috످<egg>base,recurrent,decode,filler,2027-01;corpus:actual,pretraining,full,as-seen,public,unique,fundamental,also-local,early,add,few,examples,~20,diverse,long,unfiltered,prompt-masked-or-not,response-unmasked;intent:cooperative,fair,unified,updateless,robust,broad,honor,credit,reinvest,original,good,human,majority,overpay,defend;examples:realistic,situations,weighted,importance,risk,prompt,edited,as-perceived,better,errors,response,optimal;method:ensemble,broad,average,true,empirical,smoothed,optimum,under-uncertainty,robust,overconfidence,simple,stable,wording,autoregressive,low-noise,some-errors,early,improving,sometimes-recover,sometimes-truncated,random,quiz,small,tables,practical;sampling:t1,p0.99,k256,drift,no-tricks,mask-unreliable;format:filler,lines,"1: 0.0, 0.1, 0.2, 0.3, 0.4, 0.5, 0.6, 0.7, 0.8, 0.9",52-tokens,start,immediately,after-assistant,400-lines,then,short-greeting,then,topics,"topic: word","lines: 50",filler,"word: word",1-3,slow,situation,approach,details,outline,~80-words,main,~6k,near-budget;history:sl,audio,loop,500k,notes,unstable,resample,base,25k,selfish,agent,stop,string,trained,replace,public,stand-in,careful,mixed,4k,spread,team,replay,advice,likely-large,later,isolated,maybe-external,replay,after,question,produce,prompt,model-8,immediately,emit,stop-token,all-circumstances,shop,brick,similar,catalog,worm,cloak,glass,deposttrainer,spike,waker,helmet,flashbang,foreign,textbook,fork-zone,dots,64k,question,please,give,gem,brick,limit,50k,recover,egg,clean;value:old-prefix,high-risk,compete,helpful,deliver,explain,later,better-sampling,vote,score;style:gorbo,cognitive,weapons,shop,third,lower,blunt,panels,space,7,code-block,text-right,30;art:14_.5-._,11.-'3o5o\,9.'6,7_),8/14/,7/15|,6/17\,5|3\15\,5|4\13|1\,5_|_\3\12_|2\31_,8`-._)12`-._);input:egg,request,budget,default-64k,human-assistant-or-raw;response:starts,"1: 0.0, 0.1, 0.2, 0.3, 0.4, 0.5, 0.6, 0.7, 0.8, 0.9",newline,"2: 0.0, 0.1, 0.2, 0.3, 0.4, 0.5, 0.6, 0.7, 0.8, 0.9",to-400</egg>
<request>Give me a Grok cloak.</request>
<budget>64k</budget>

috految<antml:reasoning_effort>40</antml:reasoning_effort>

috److془We need to carefully work through this. Let's think deeply.

Hypothesis: "Fc" = 
H1: Hd: Stable: base rebel Sit: "Fast: base: selfish / Hs?" Let's decode.

Hypothesis: selfish, shallow = "Hs": RL-ish? Deceptive? etc.

We need to simulate it. Let's enumerate the hypotheses:

H1: "P(H1)": "Selfish, base..., " the model: R = "Gave in"? Let me enumerate the hypotheses.

Hypotheses about the sentence: "The Gorbo"...

Let's go: H: Actual: stable, base ... selfish, (the) ...

Hypothesis list:
Ha: "selfish, ..., shop, brick,  ..."? 

Hmm let's think: "base,recurrent,decode,filler,2027-01;corpus:actual,pretraining,full,as-seen,public,unique,fundamental,also-local,early,add,few,examples,~20,diverse,long,unfiltered,prompt-masked-or-not,response-unmasked;intent:cooperative,fair,unified,updateless,robust,broad,honor,credit,reinvest,original,good,human,majority,overpay,defend;examples:realistic,situations,weighted,importance,risk,prompt,edited,as-perceived,better,errors,response,optimal;method:ensemble,broad,average,true,empirical,smoothed,optimum,under-uncertainty,robust,overconfidence,simple,stable,wording,autoregressive,low-noise,some-errors,early,improving,sometimes-recover,sometimes-truncated,random,quiz,small,tables,practical;sampling:t1,p0.99,k256,drift,no-tricks,mask-unreliable;format:filler,lines,"1: 0.0, ...",52-tokens,start,immediately,after-assistant,400-lines,then,short-greeting,then,topics,"topic: word","lines: 50",filler,"word: word",1-3,slow,situation,approach,details,outline,~80-words,main,~6k,near-budget;history:sl,audio,loop,500k,notes,unstable,resample,base,25k,selfish,agent,stop,string,trained,replace,public,stand-in,careful,mixed,4k,spread,team,replay,advice,likely-large,later,isolated,maybe-external,replay,after,question,produce,prompt,model-8,immediately,emit,stop-token,all-circumstances,shop,brick,similar,catalog,worm,cloak,glass,deposttrainer,spike,waker,helmet,flashbang,foreign,textbook,fork-zone,dots,64k,question,please,give,gem,brick,limit,50k,recover,egg,clean;value:old-prefix,high-risk,compete,helpful,deliver,explain,later,better-sampling,vote,score;style:gorbo,cognitive,weapons,shop,third,lower,blunt,panels,space,7,code-block,text-right,30;art:14_.5-._,11.-'3o5o\,9.'6,7_),8/14/,7/15|,6/17\,5|3\15\,5|4\13|1\,5_|_\3\12_|2\31_,8`-._)12`-._);input:egg,request,budget,default-64k,human-assistant-or-raw;response:starts,"1: 0.0, 0.1, 0.2, 0.3, 0.4, 0.5, 0.6, 0.7, 0.8, 0.9",newline,"2: 0.0, 0.1, 0.2, 0.3, 0.4, 0.5, 0.6, 0.7, 0.8, 0.9",to-400"

Art: "14_.5-._,11.-'3o5o\,9.'6,7_),8/14/,7/15|,6/17\,5|3\15\,5|4\13|1\,5_|_\3\12_|2\31_,8`-._)12`-._)"

Line 1: 14 spaces + "_." + 5 "-" + "._" = "              _.-----._"
Line 2: 11 spaces + ".-'" + 3 spaces + "o" + 5 spaces + "o\" = "           .-'   o     o\"
Line 3: 9 spaces + ".'" + 6 spaces + "," + 7 "_" + ")" = "         .'      ,_______)"
Line 4: 8 spaces + "/" + 14 spaces + "/" = "        /              /"
Line 5: 7 spaces + "/" + 15 spaces + "|" = "       /               |"
Line 6: 6 spaces + "/" + 17 spaces + "\" = "      /                 \"
Line 7: 5 spaces + "|" + 3 spaces + "\" + 15 spaces + "\" = "     |   \               \"
Line 8: 5 spaces + "|" + 4 spaces + "\" + 13 spaces + "|" + 1 space + "\" = "     |    \             | \"
Line 9: 5 "_" + "|" + "_" + "\" + 3 spaces + "\" + 12 "_" + "|" + 2 spaces + "\" + 31 "_" = "_____|_\   \____________|  \_______________________________"
Line 10: 8 spaces + "`-._)" + 12 spaces + "`-._)" = "        `-._)            `-._)"

Let's check columns:

Line 1: "              _.-----._"
cols: 0-13 spaces, 14 "_", 15 ".", 16 "-", 17 "-", 18 "-", 19 "-", 20 "-", 21 ".", 22 "_"

Line 2: "           .-'   o     o\"
cols: 0-10 spaces, 11 ".", 12 "-", 13 "'", 14 " ", 15 " ", 16 " ", 17 "o", 18 " ", 19 " ", 20 " ", 21 " ", 22 " ", 23 "o", 24 "\"

Line 3: "         .'      ,_______)"
cols: 0-8 spaces, 9 ".", 10 "'", 11 " ", 12 " ", 13 " ", 14 " ", 15 " ", 16 " ", 17 ",", 18 "_", 19 "_", 20 "_", 21 "_", 22 "_", 23 "_", 24 "_", 25 ")"

Line 4: "        /              /"
cols: 0-7 spaces, 8 "/", 9 " ", 10 " ", 11 " ", 12 " ", 13 " ", 14 " ", 15 " ", 16 " ", 17 " ", 18 " ", 19 " ", 20 " ", 21 " ", 22 " ", 23 "/"

Line 5: "       /               |"
cols: 0-6 spaces, 7 "/", 8 " ", 9 " ", 10 " ", 11 " ", 12 " ", 13 " ", 14 " ", 15 " ", 16 " ", 17 " ", 18 " ", 19 " ", 20 " ", 21 " ", 22 " ", 23 "|"

Line 6: "      /                 \"
cols: 0-5 spaces, 6 "/", 7 " ", 8 " ", 9 " ", 10 " ", 11 " ", 12 " ", 13 " ", 14 " ", 15 " ", 16 " ", 17 " ", 18 " ", 19 " ", 20 " ", 21 " ", 22 " ", 23 " ", 24 "\"

Line 7: "     |   \               \"
cols: 0-4 spaces, 5 "|", 6 " ", 7 " ", 8 " ", 9 "\", 10 " ", 11 " ", 12 " ", 13 " ", 14 " ", 15 " ", 16 " ", 17 " ", 18 " ", 19 " ", 20 " ", 21 " ", 22 " ", 23 " ", 24 " ", 25 "\"

Line 8: "     |    \             | \"
cols: 0-4 spaces, 5 "|", 6 " ", 7 " ", 8 " ", 9 " ", 10 "\", 11 " ", 12 " ", 13 " ", 14 " ", 15 " ", 16 " ", 17 " ", 18 " ", 19 " ", 20 " ", 21 " ", 22 " ", 23 " ", 24 "|", 25 " ", 26 "\"

Line 9: "_____|_\   \____________|  \_______________________________"
cols: 0-4 "_", 5 "|", 6 "_", 7 "\", 8 " ", 9 " ", 10 " ", 11 "\", 12 "_", 13 "_", 14 "_", 15 "_", 16 "_", 17 "_", 18 "_", 19 "_", 20 "_", 21 "_", 22 "_", 23 "_", 24 "|", 25 " ", 26 " ", 27 "\", 28-58 "_"

Line 10: "        `-._)            `-._)"
cols: 0-7 spaces, 8 "`", 9 "-", 10 ".", 11 "_", 12 ")", 13 " ", 14 " ", 15 " ", 16 " ", 17 " ", 18 " ", 19 " ", 20 " ", 21 " ", 22 " ", 23 " ", 24 " ", 25 "`", 26 "-", 27 ".", 28 "_", 29 ")"

```
              _.-----._
           .-'   o     o\
         .'      ,_______)
        /              /
       /               |
      /                 \
     |   \               \
     |    \             | \
_____|_\   \____________|  \_______________________________
        `-._)            `-._)
```

Grid:

Row 1: col 0 = ' ', col 1 = ' ', col 2 = ' ', col 3 = ' ', col 4 = ' ', col 5 = ' ', col 6 = ' ', col 7 = ' ', col 8 = ' ', col 9 = ' ', col 10 = ' ', col 11 = ' ', col 12 = ' ', col 13 = ' ', col 14 = '_', col 15 = '.', col 16 = '-', col 17 = '-', col 18 = '-', col 19 = '-', col 20 = '-', col 21 = '.', col 22 = '_'
Row 2: col 0 = ' ', col 1 = ' ', col 2 = ' ', col 3 = ' ', col 4 = ' ', col 5 = ' ', col 6 = ' ', col 7 = ' ', col 8 = ' ', col 9 = ' ', col 10 = ' ', col 11 = '.', col 12 = '-', col 13 = "'", col 14 = ' ', col 15 = ' ', col 16 = ' ', col 17 = 'o', col 18 = ' ', col 19 = ' ', col 20 = ' ', col 21 = ' ', col 22 = ' ', col 23 = 'o', col 24 = '\'
Row 3: col 0 = ' ', col 1 = ' ', col 2 = ' ', col 3 = ' ', col 4 = ' ', col 5 = ' ', col 6 = ' ', col 7 = ' ', col 8 = ' ', col 9 = '.', col 10 = "'", col 11 = ' ', col 12 = ' ', col 13 = ' ', col 14 = ' ', col 15 = ' ', col 16 = ' ', col 17 = ',', col 18 = '_', col 19 = '_', col 20 = '_', col 21 = '_', col 22 = '_', col 23 = '_', col 24 = '_', col 25 = ')'
Row 4: col 0 = ' ', col 1 = ' ', col 2 = ' ', col 3 = ' ', col 4 = ' ', col 5 = ' ', col 6 = ' ', col 7 = ' ', col 8 = '/', col 9 = ' ', col 10 = ' ', col 11 = ' ', col 12 = ' ', col 13 = ' ', col 14 = ' ', col 15 = ' ', col 16 = ' ', col 17 = ' ', col 18 = ' ', col 19 = ' ', col 20 = ' ', col 21 = ' ', col 22 = ' ', col 23 = '/'
Row 5: col 0 = ' ', col 1 = ' ', col 2 = ' ', col 3 = ' ', col 4 = ' ', col 5 = ' ', col 6 = ' ', col 7 = '/', col 8 = ' ', col 9 = ' ', col 10 = ' ', col 11 = ' ', col 12 = ' ', col 13 = ' ', col 14 = ' ', col 15 = ' ', col 16 = ' ', col 17 = ' ', col 18 = ' ', col 19 = ' ', col 20 = ' ', col 21 = ' ', col 22 = ' ', col 23 = '|'
Row 6: col 0 = ' ', col 1 = ' ', col 2 = ' ', col 3 = ' ', col 4 = ' ', col 5 = ' ', col 6 = '/', col 7 = ' ', col 8 = ' ', col 9 = ' ', col 10 = ' ', col 11 = ' ', col 12 = ' ', col 13 = ' ', col 14 = ' ', col 15 = ' ', col 16 = ' ', col 17 = ' ', col 18 = ' ', col 19 = ' ', col 20 = ' ', col 21 = ' ', col 22 = ' ', col 23 = ' ', col 24 = '\'
Row 7: col 0 = ' ', col 1 = ' ', col 2 = ' ', col 3 = ' ', col 4 = ' ', col 5 = '|', col 6 = ' ', col 7 = ' ', col 8 = ' ', col 9 = '\', col 10 = ' ', col 11 = ' ', col 12 = ' ', col 13 = ' ', col 14 = ' ', col 15 = ' ', col 16 = ' ', col 17 = ' ', col 18 = ' ', col 19 = ' ', col 20 = ' ', col 21 = ' ', col 22 = ' ', col 23 = ' ', col 24 = ' ', col 25 = '\'
Row 8: col 0 = ' ', col 1 = ' ', col 2 = ' ', col 3 = ' ', col 4 = ' ', col 5 = '|', col 6 = ' ', col 7 = ' ', col 8 = ' ', col 9 = ' ', col 10 = '\', col 11 = ' ', col 12 = ' ', col 13 = ' ', col 14 = ' ', col 15 = ' ', col 16 = ' ', col 17 = ' ', col 18 = ' ', col 19 = ' ', col 20 = ' ', col 21 = ' ', col 22 = ' ', col 23 = ' ', col 24 = '|', col 25 = ' ', col 26 = '\'
Row 9: col 0 = '_', col 1 = '_', col 2 = '_', col 3 = '_', col 4 = '_', col 5 = '|', col 6 = '_', col 7 = '\', col 8 = ' ', col 9 = ' ', col 10 = ' ', col 11 = '\', col 12 = '_', col 13 = '_', col 14 = '_', col 15 = '_', col 16 = '_', col 17 = '_', col 18 = '_', col 19 = '_', col 20 = '_', col 21 = '_', col 22 = '_', col 23 = '_', col 24 = '|', col 25 = ' ', col 26 = ' ', col 27 = '\', col 28 = '_', col 29 = '_', col 30 = '_', col 31 = '_', col 32 = '_', col 33 = '_', col 34 = '_', col 35 = '_', col 36 = '_', col 37 = '_', col 38 = '_', col 39 = '_', col 40 = '_', col 41 = '_', col 42 = '_', col 43 = '_', col 44 = '_', col 45 = '_', col 46 = '_', col 47 = '_', col 48 = '_', col 49 = '_', col 50 = '_', col 51 = '_', col 52 = '_', col 53 = '_', col 54 = '_', col 55 = '_', col 56 = '_', col 57 = '_', col 58 = '_'
Row 10: col 0 = ' ', col 1 = ' ', col 2 = ' ', col 3 = ' ', col 4 = ' ', col 5 = ' ', col 6 = ' ', col 7 = ' ', col 8 = '`', col 9 = '-', col 10 = '.', col 11 = '_', col 12 = ')', col 13 = ' ', col 14 = ' ', col 15 = ' ', col 16 = ' ', col 17 = ' ', col 18 = ' ', col 19 = ' ', col 20 = ' ', col 21 = ' ', col 22 = ' ', col 23 = ' ', col 24 = ' ', col 25 = '`', col 26 = '-', col 27 = '.', col 28 = '_', col 29 = ')'

Grid with width 59:

Row 1: col 0 = ' ', col 1 = ' ', col 2 = ' ', col 3 = ' ', col 4 = ' ', col 5 = ' ', col 6 = ' ', col 7 = ' ', col 8 = ' ', col 9 = ' ', col 10 = ' ', col 11 = ' ', col 12 = ' ', col 13 = ' ', col 14 = '_', col 15 = '.', col 16 = '-', col 17 = '-', col 18 = '-', col 19 = '-', col 20 = '-', col 21 = '.', col 22 = '_', col 23 = ' ', col 24 = ' ', col 25 = ' ', col 26 = ' ', col 27 = ' ', col 28 = ' ', col 29 = ' ', col 30 = ' ', col 31 = ' ', col 32 = ' ', col 33 = ' ', col 34 = ' ', col 35 = ' ', col 36 = ' ', col 37 = ' ', col 38 = ' ', col 39 = ' ', col 40 = ' ', col 41 = ' ', col 42 = ' ', col 43 = ' ', col 44 = ' ', col 45 = ' ', col 46 = ' ', col 47 = ' ', col 48 = ' ', col 49 = ' ', col 50 = ' ', col 51 = ' ', col 52 = ' ', col 53 = ' ', col 54 = ' ', col 55 = ' ', col 56 = ' ', col 57 = ' ', col 58 = ' '
Row 2: col 0 = ' ', col 1 = ' ', col 2 = ' ', col 3 = ' ', col 4 = ' ', col 5 = ' ', col 6 = ' ', col 7 = ' ', col 8 = ' ', col 9 = ' ', col 10 = ' ', col 11 = '.', col 12 = '-', col 13 = "'", col 14 = ' ', col 15 = ' ', col 16 = ' ', col 17 = 'o', col 18 = ' ', col 19 = ' ', col 20 = ' ', col 21 = ' ', col 22 = ' ', col 23 = 'o', col 24 = '\', col 25 = ' ', col 26 = ' ', col 27 = ' ', col 28 = ' ', col 29 = ' ', col 30 = ' ', col 31 = ' ', col 32 = ' ', col 33 = ' ', col 34 = ' ', col 35 = ' ', col 36 = ' ', col 37 = ' ', col 38 = ' ', col 39 = ' ', col 40 = ' ', col 41 = ' ', col 42 = ' ', col 43 = ' ', col 44 = ' ', col 45 = ' ', col 46 = ' ', col 47 = ' ', col 48 = ' ', col 49 = ' ', col 50 = ' ', col 51 = ' ', col 52 = ' ', col 53 = ' ', col 54 = ' ', col 55 = ' ', col 56 = ' ', col 57 = ' ', col 58 = ' '
Row 3: col 0 = ' ', col 1 = ' ', col 2 = ' ', col 3 = ' ', col 4 = ' ', col 5 = ' ', col 6 = ' ', col 7 = ' ', col 8 = ' ', col 9 = '.', col 10 = "'", col 11 = ' ', col 12 = ' ', col 13 = ' ', col 14 = ' ', col 15 = ' ', col 16 = ' ', col 17 = ',', col 18 = '_', col 19 = '_', col 20 = '_', col 21 = '_', col 22 = '_', col 23 = '_', col 24 = '_', col 25 = ')', col 26 = ' ', col 27 = ' ', col 28 = ' ', col 29 = ' ', col 30 = ' ', col 31 = ' ', col 32 = ' ', col 33 = ' ', col 34 = ' ', col 35 = ' ', col 36 = ' ', col 37 = ' ', col 38 = ' ', col 39 = ' ', col 40 = ' ', col 41 = ' ', col 42 = ' ', col 43 = ' ', col 44 = ' ', col 45 = ' ', col 46 = ' ', col 47 = ' ', col 48 = ' ', col 49 = ' ', col 50 = ' ', col 51 = ' ', col 52 = ' ', col 53 = ' ', col 54 = ' ', col 55 = ' ', col 56 = ' ', col 57 = ' ', col 58 = ' '
Row 4: col 0 = ' ', col 1 = ' ', col 2 = ' ', col 3 = ' ', col 4 = ' ', col 5 = ' ', col 6 = ' ', col 7 = ' ', col 8 = '/', col 9 = ' ', col 10 = ' ', col 11 = ' ', col 12 = ' ', col 13 = ' ', col 14 = ' ', col 15 = ' ', col 16 = ' ', col 17 = ' ', col 18 = ' ', col 19 = ' ', col 20 = ' ', col 21 = ' ', col 22 = ' ', col 23 = '/', col 24 = ' ', col 25 = ' ', col 26 = ' ', col 27 = ' ', col 28 = ' ', col 29 = ' ', col 30 = ' ', col 31 = ' ', col 32 = ' ', col 33 = ' ', col 34 = ' ', col 35 = ' ', col 36 = ' ', col 37 = ' ', col 38 = ' ', col 39 = ' ', col 40 = ' ', col 41 = ' ', col 42 = ' ', col 43 = ' ', col 44 = ' ', col 45 = ' ', col 46 = ' ', col 47 = ' ', col 48 = ' ', col 49 = ' ', col 50 = ' ', col 51 = ' ', col 52 = ' ', col 53 = ' ', col 54 = ' ', col 55 = ' ', col 56 = ' ', col 57 = ' ', col 58 = ' '
Row 5: col 0 = ' ', col 1 = ' ', col 2 = ' ', col 3 = ' ', col 4 = ' ', col 5 = ' ', col 6 = ' ', col 7 = '/', col 8 = ' ', col 9 = ' ', col 10 = ' ', col 11 = ' ', col 12 = ' ', col 13 = ' ', col 14 = ' ', col 15 = ' ', col 16 = ' ', col 17 = ' ', col 18 = ' ', col 19 = ' ', col 20 = ' ', col 21 = ' ', col 22 = ' ', col 23 = '|', col 24 = ' ', col 25 = ' ', col 26 = ' ', col 27 = ' ', col 28 = ' ', col 29 = ' ', col 30 = ' ', col 31 = ' ', col 32 = ' ', col 33 = ' ', col 34 = ' ', col 35 = ' ', col 36 = ' ', col 37 = ' ', col 38 = ' ', col 39 = ' ', col 40 = ' ', col 41 = ' ', col 42 = ' ', col 43 = ' ', col 44 = ' ', col 45 = ' ', col 46 = ' ', col 47 = ' ', col 48 = ' ', col 49 = ' ', col 50 = ' ', col 51 = ' ', col 52 = ' ', col 53 = ' ', col 54 = ' ', col 55 = ' ', col 56 = ' ', col 57 = ' ', col 58 = ' '
Row 6: col 0 = ' ', col 1 = ' ', col 2 = ' ', col 3 = ' ', col 4 = ' ', col 5 = ' ', col 6 = '/', col 7 = ' ', col 8 = ' ', col 9 = ' ', col 10 = ' ', col 11 = ' ', col 12 = ' ', col 13 = ' ', col 14 = ' ', col 15 = ' ', col 16 = ' ', col 17 = ' ', col 18 = ' ', col 19 = ' ', col 20 = ' ', col 21 = ' ', col 22 = ' ', col 23 = ' ', col 24 = '\', col 25 = ' ', col 26 = ' ', col 27 = ' ', col 28 = ' ', col 29 = ' ', col 30 = ' ', col 31 = ' ', col 32 = ' ', col 33 = ' ', col 34 = ' ', col 35 = ' ', col 36 = ' ', col 37 = ' ', col 38 = ' ', col 39 = ' ', col 40 = ' ', col 41 = ' ', col 42 = ' ', col 43 = ' ', col 44 = ' ', col 45 = ' ', col 46 = ' ', col 47 = ' ', col 48 = ' ', col 49 = ' ', col 50 = ' ', col 51 = ' ', col 52 = ' ', col 53 = ' ', col 54 = ' ', col 55 = ' ', col 56 = ' ', col 57 = ' ', col 58 = ' '
Row 7: col 0 = ' ', col 1 = ' ', col 2 = ' ', col 3 = ' ', col 4 = ' ', col 5 = '|', col 6 = ' ', col 7 = ' ', col 8 = ' ', col 9 = '\', col 10 = ' ', col 11 = ' ', col 12 = ' ', col 13 = ' ', col 14 = ' ', col 15 = ' ', col 16 = ' ', col 17 = ' ', col 18 = ' ', col 19 = ' ', col 20 = ' ', col 21 = ' ', col 22 = ' ', col 23 = ' ', col 24 = ' ', col 25 = '\', col 26 = ' ', col 27 = ' ', col 28 = ' ', col 29 = ' ', col 30 = ' ', col 31 = ' ', col 32 = ' ', col 33 = ' ', col 34 = ' ', col 35 = ' ', col 36 = ' ', col 37 = ' ', col 38 = ' ', col 39 = ' ', col 40 = ' ', col 41 = ' ', col 42 = ' ', col 43 = ' ', col 44 = ' ', col 45 = ' ', col 46 = ' ', col 47 = ' ', col 48 = ' ', col 49 = ' ', col 50 = ' ', col 51 = ' ', col 52 = ' ', col 53 = ' ', col 54 = ' ', col 55 = ' ', col 56 = ' ', col 57 = ' ', col 58 = ' '
Row 8: col 0 = ' ', col 1 = ' ', col 2 = ' ', col 3 = ' ', col 4 = ' ', col 5 = '|', col 6 = ' ', col 7 = ' ', col 8 = ' ', col 9 = ' ', col 10 = '\', col 11 = ' ', col 12 = ' ', col 13 = ' ', col 14 = ' ', col 15 = ' ', col 16 = ' ', col 17 = ' ', col 18 = ' ', col 19 = ' ', col 20 = ' ', col 21 = ' ', col 22 = ' ', col 23 = ' ', col 24 = '|', col 25 = ' ', col 26 = '\', col 27 = ' ', col 28 = ' ', col 29 = ' ', col 30 = ' ', col 31 = ' ', col 32 = ' ', col 33 = ' ', col 34 = ' ', col 35 = ' ', col 36 = ' ', col 37 = ' ', col 38 = ' ', col 39 = ' ', col 40 = ' ', col 41 = ' ', col 42 = ' ', col 43 = ' ', col 44 = ' ', col 45 = ' ', col 46 = ' ', col 47 = ' ', col 48 = ' ', col 49 = ' ', col 50 = ' ', col 51 = ' ', col 52 = ' ', col 53 = ' ', col 54 = ' ', col 55 = ' ', col 56 = ' ', col 57 = ' ', col 58 = ' '
Row 9: col 0 = '_', col 1 = '_', col 2 = '_', col 3 = '_', col 4 = '_', col 5 = '|', col 6 = '_', col 7 = '\', col 8 = ' ', col 9 = ' ', col 10 = ' ', col 11 = '\', col 12 = '_', col 13 = '_', col 14 = '_', col 15 = '_', col 16 = '_', col 17 = '_', col 18 = '_', col 19 = '_', col 20 = '_', col 21 = '_', col 22 = '_', col 23 = '_', col 24 = '|', col 25 = ' ', col 26 = ' ', col 27 = '\', col 28 = '_', col 29 = '_', col 30 = '_', col 31 = '_', col 32 = '_', col 33 = '_', col 34 = '_', col 35 = '_', col 36 = '_', col 37 = '_', col 38 = '_', col 39 = '_', col 40 = '_', col 41 = '_', col 42 = '_', col 43 = '_', col 44 = '_', col 45 = '_', col 46 = '_', col 47 = '_', col 48 = '_', col 49 = '_', col 50 = '_', col 51 = '_', col 52 = '_', col 53 = '_', col 54 = '_', col 55 = '_', col 56 = '_', col 57 = '_', col 58 = '_'
Row 10: col 0 = ' ', col 1 = ' ', col 2 = ' ', col 3 = ' ', col 4 = ' ', col 5 = ' ', col 6 = ' ', col 7 = ' ', col 8 = '`', col 9 = '-', col 10 = '.', col 11 = '_', col 12 = ')', col 13 = ' ', col 14 = ' ', col 15 = ' ', col 16 = ' ', col 17 = ' ', col 18 = ' ', col 19 = ' ', col 20 = ' ', col 21 = ' ', col 22 = ' ', col 23 = ' ', col 24 = ' ', col 25 = '`', col 26 = '-', col 27 = '.', col 28 = '_', col 29 = ')', col 30 = ' ', col 31 = ' ', col 32 = ' ', col 33 = ' ', col 34 = ' ', col 35 = ' ', col 36 = ' ', col 37 = ' ', col 38 = ' ', col 39 = ' ', col 40 = ' ', col 41 = ' ', col 42 = ' ', col 43 = ' ', col 44 = ' ', col 45 = ' ', col 46 = ' ', col 47 = ' ', col 48 = ' ', col 49 = ' ', col 50 = ' ', col 51 = ' ', col 52 = ' ', col 53 = ' ', col 54 = ' ', col 55 = ' ', col 56 = ' ', col 57 = ' ', col 58 = ' '

```
              _.-----._
           .-'   o     o\     hello.
         .'      ,_______)    gorbo is awake.
        /              /      gorbo needs to think.
       /               |
      /                 \
     |   \               \
     |    \             | \
_____|_\   \____________|  \_______________________________
        `-._)            `-._)
```

lines: 200
1: 0.0, 0.1, 0.2, 0.3, 0.4, 0.5, 0.6, 0.7, 0.8, 0.9
2: 0.0, 0.1, 0.2, 0.3, 0.4, 0.5, 0.6, 0.7, 0.8, 0.9
3: 0.0, 0.1, 0.2, 0.3, 0.4, 0.5, 0.6, 0.7, 0.8, 0.9
4: 0.0, 0.1, 0.2, 0.3, 0.4, 0.5, 0.6, 0.7, 0.8, 0.9
5: 0.0, 0.1, 0.2, 0.3, 0.4, 0.5, 0.6, 0.7, 0.8, 0.9
6: 0.0, 0.1, 0.2, 0.3, 0.4, 0.5, 0.6, 0.7, 0.8, 0.9
7: 0.0, 0.1, 0.2, 0.3, 0.4, 0.5, 0.6, 0.7, 0.8, 0.9
8: 0.0, 0.1, 0.2, 0.3, 0.4, 0.5, 0.6, 0.7, 0.8, 0.9
9: 0.0, 0.1, 0.2, 0.3, 0.4, 0.5, 0.6, 0.7, 0.8, 0.9
10: 0.0, 0.1, 0.2, 0.3, 0.4, 0.5, 0.6, 0.7, 0.8, 0.9
11: 0.0, 0.1, 0.2, 0.3, 0.4, 0.5, 0.6, 0.7, 0.8, 0.9
12: 0.0, 0.1, 0.2, 0.3, 0.4, 0.5, 0.6, 0.7, 0.8, 0.9
13: 0.0, 0.1, 0.2, 0.3, 0.4, 0.5, 0.6, 0.7, 0.8, 0.9
14: 0.0, 0.1, 0.2, 0.3, 0.4, 0.5, 0.6, 0.7, 0.8, 0.9
15: 0.0, 0.1, 0.2, 0.3, 0.4, 0.5, 0.6, 0.7, 0.8, 0.9
16: 0.0, 0.1, 0.2, 0.3, 0.4, 0.5, 0.6, 0.7, 0.8, 0.9
17: 0.0, 0.1, 0.2, 0.3, 0.4, 0.5, 0.6, 0.7, 0.8, 0.9
18: 0.0, 0.1, 0.2, 0.3, 0.4, 0.5, 0.6, 0.7, 0.8, 0.9
19: 0.0, 0.1, 0.2, 0.3, 0.4, 0.5, 0.6, 0.7, 0.8, 0.9
20: 0.0, 0.1, 0.2, 0.3, 0.4, 0.5, 0.6, 0.7, 0.8, 0.9
21: 0.0, 0.1, 0.2, 0.3, 0.4, 0.5, 0.6, 0.7, 0.8, 0.9
22: 0.0, 0.1, 0.2, 0.3, 0.4, 0.5, 0.6, 0.7, 0.8, 0.9
23: 0.0, 0.1, 0.2, 0.3, 0.4, 0.5, 0.6, 0.7, 0.8, 0.9
24: 0.0, 0.1, 0.2, 0.3, 0.4, 0.5, 0.6, 0.7, 0.8, 0.9
25: 0.0, 0.1, 0.2, 0.3, 0.4, 0.5, 0.6, 0.7, 0.8, 0.9
26: 0.0, 0.1, 0.2, 0.3, 0.4, 0.5, 0.6, 0.7, 0.8, 0.9
27: 0.0, 0.1, 0.2, 0.3, 0.4, 0.5, 0.6, 0.7, 0.8, 0.9
28: 0.0, 0.1, 0.2, 0.3, 0.4, 0.5, 0.6, 0.7, 0.8, 0.9
29: 0.0, 0.1, 0.2, 0.3, 0.4, 0.5, 0.6, 0.7, 0.8, 0.9
30: 0.0, 0.1, 0.2, 0.3, 0.4, 0.5, 0.6, 0.7, 0.8, 0.9
31: 0.0, 0.1, 0.2, 0.3, 0.4, 0.5, 0.6, 0.7, 0.8, 0.9
32: 0.0, 0.1, 0.2, 0.3, 0.4, 0.5, 0.6, 0.7, 0.8, 0.9
33: 0.0, 0.1, 0.2, 0.3, 0.4, 0.5, 0.6, 0.7, 0.8, 0.9
34: 0.0, 0.1, 0.2, 0.3, 0.4, 0.5, 0.6, 0.7, 0.8, 0.9
35: 0.0, 0.1, 0.2, 0.3, 0.4, 0.5, 0.6, 0.7, 0.8, 0.9
36: 0.0, 0.1, 0.2, 0.3, 0.4, 0.5, 0.6, 0.7, 0.8, 0.9
37: 0.0, 0.1, 0.2, 0.3, 0.4, 0.5, 0.6, 0.7, 0.8, 0.9
38: 0.0, 0.1, 0.2, 0.3, 0.4, 0.5, 0.6, 0.7, 0.8, 0.9
39: 0.0, 0.1, 0.2, 0.3, 0.4, 0.5, 0.6, 0.7, 0.8, 0.9
40: 0.0, 0.1, 0.2, 0.3, 0.4, 0.5, 0.6, 0.7, 0.8, 0.9
41: 0.0, 0.1, 0.2, 0.3, 0.4, 0.5, 0.6, 0.7, 0.8, 0.9
42: 0.0, 0.1, 0.2, 0.3, 0.4, 0.5, 0.6, 0.7, 0.8, 0.9
43: 0.0, 0.1, 0.2, 0.3, 0.4, 0.5, 0.6, 0.7, 0.8, 0.9
44: 0.0, 0.1, 0.2, 0.3, 0.4, 0.5, 0.6, 0.7, 0.8, 0.9
45: 0.0, 0.1, 0.2, 0.3, 0.4, 0.5, 0.6, 0.7, 0.8, 0.9
46: 0.0, 0.1, 0.2, 0.3, 0.4, 0.5, 0.6, 0.7, 0.8, 0.9
47: 0.0, 0.1, 0.2, 0.3, 0.4, 0.5, 0.6, 0.7, 0.8, 0.9
48: 0.0, 0.1, 0.2, 0.3, 0.4, 0.5, 0.6, 0.7, 0.8, 0.9
49: 0.0, 0.1, 0.2, 0.3, 0.4, 0.5, 0.6, 0.7, 0.8, 0.9
50: 0.0, 0.1, 0.2, 0.3, 0.4, 0.5, 0.6, 0.7, 0.8, 0.9
51: 0.0, 0.1, 0.2, 0.3, 0.4, 0.5, 0.6, 0.7, 0.8, 0.9
52: 0.0, 0.1, 0.2, 0.3, 0.4, 0.5, 0.6, 0.7, 0.8, 0.9
53: 0.0, 0.1, 0.2, 0.3, 0.4, 0.5, 0.6, 0.7, 0.8, 0.9
54: 0.0, 0.1, 0.2, 0.3, 0.4, 0.5, 0.6, 0.7, 0.8, 0.9
55: 0.0, 0.1, 0.2, 0.3, 0.4, 0.5, 0.6, 0.7, 0.8, 0.9
56: 0.0, 0.1, 0.2, 0.3, 0.4, 0.5, 0.6, 0.7, 0.8, 0.9
57: 0.0, 0.1, 0.2, 0.3, 0.4, 0.5, 0.6, 0.7, 0.8, 0.9
58: 0.0, 0.1, 0.2, 0.3, 0.4, 0.5, 0.6, 0.7, 0.8, 0.9
59: 0.0, 0.1, 0.2, 0.3, 0.4, 0.5, 0.6, 0.7, 0.8, 0.9
60: 0.0, 0.1, 0.2, 0.3, 0.4, 0.5, 0.6, 0.7, 0.8, 0.9
61: 0.0, 0.1, 0.2, 0.3, 0.4, 0.5, 0.6, 0.7, 0.8, 0.9
62: 0.0, 0.1, 0.2, 0.3, 0.4, 0.5, 0.6, 0.7, 0.8, 0.9
63: 0.0, 0.1, 0.2, 0.3, 0.4, 0.5, 0.6, 0.7, 0.8, 0.9
64: 0.0, 0.1, 0.2, 0.3, 0.4, 0.5, 0.6, 0.7, 0.8, 0.9
65: 0.0, 0.1, 0.2, 0.3, 0.4, 0.5, 0.6, 0.7, 0.8, 0.9
66: 0.0, 0.1, 0.2, 0.3, 0.4, 0.5, 0.6, 0.7, 0.8, 0.9
67: 0.0, 0.1, 0.2, 0.3, 0.4, 0.5, 0.6, 0.7, 0.8, 0.9
68: 0.0, 0.1, 0.2, 0.3, 0.4, 0.5, 0.6, 0.7, 0.8, 0.9
69: 0.0, 0.1, 0.2, 0.3, 0.4, 0.5, 0.6, 0.7, 0.8, 0.9
70: 0.0, 0.1, 0.2, 0.3, 0.4, 0.5, 0.6, 0.7, 0.8, 0.9
71: 0.0, 0.1, 0.2, 0.3, 0.4, 0.5, 0.6, 0.7, 0.8, 0.9
72: 0.0, 0.1, 0.2, 0.3, 0.4, 0.5, 0.6, 0.7, 0.8, 0.9
73: 0.0, 0.1, 0.2, 0.3, 0.4, 0.5, 0.6, 0.7, 0.8, 0.9
74: 0.0, 0.1, 0.2, 0.3, 0.4, 0.5, 0.6, 0.7, 0.8, 0.9
75: 0.0, 0.1, 0.2, 0.3, 0.4, 0.5, 0.6, 0.7, 0.8, 0.9
76: 0.0, 0.1, 0.2, 0.3, 0.4, 0.5, 0.6, 0.7, 0.8, 0.9
77: 0.0, 0.1, 0.2, 0.3, 0.4, 0.5, 0.6, 0.7, 0.8, 0.9
78: 0.0, 0.1, 0.2, 0.3, 0.4, 0.5, 0.6, 0.7, 0.8, 0.9
79: 0.0, 0.1, 0.2, 0.3, 0.4, 0.5, 0.6, 0.7, 0.8, 0.9
80: 0.0, 0.1, 0.2, 0.3, 0.4, 0.5, 0.6, 0.7, 0.8, 0.9
81: 0.0, 0.1, 0.2, 0.3, 0.4, 0.5, 0.6, 0.7, 0.8, 0.9
82: 0.0, 0.1, 0.2, 0.3, 0.4, 0.5, 0.6, 0.7, 0.8, 0.9
83: 0.0, 0.1, 0.2, 0.3, 0.4, 0.5, 0.6, 0.7, 0.8, 0.9
84: 0.0, 0.1, 0.2, 0.3, 0.4, 0.5, 0.6, 0.7, 0.8, 0.9
85: 0.0, 0.1, 0.2, 0.3, 0.4, 0.5, 0.6, 0.7, 0.8, 0.9
86: 0.0, 0.1, 0.2, 0.3, 0.4, 0.5, 0.6, 0.7, 0.8, 0.9
87: 0.0, 0.1, 0.2, 0.3, 0.4, 0.5, 0.6, 0.7, 0.8, 0.9
88: 0.0, 0.1, 0.2, 0.3, 0.4, 0.5, 0.6, 0.7, 0.8, 0.9
89: 0.0, 0.1, 0.2, 0.3, 0.4, 0.5, 0.6, 0.7, 0.8, 0.9
90: 0.0, 0.1, 0.2, 0.3, 0.4, 0.5, 0.6, 0.7, 0.8, 0.9
91: 0.0, 0.1, 0.2, 0.3, 0.4, 0.5, 0.6, 0.7, 0.8, 0.9
92: 0.0, 0.1, 0.2, 0.3, 0.4, 0.5, 0.6, 0.7, 0.8, 0.9
93: 0.0, 0.1, 0.2, 0.3, 0.4, 0.5, 0.6, 0.7, 0.8, 0.9
94: 0.0, 0.1, 0.2, 0.3, 0.4, 0.5, 0.6, 0.7, 0.8, 0.9
95: 0.0, 0.1, 0.2, 0.3, 0.4, 0.5, 0.6, 0.7, 0.8, 0.9
96: 0.0, 0.1, 0.2, 0.3, 0.4, 0.5, 0.6, 0.7, 0.8, 0.9
97: 0.0, 0.1, 0.2, 0.3, 0.4, 0.5, 0.6, 0.7, 0.8, 0.9
98: 0.0, 0.1, 0.2, 0.3, 0.4, 0.5, 0.6, 0.7, 0.8, 0.9
99: 0.0, 0.1, 0.2, 0.3, 0.4, 0.5, 0.6, 0.7, 0.8, 0.9
100: 0.0, 0.1, 0.2, 0.3, 0.4, 0.5, 0.6, 0.7, 0.8, 0.9
101: 0.0, 0.1, 0.2, 0.3, 0.4, 0.5, 0.6, 0.7, 0.8, 0.9
102: 0.0, 0.1, 0.2, 0.3, 0.4, 0.5, 0.6, 0.7, 0.8, 0.9
103: 0.0, 0.1, 0.2, 0.3, 0.4, 0.5, 0.6, 0.7, 0.8, 0.9
104: 0.0, 0.1, 0.2, 0.3, 0.4, 0.5, 0.6, 0.7, 0.8, 0.9
105: 0.0, 0.1, 0.2, 0.3, 0.4, 0.5, 0.6, 0.7, 0.8, 0.9
106: 0.0, 0.1, 0.2, 0.3, 0.4, 0.5, 0.6, 0.7, 0.8, 0.9
107: 0.0, 0.1, 0.2, 0.3, 0.4, 0.5, 0.6, 0.7, 0.8, 0.9
108: 0.0, 0.1, 0.2, 0.3, 0.4, 0.5, 0.6, 0.7, 0.8, 0.9
109: 0.0, 0.1, 0.2, 0.3, 0.4, 0.5, 0.6, 0.7, 0.8, 0.9
110: 0.0, 0.1, 0.2, 0.3, 0.4, 0.5, 0.6, 0.7, 0.8, 0.9
111: 0.0, 0.1, 0.2, 0.3, 0.4, 0.5, 0.6, 0.7, 0.8, 0.9
112: 0.0, 0.1, 0.2, 0.3, 0.4, 0.5, 0.6, 0.7, 0.8, 0.9
113: 0.0, 0.1, 0.2, 0.3, 0.4, 0.5, 0.6, 0.7, 0.8, 0.9
114: 0.0, 0.1, 0.2, 0.3, 0.4, 0.5, 0.6, 0.7, 0.8, 0.9
115: 0.0, 0.1, 0.2, 0.3, 0.4, 0.5, 0.6, 0.7, 0.8, 0.9
116: 0.0, 0.1, 0.2, 0.3, 0.4, 0.5, 0.6, 0.7, 0.8, 0.9
117: 0.0, 0.1, 0.2, 0.3, 0.4, 0.5, 0.6, 0.7, 0.8, 0.9
118: 0.0, 0.1, 0.2, 0.3, 0.4, 0.5, 0.6, 0.7, 0.8, 0.9
119: 0.0, 0.1, 0.2, 0.3, 0.4, 0.5, 0.6, 0.7, 0.8, 0.9
120: 0.0, 0.1, 0.2, 0.3, 0.4, 0.5, 0.6, 0.7, 0.8, 0.9
121: 0.0, 0.1, 0.2, 0.3, 0.4, 0.5, 0.6, 0.7, 0.8, 0.9
122: 0.0, 0.1, 0.2, 0.3, 0.4, 0.5, 0.6, 0.7, 0.8, 0.9
123: 0.0, 0.1, 0.2, 0.3, 0.4, 0.5, 0.6, 0.7, 0.8, 0.9
124: 0.0, 0.1, 0.2, 0.3, 0.4, 0.5, 0.6, 0.7, 0.8, 0.9
125: 0.0, 0.1, 0.2, 0.3, 0.4, 0.5, 0.6, 0.7, 0.8, 0.9
126: 0.0, 0.1, 0.2, 0.3, 0.4, 0.5, 0.6, 0.7, 0.8, 0.9
127: 0.0, 0.1, 0.2, 0.3, 0.4, 0.5, 0.6, 0.7, 0.8, 0.9
128: 0.0, 0.1, 0.2, 0.3, 0.4, 0.5, 0.6, 0.7, 0.8, 0.9
129: 0.0, 0.1, 0.2, 0.3, 0.4, 0.5, 0.6, 0.7, 0.8, 0.9
130: 0.0, 0.1, 0.2, 0.3, 0.4, 0.5, 0.6, 0.7, 0.8, 0.9
131: 0.0, 0.1, 0.2, 0.3, 0.4, 0.5, 0.6, 0.7, 0.8, 0.9
132: 0.0, 0.1, 0.2, 0.3, 0.4, 0.5, 0.6, 0.7, 0.8, 0.9
133: 0.0, 0.1, 0.2, 0.3, 0.4, 0.5, 0.6, 0.7, 0.8, 0.9
134: 0.0, 0.1, 0.2, 0.3, 0.4, 0.5, 0.6, 0.7, 0.8, 0.9
135: 0.0, 0.1, 0.2, 0.3, 0.4, 0.5, 0.6, 0.7, 0.8, 0.9
136: 0.0, 0.1, 0.2, 0.3, 0.4, 0.5, 0.6, 0.7, 0.8, 0.9
137: 0.0, 0.1, 0.2, 0.3, 0.4, 0.5, 0.6, 0.7, 0.8, 0.9
138: 0.0, 0.1, 0.2, 0.3, 0.4, 0.5, 0.6, 0.7, 0.8, 0.9
139: 0.0, 0.1, 0.2, 0.3, 0.4, 0.5, 0.6, 0.7, 0.8, 0.9
140: 0.0, 0.1, 0.2, 0.3, 0.4, 0.5, 0.6, 0.7, 0.8, 0.9
141: 0.0, 0.1, 0.2, 0.3, 0.4, 0.5, 0.6, 0.7, 0.8, 0.9
142: 0.0, 0.1, 0.2, 0.3, 0.4, 0.5, 0.6, 0.7, 0.8, 0.9
143: 0.0, 0.1, 0.2, 0.3, 0.4, 0.5, 0.6, 0.7, 0.8, 0.9
144: 0.0, 0.1, 0.2, 0.3, 0.4, 0.5, 0.6, 0.7, 0.8, 0.9
145: 0.0, 0.1, 0.2, 0.3, 0.4, 0.5, 0.6, 0.7, 0.8, 0.9
146: 0.0, 0.1, 0.2, 0.3, 0.4, 0.5, 0.6, 0.7, 0.8, 0.9
147: 0.0, 0.1, 0.2, 0.3, 0.4, 0.5, 0.6, 0.7, 0.8, 0.9
148: 0.0, 0.1, 0.2, 0.3, 0.4, 0.5, 0.6, 0.7, 0.8, 0.9
149: 0.0, 0.1, 0.2, 0.3, 0.4, 0.5, 0.6, 0.7, 0.8, 0.9
150: 0.0, 0.1, 0.2, 0.3, 0.4, 0.5, 0.6, 0.7, 0.8, 0.9
151: 0.0, 0.1, 0.2, 0.3, 0.4, 0.5, 0.6, 0.7, 0.8, 0.9
152: 0.0, 0.1, 0.2, 0.3, 0.4, 0.5, 0.6, 0.7, 0.8, 0.9
153: 0.0, 0.1, 0.2, 0.3, 0.4, 0.5, 0.6, 0.7, 0.8, 0.9
154: 0.0, 0.1, 0.2, 0.3, 0.4, 0.5, 0.6, 0.7, 0.8, 0.9
155: 0.0, 0.1, 0.2, 0.3, 0.4, 0.5, 0.6, 0.7, 0.8, 0.9
156: 0.0, 0.1, 0.2, 0.3, 0.4, 0.5, 0.6, 0.7, 0.8, 0.9
157: 0.0, 0.1, 0.2, 0.3, 0.4, 0.5, 0.6, 0.7, 0.8, 0.9
158: 0.0, 0.1, 0.2, 0.3, 0.4, 0.5, 0.6, 0.7, 0.8, 0.9
159: 0.0, 0.1, 0.2, 0.3, 0.4, 0.5, 0.6, 0.7, 0.8, 0.9
160: 0.0, 0.1, 0.2, 0.3, 0.4, 0.5, 0.6, 0.7, 0.8, 0.9
161: 0.0, 0.1, 0.2, 0.3, 0.4, 0.5, 0.6, 0.7, 0.8, 0.9
162: 0.0, 0.1, 0.2, 0.3, 0.4, 0.5, 0.6, 0.7, 0.8, 0.9
163: 0.0, 0.1, 0.2, 0.3, 0.4, 0.5, 0.6, 0.7, 0.8, 0.9
164: 0.0, 0.1, 0.2, 0.3, 0.4, 0.5, 0.6, 0.7, 0.8, 0.9
165: 0.0, 0.1, 0.2, 0.3, 0.4, 0.5, 0.6, 0.7, 0.8, 0.9
166: 0.0, 0.1, 0.2, 0.3, 0.4, 0.5, 0.6, 0.7, 0.8, 0.9
167: 0.0, 0.1, 0.2, 0.3, 0.4, 0.5, 0.6, 0.7, 0.8, 0.9
168: 0.0, 0.1, 0.2, 0.3, 0.4, 0.5, 0.6, 0.7, 0.8, 0.9
169: 0.0, 0.1, 0.2, 0.3, 0.4, 0.5, 0.6, 0.7, 0.8, 0.9
170: 0.0, 0.1, 0.2, 0.3, 0.4, 0.5, 0.6, 0.7, 0.8, 0.9
171: 0.0, 0.1, 0.2, 0.3, 0.4, 0.5, 0.6, 0.7, 0.8, 0.9
172: 0.0, 0.1, 0.2, 0.3, 0.4, 0.5, 0.6, 0.7, 0.8, 0.9
173: 0.0, 0.1, 0.2, 0.3, 0.4, 0.5, 0.6, 0.7, 0.8, 0.9
174: 0.0, 0.1, 0.2, 0.3, 0.4, 0.5, 0.6, 0.7, 0.8, 0.9
175: 0.0, 0.1, 0.2, 0.3, 0.4, 0.5, 0.6, 0.7, 0.8, 0.9
176: 0.0, 0.1, 0.2, 0.3, 0.4, 0.5, 0.6, 0.7, 0.8, 0.9
177: 0.0, 0.1, 0.2, 0.3, 0.4, 0.5, 0.6, 0.7, 0.8, 0.9
178: 0.0, 0.1, 0.2, 0.3, 0.4, 0.5, 0.6, 0.7, 0.8, 0.9
179: 0.0, 0.1, 0.2, 0.3, 0.4, 0.5, 0.6, 0.7, 0.8, 0.9
180: 0.0, 0.1, 0.2, 0.3, 0.4, 0.5, 0.6, 0.7, 0.8, 0.9
181: 0.0, 0.1, 0.2, 0.3, 0.4, 0.5, 0.6, 0.7, 0.8, 0.9
182: 0.0, 0.1, 0.2, 0.3, 0.4, 0.5, 0.6, 0.7, 0.8, 0.9
183: 0.0, 0.1, 0.2, 0.3, 0.4, 0.5, 0.6, 0.7, 0.8, 0.9
184: 0.0, 0.1, 0.2, 0.3, 0.4, 0.5, 0.6, 0.7, 0.8, 0.9
185: 0.0, 0.1, 0.2, 0.3, 0.4, 0.5, 0.6, 0.7, 0.8, 0.9
186: 0.0, 0.1, 0.2, 0.3, 0.4, 0.5, 0.6, 0.7, 0.8, 0.9
187: 0.0, 0.1, 0.2, 0.3, 0.4, 0.5, 0.6, 0.7, 0.8, 0.9
188: 0.0, 0.1, 0.2, 0.3, 0.4, 0.5, 0.6, 0.7, 0.8, 0.9
189: 0.0, 0.1, 0.2, 0.3, 0.4, 0.5, 0.6, 0.7, 0.8, 0.9
190: 0.0, 0.1, 0.2, 0.3, 0.4, 0.5, 0.6, 0.7, 0.8, 0.9
191: 0.0, 0.1, 0.2, 0.3, 0.4, 0.5, 0.6, 0.7, 0.8, 0.9
192: 0.0, 0.1, 0.2, 0.3, 0.4, 0.5, 0.6, 0.7, 0.8, 0.9
193: 0.0, 0.1, 0.2, 0.3, 0.4, 0.5, 0.6, 0.7, 0.8, 0.9
194: 0.0, 0.1, 0.2, 0.3, 0.4, 0.5, 0.6, 0.7, 0.8, 0.9
195: 0.0, 0.1, 0.2, 0.3, 0.4, 0.5, 0.6, 0.7, 0.8, 0.9
196: 0.0, 0.1, 0.2, 0.3, 0.4, 0.5, 0.6, 0.7, 0.8, 0.9
197: 0.0, 0.1, 0.2, 0.3, 0.4, 0.5, 0.6, 0.7, 0.8, 0.9
198: 0.0, 0.1, 0.2, 0.3, 0.4, 0.5, 0.6, 0.7, 0.8, 0.9
199: 0.0, 0.1, 0.2, 0.3, 0.4, 0.5, 0.6, 0.7, 0.8, 0.9
200: 0.0, 0.1, 0.2, 0.3, 0.4, 0.5, 0.6, 0.7, 0.8, 0.9

topic: situation
lines: 50
1: 0.0, 0.1, 0.2, 0.3, 0.4, 0.5, 0.6, 0.7, 0.8, 0.9
2: 0.0, 0.1, 0.2, 0.3, 0.4, 0.5, 0.6, 0.7, 0.8, 0.9
3: 0.0, 0.1, 0.2, 0.3, 0.4, 0.5, 0.6, 0.7, 0.8, 0.9
4: 0.0, 0.1, 0.2, 0.3, 0.4, 0.5, 0.6, 0.7, 0.8, 0.9
5: 0.0, 0.1, 0.2, 0.3, 0.4, 0.5, 0.6, 0.7, 0.8, 0.9
6: 0.0, 0.1, 0.2, 0.3, 0.4, 0.5, 0.6, 0.7, 0.8, 0.9
7: 0.0, 0.1, 0.2, 0.3, 0.4, 0.5, 0.6, 0.7, 0.8, 0.9
8: 0.0, 0.1, 0.2, 0.3, 0.4, 0.5, 0.6, 0.7, 0.8, 0.9
9: 0.0, 0.1, 0.2, 0.3, 0.4, 0.5, 0.6, 0.7, 0.8, 0.9
10: 0.0, 0.1, 0.2, 0.3, 0.4, 0.5, 0.6, 0.7, 0.8, 0.9
11: 0.0, 0.1, 0.2, 0.3, 0.4, 0.5, 0.6, 0.7, 0.8, 0.9
12: 0.0, 0.1, 0.2, 0.3, 0.4, 0.5, 0.6, 0.7, 0.8, 0.9
13: 0.0, 0.1, 0.2, 0.3, 0.4, 0.5, 0.6, 0.7, 0.8, 0.9
14: 0.0, 0.1, 0.2, 0.3, 0.4, 0.5, 0.6, 0.7, 0.8, 0.9
15: 0.0, 0.1, 0.2, 0.3, 0.4, 0.5, 0.6, 0.7, 0.8, 0.9
16: 0.0, 0.1, 0.2, 0.3, 0.4, 0.5, 0.6, 0.7, 0.8, 0.9
17: 0.0, 0.1, 0.2, 0.3, 0.4, 0.5, 0.6, 0.7, 0.8, 0.9
18: 0.0, 0.1, 0.2, 0.3, 0.4, 0.5, 0.6, 0.7, 0.8, 0.9
19: 0.0, 0.1, 0.2, 0.3, 0.4, 0.5, 0.6, 0.7, 0.8, 0.9
20: 0.0, 0.1, 0.2, 0.3, 0.4, 0.5, 0.6, 0.7, 0.8, 0.9
21: 0.0, 0.1, 0.2, 0.3, 0.4, 0.5, 0.6, 0.7, 0.8, 0.9
22: 0.0, 0.1, 0.2, 0.3, 0.4, 0.5, 0.6, 0.7, 0.8, 0.9
23: 0.0, 0.1, 0.2, 0.3, 0.4, 0.5, 0.6, 0.7, 0.8, 0.9
24: 0.0, 0.1, 0.2, 0.3, 0.4, 0.5, 0.6, 0.7, 0.8, 0.9
25: 0.0, 0.1, 0.2, 0.3, 0.4, 0.5, 0.6, 0.7, 0.8, 0.9
26: 0.0, 0.1, 0.2, 0.3, 0.4, 0.5, 0.6, 0.7, 0.8, 0.9
27: 0.0, 0.1, 0.2, 0.3, 0.4, 0.5, 0.6, 0.7, 0.8, 0.9
28: 0.0, 0.1, 0.2, 0.3, 0.4, 0.5, 0.6, 0.7, 0.8, 0.9
29: 0.0, 0.1, 0.2, 0.3, 0.4, 0.5, 0.6, 0.7, 0.8, 0.9
30: 0.0, 0.1, 0.2, 0.3, 0.4, 0.5, 0.6, 0.7, 0.8, 0.9
31: 0.0, 0.1, 0.2, 0.3, 0.4, 0.5, 0.6, 0.7, 0.8, 0.9
32: 0.0, 0.1, 0.2, 0.3, 0.4, 0.5, 0.6, 0.7, 0.8, 0.9
33: 0.0, 0.1, 0.2, 0.3, 0.4, 0.5, 0.6, 0.7, 0.8, 0.9
34: 0.0, 0.1, 0.2, 0.3, 0.4, 0.5, 0.6, 0.7, 0.8, 0.9
35: 0.0, 0.1, 0.2, 0.3, 0.4, 0.5, 0.6, 0.7, 0.8, 0.9
36: 0.0, 0.1, 0.2, 0.3, 0.4, 0.5, 0.6, 0.7, 0.8, 0.9
37: 0.0, 0.1, 0.2, 0.3, 0.4, 0.5, 0.6, 0.7, 0.8, 0.9
38: 0.0, 0.1, 0.2, 0.3, 0.4, 0.5, 0.6, 0.7, 0.8, 0.9
39: 0.0, 0.1, 0.2, 0.3, 0.4, 0.5, 0.6, 0.7, 0.8, 0.9
40: 0.0, 0.1, 0.2, 0.3, 0.4, 0.5, 0.6, 0.7, 0.8, 0.9
41: 0.0, 0.1, 0.2, 0.3, 0.4, 0.5, 0.6, 0.7, 0.8, 0.9
42: 0.0, 0.1, 0.2, 0.3, 0.4, 0.5, 0.6, 0.7, 0.8, 0.9
43: 0.0, 0.1, 0.2, 0.3, 0.4, 0.5, 0.6, 0.7, 0.8, 0.9
44: 0.0, 0.1, 0.2, 0.3, 0.4, 0.5, 0.6, 0.7, 0.8, 0.9
45: 0.0, 0.1, 0.2, 0.3, 0.4, 0.5, 0.6, 0.7, 0.8, 0.9
46: 0.0, 0.1, 0.2, 0.3, 0.4, 0.5, 0.6, 0.7, 0.8, 0.9
47: 0.0, 0.1, 0.2, 0.3, 0.4, 0.5, 0.6, 0.7, 0.8, 0.9
48: 0.0, 0.1, 0.2, 0.3, 0.4, 0.5, 0.6, 0.7, 0.8, 0.9
49: 0.0, 0.1, 0.2, 0.3, 0.4, 0.5, 0.6, 0.7, 0.8, 0.9
50: 0.0, 0.1, 0.2, 0.3, 0.4, 0.5, 0.6, 0.7, 0.8, 0.9
word: external

topic: value
lines: 50
1: 0.0, 0.1, 0.2, 0.3, 0.4, 0.5, 0.6, 0.7, 0.8, 0.9
2: 0.0, 0.1, 0.2, 0.3, 0.4, 0.5, 0.6, 0.7, 0.8, 0.9
3: 0.0, 0.1, 0.2, 0.3, 0.4, 0.5, 0.6, 0.7, 0.8, 0.9
4: 0.0, 0.1, 0.2, 0.3, 0.4, 0.5, 0.6, 0.7, 0.8, 0.9
5: 0.0, 0.1, 0.2, 0.3, 0.4, 0.5, 0.6, 0.7, 0.8, 0.9
6: 0.0, 0.1, 0.2, 0.3, 0.4, 0.5, 0.6, 0.7, 0.8, 0.9
7: 0.0, 0.1, 0.2, 0.3, 0.4, 0.5, 0.6, 0.7, 0.8, 0.9
8: 0.0, 0.1, 0.2, 0.3, 0.4, 0.5, 0.6, 0.7, 0.8, 0.9
9: 0.0, 0.1, 0.2, 0.3, 0.4, 0.5, 0.6, 0.7, 0.8, 0.9
10: 0.0, 0.1, 0.2, 0.3, 0.4, 0.5, 0.6, 0.7, 0.8, 0.9
11: 0.0, 0.1, 0.2, 0.3, 0.4, 0.5, 0.6, 0.7, 0.8, 0.9
12: 0.0, 0.1, 0.2, 0.3, 0.4, 0.5, 0.6, 0.7, 0.8, 0.9
13: 0.0, 0.1, 0.2, 0.3, 0.4, 0.5, 0.6, 0.7, 0.8, 0.9
14: 0.0, 0.1, 0.2, 0.3, 0.4, 0.5, 0.6, 0.7, 0.8, 0.9
15: 0.0, 0.1, 0.2, 0.3, 0.4, 0.5, 0.6, 0.7, 0.8, 0.9
16: 0.0, 0.1, 0.2, 0.3, 0.4, 0.5, 0.6, 0.7, 0.8, 0.9
17: 0.0, 0.1, 0.2, 0.3, 0.4, 0.5, 0.6, 0.7, 0.8, 0.9
18: 0.0, 0.1, 0.2, 0.3, 0.4, 0.5, 0.6, 0.7, 0.8, 0.9
19: 0.0, 0.1, 0.2, 0.3, 0.4, 0.5, 0.6, 0.7, 0.8, 0.9
20: 0.0, 0.1, 0.2, 0.3, 0.4, 0.5, 0.6, 0.7, 0.8, 0.9
21: 0.0, 0.1, 0.2, 0.3, 0.4, 0.5, 0.6, 0.7, 0.8, 0.9
22: 0.0, 0.1, 0.2, 0.3, 0.4, 0.5, 0.6, 0.7, 0.8, 0.9
23: 0.0, 0.1, 0.2, 0.3, 0.4, 0.5, 0.6, 0.7, 0.8, 0.9
24: 0.0, 0.1, 0.2, 0.3, 0.4, 0.5, 0.6, 0.7, 0.8, 0.9
25: 0.0, 0.1, 0.2, 0.3, 0.4, 0.5, 0.6, 0.7, 0.8, 0.9
26: 0.0, 0.1, 0.2, 0.3, 0.4, 0.5, 0.6, 0.7, 0.8, 0.9
27: 0.0, 0.1, 0.2, 0.3, 0.4, 0.5, 0.6, 0.7, 0.8, 0.9
28: 0.0, 0.1, 0.2, 0.3, 0.4, 0.5, 0.6, 0.7, 0.8, 0.9
29: 0.0, 0.1, 0.2, 0.3, 0.4, 0.5, 0.6, 0.7, 0.8, 0.9
30: 0.0, 0.1, 0.2, 0.3, 0.4, 0.5, 0.6, 0.7, 0.8, 0.9
31: 0.0, 0.1, 0.2, 0.3, 0.4, 0.5, 0.6, 0.7, 0.8, 0.9
32: 0.0, 0.1, 0.2, 0.3, 0.4, 0.5, 0.6, 0.7, 0.8, 0.9
33: 0.0, 0.1, 0.2, 0.3, 0.4, 0.5, 0.6, 0.7, 0.8, 0.9
34: 0.0, 0.1, 0.2, 0.3, 0.4, 0.5, 0.6, 0.7, 0.8, 0.9
35: 0.0, 0.1, 0.2, 0.3, 0.4, 0.5, 0.6, 0.7, 0.8, 0.9
36: 0.0, 0.1, 0.2, 0.3, 0.4, 0.5, 0.6, 0.7, 0.8, 0.9
37: 0.0, 0.1, 0.2, 0.3, 0.4, 0.5, 0.6, 0.7, 0.8, 0.9
38: 0.0, 0.1, 0.2, 0.3, 0.4, 0.5, 0.6, 0.7, 0.8, 0.9
39: 0.0, 0.1, 0.2, 0.3, 0.4, 0.5, 0.6, 0.7, 0.8, 0.9
40: 0.0, 0.1, 0.2, 0.3, 0.4, 0.5, 0.6, 0.7, 0.8, 0.9
41: 0.0, 0.1, 0.2, 0.3, 0.4, 0.5, 0.6, 0.7, 0.8, 0.9
42: 0.0, 0.1, 0.2, 0.3, 0.4, 0.5, 0.6, 0.7, 0.8, 0.9
43: 0.0, 0.1, 0.2, 0.3, 0.4, 0.5, 0.6, 0.7, 0.8, 0.9
44: 0.0, 0.1, 0.2, 0.3, 0.4, 0.5, 0.6, 0.7, 0.8, 0.9
45: 0.0, 0.1, 0.2, 0.3, 0.4, 0.5, 0.6, 0.7, 0.8, 0.9
46: 0.0, 0.1, 0.2, 0.3, 0.4, 0.5, 0.6, 0.7, 0.8, 0.9
47: 0.0, 0.1, 0.2, 0.3, 0.4, 0.5, 0.6, 0.7, 0.8, 0.9
48: 0.0, 0.1, 0.2, 0.3, 0.4, 0.5, 0.6, 0.7, 0.8, 0.9
49: 0.0, 0.1, 0.2, 0.3, 0.4, 0.5, 0.6, 0.7, 0.8, 0.9
50: 0.0, 0.1, 0.2, 0.3, 0.4, 0.5, 0.6, 0.7, 0.8, 0.9
word: compete

topic: approach
lines: 50
1: 0.0, 0.1, 0.2, 0.3, 0.4, 0.5, 0.6, 0.7, 0.8, 0.9
2: 0.0, 0.1, 0.2, 0.3, 0.4, 0.5, 0.6, 0.7, 0.8, 0.9
3: 0.0, 0.1, 0.2, 0.3, 0.4, 0.5, 0.6, 0.7, 0.8, 0.9
4: 0.0, 0.1, 0.2, 0.3, 0.4, 0.5, 0.6, 0.7, 0.8, 0.9
5: 0.0, 0.1, 0.2, 0.3, 0.4, 0.5, 0.6, 0.7, 0.8, 0.9
6: 0.0, 0.1, 0.2, 0.3, 0.4, 0.5, 0.6, 0.7, 0.8, 0.9
7: 0.0, 0.1, 0.2, 0.3, 0.4, 0.5, 0.6, 0.7, 0.8, 0.9
8: 0.0, 0.1, 0.2, 0.3, 0.4, 0.5, 0.6, 0.7, 0.8, 0.9
9: 0.0, 0.1, 0.2, 0.3, 0.4, 0.5, 0.6, 0.7, 0.8, 0.9
10: 0.0, 0.1, 0.2, 0.3, 0.4, 0.5, 0.6, 0.7, 0.8, 0.9
11: 0.0, 0.1, 0.2, 0.3, 0.4, 0.5, 0.6, 0.7, 0.8, 0.9
12: 0.0, 0.1, 0.2, 0.3, 0.4, 0.5, 0.6, 0.7, 0.8, 0.9
13: 0.0, 0.1, 0.2, 0.3, 0.4, 0.5, 0.6, 0.7, 0.8, 0.9
14: 0.0, 0.1, 0.2, 0.3, 0.4, 0.5, 0.6, 0.7, 0.8, 0.9
15: 0.0, 0.1, 0.2, 0.3, 0.4, 0.5, 0.6, 0.7, 0.8, 0.9
16: 0.0, 0.1, 0.2, 0.3, 0.4, 0.5, 0.6, 0.7, 0.8, 0.9
17: 0.0, 0.1, 0.2, 0.3, 0.4, 0.5, 0.6, 0.7, 0.8, 0.9
18: 0.0, 0.1, 0.2, 0.3, 0.4, 0.5, 0.6, 0.7, 0.8, 0.9
19: 0.0, 0.1, 0.2, 0.3, 0.4, 0.5, 0.6, 0.7, 0.8, 0.9
20: 0.0, 0.1, 0.2, 0.3, 0.4, 0.5, 0.6, 0.7, 0.8, 0.9
21: 0.0, 0.1, 0.2, 0.3, 0.4, 0.5, 0.6, 0.7, 0.8, 0.9
22: 0.0, 0.1, 0.2, 0.3, 0.4, 0.5, 0.6, 0.7, 0.8, 0.9
23: 0.0, 0.1, 0.2, 0.3, 0.4, 0.5, 0.6, 0.7, 0.8, 0.9
24: 0.0, 0.1, 0.2, 0.3, 0.4, 0.5, 0.6, 0.7, 0.8, 0.9
25: 0.0, 0.1, 0.2, 0.3, 0.4, 0.5, 0.6, 0.7, 0.8, 0.9
26: 0.0, 0.1, 0.2, 0.3, 0.4, 0.5, 0.6, 0.7, 0.8, 0.9
27: 0.0, 0.1, 0.2, 0.3, 0.4, 0.5, 0.6, 0.7, 0.8, 0.9
28: 0.0, 0.1, 0.2, 0.3, 0.4, 0.5, 0.6, 0.7, 0.8, 0.9
29: 0.0, 0.1, 0.2, 0.3, 0.4, 0.5, 0.6, 0.7, 0.8, 0.9
30: 0.0, 0.1, 0.2, 0.3, 0.4, 0.5, 0.6, 0.7, 0.8, 0.9
31: 0.0, 0.1, 0.2, 0.3, 0.4, 0.5, 0.6, 0.7, 0.8, 0.9
32: 0.0, 0.1, 0.2, 0.3, 0.4, 0.5, 0.6, 0.7, 0.8, 0.9
33: 0.0, 0.1, 0.2, 0.3, 0.4, 0.5, 0.6, 0.7, 0.8, 0.9
34: 0.0, 0.1, 0.2, 0.3, 0.4, 0.5, 0.6, 0.7, 0.8, 0.9
35: 0.0, 0.1, 0.2, 0.3, 0.4, 0.5, 0.6, 0.7, 0.8, 0.9
36: 0.0, 0.1, 0.2, 0.3, 0.4, 0.5, 0.6, 0.7, 0.8, 0.9
37: 0.0, 0.1, 0.2, 0.3, 0.4, 0.5, 0.6, 0.7, 0.8, 0.9
38: 0.0, 0.1, 0.2, 0.3, 0.4, 0.5, 0.6, 0.7, 0.8, 0.9
39: 0.0, 0.1, 0.2, 0.3, 0.4, 0.5, 0.6, 0.7, 0.8, 0.9
40: 0.0, 0.1, 0.2, 0.3, 0.4, 0.5, 0.6, 0.7, 0.8, 0.9
41: 0.0, 0.1, 0.2, 0.3, 0.4, 0.5, 0.6, 0.7, 0.8, 0.9
42: 0.0, 0.1, 0.2, 0.3, 0.4, 0.5, 0.6, 0.7, 0.8, 0.9
43: 0.0, 0.1, 0.2, 0.3, 0.4, 0.5, 0.6, 0.7, 0.8, 0.9
44: 0.0, 0.1, 0.2, 0.3, 0.4, 0.5, 0.6, 0.7, 0.8, 0.9
45: 0.0, 0.1, 0.2, 0.3, 0.4, 0.5, 0.6, 0.7, 0.8, 0.9
46: 0.0, 0.1, 0.2, 0.3, 0.4, 0.5, 0.6, 0.7, 0.8, 0.9
47: 0.0, 0.1, 0.2, 0.3, 0.4, 0.5, 0.6, 0.7, 0.8, 0.9
48: 0.0, 0.1, 0.2, 0.3, 0.4, 0.5, 0.6, 0.7, 0.8, 0.9
49: 0.0, 0.1, 0.2, 0.3, 0.4, 0.5, 0.6, 0.7, 0.8, 0.9
50: 0.0, 0.1, 0.2, 0.3, 0.4, 0.5, 0.6, 0.7, 0.8, 0.9
word: deliver
word: fork

topic: fork
lines: 30
1: 0.0, 0.1, 0.2, 0.3, 0.4, 0.5, 0.6, 0.7, 0.8, 0.9
2: 0.0, 0.1, 0.2, 0.3, 0.4, 0.5, 0.6, 0.7, 0.8, 0.9
3: 0.0, 0.1, 0.2, 0.3, 0.4, 0.5, 0.6, 0.7, 0.8, 0.9
4: 0.0, 0.1, 0.2, 0.3, 0.4, 0.5, 0.6, 0.7, 0.8, 0.9
5: 0.0, 0.1, 0.2, 0.3, 0.4, 0.5, 0.6, 0.7, 0.8, 0.9
6: 0.0, 0.1, 0.2, 0.3, 0.4, 0.5, 0.6, 0.7, 0.8, 0.9
7: 0.0, 0.1, 0.2, 0.3, 0.4, 0.5, 0.6, 0.7, 0.8, 0.9
8: 0.0, 0.1, 0.2, 0.3, 0.4, 0.5, 0.6, 0.7, 0.8, 0.9
9: 0.0, 0.1, 0.2, 0.3, 0.4, 0.5, 0.6, 0.7, 0.8, 0.9
10: 0.0, 0.1, 0.2, 0.3, 0.4, 0.5, 0.6, 0.7, 0.8, 0.9
11: 0.0, 0.1, 0.2, 0.3, 0.4, 0.5, 0.6, 0.7, 0.8, 0.9
12: 0.0, 0.1, 0.2, 0.3, 0.4, 0.5, 0.6, 0.7, 0.8, 0.9
13: 0.0, 0.1, 0.2, 0.3, 0.4, 0.5, 0.6, 0.7, 0.8, 0.9
14: 0.0, 0.1, 0.2, 0.3, 0.4, 0.5, 0.6, 0.7, 0.8, 0.9
15: 0.0, 0.1, 0.2, 0.3, 0.4, 0.5, 0.6, 0.7, 0.8, 0.9
16: 0.0, 0.1, 0.2, 0.3, 0.4, 0.5, 0.6, 0.7, 0.8, 0.9
17: 0.0, 0.1, 0.2, 0.3, 0.4, 0.5, 0.6, 0.7, 0.8, 0.9
18: 0.0, 0.1, 0.2, 0.3, 0.4, 0.5, 0.6, 0.7, 0.8, 0.9
19: 0.0, 0.1, 0.2, 0.3, 0.4, 0.5, 0.6, 0.7, 0.8, 0.9
20: 0.0, 0.1, 0.2, 0.3, 0.4, 0.5, 0.6, 0.7, 0.8, 0.9
21: 0.0, 0.1, 0.2, 0.3, 0.4, 0.5, 0.6, 0.7, 0.8, 0.9
22: 0.0, 0.1, 0.2, 0.3, 0.4, 0.5, 0.6, 0.7, 0.8, 0.9
23: 0.0, 0.1, 0.2, 0.3, 0.4, 0.5, 0.6, 0.7, 0.8, 0.9
24: 0.0, 0.1, 0.2, 0.3, 0.4, 0.5, 0.6, 0.7, 0.8, 0.9
25: 0.0, 0.1, 0.2, 0.3, 0.4, 0.5, 0.6, 0.7, 0.8, 0.9
26: 0.0, 0.1, 0.2, 0.3, 0.4, 0.5, 0.6, 0.7, 0.8, 0.9
27: 0.0, 0.1, 0.2, 0.3, 0.4, 0.5, 0.6, 0.7, 0.8, 0.9
28: 0.0, 0.1, 0.2, 0.3, 0.4, 0.5, 0.6, 0.7, 0.8, 0.9
29: 0.0, 0.1, 0.2, 0.3, 0.4, 0.5, 0.6, 0.7, 0.8, 0.9
30: 0.0, 0.1, 0.2, 0.3, 0.4, 0.5, 0.6, 0.7, 0.8, 0.9
word: end

topic: content
lines: 50
1: 0.0, 0.1, 0.2, 0.3, 0.4, 0.5, 0.6, 0.7, 0.8, 0.9
2: 0.0, 0.1, 0.2, 0.3, 0.4, 0.5, 0.6, 0.7, 0.8, 0.9
3: 0.0, 0.1, 0.2, 0.3, 0.4, 0.5, 0.6, 0.7, 0.8, 0.9
4: 0.0, 0.1, 0.2, 0.3, 0.4, 0.5, 0.6, 0.7, 0.8, 0.9
5: 0.0, 0.1, 0.2, 0.3, 0.4, 0.5, 0.6, 0.7, 0.8, 0.9
6: 0.0, 0.1, 0.2, 0.3, 0.4, 0.5, 0.6, 0.7, 0.8, 0.9
7: 0.0, 0.1, 0.2, 0.3, 0.4, 0.5, 0.6, 0.7, 0.8, 0.9
8: 0.0, 0.1, 0.2, 0.3, 0.4, 0.5, 0.6, 0.7, 0.8, 0.9
9: 0.0, 0.1, 0.2, 0.3, 0.4, 0.5, 0.6, 0.7, 0.8, 0.9
10: 0.0, 0.1, 0.2, 0.3, 0.4, 0.5, 0.6, 0.7, 0.8, 0.9
11: 0.0, 0.1, 0.2, 0.3, 0.4, 0.5, 0.6, 0.7, 0.8, 0.9
12: 0.0, 0.1, 0.2, 0.3, 0.4, 0.5, 0.6, 0.7, 0.8, 0.9
13: 0.0, 0.1, 0.2, 0.3, 0.4, 0.5, 0.6, 0.7, 0.8, 0.9
14: 0.0, 0.1, 0.2, 0.3, 0.4, 0.5, 0.6, 0.7, 0.8, 0.9
15: 0.0, 0.1, 0.2, 0.3, 0.4, 0.5, 0.6, 0.7, 0.8, 0.9
16: 0.0, 0.1, 0.2, 0.3, 0.4, 0.5, 0.6, 0.7, 0.8, 0.9
17: 0.0, 0.1, 0.2, 0.3, 0.4, 0.5, 0.6, 0.7, 0.8, 0.9
18: 0.0, 0.1, 0.2, 0.3, 0.4, 0.5, 0.6, 0.7, 0.8, 0.9
19: 0.0, 0.1, 0.2, 0.3, 0.4, 0.5, 0.6, 0.7, 0.8, 0.9
20: 0.0, 0.1, 0.2, 0.3, 0.4, 0.5, 0.6, 0.7, 0.8, 0.9
21: 0.0, 0.1, 0.2, 0.3, 0.4, 0.5, 0.6, 0.7, 0.8, 0.9
22: 0.0, 0.1, 0.2, 0.3, 0.4, 0.5, 0.6, 0.7, 0.8, 0.9
23: 0.0, 0.1, 0.2, 0.3, 0.4, 0.5, 0.6, 0.7, 0.8, 0.9
24: 0.0, 0.1, 0.2, 0.3, 0.4, 0.5, 0.6, 0.7, 0.8, 0.9
25: 0.0, 0.1, 0.2, 0.3, 0.4, 0.5, 0.6, 0.7, 0.8, 0.9
26: 0.0, 0.1, 0.2, 0.3, 0.4, 0.5, 0.6, 0.7, 0.8, 0.9
27: 0.0, 0.1, 0.2, 0.3, 0.4, 0.5, 0.6, 0.7, 0.8, 0.9
28: 0.0, 0.1, 0.2, 0.3, 0.4, 0.5, 0.6, 0.7, 0.8, 0.9
29: 0.0, 0.1, 0.2, 0.3, 0.4, 0.5, 0.6, 0.7, 0.8, 0.9
30: 0.0, 0.1, 0.2, 0.3, 0.4, 0.5, 0.6, 0.7, 0.8, 0.9
31: 0.0, 0.1, 0.2, 0.3, 0.4, 0.5, 0.6, 0.7, 0.8, 0.9
32: 0.0, 0.1, 0.2, 0.3, 0.4, 0.5, 0.6, 0.7, 0.8, 0.9
33: 0.0, 0.1, 0.2, 0.3, 0.4, 0.5, 0.6, 0.7, 0.8, 0.9
34: 0.0, 0.1, 0.2, 0.3, 0.4, 0.5, 0.6, 0.7, 0.8, 0.9
35: 0.0, 0.1, 0.2, 0.3, 0.4, 0.5, 0.6, 0.7, 0.8, 0.9
36: 0.0, 0.1, 0.2, 0.3, 0.4, 0.5, 0.6, 0.7, 0.8, 0.9
37: 0.0, 0.1, 0.2, 0.3, 0.4, 0.5, 0.6, 0.7, 0.8, 0.9
38: 0.0, 0.1, 0.2, 0.3, 0.4, 0.5, 0.6, 0.7, 0.8, 0.9
39: 0.0, 0.1, 0.2, 0.3, 0.4, 0.5, 0.6, 0.7, 0.8, 0.9
40: 0.0, 0.1, 0.2, 0.3, 0.4, 0.5, 0.6, 0.7, 0.8, 0.9
41: 0.0, 0.1, 0.2, 0.3, 0.4, 0.5, 0.6, 0.7, 0.8, 0.9
42: 0.0, 0.1, 0.2, 0.3, 0.4, 0.5, 0.6, 0.7, 0.8, 0.9
43: 0.0, 0.1, 0.2, 0.3, 0.4, 0.5, 0.6, 0.7, 0.8, 0.9
44: 0.0, 0.1, 0.2, 0.3, 0.4, 0.5, 0.6, 0.7, 0.8, 0.9
45: 0.0, 0.1, 0.2, 0.3, 0.4, 0.5, 0.6, 0.7, 0.8, 0.9
46: 0.0, 0.1, 0.2, 0.3, 0.4, 0.5, 0.6, 0.7, 0.8, 0.9
47: 0.0, 0.1, 0.2, 0.3, 0.4, 0.5, 0.6, 0.7, 0.8, 0.9
48: 0.0, 0.1, 0.2, 0.3, 0.4, 0.5, 0.6, 0.7, 0.8, 0.9
49: 0.0, 0.1, 0.2, 0.3, 0.4, 0.5, 0.6, 0.7, 0.8, 0.9
50: 0.0, 0.1, 0.2, 0.3, 0.4, 0.5, 0.6, 0.7, 0.8, 0.9
word: clean
word: catalog
word: explain

topic: cloak
lines: 30
1: 0.0, 0.1, 0.2, 0.3, 0.4, 0.5, 0.6, 0.7, 0.8, 0.9
2: 0.0, 0.1, 0.2, 0.3, 0.4, 0.5, 0.6, 0.7, 0.8, 0.9
3: 0.0, 0.1, 0.2, 0.3, 0.4, 0.5, 0.6, 0.7, 0.8, 0.9
4: 0.0, 0.1, 0.2, 0.3, 0.4, 0.5, 0.6, 0.7, 0.8, 0.9
5: 0.0, 0.1, 0.2, 0.3, 0.4, 0.5, 0.6, 0.7, 0.8, 0.9
6: 0.0, 0.1, 0.2, 0.3, 0.4, 0.5, 0.6, 0.7, 0.8, 0.9
7: 0.0, 0.1, 0.2, 0.3, 0.4, 0.5, 0.6, 0.7, 0.8, 0.9
8: 0.0, 0.1, 0.2, 0.3, 0.4, 0.5, 0.6, 0.7, 0.8, 0.9
9: 0.0, 0.1, 0.2, 0.3, 0.4, 0.5, 0.6, 0.7, 0.8, 0.9
10: 0.0, 0.1, 0.2, 0.3, 0.4, 0.5, 0.6, 0.7, 0.8, 0.9
11: 0.0, 0.1, 0.2, 0.3, 0.4, 0.5, 0.6, 0.7, 0.8, 0.9
12: 0.0, 0.1, 0.2, 0.3, 0.4, 0.5, 0.6, 0.7, 0.8, 0.9
13: 0.0, 0.1, 0.2, 0.3, 0.4, 0.5, 0.6, 0.7, 0.8, 0.9
14: 0.0, 0.1, 0.2, 0.3, 0.4, 0.5, 0.6, 0.7, 0.8, 0.9
15: 0.0, 0.1, 0.2, 0.3, 0.4, 0.5, 0.6, 0.7, 0.8, 0.9
16: 0.0, 0.1, 0.2, 0.3, 0.4, 0.5, 0.6, 0.7, 0.8, 0.9
17: 0.0, 0.1, 0.2, 0.3, 0.4, 0.5, 0.6, 0.7, 0.8, 0.9
18: 0.0, 0.1, 0.2, 0.3, 0.4, 0.5, 0.6, 0.7, 0.8, 0.9
19: 0.0, 0.1, 0.2, 0.3, 0.4, 0.5, 0.6, 0.7, 0.8, 0.9
20: 0.0, 0.1, 0.2, 0.3, 0.4, 0.5, 0.6, 0.7, 0.8, 0.9
21: 0.0, 0.1, 0.2, 0.3, 0.4, 0.5, 0.6, 0.7, 0.8, 0.9
22: 0.0, 0.1, 0.2, 0.3, 0.4, 0.5, 0.6, 0.7, 0.8, 0.9
23: 0.0, 0.1, 0.2, 0.3, 0.4, 0.5, 0.6, 0.7, 0.8, 0.9
24: 0.0, 0.1, 0.2, 0.3, 0.4, 0.5, 0.6, 0.7, 0.8, 0.9
25: 0.0, 0.1, 0.2, 0.3, 0.4, 0.5, 0.6, 0.7, 0.8, 0.9
26: 0.0, 0.1, 0.2, 0.3, 0.4, 0.5, 0.6, 0.7, 0.8, 0.9
27: 0.0, 0.1, 0.2, 0.3, 0.4, 0.5, 0.6, 0.7, 0.8, 0.9
28: 0.0, 0.1, 0.2, 0.3, 0.4, 0.5, 0.6, 0.7, 0.8, 0.9
29: 0.0, 0.1, 0.2, 0.3, 0.4, 0.5, 0.6, 0.7, 0.8, 0.9
30: 0.0, 0.1, 0.2, 0.3, 0.4, 0.5, 0.6, 0.7, 0.8, 0.9
word: wrap
word: system

topic: system
lines: 30
1: 0.0, 0.1, 0.2, 0.3, 0.4, 0.5, 0.6, 0.7, 0.8, 0.9
2: 0.0, 0.1, 0.2, 0.3, 0.4, 0.5, 0.6, 0.7, 0.8, 0.9
3: 0.0, 0.1, 0.2, 0.3, 0.4, 0.5, 0.6, 0.7, 0.8, 0.9
4: 0.0, 0.1, 0.2, 0.3, 0.4, 0.5, 0.6, 0.7, 0.8, 0.9
5: 0.0, 0.1, 0.2, 0.3, 0.4, 0.5, 0.6, 0.7, 0.8, 0.9
6: 0.0, 0.1, 0.2, 0.3, 0.4, 0.5, 0.6, 0.7, 0.8, 0.9
7: 0.0, 0.1, 0.2, 0.3, 0.4, 0.5, 0.6, 0.7, 0.8, 0.9
8: 0.0, 0.1, 0.2, 0.3, 0.4, 0.5, 0.6, 0.7, 0.8, 0.9
9: 0.0, 0.1, 0.2, 0.3, 0.4, 0.5, 0.6, 0.7, 0.8, 0.9
10: 0.0, 0.1, 0.2, 0.3, 0.4, 0.5, 0.6, 0.7, 0.8, 0.9
11: 0.0, 0.1, 0.2, 0.3, 0.4, 0.5, 0.6, 0.7, 0.8, 0.9
12: 0.0, 0.1, 0.2, 0.3, 0.4, 0.5, 0.6, 0.7, 0.8, 0.9
13: 0.0, 0.1, 0.2, 0.3, 0.4, 0.5, 0.6, 0.7, 0.8, 0.9
14: 0.0, 0.1, 0.2, 0.3, 0.4, 0.5, 0.6, 0.7, 0.8, 0.9
15: 0.0, 0.1, 0.2, 0.3, 0.4, 0.5, 0.6, 0.7, 0.8, 0.9
16: 0.0, 0.1, 0.2, 0.3, 0.4, 0.5, 0.6, 0.7, 0.8, 0.9
17: 0.0, 0.1, 0.2, 0.3, 0.4, 0.5, 0.6, 0.7, 0.8, 0.9
18: 0.0, 0.1, 0.2, 0.3, 0.4, 0.5, 0.6, 0.7, 0.8, 0.9
19: 0.0, 0.1, 0.2, 0.3, 0.4, 0.5, 0.6, 0.7, 0.8, 0.9
20: 0.0, 0.1, 0.2, 0.3, 0.4, 0.5, 0.6, 0.7, 0.8, 0.9
21: 0.0, 0.1, 0.2, 0.3, 0.4, 0.5, 0.6, 0.7, 0.8, 0.9
22: 0.0, 0.1, 0.2, 0.3, 0.4, 0.5, 0.6, 0.7, 0.8, 0.9
23: 0.0, 0.1, 0.2, 0.3, 0.4, 0.5, 0.6, 0.7, 0.8, 0.9
24: 0.0, 0.1, 0.2, 0.3, 0.4, 0.5, 0.6, 0.7, 0.8, 0.9
25: 0.0, 0.1, 0.2, 0.3, 0.4, 0.5, 0.6, 0.7, 0.8, 0.9
26: 0.0, 0.1, 0.2, 0.3, 0.4, 0.5, 0.6, 0.7, 0.8, 0.9
27: 0.0, 0.1, 0.2, 0.3, 0.4, 0.5, 0.6, 0.7, 0.8, 0.9
28: 0.0, 0.1, 0.2, 0.3, 0.4, 0.5, 0.6, 0.7, 0.8, 0.9
29: 0.0, 0.1, 0.2, 0.3, 0.4, 0.5, 0.6, 0.7, 0.8, 0.9
30: 0.0, 0.1, 0.2, 0.3, 0.4, 0.5, 0.6, 0.7, 0.8, 0.9
word: placeholder
word: training

topic: placeholder
lines: 20
1: 0.0, 0.1, 0.2, 0.3, 0.4, 0.5, 0.6, 0.7, 0.8, 0.9
2: 0.0, 0.1, 0.2, 0.3, 0.4, 0.5, 0.6, 0.7, 0.8, 0.9
3: 0.0, 0.1, 0.2, 0.3, 0.4, 0.5, 0.6, 0.7, 0.8, 0.9
4: 0.0, 0.1, 0.2, 0.3, 0.4, 0.5, 0.6, 0.7, 0.8, 0.9
5: 0.0, 0.1, 0.2, 0.3, 0.4, 0.5, 0.6, 0.7, 0.8, 0.9
6: 0.0, 0.1, 0.2, 0.3, 0.4, 0.5, 0.6, 0.7, 0.8, 0.9
7: 0.0, 0.1, 0.2, 0.3, 0.4, 0.5, 0.6, 0.7, 0.8, 0.9
8: 0.0, 0.1, 0.2, 0.3, 0.4, 0.5, 0.6, 0.7, 0.8, 0.9
9: 0.0, 0.1, 0.2, 0.3, 0.4, 0.5, 0.6, 0.7, 0.8, 0.9
10: 0.0, 0.1, 0.2, 0.3, 0.4, 0.5, 0.6, 0.7, 0.8, 0.9
11: 0.0, 0.1, 0.2, 0.3, 0.4, 0.5, 0.6, 0.7, 0.8, 0.9
12: 0.0, 0.1, 0.2, 0.3, 0.4, 0.5, 0.6, 0.7, 0.8, 0.9
13: 0.0, 0.1, 0.2, 0.3, 0.4, 0.5, 0.6, 0.7, 0.8, 0.9
14: 0.0, 0.1, 0.2, 0.3, 0.4, 0.5, 0.6, 0.7, 0.8, 0.9
15: 0.0, 0.1, 0.2, 0.3, 0.4, 0.5, 0.6, 0.7, 0.8, 0.9
16: 0.0, 0.1, 0.2, 0.3, 0.4, 0.5, 0.6, 0.7, 0.8, 0.9
17: 0.0, 0.1, 0.2, 0.3, 0.4, 0.5, 0.6, 0.7, 0.8, 0.9
18: 0.0, 0.1, 0.2, 0.3, 0.4, 0.5, 0.6, 0.7, 0.8, 0.9
19: 0.0, 0.1, 0.2, 0.3, 0.4, 0.5, 0.6, 0.7, 0.8, 0.9
20: 0.0, 0.1, 0.2, 0.3, 0.4, 0.5, 0.6, 0.7, 0.8, 0.9
word: whitespace
word: alternative

topic: details
lines: 20
1: 0.0, 0.1, 0.2, 0.3, 0.4, 0.5, 0.6, 0.7, 0.8, 0.9
2: 0.0, 0.1, 0.2, 0.3, 0.4, 0.5, 0.6, 0.7, 0.8, 0.9
3: 0.0, 0.1, 0.2, 0.3, 0.4, 0.5, 0.6, 0.7, 0.8, 0.9
4: 0.0, 0.1, 0.2, 0.3, 0.4, 0.5, 0.6, 0.7, 0.8, 0.9
5: 0.0, 0.1, 0.2, 0.3, 0.4, 0.5, 0.6, 0.7, 0.8, 0.9
6: 0.0, 0.1, 0.2, 0.3, 0.4, 0.5, 0.6, 0.7, 0.8, 0.9
7: 0.0, 0.1, 0.2, 0.3, 0.4, 0.5, 0.6, 0.7, 0.8, 0.9
8: 0.0, 0.1, 0.2, 0.3, 0.4, 0.5, 0.6, 0.7, 0.8, 0.9
9: 0.0, 0.1, 0.2, 0.3, 0.4, 0.5, 0.6, 0.7, 0.8, 0.9
10: 0.0, 0.1, 0.2, 0.3, 0.4, 0.5, 0.6, 0.7, 0.8, 0.9
11: 0.0, 0.1, 0.2, 0.3, 0.4, 0.5, 0.6, 0.7, 0.8, 0.9
12: 0.0, 0.1, 0.2, 0.3, 0.4, 0.5, 0.6, 0.7, 0.8, 0.9
13: 0.0, 0.1, 0.2, 0.3, 0.4, 0.5, 0.6, 0.7, 0.8, 0.9
14: 0.0, 0.1, 0.2, 0.3, 0.4, 0.5, 0.6, 0.7, 0.8, 0.9
15: 0.0, 0.1, 0.2, 0.3, 0.4, 0.5, 0.6, 0.7, 0.8, 0.9
16: 0.0, 0.1, 0.2, 0.3, 0.4, 0.5, 0.6, 0.7, 0.8, 0.9
17: 0.0, 0.1, 0.2, 0.3, 0.4, 0.5, 0.6, 0.7, 0.8, 0.9
18: 0.0, 0.1, 0.2, 0.3, 0.4, 0.5, 0.6, 0.7, 0.8, 0.9
19: 0.0, 0.1, 0.2, 0.3, 0.4, 0.5, 0.6, 0.7, 0.8, 0.9
20: 0.0, 0.1, 0.2, 0.3, 0.4, 0.5, 0.6, 0.7, 0.8, 0.9
word: long
word: description
word: contrast
word: thinking

topic: style
lines: 30
1: 0.0, 0.1, 0.2, 0.3, 0.4, 0.5, 0.6, 0.7, 0.8, 0.9
2: 0.0, 0.1, 0.2, 0.3, 0.4, 0.5, 0.6, 0.7, 0.8, 0.9
3: 0.0, 0.1, 0.2, 0.3, 0.4, 0.5, 0.6, 0.7, 0.8, 0.9
4: 0.0, 0.1, 0.2, 0.3, 0.4, 0.5, 0.6, 0.7, 0.8, 0.9
5: 0.0, 0.1, 0.2, 0.3, 0.4, 0.5, 0.6, 0.7, 0.8, 0.9
6: 0.0, 0.1, 0.2, 0.3, 0.4, 0.5, 0.6, 0.7, 0.8, 0.9
7: 0.0, 0.1, 0.2, 0.3, 0.4, 0.5, 0.6, 0.7, 0.8, 0.9
8: 0.0, 0.1, 0.2, 0.3, 0.4, 0.5, 0.6, 0.7, 0.8, 0.9
9: 0.0, 0.1, 0.2, 0.3, 0.4, 0.5, 0.6, 0.7, 0.8, 0.9
10: 0.0, 0.1, 0.2, 0.3, 0.4, 0.5, 0.6, 0.7, 0.8, 0.9
11: 0.0, 0.1, 0.2, 0.3, 0.4, 0.5, 0.6, 0.7, 0.8, 0.9
12: 0.0, 0.1, 0.2, 0.3, 0.4, 0.5, 0.6, 0.7, 0.8, 0.9
13: 0.0, 0.1, 0.2, 0.3, 0.4, 0.5, 0.6, 0.7, 0.8, 0.9
14: 0.0, 0.1, 0.2, 0.3, 0.4, 0.5, 0.6, 0.7, 0.8, 0.9
15: 0.0, 0.1, 0.2, 0.3, 0.4, 0.5, 0.6, 0.7, 0.8, 0.9
16: 0.0, 0.1, 0.2, 0.3, 0.4, 0.5, 0.6, 0.7, 0.8, 0.9
17: 0.0, 0.1, 0.2, 0.3, 0.4, 0.5, 0.6, 0.7, 0.8, 0.9
18: 0.0, 0.1, 0.2, 0.3, 0.4, 0.5, 0.6, 0.7, 0.8, 0.9
19: 0.0, 0.1, 0.2, 0.3, 0.4, 0.5, 0.6, 0.7, 0.8, 0.9
20: 0.0, 0.1, 0.2, 0.3, 0.4, 0.5, 0.6, 0.7, 0.8, 0.9
21: 0.0, 0.1, 0.2, 0.3, 0.4, 0.5, 0.6, 0.7, 0.8, 0.9
22: 0.0, 0.1, 0.2, 0.3, 0.4, 0.5, 0.6, 0.7, 0.8, 0.9
23: 0.0, 0.1, 0.2, 0.3, 0.4, 0.5, 0.6, 0.7, 0.8, 0.9
24: 0.0, 0.1, 0.2, 0.3, 0.4, 0.5, 0.6, 0.7, 0.8, 0.9
25: 0.0, 0.1, 0.2, 0.3, 0.4, 0.5, 0.6, 0.7, 0.8, 0.9
26: 0.0, 0.1, 0.2, 0.3, 0.4, 0.5, 0.6, 0.7, 0.8, 0.9
27: 0.0, 0.1, 0.2, 0.3, 0.4, 0.5, 0.6, 0.7, 0.8, 0.9
28: 0.0, 0.1, 0.2, 0.3, 0.4, 0.5, 0.6, 0.7, 0.8, 0.9
29: 0.0, 0.1, 0.2, 0.3, 0.4, 0.5, 0.6, 0.7, 0.8, 0.9
30: 0.0, 0.1, 0.2, 0.3, 0.4, 0.5, 0.6, 0.7, 0.8, 0.9
word: excited
word: art

topic: clean
lines: 20
1: 0.0, 0.1, 0.2, 0.3, 0.4, 0.5, 0.6, 0.7, 0.8, 0.9
2: 0.0, 0.1, 0.2, 0.3, 0.4, 0.5, 0.6, 0.7, 0.8, 0.9
3: 0.0, 0.1, 0.2, 0.3, 0.4, 0.5, 0.6, 0.7, 0.8, 0.9
4: 0.0, 0.1, 0.2, 0.3, 0.4, 0.5, 0.6, 0.7, 0.8, 0.9
5: 0.0, 0.1, 0.2, 0.3, 0.4, 0.5, 0.6, 0.7, 0.8, 0.9
6: 0.0, 0.1, 0.2, 0.3, 0.4, 0.5, 0.6, 0.7, 0.8, 0.9
7: 0.0, 0.1, 0.2, 0.3, 0.4, 0.5, 0.6, 0.7, 0.8, 0.9
8: 0.0, 0.1, 0.2, 0.3, 0.4, 0.5, 0.6, 0.7, 0.8, 0.9
9: 0.0, 0.1, 0.2, 0.3, 0.4, 0.5, 0.6, 0.7, 0.8, 0.9
10: 0.0, 0.1, 0.2, 0.3, 0.4, 0.5, 0.6, 0.7, 0.8, 0.9
11: 0.0, 0.1, 0.2, 0.3, 0.4, 0.5, 0.6, 0.7, 0.8, 0.9
12: 0.0, 0.1, 0.2, 0.3, 0.4, 0.5, 0.6, 0.7, 0.8, 0.9
13: 0.0, 0.1, 0.2, 0.3, 0.4, 0.5, 0.6, 0.7, 0.8, 0.9
14: 0.0, 0.1, 0.2, 0.3, 0.4, 0.5, 0.6, 0.7, 0.8, 0.9
15: 0.0, 0.1, 0.2, 0.3, 0.4, 0.5, 0.6, 0.7, 0.8, 0.9
16: 0.0, 0.1, 0.2, 0.3, 0.4, 0.5, 0.6, 0.7, 0.8, 0.9
17: 0.0, 0.1, 0.2, 0.3, 0.4, 0.5, 0.6, 0.7, 0.8, 0.9
18: 0.0, 0.1, 0.2, 0.3, 0.4, 0.5, 0.6, 0.7, 0.8, 0.9
19: 0.0, 0.1, 0.2, 0.3, 0.4, 0.5, 0.6, 0.7, 0.8, 0.9
20: 0.0, 0.1, 0.2, 0.3, 0.4, 0.5, 0.6, 0.7, 0.8, 0.9
word: context
word: smarter
word: happy

topic: explain
lines: 20
1: 0.0, 0.1, 0.2, 0.3, 0.4, 0.5, 0.6, 0.7, 0.8, 0.9
2: 0.0, 0.1, 0.2, 0.3, 0.4, 0.5, 0.6, 0.7, 0.8, 0.9
3: 0.0, 0.1, 0.2, 0.3, 0.4, 0.5, 0.6, 0.7, 0.8, 0.9
4: 0.0, 0.1, 0.2, 0.3, 0.4, 0.5, 0.6, 0.7, 0.8, 0.9
5: 0.0, 0.1, 0.2, 0.3, 0.4, 0.5, 0.6, 0.7, 0.8, 0.9
6: 0.0, 0.1, 0.2, 0.3, 0.4, 0.5, 0.6, 0.7, 0.8, 0.9
7: 0.0, 0.1, 0.2, 0.3, 0.4, 0.5, 0.6, 0.7, 0.8, 0.9
8: 0.0, 0.1, 0.2, 0.3, 0.4, 0.5, 0.6, 0.7, 0.8, 0.9
9: 0.0, 0.1, 0.2, 0.3, 0.4, 0.5, 0.6, 0.7, 0.8, 0.9
10: 0.0, 0.1, 0.2, 0.3, 0.4, 0.5, 0.6, 0.7, 0.8, 0.9
11: 0.0, 0.1, 0.2, 0.3, 0.4, 0.5, 0.6, 0.7, 0.8, 0.9
12: 0.0, 0.1, 0.2, 0.3, 0.4, 0.5, 0.6, 0.7, 0.8, 0.9
13: 0.0, 0.1, 0.2, 0.3, 0.4, 0.5, 0.6, 0.7, 0.8, 0.9
14: 0.0, 0.1, 0.2, 0.3, 0.4, 0.5, 0.6, 0.7, 0.8, 0.9
15: 0.0, 0.1, 0.2, 0.3, 0.4, 0.5, 0.6, 0.7, 0.8, 0.9
16: 0.0, 0.1, 0.2, 0.3, 0.4, 0.5, 0.6, 0.7, 0.8, 0.9
17: 0.0, 0.1, 0.2, 0.3, 0.4, 0.5, 0.6, 0.7, 0.8, 0.9
18: 0.0, 0.1, 0.2, 0.3, 0.4, 0.5, 0.6, 0.7, 0.8, 0.9
19: 0.0, 0.1, 0.2, 0.3, 0.4, 0.5, 0.6, 0.7, 0.8, 0.9
20: 0.0, 0.1, 0.2, 0.3, 0.4, 0.5, 0.6, 0.7, 0.8, 0.9
word: egg
word: format
word: general

topic: format
lines: 10
1: 0.0, 0.1, 0.2, 0.3, 0.4, 0.5, 0.6, 0.7, 0.8, 0.9
2: 0.0, 0.1, 0.2, 0.3, 0.4, 0.5, 0.6, 0.7, 0.8, 0.9
3: 0.0, 0.1, 0.2, 0.3, 0.4, 0.5, 0.6, 0.7, 0.8, 0.9
4: 0.0, 0.1, 0.2, 0.3, 0.4, 0.5, 0.6, 0.7, 0.8, 0.9
5: 0.0, 0.1, 0.2, 0.3, 0.4, 0.5, 0.6, 0.7, 0.8, 0.9
6: 0.0, 0.1, 0.2, 0.3, 0.4, 0.5, 0.6, 0.7, 0.8, 0.9
7: 0.0, 0.1, 0.2, 0.3, 0.4, 0.5, 0.6, 0.7, 0.8, 0.9
8: 0.0, 0.1, 0.2, 0.3, 0.4, 0.5, 0.6, 0.7, 0.8, 0.9
9: 0.0, 0.1, 0.2, 0.3, 0.4, 0.5, 0.6, 0.7, 0.8, 0.9
10: 0.0, 0.1, 0.2, 0.3, 0.4, 0.5, 0.6, 0.7, 0.8, 0.9
word: prefill

topic: catalog
lines: 20
1: 0.0, 0.1, 0.2, 0.3, 0.4, 0.5, 0.6, 0.7, 0.8, 0.9
2: 0.0, 0.1, 0.2, 0.3, 0.4, 0.5, 0.6, 0.7, 0.8, 0.9
3: 0.0, 0.1, 0.2, 0.3, 0.4, 0.5, 0.6, 0.7, 0.8, 0.9
4: 0.0, 0.1, 0.2, 0.3, 0.4, 0.5, 0.6, 0.7, 0.8, 0.9
5: 0.0, 0.1, 0.2, 0.3, 0.4, 0.5, 0.6, 0.7, 0.8, 0.9
6: 0.0, 0.1, 0.2, 0.3, 0.4, 0.5, 0.6, 0.7, 0.8, 0.9
7: 0.0, 0.1, 0.2, 0.3, 0.4, 0.5, 0.6, 0.7, 0.8, 0.9
8: 0.0, 0.1, 0.2, 0.3, 0.4, 0.5, 0.6, 0.7, 0.8, 0.9
9: 0.0, 0.1, 0.2, 0.3, 0.4, 0.5, 0.6, 0.7, 0.8, 0.9
10: 0.0, 0.1, 0.2, 0.3, 0.4, 0.5, 0.6, 0.7, 0.8, 0.9
11: 0.0, 0.1, 0.2, 0.3, 0.4, 0.5, 0.6, 0.7, 0.8, 0.9
12: 0.0, 0.1, 0.2, 0.3, 0.4, 0.5, 0.6, 0.7, 0.8, 0.9
13: 0.0, 0.1, 0.2, 0.3, 0.4, 0.5, 0.6, 0.7, 0.8, 0.9
14: 0.0, 0.1, 0.2, 0.3, 0.4, 0.5, 0.6, 0.7, 0.8, 0.9
15: 0.0, 0.1, 0.2, 0.3, 0.4, 0.5, 0.6, 0.7, 0.8, 0.9
16: 0.0, 0.1, 0.2, 0.3, 0.4, 0.5, 0.6, 0.7, 0.8, 0.9
17: 0.0, 0.1, 0.2, 0.3, 0.4, 0.5, 0.6, 0.7, 0.8, 0.9
18: 0.0, 0.1, 0.2, 0.3, 0.4, 0.5, 0.6, 0.7, 0.8, 0.9
19: 0.0, 0.1, 0.2, 0.3, 0.4, 0.5, 0.6, 0.7, 0.8, 0.9
20: 0.0, 0.1, 0.2, 0.3, 0.4, 0.5, 0.6, 0.7, 0.8, 0.9
word: large
word: table
word: broad

topic: art
lines: 10
1: 0.0, 0.1, 0.2, 0.3, 0.4, 0.5, 0.6, 0.7, 0.8, 0.9
2: 0.0, 0.1, 0.2, 0.3, 0.4, 0.5, 0.6, 0.7, 0.8, 0.9
3: 0.0, 0.1, 0.2, 0.3, 0.4, 0.5, 0.6, 0.7, 0.8, 0.9
4: 0.0, 0.1, 0.2, 0.3, 0.4, 0.5, 0.6, 0.7, 0.8, 0.9
5: 0.0, 0.1, 0.2, 0.3, 0.4, 0.5, 0.6, 0.7, 0.8, 0.9
6: 0.0, 0.1, 0.2, 0.3, 0.4, 0.5, 0.6, 0.7, 0.8, 0.9
7: 0.0, 0.1, 0.2, 0.3, 0.4, 0.5, 0.6, 0.7, 0.8, 0.9
8: 0.0, 0.1, 0.2, 0.3, 0.4, 0.5, 0.6, 0.7, 0.8, 0.9
9: 0.0, 0.1, 0.2, 0.3, 0.4, 0.5, 0.6, 0.7, 0.8, 0.9
10: 0.0, 0.1, 0.2, 0.3, 0.4, 0.5, 0.6, 0.7, 0.8, 0.9
word: arms
word: rays
word: store

topic: length
lines: 5
1: 0.0, 0.1, 0.2, 0.3, 0.4, 0.5, 0.6, 0.7, 0.8, 0.9
2: 0.0, 0.1, 0.2, 0.3, 0.4, 0.5, 0.6, 0.7, 0.8, 0.9
3: 0.0, 0.1, 0.2, 0.3, 0.4, 0.5, 0.6, 0.7, 0.8, 0.9
4: 0.0, 0.1, 0.2, 0.3, 0.4, 0.5, 0.6, 0.7, 0.8, 0.9
5: 0.0, 0.1, 0.2, 0.3, 0.4, 0.5, 0.6, 0.7, 0.8, 0.9
word: 14k

topic: outline
lines: 10
1: 0.0, 0.1, 0.2, 0.3, 0.4, 0.5, 0.6, 0.7, 0.8, 0.9
2: 0.0, 0.1, 0.2, 0.3, 0.4, 0.5, 0.6, 0.7, 0.8, 0.9
3: 0.0, 0.1, 0.2, 0.3, 0.4, 0.5, 0.6, 0.7, 0.8, 0.9
4: 0.0, 0.1, 0.2, 0.3, 0.4, 0.5, 0.6, 0.7, 0.8, 0.9
5: 0.0, 0.1, 0.2, 0.3, 0.4, 0.5, 0.6, 0.7, 0.8, 0.9
6: 0.0, 0.1, 0.2, 0.3, 0.4, 0.5, 0.6, 0.7, 0.8, 0.9
7: 0.0, 0.1, 0.2, 0.3, 0.4, 0.5, 0.6, 0.7, 0.8, 0.9
8: 0.0, 0.1, 0.2, 0.3, 0.4, 0.5, 0.6, 0.7, 0.8, 0.9
9: 0.0, 0.1, 0.2, 0.3, 0.4, 0.5, 0.6, 0.7, 0.8, 0.9
10: 0.0, 0.1, 0.2, 0.3, 0.4, 0.5, 0.6, 0.7, 0.8, 0.9
word: intro
word: format
word: cloak
word: bonus
word: egg
word: advice
word: store
word: end

topic: intro
lines: 5
1: 0.0, 0.1, 0.2, 0.3, 0.4, 0.5, 0.6, 0.7, 0.8, 0.9
2: 0.0, 0.1, 0.2, 0.3, 0.4, 0.5, 0.6, 0.7, 0.8, 0.9
3: 0.0, 0.1, 0.2, 0.3, 0.4, 0.5, 0.6, 0.7, 0.8, 0.9
4: 0.0, 0.1, 0.2, 0.3, 0.4, 0.5, 0.6, 0.7, 0.8, 0.9
5: 0.0, 0.1, 0.2, 0.3, 0.4, 0.5, 0.6, 0.7, 0.8, 0.9
word: holy
word: look
word: clean
word: rays
word: finally

topic: cloak
lines: 5
1: 0.0, 0.1, 0.2, 0.3, 0.4, 0.5, 0.6, 0.7, 0.8, 0.9
2: 0.0, 0.1, 0.2, 0.3, 0.4, 0.5, 0.6, 0.7, 0.8, 0.9
3: 0.0, 0.1, 0.2, 0.3, 0.4, 0.5, 0.6, 0.7, 0.8, 0.9
4: 0.0, 0.1, 0.2, 0.3, 0.4, 0.5, 0.6, 0.7, 0.8, 0.9
5: 0.0, 0.1, 0.2, 0.3, 0.4, 0.5, 0.6, 0.7, 0.8, 0.9
word: easy
word: tags
word: id
word: 600

topic: bonus
lines: 5
1: 0.0, 0.1, 0.2, 0.3, 0.4, 0.5, 0.6, 0.7, 0.8, 0.9
2: 0.0, 0.1, 0.2, 0.3, 0.4, 0.5, 0.6, 0.7, 0.8, 0.9
3: 0.0, 0.1, 0.2, 0.3, 0.4, 0.5, 0.6, 0.7, 0.8, 0.9
4: 0.0, 0.1, 0.2, 0.3, 0.4, 0.5, 0.6, 0.7, 0.8, 0.9
5: 0.0, 0.1, 0.2, 0.3, 0.4, 0.5, 0.6, 0.7, 0.8, 0.9
word: gemini
word: gpt
word: universal

topic: egg
lines: 5
1: 0.0, 0.1, 0.2, 0.3, 0.4, 0.5, 0.6, 0.7, 0.8, 0.9
2: 0.0, 0.1, 0.2, 0.3, 0.4, 0.5, 0.6, 0.7, 0.8, 0.9
3: 0.0, 0.1, 0.2, 0.3, 0.4, 0.5, 0.6, 0.7, 0.8, 0.9
4: 0.0, 0.1, 0.2, 0.3, 0.4, 0.5, 0.6, 0.7, 0.8, 0.9
5: 0.0, 0.1, 0.2, 0.3, 0.4, 0.5, 0.6, 0.7, 0.8, 0.9
word: impressive
word: annotate
word: editable

topic: advice
lines: 5
1: 0.0, 0.1, 0.2, 0.3, 0.4, 0.5, 0.6, 0.7, 0.8, 0.9
2: 0.0, 0.1, 0.2, 0.3, 0.4, 0.5, 0.6, 0.7, 0.8, 0.9
3: 0.0, 0.1, 0.2, 0.3, 0.4, 0.5, 0.6, 0.7, 0.8, 0.9
4: 0.0, 0.1, 0.2, 0.3, 0.4, 0.5, 0.6, 0.7, 0.8, 0.9
5: 0.0, 0.1, 0.2, 0.3, 0.4, 0.5, 0.6, 0.7, 0.8, 0.9
word: old
word: general
word: ambitious

topic: store
lines: 5
1: 0.0, 0.1, 0.2, 0.3, 0.4, 0.5, 0.6, 0.7, 0.8, 0.9
2: 0.0, 0.1, 0.2, 0.3, 0.4, 0.5, 0.6, 0.7, 0.8, 0.9
3: 0.0, 0.1, 0.2, 0.3, 0.4, 0.5, 0.6, 0.7, 0.8, 0.9
4: 0.0, 0.1, 0.2, 0.3, 0.4, 0.5, 0.6, 0.7, 0.8, 0.9
5: 0.0, 0.1, 0.2, 0.3, 0.4, 0.5, 0.6, 0.7, 0.8, 0.9
word: costco
word: perspective
word: numbered
word: 100

topic: categories
lines: 5
1: 0.0, 0.1, 0.2, 0.3, 0.4, 0.5, 0.6, 0.7, 0.8, 0.9
2: 0.0, 0.1, 0.2, 0.3, 0.4, 0.5, 0.6, 0.7, 0.8, 0.9
3: 0.0, 0.1, 0.2, 0.3, 0.4, 0.5, 0.6, 0.7, 0.8, 0.9
4: 0.0, 0.1, 0.2, 0.3, 0.4, 0.5, 0.6, 0.7, 0.8, 0.9
5: 0.0, 0.1, 0.2, 0.3, 0.4, 0.5, 0.6, 0.7, 0.8, 0.9
word: weapons
word: defense
word: eggs
word: textbooks
word: cyber
word: secrets
word: demos
word: incident

topic: end
lines: 5
1: 0.0, 0.1, 0.2, 0.3, 0.4, 0.5, 0.6, 0.7, 0.8, 0.9
2: 0.0, 0.1, 0.2, 0.3, 0.4, 0.5, 0.6, 0.7, 0.8, 0.9
3: 0.0, 0.1, 0.2, 0.3, 0.4, 0.5, 0.6, 0.7, 0.8, 0.9
4: 0.0, 0.1, 0.2, 0.3, 0.4, 0.5, 0.6, 0.7, 0.8, 0.9
5: 0.0, 0.1, 0.2, 0.3, 0.4, 0.5, 0.6, 0.7, 0.8, 0.9
word: stable
word: reply
word: stop

topic: main
lines: 5
1: 0.0, 0.1, 0.2, 0.3, 0.4, 0.5, 0.6, 0.7, 0.8, 0.9
2: 0.0, 0.1, 0.2, 0.3, 0.4, 0.5, 0.6, 0.7, 0.8, 0.9
3: 0.0, 0.1, 0.2, 0.3, 0.4, 0.5, 0.6, 0.7, 0.8, 0.9
4: 0.0, 0.1, 0.2, 0.3, 0.4, 0.5, 0.6, 0.7, 0.8, 0.9
5: 0.0, 0.1, 0.2, 0.3, 0.4, 0.5, 0.6, 0.7, 0.8, 0.9

Write.془HOLY FUCK

```
              _.-----._
           .-'   o     o\     holy fuck
         .'      _______)
        /              /
       /               |
      /                 \
     |   \               \
     |    \             | \
_____|_\   \____________|  \_______________________________
        `-._)            `-._)







        _.-----._
      /o     o   `-.
      (_______      `.
       \              \
       |               \
      /                 \
     |   \               \
     |    \             | \
_____|_\   \____________|  \_______________________________
        `-._)            `-._)







              _.-----._
           .-'   o     o\     is this
         .'      _______)
        /              /
       /               |
      /                 \
     |   \               \
     |    \             | \
_____|_\   \____________|  \_______________________________
        `-._)            `-._)







        _.-----._
      /o     o   `-.          is this a fucking clean KV cache
      (_______      `.
       \              \
       |               \
      /                 \
     |   \               \
     |    \             | \
_____|_\   \____________|  \_______________________________
        `-._)            `-._)







              _.-----._
           .-'   o     o\     DID YOU BOOT GORBO FROM ZERO CONTEXT
         .'      _______)
        /              /
       /               |
      /                 \
     |   \               \
     |    \             | \
_____|_\   \____________|  \_______________________________
        `-._)            `-._)







`.                  \                  |                  /                  .'
  `.                 \                 |                 /                 .'
    `.                \                |                /                .'
      `.               \               |               /               .'
        `.              \              |              /              .'
          `.             \             |             /             .'
            `.            \            |            /            .'
              `.           \           |           /           .'
`-._            `.          \          |          /          .'            _.-'
    `-._          `.                                       .'          _.-'
        `-._             L E T S   F U C K I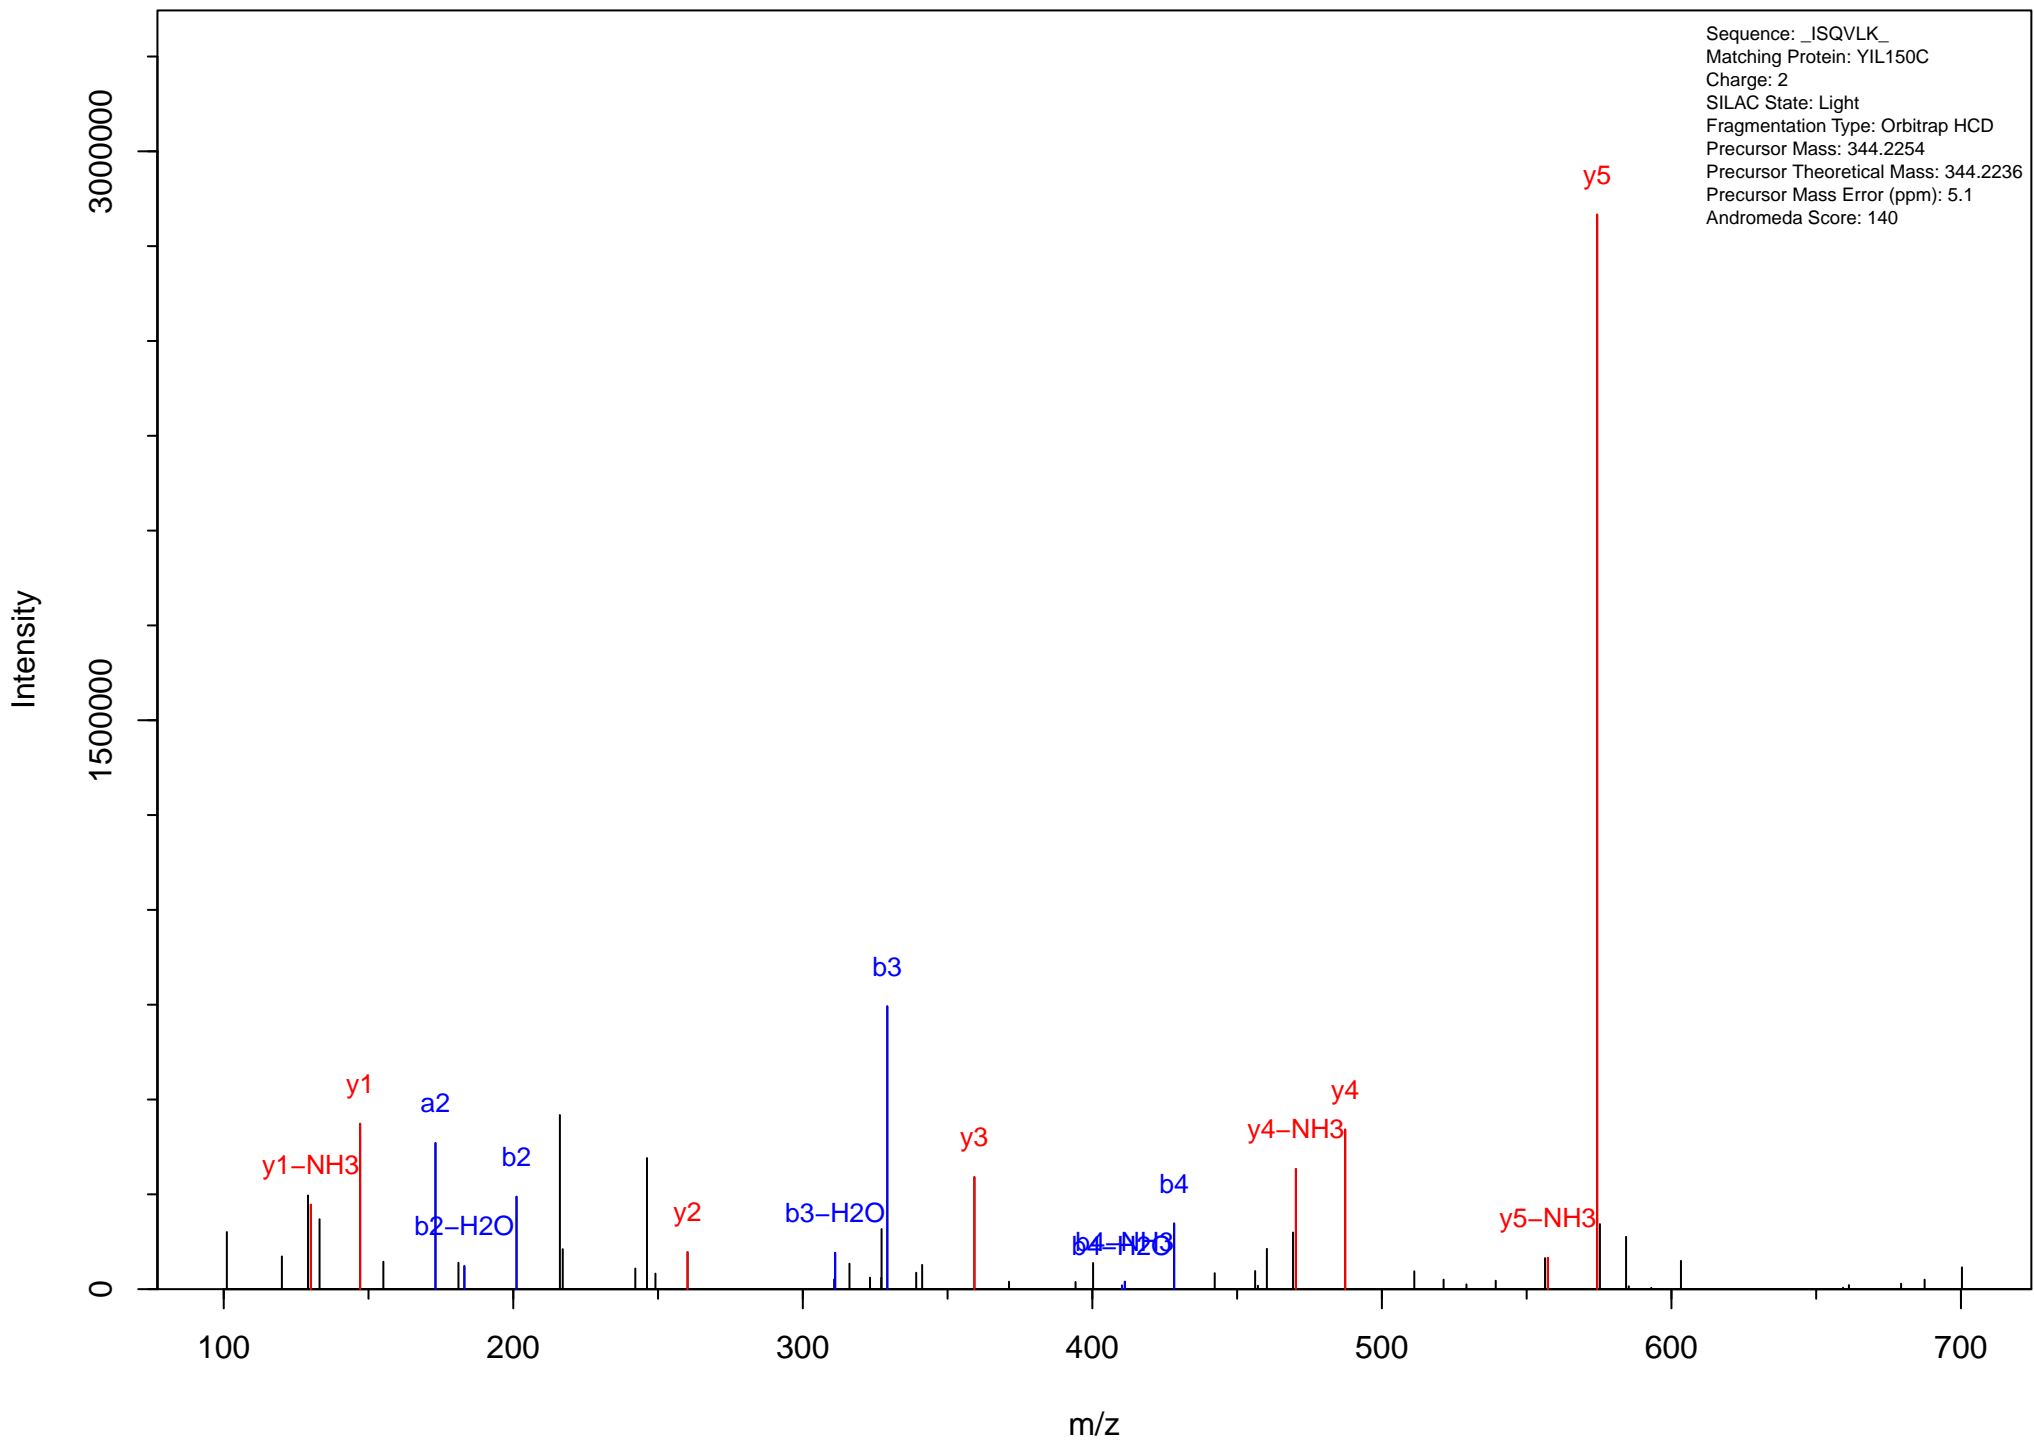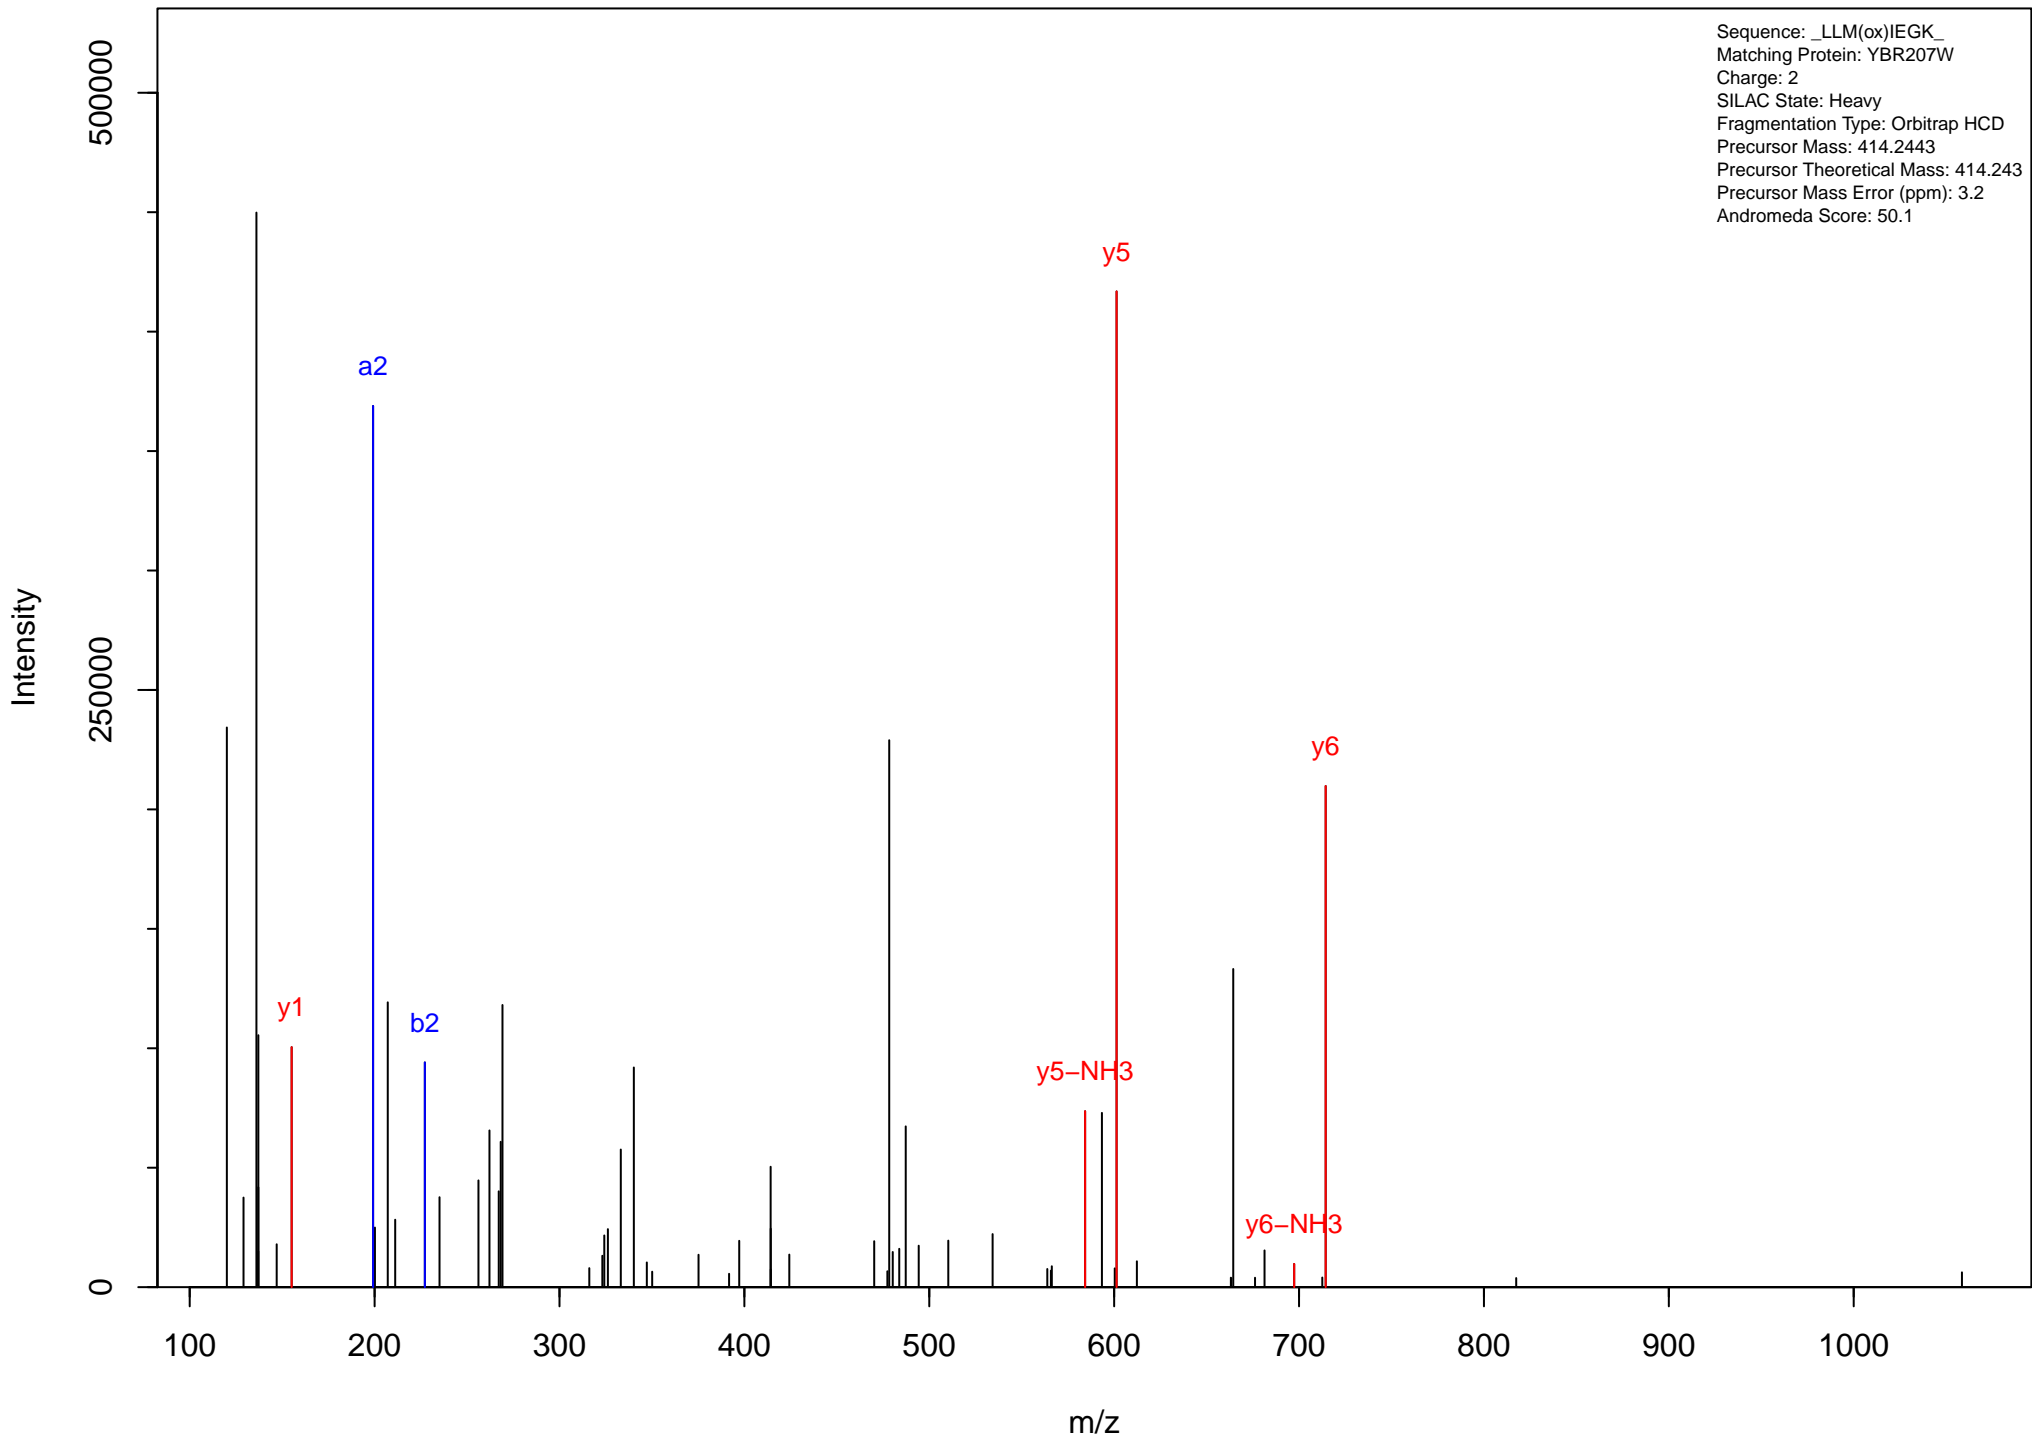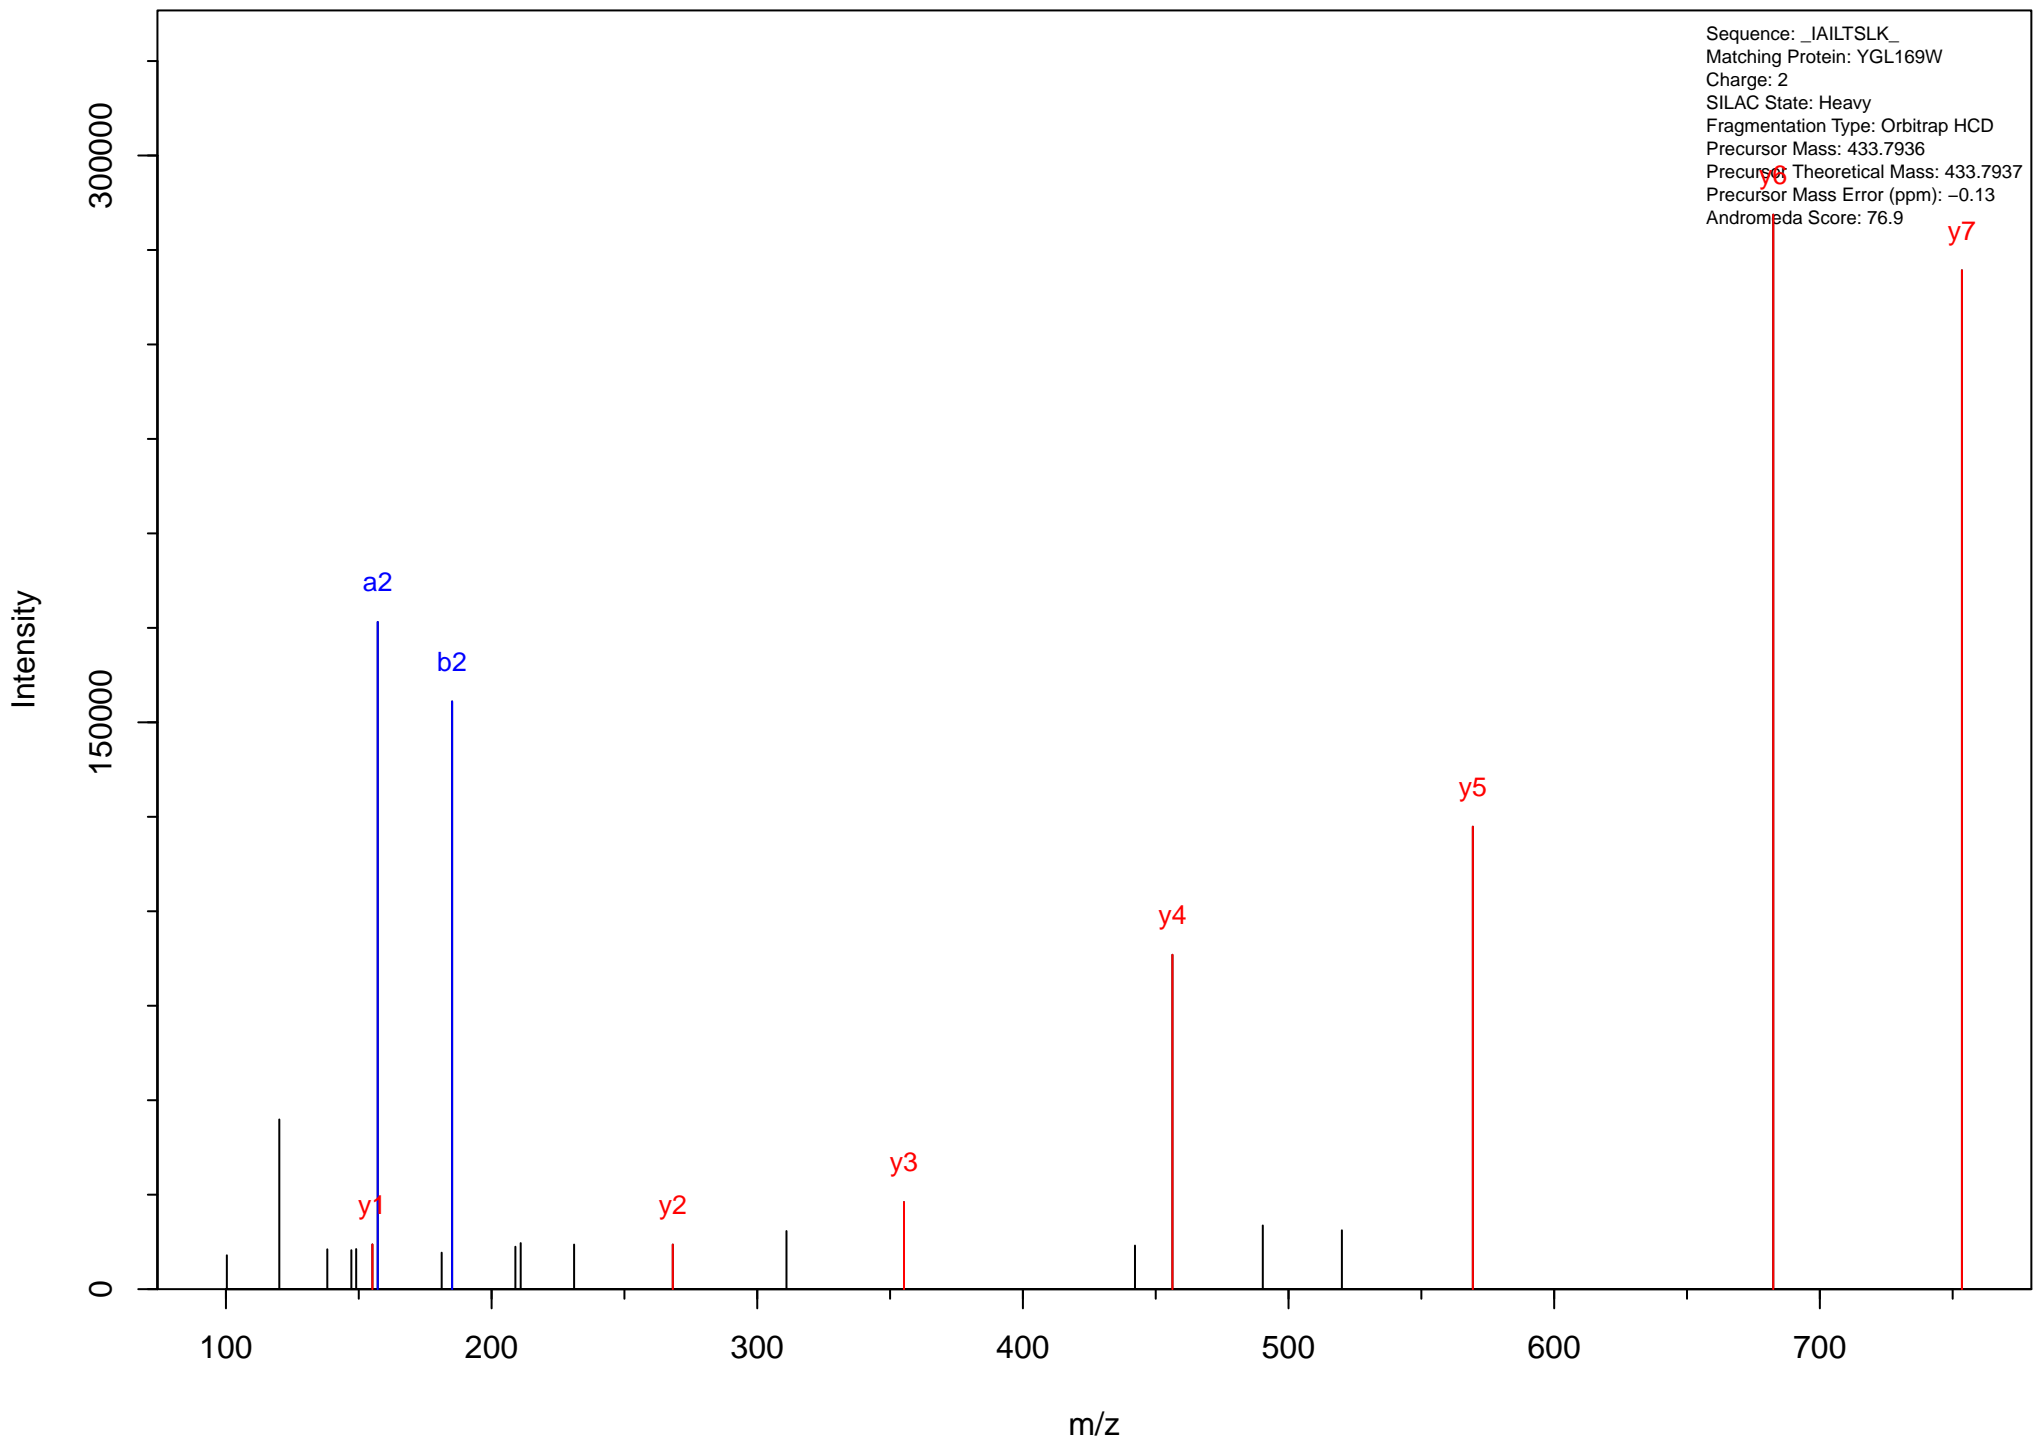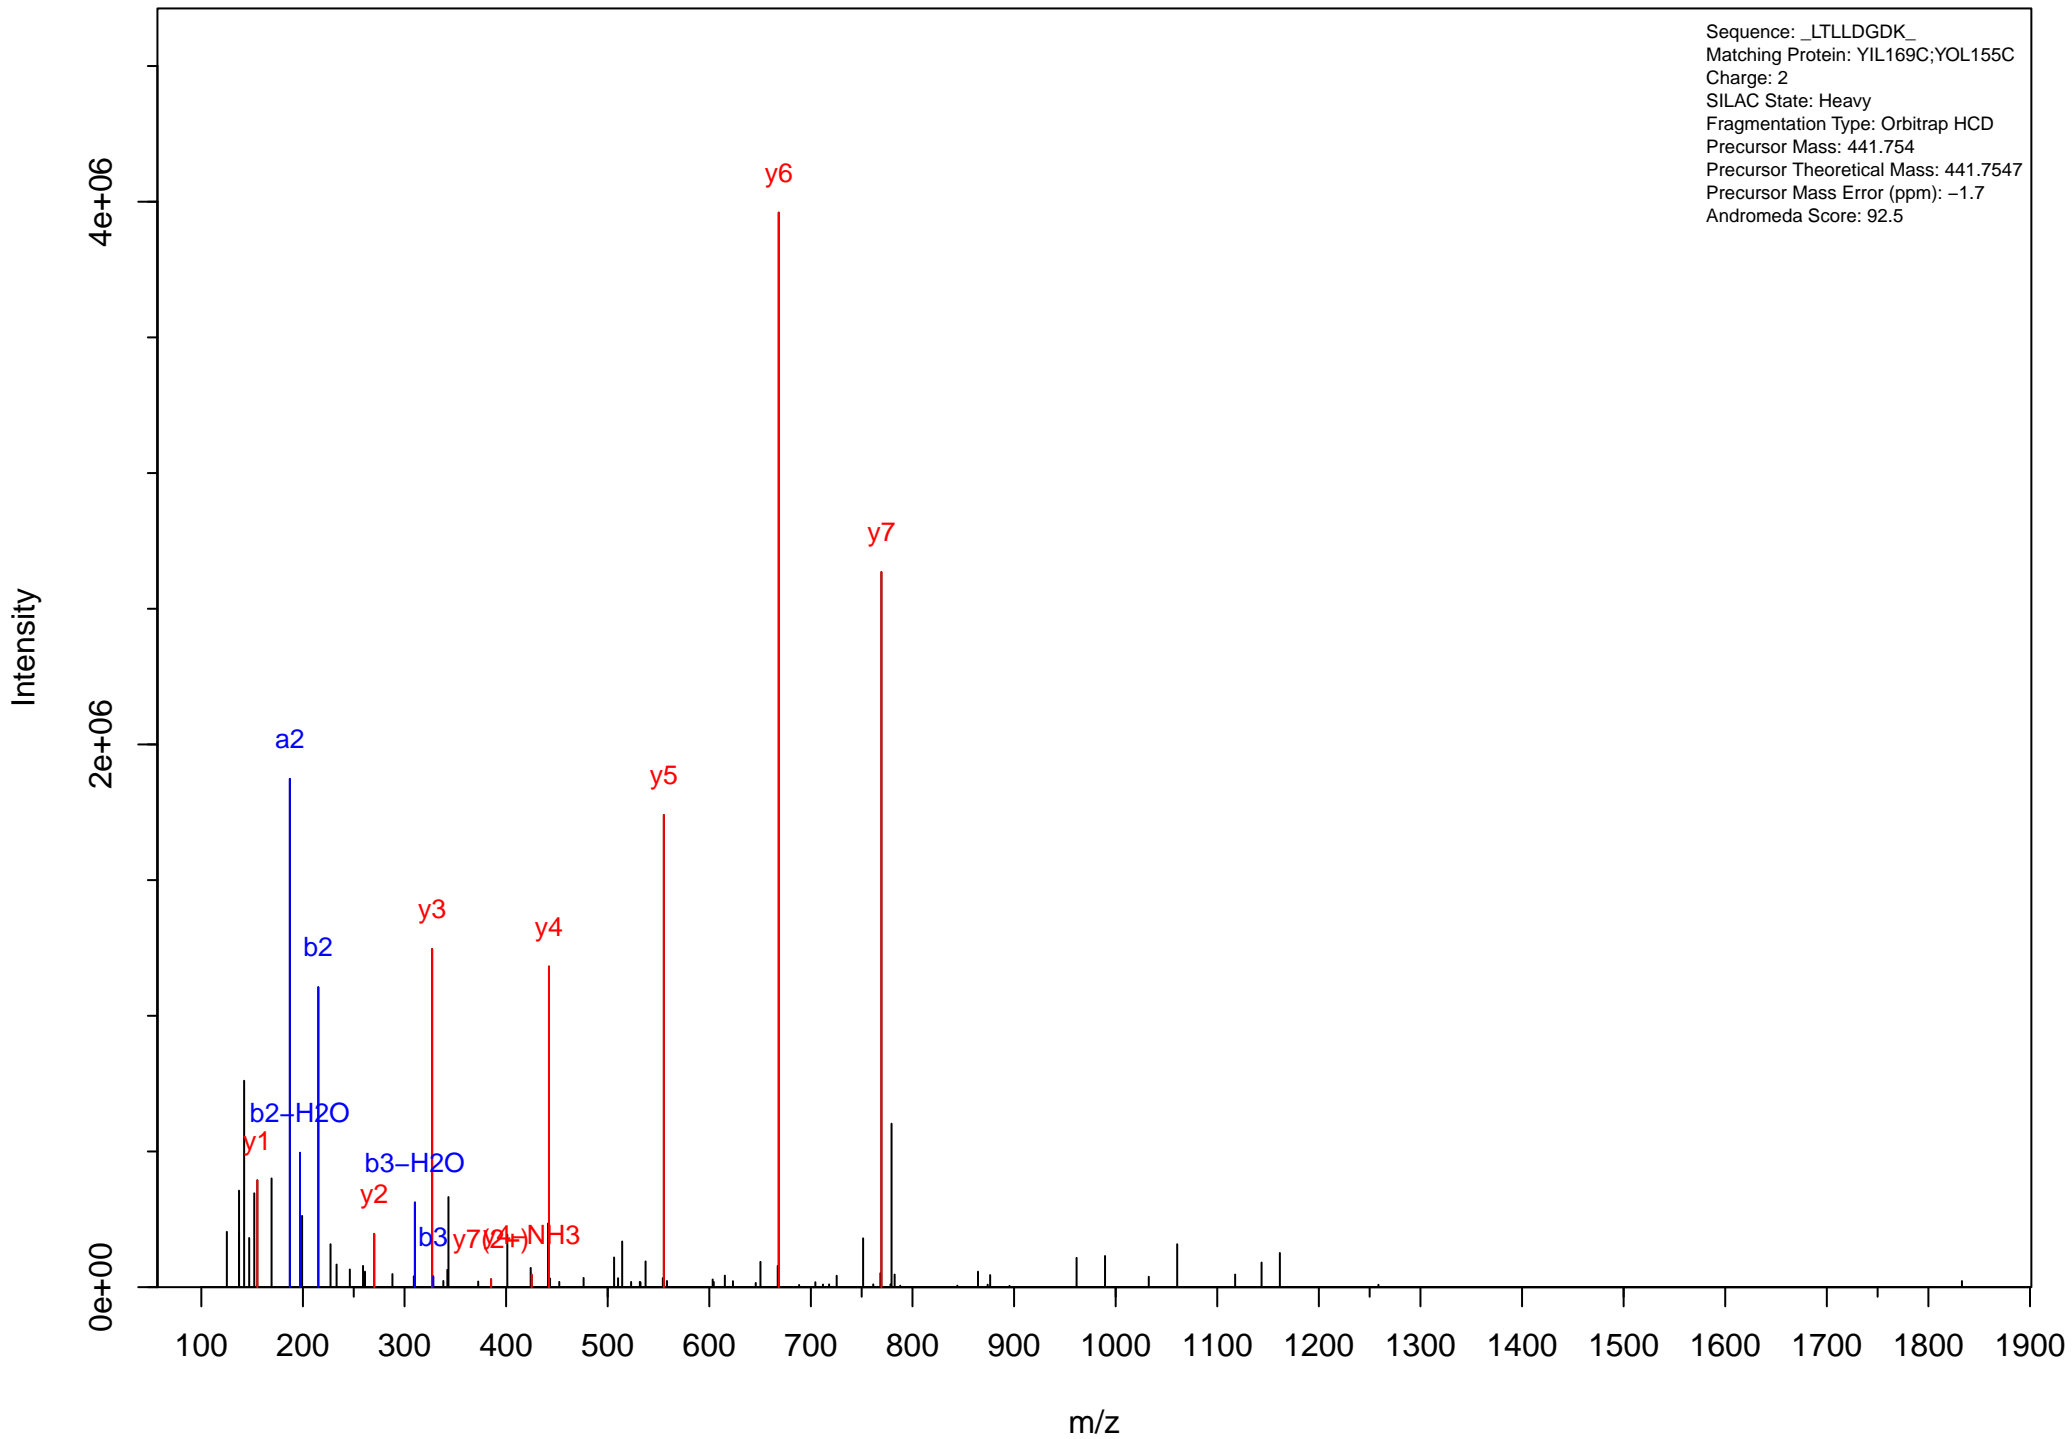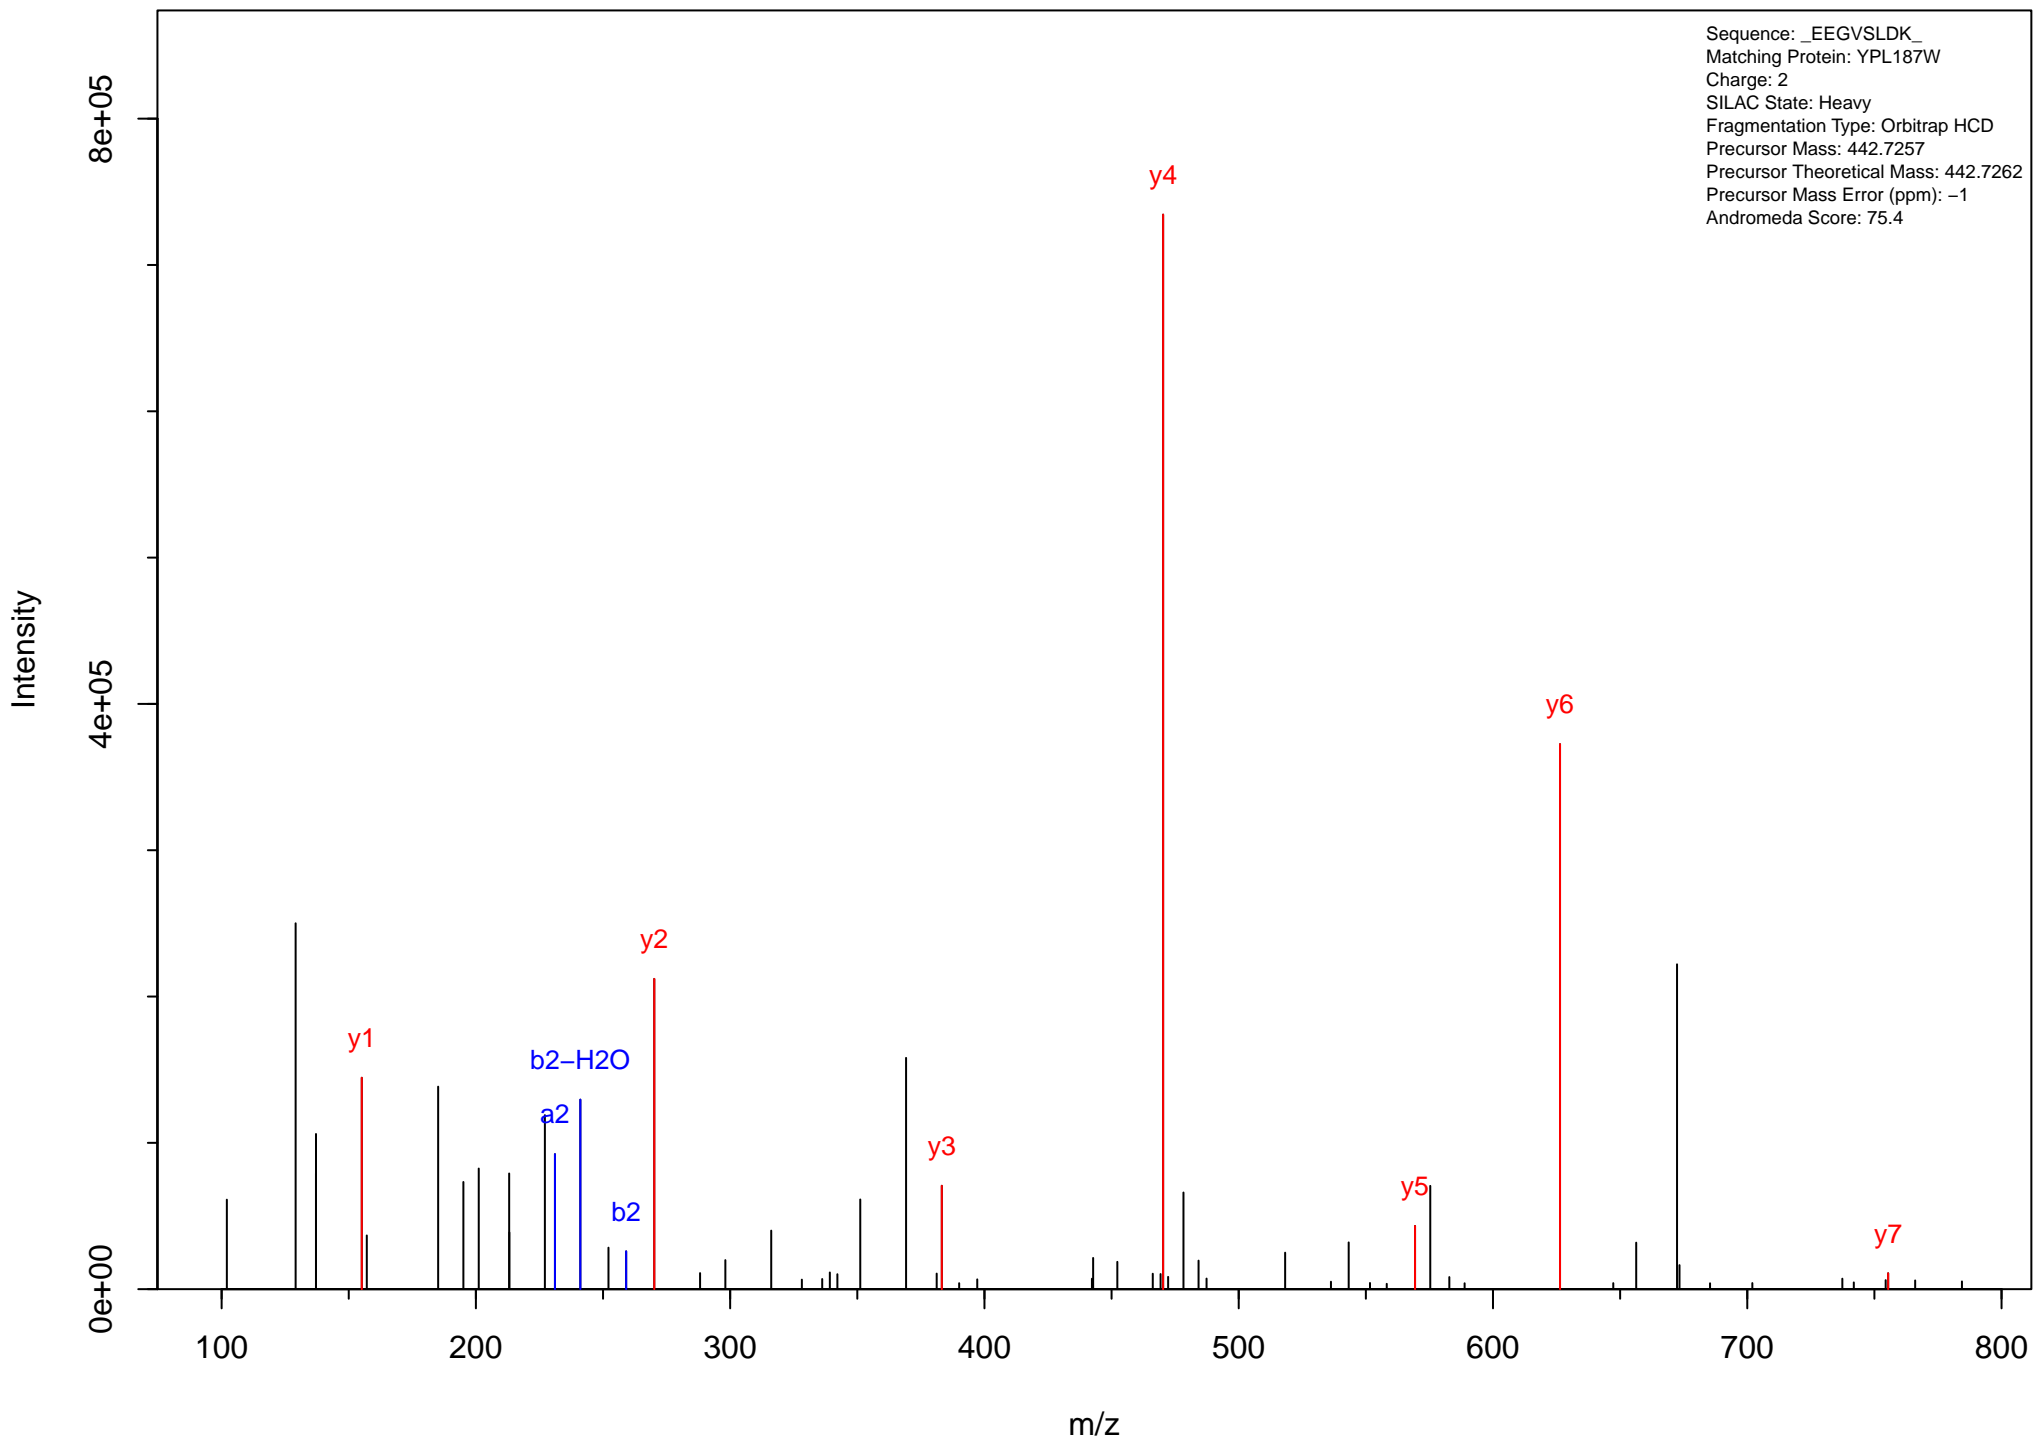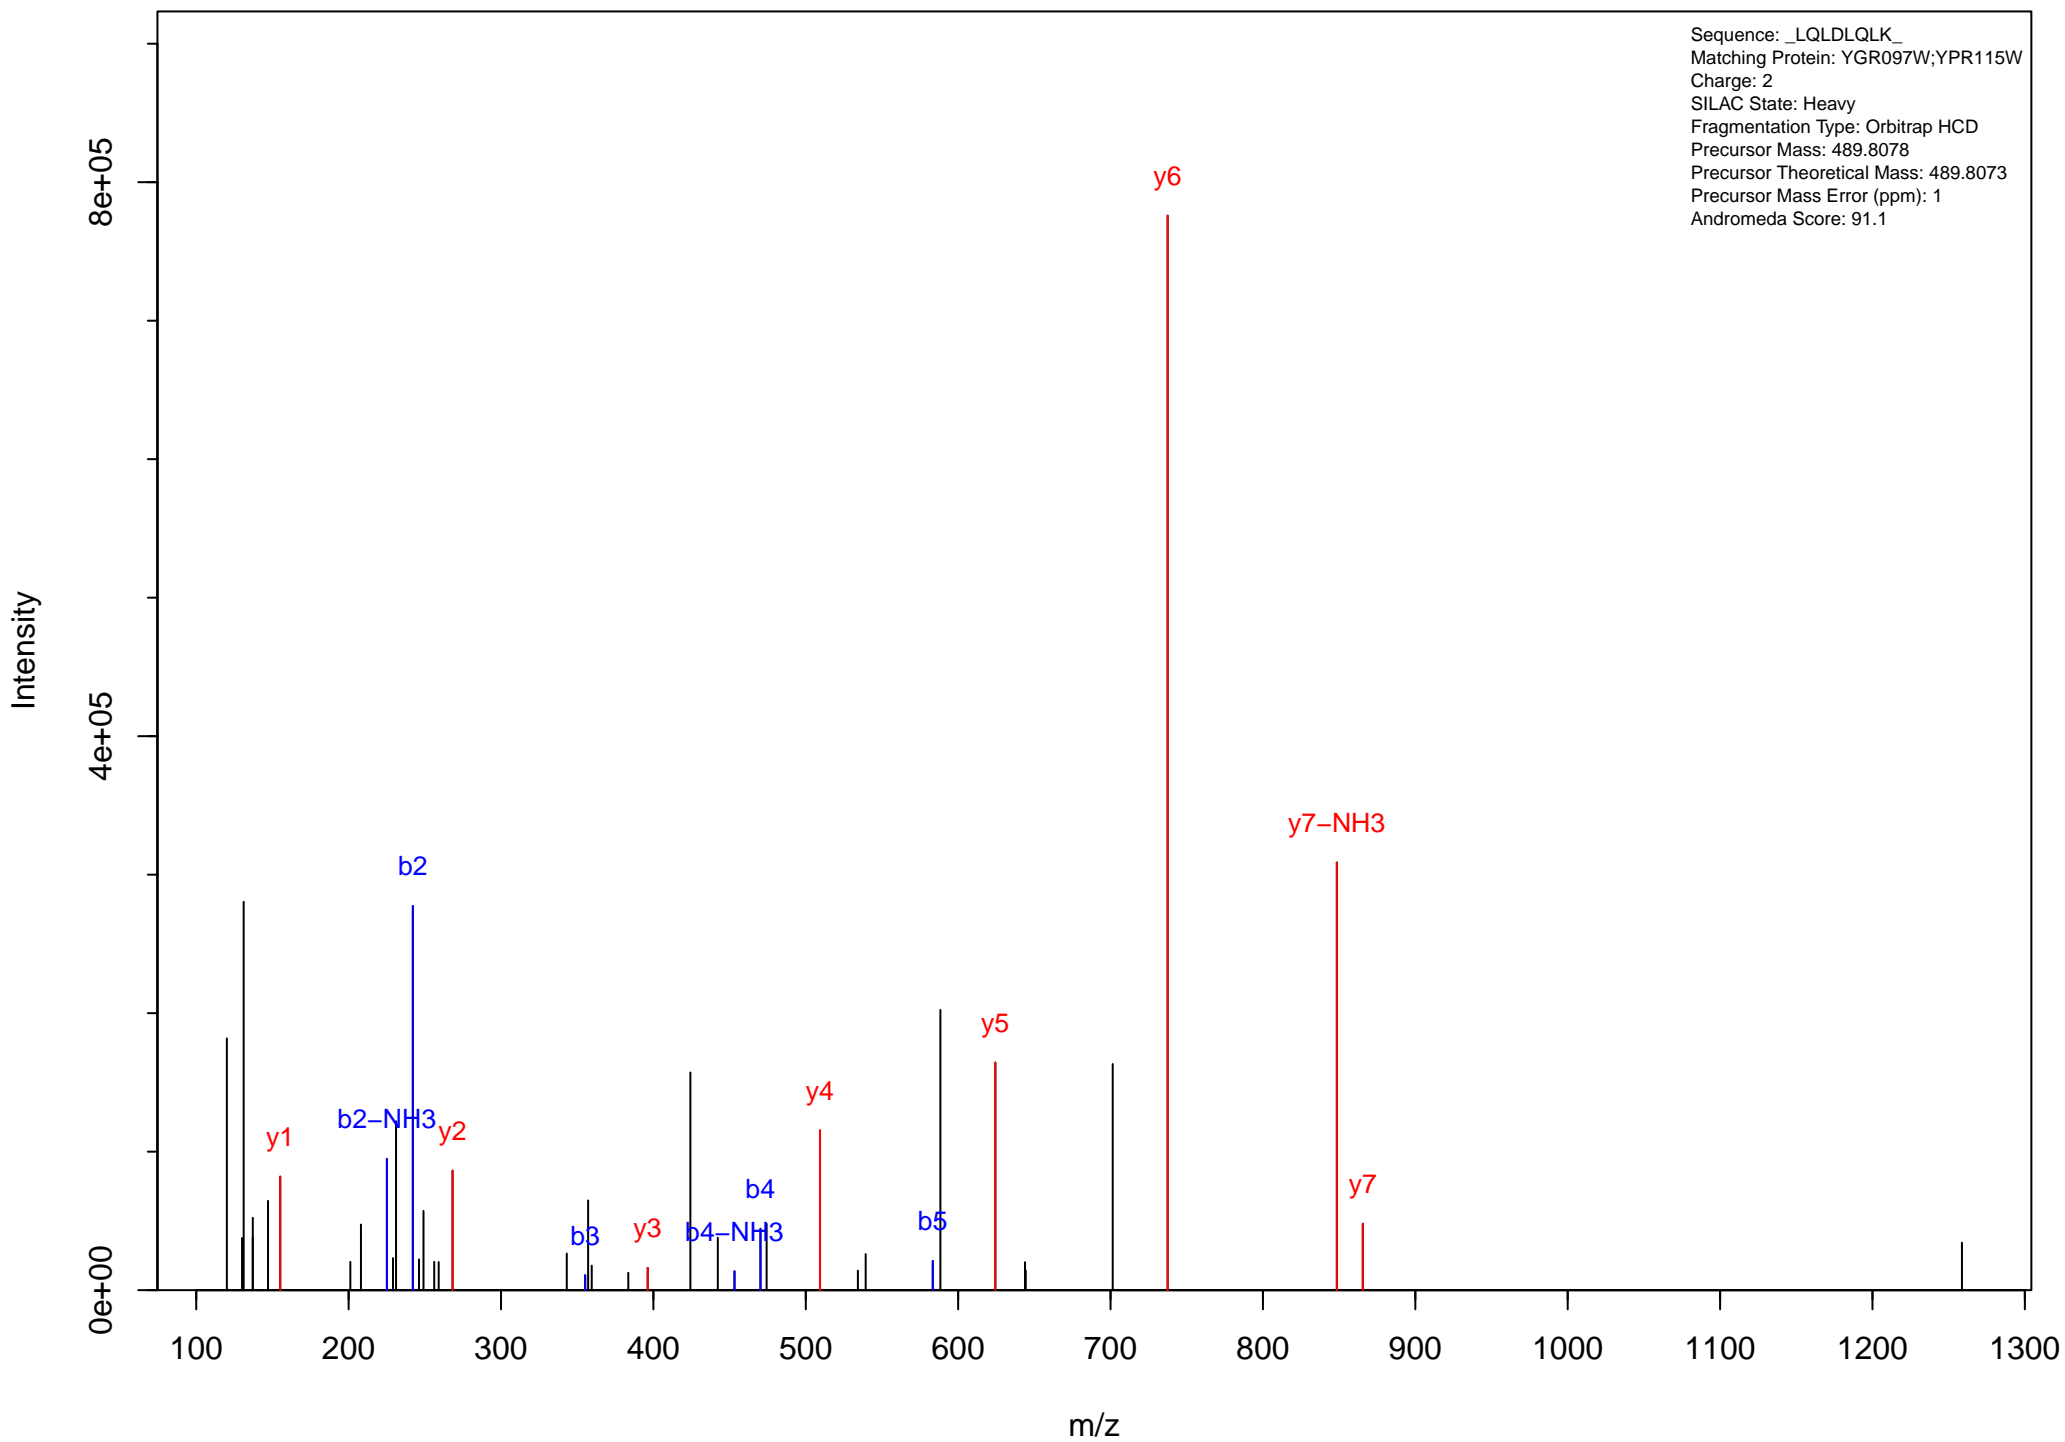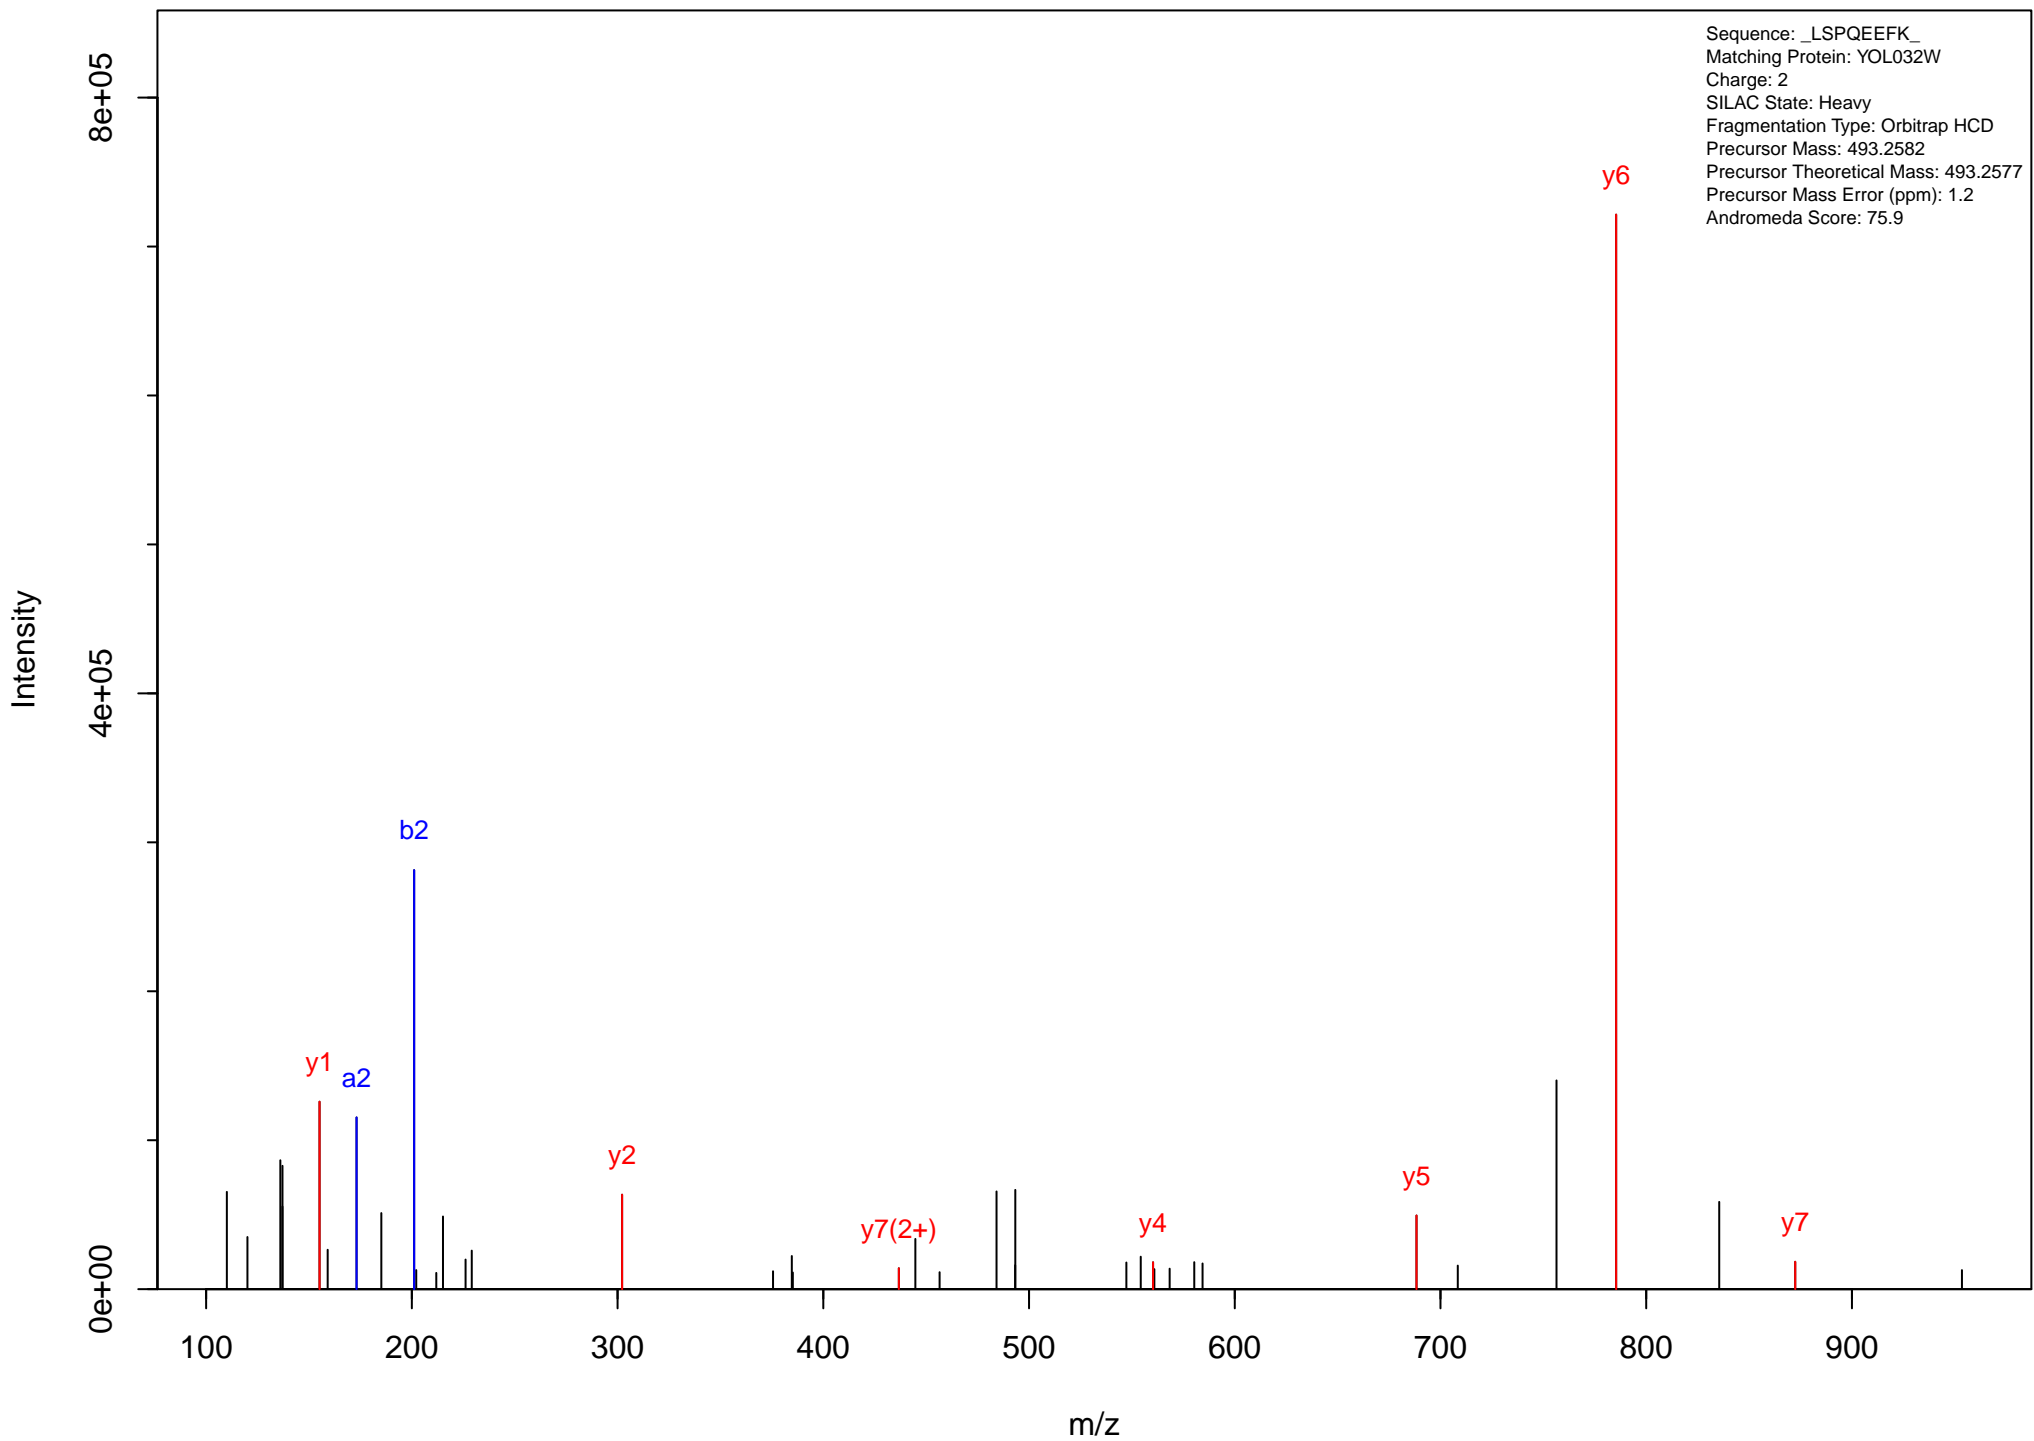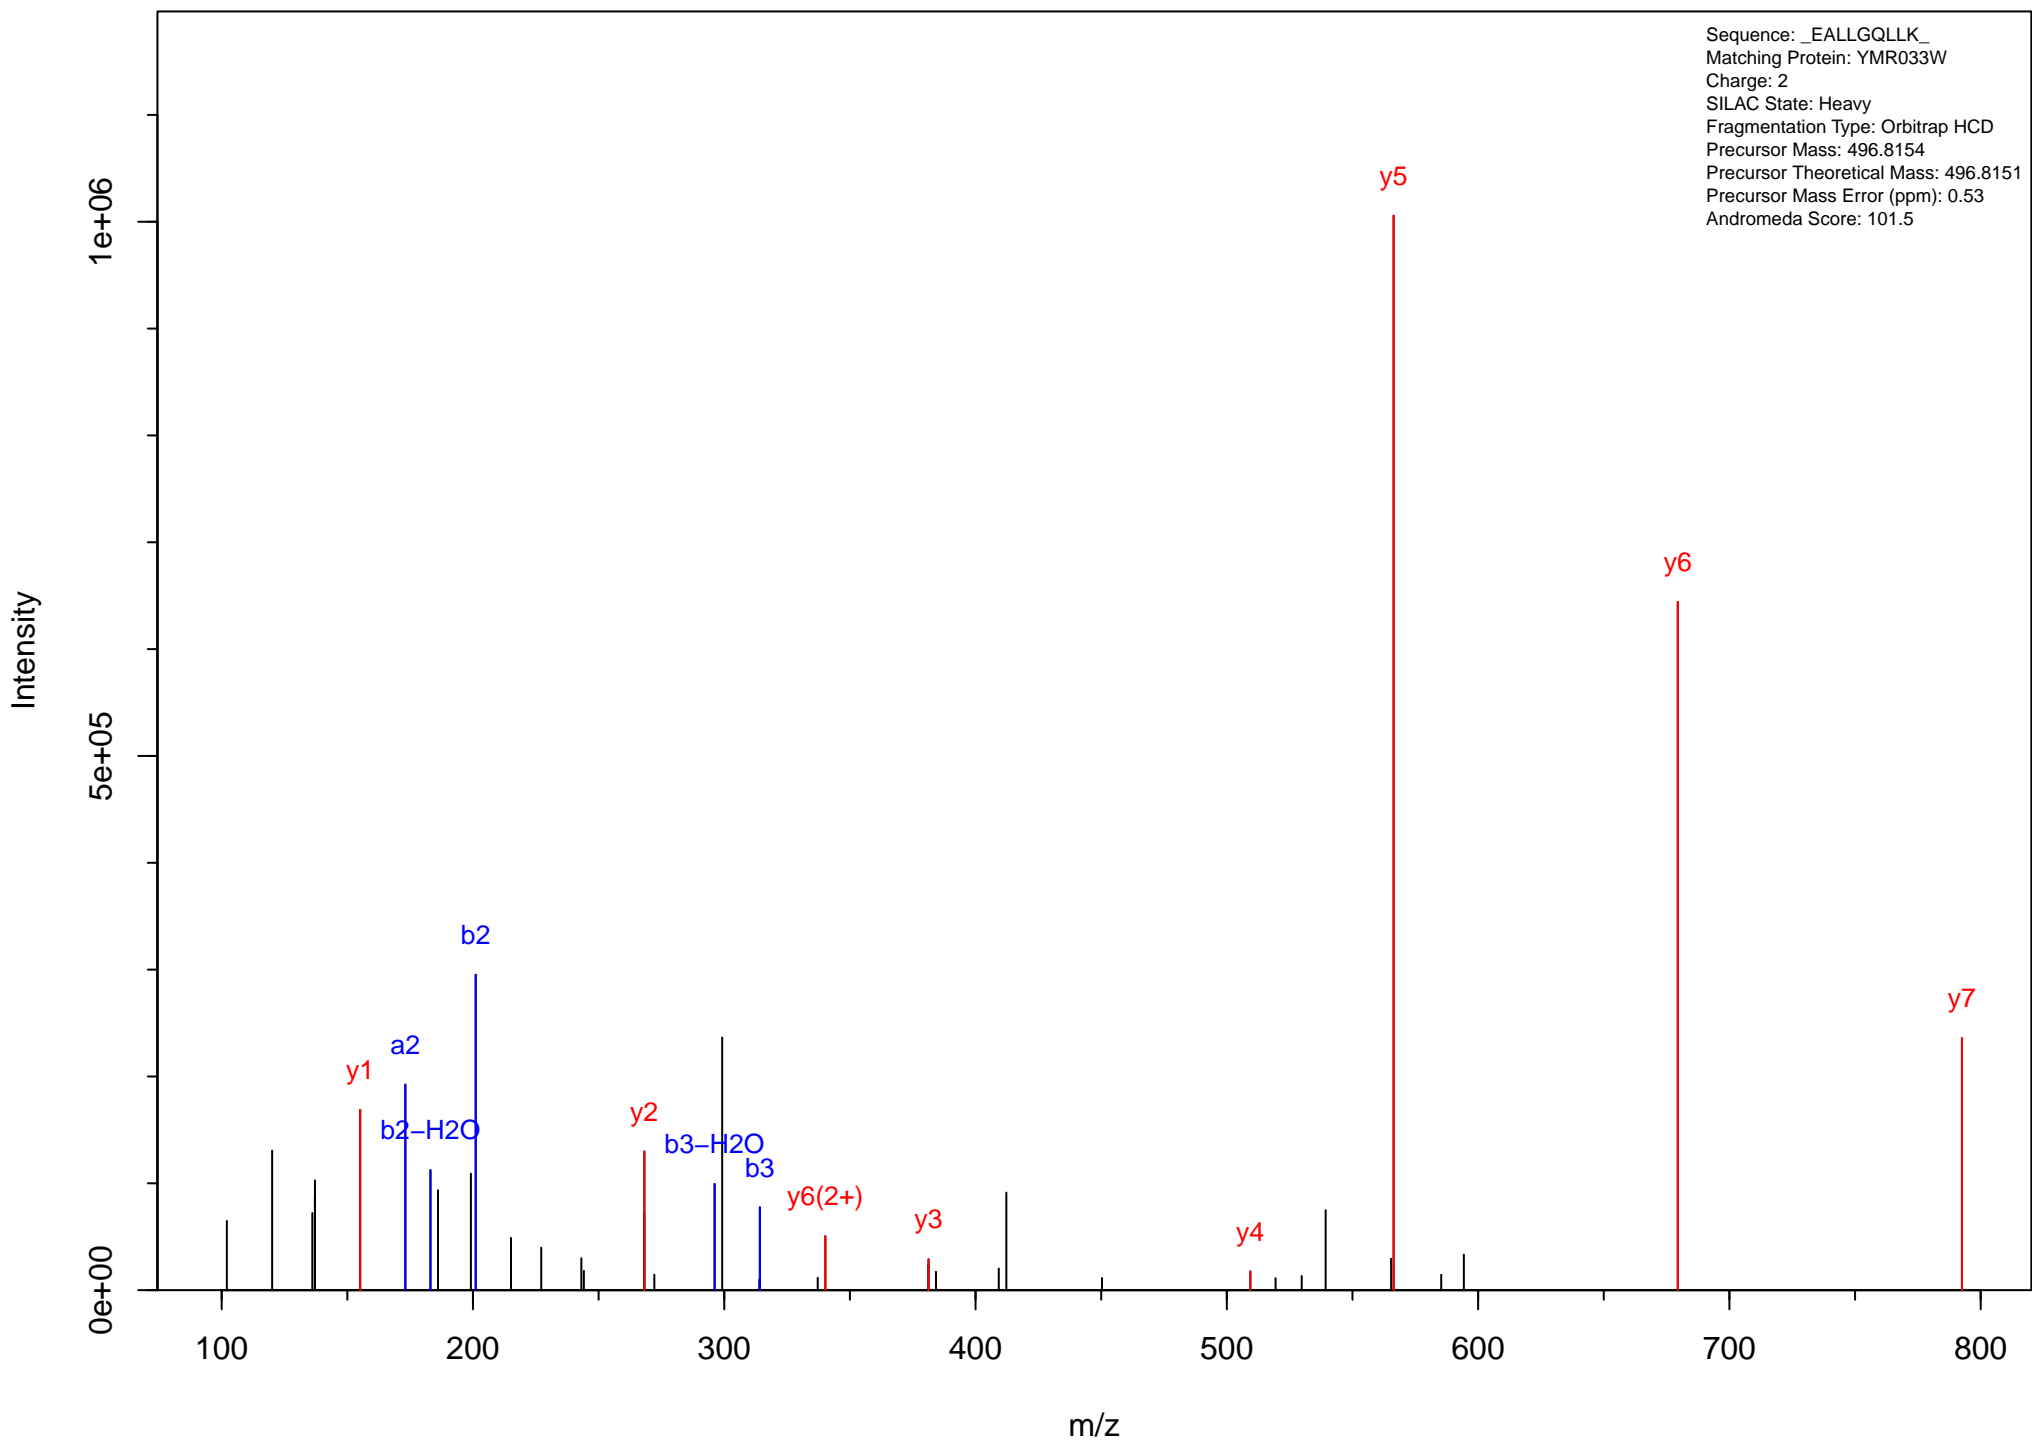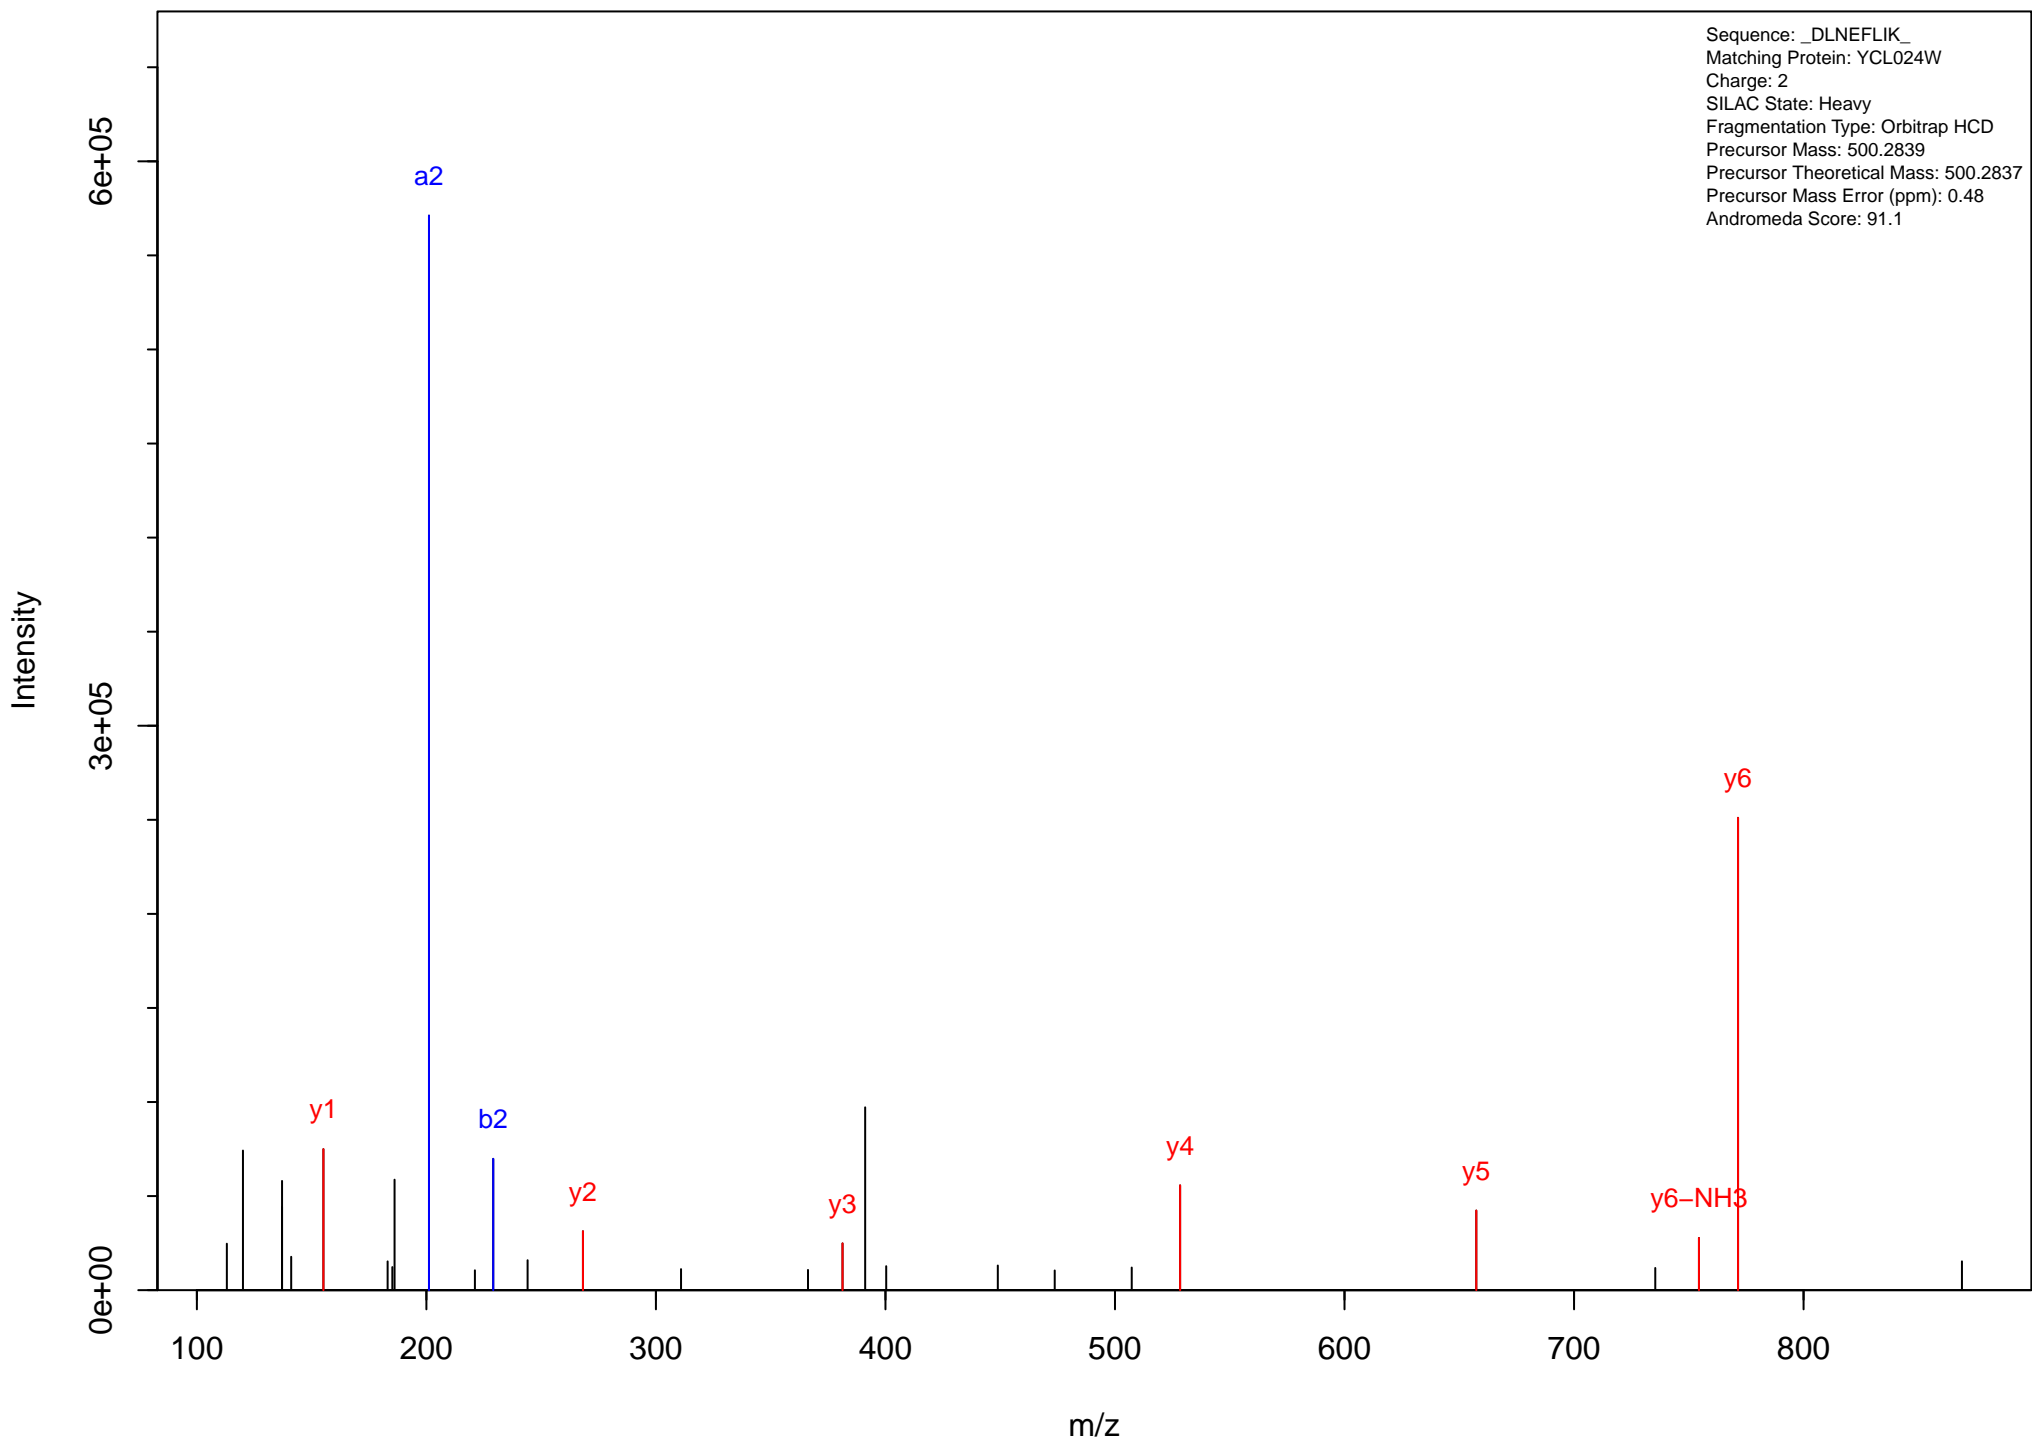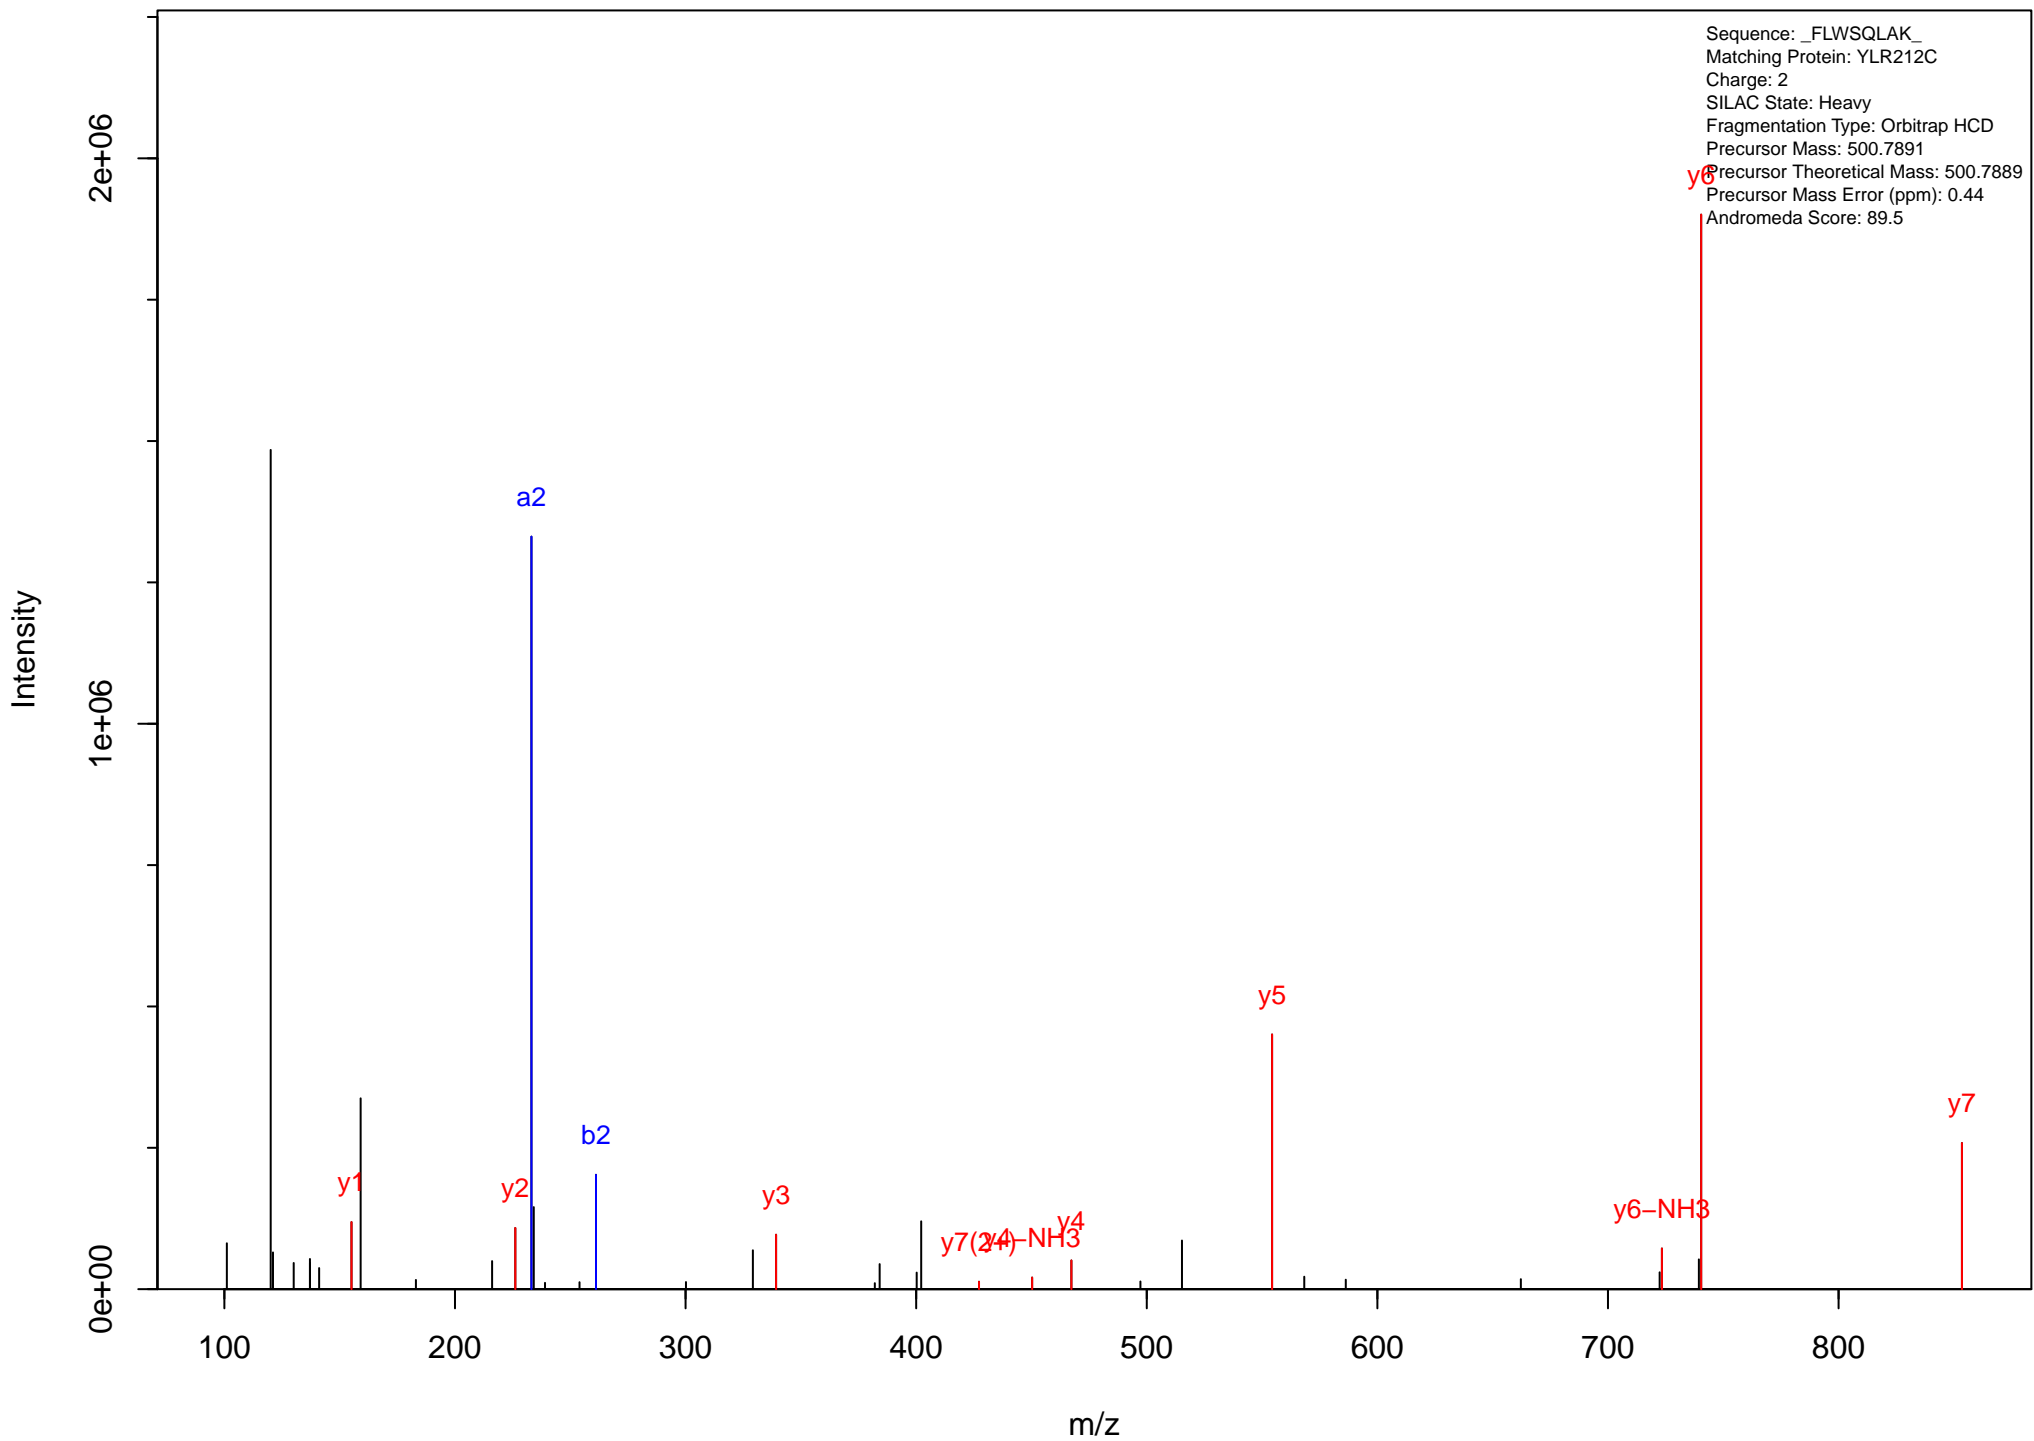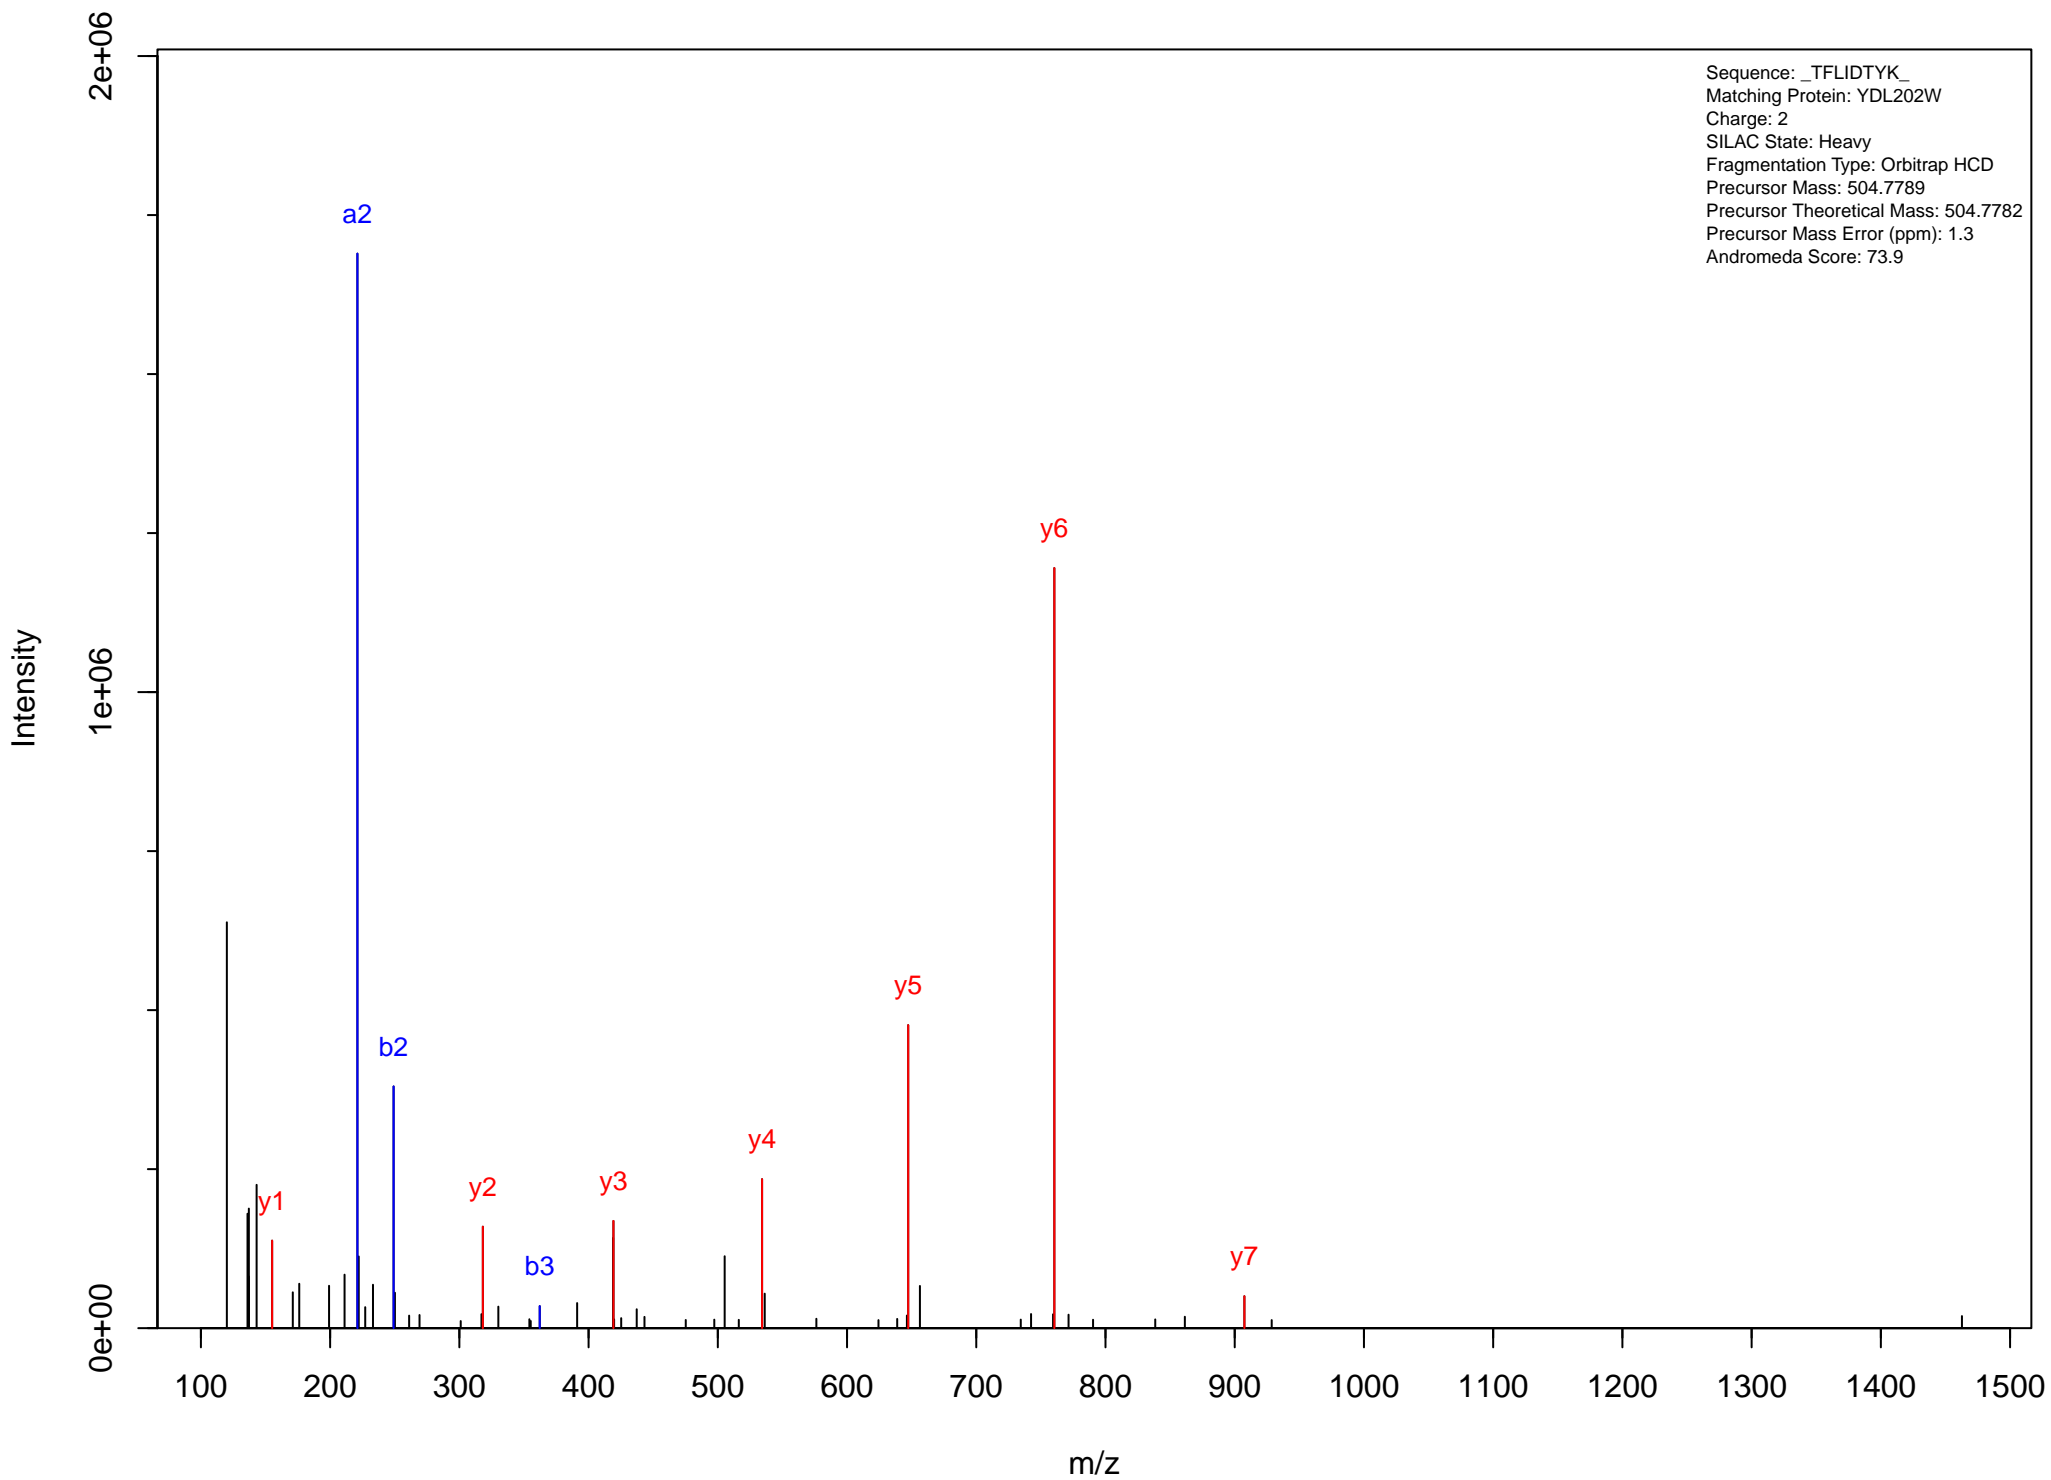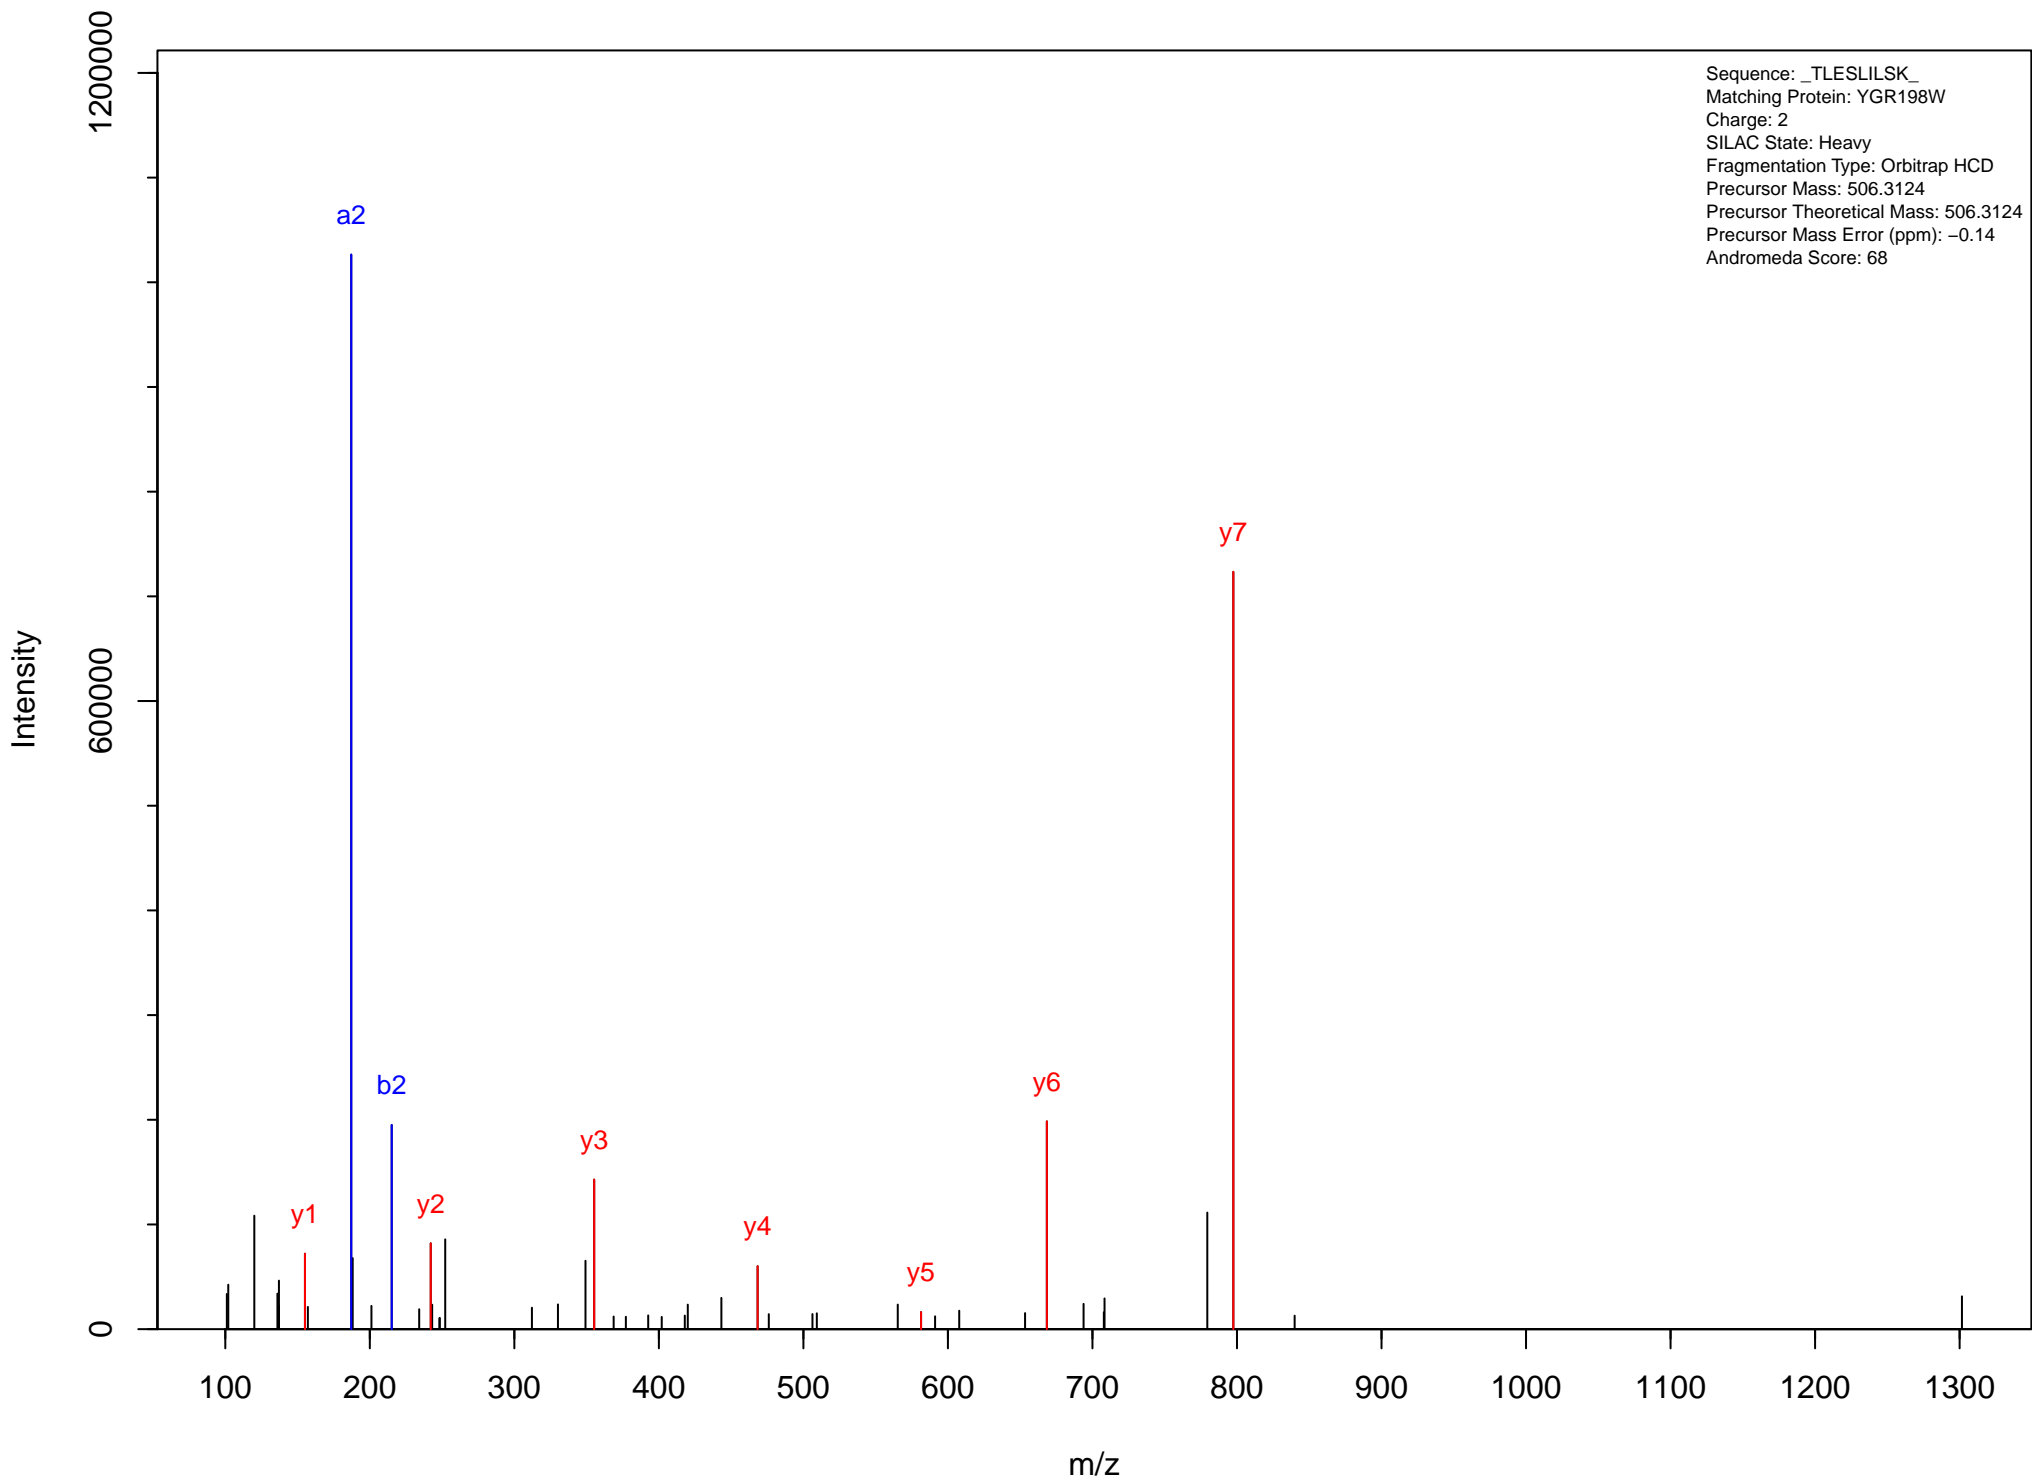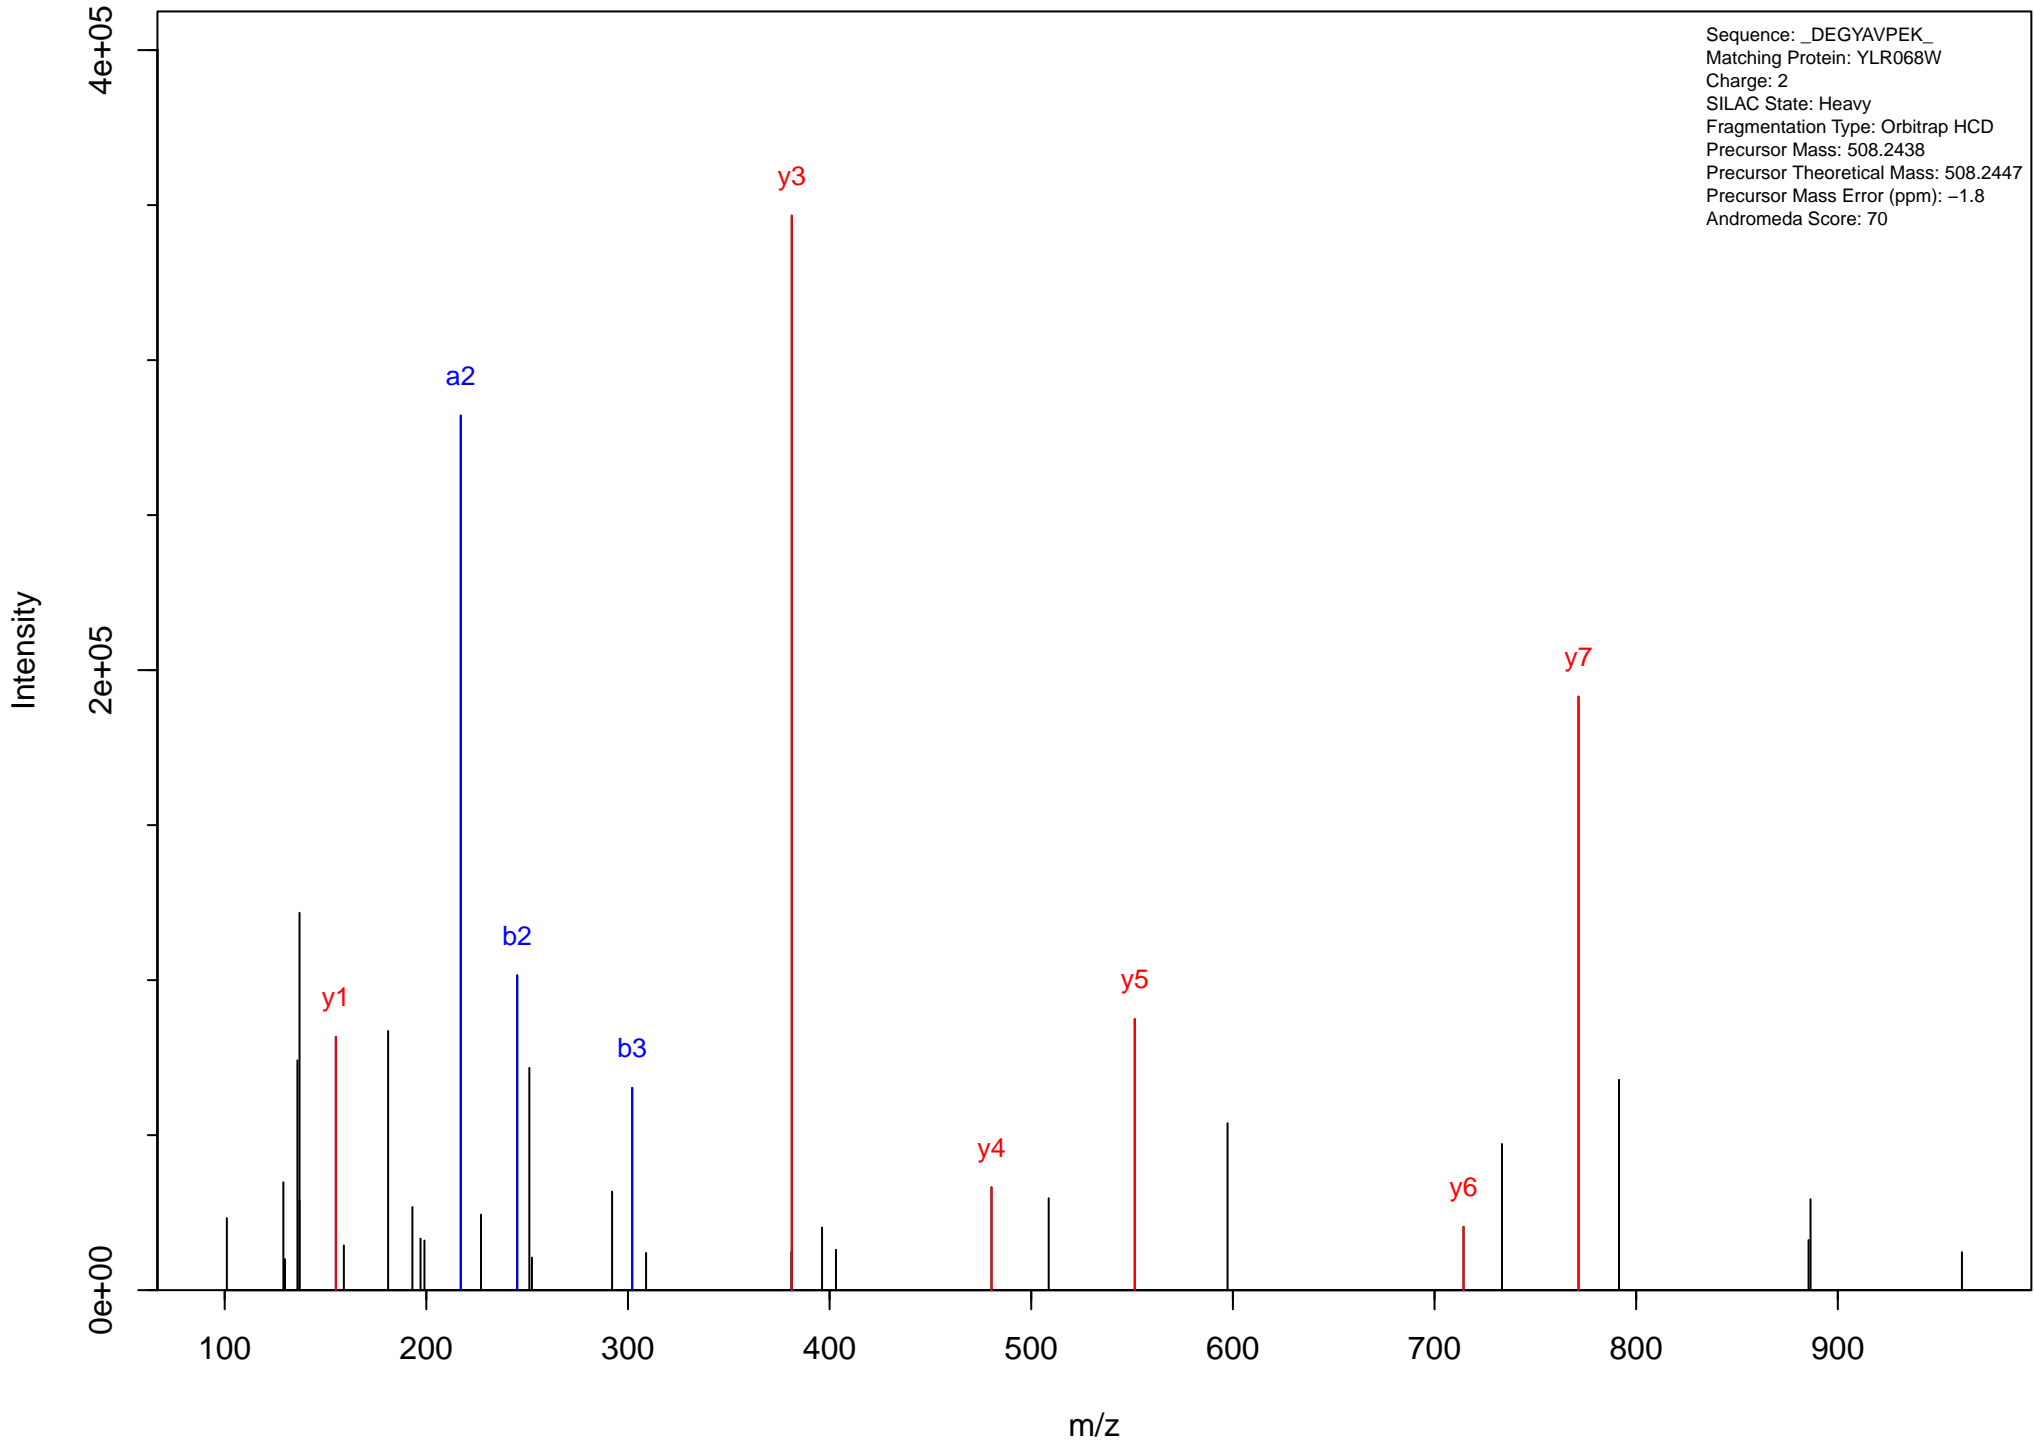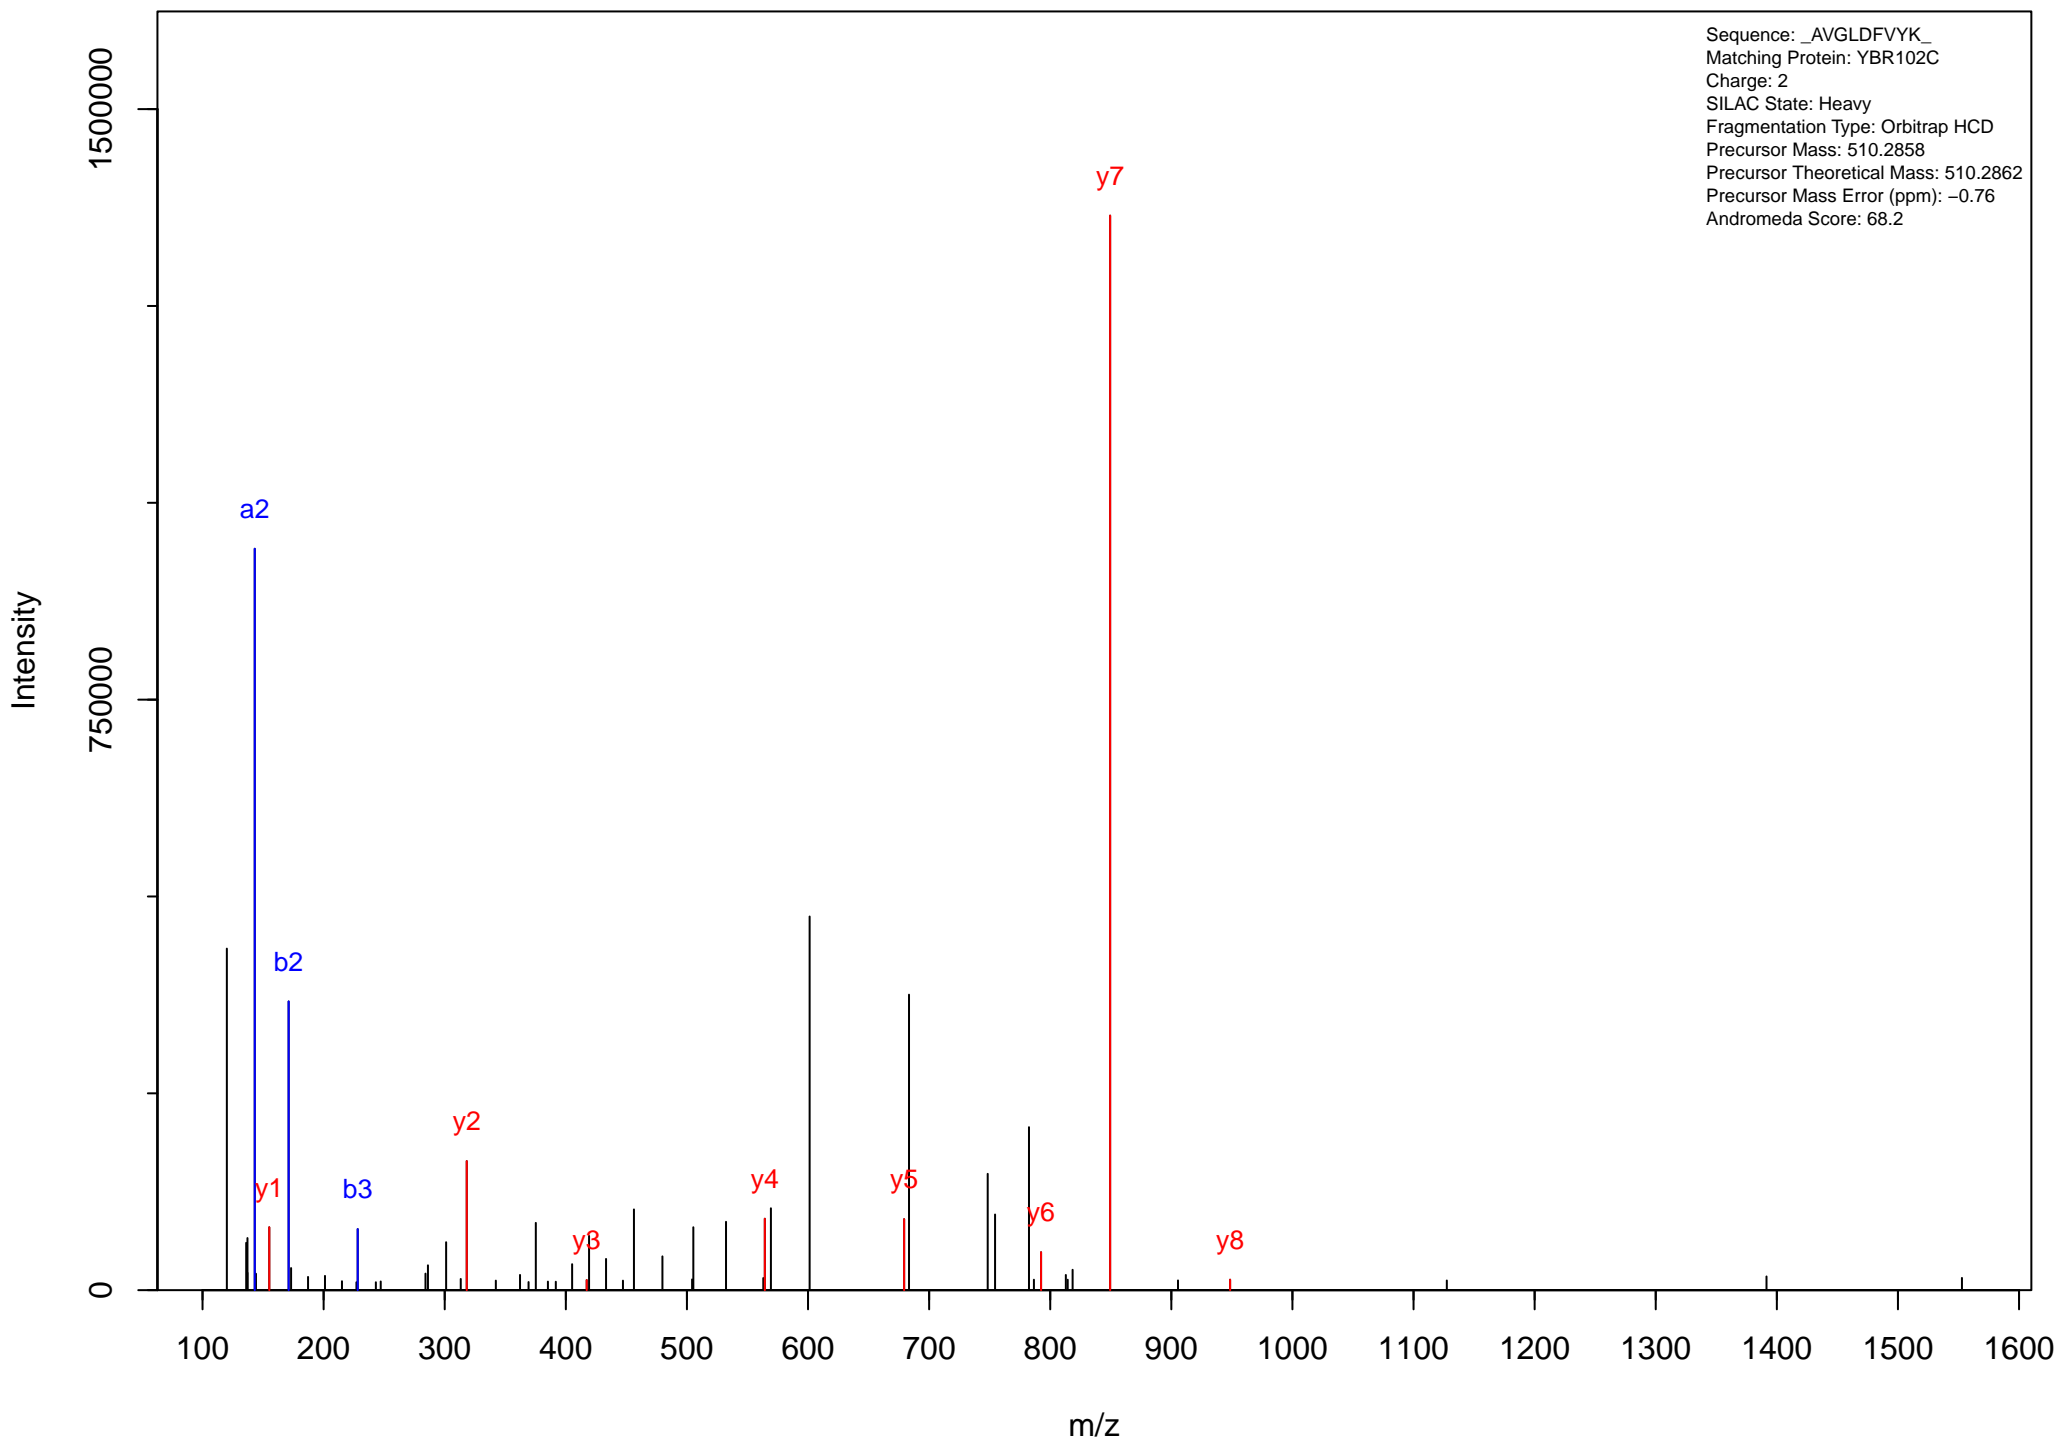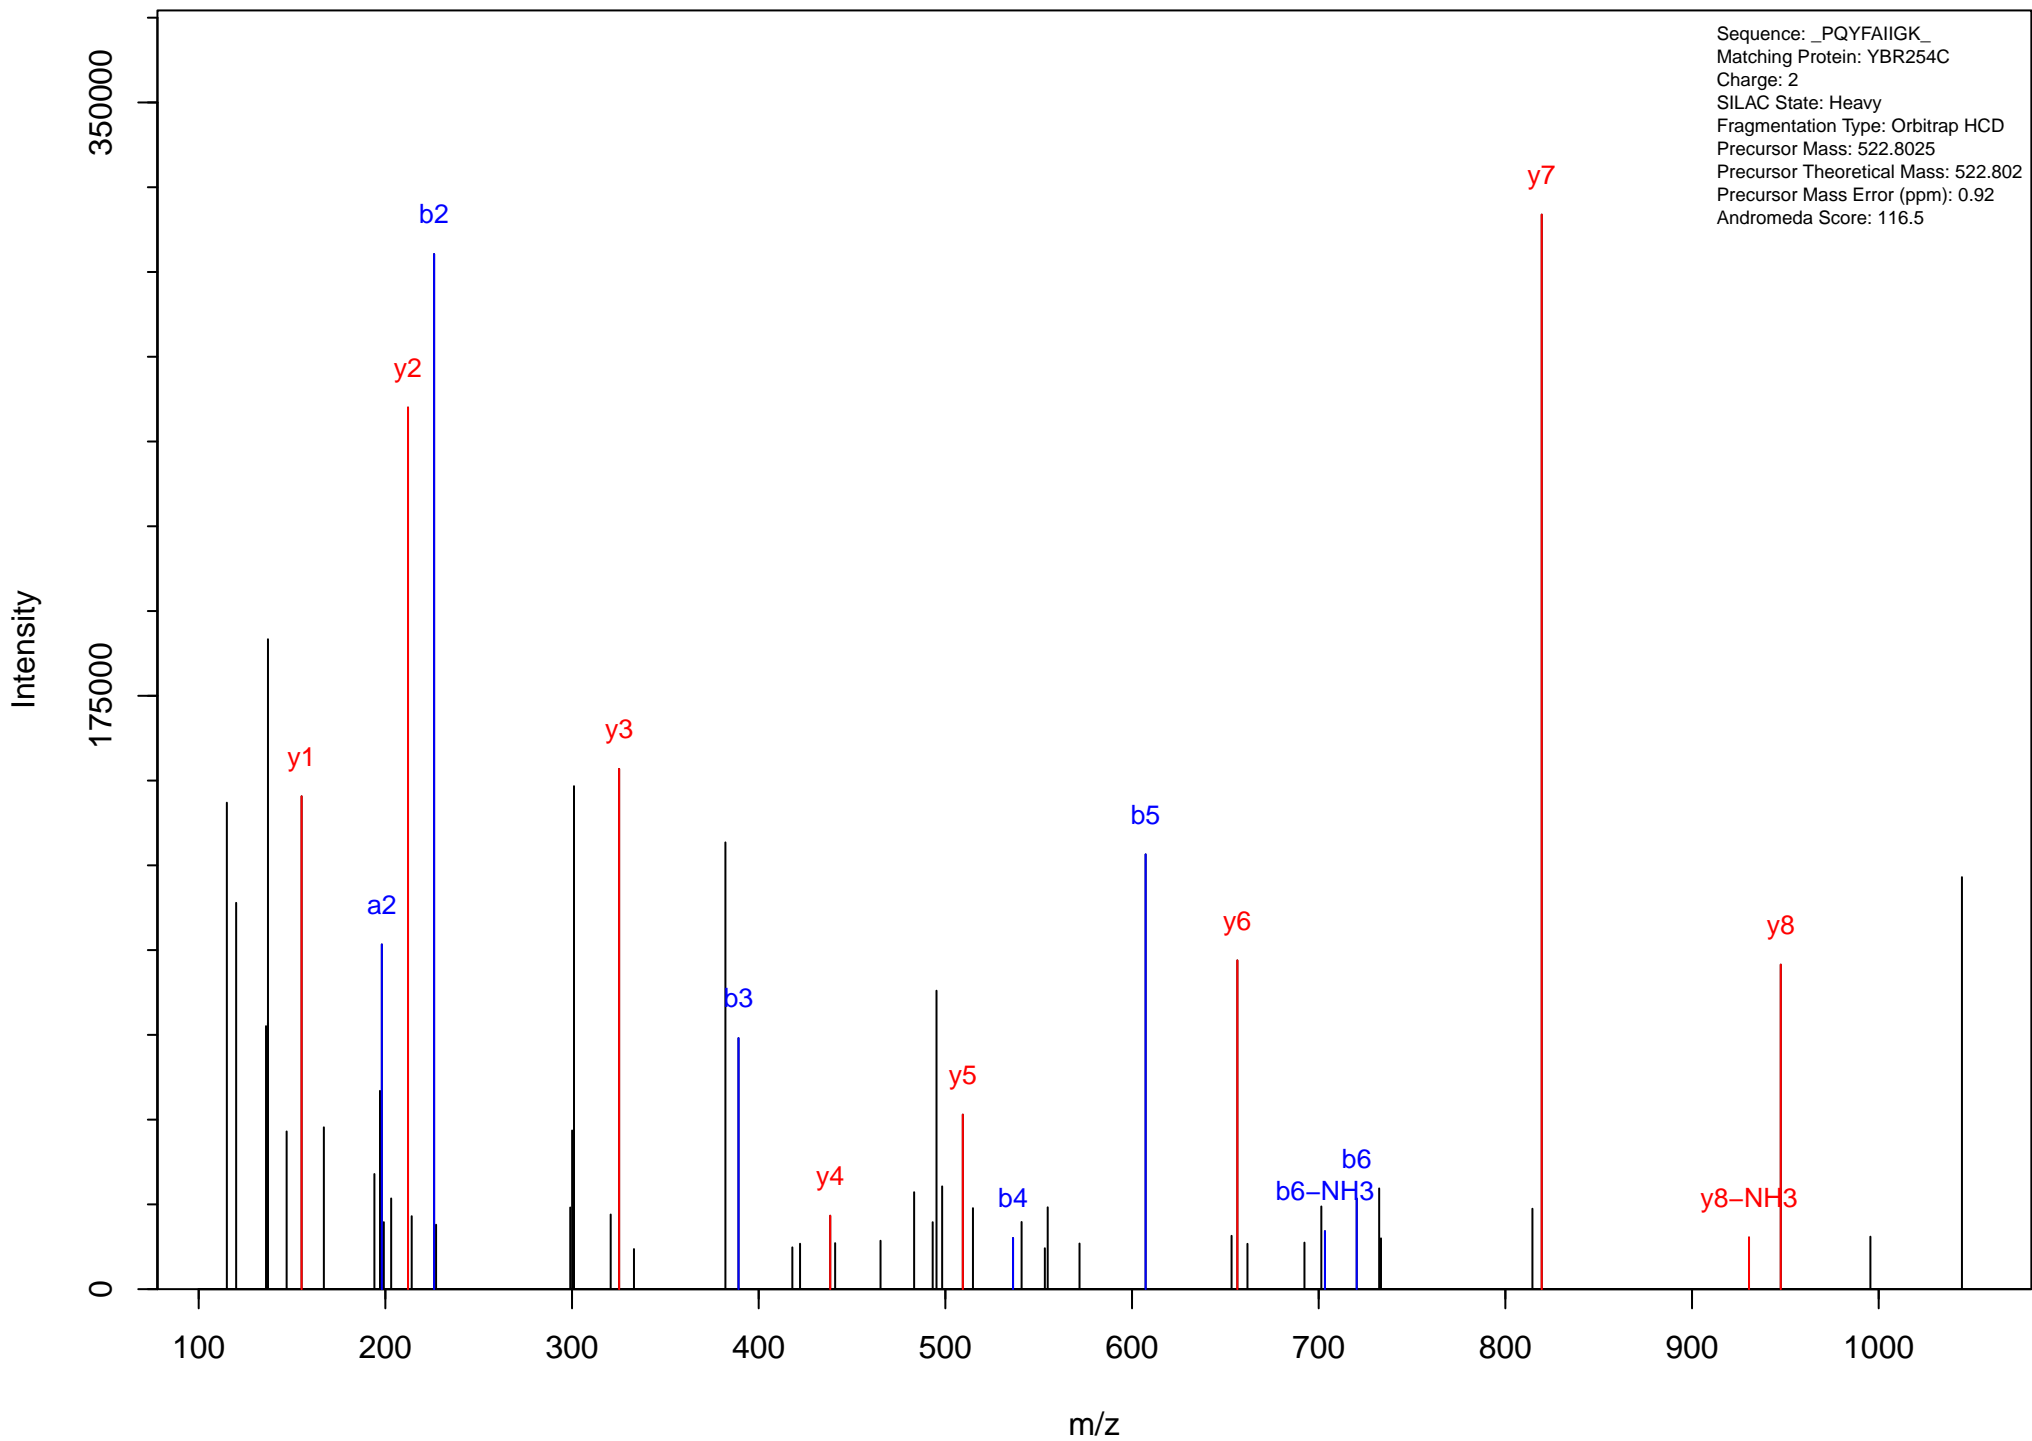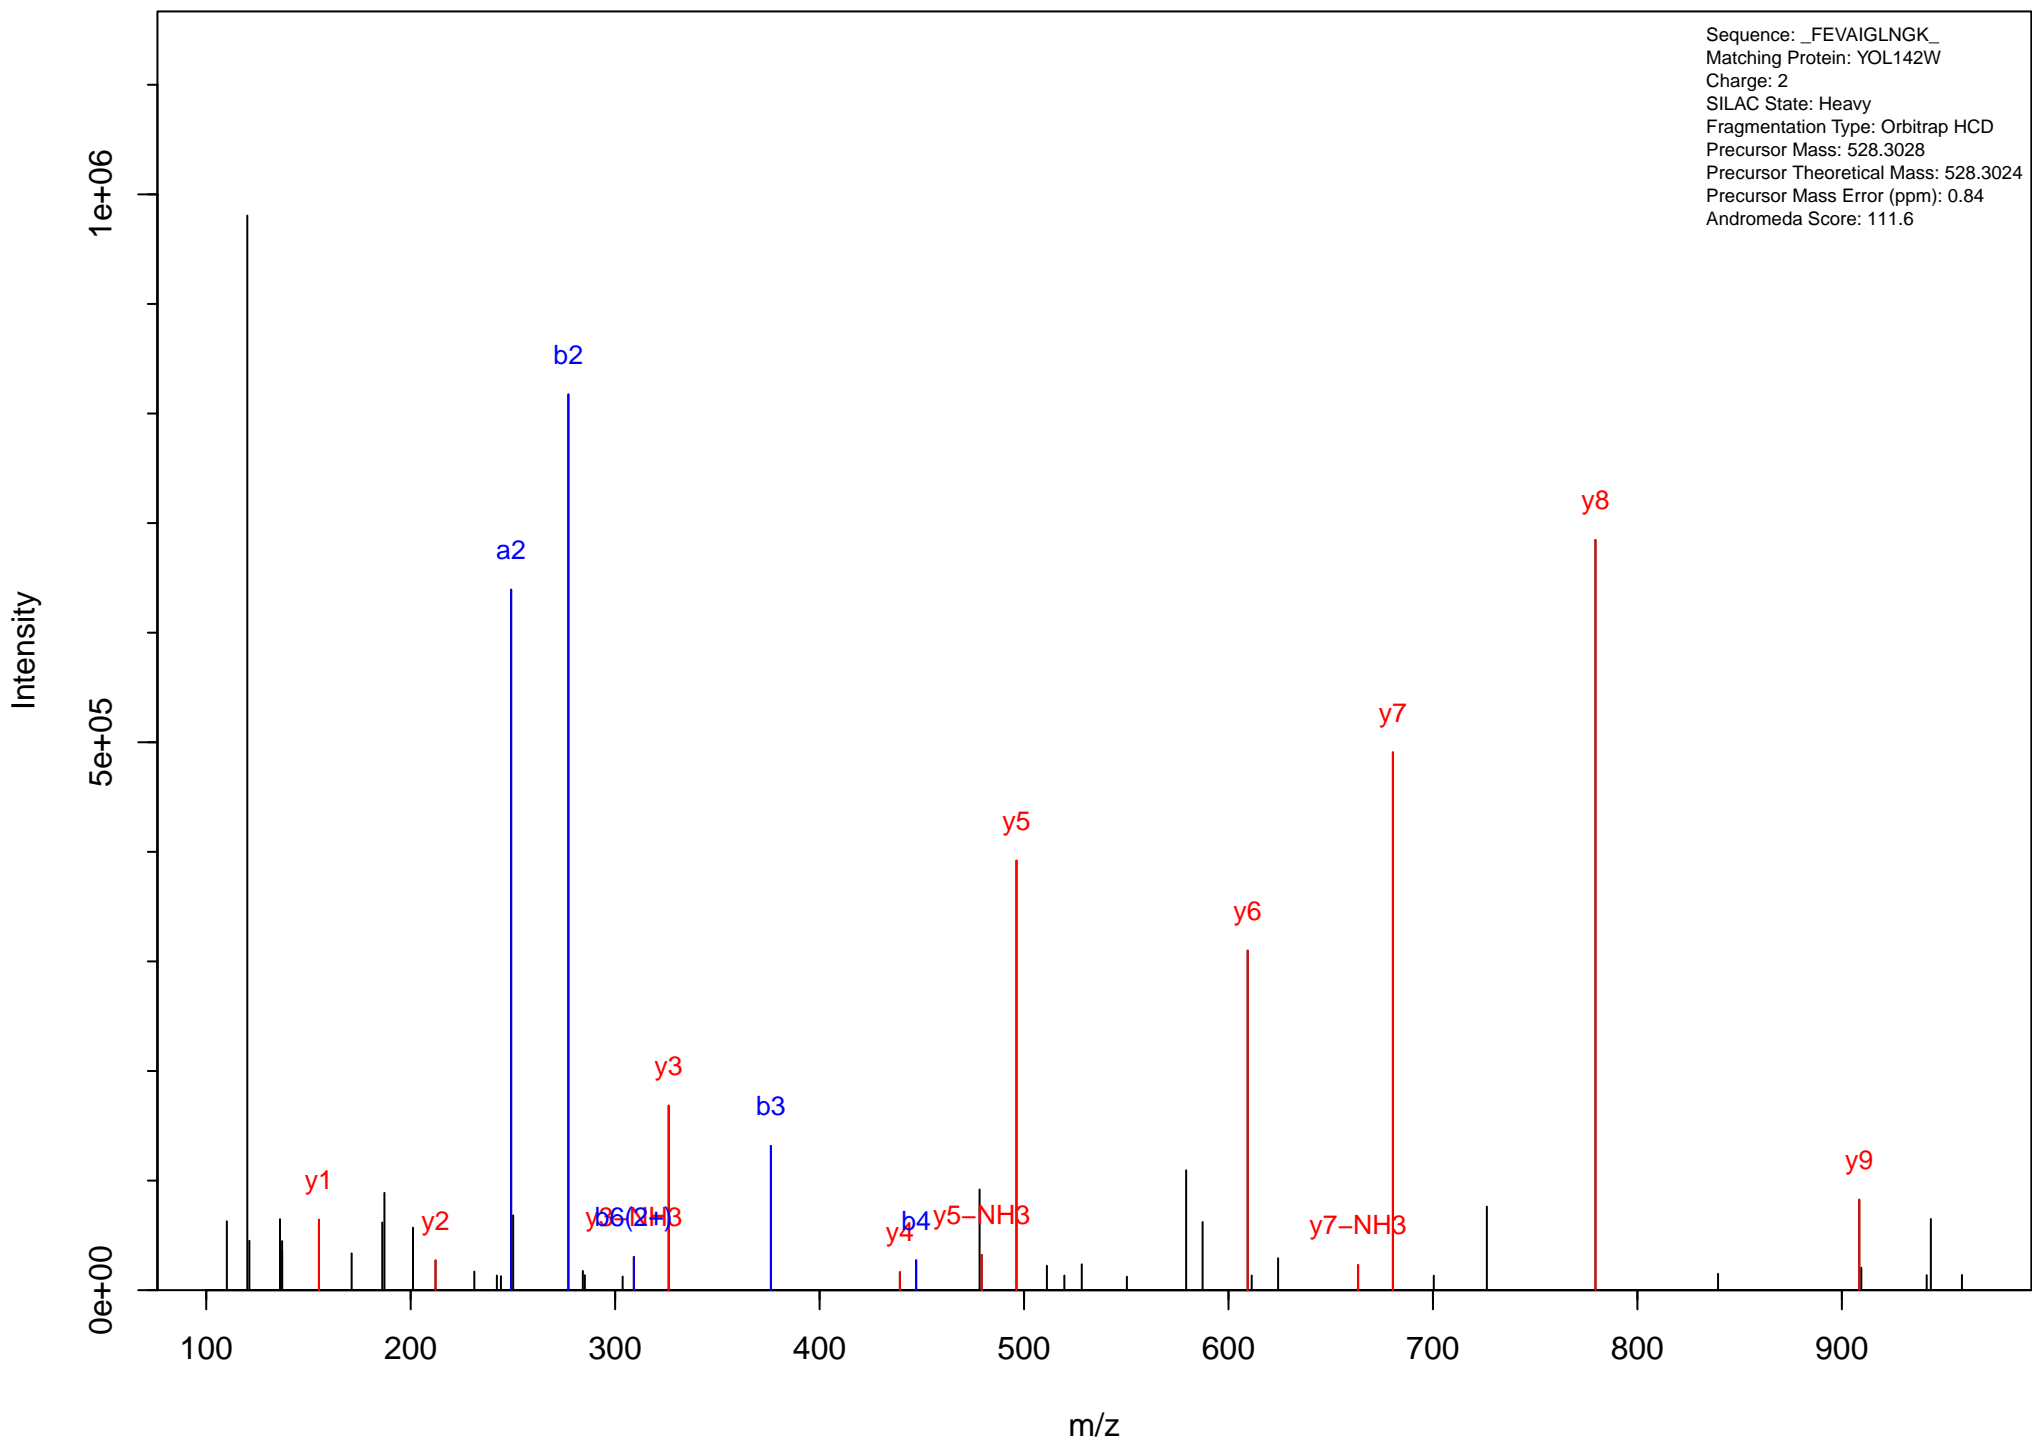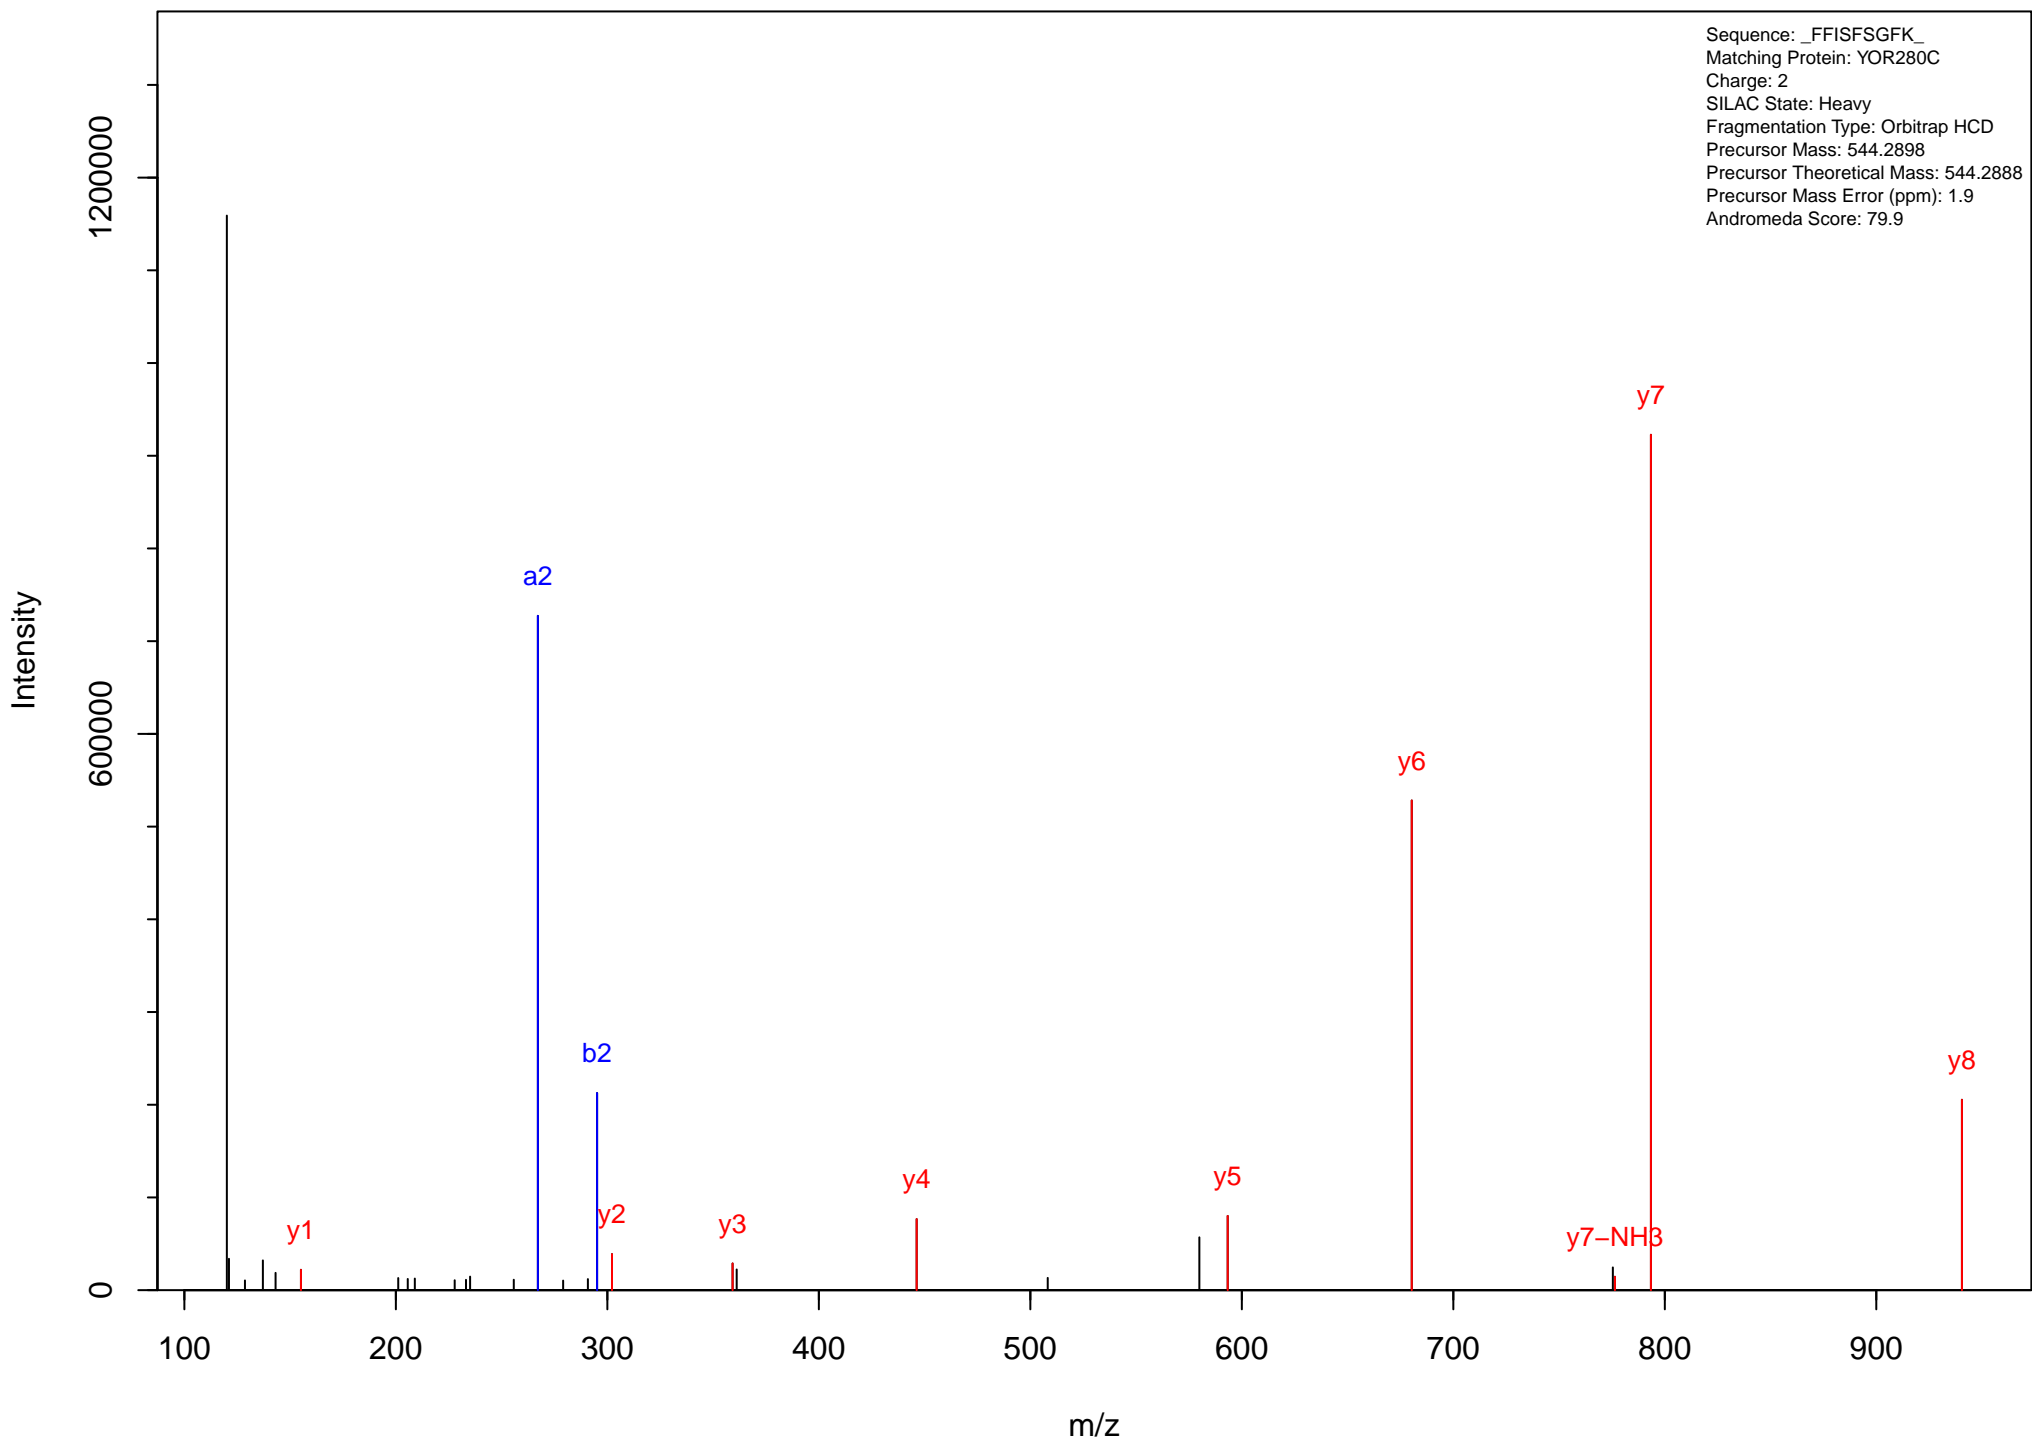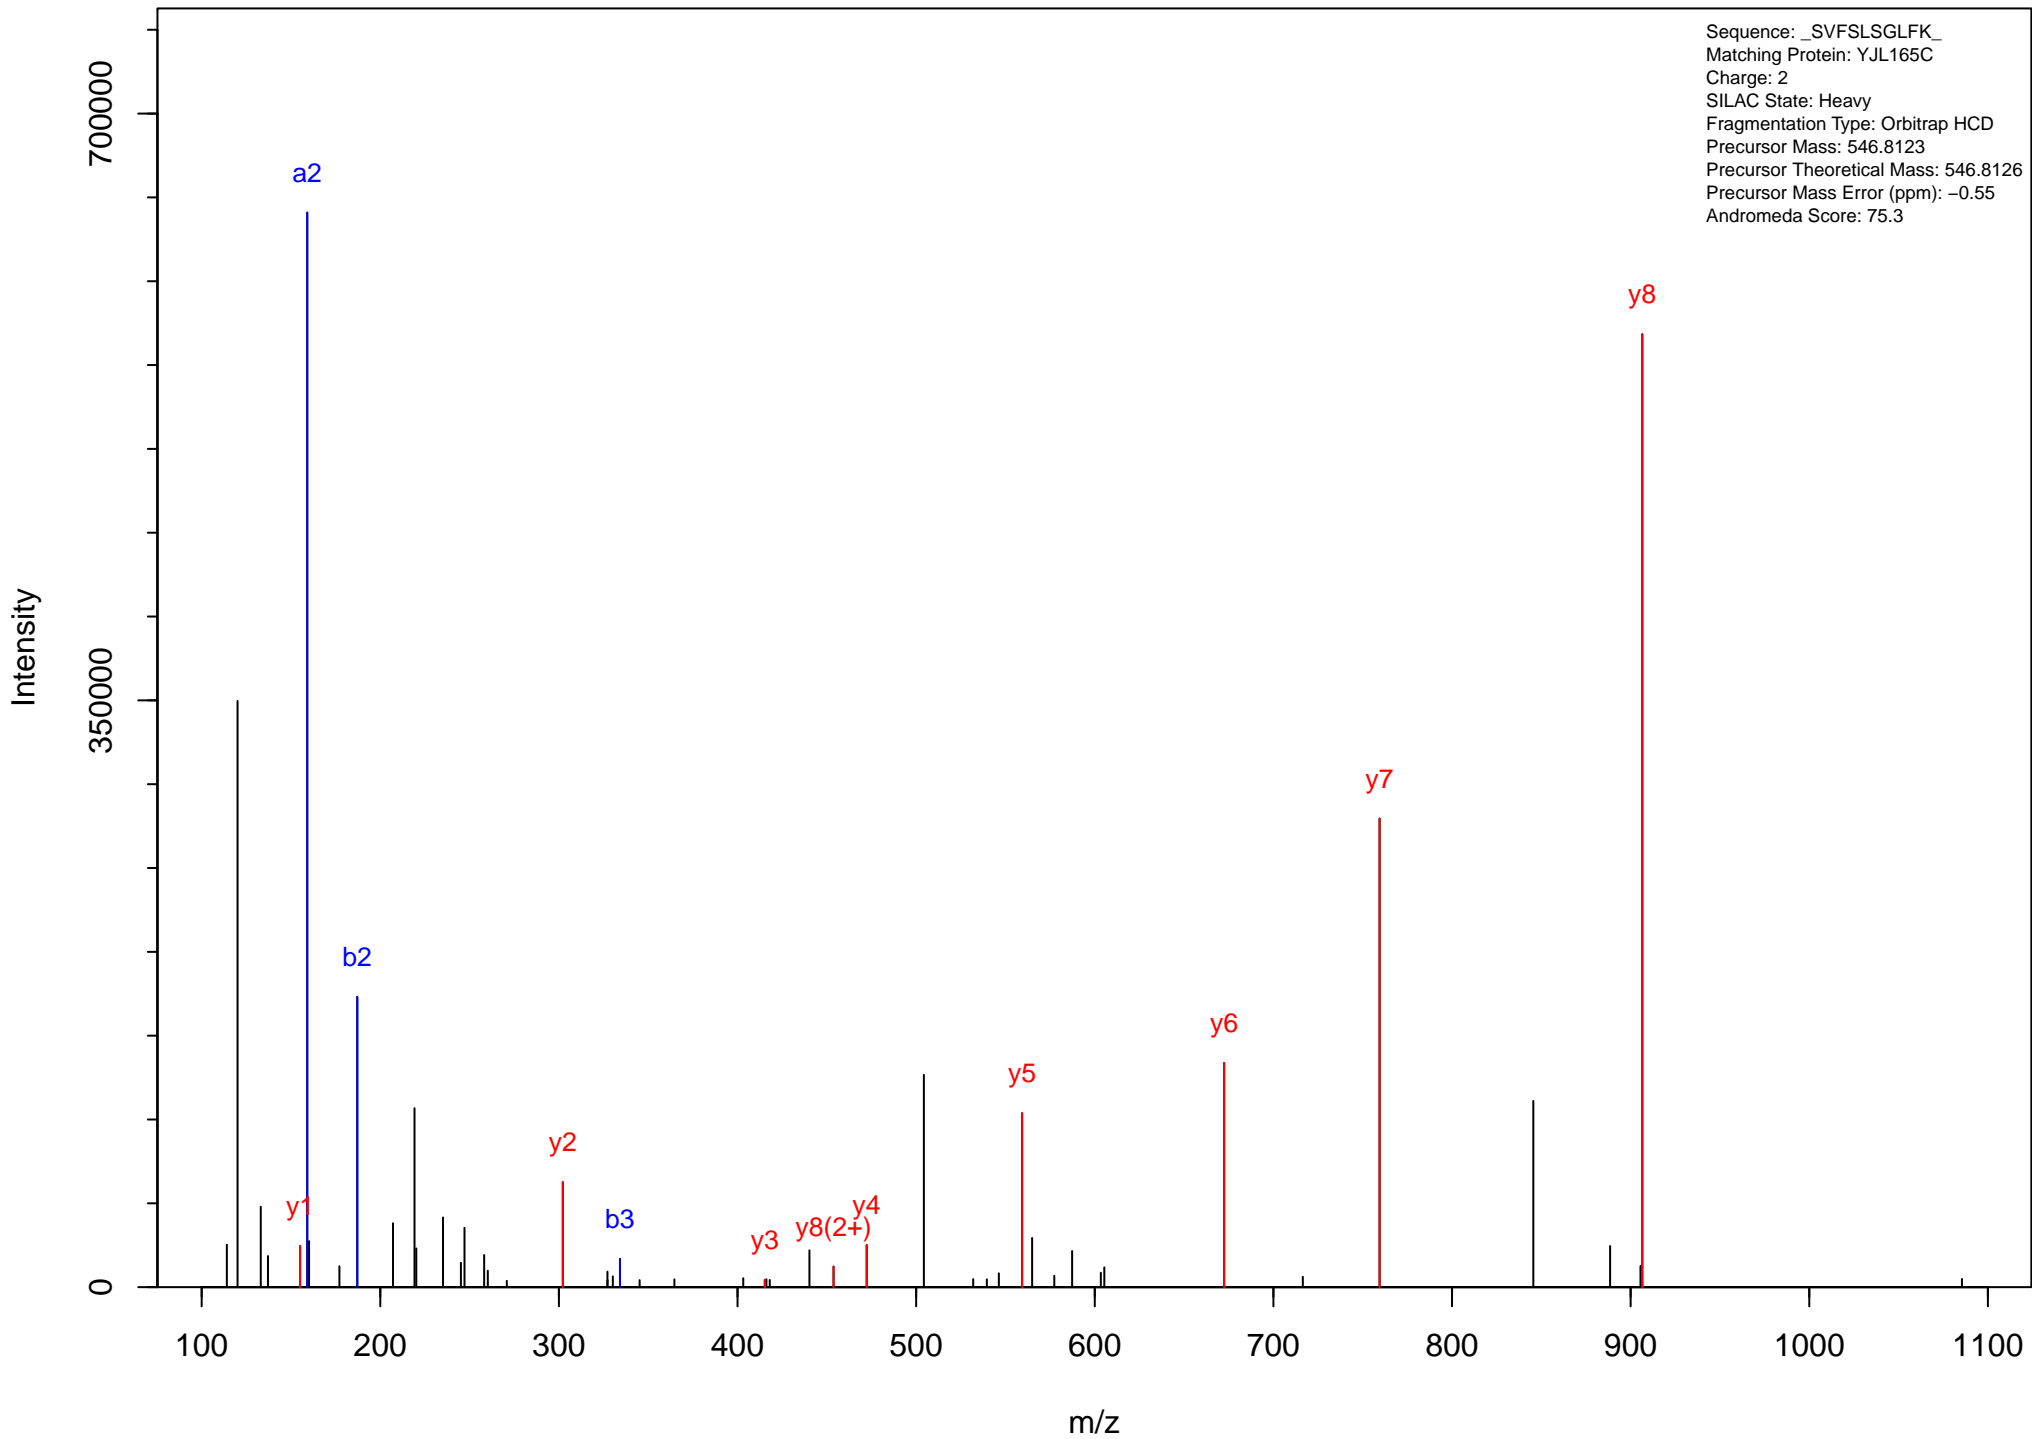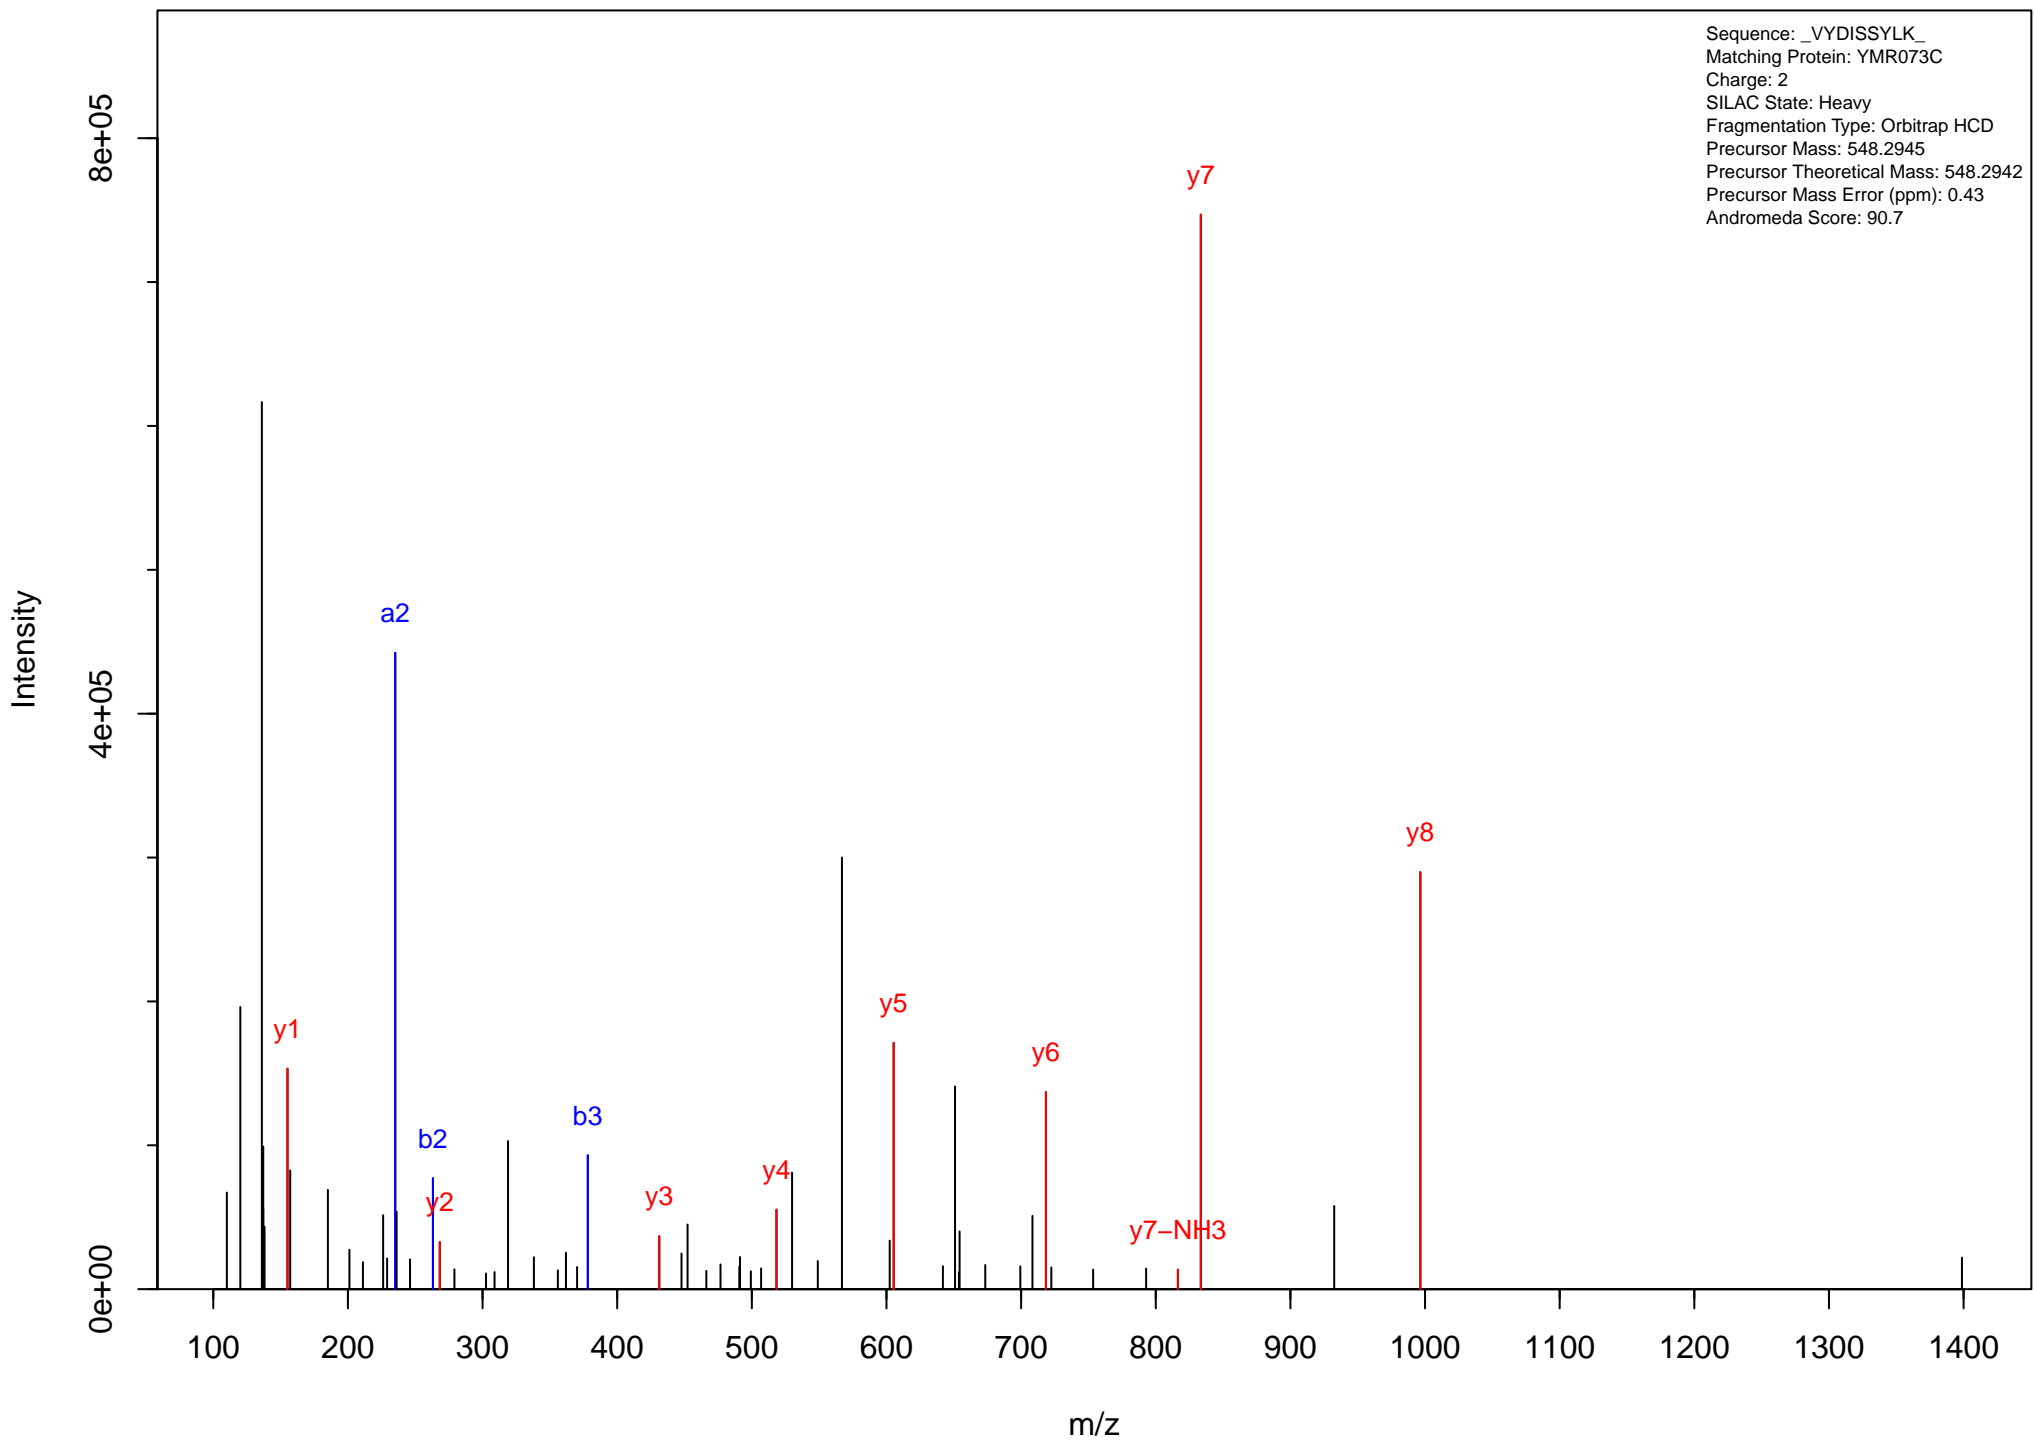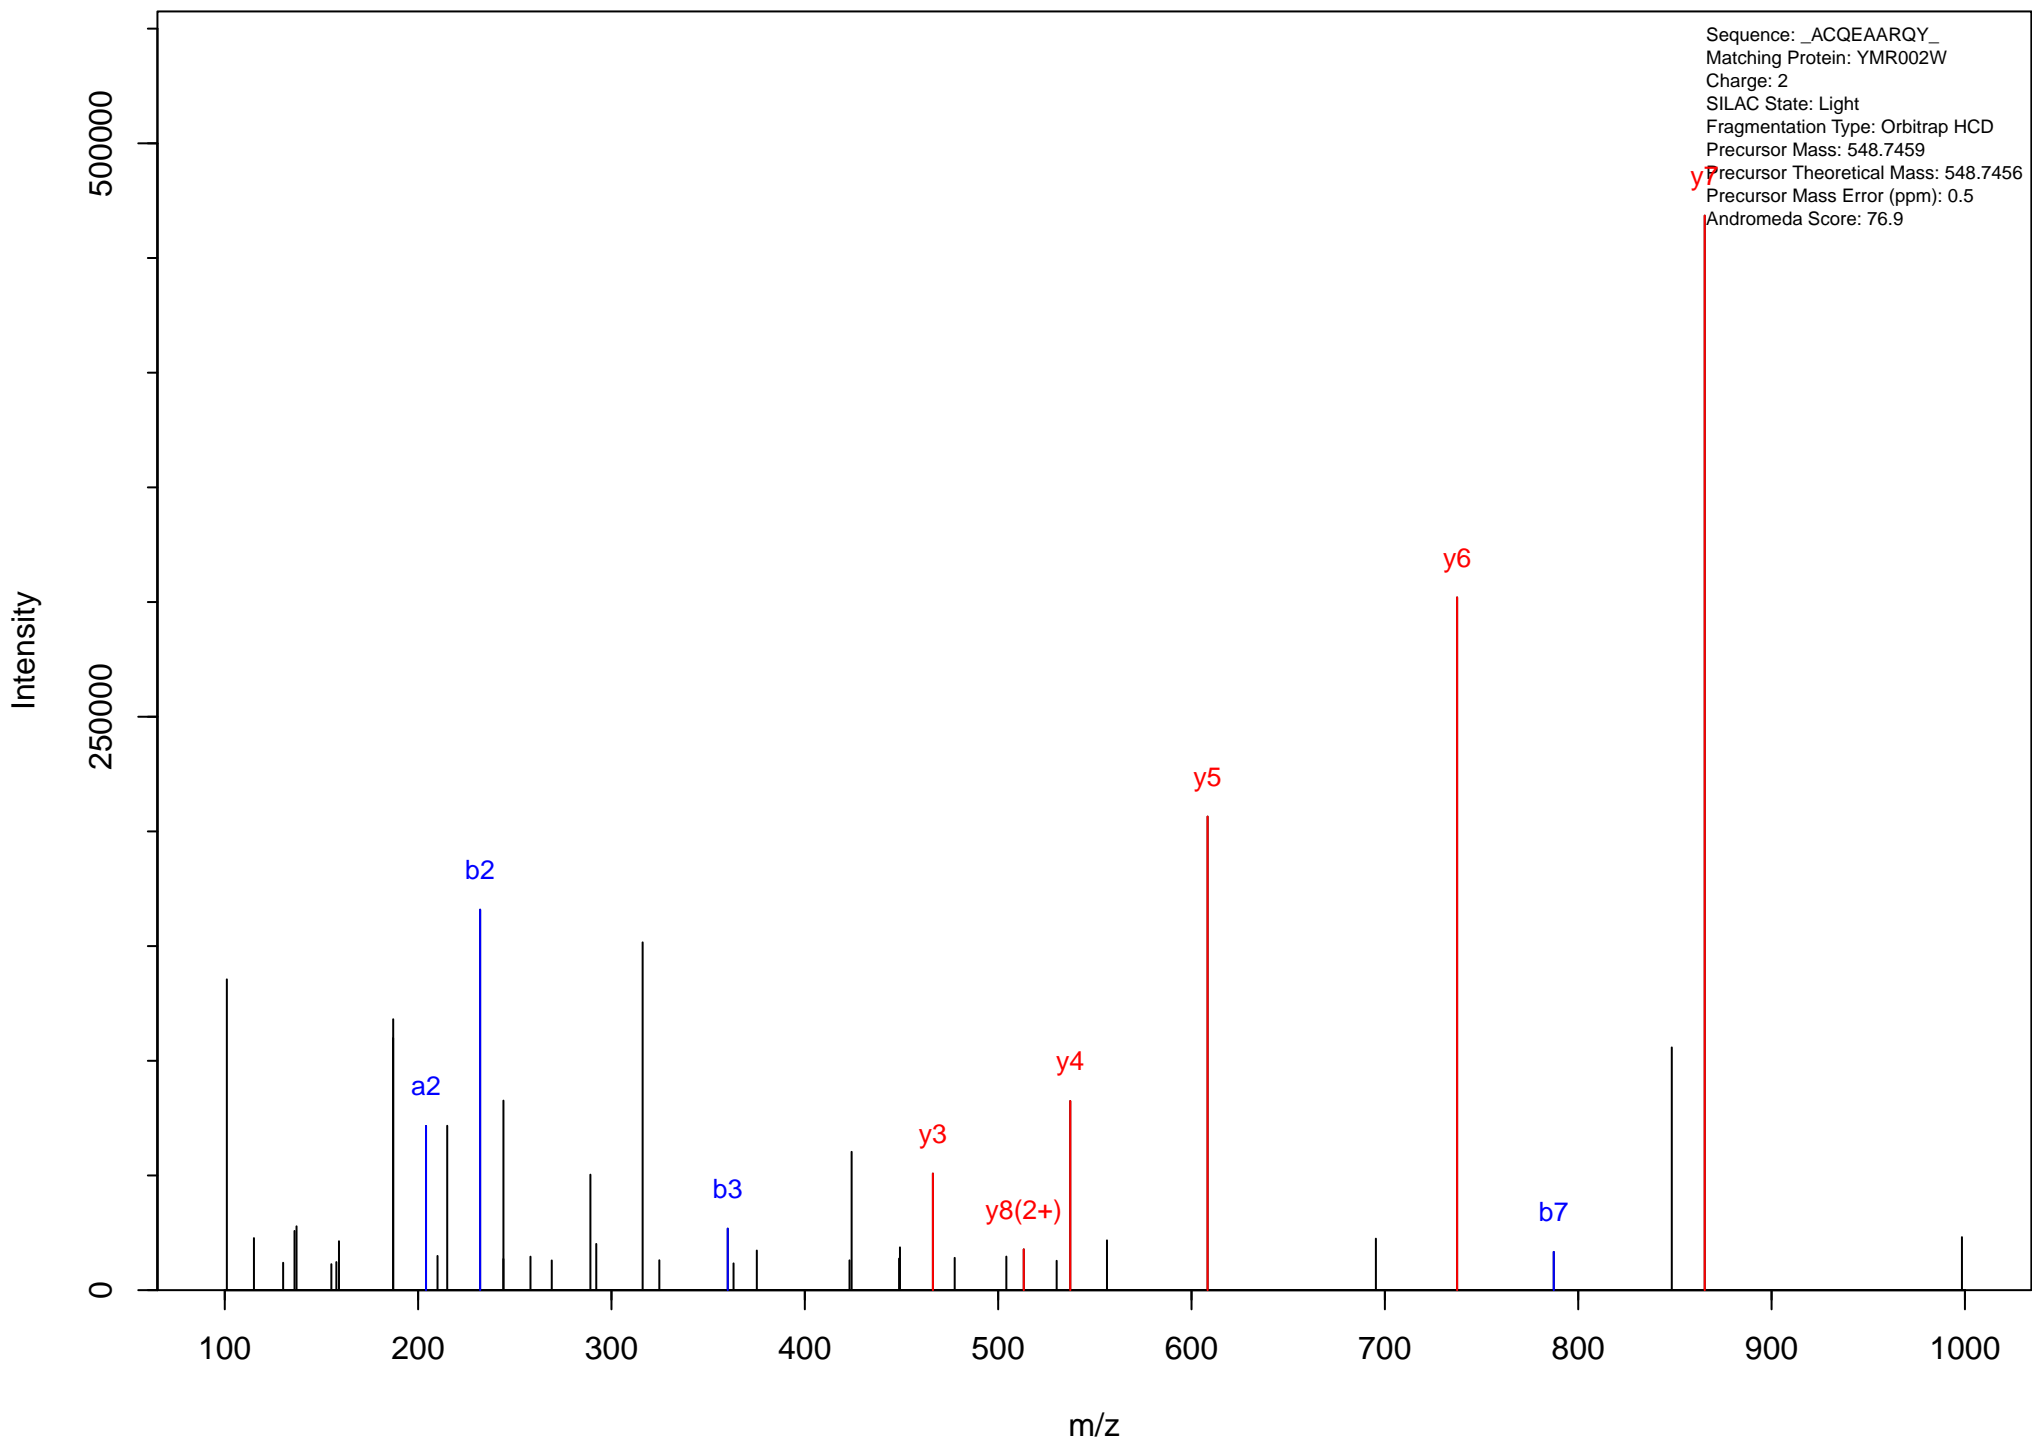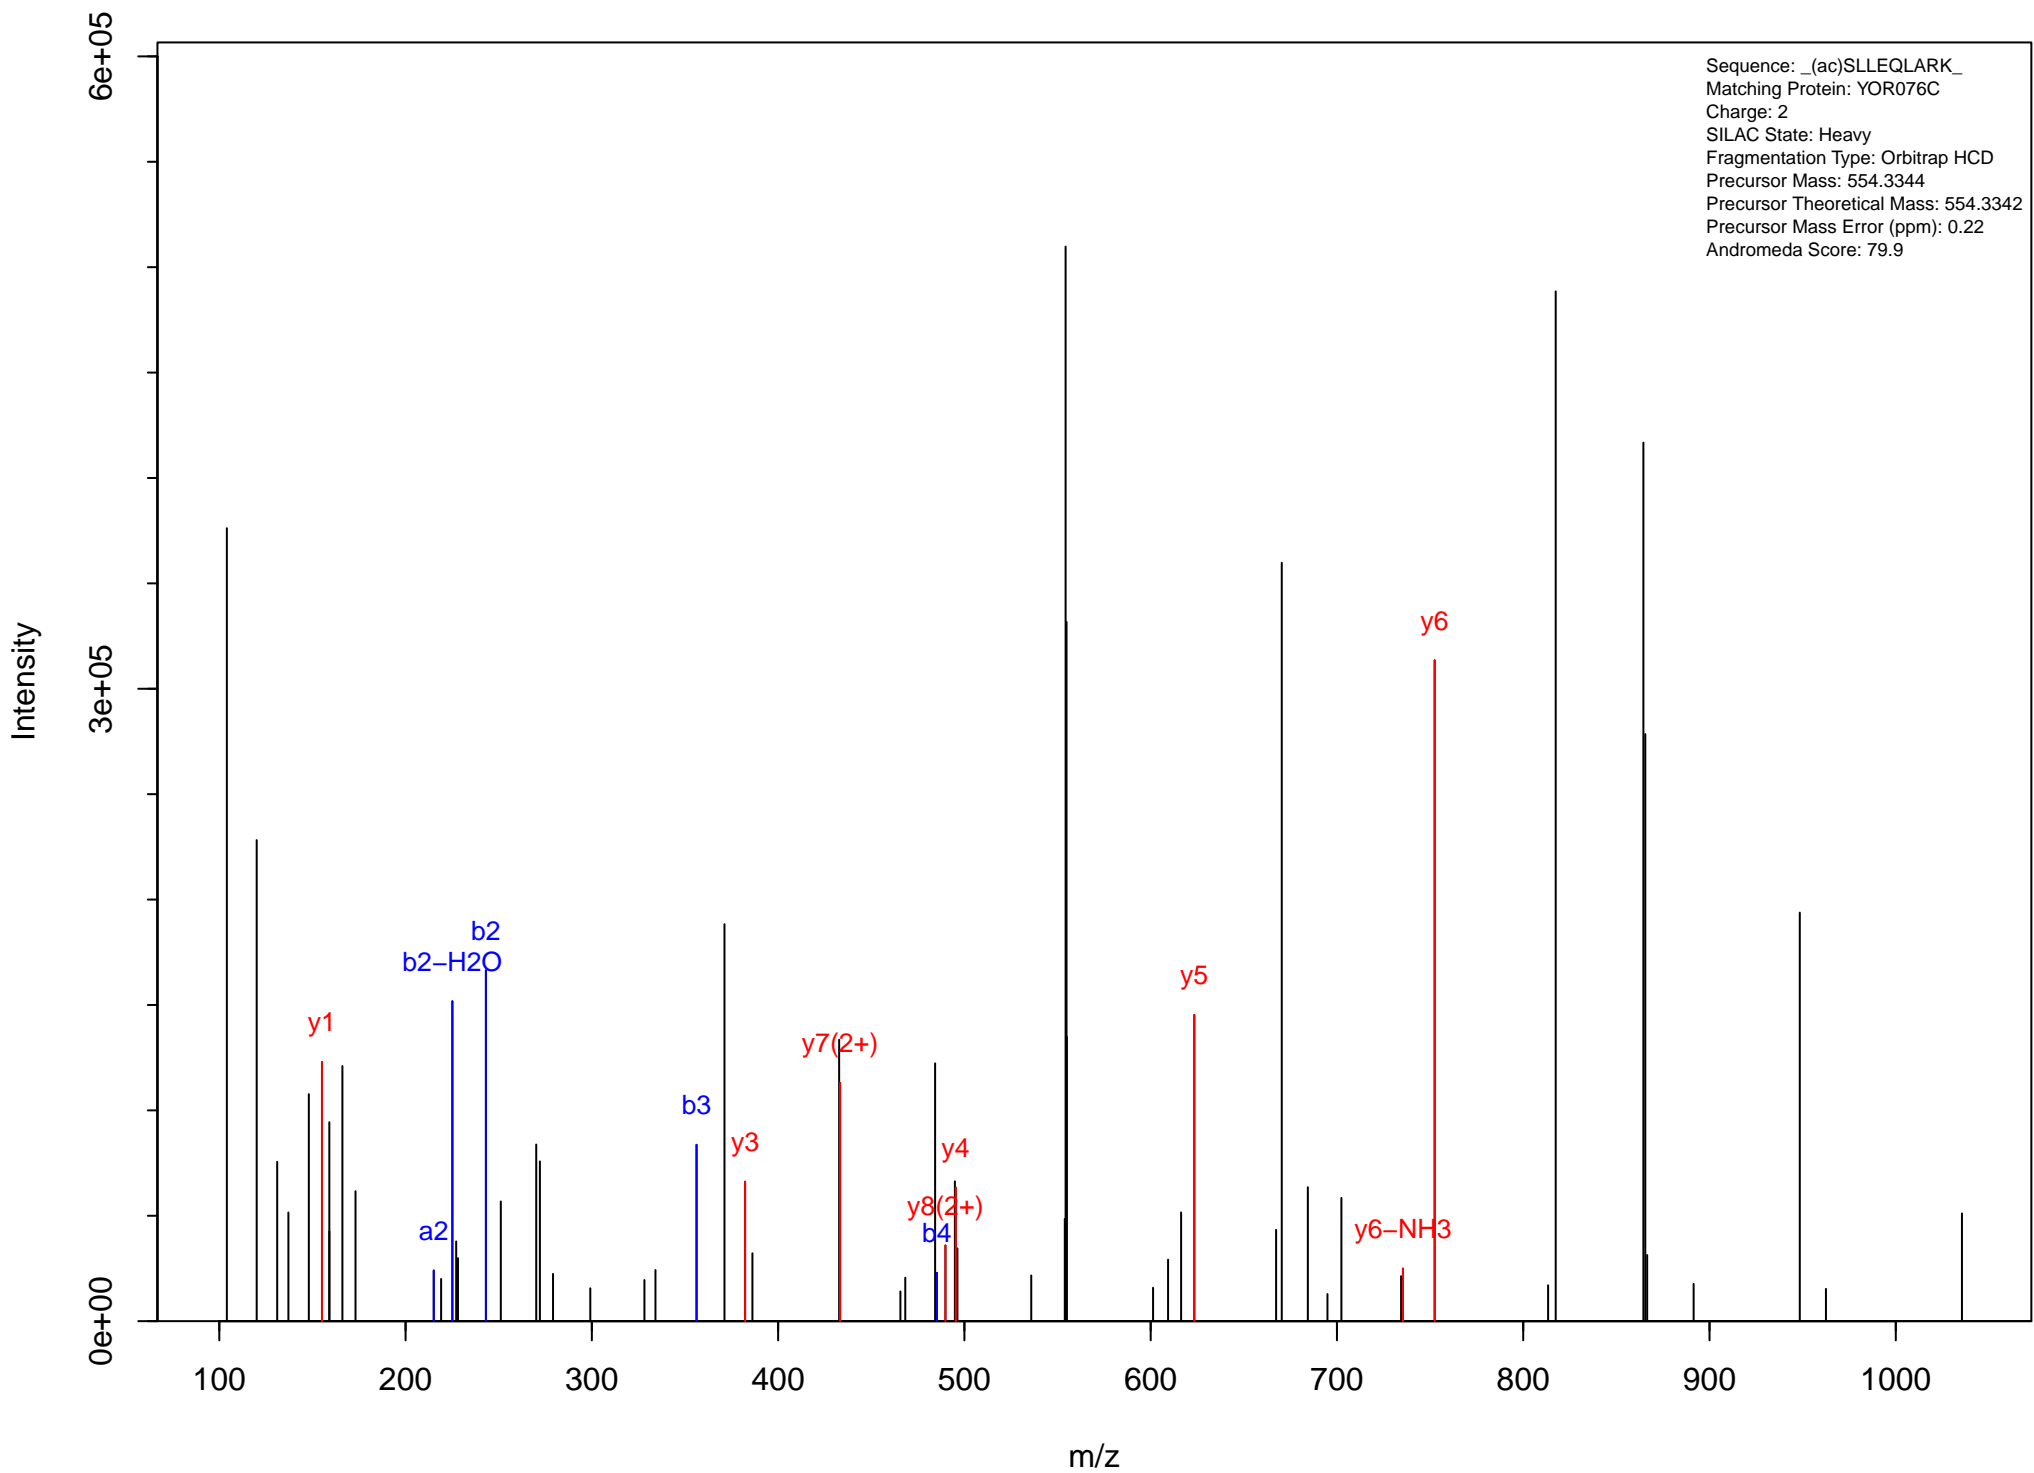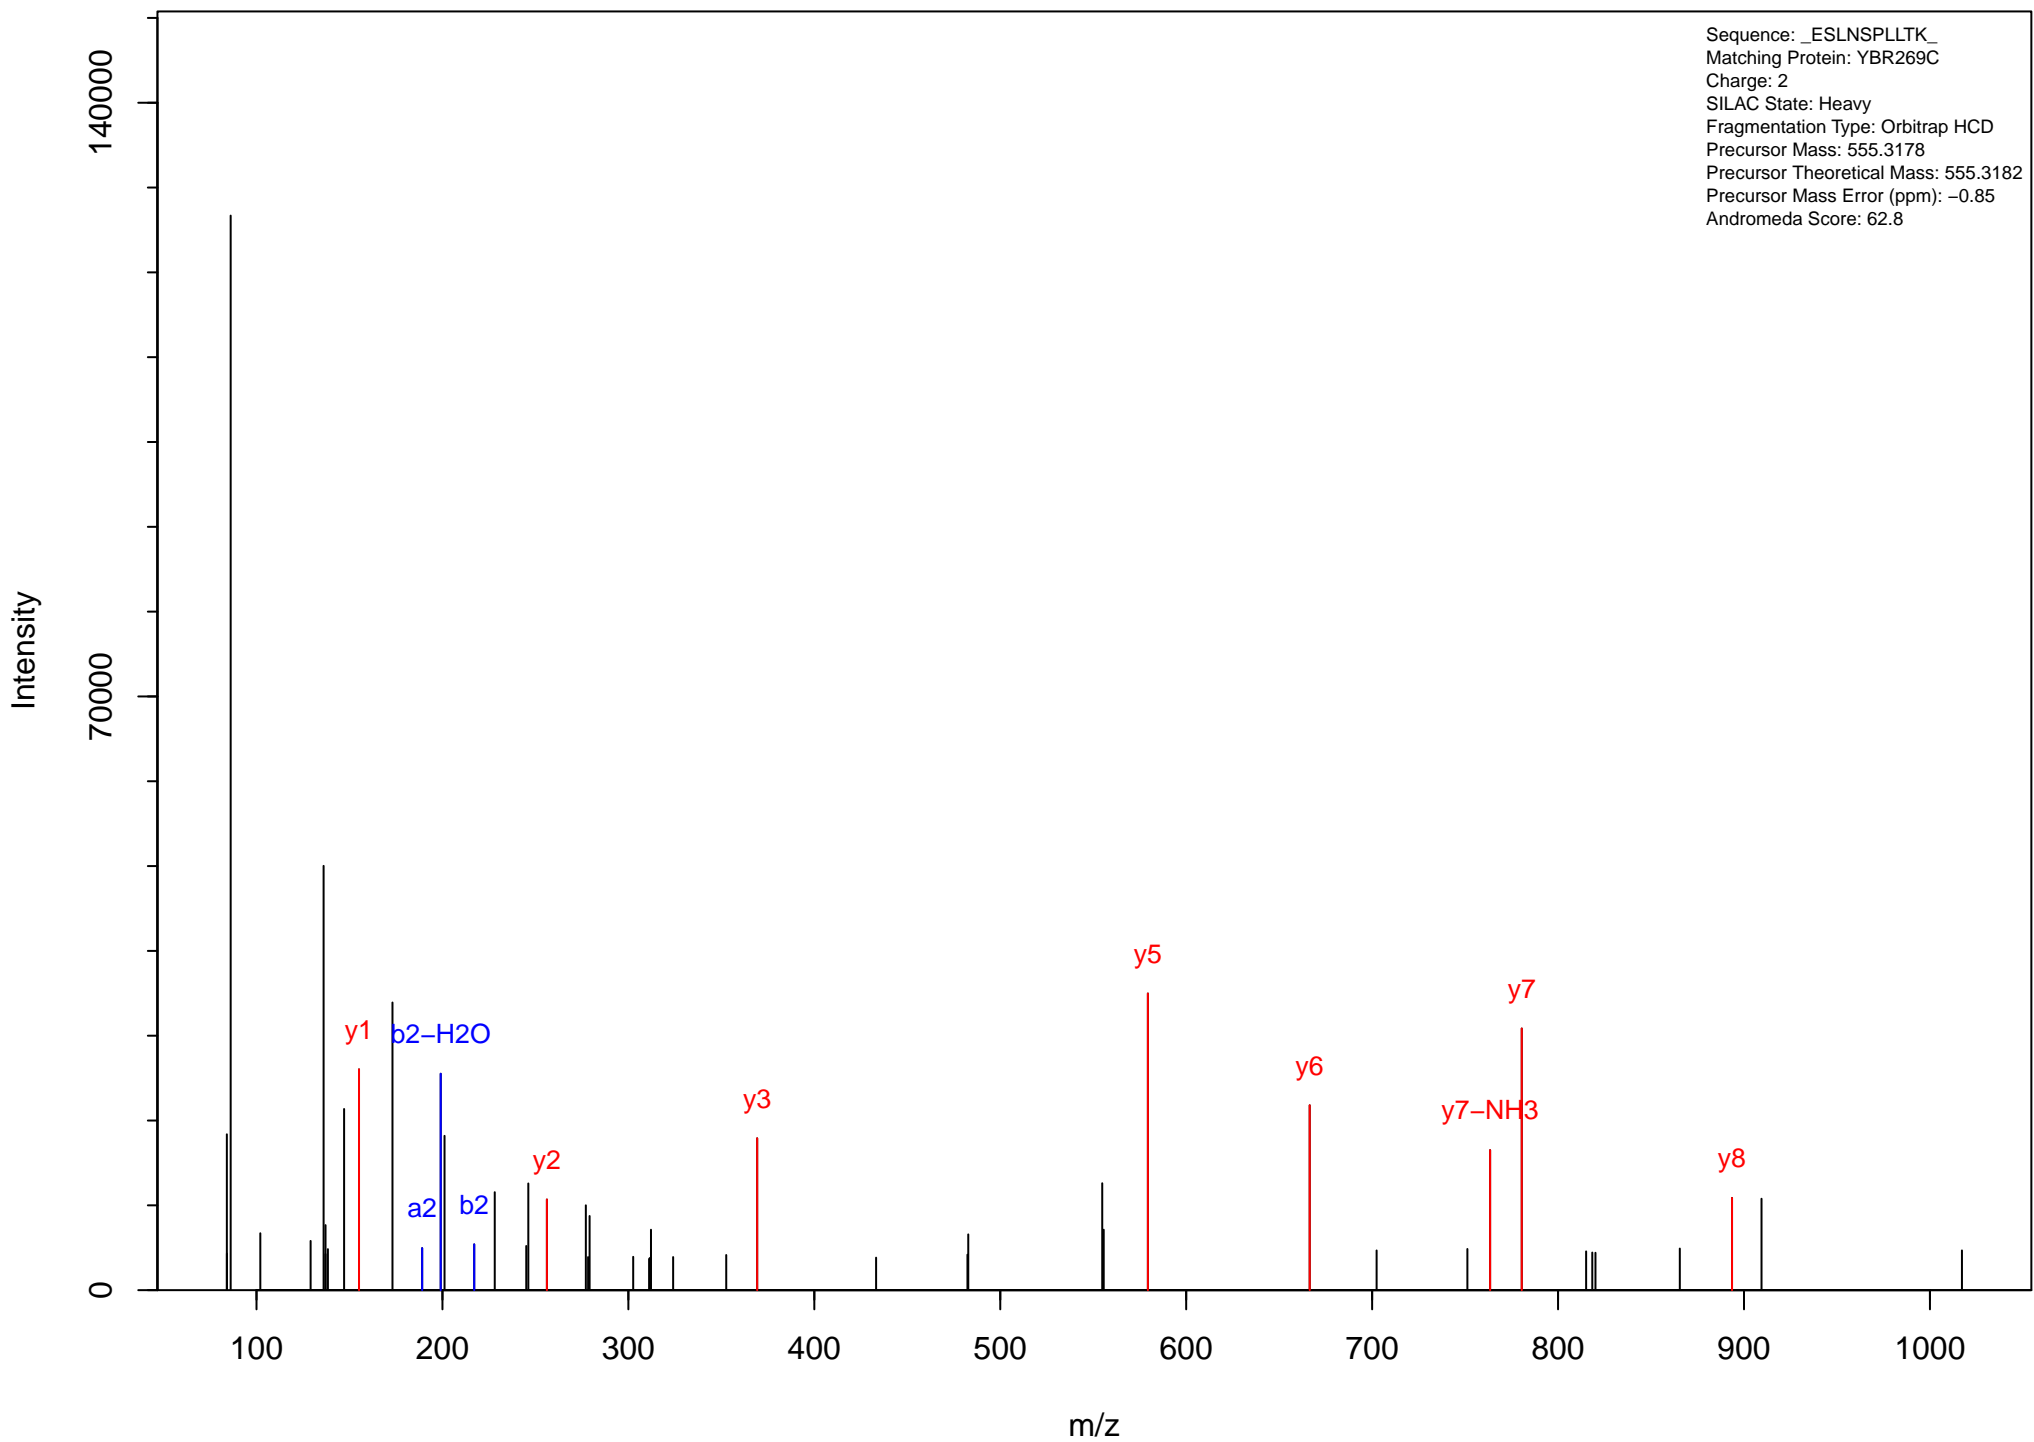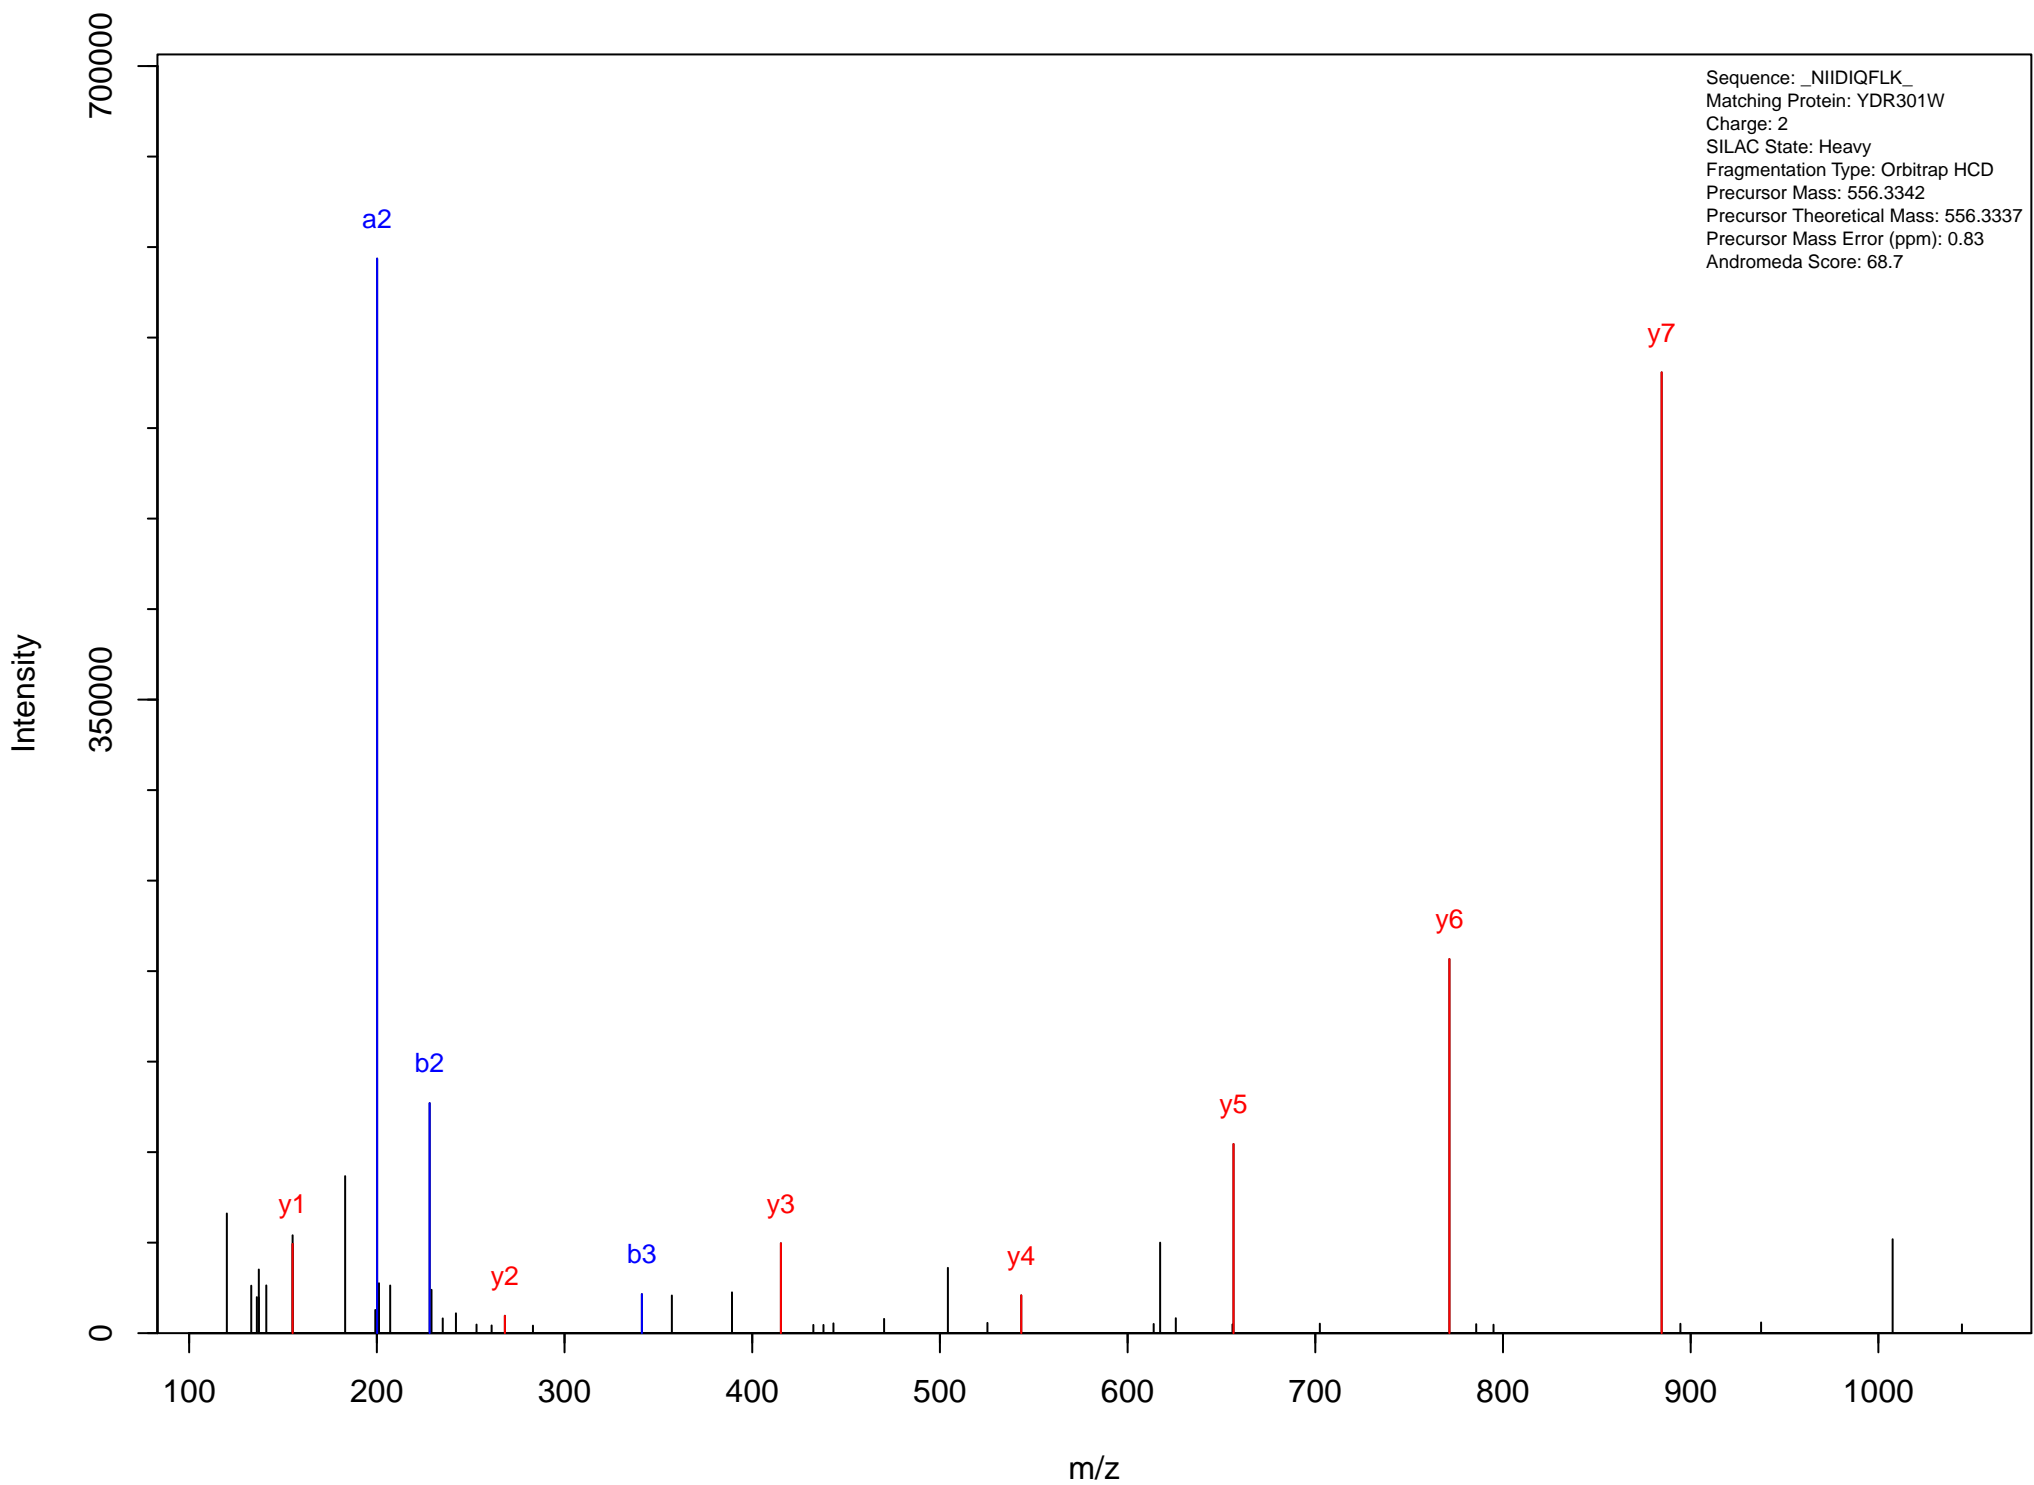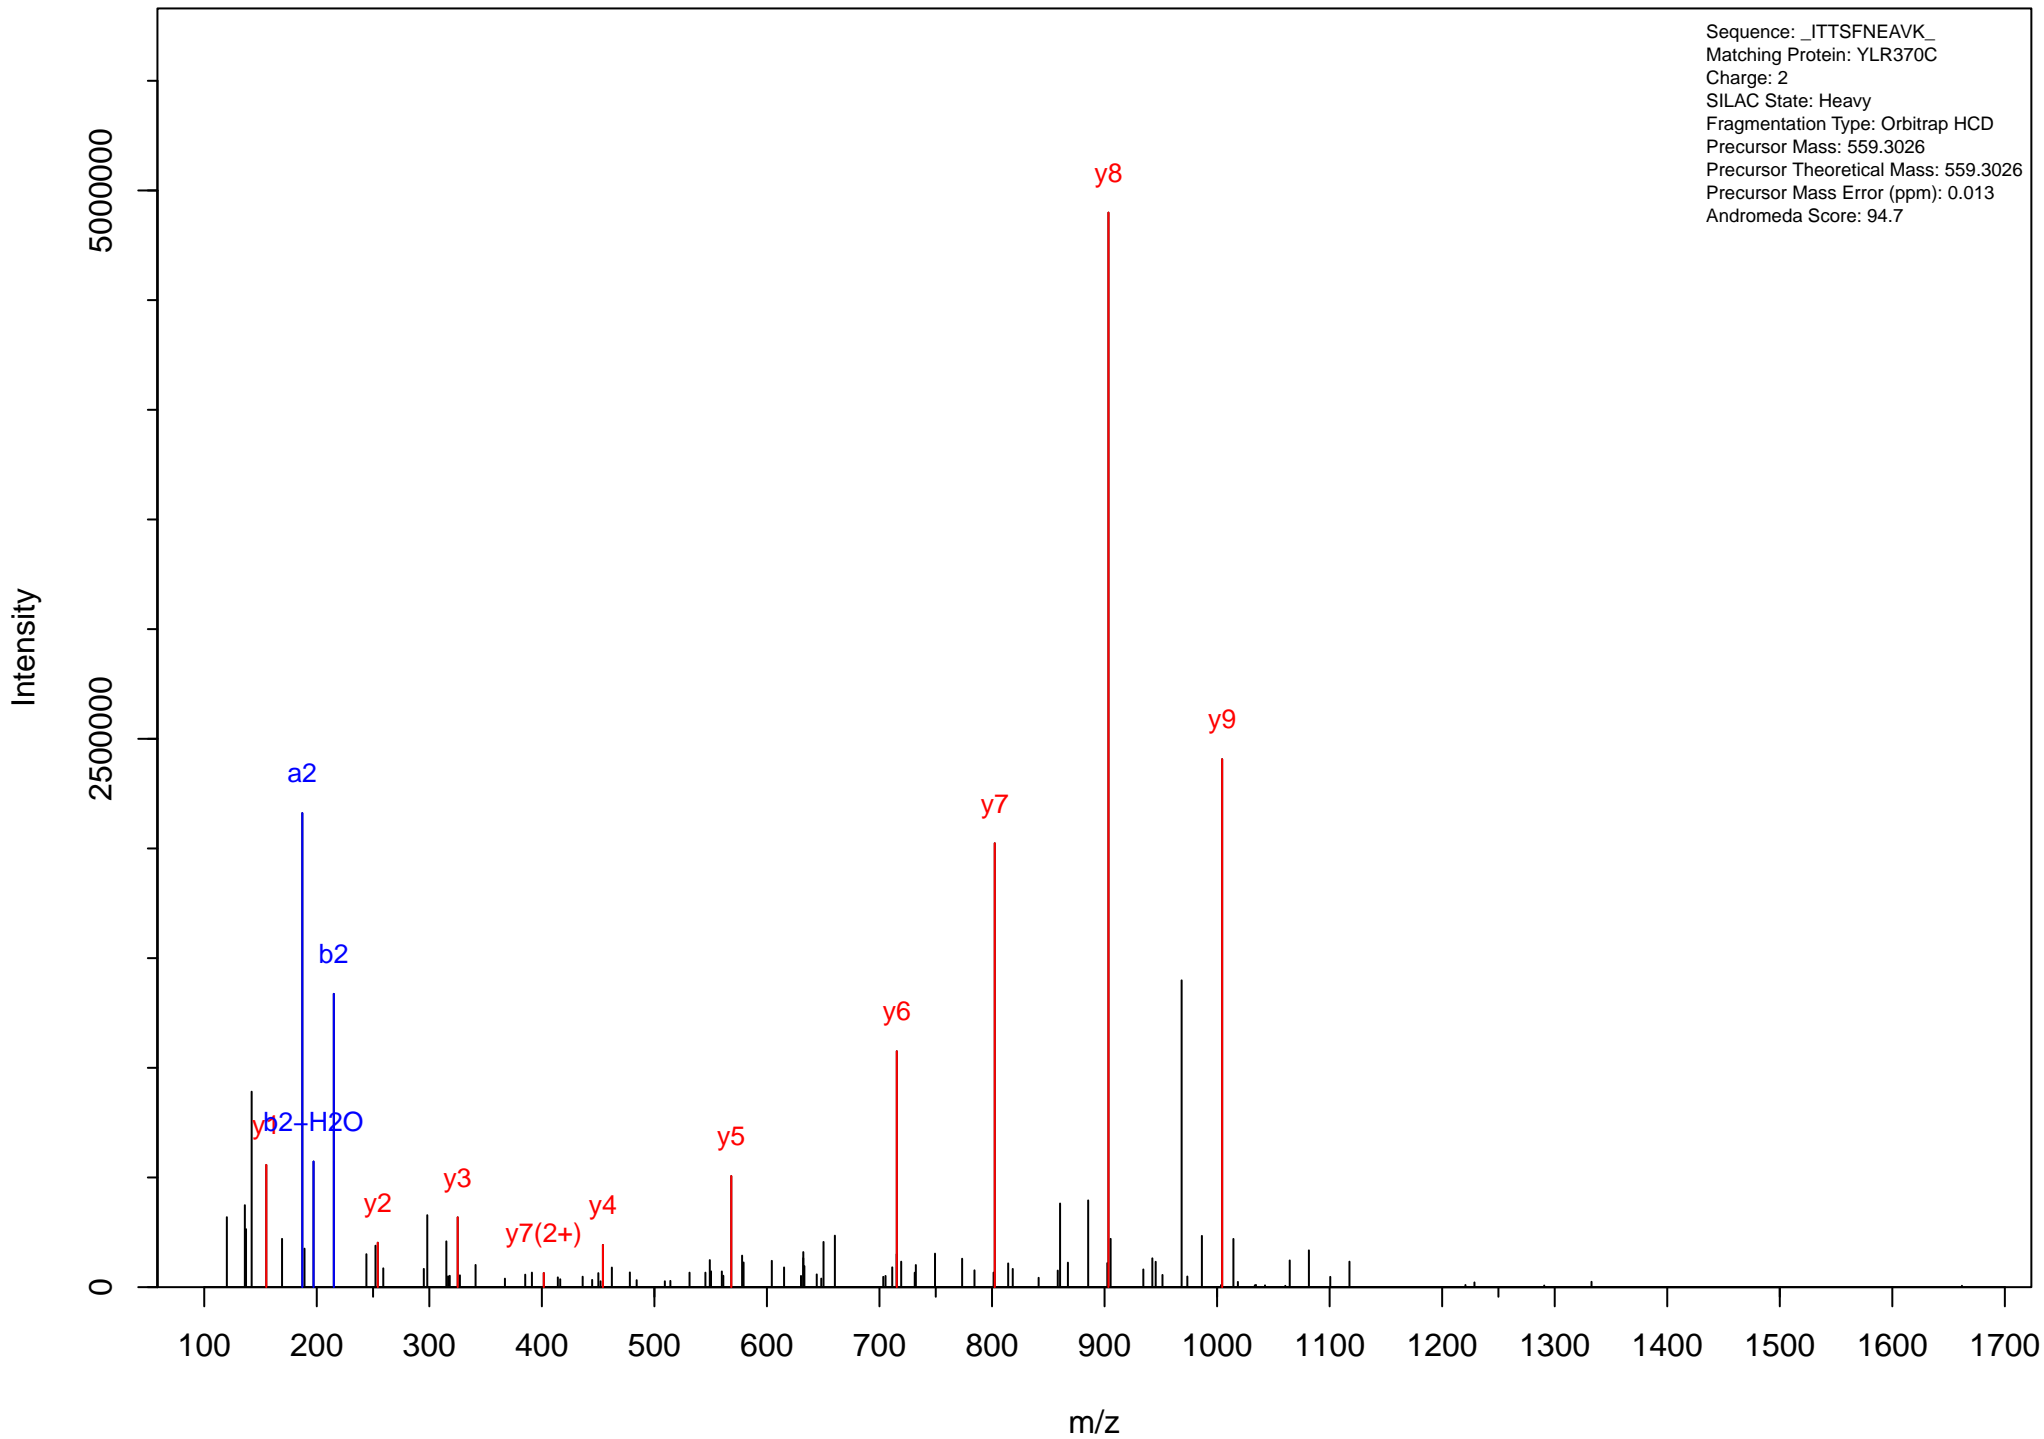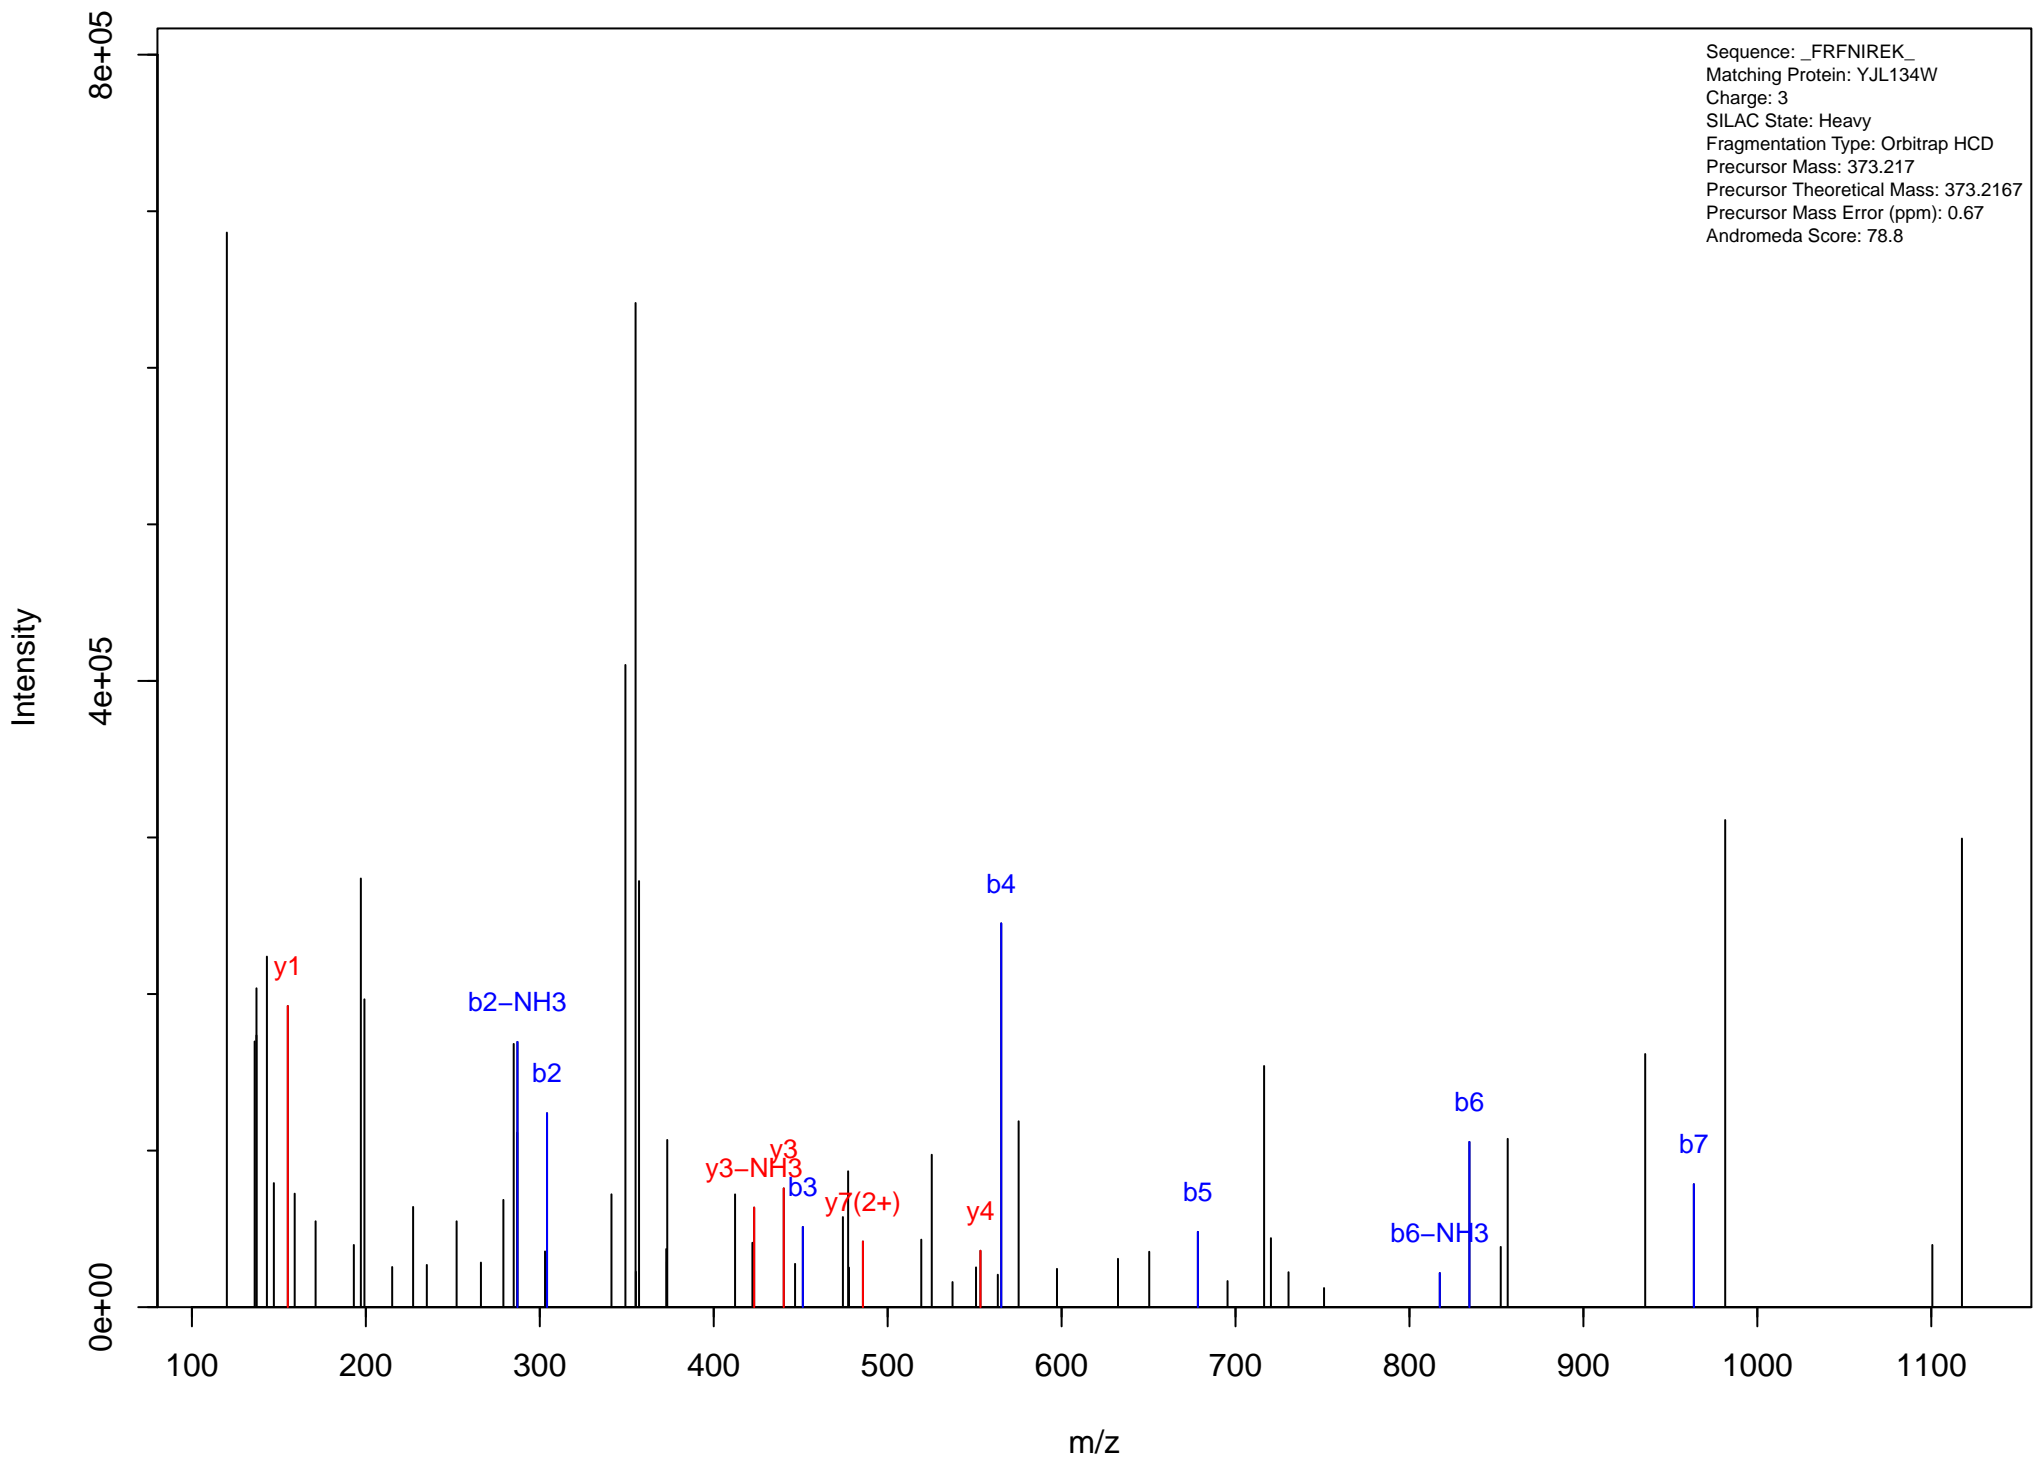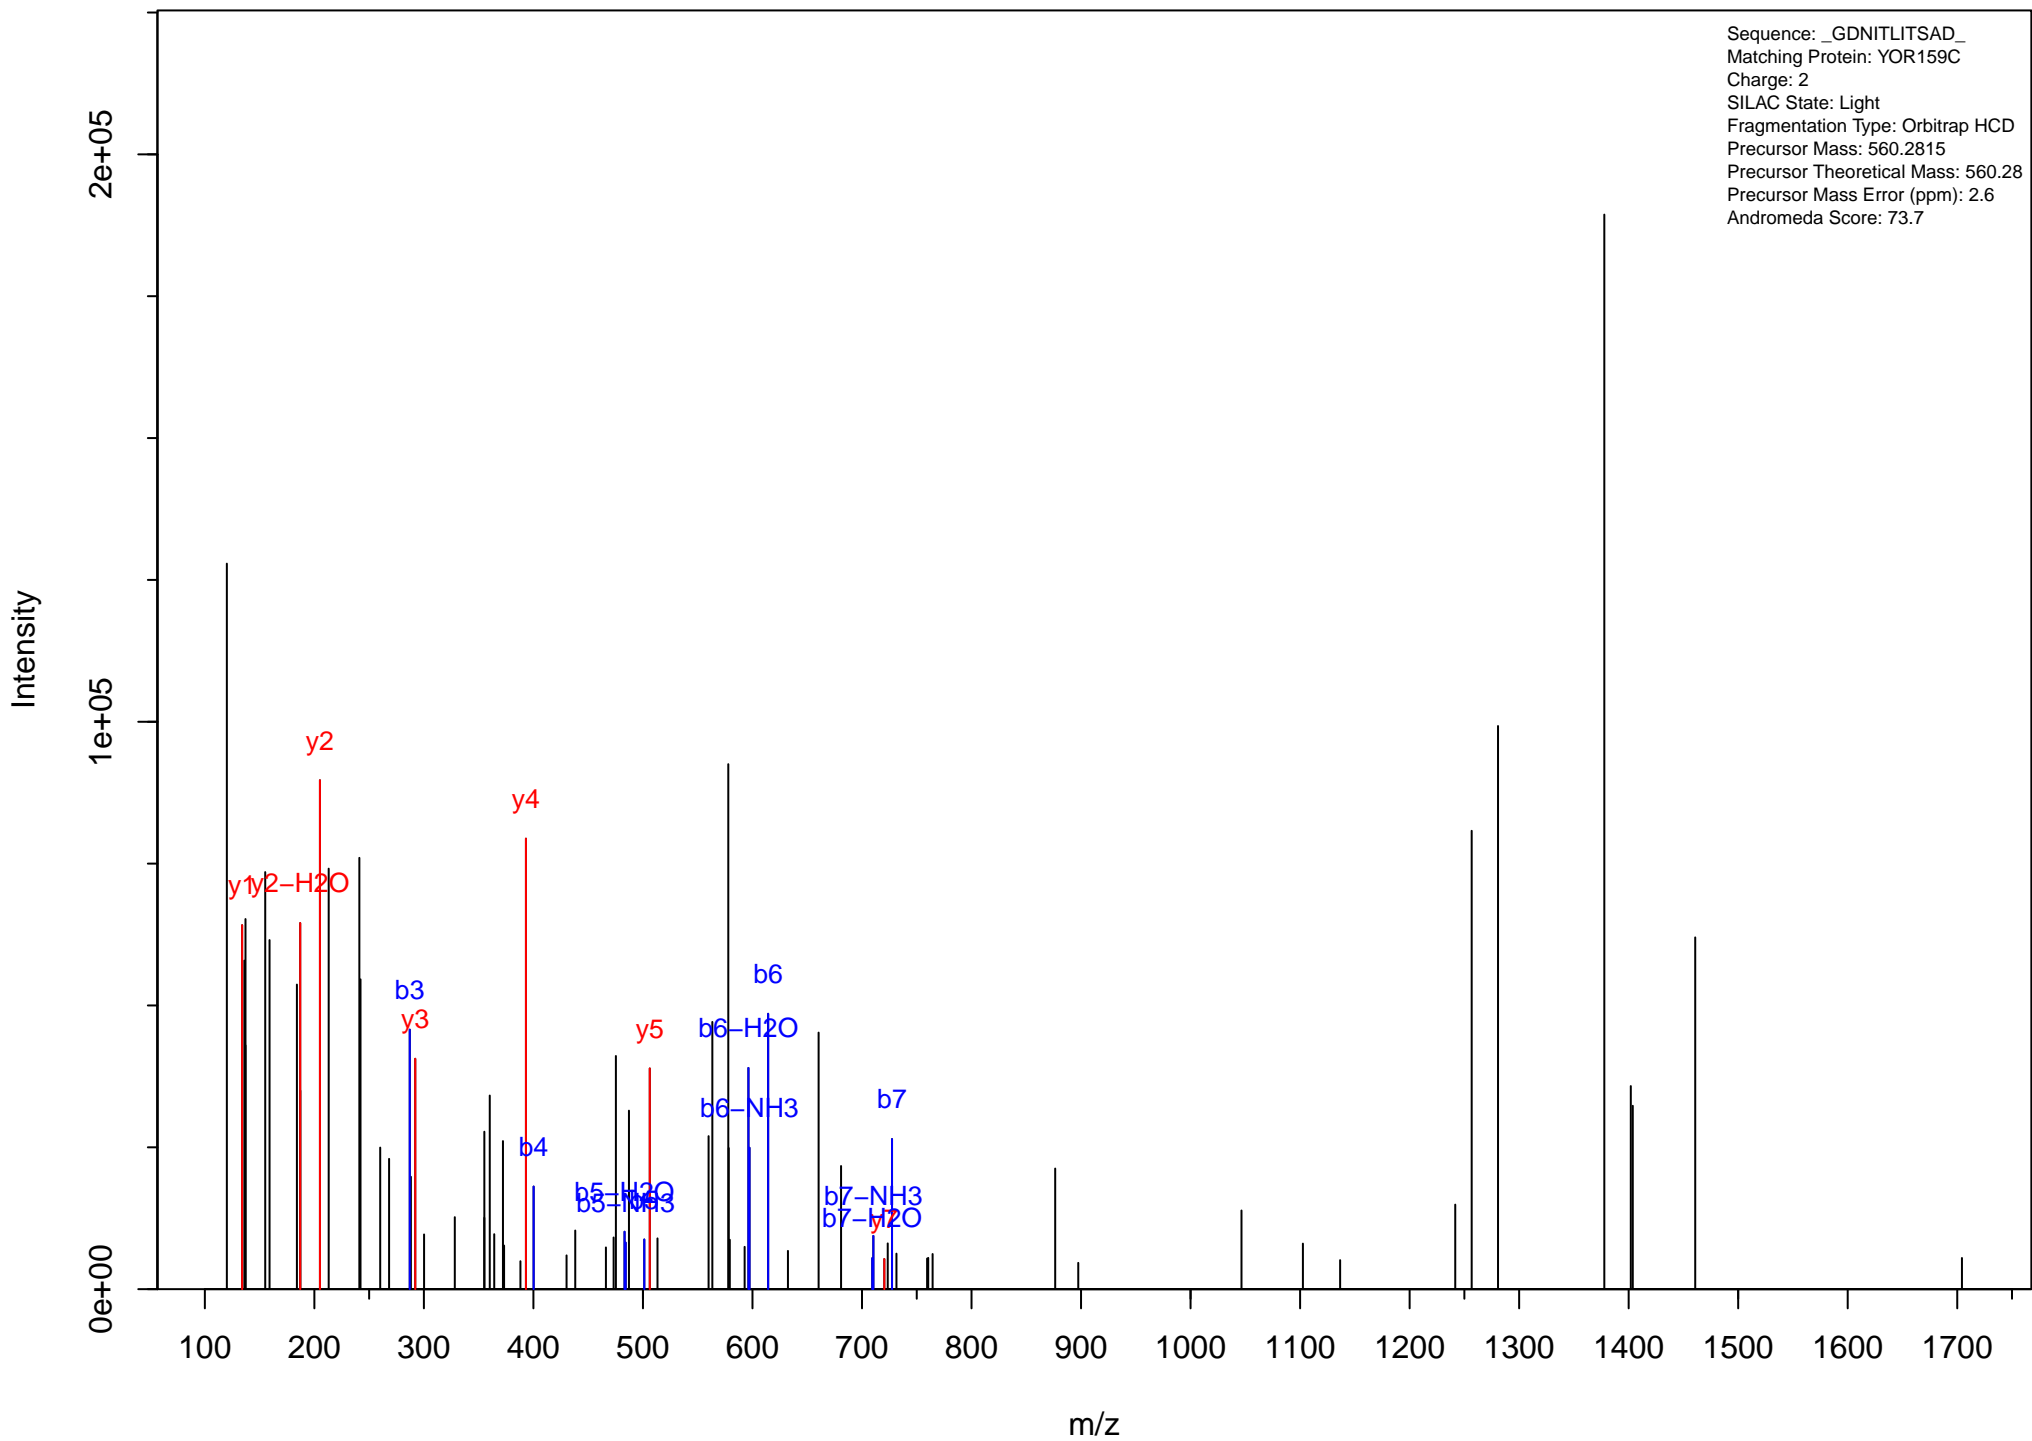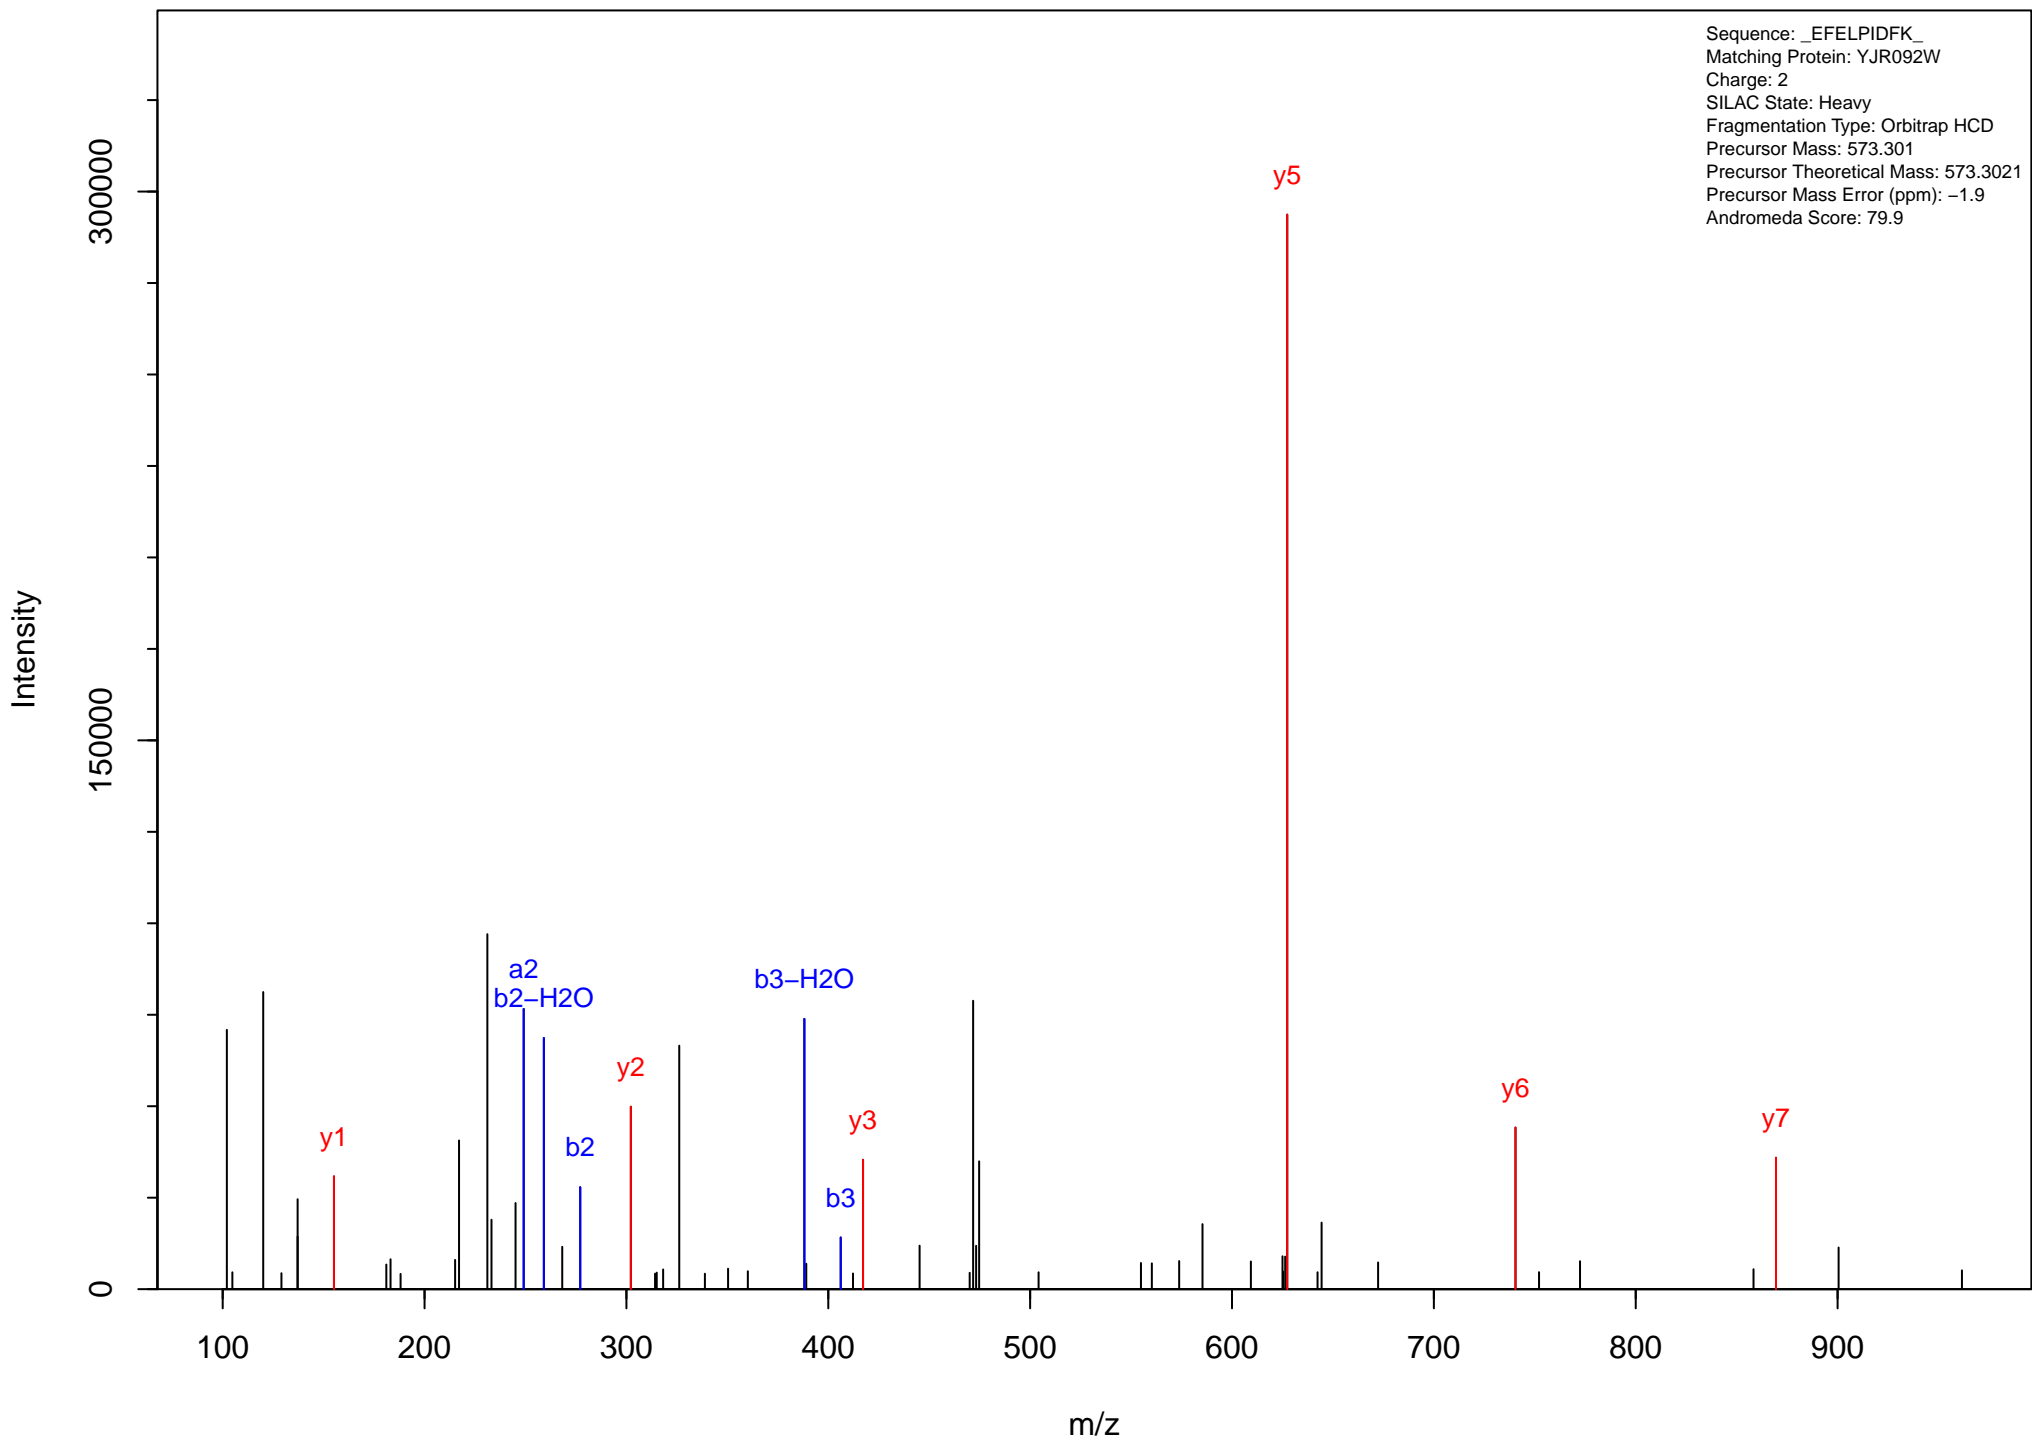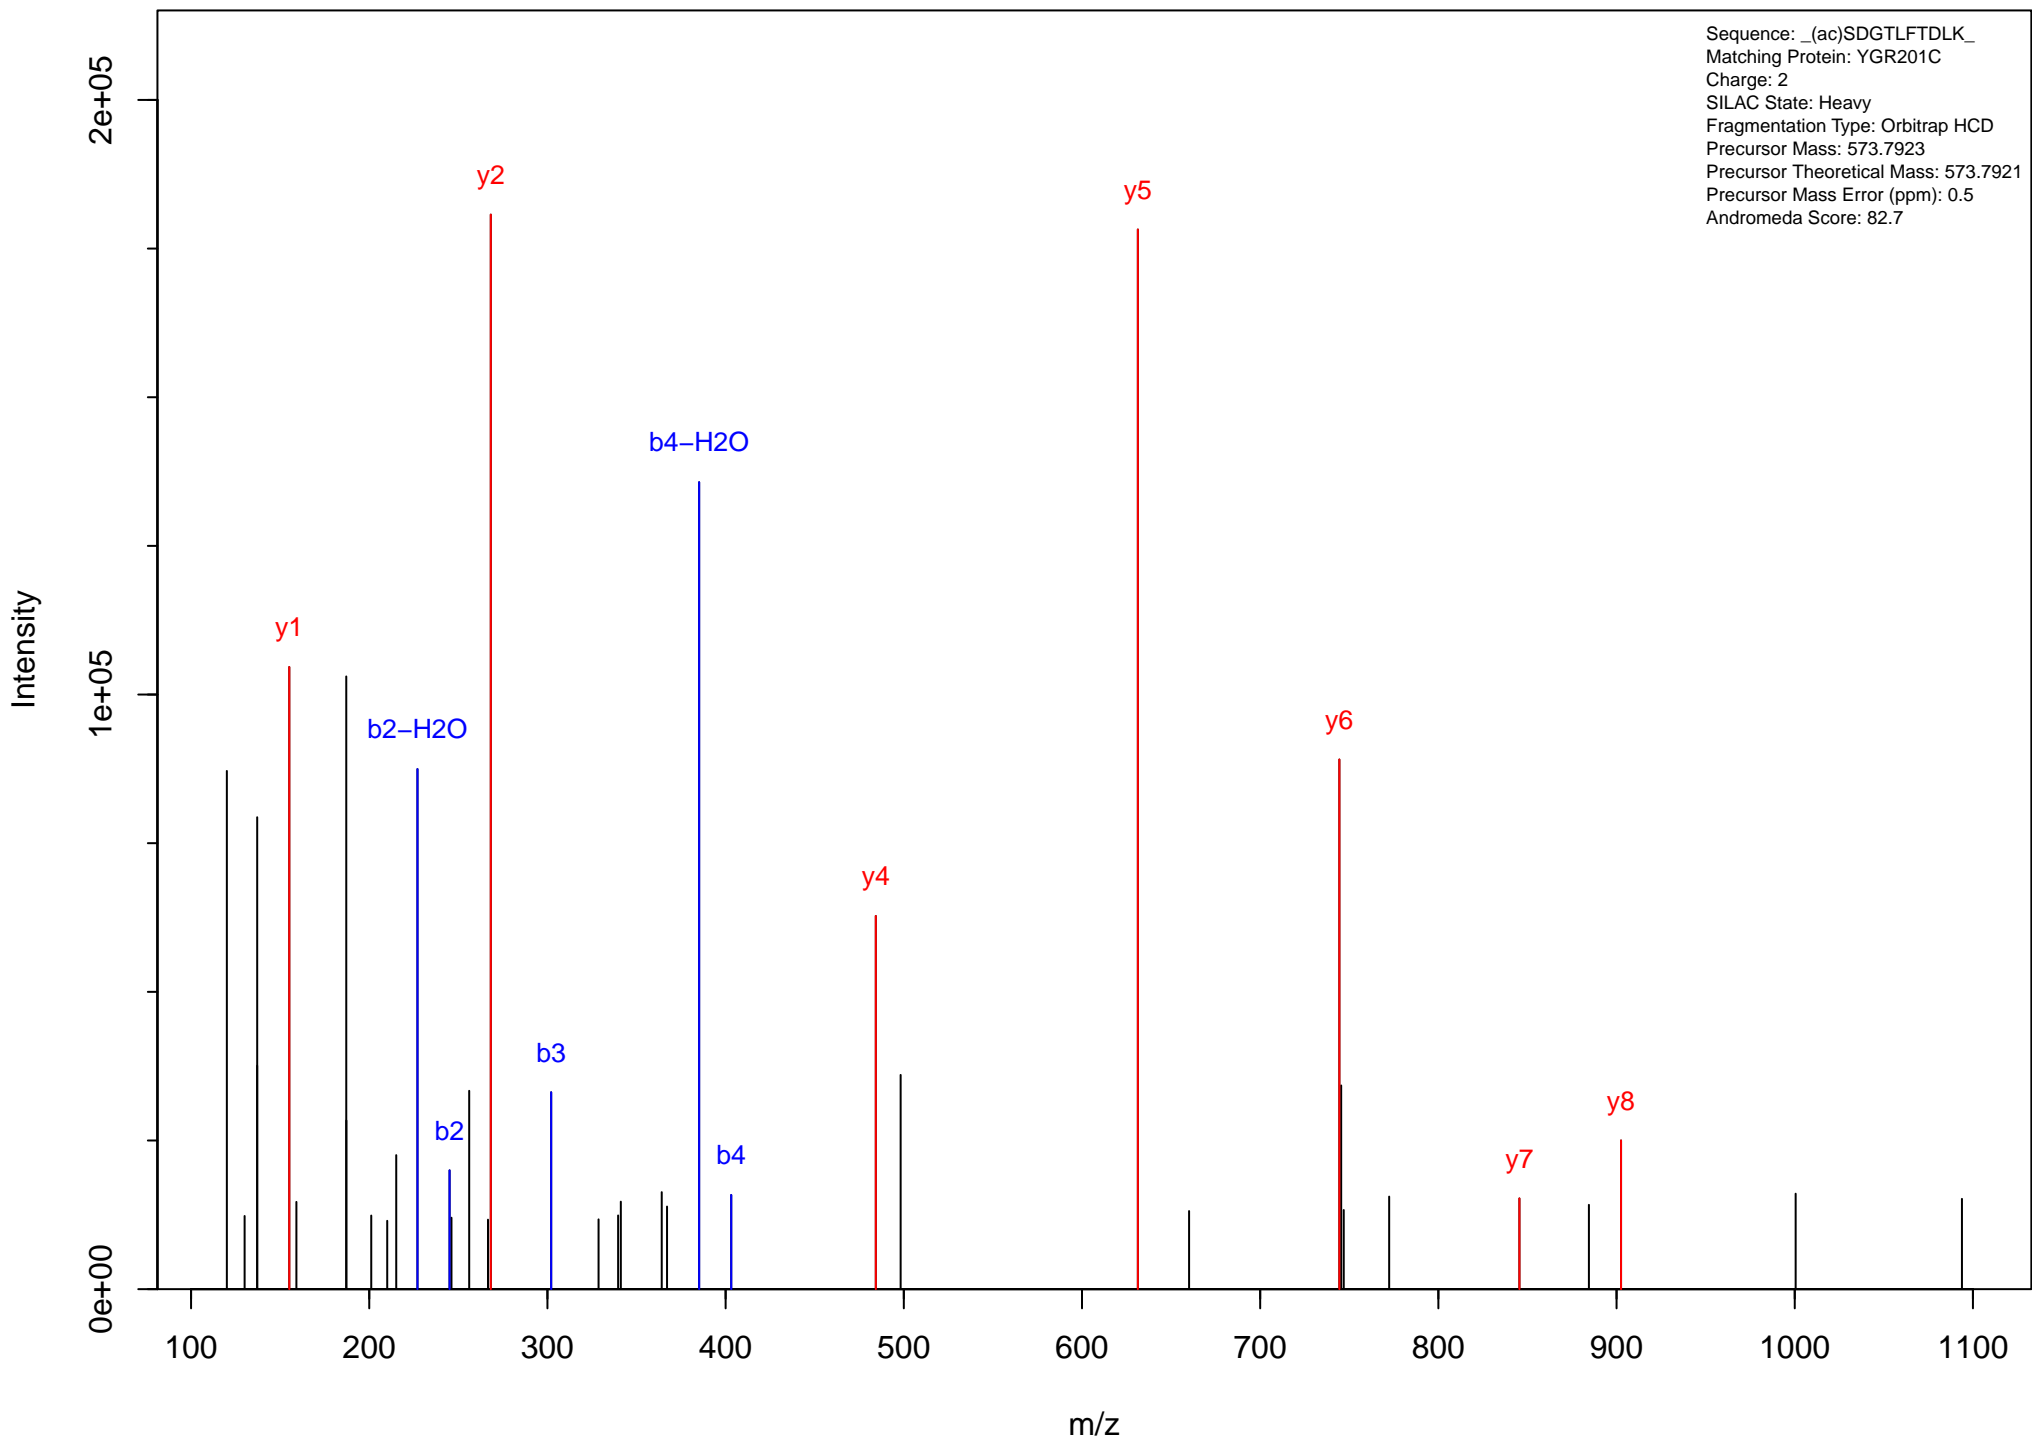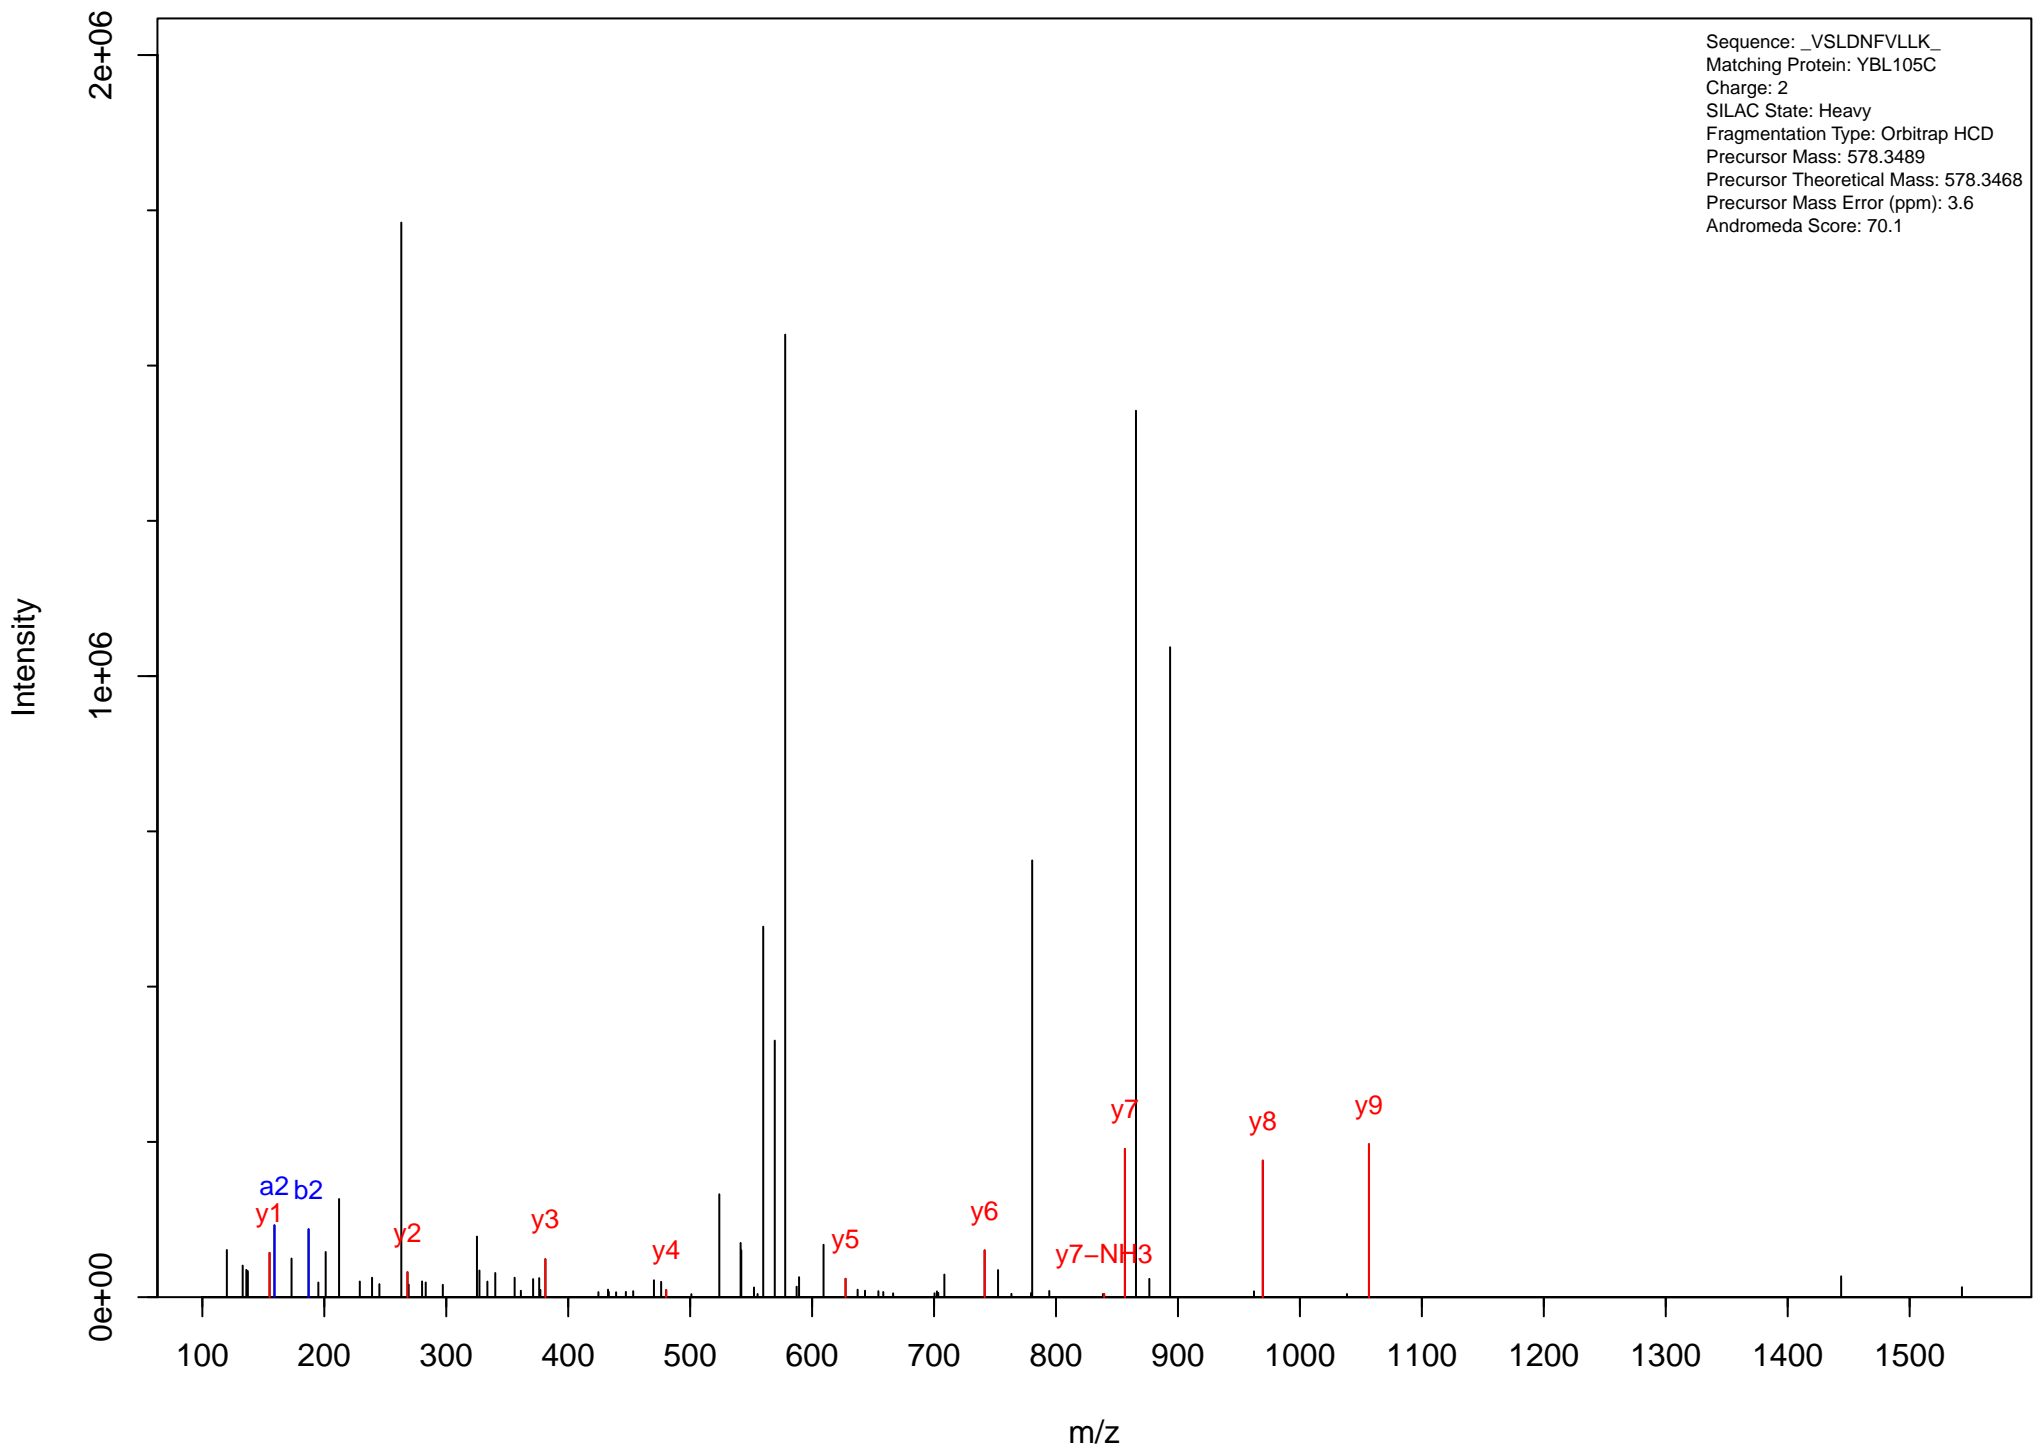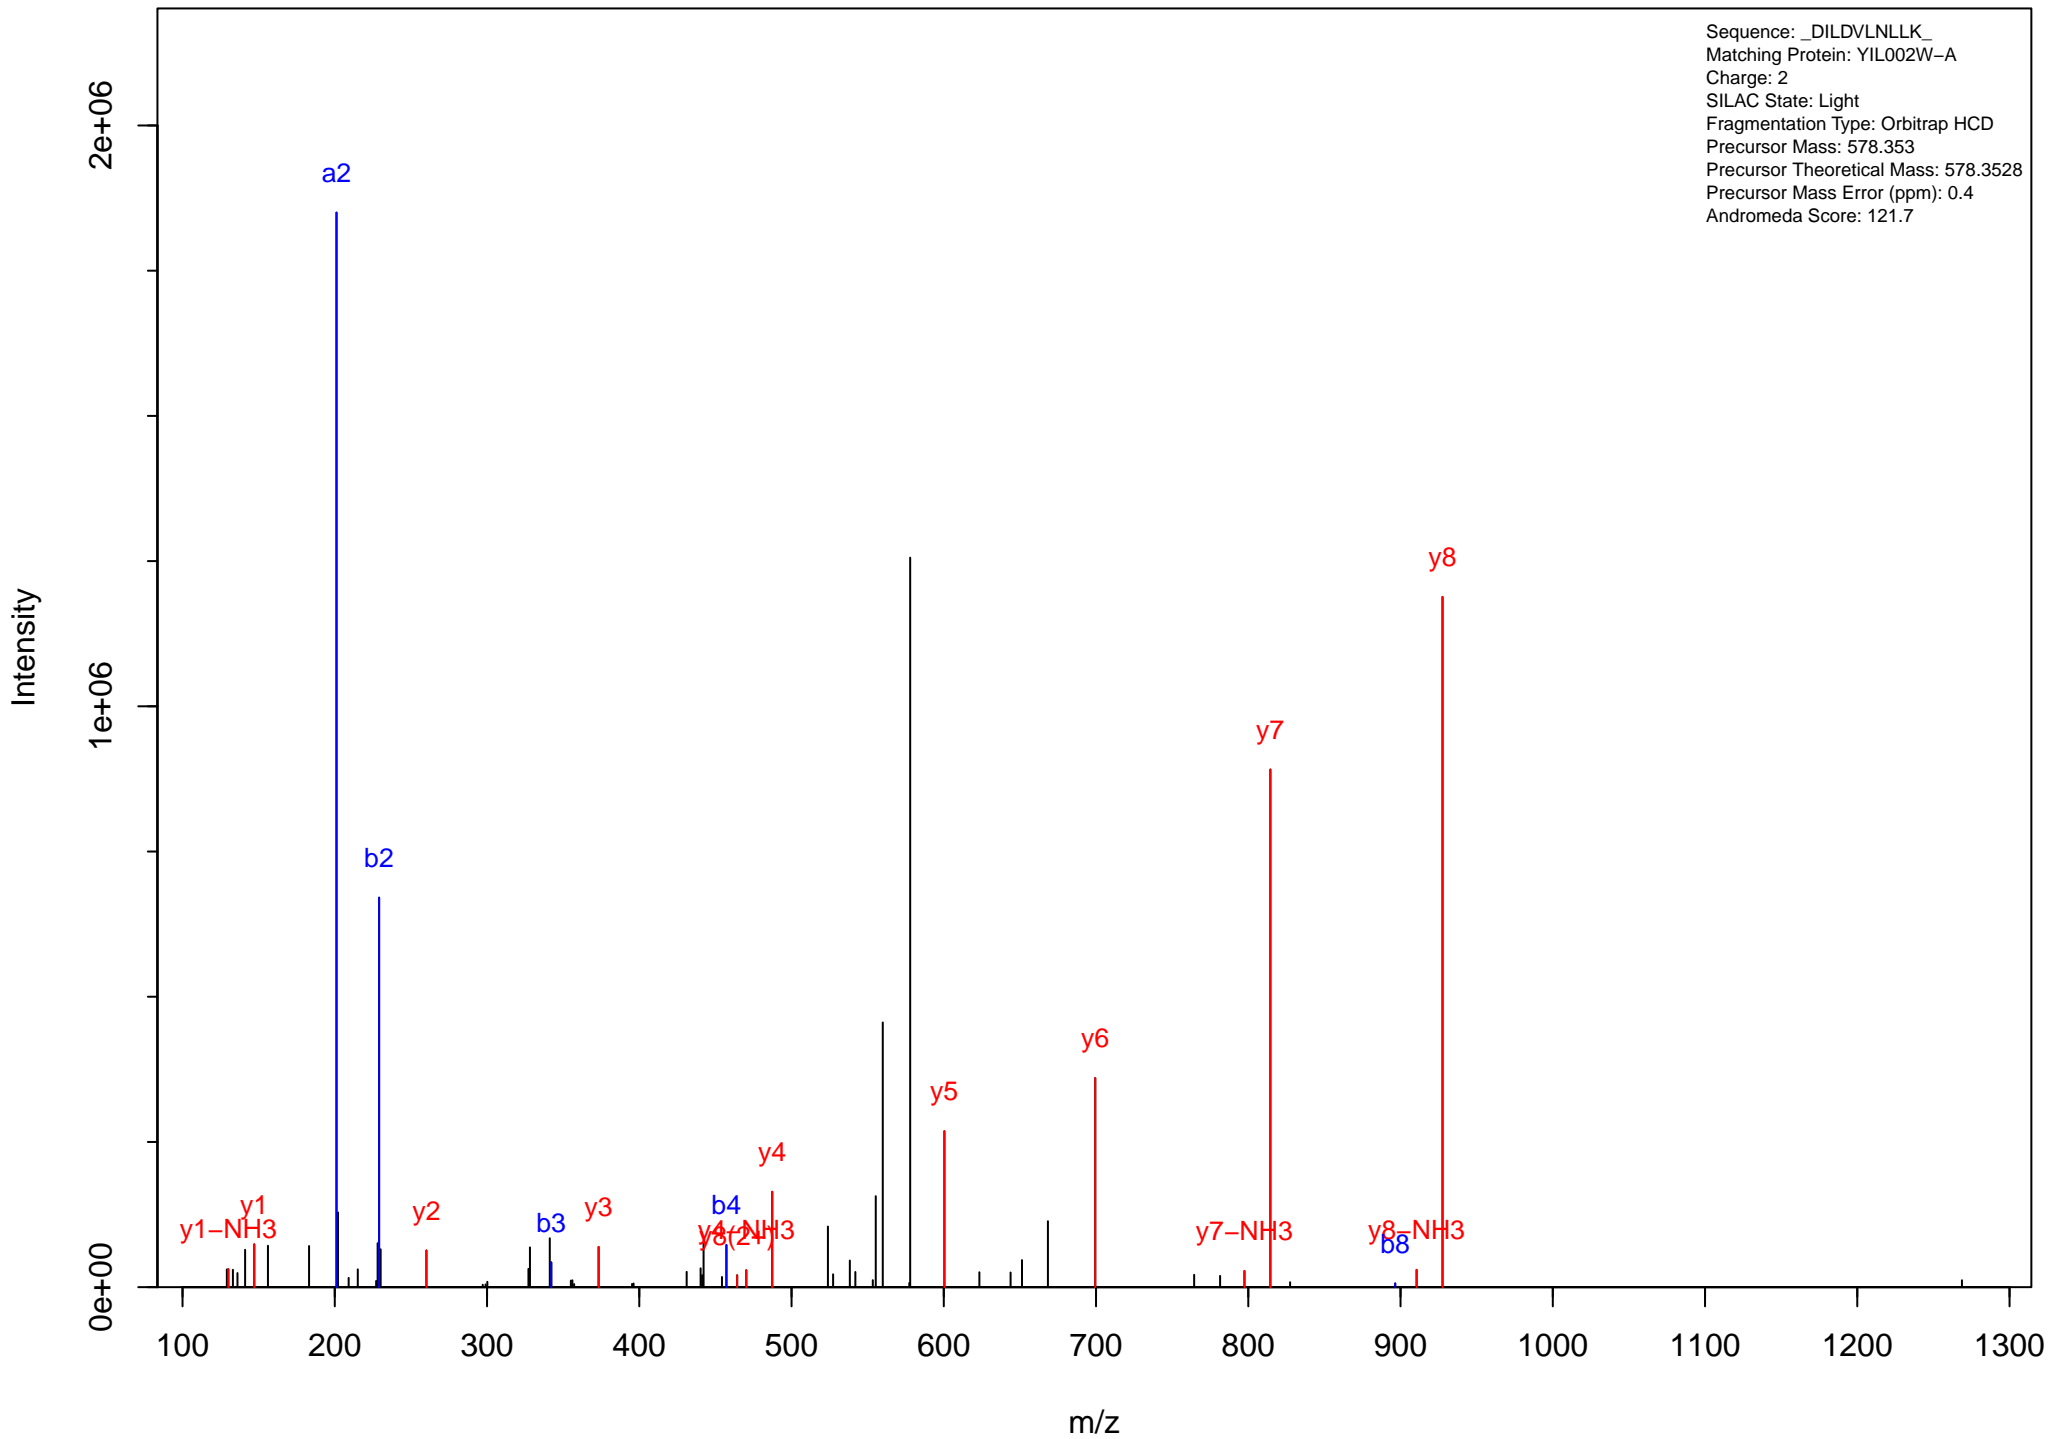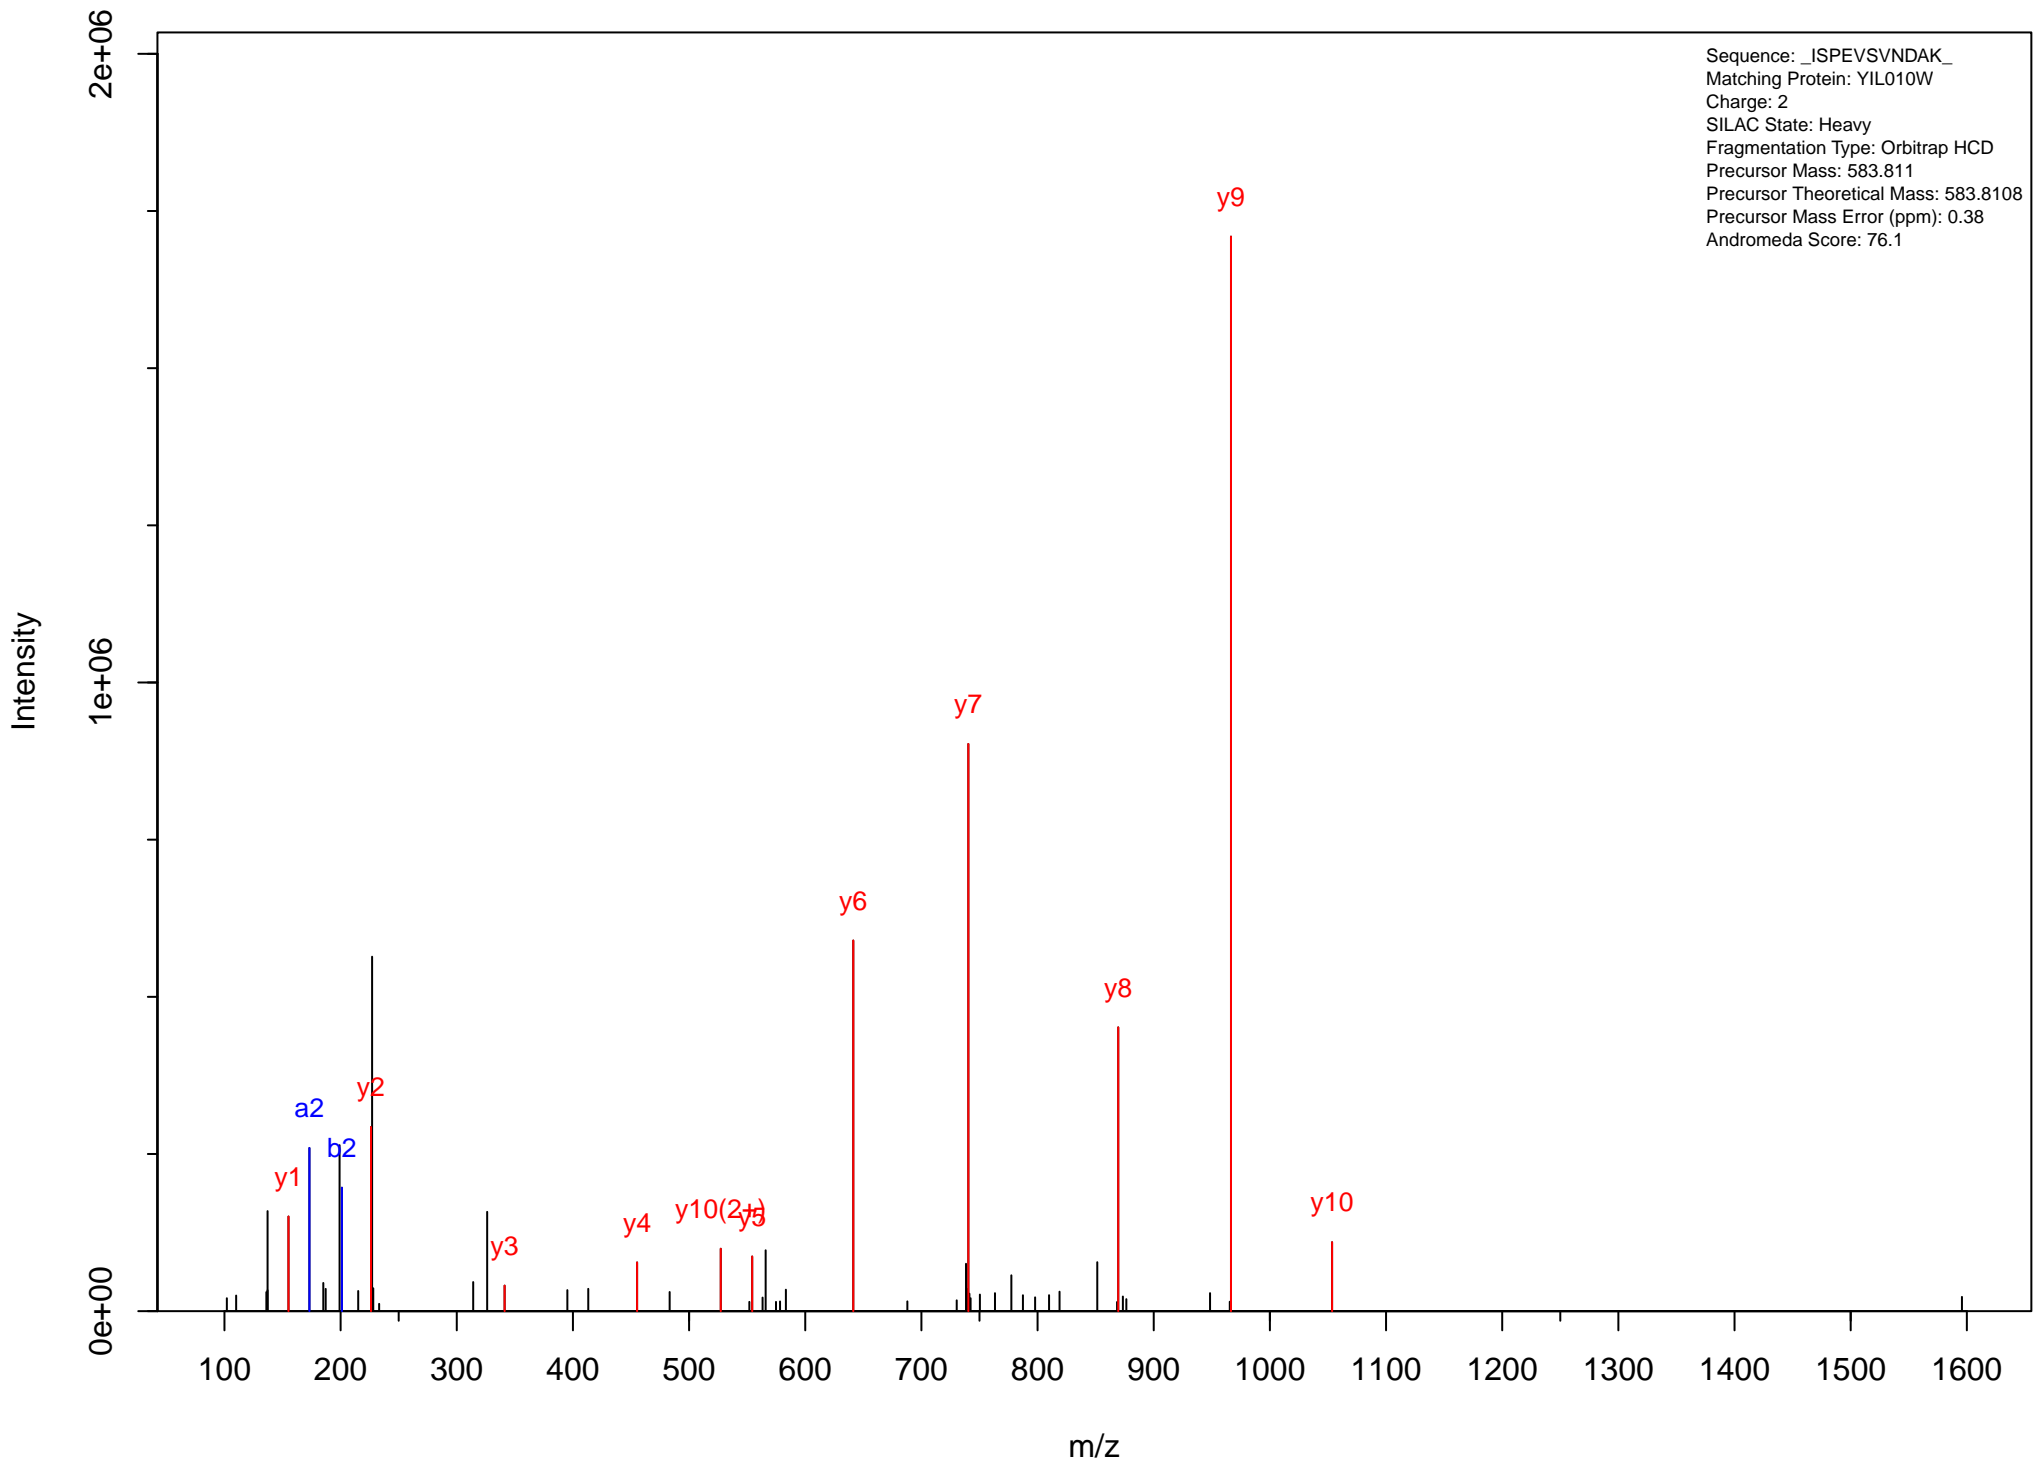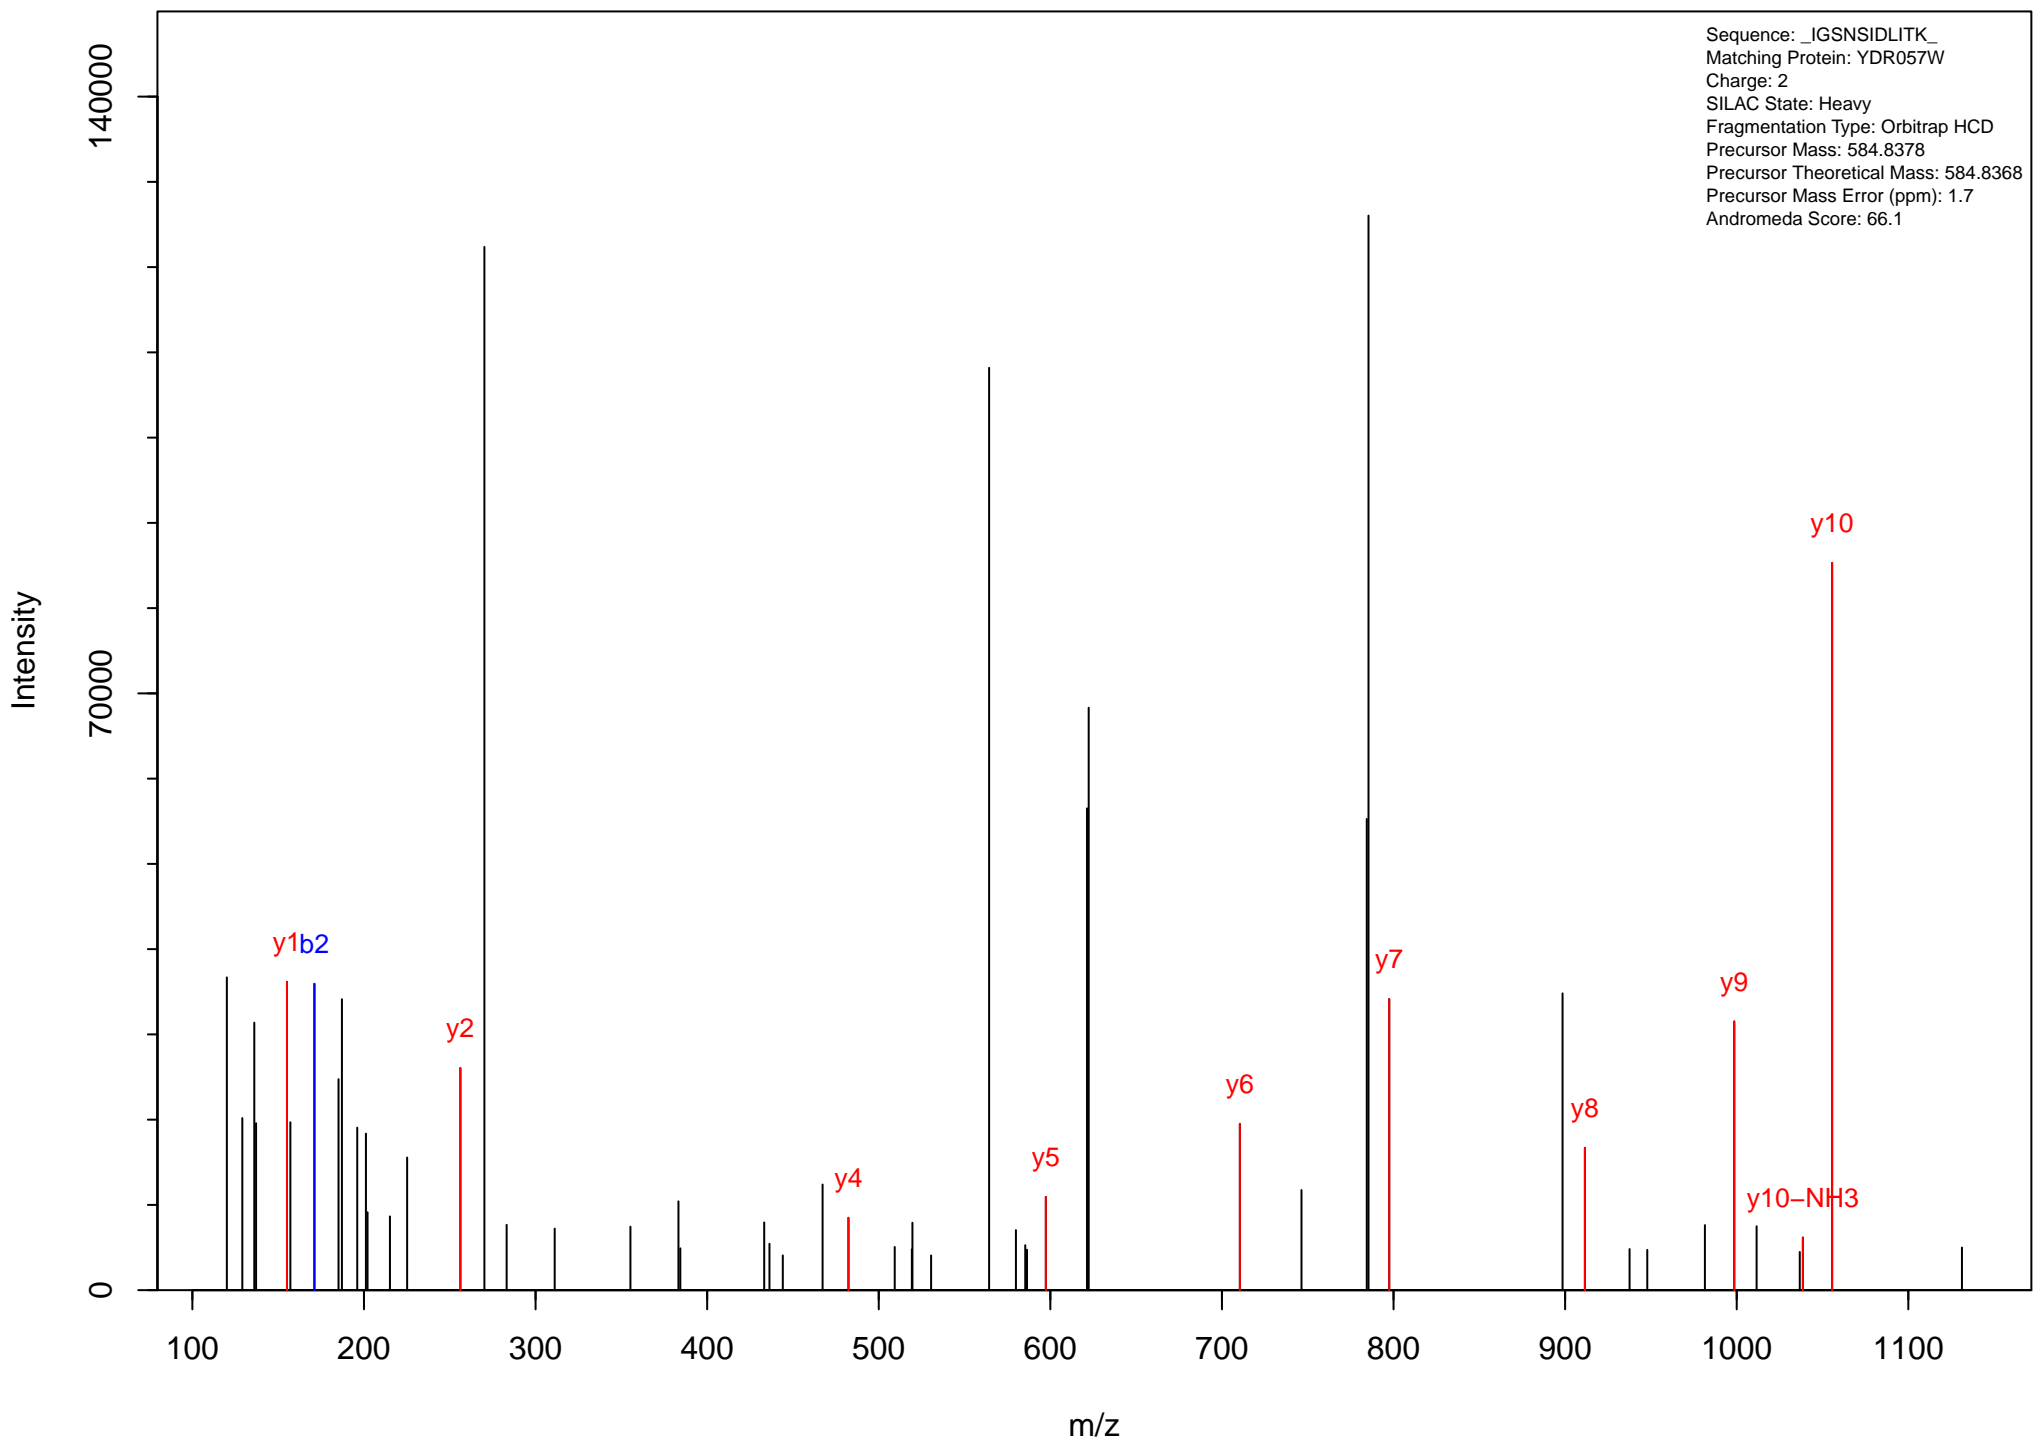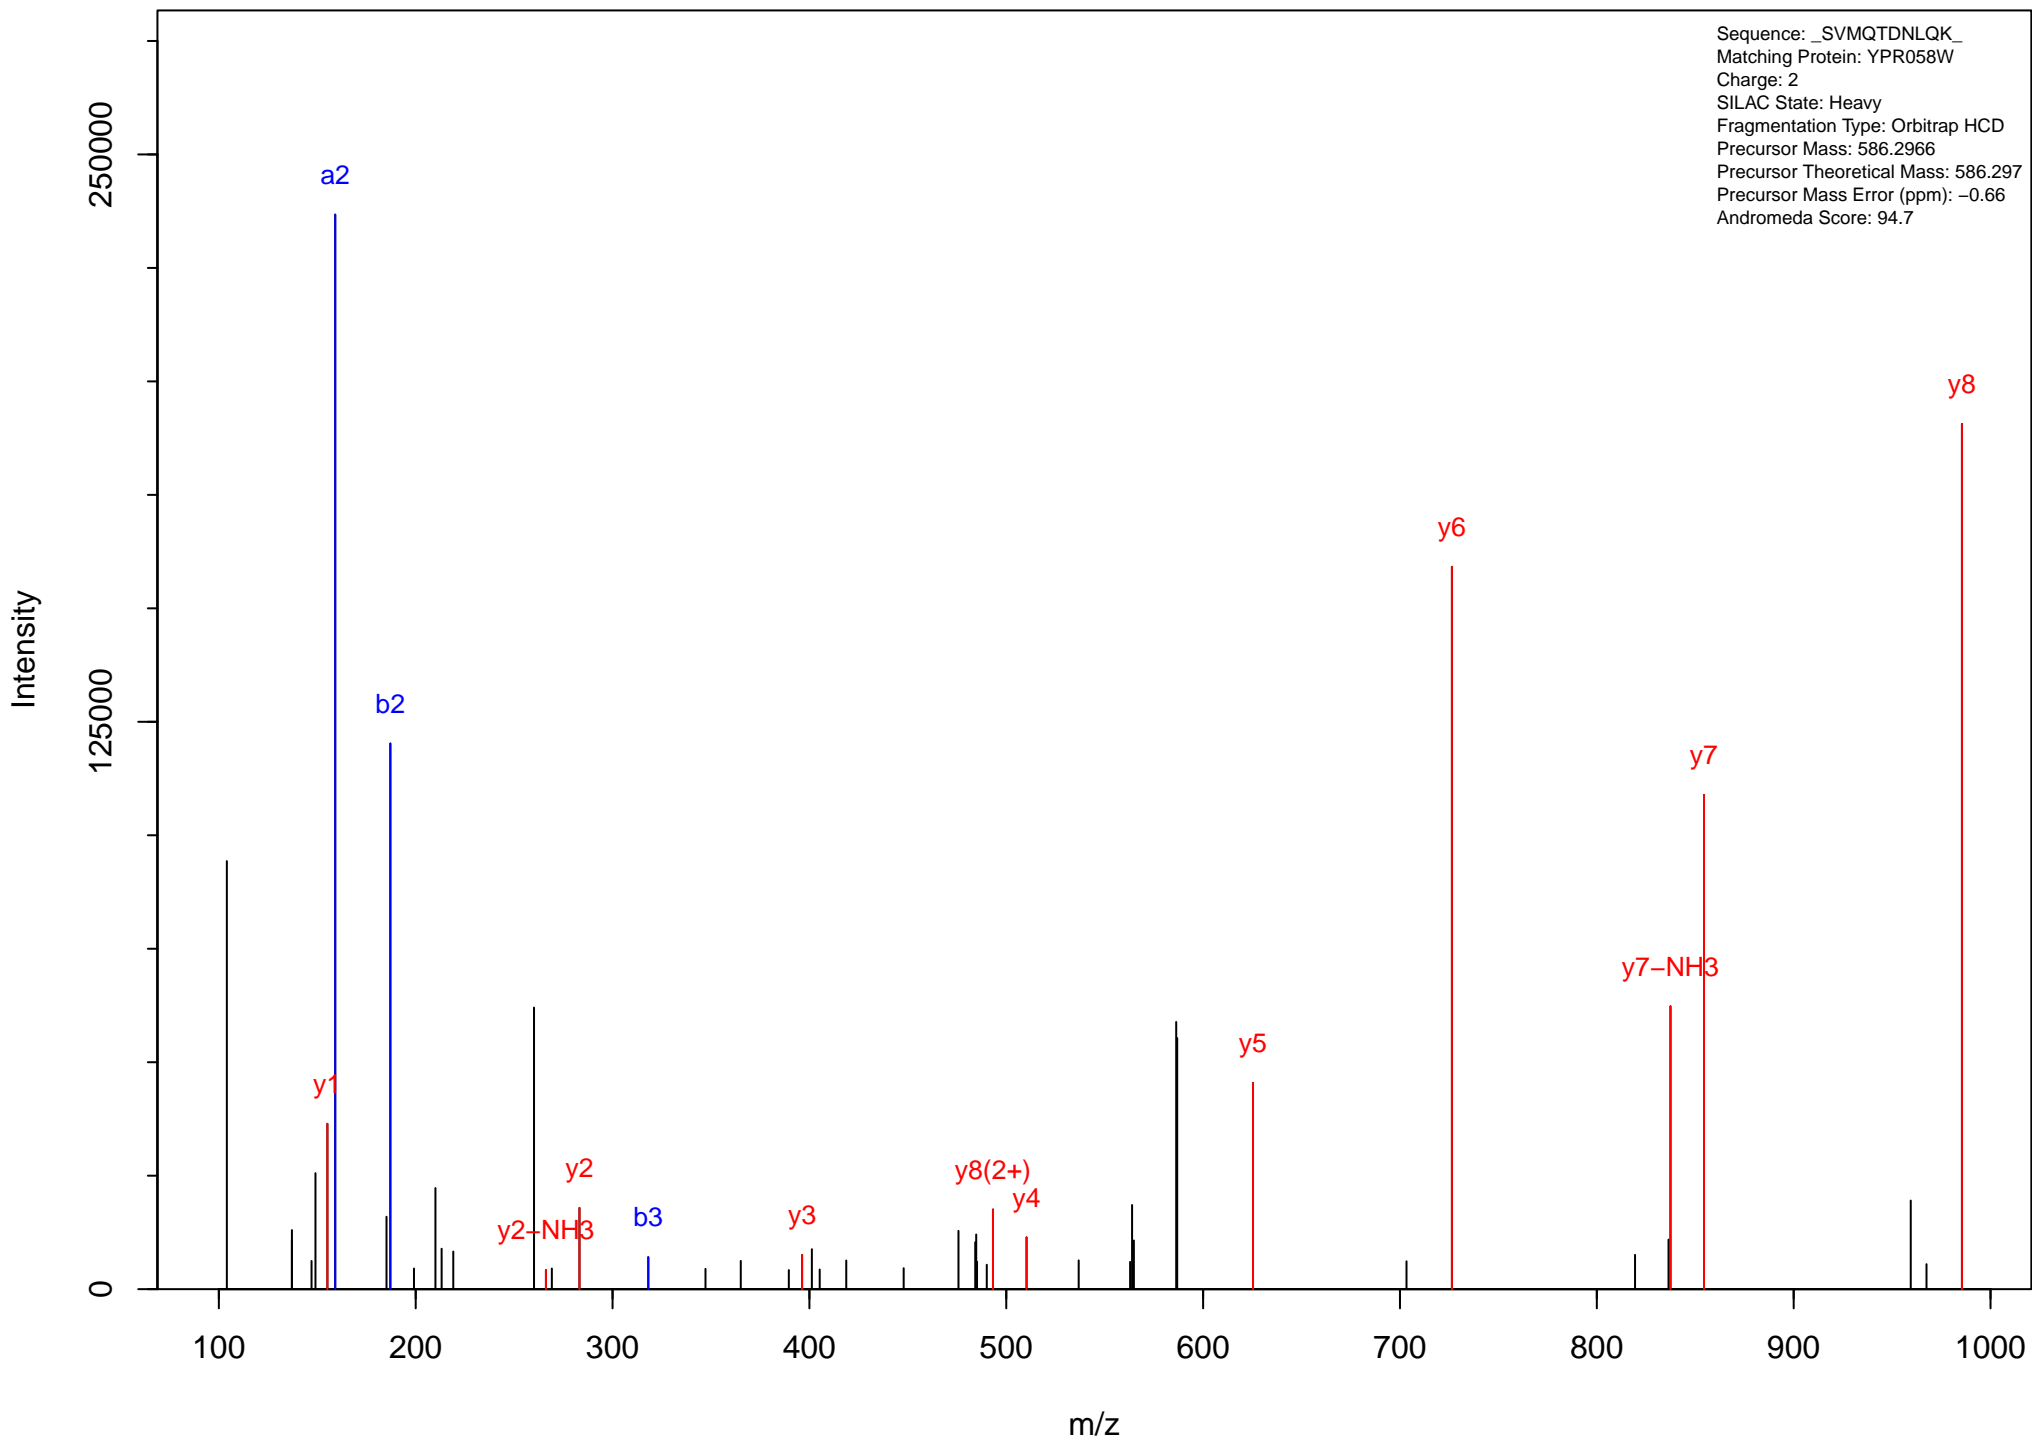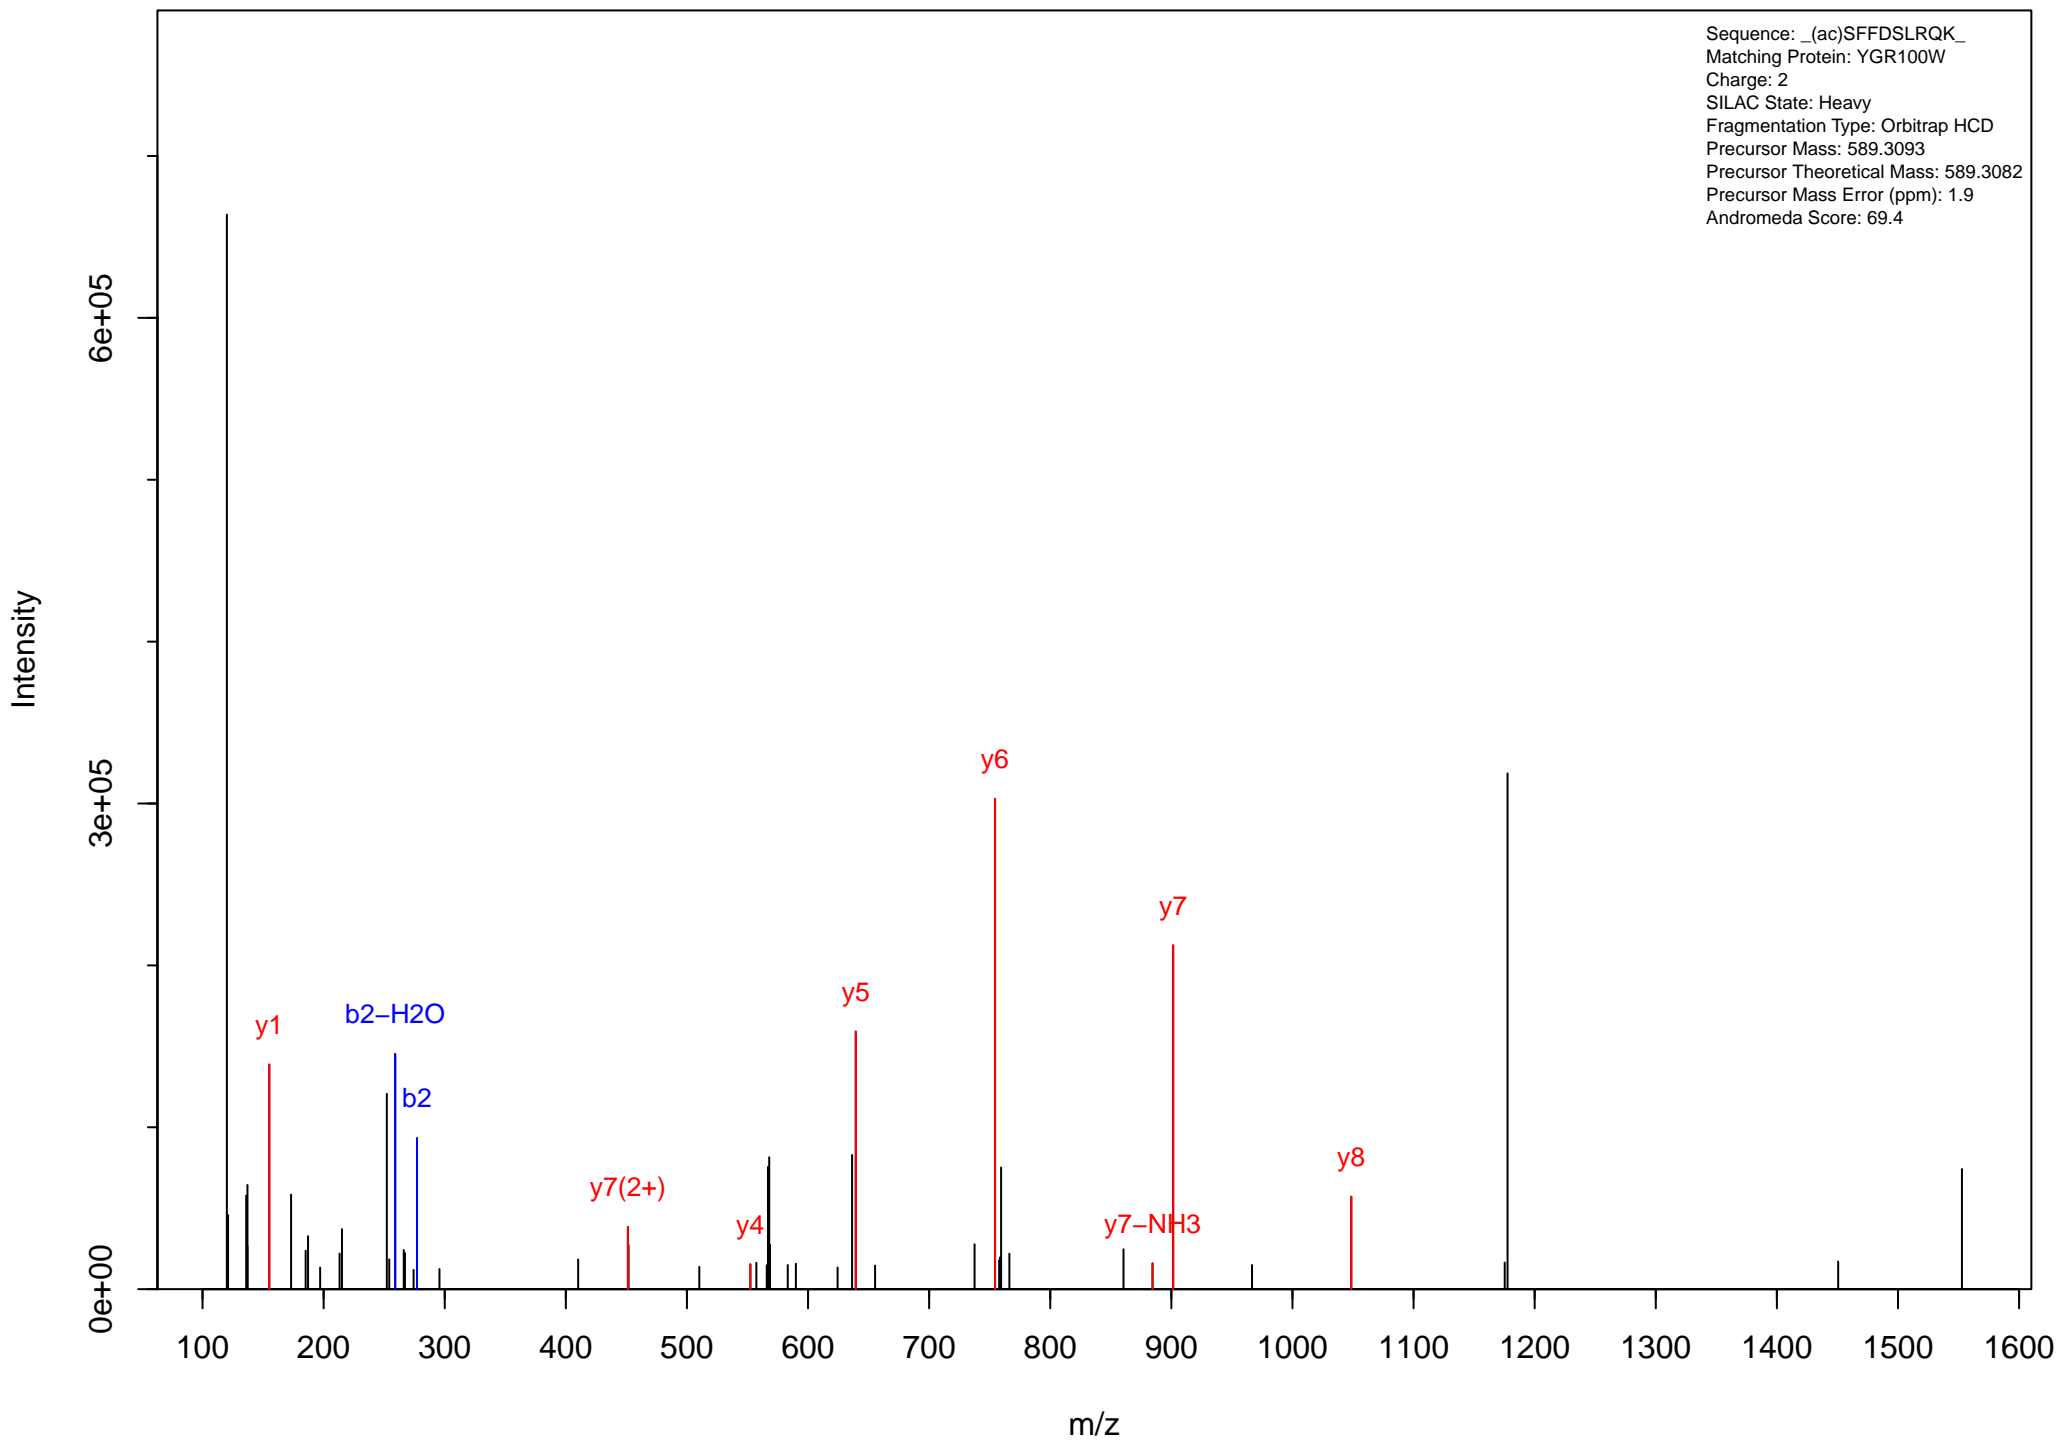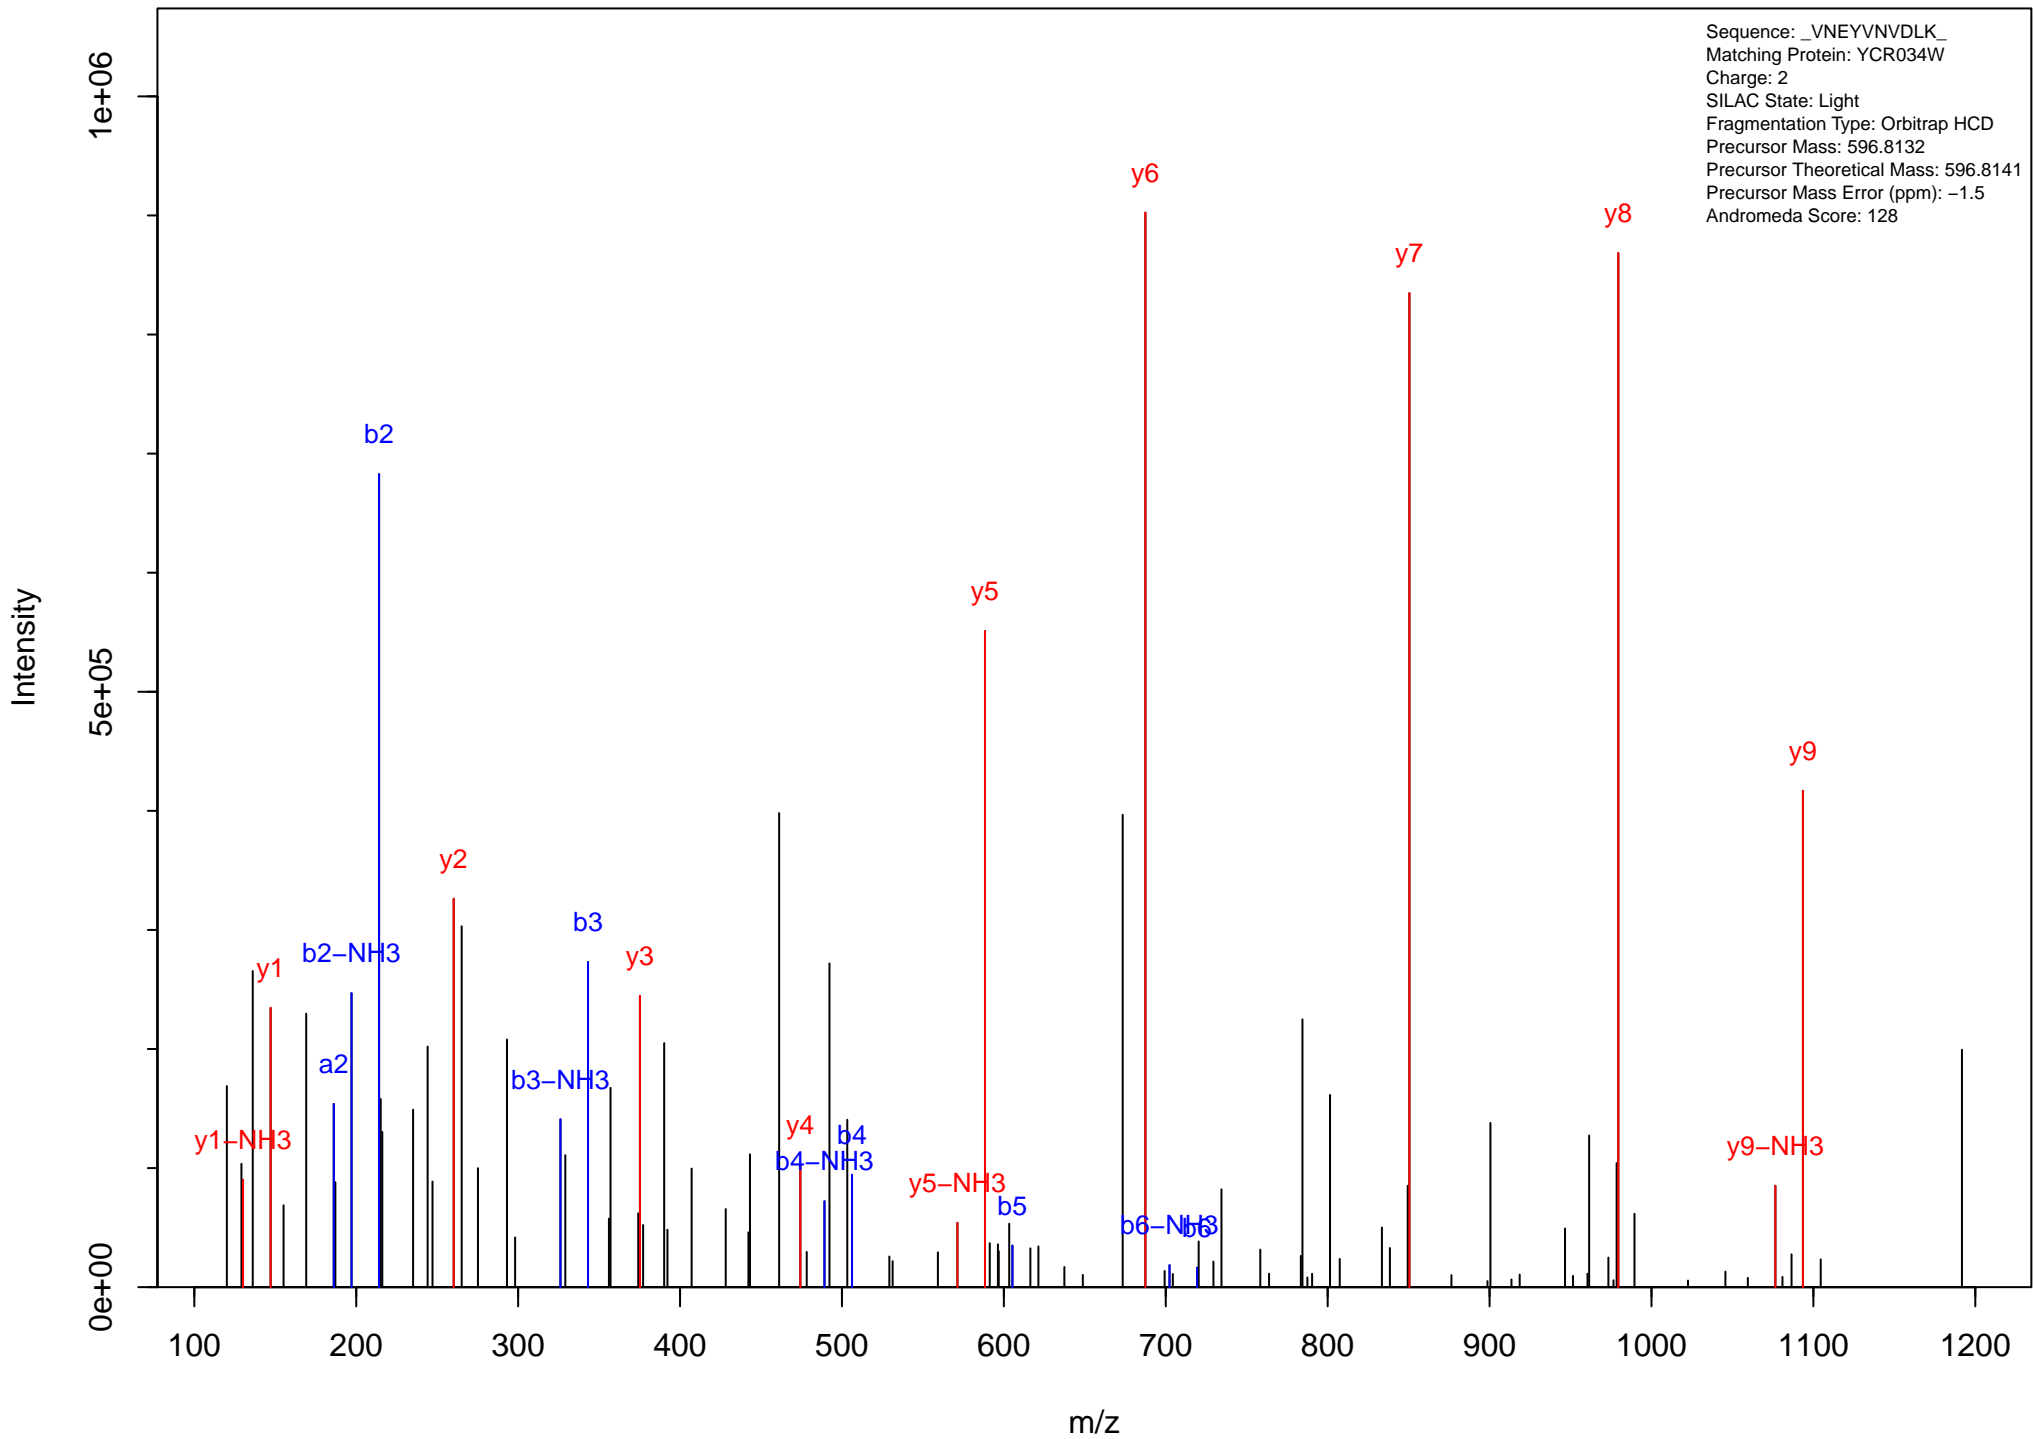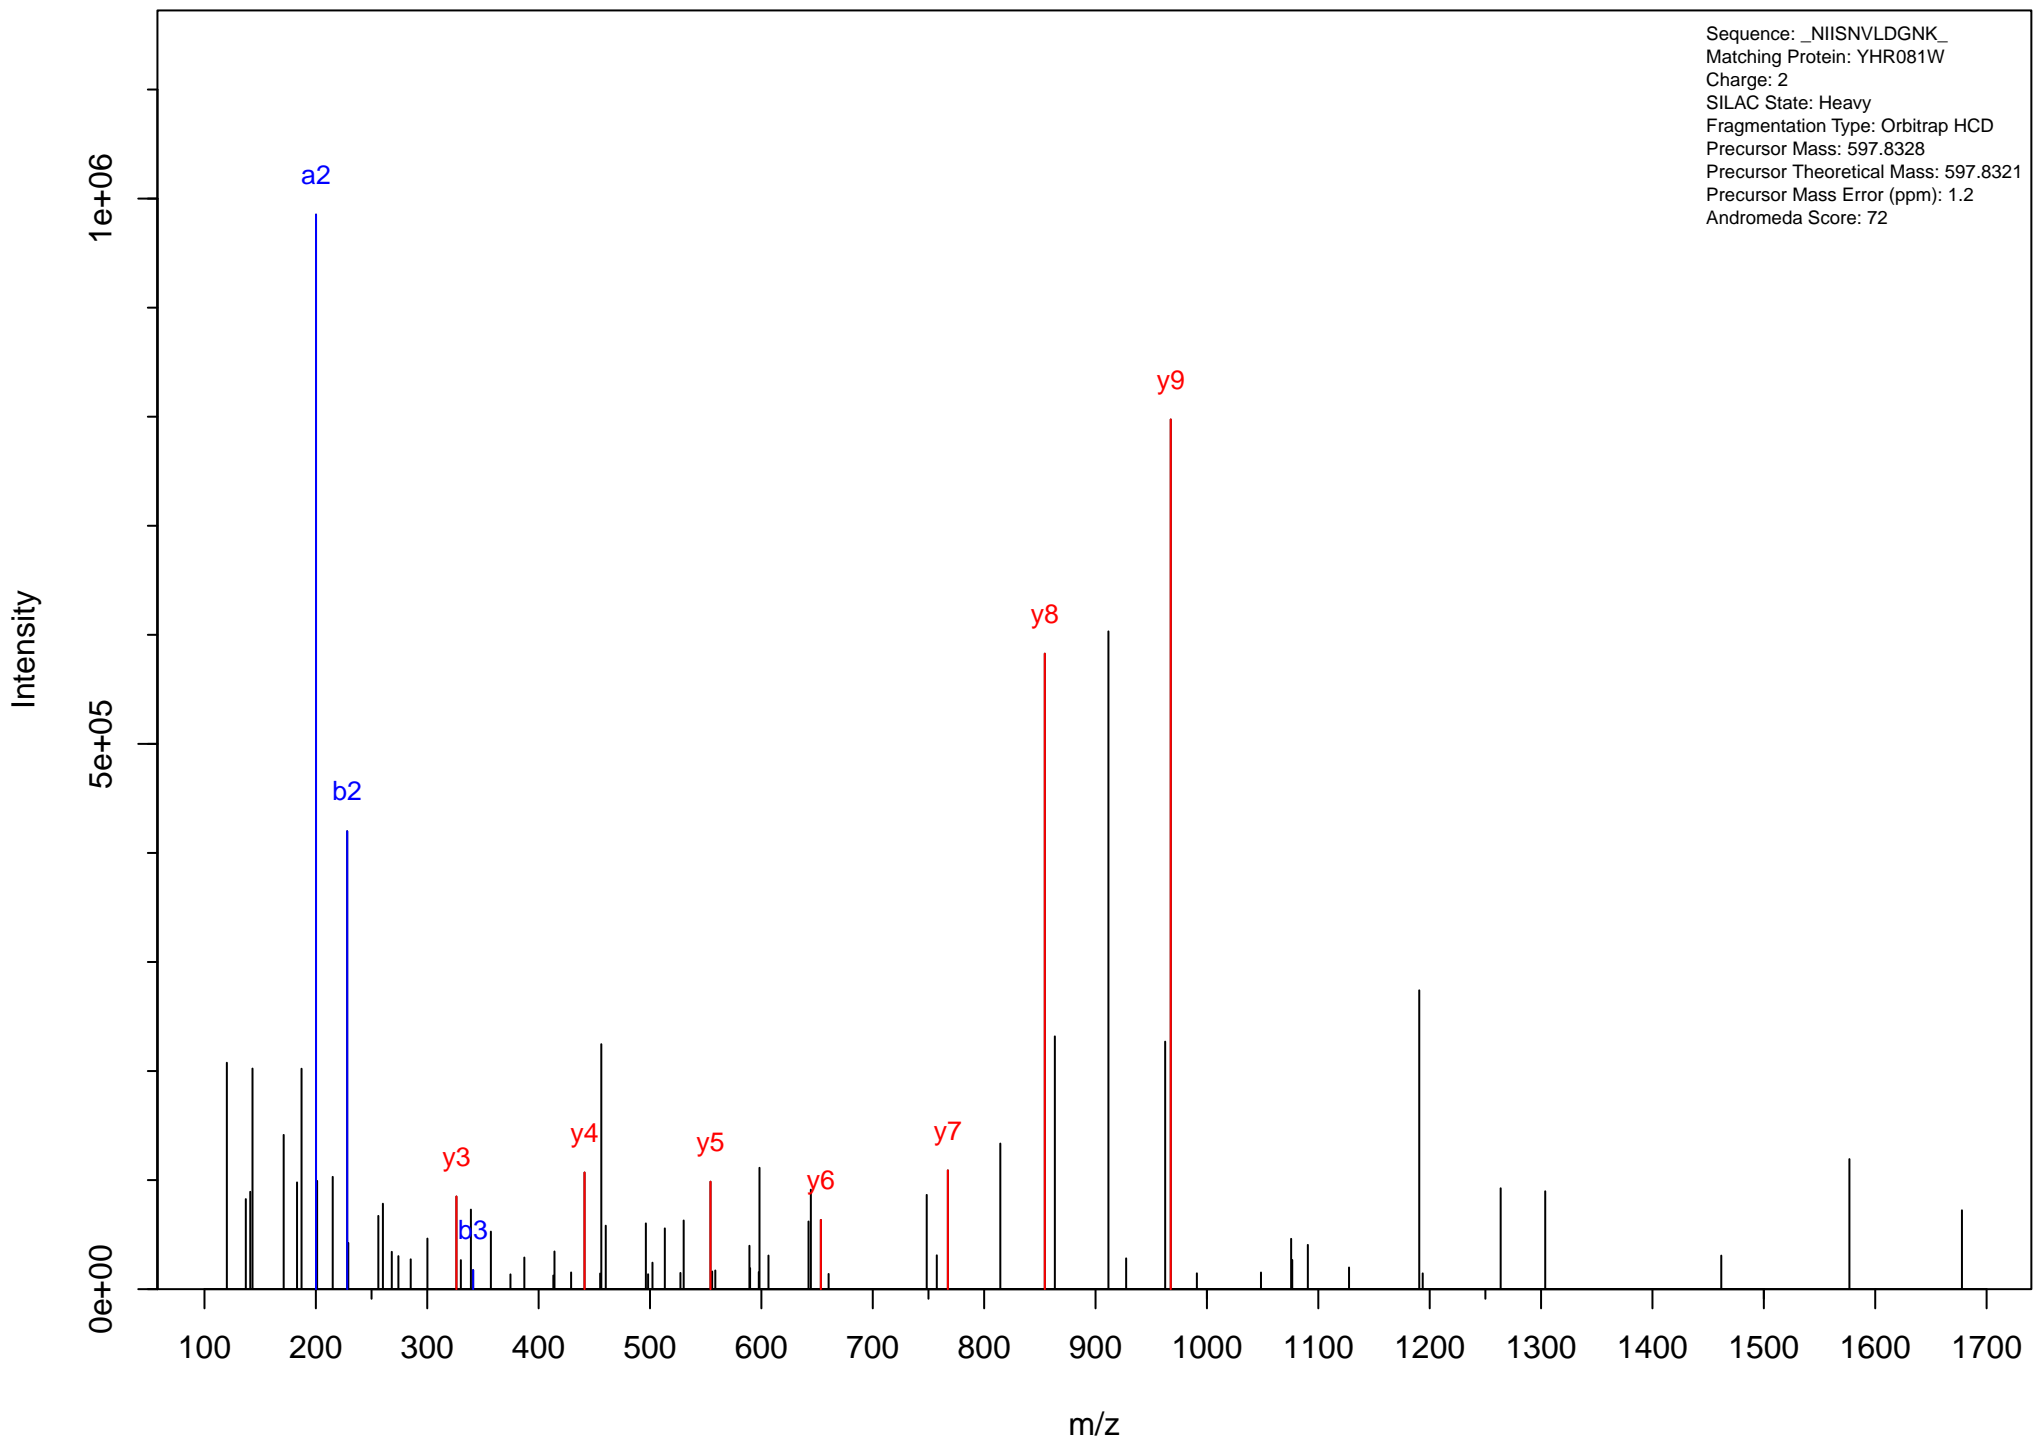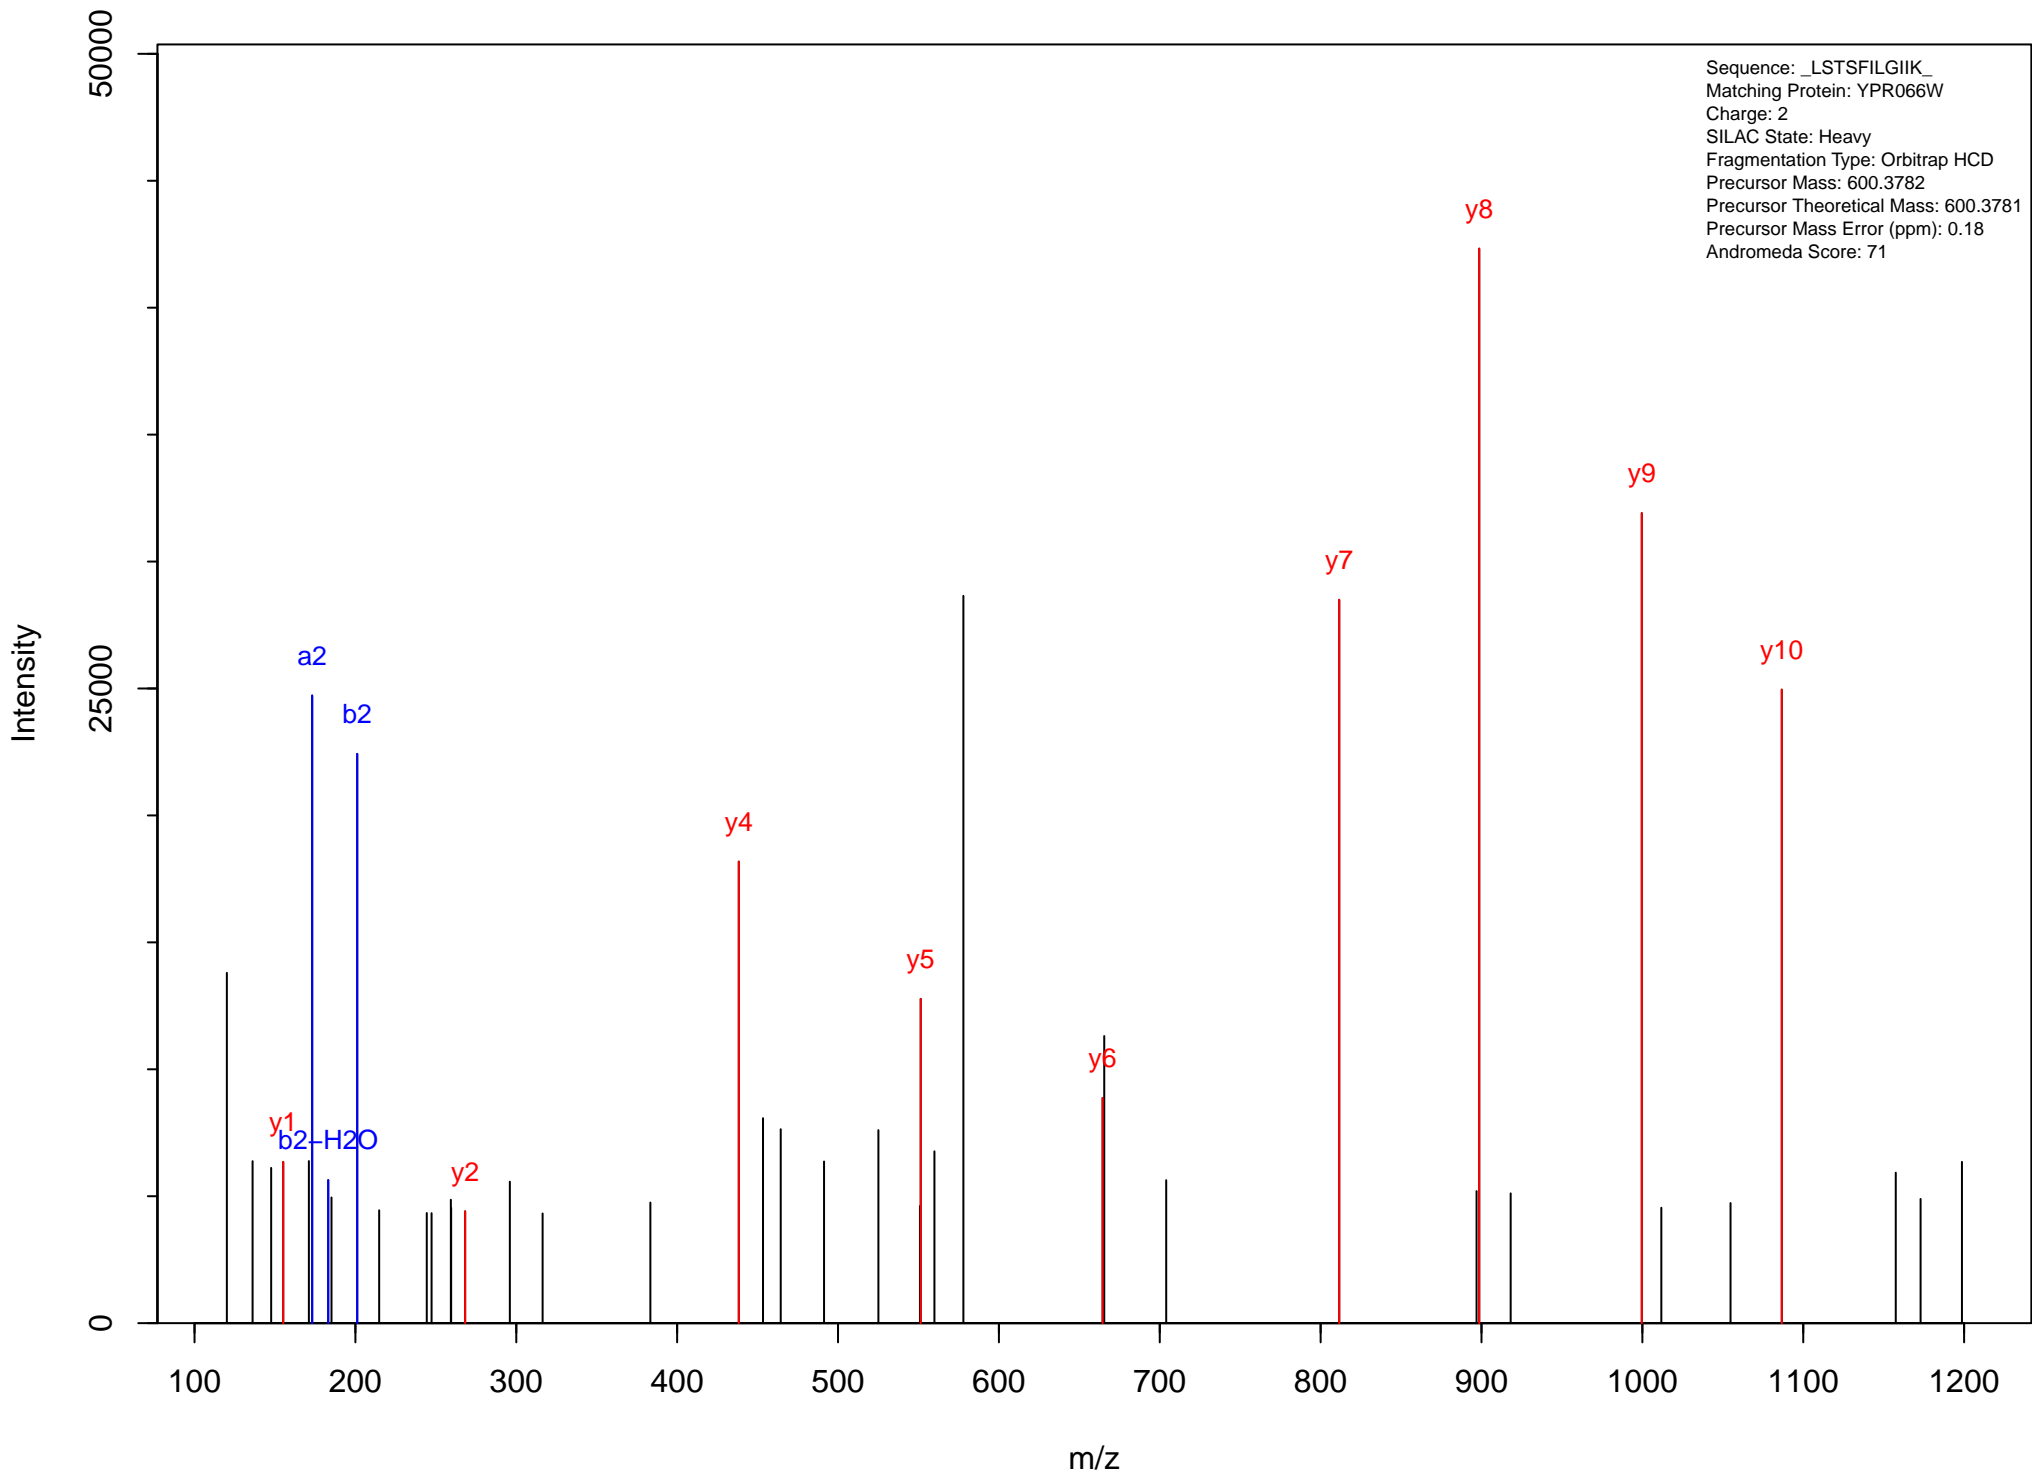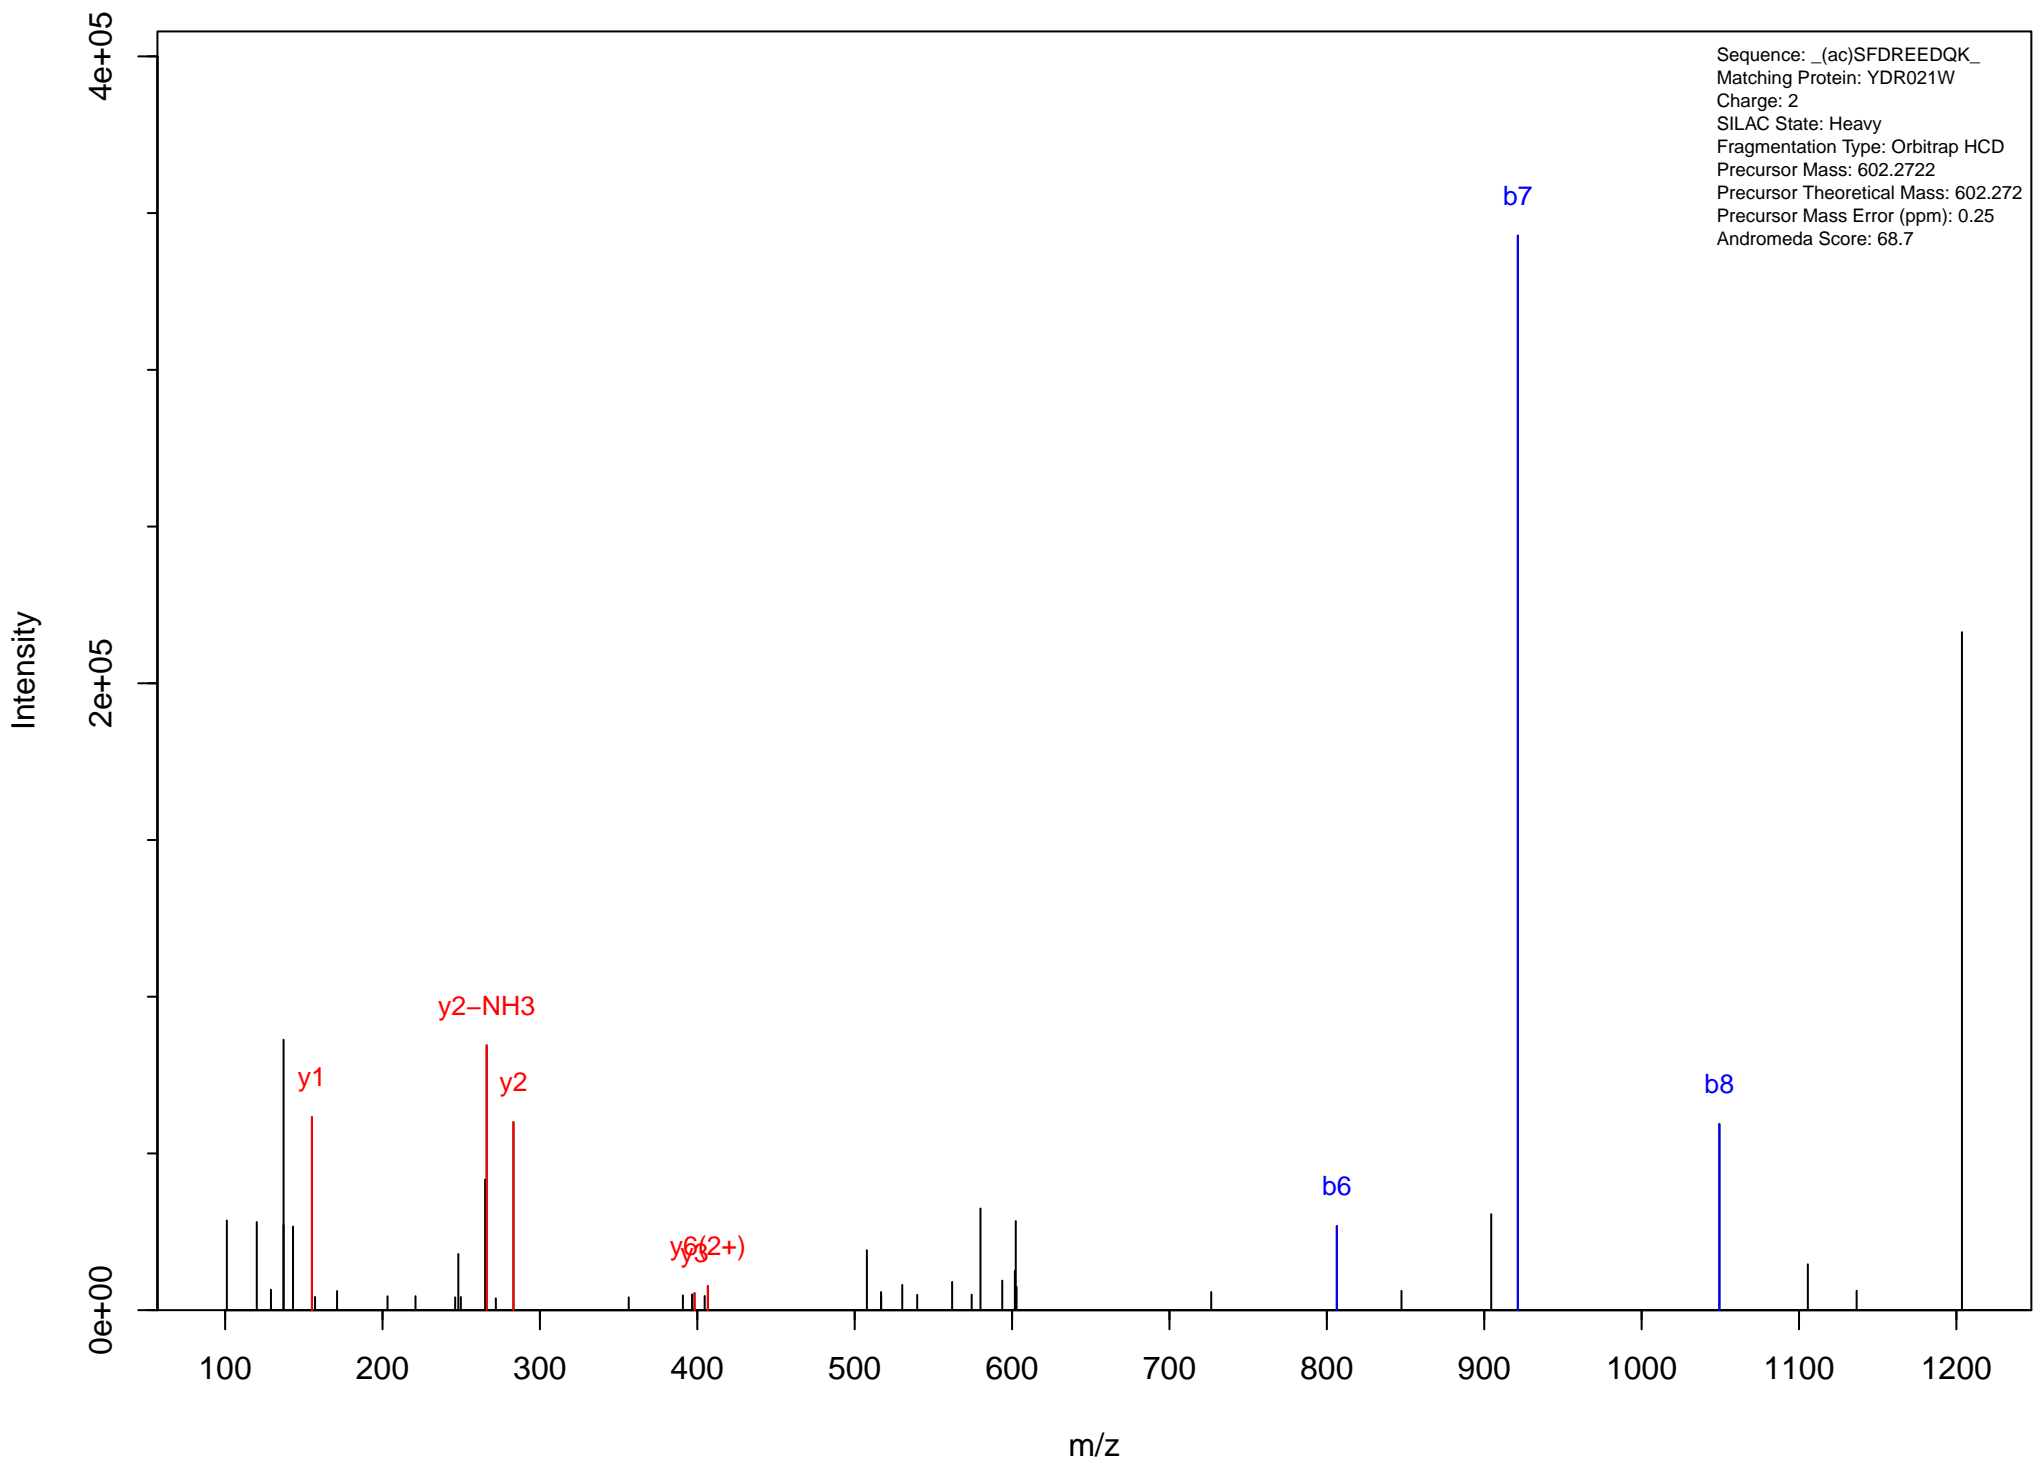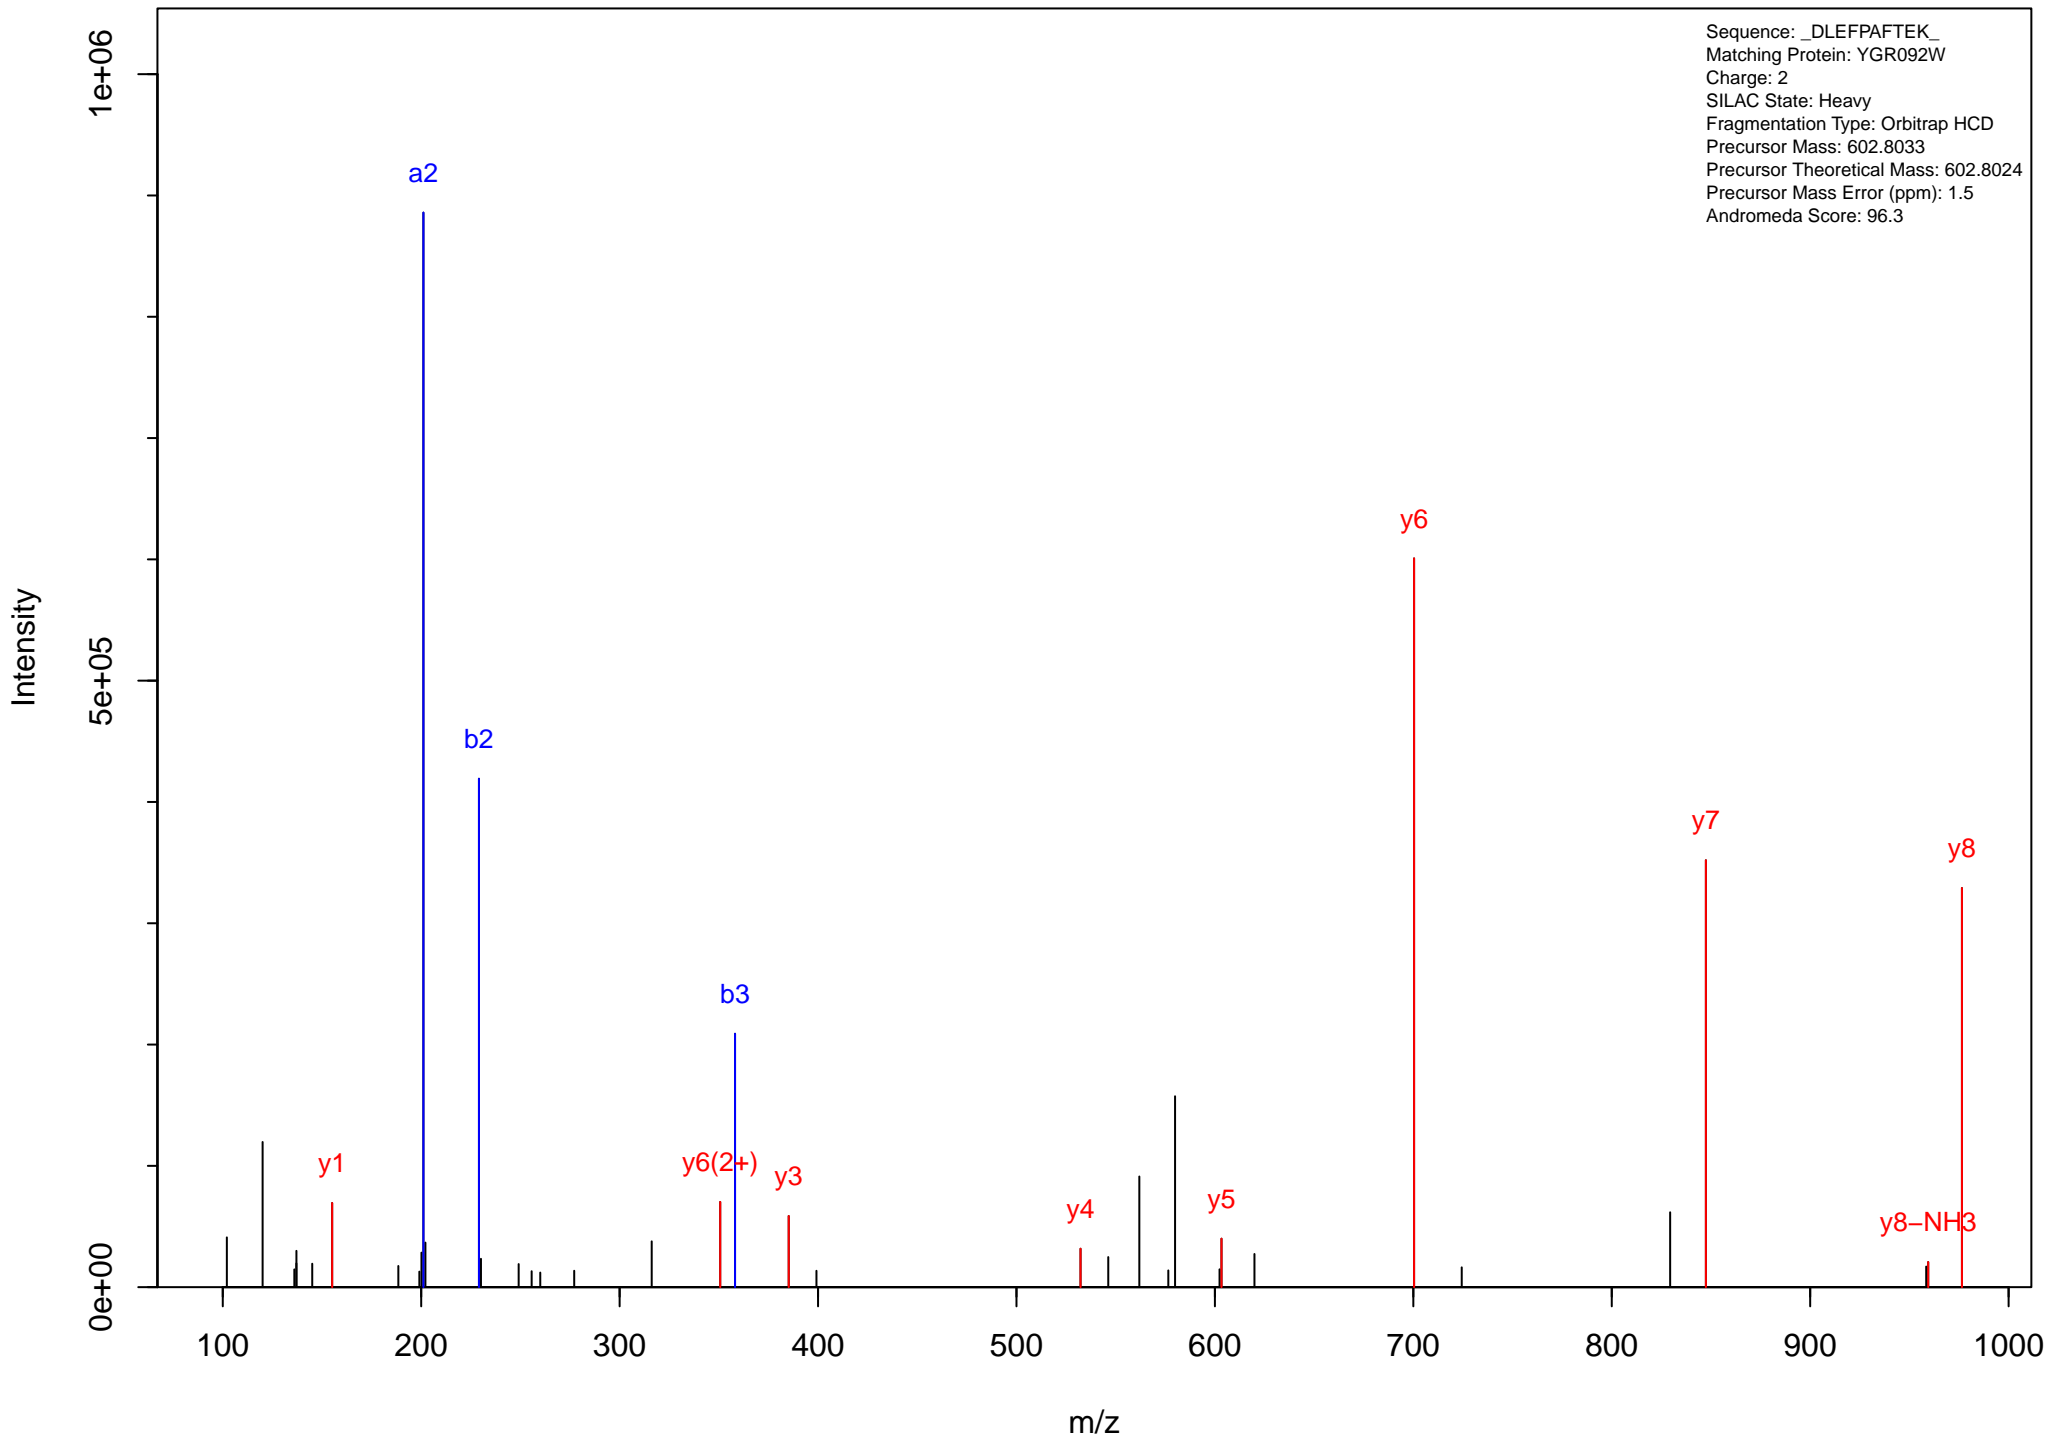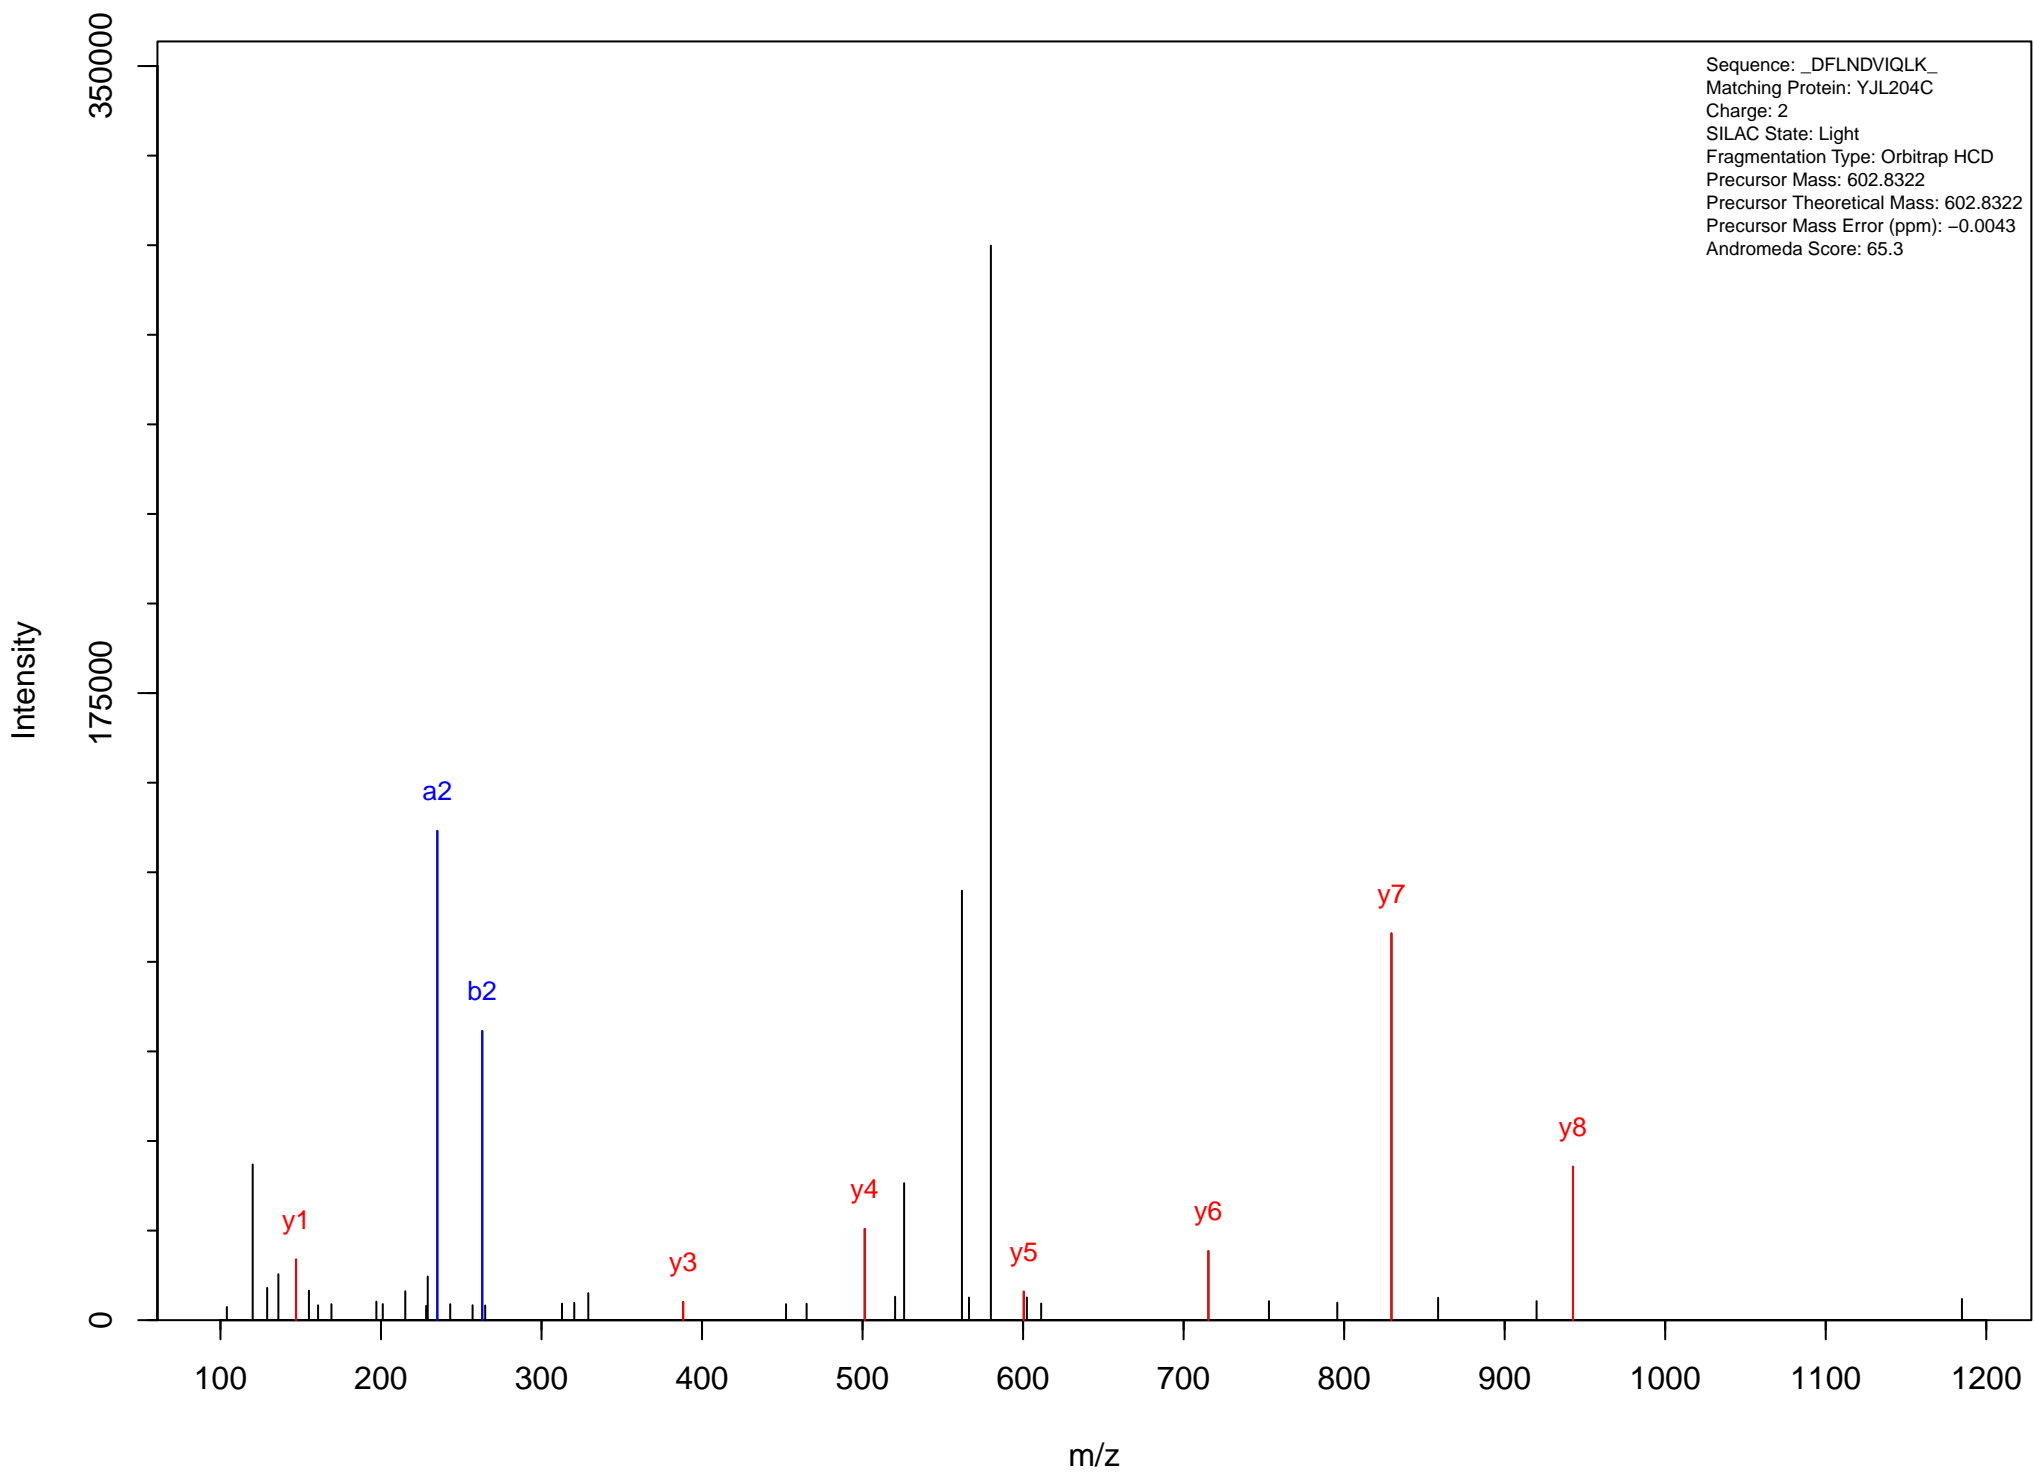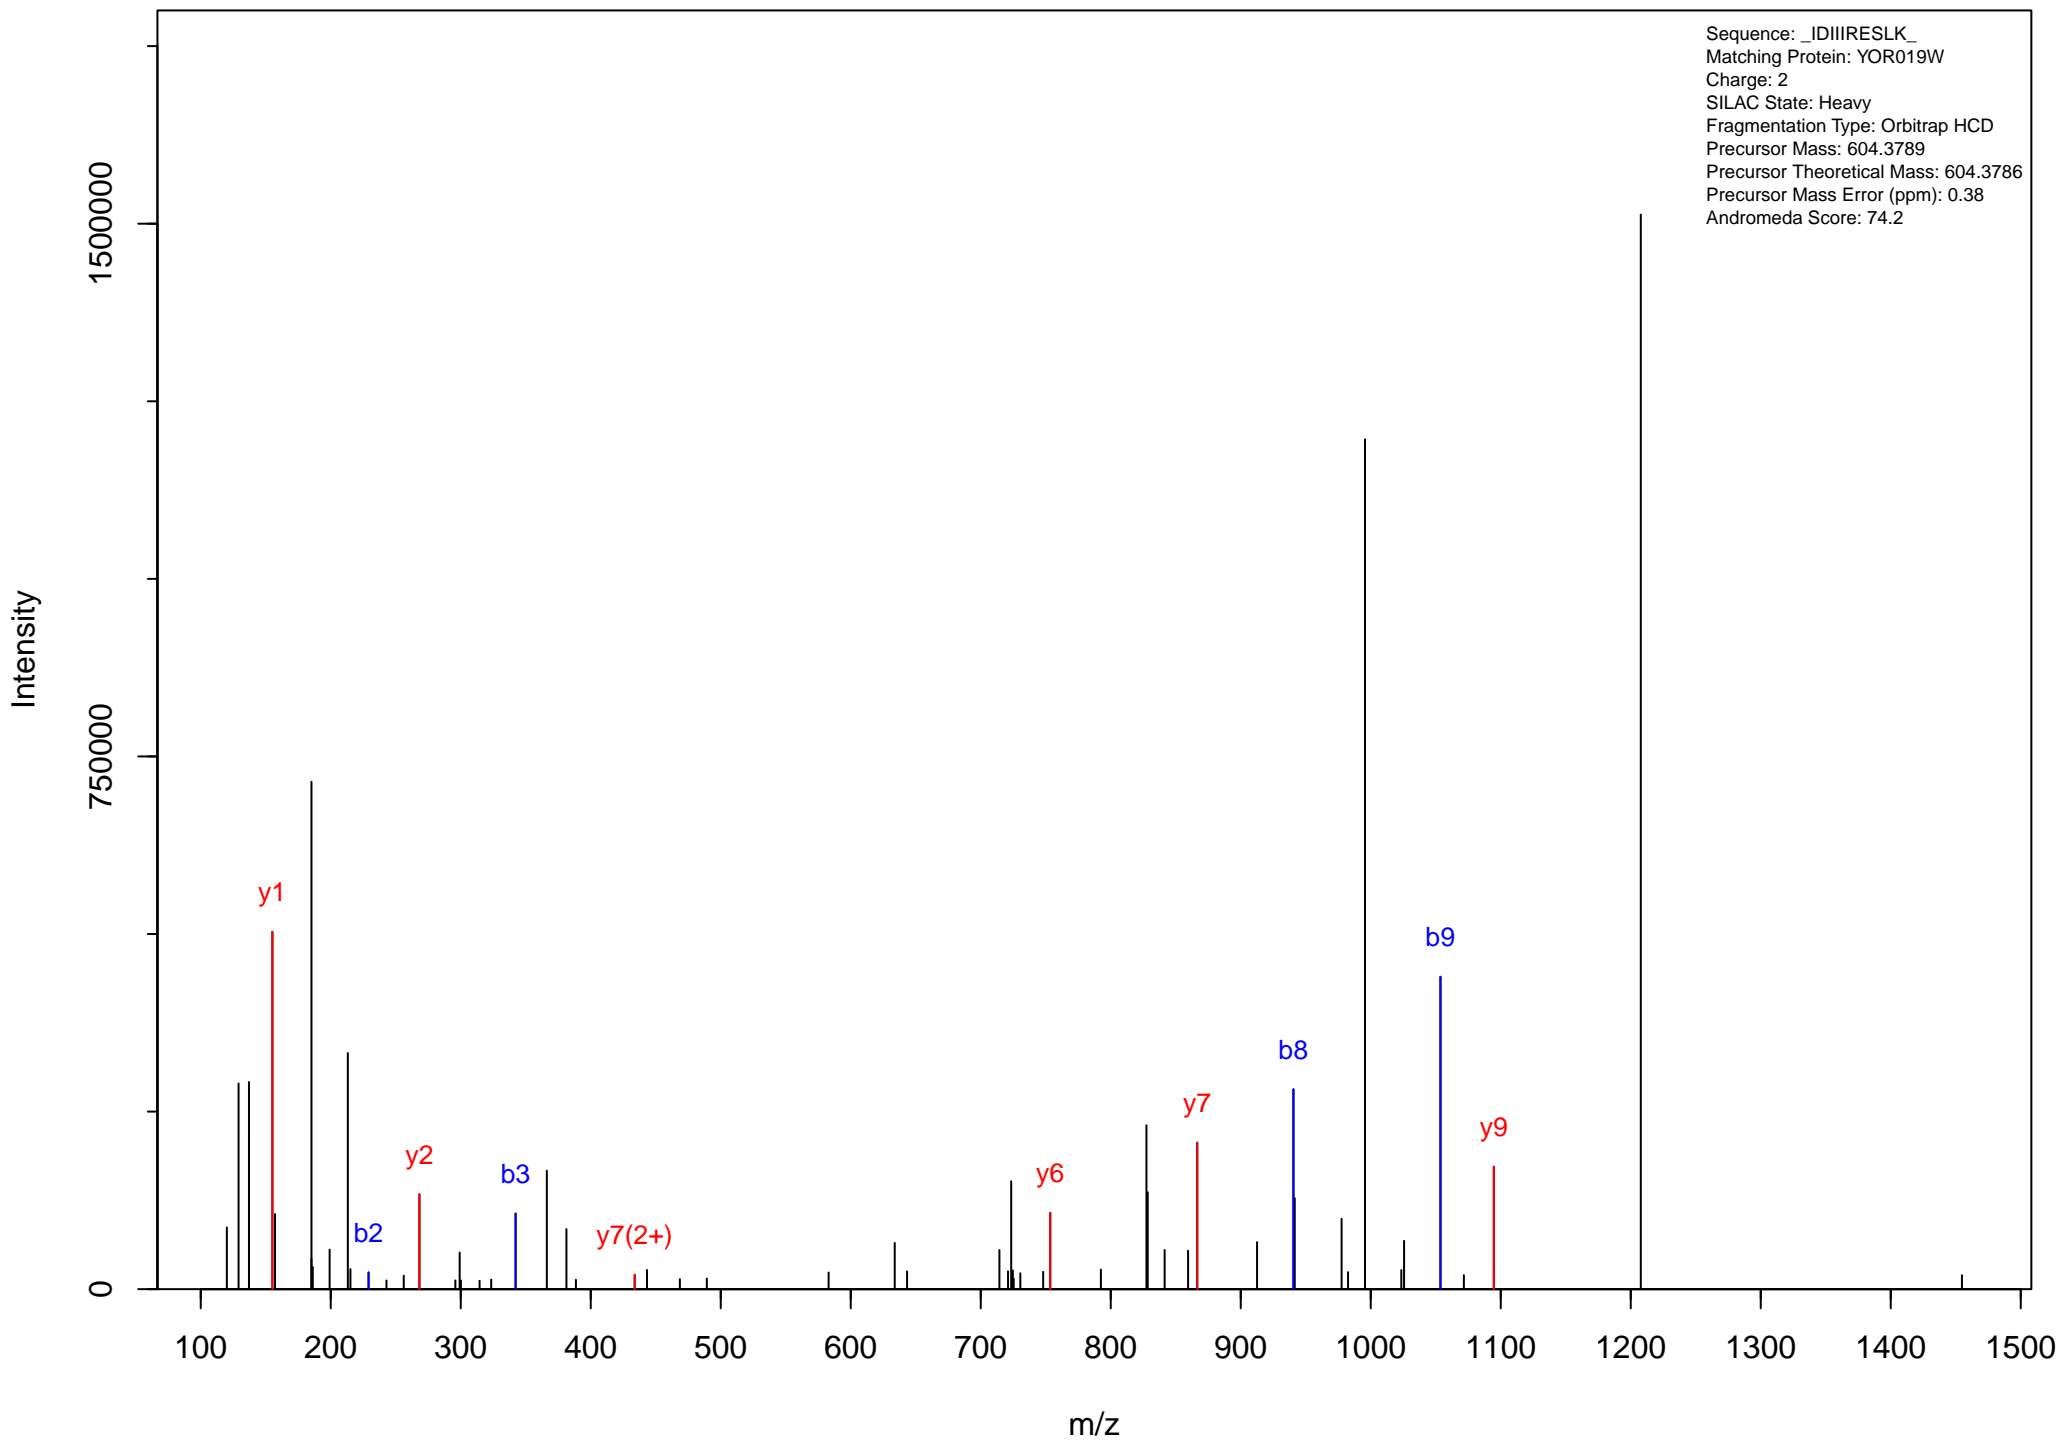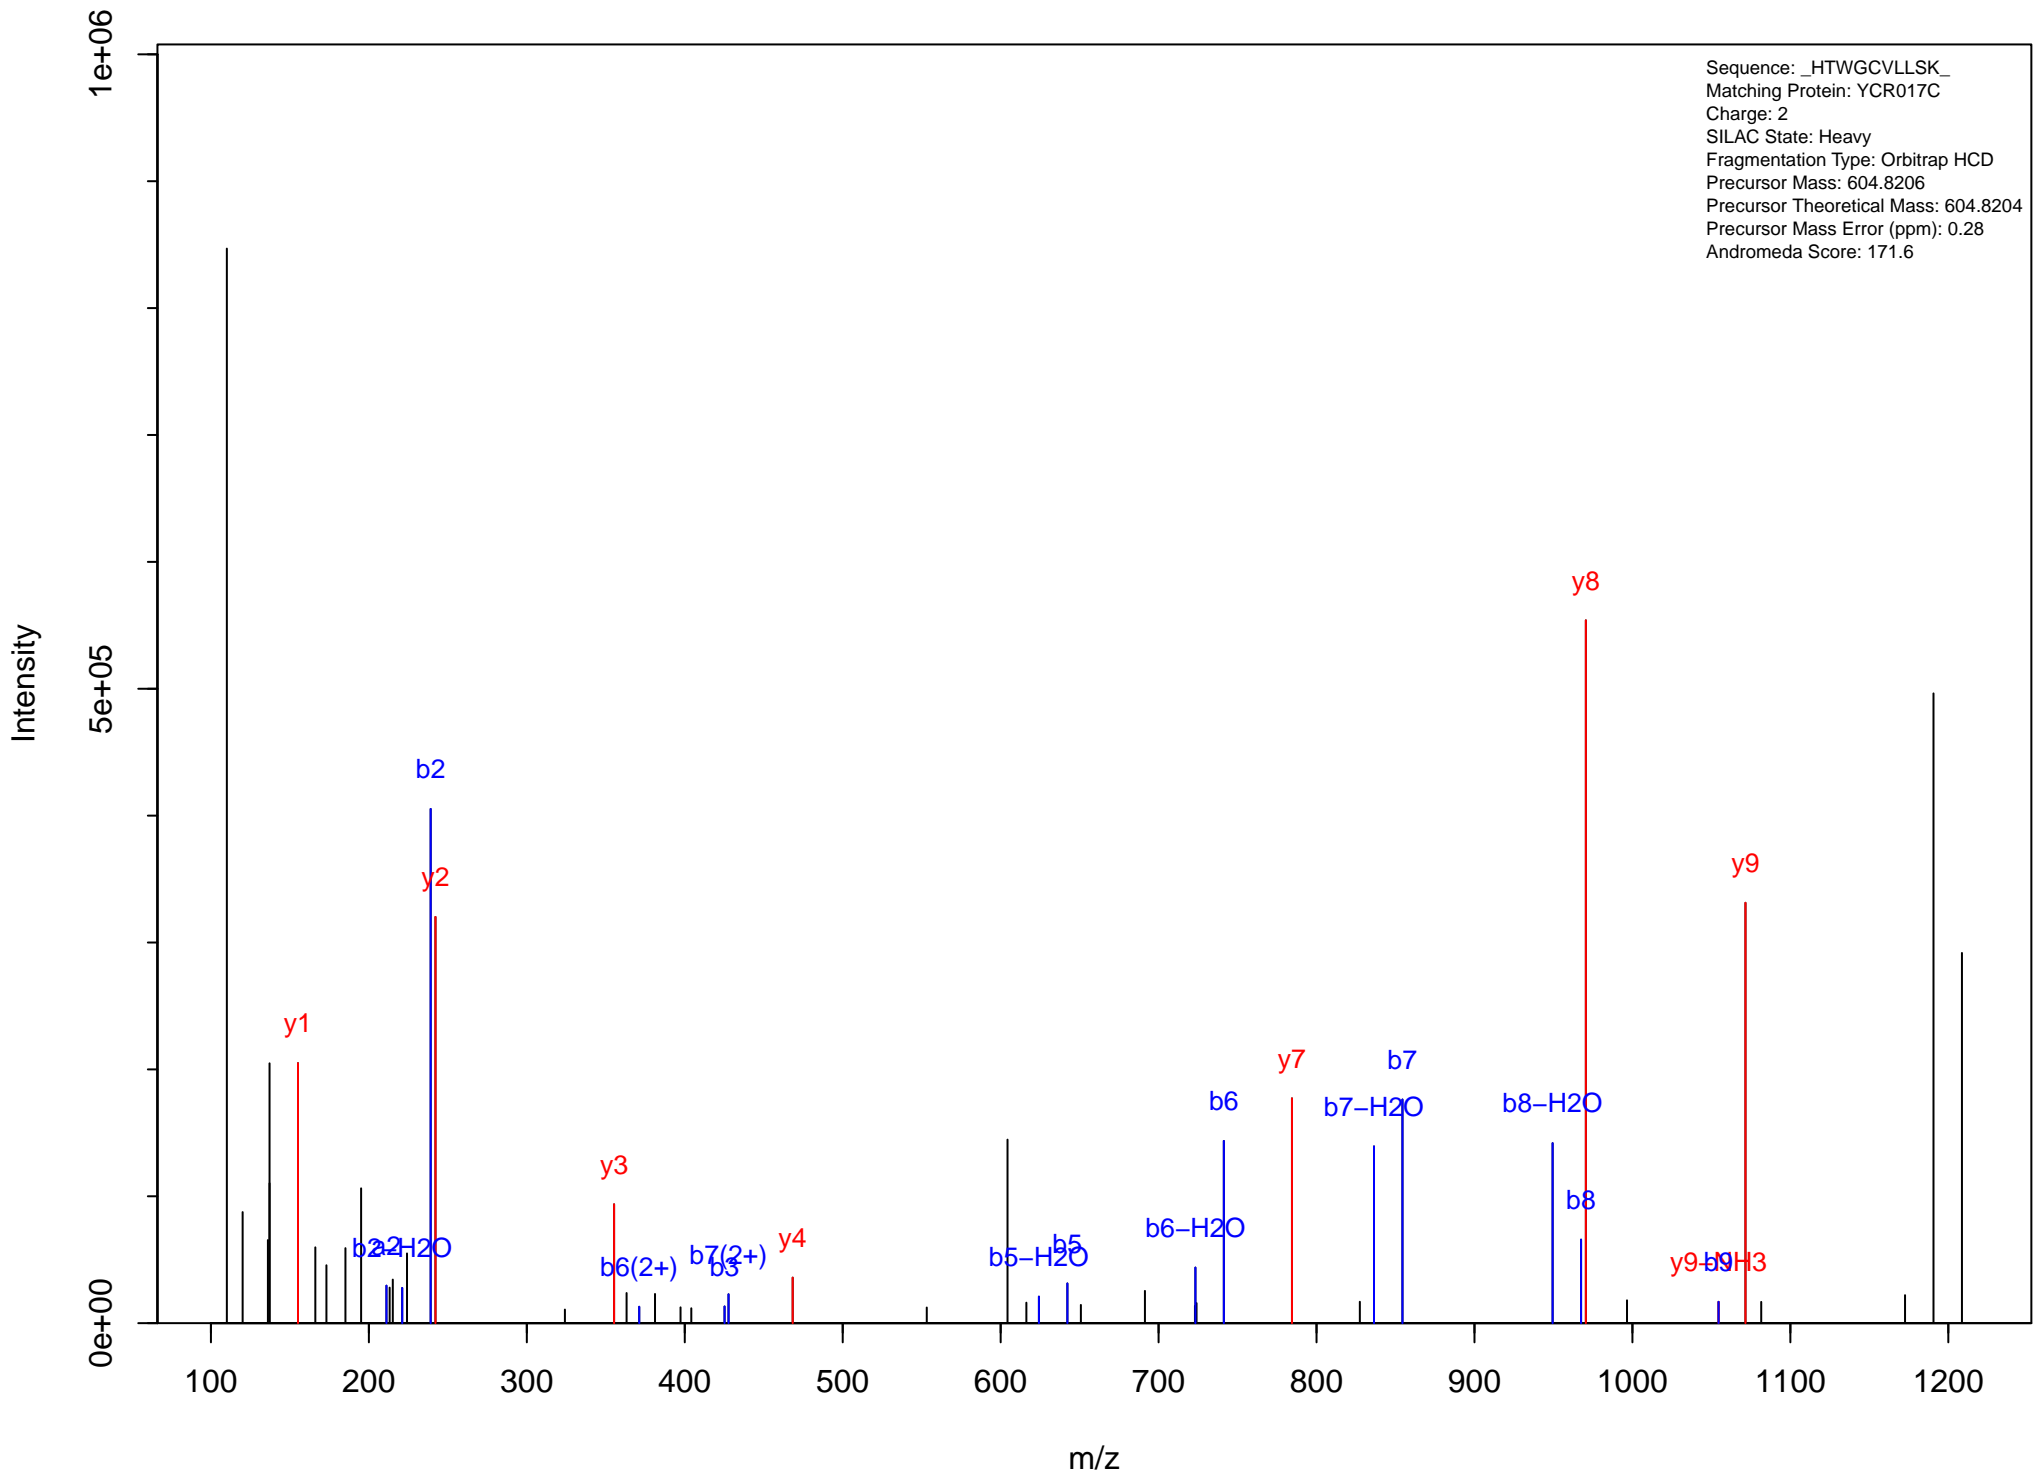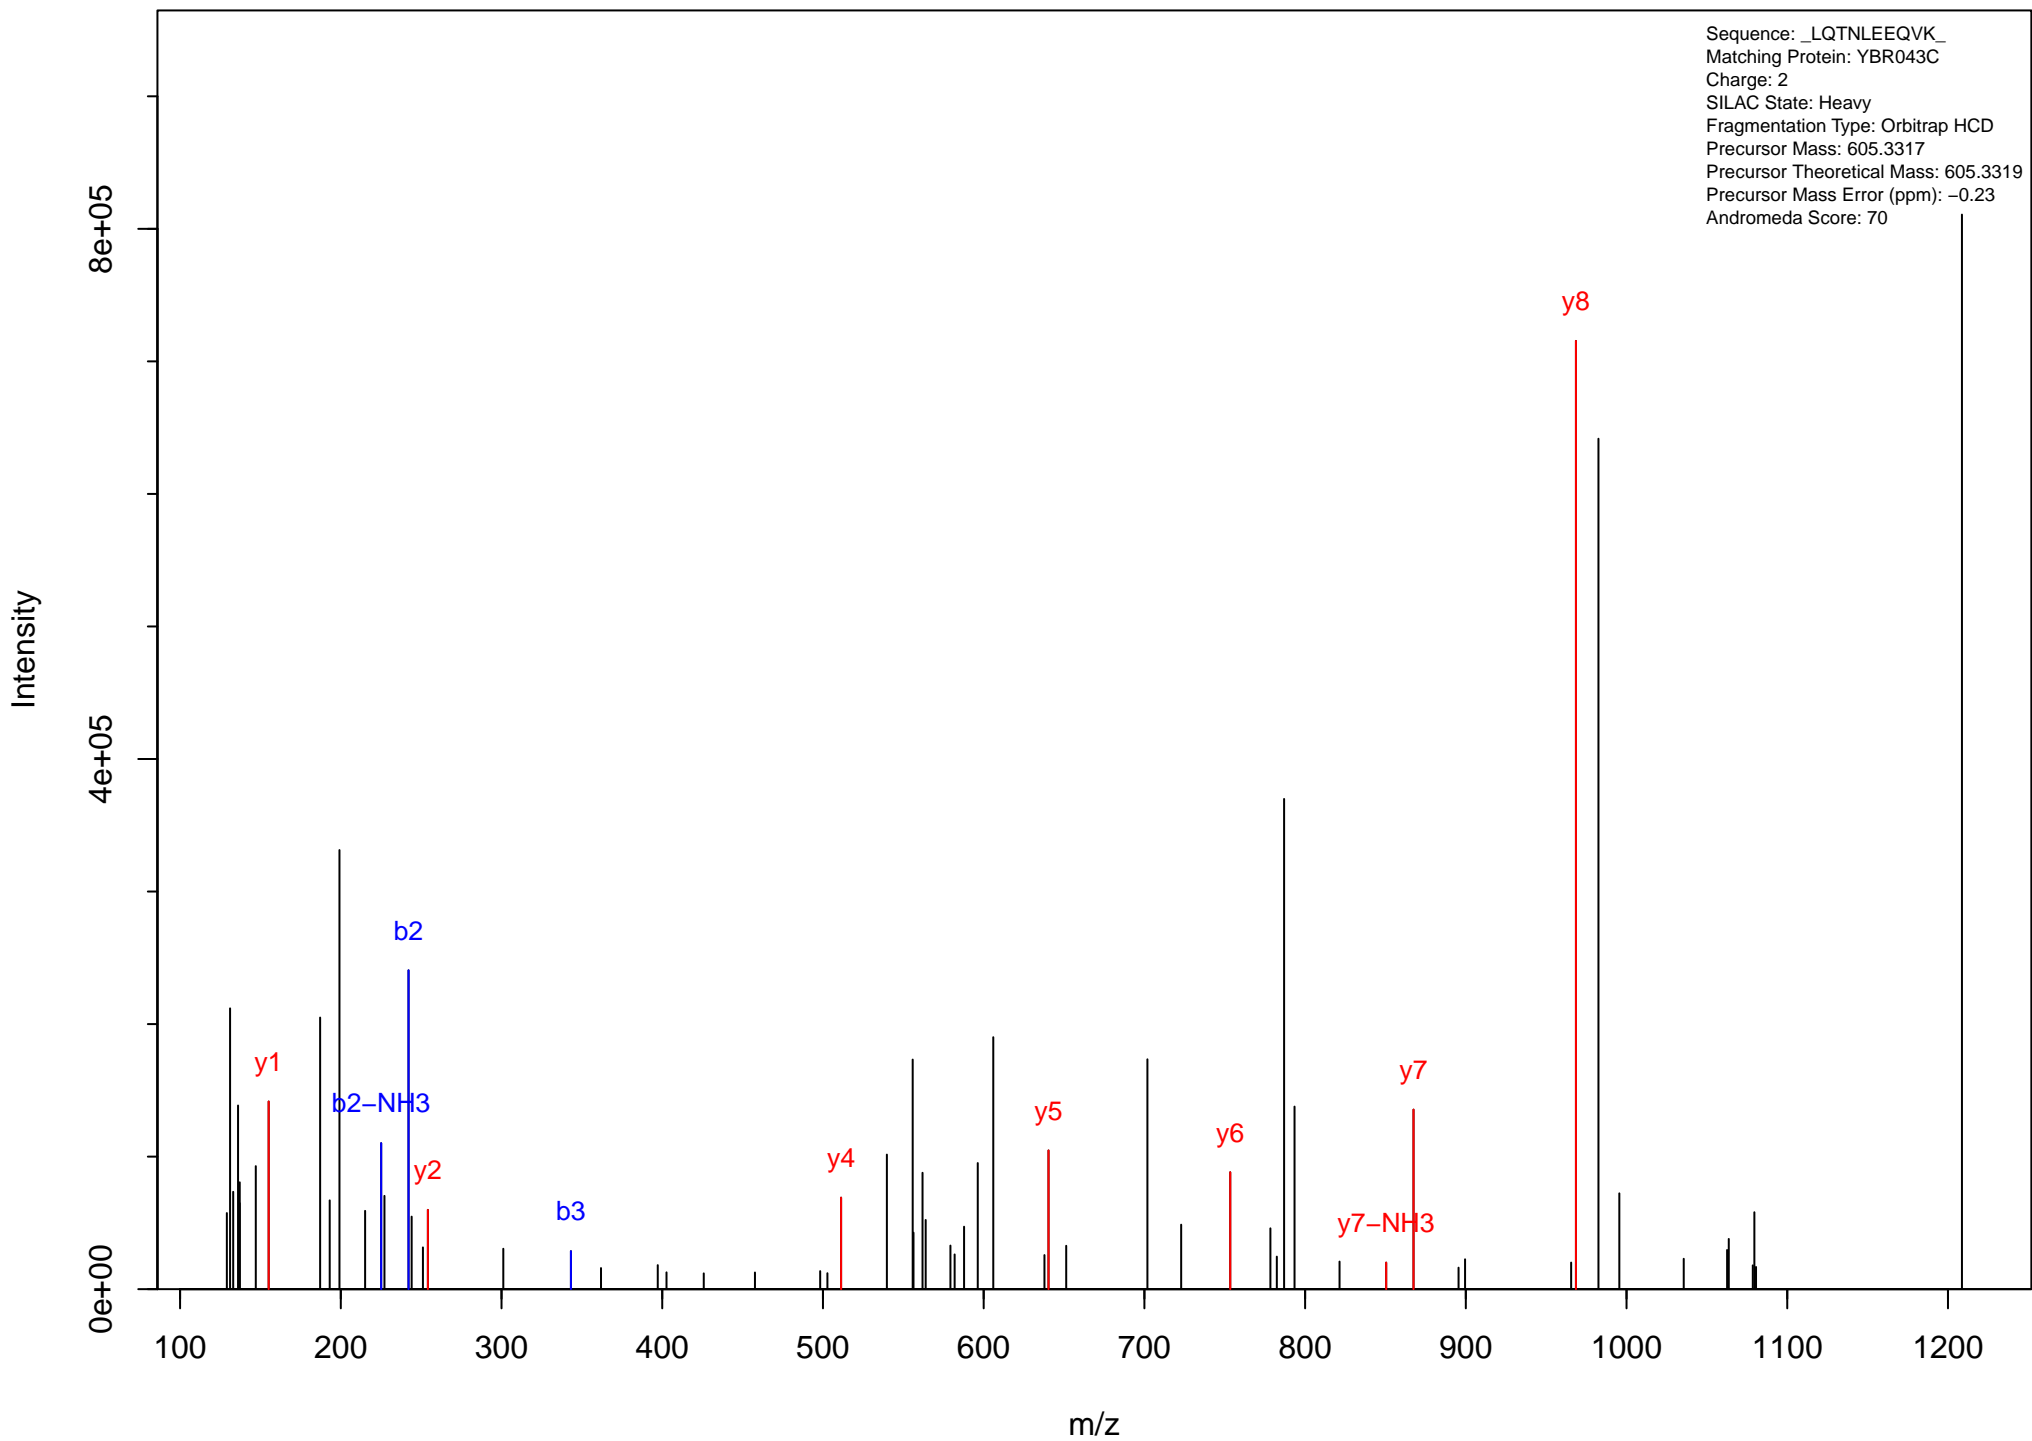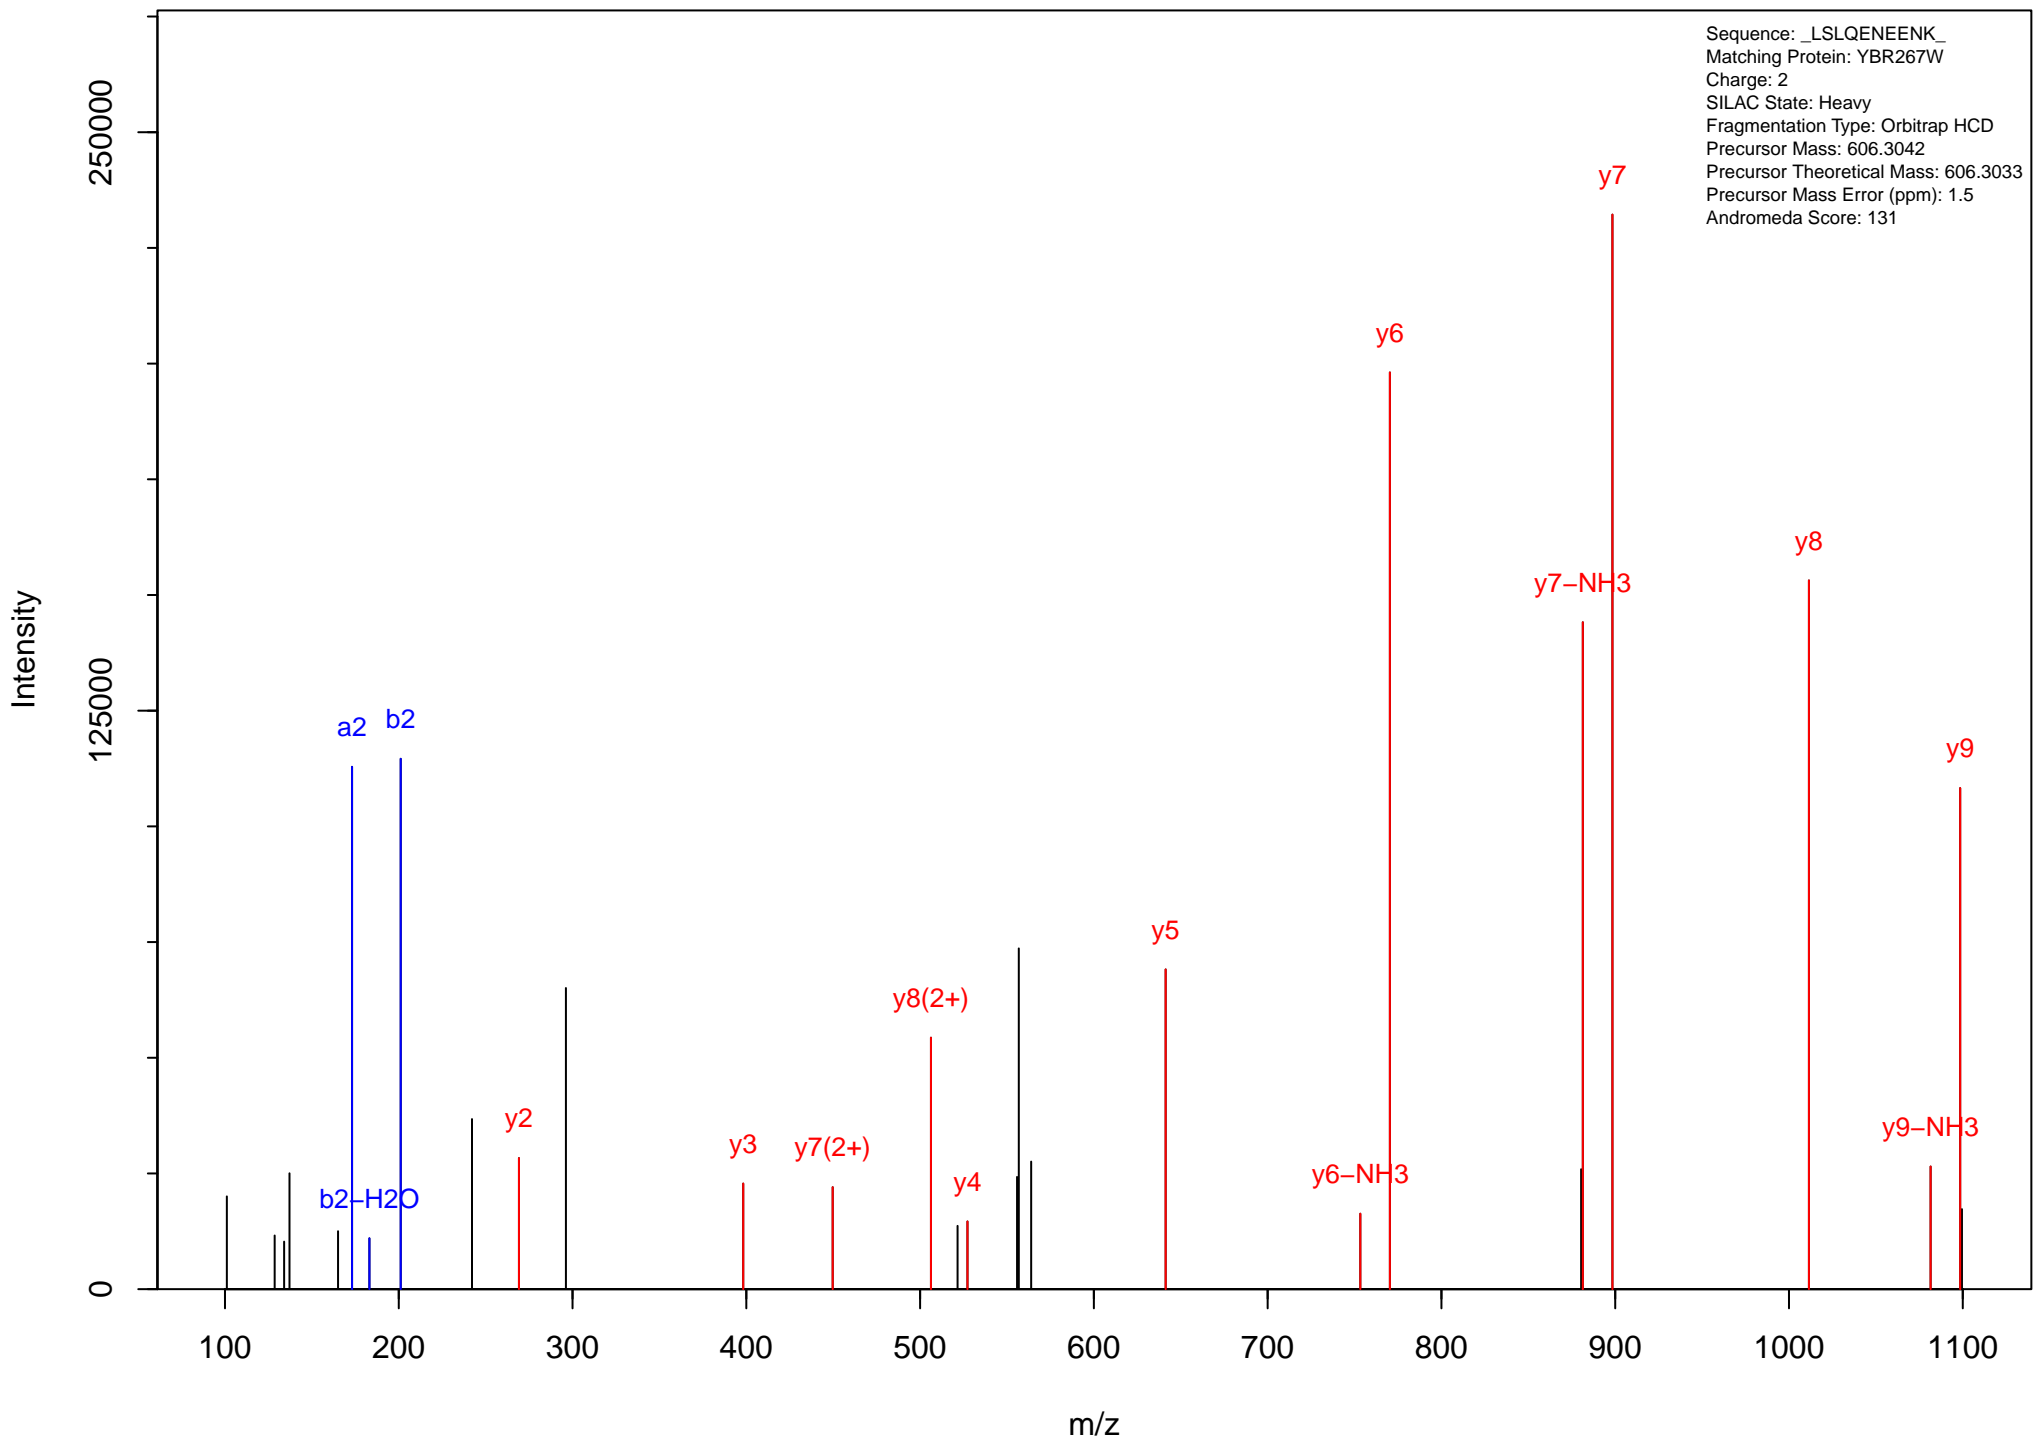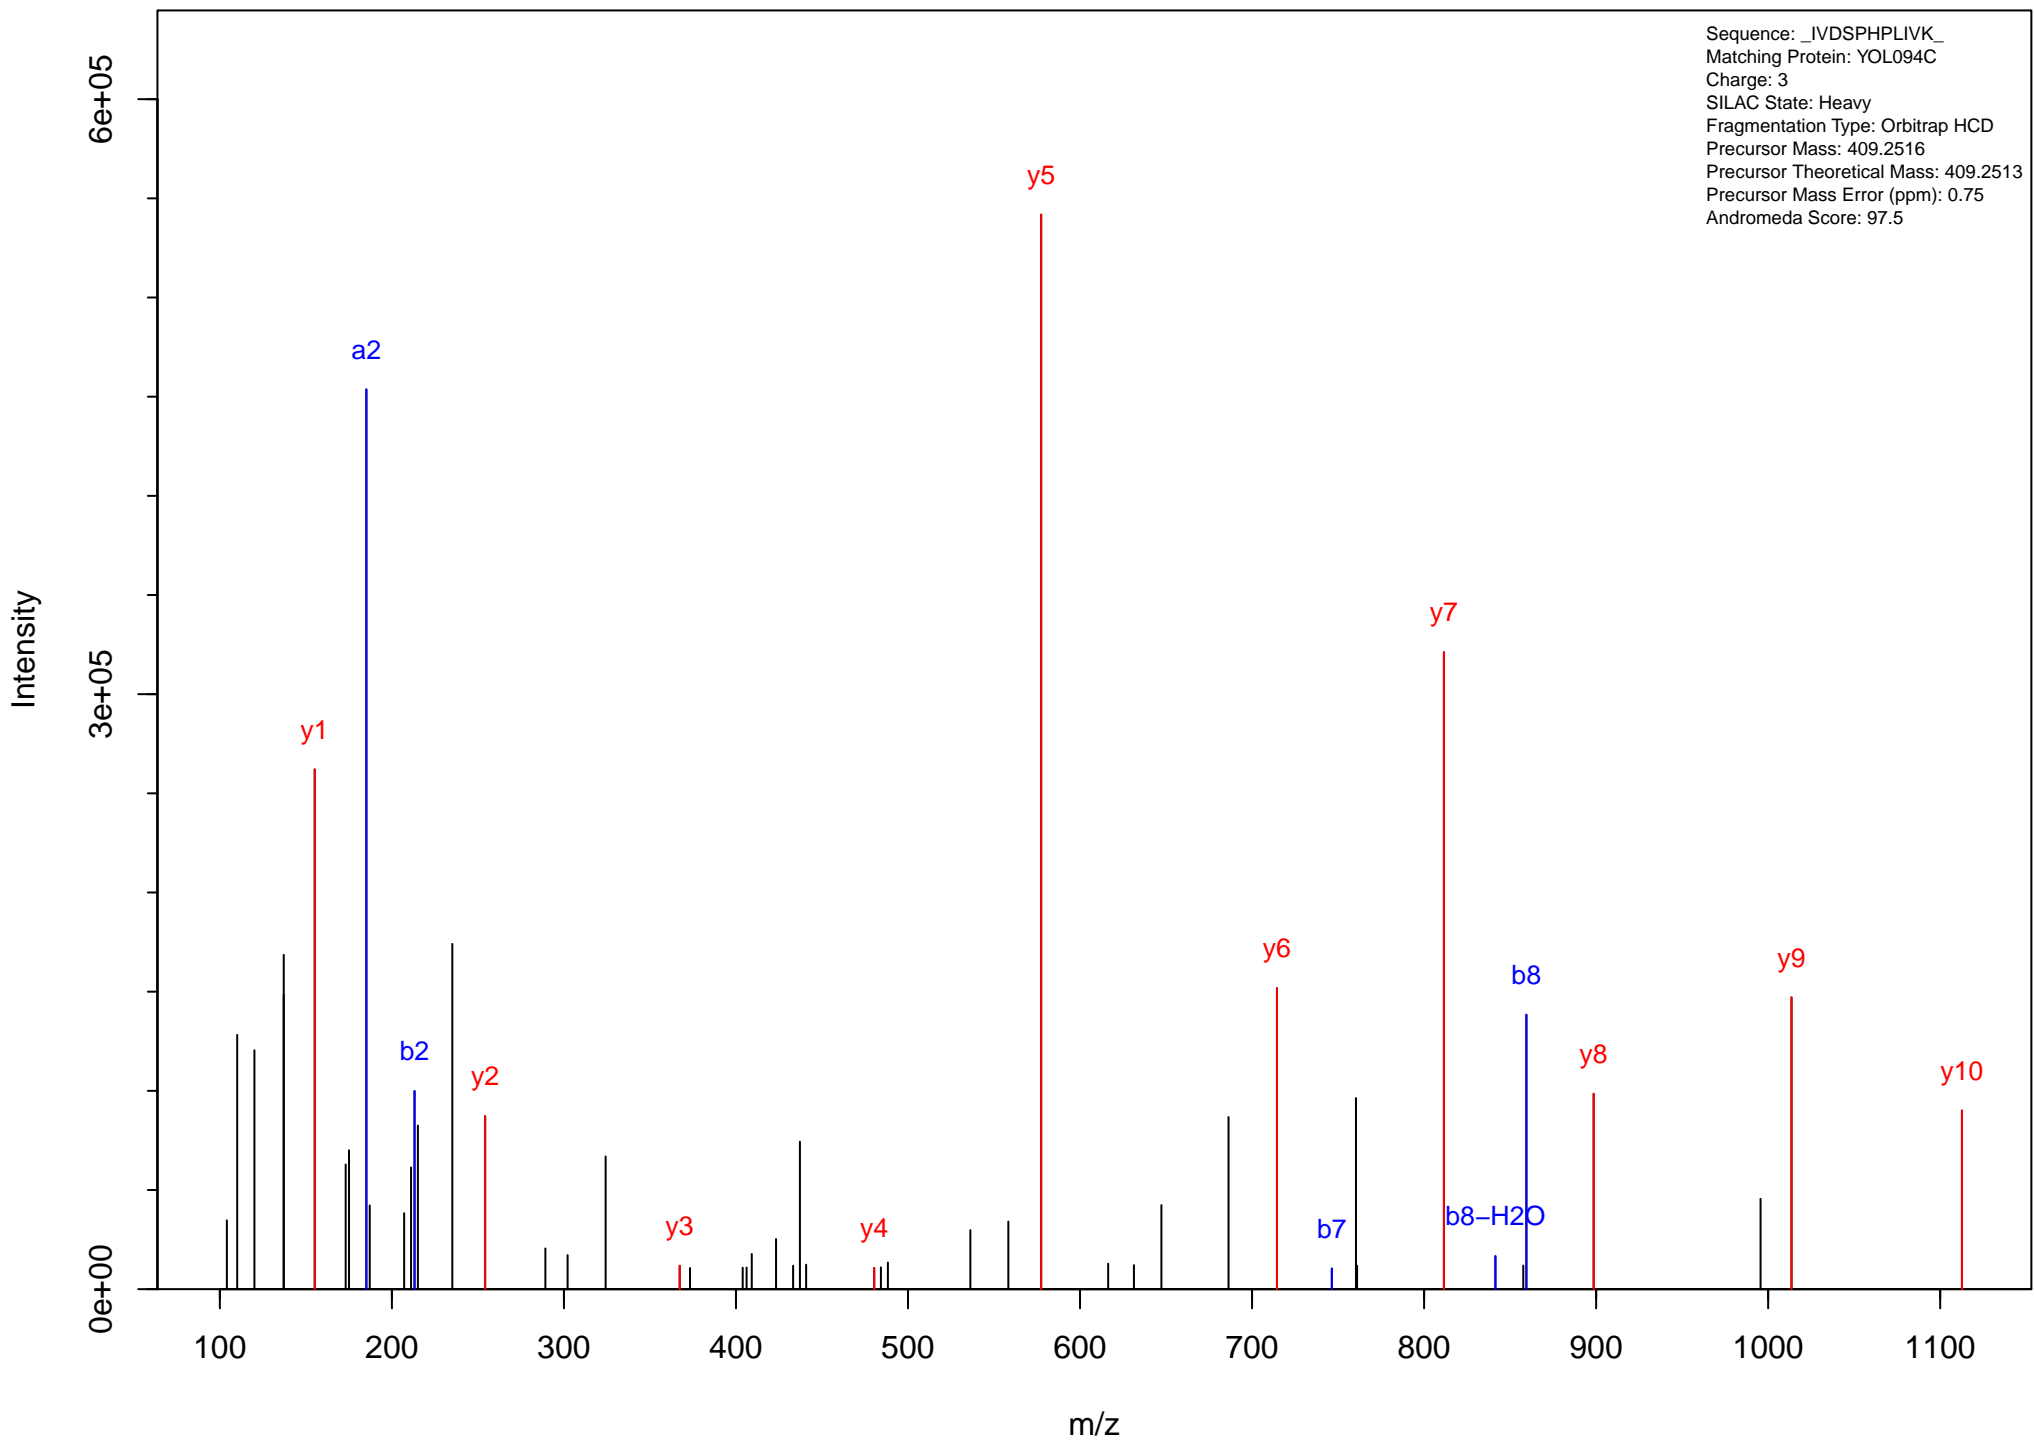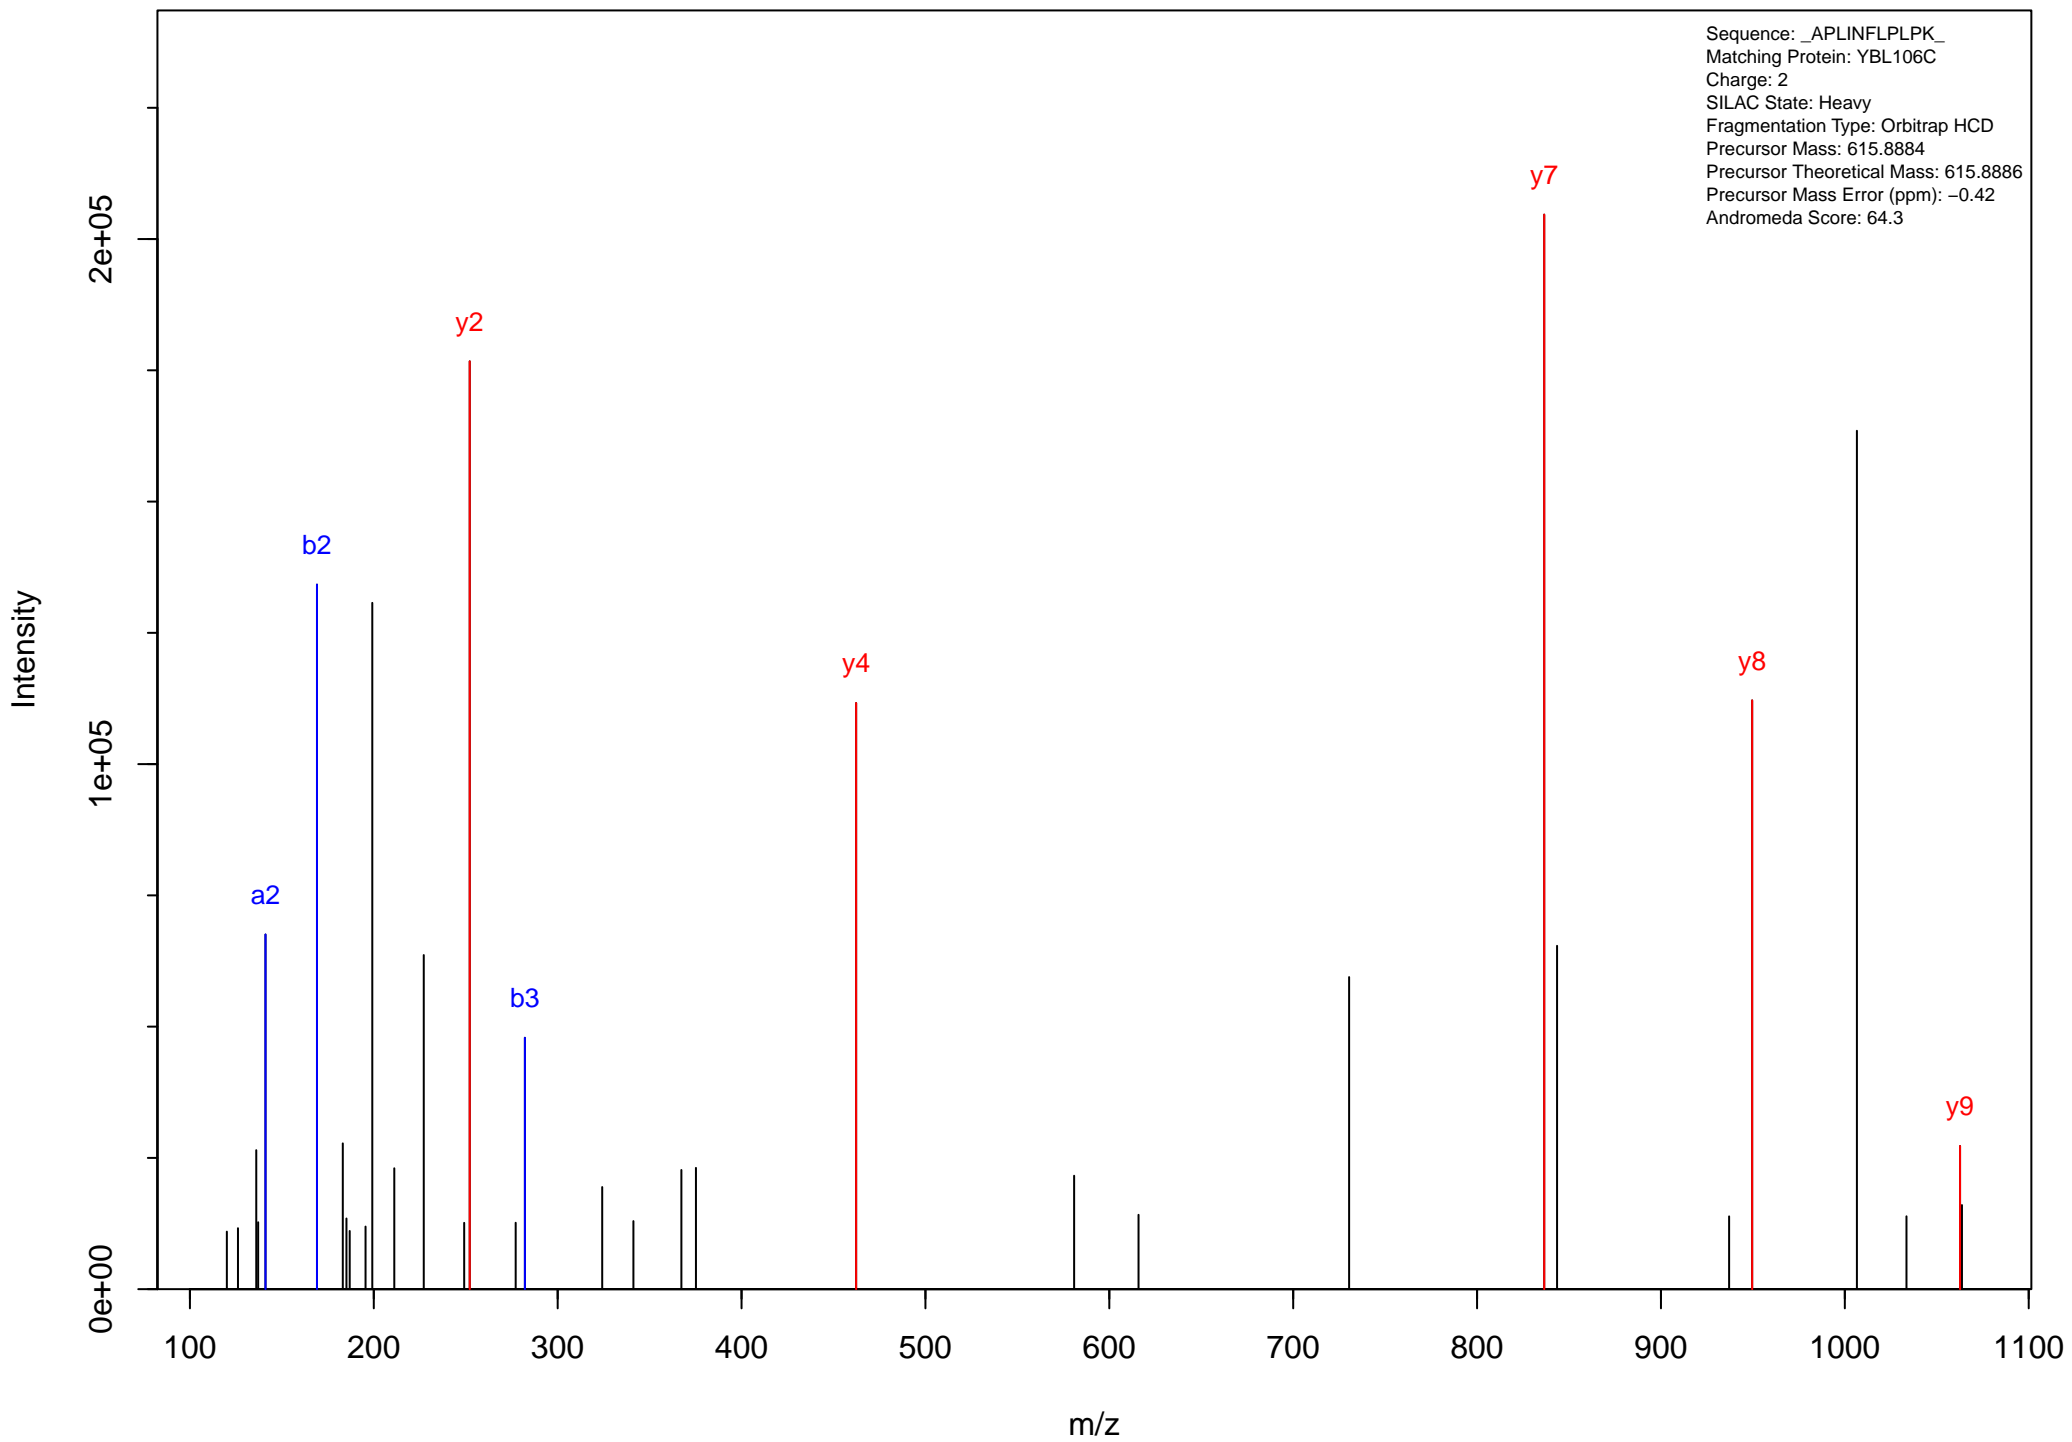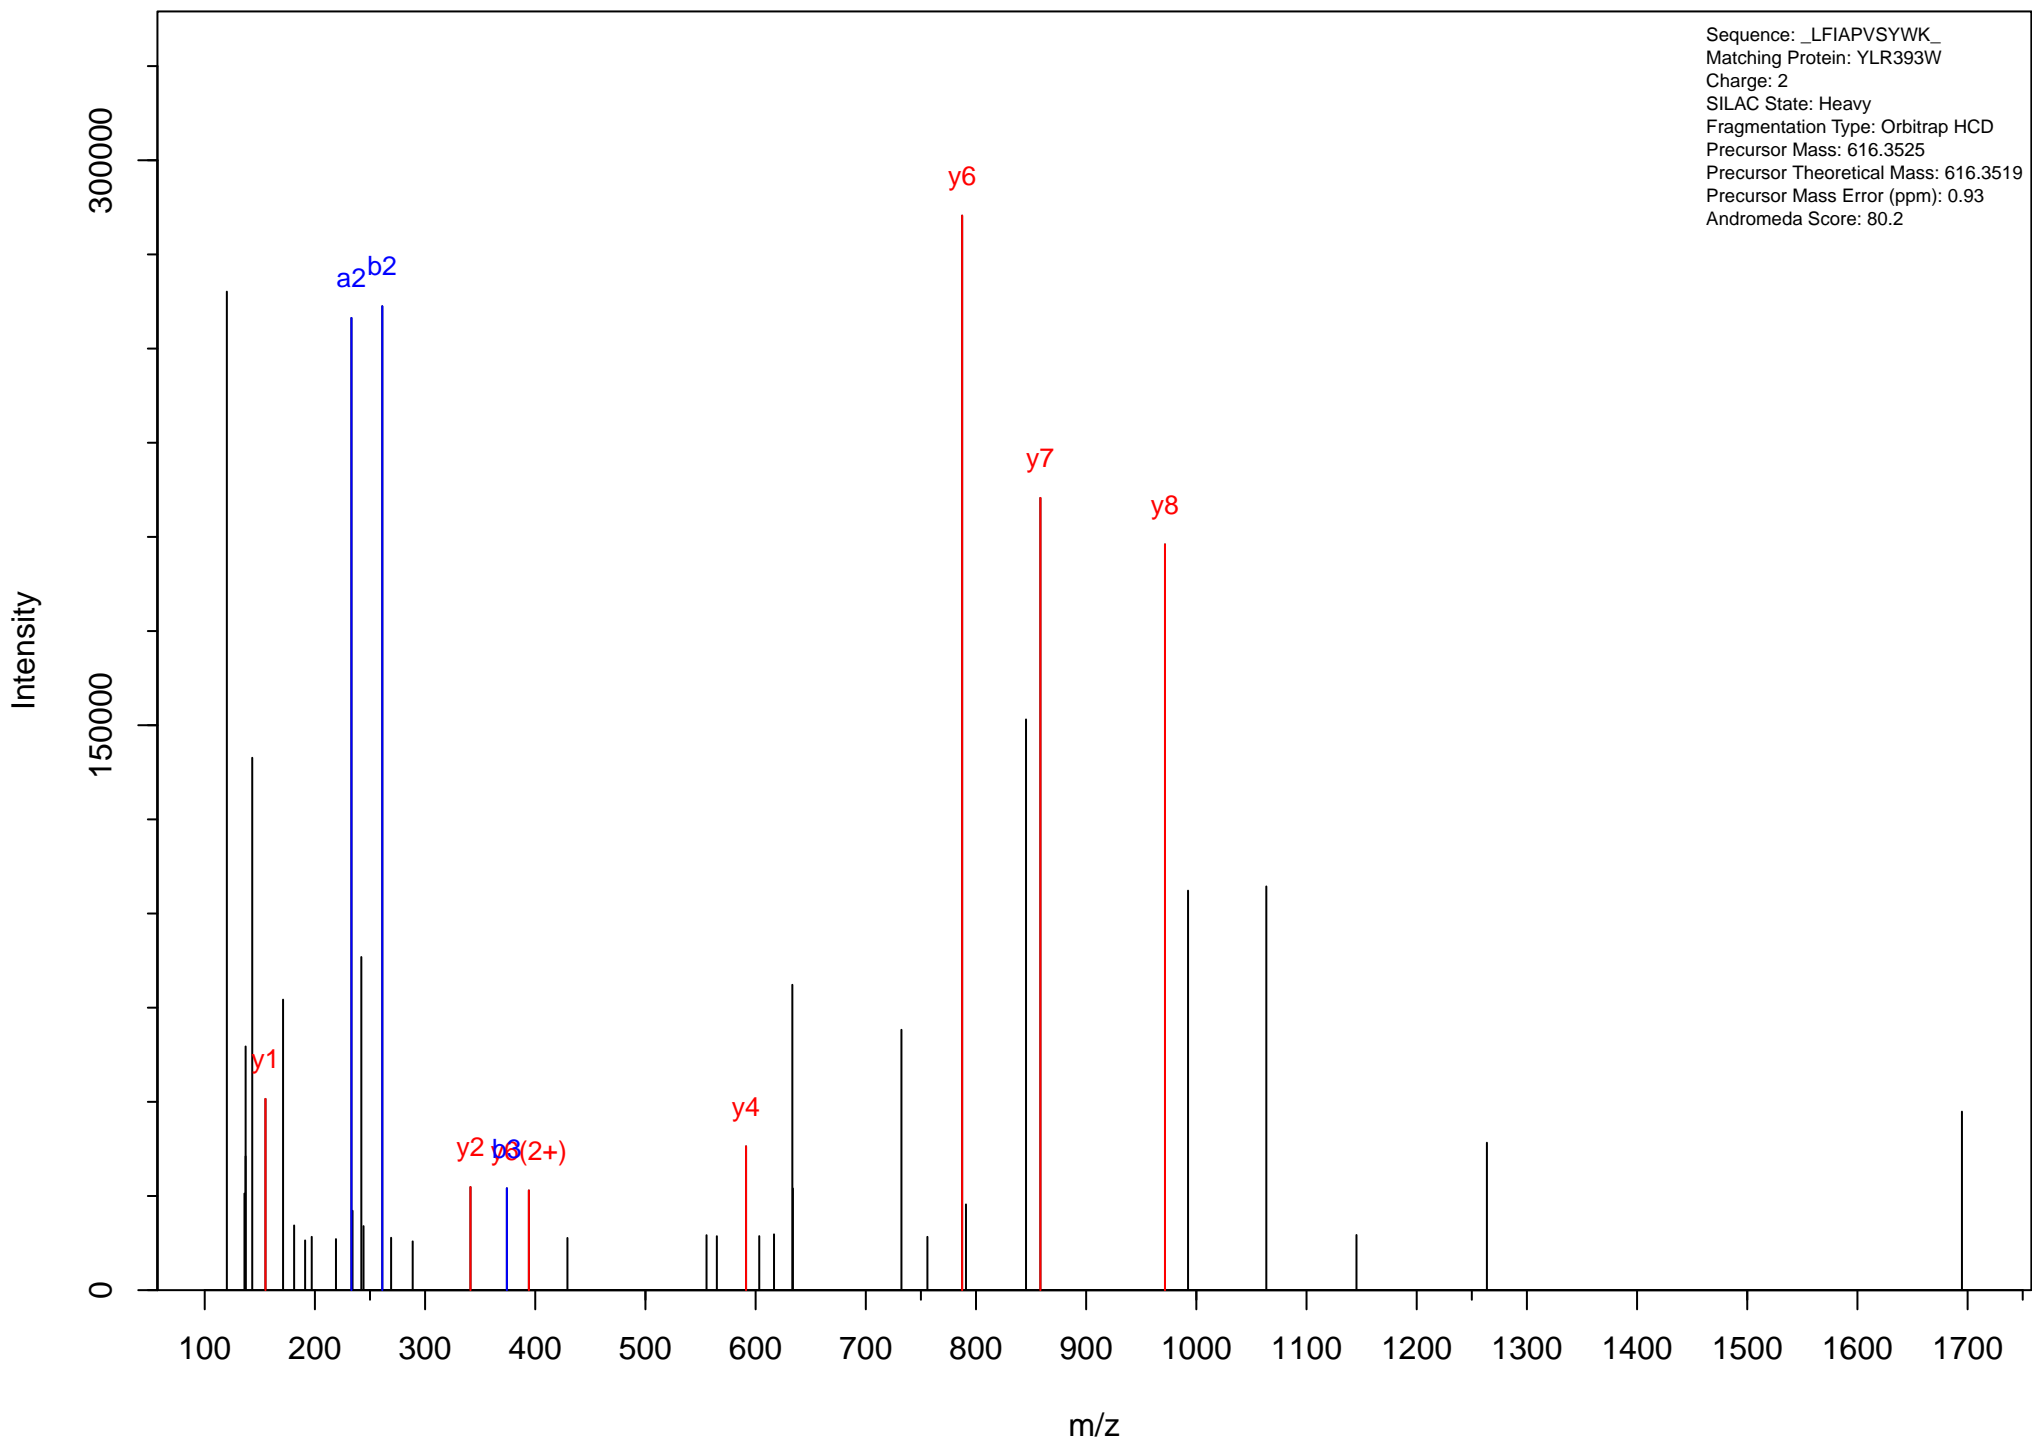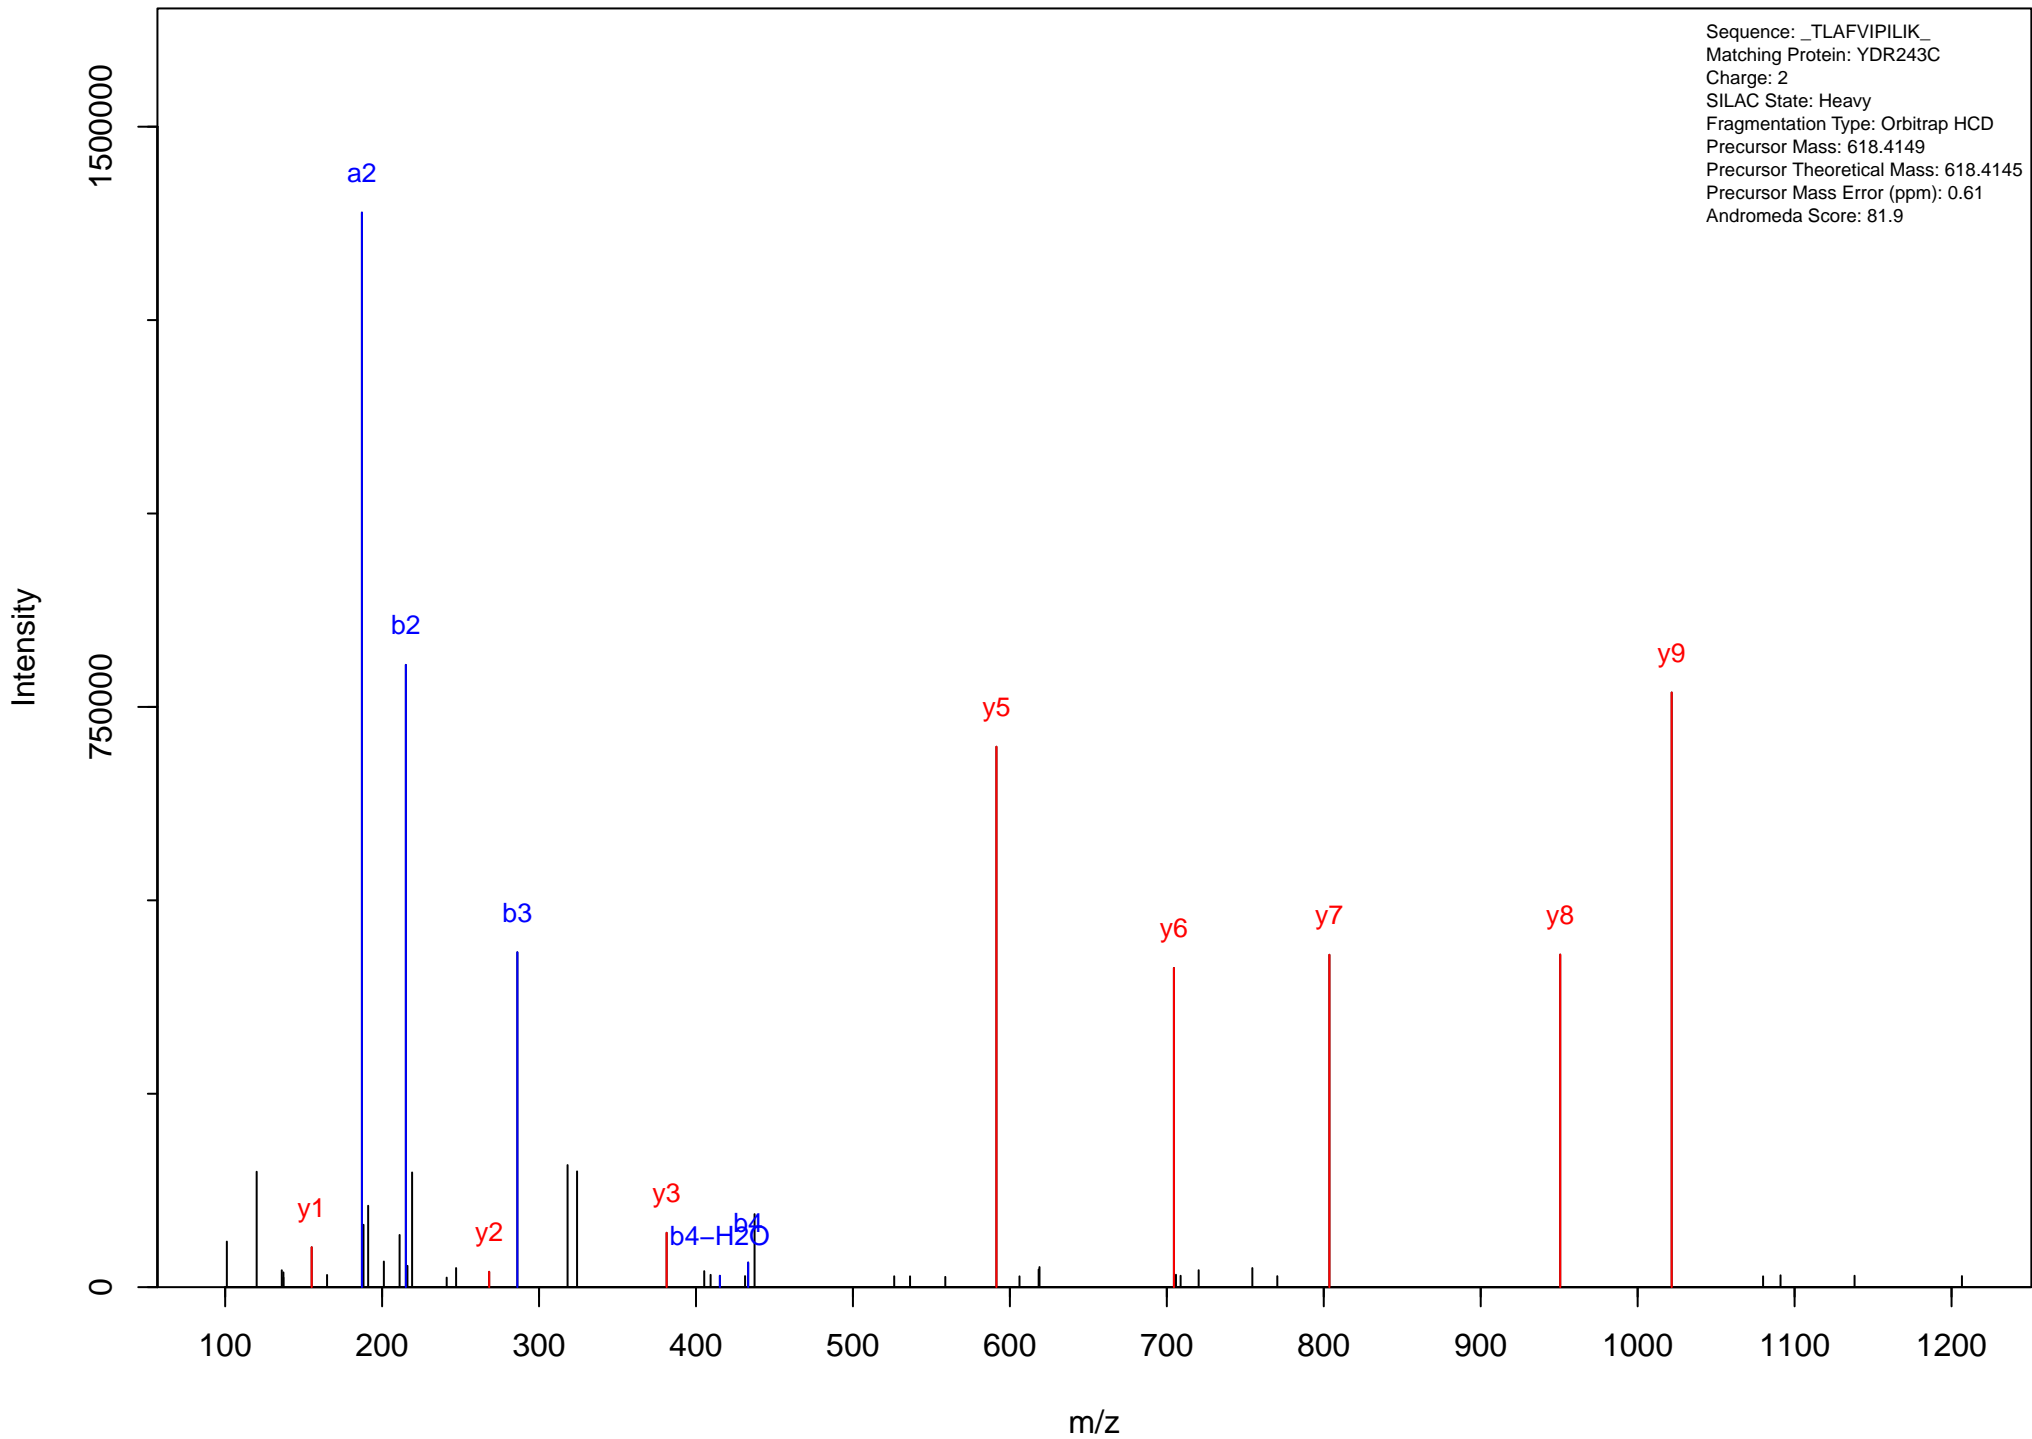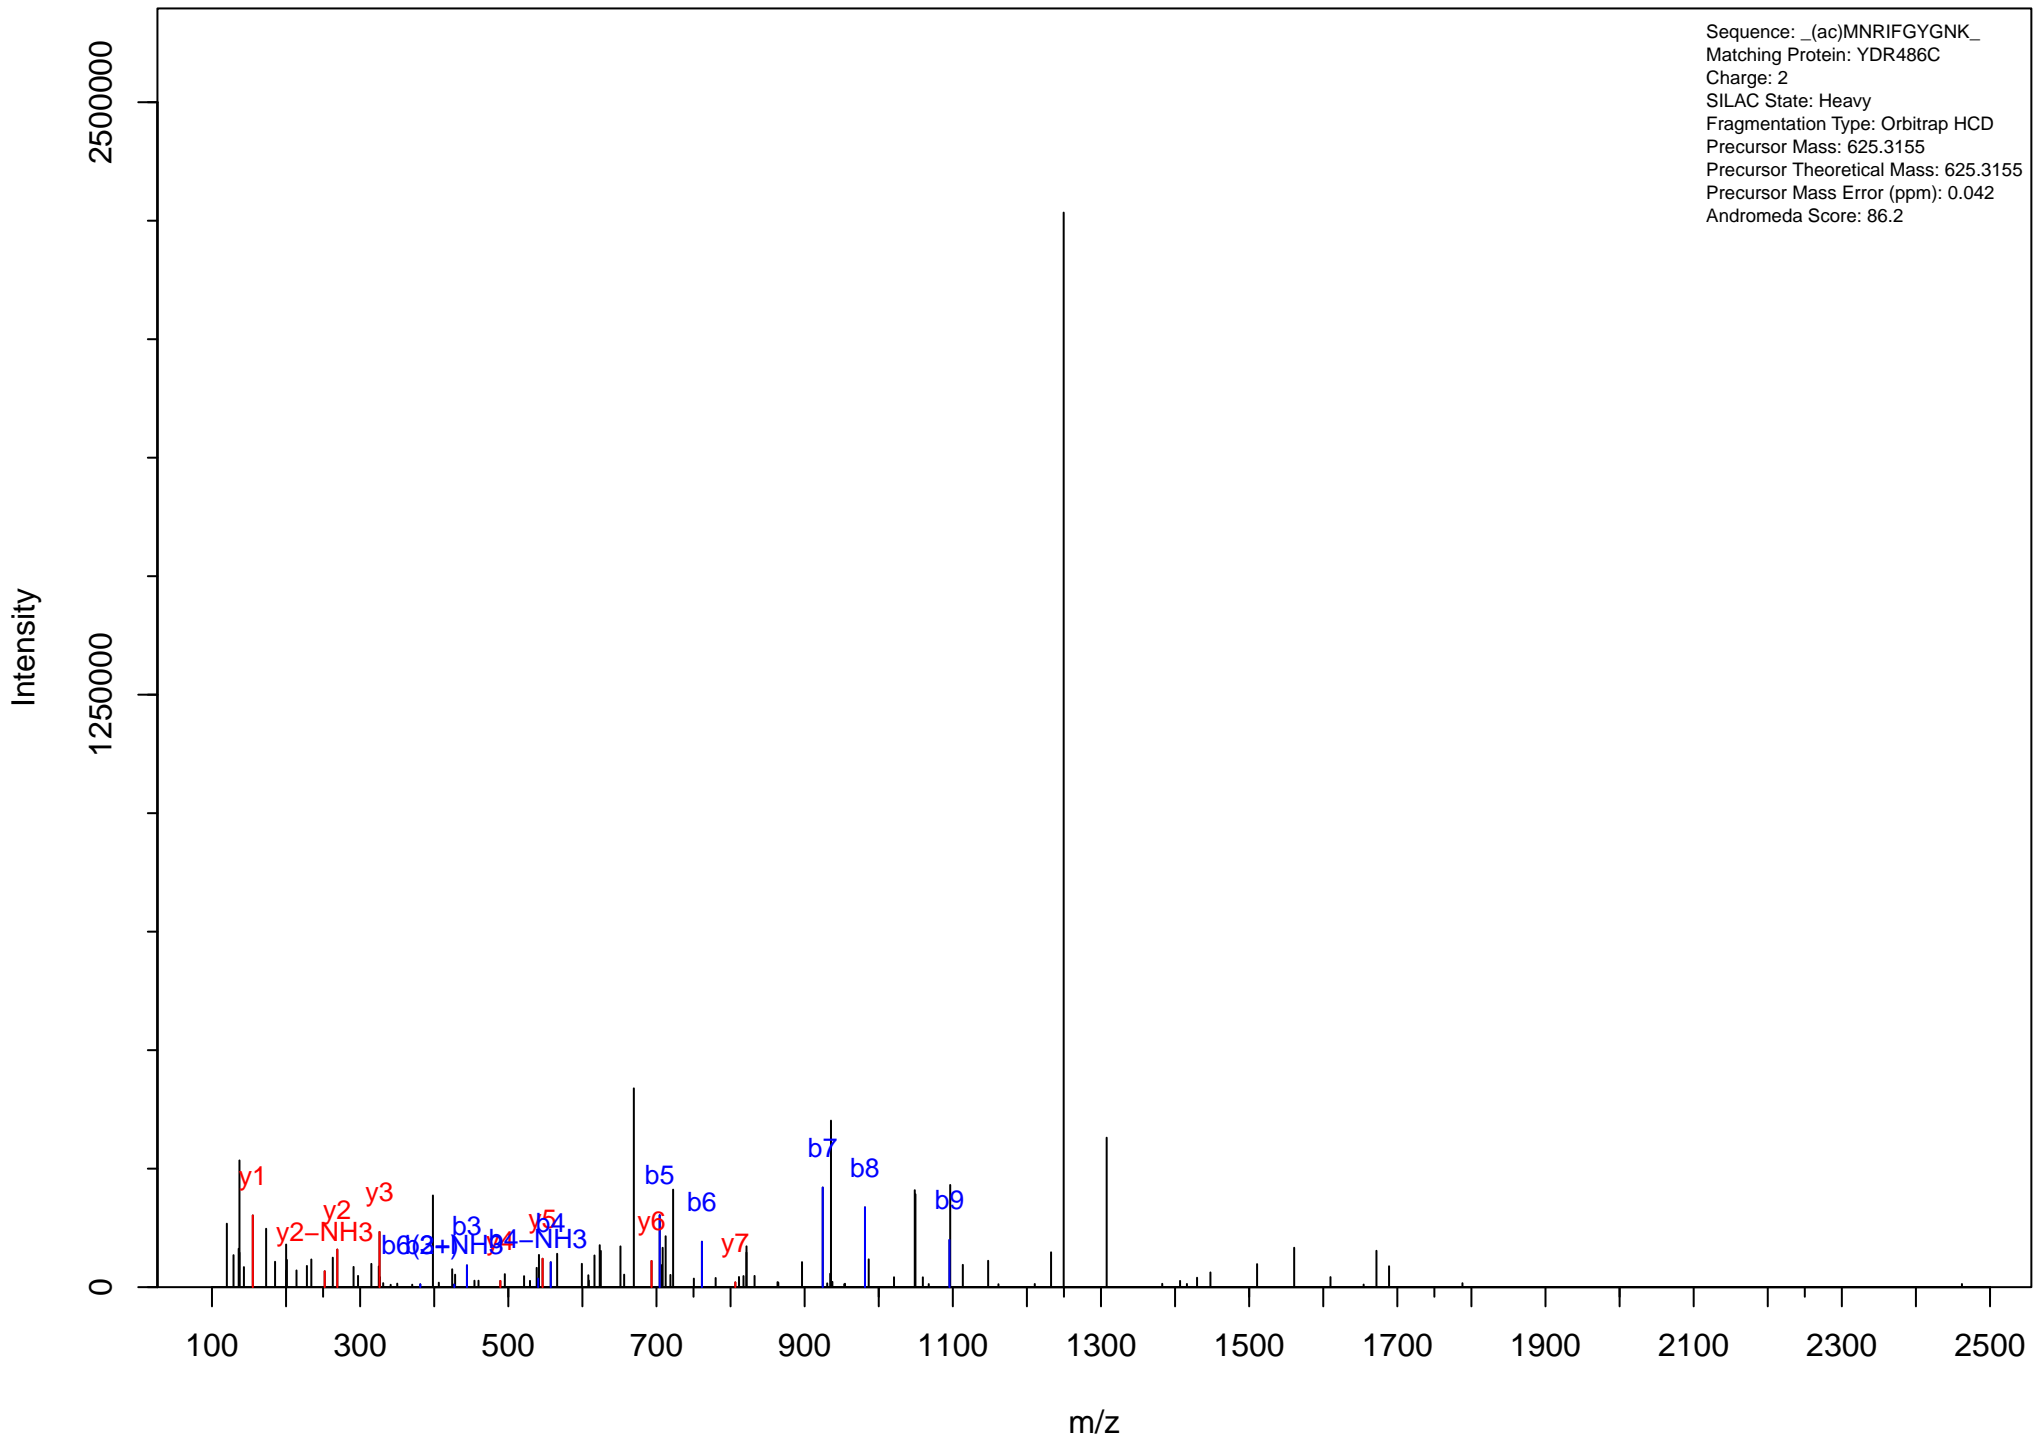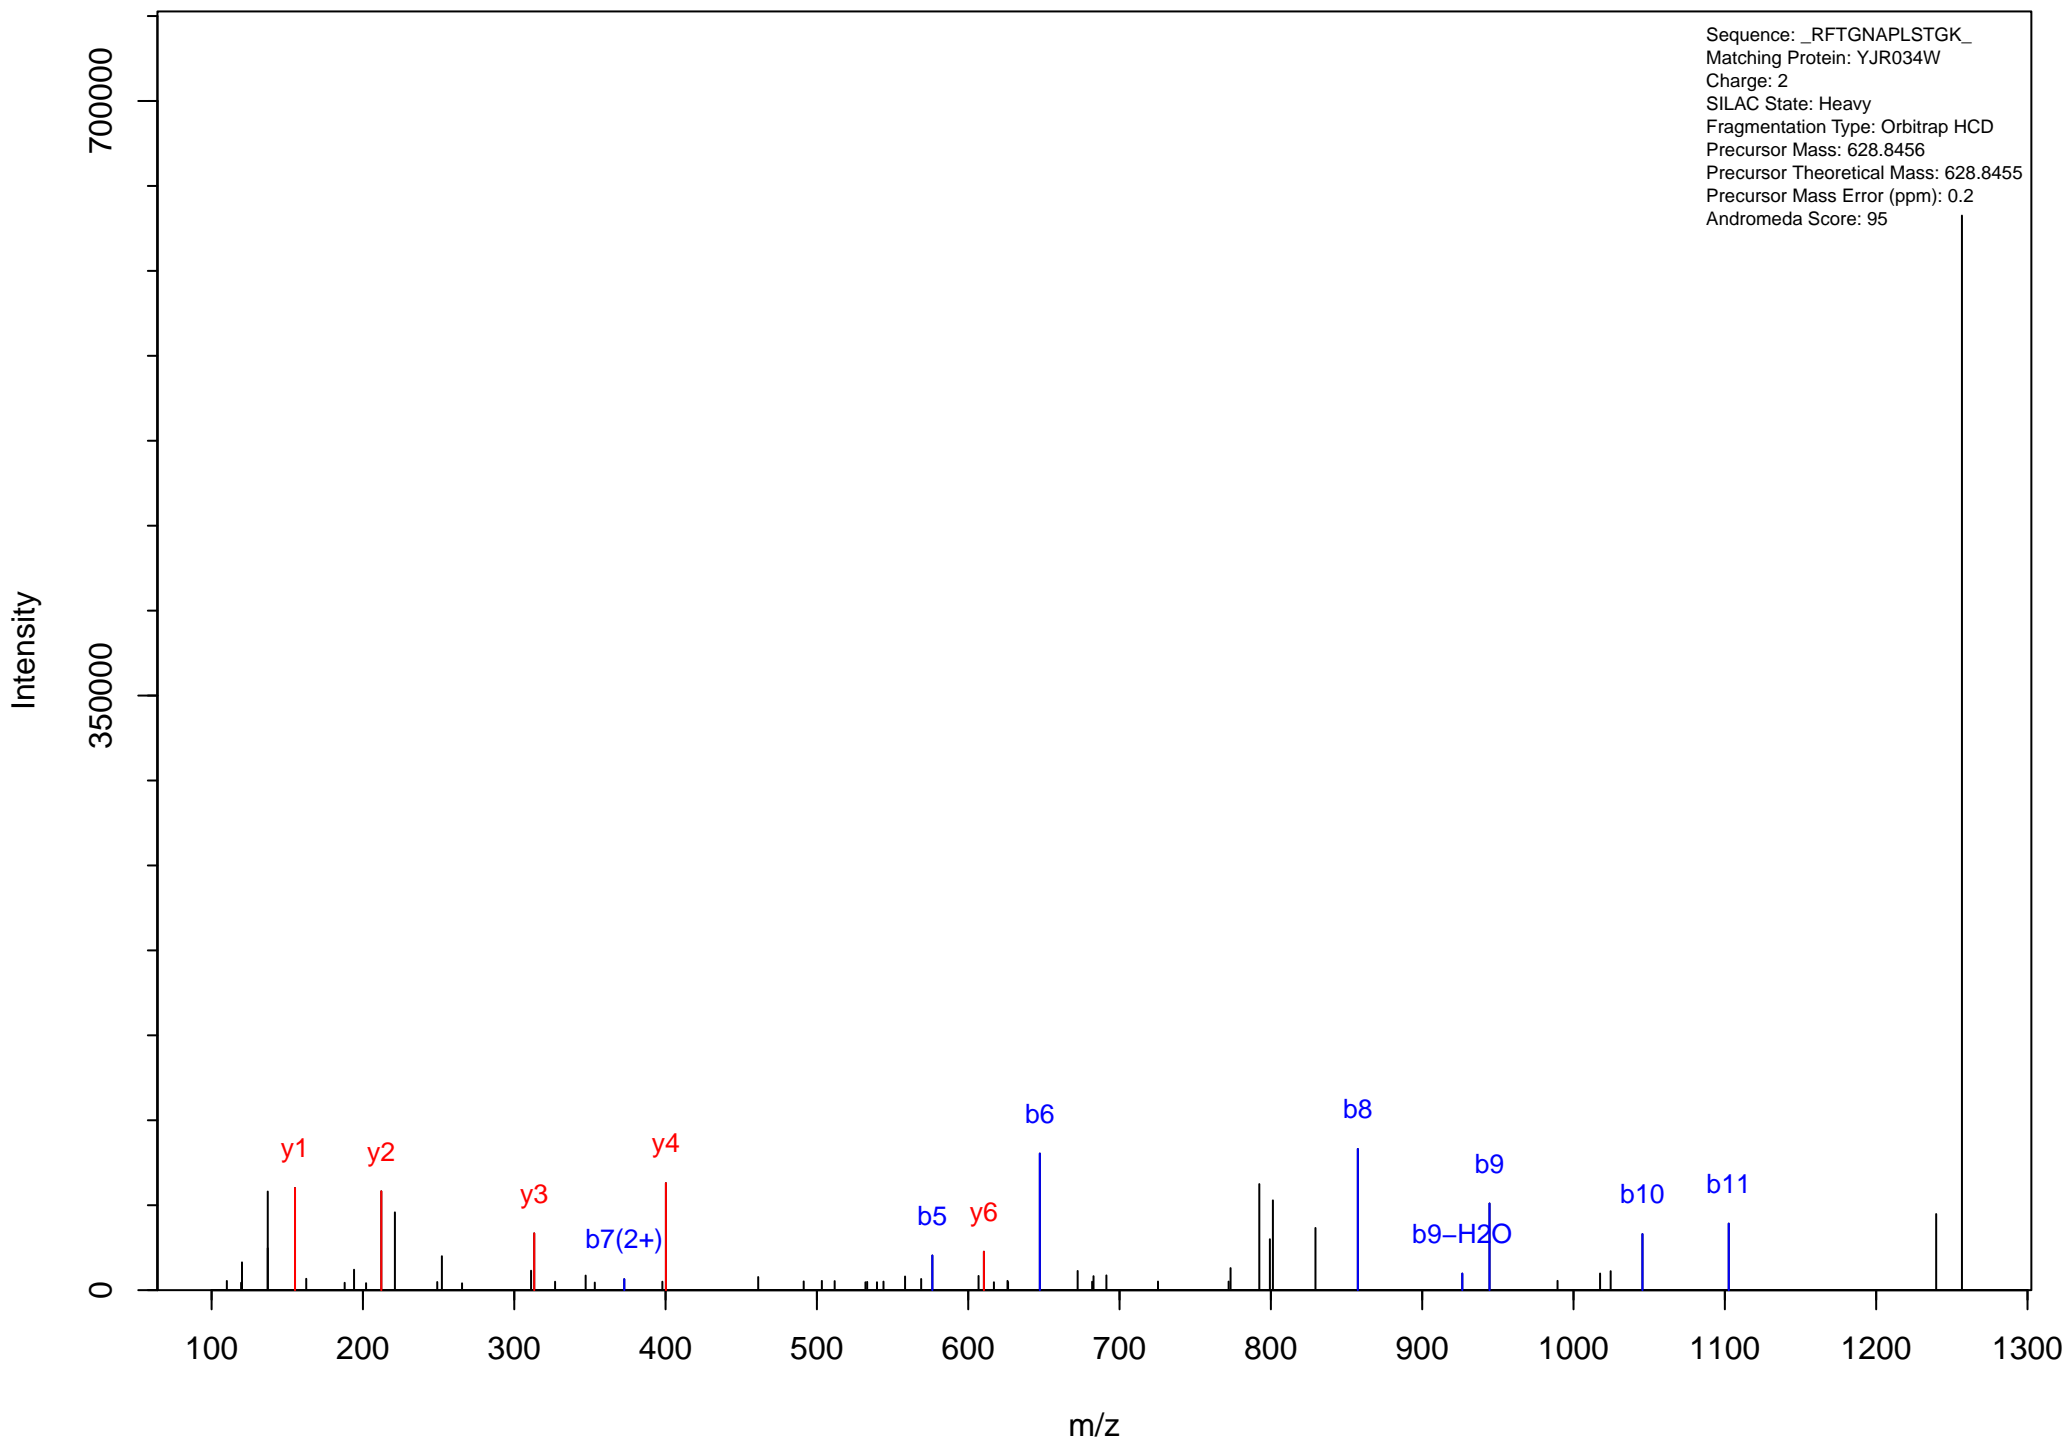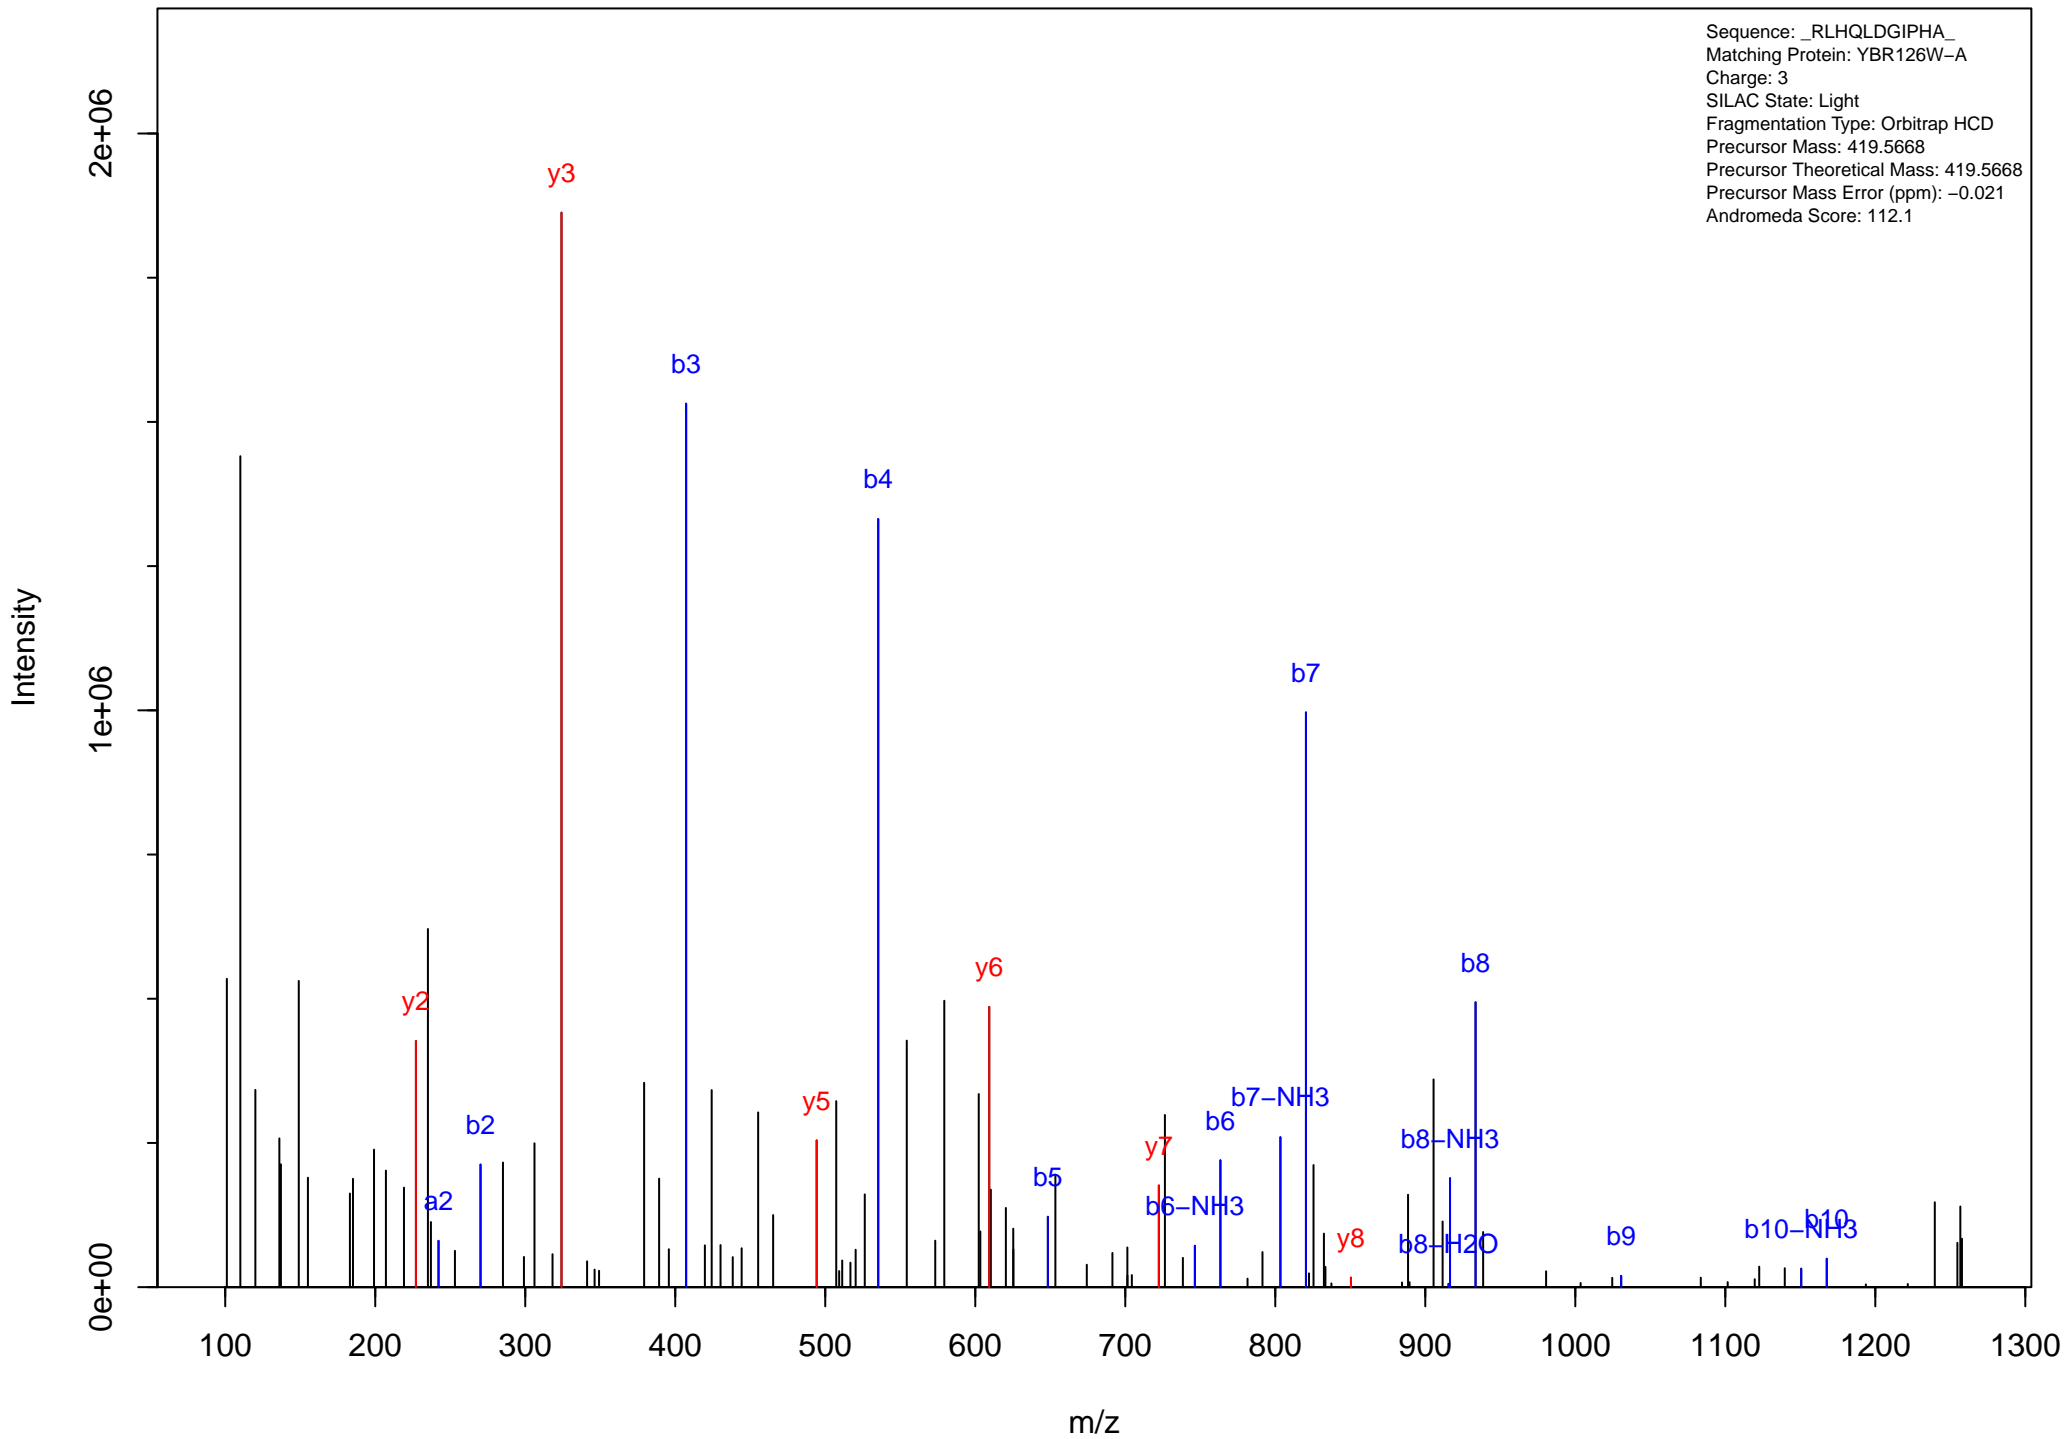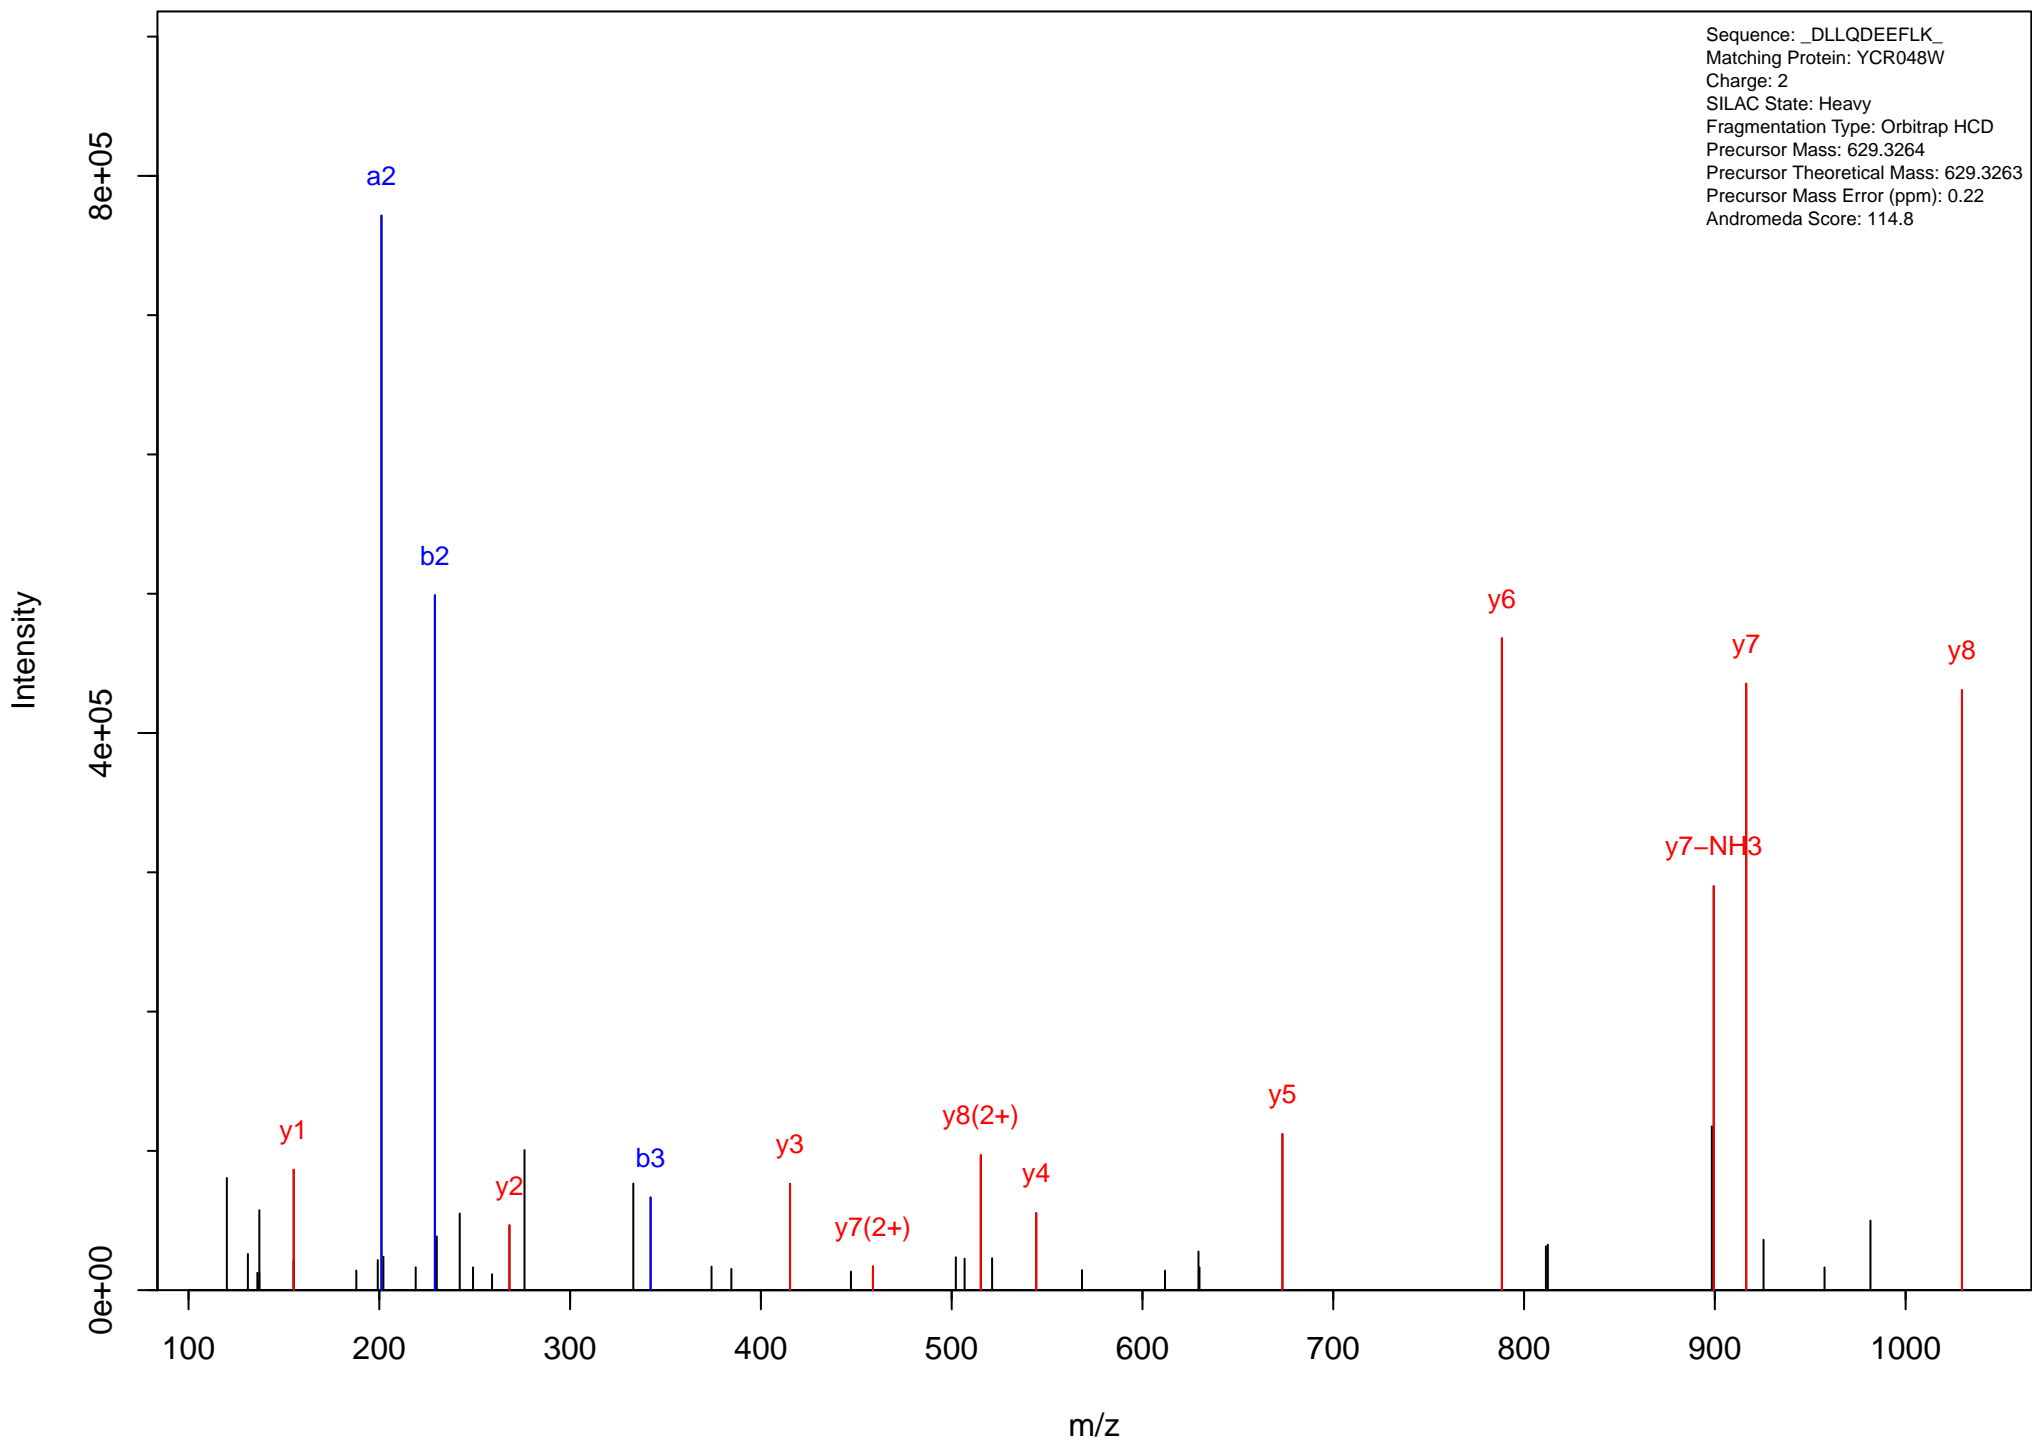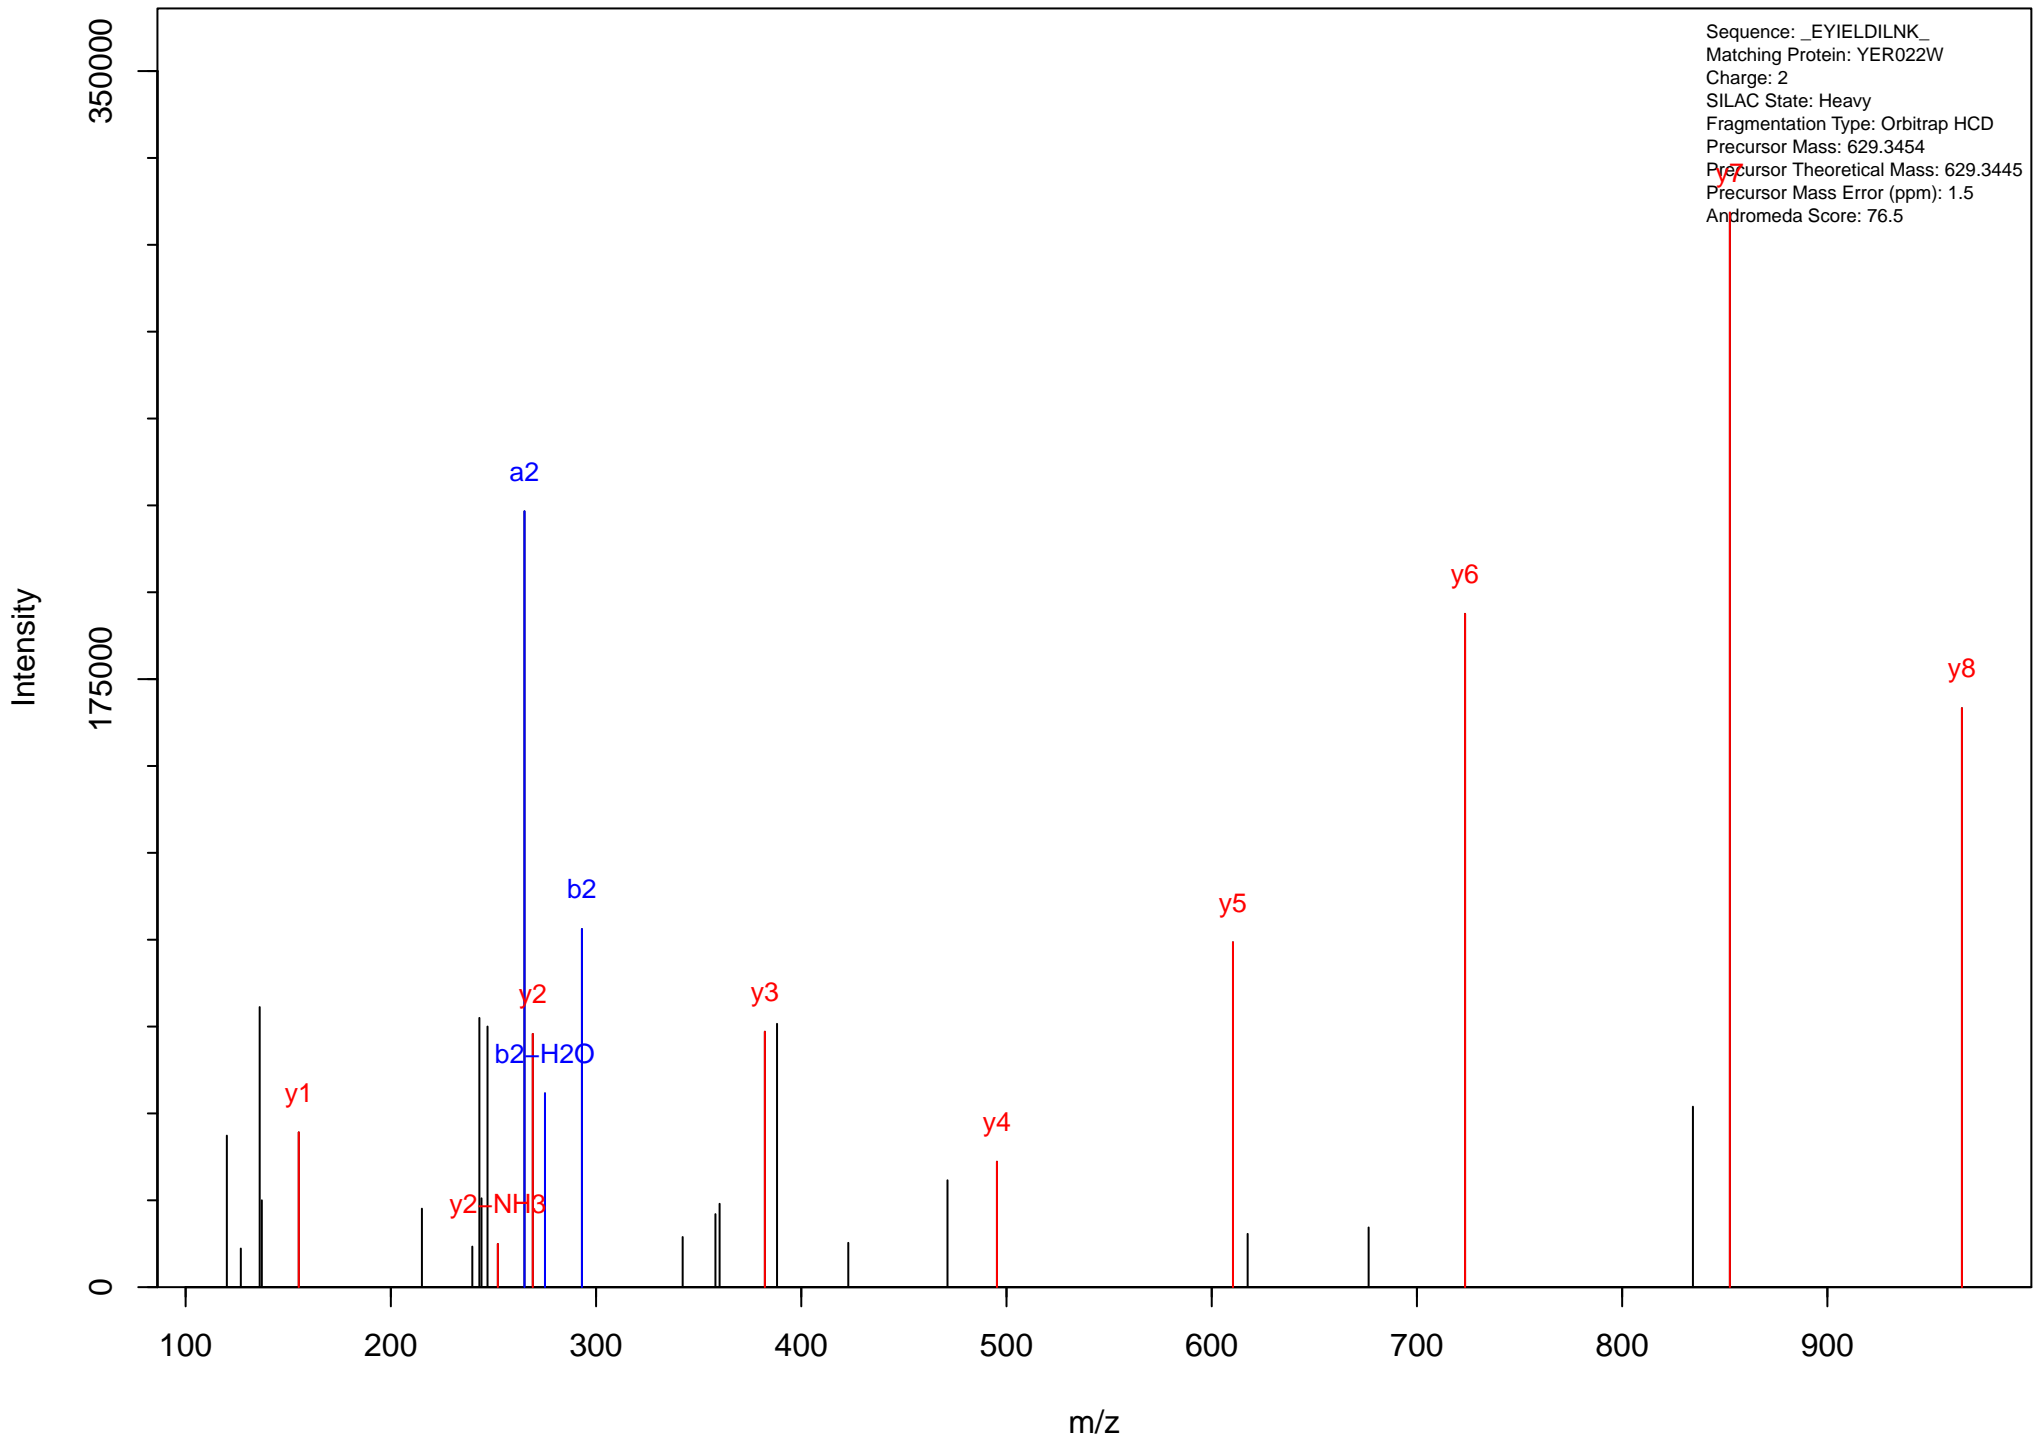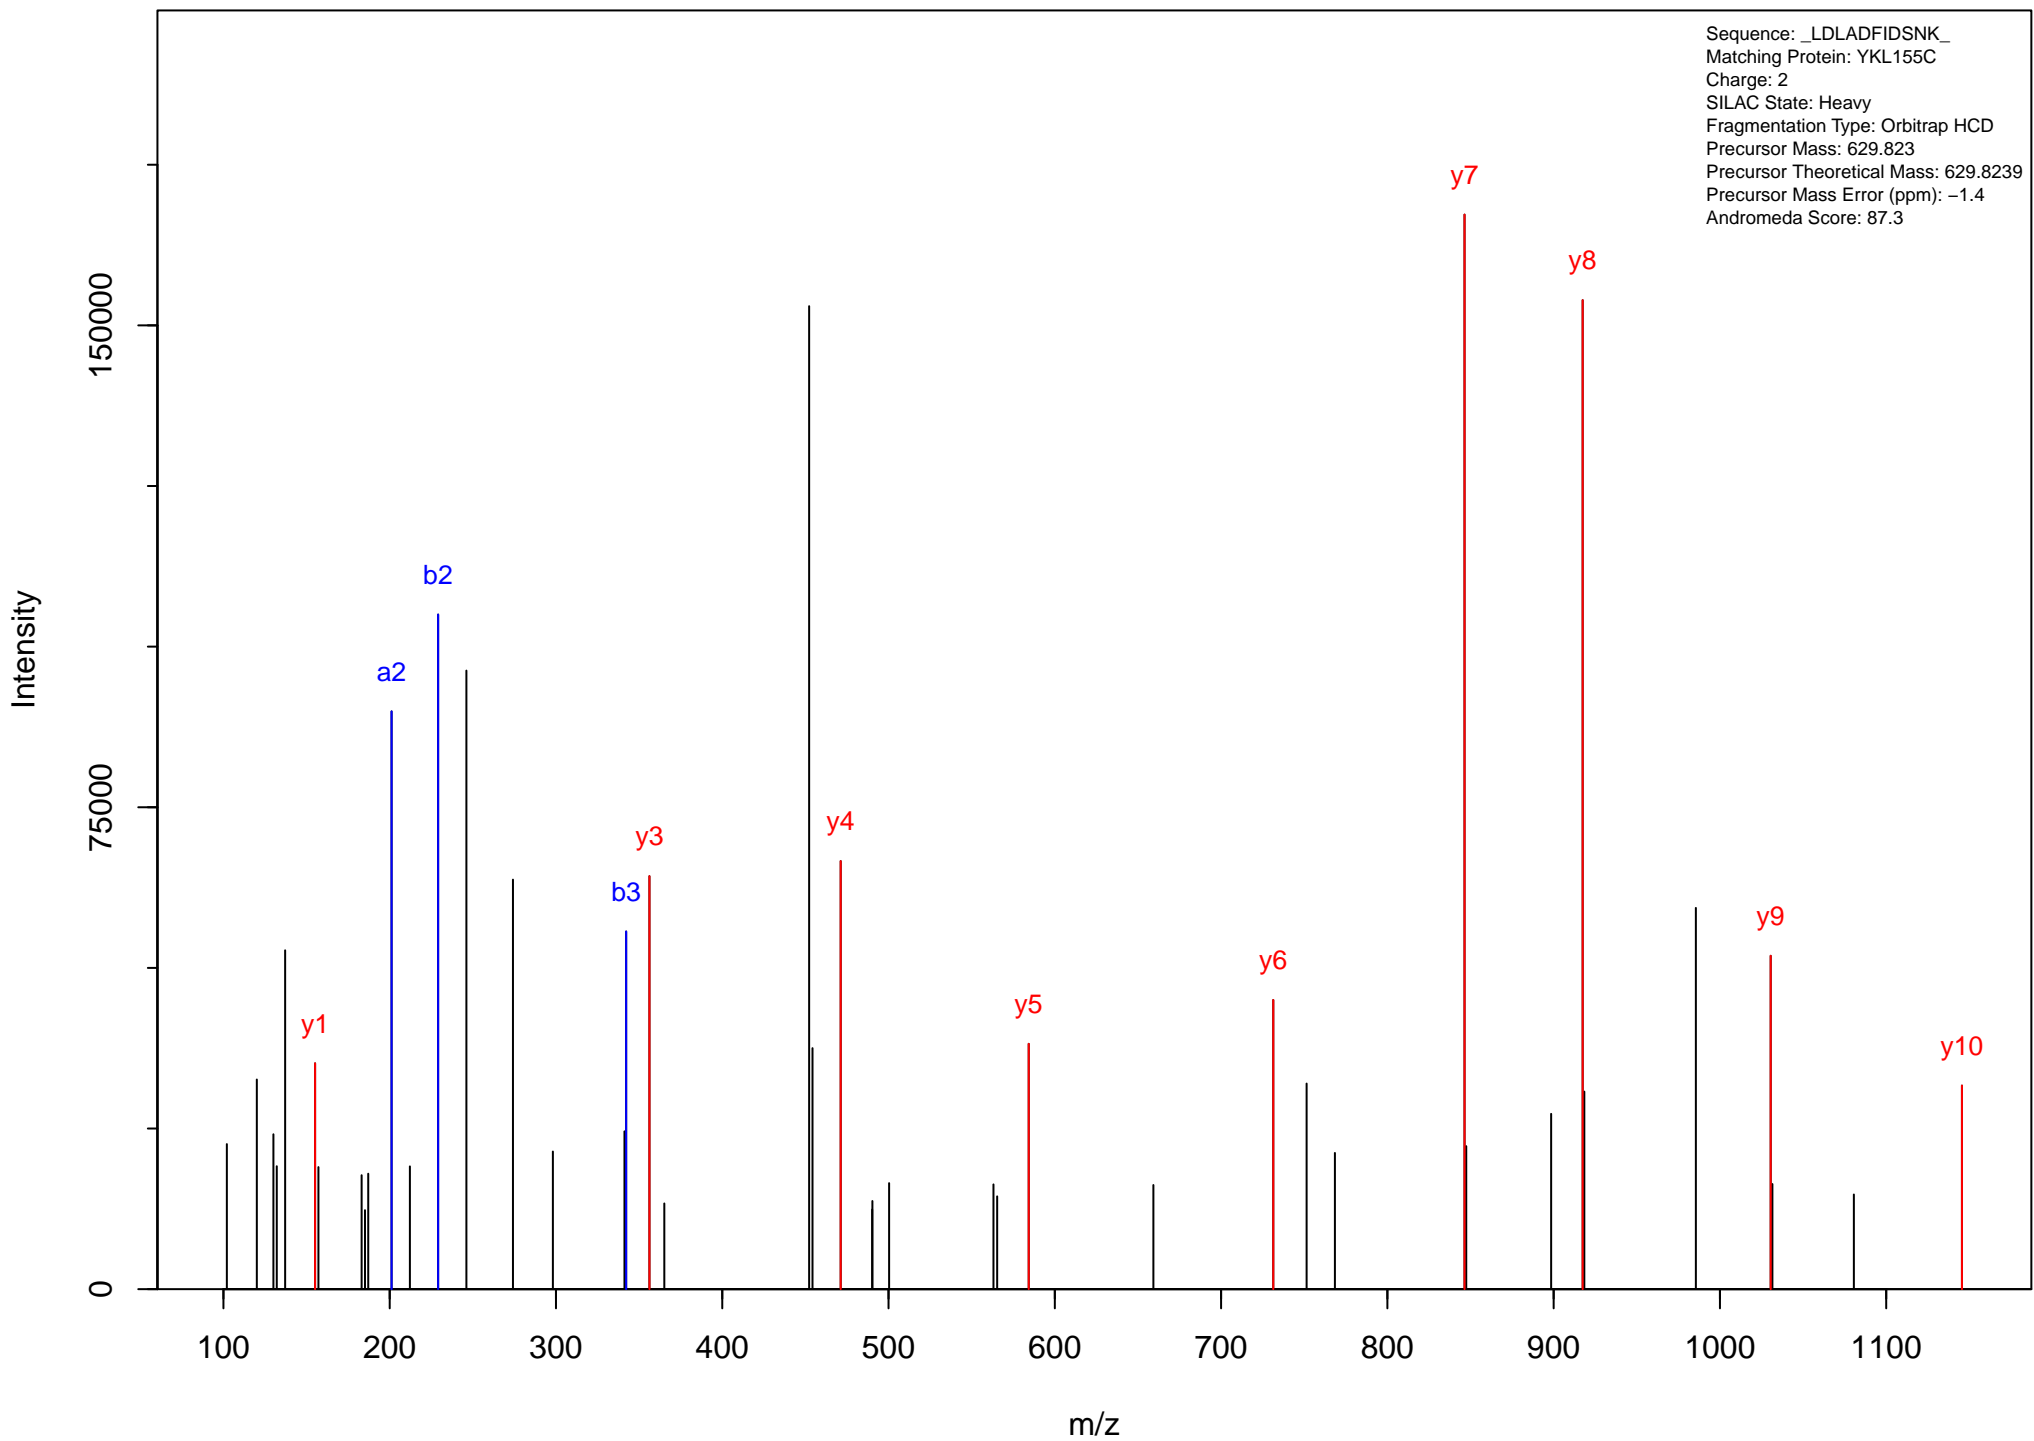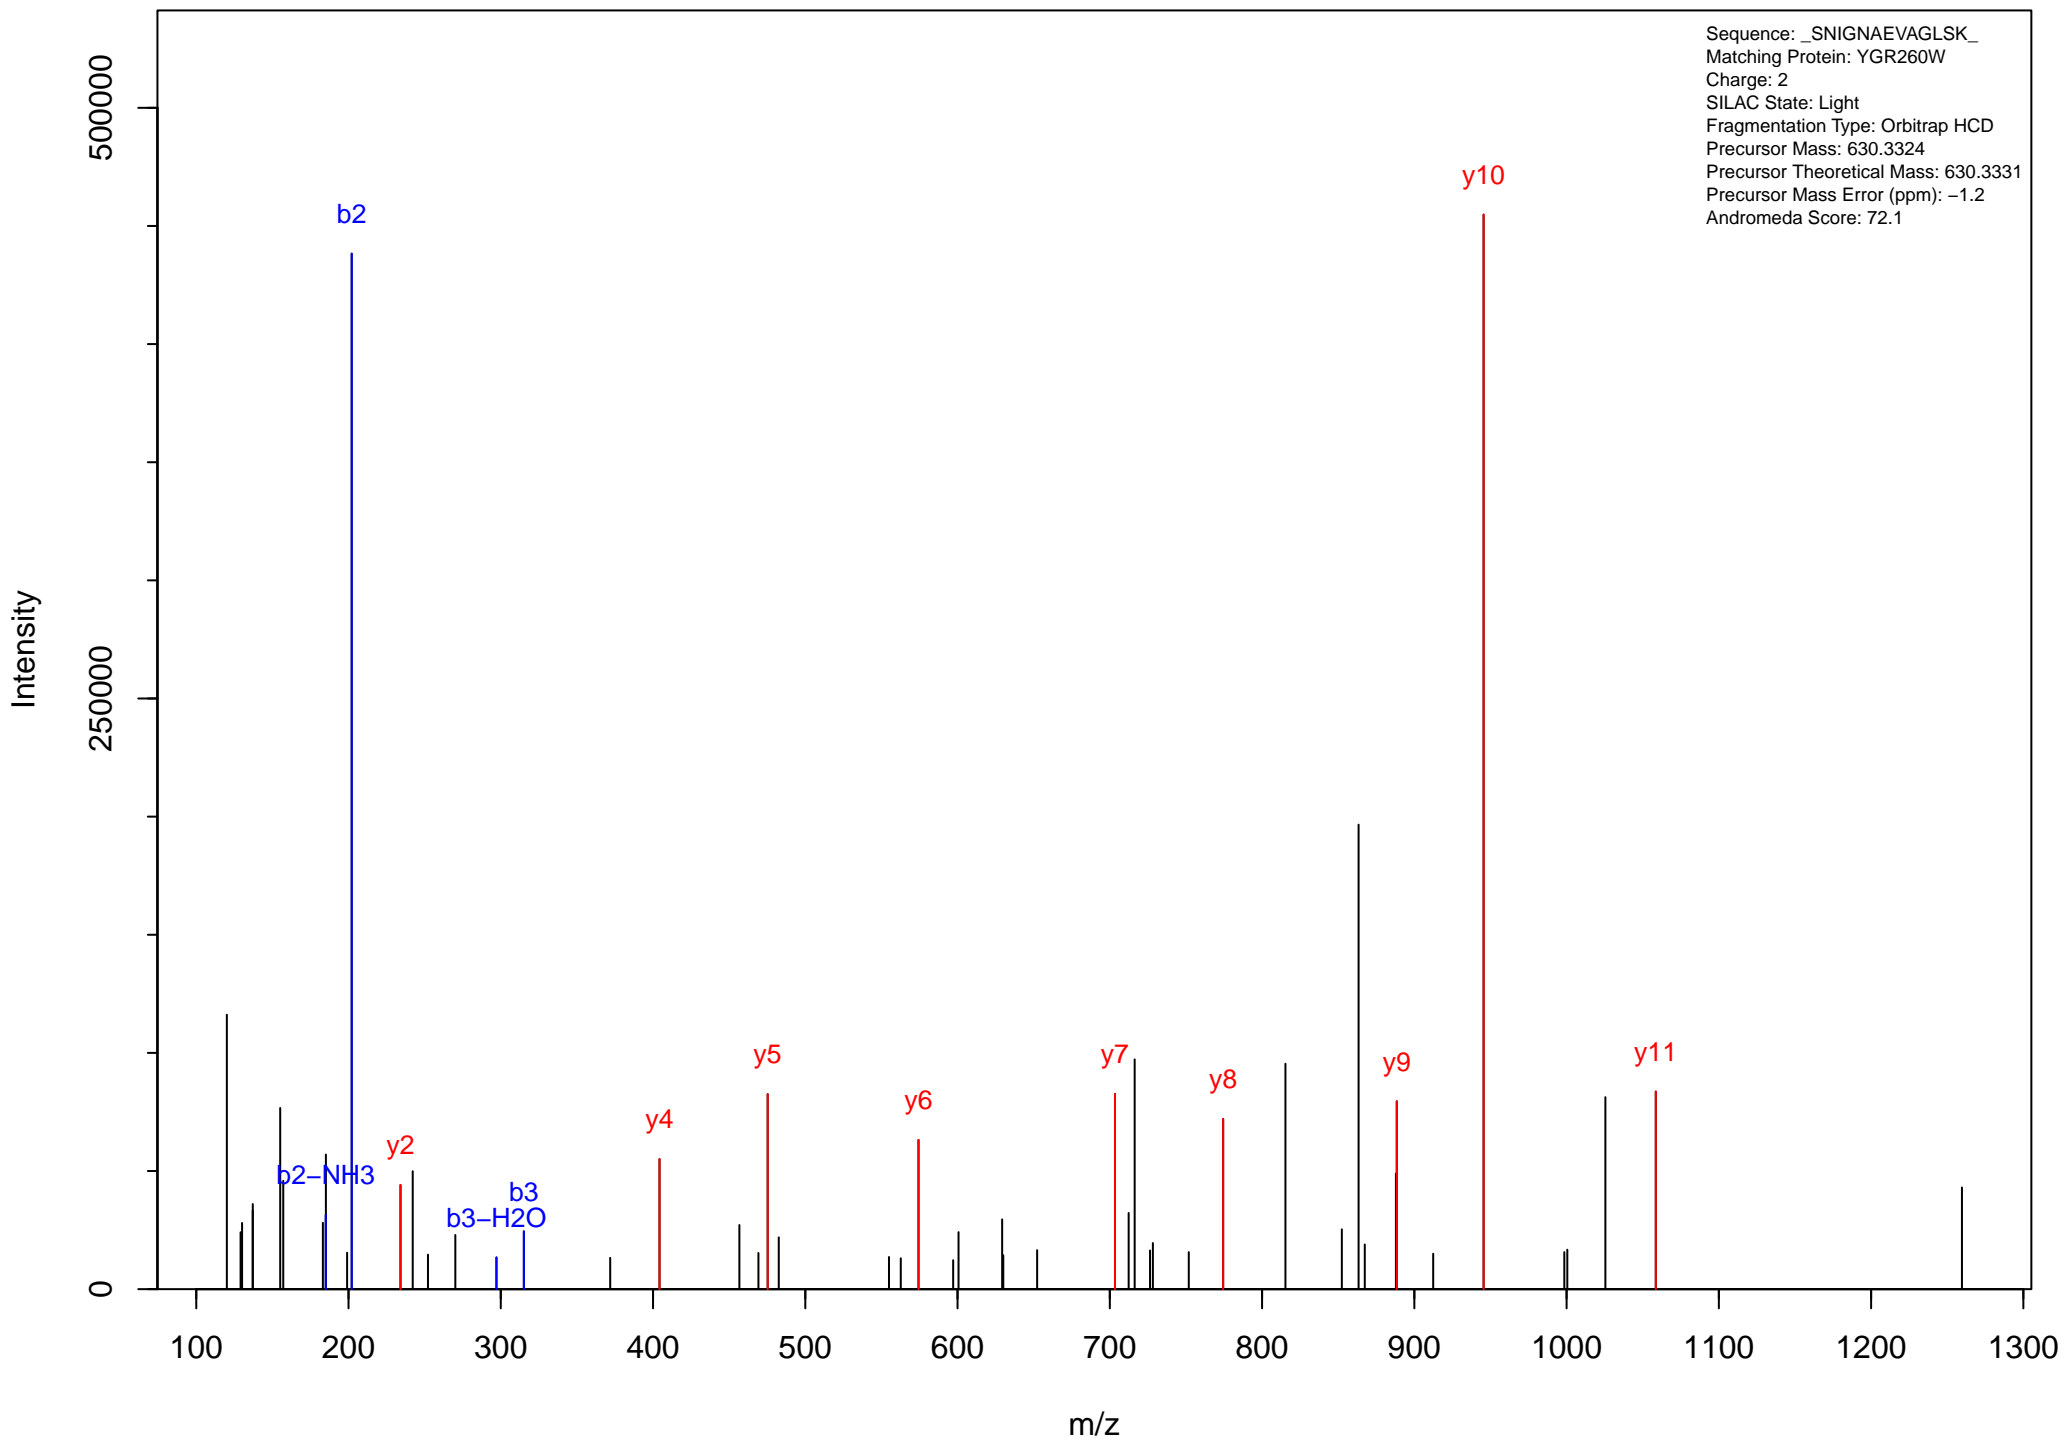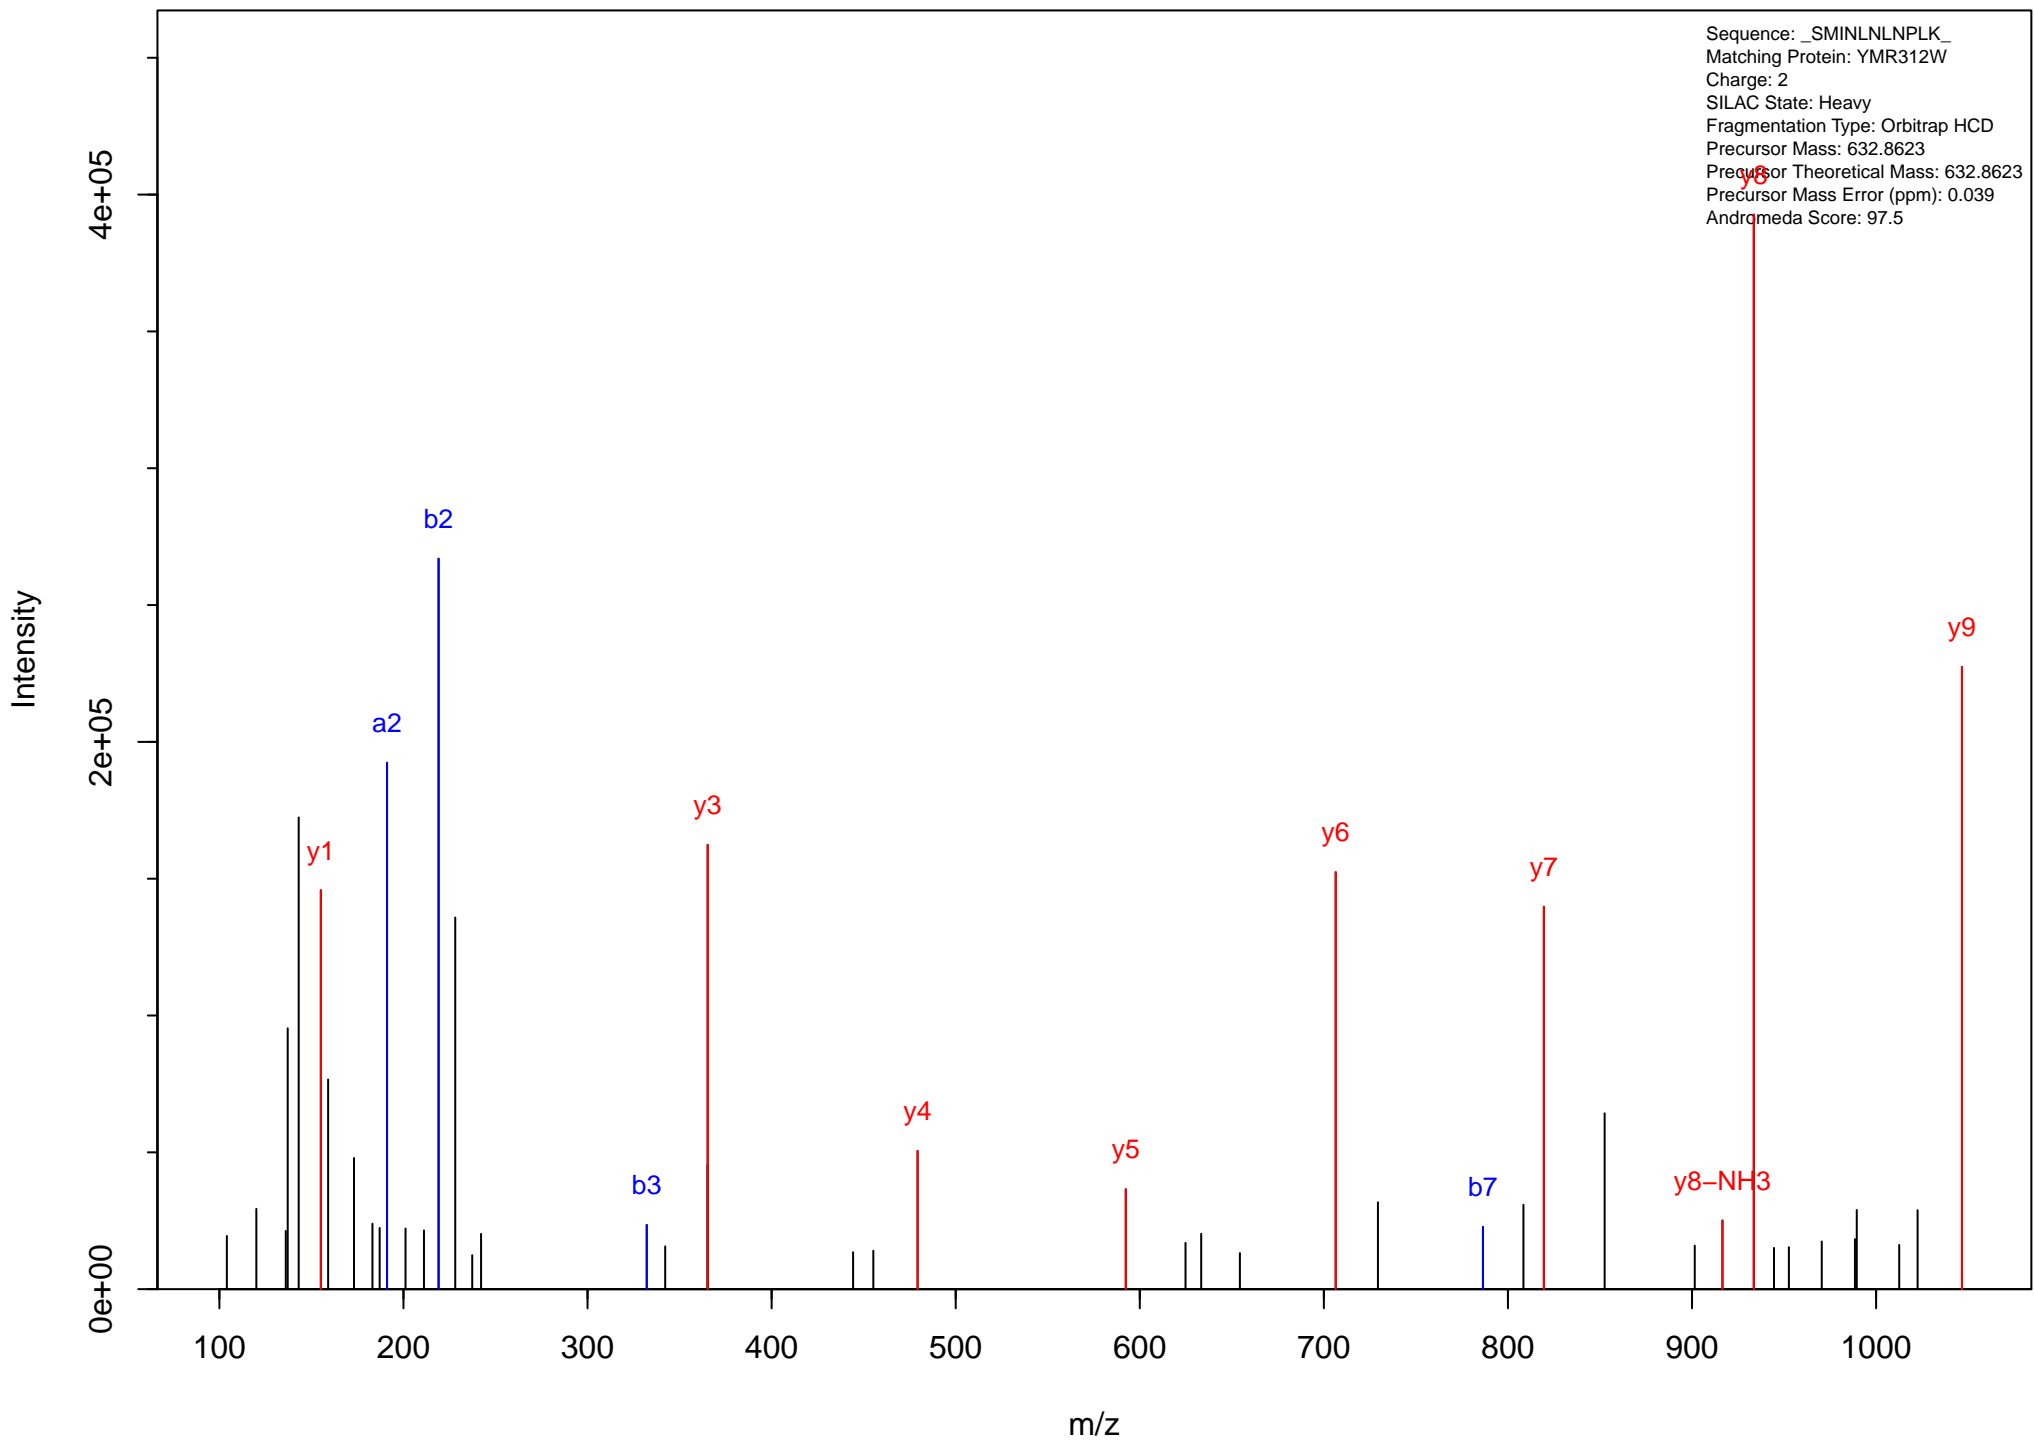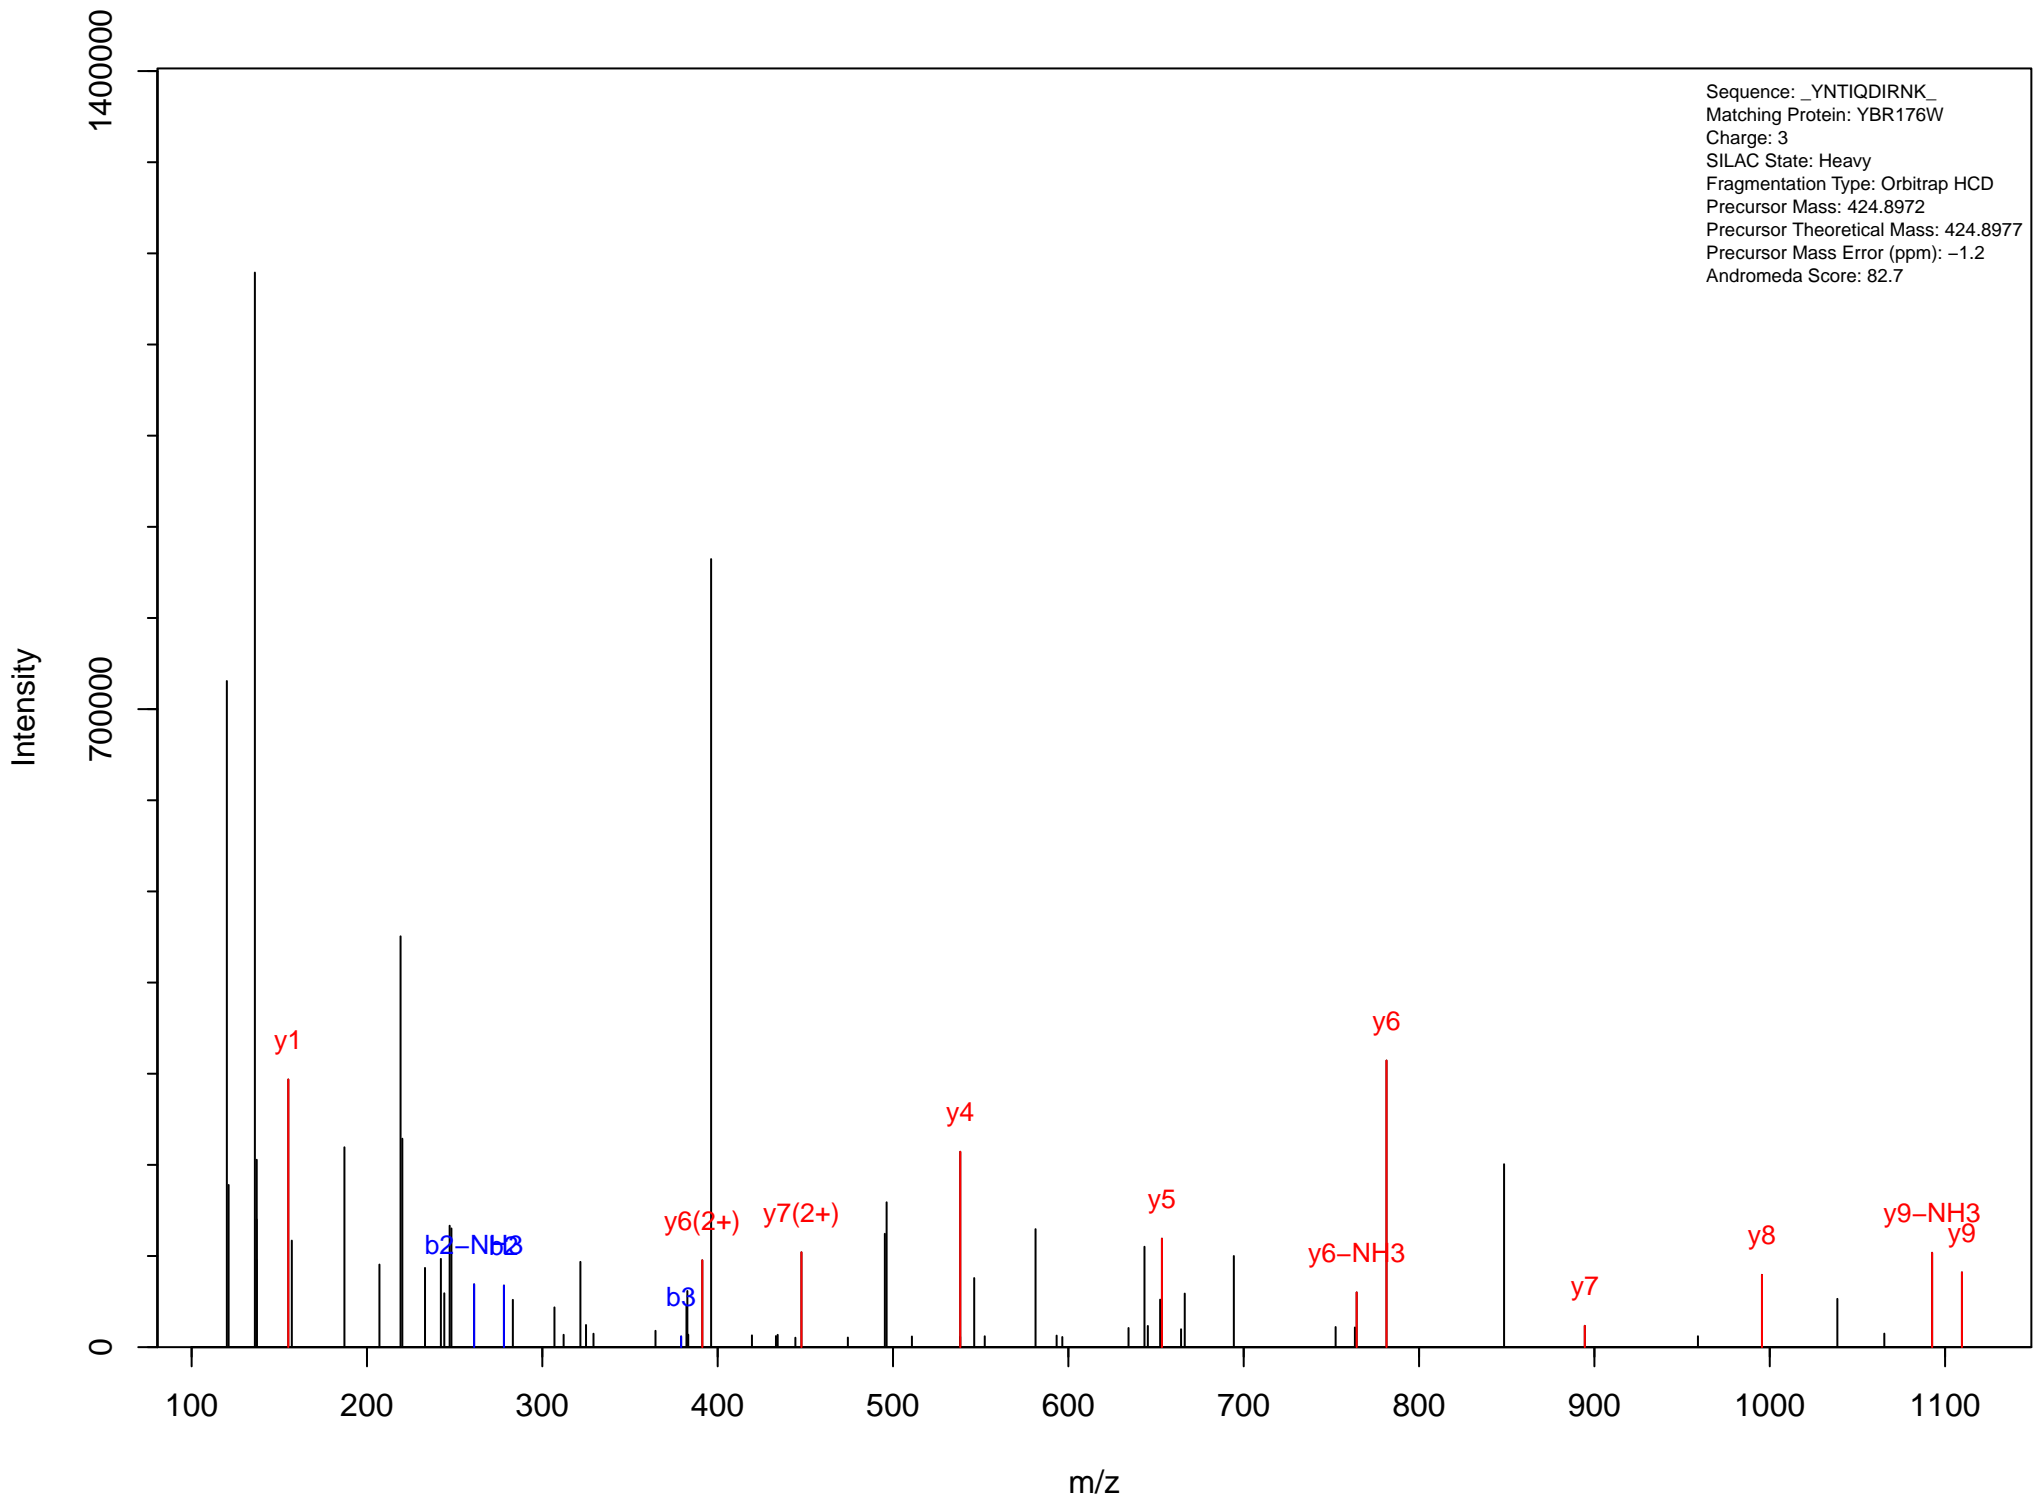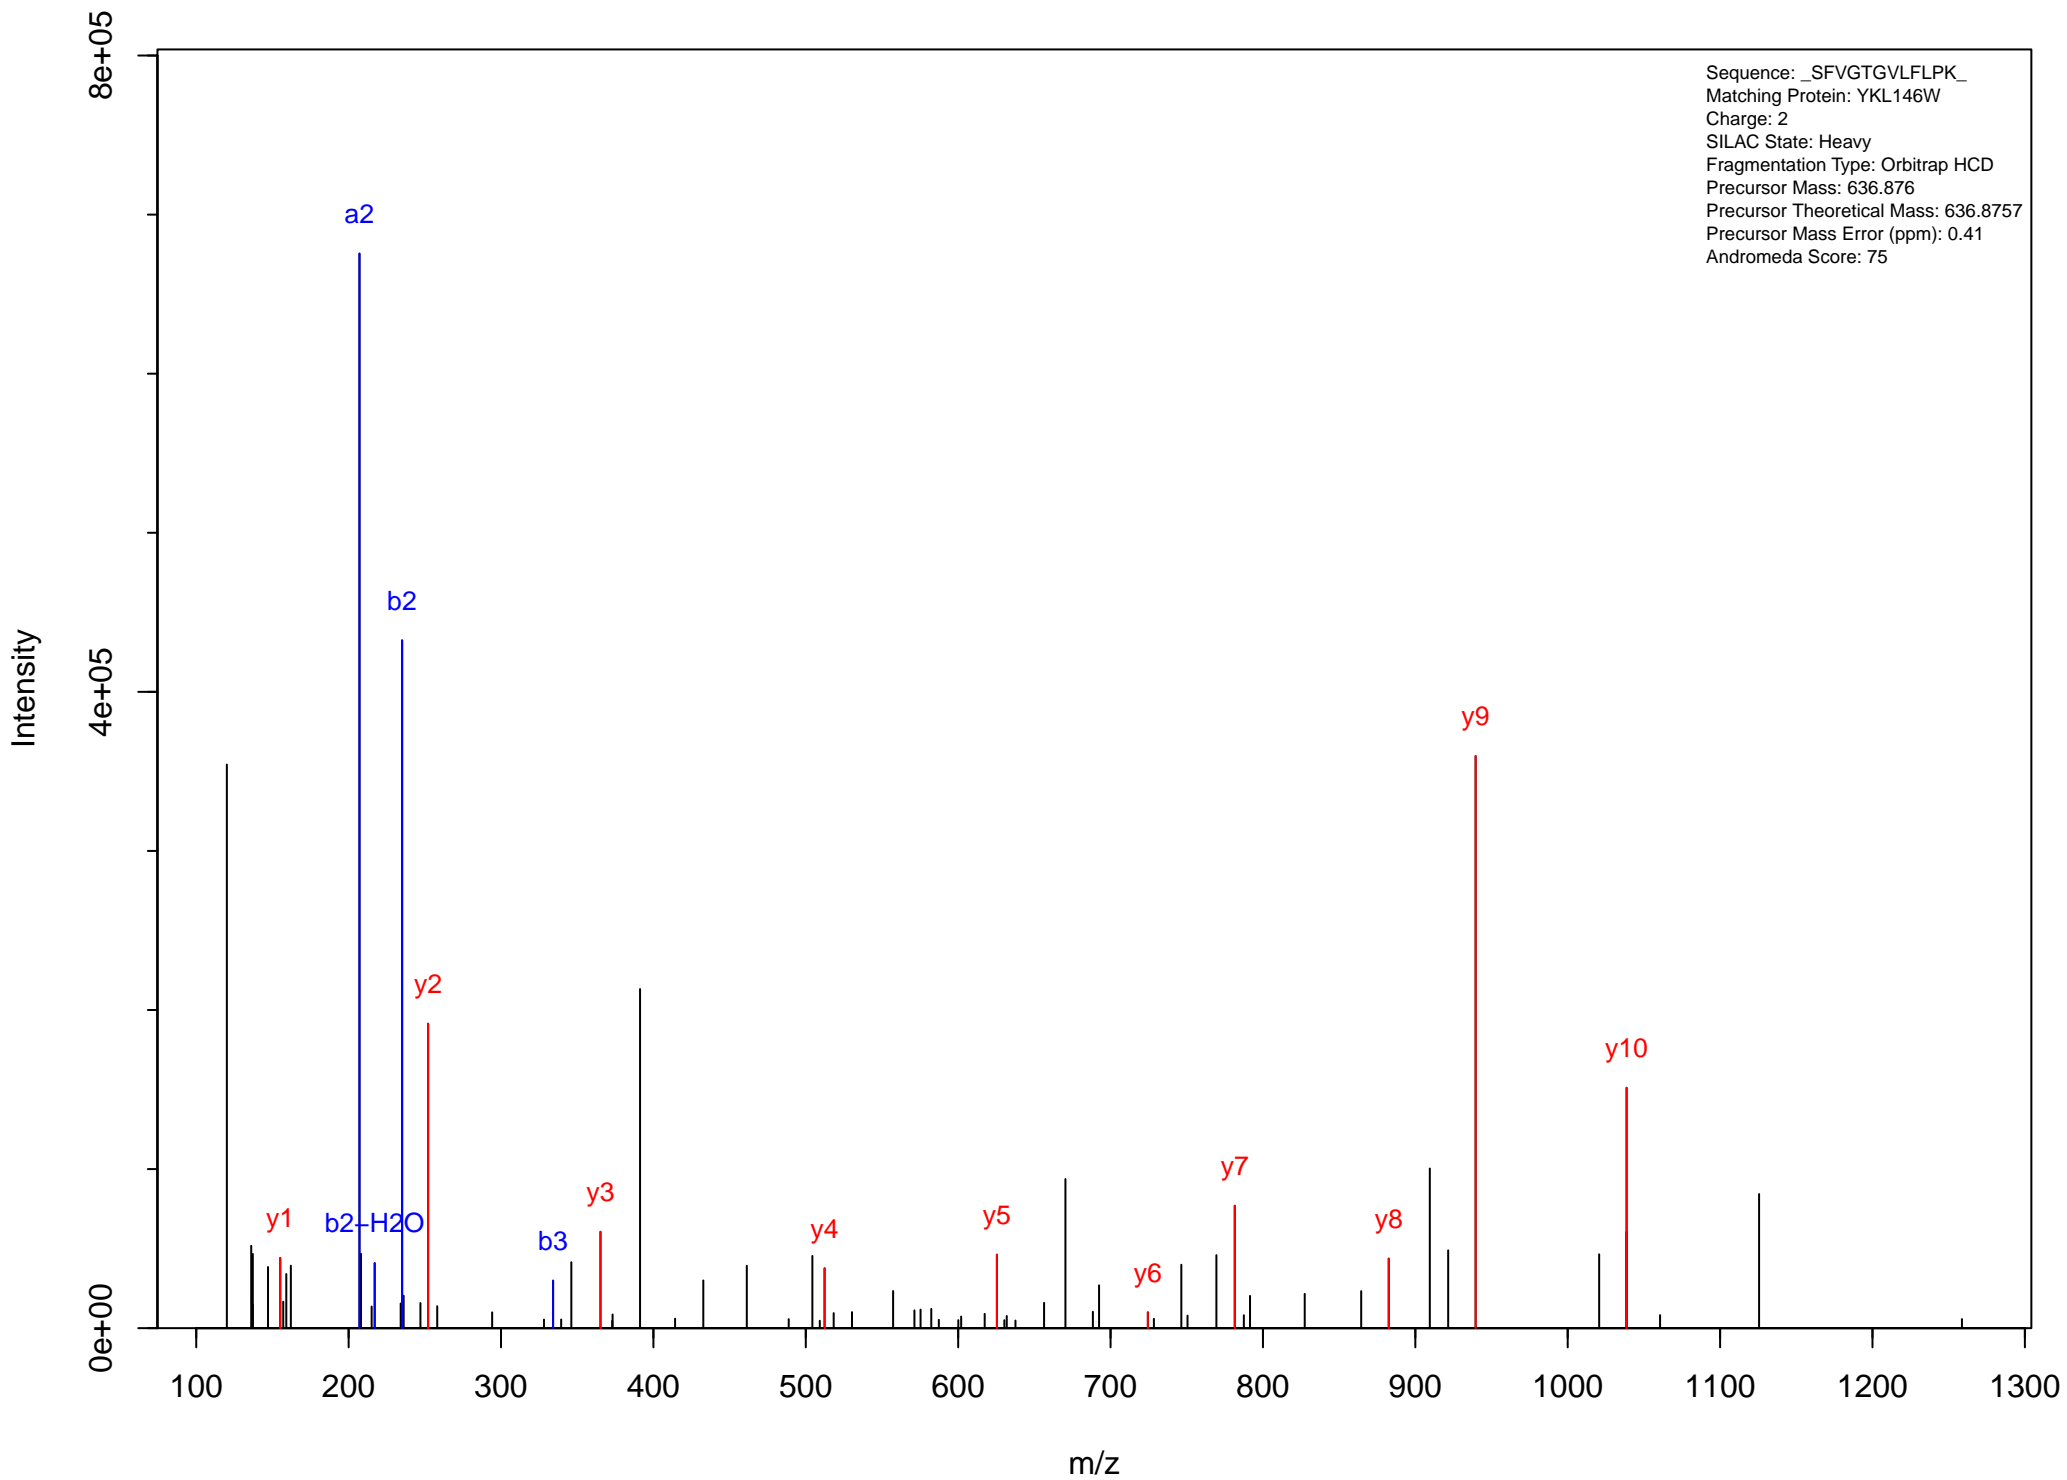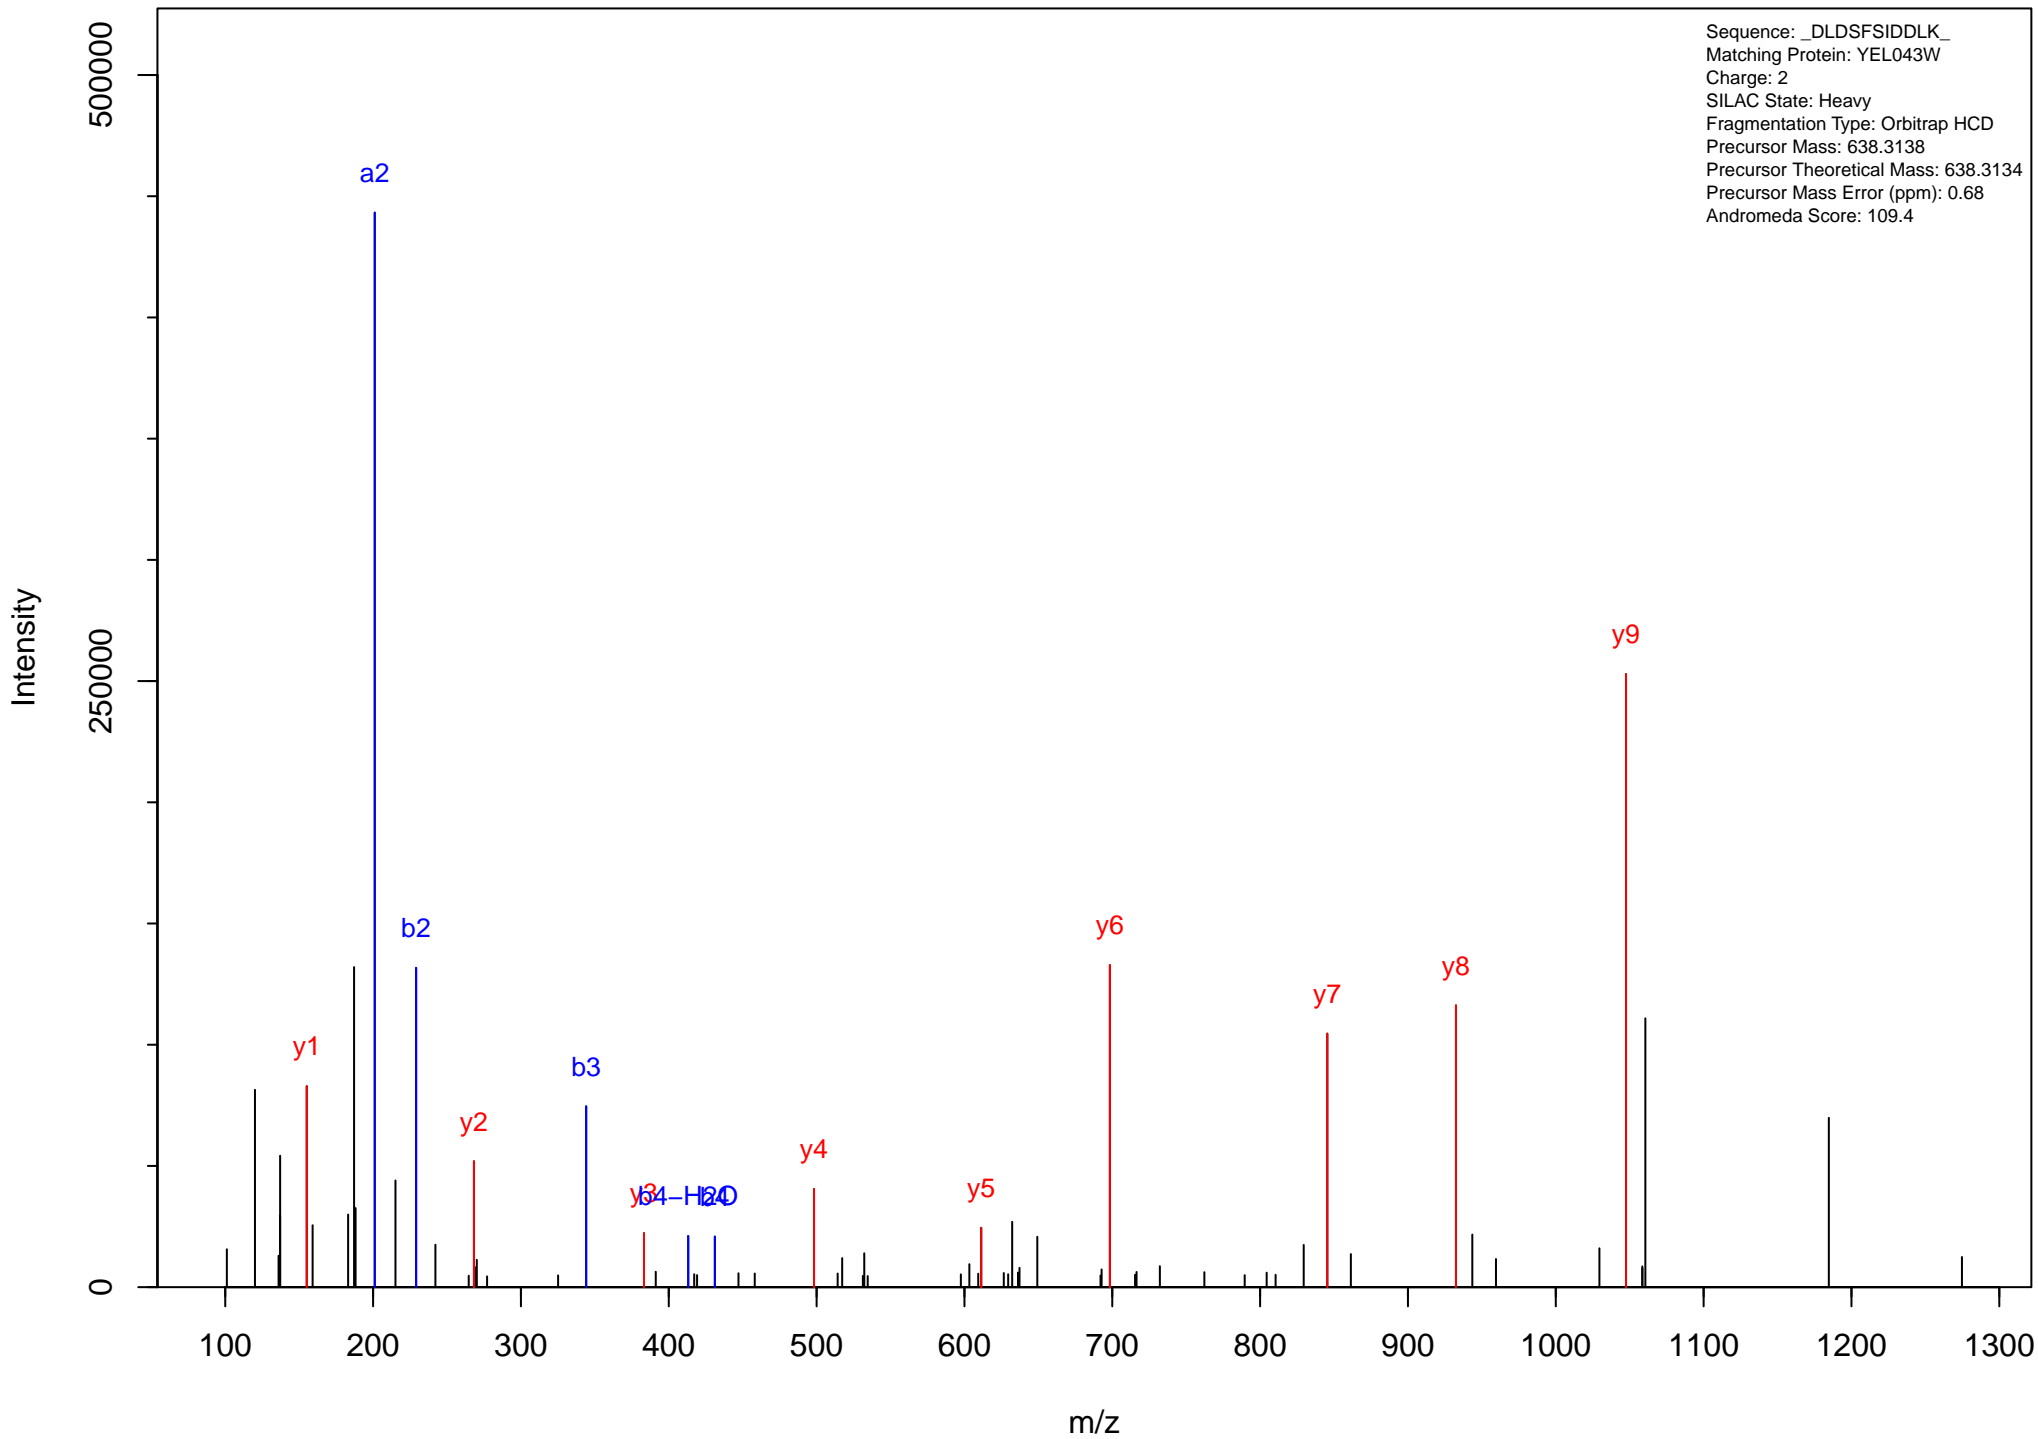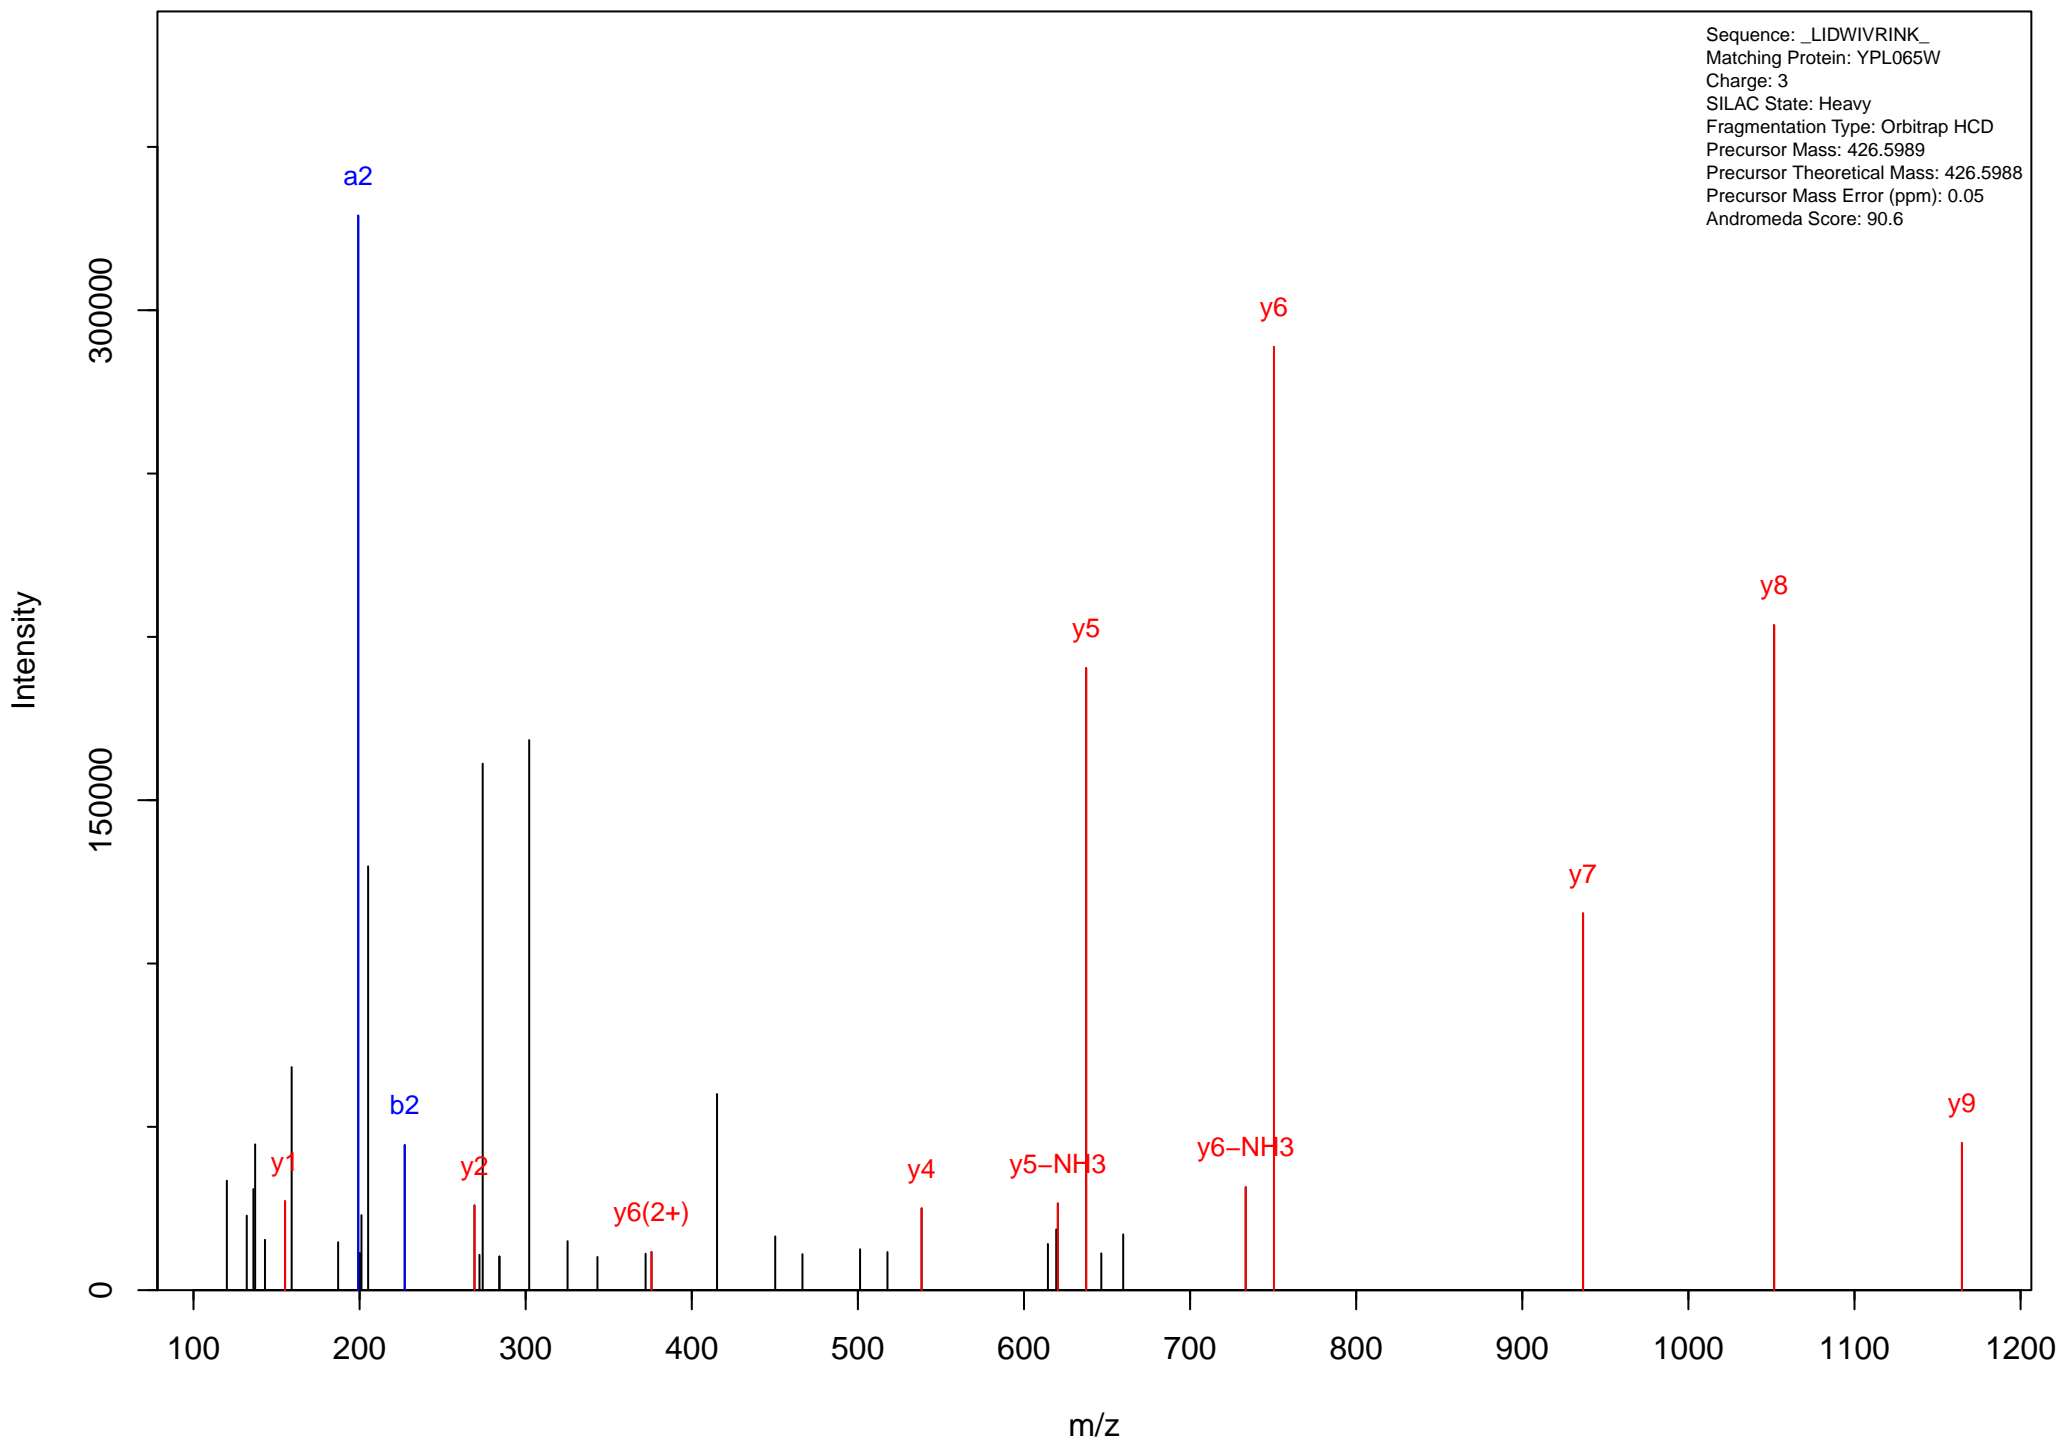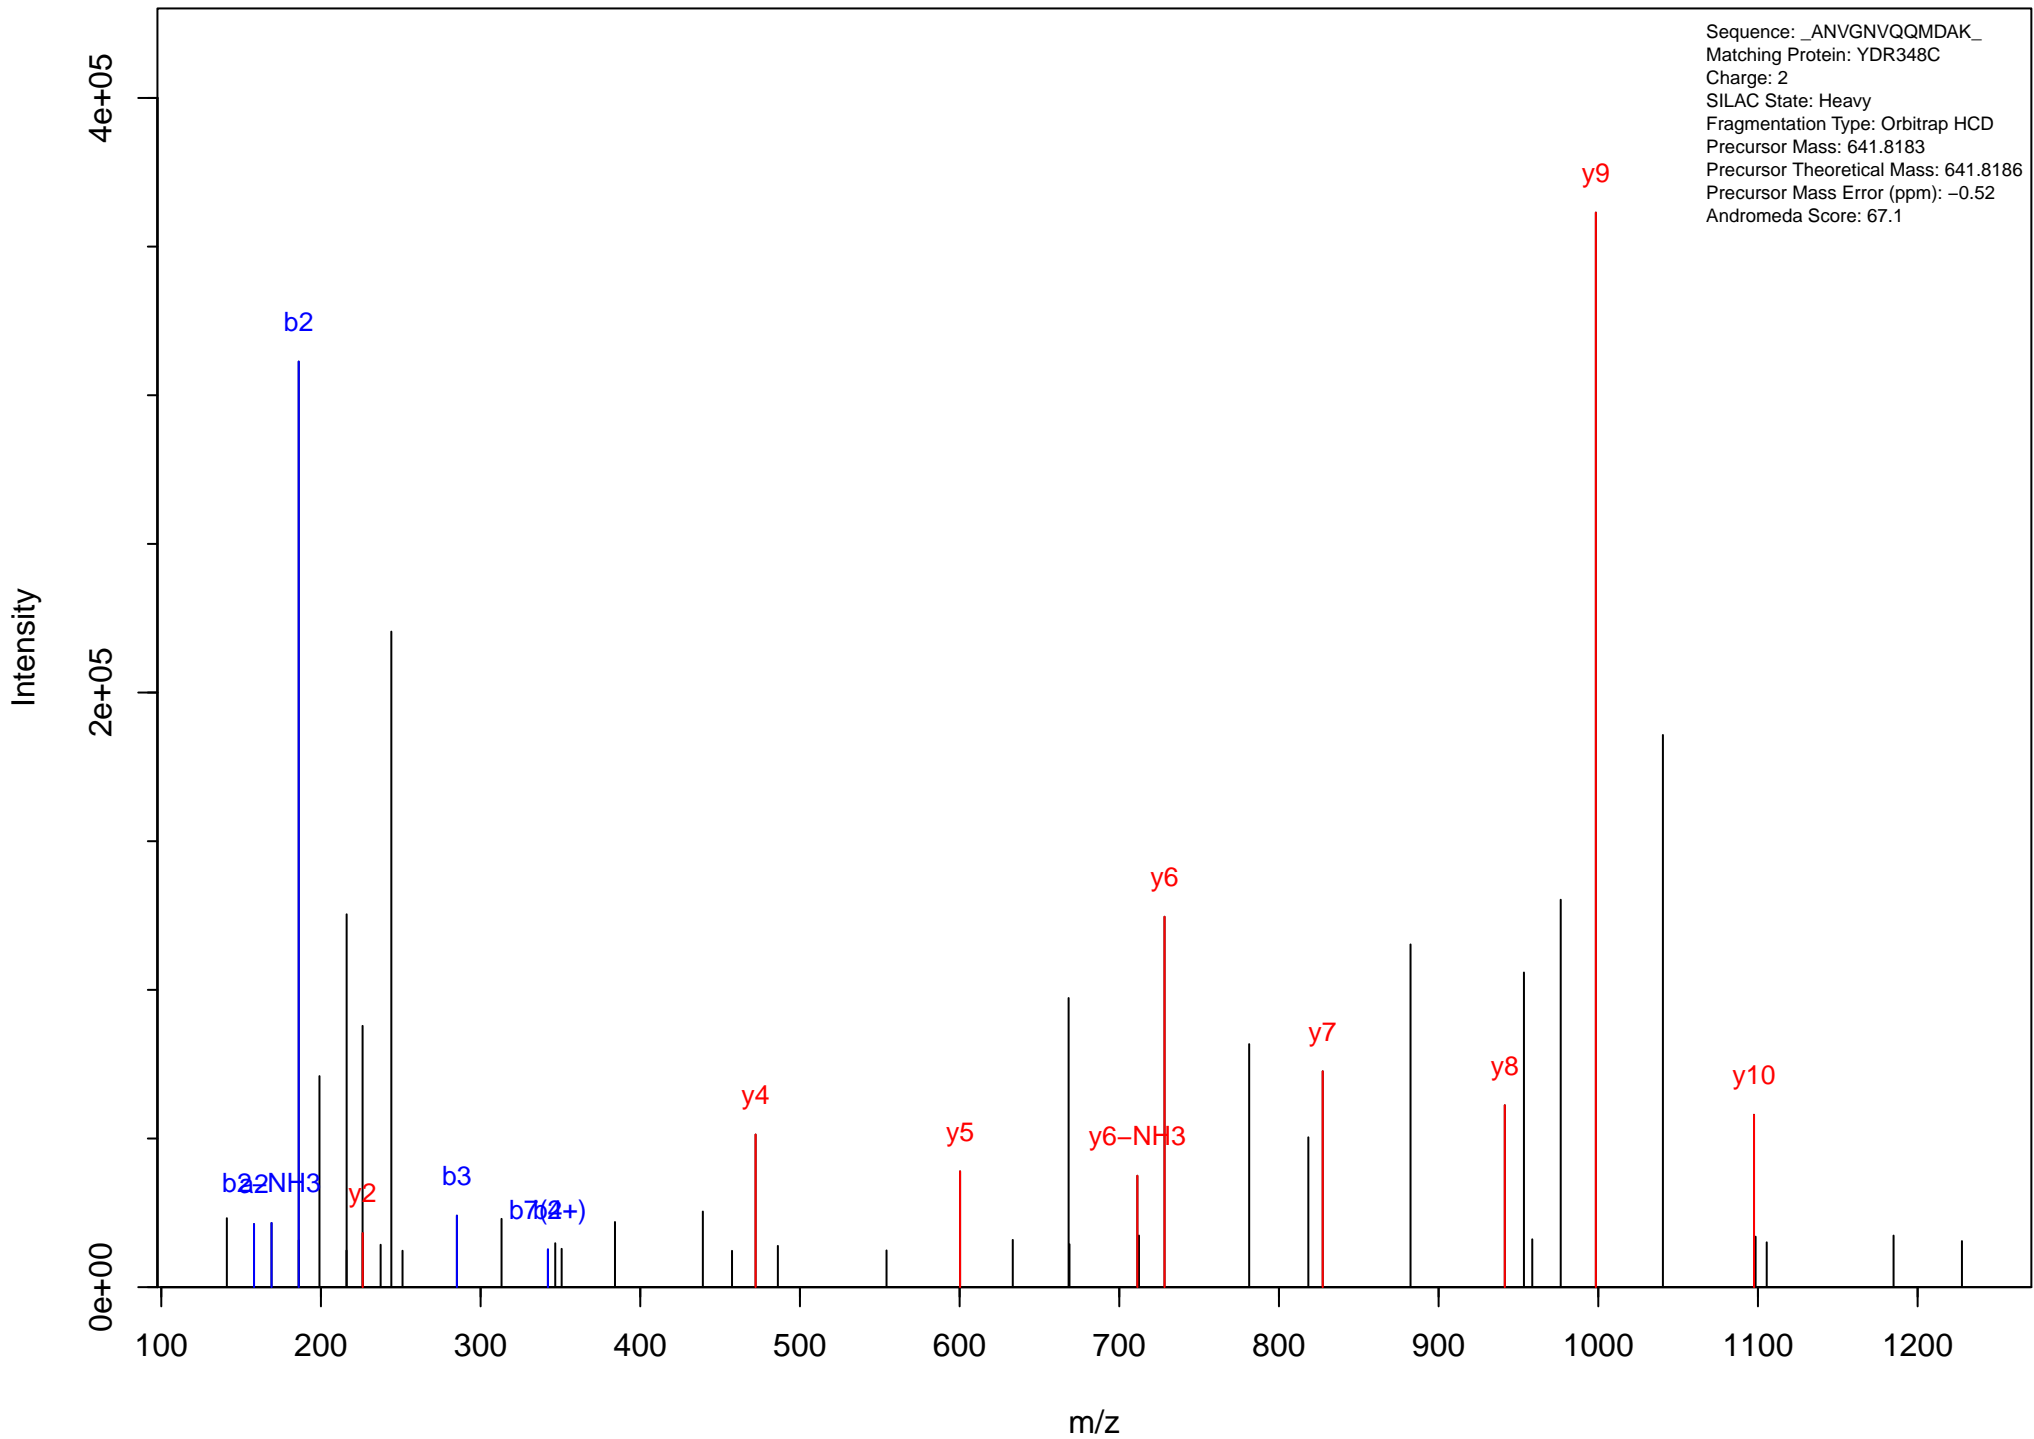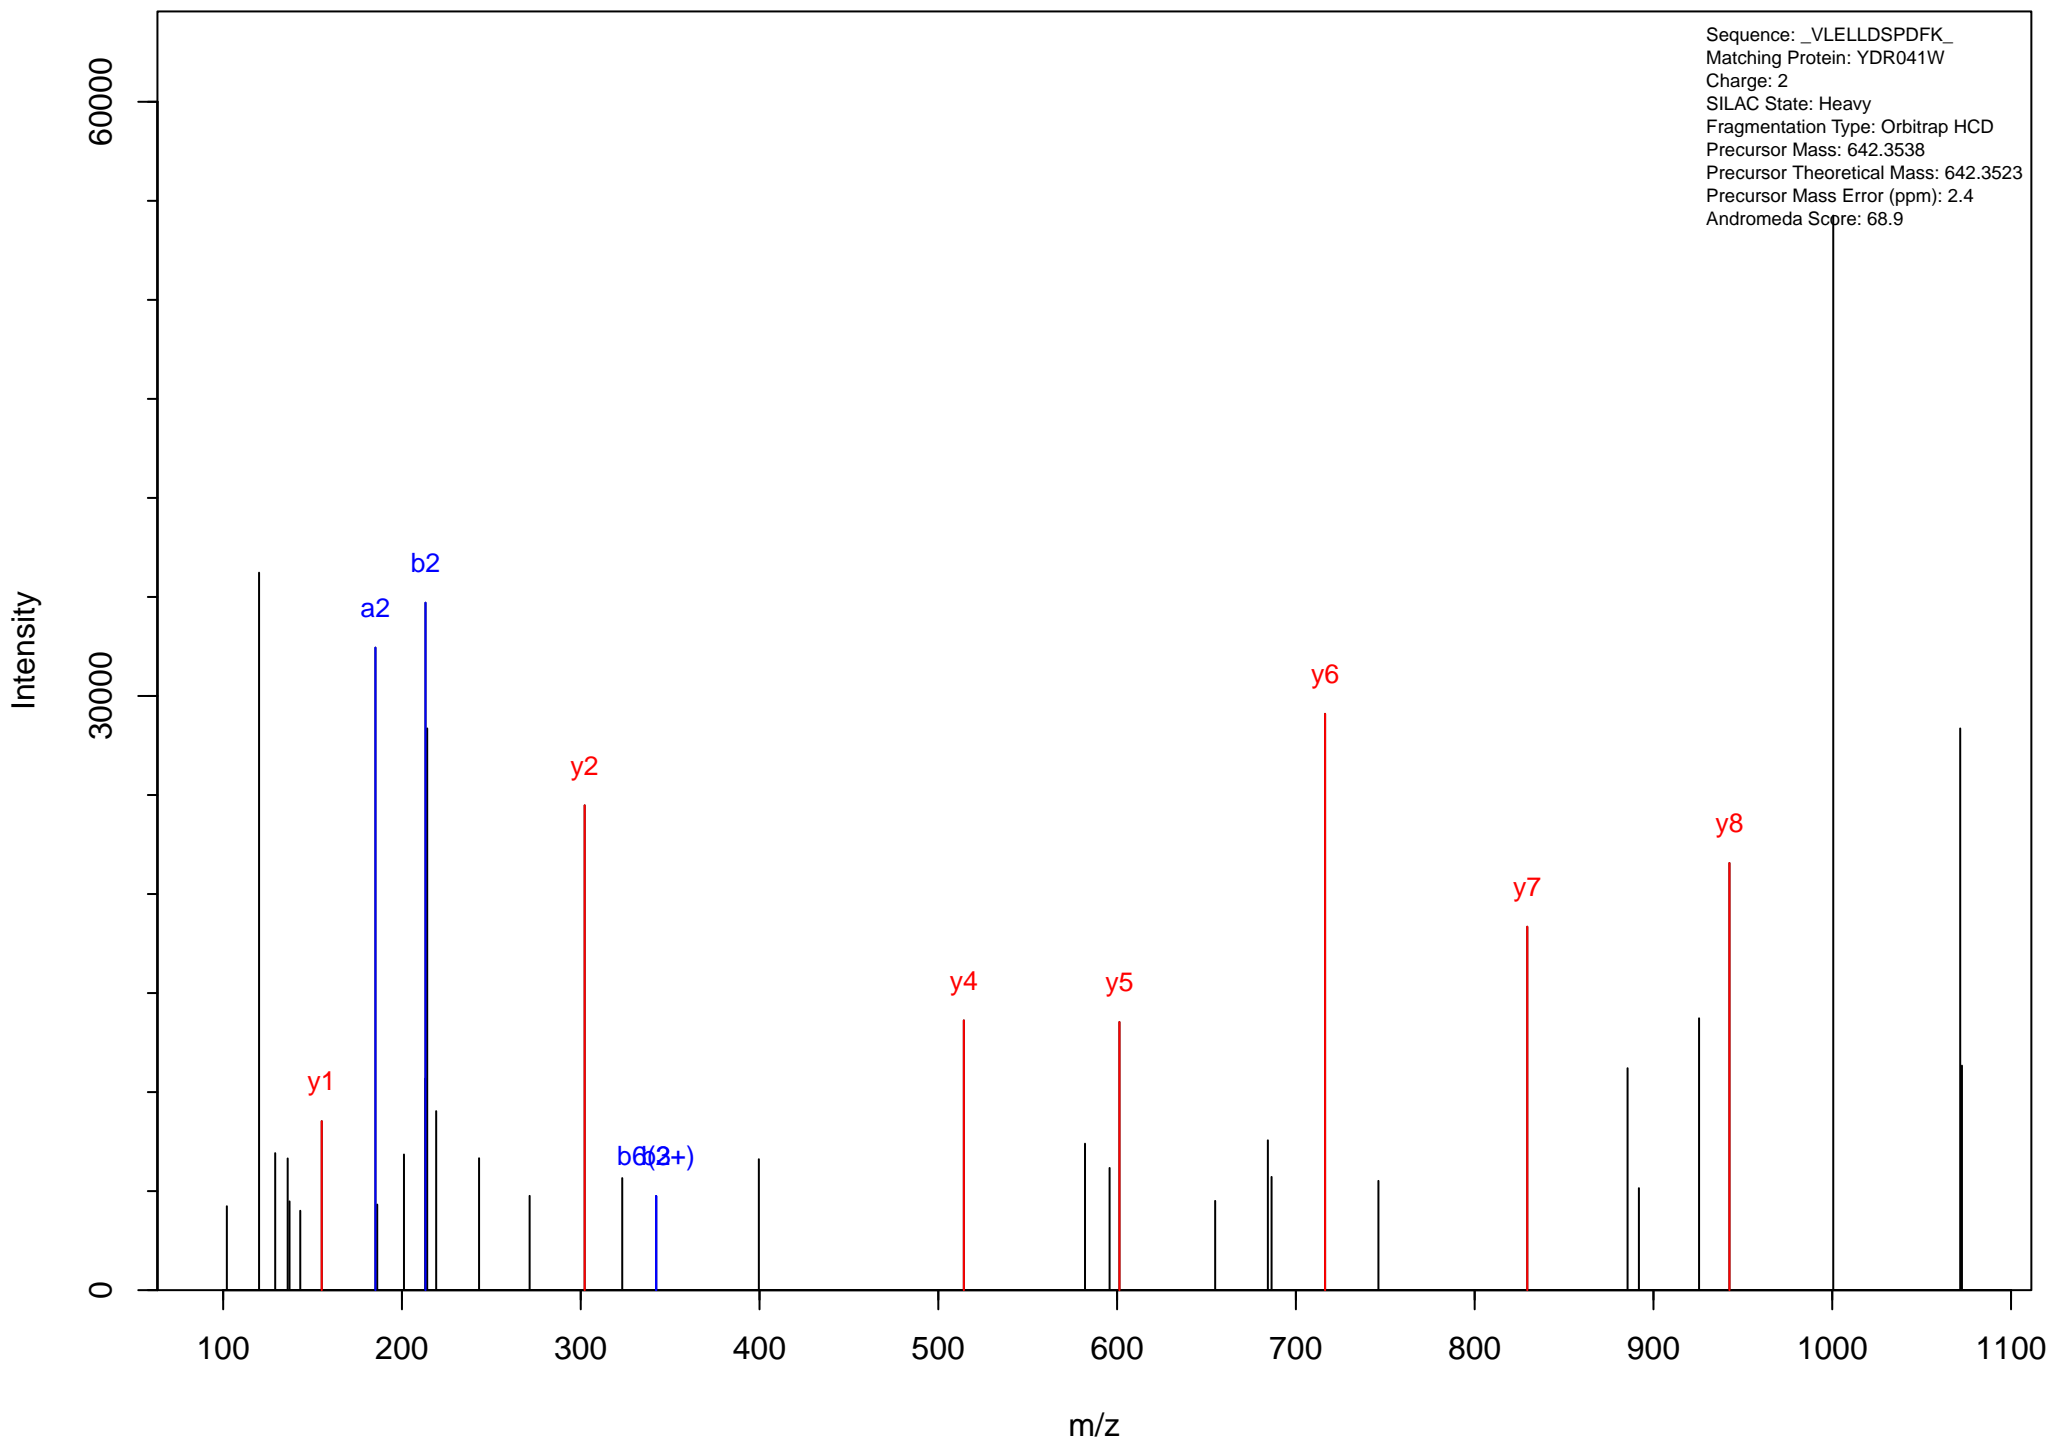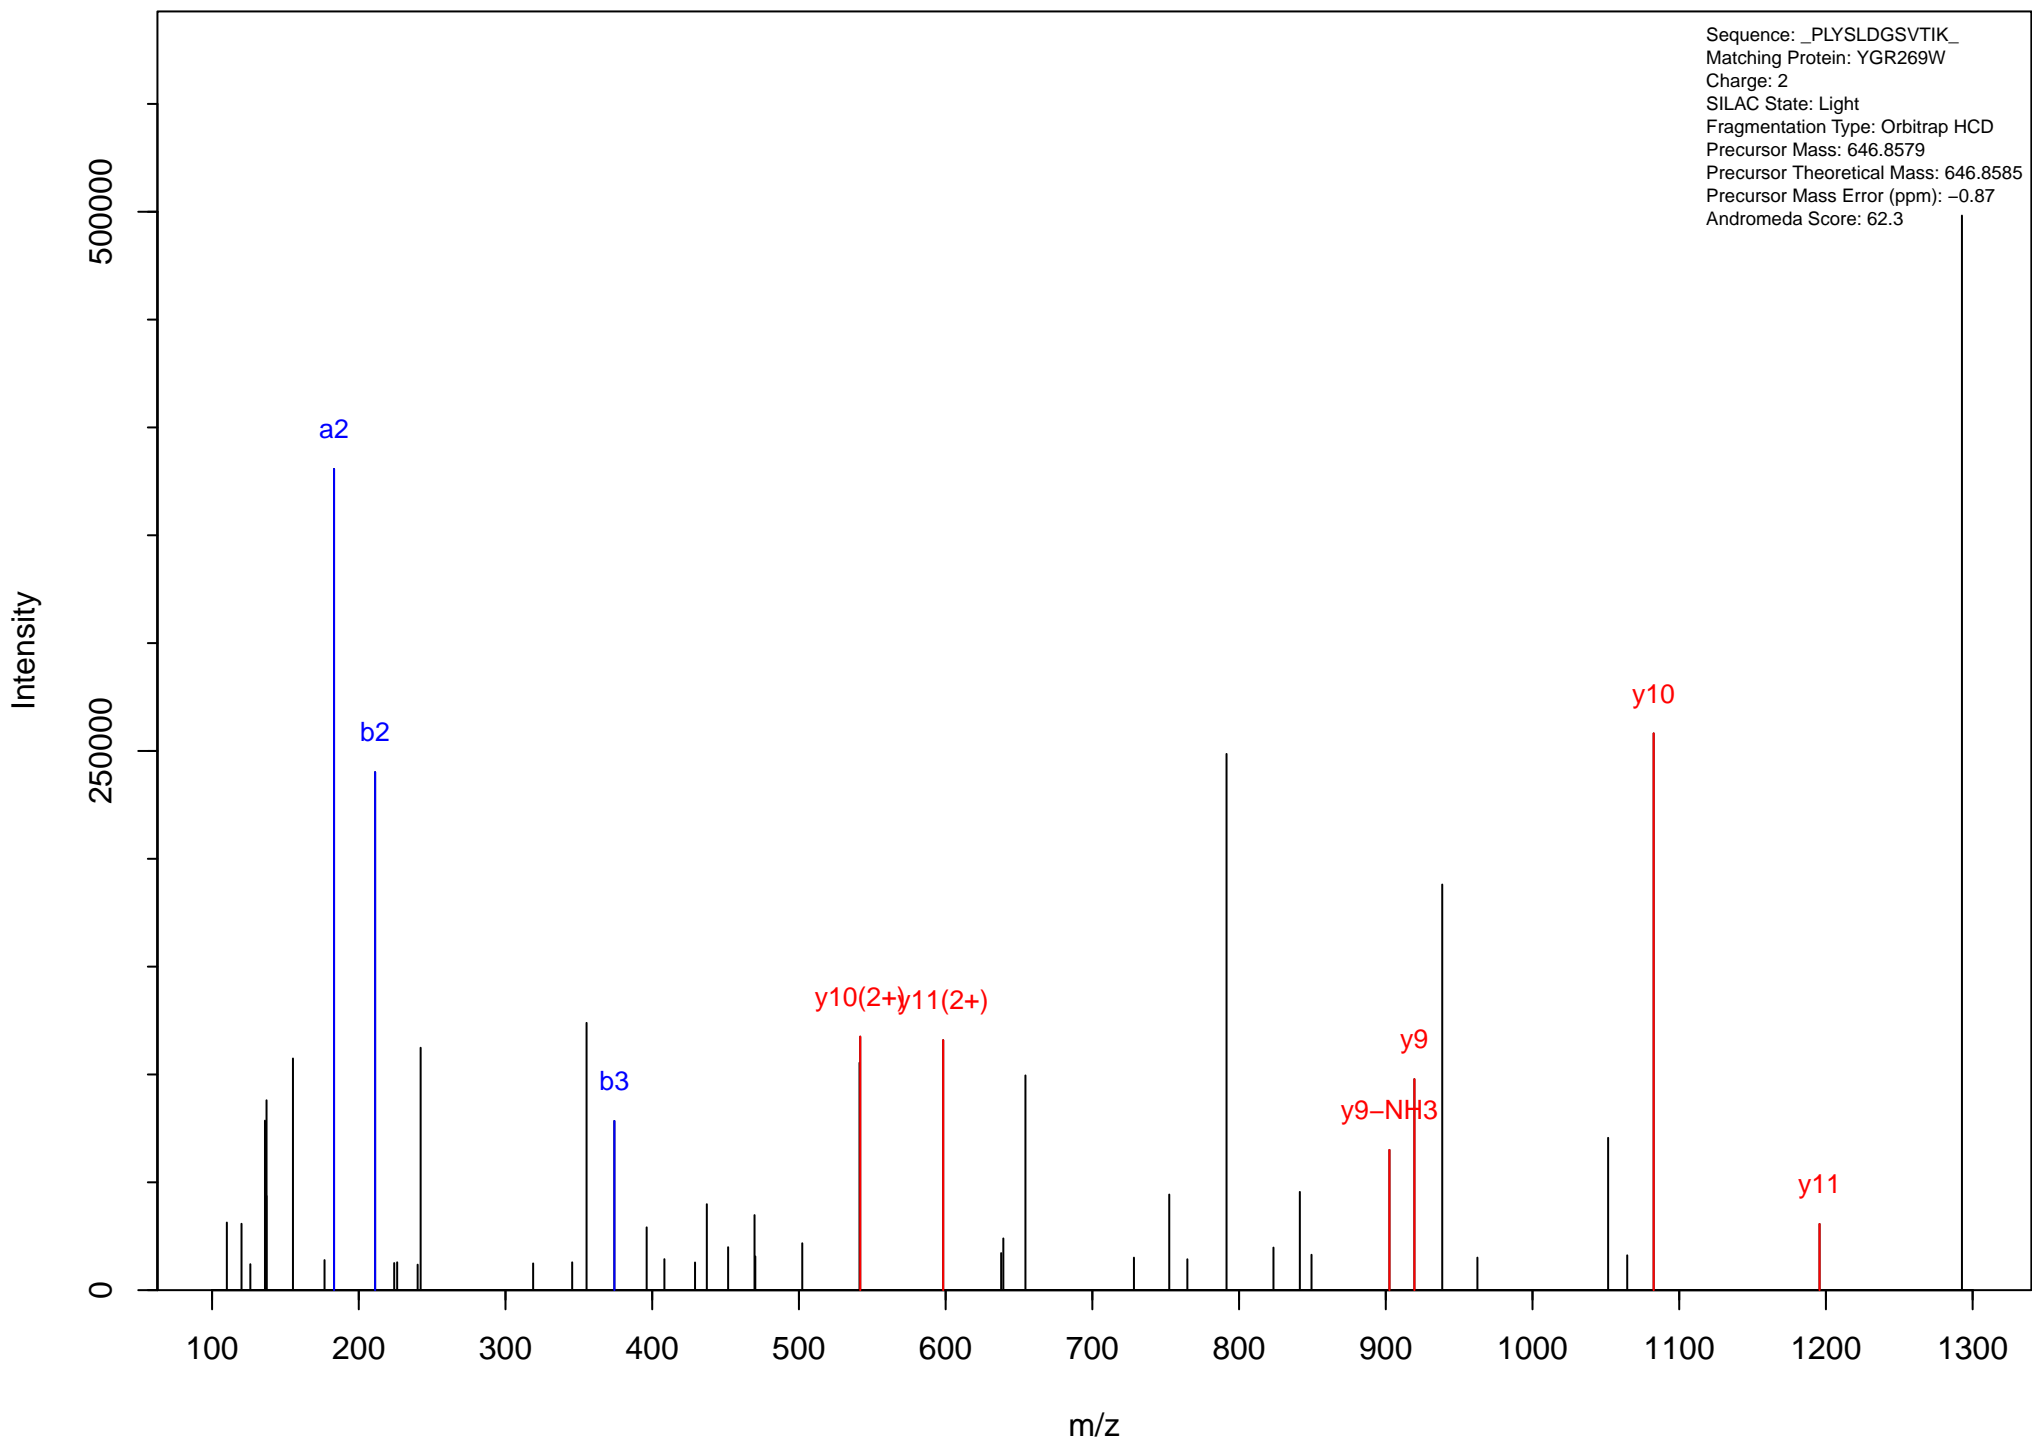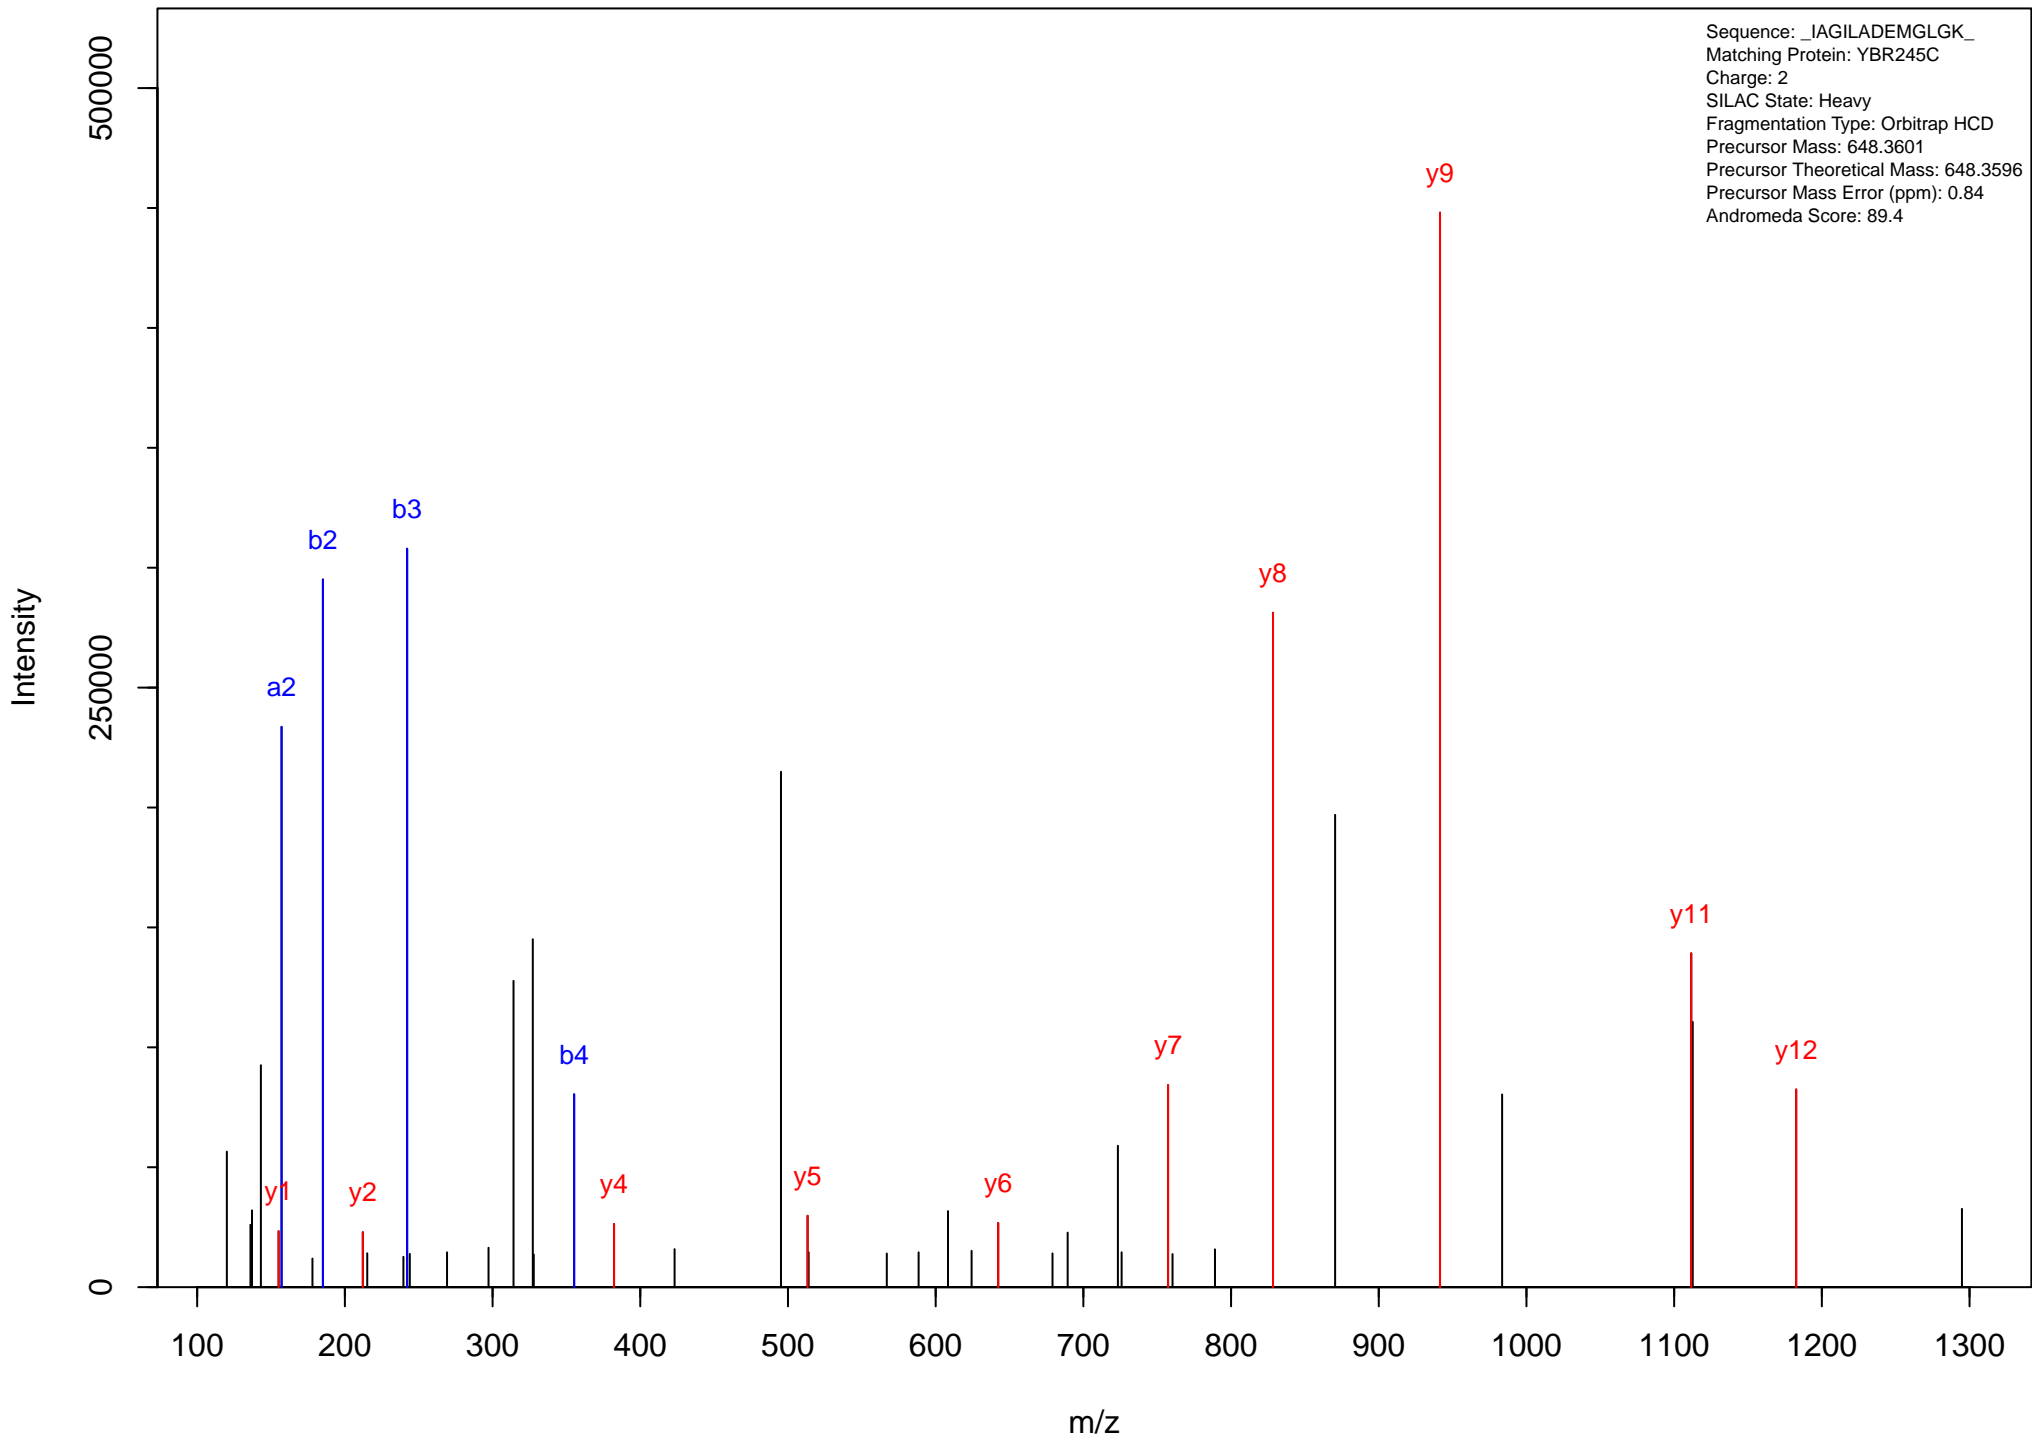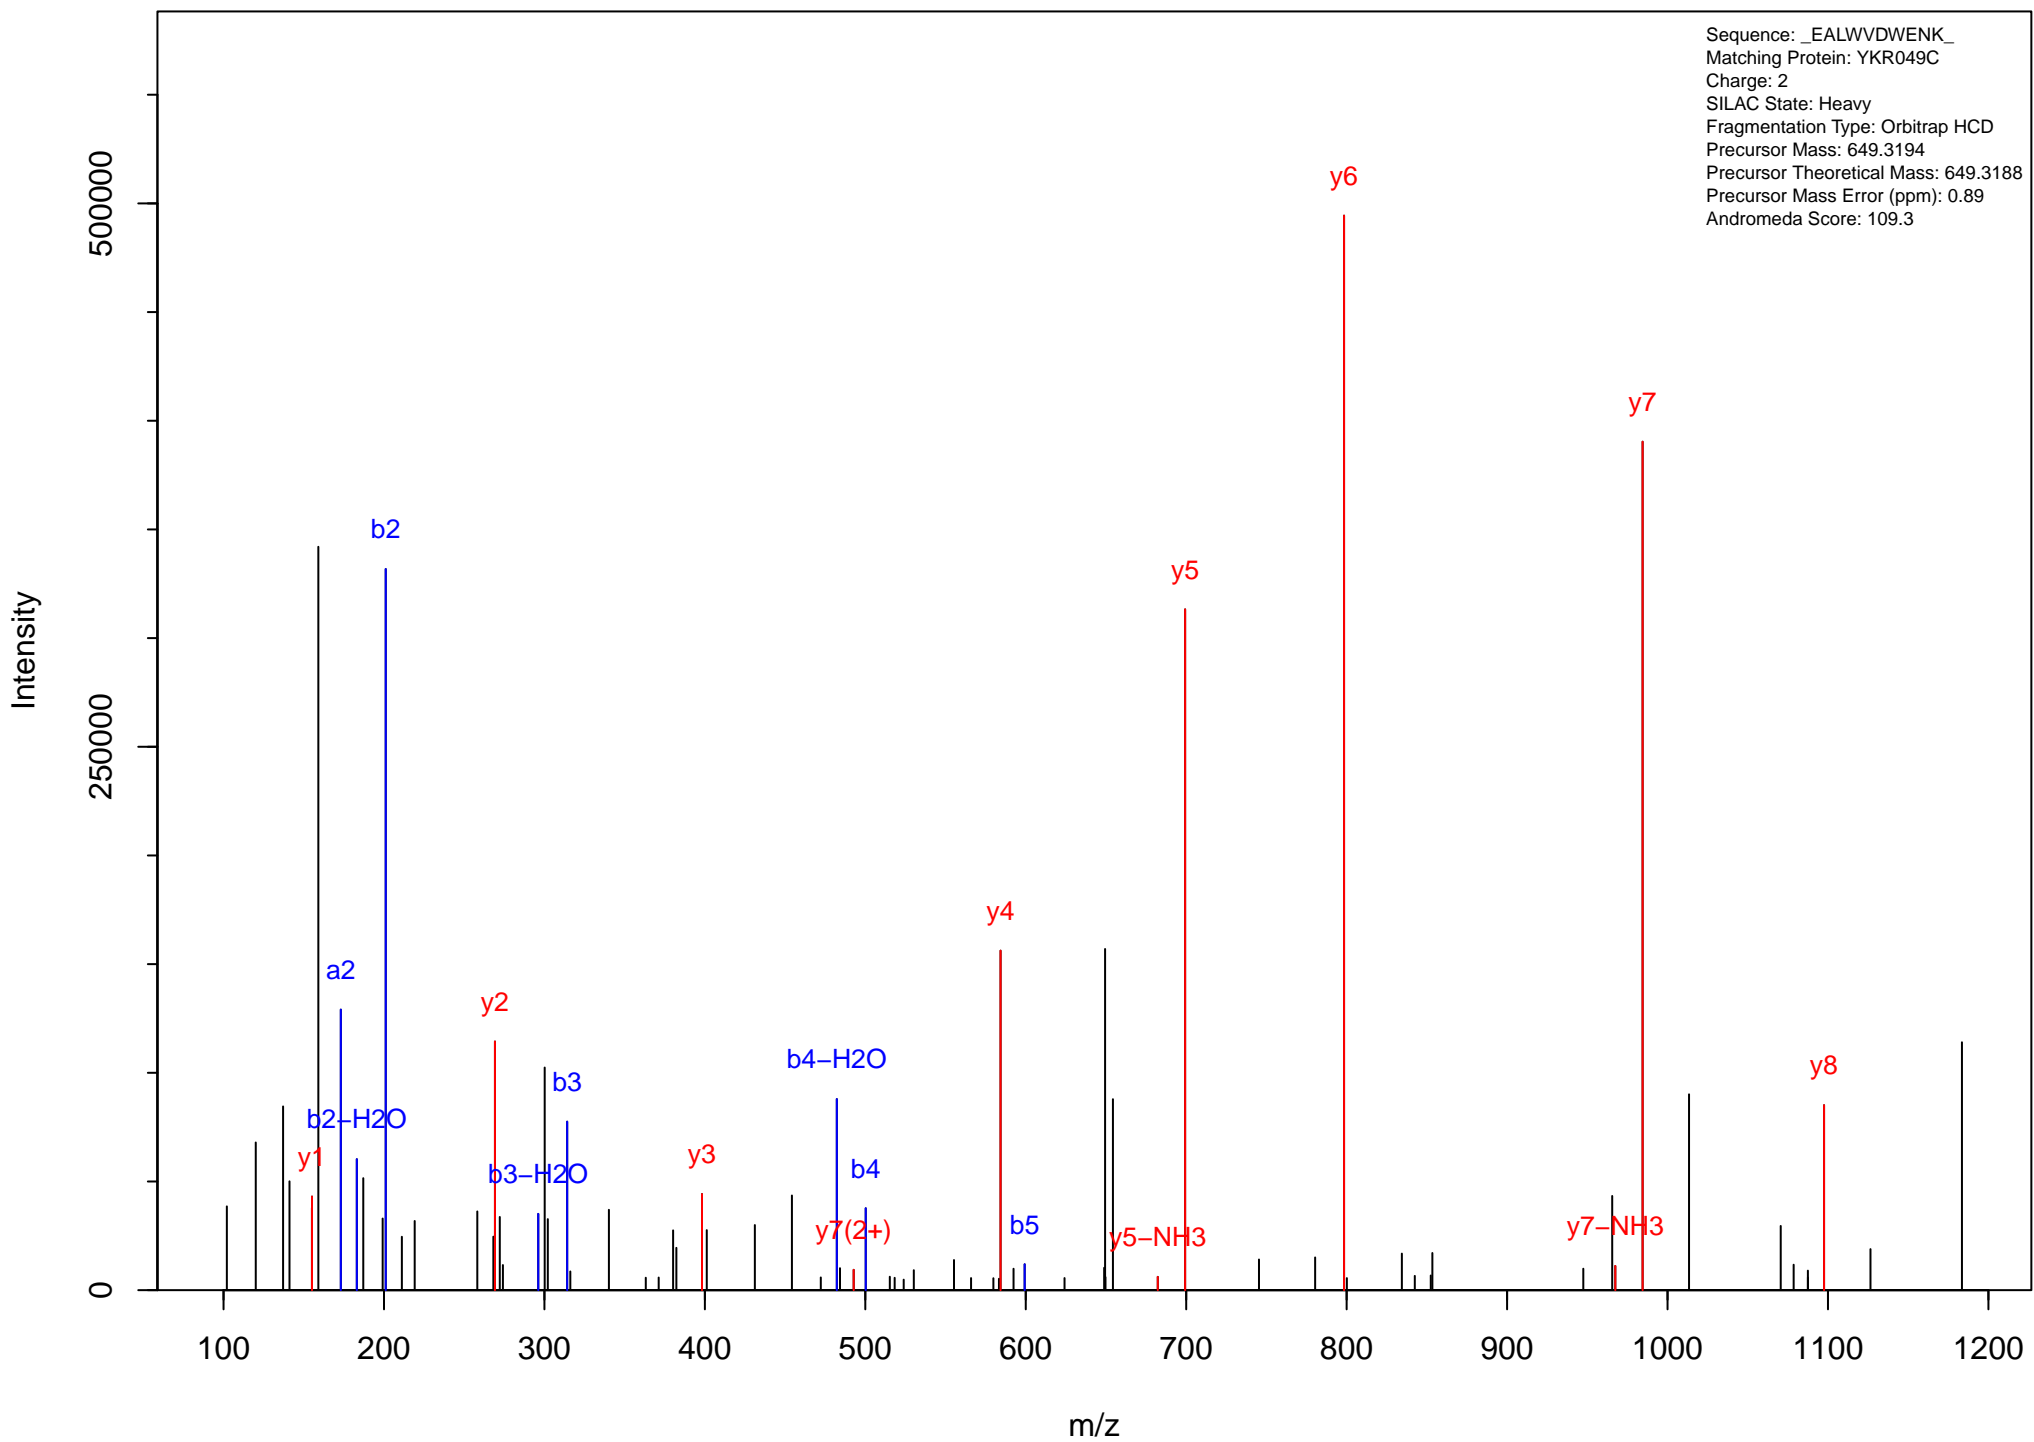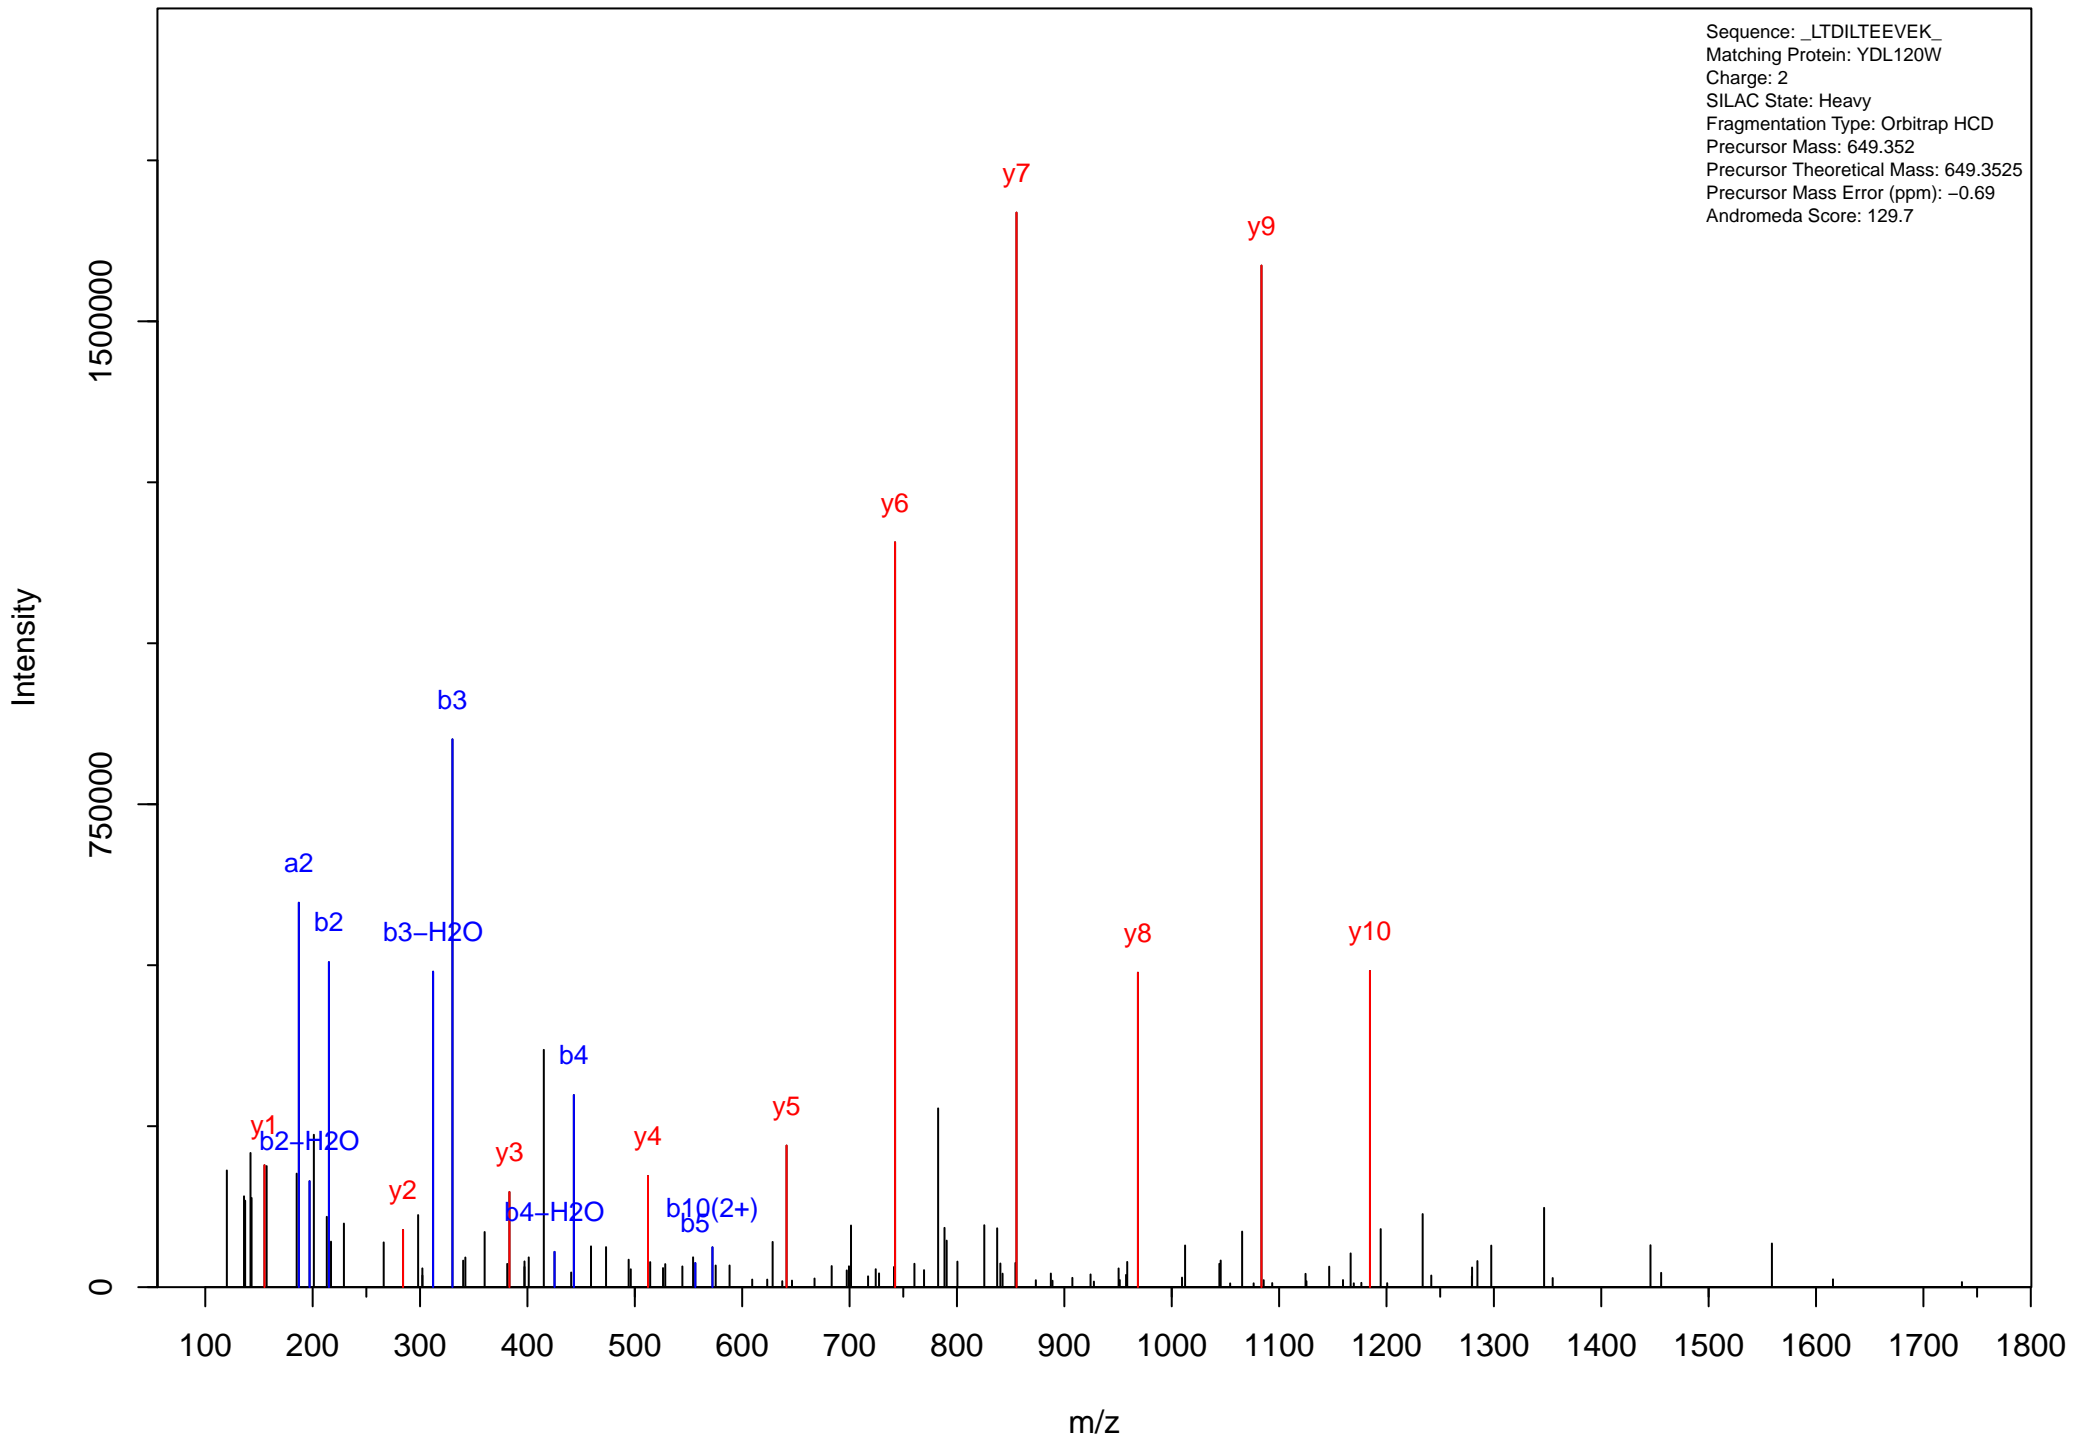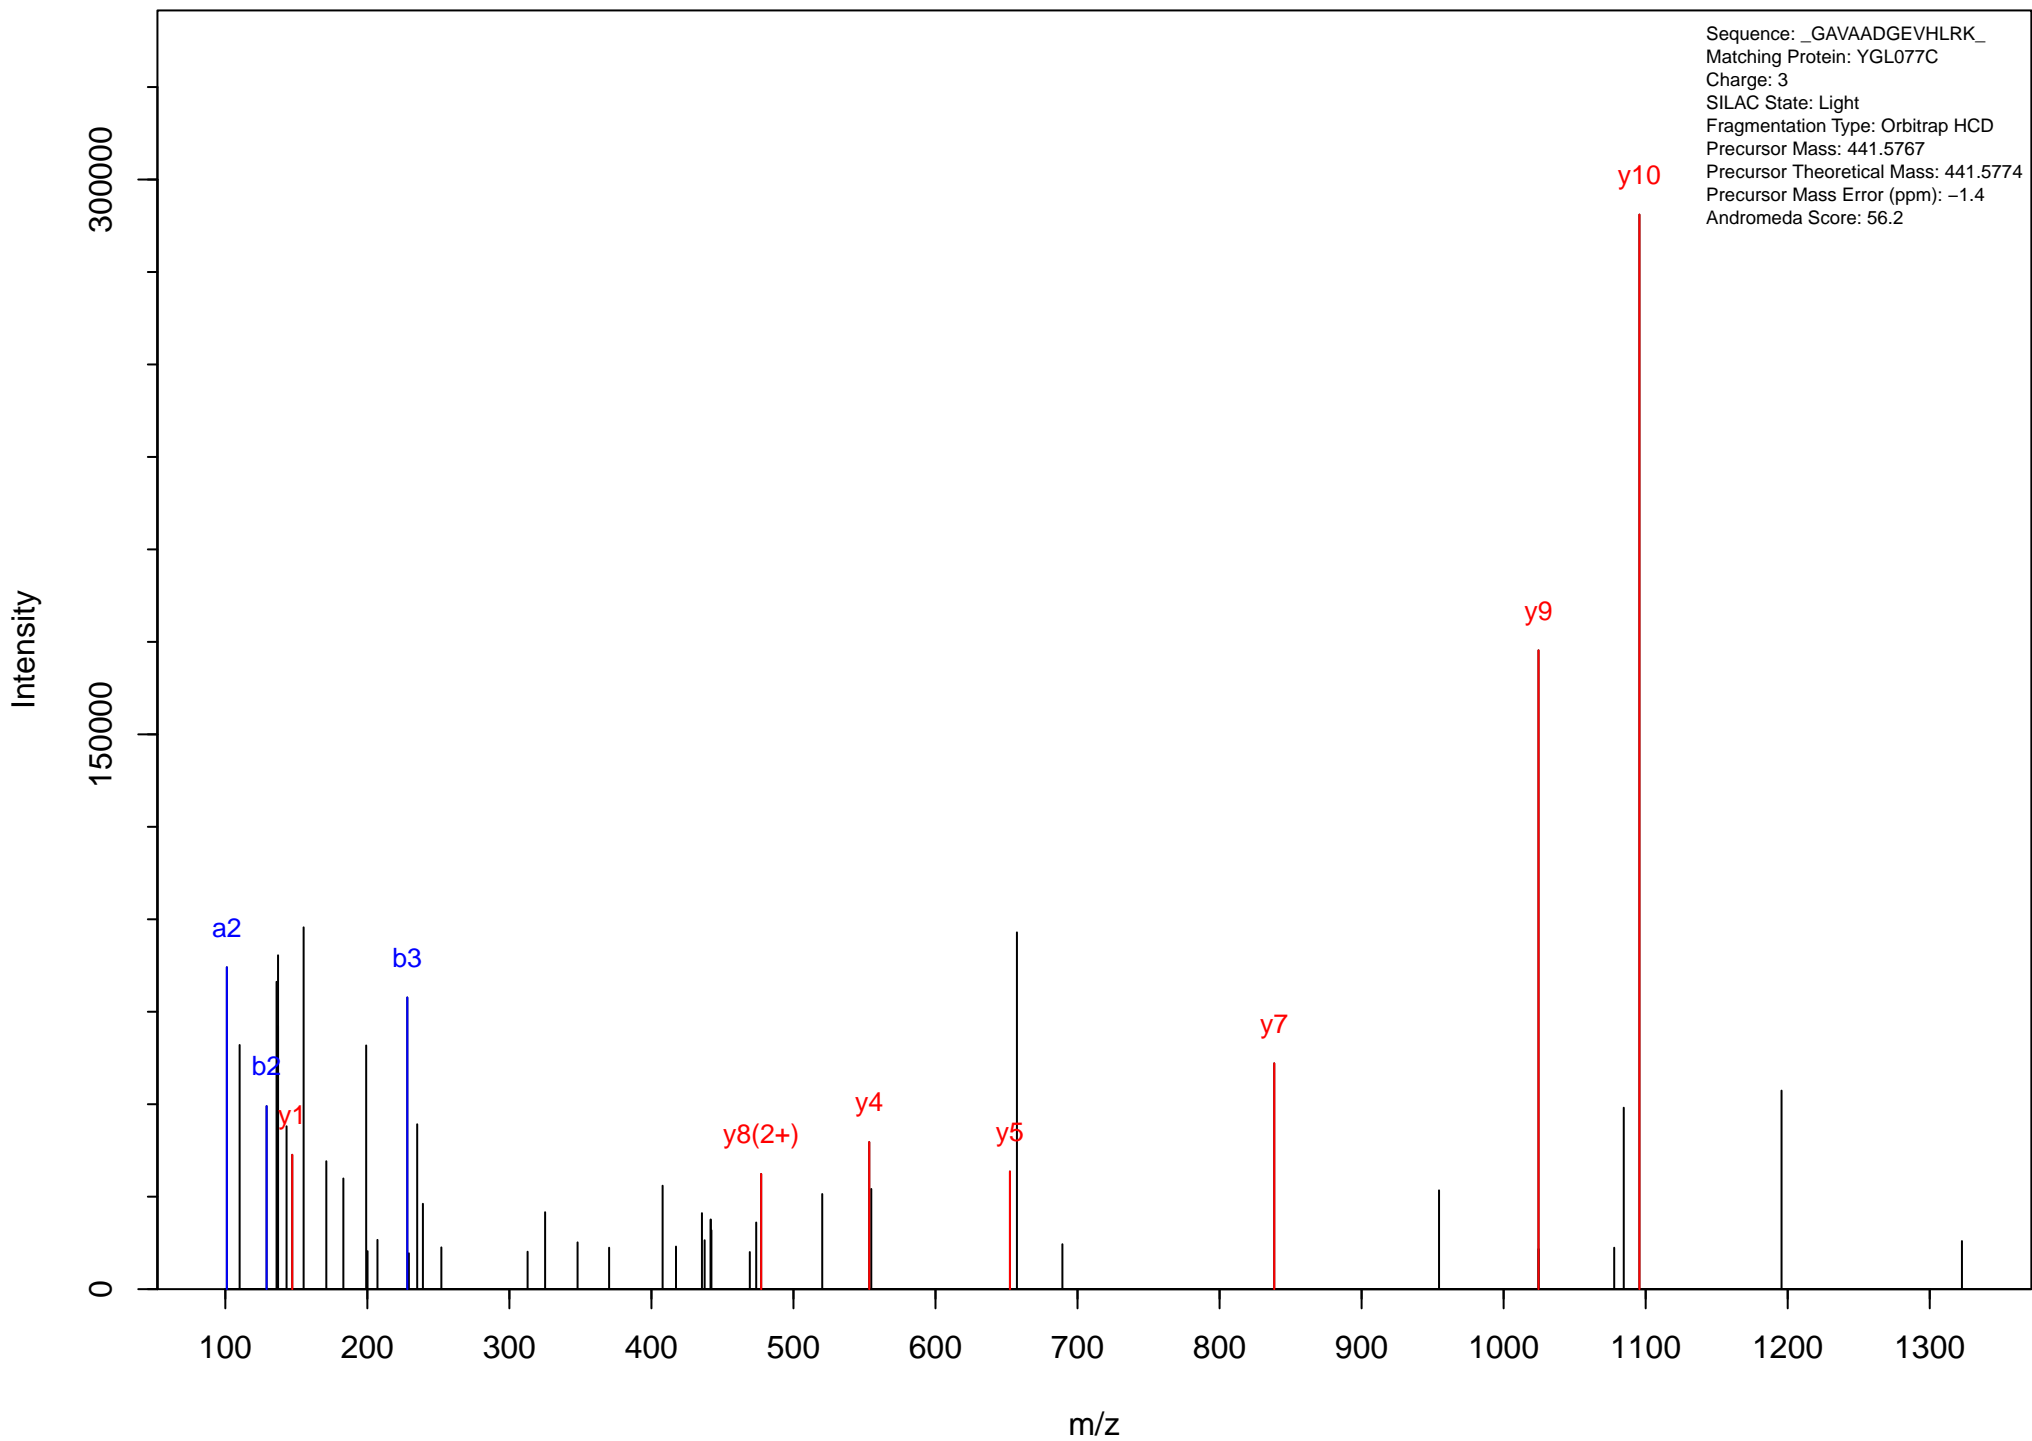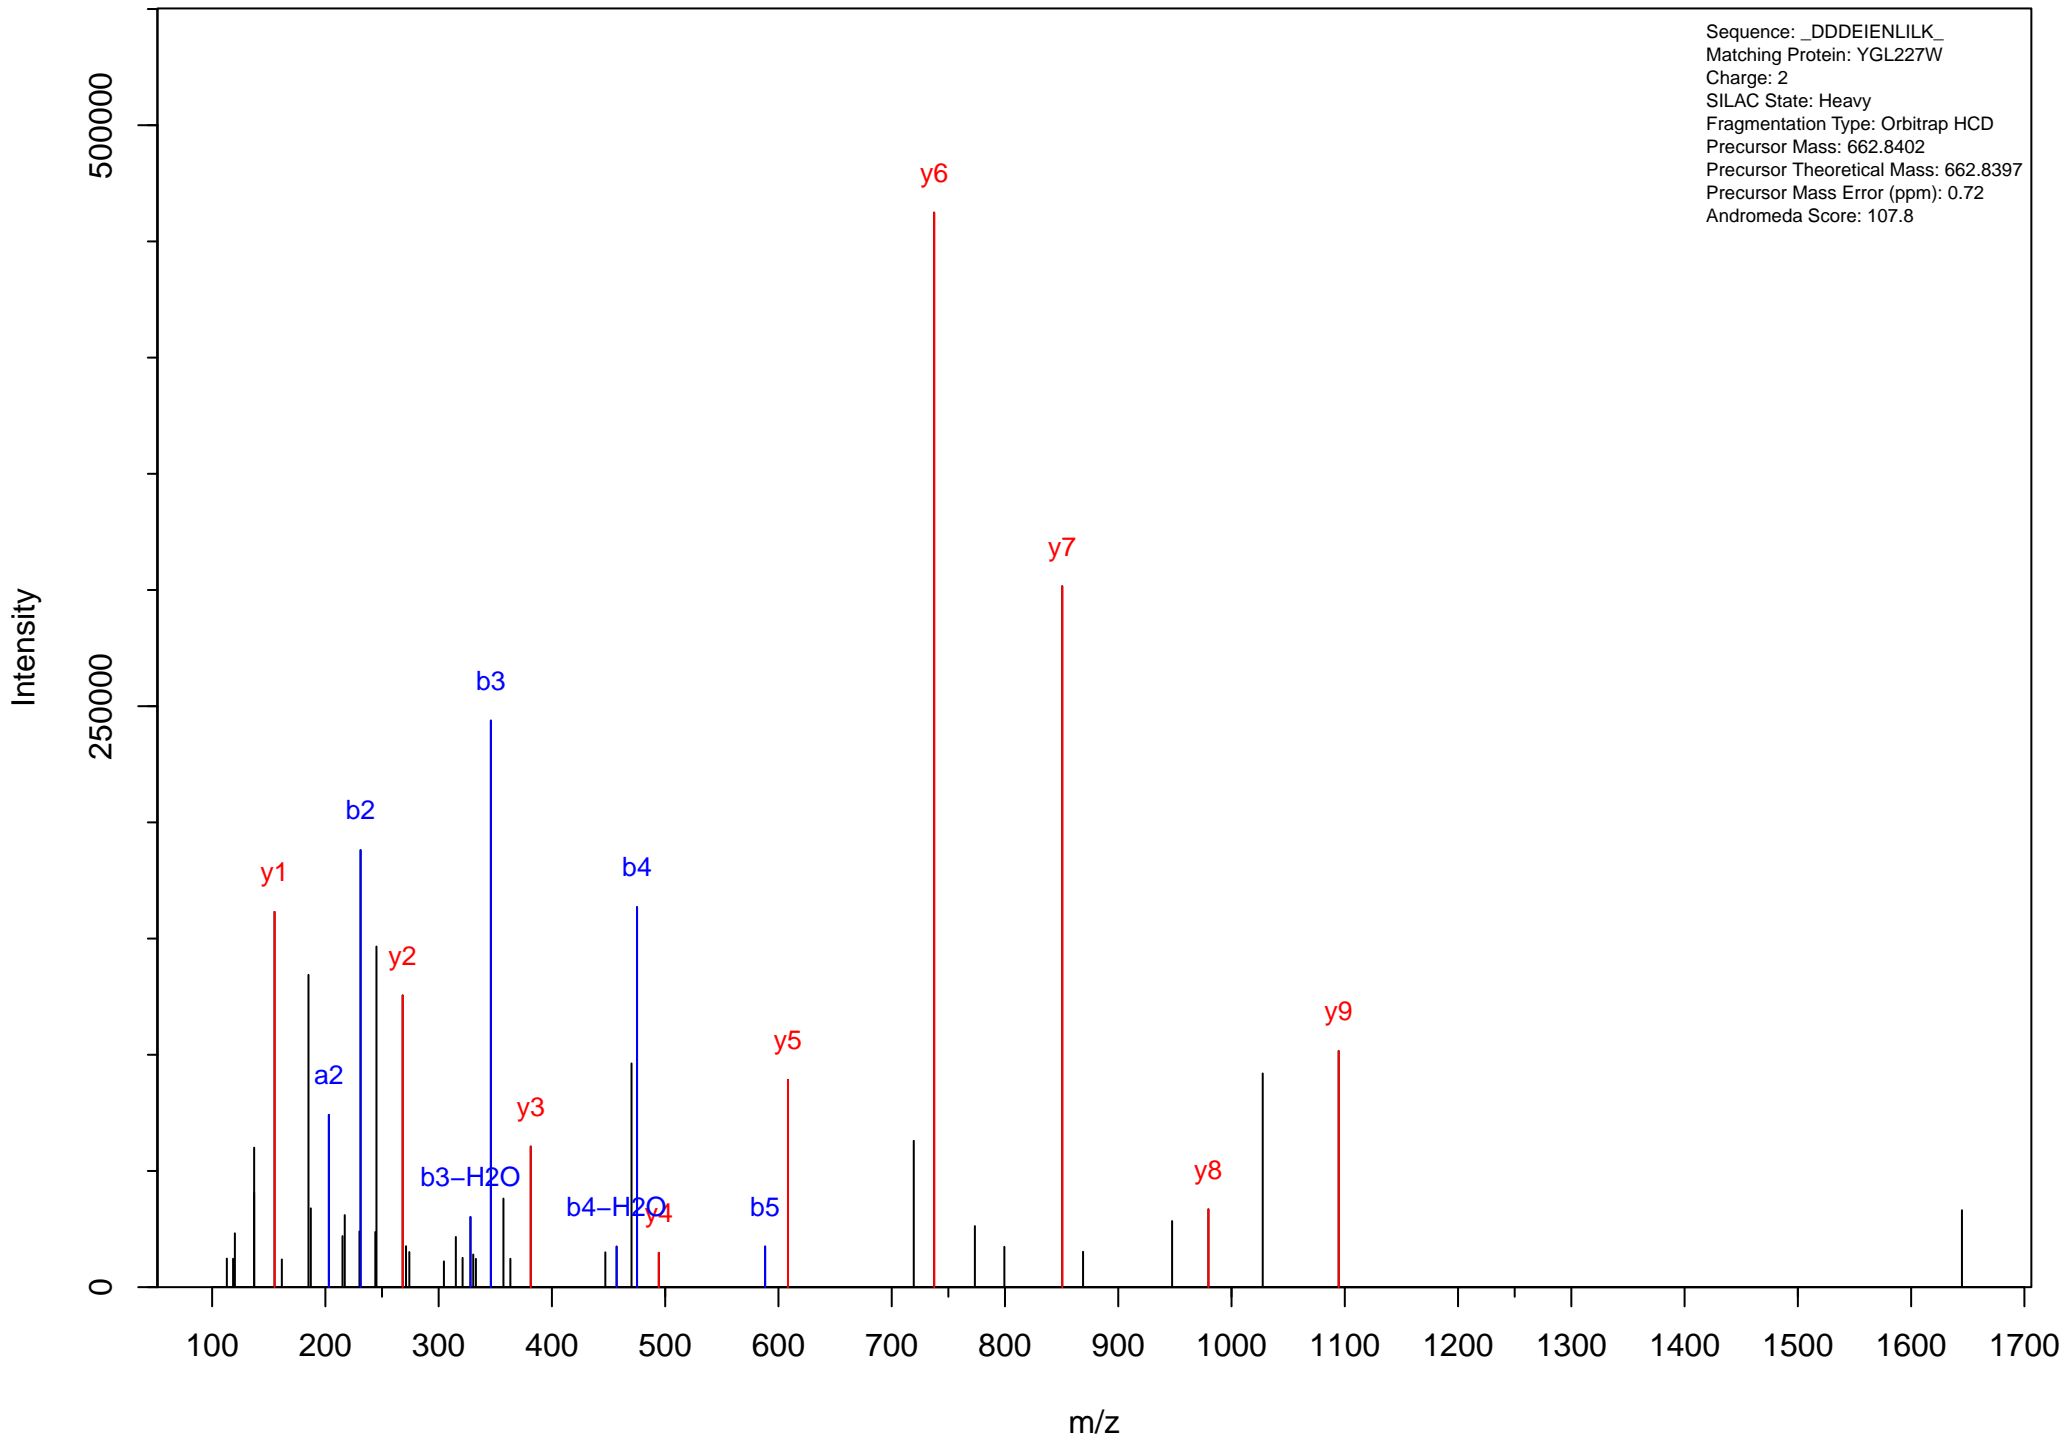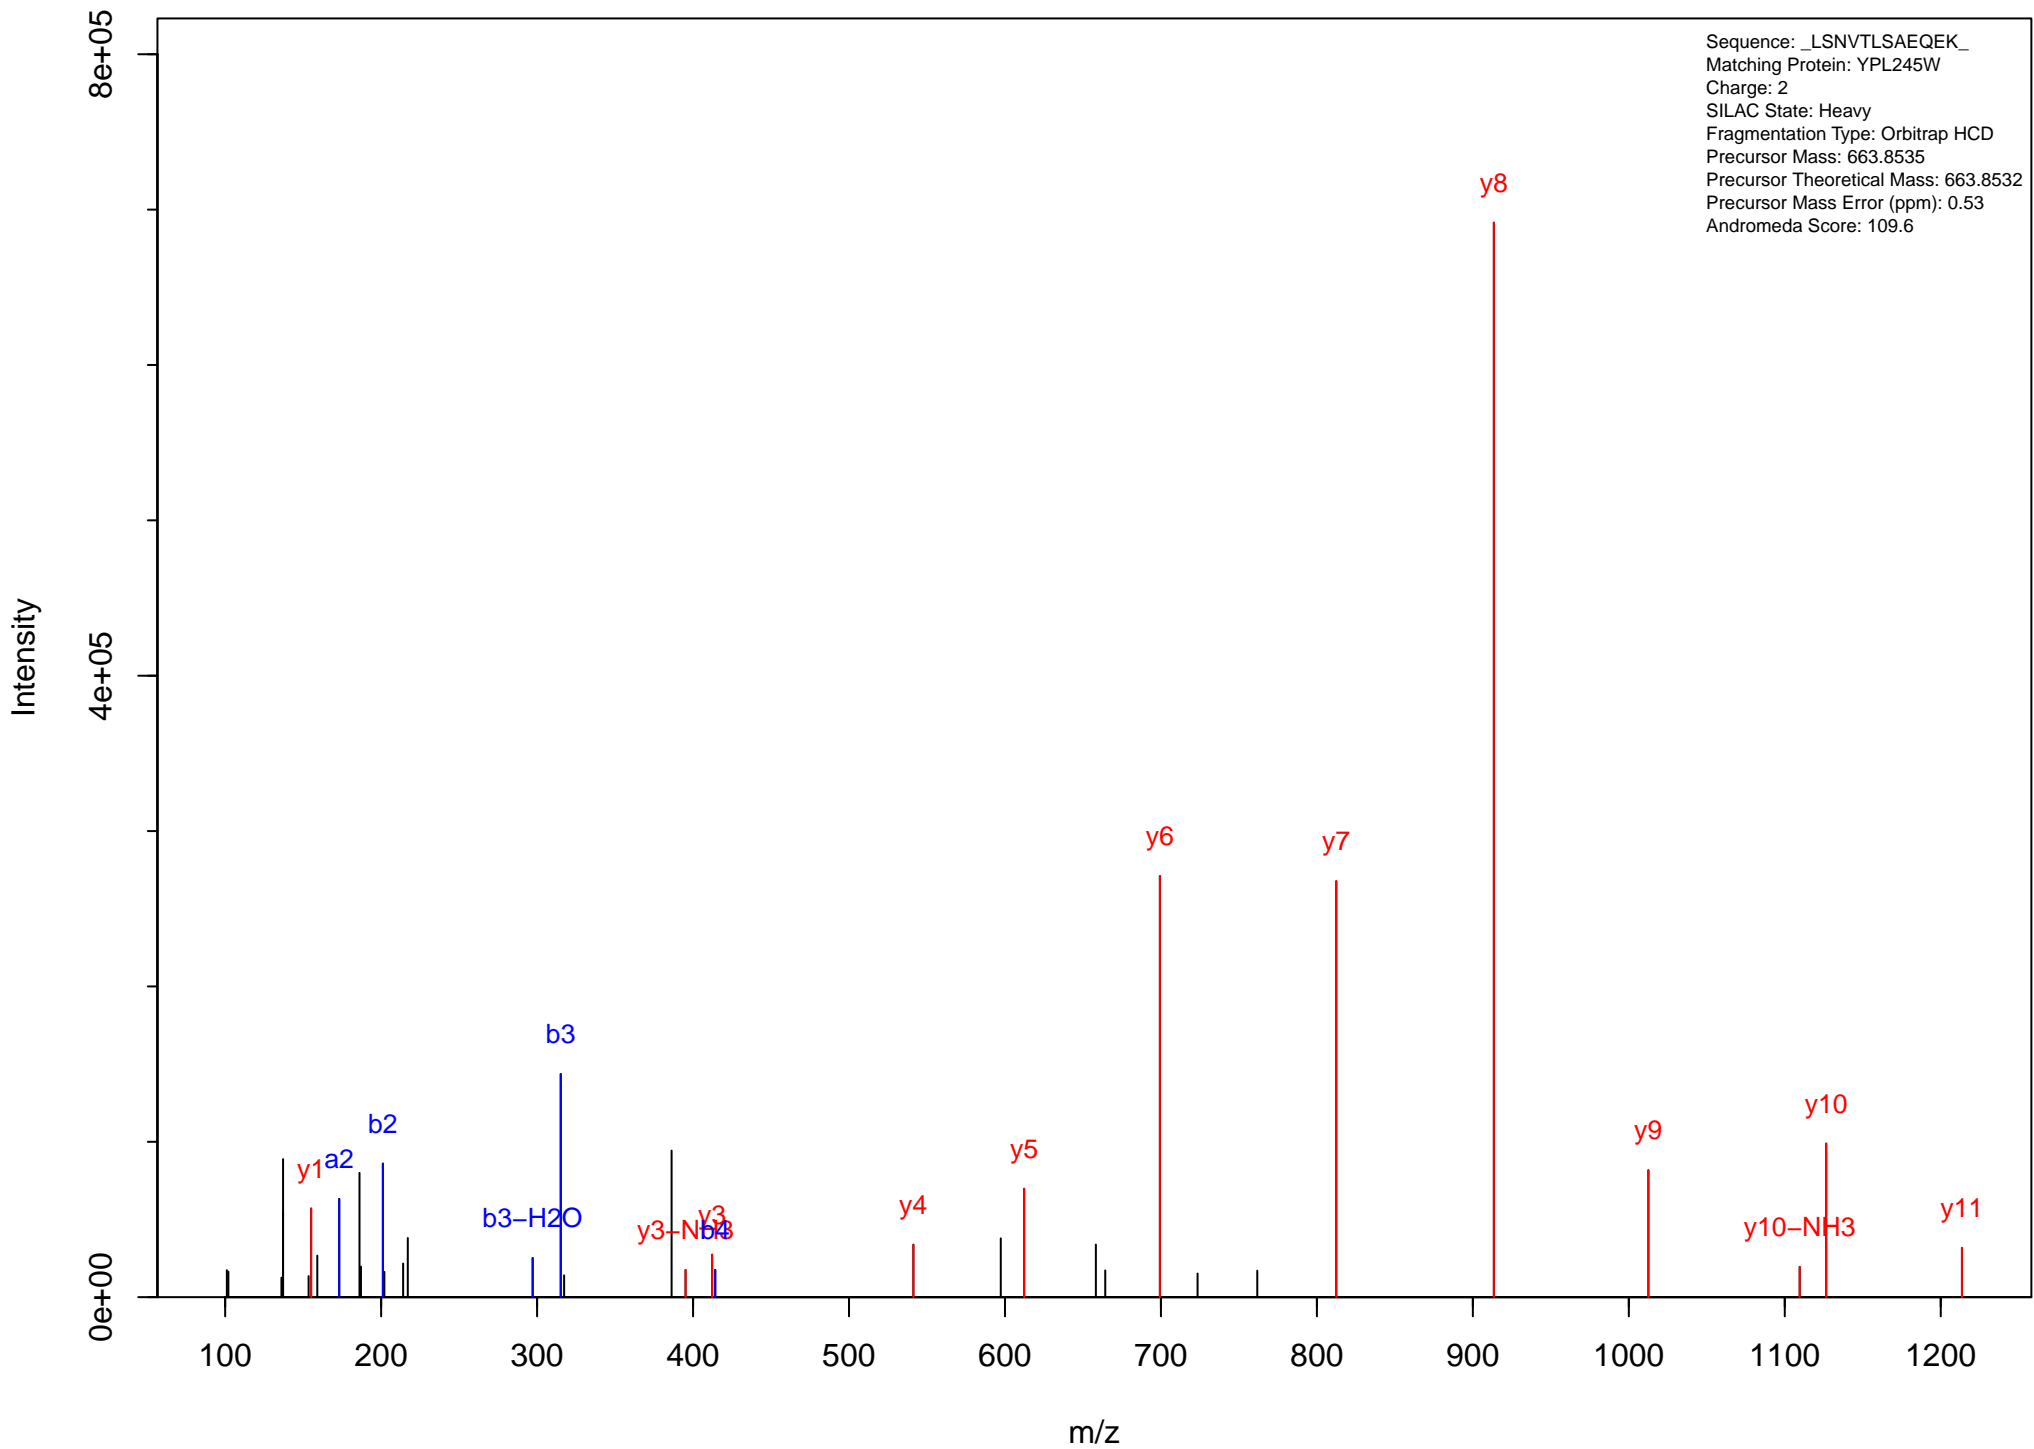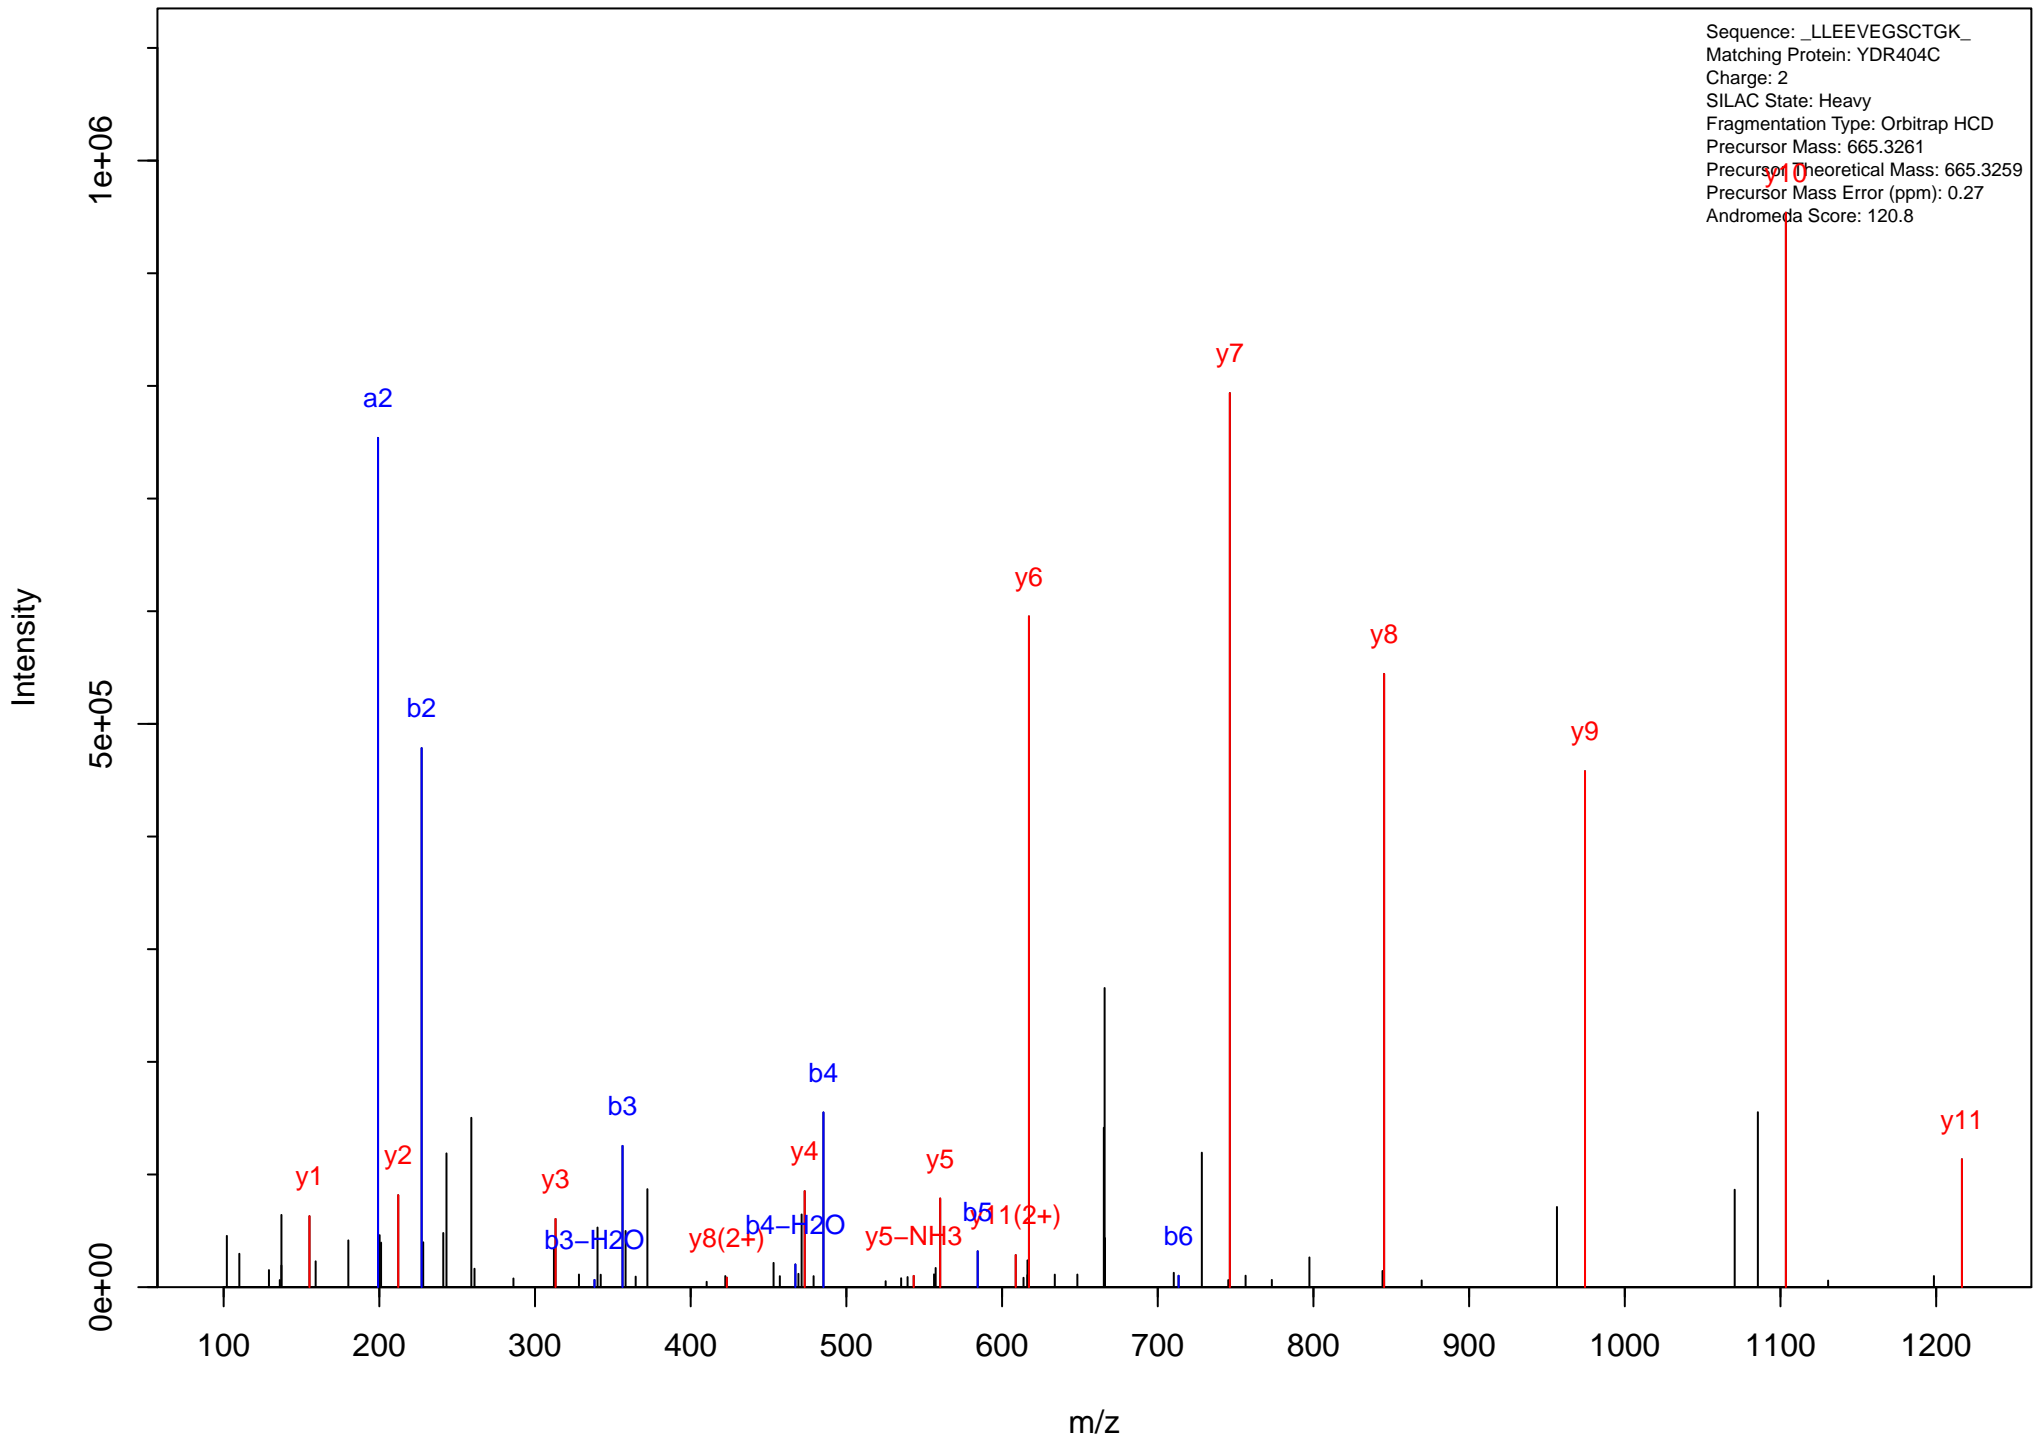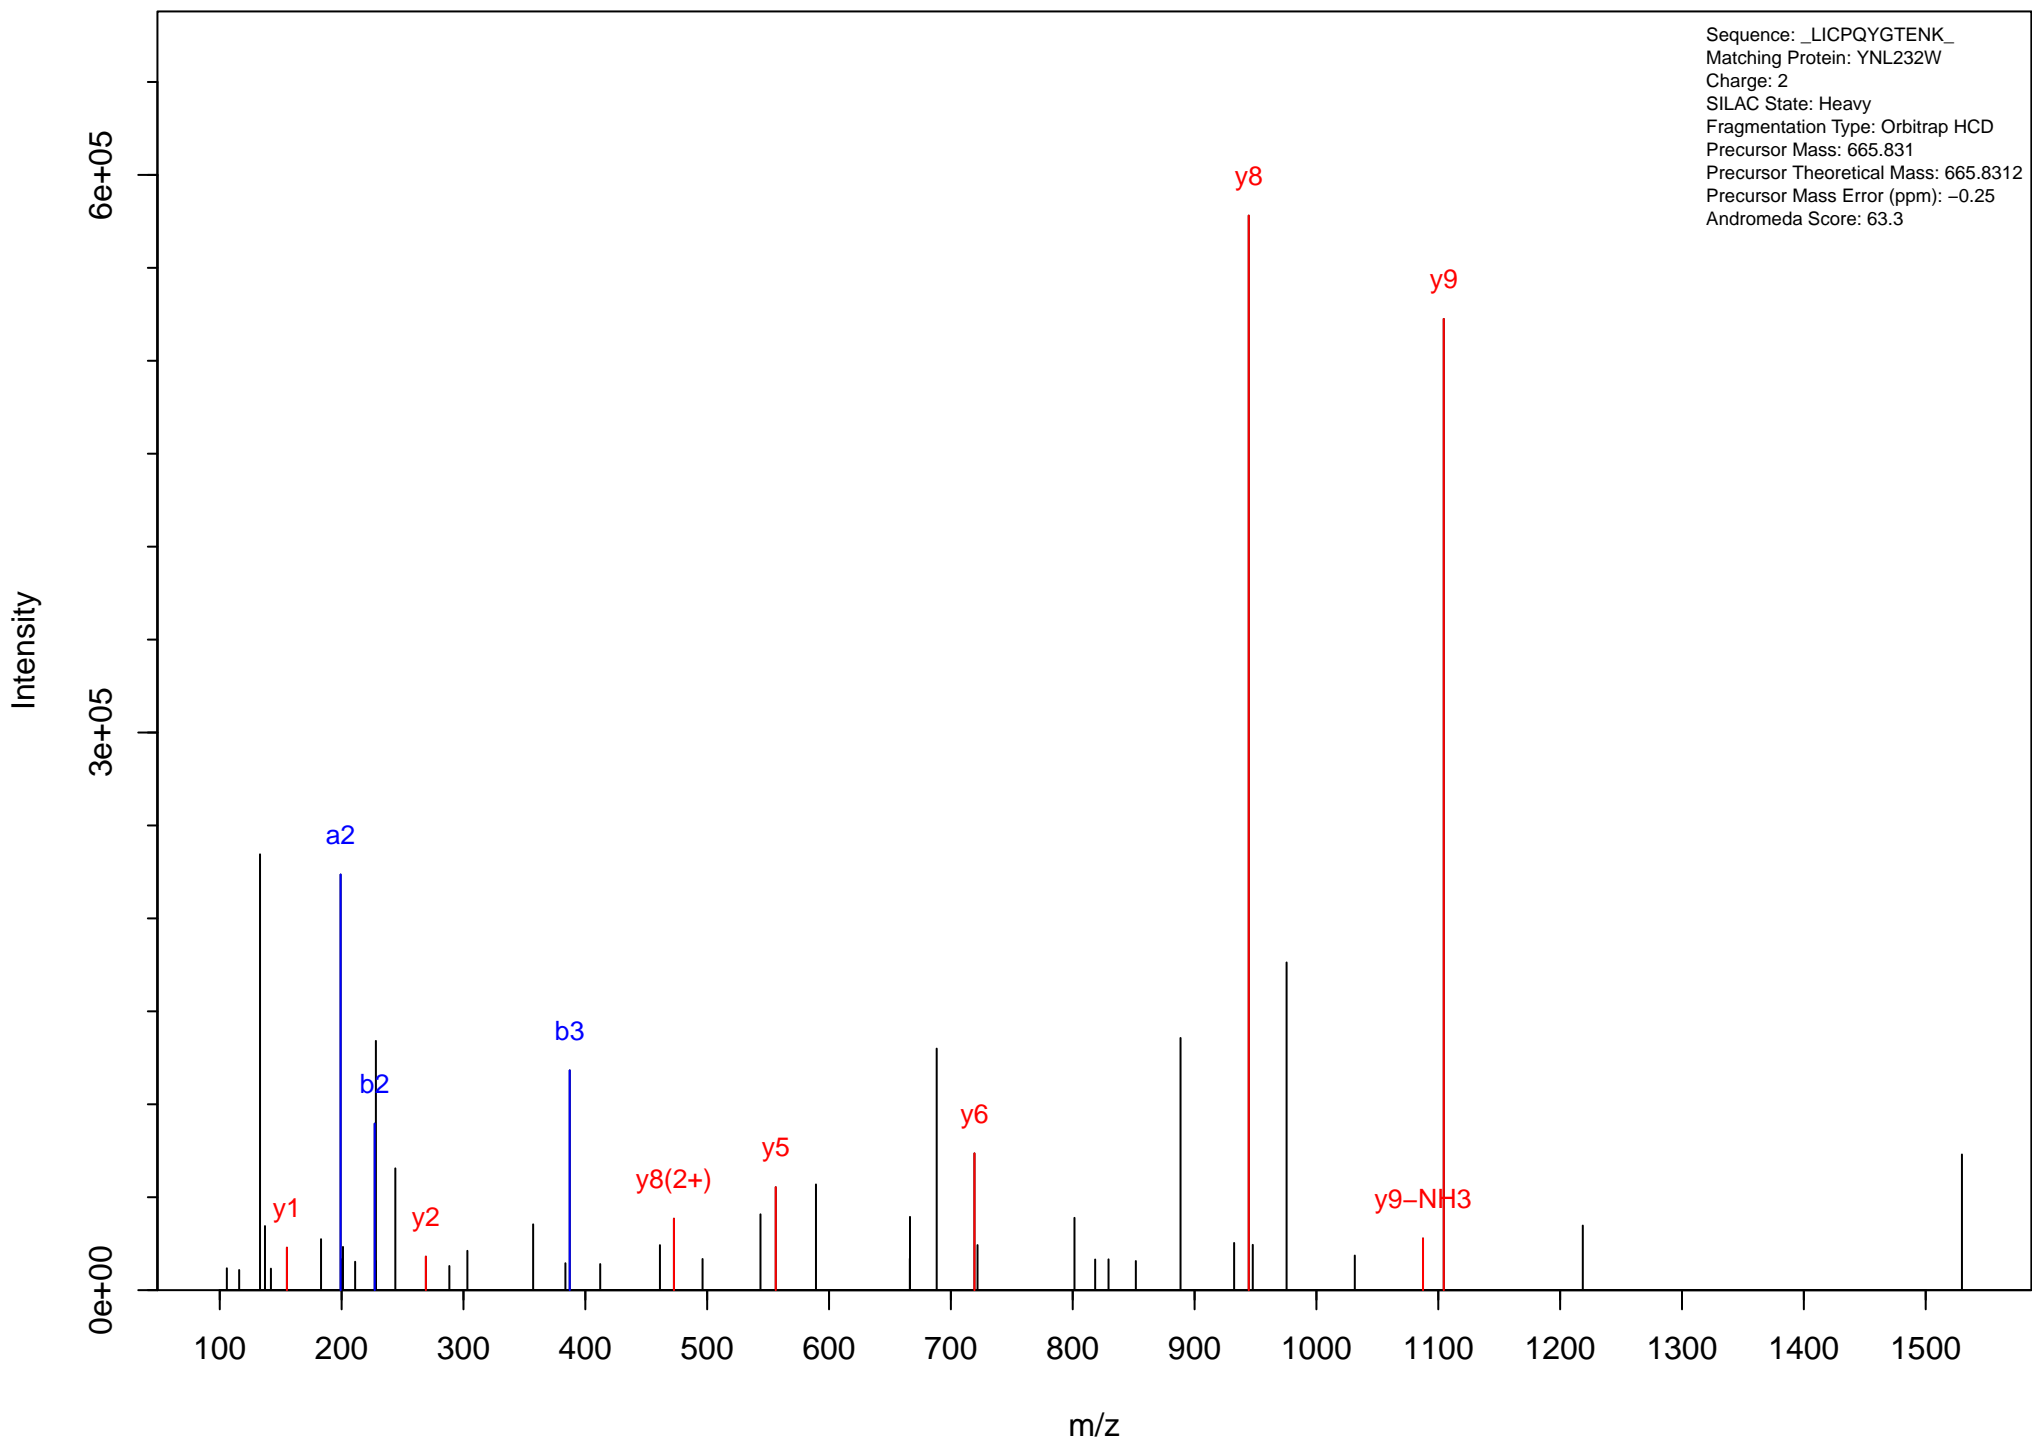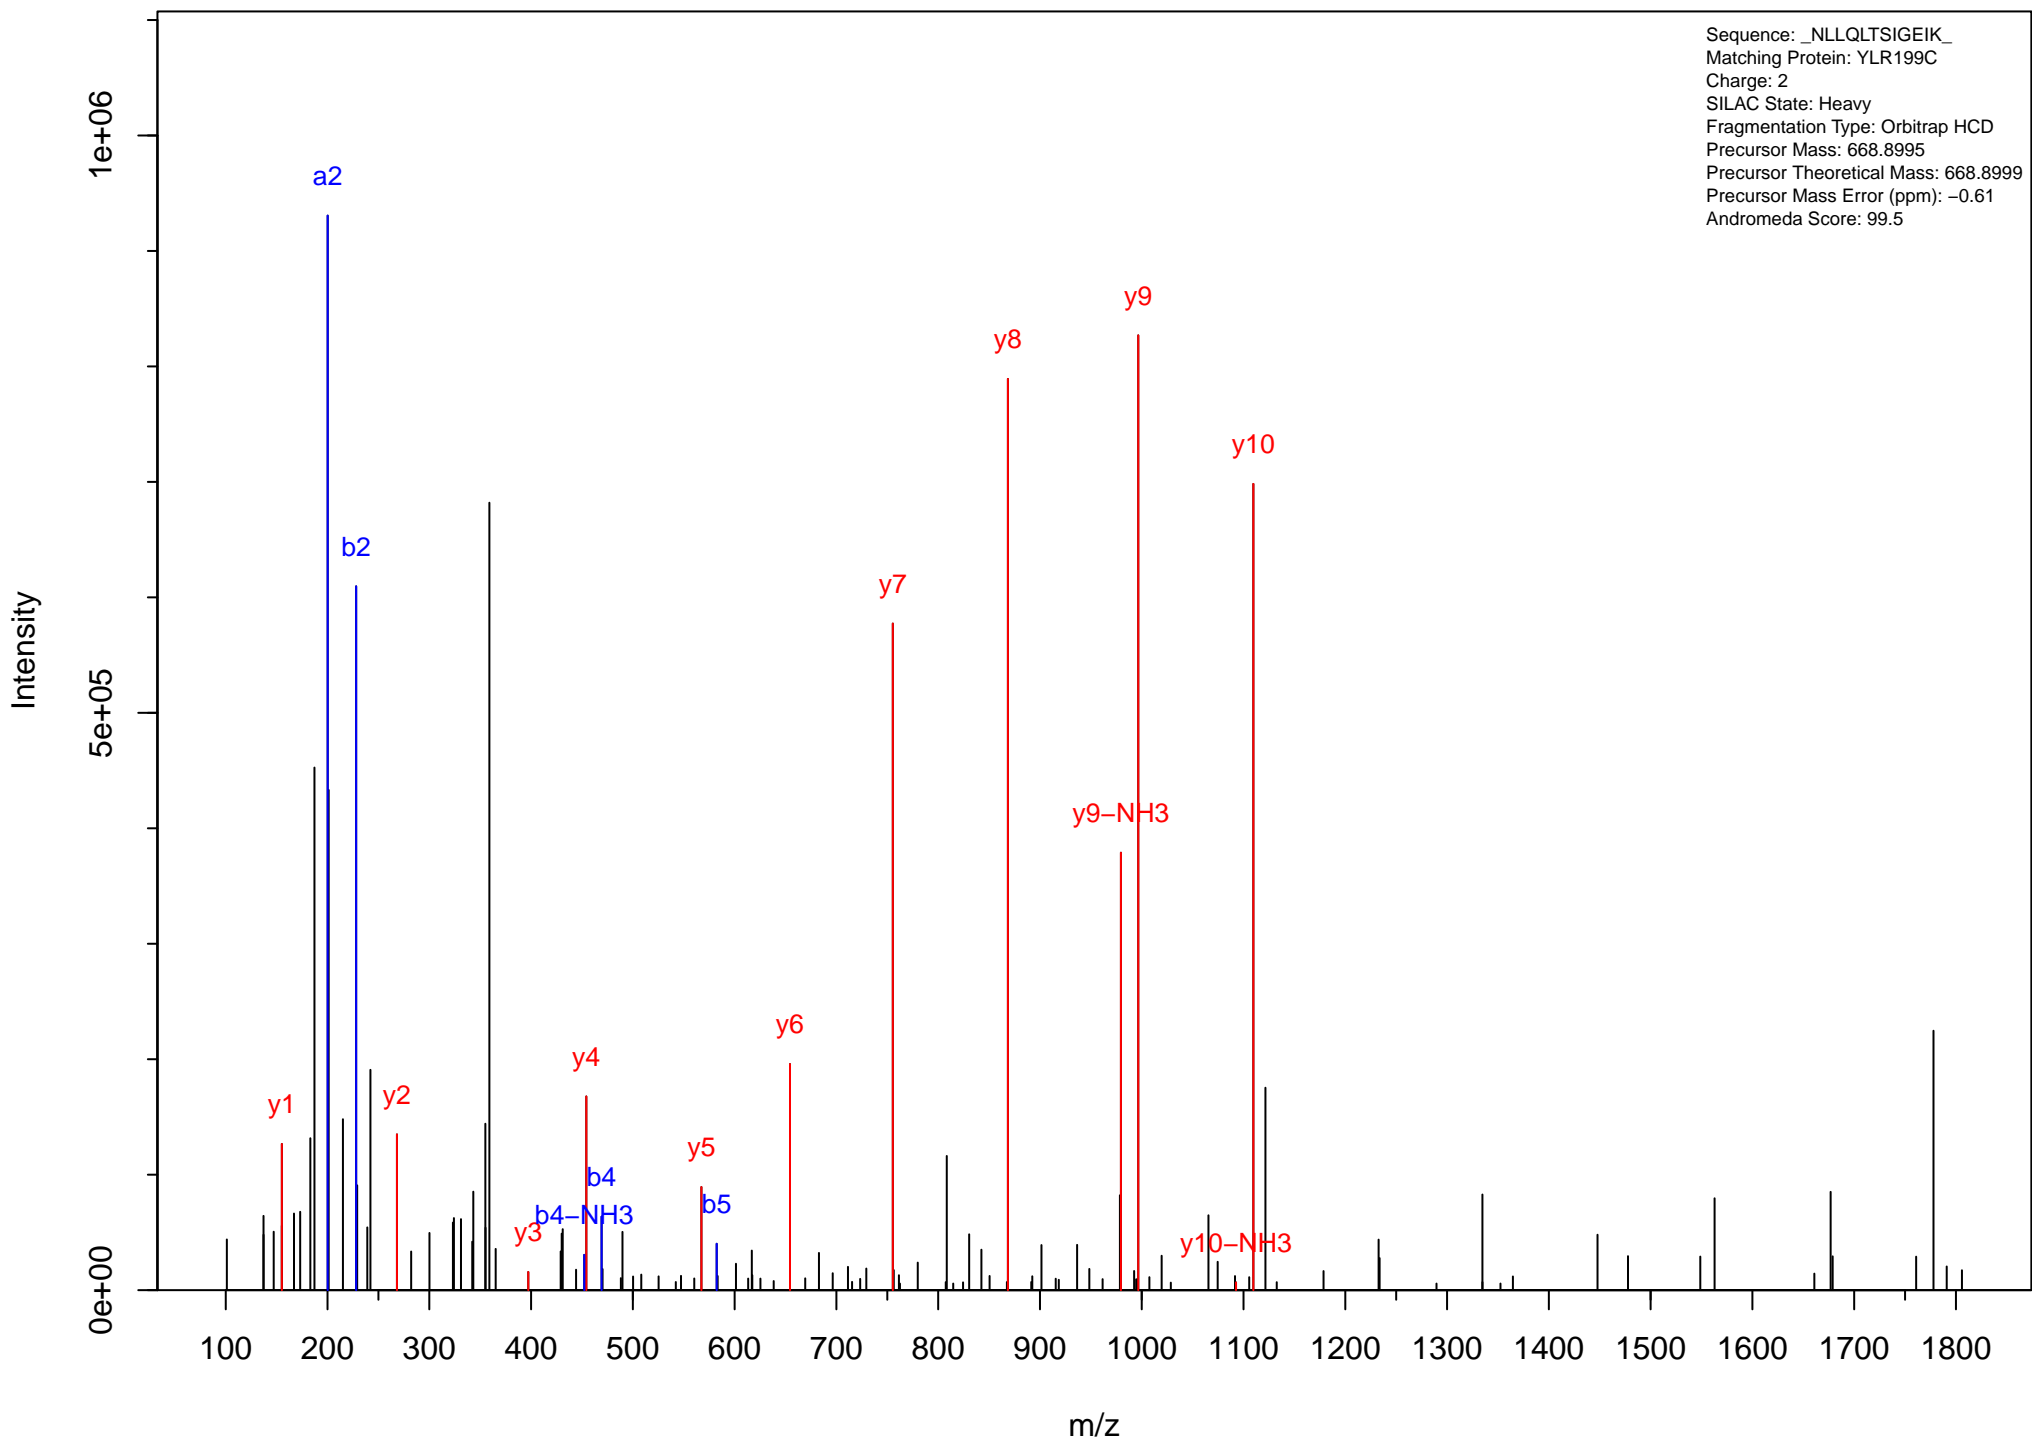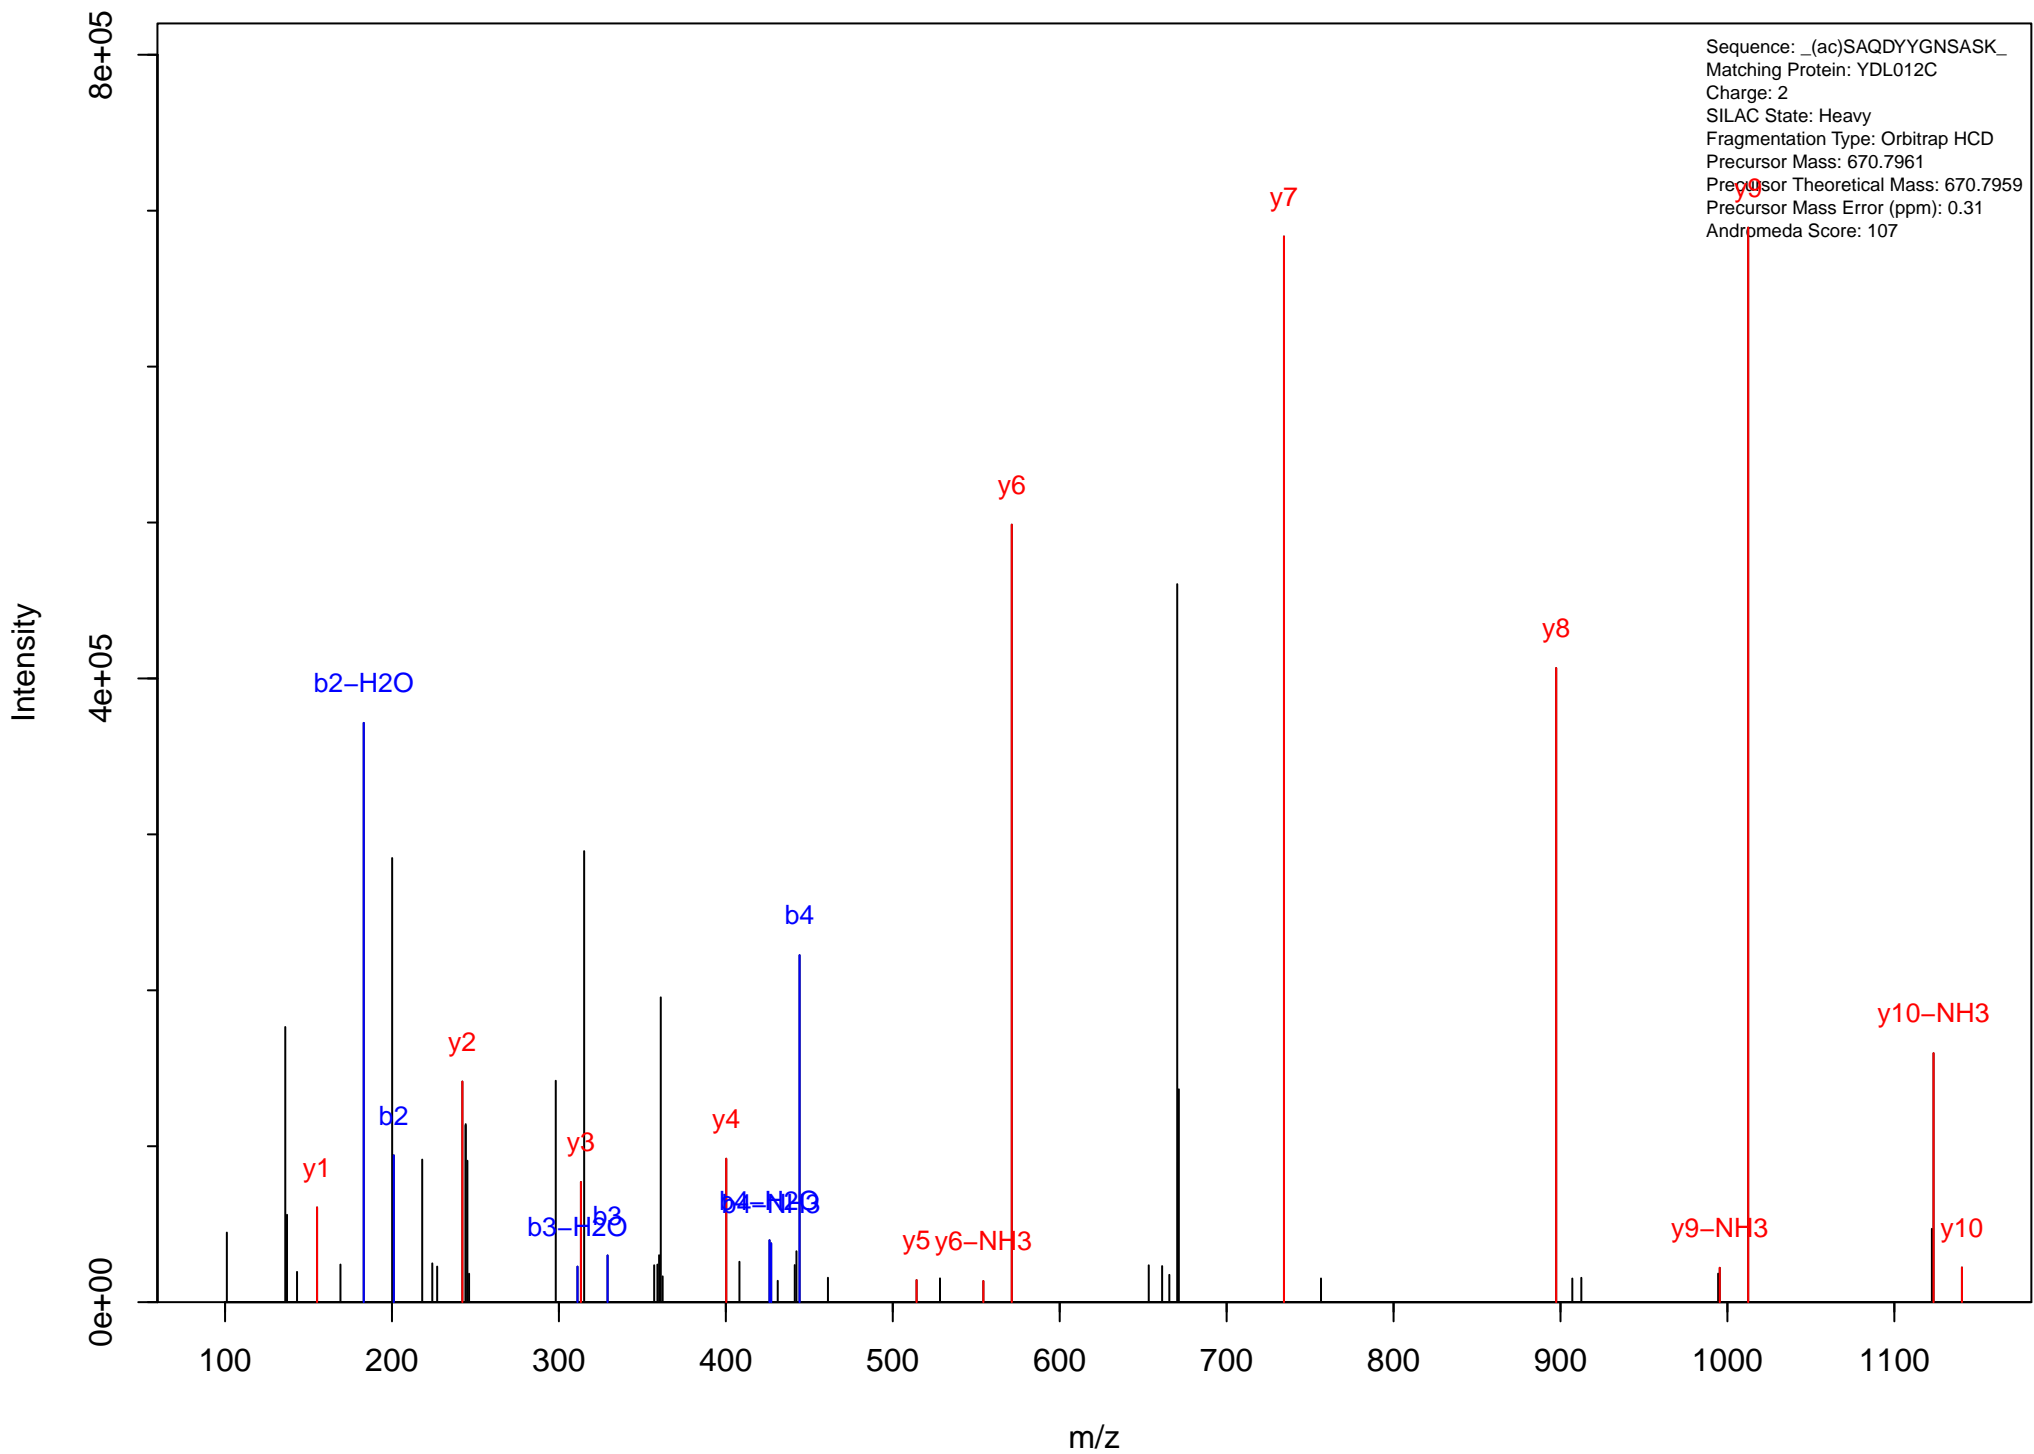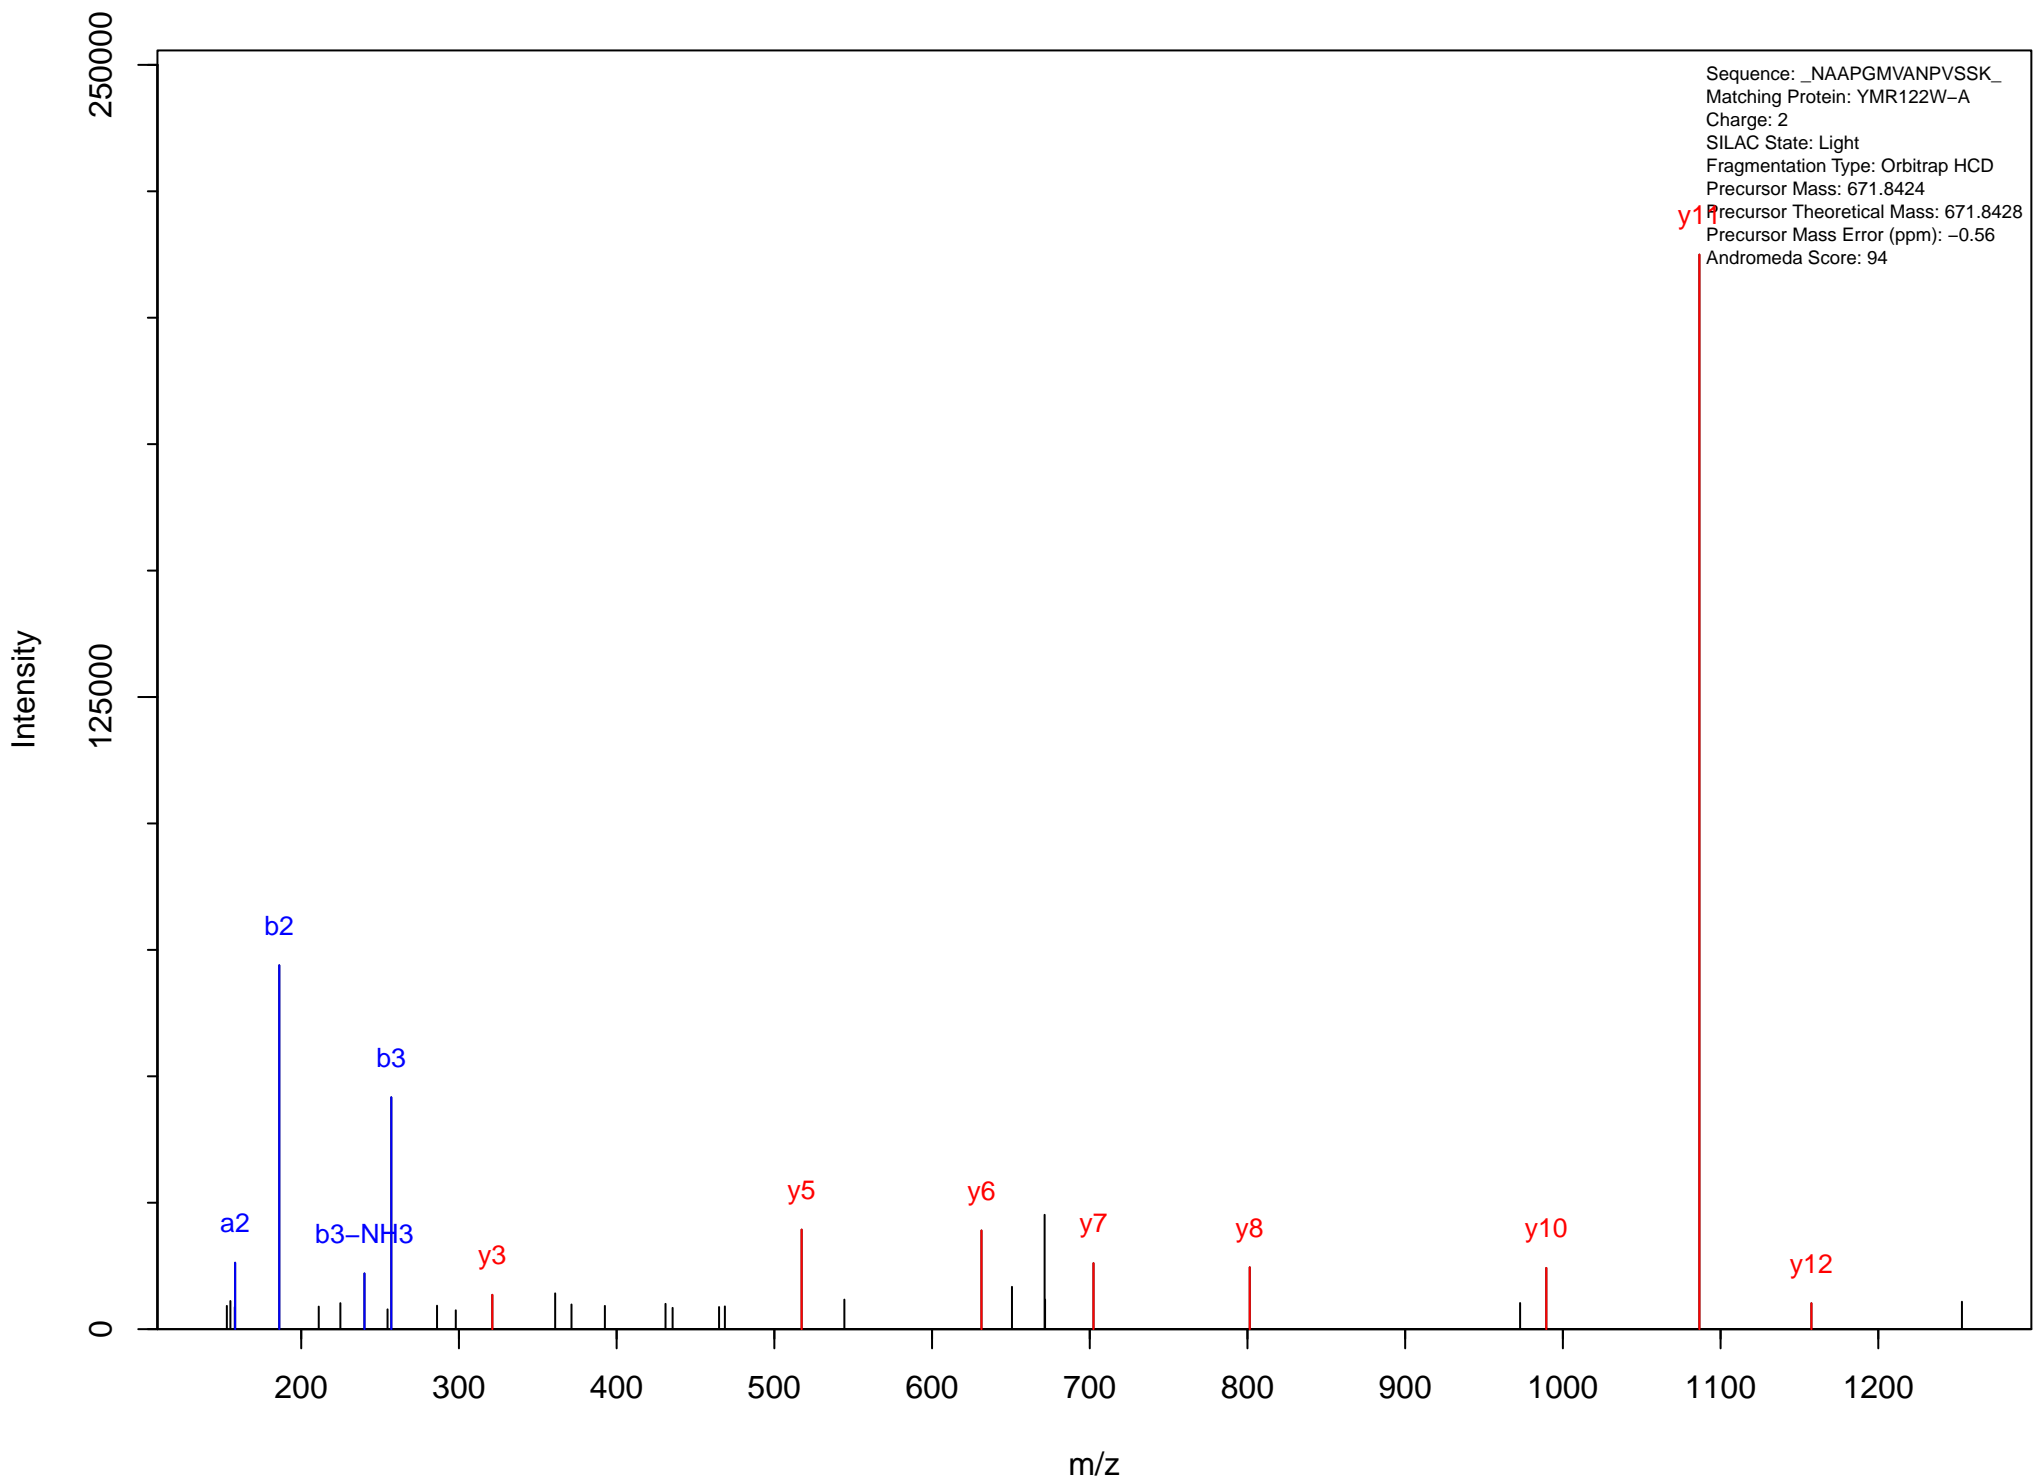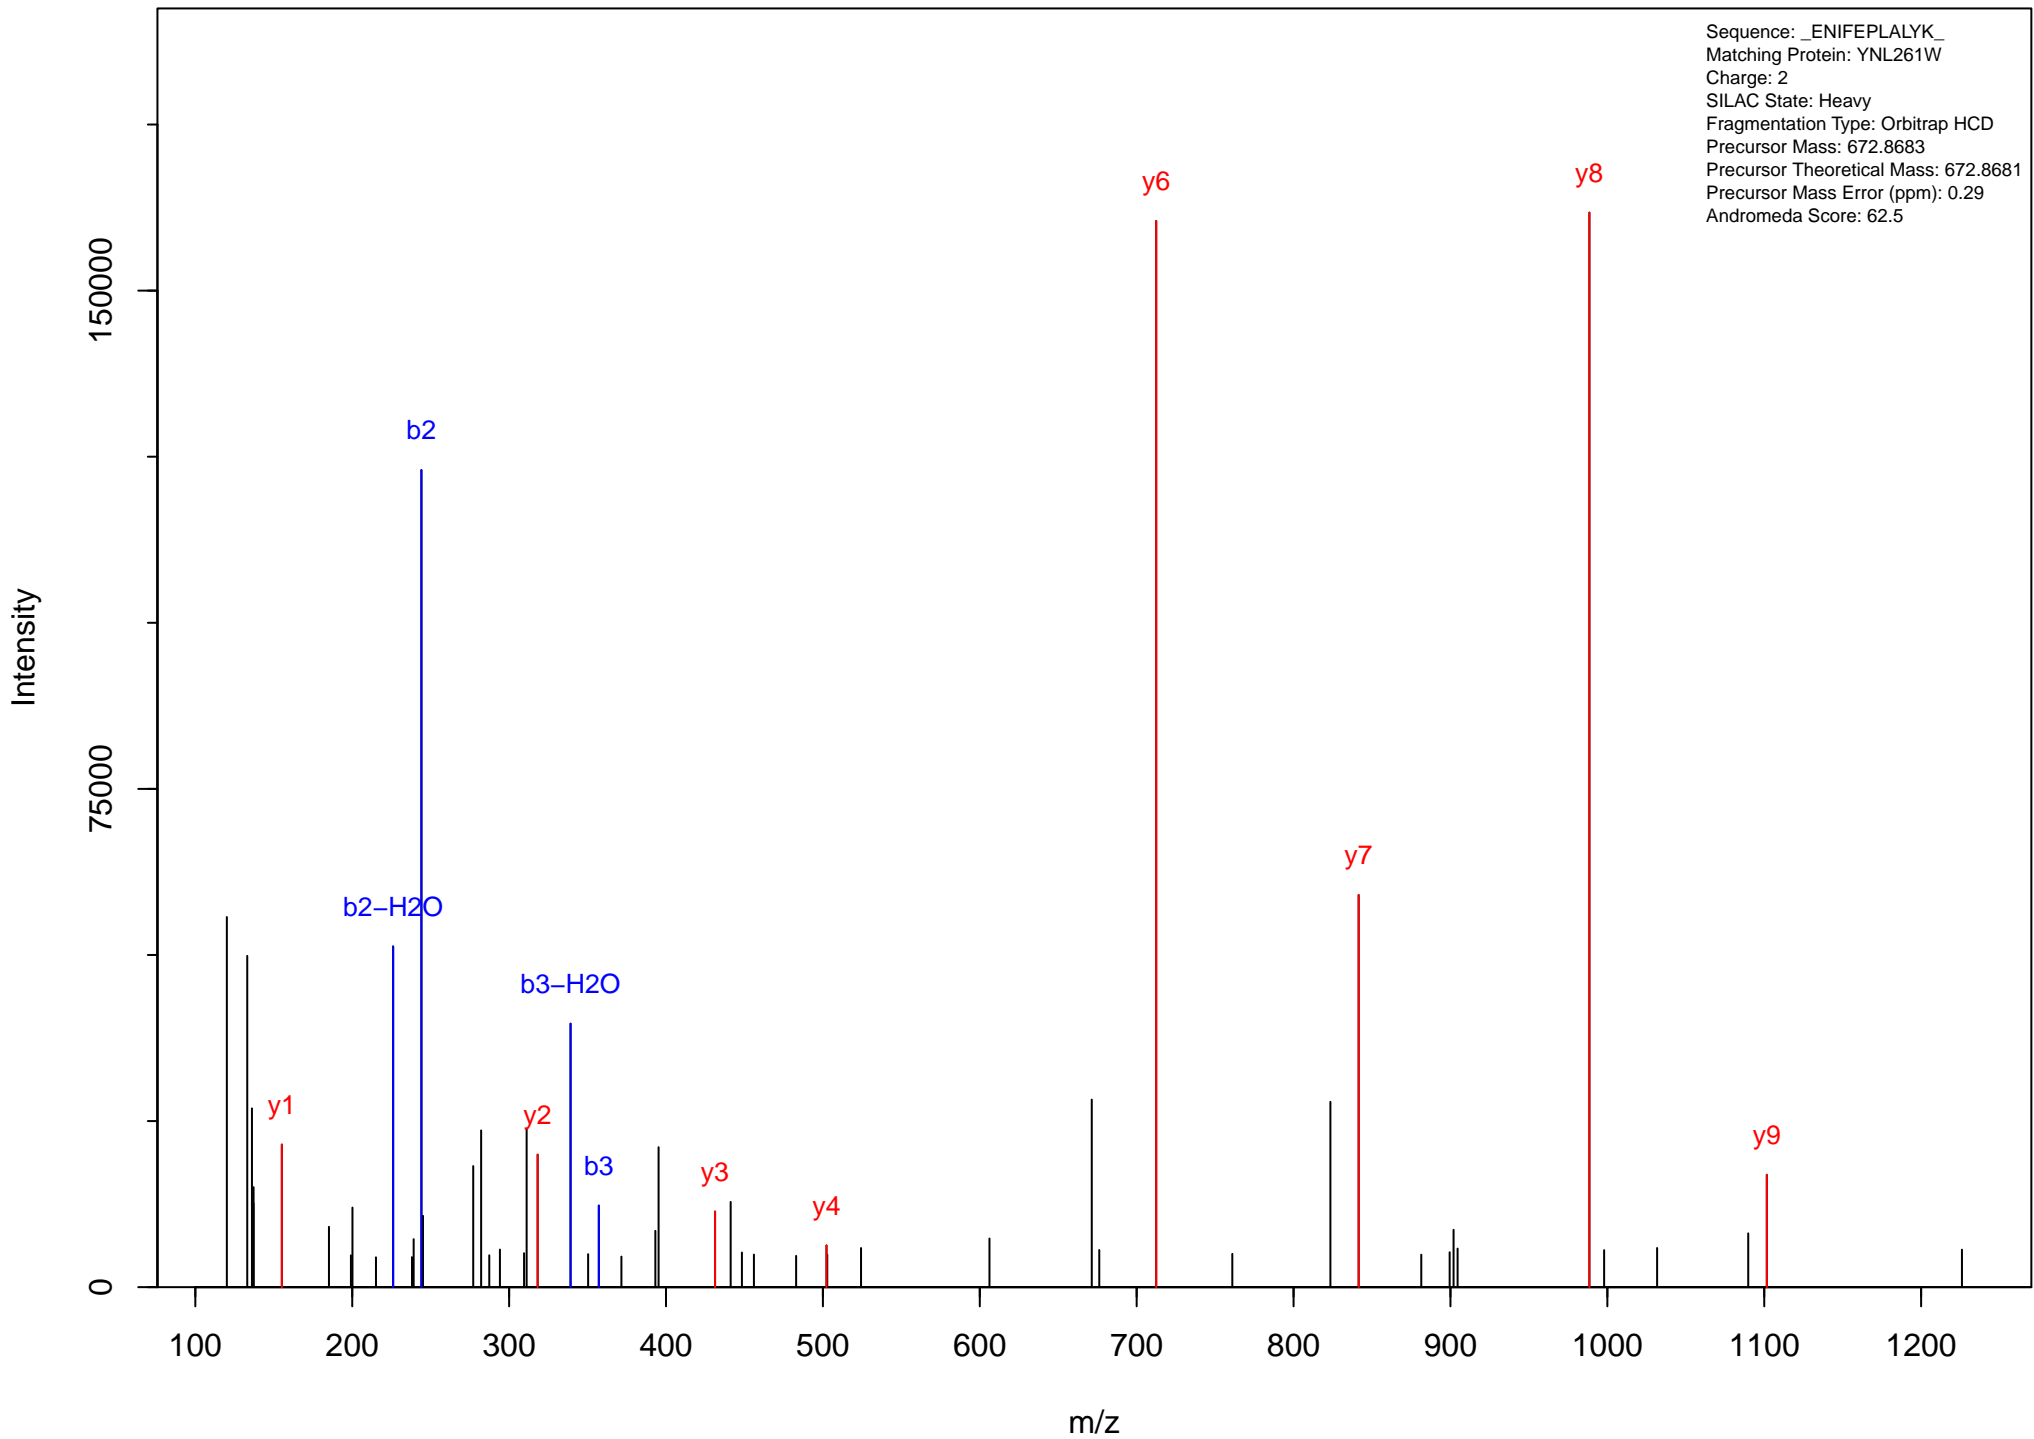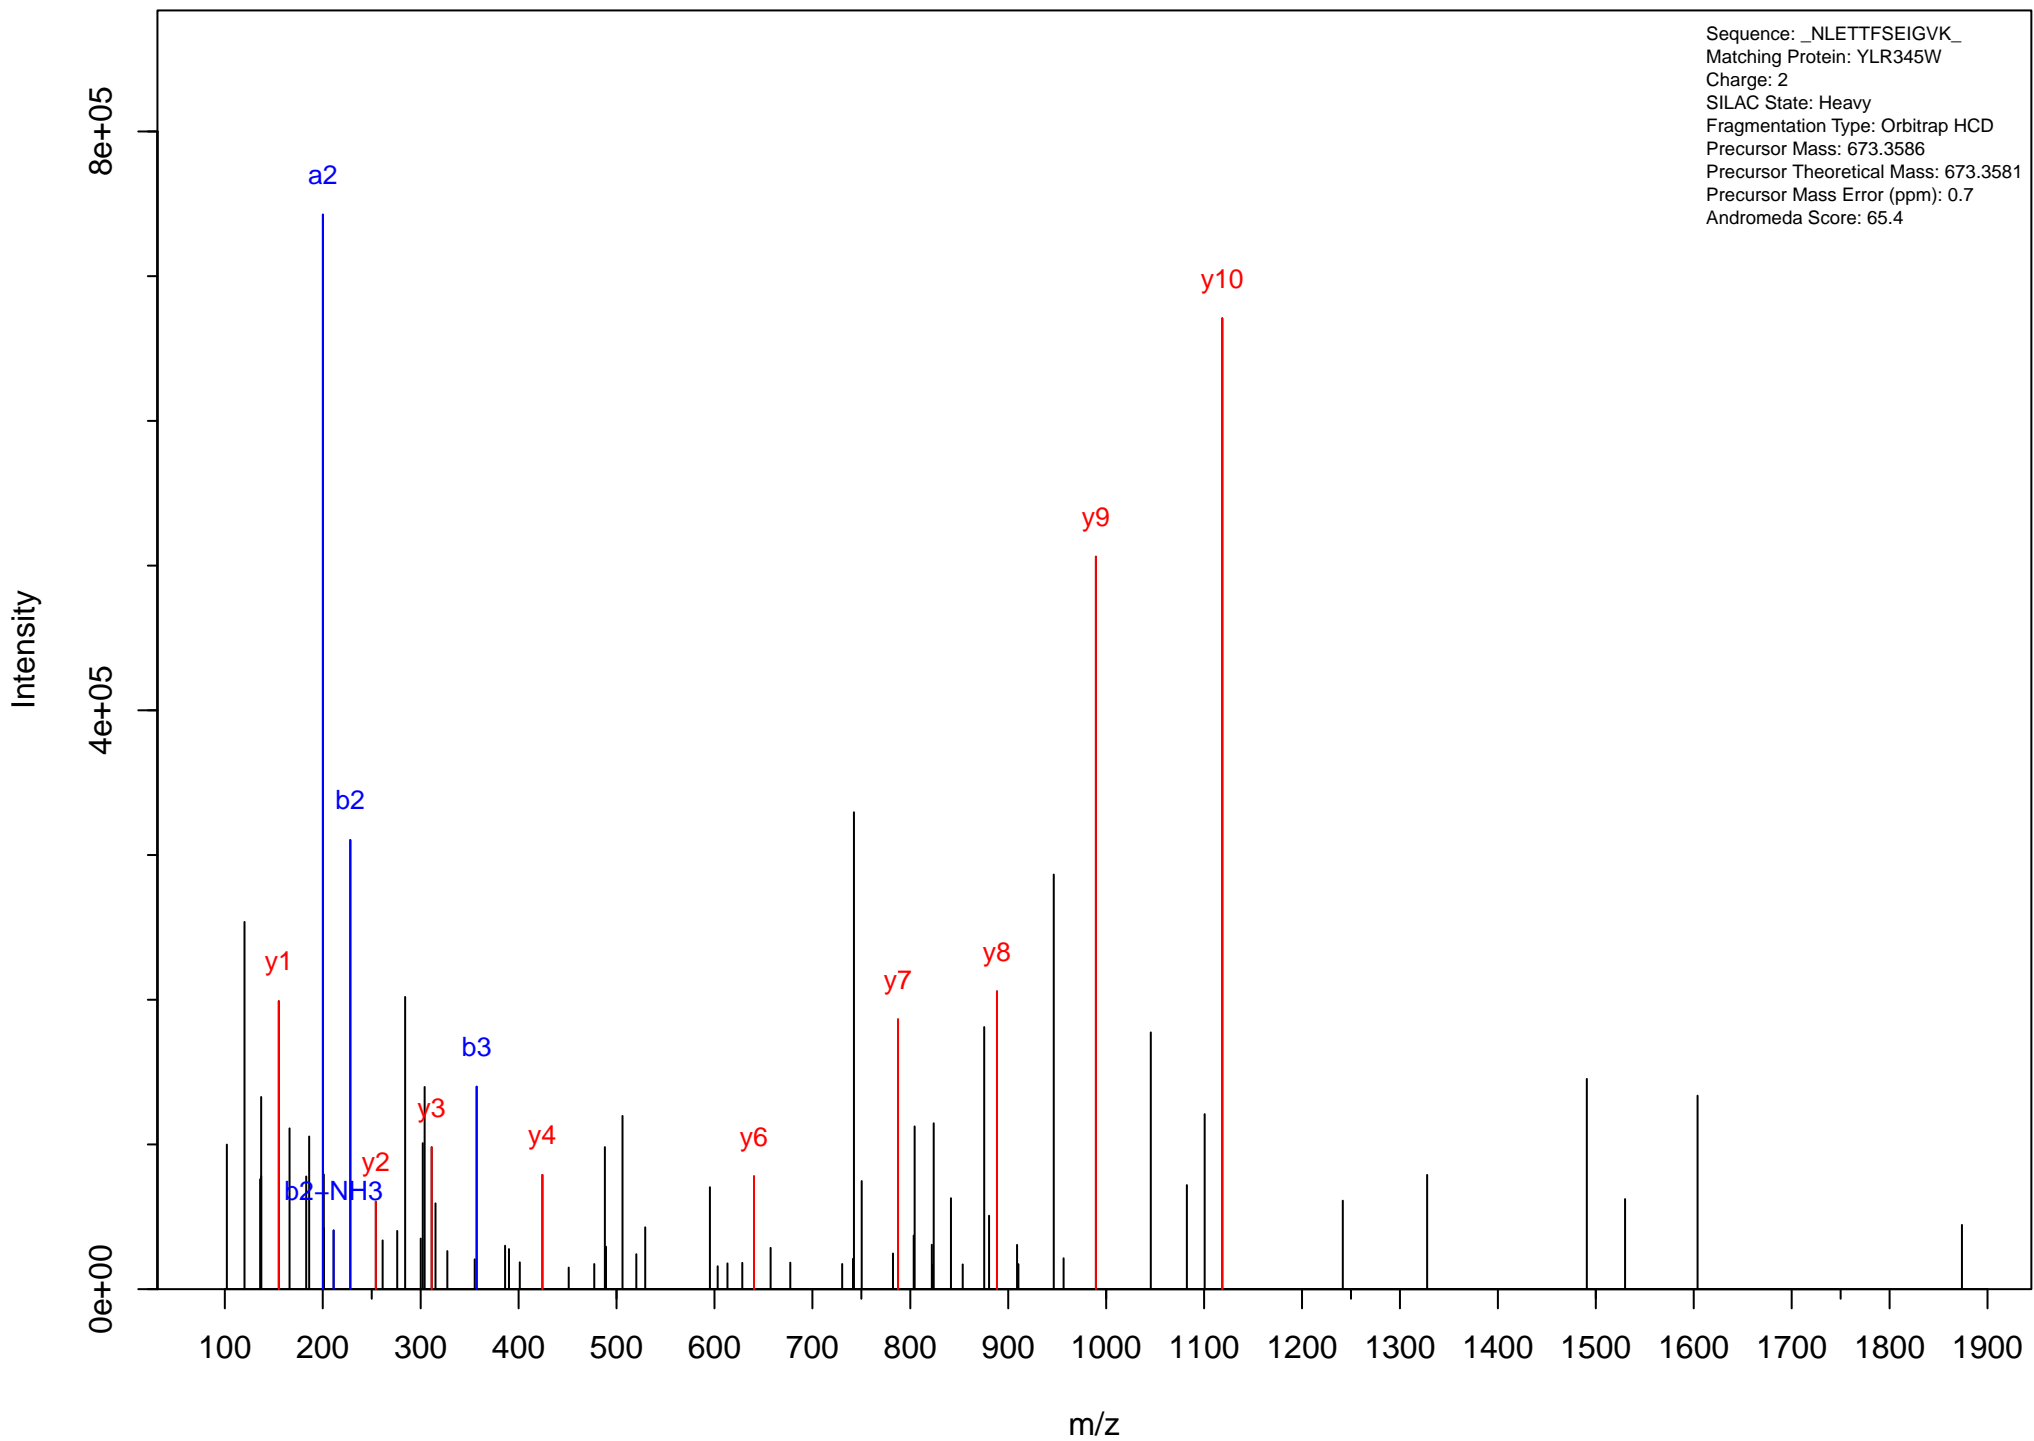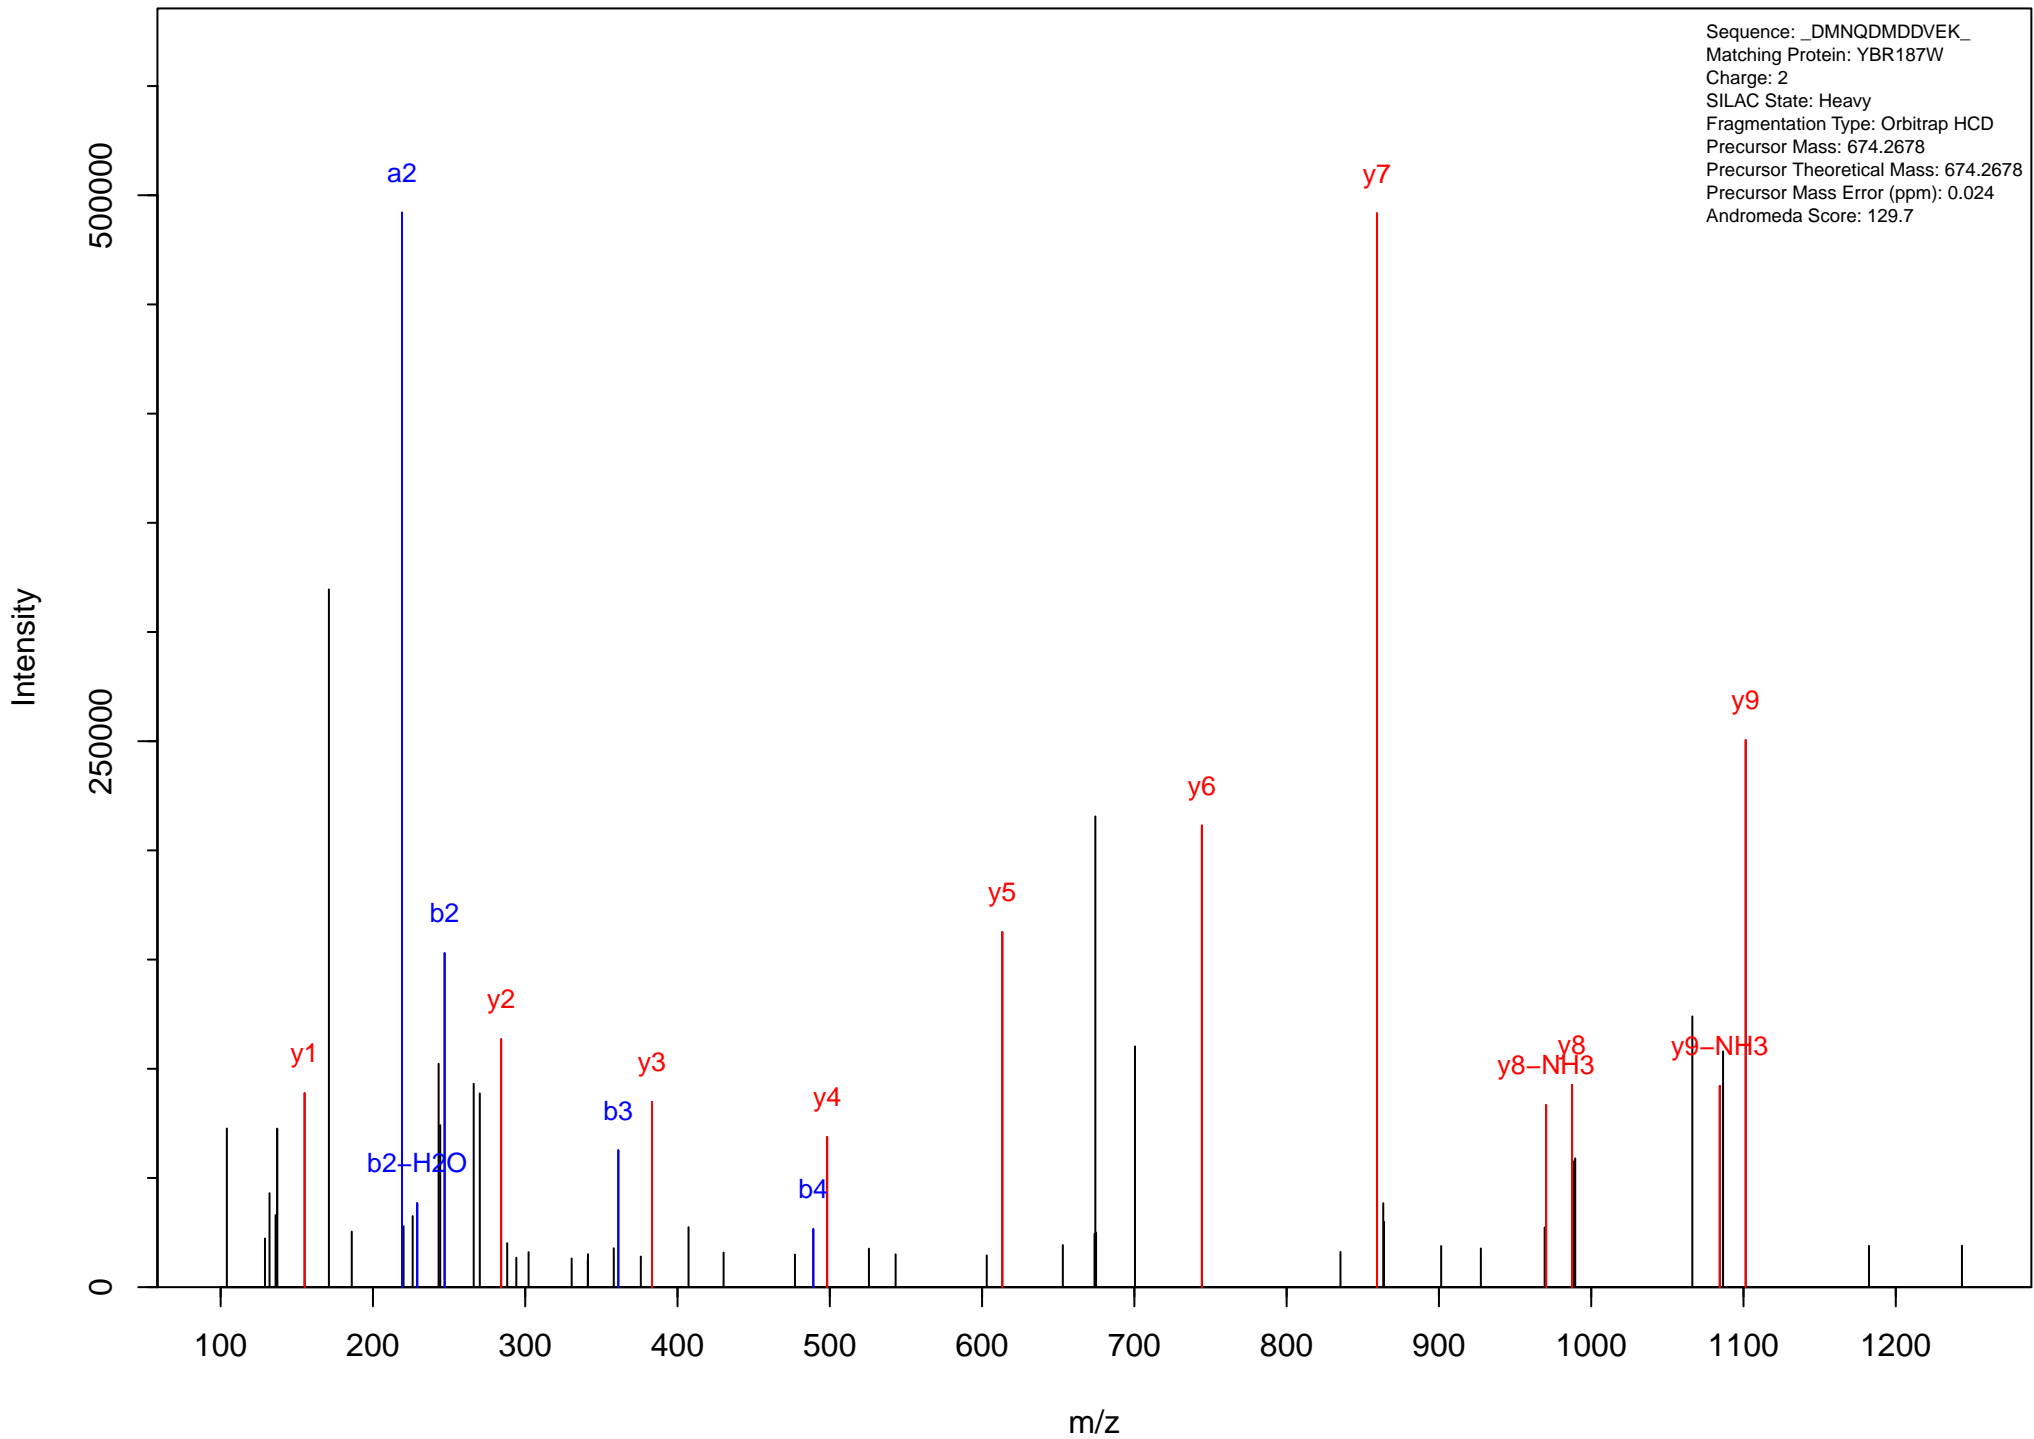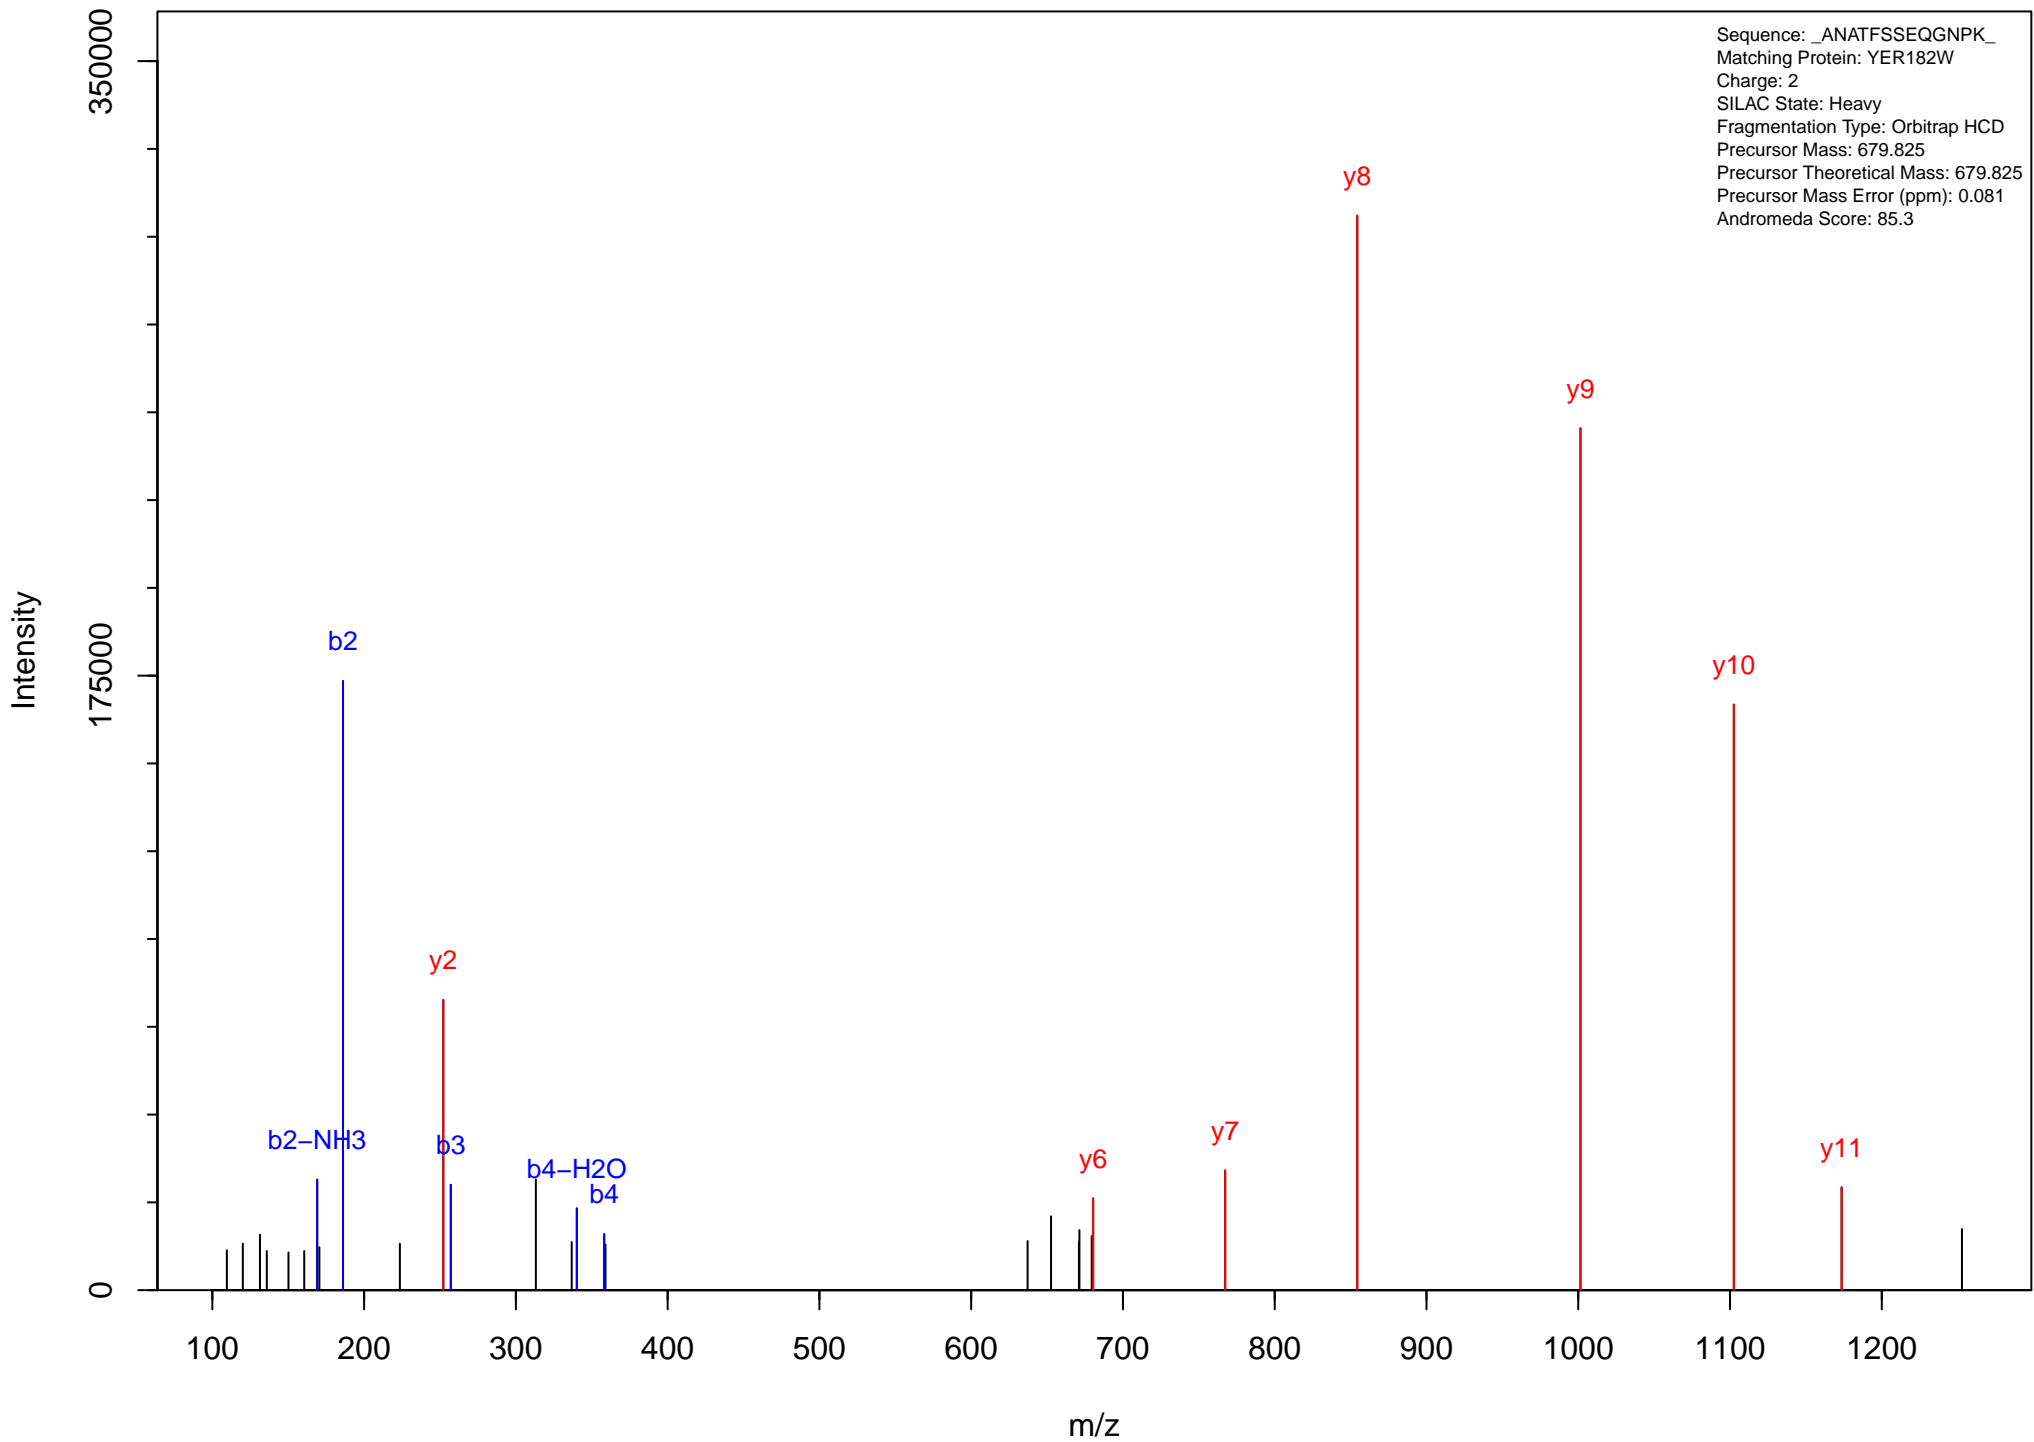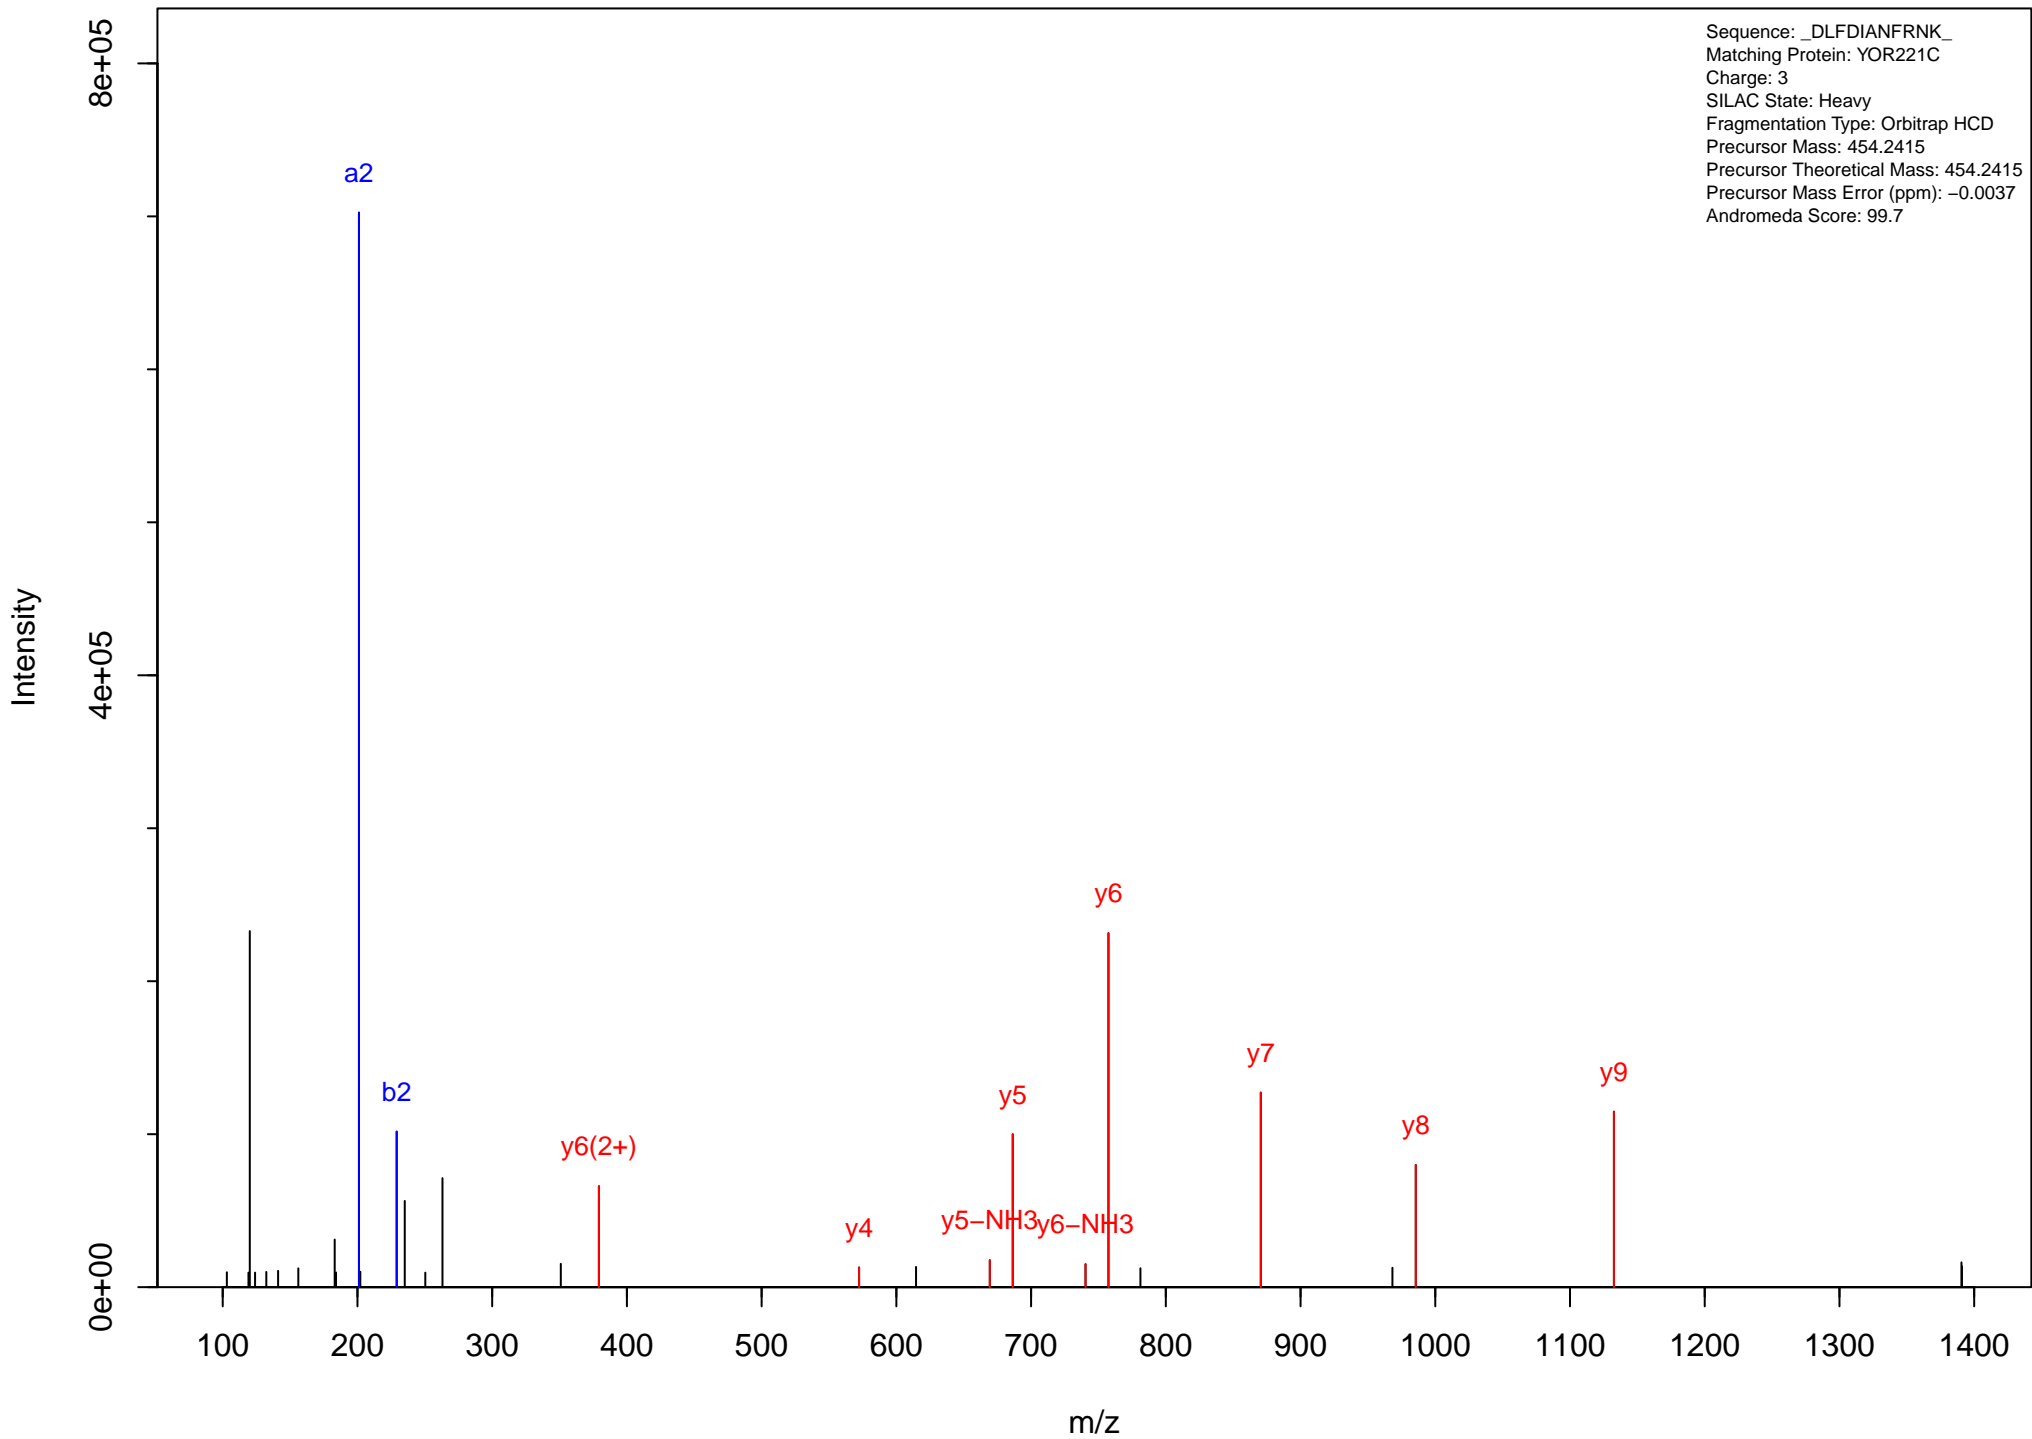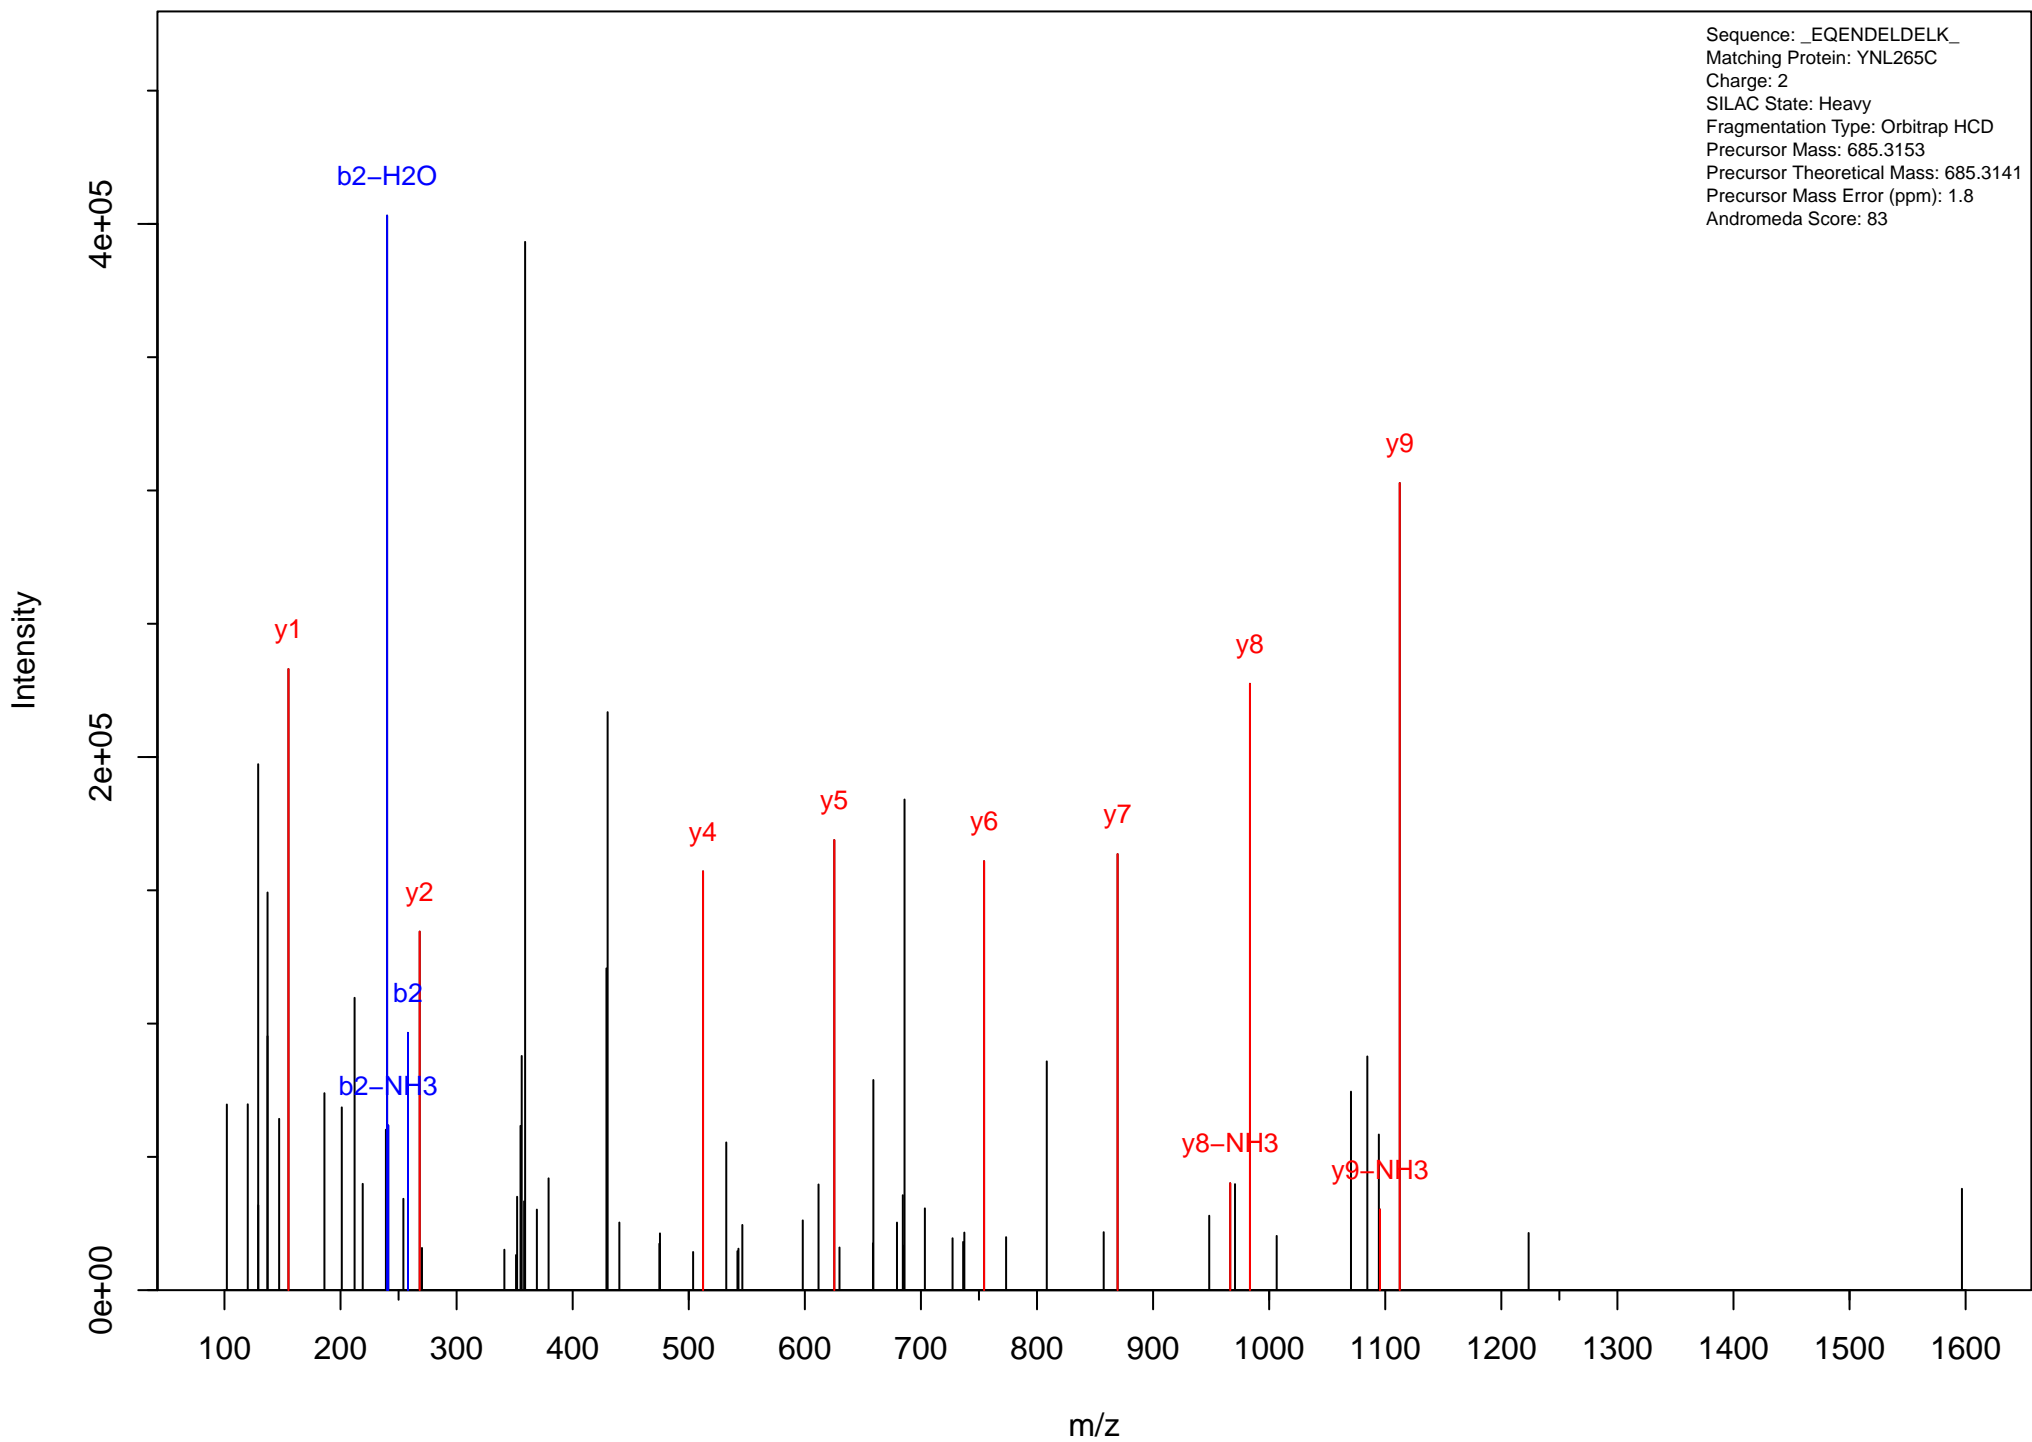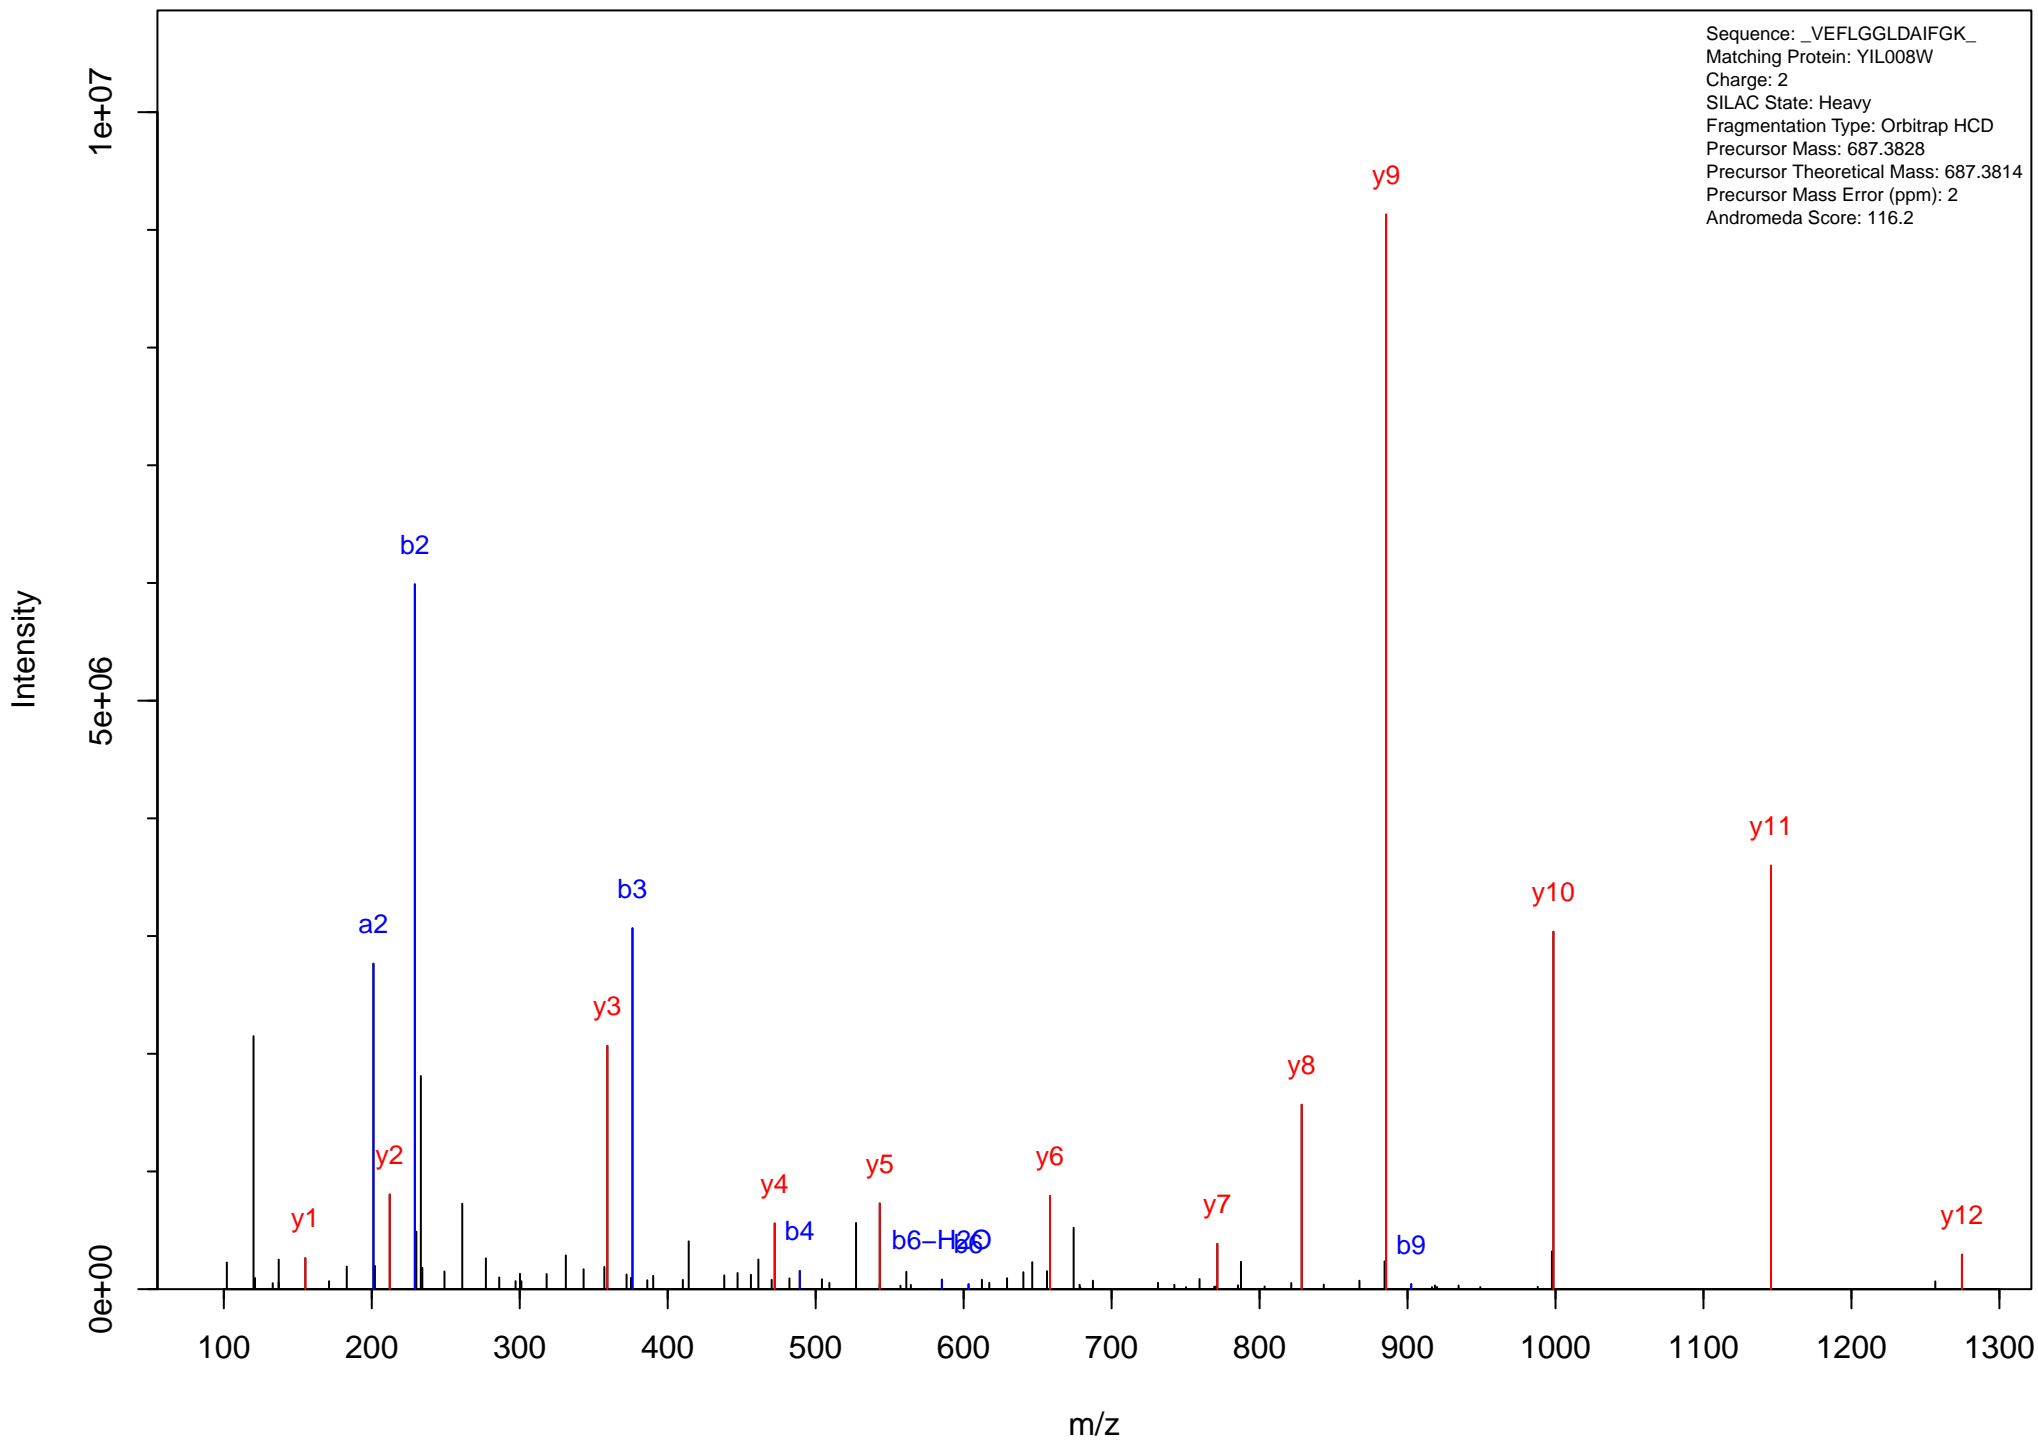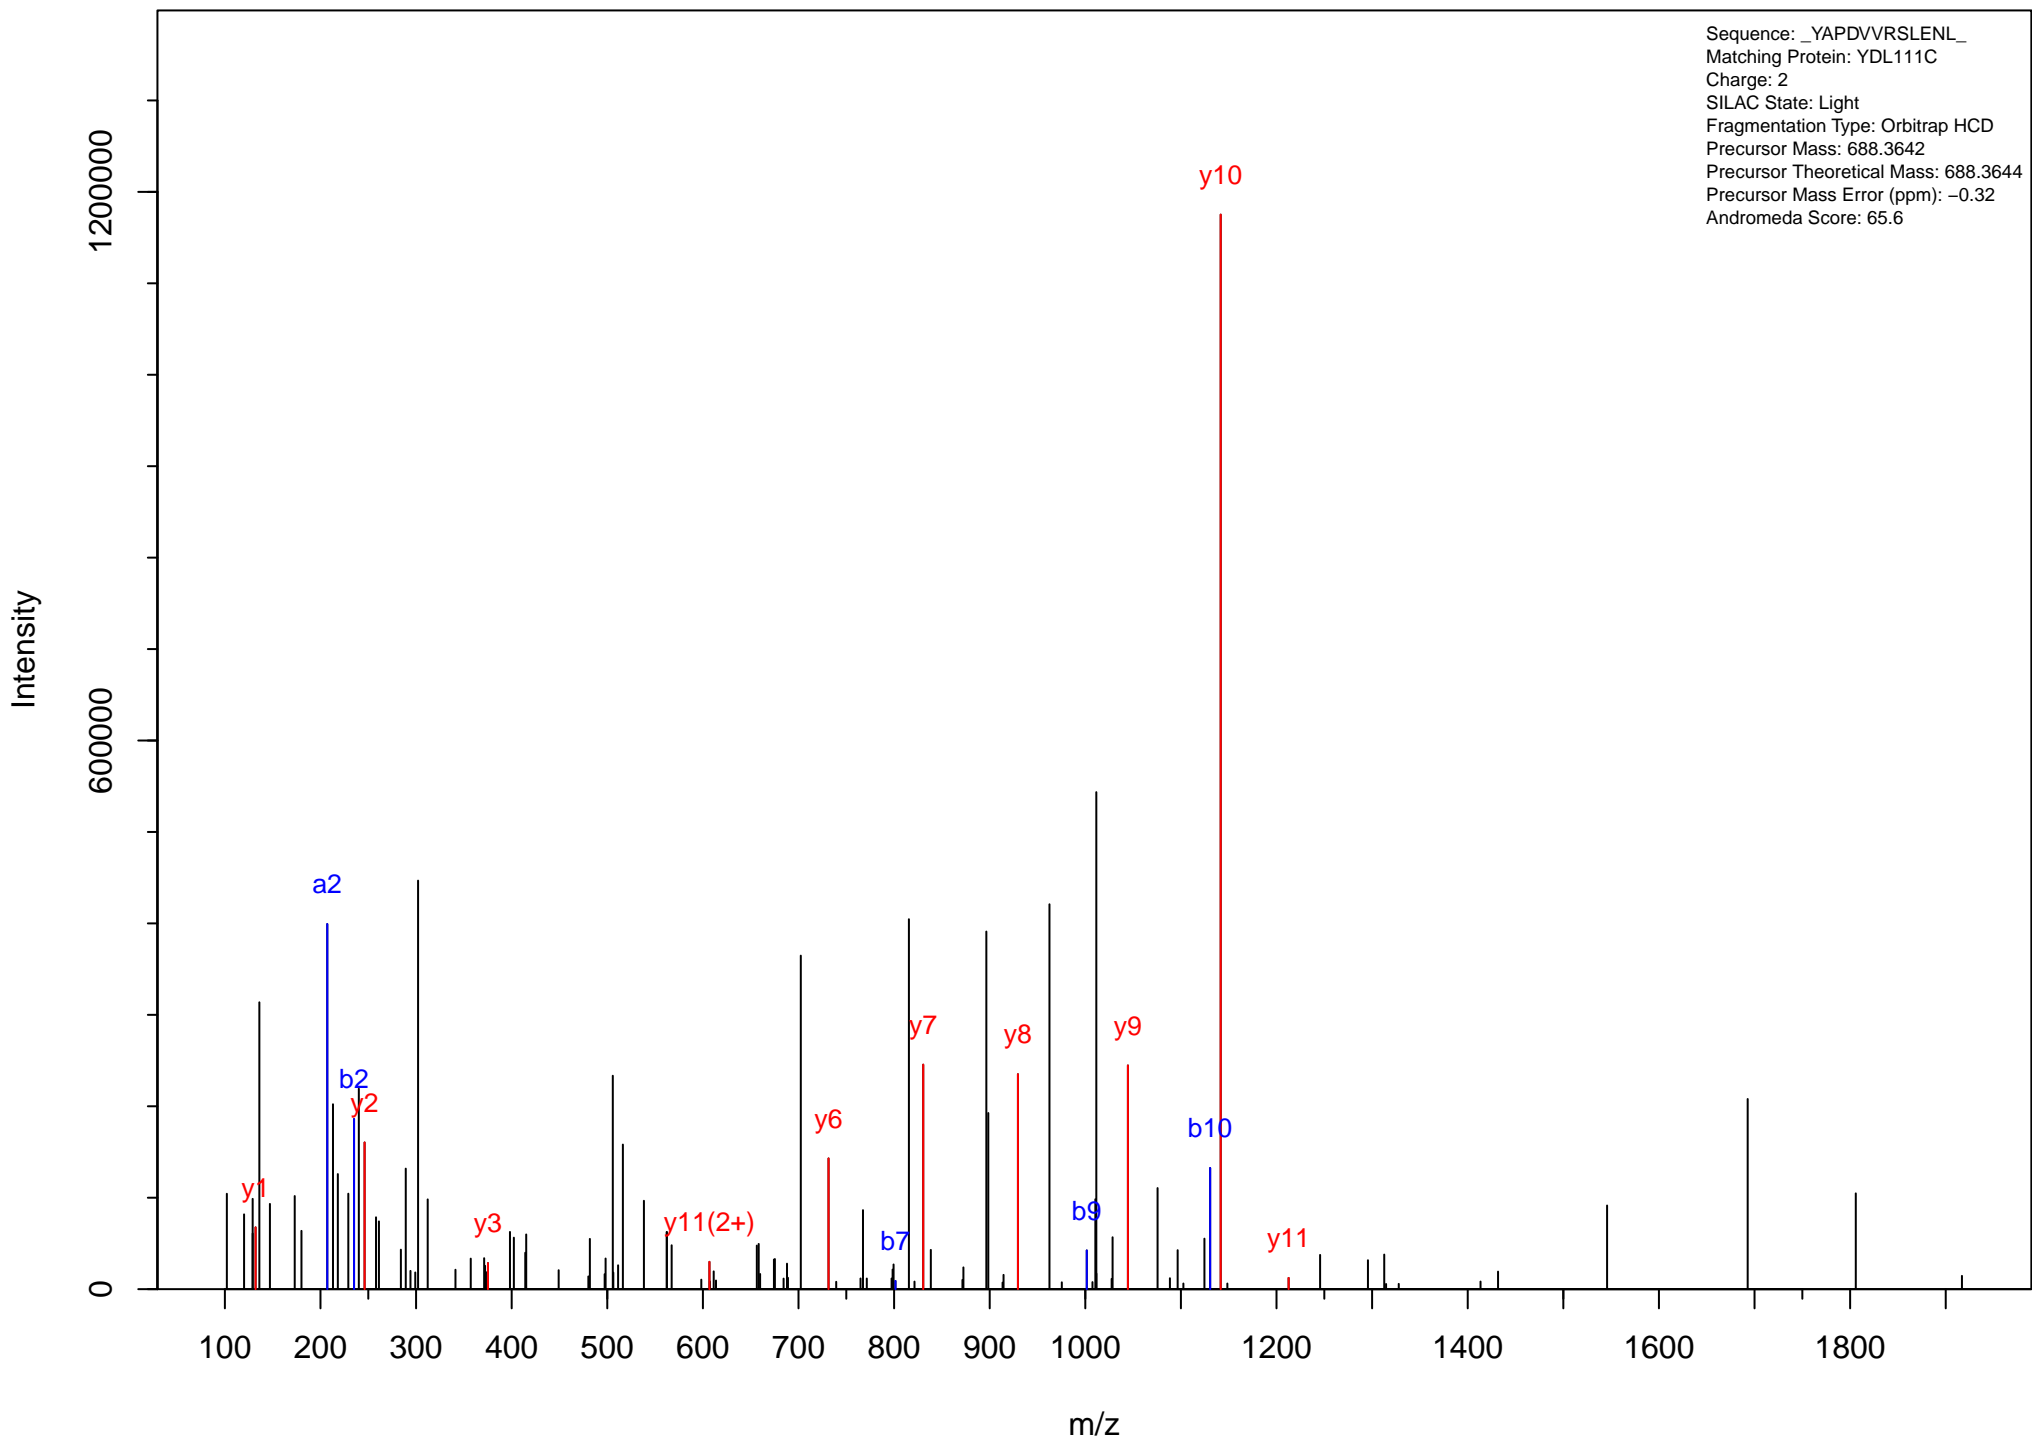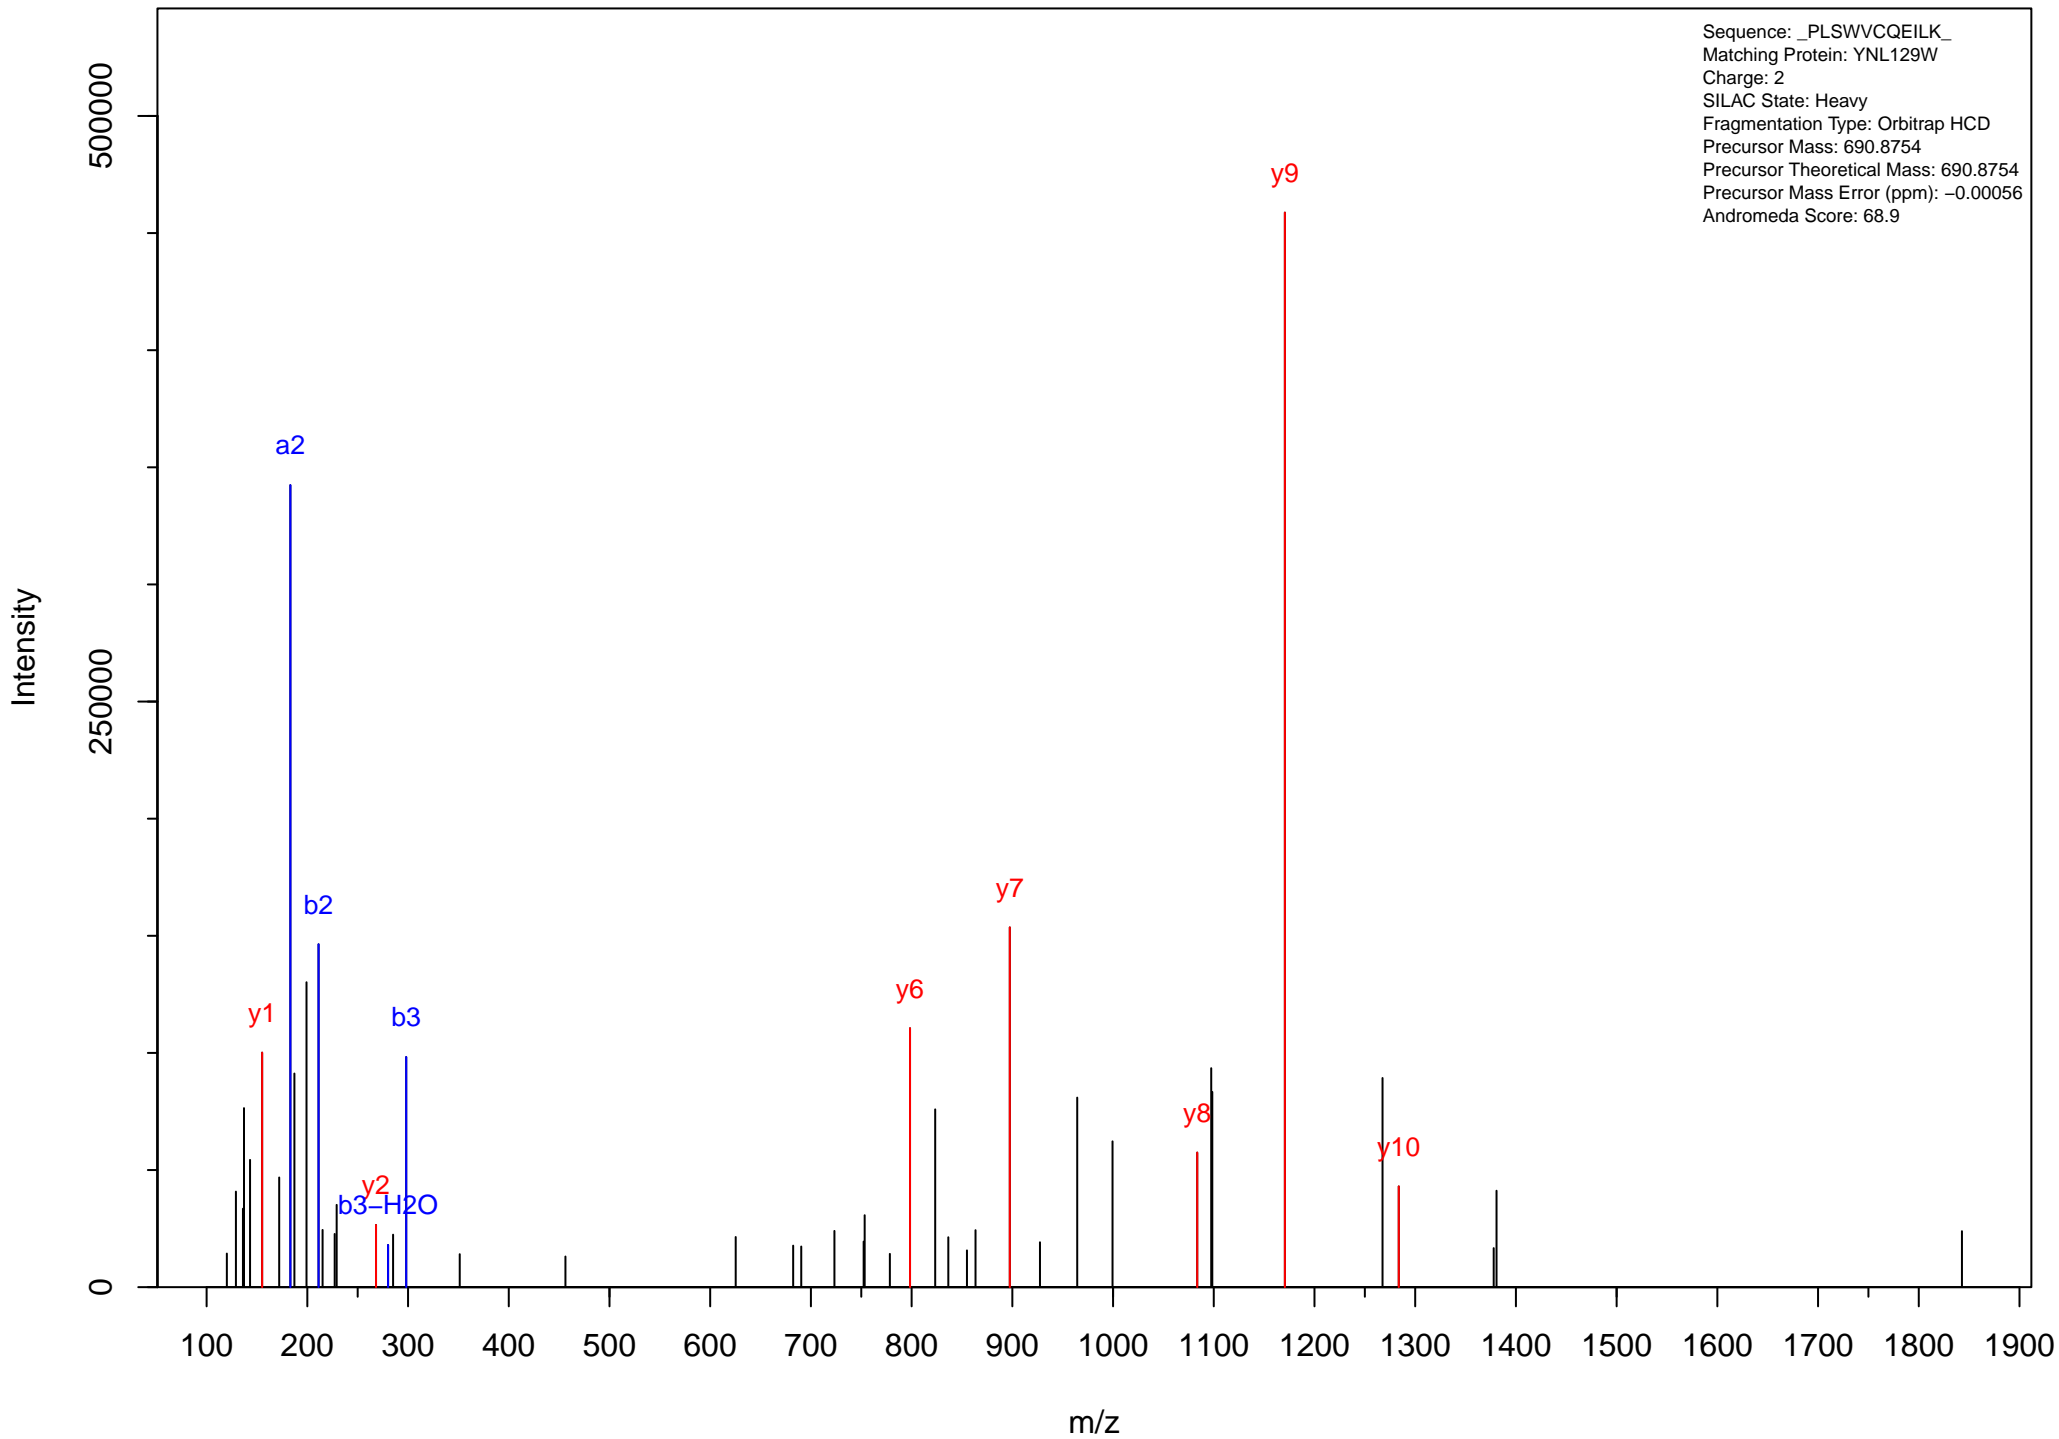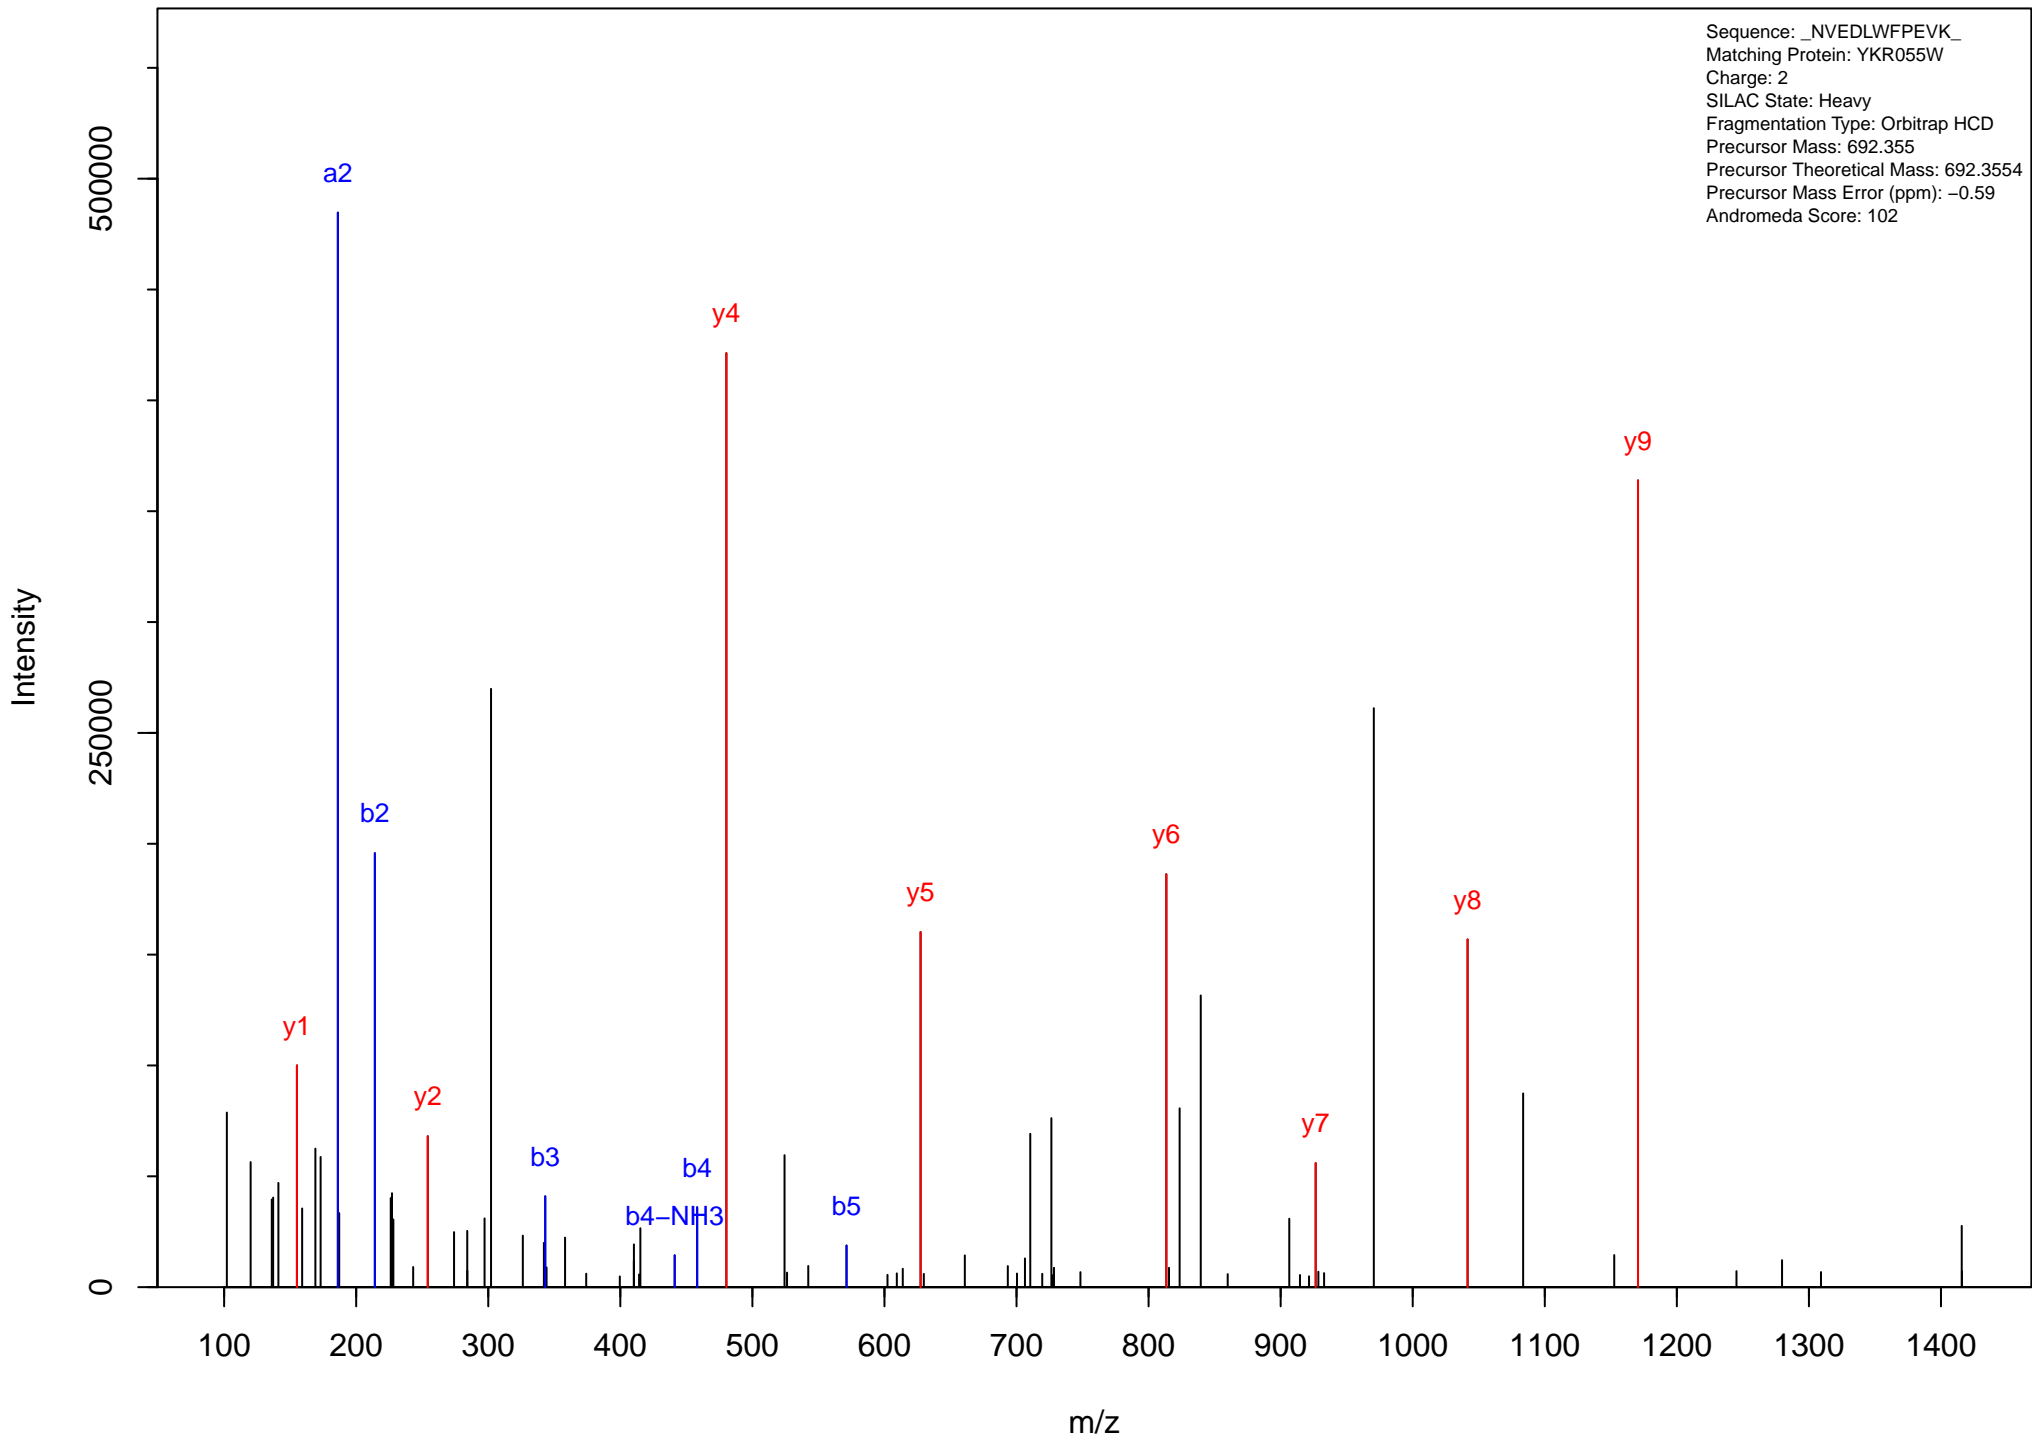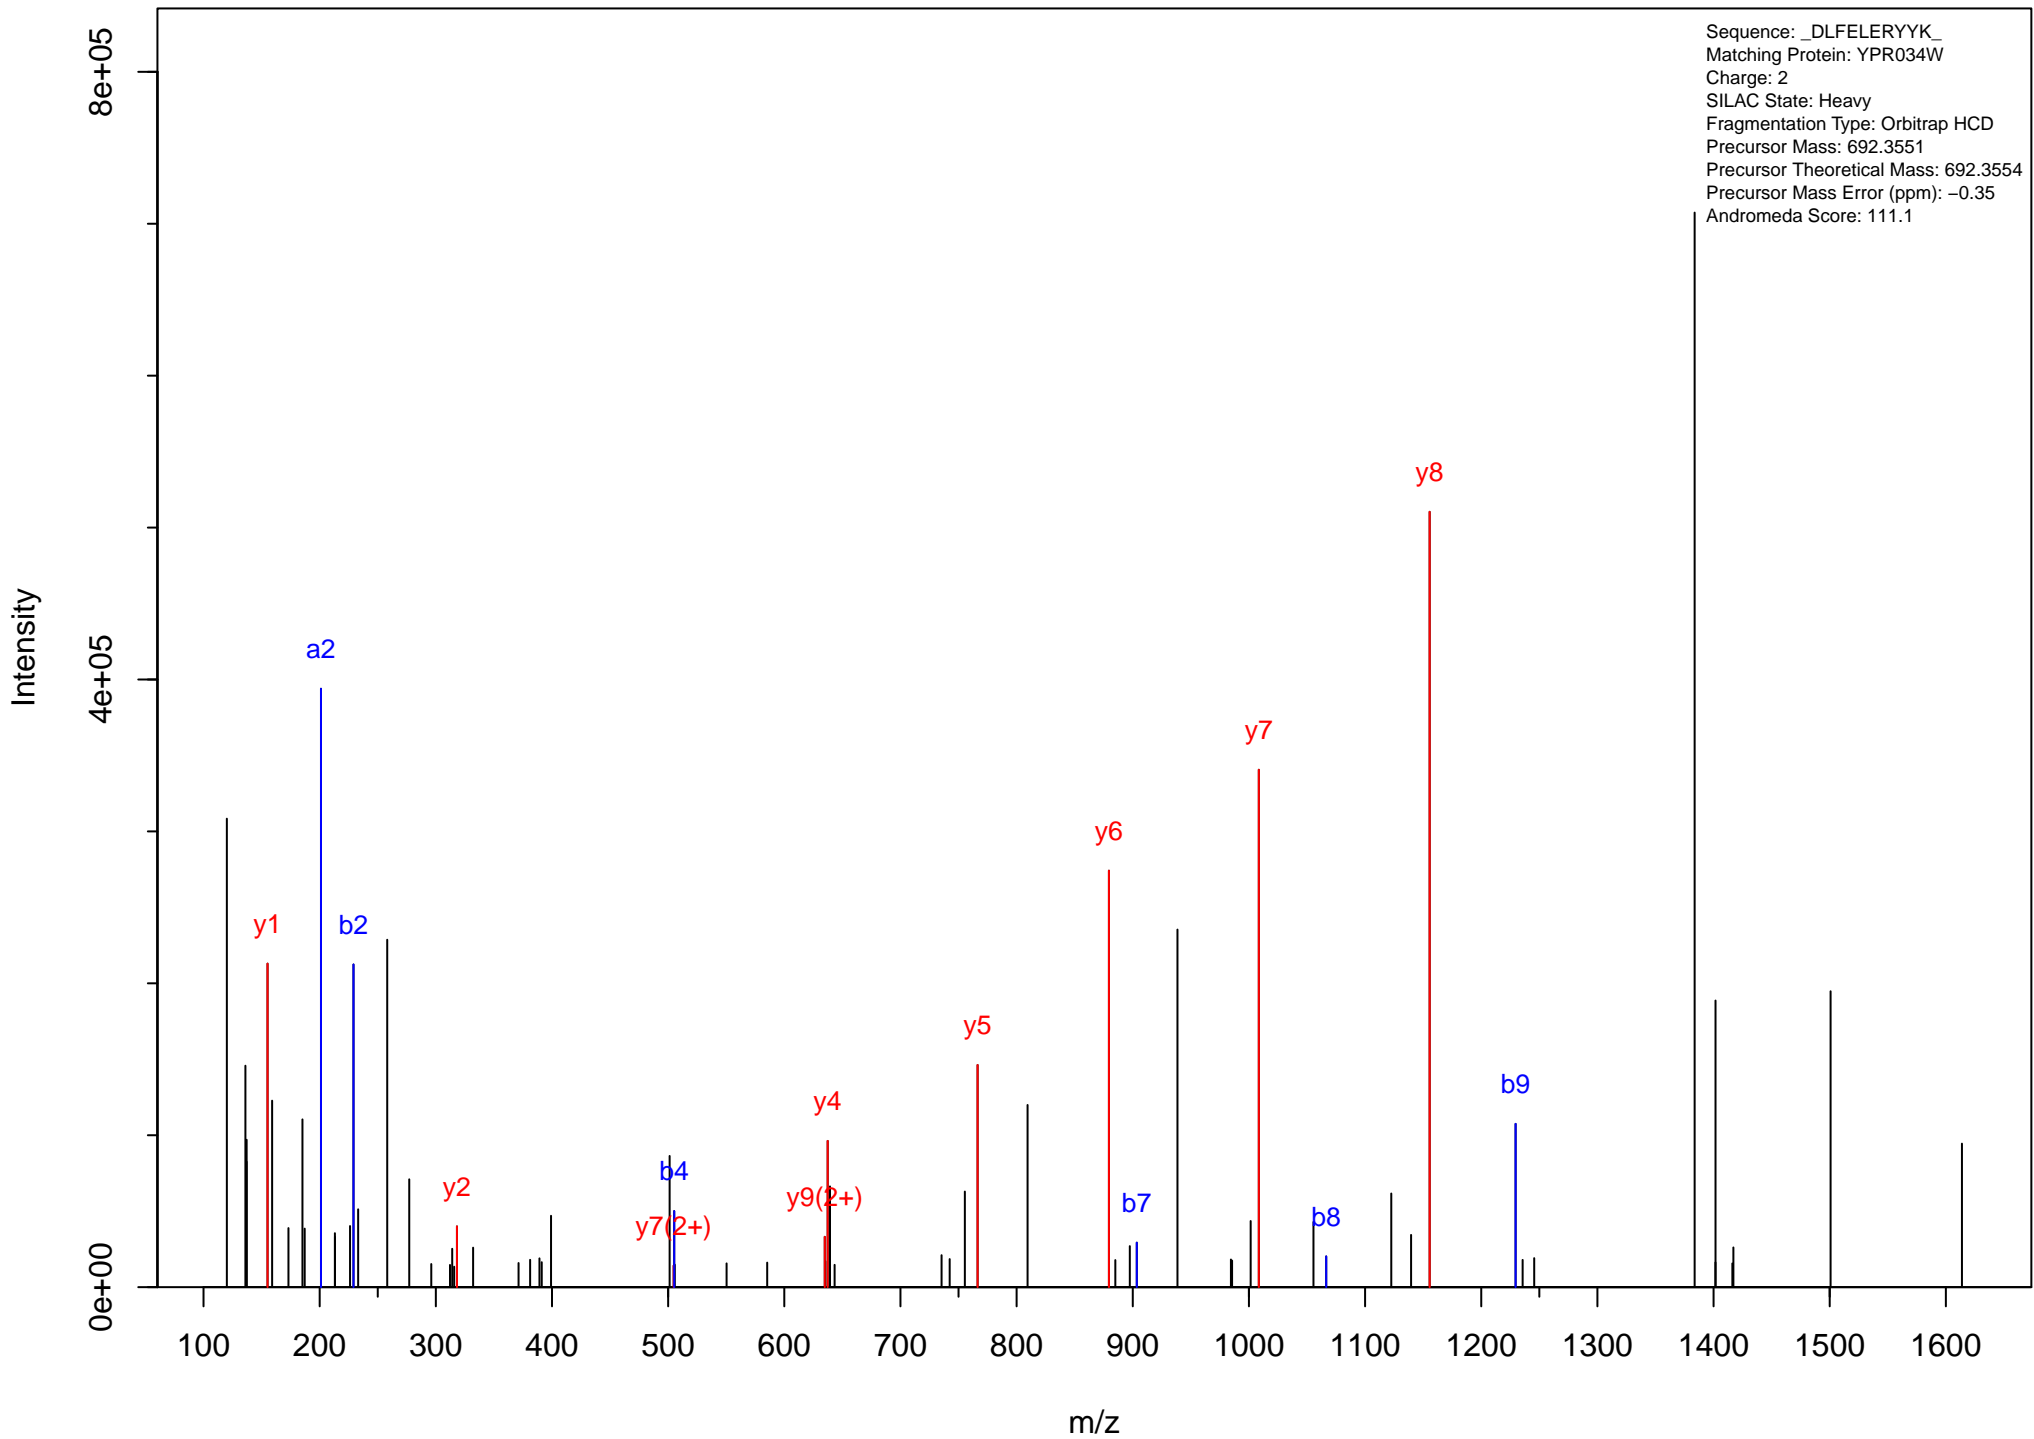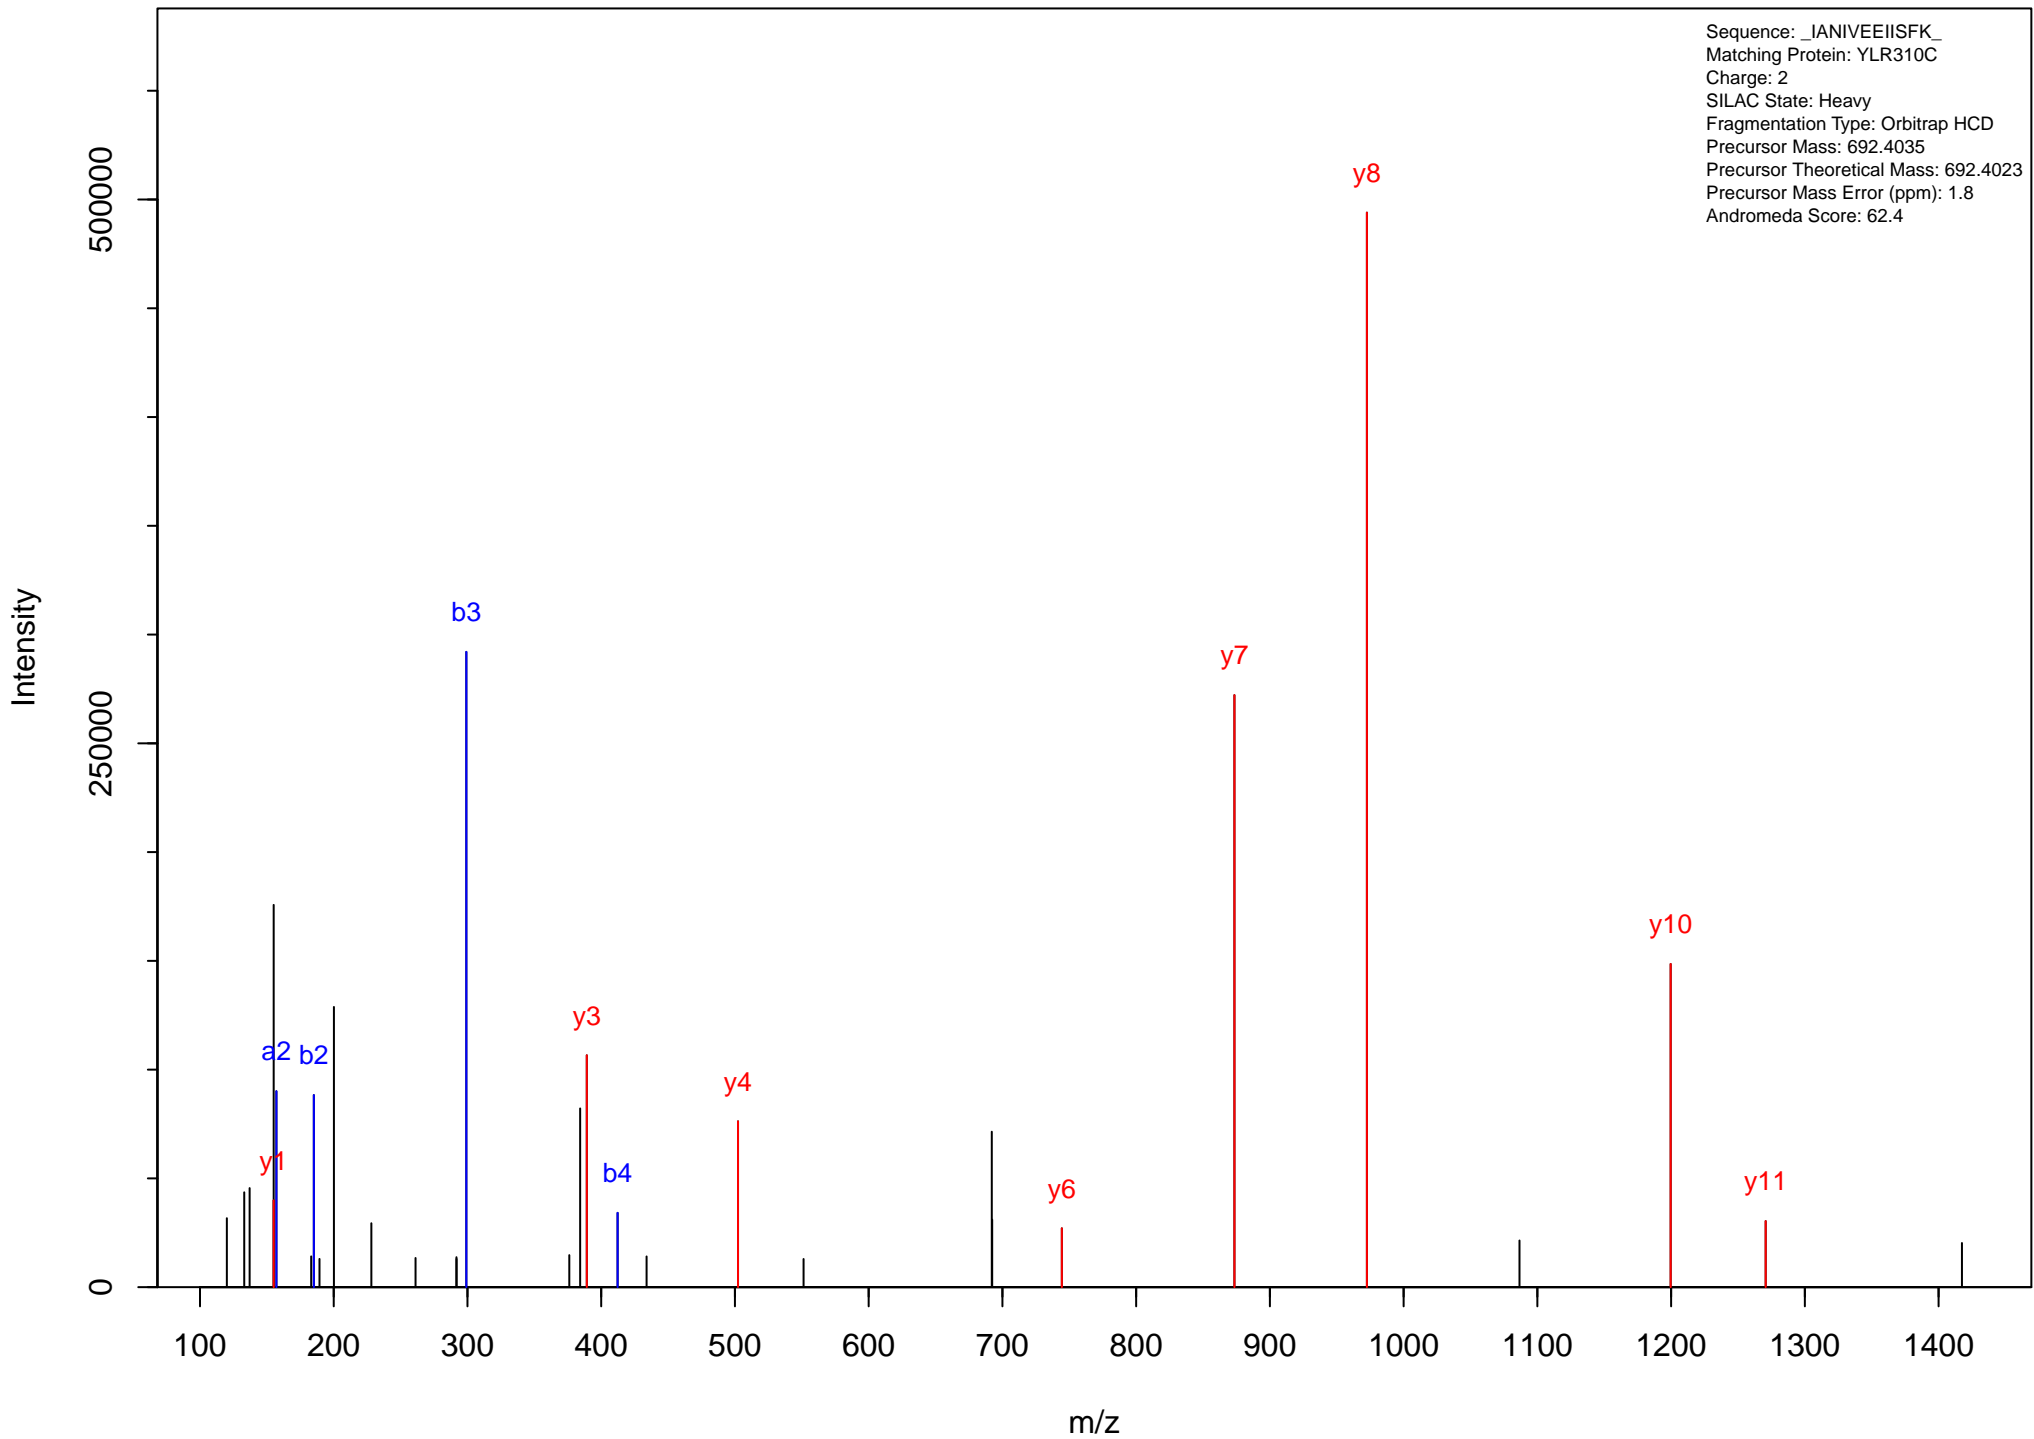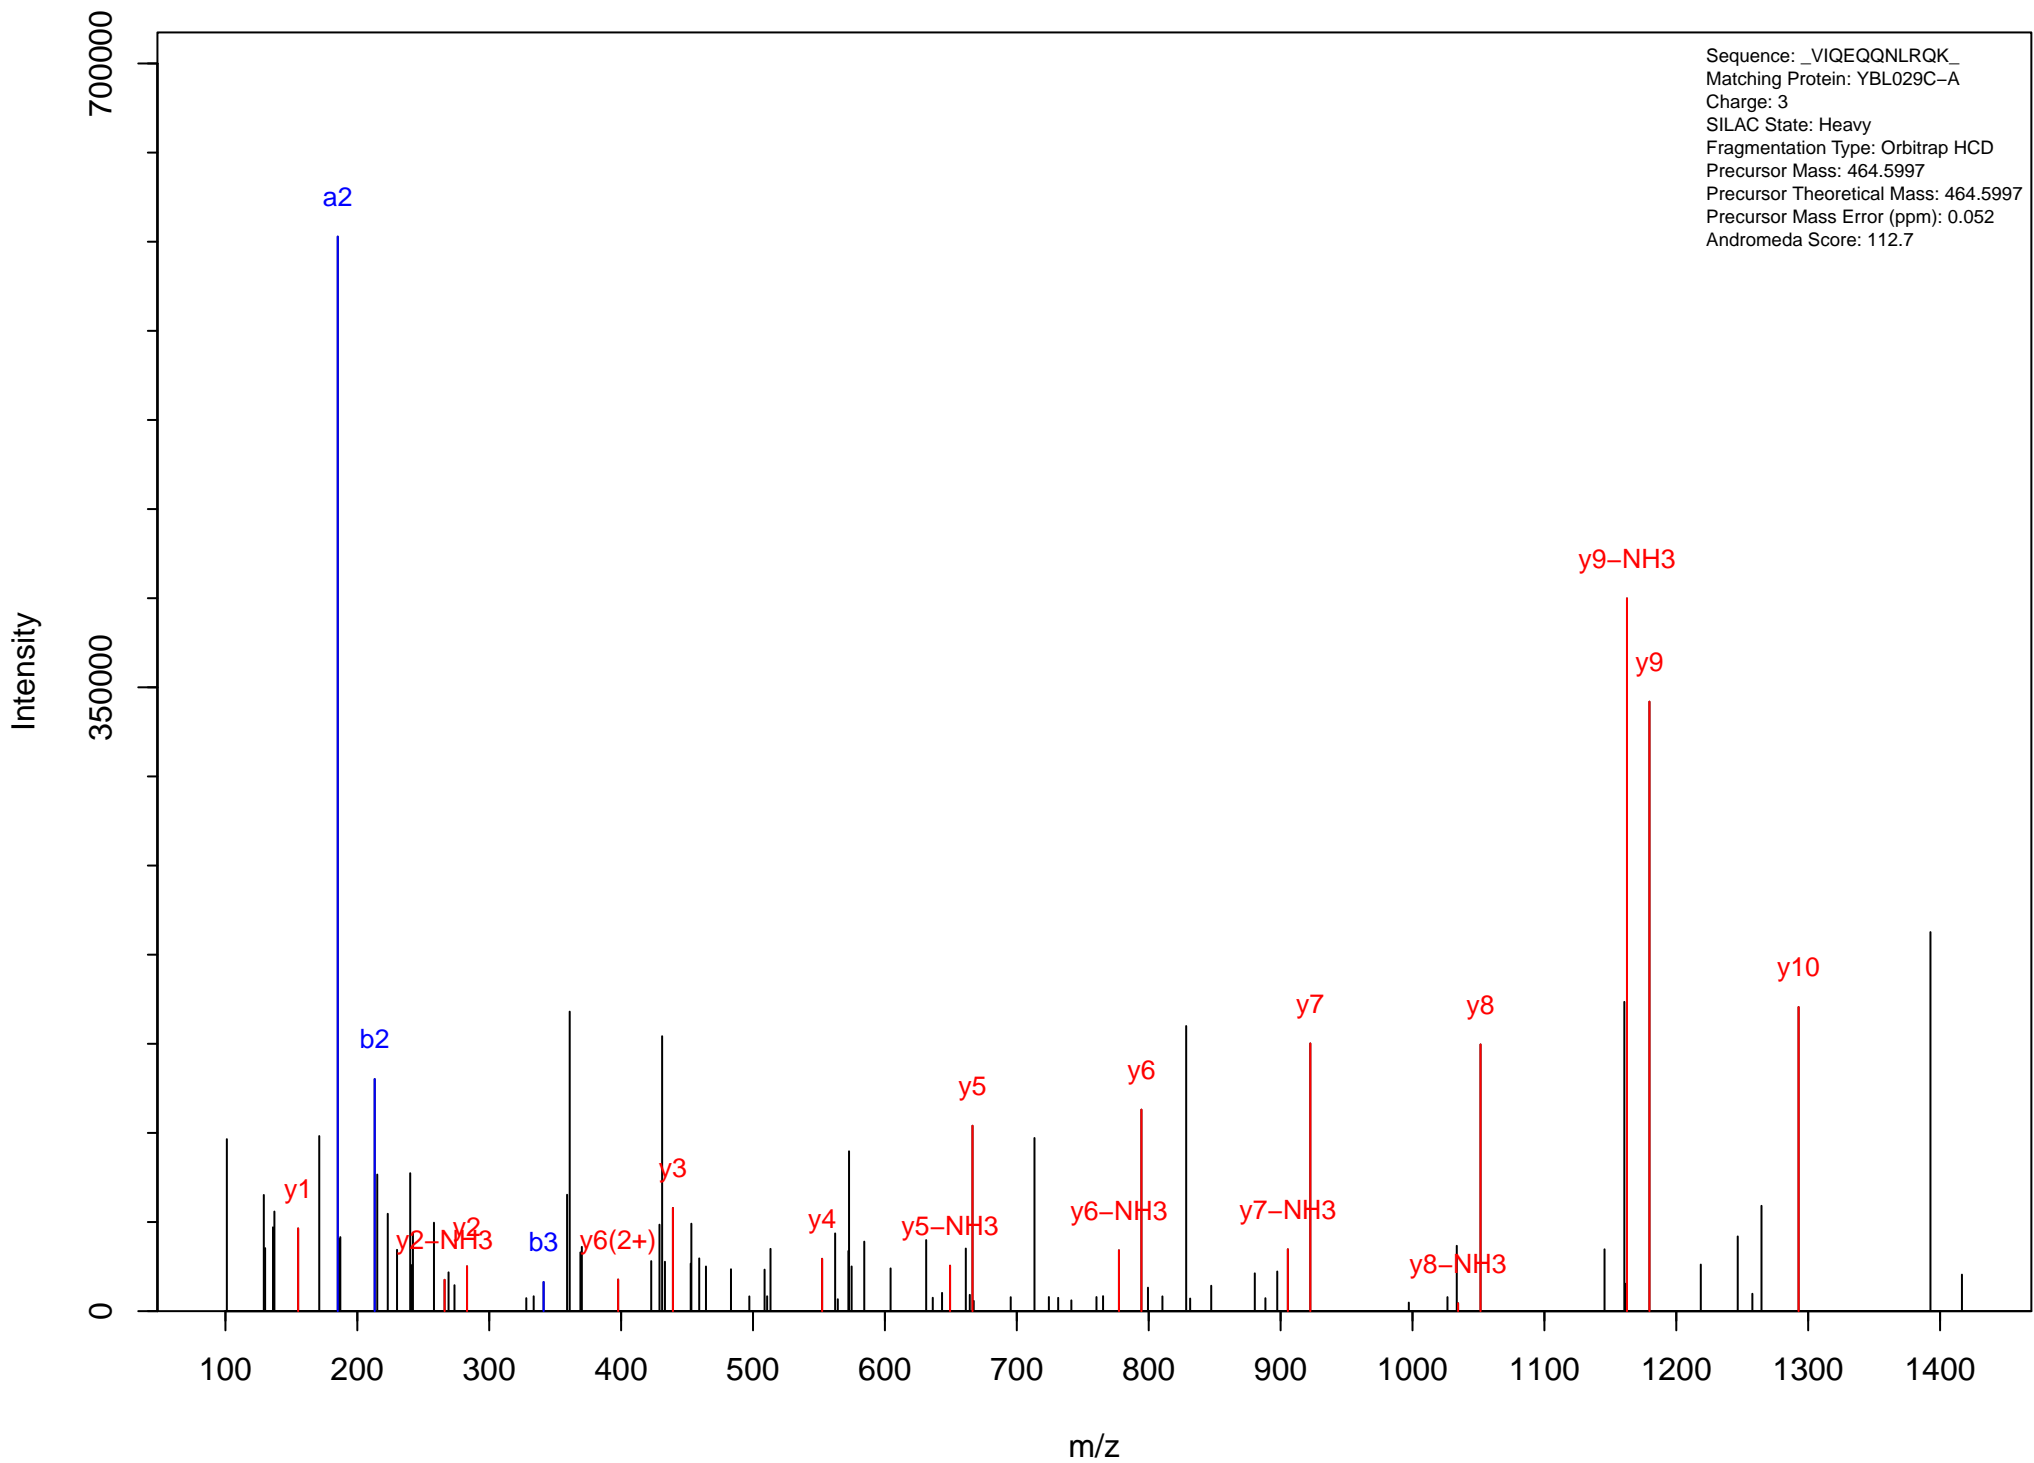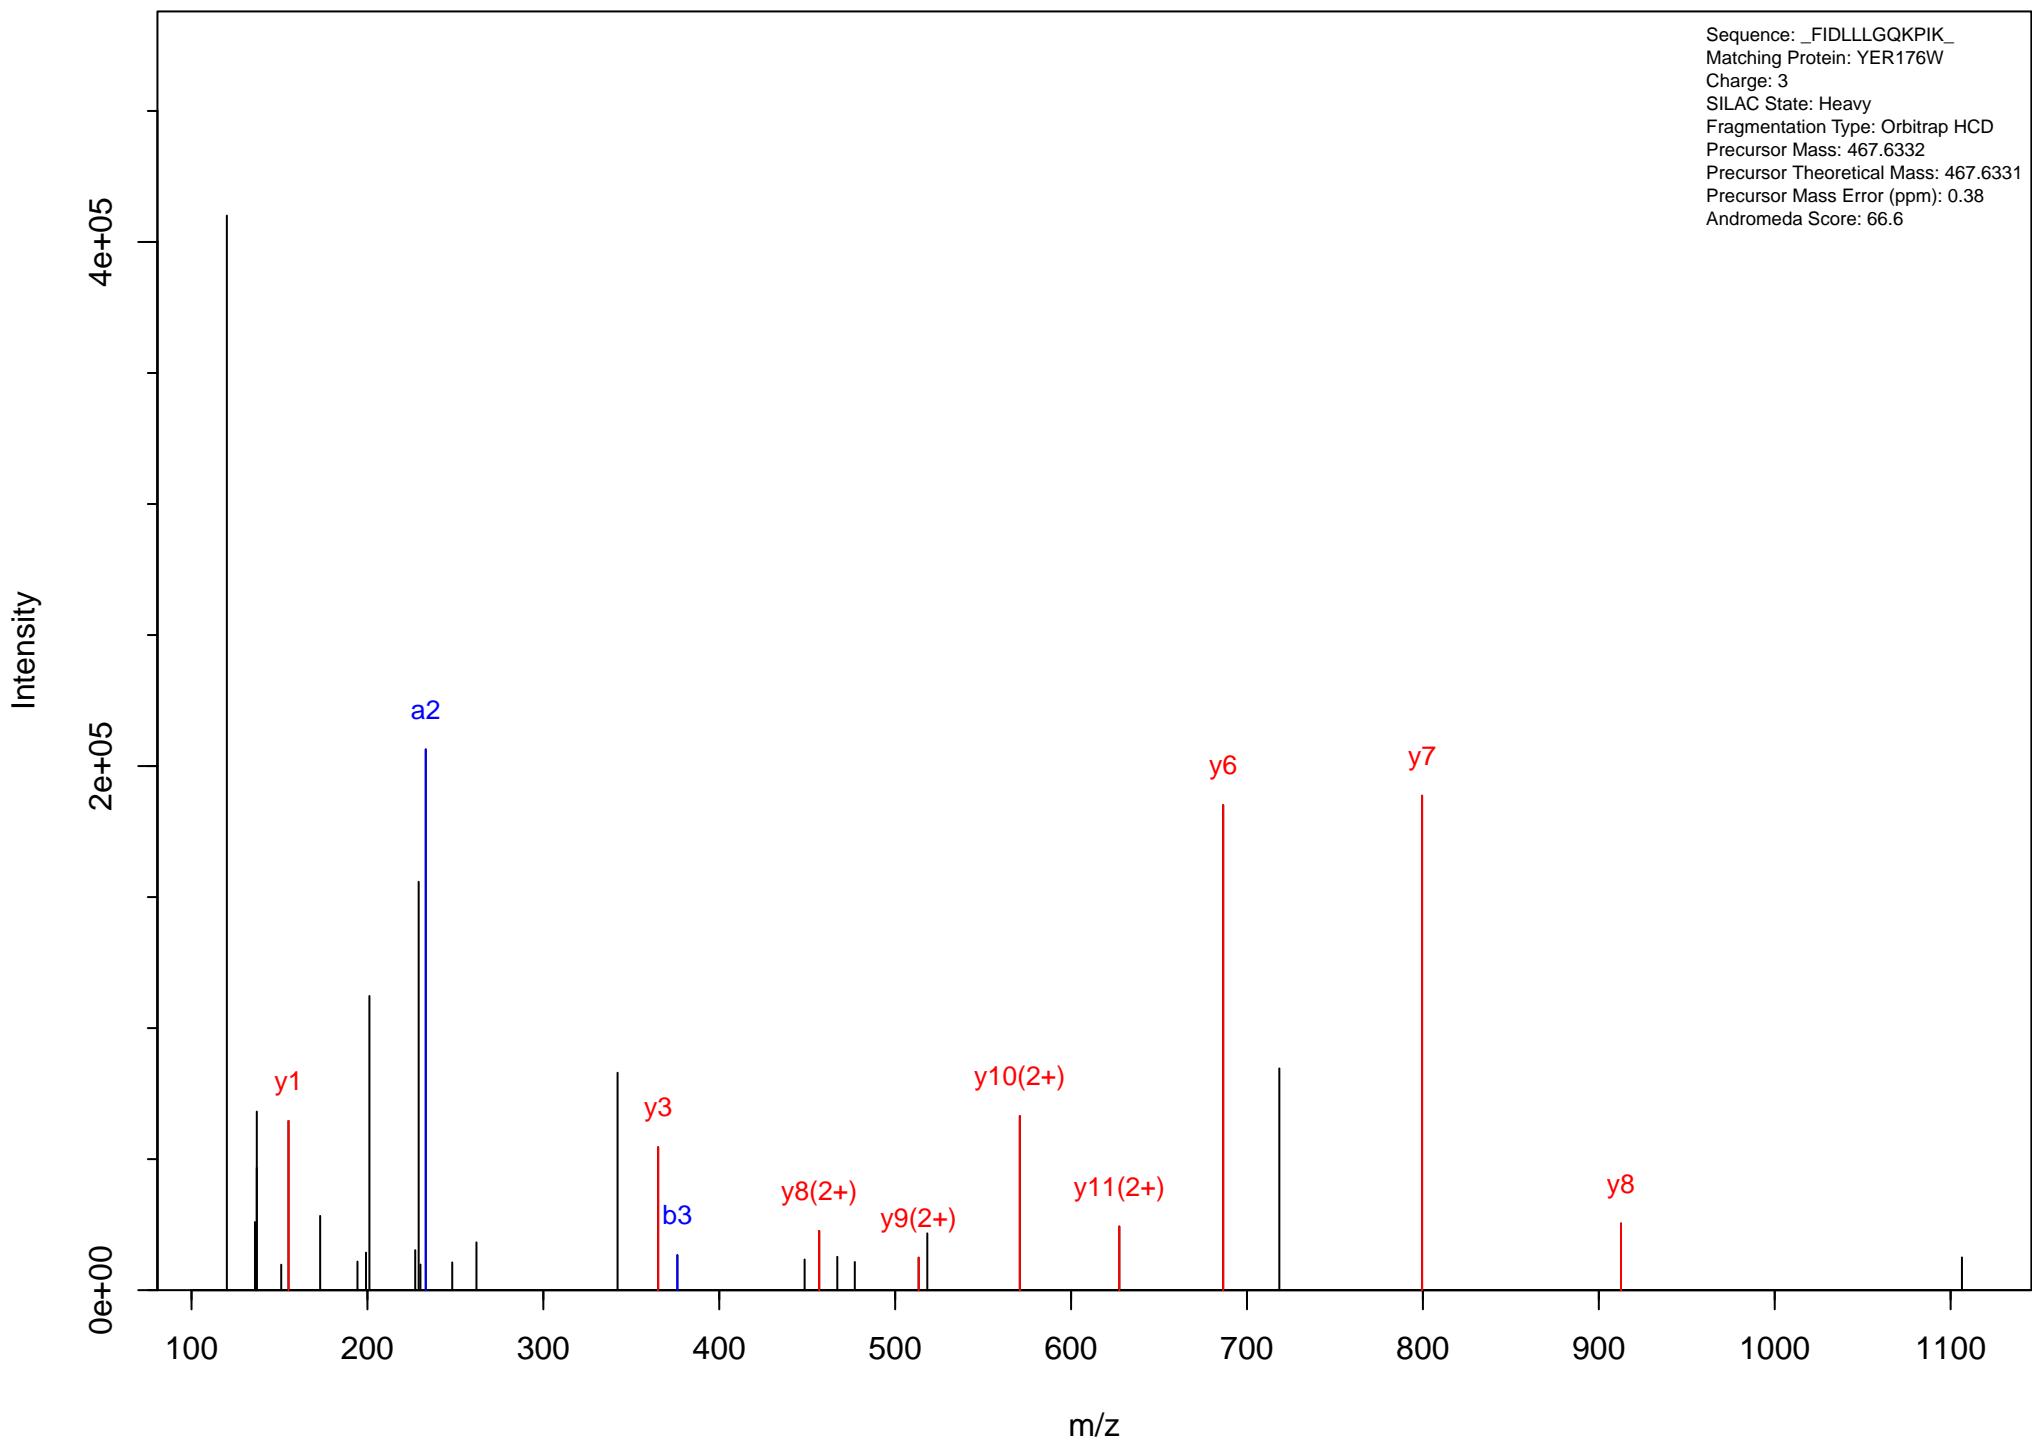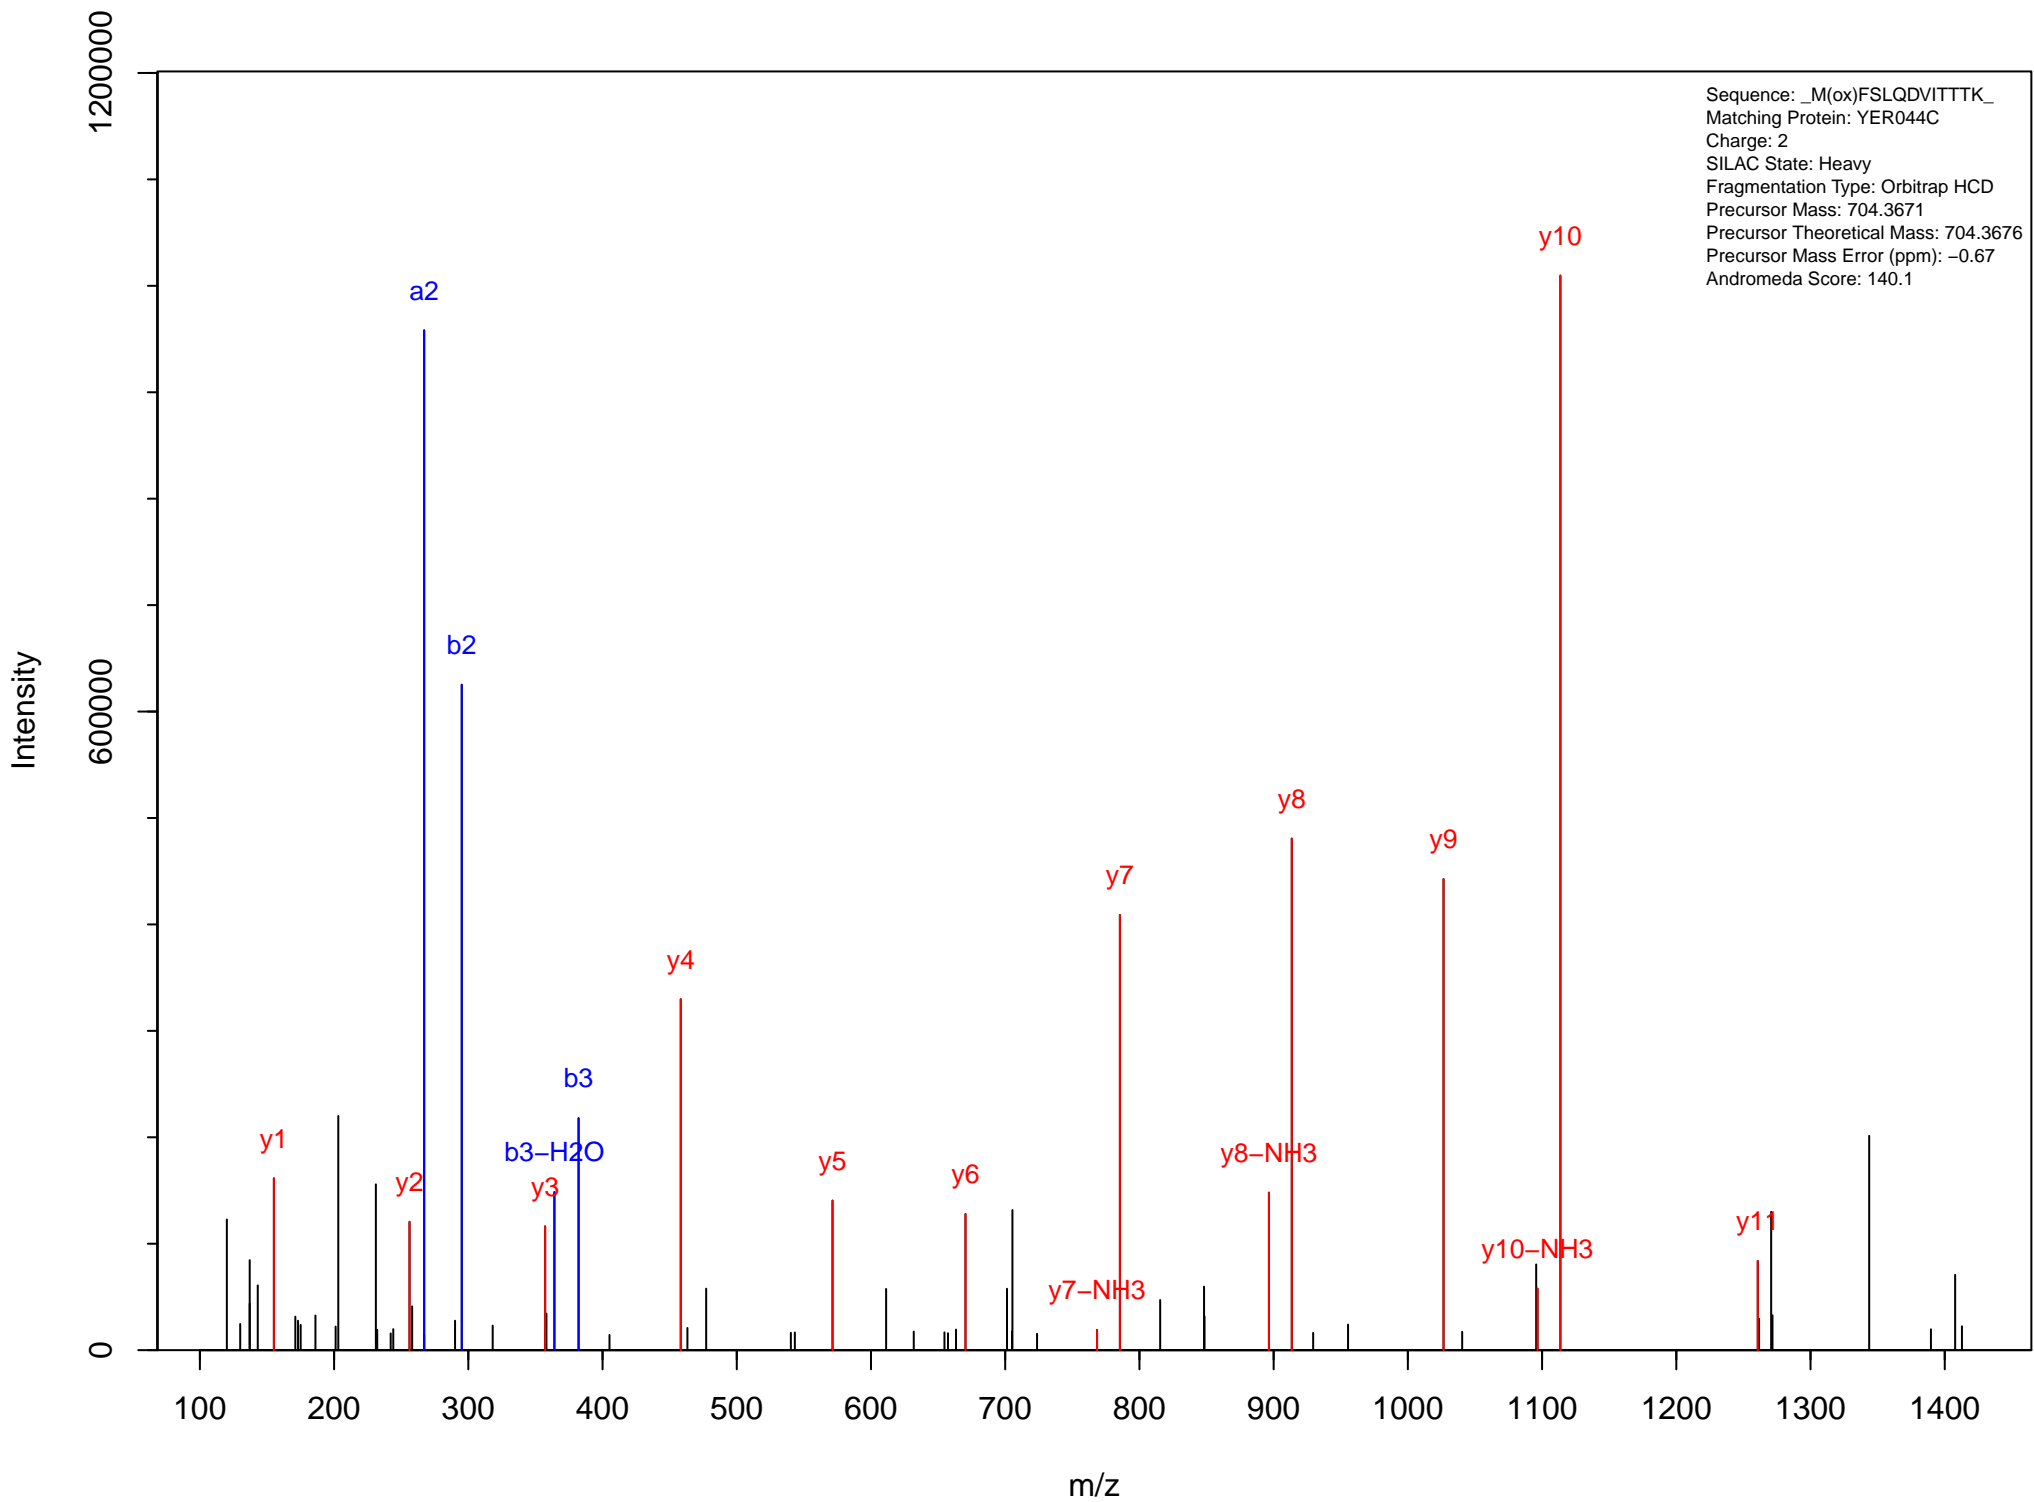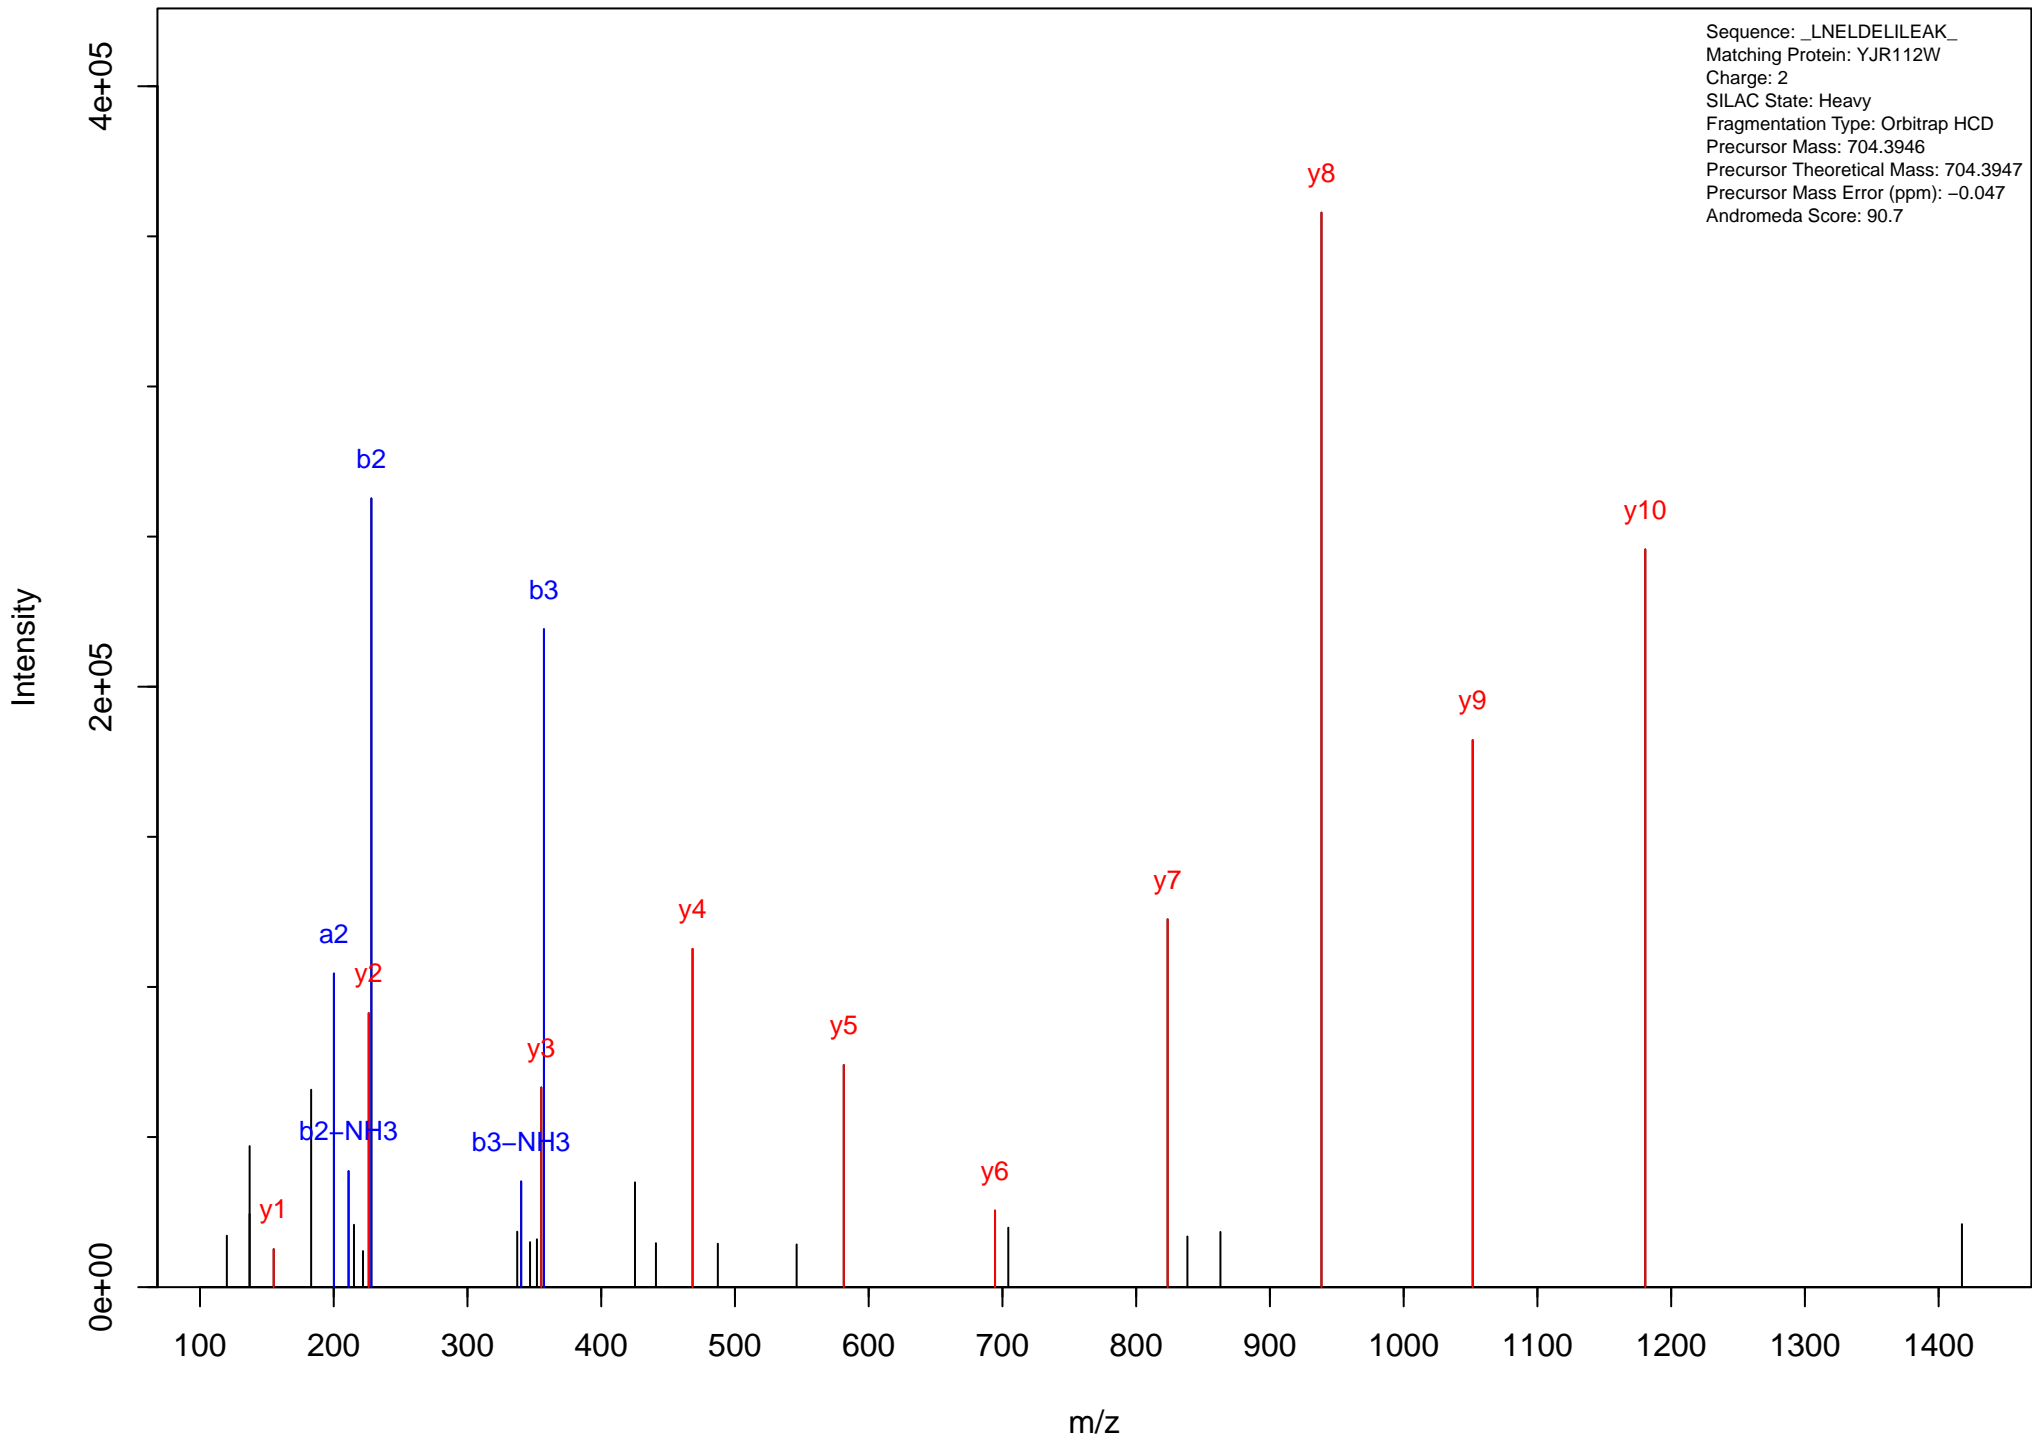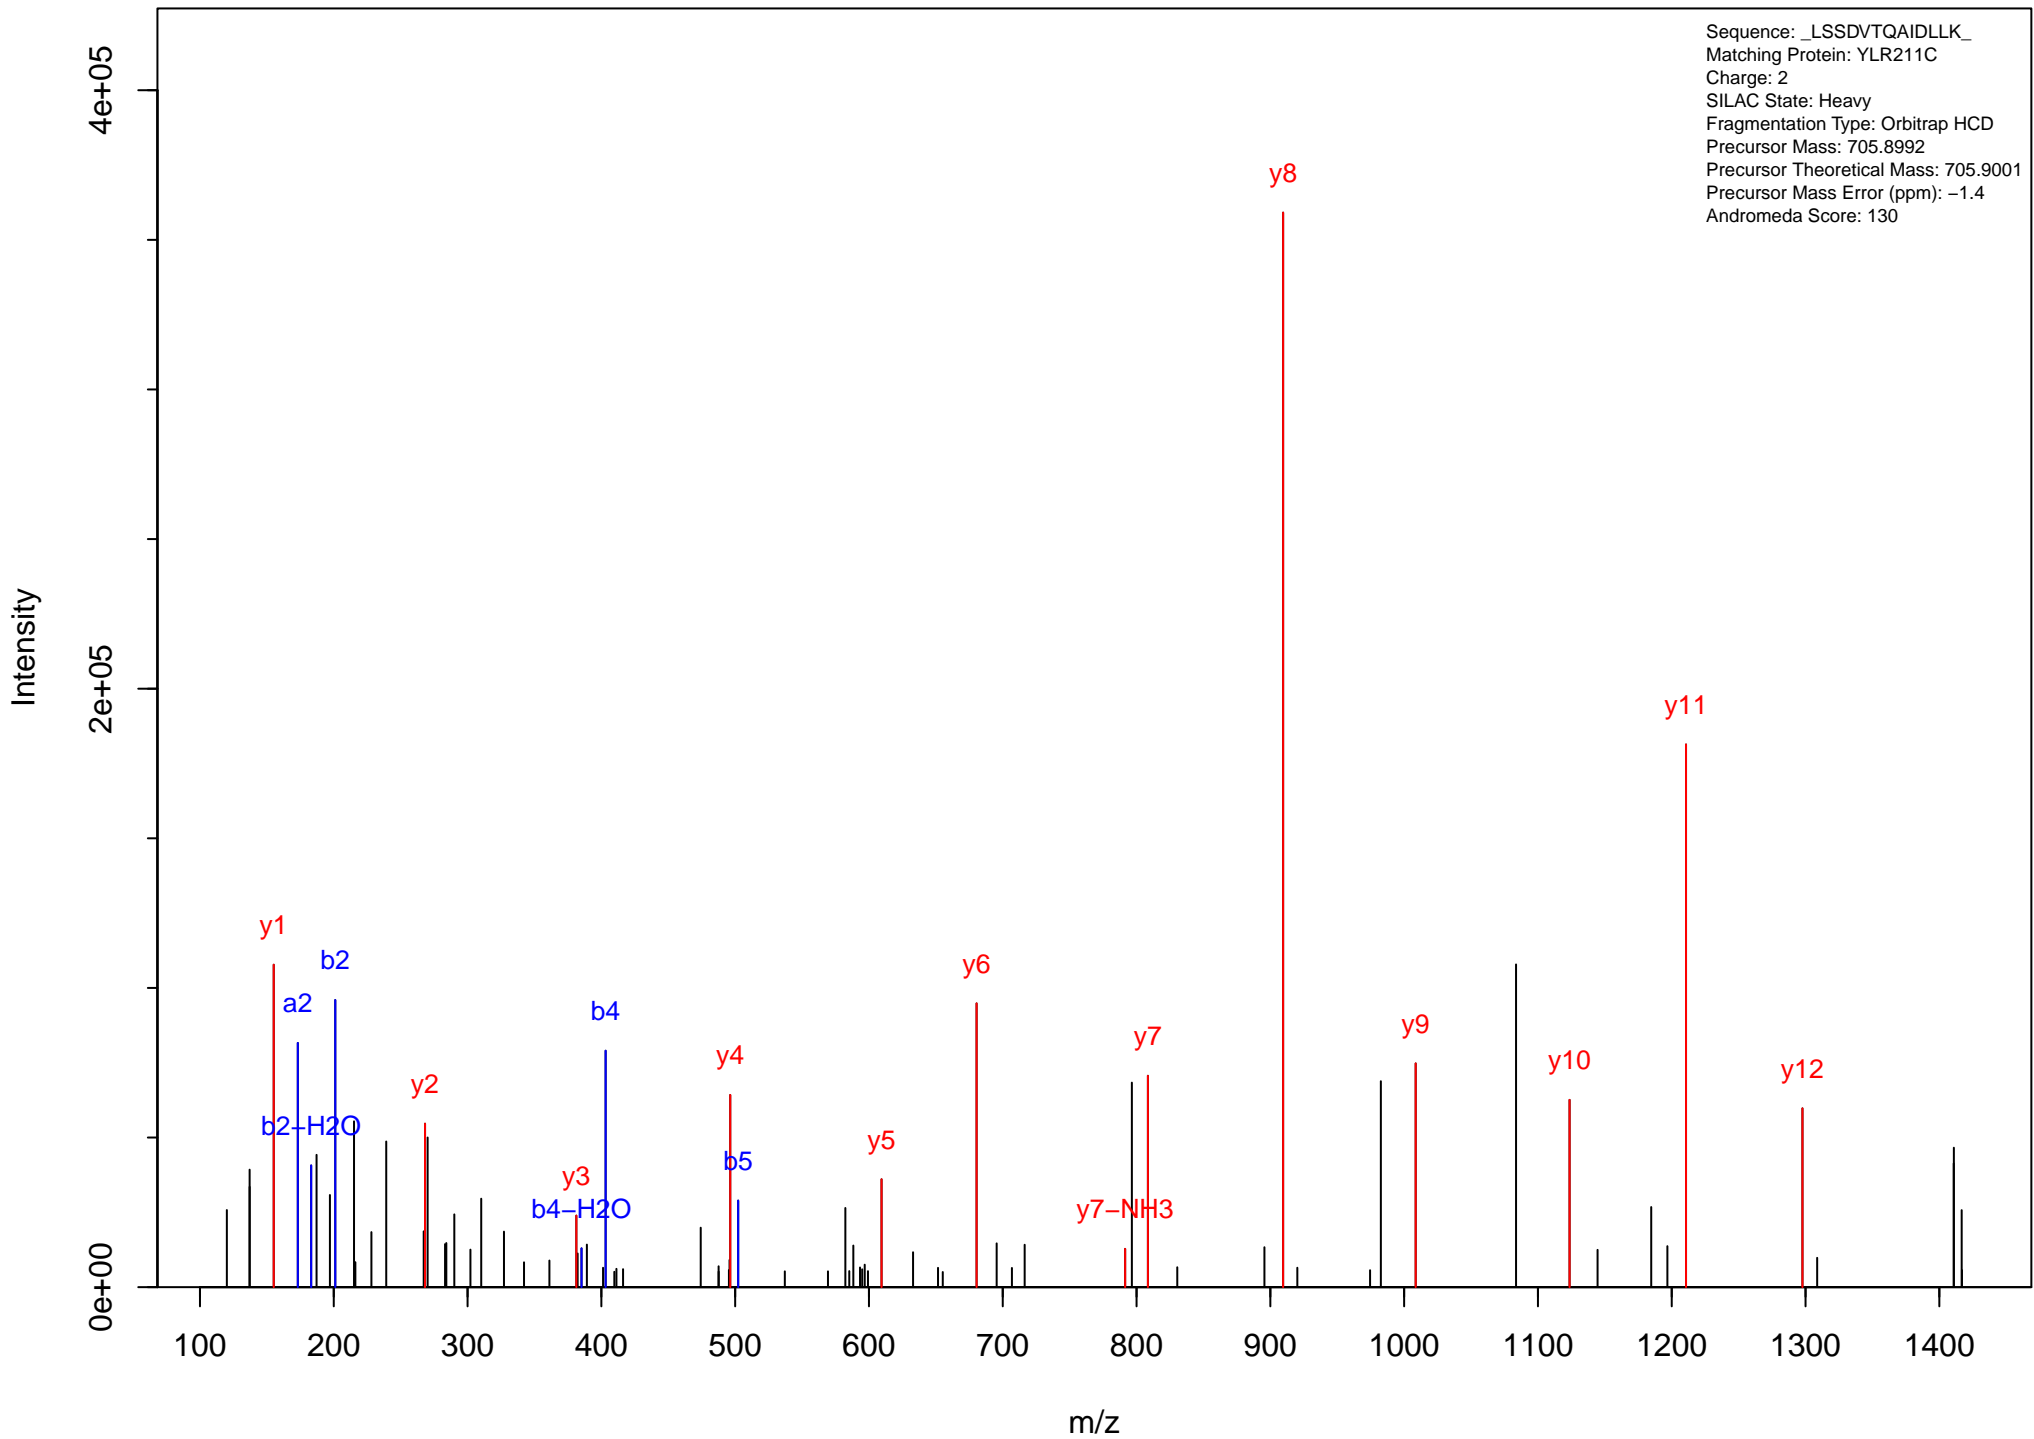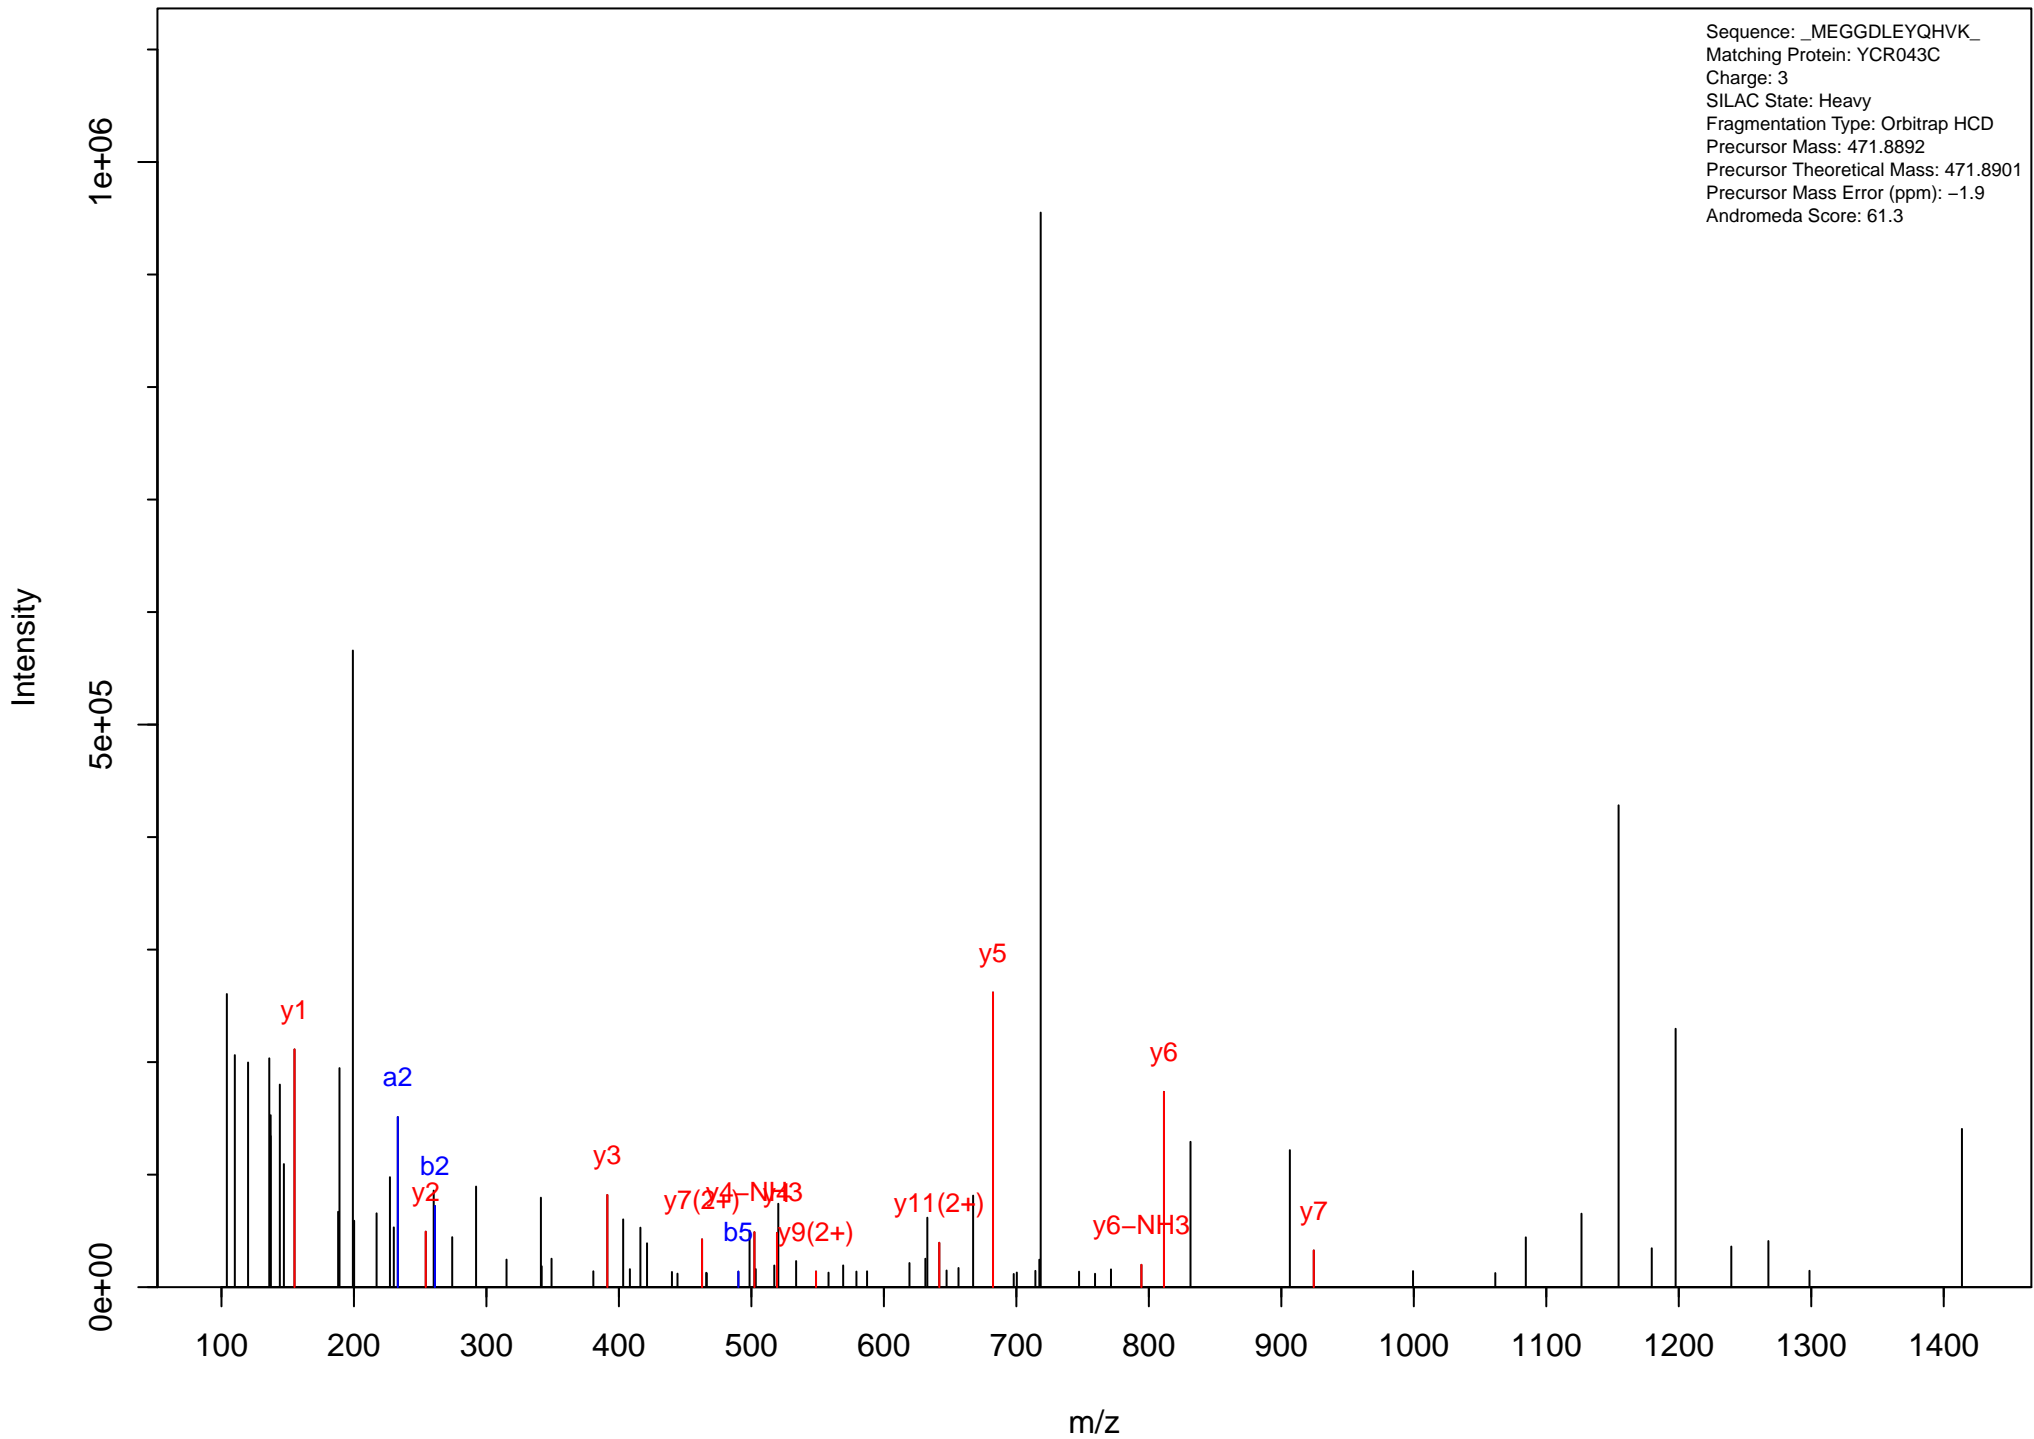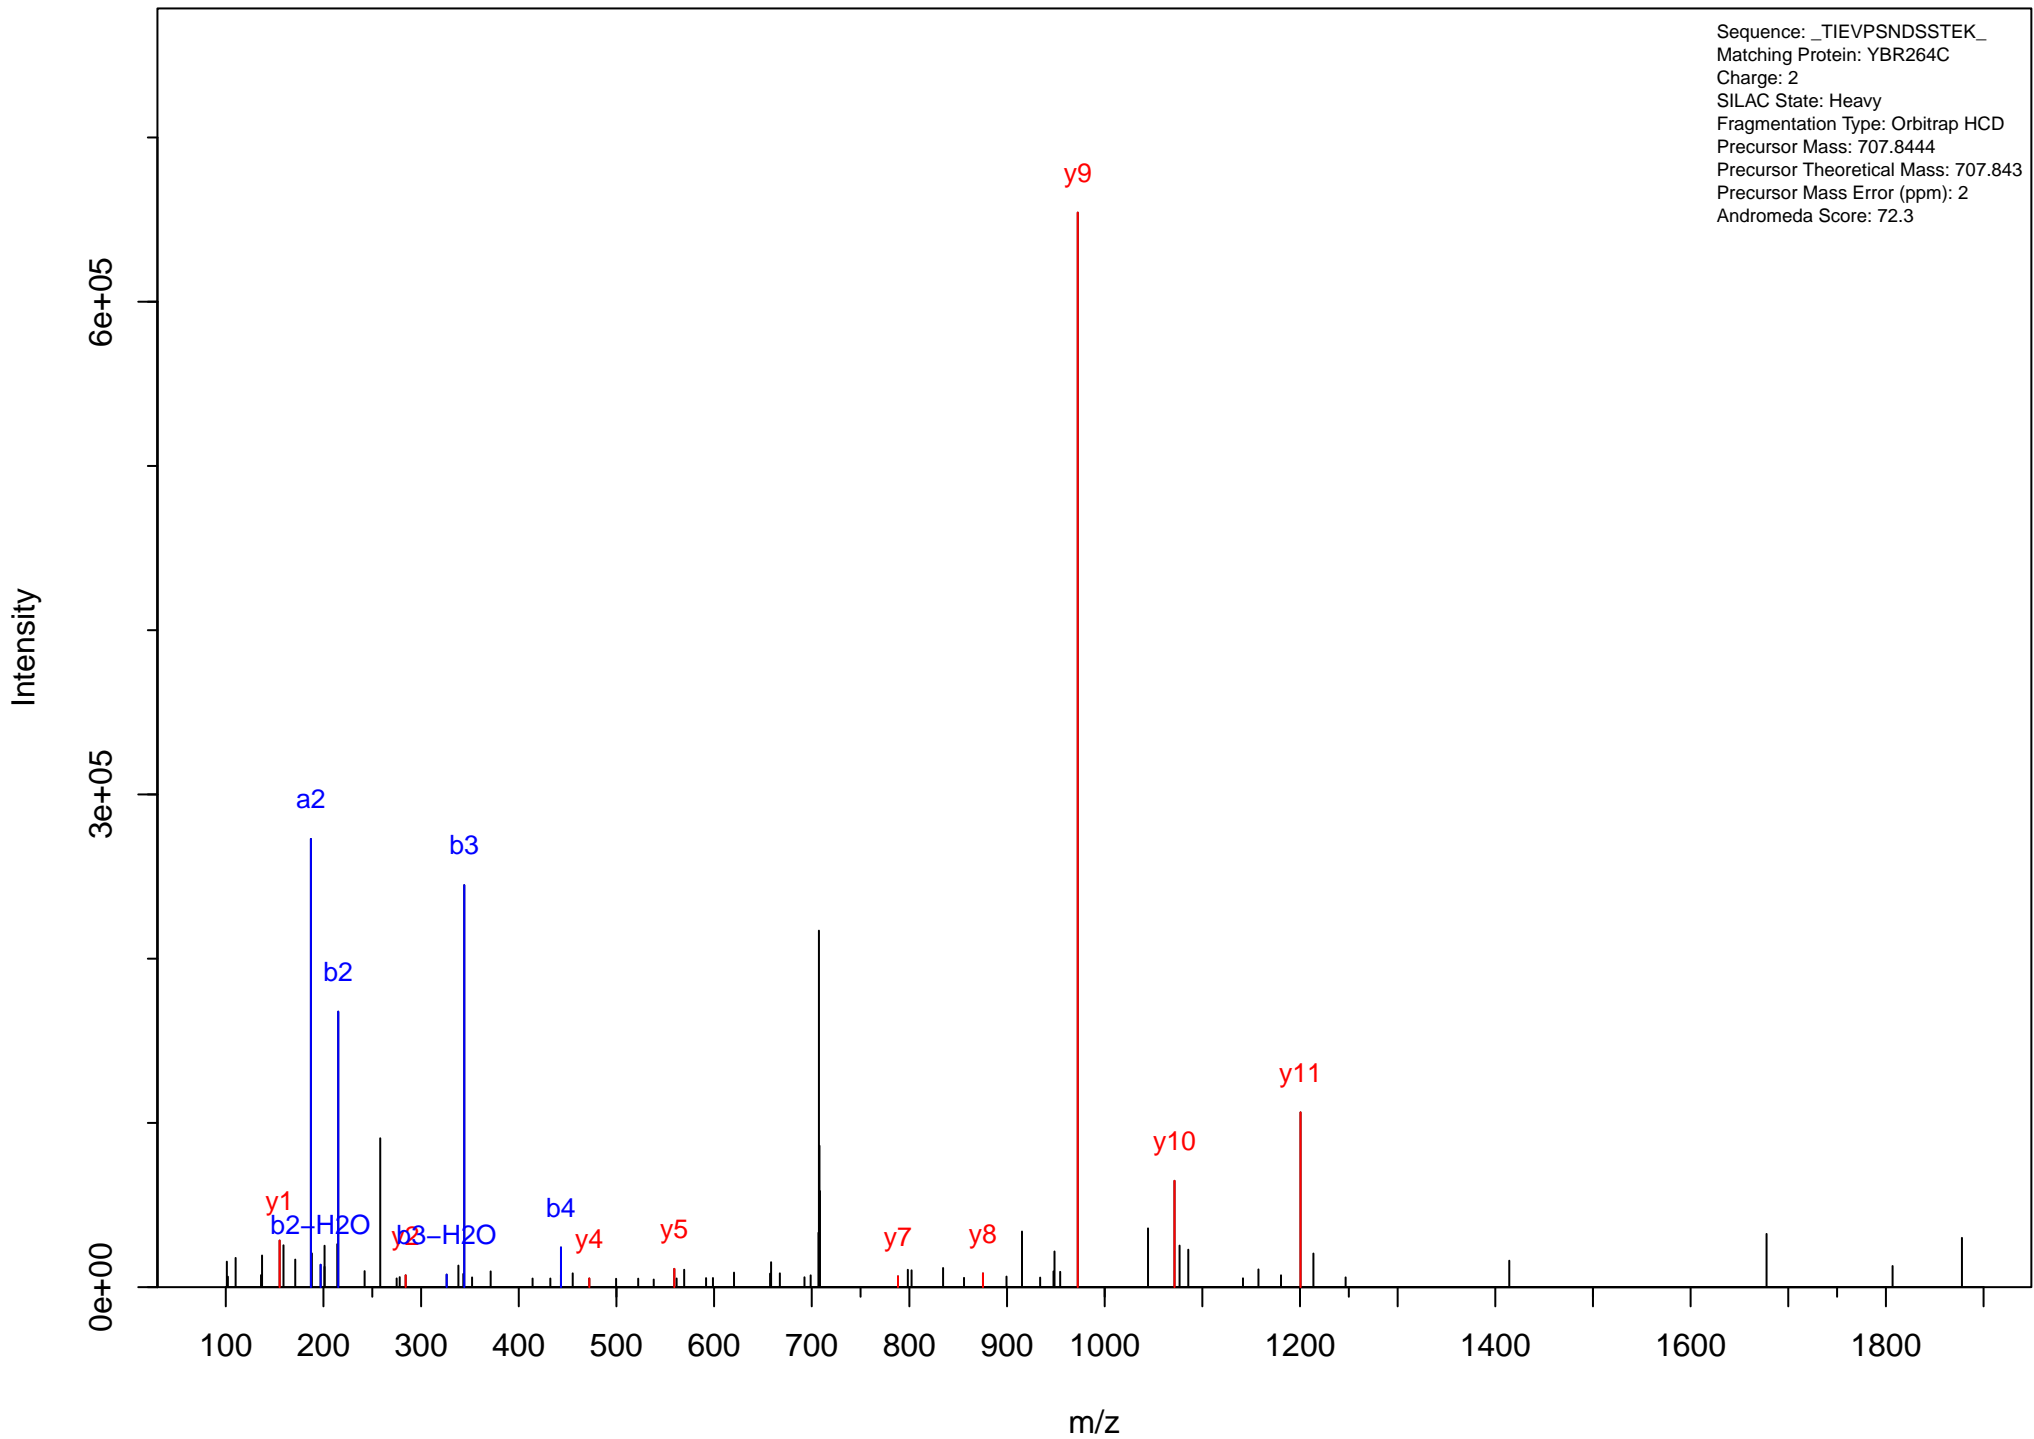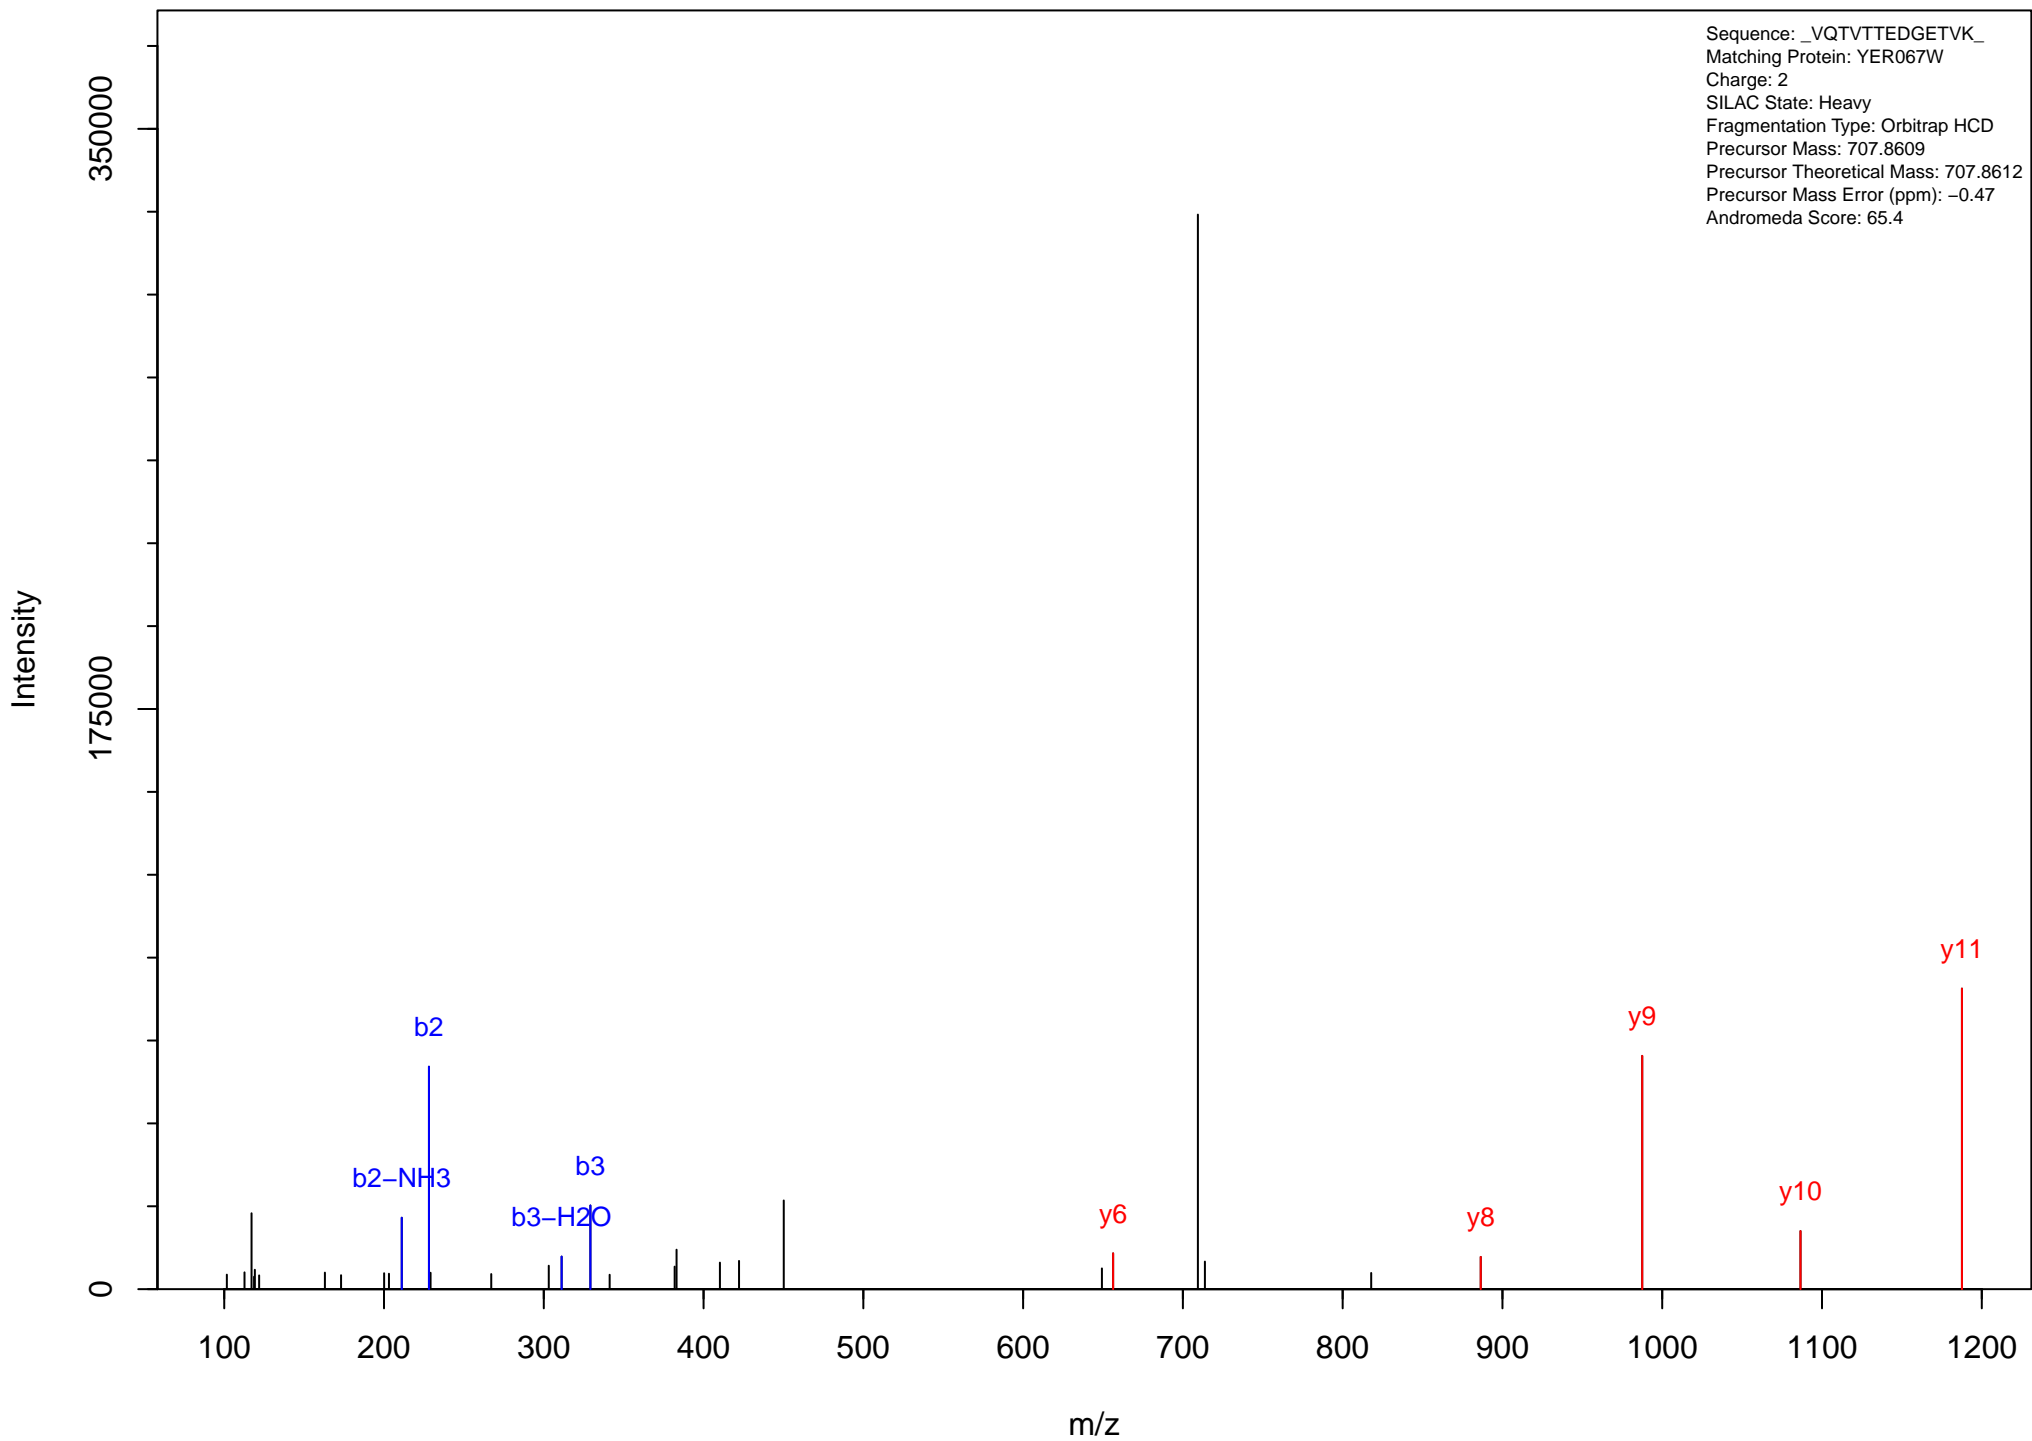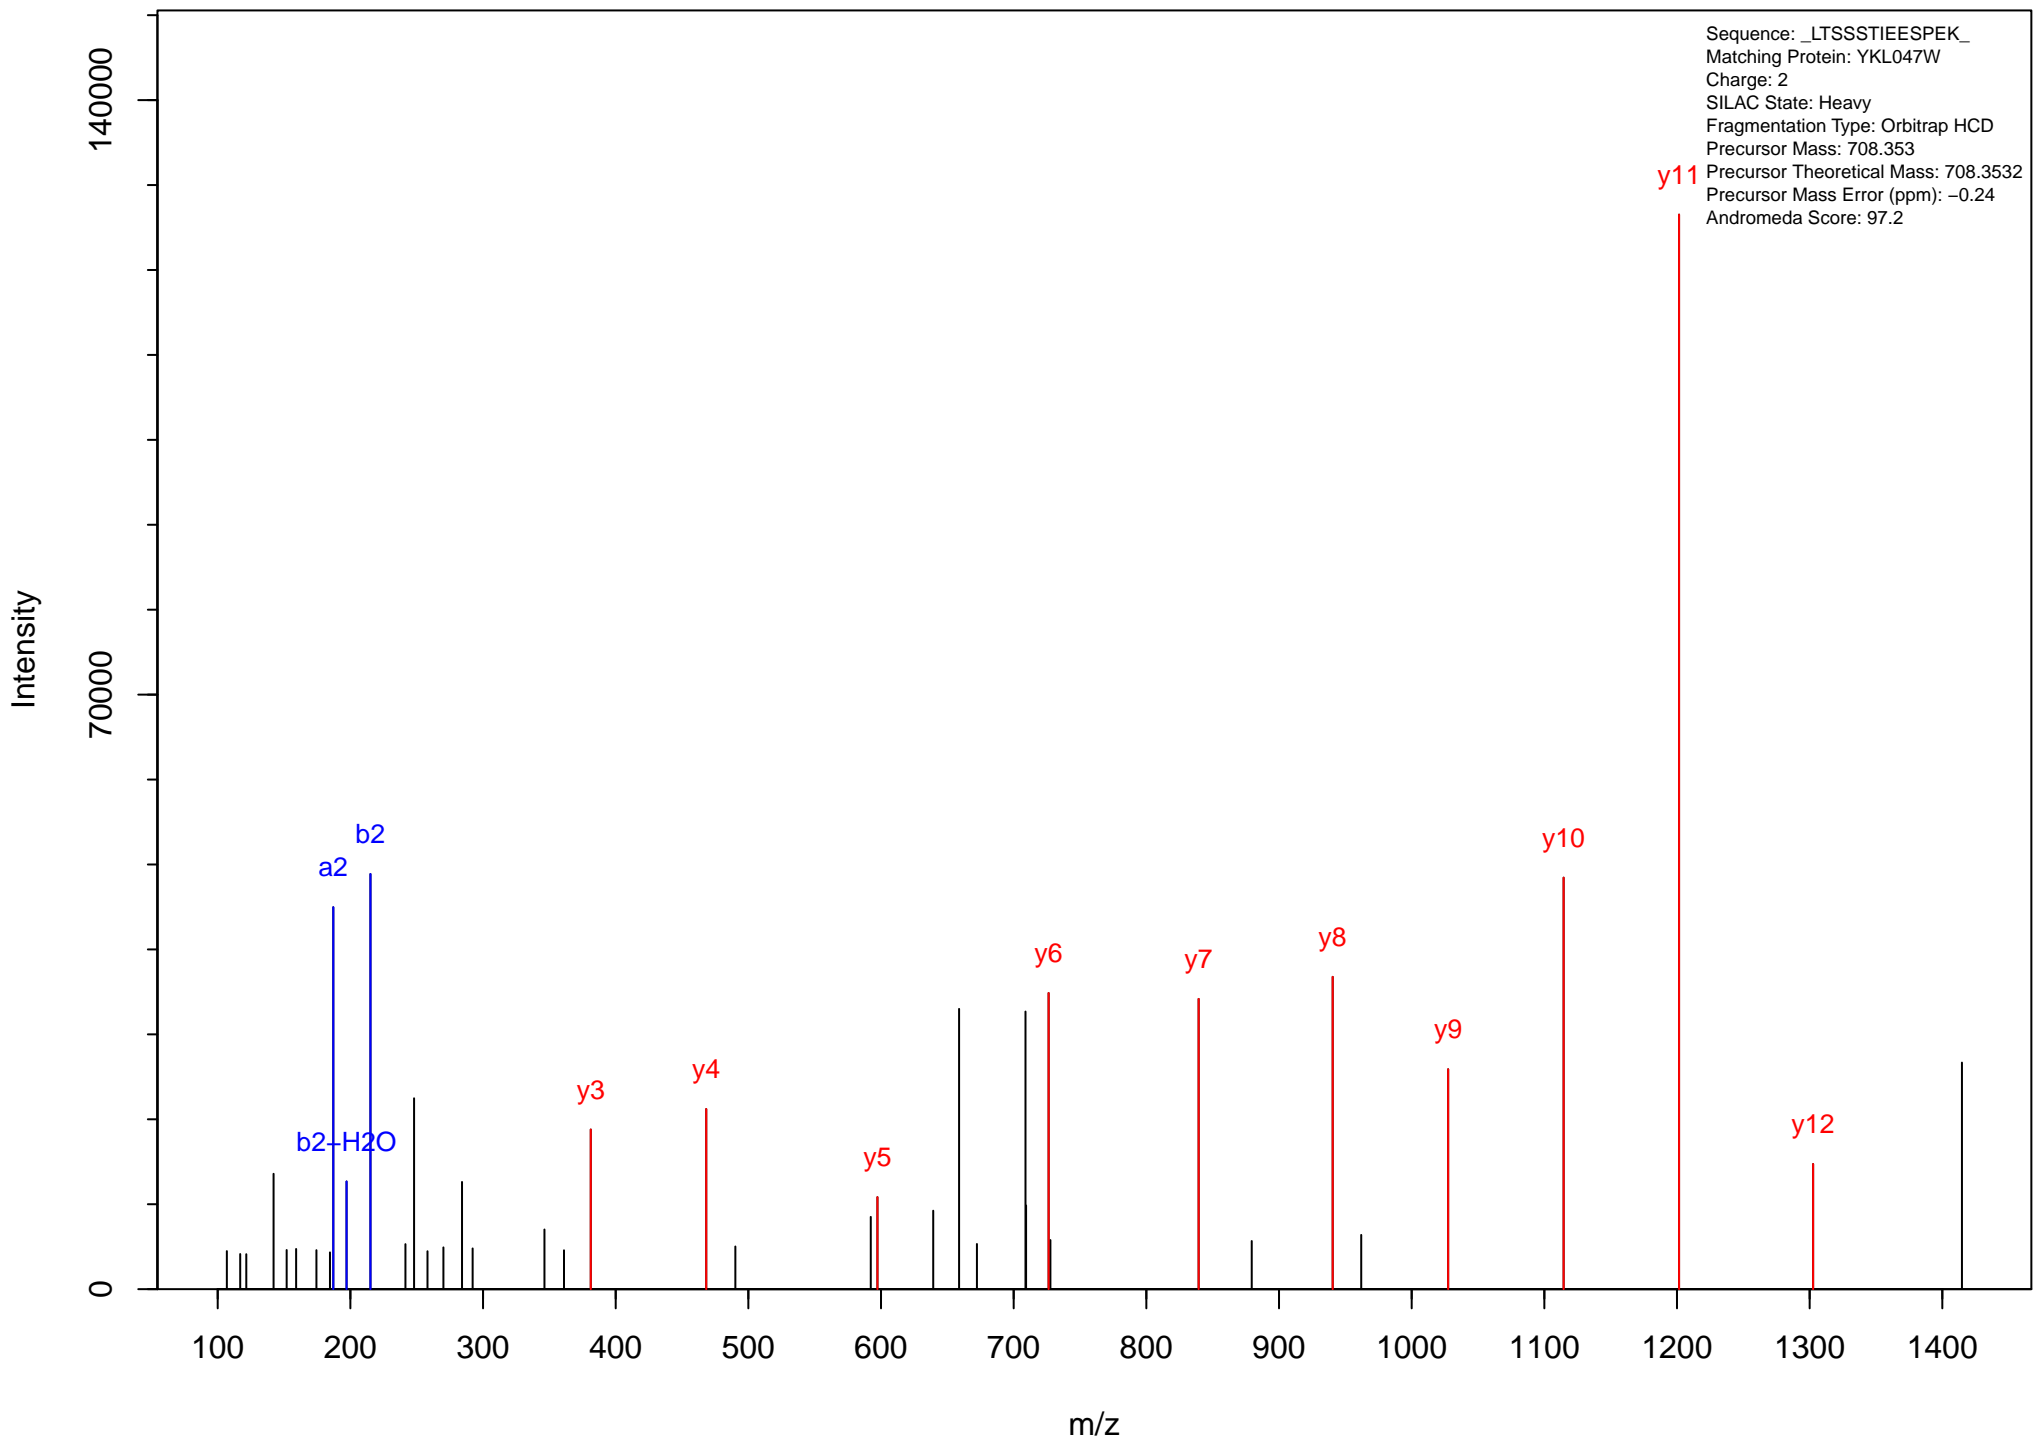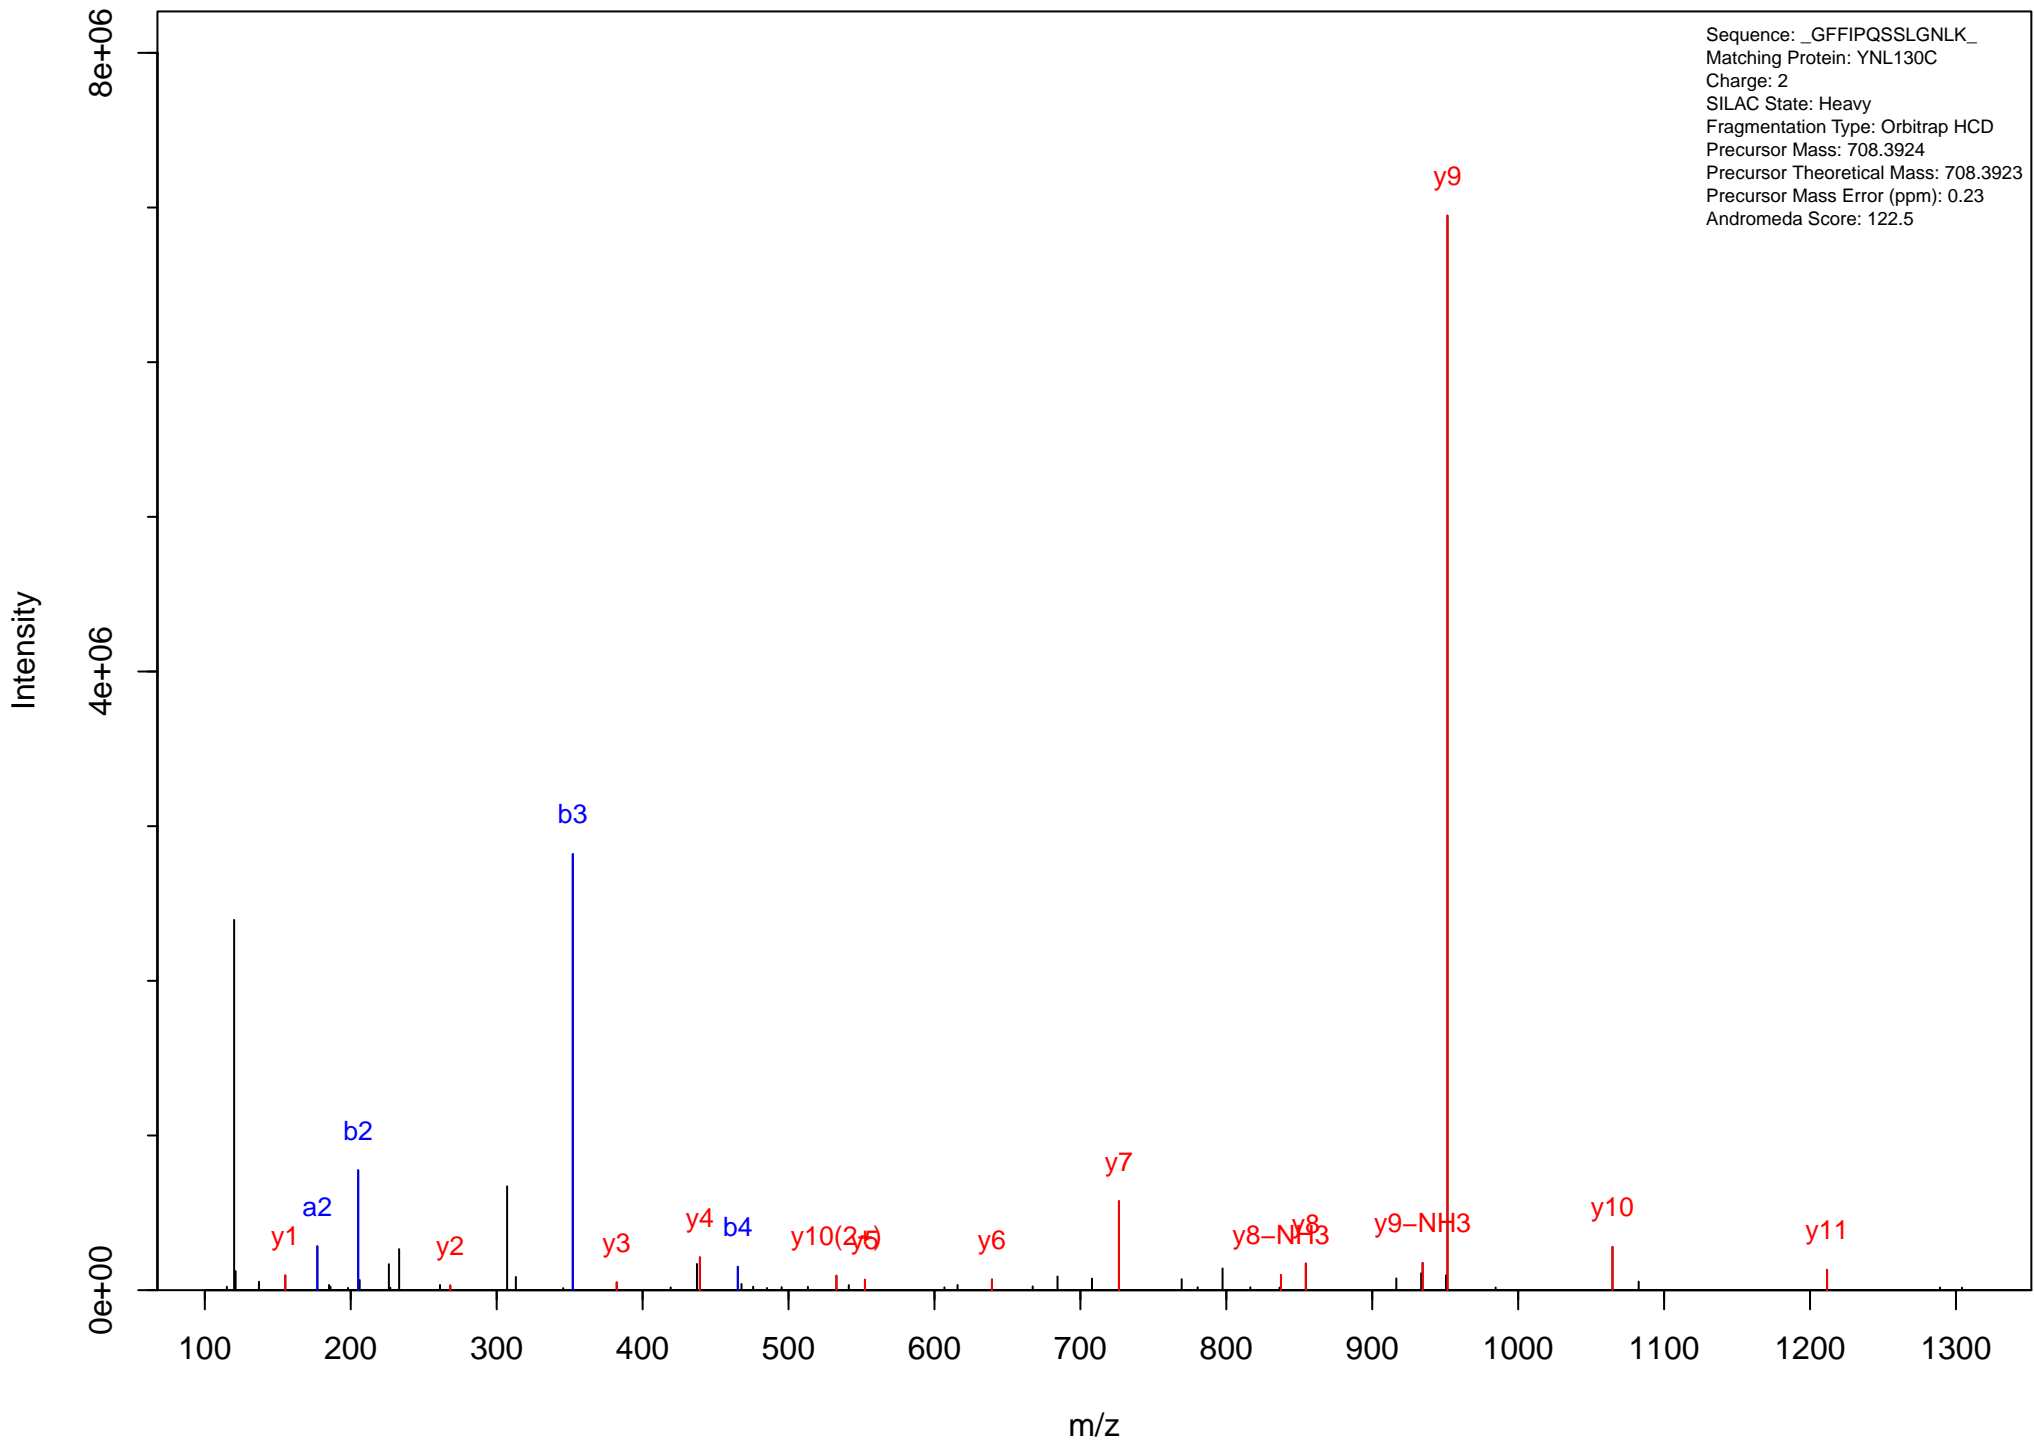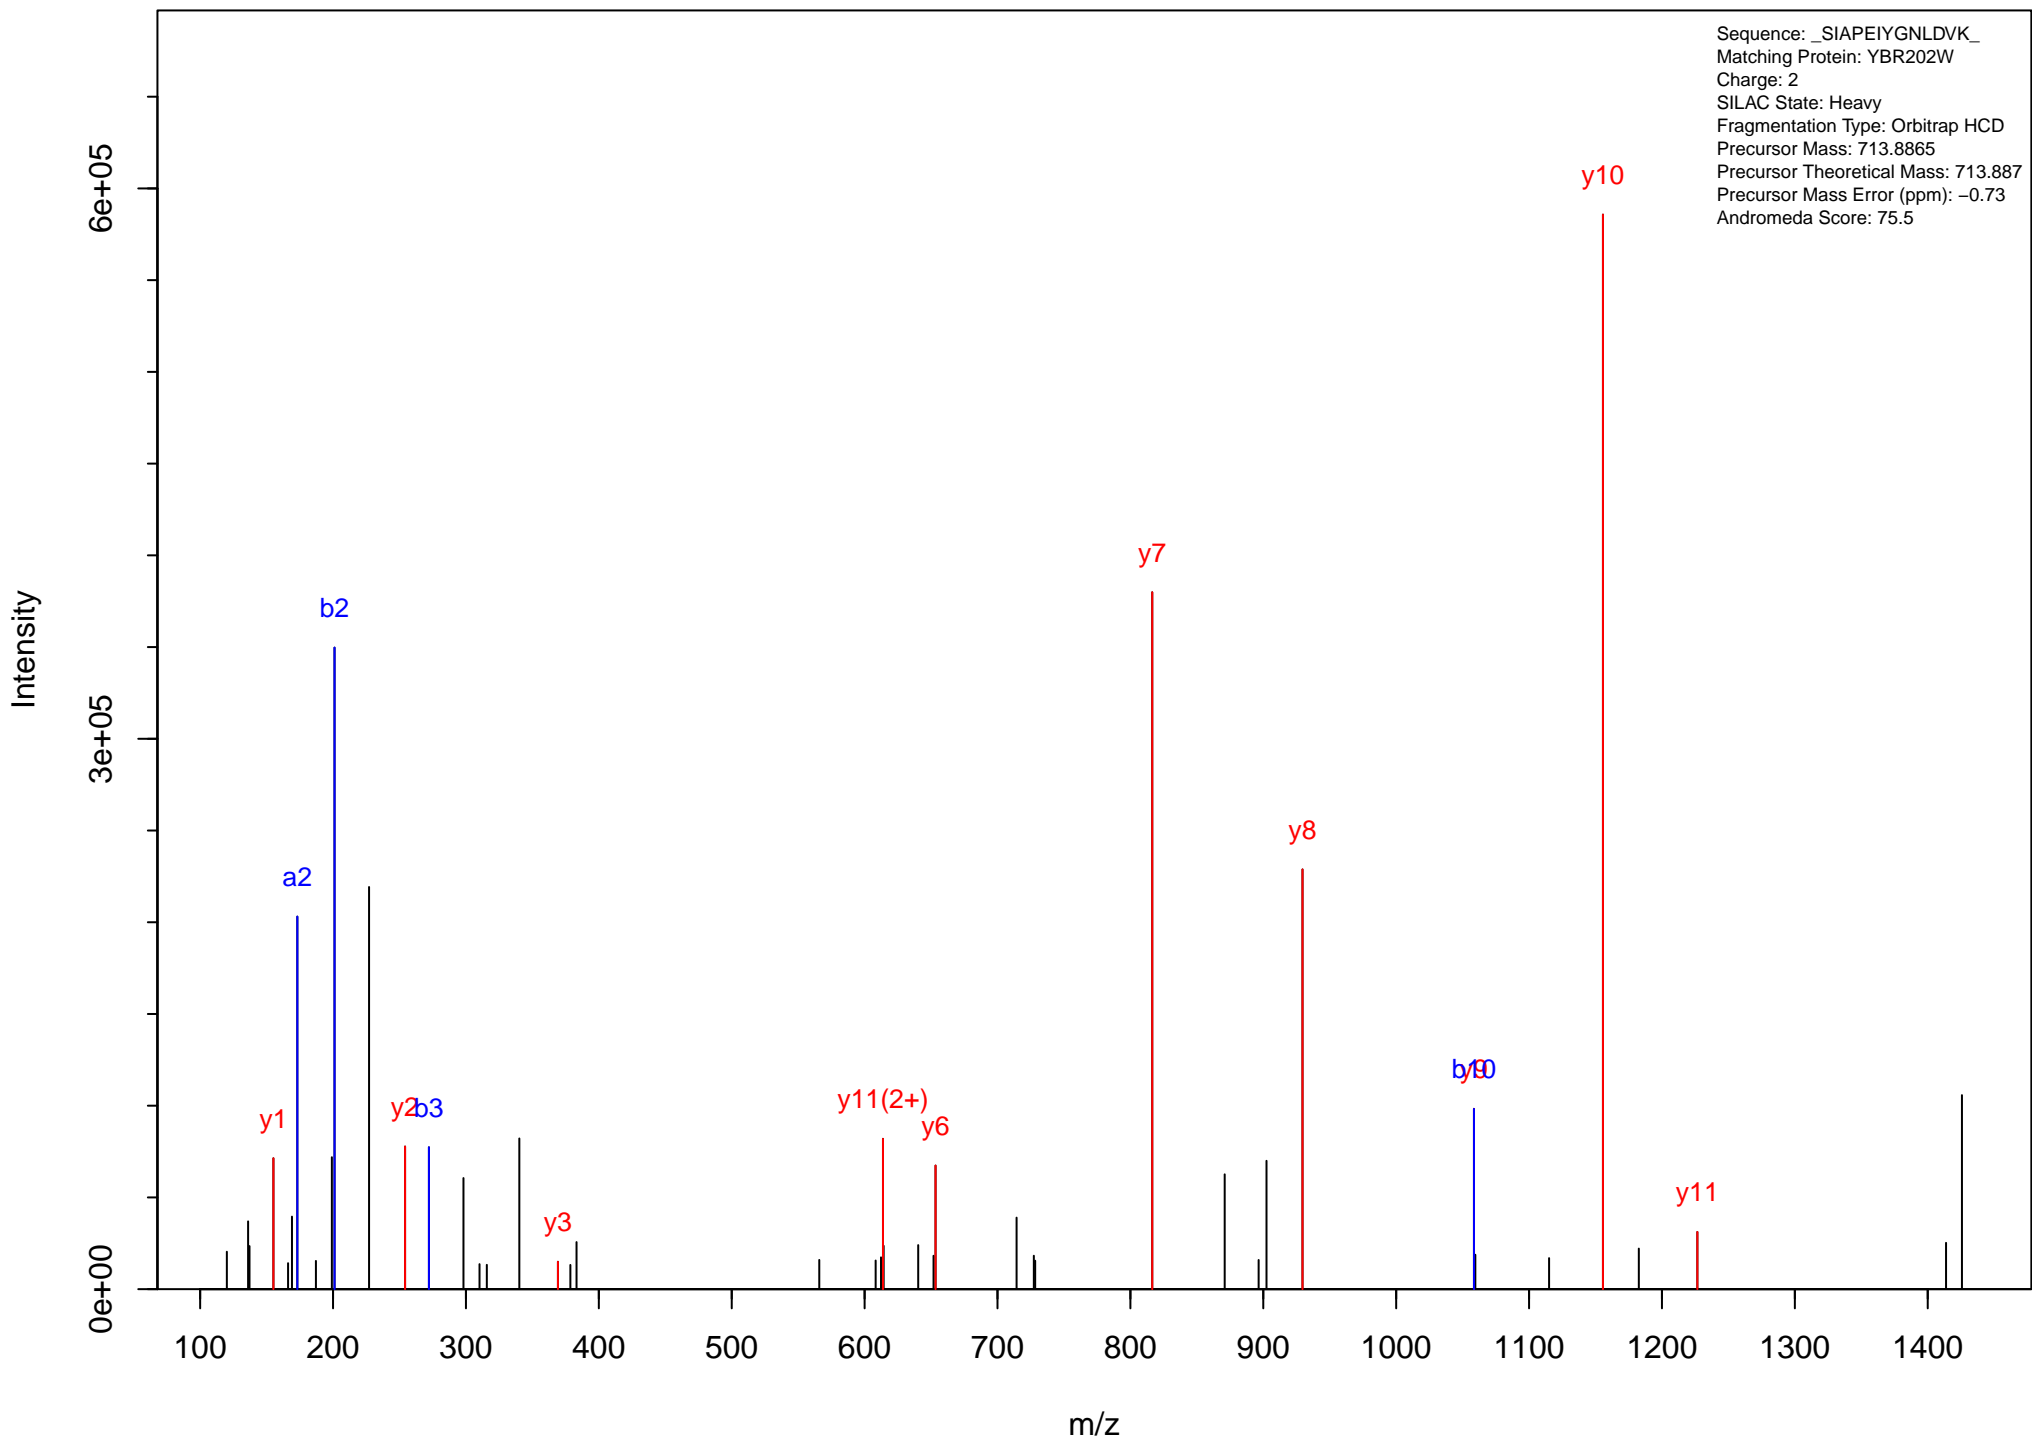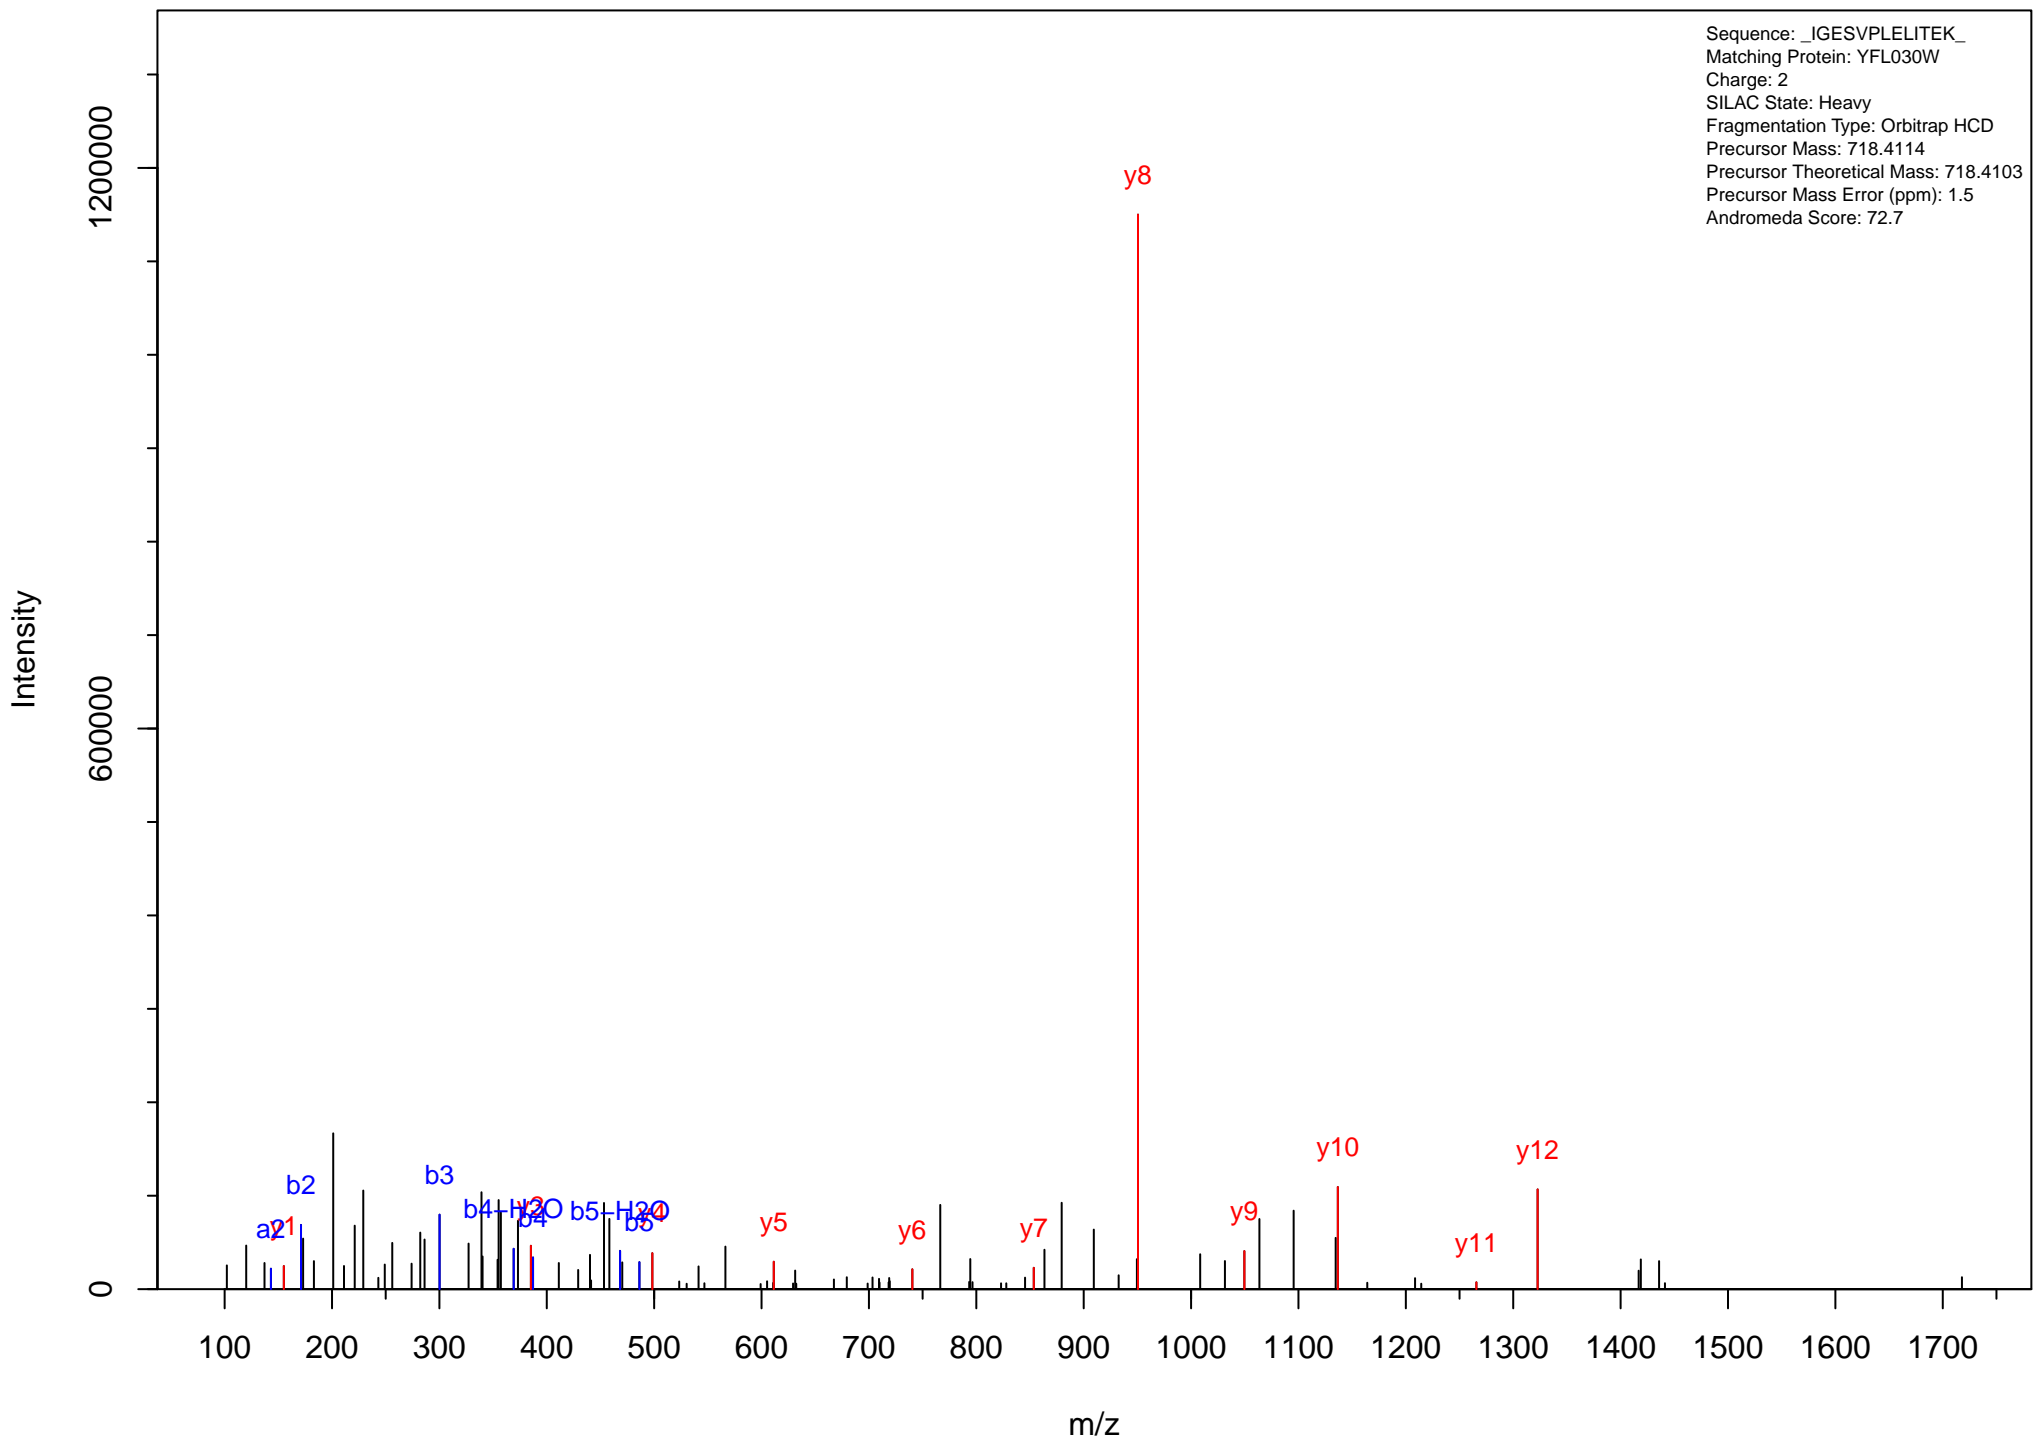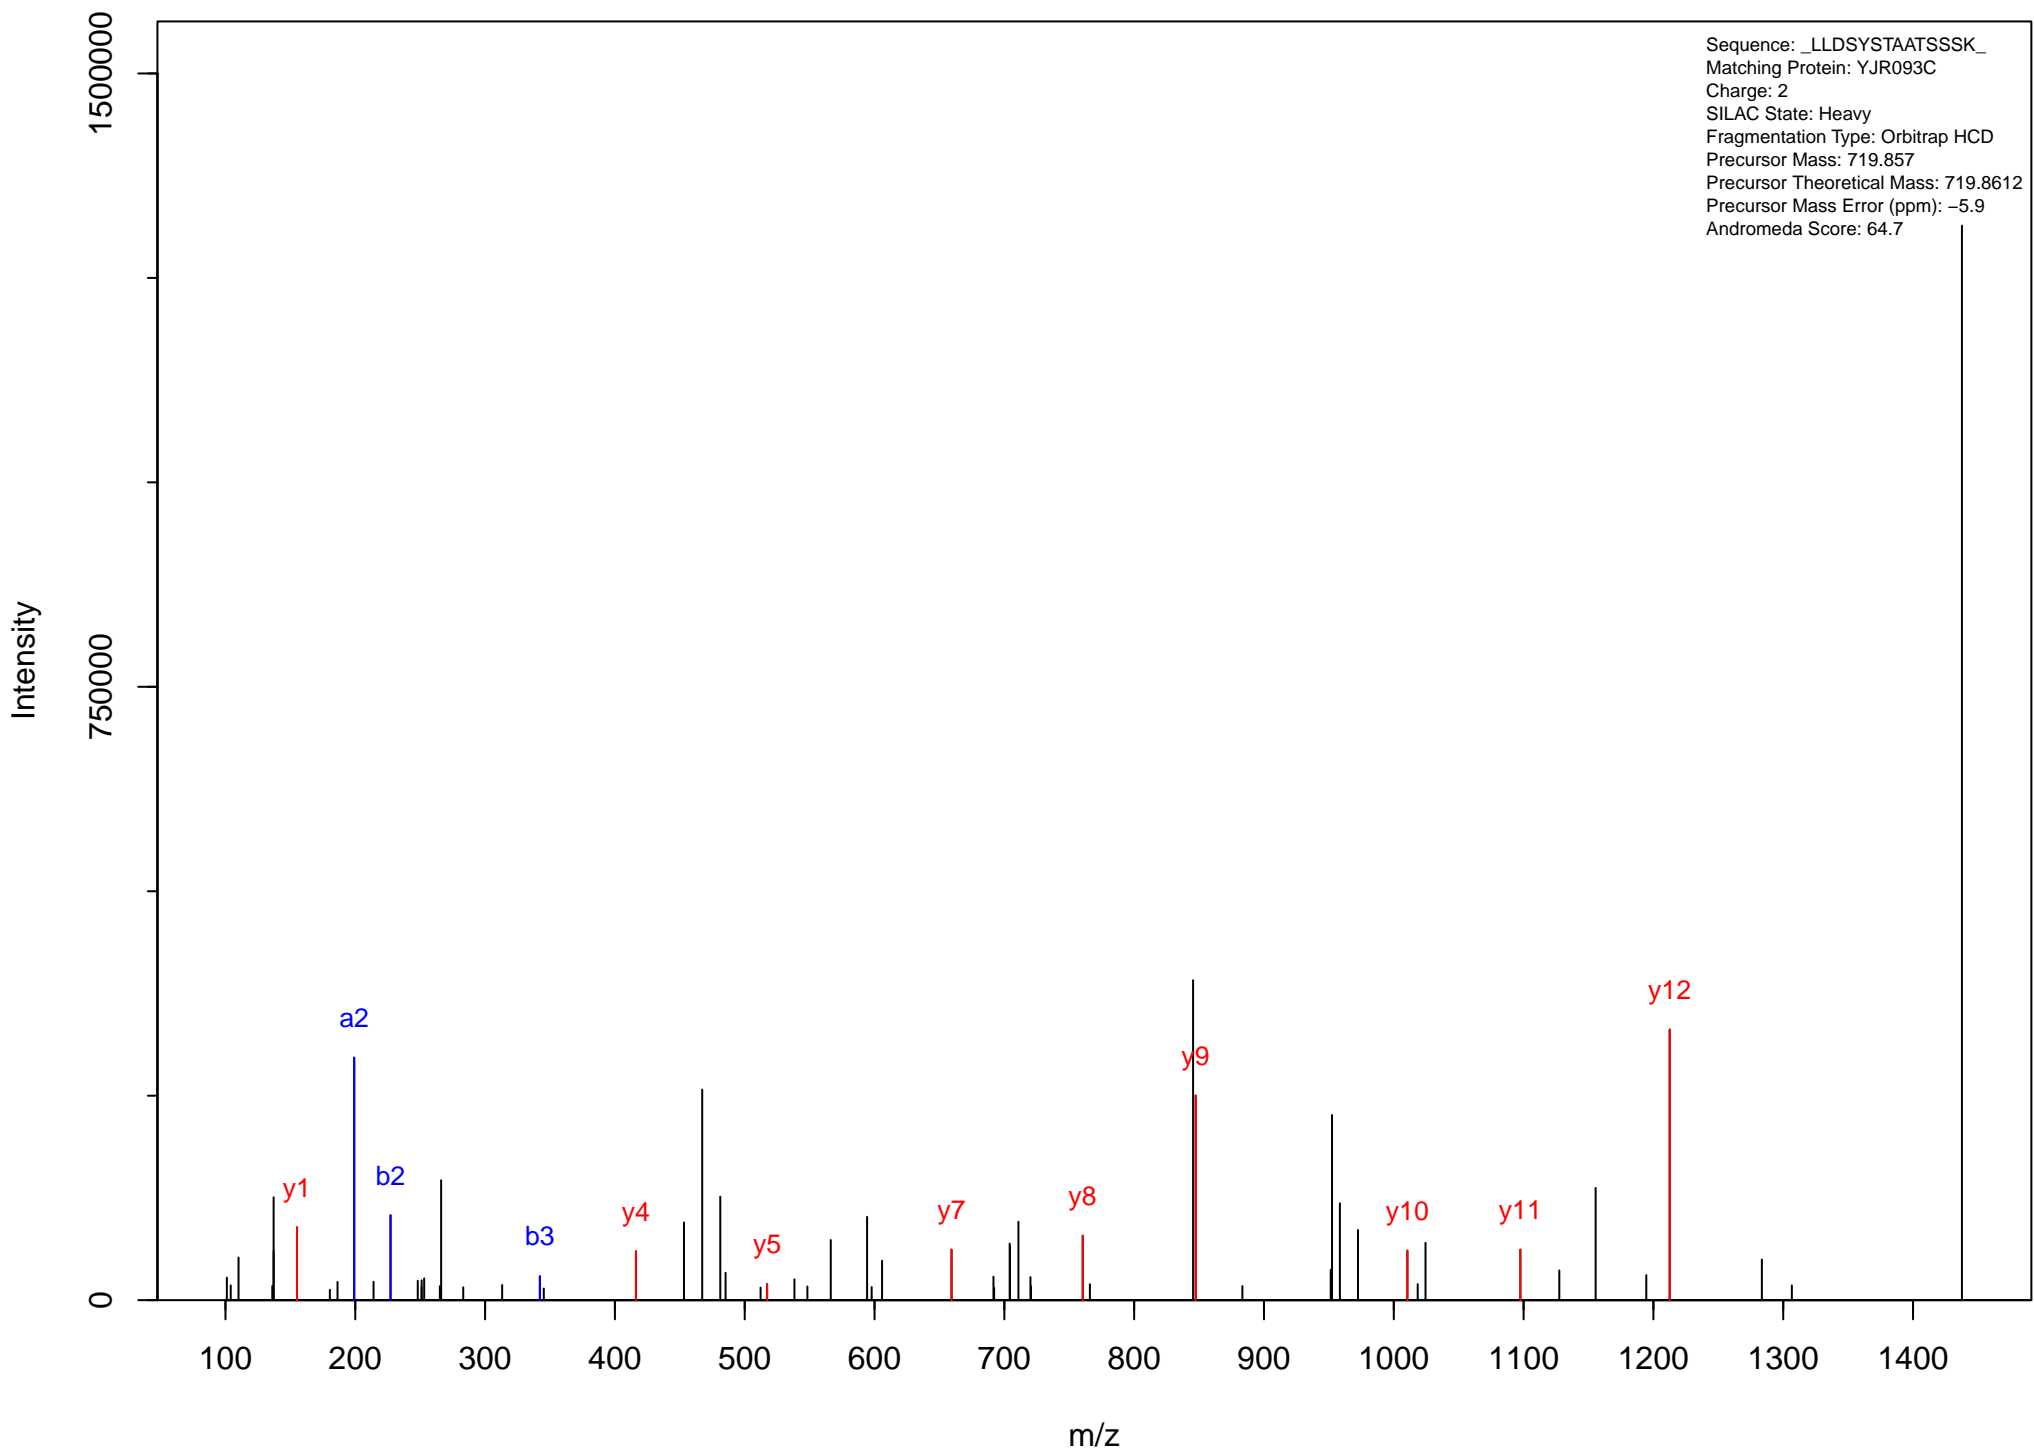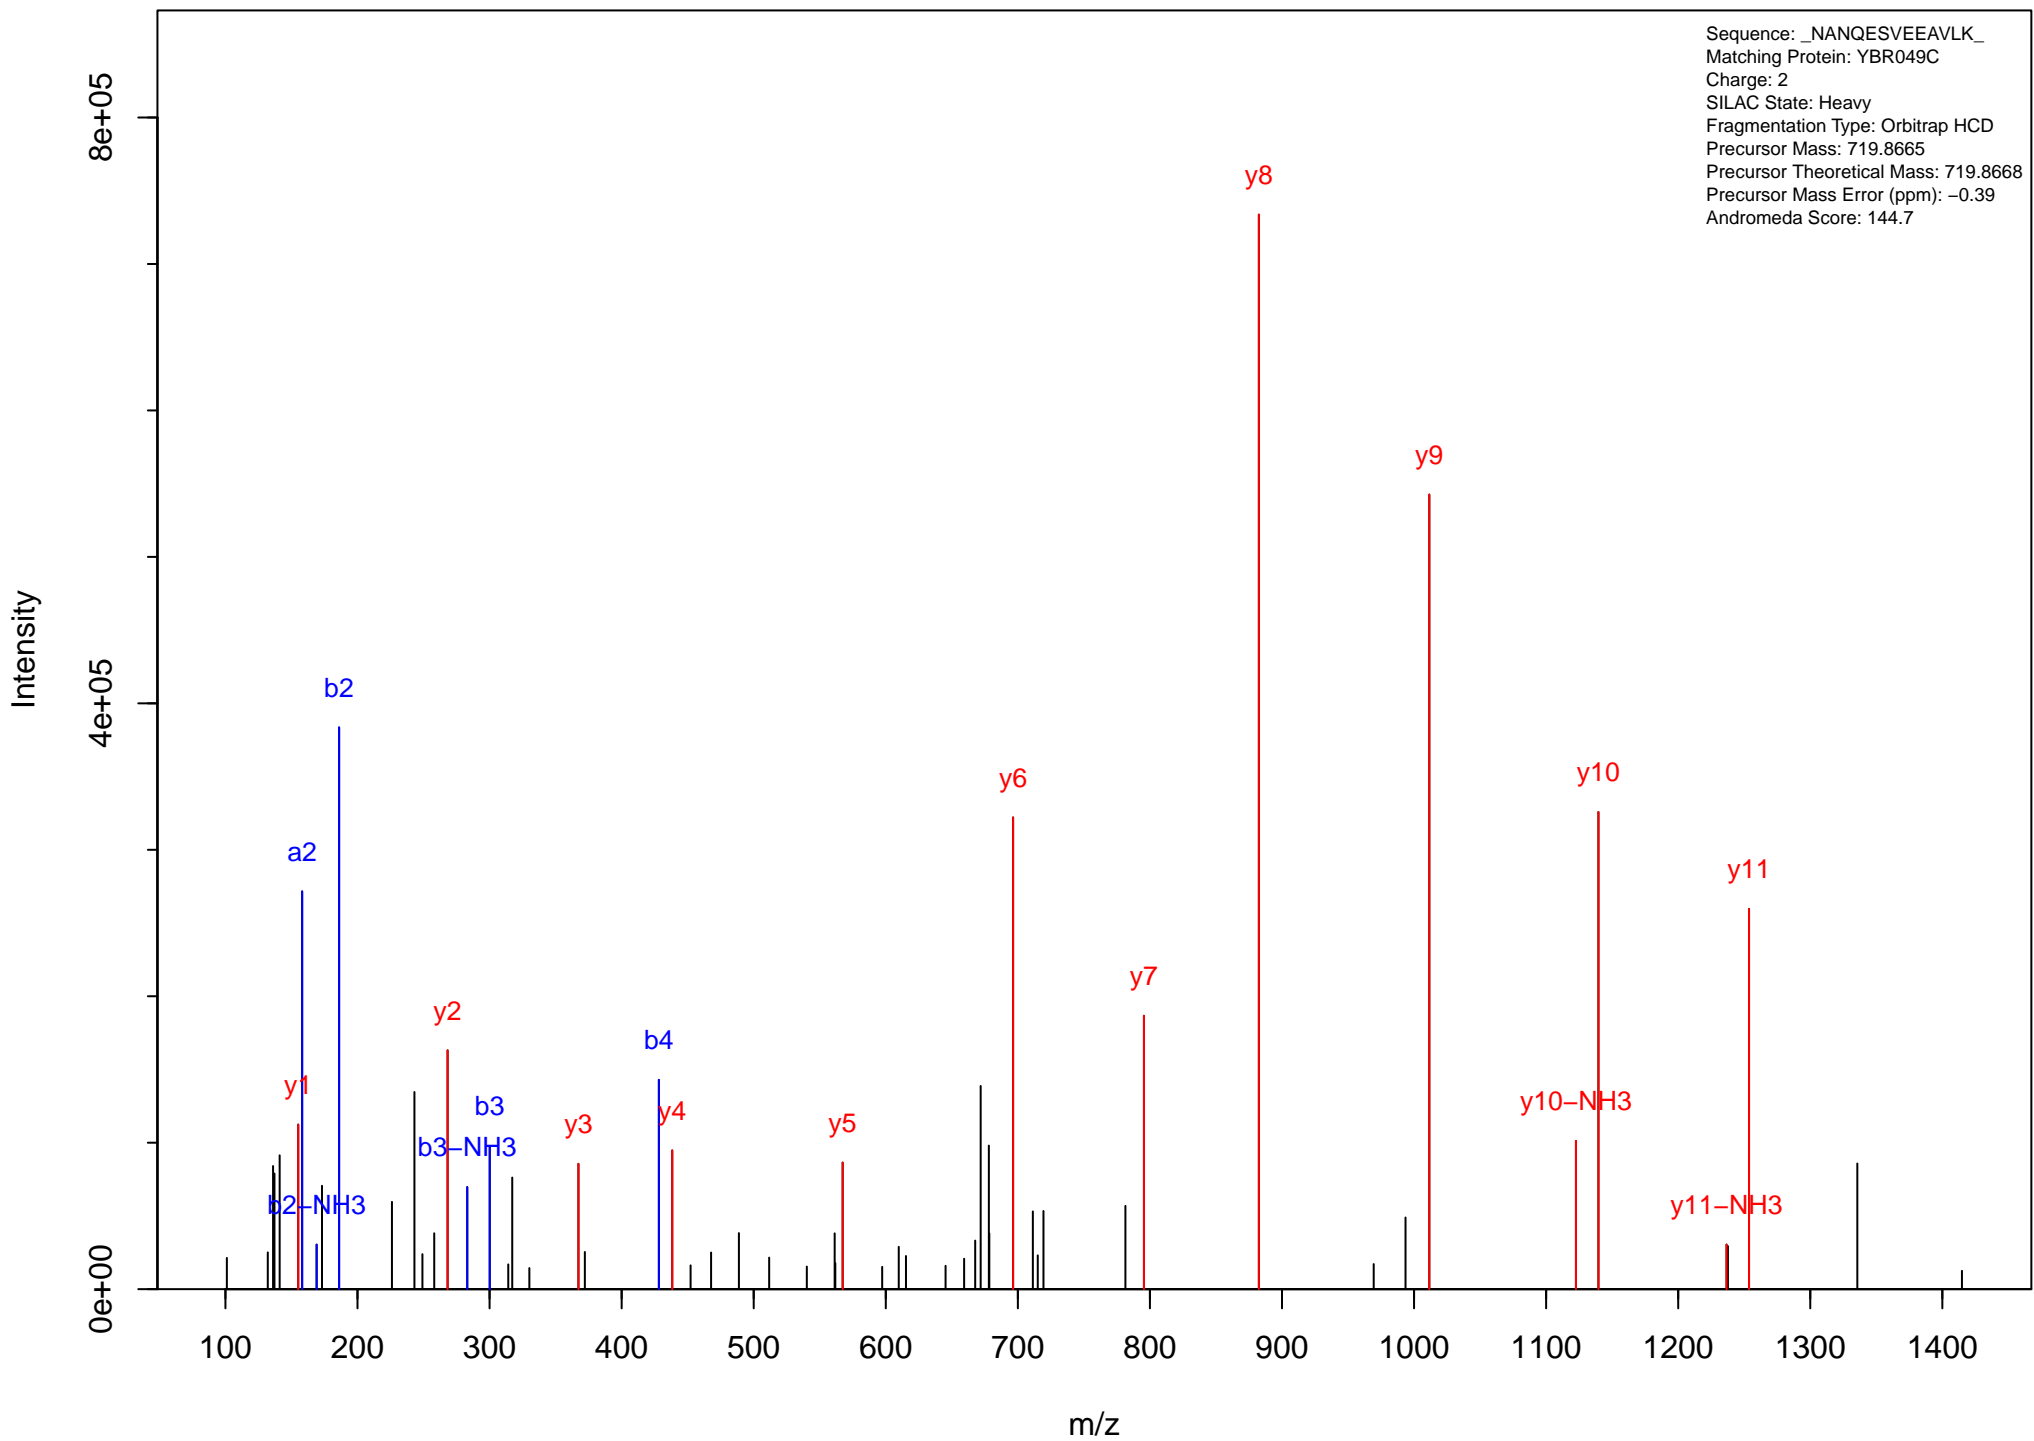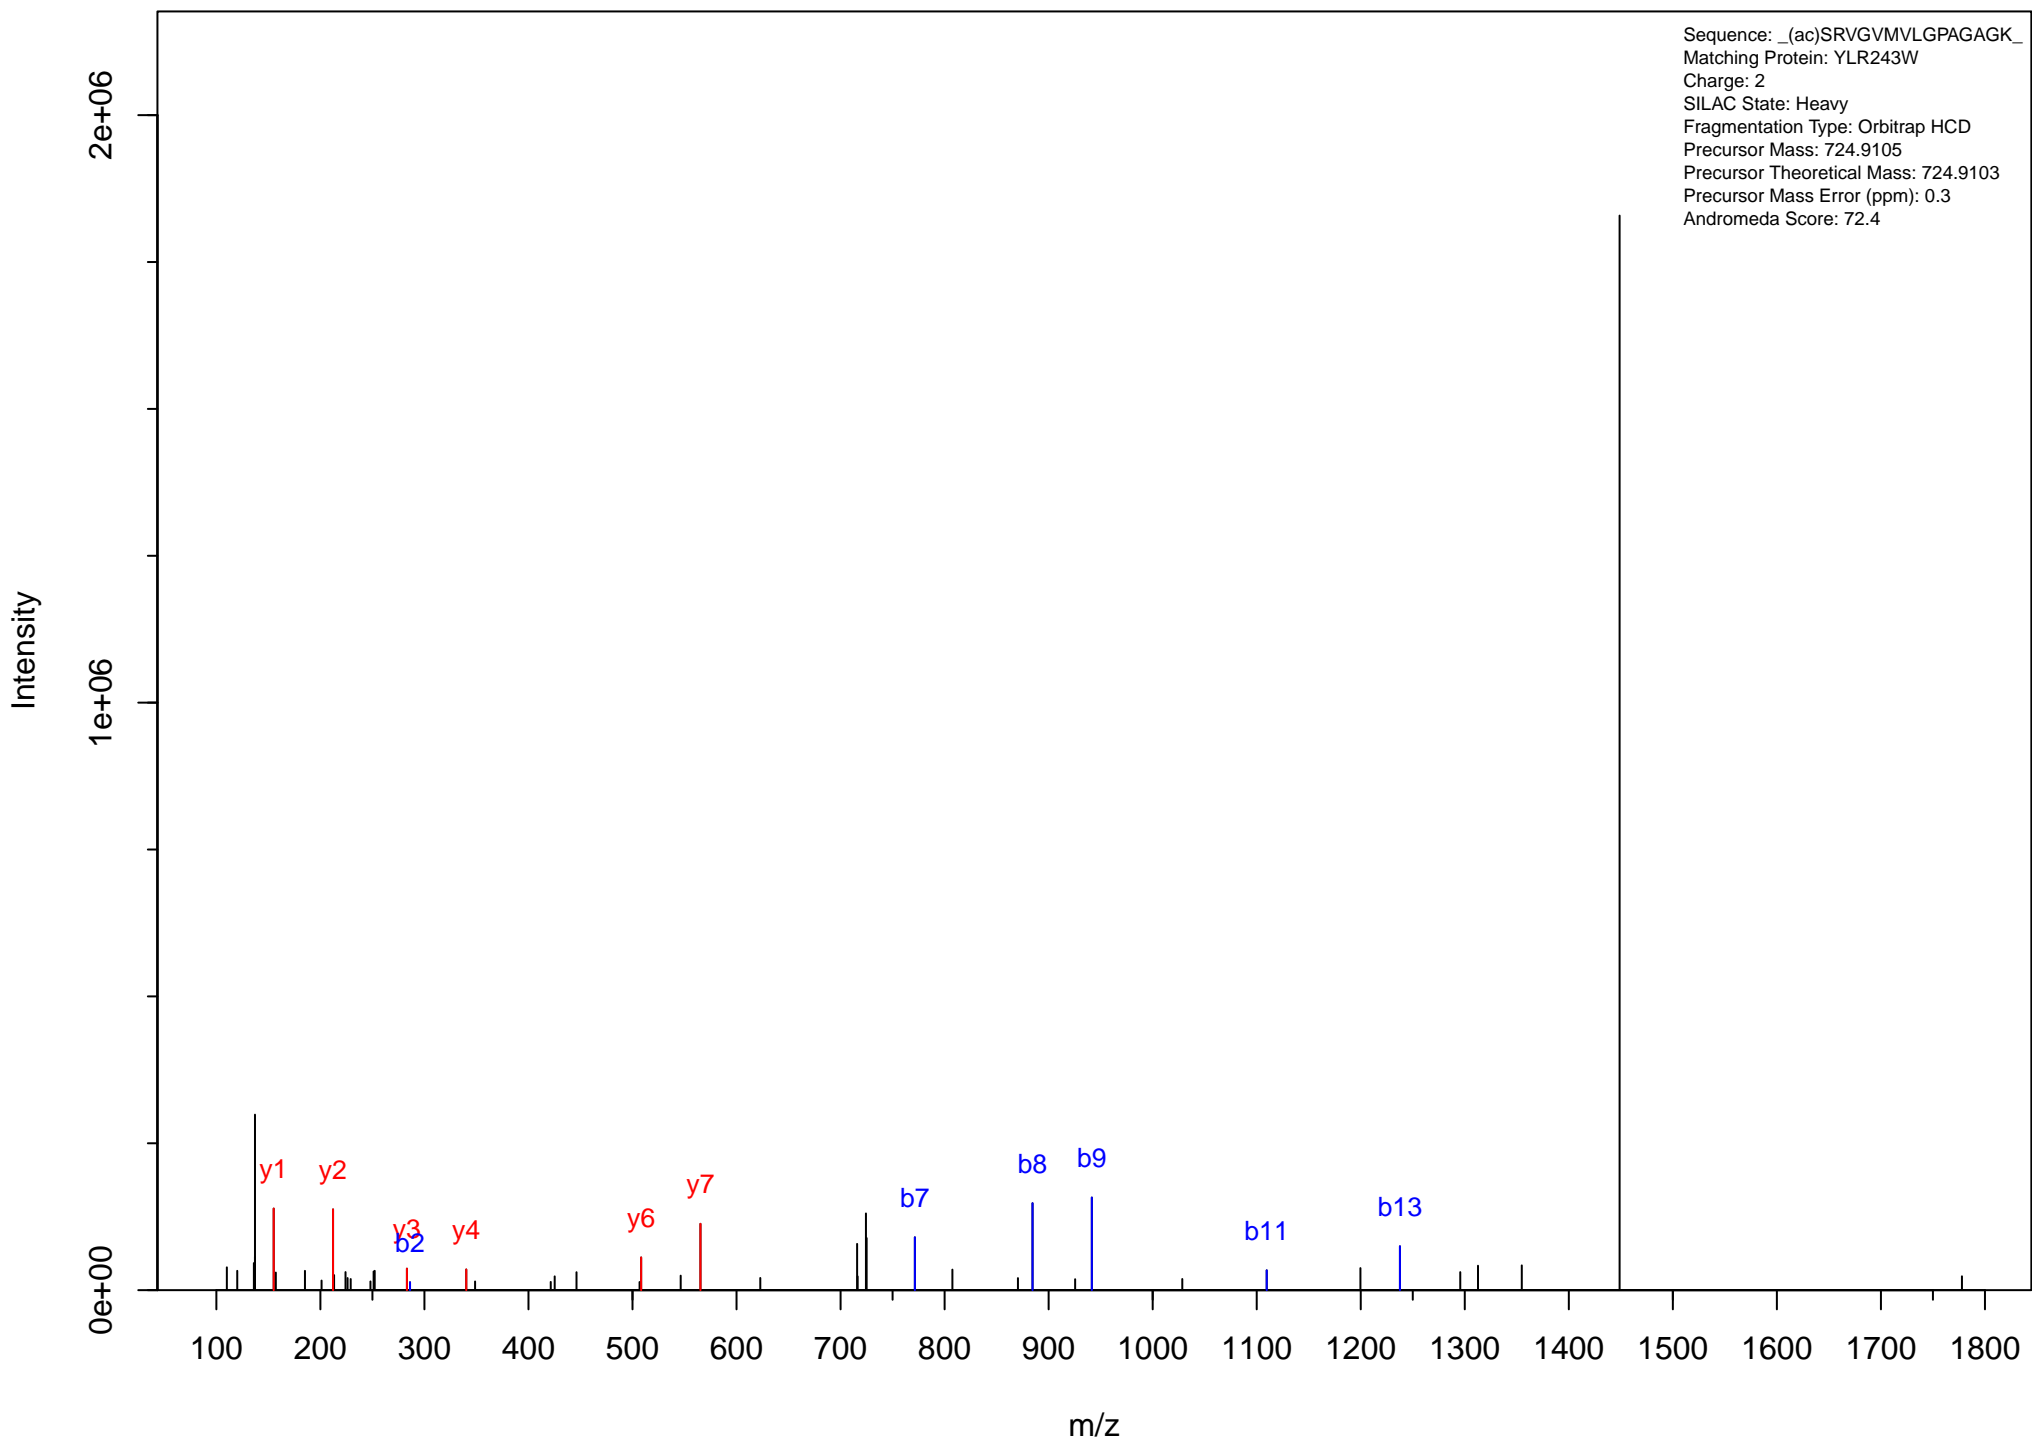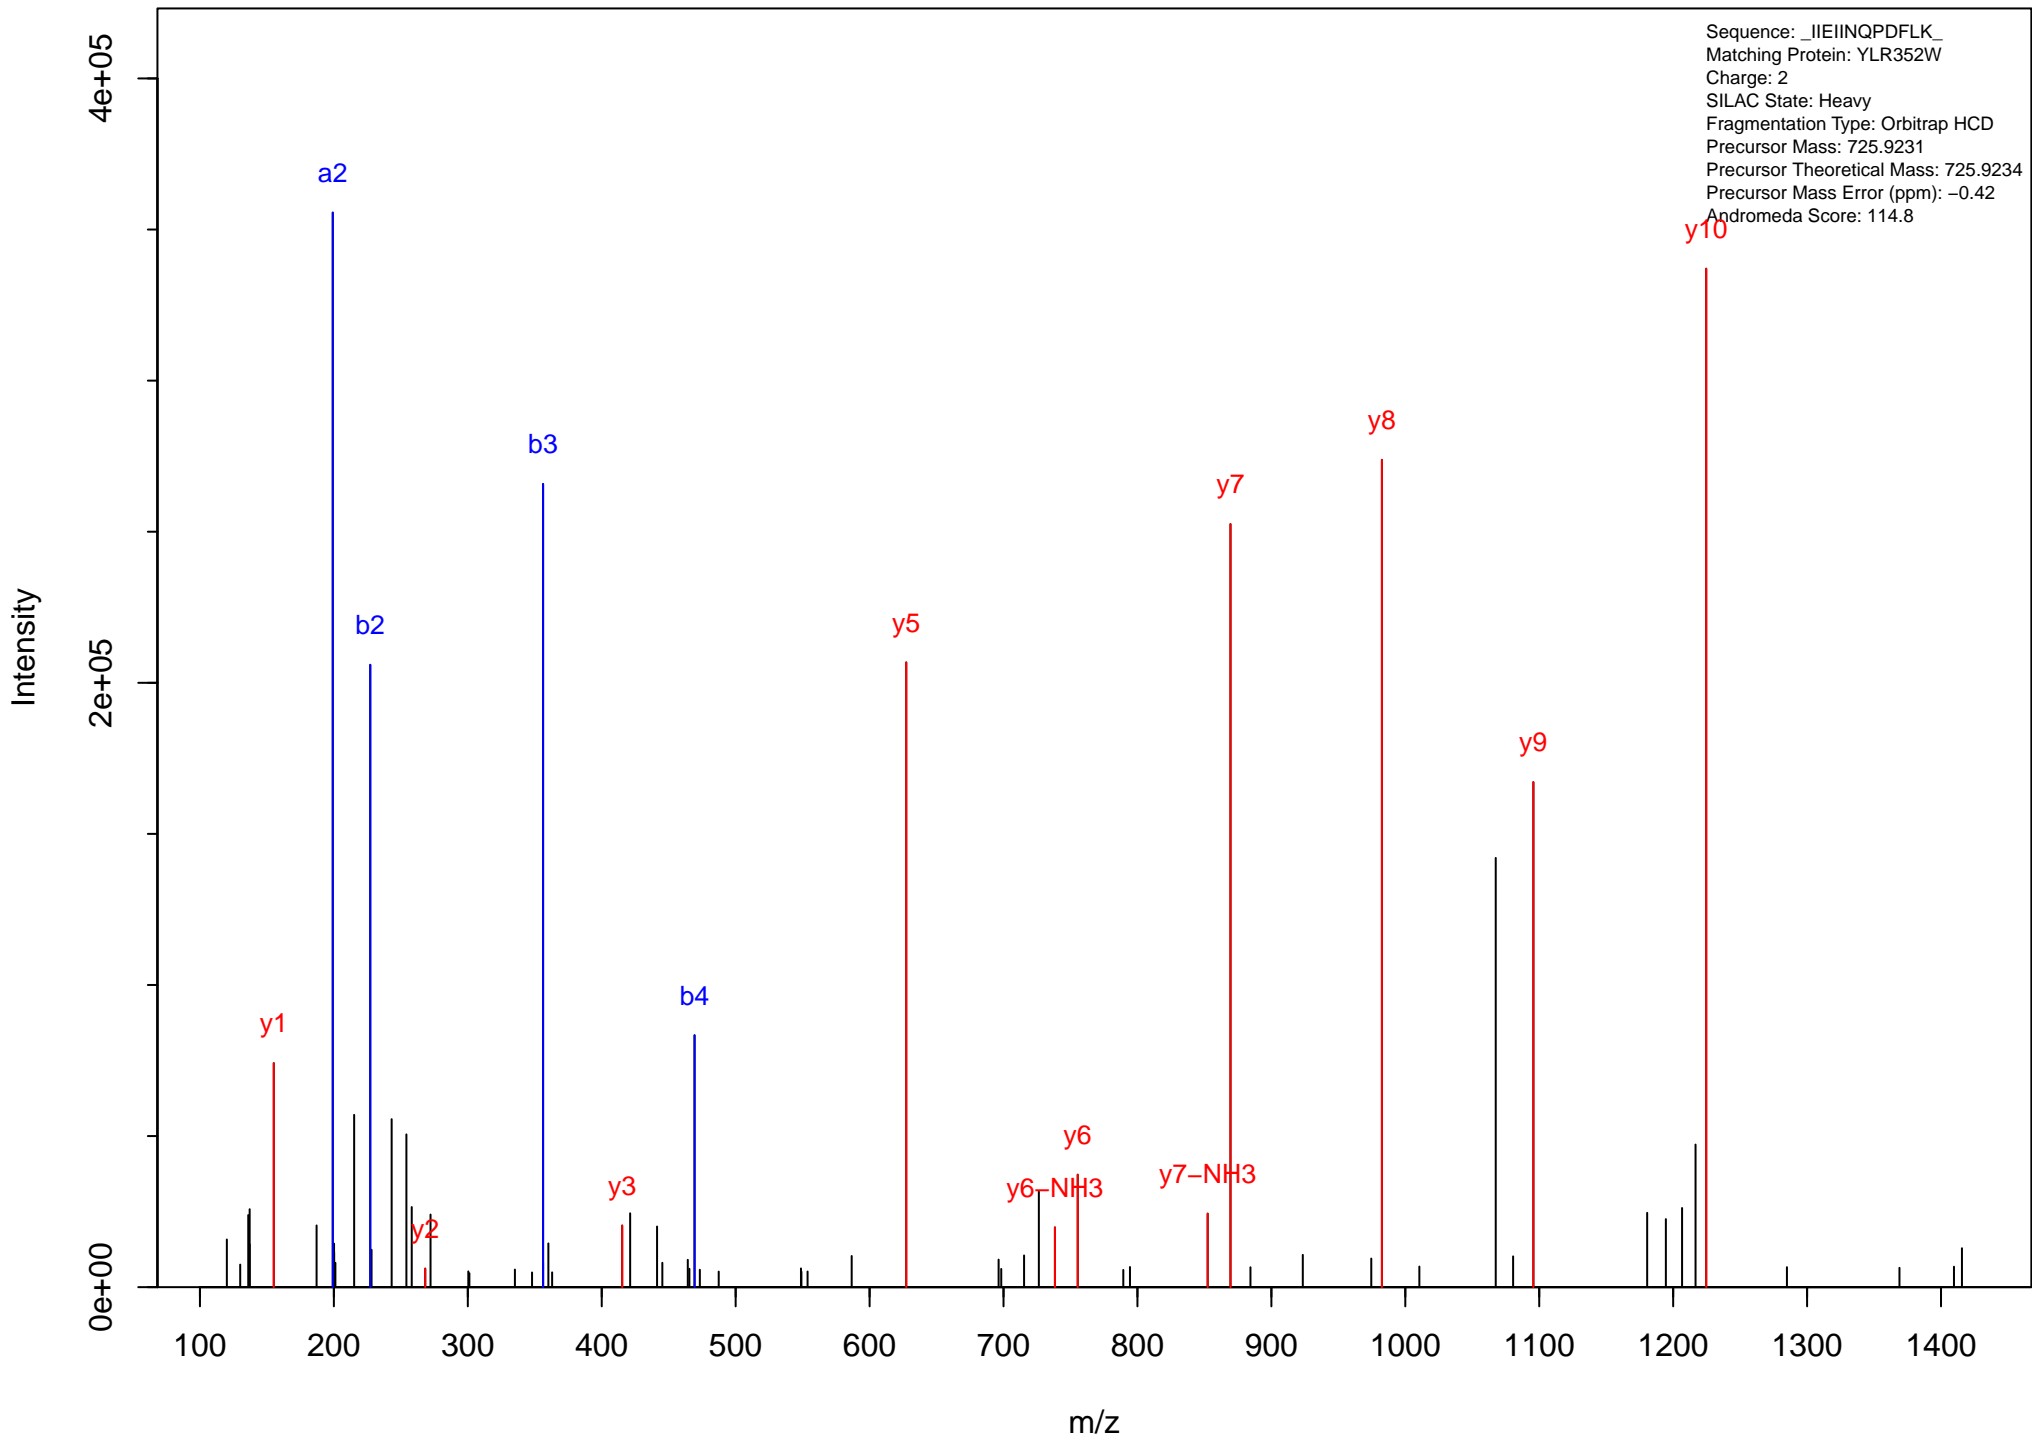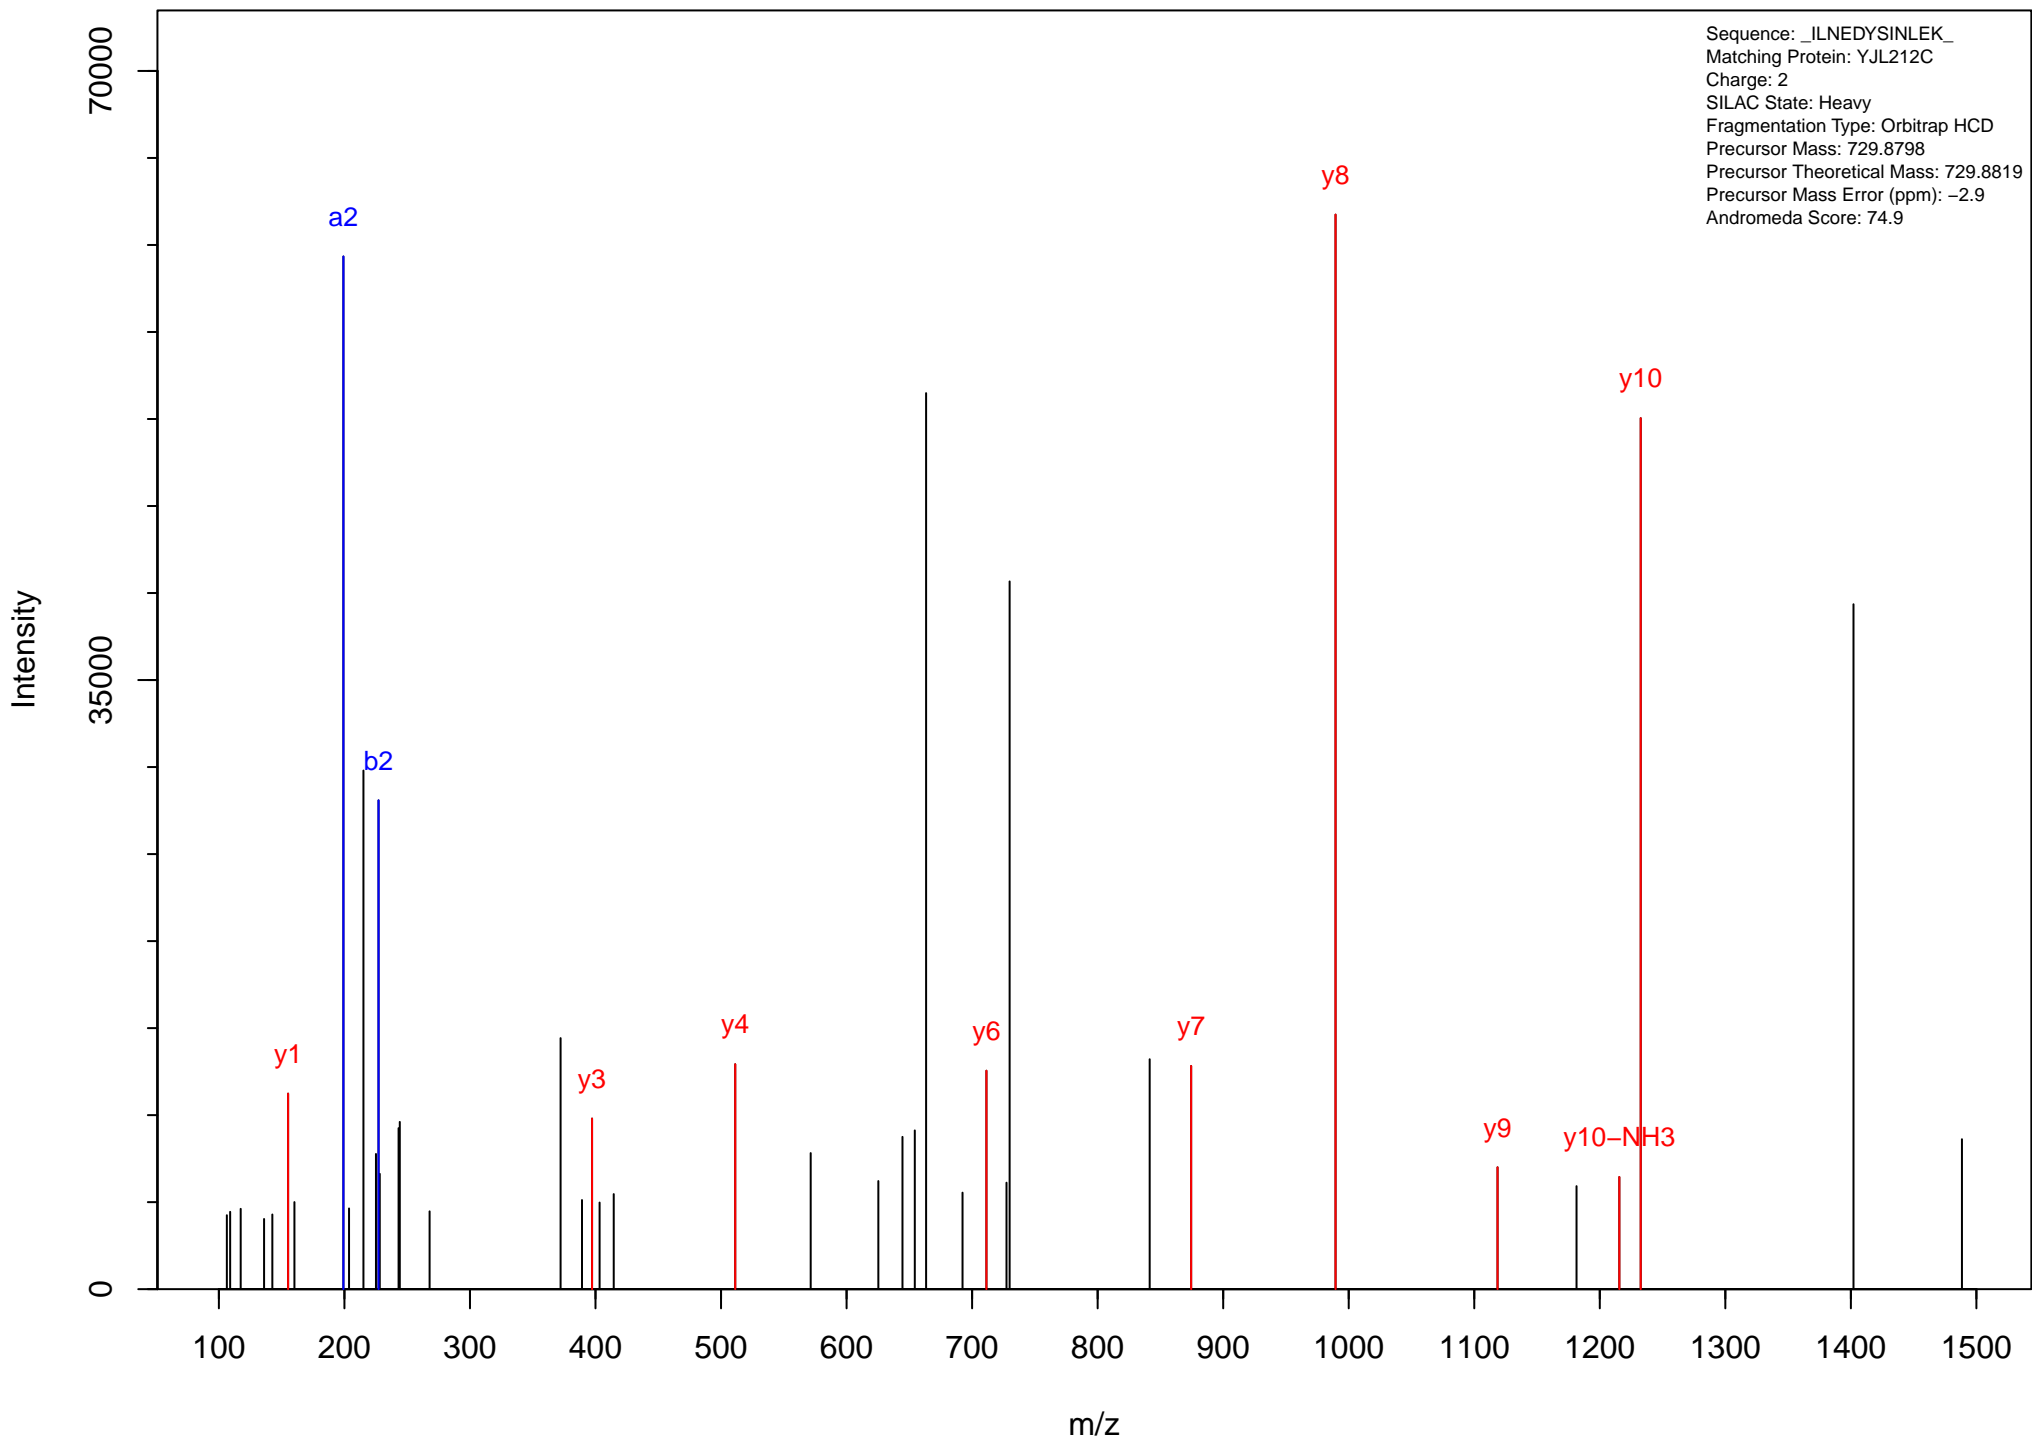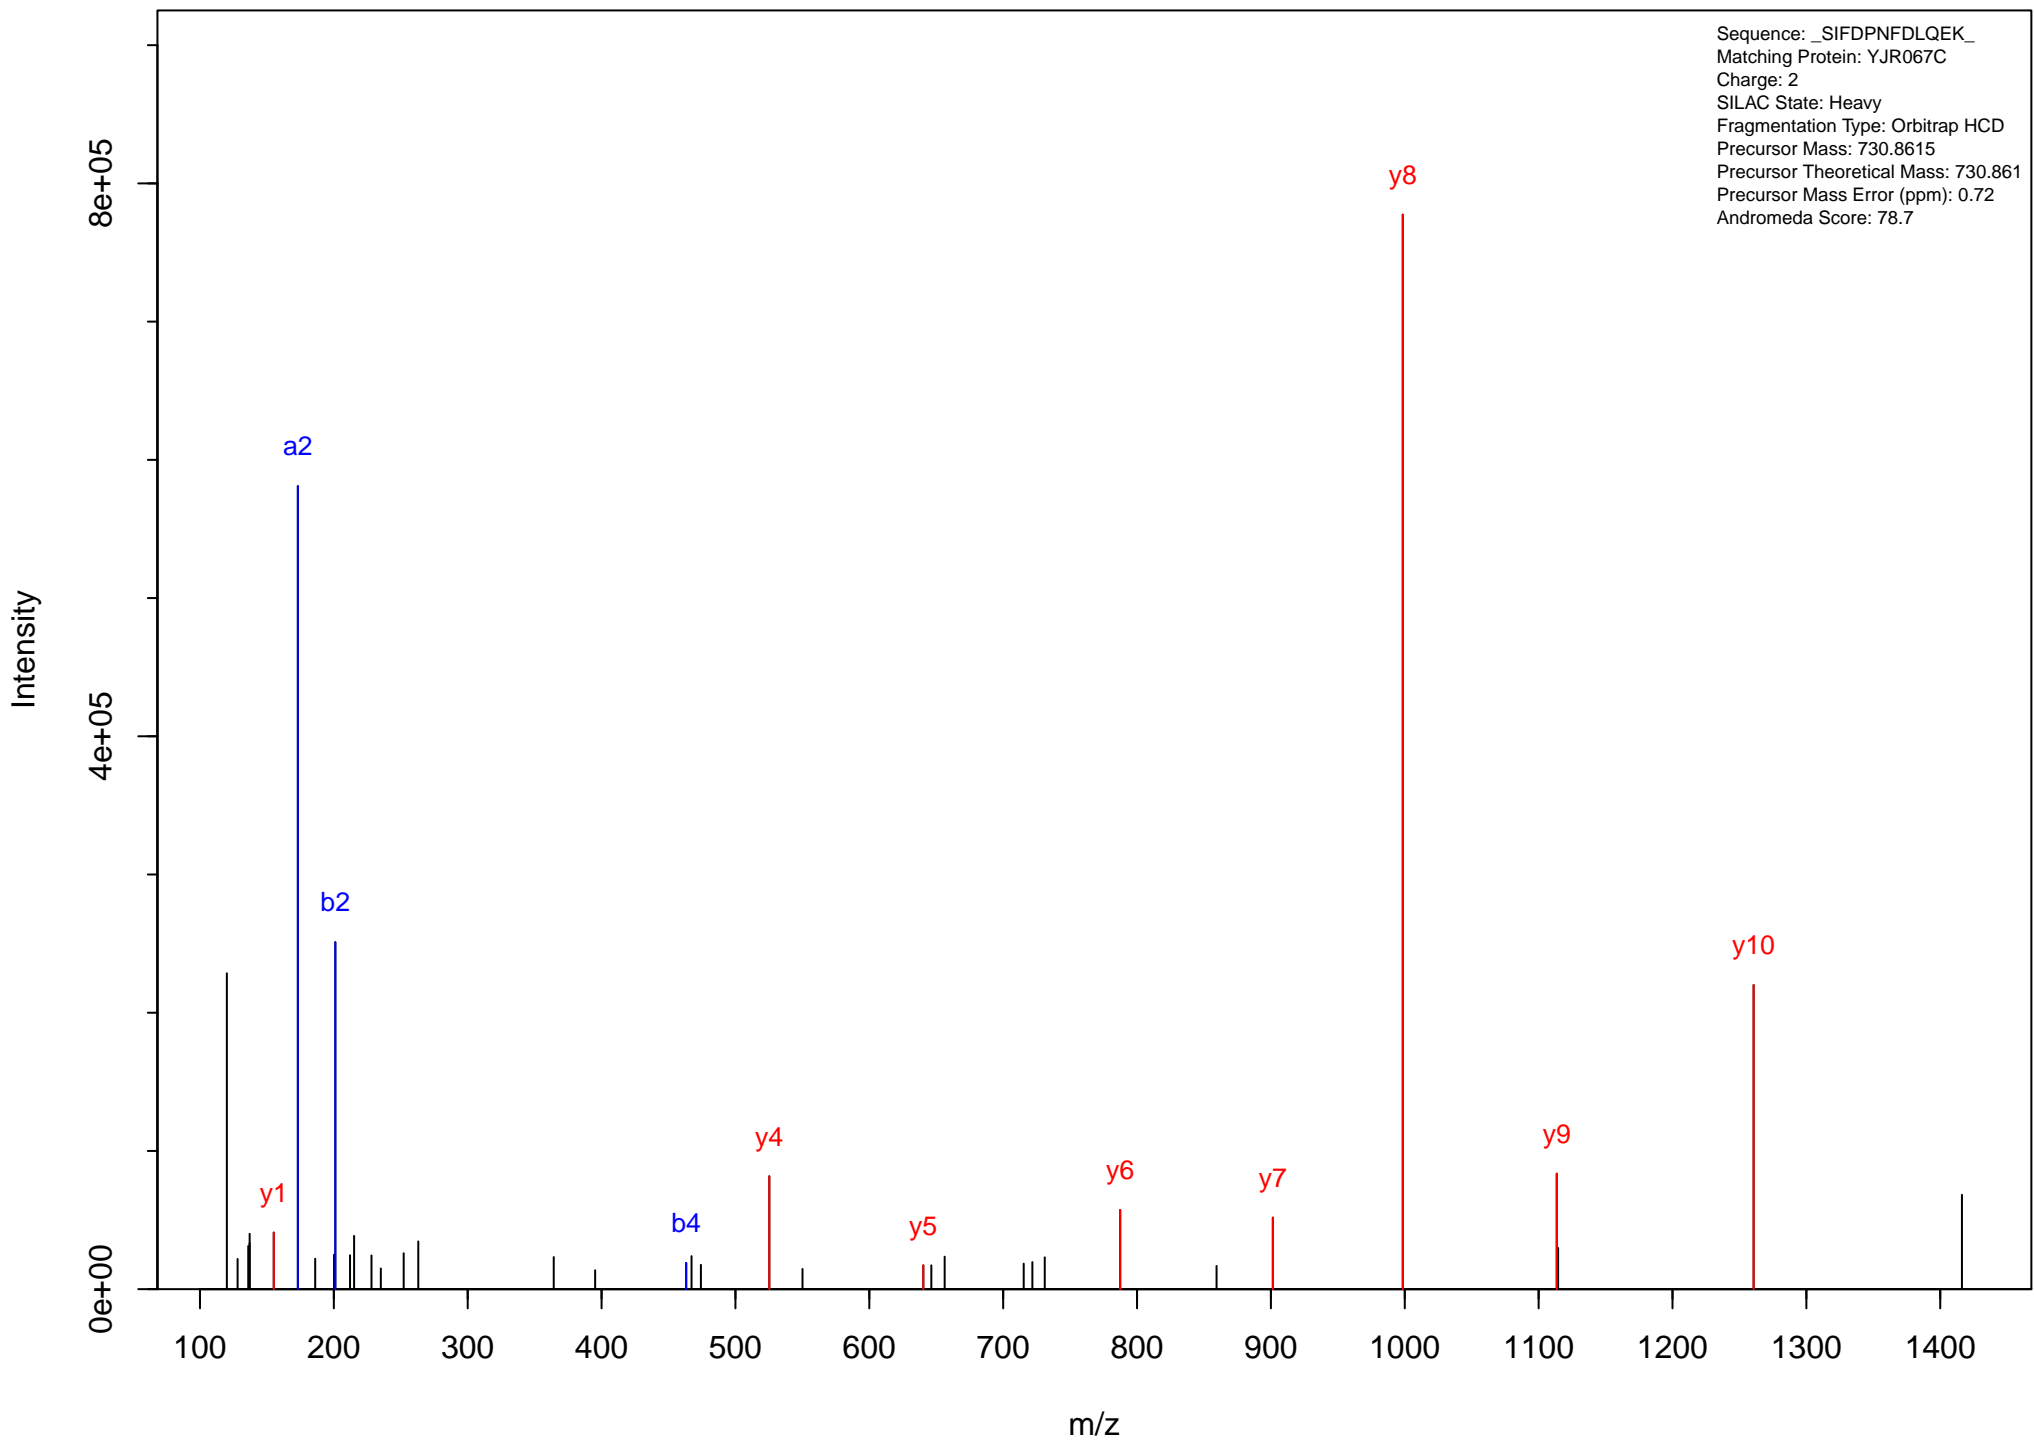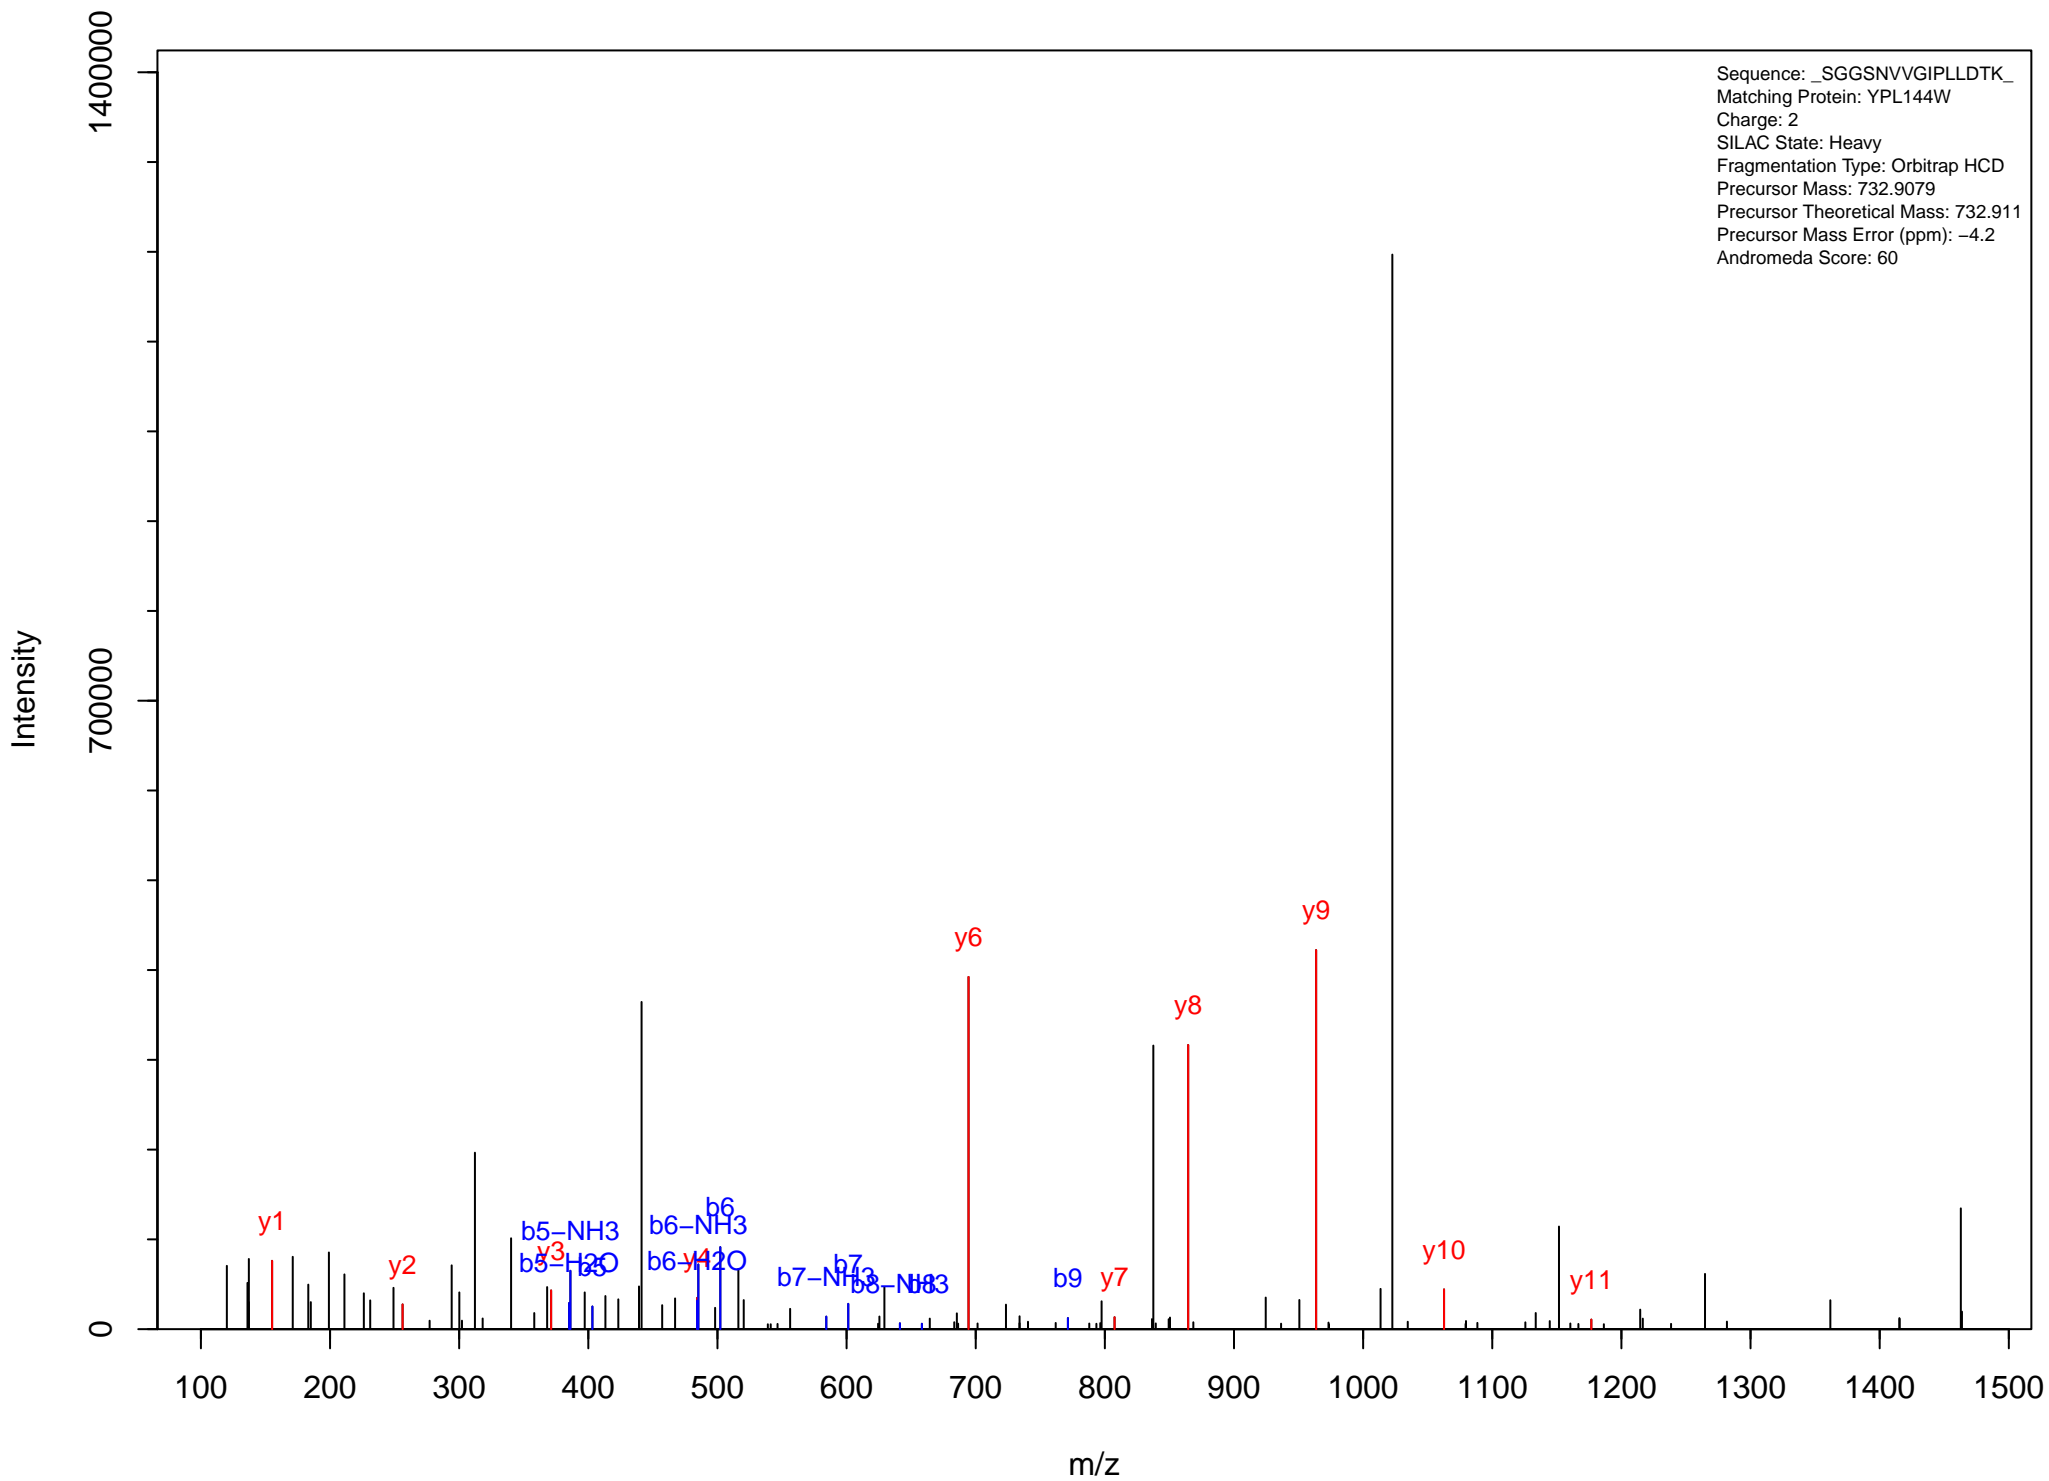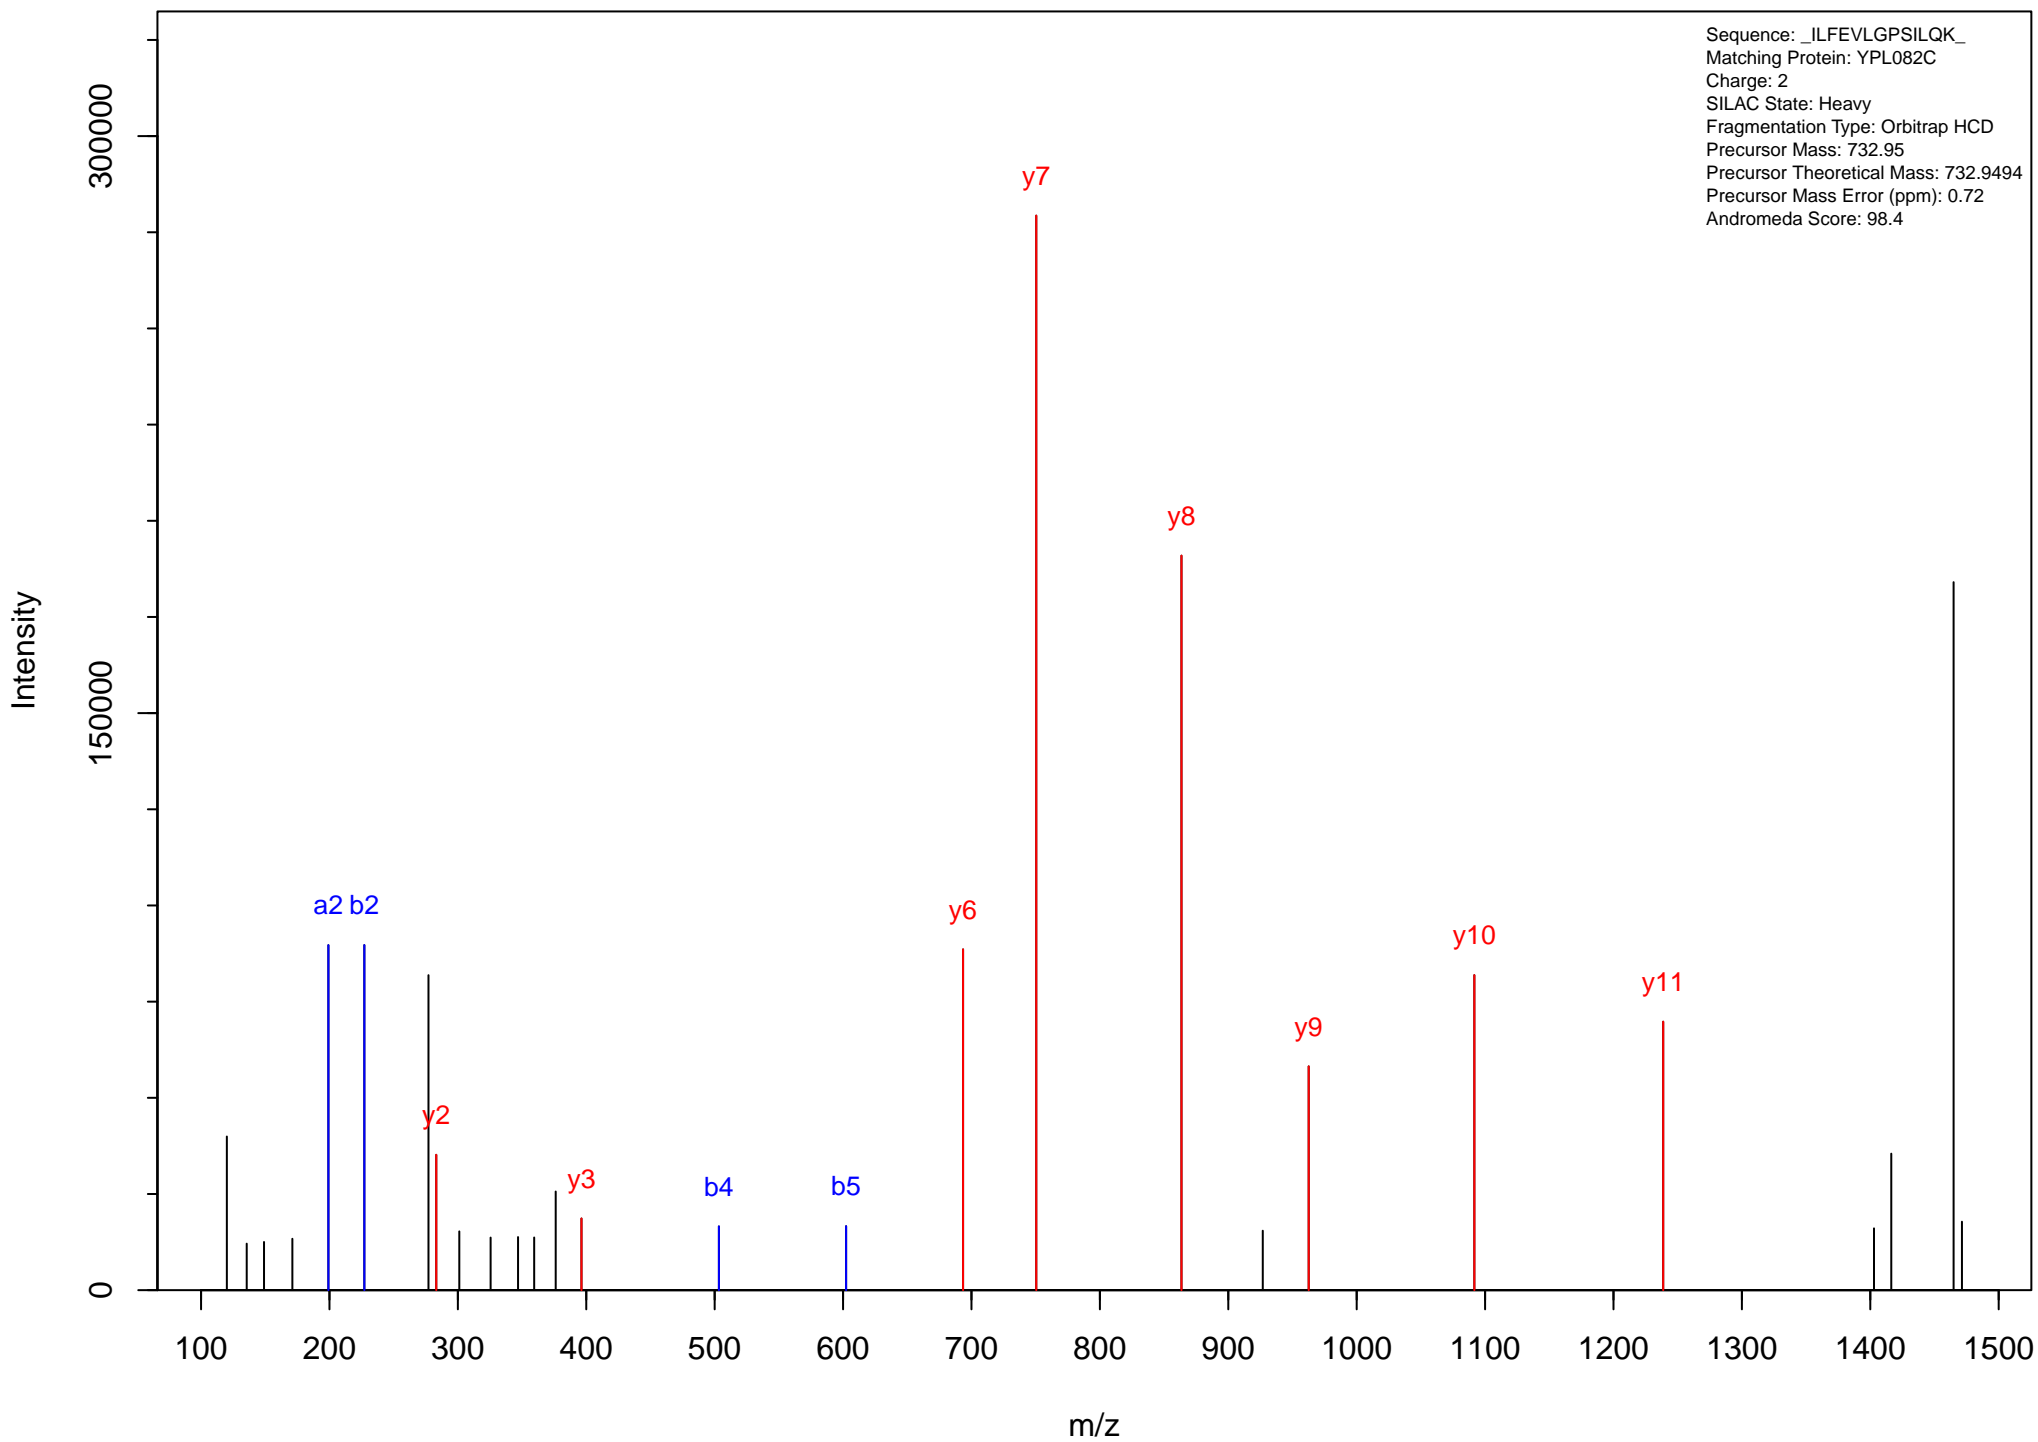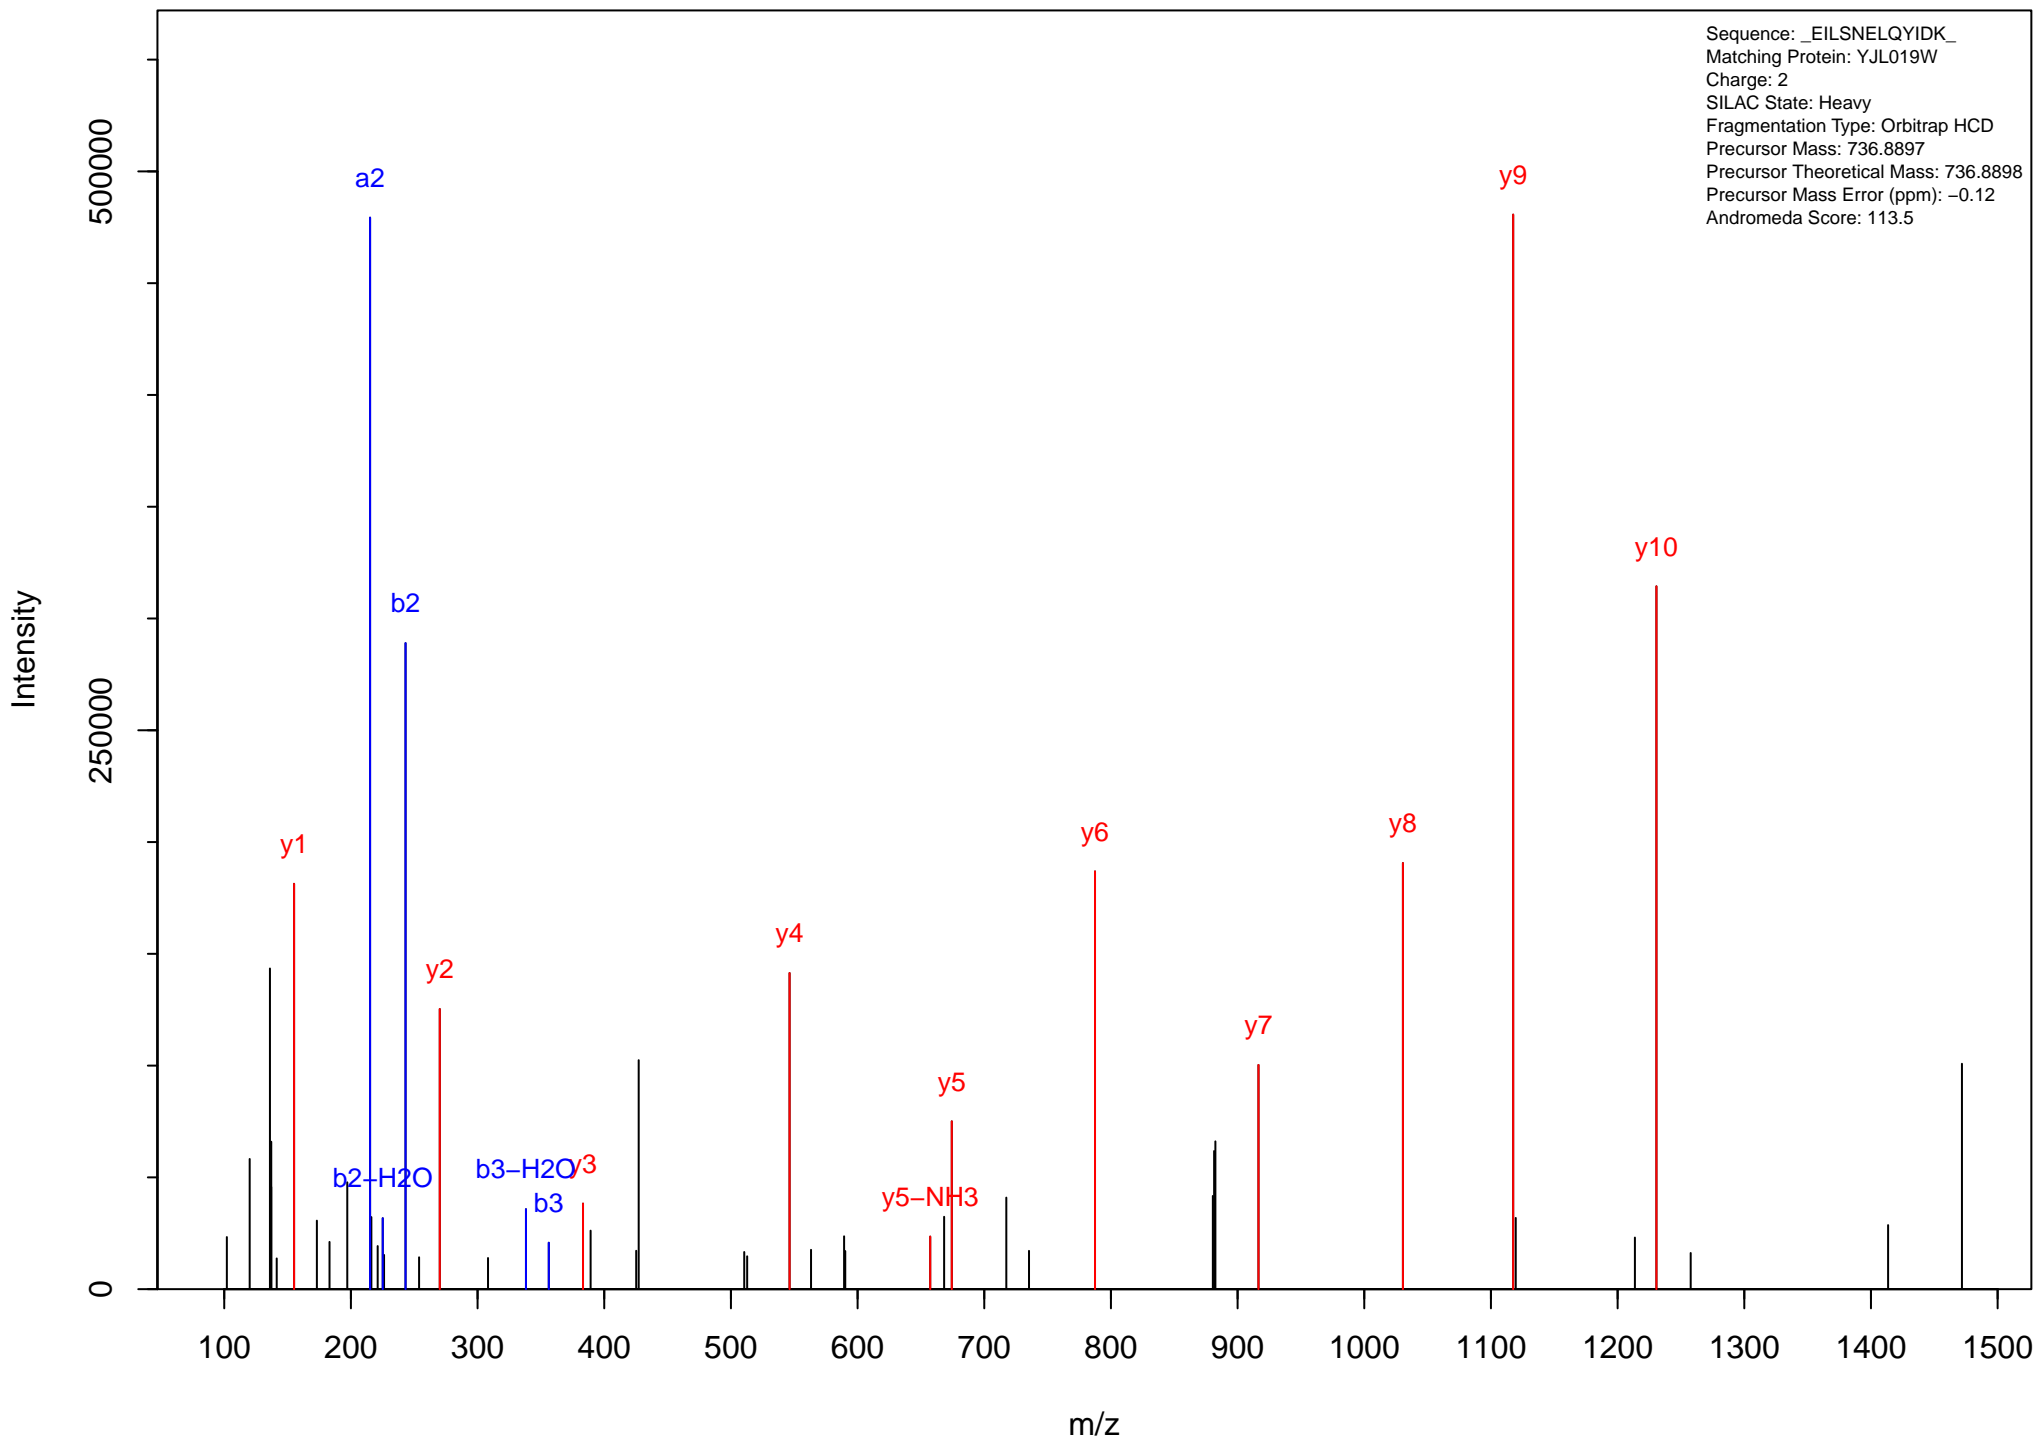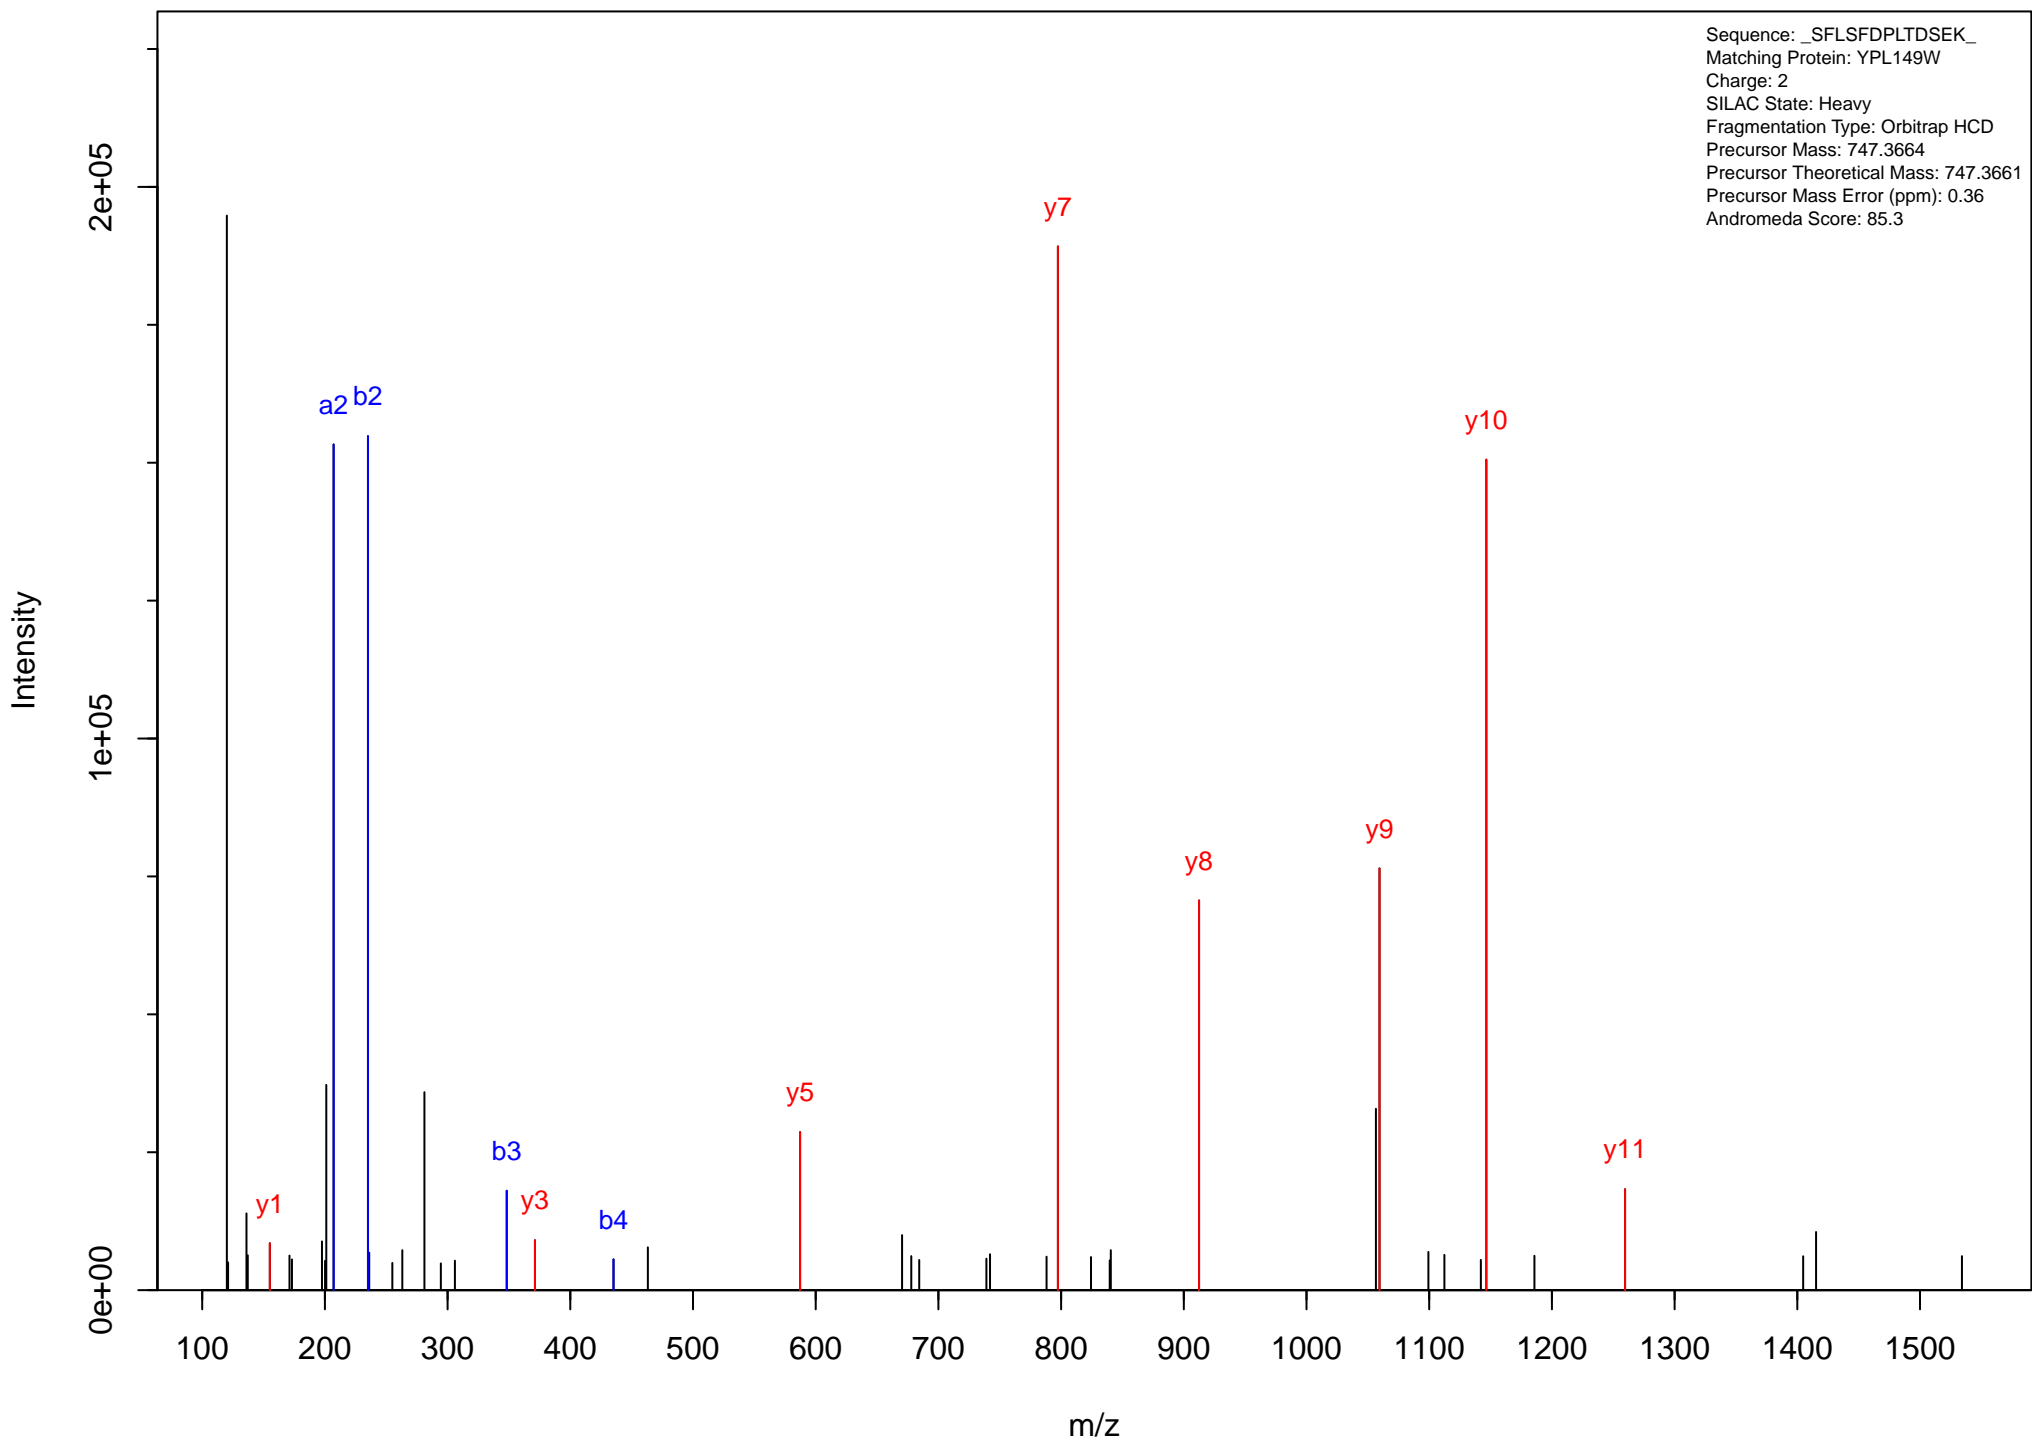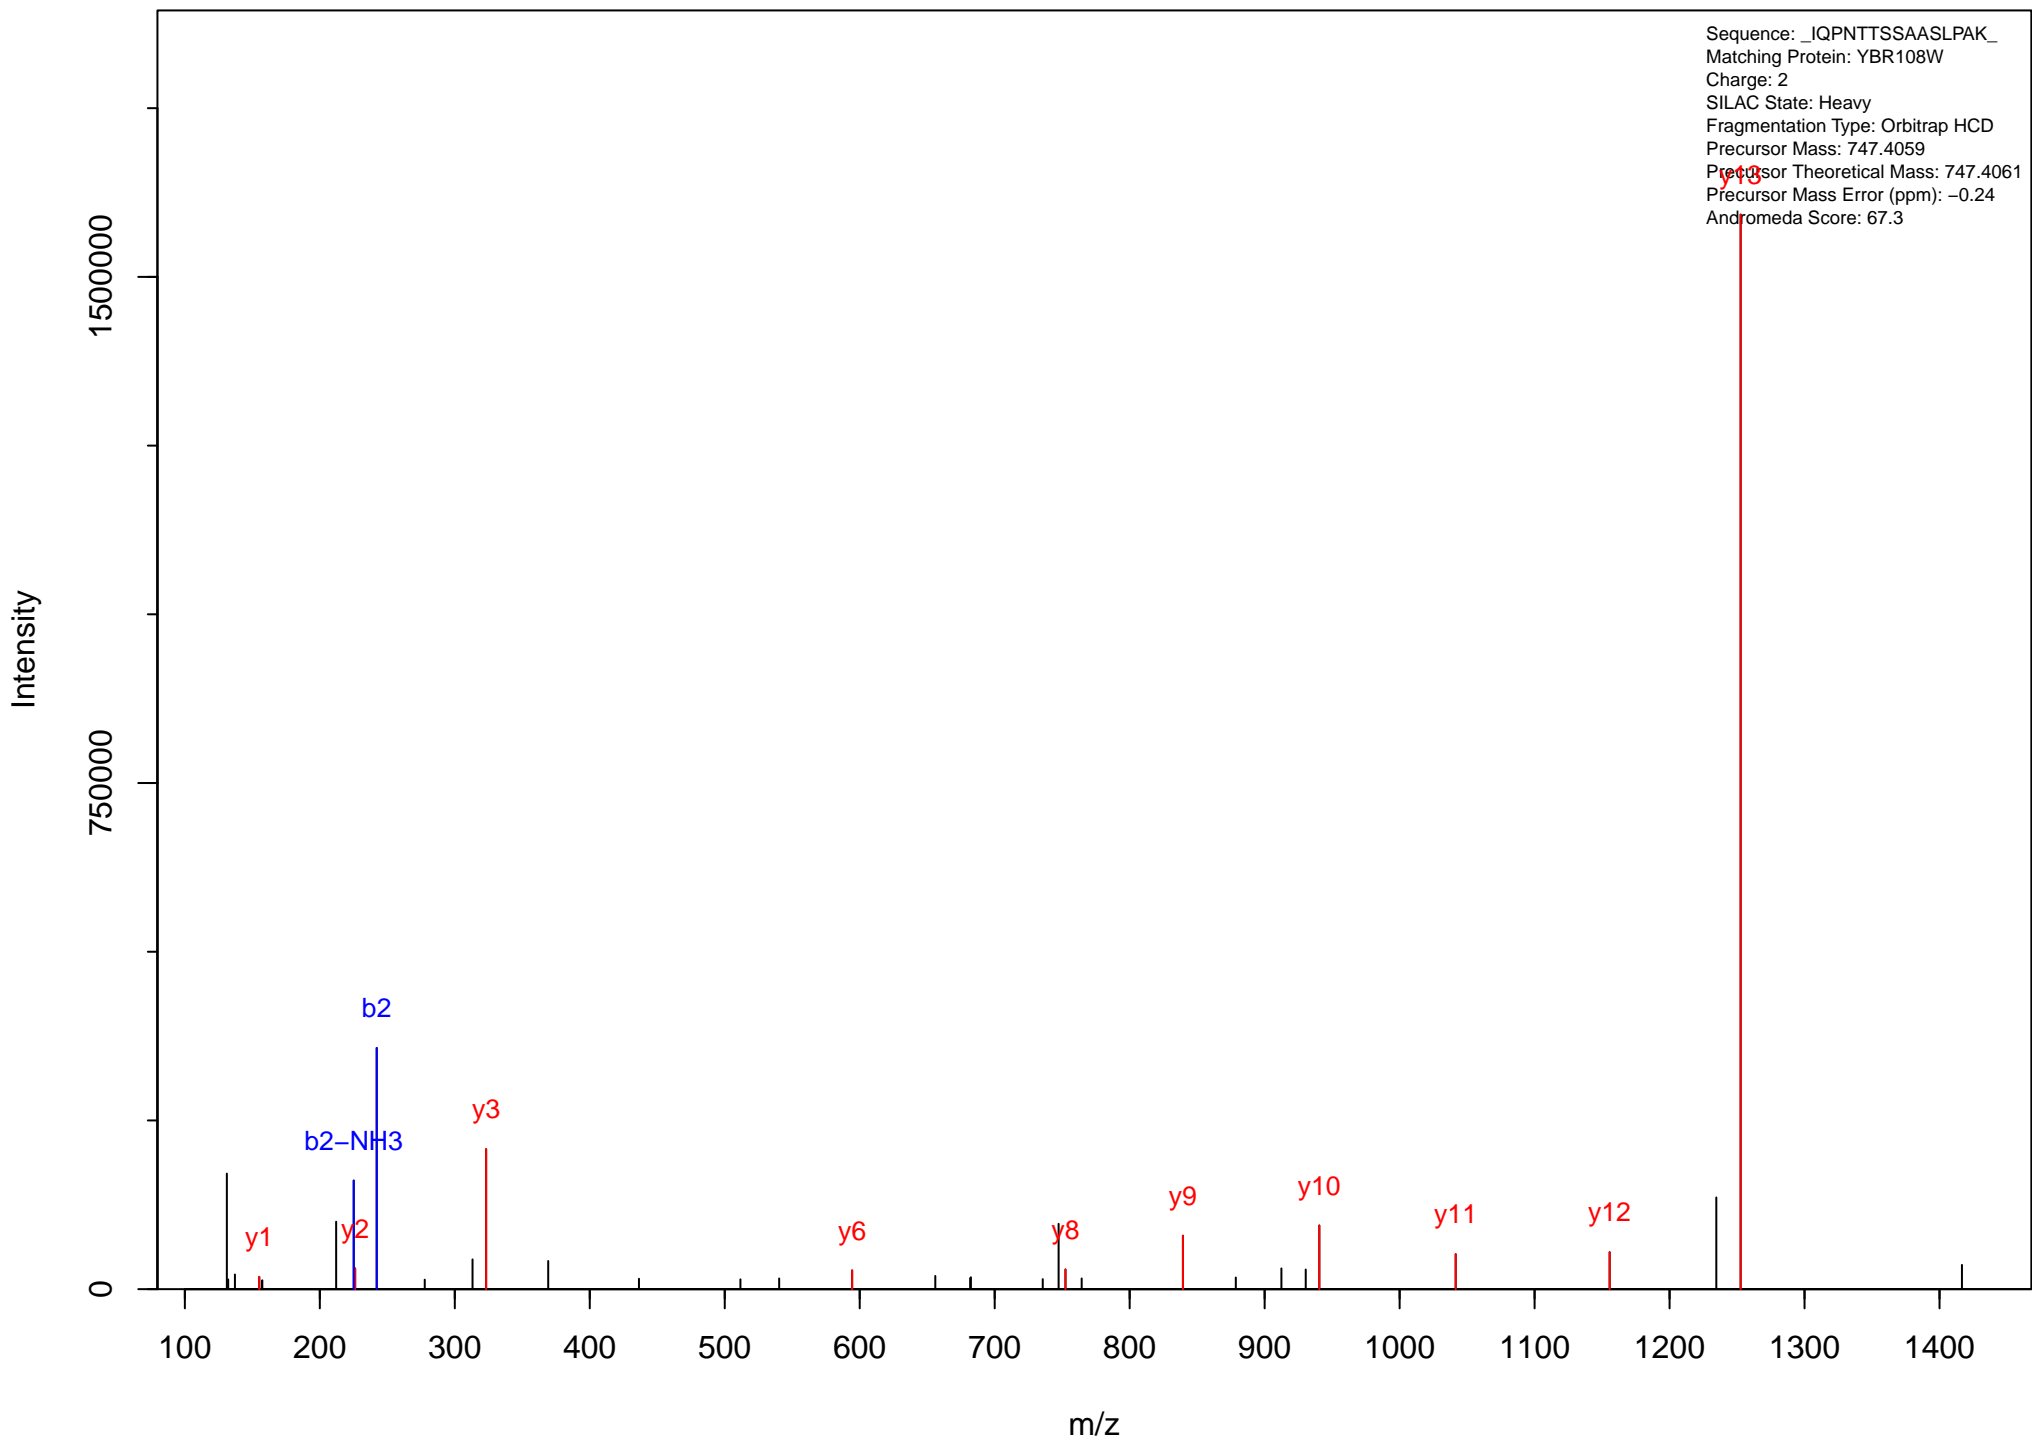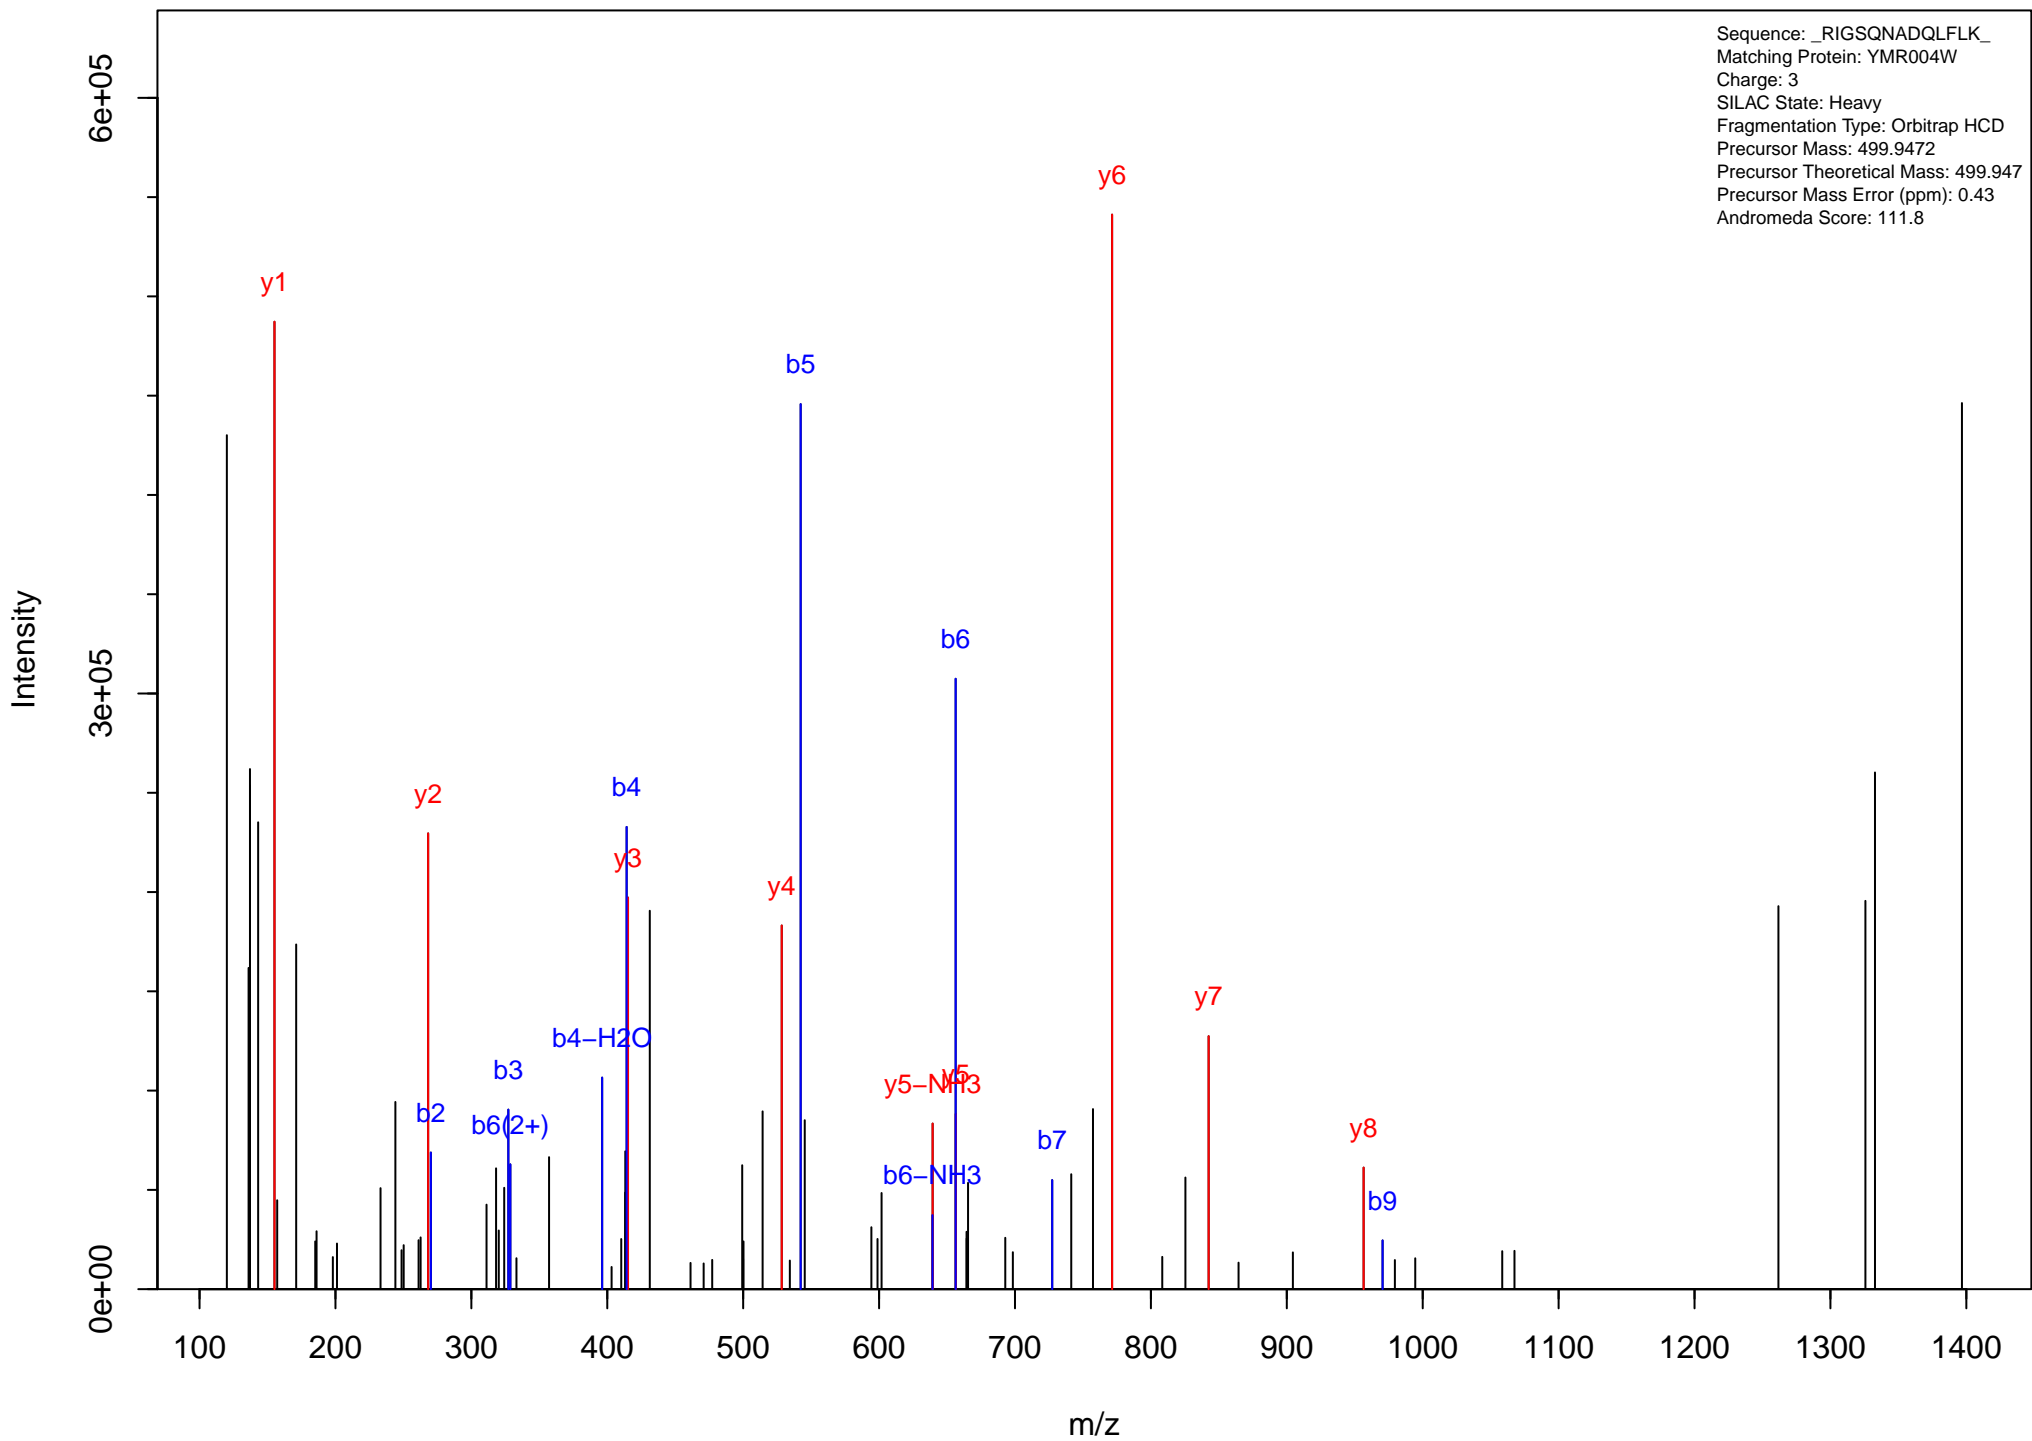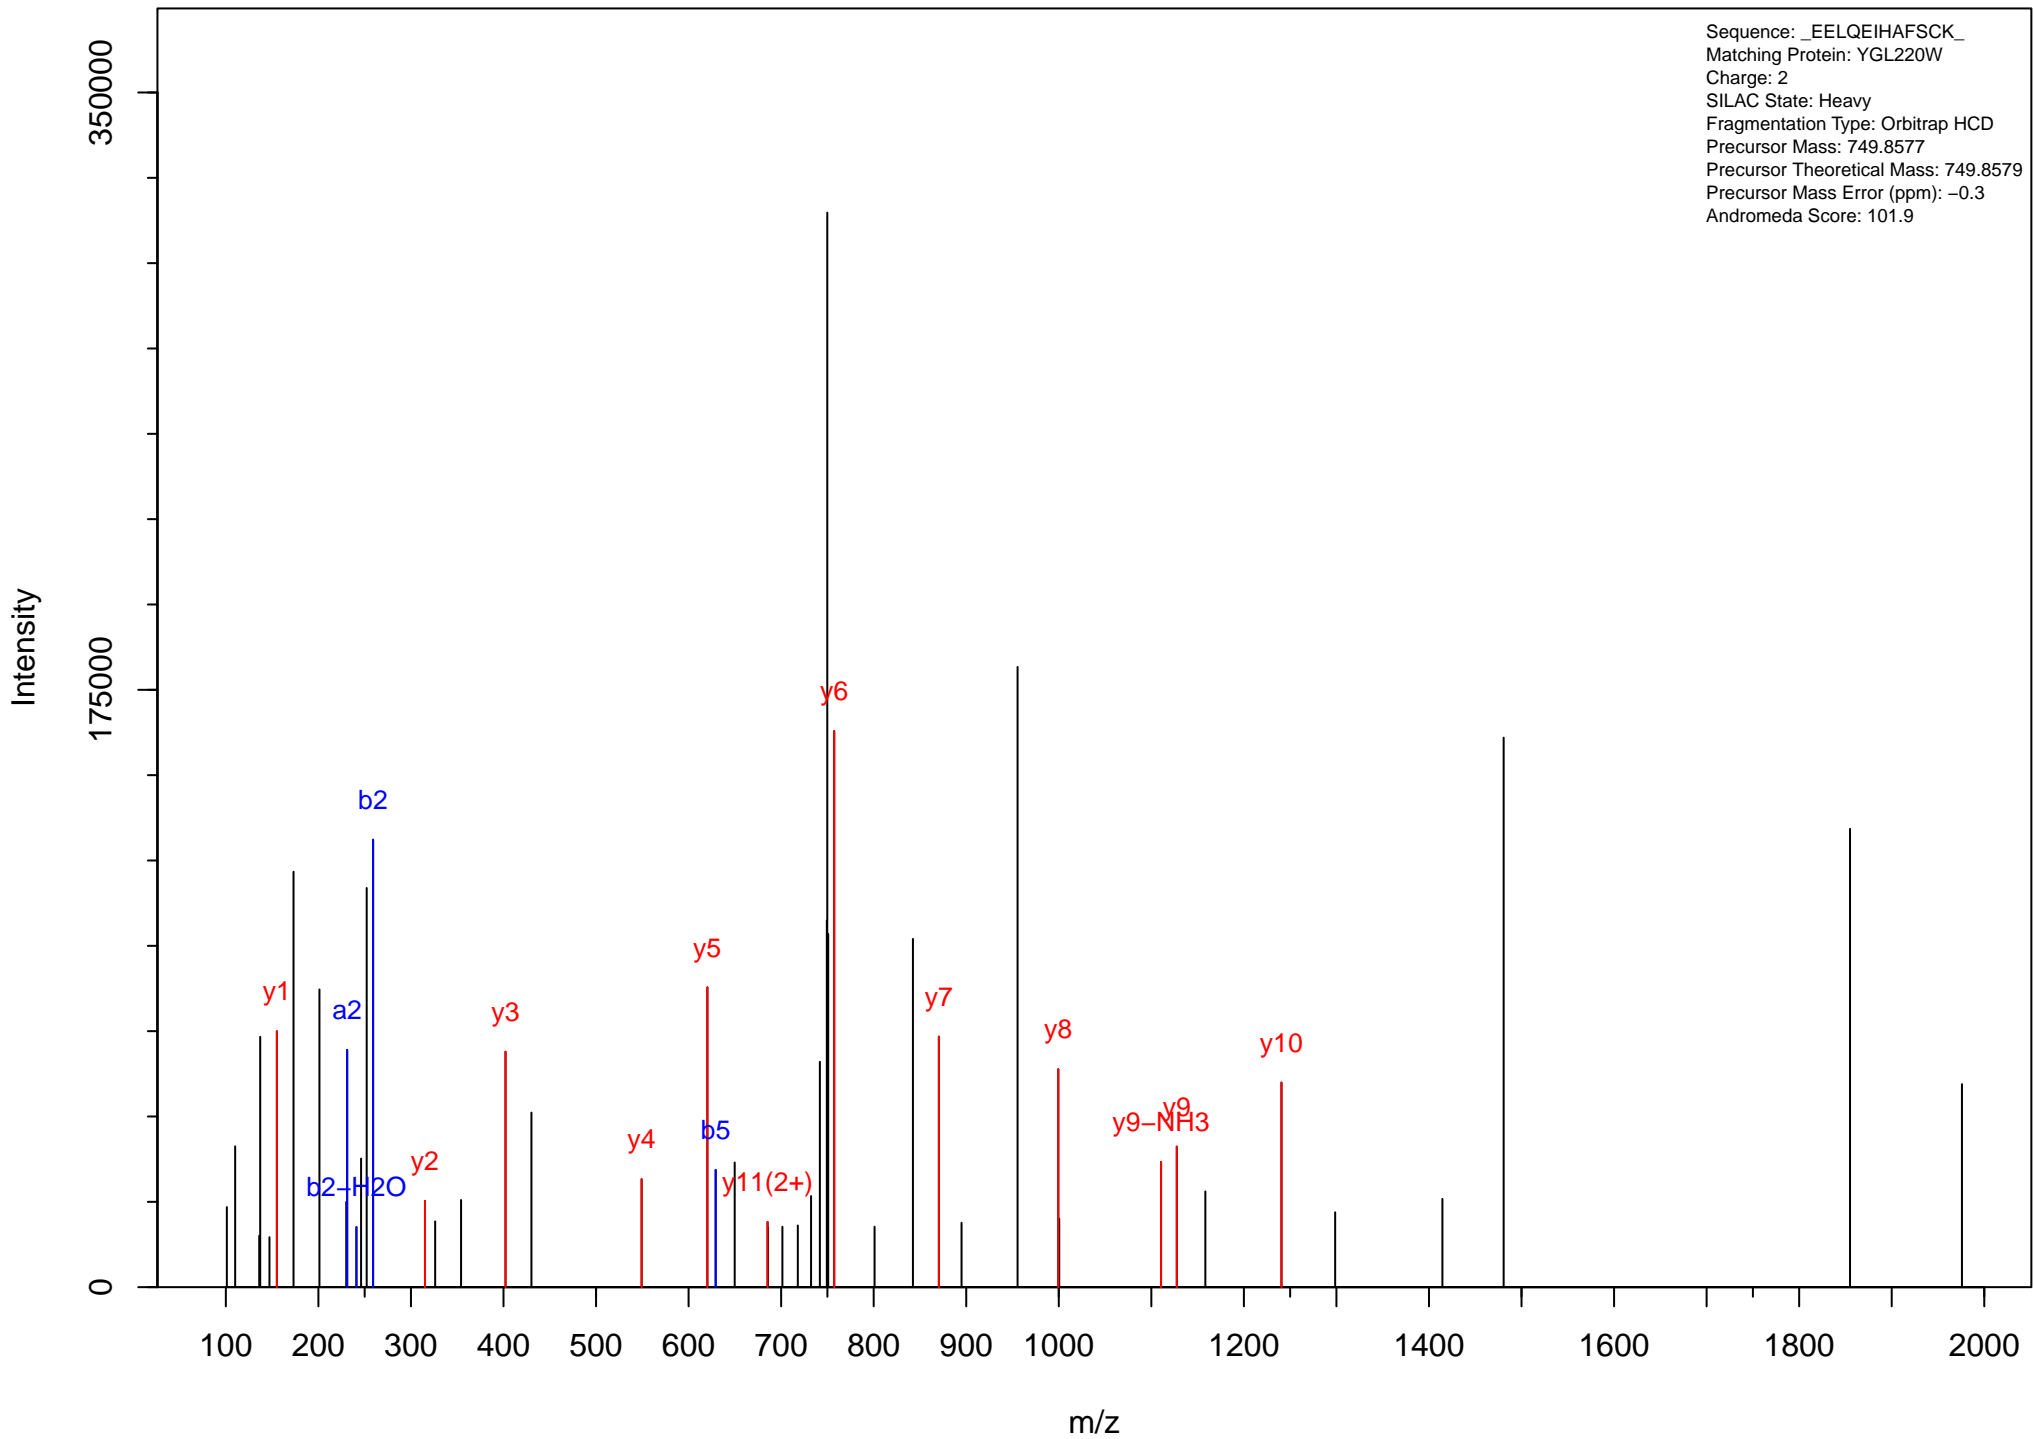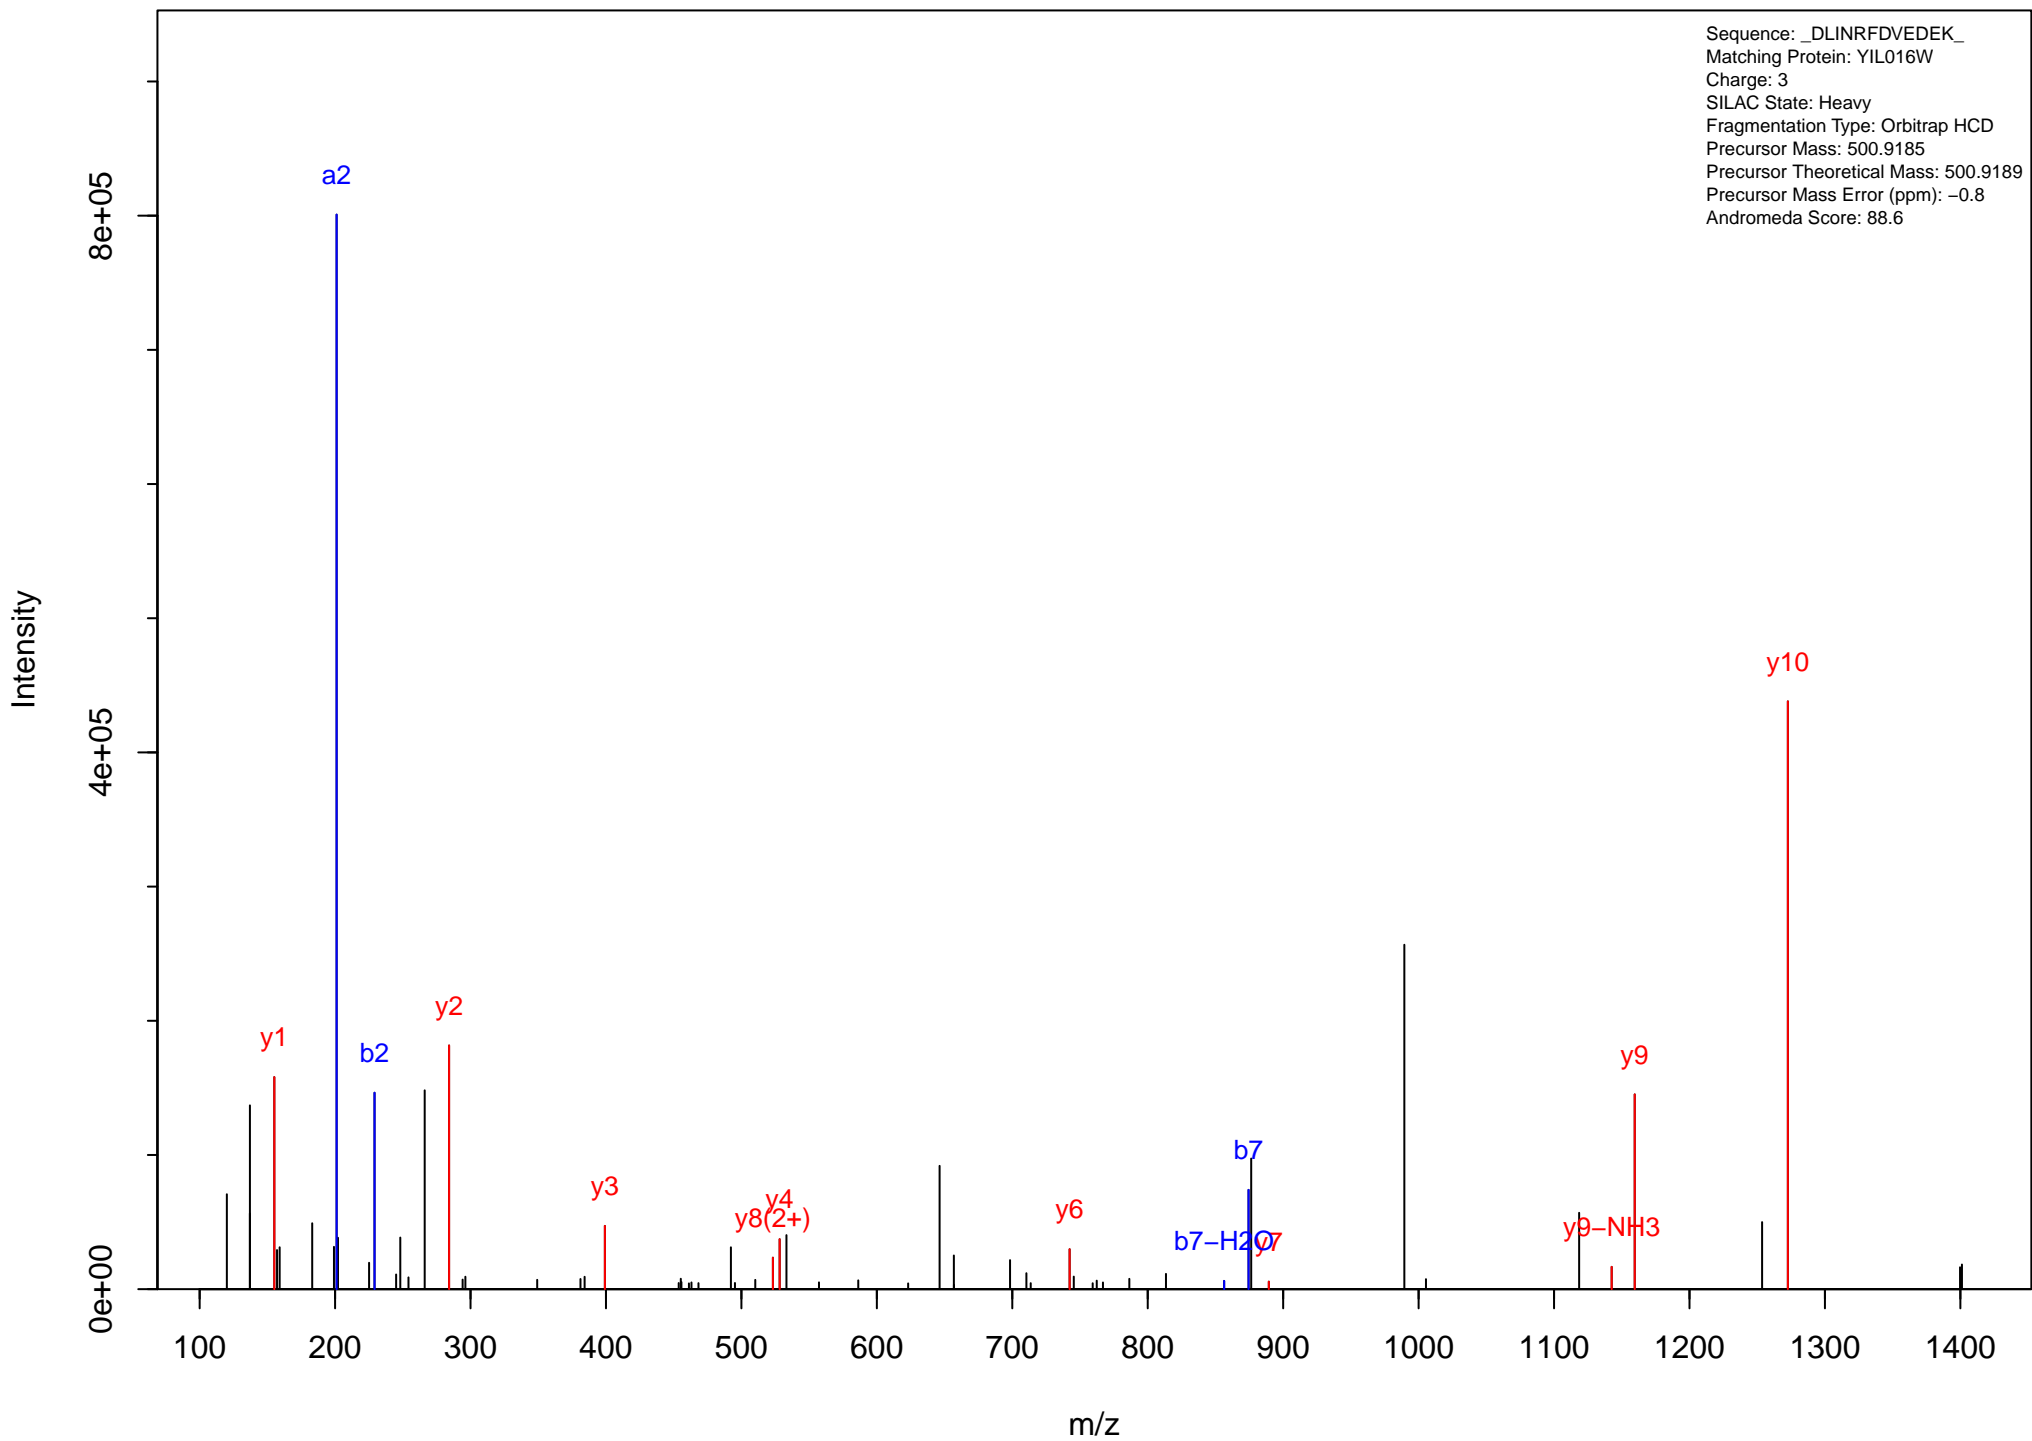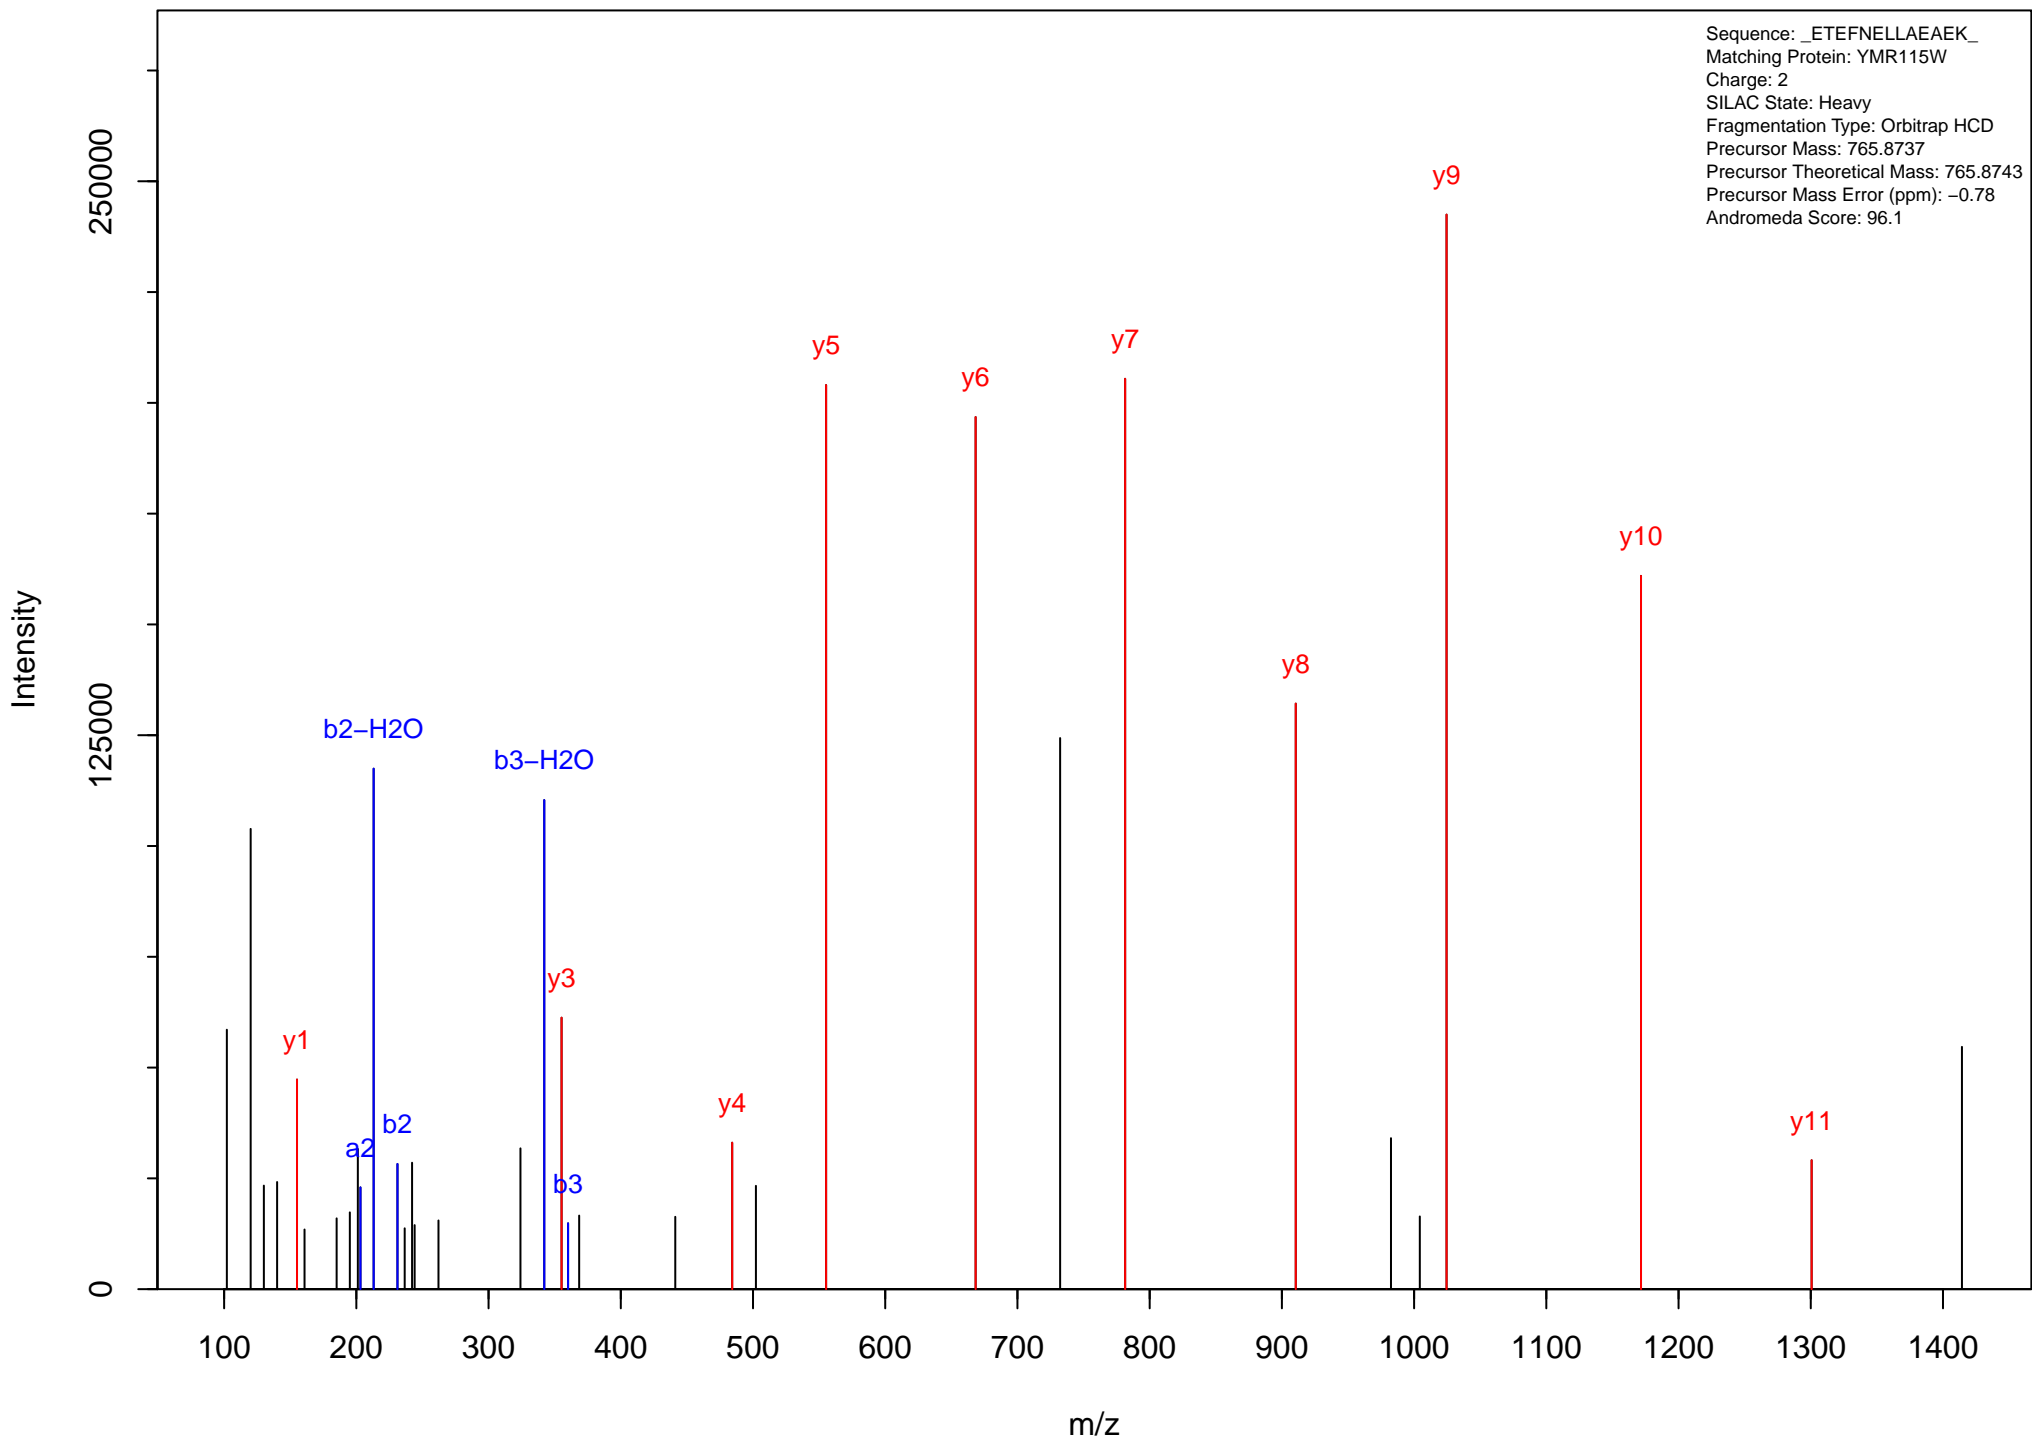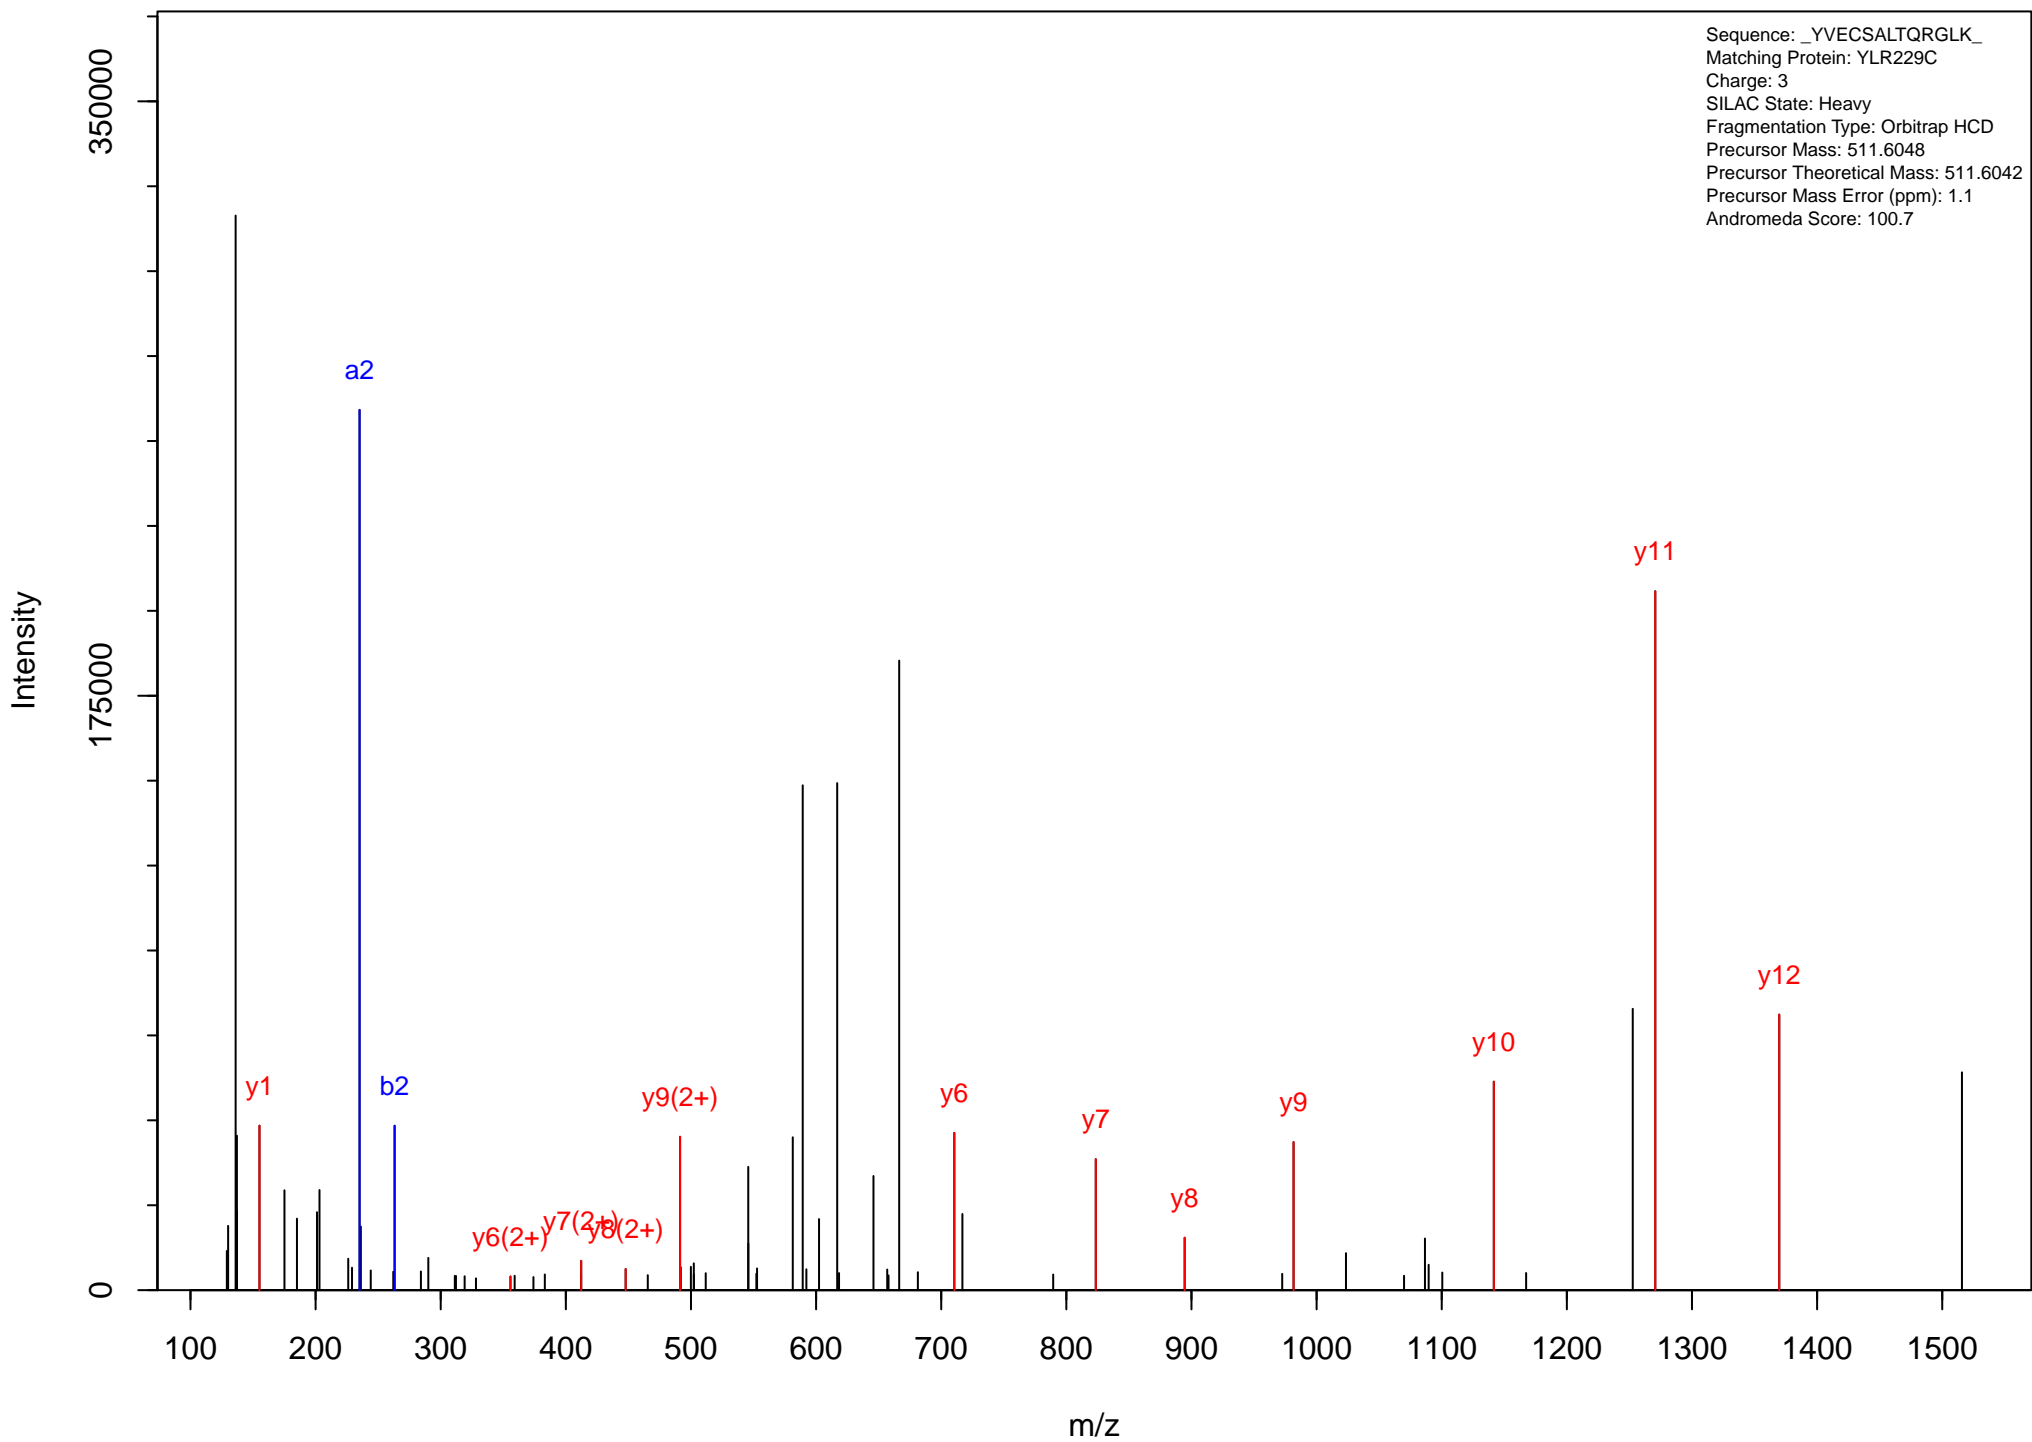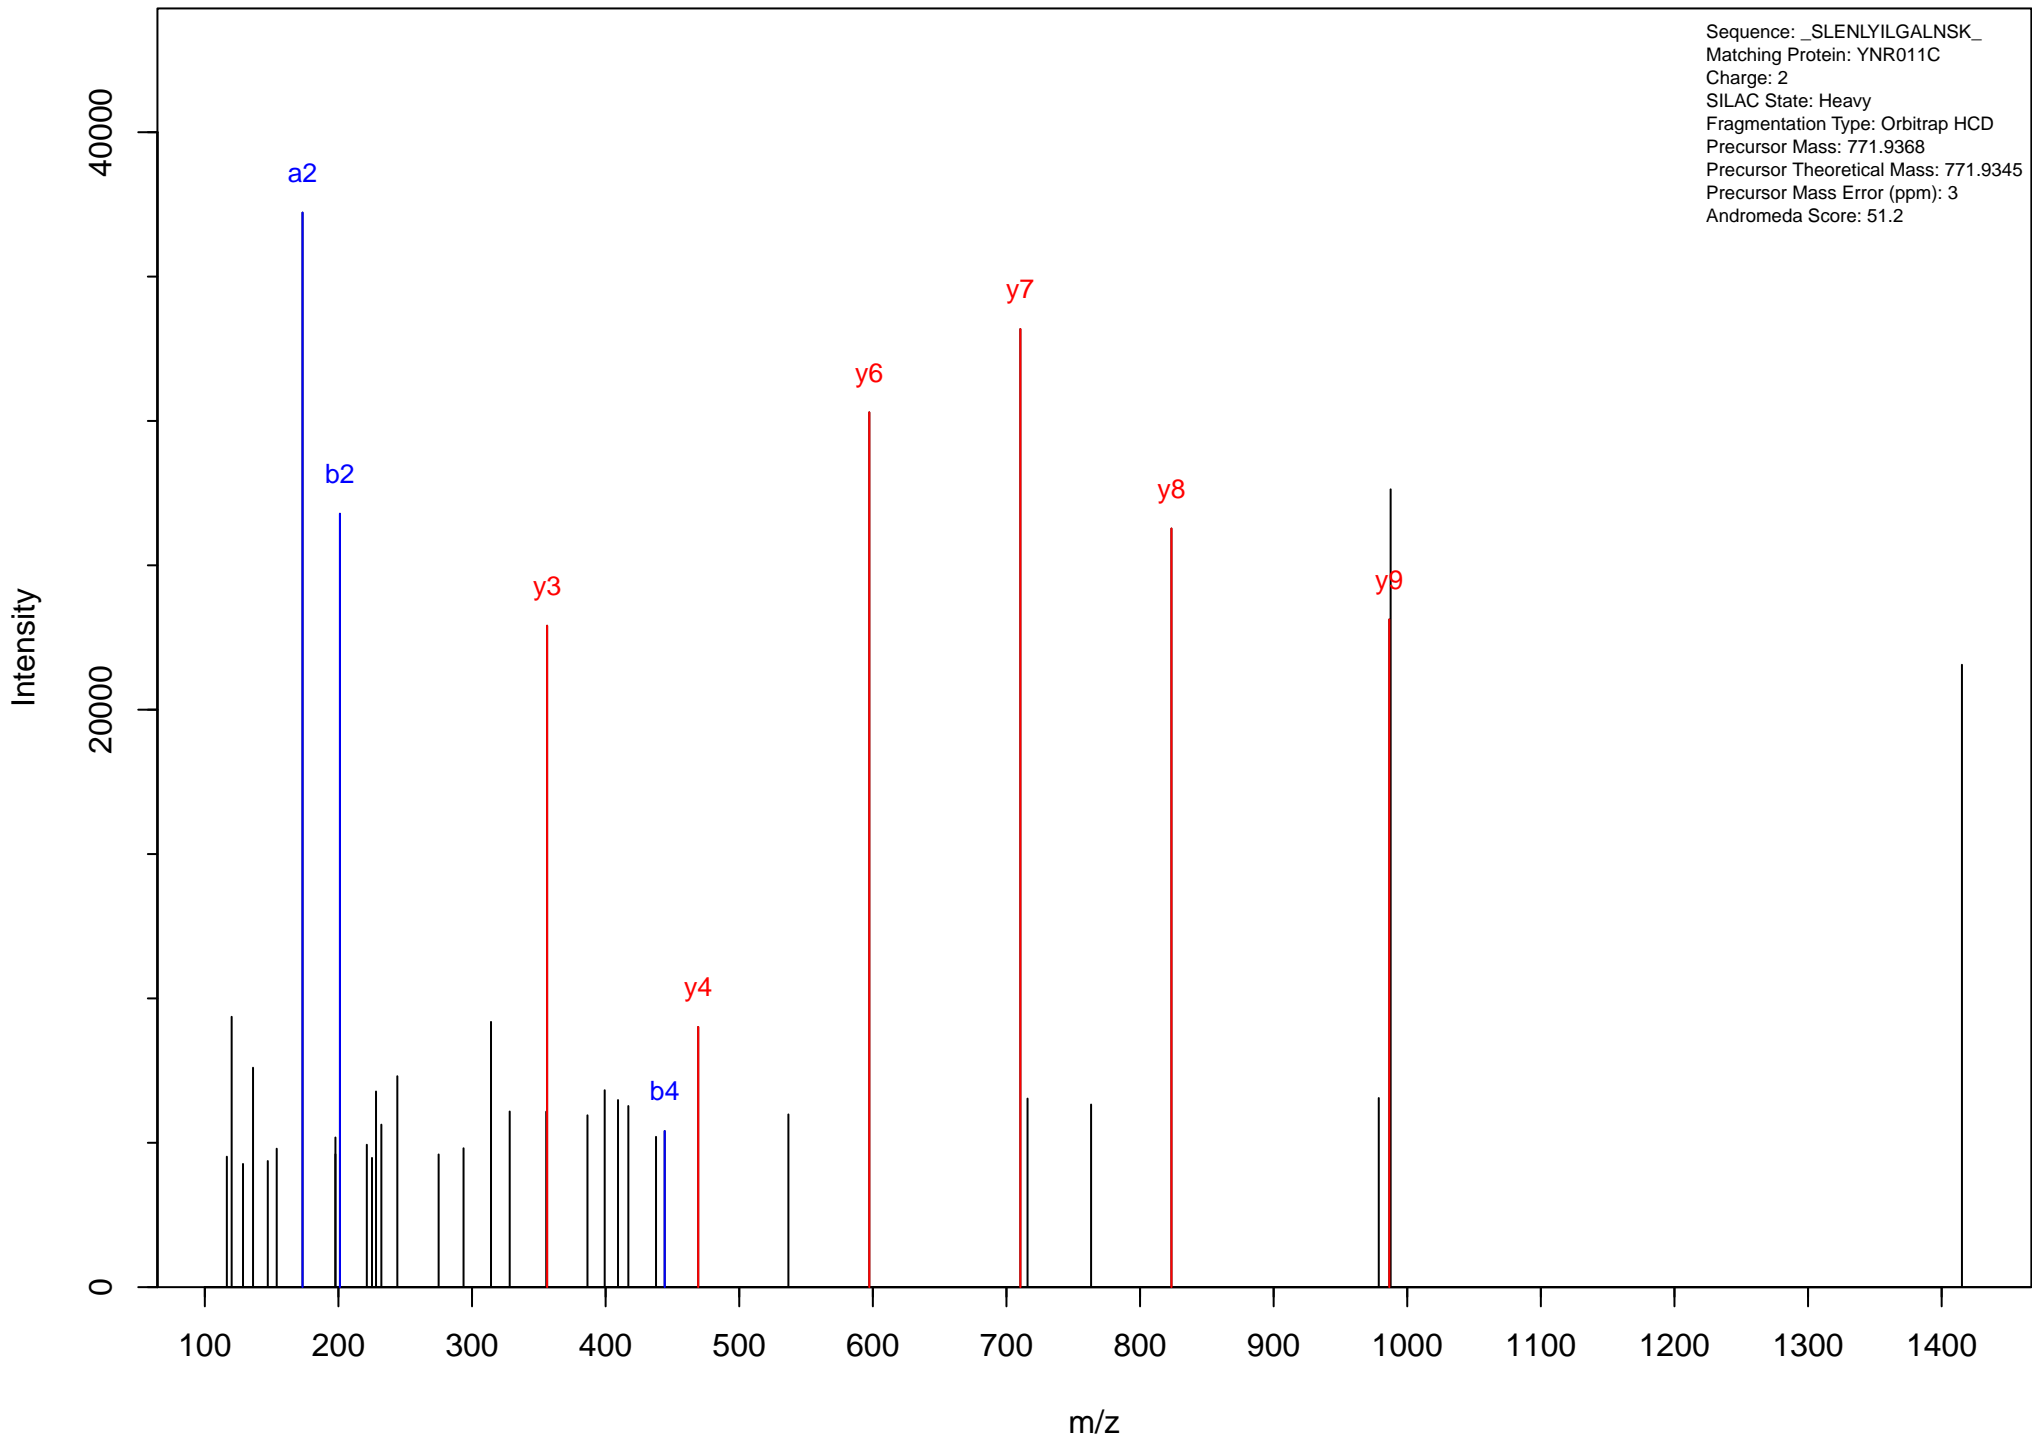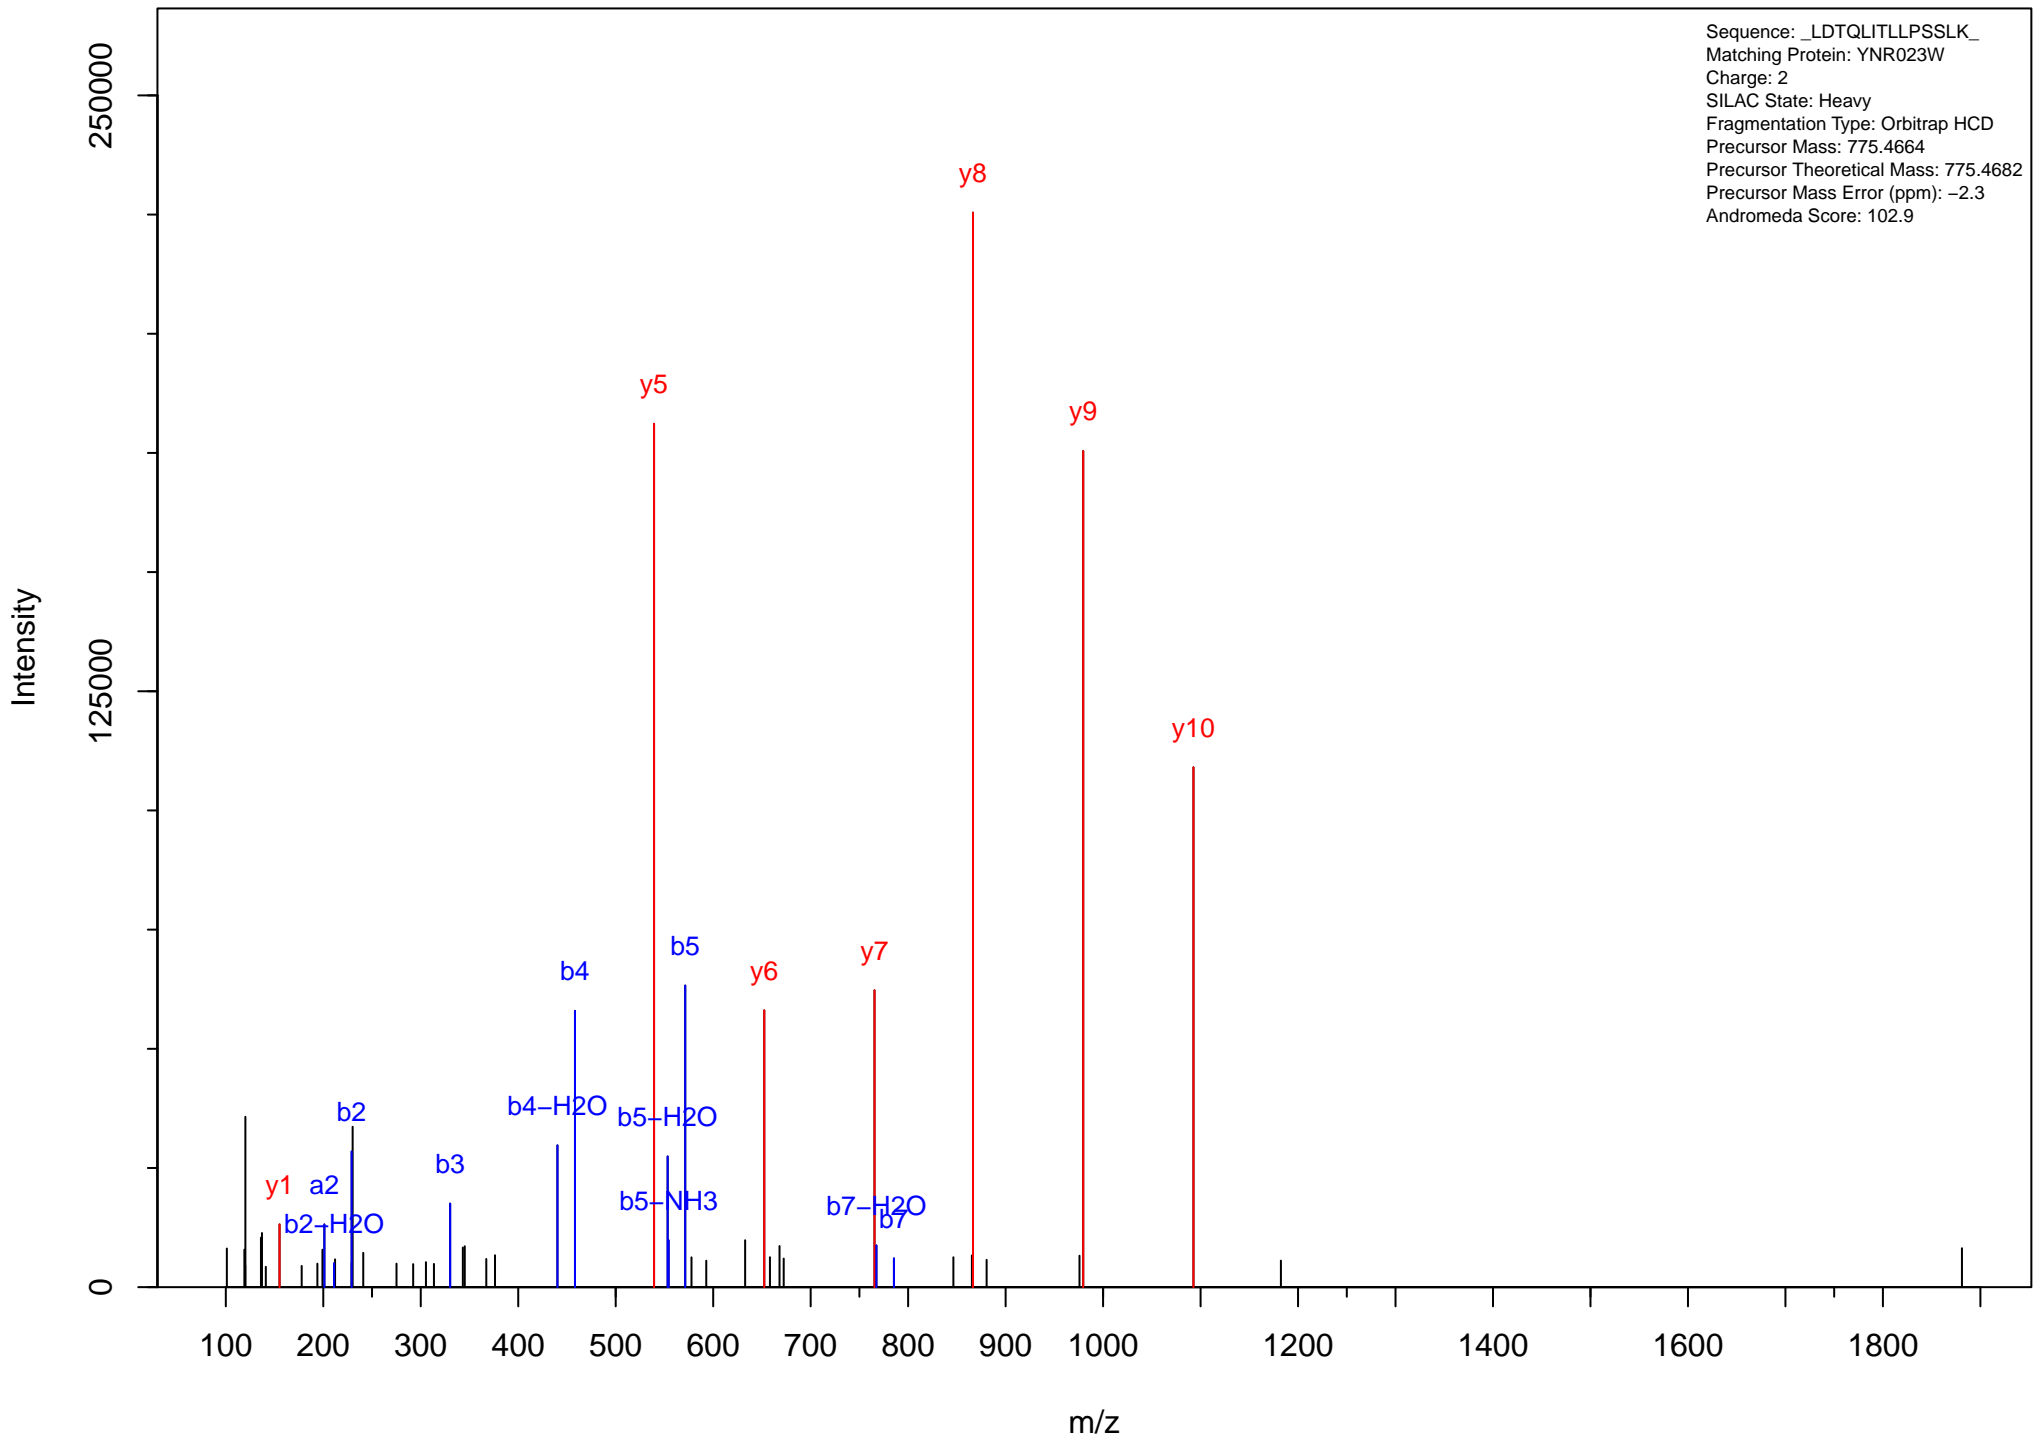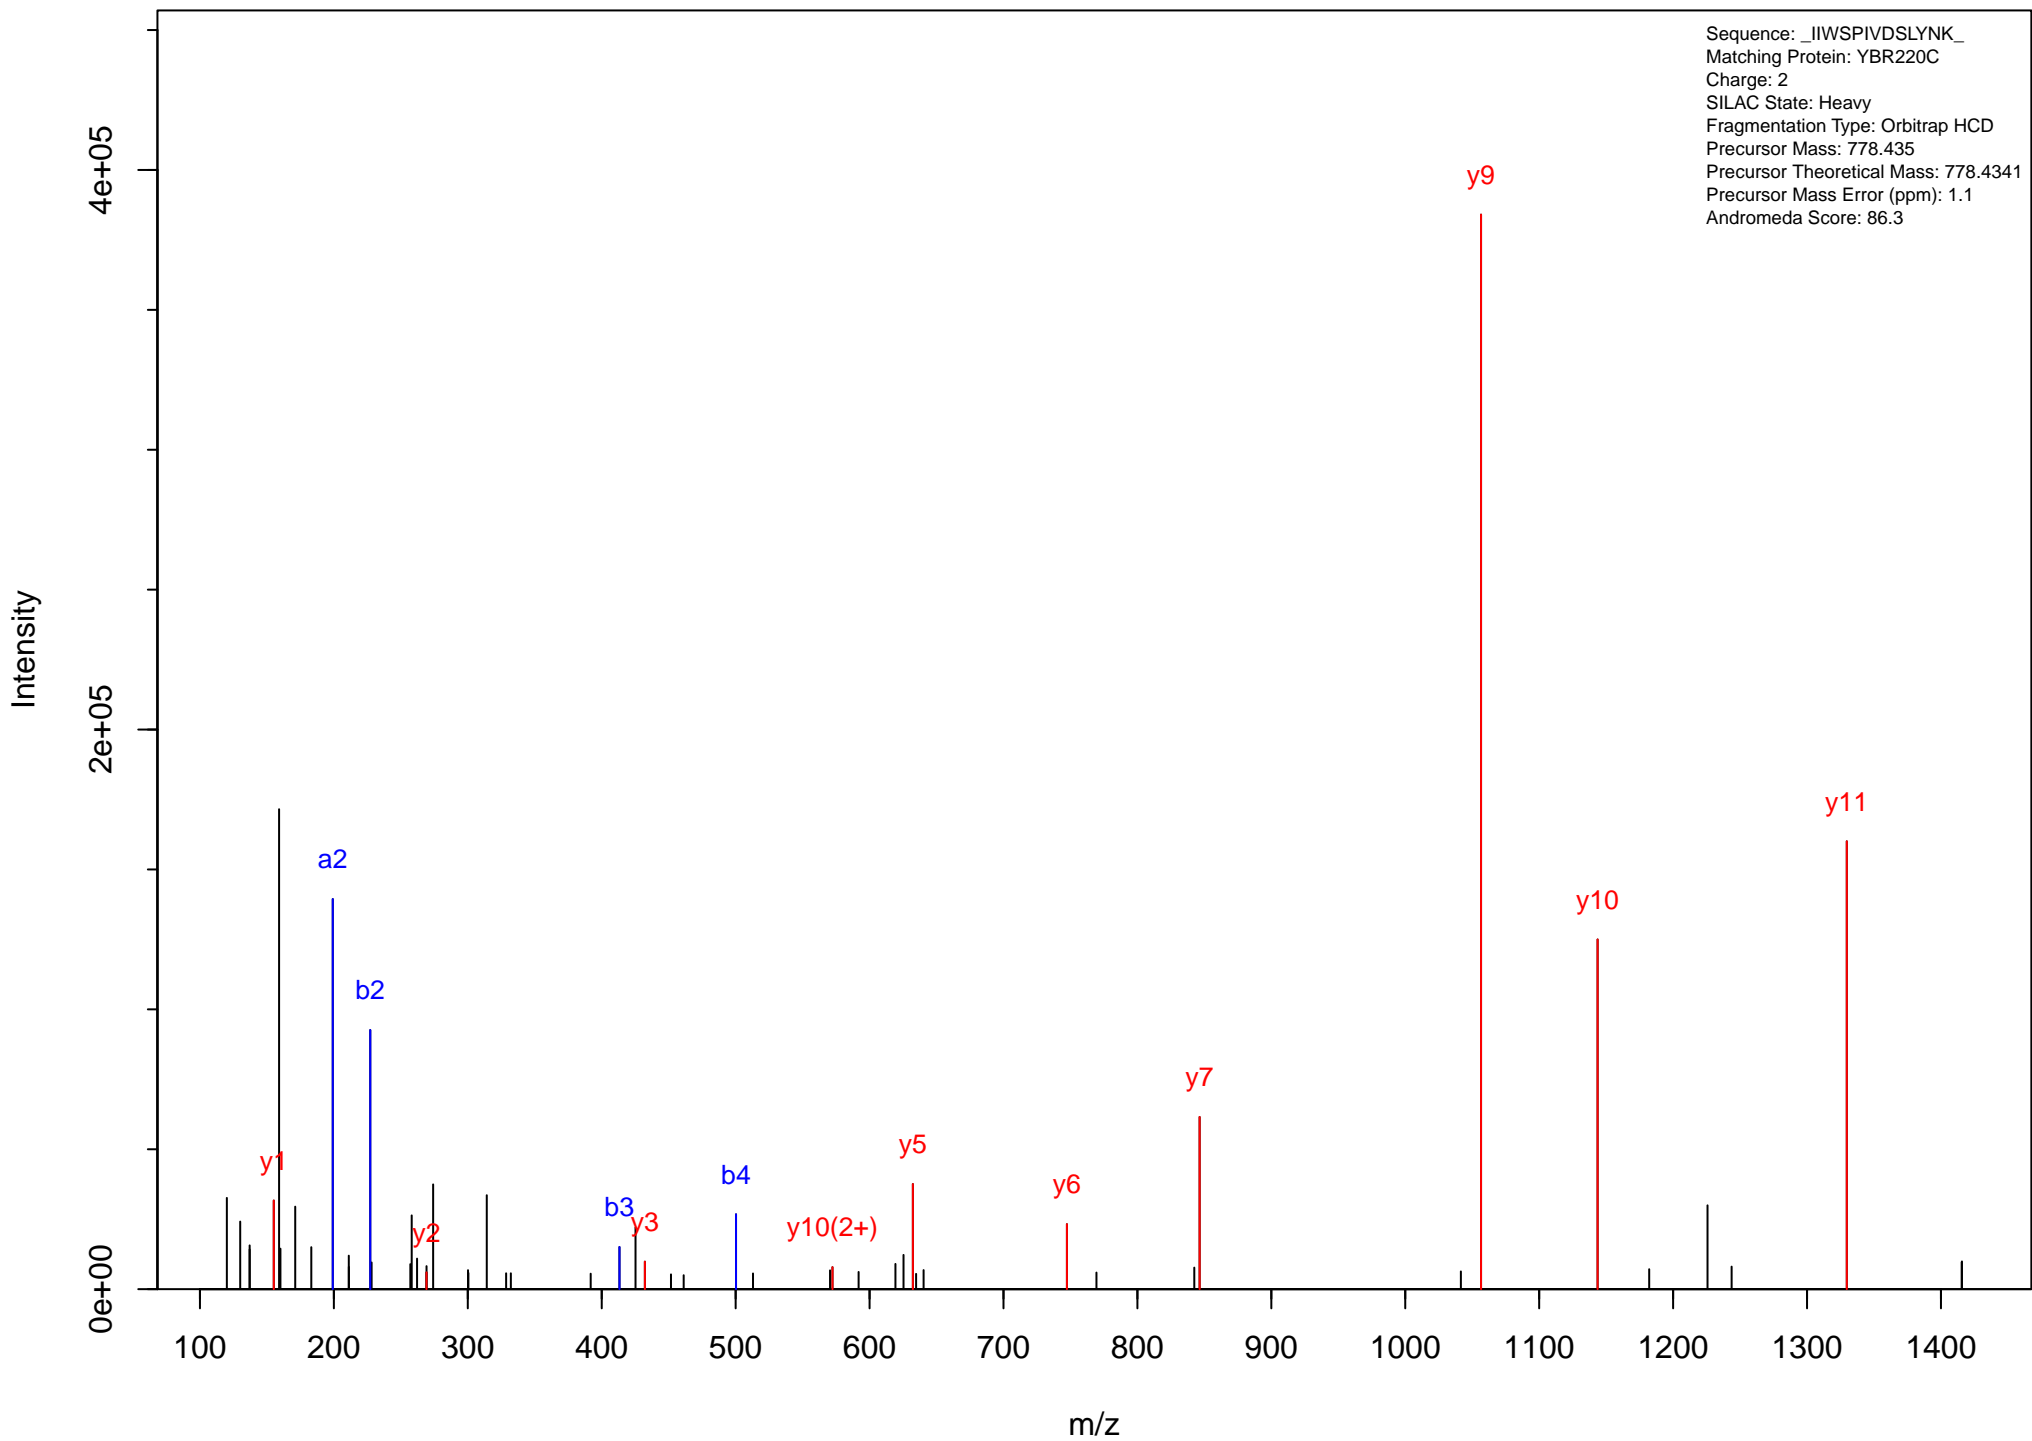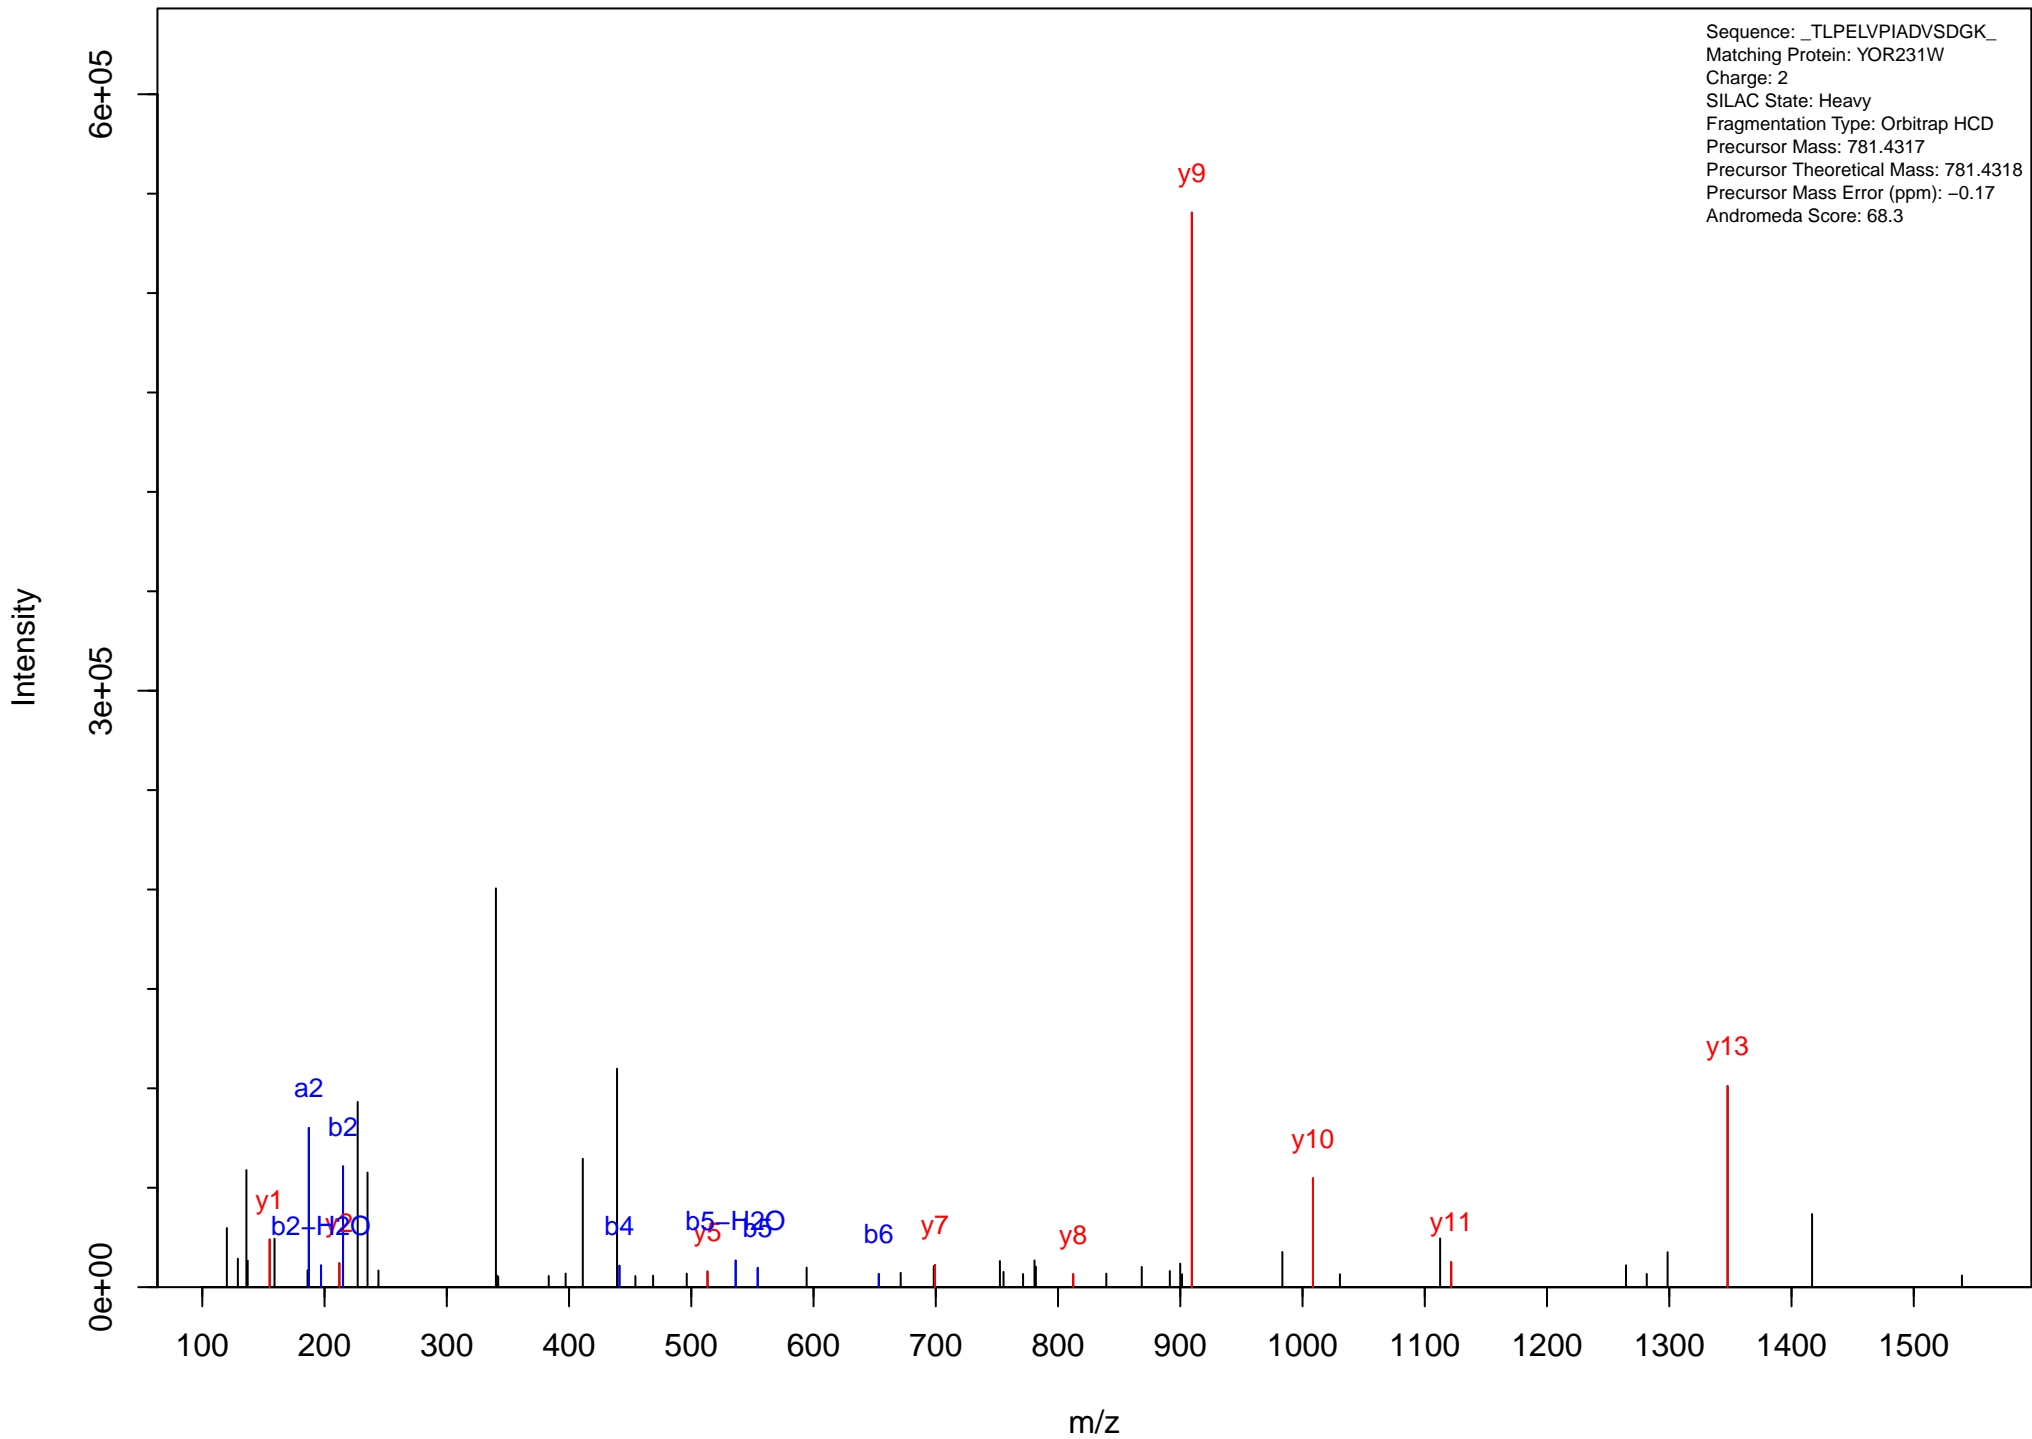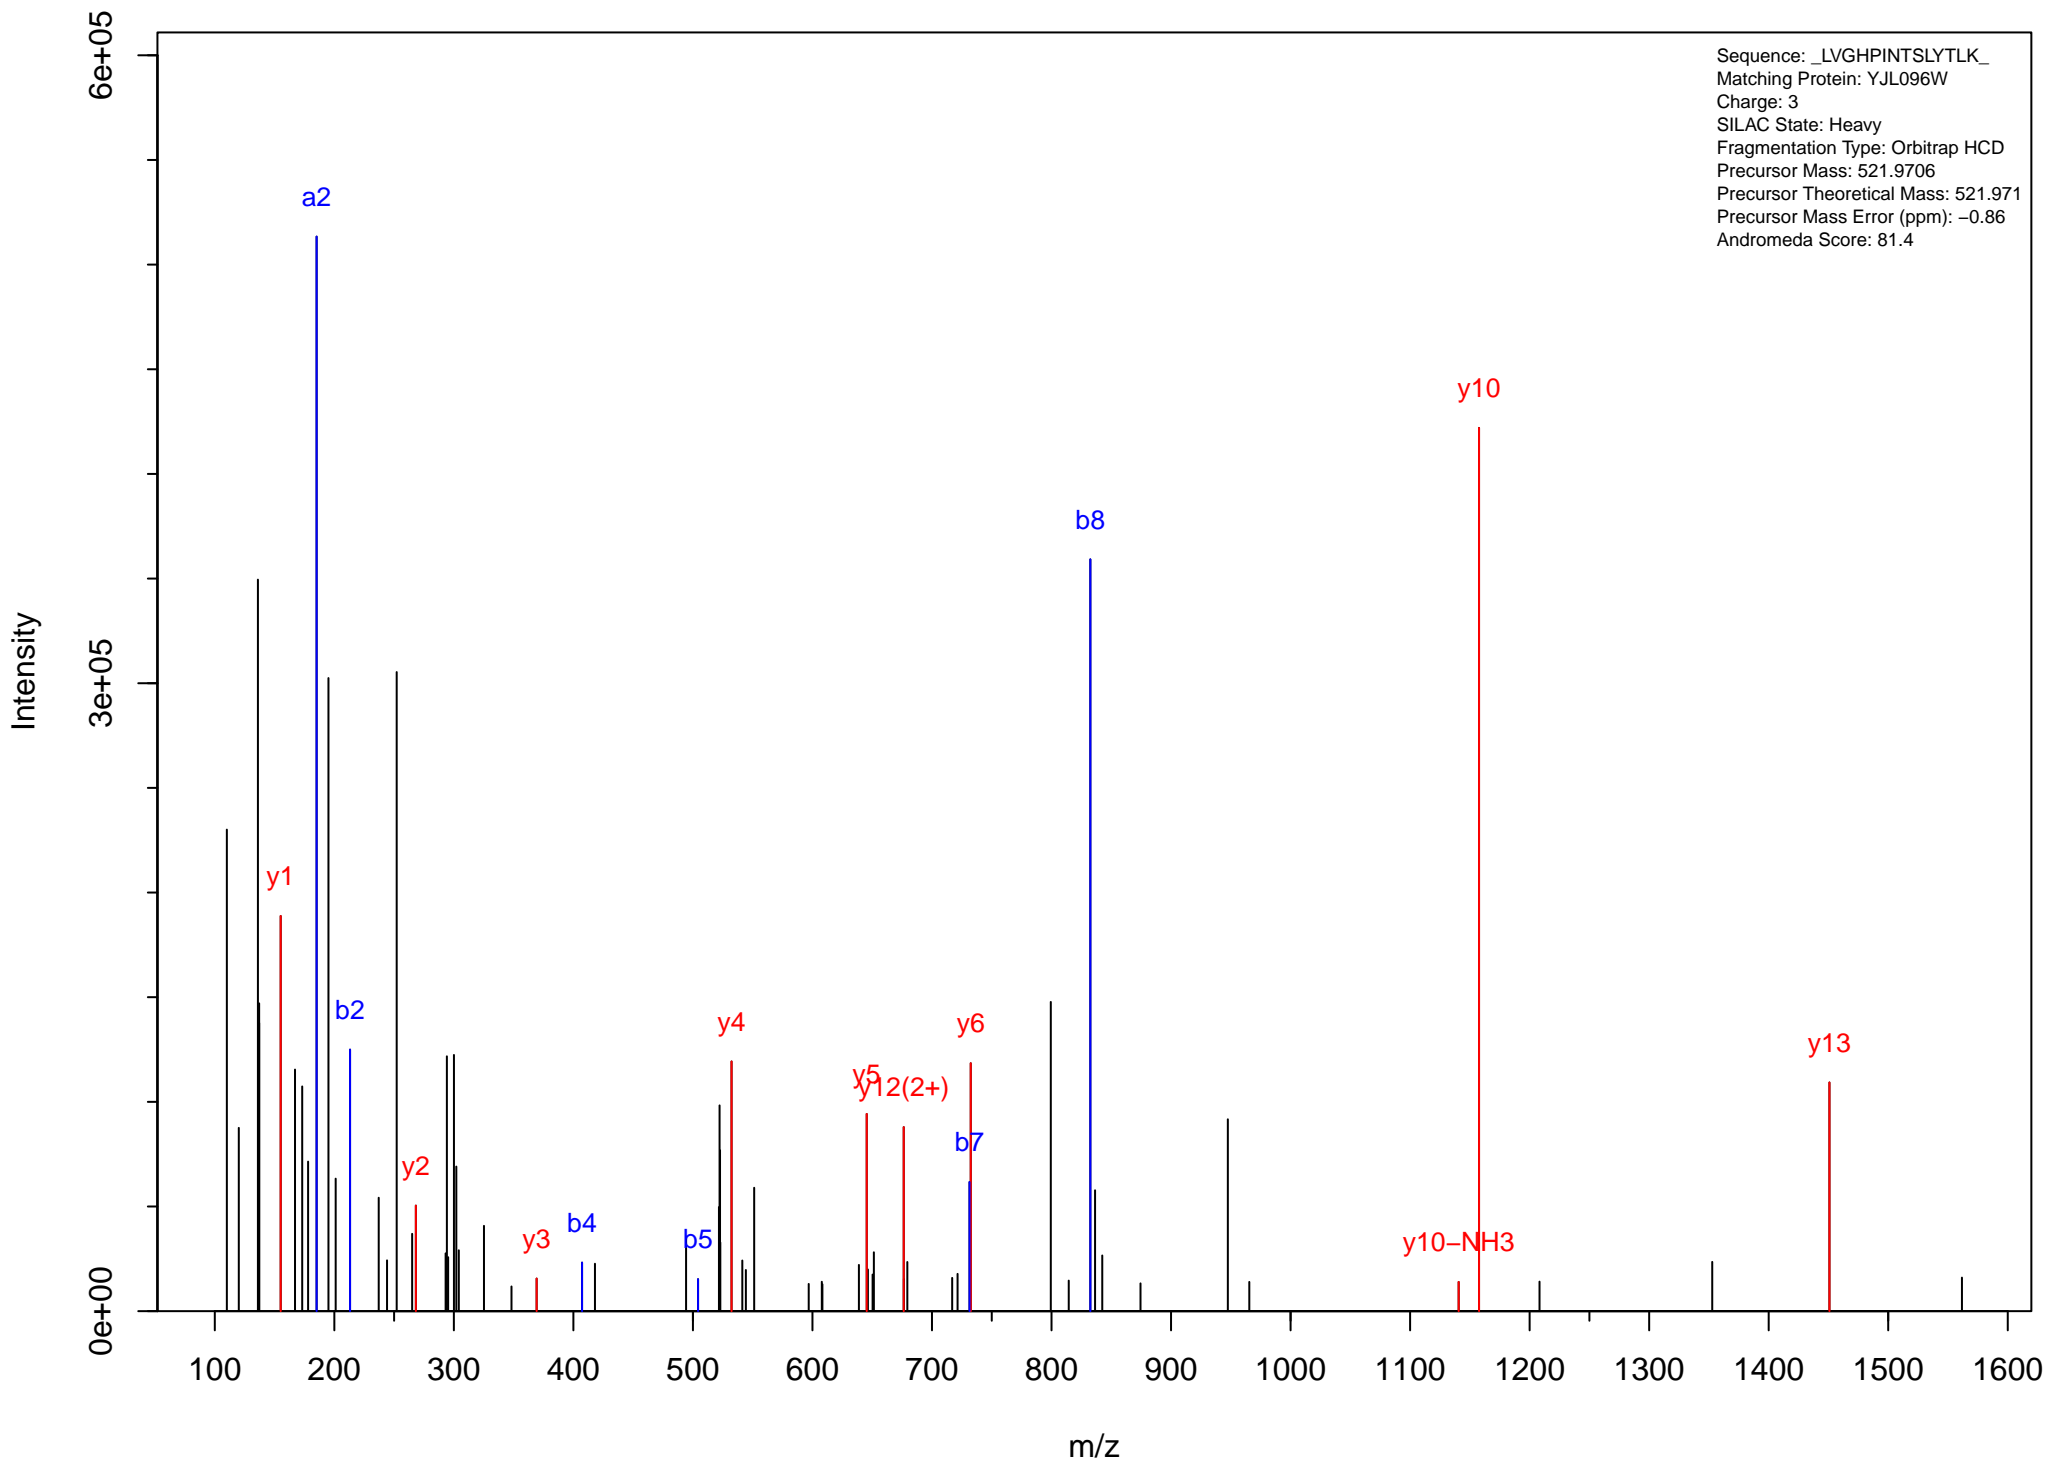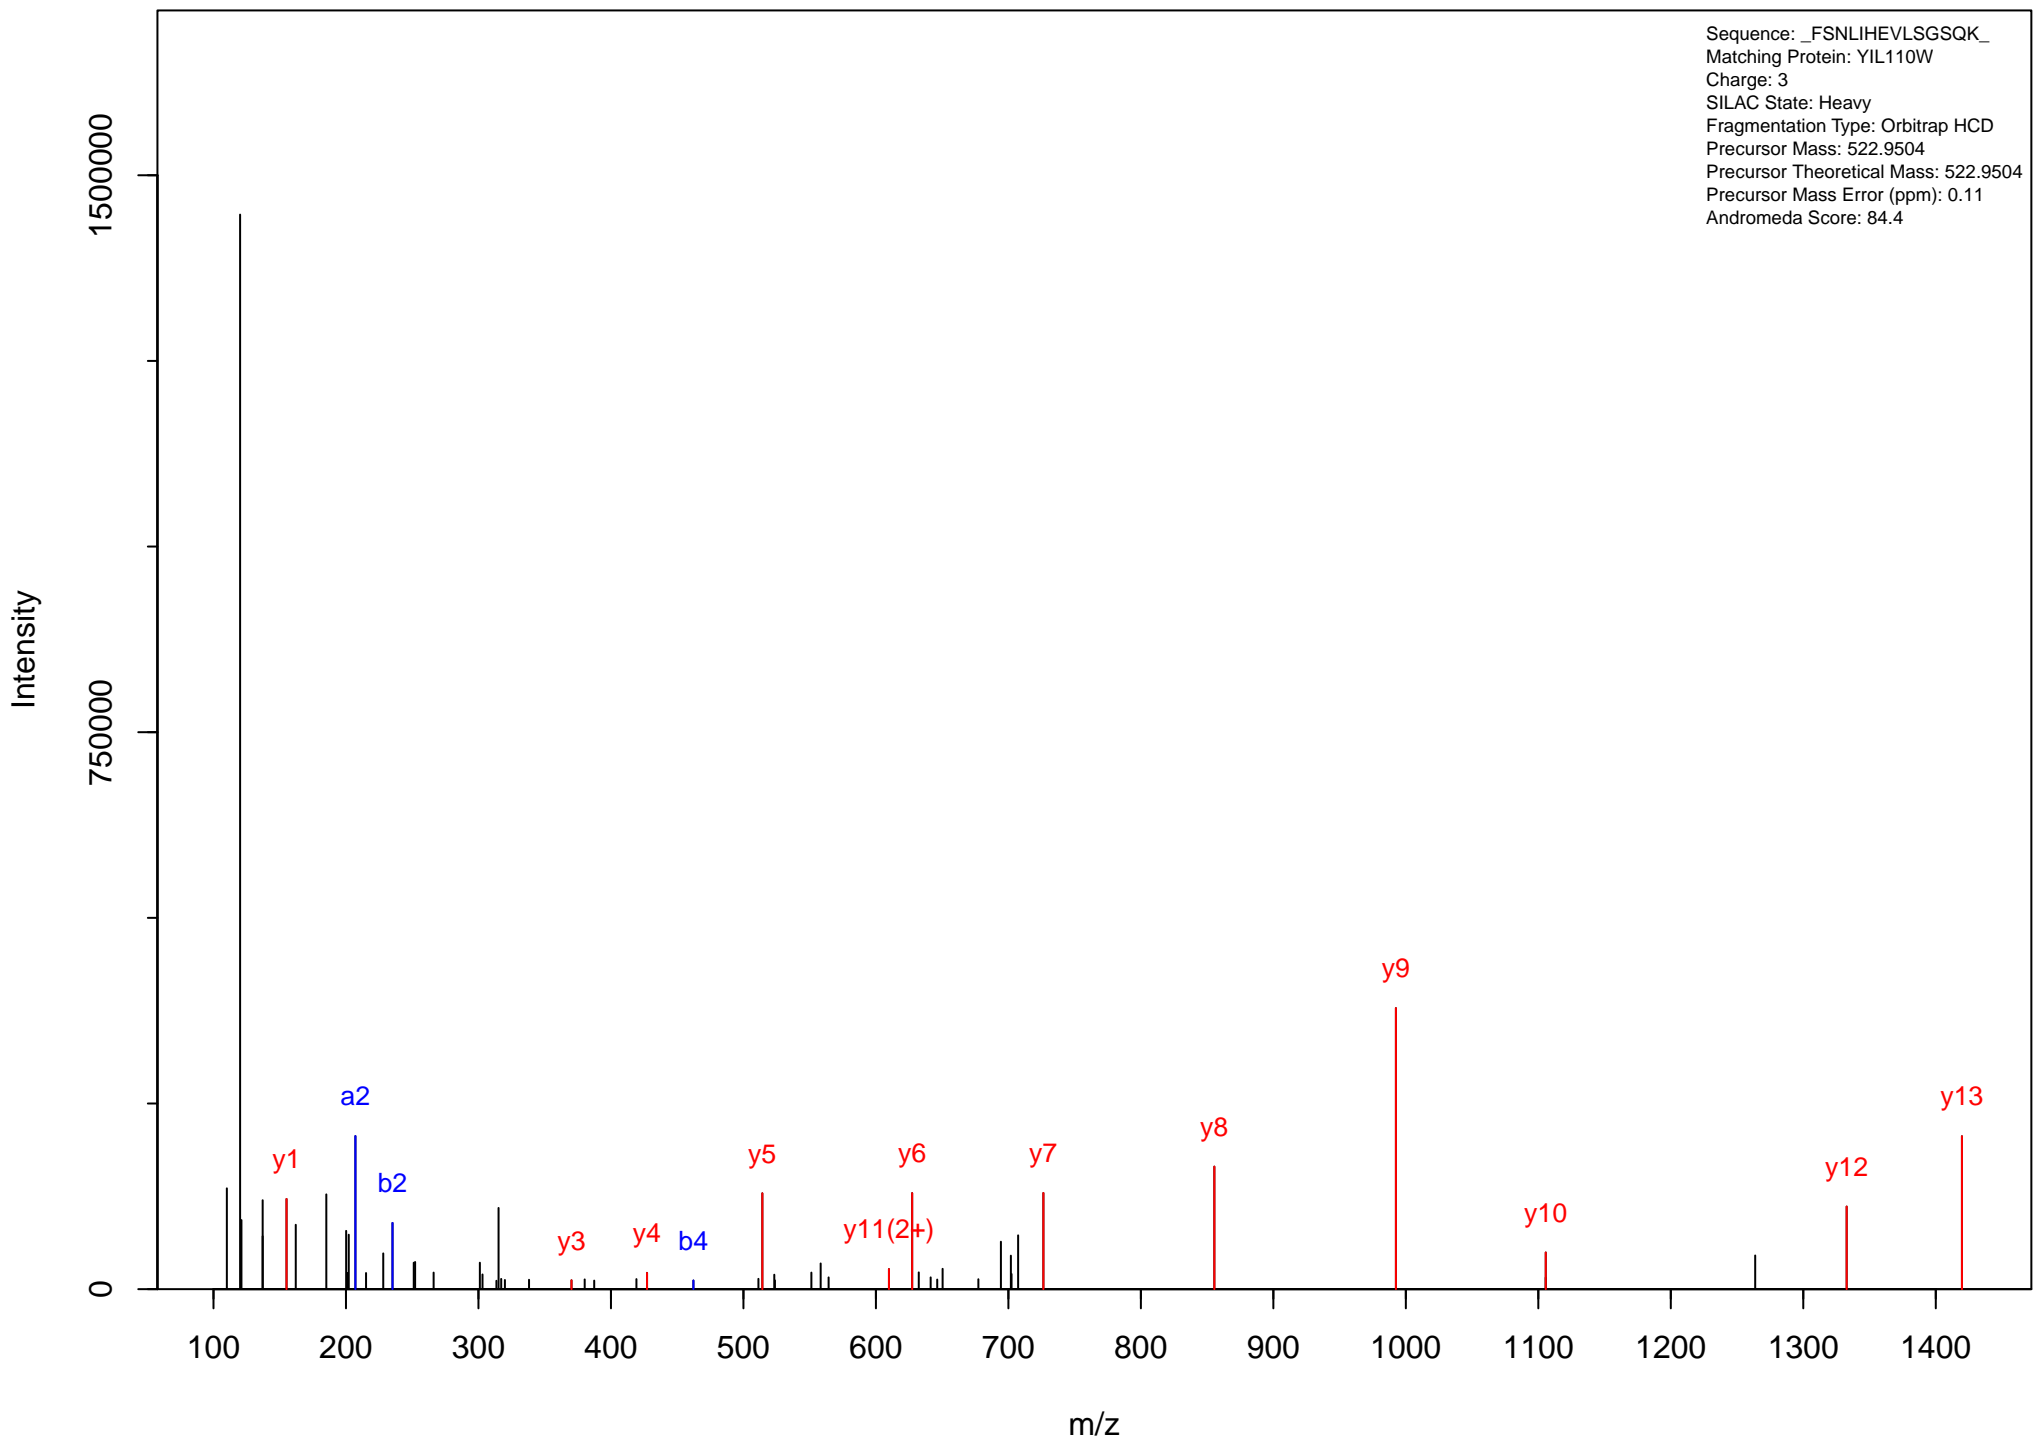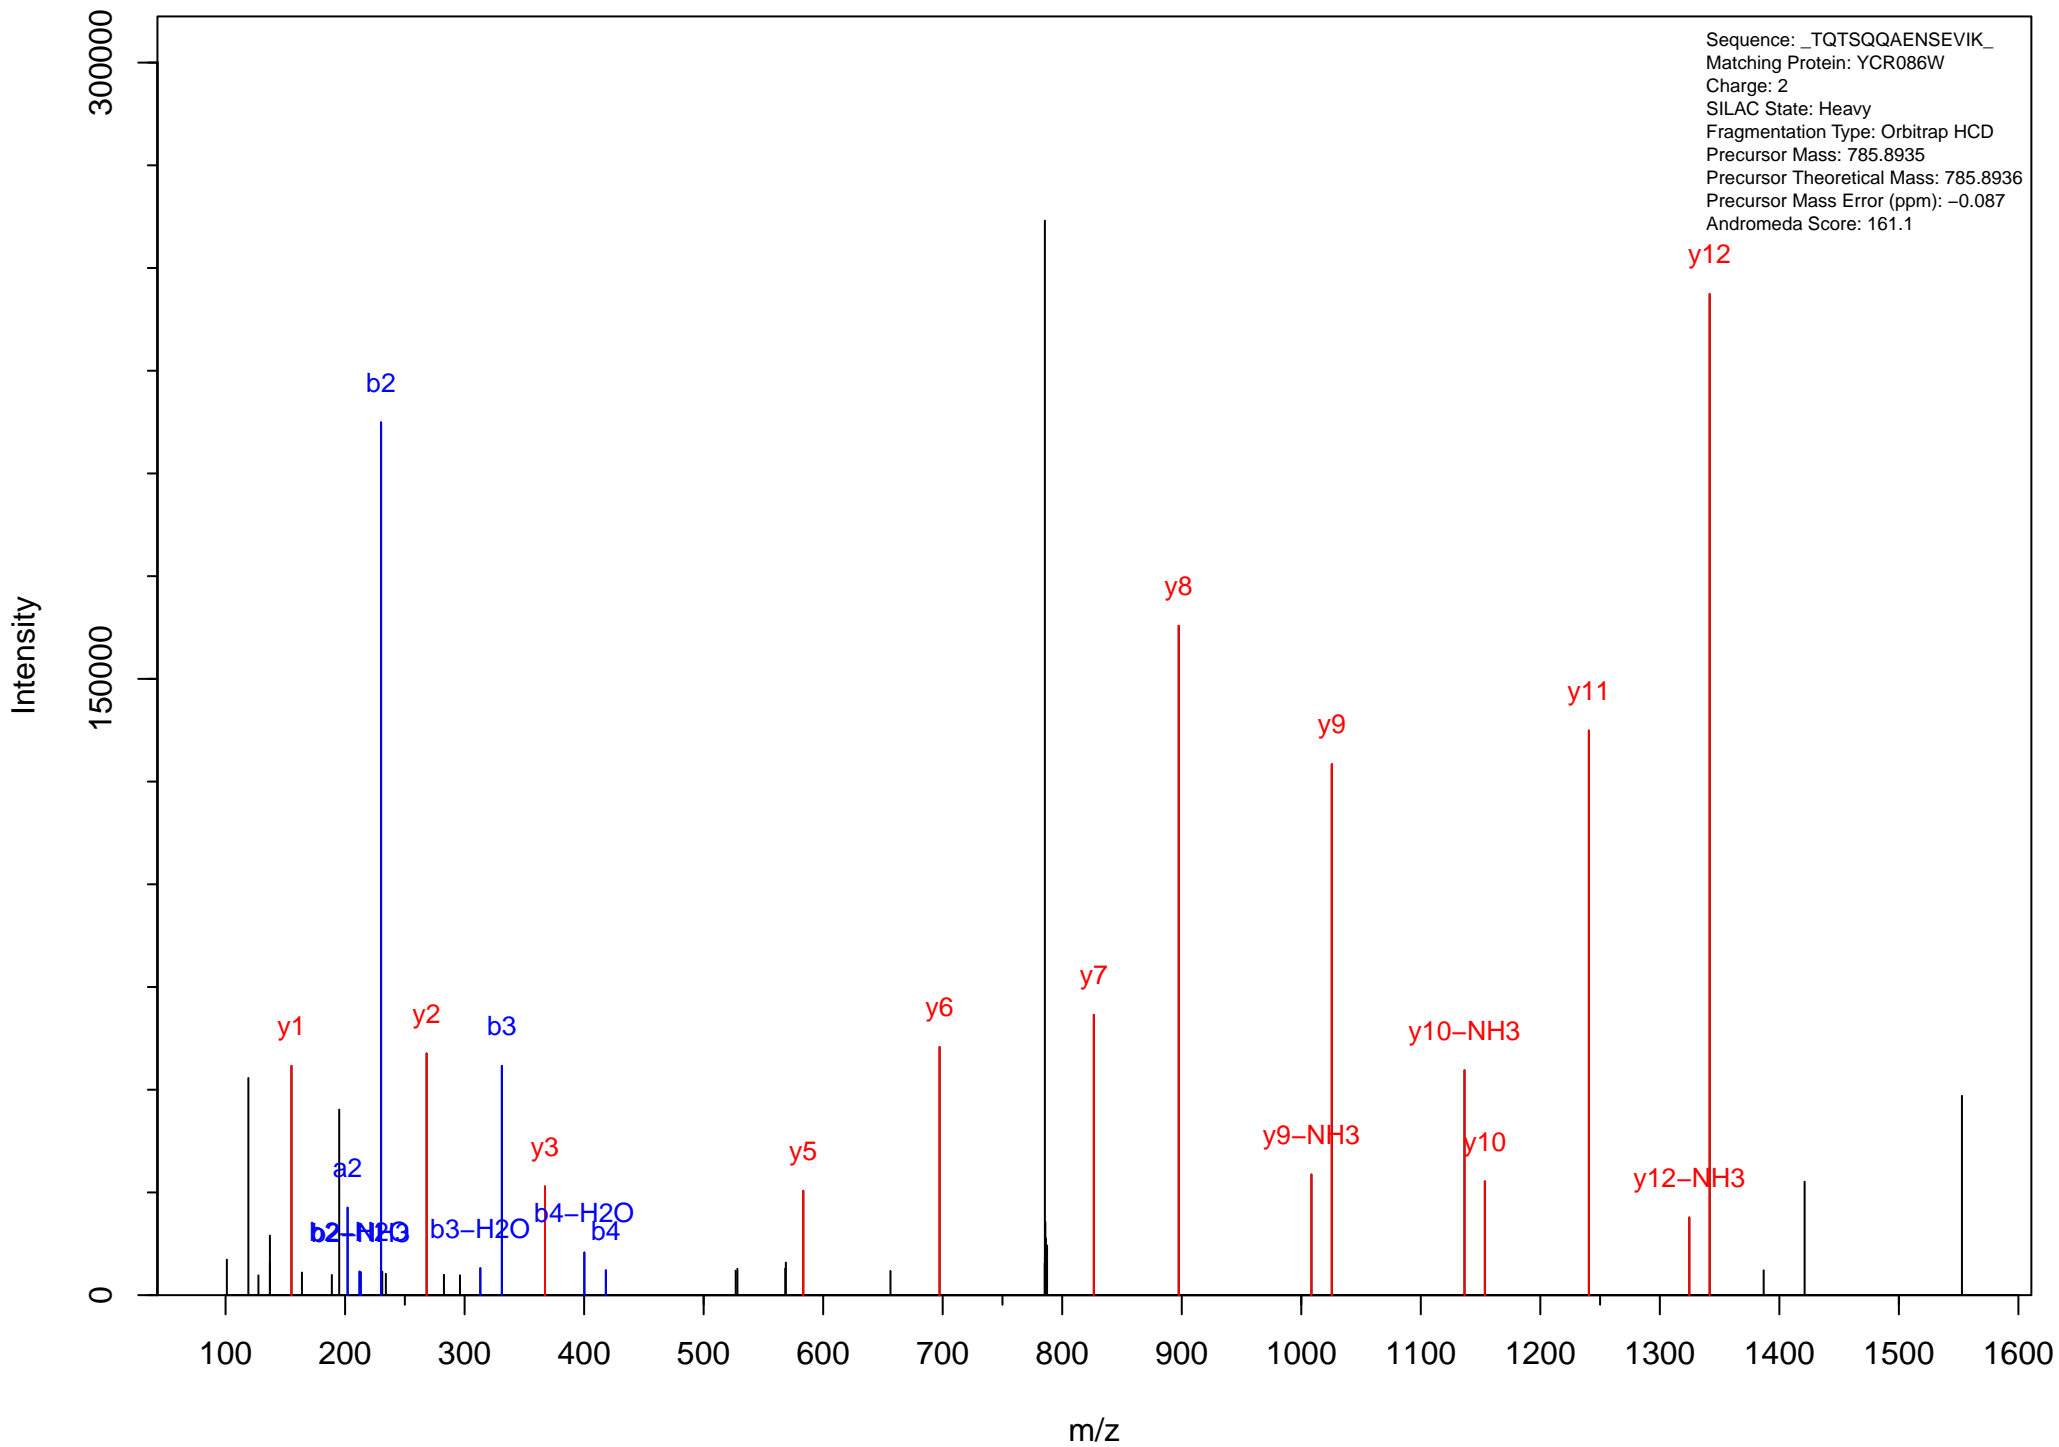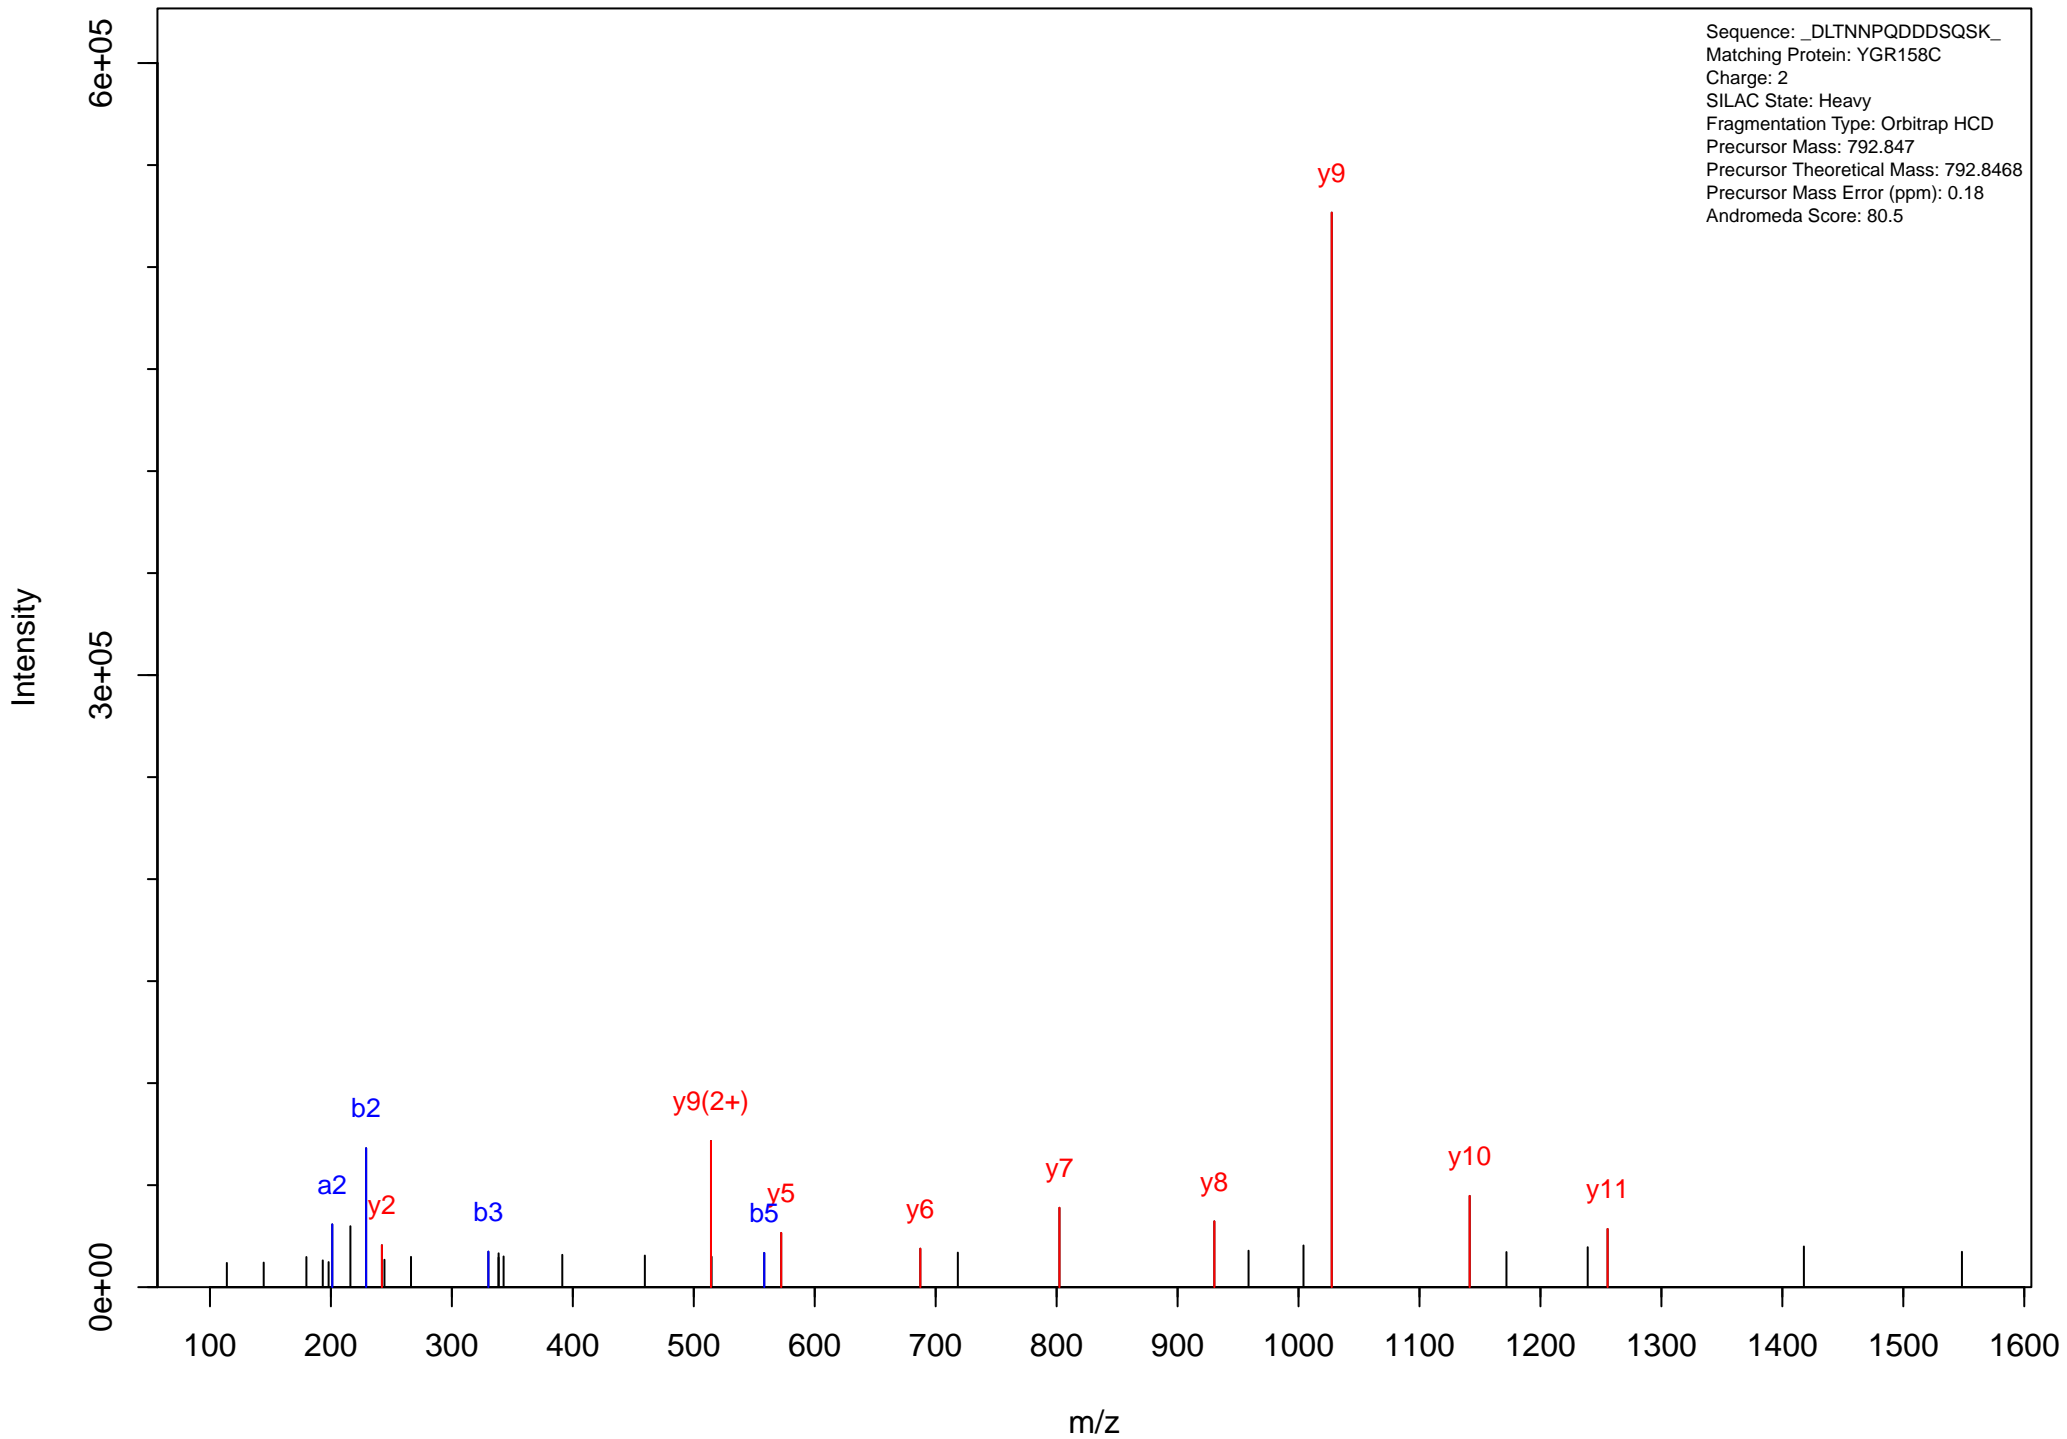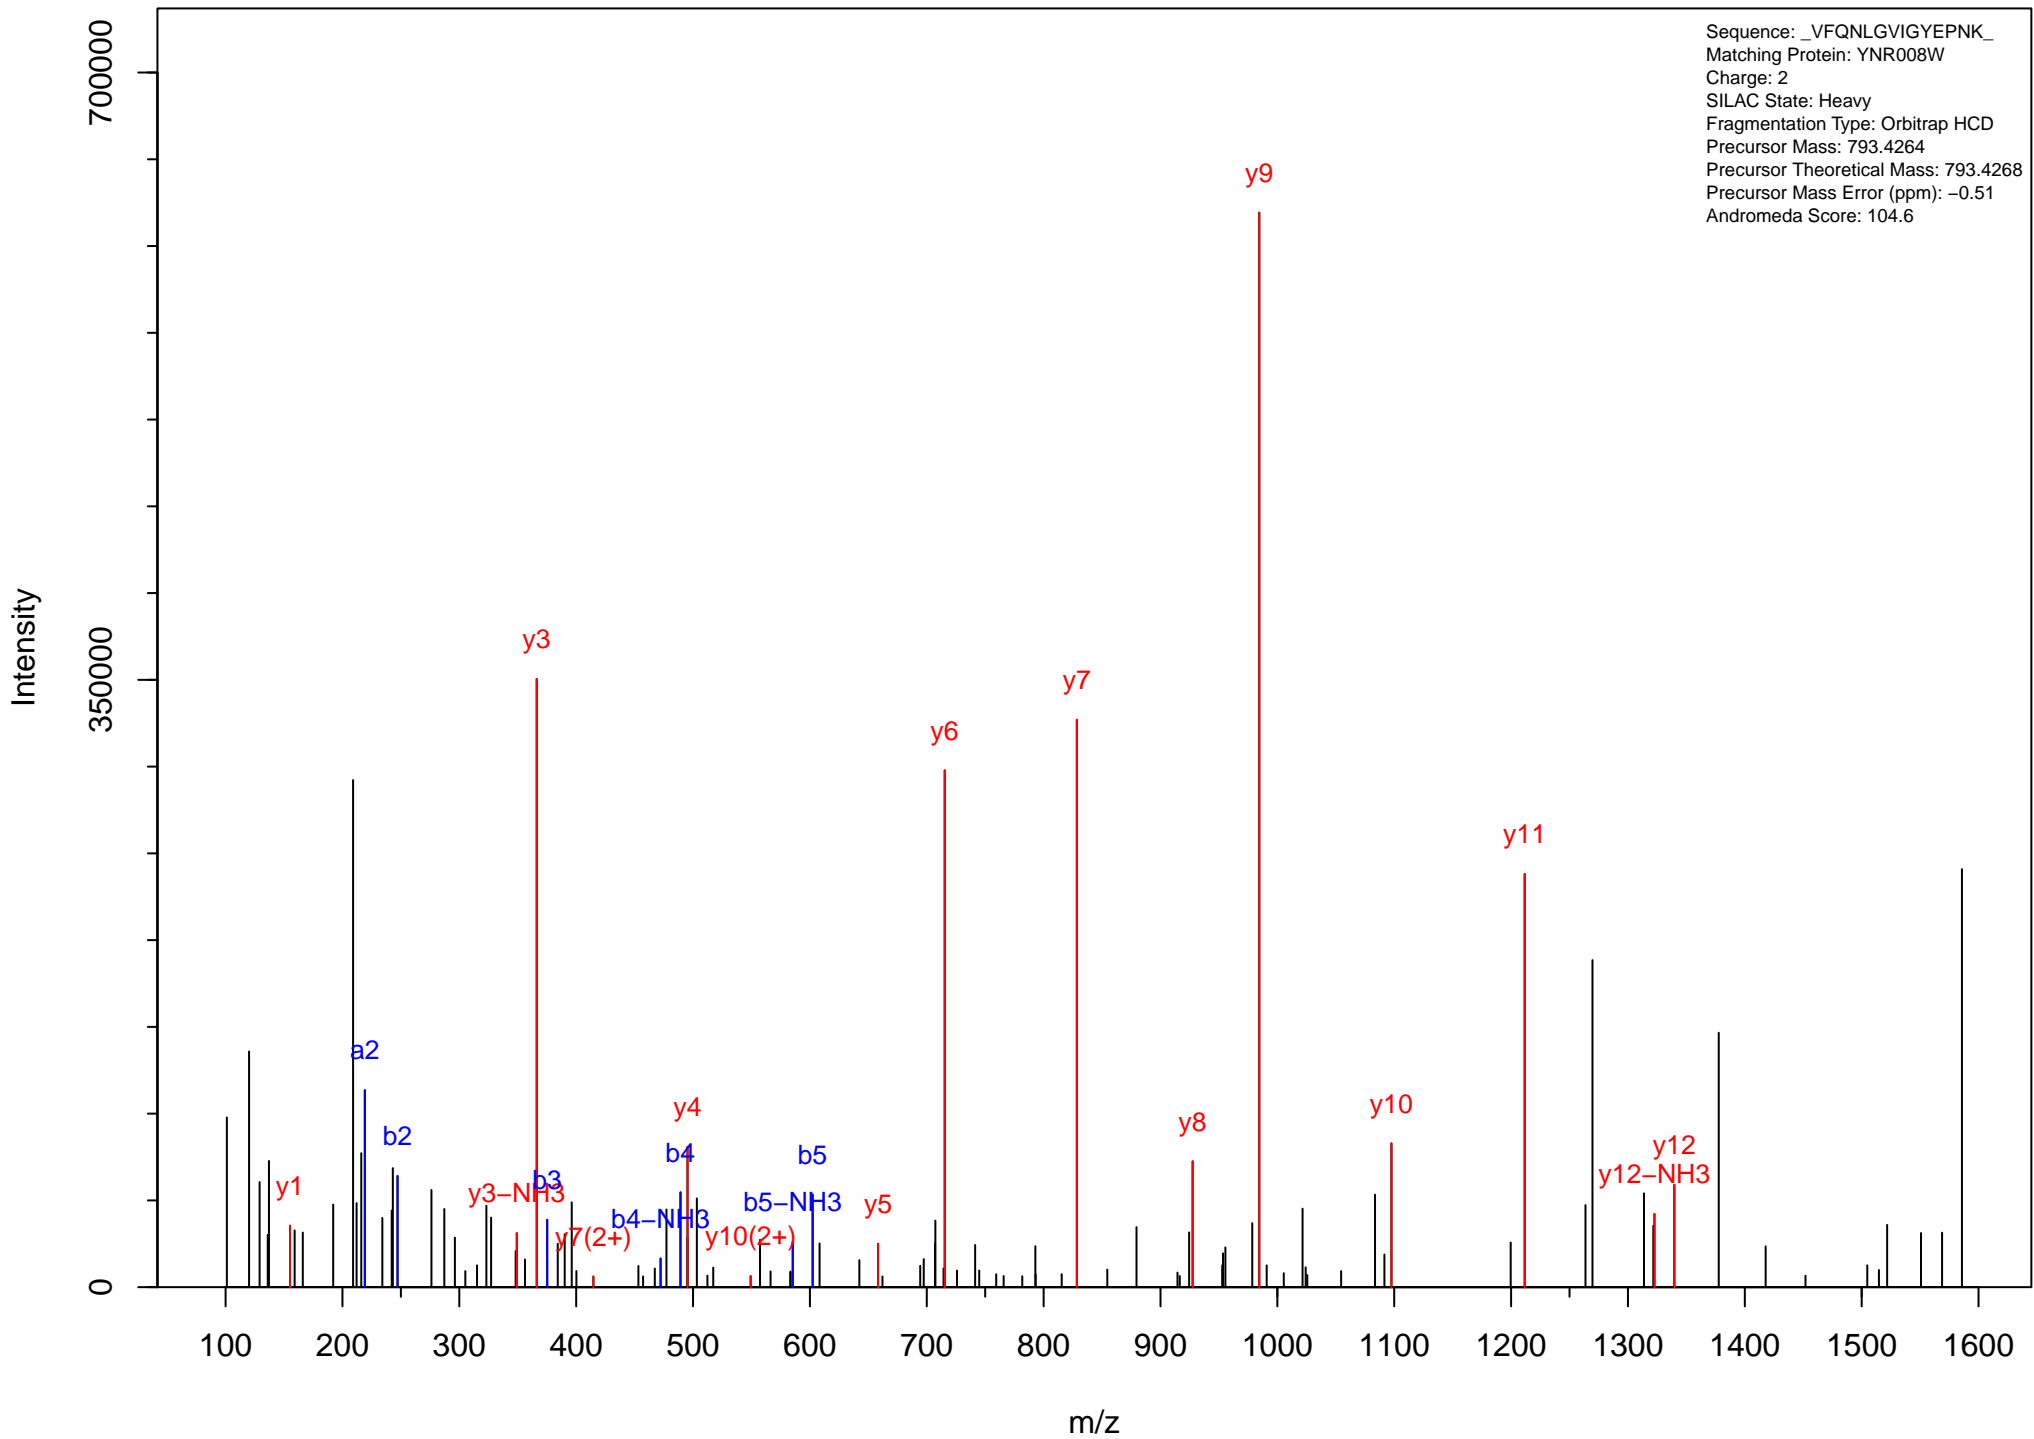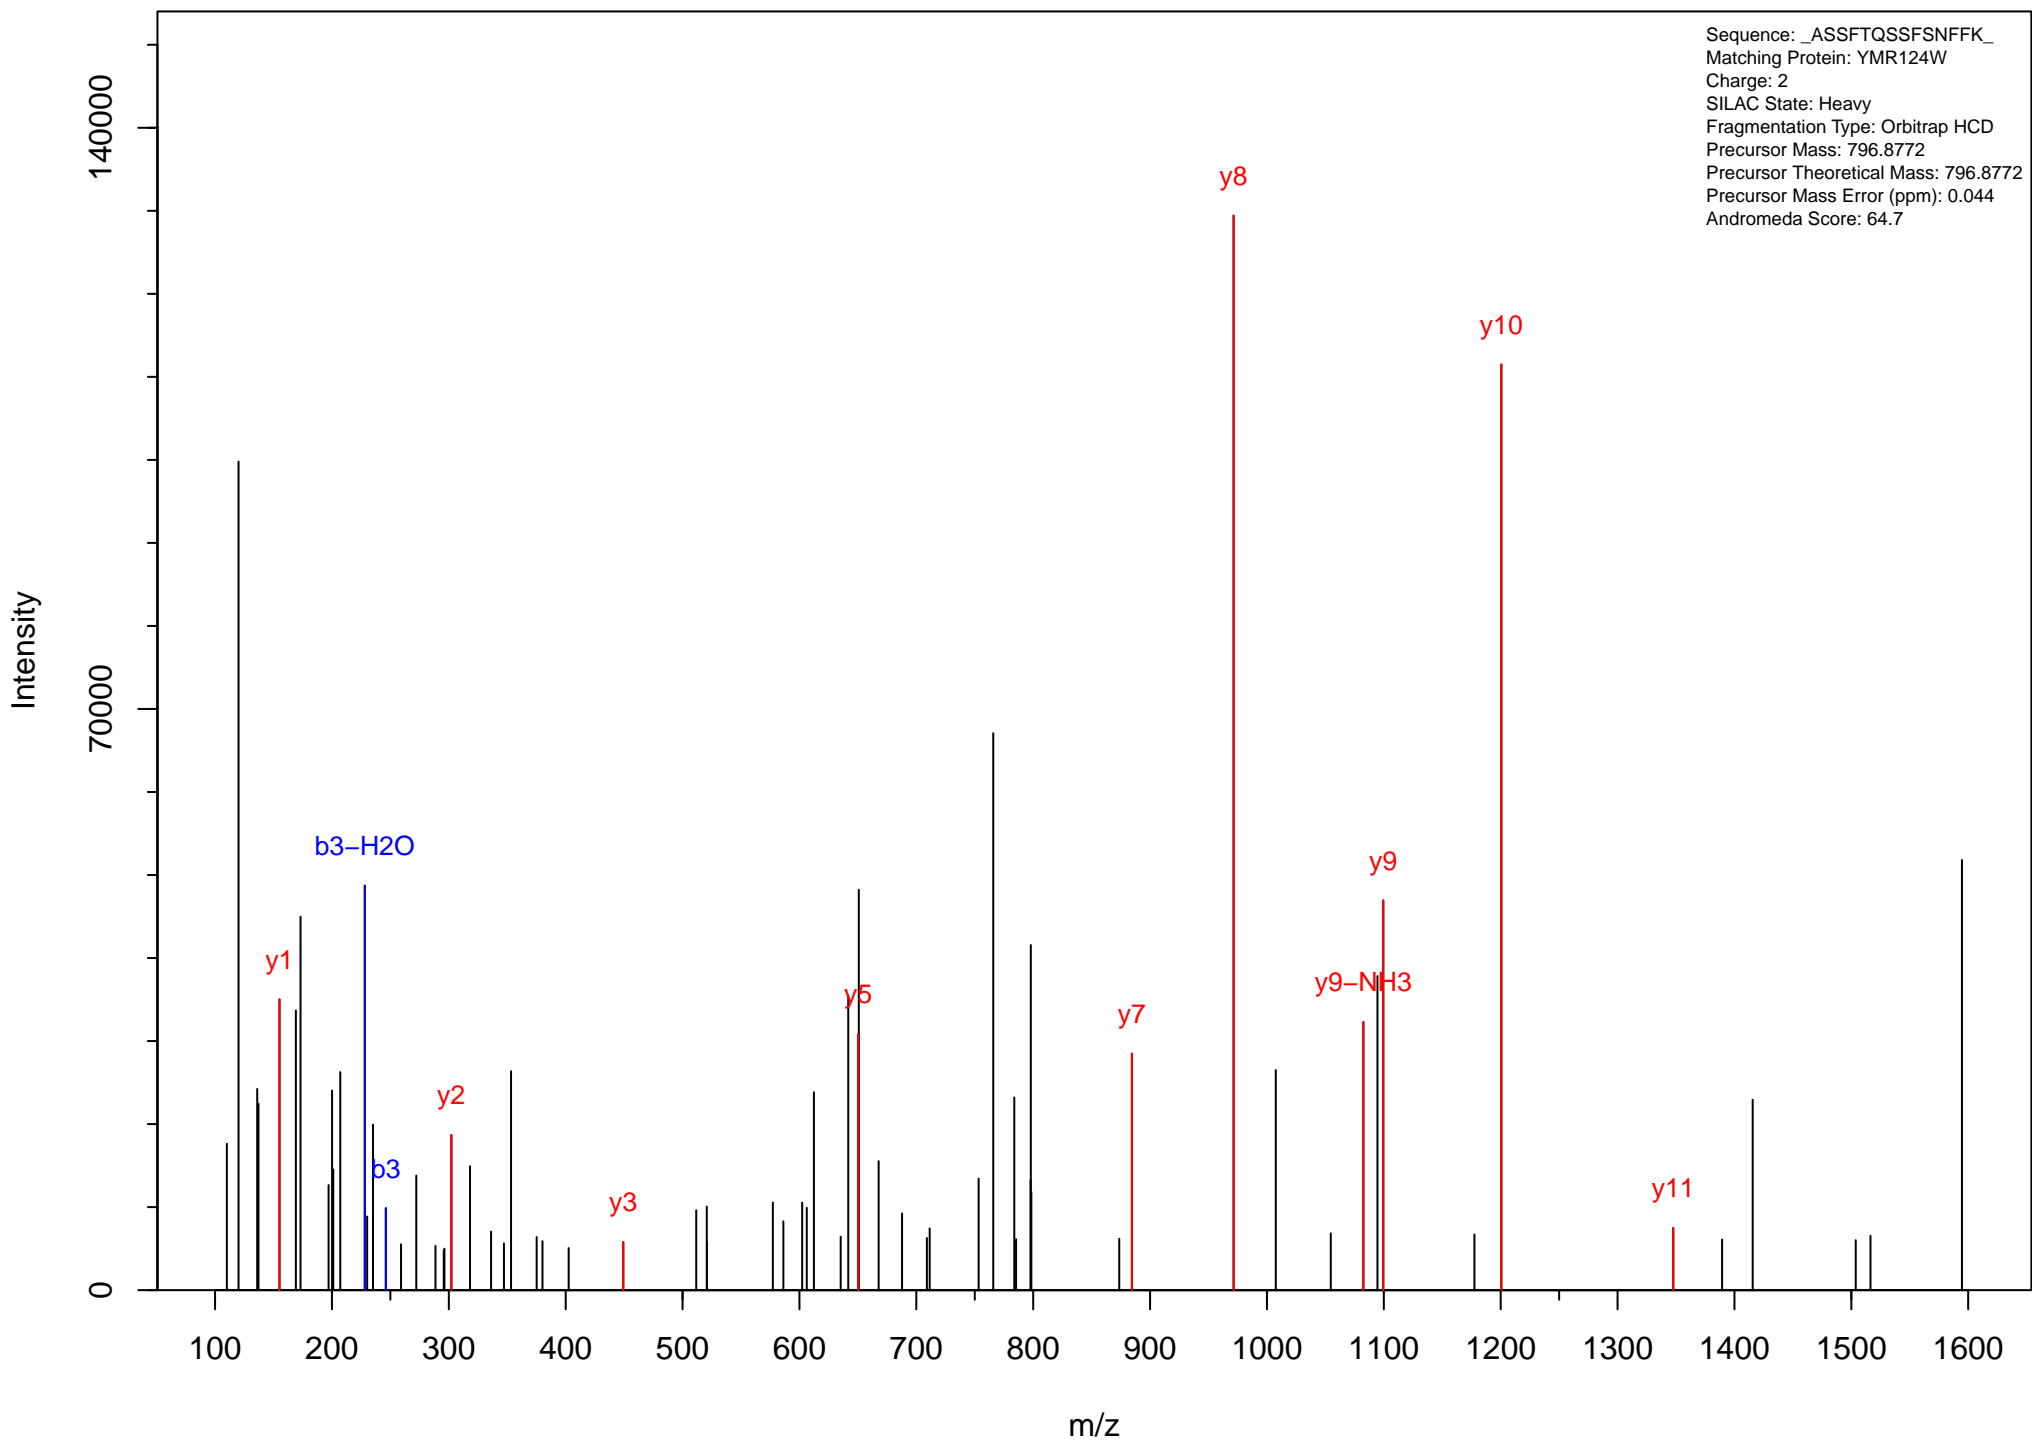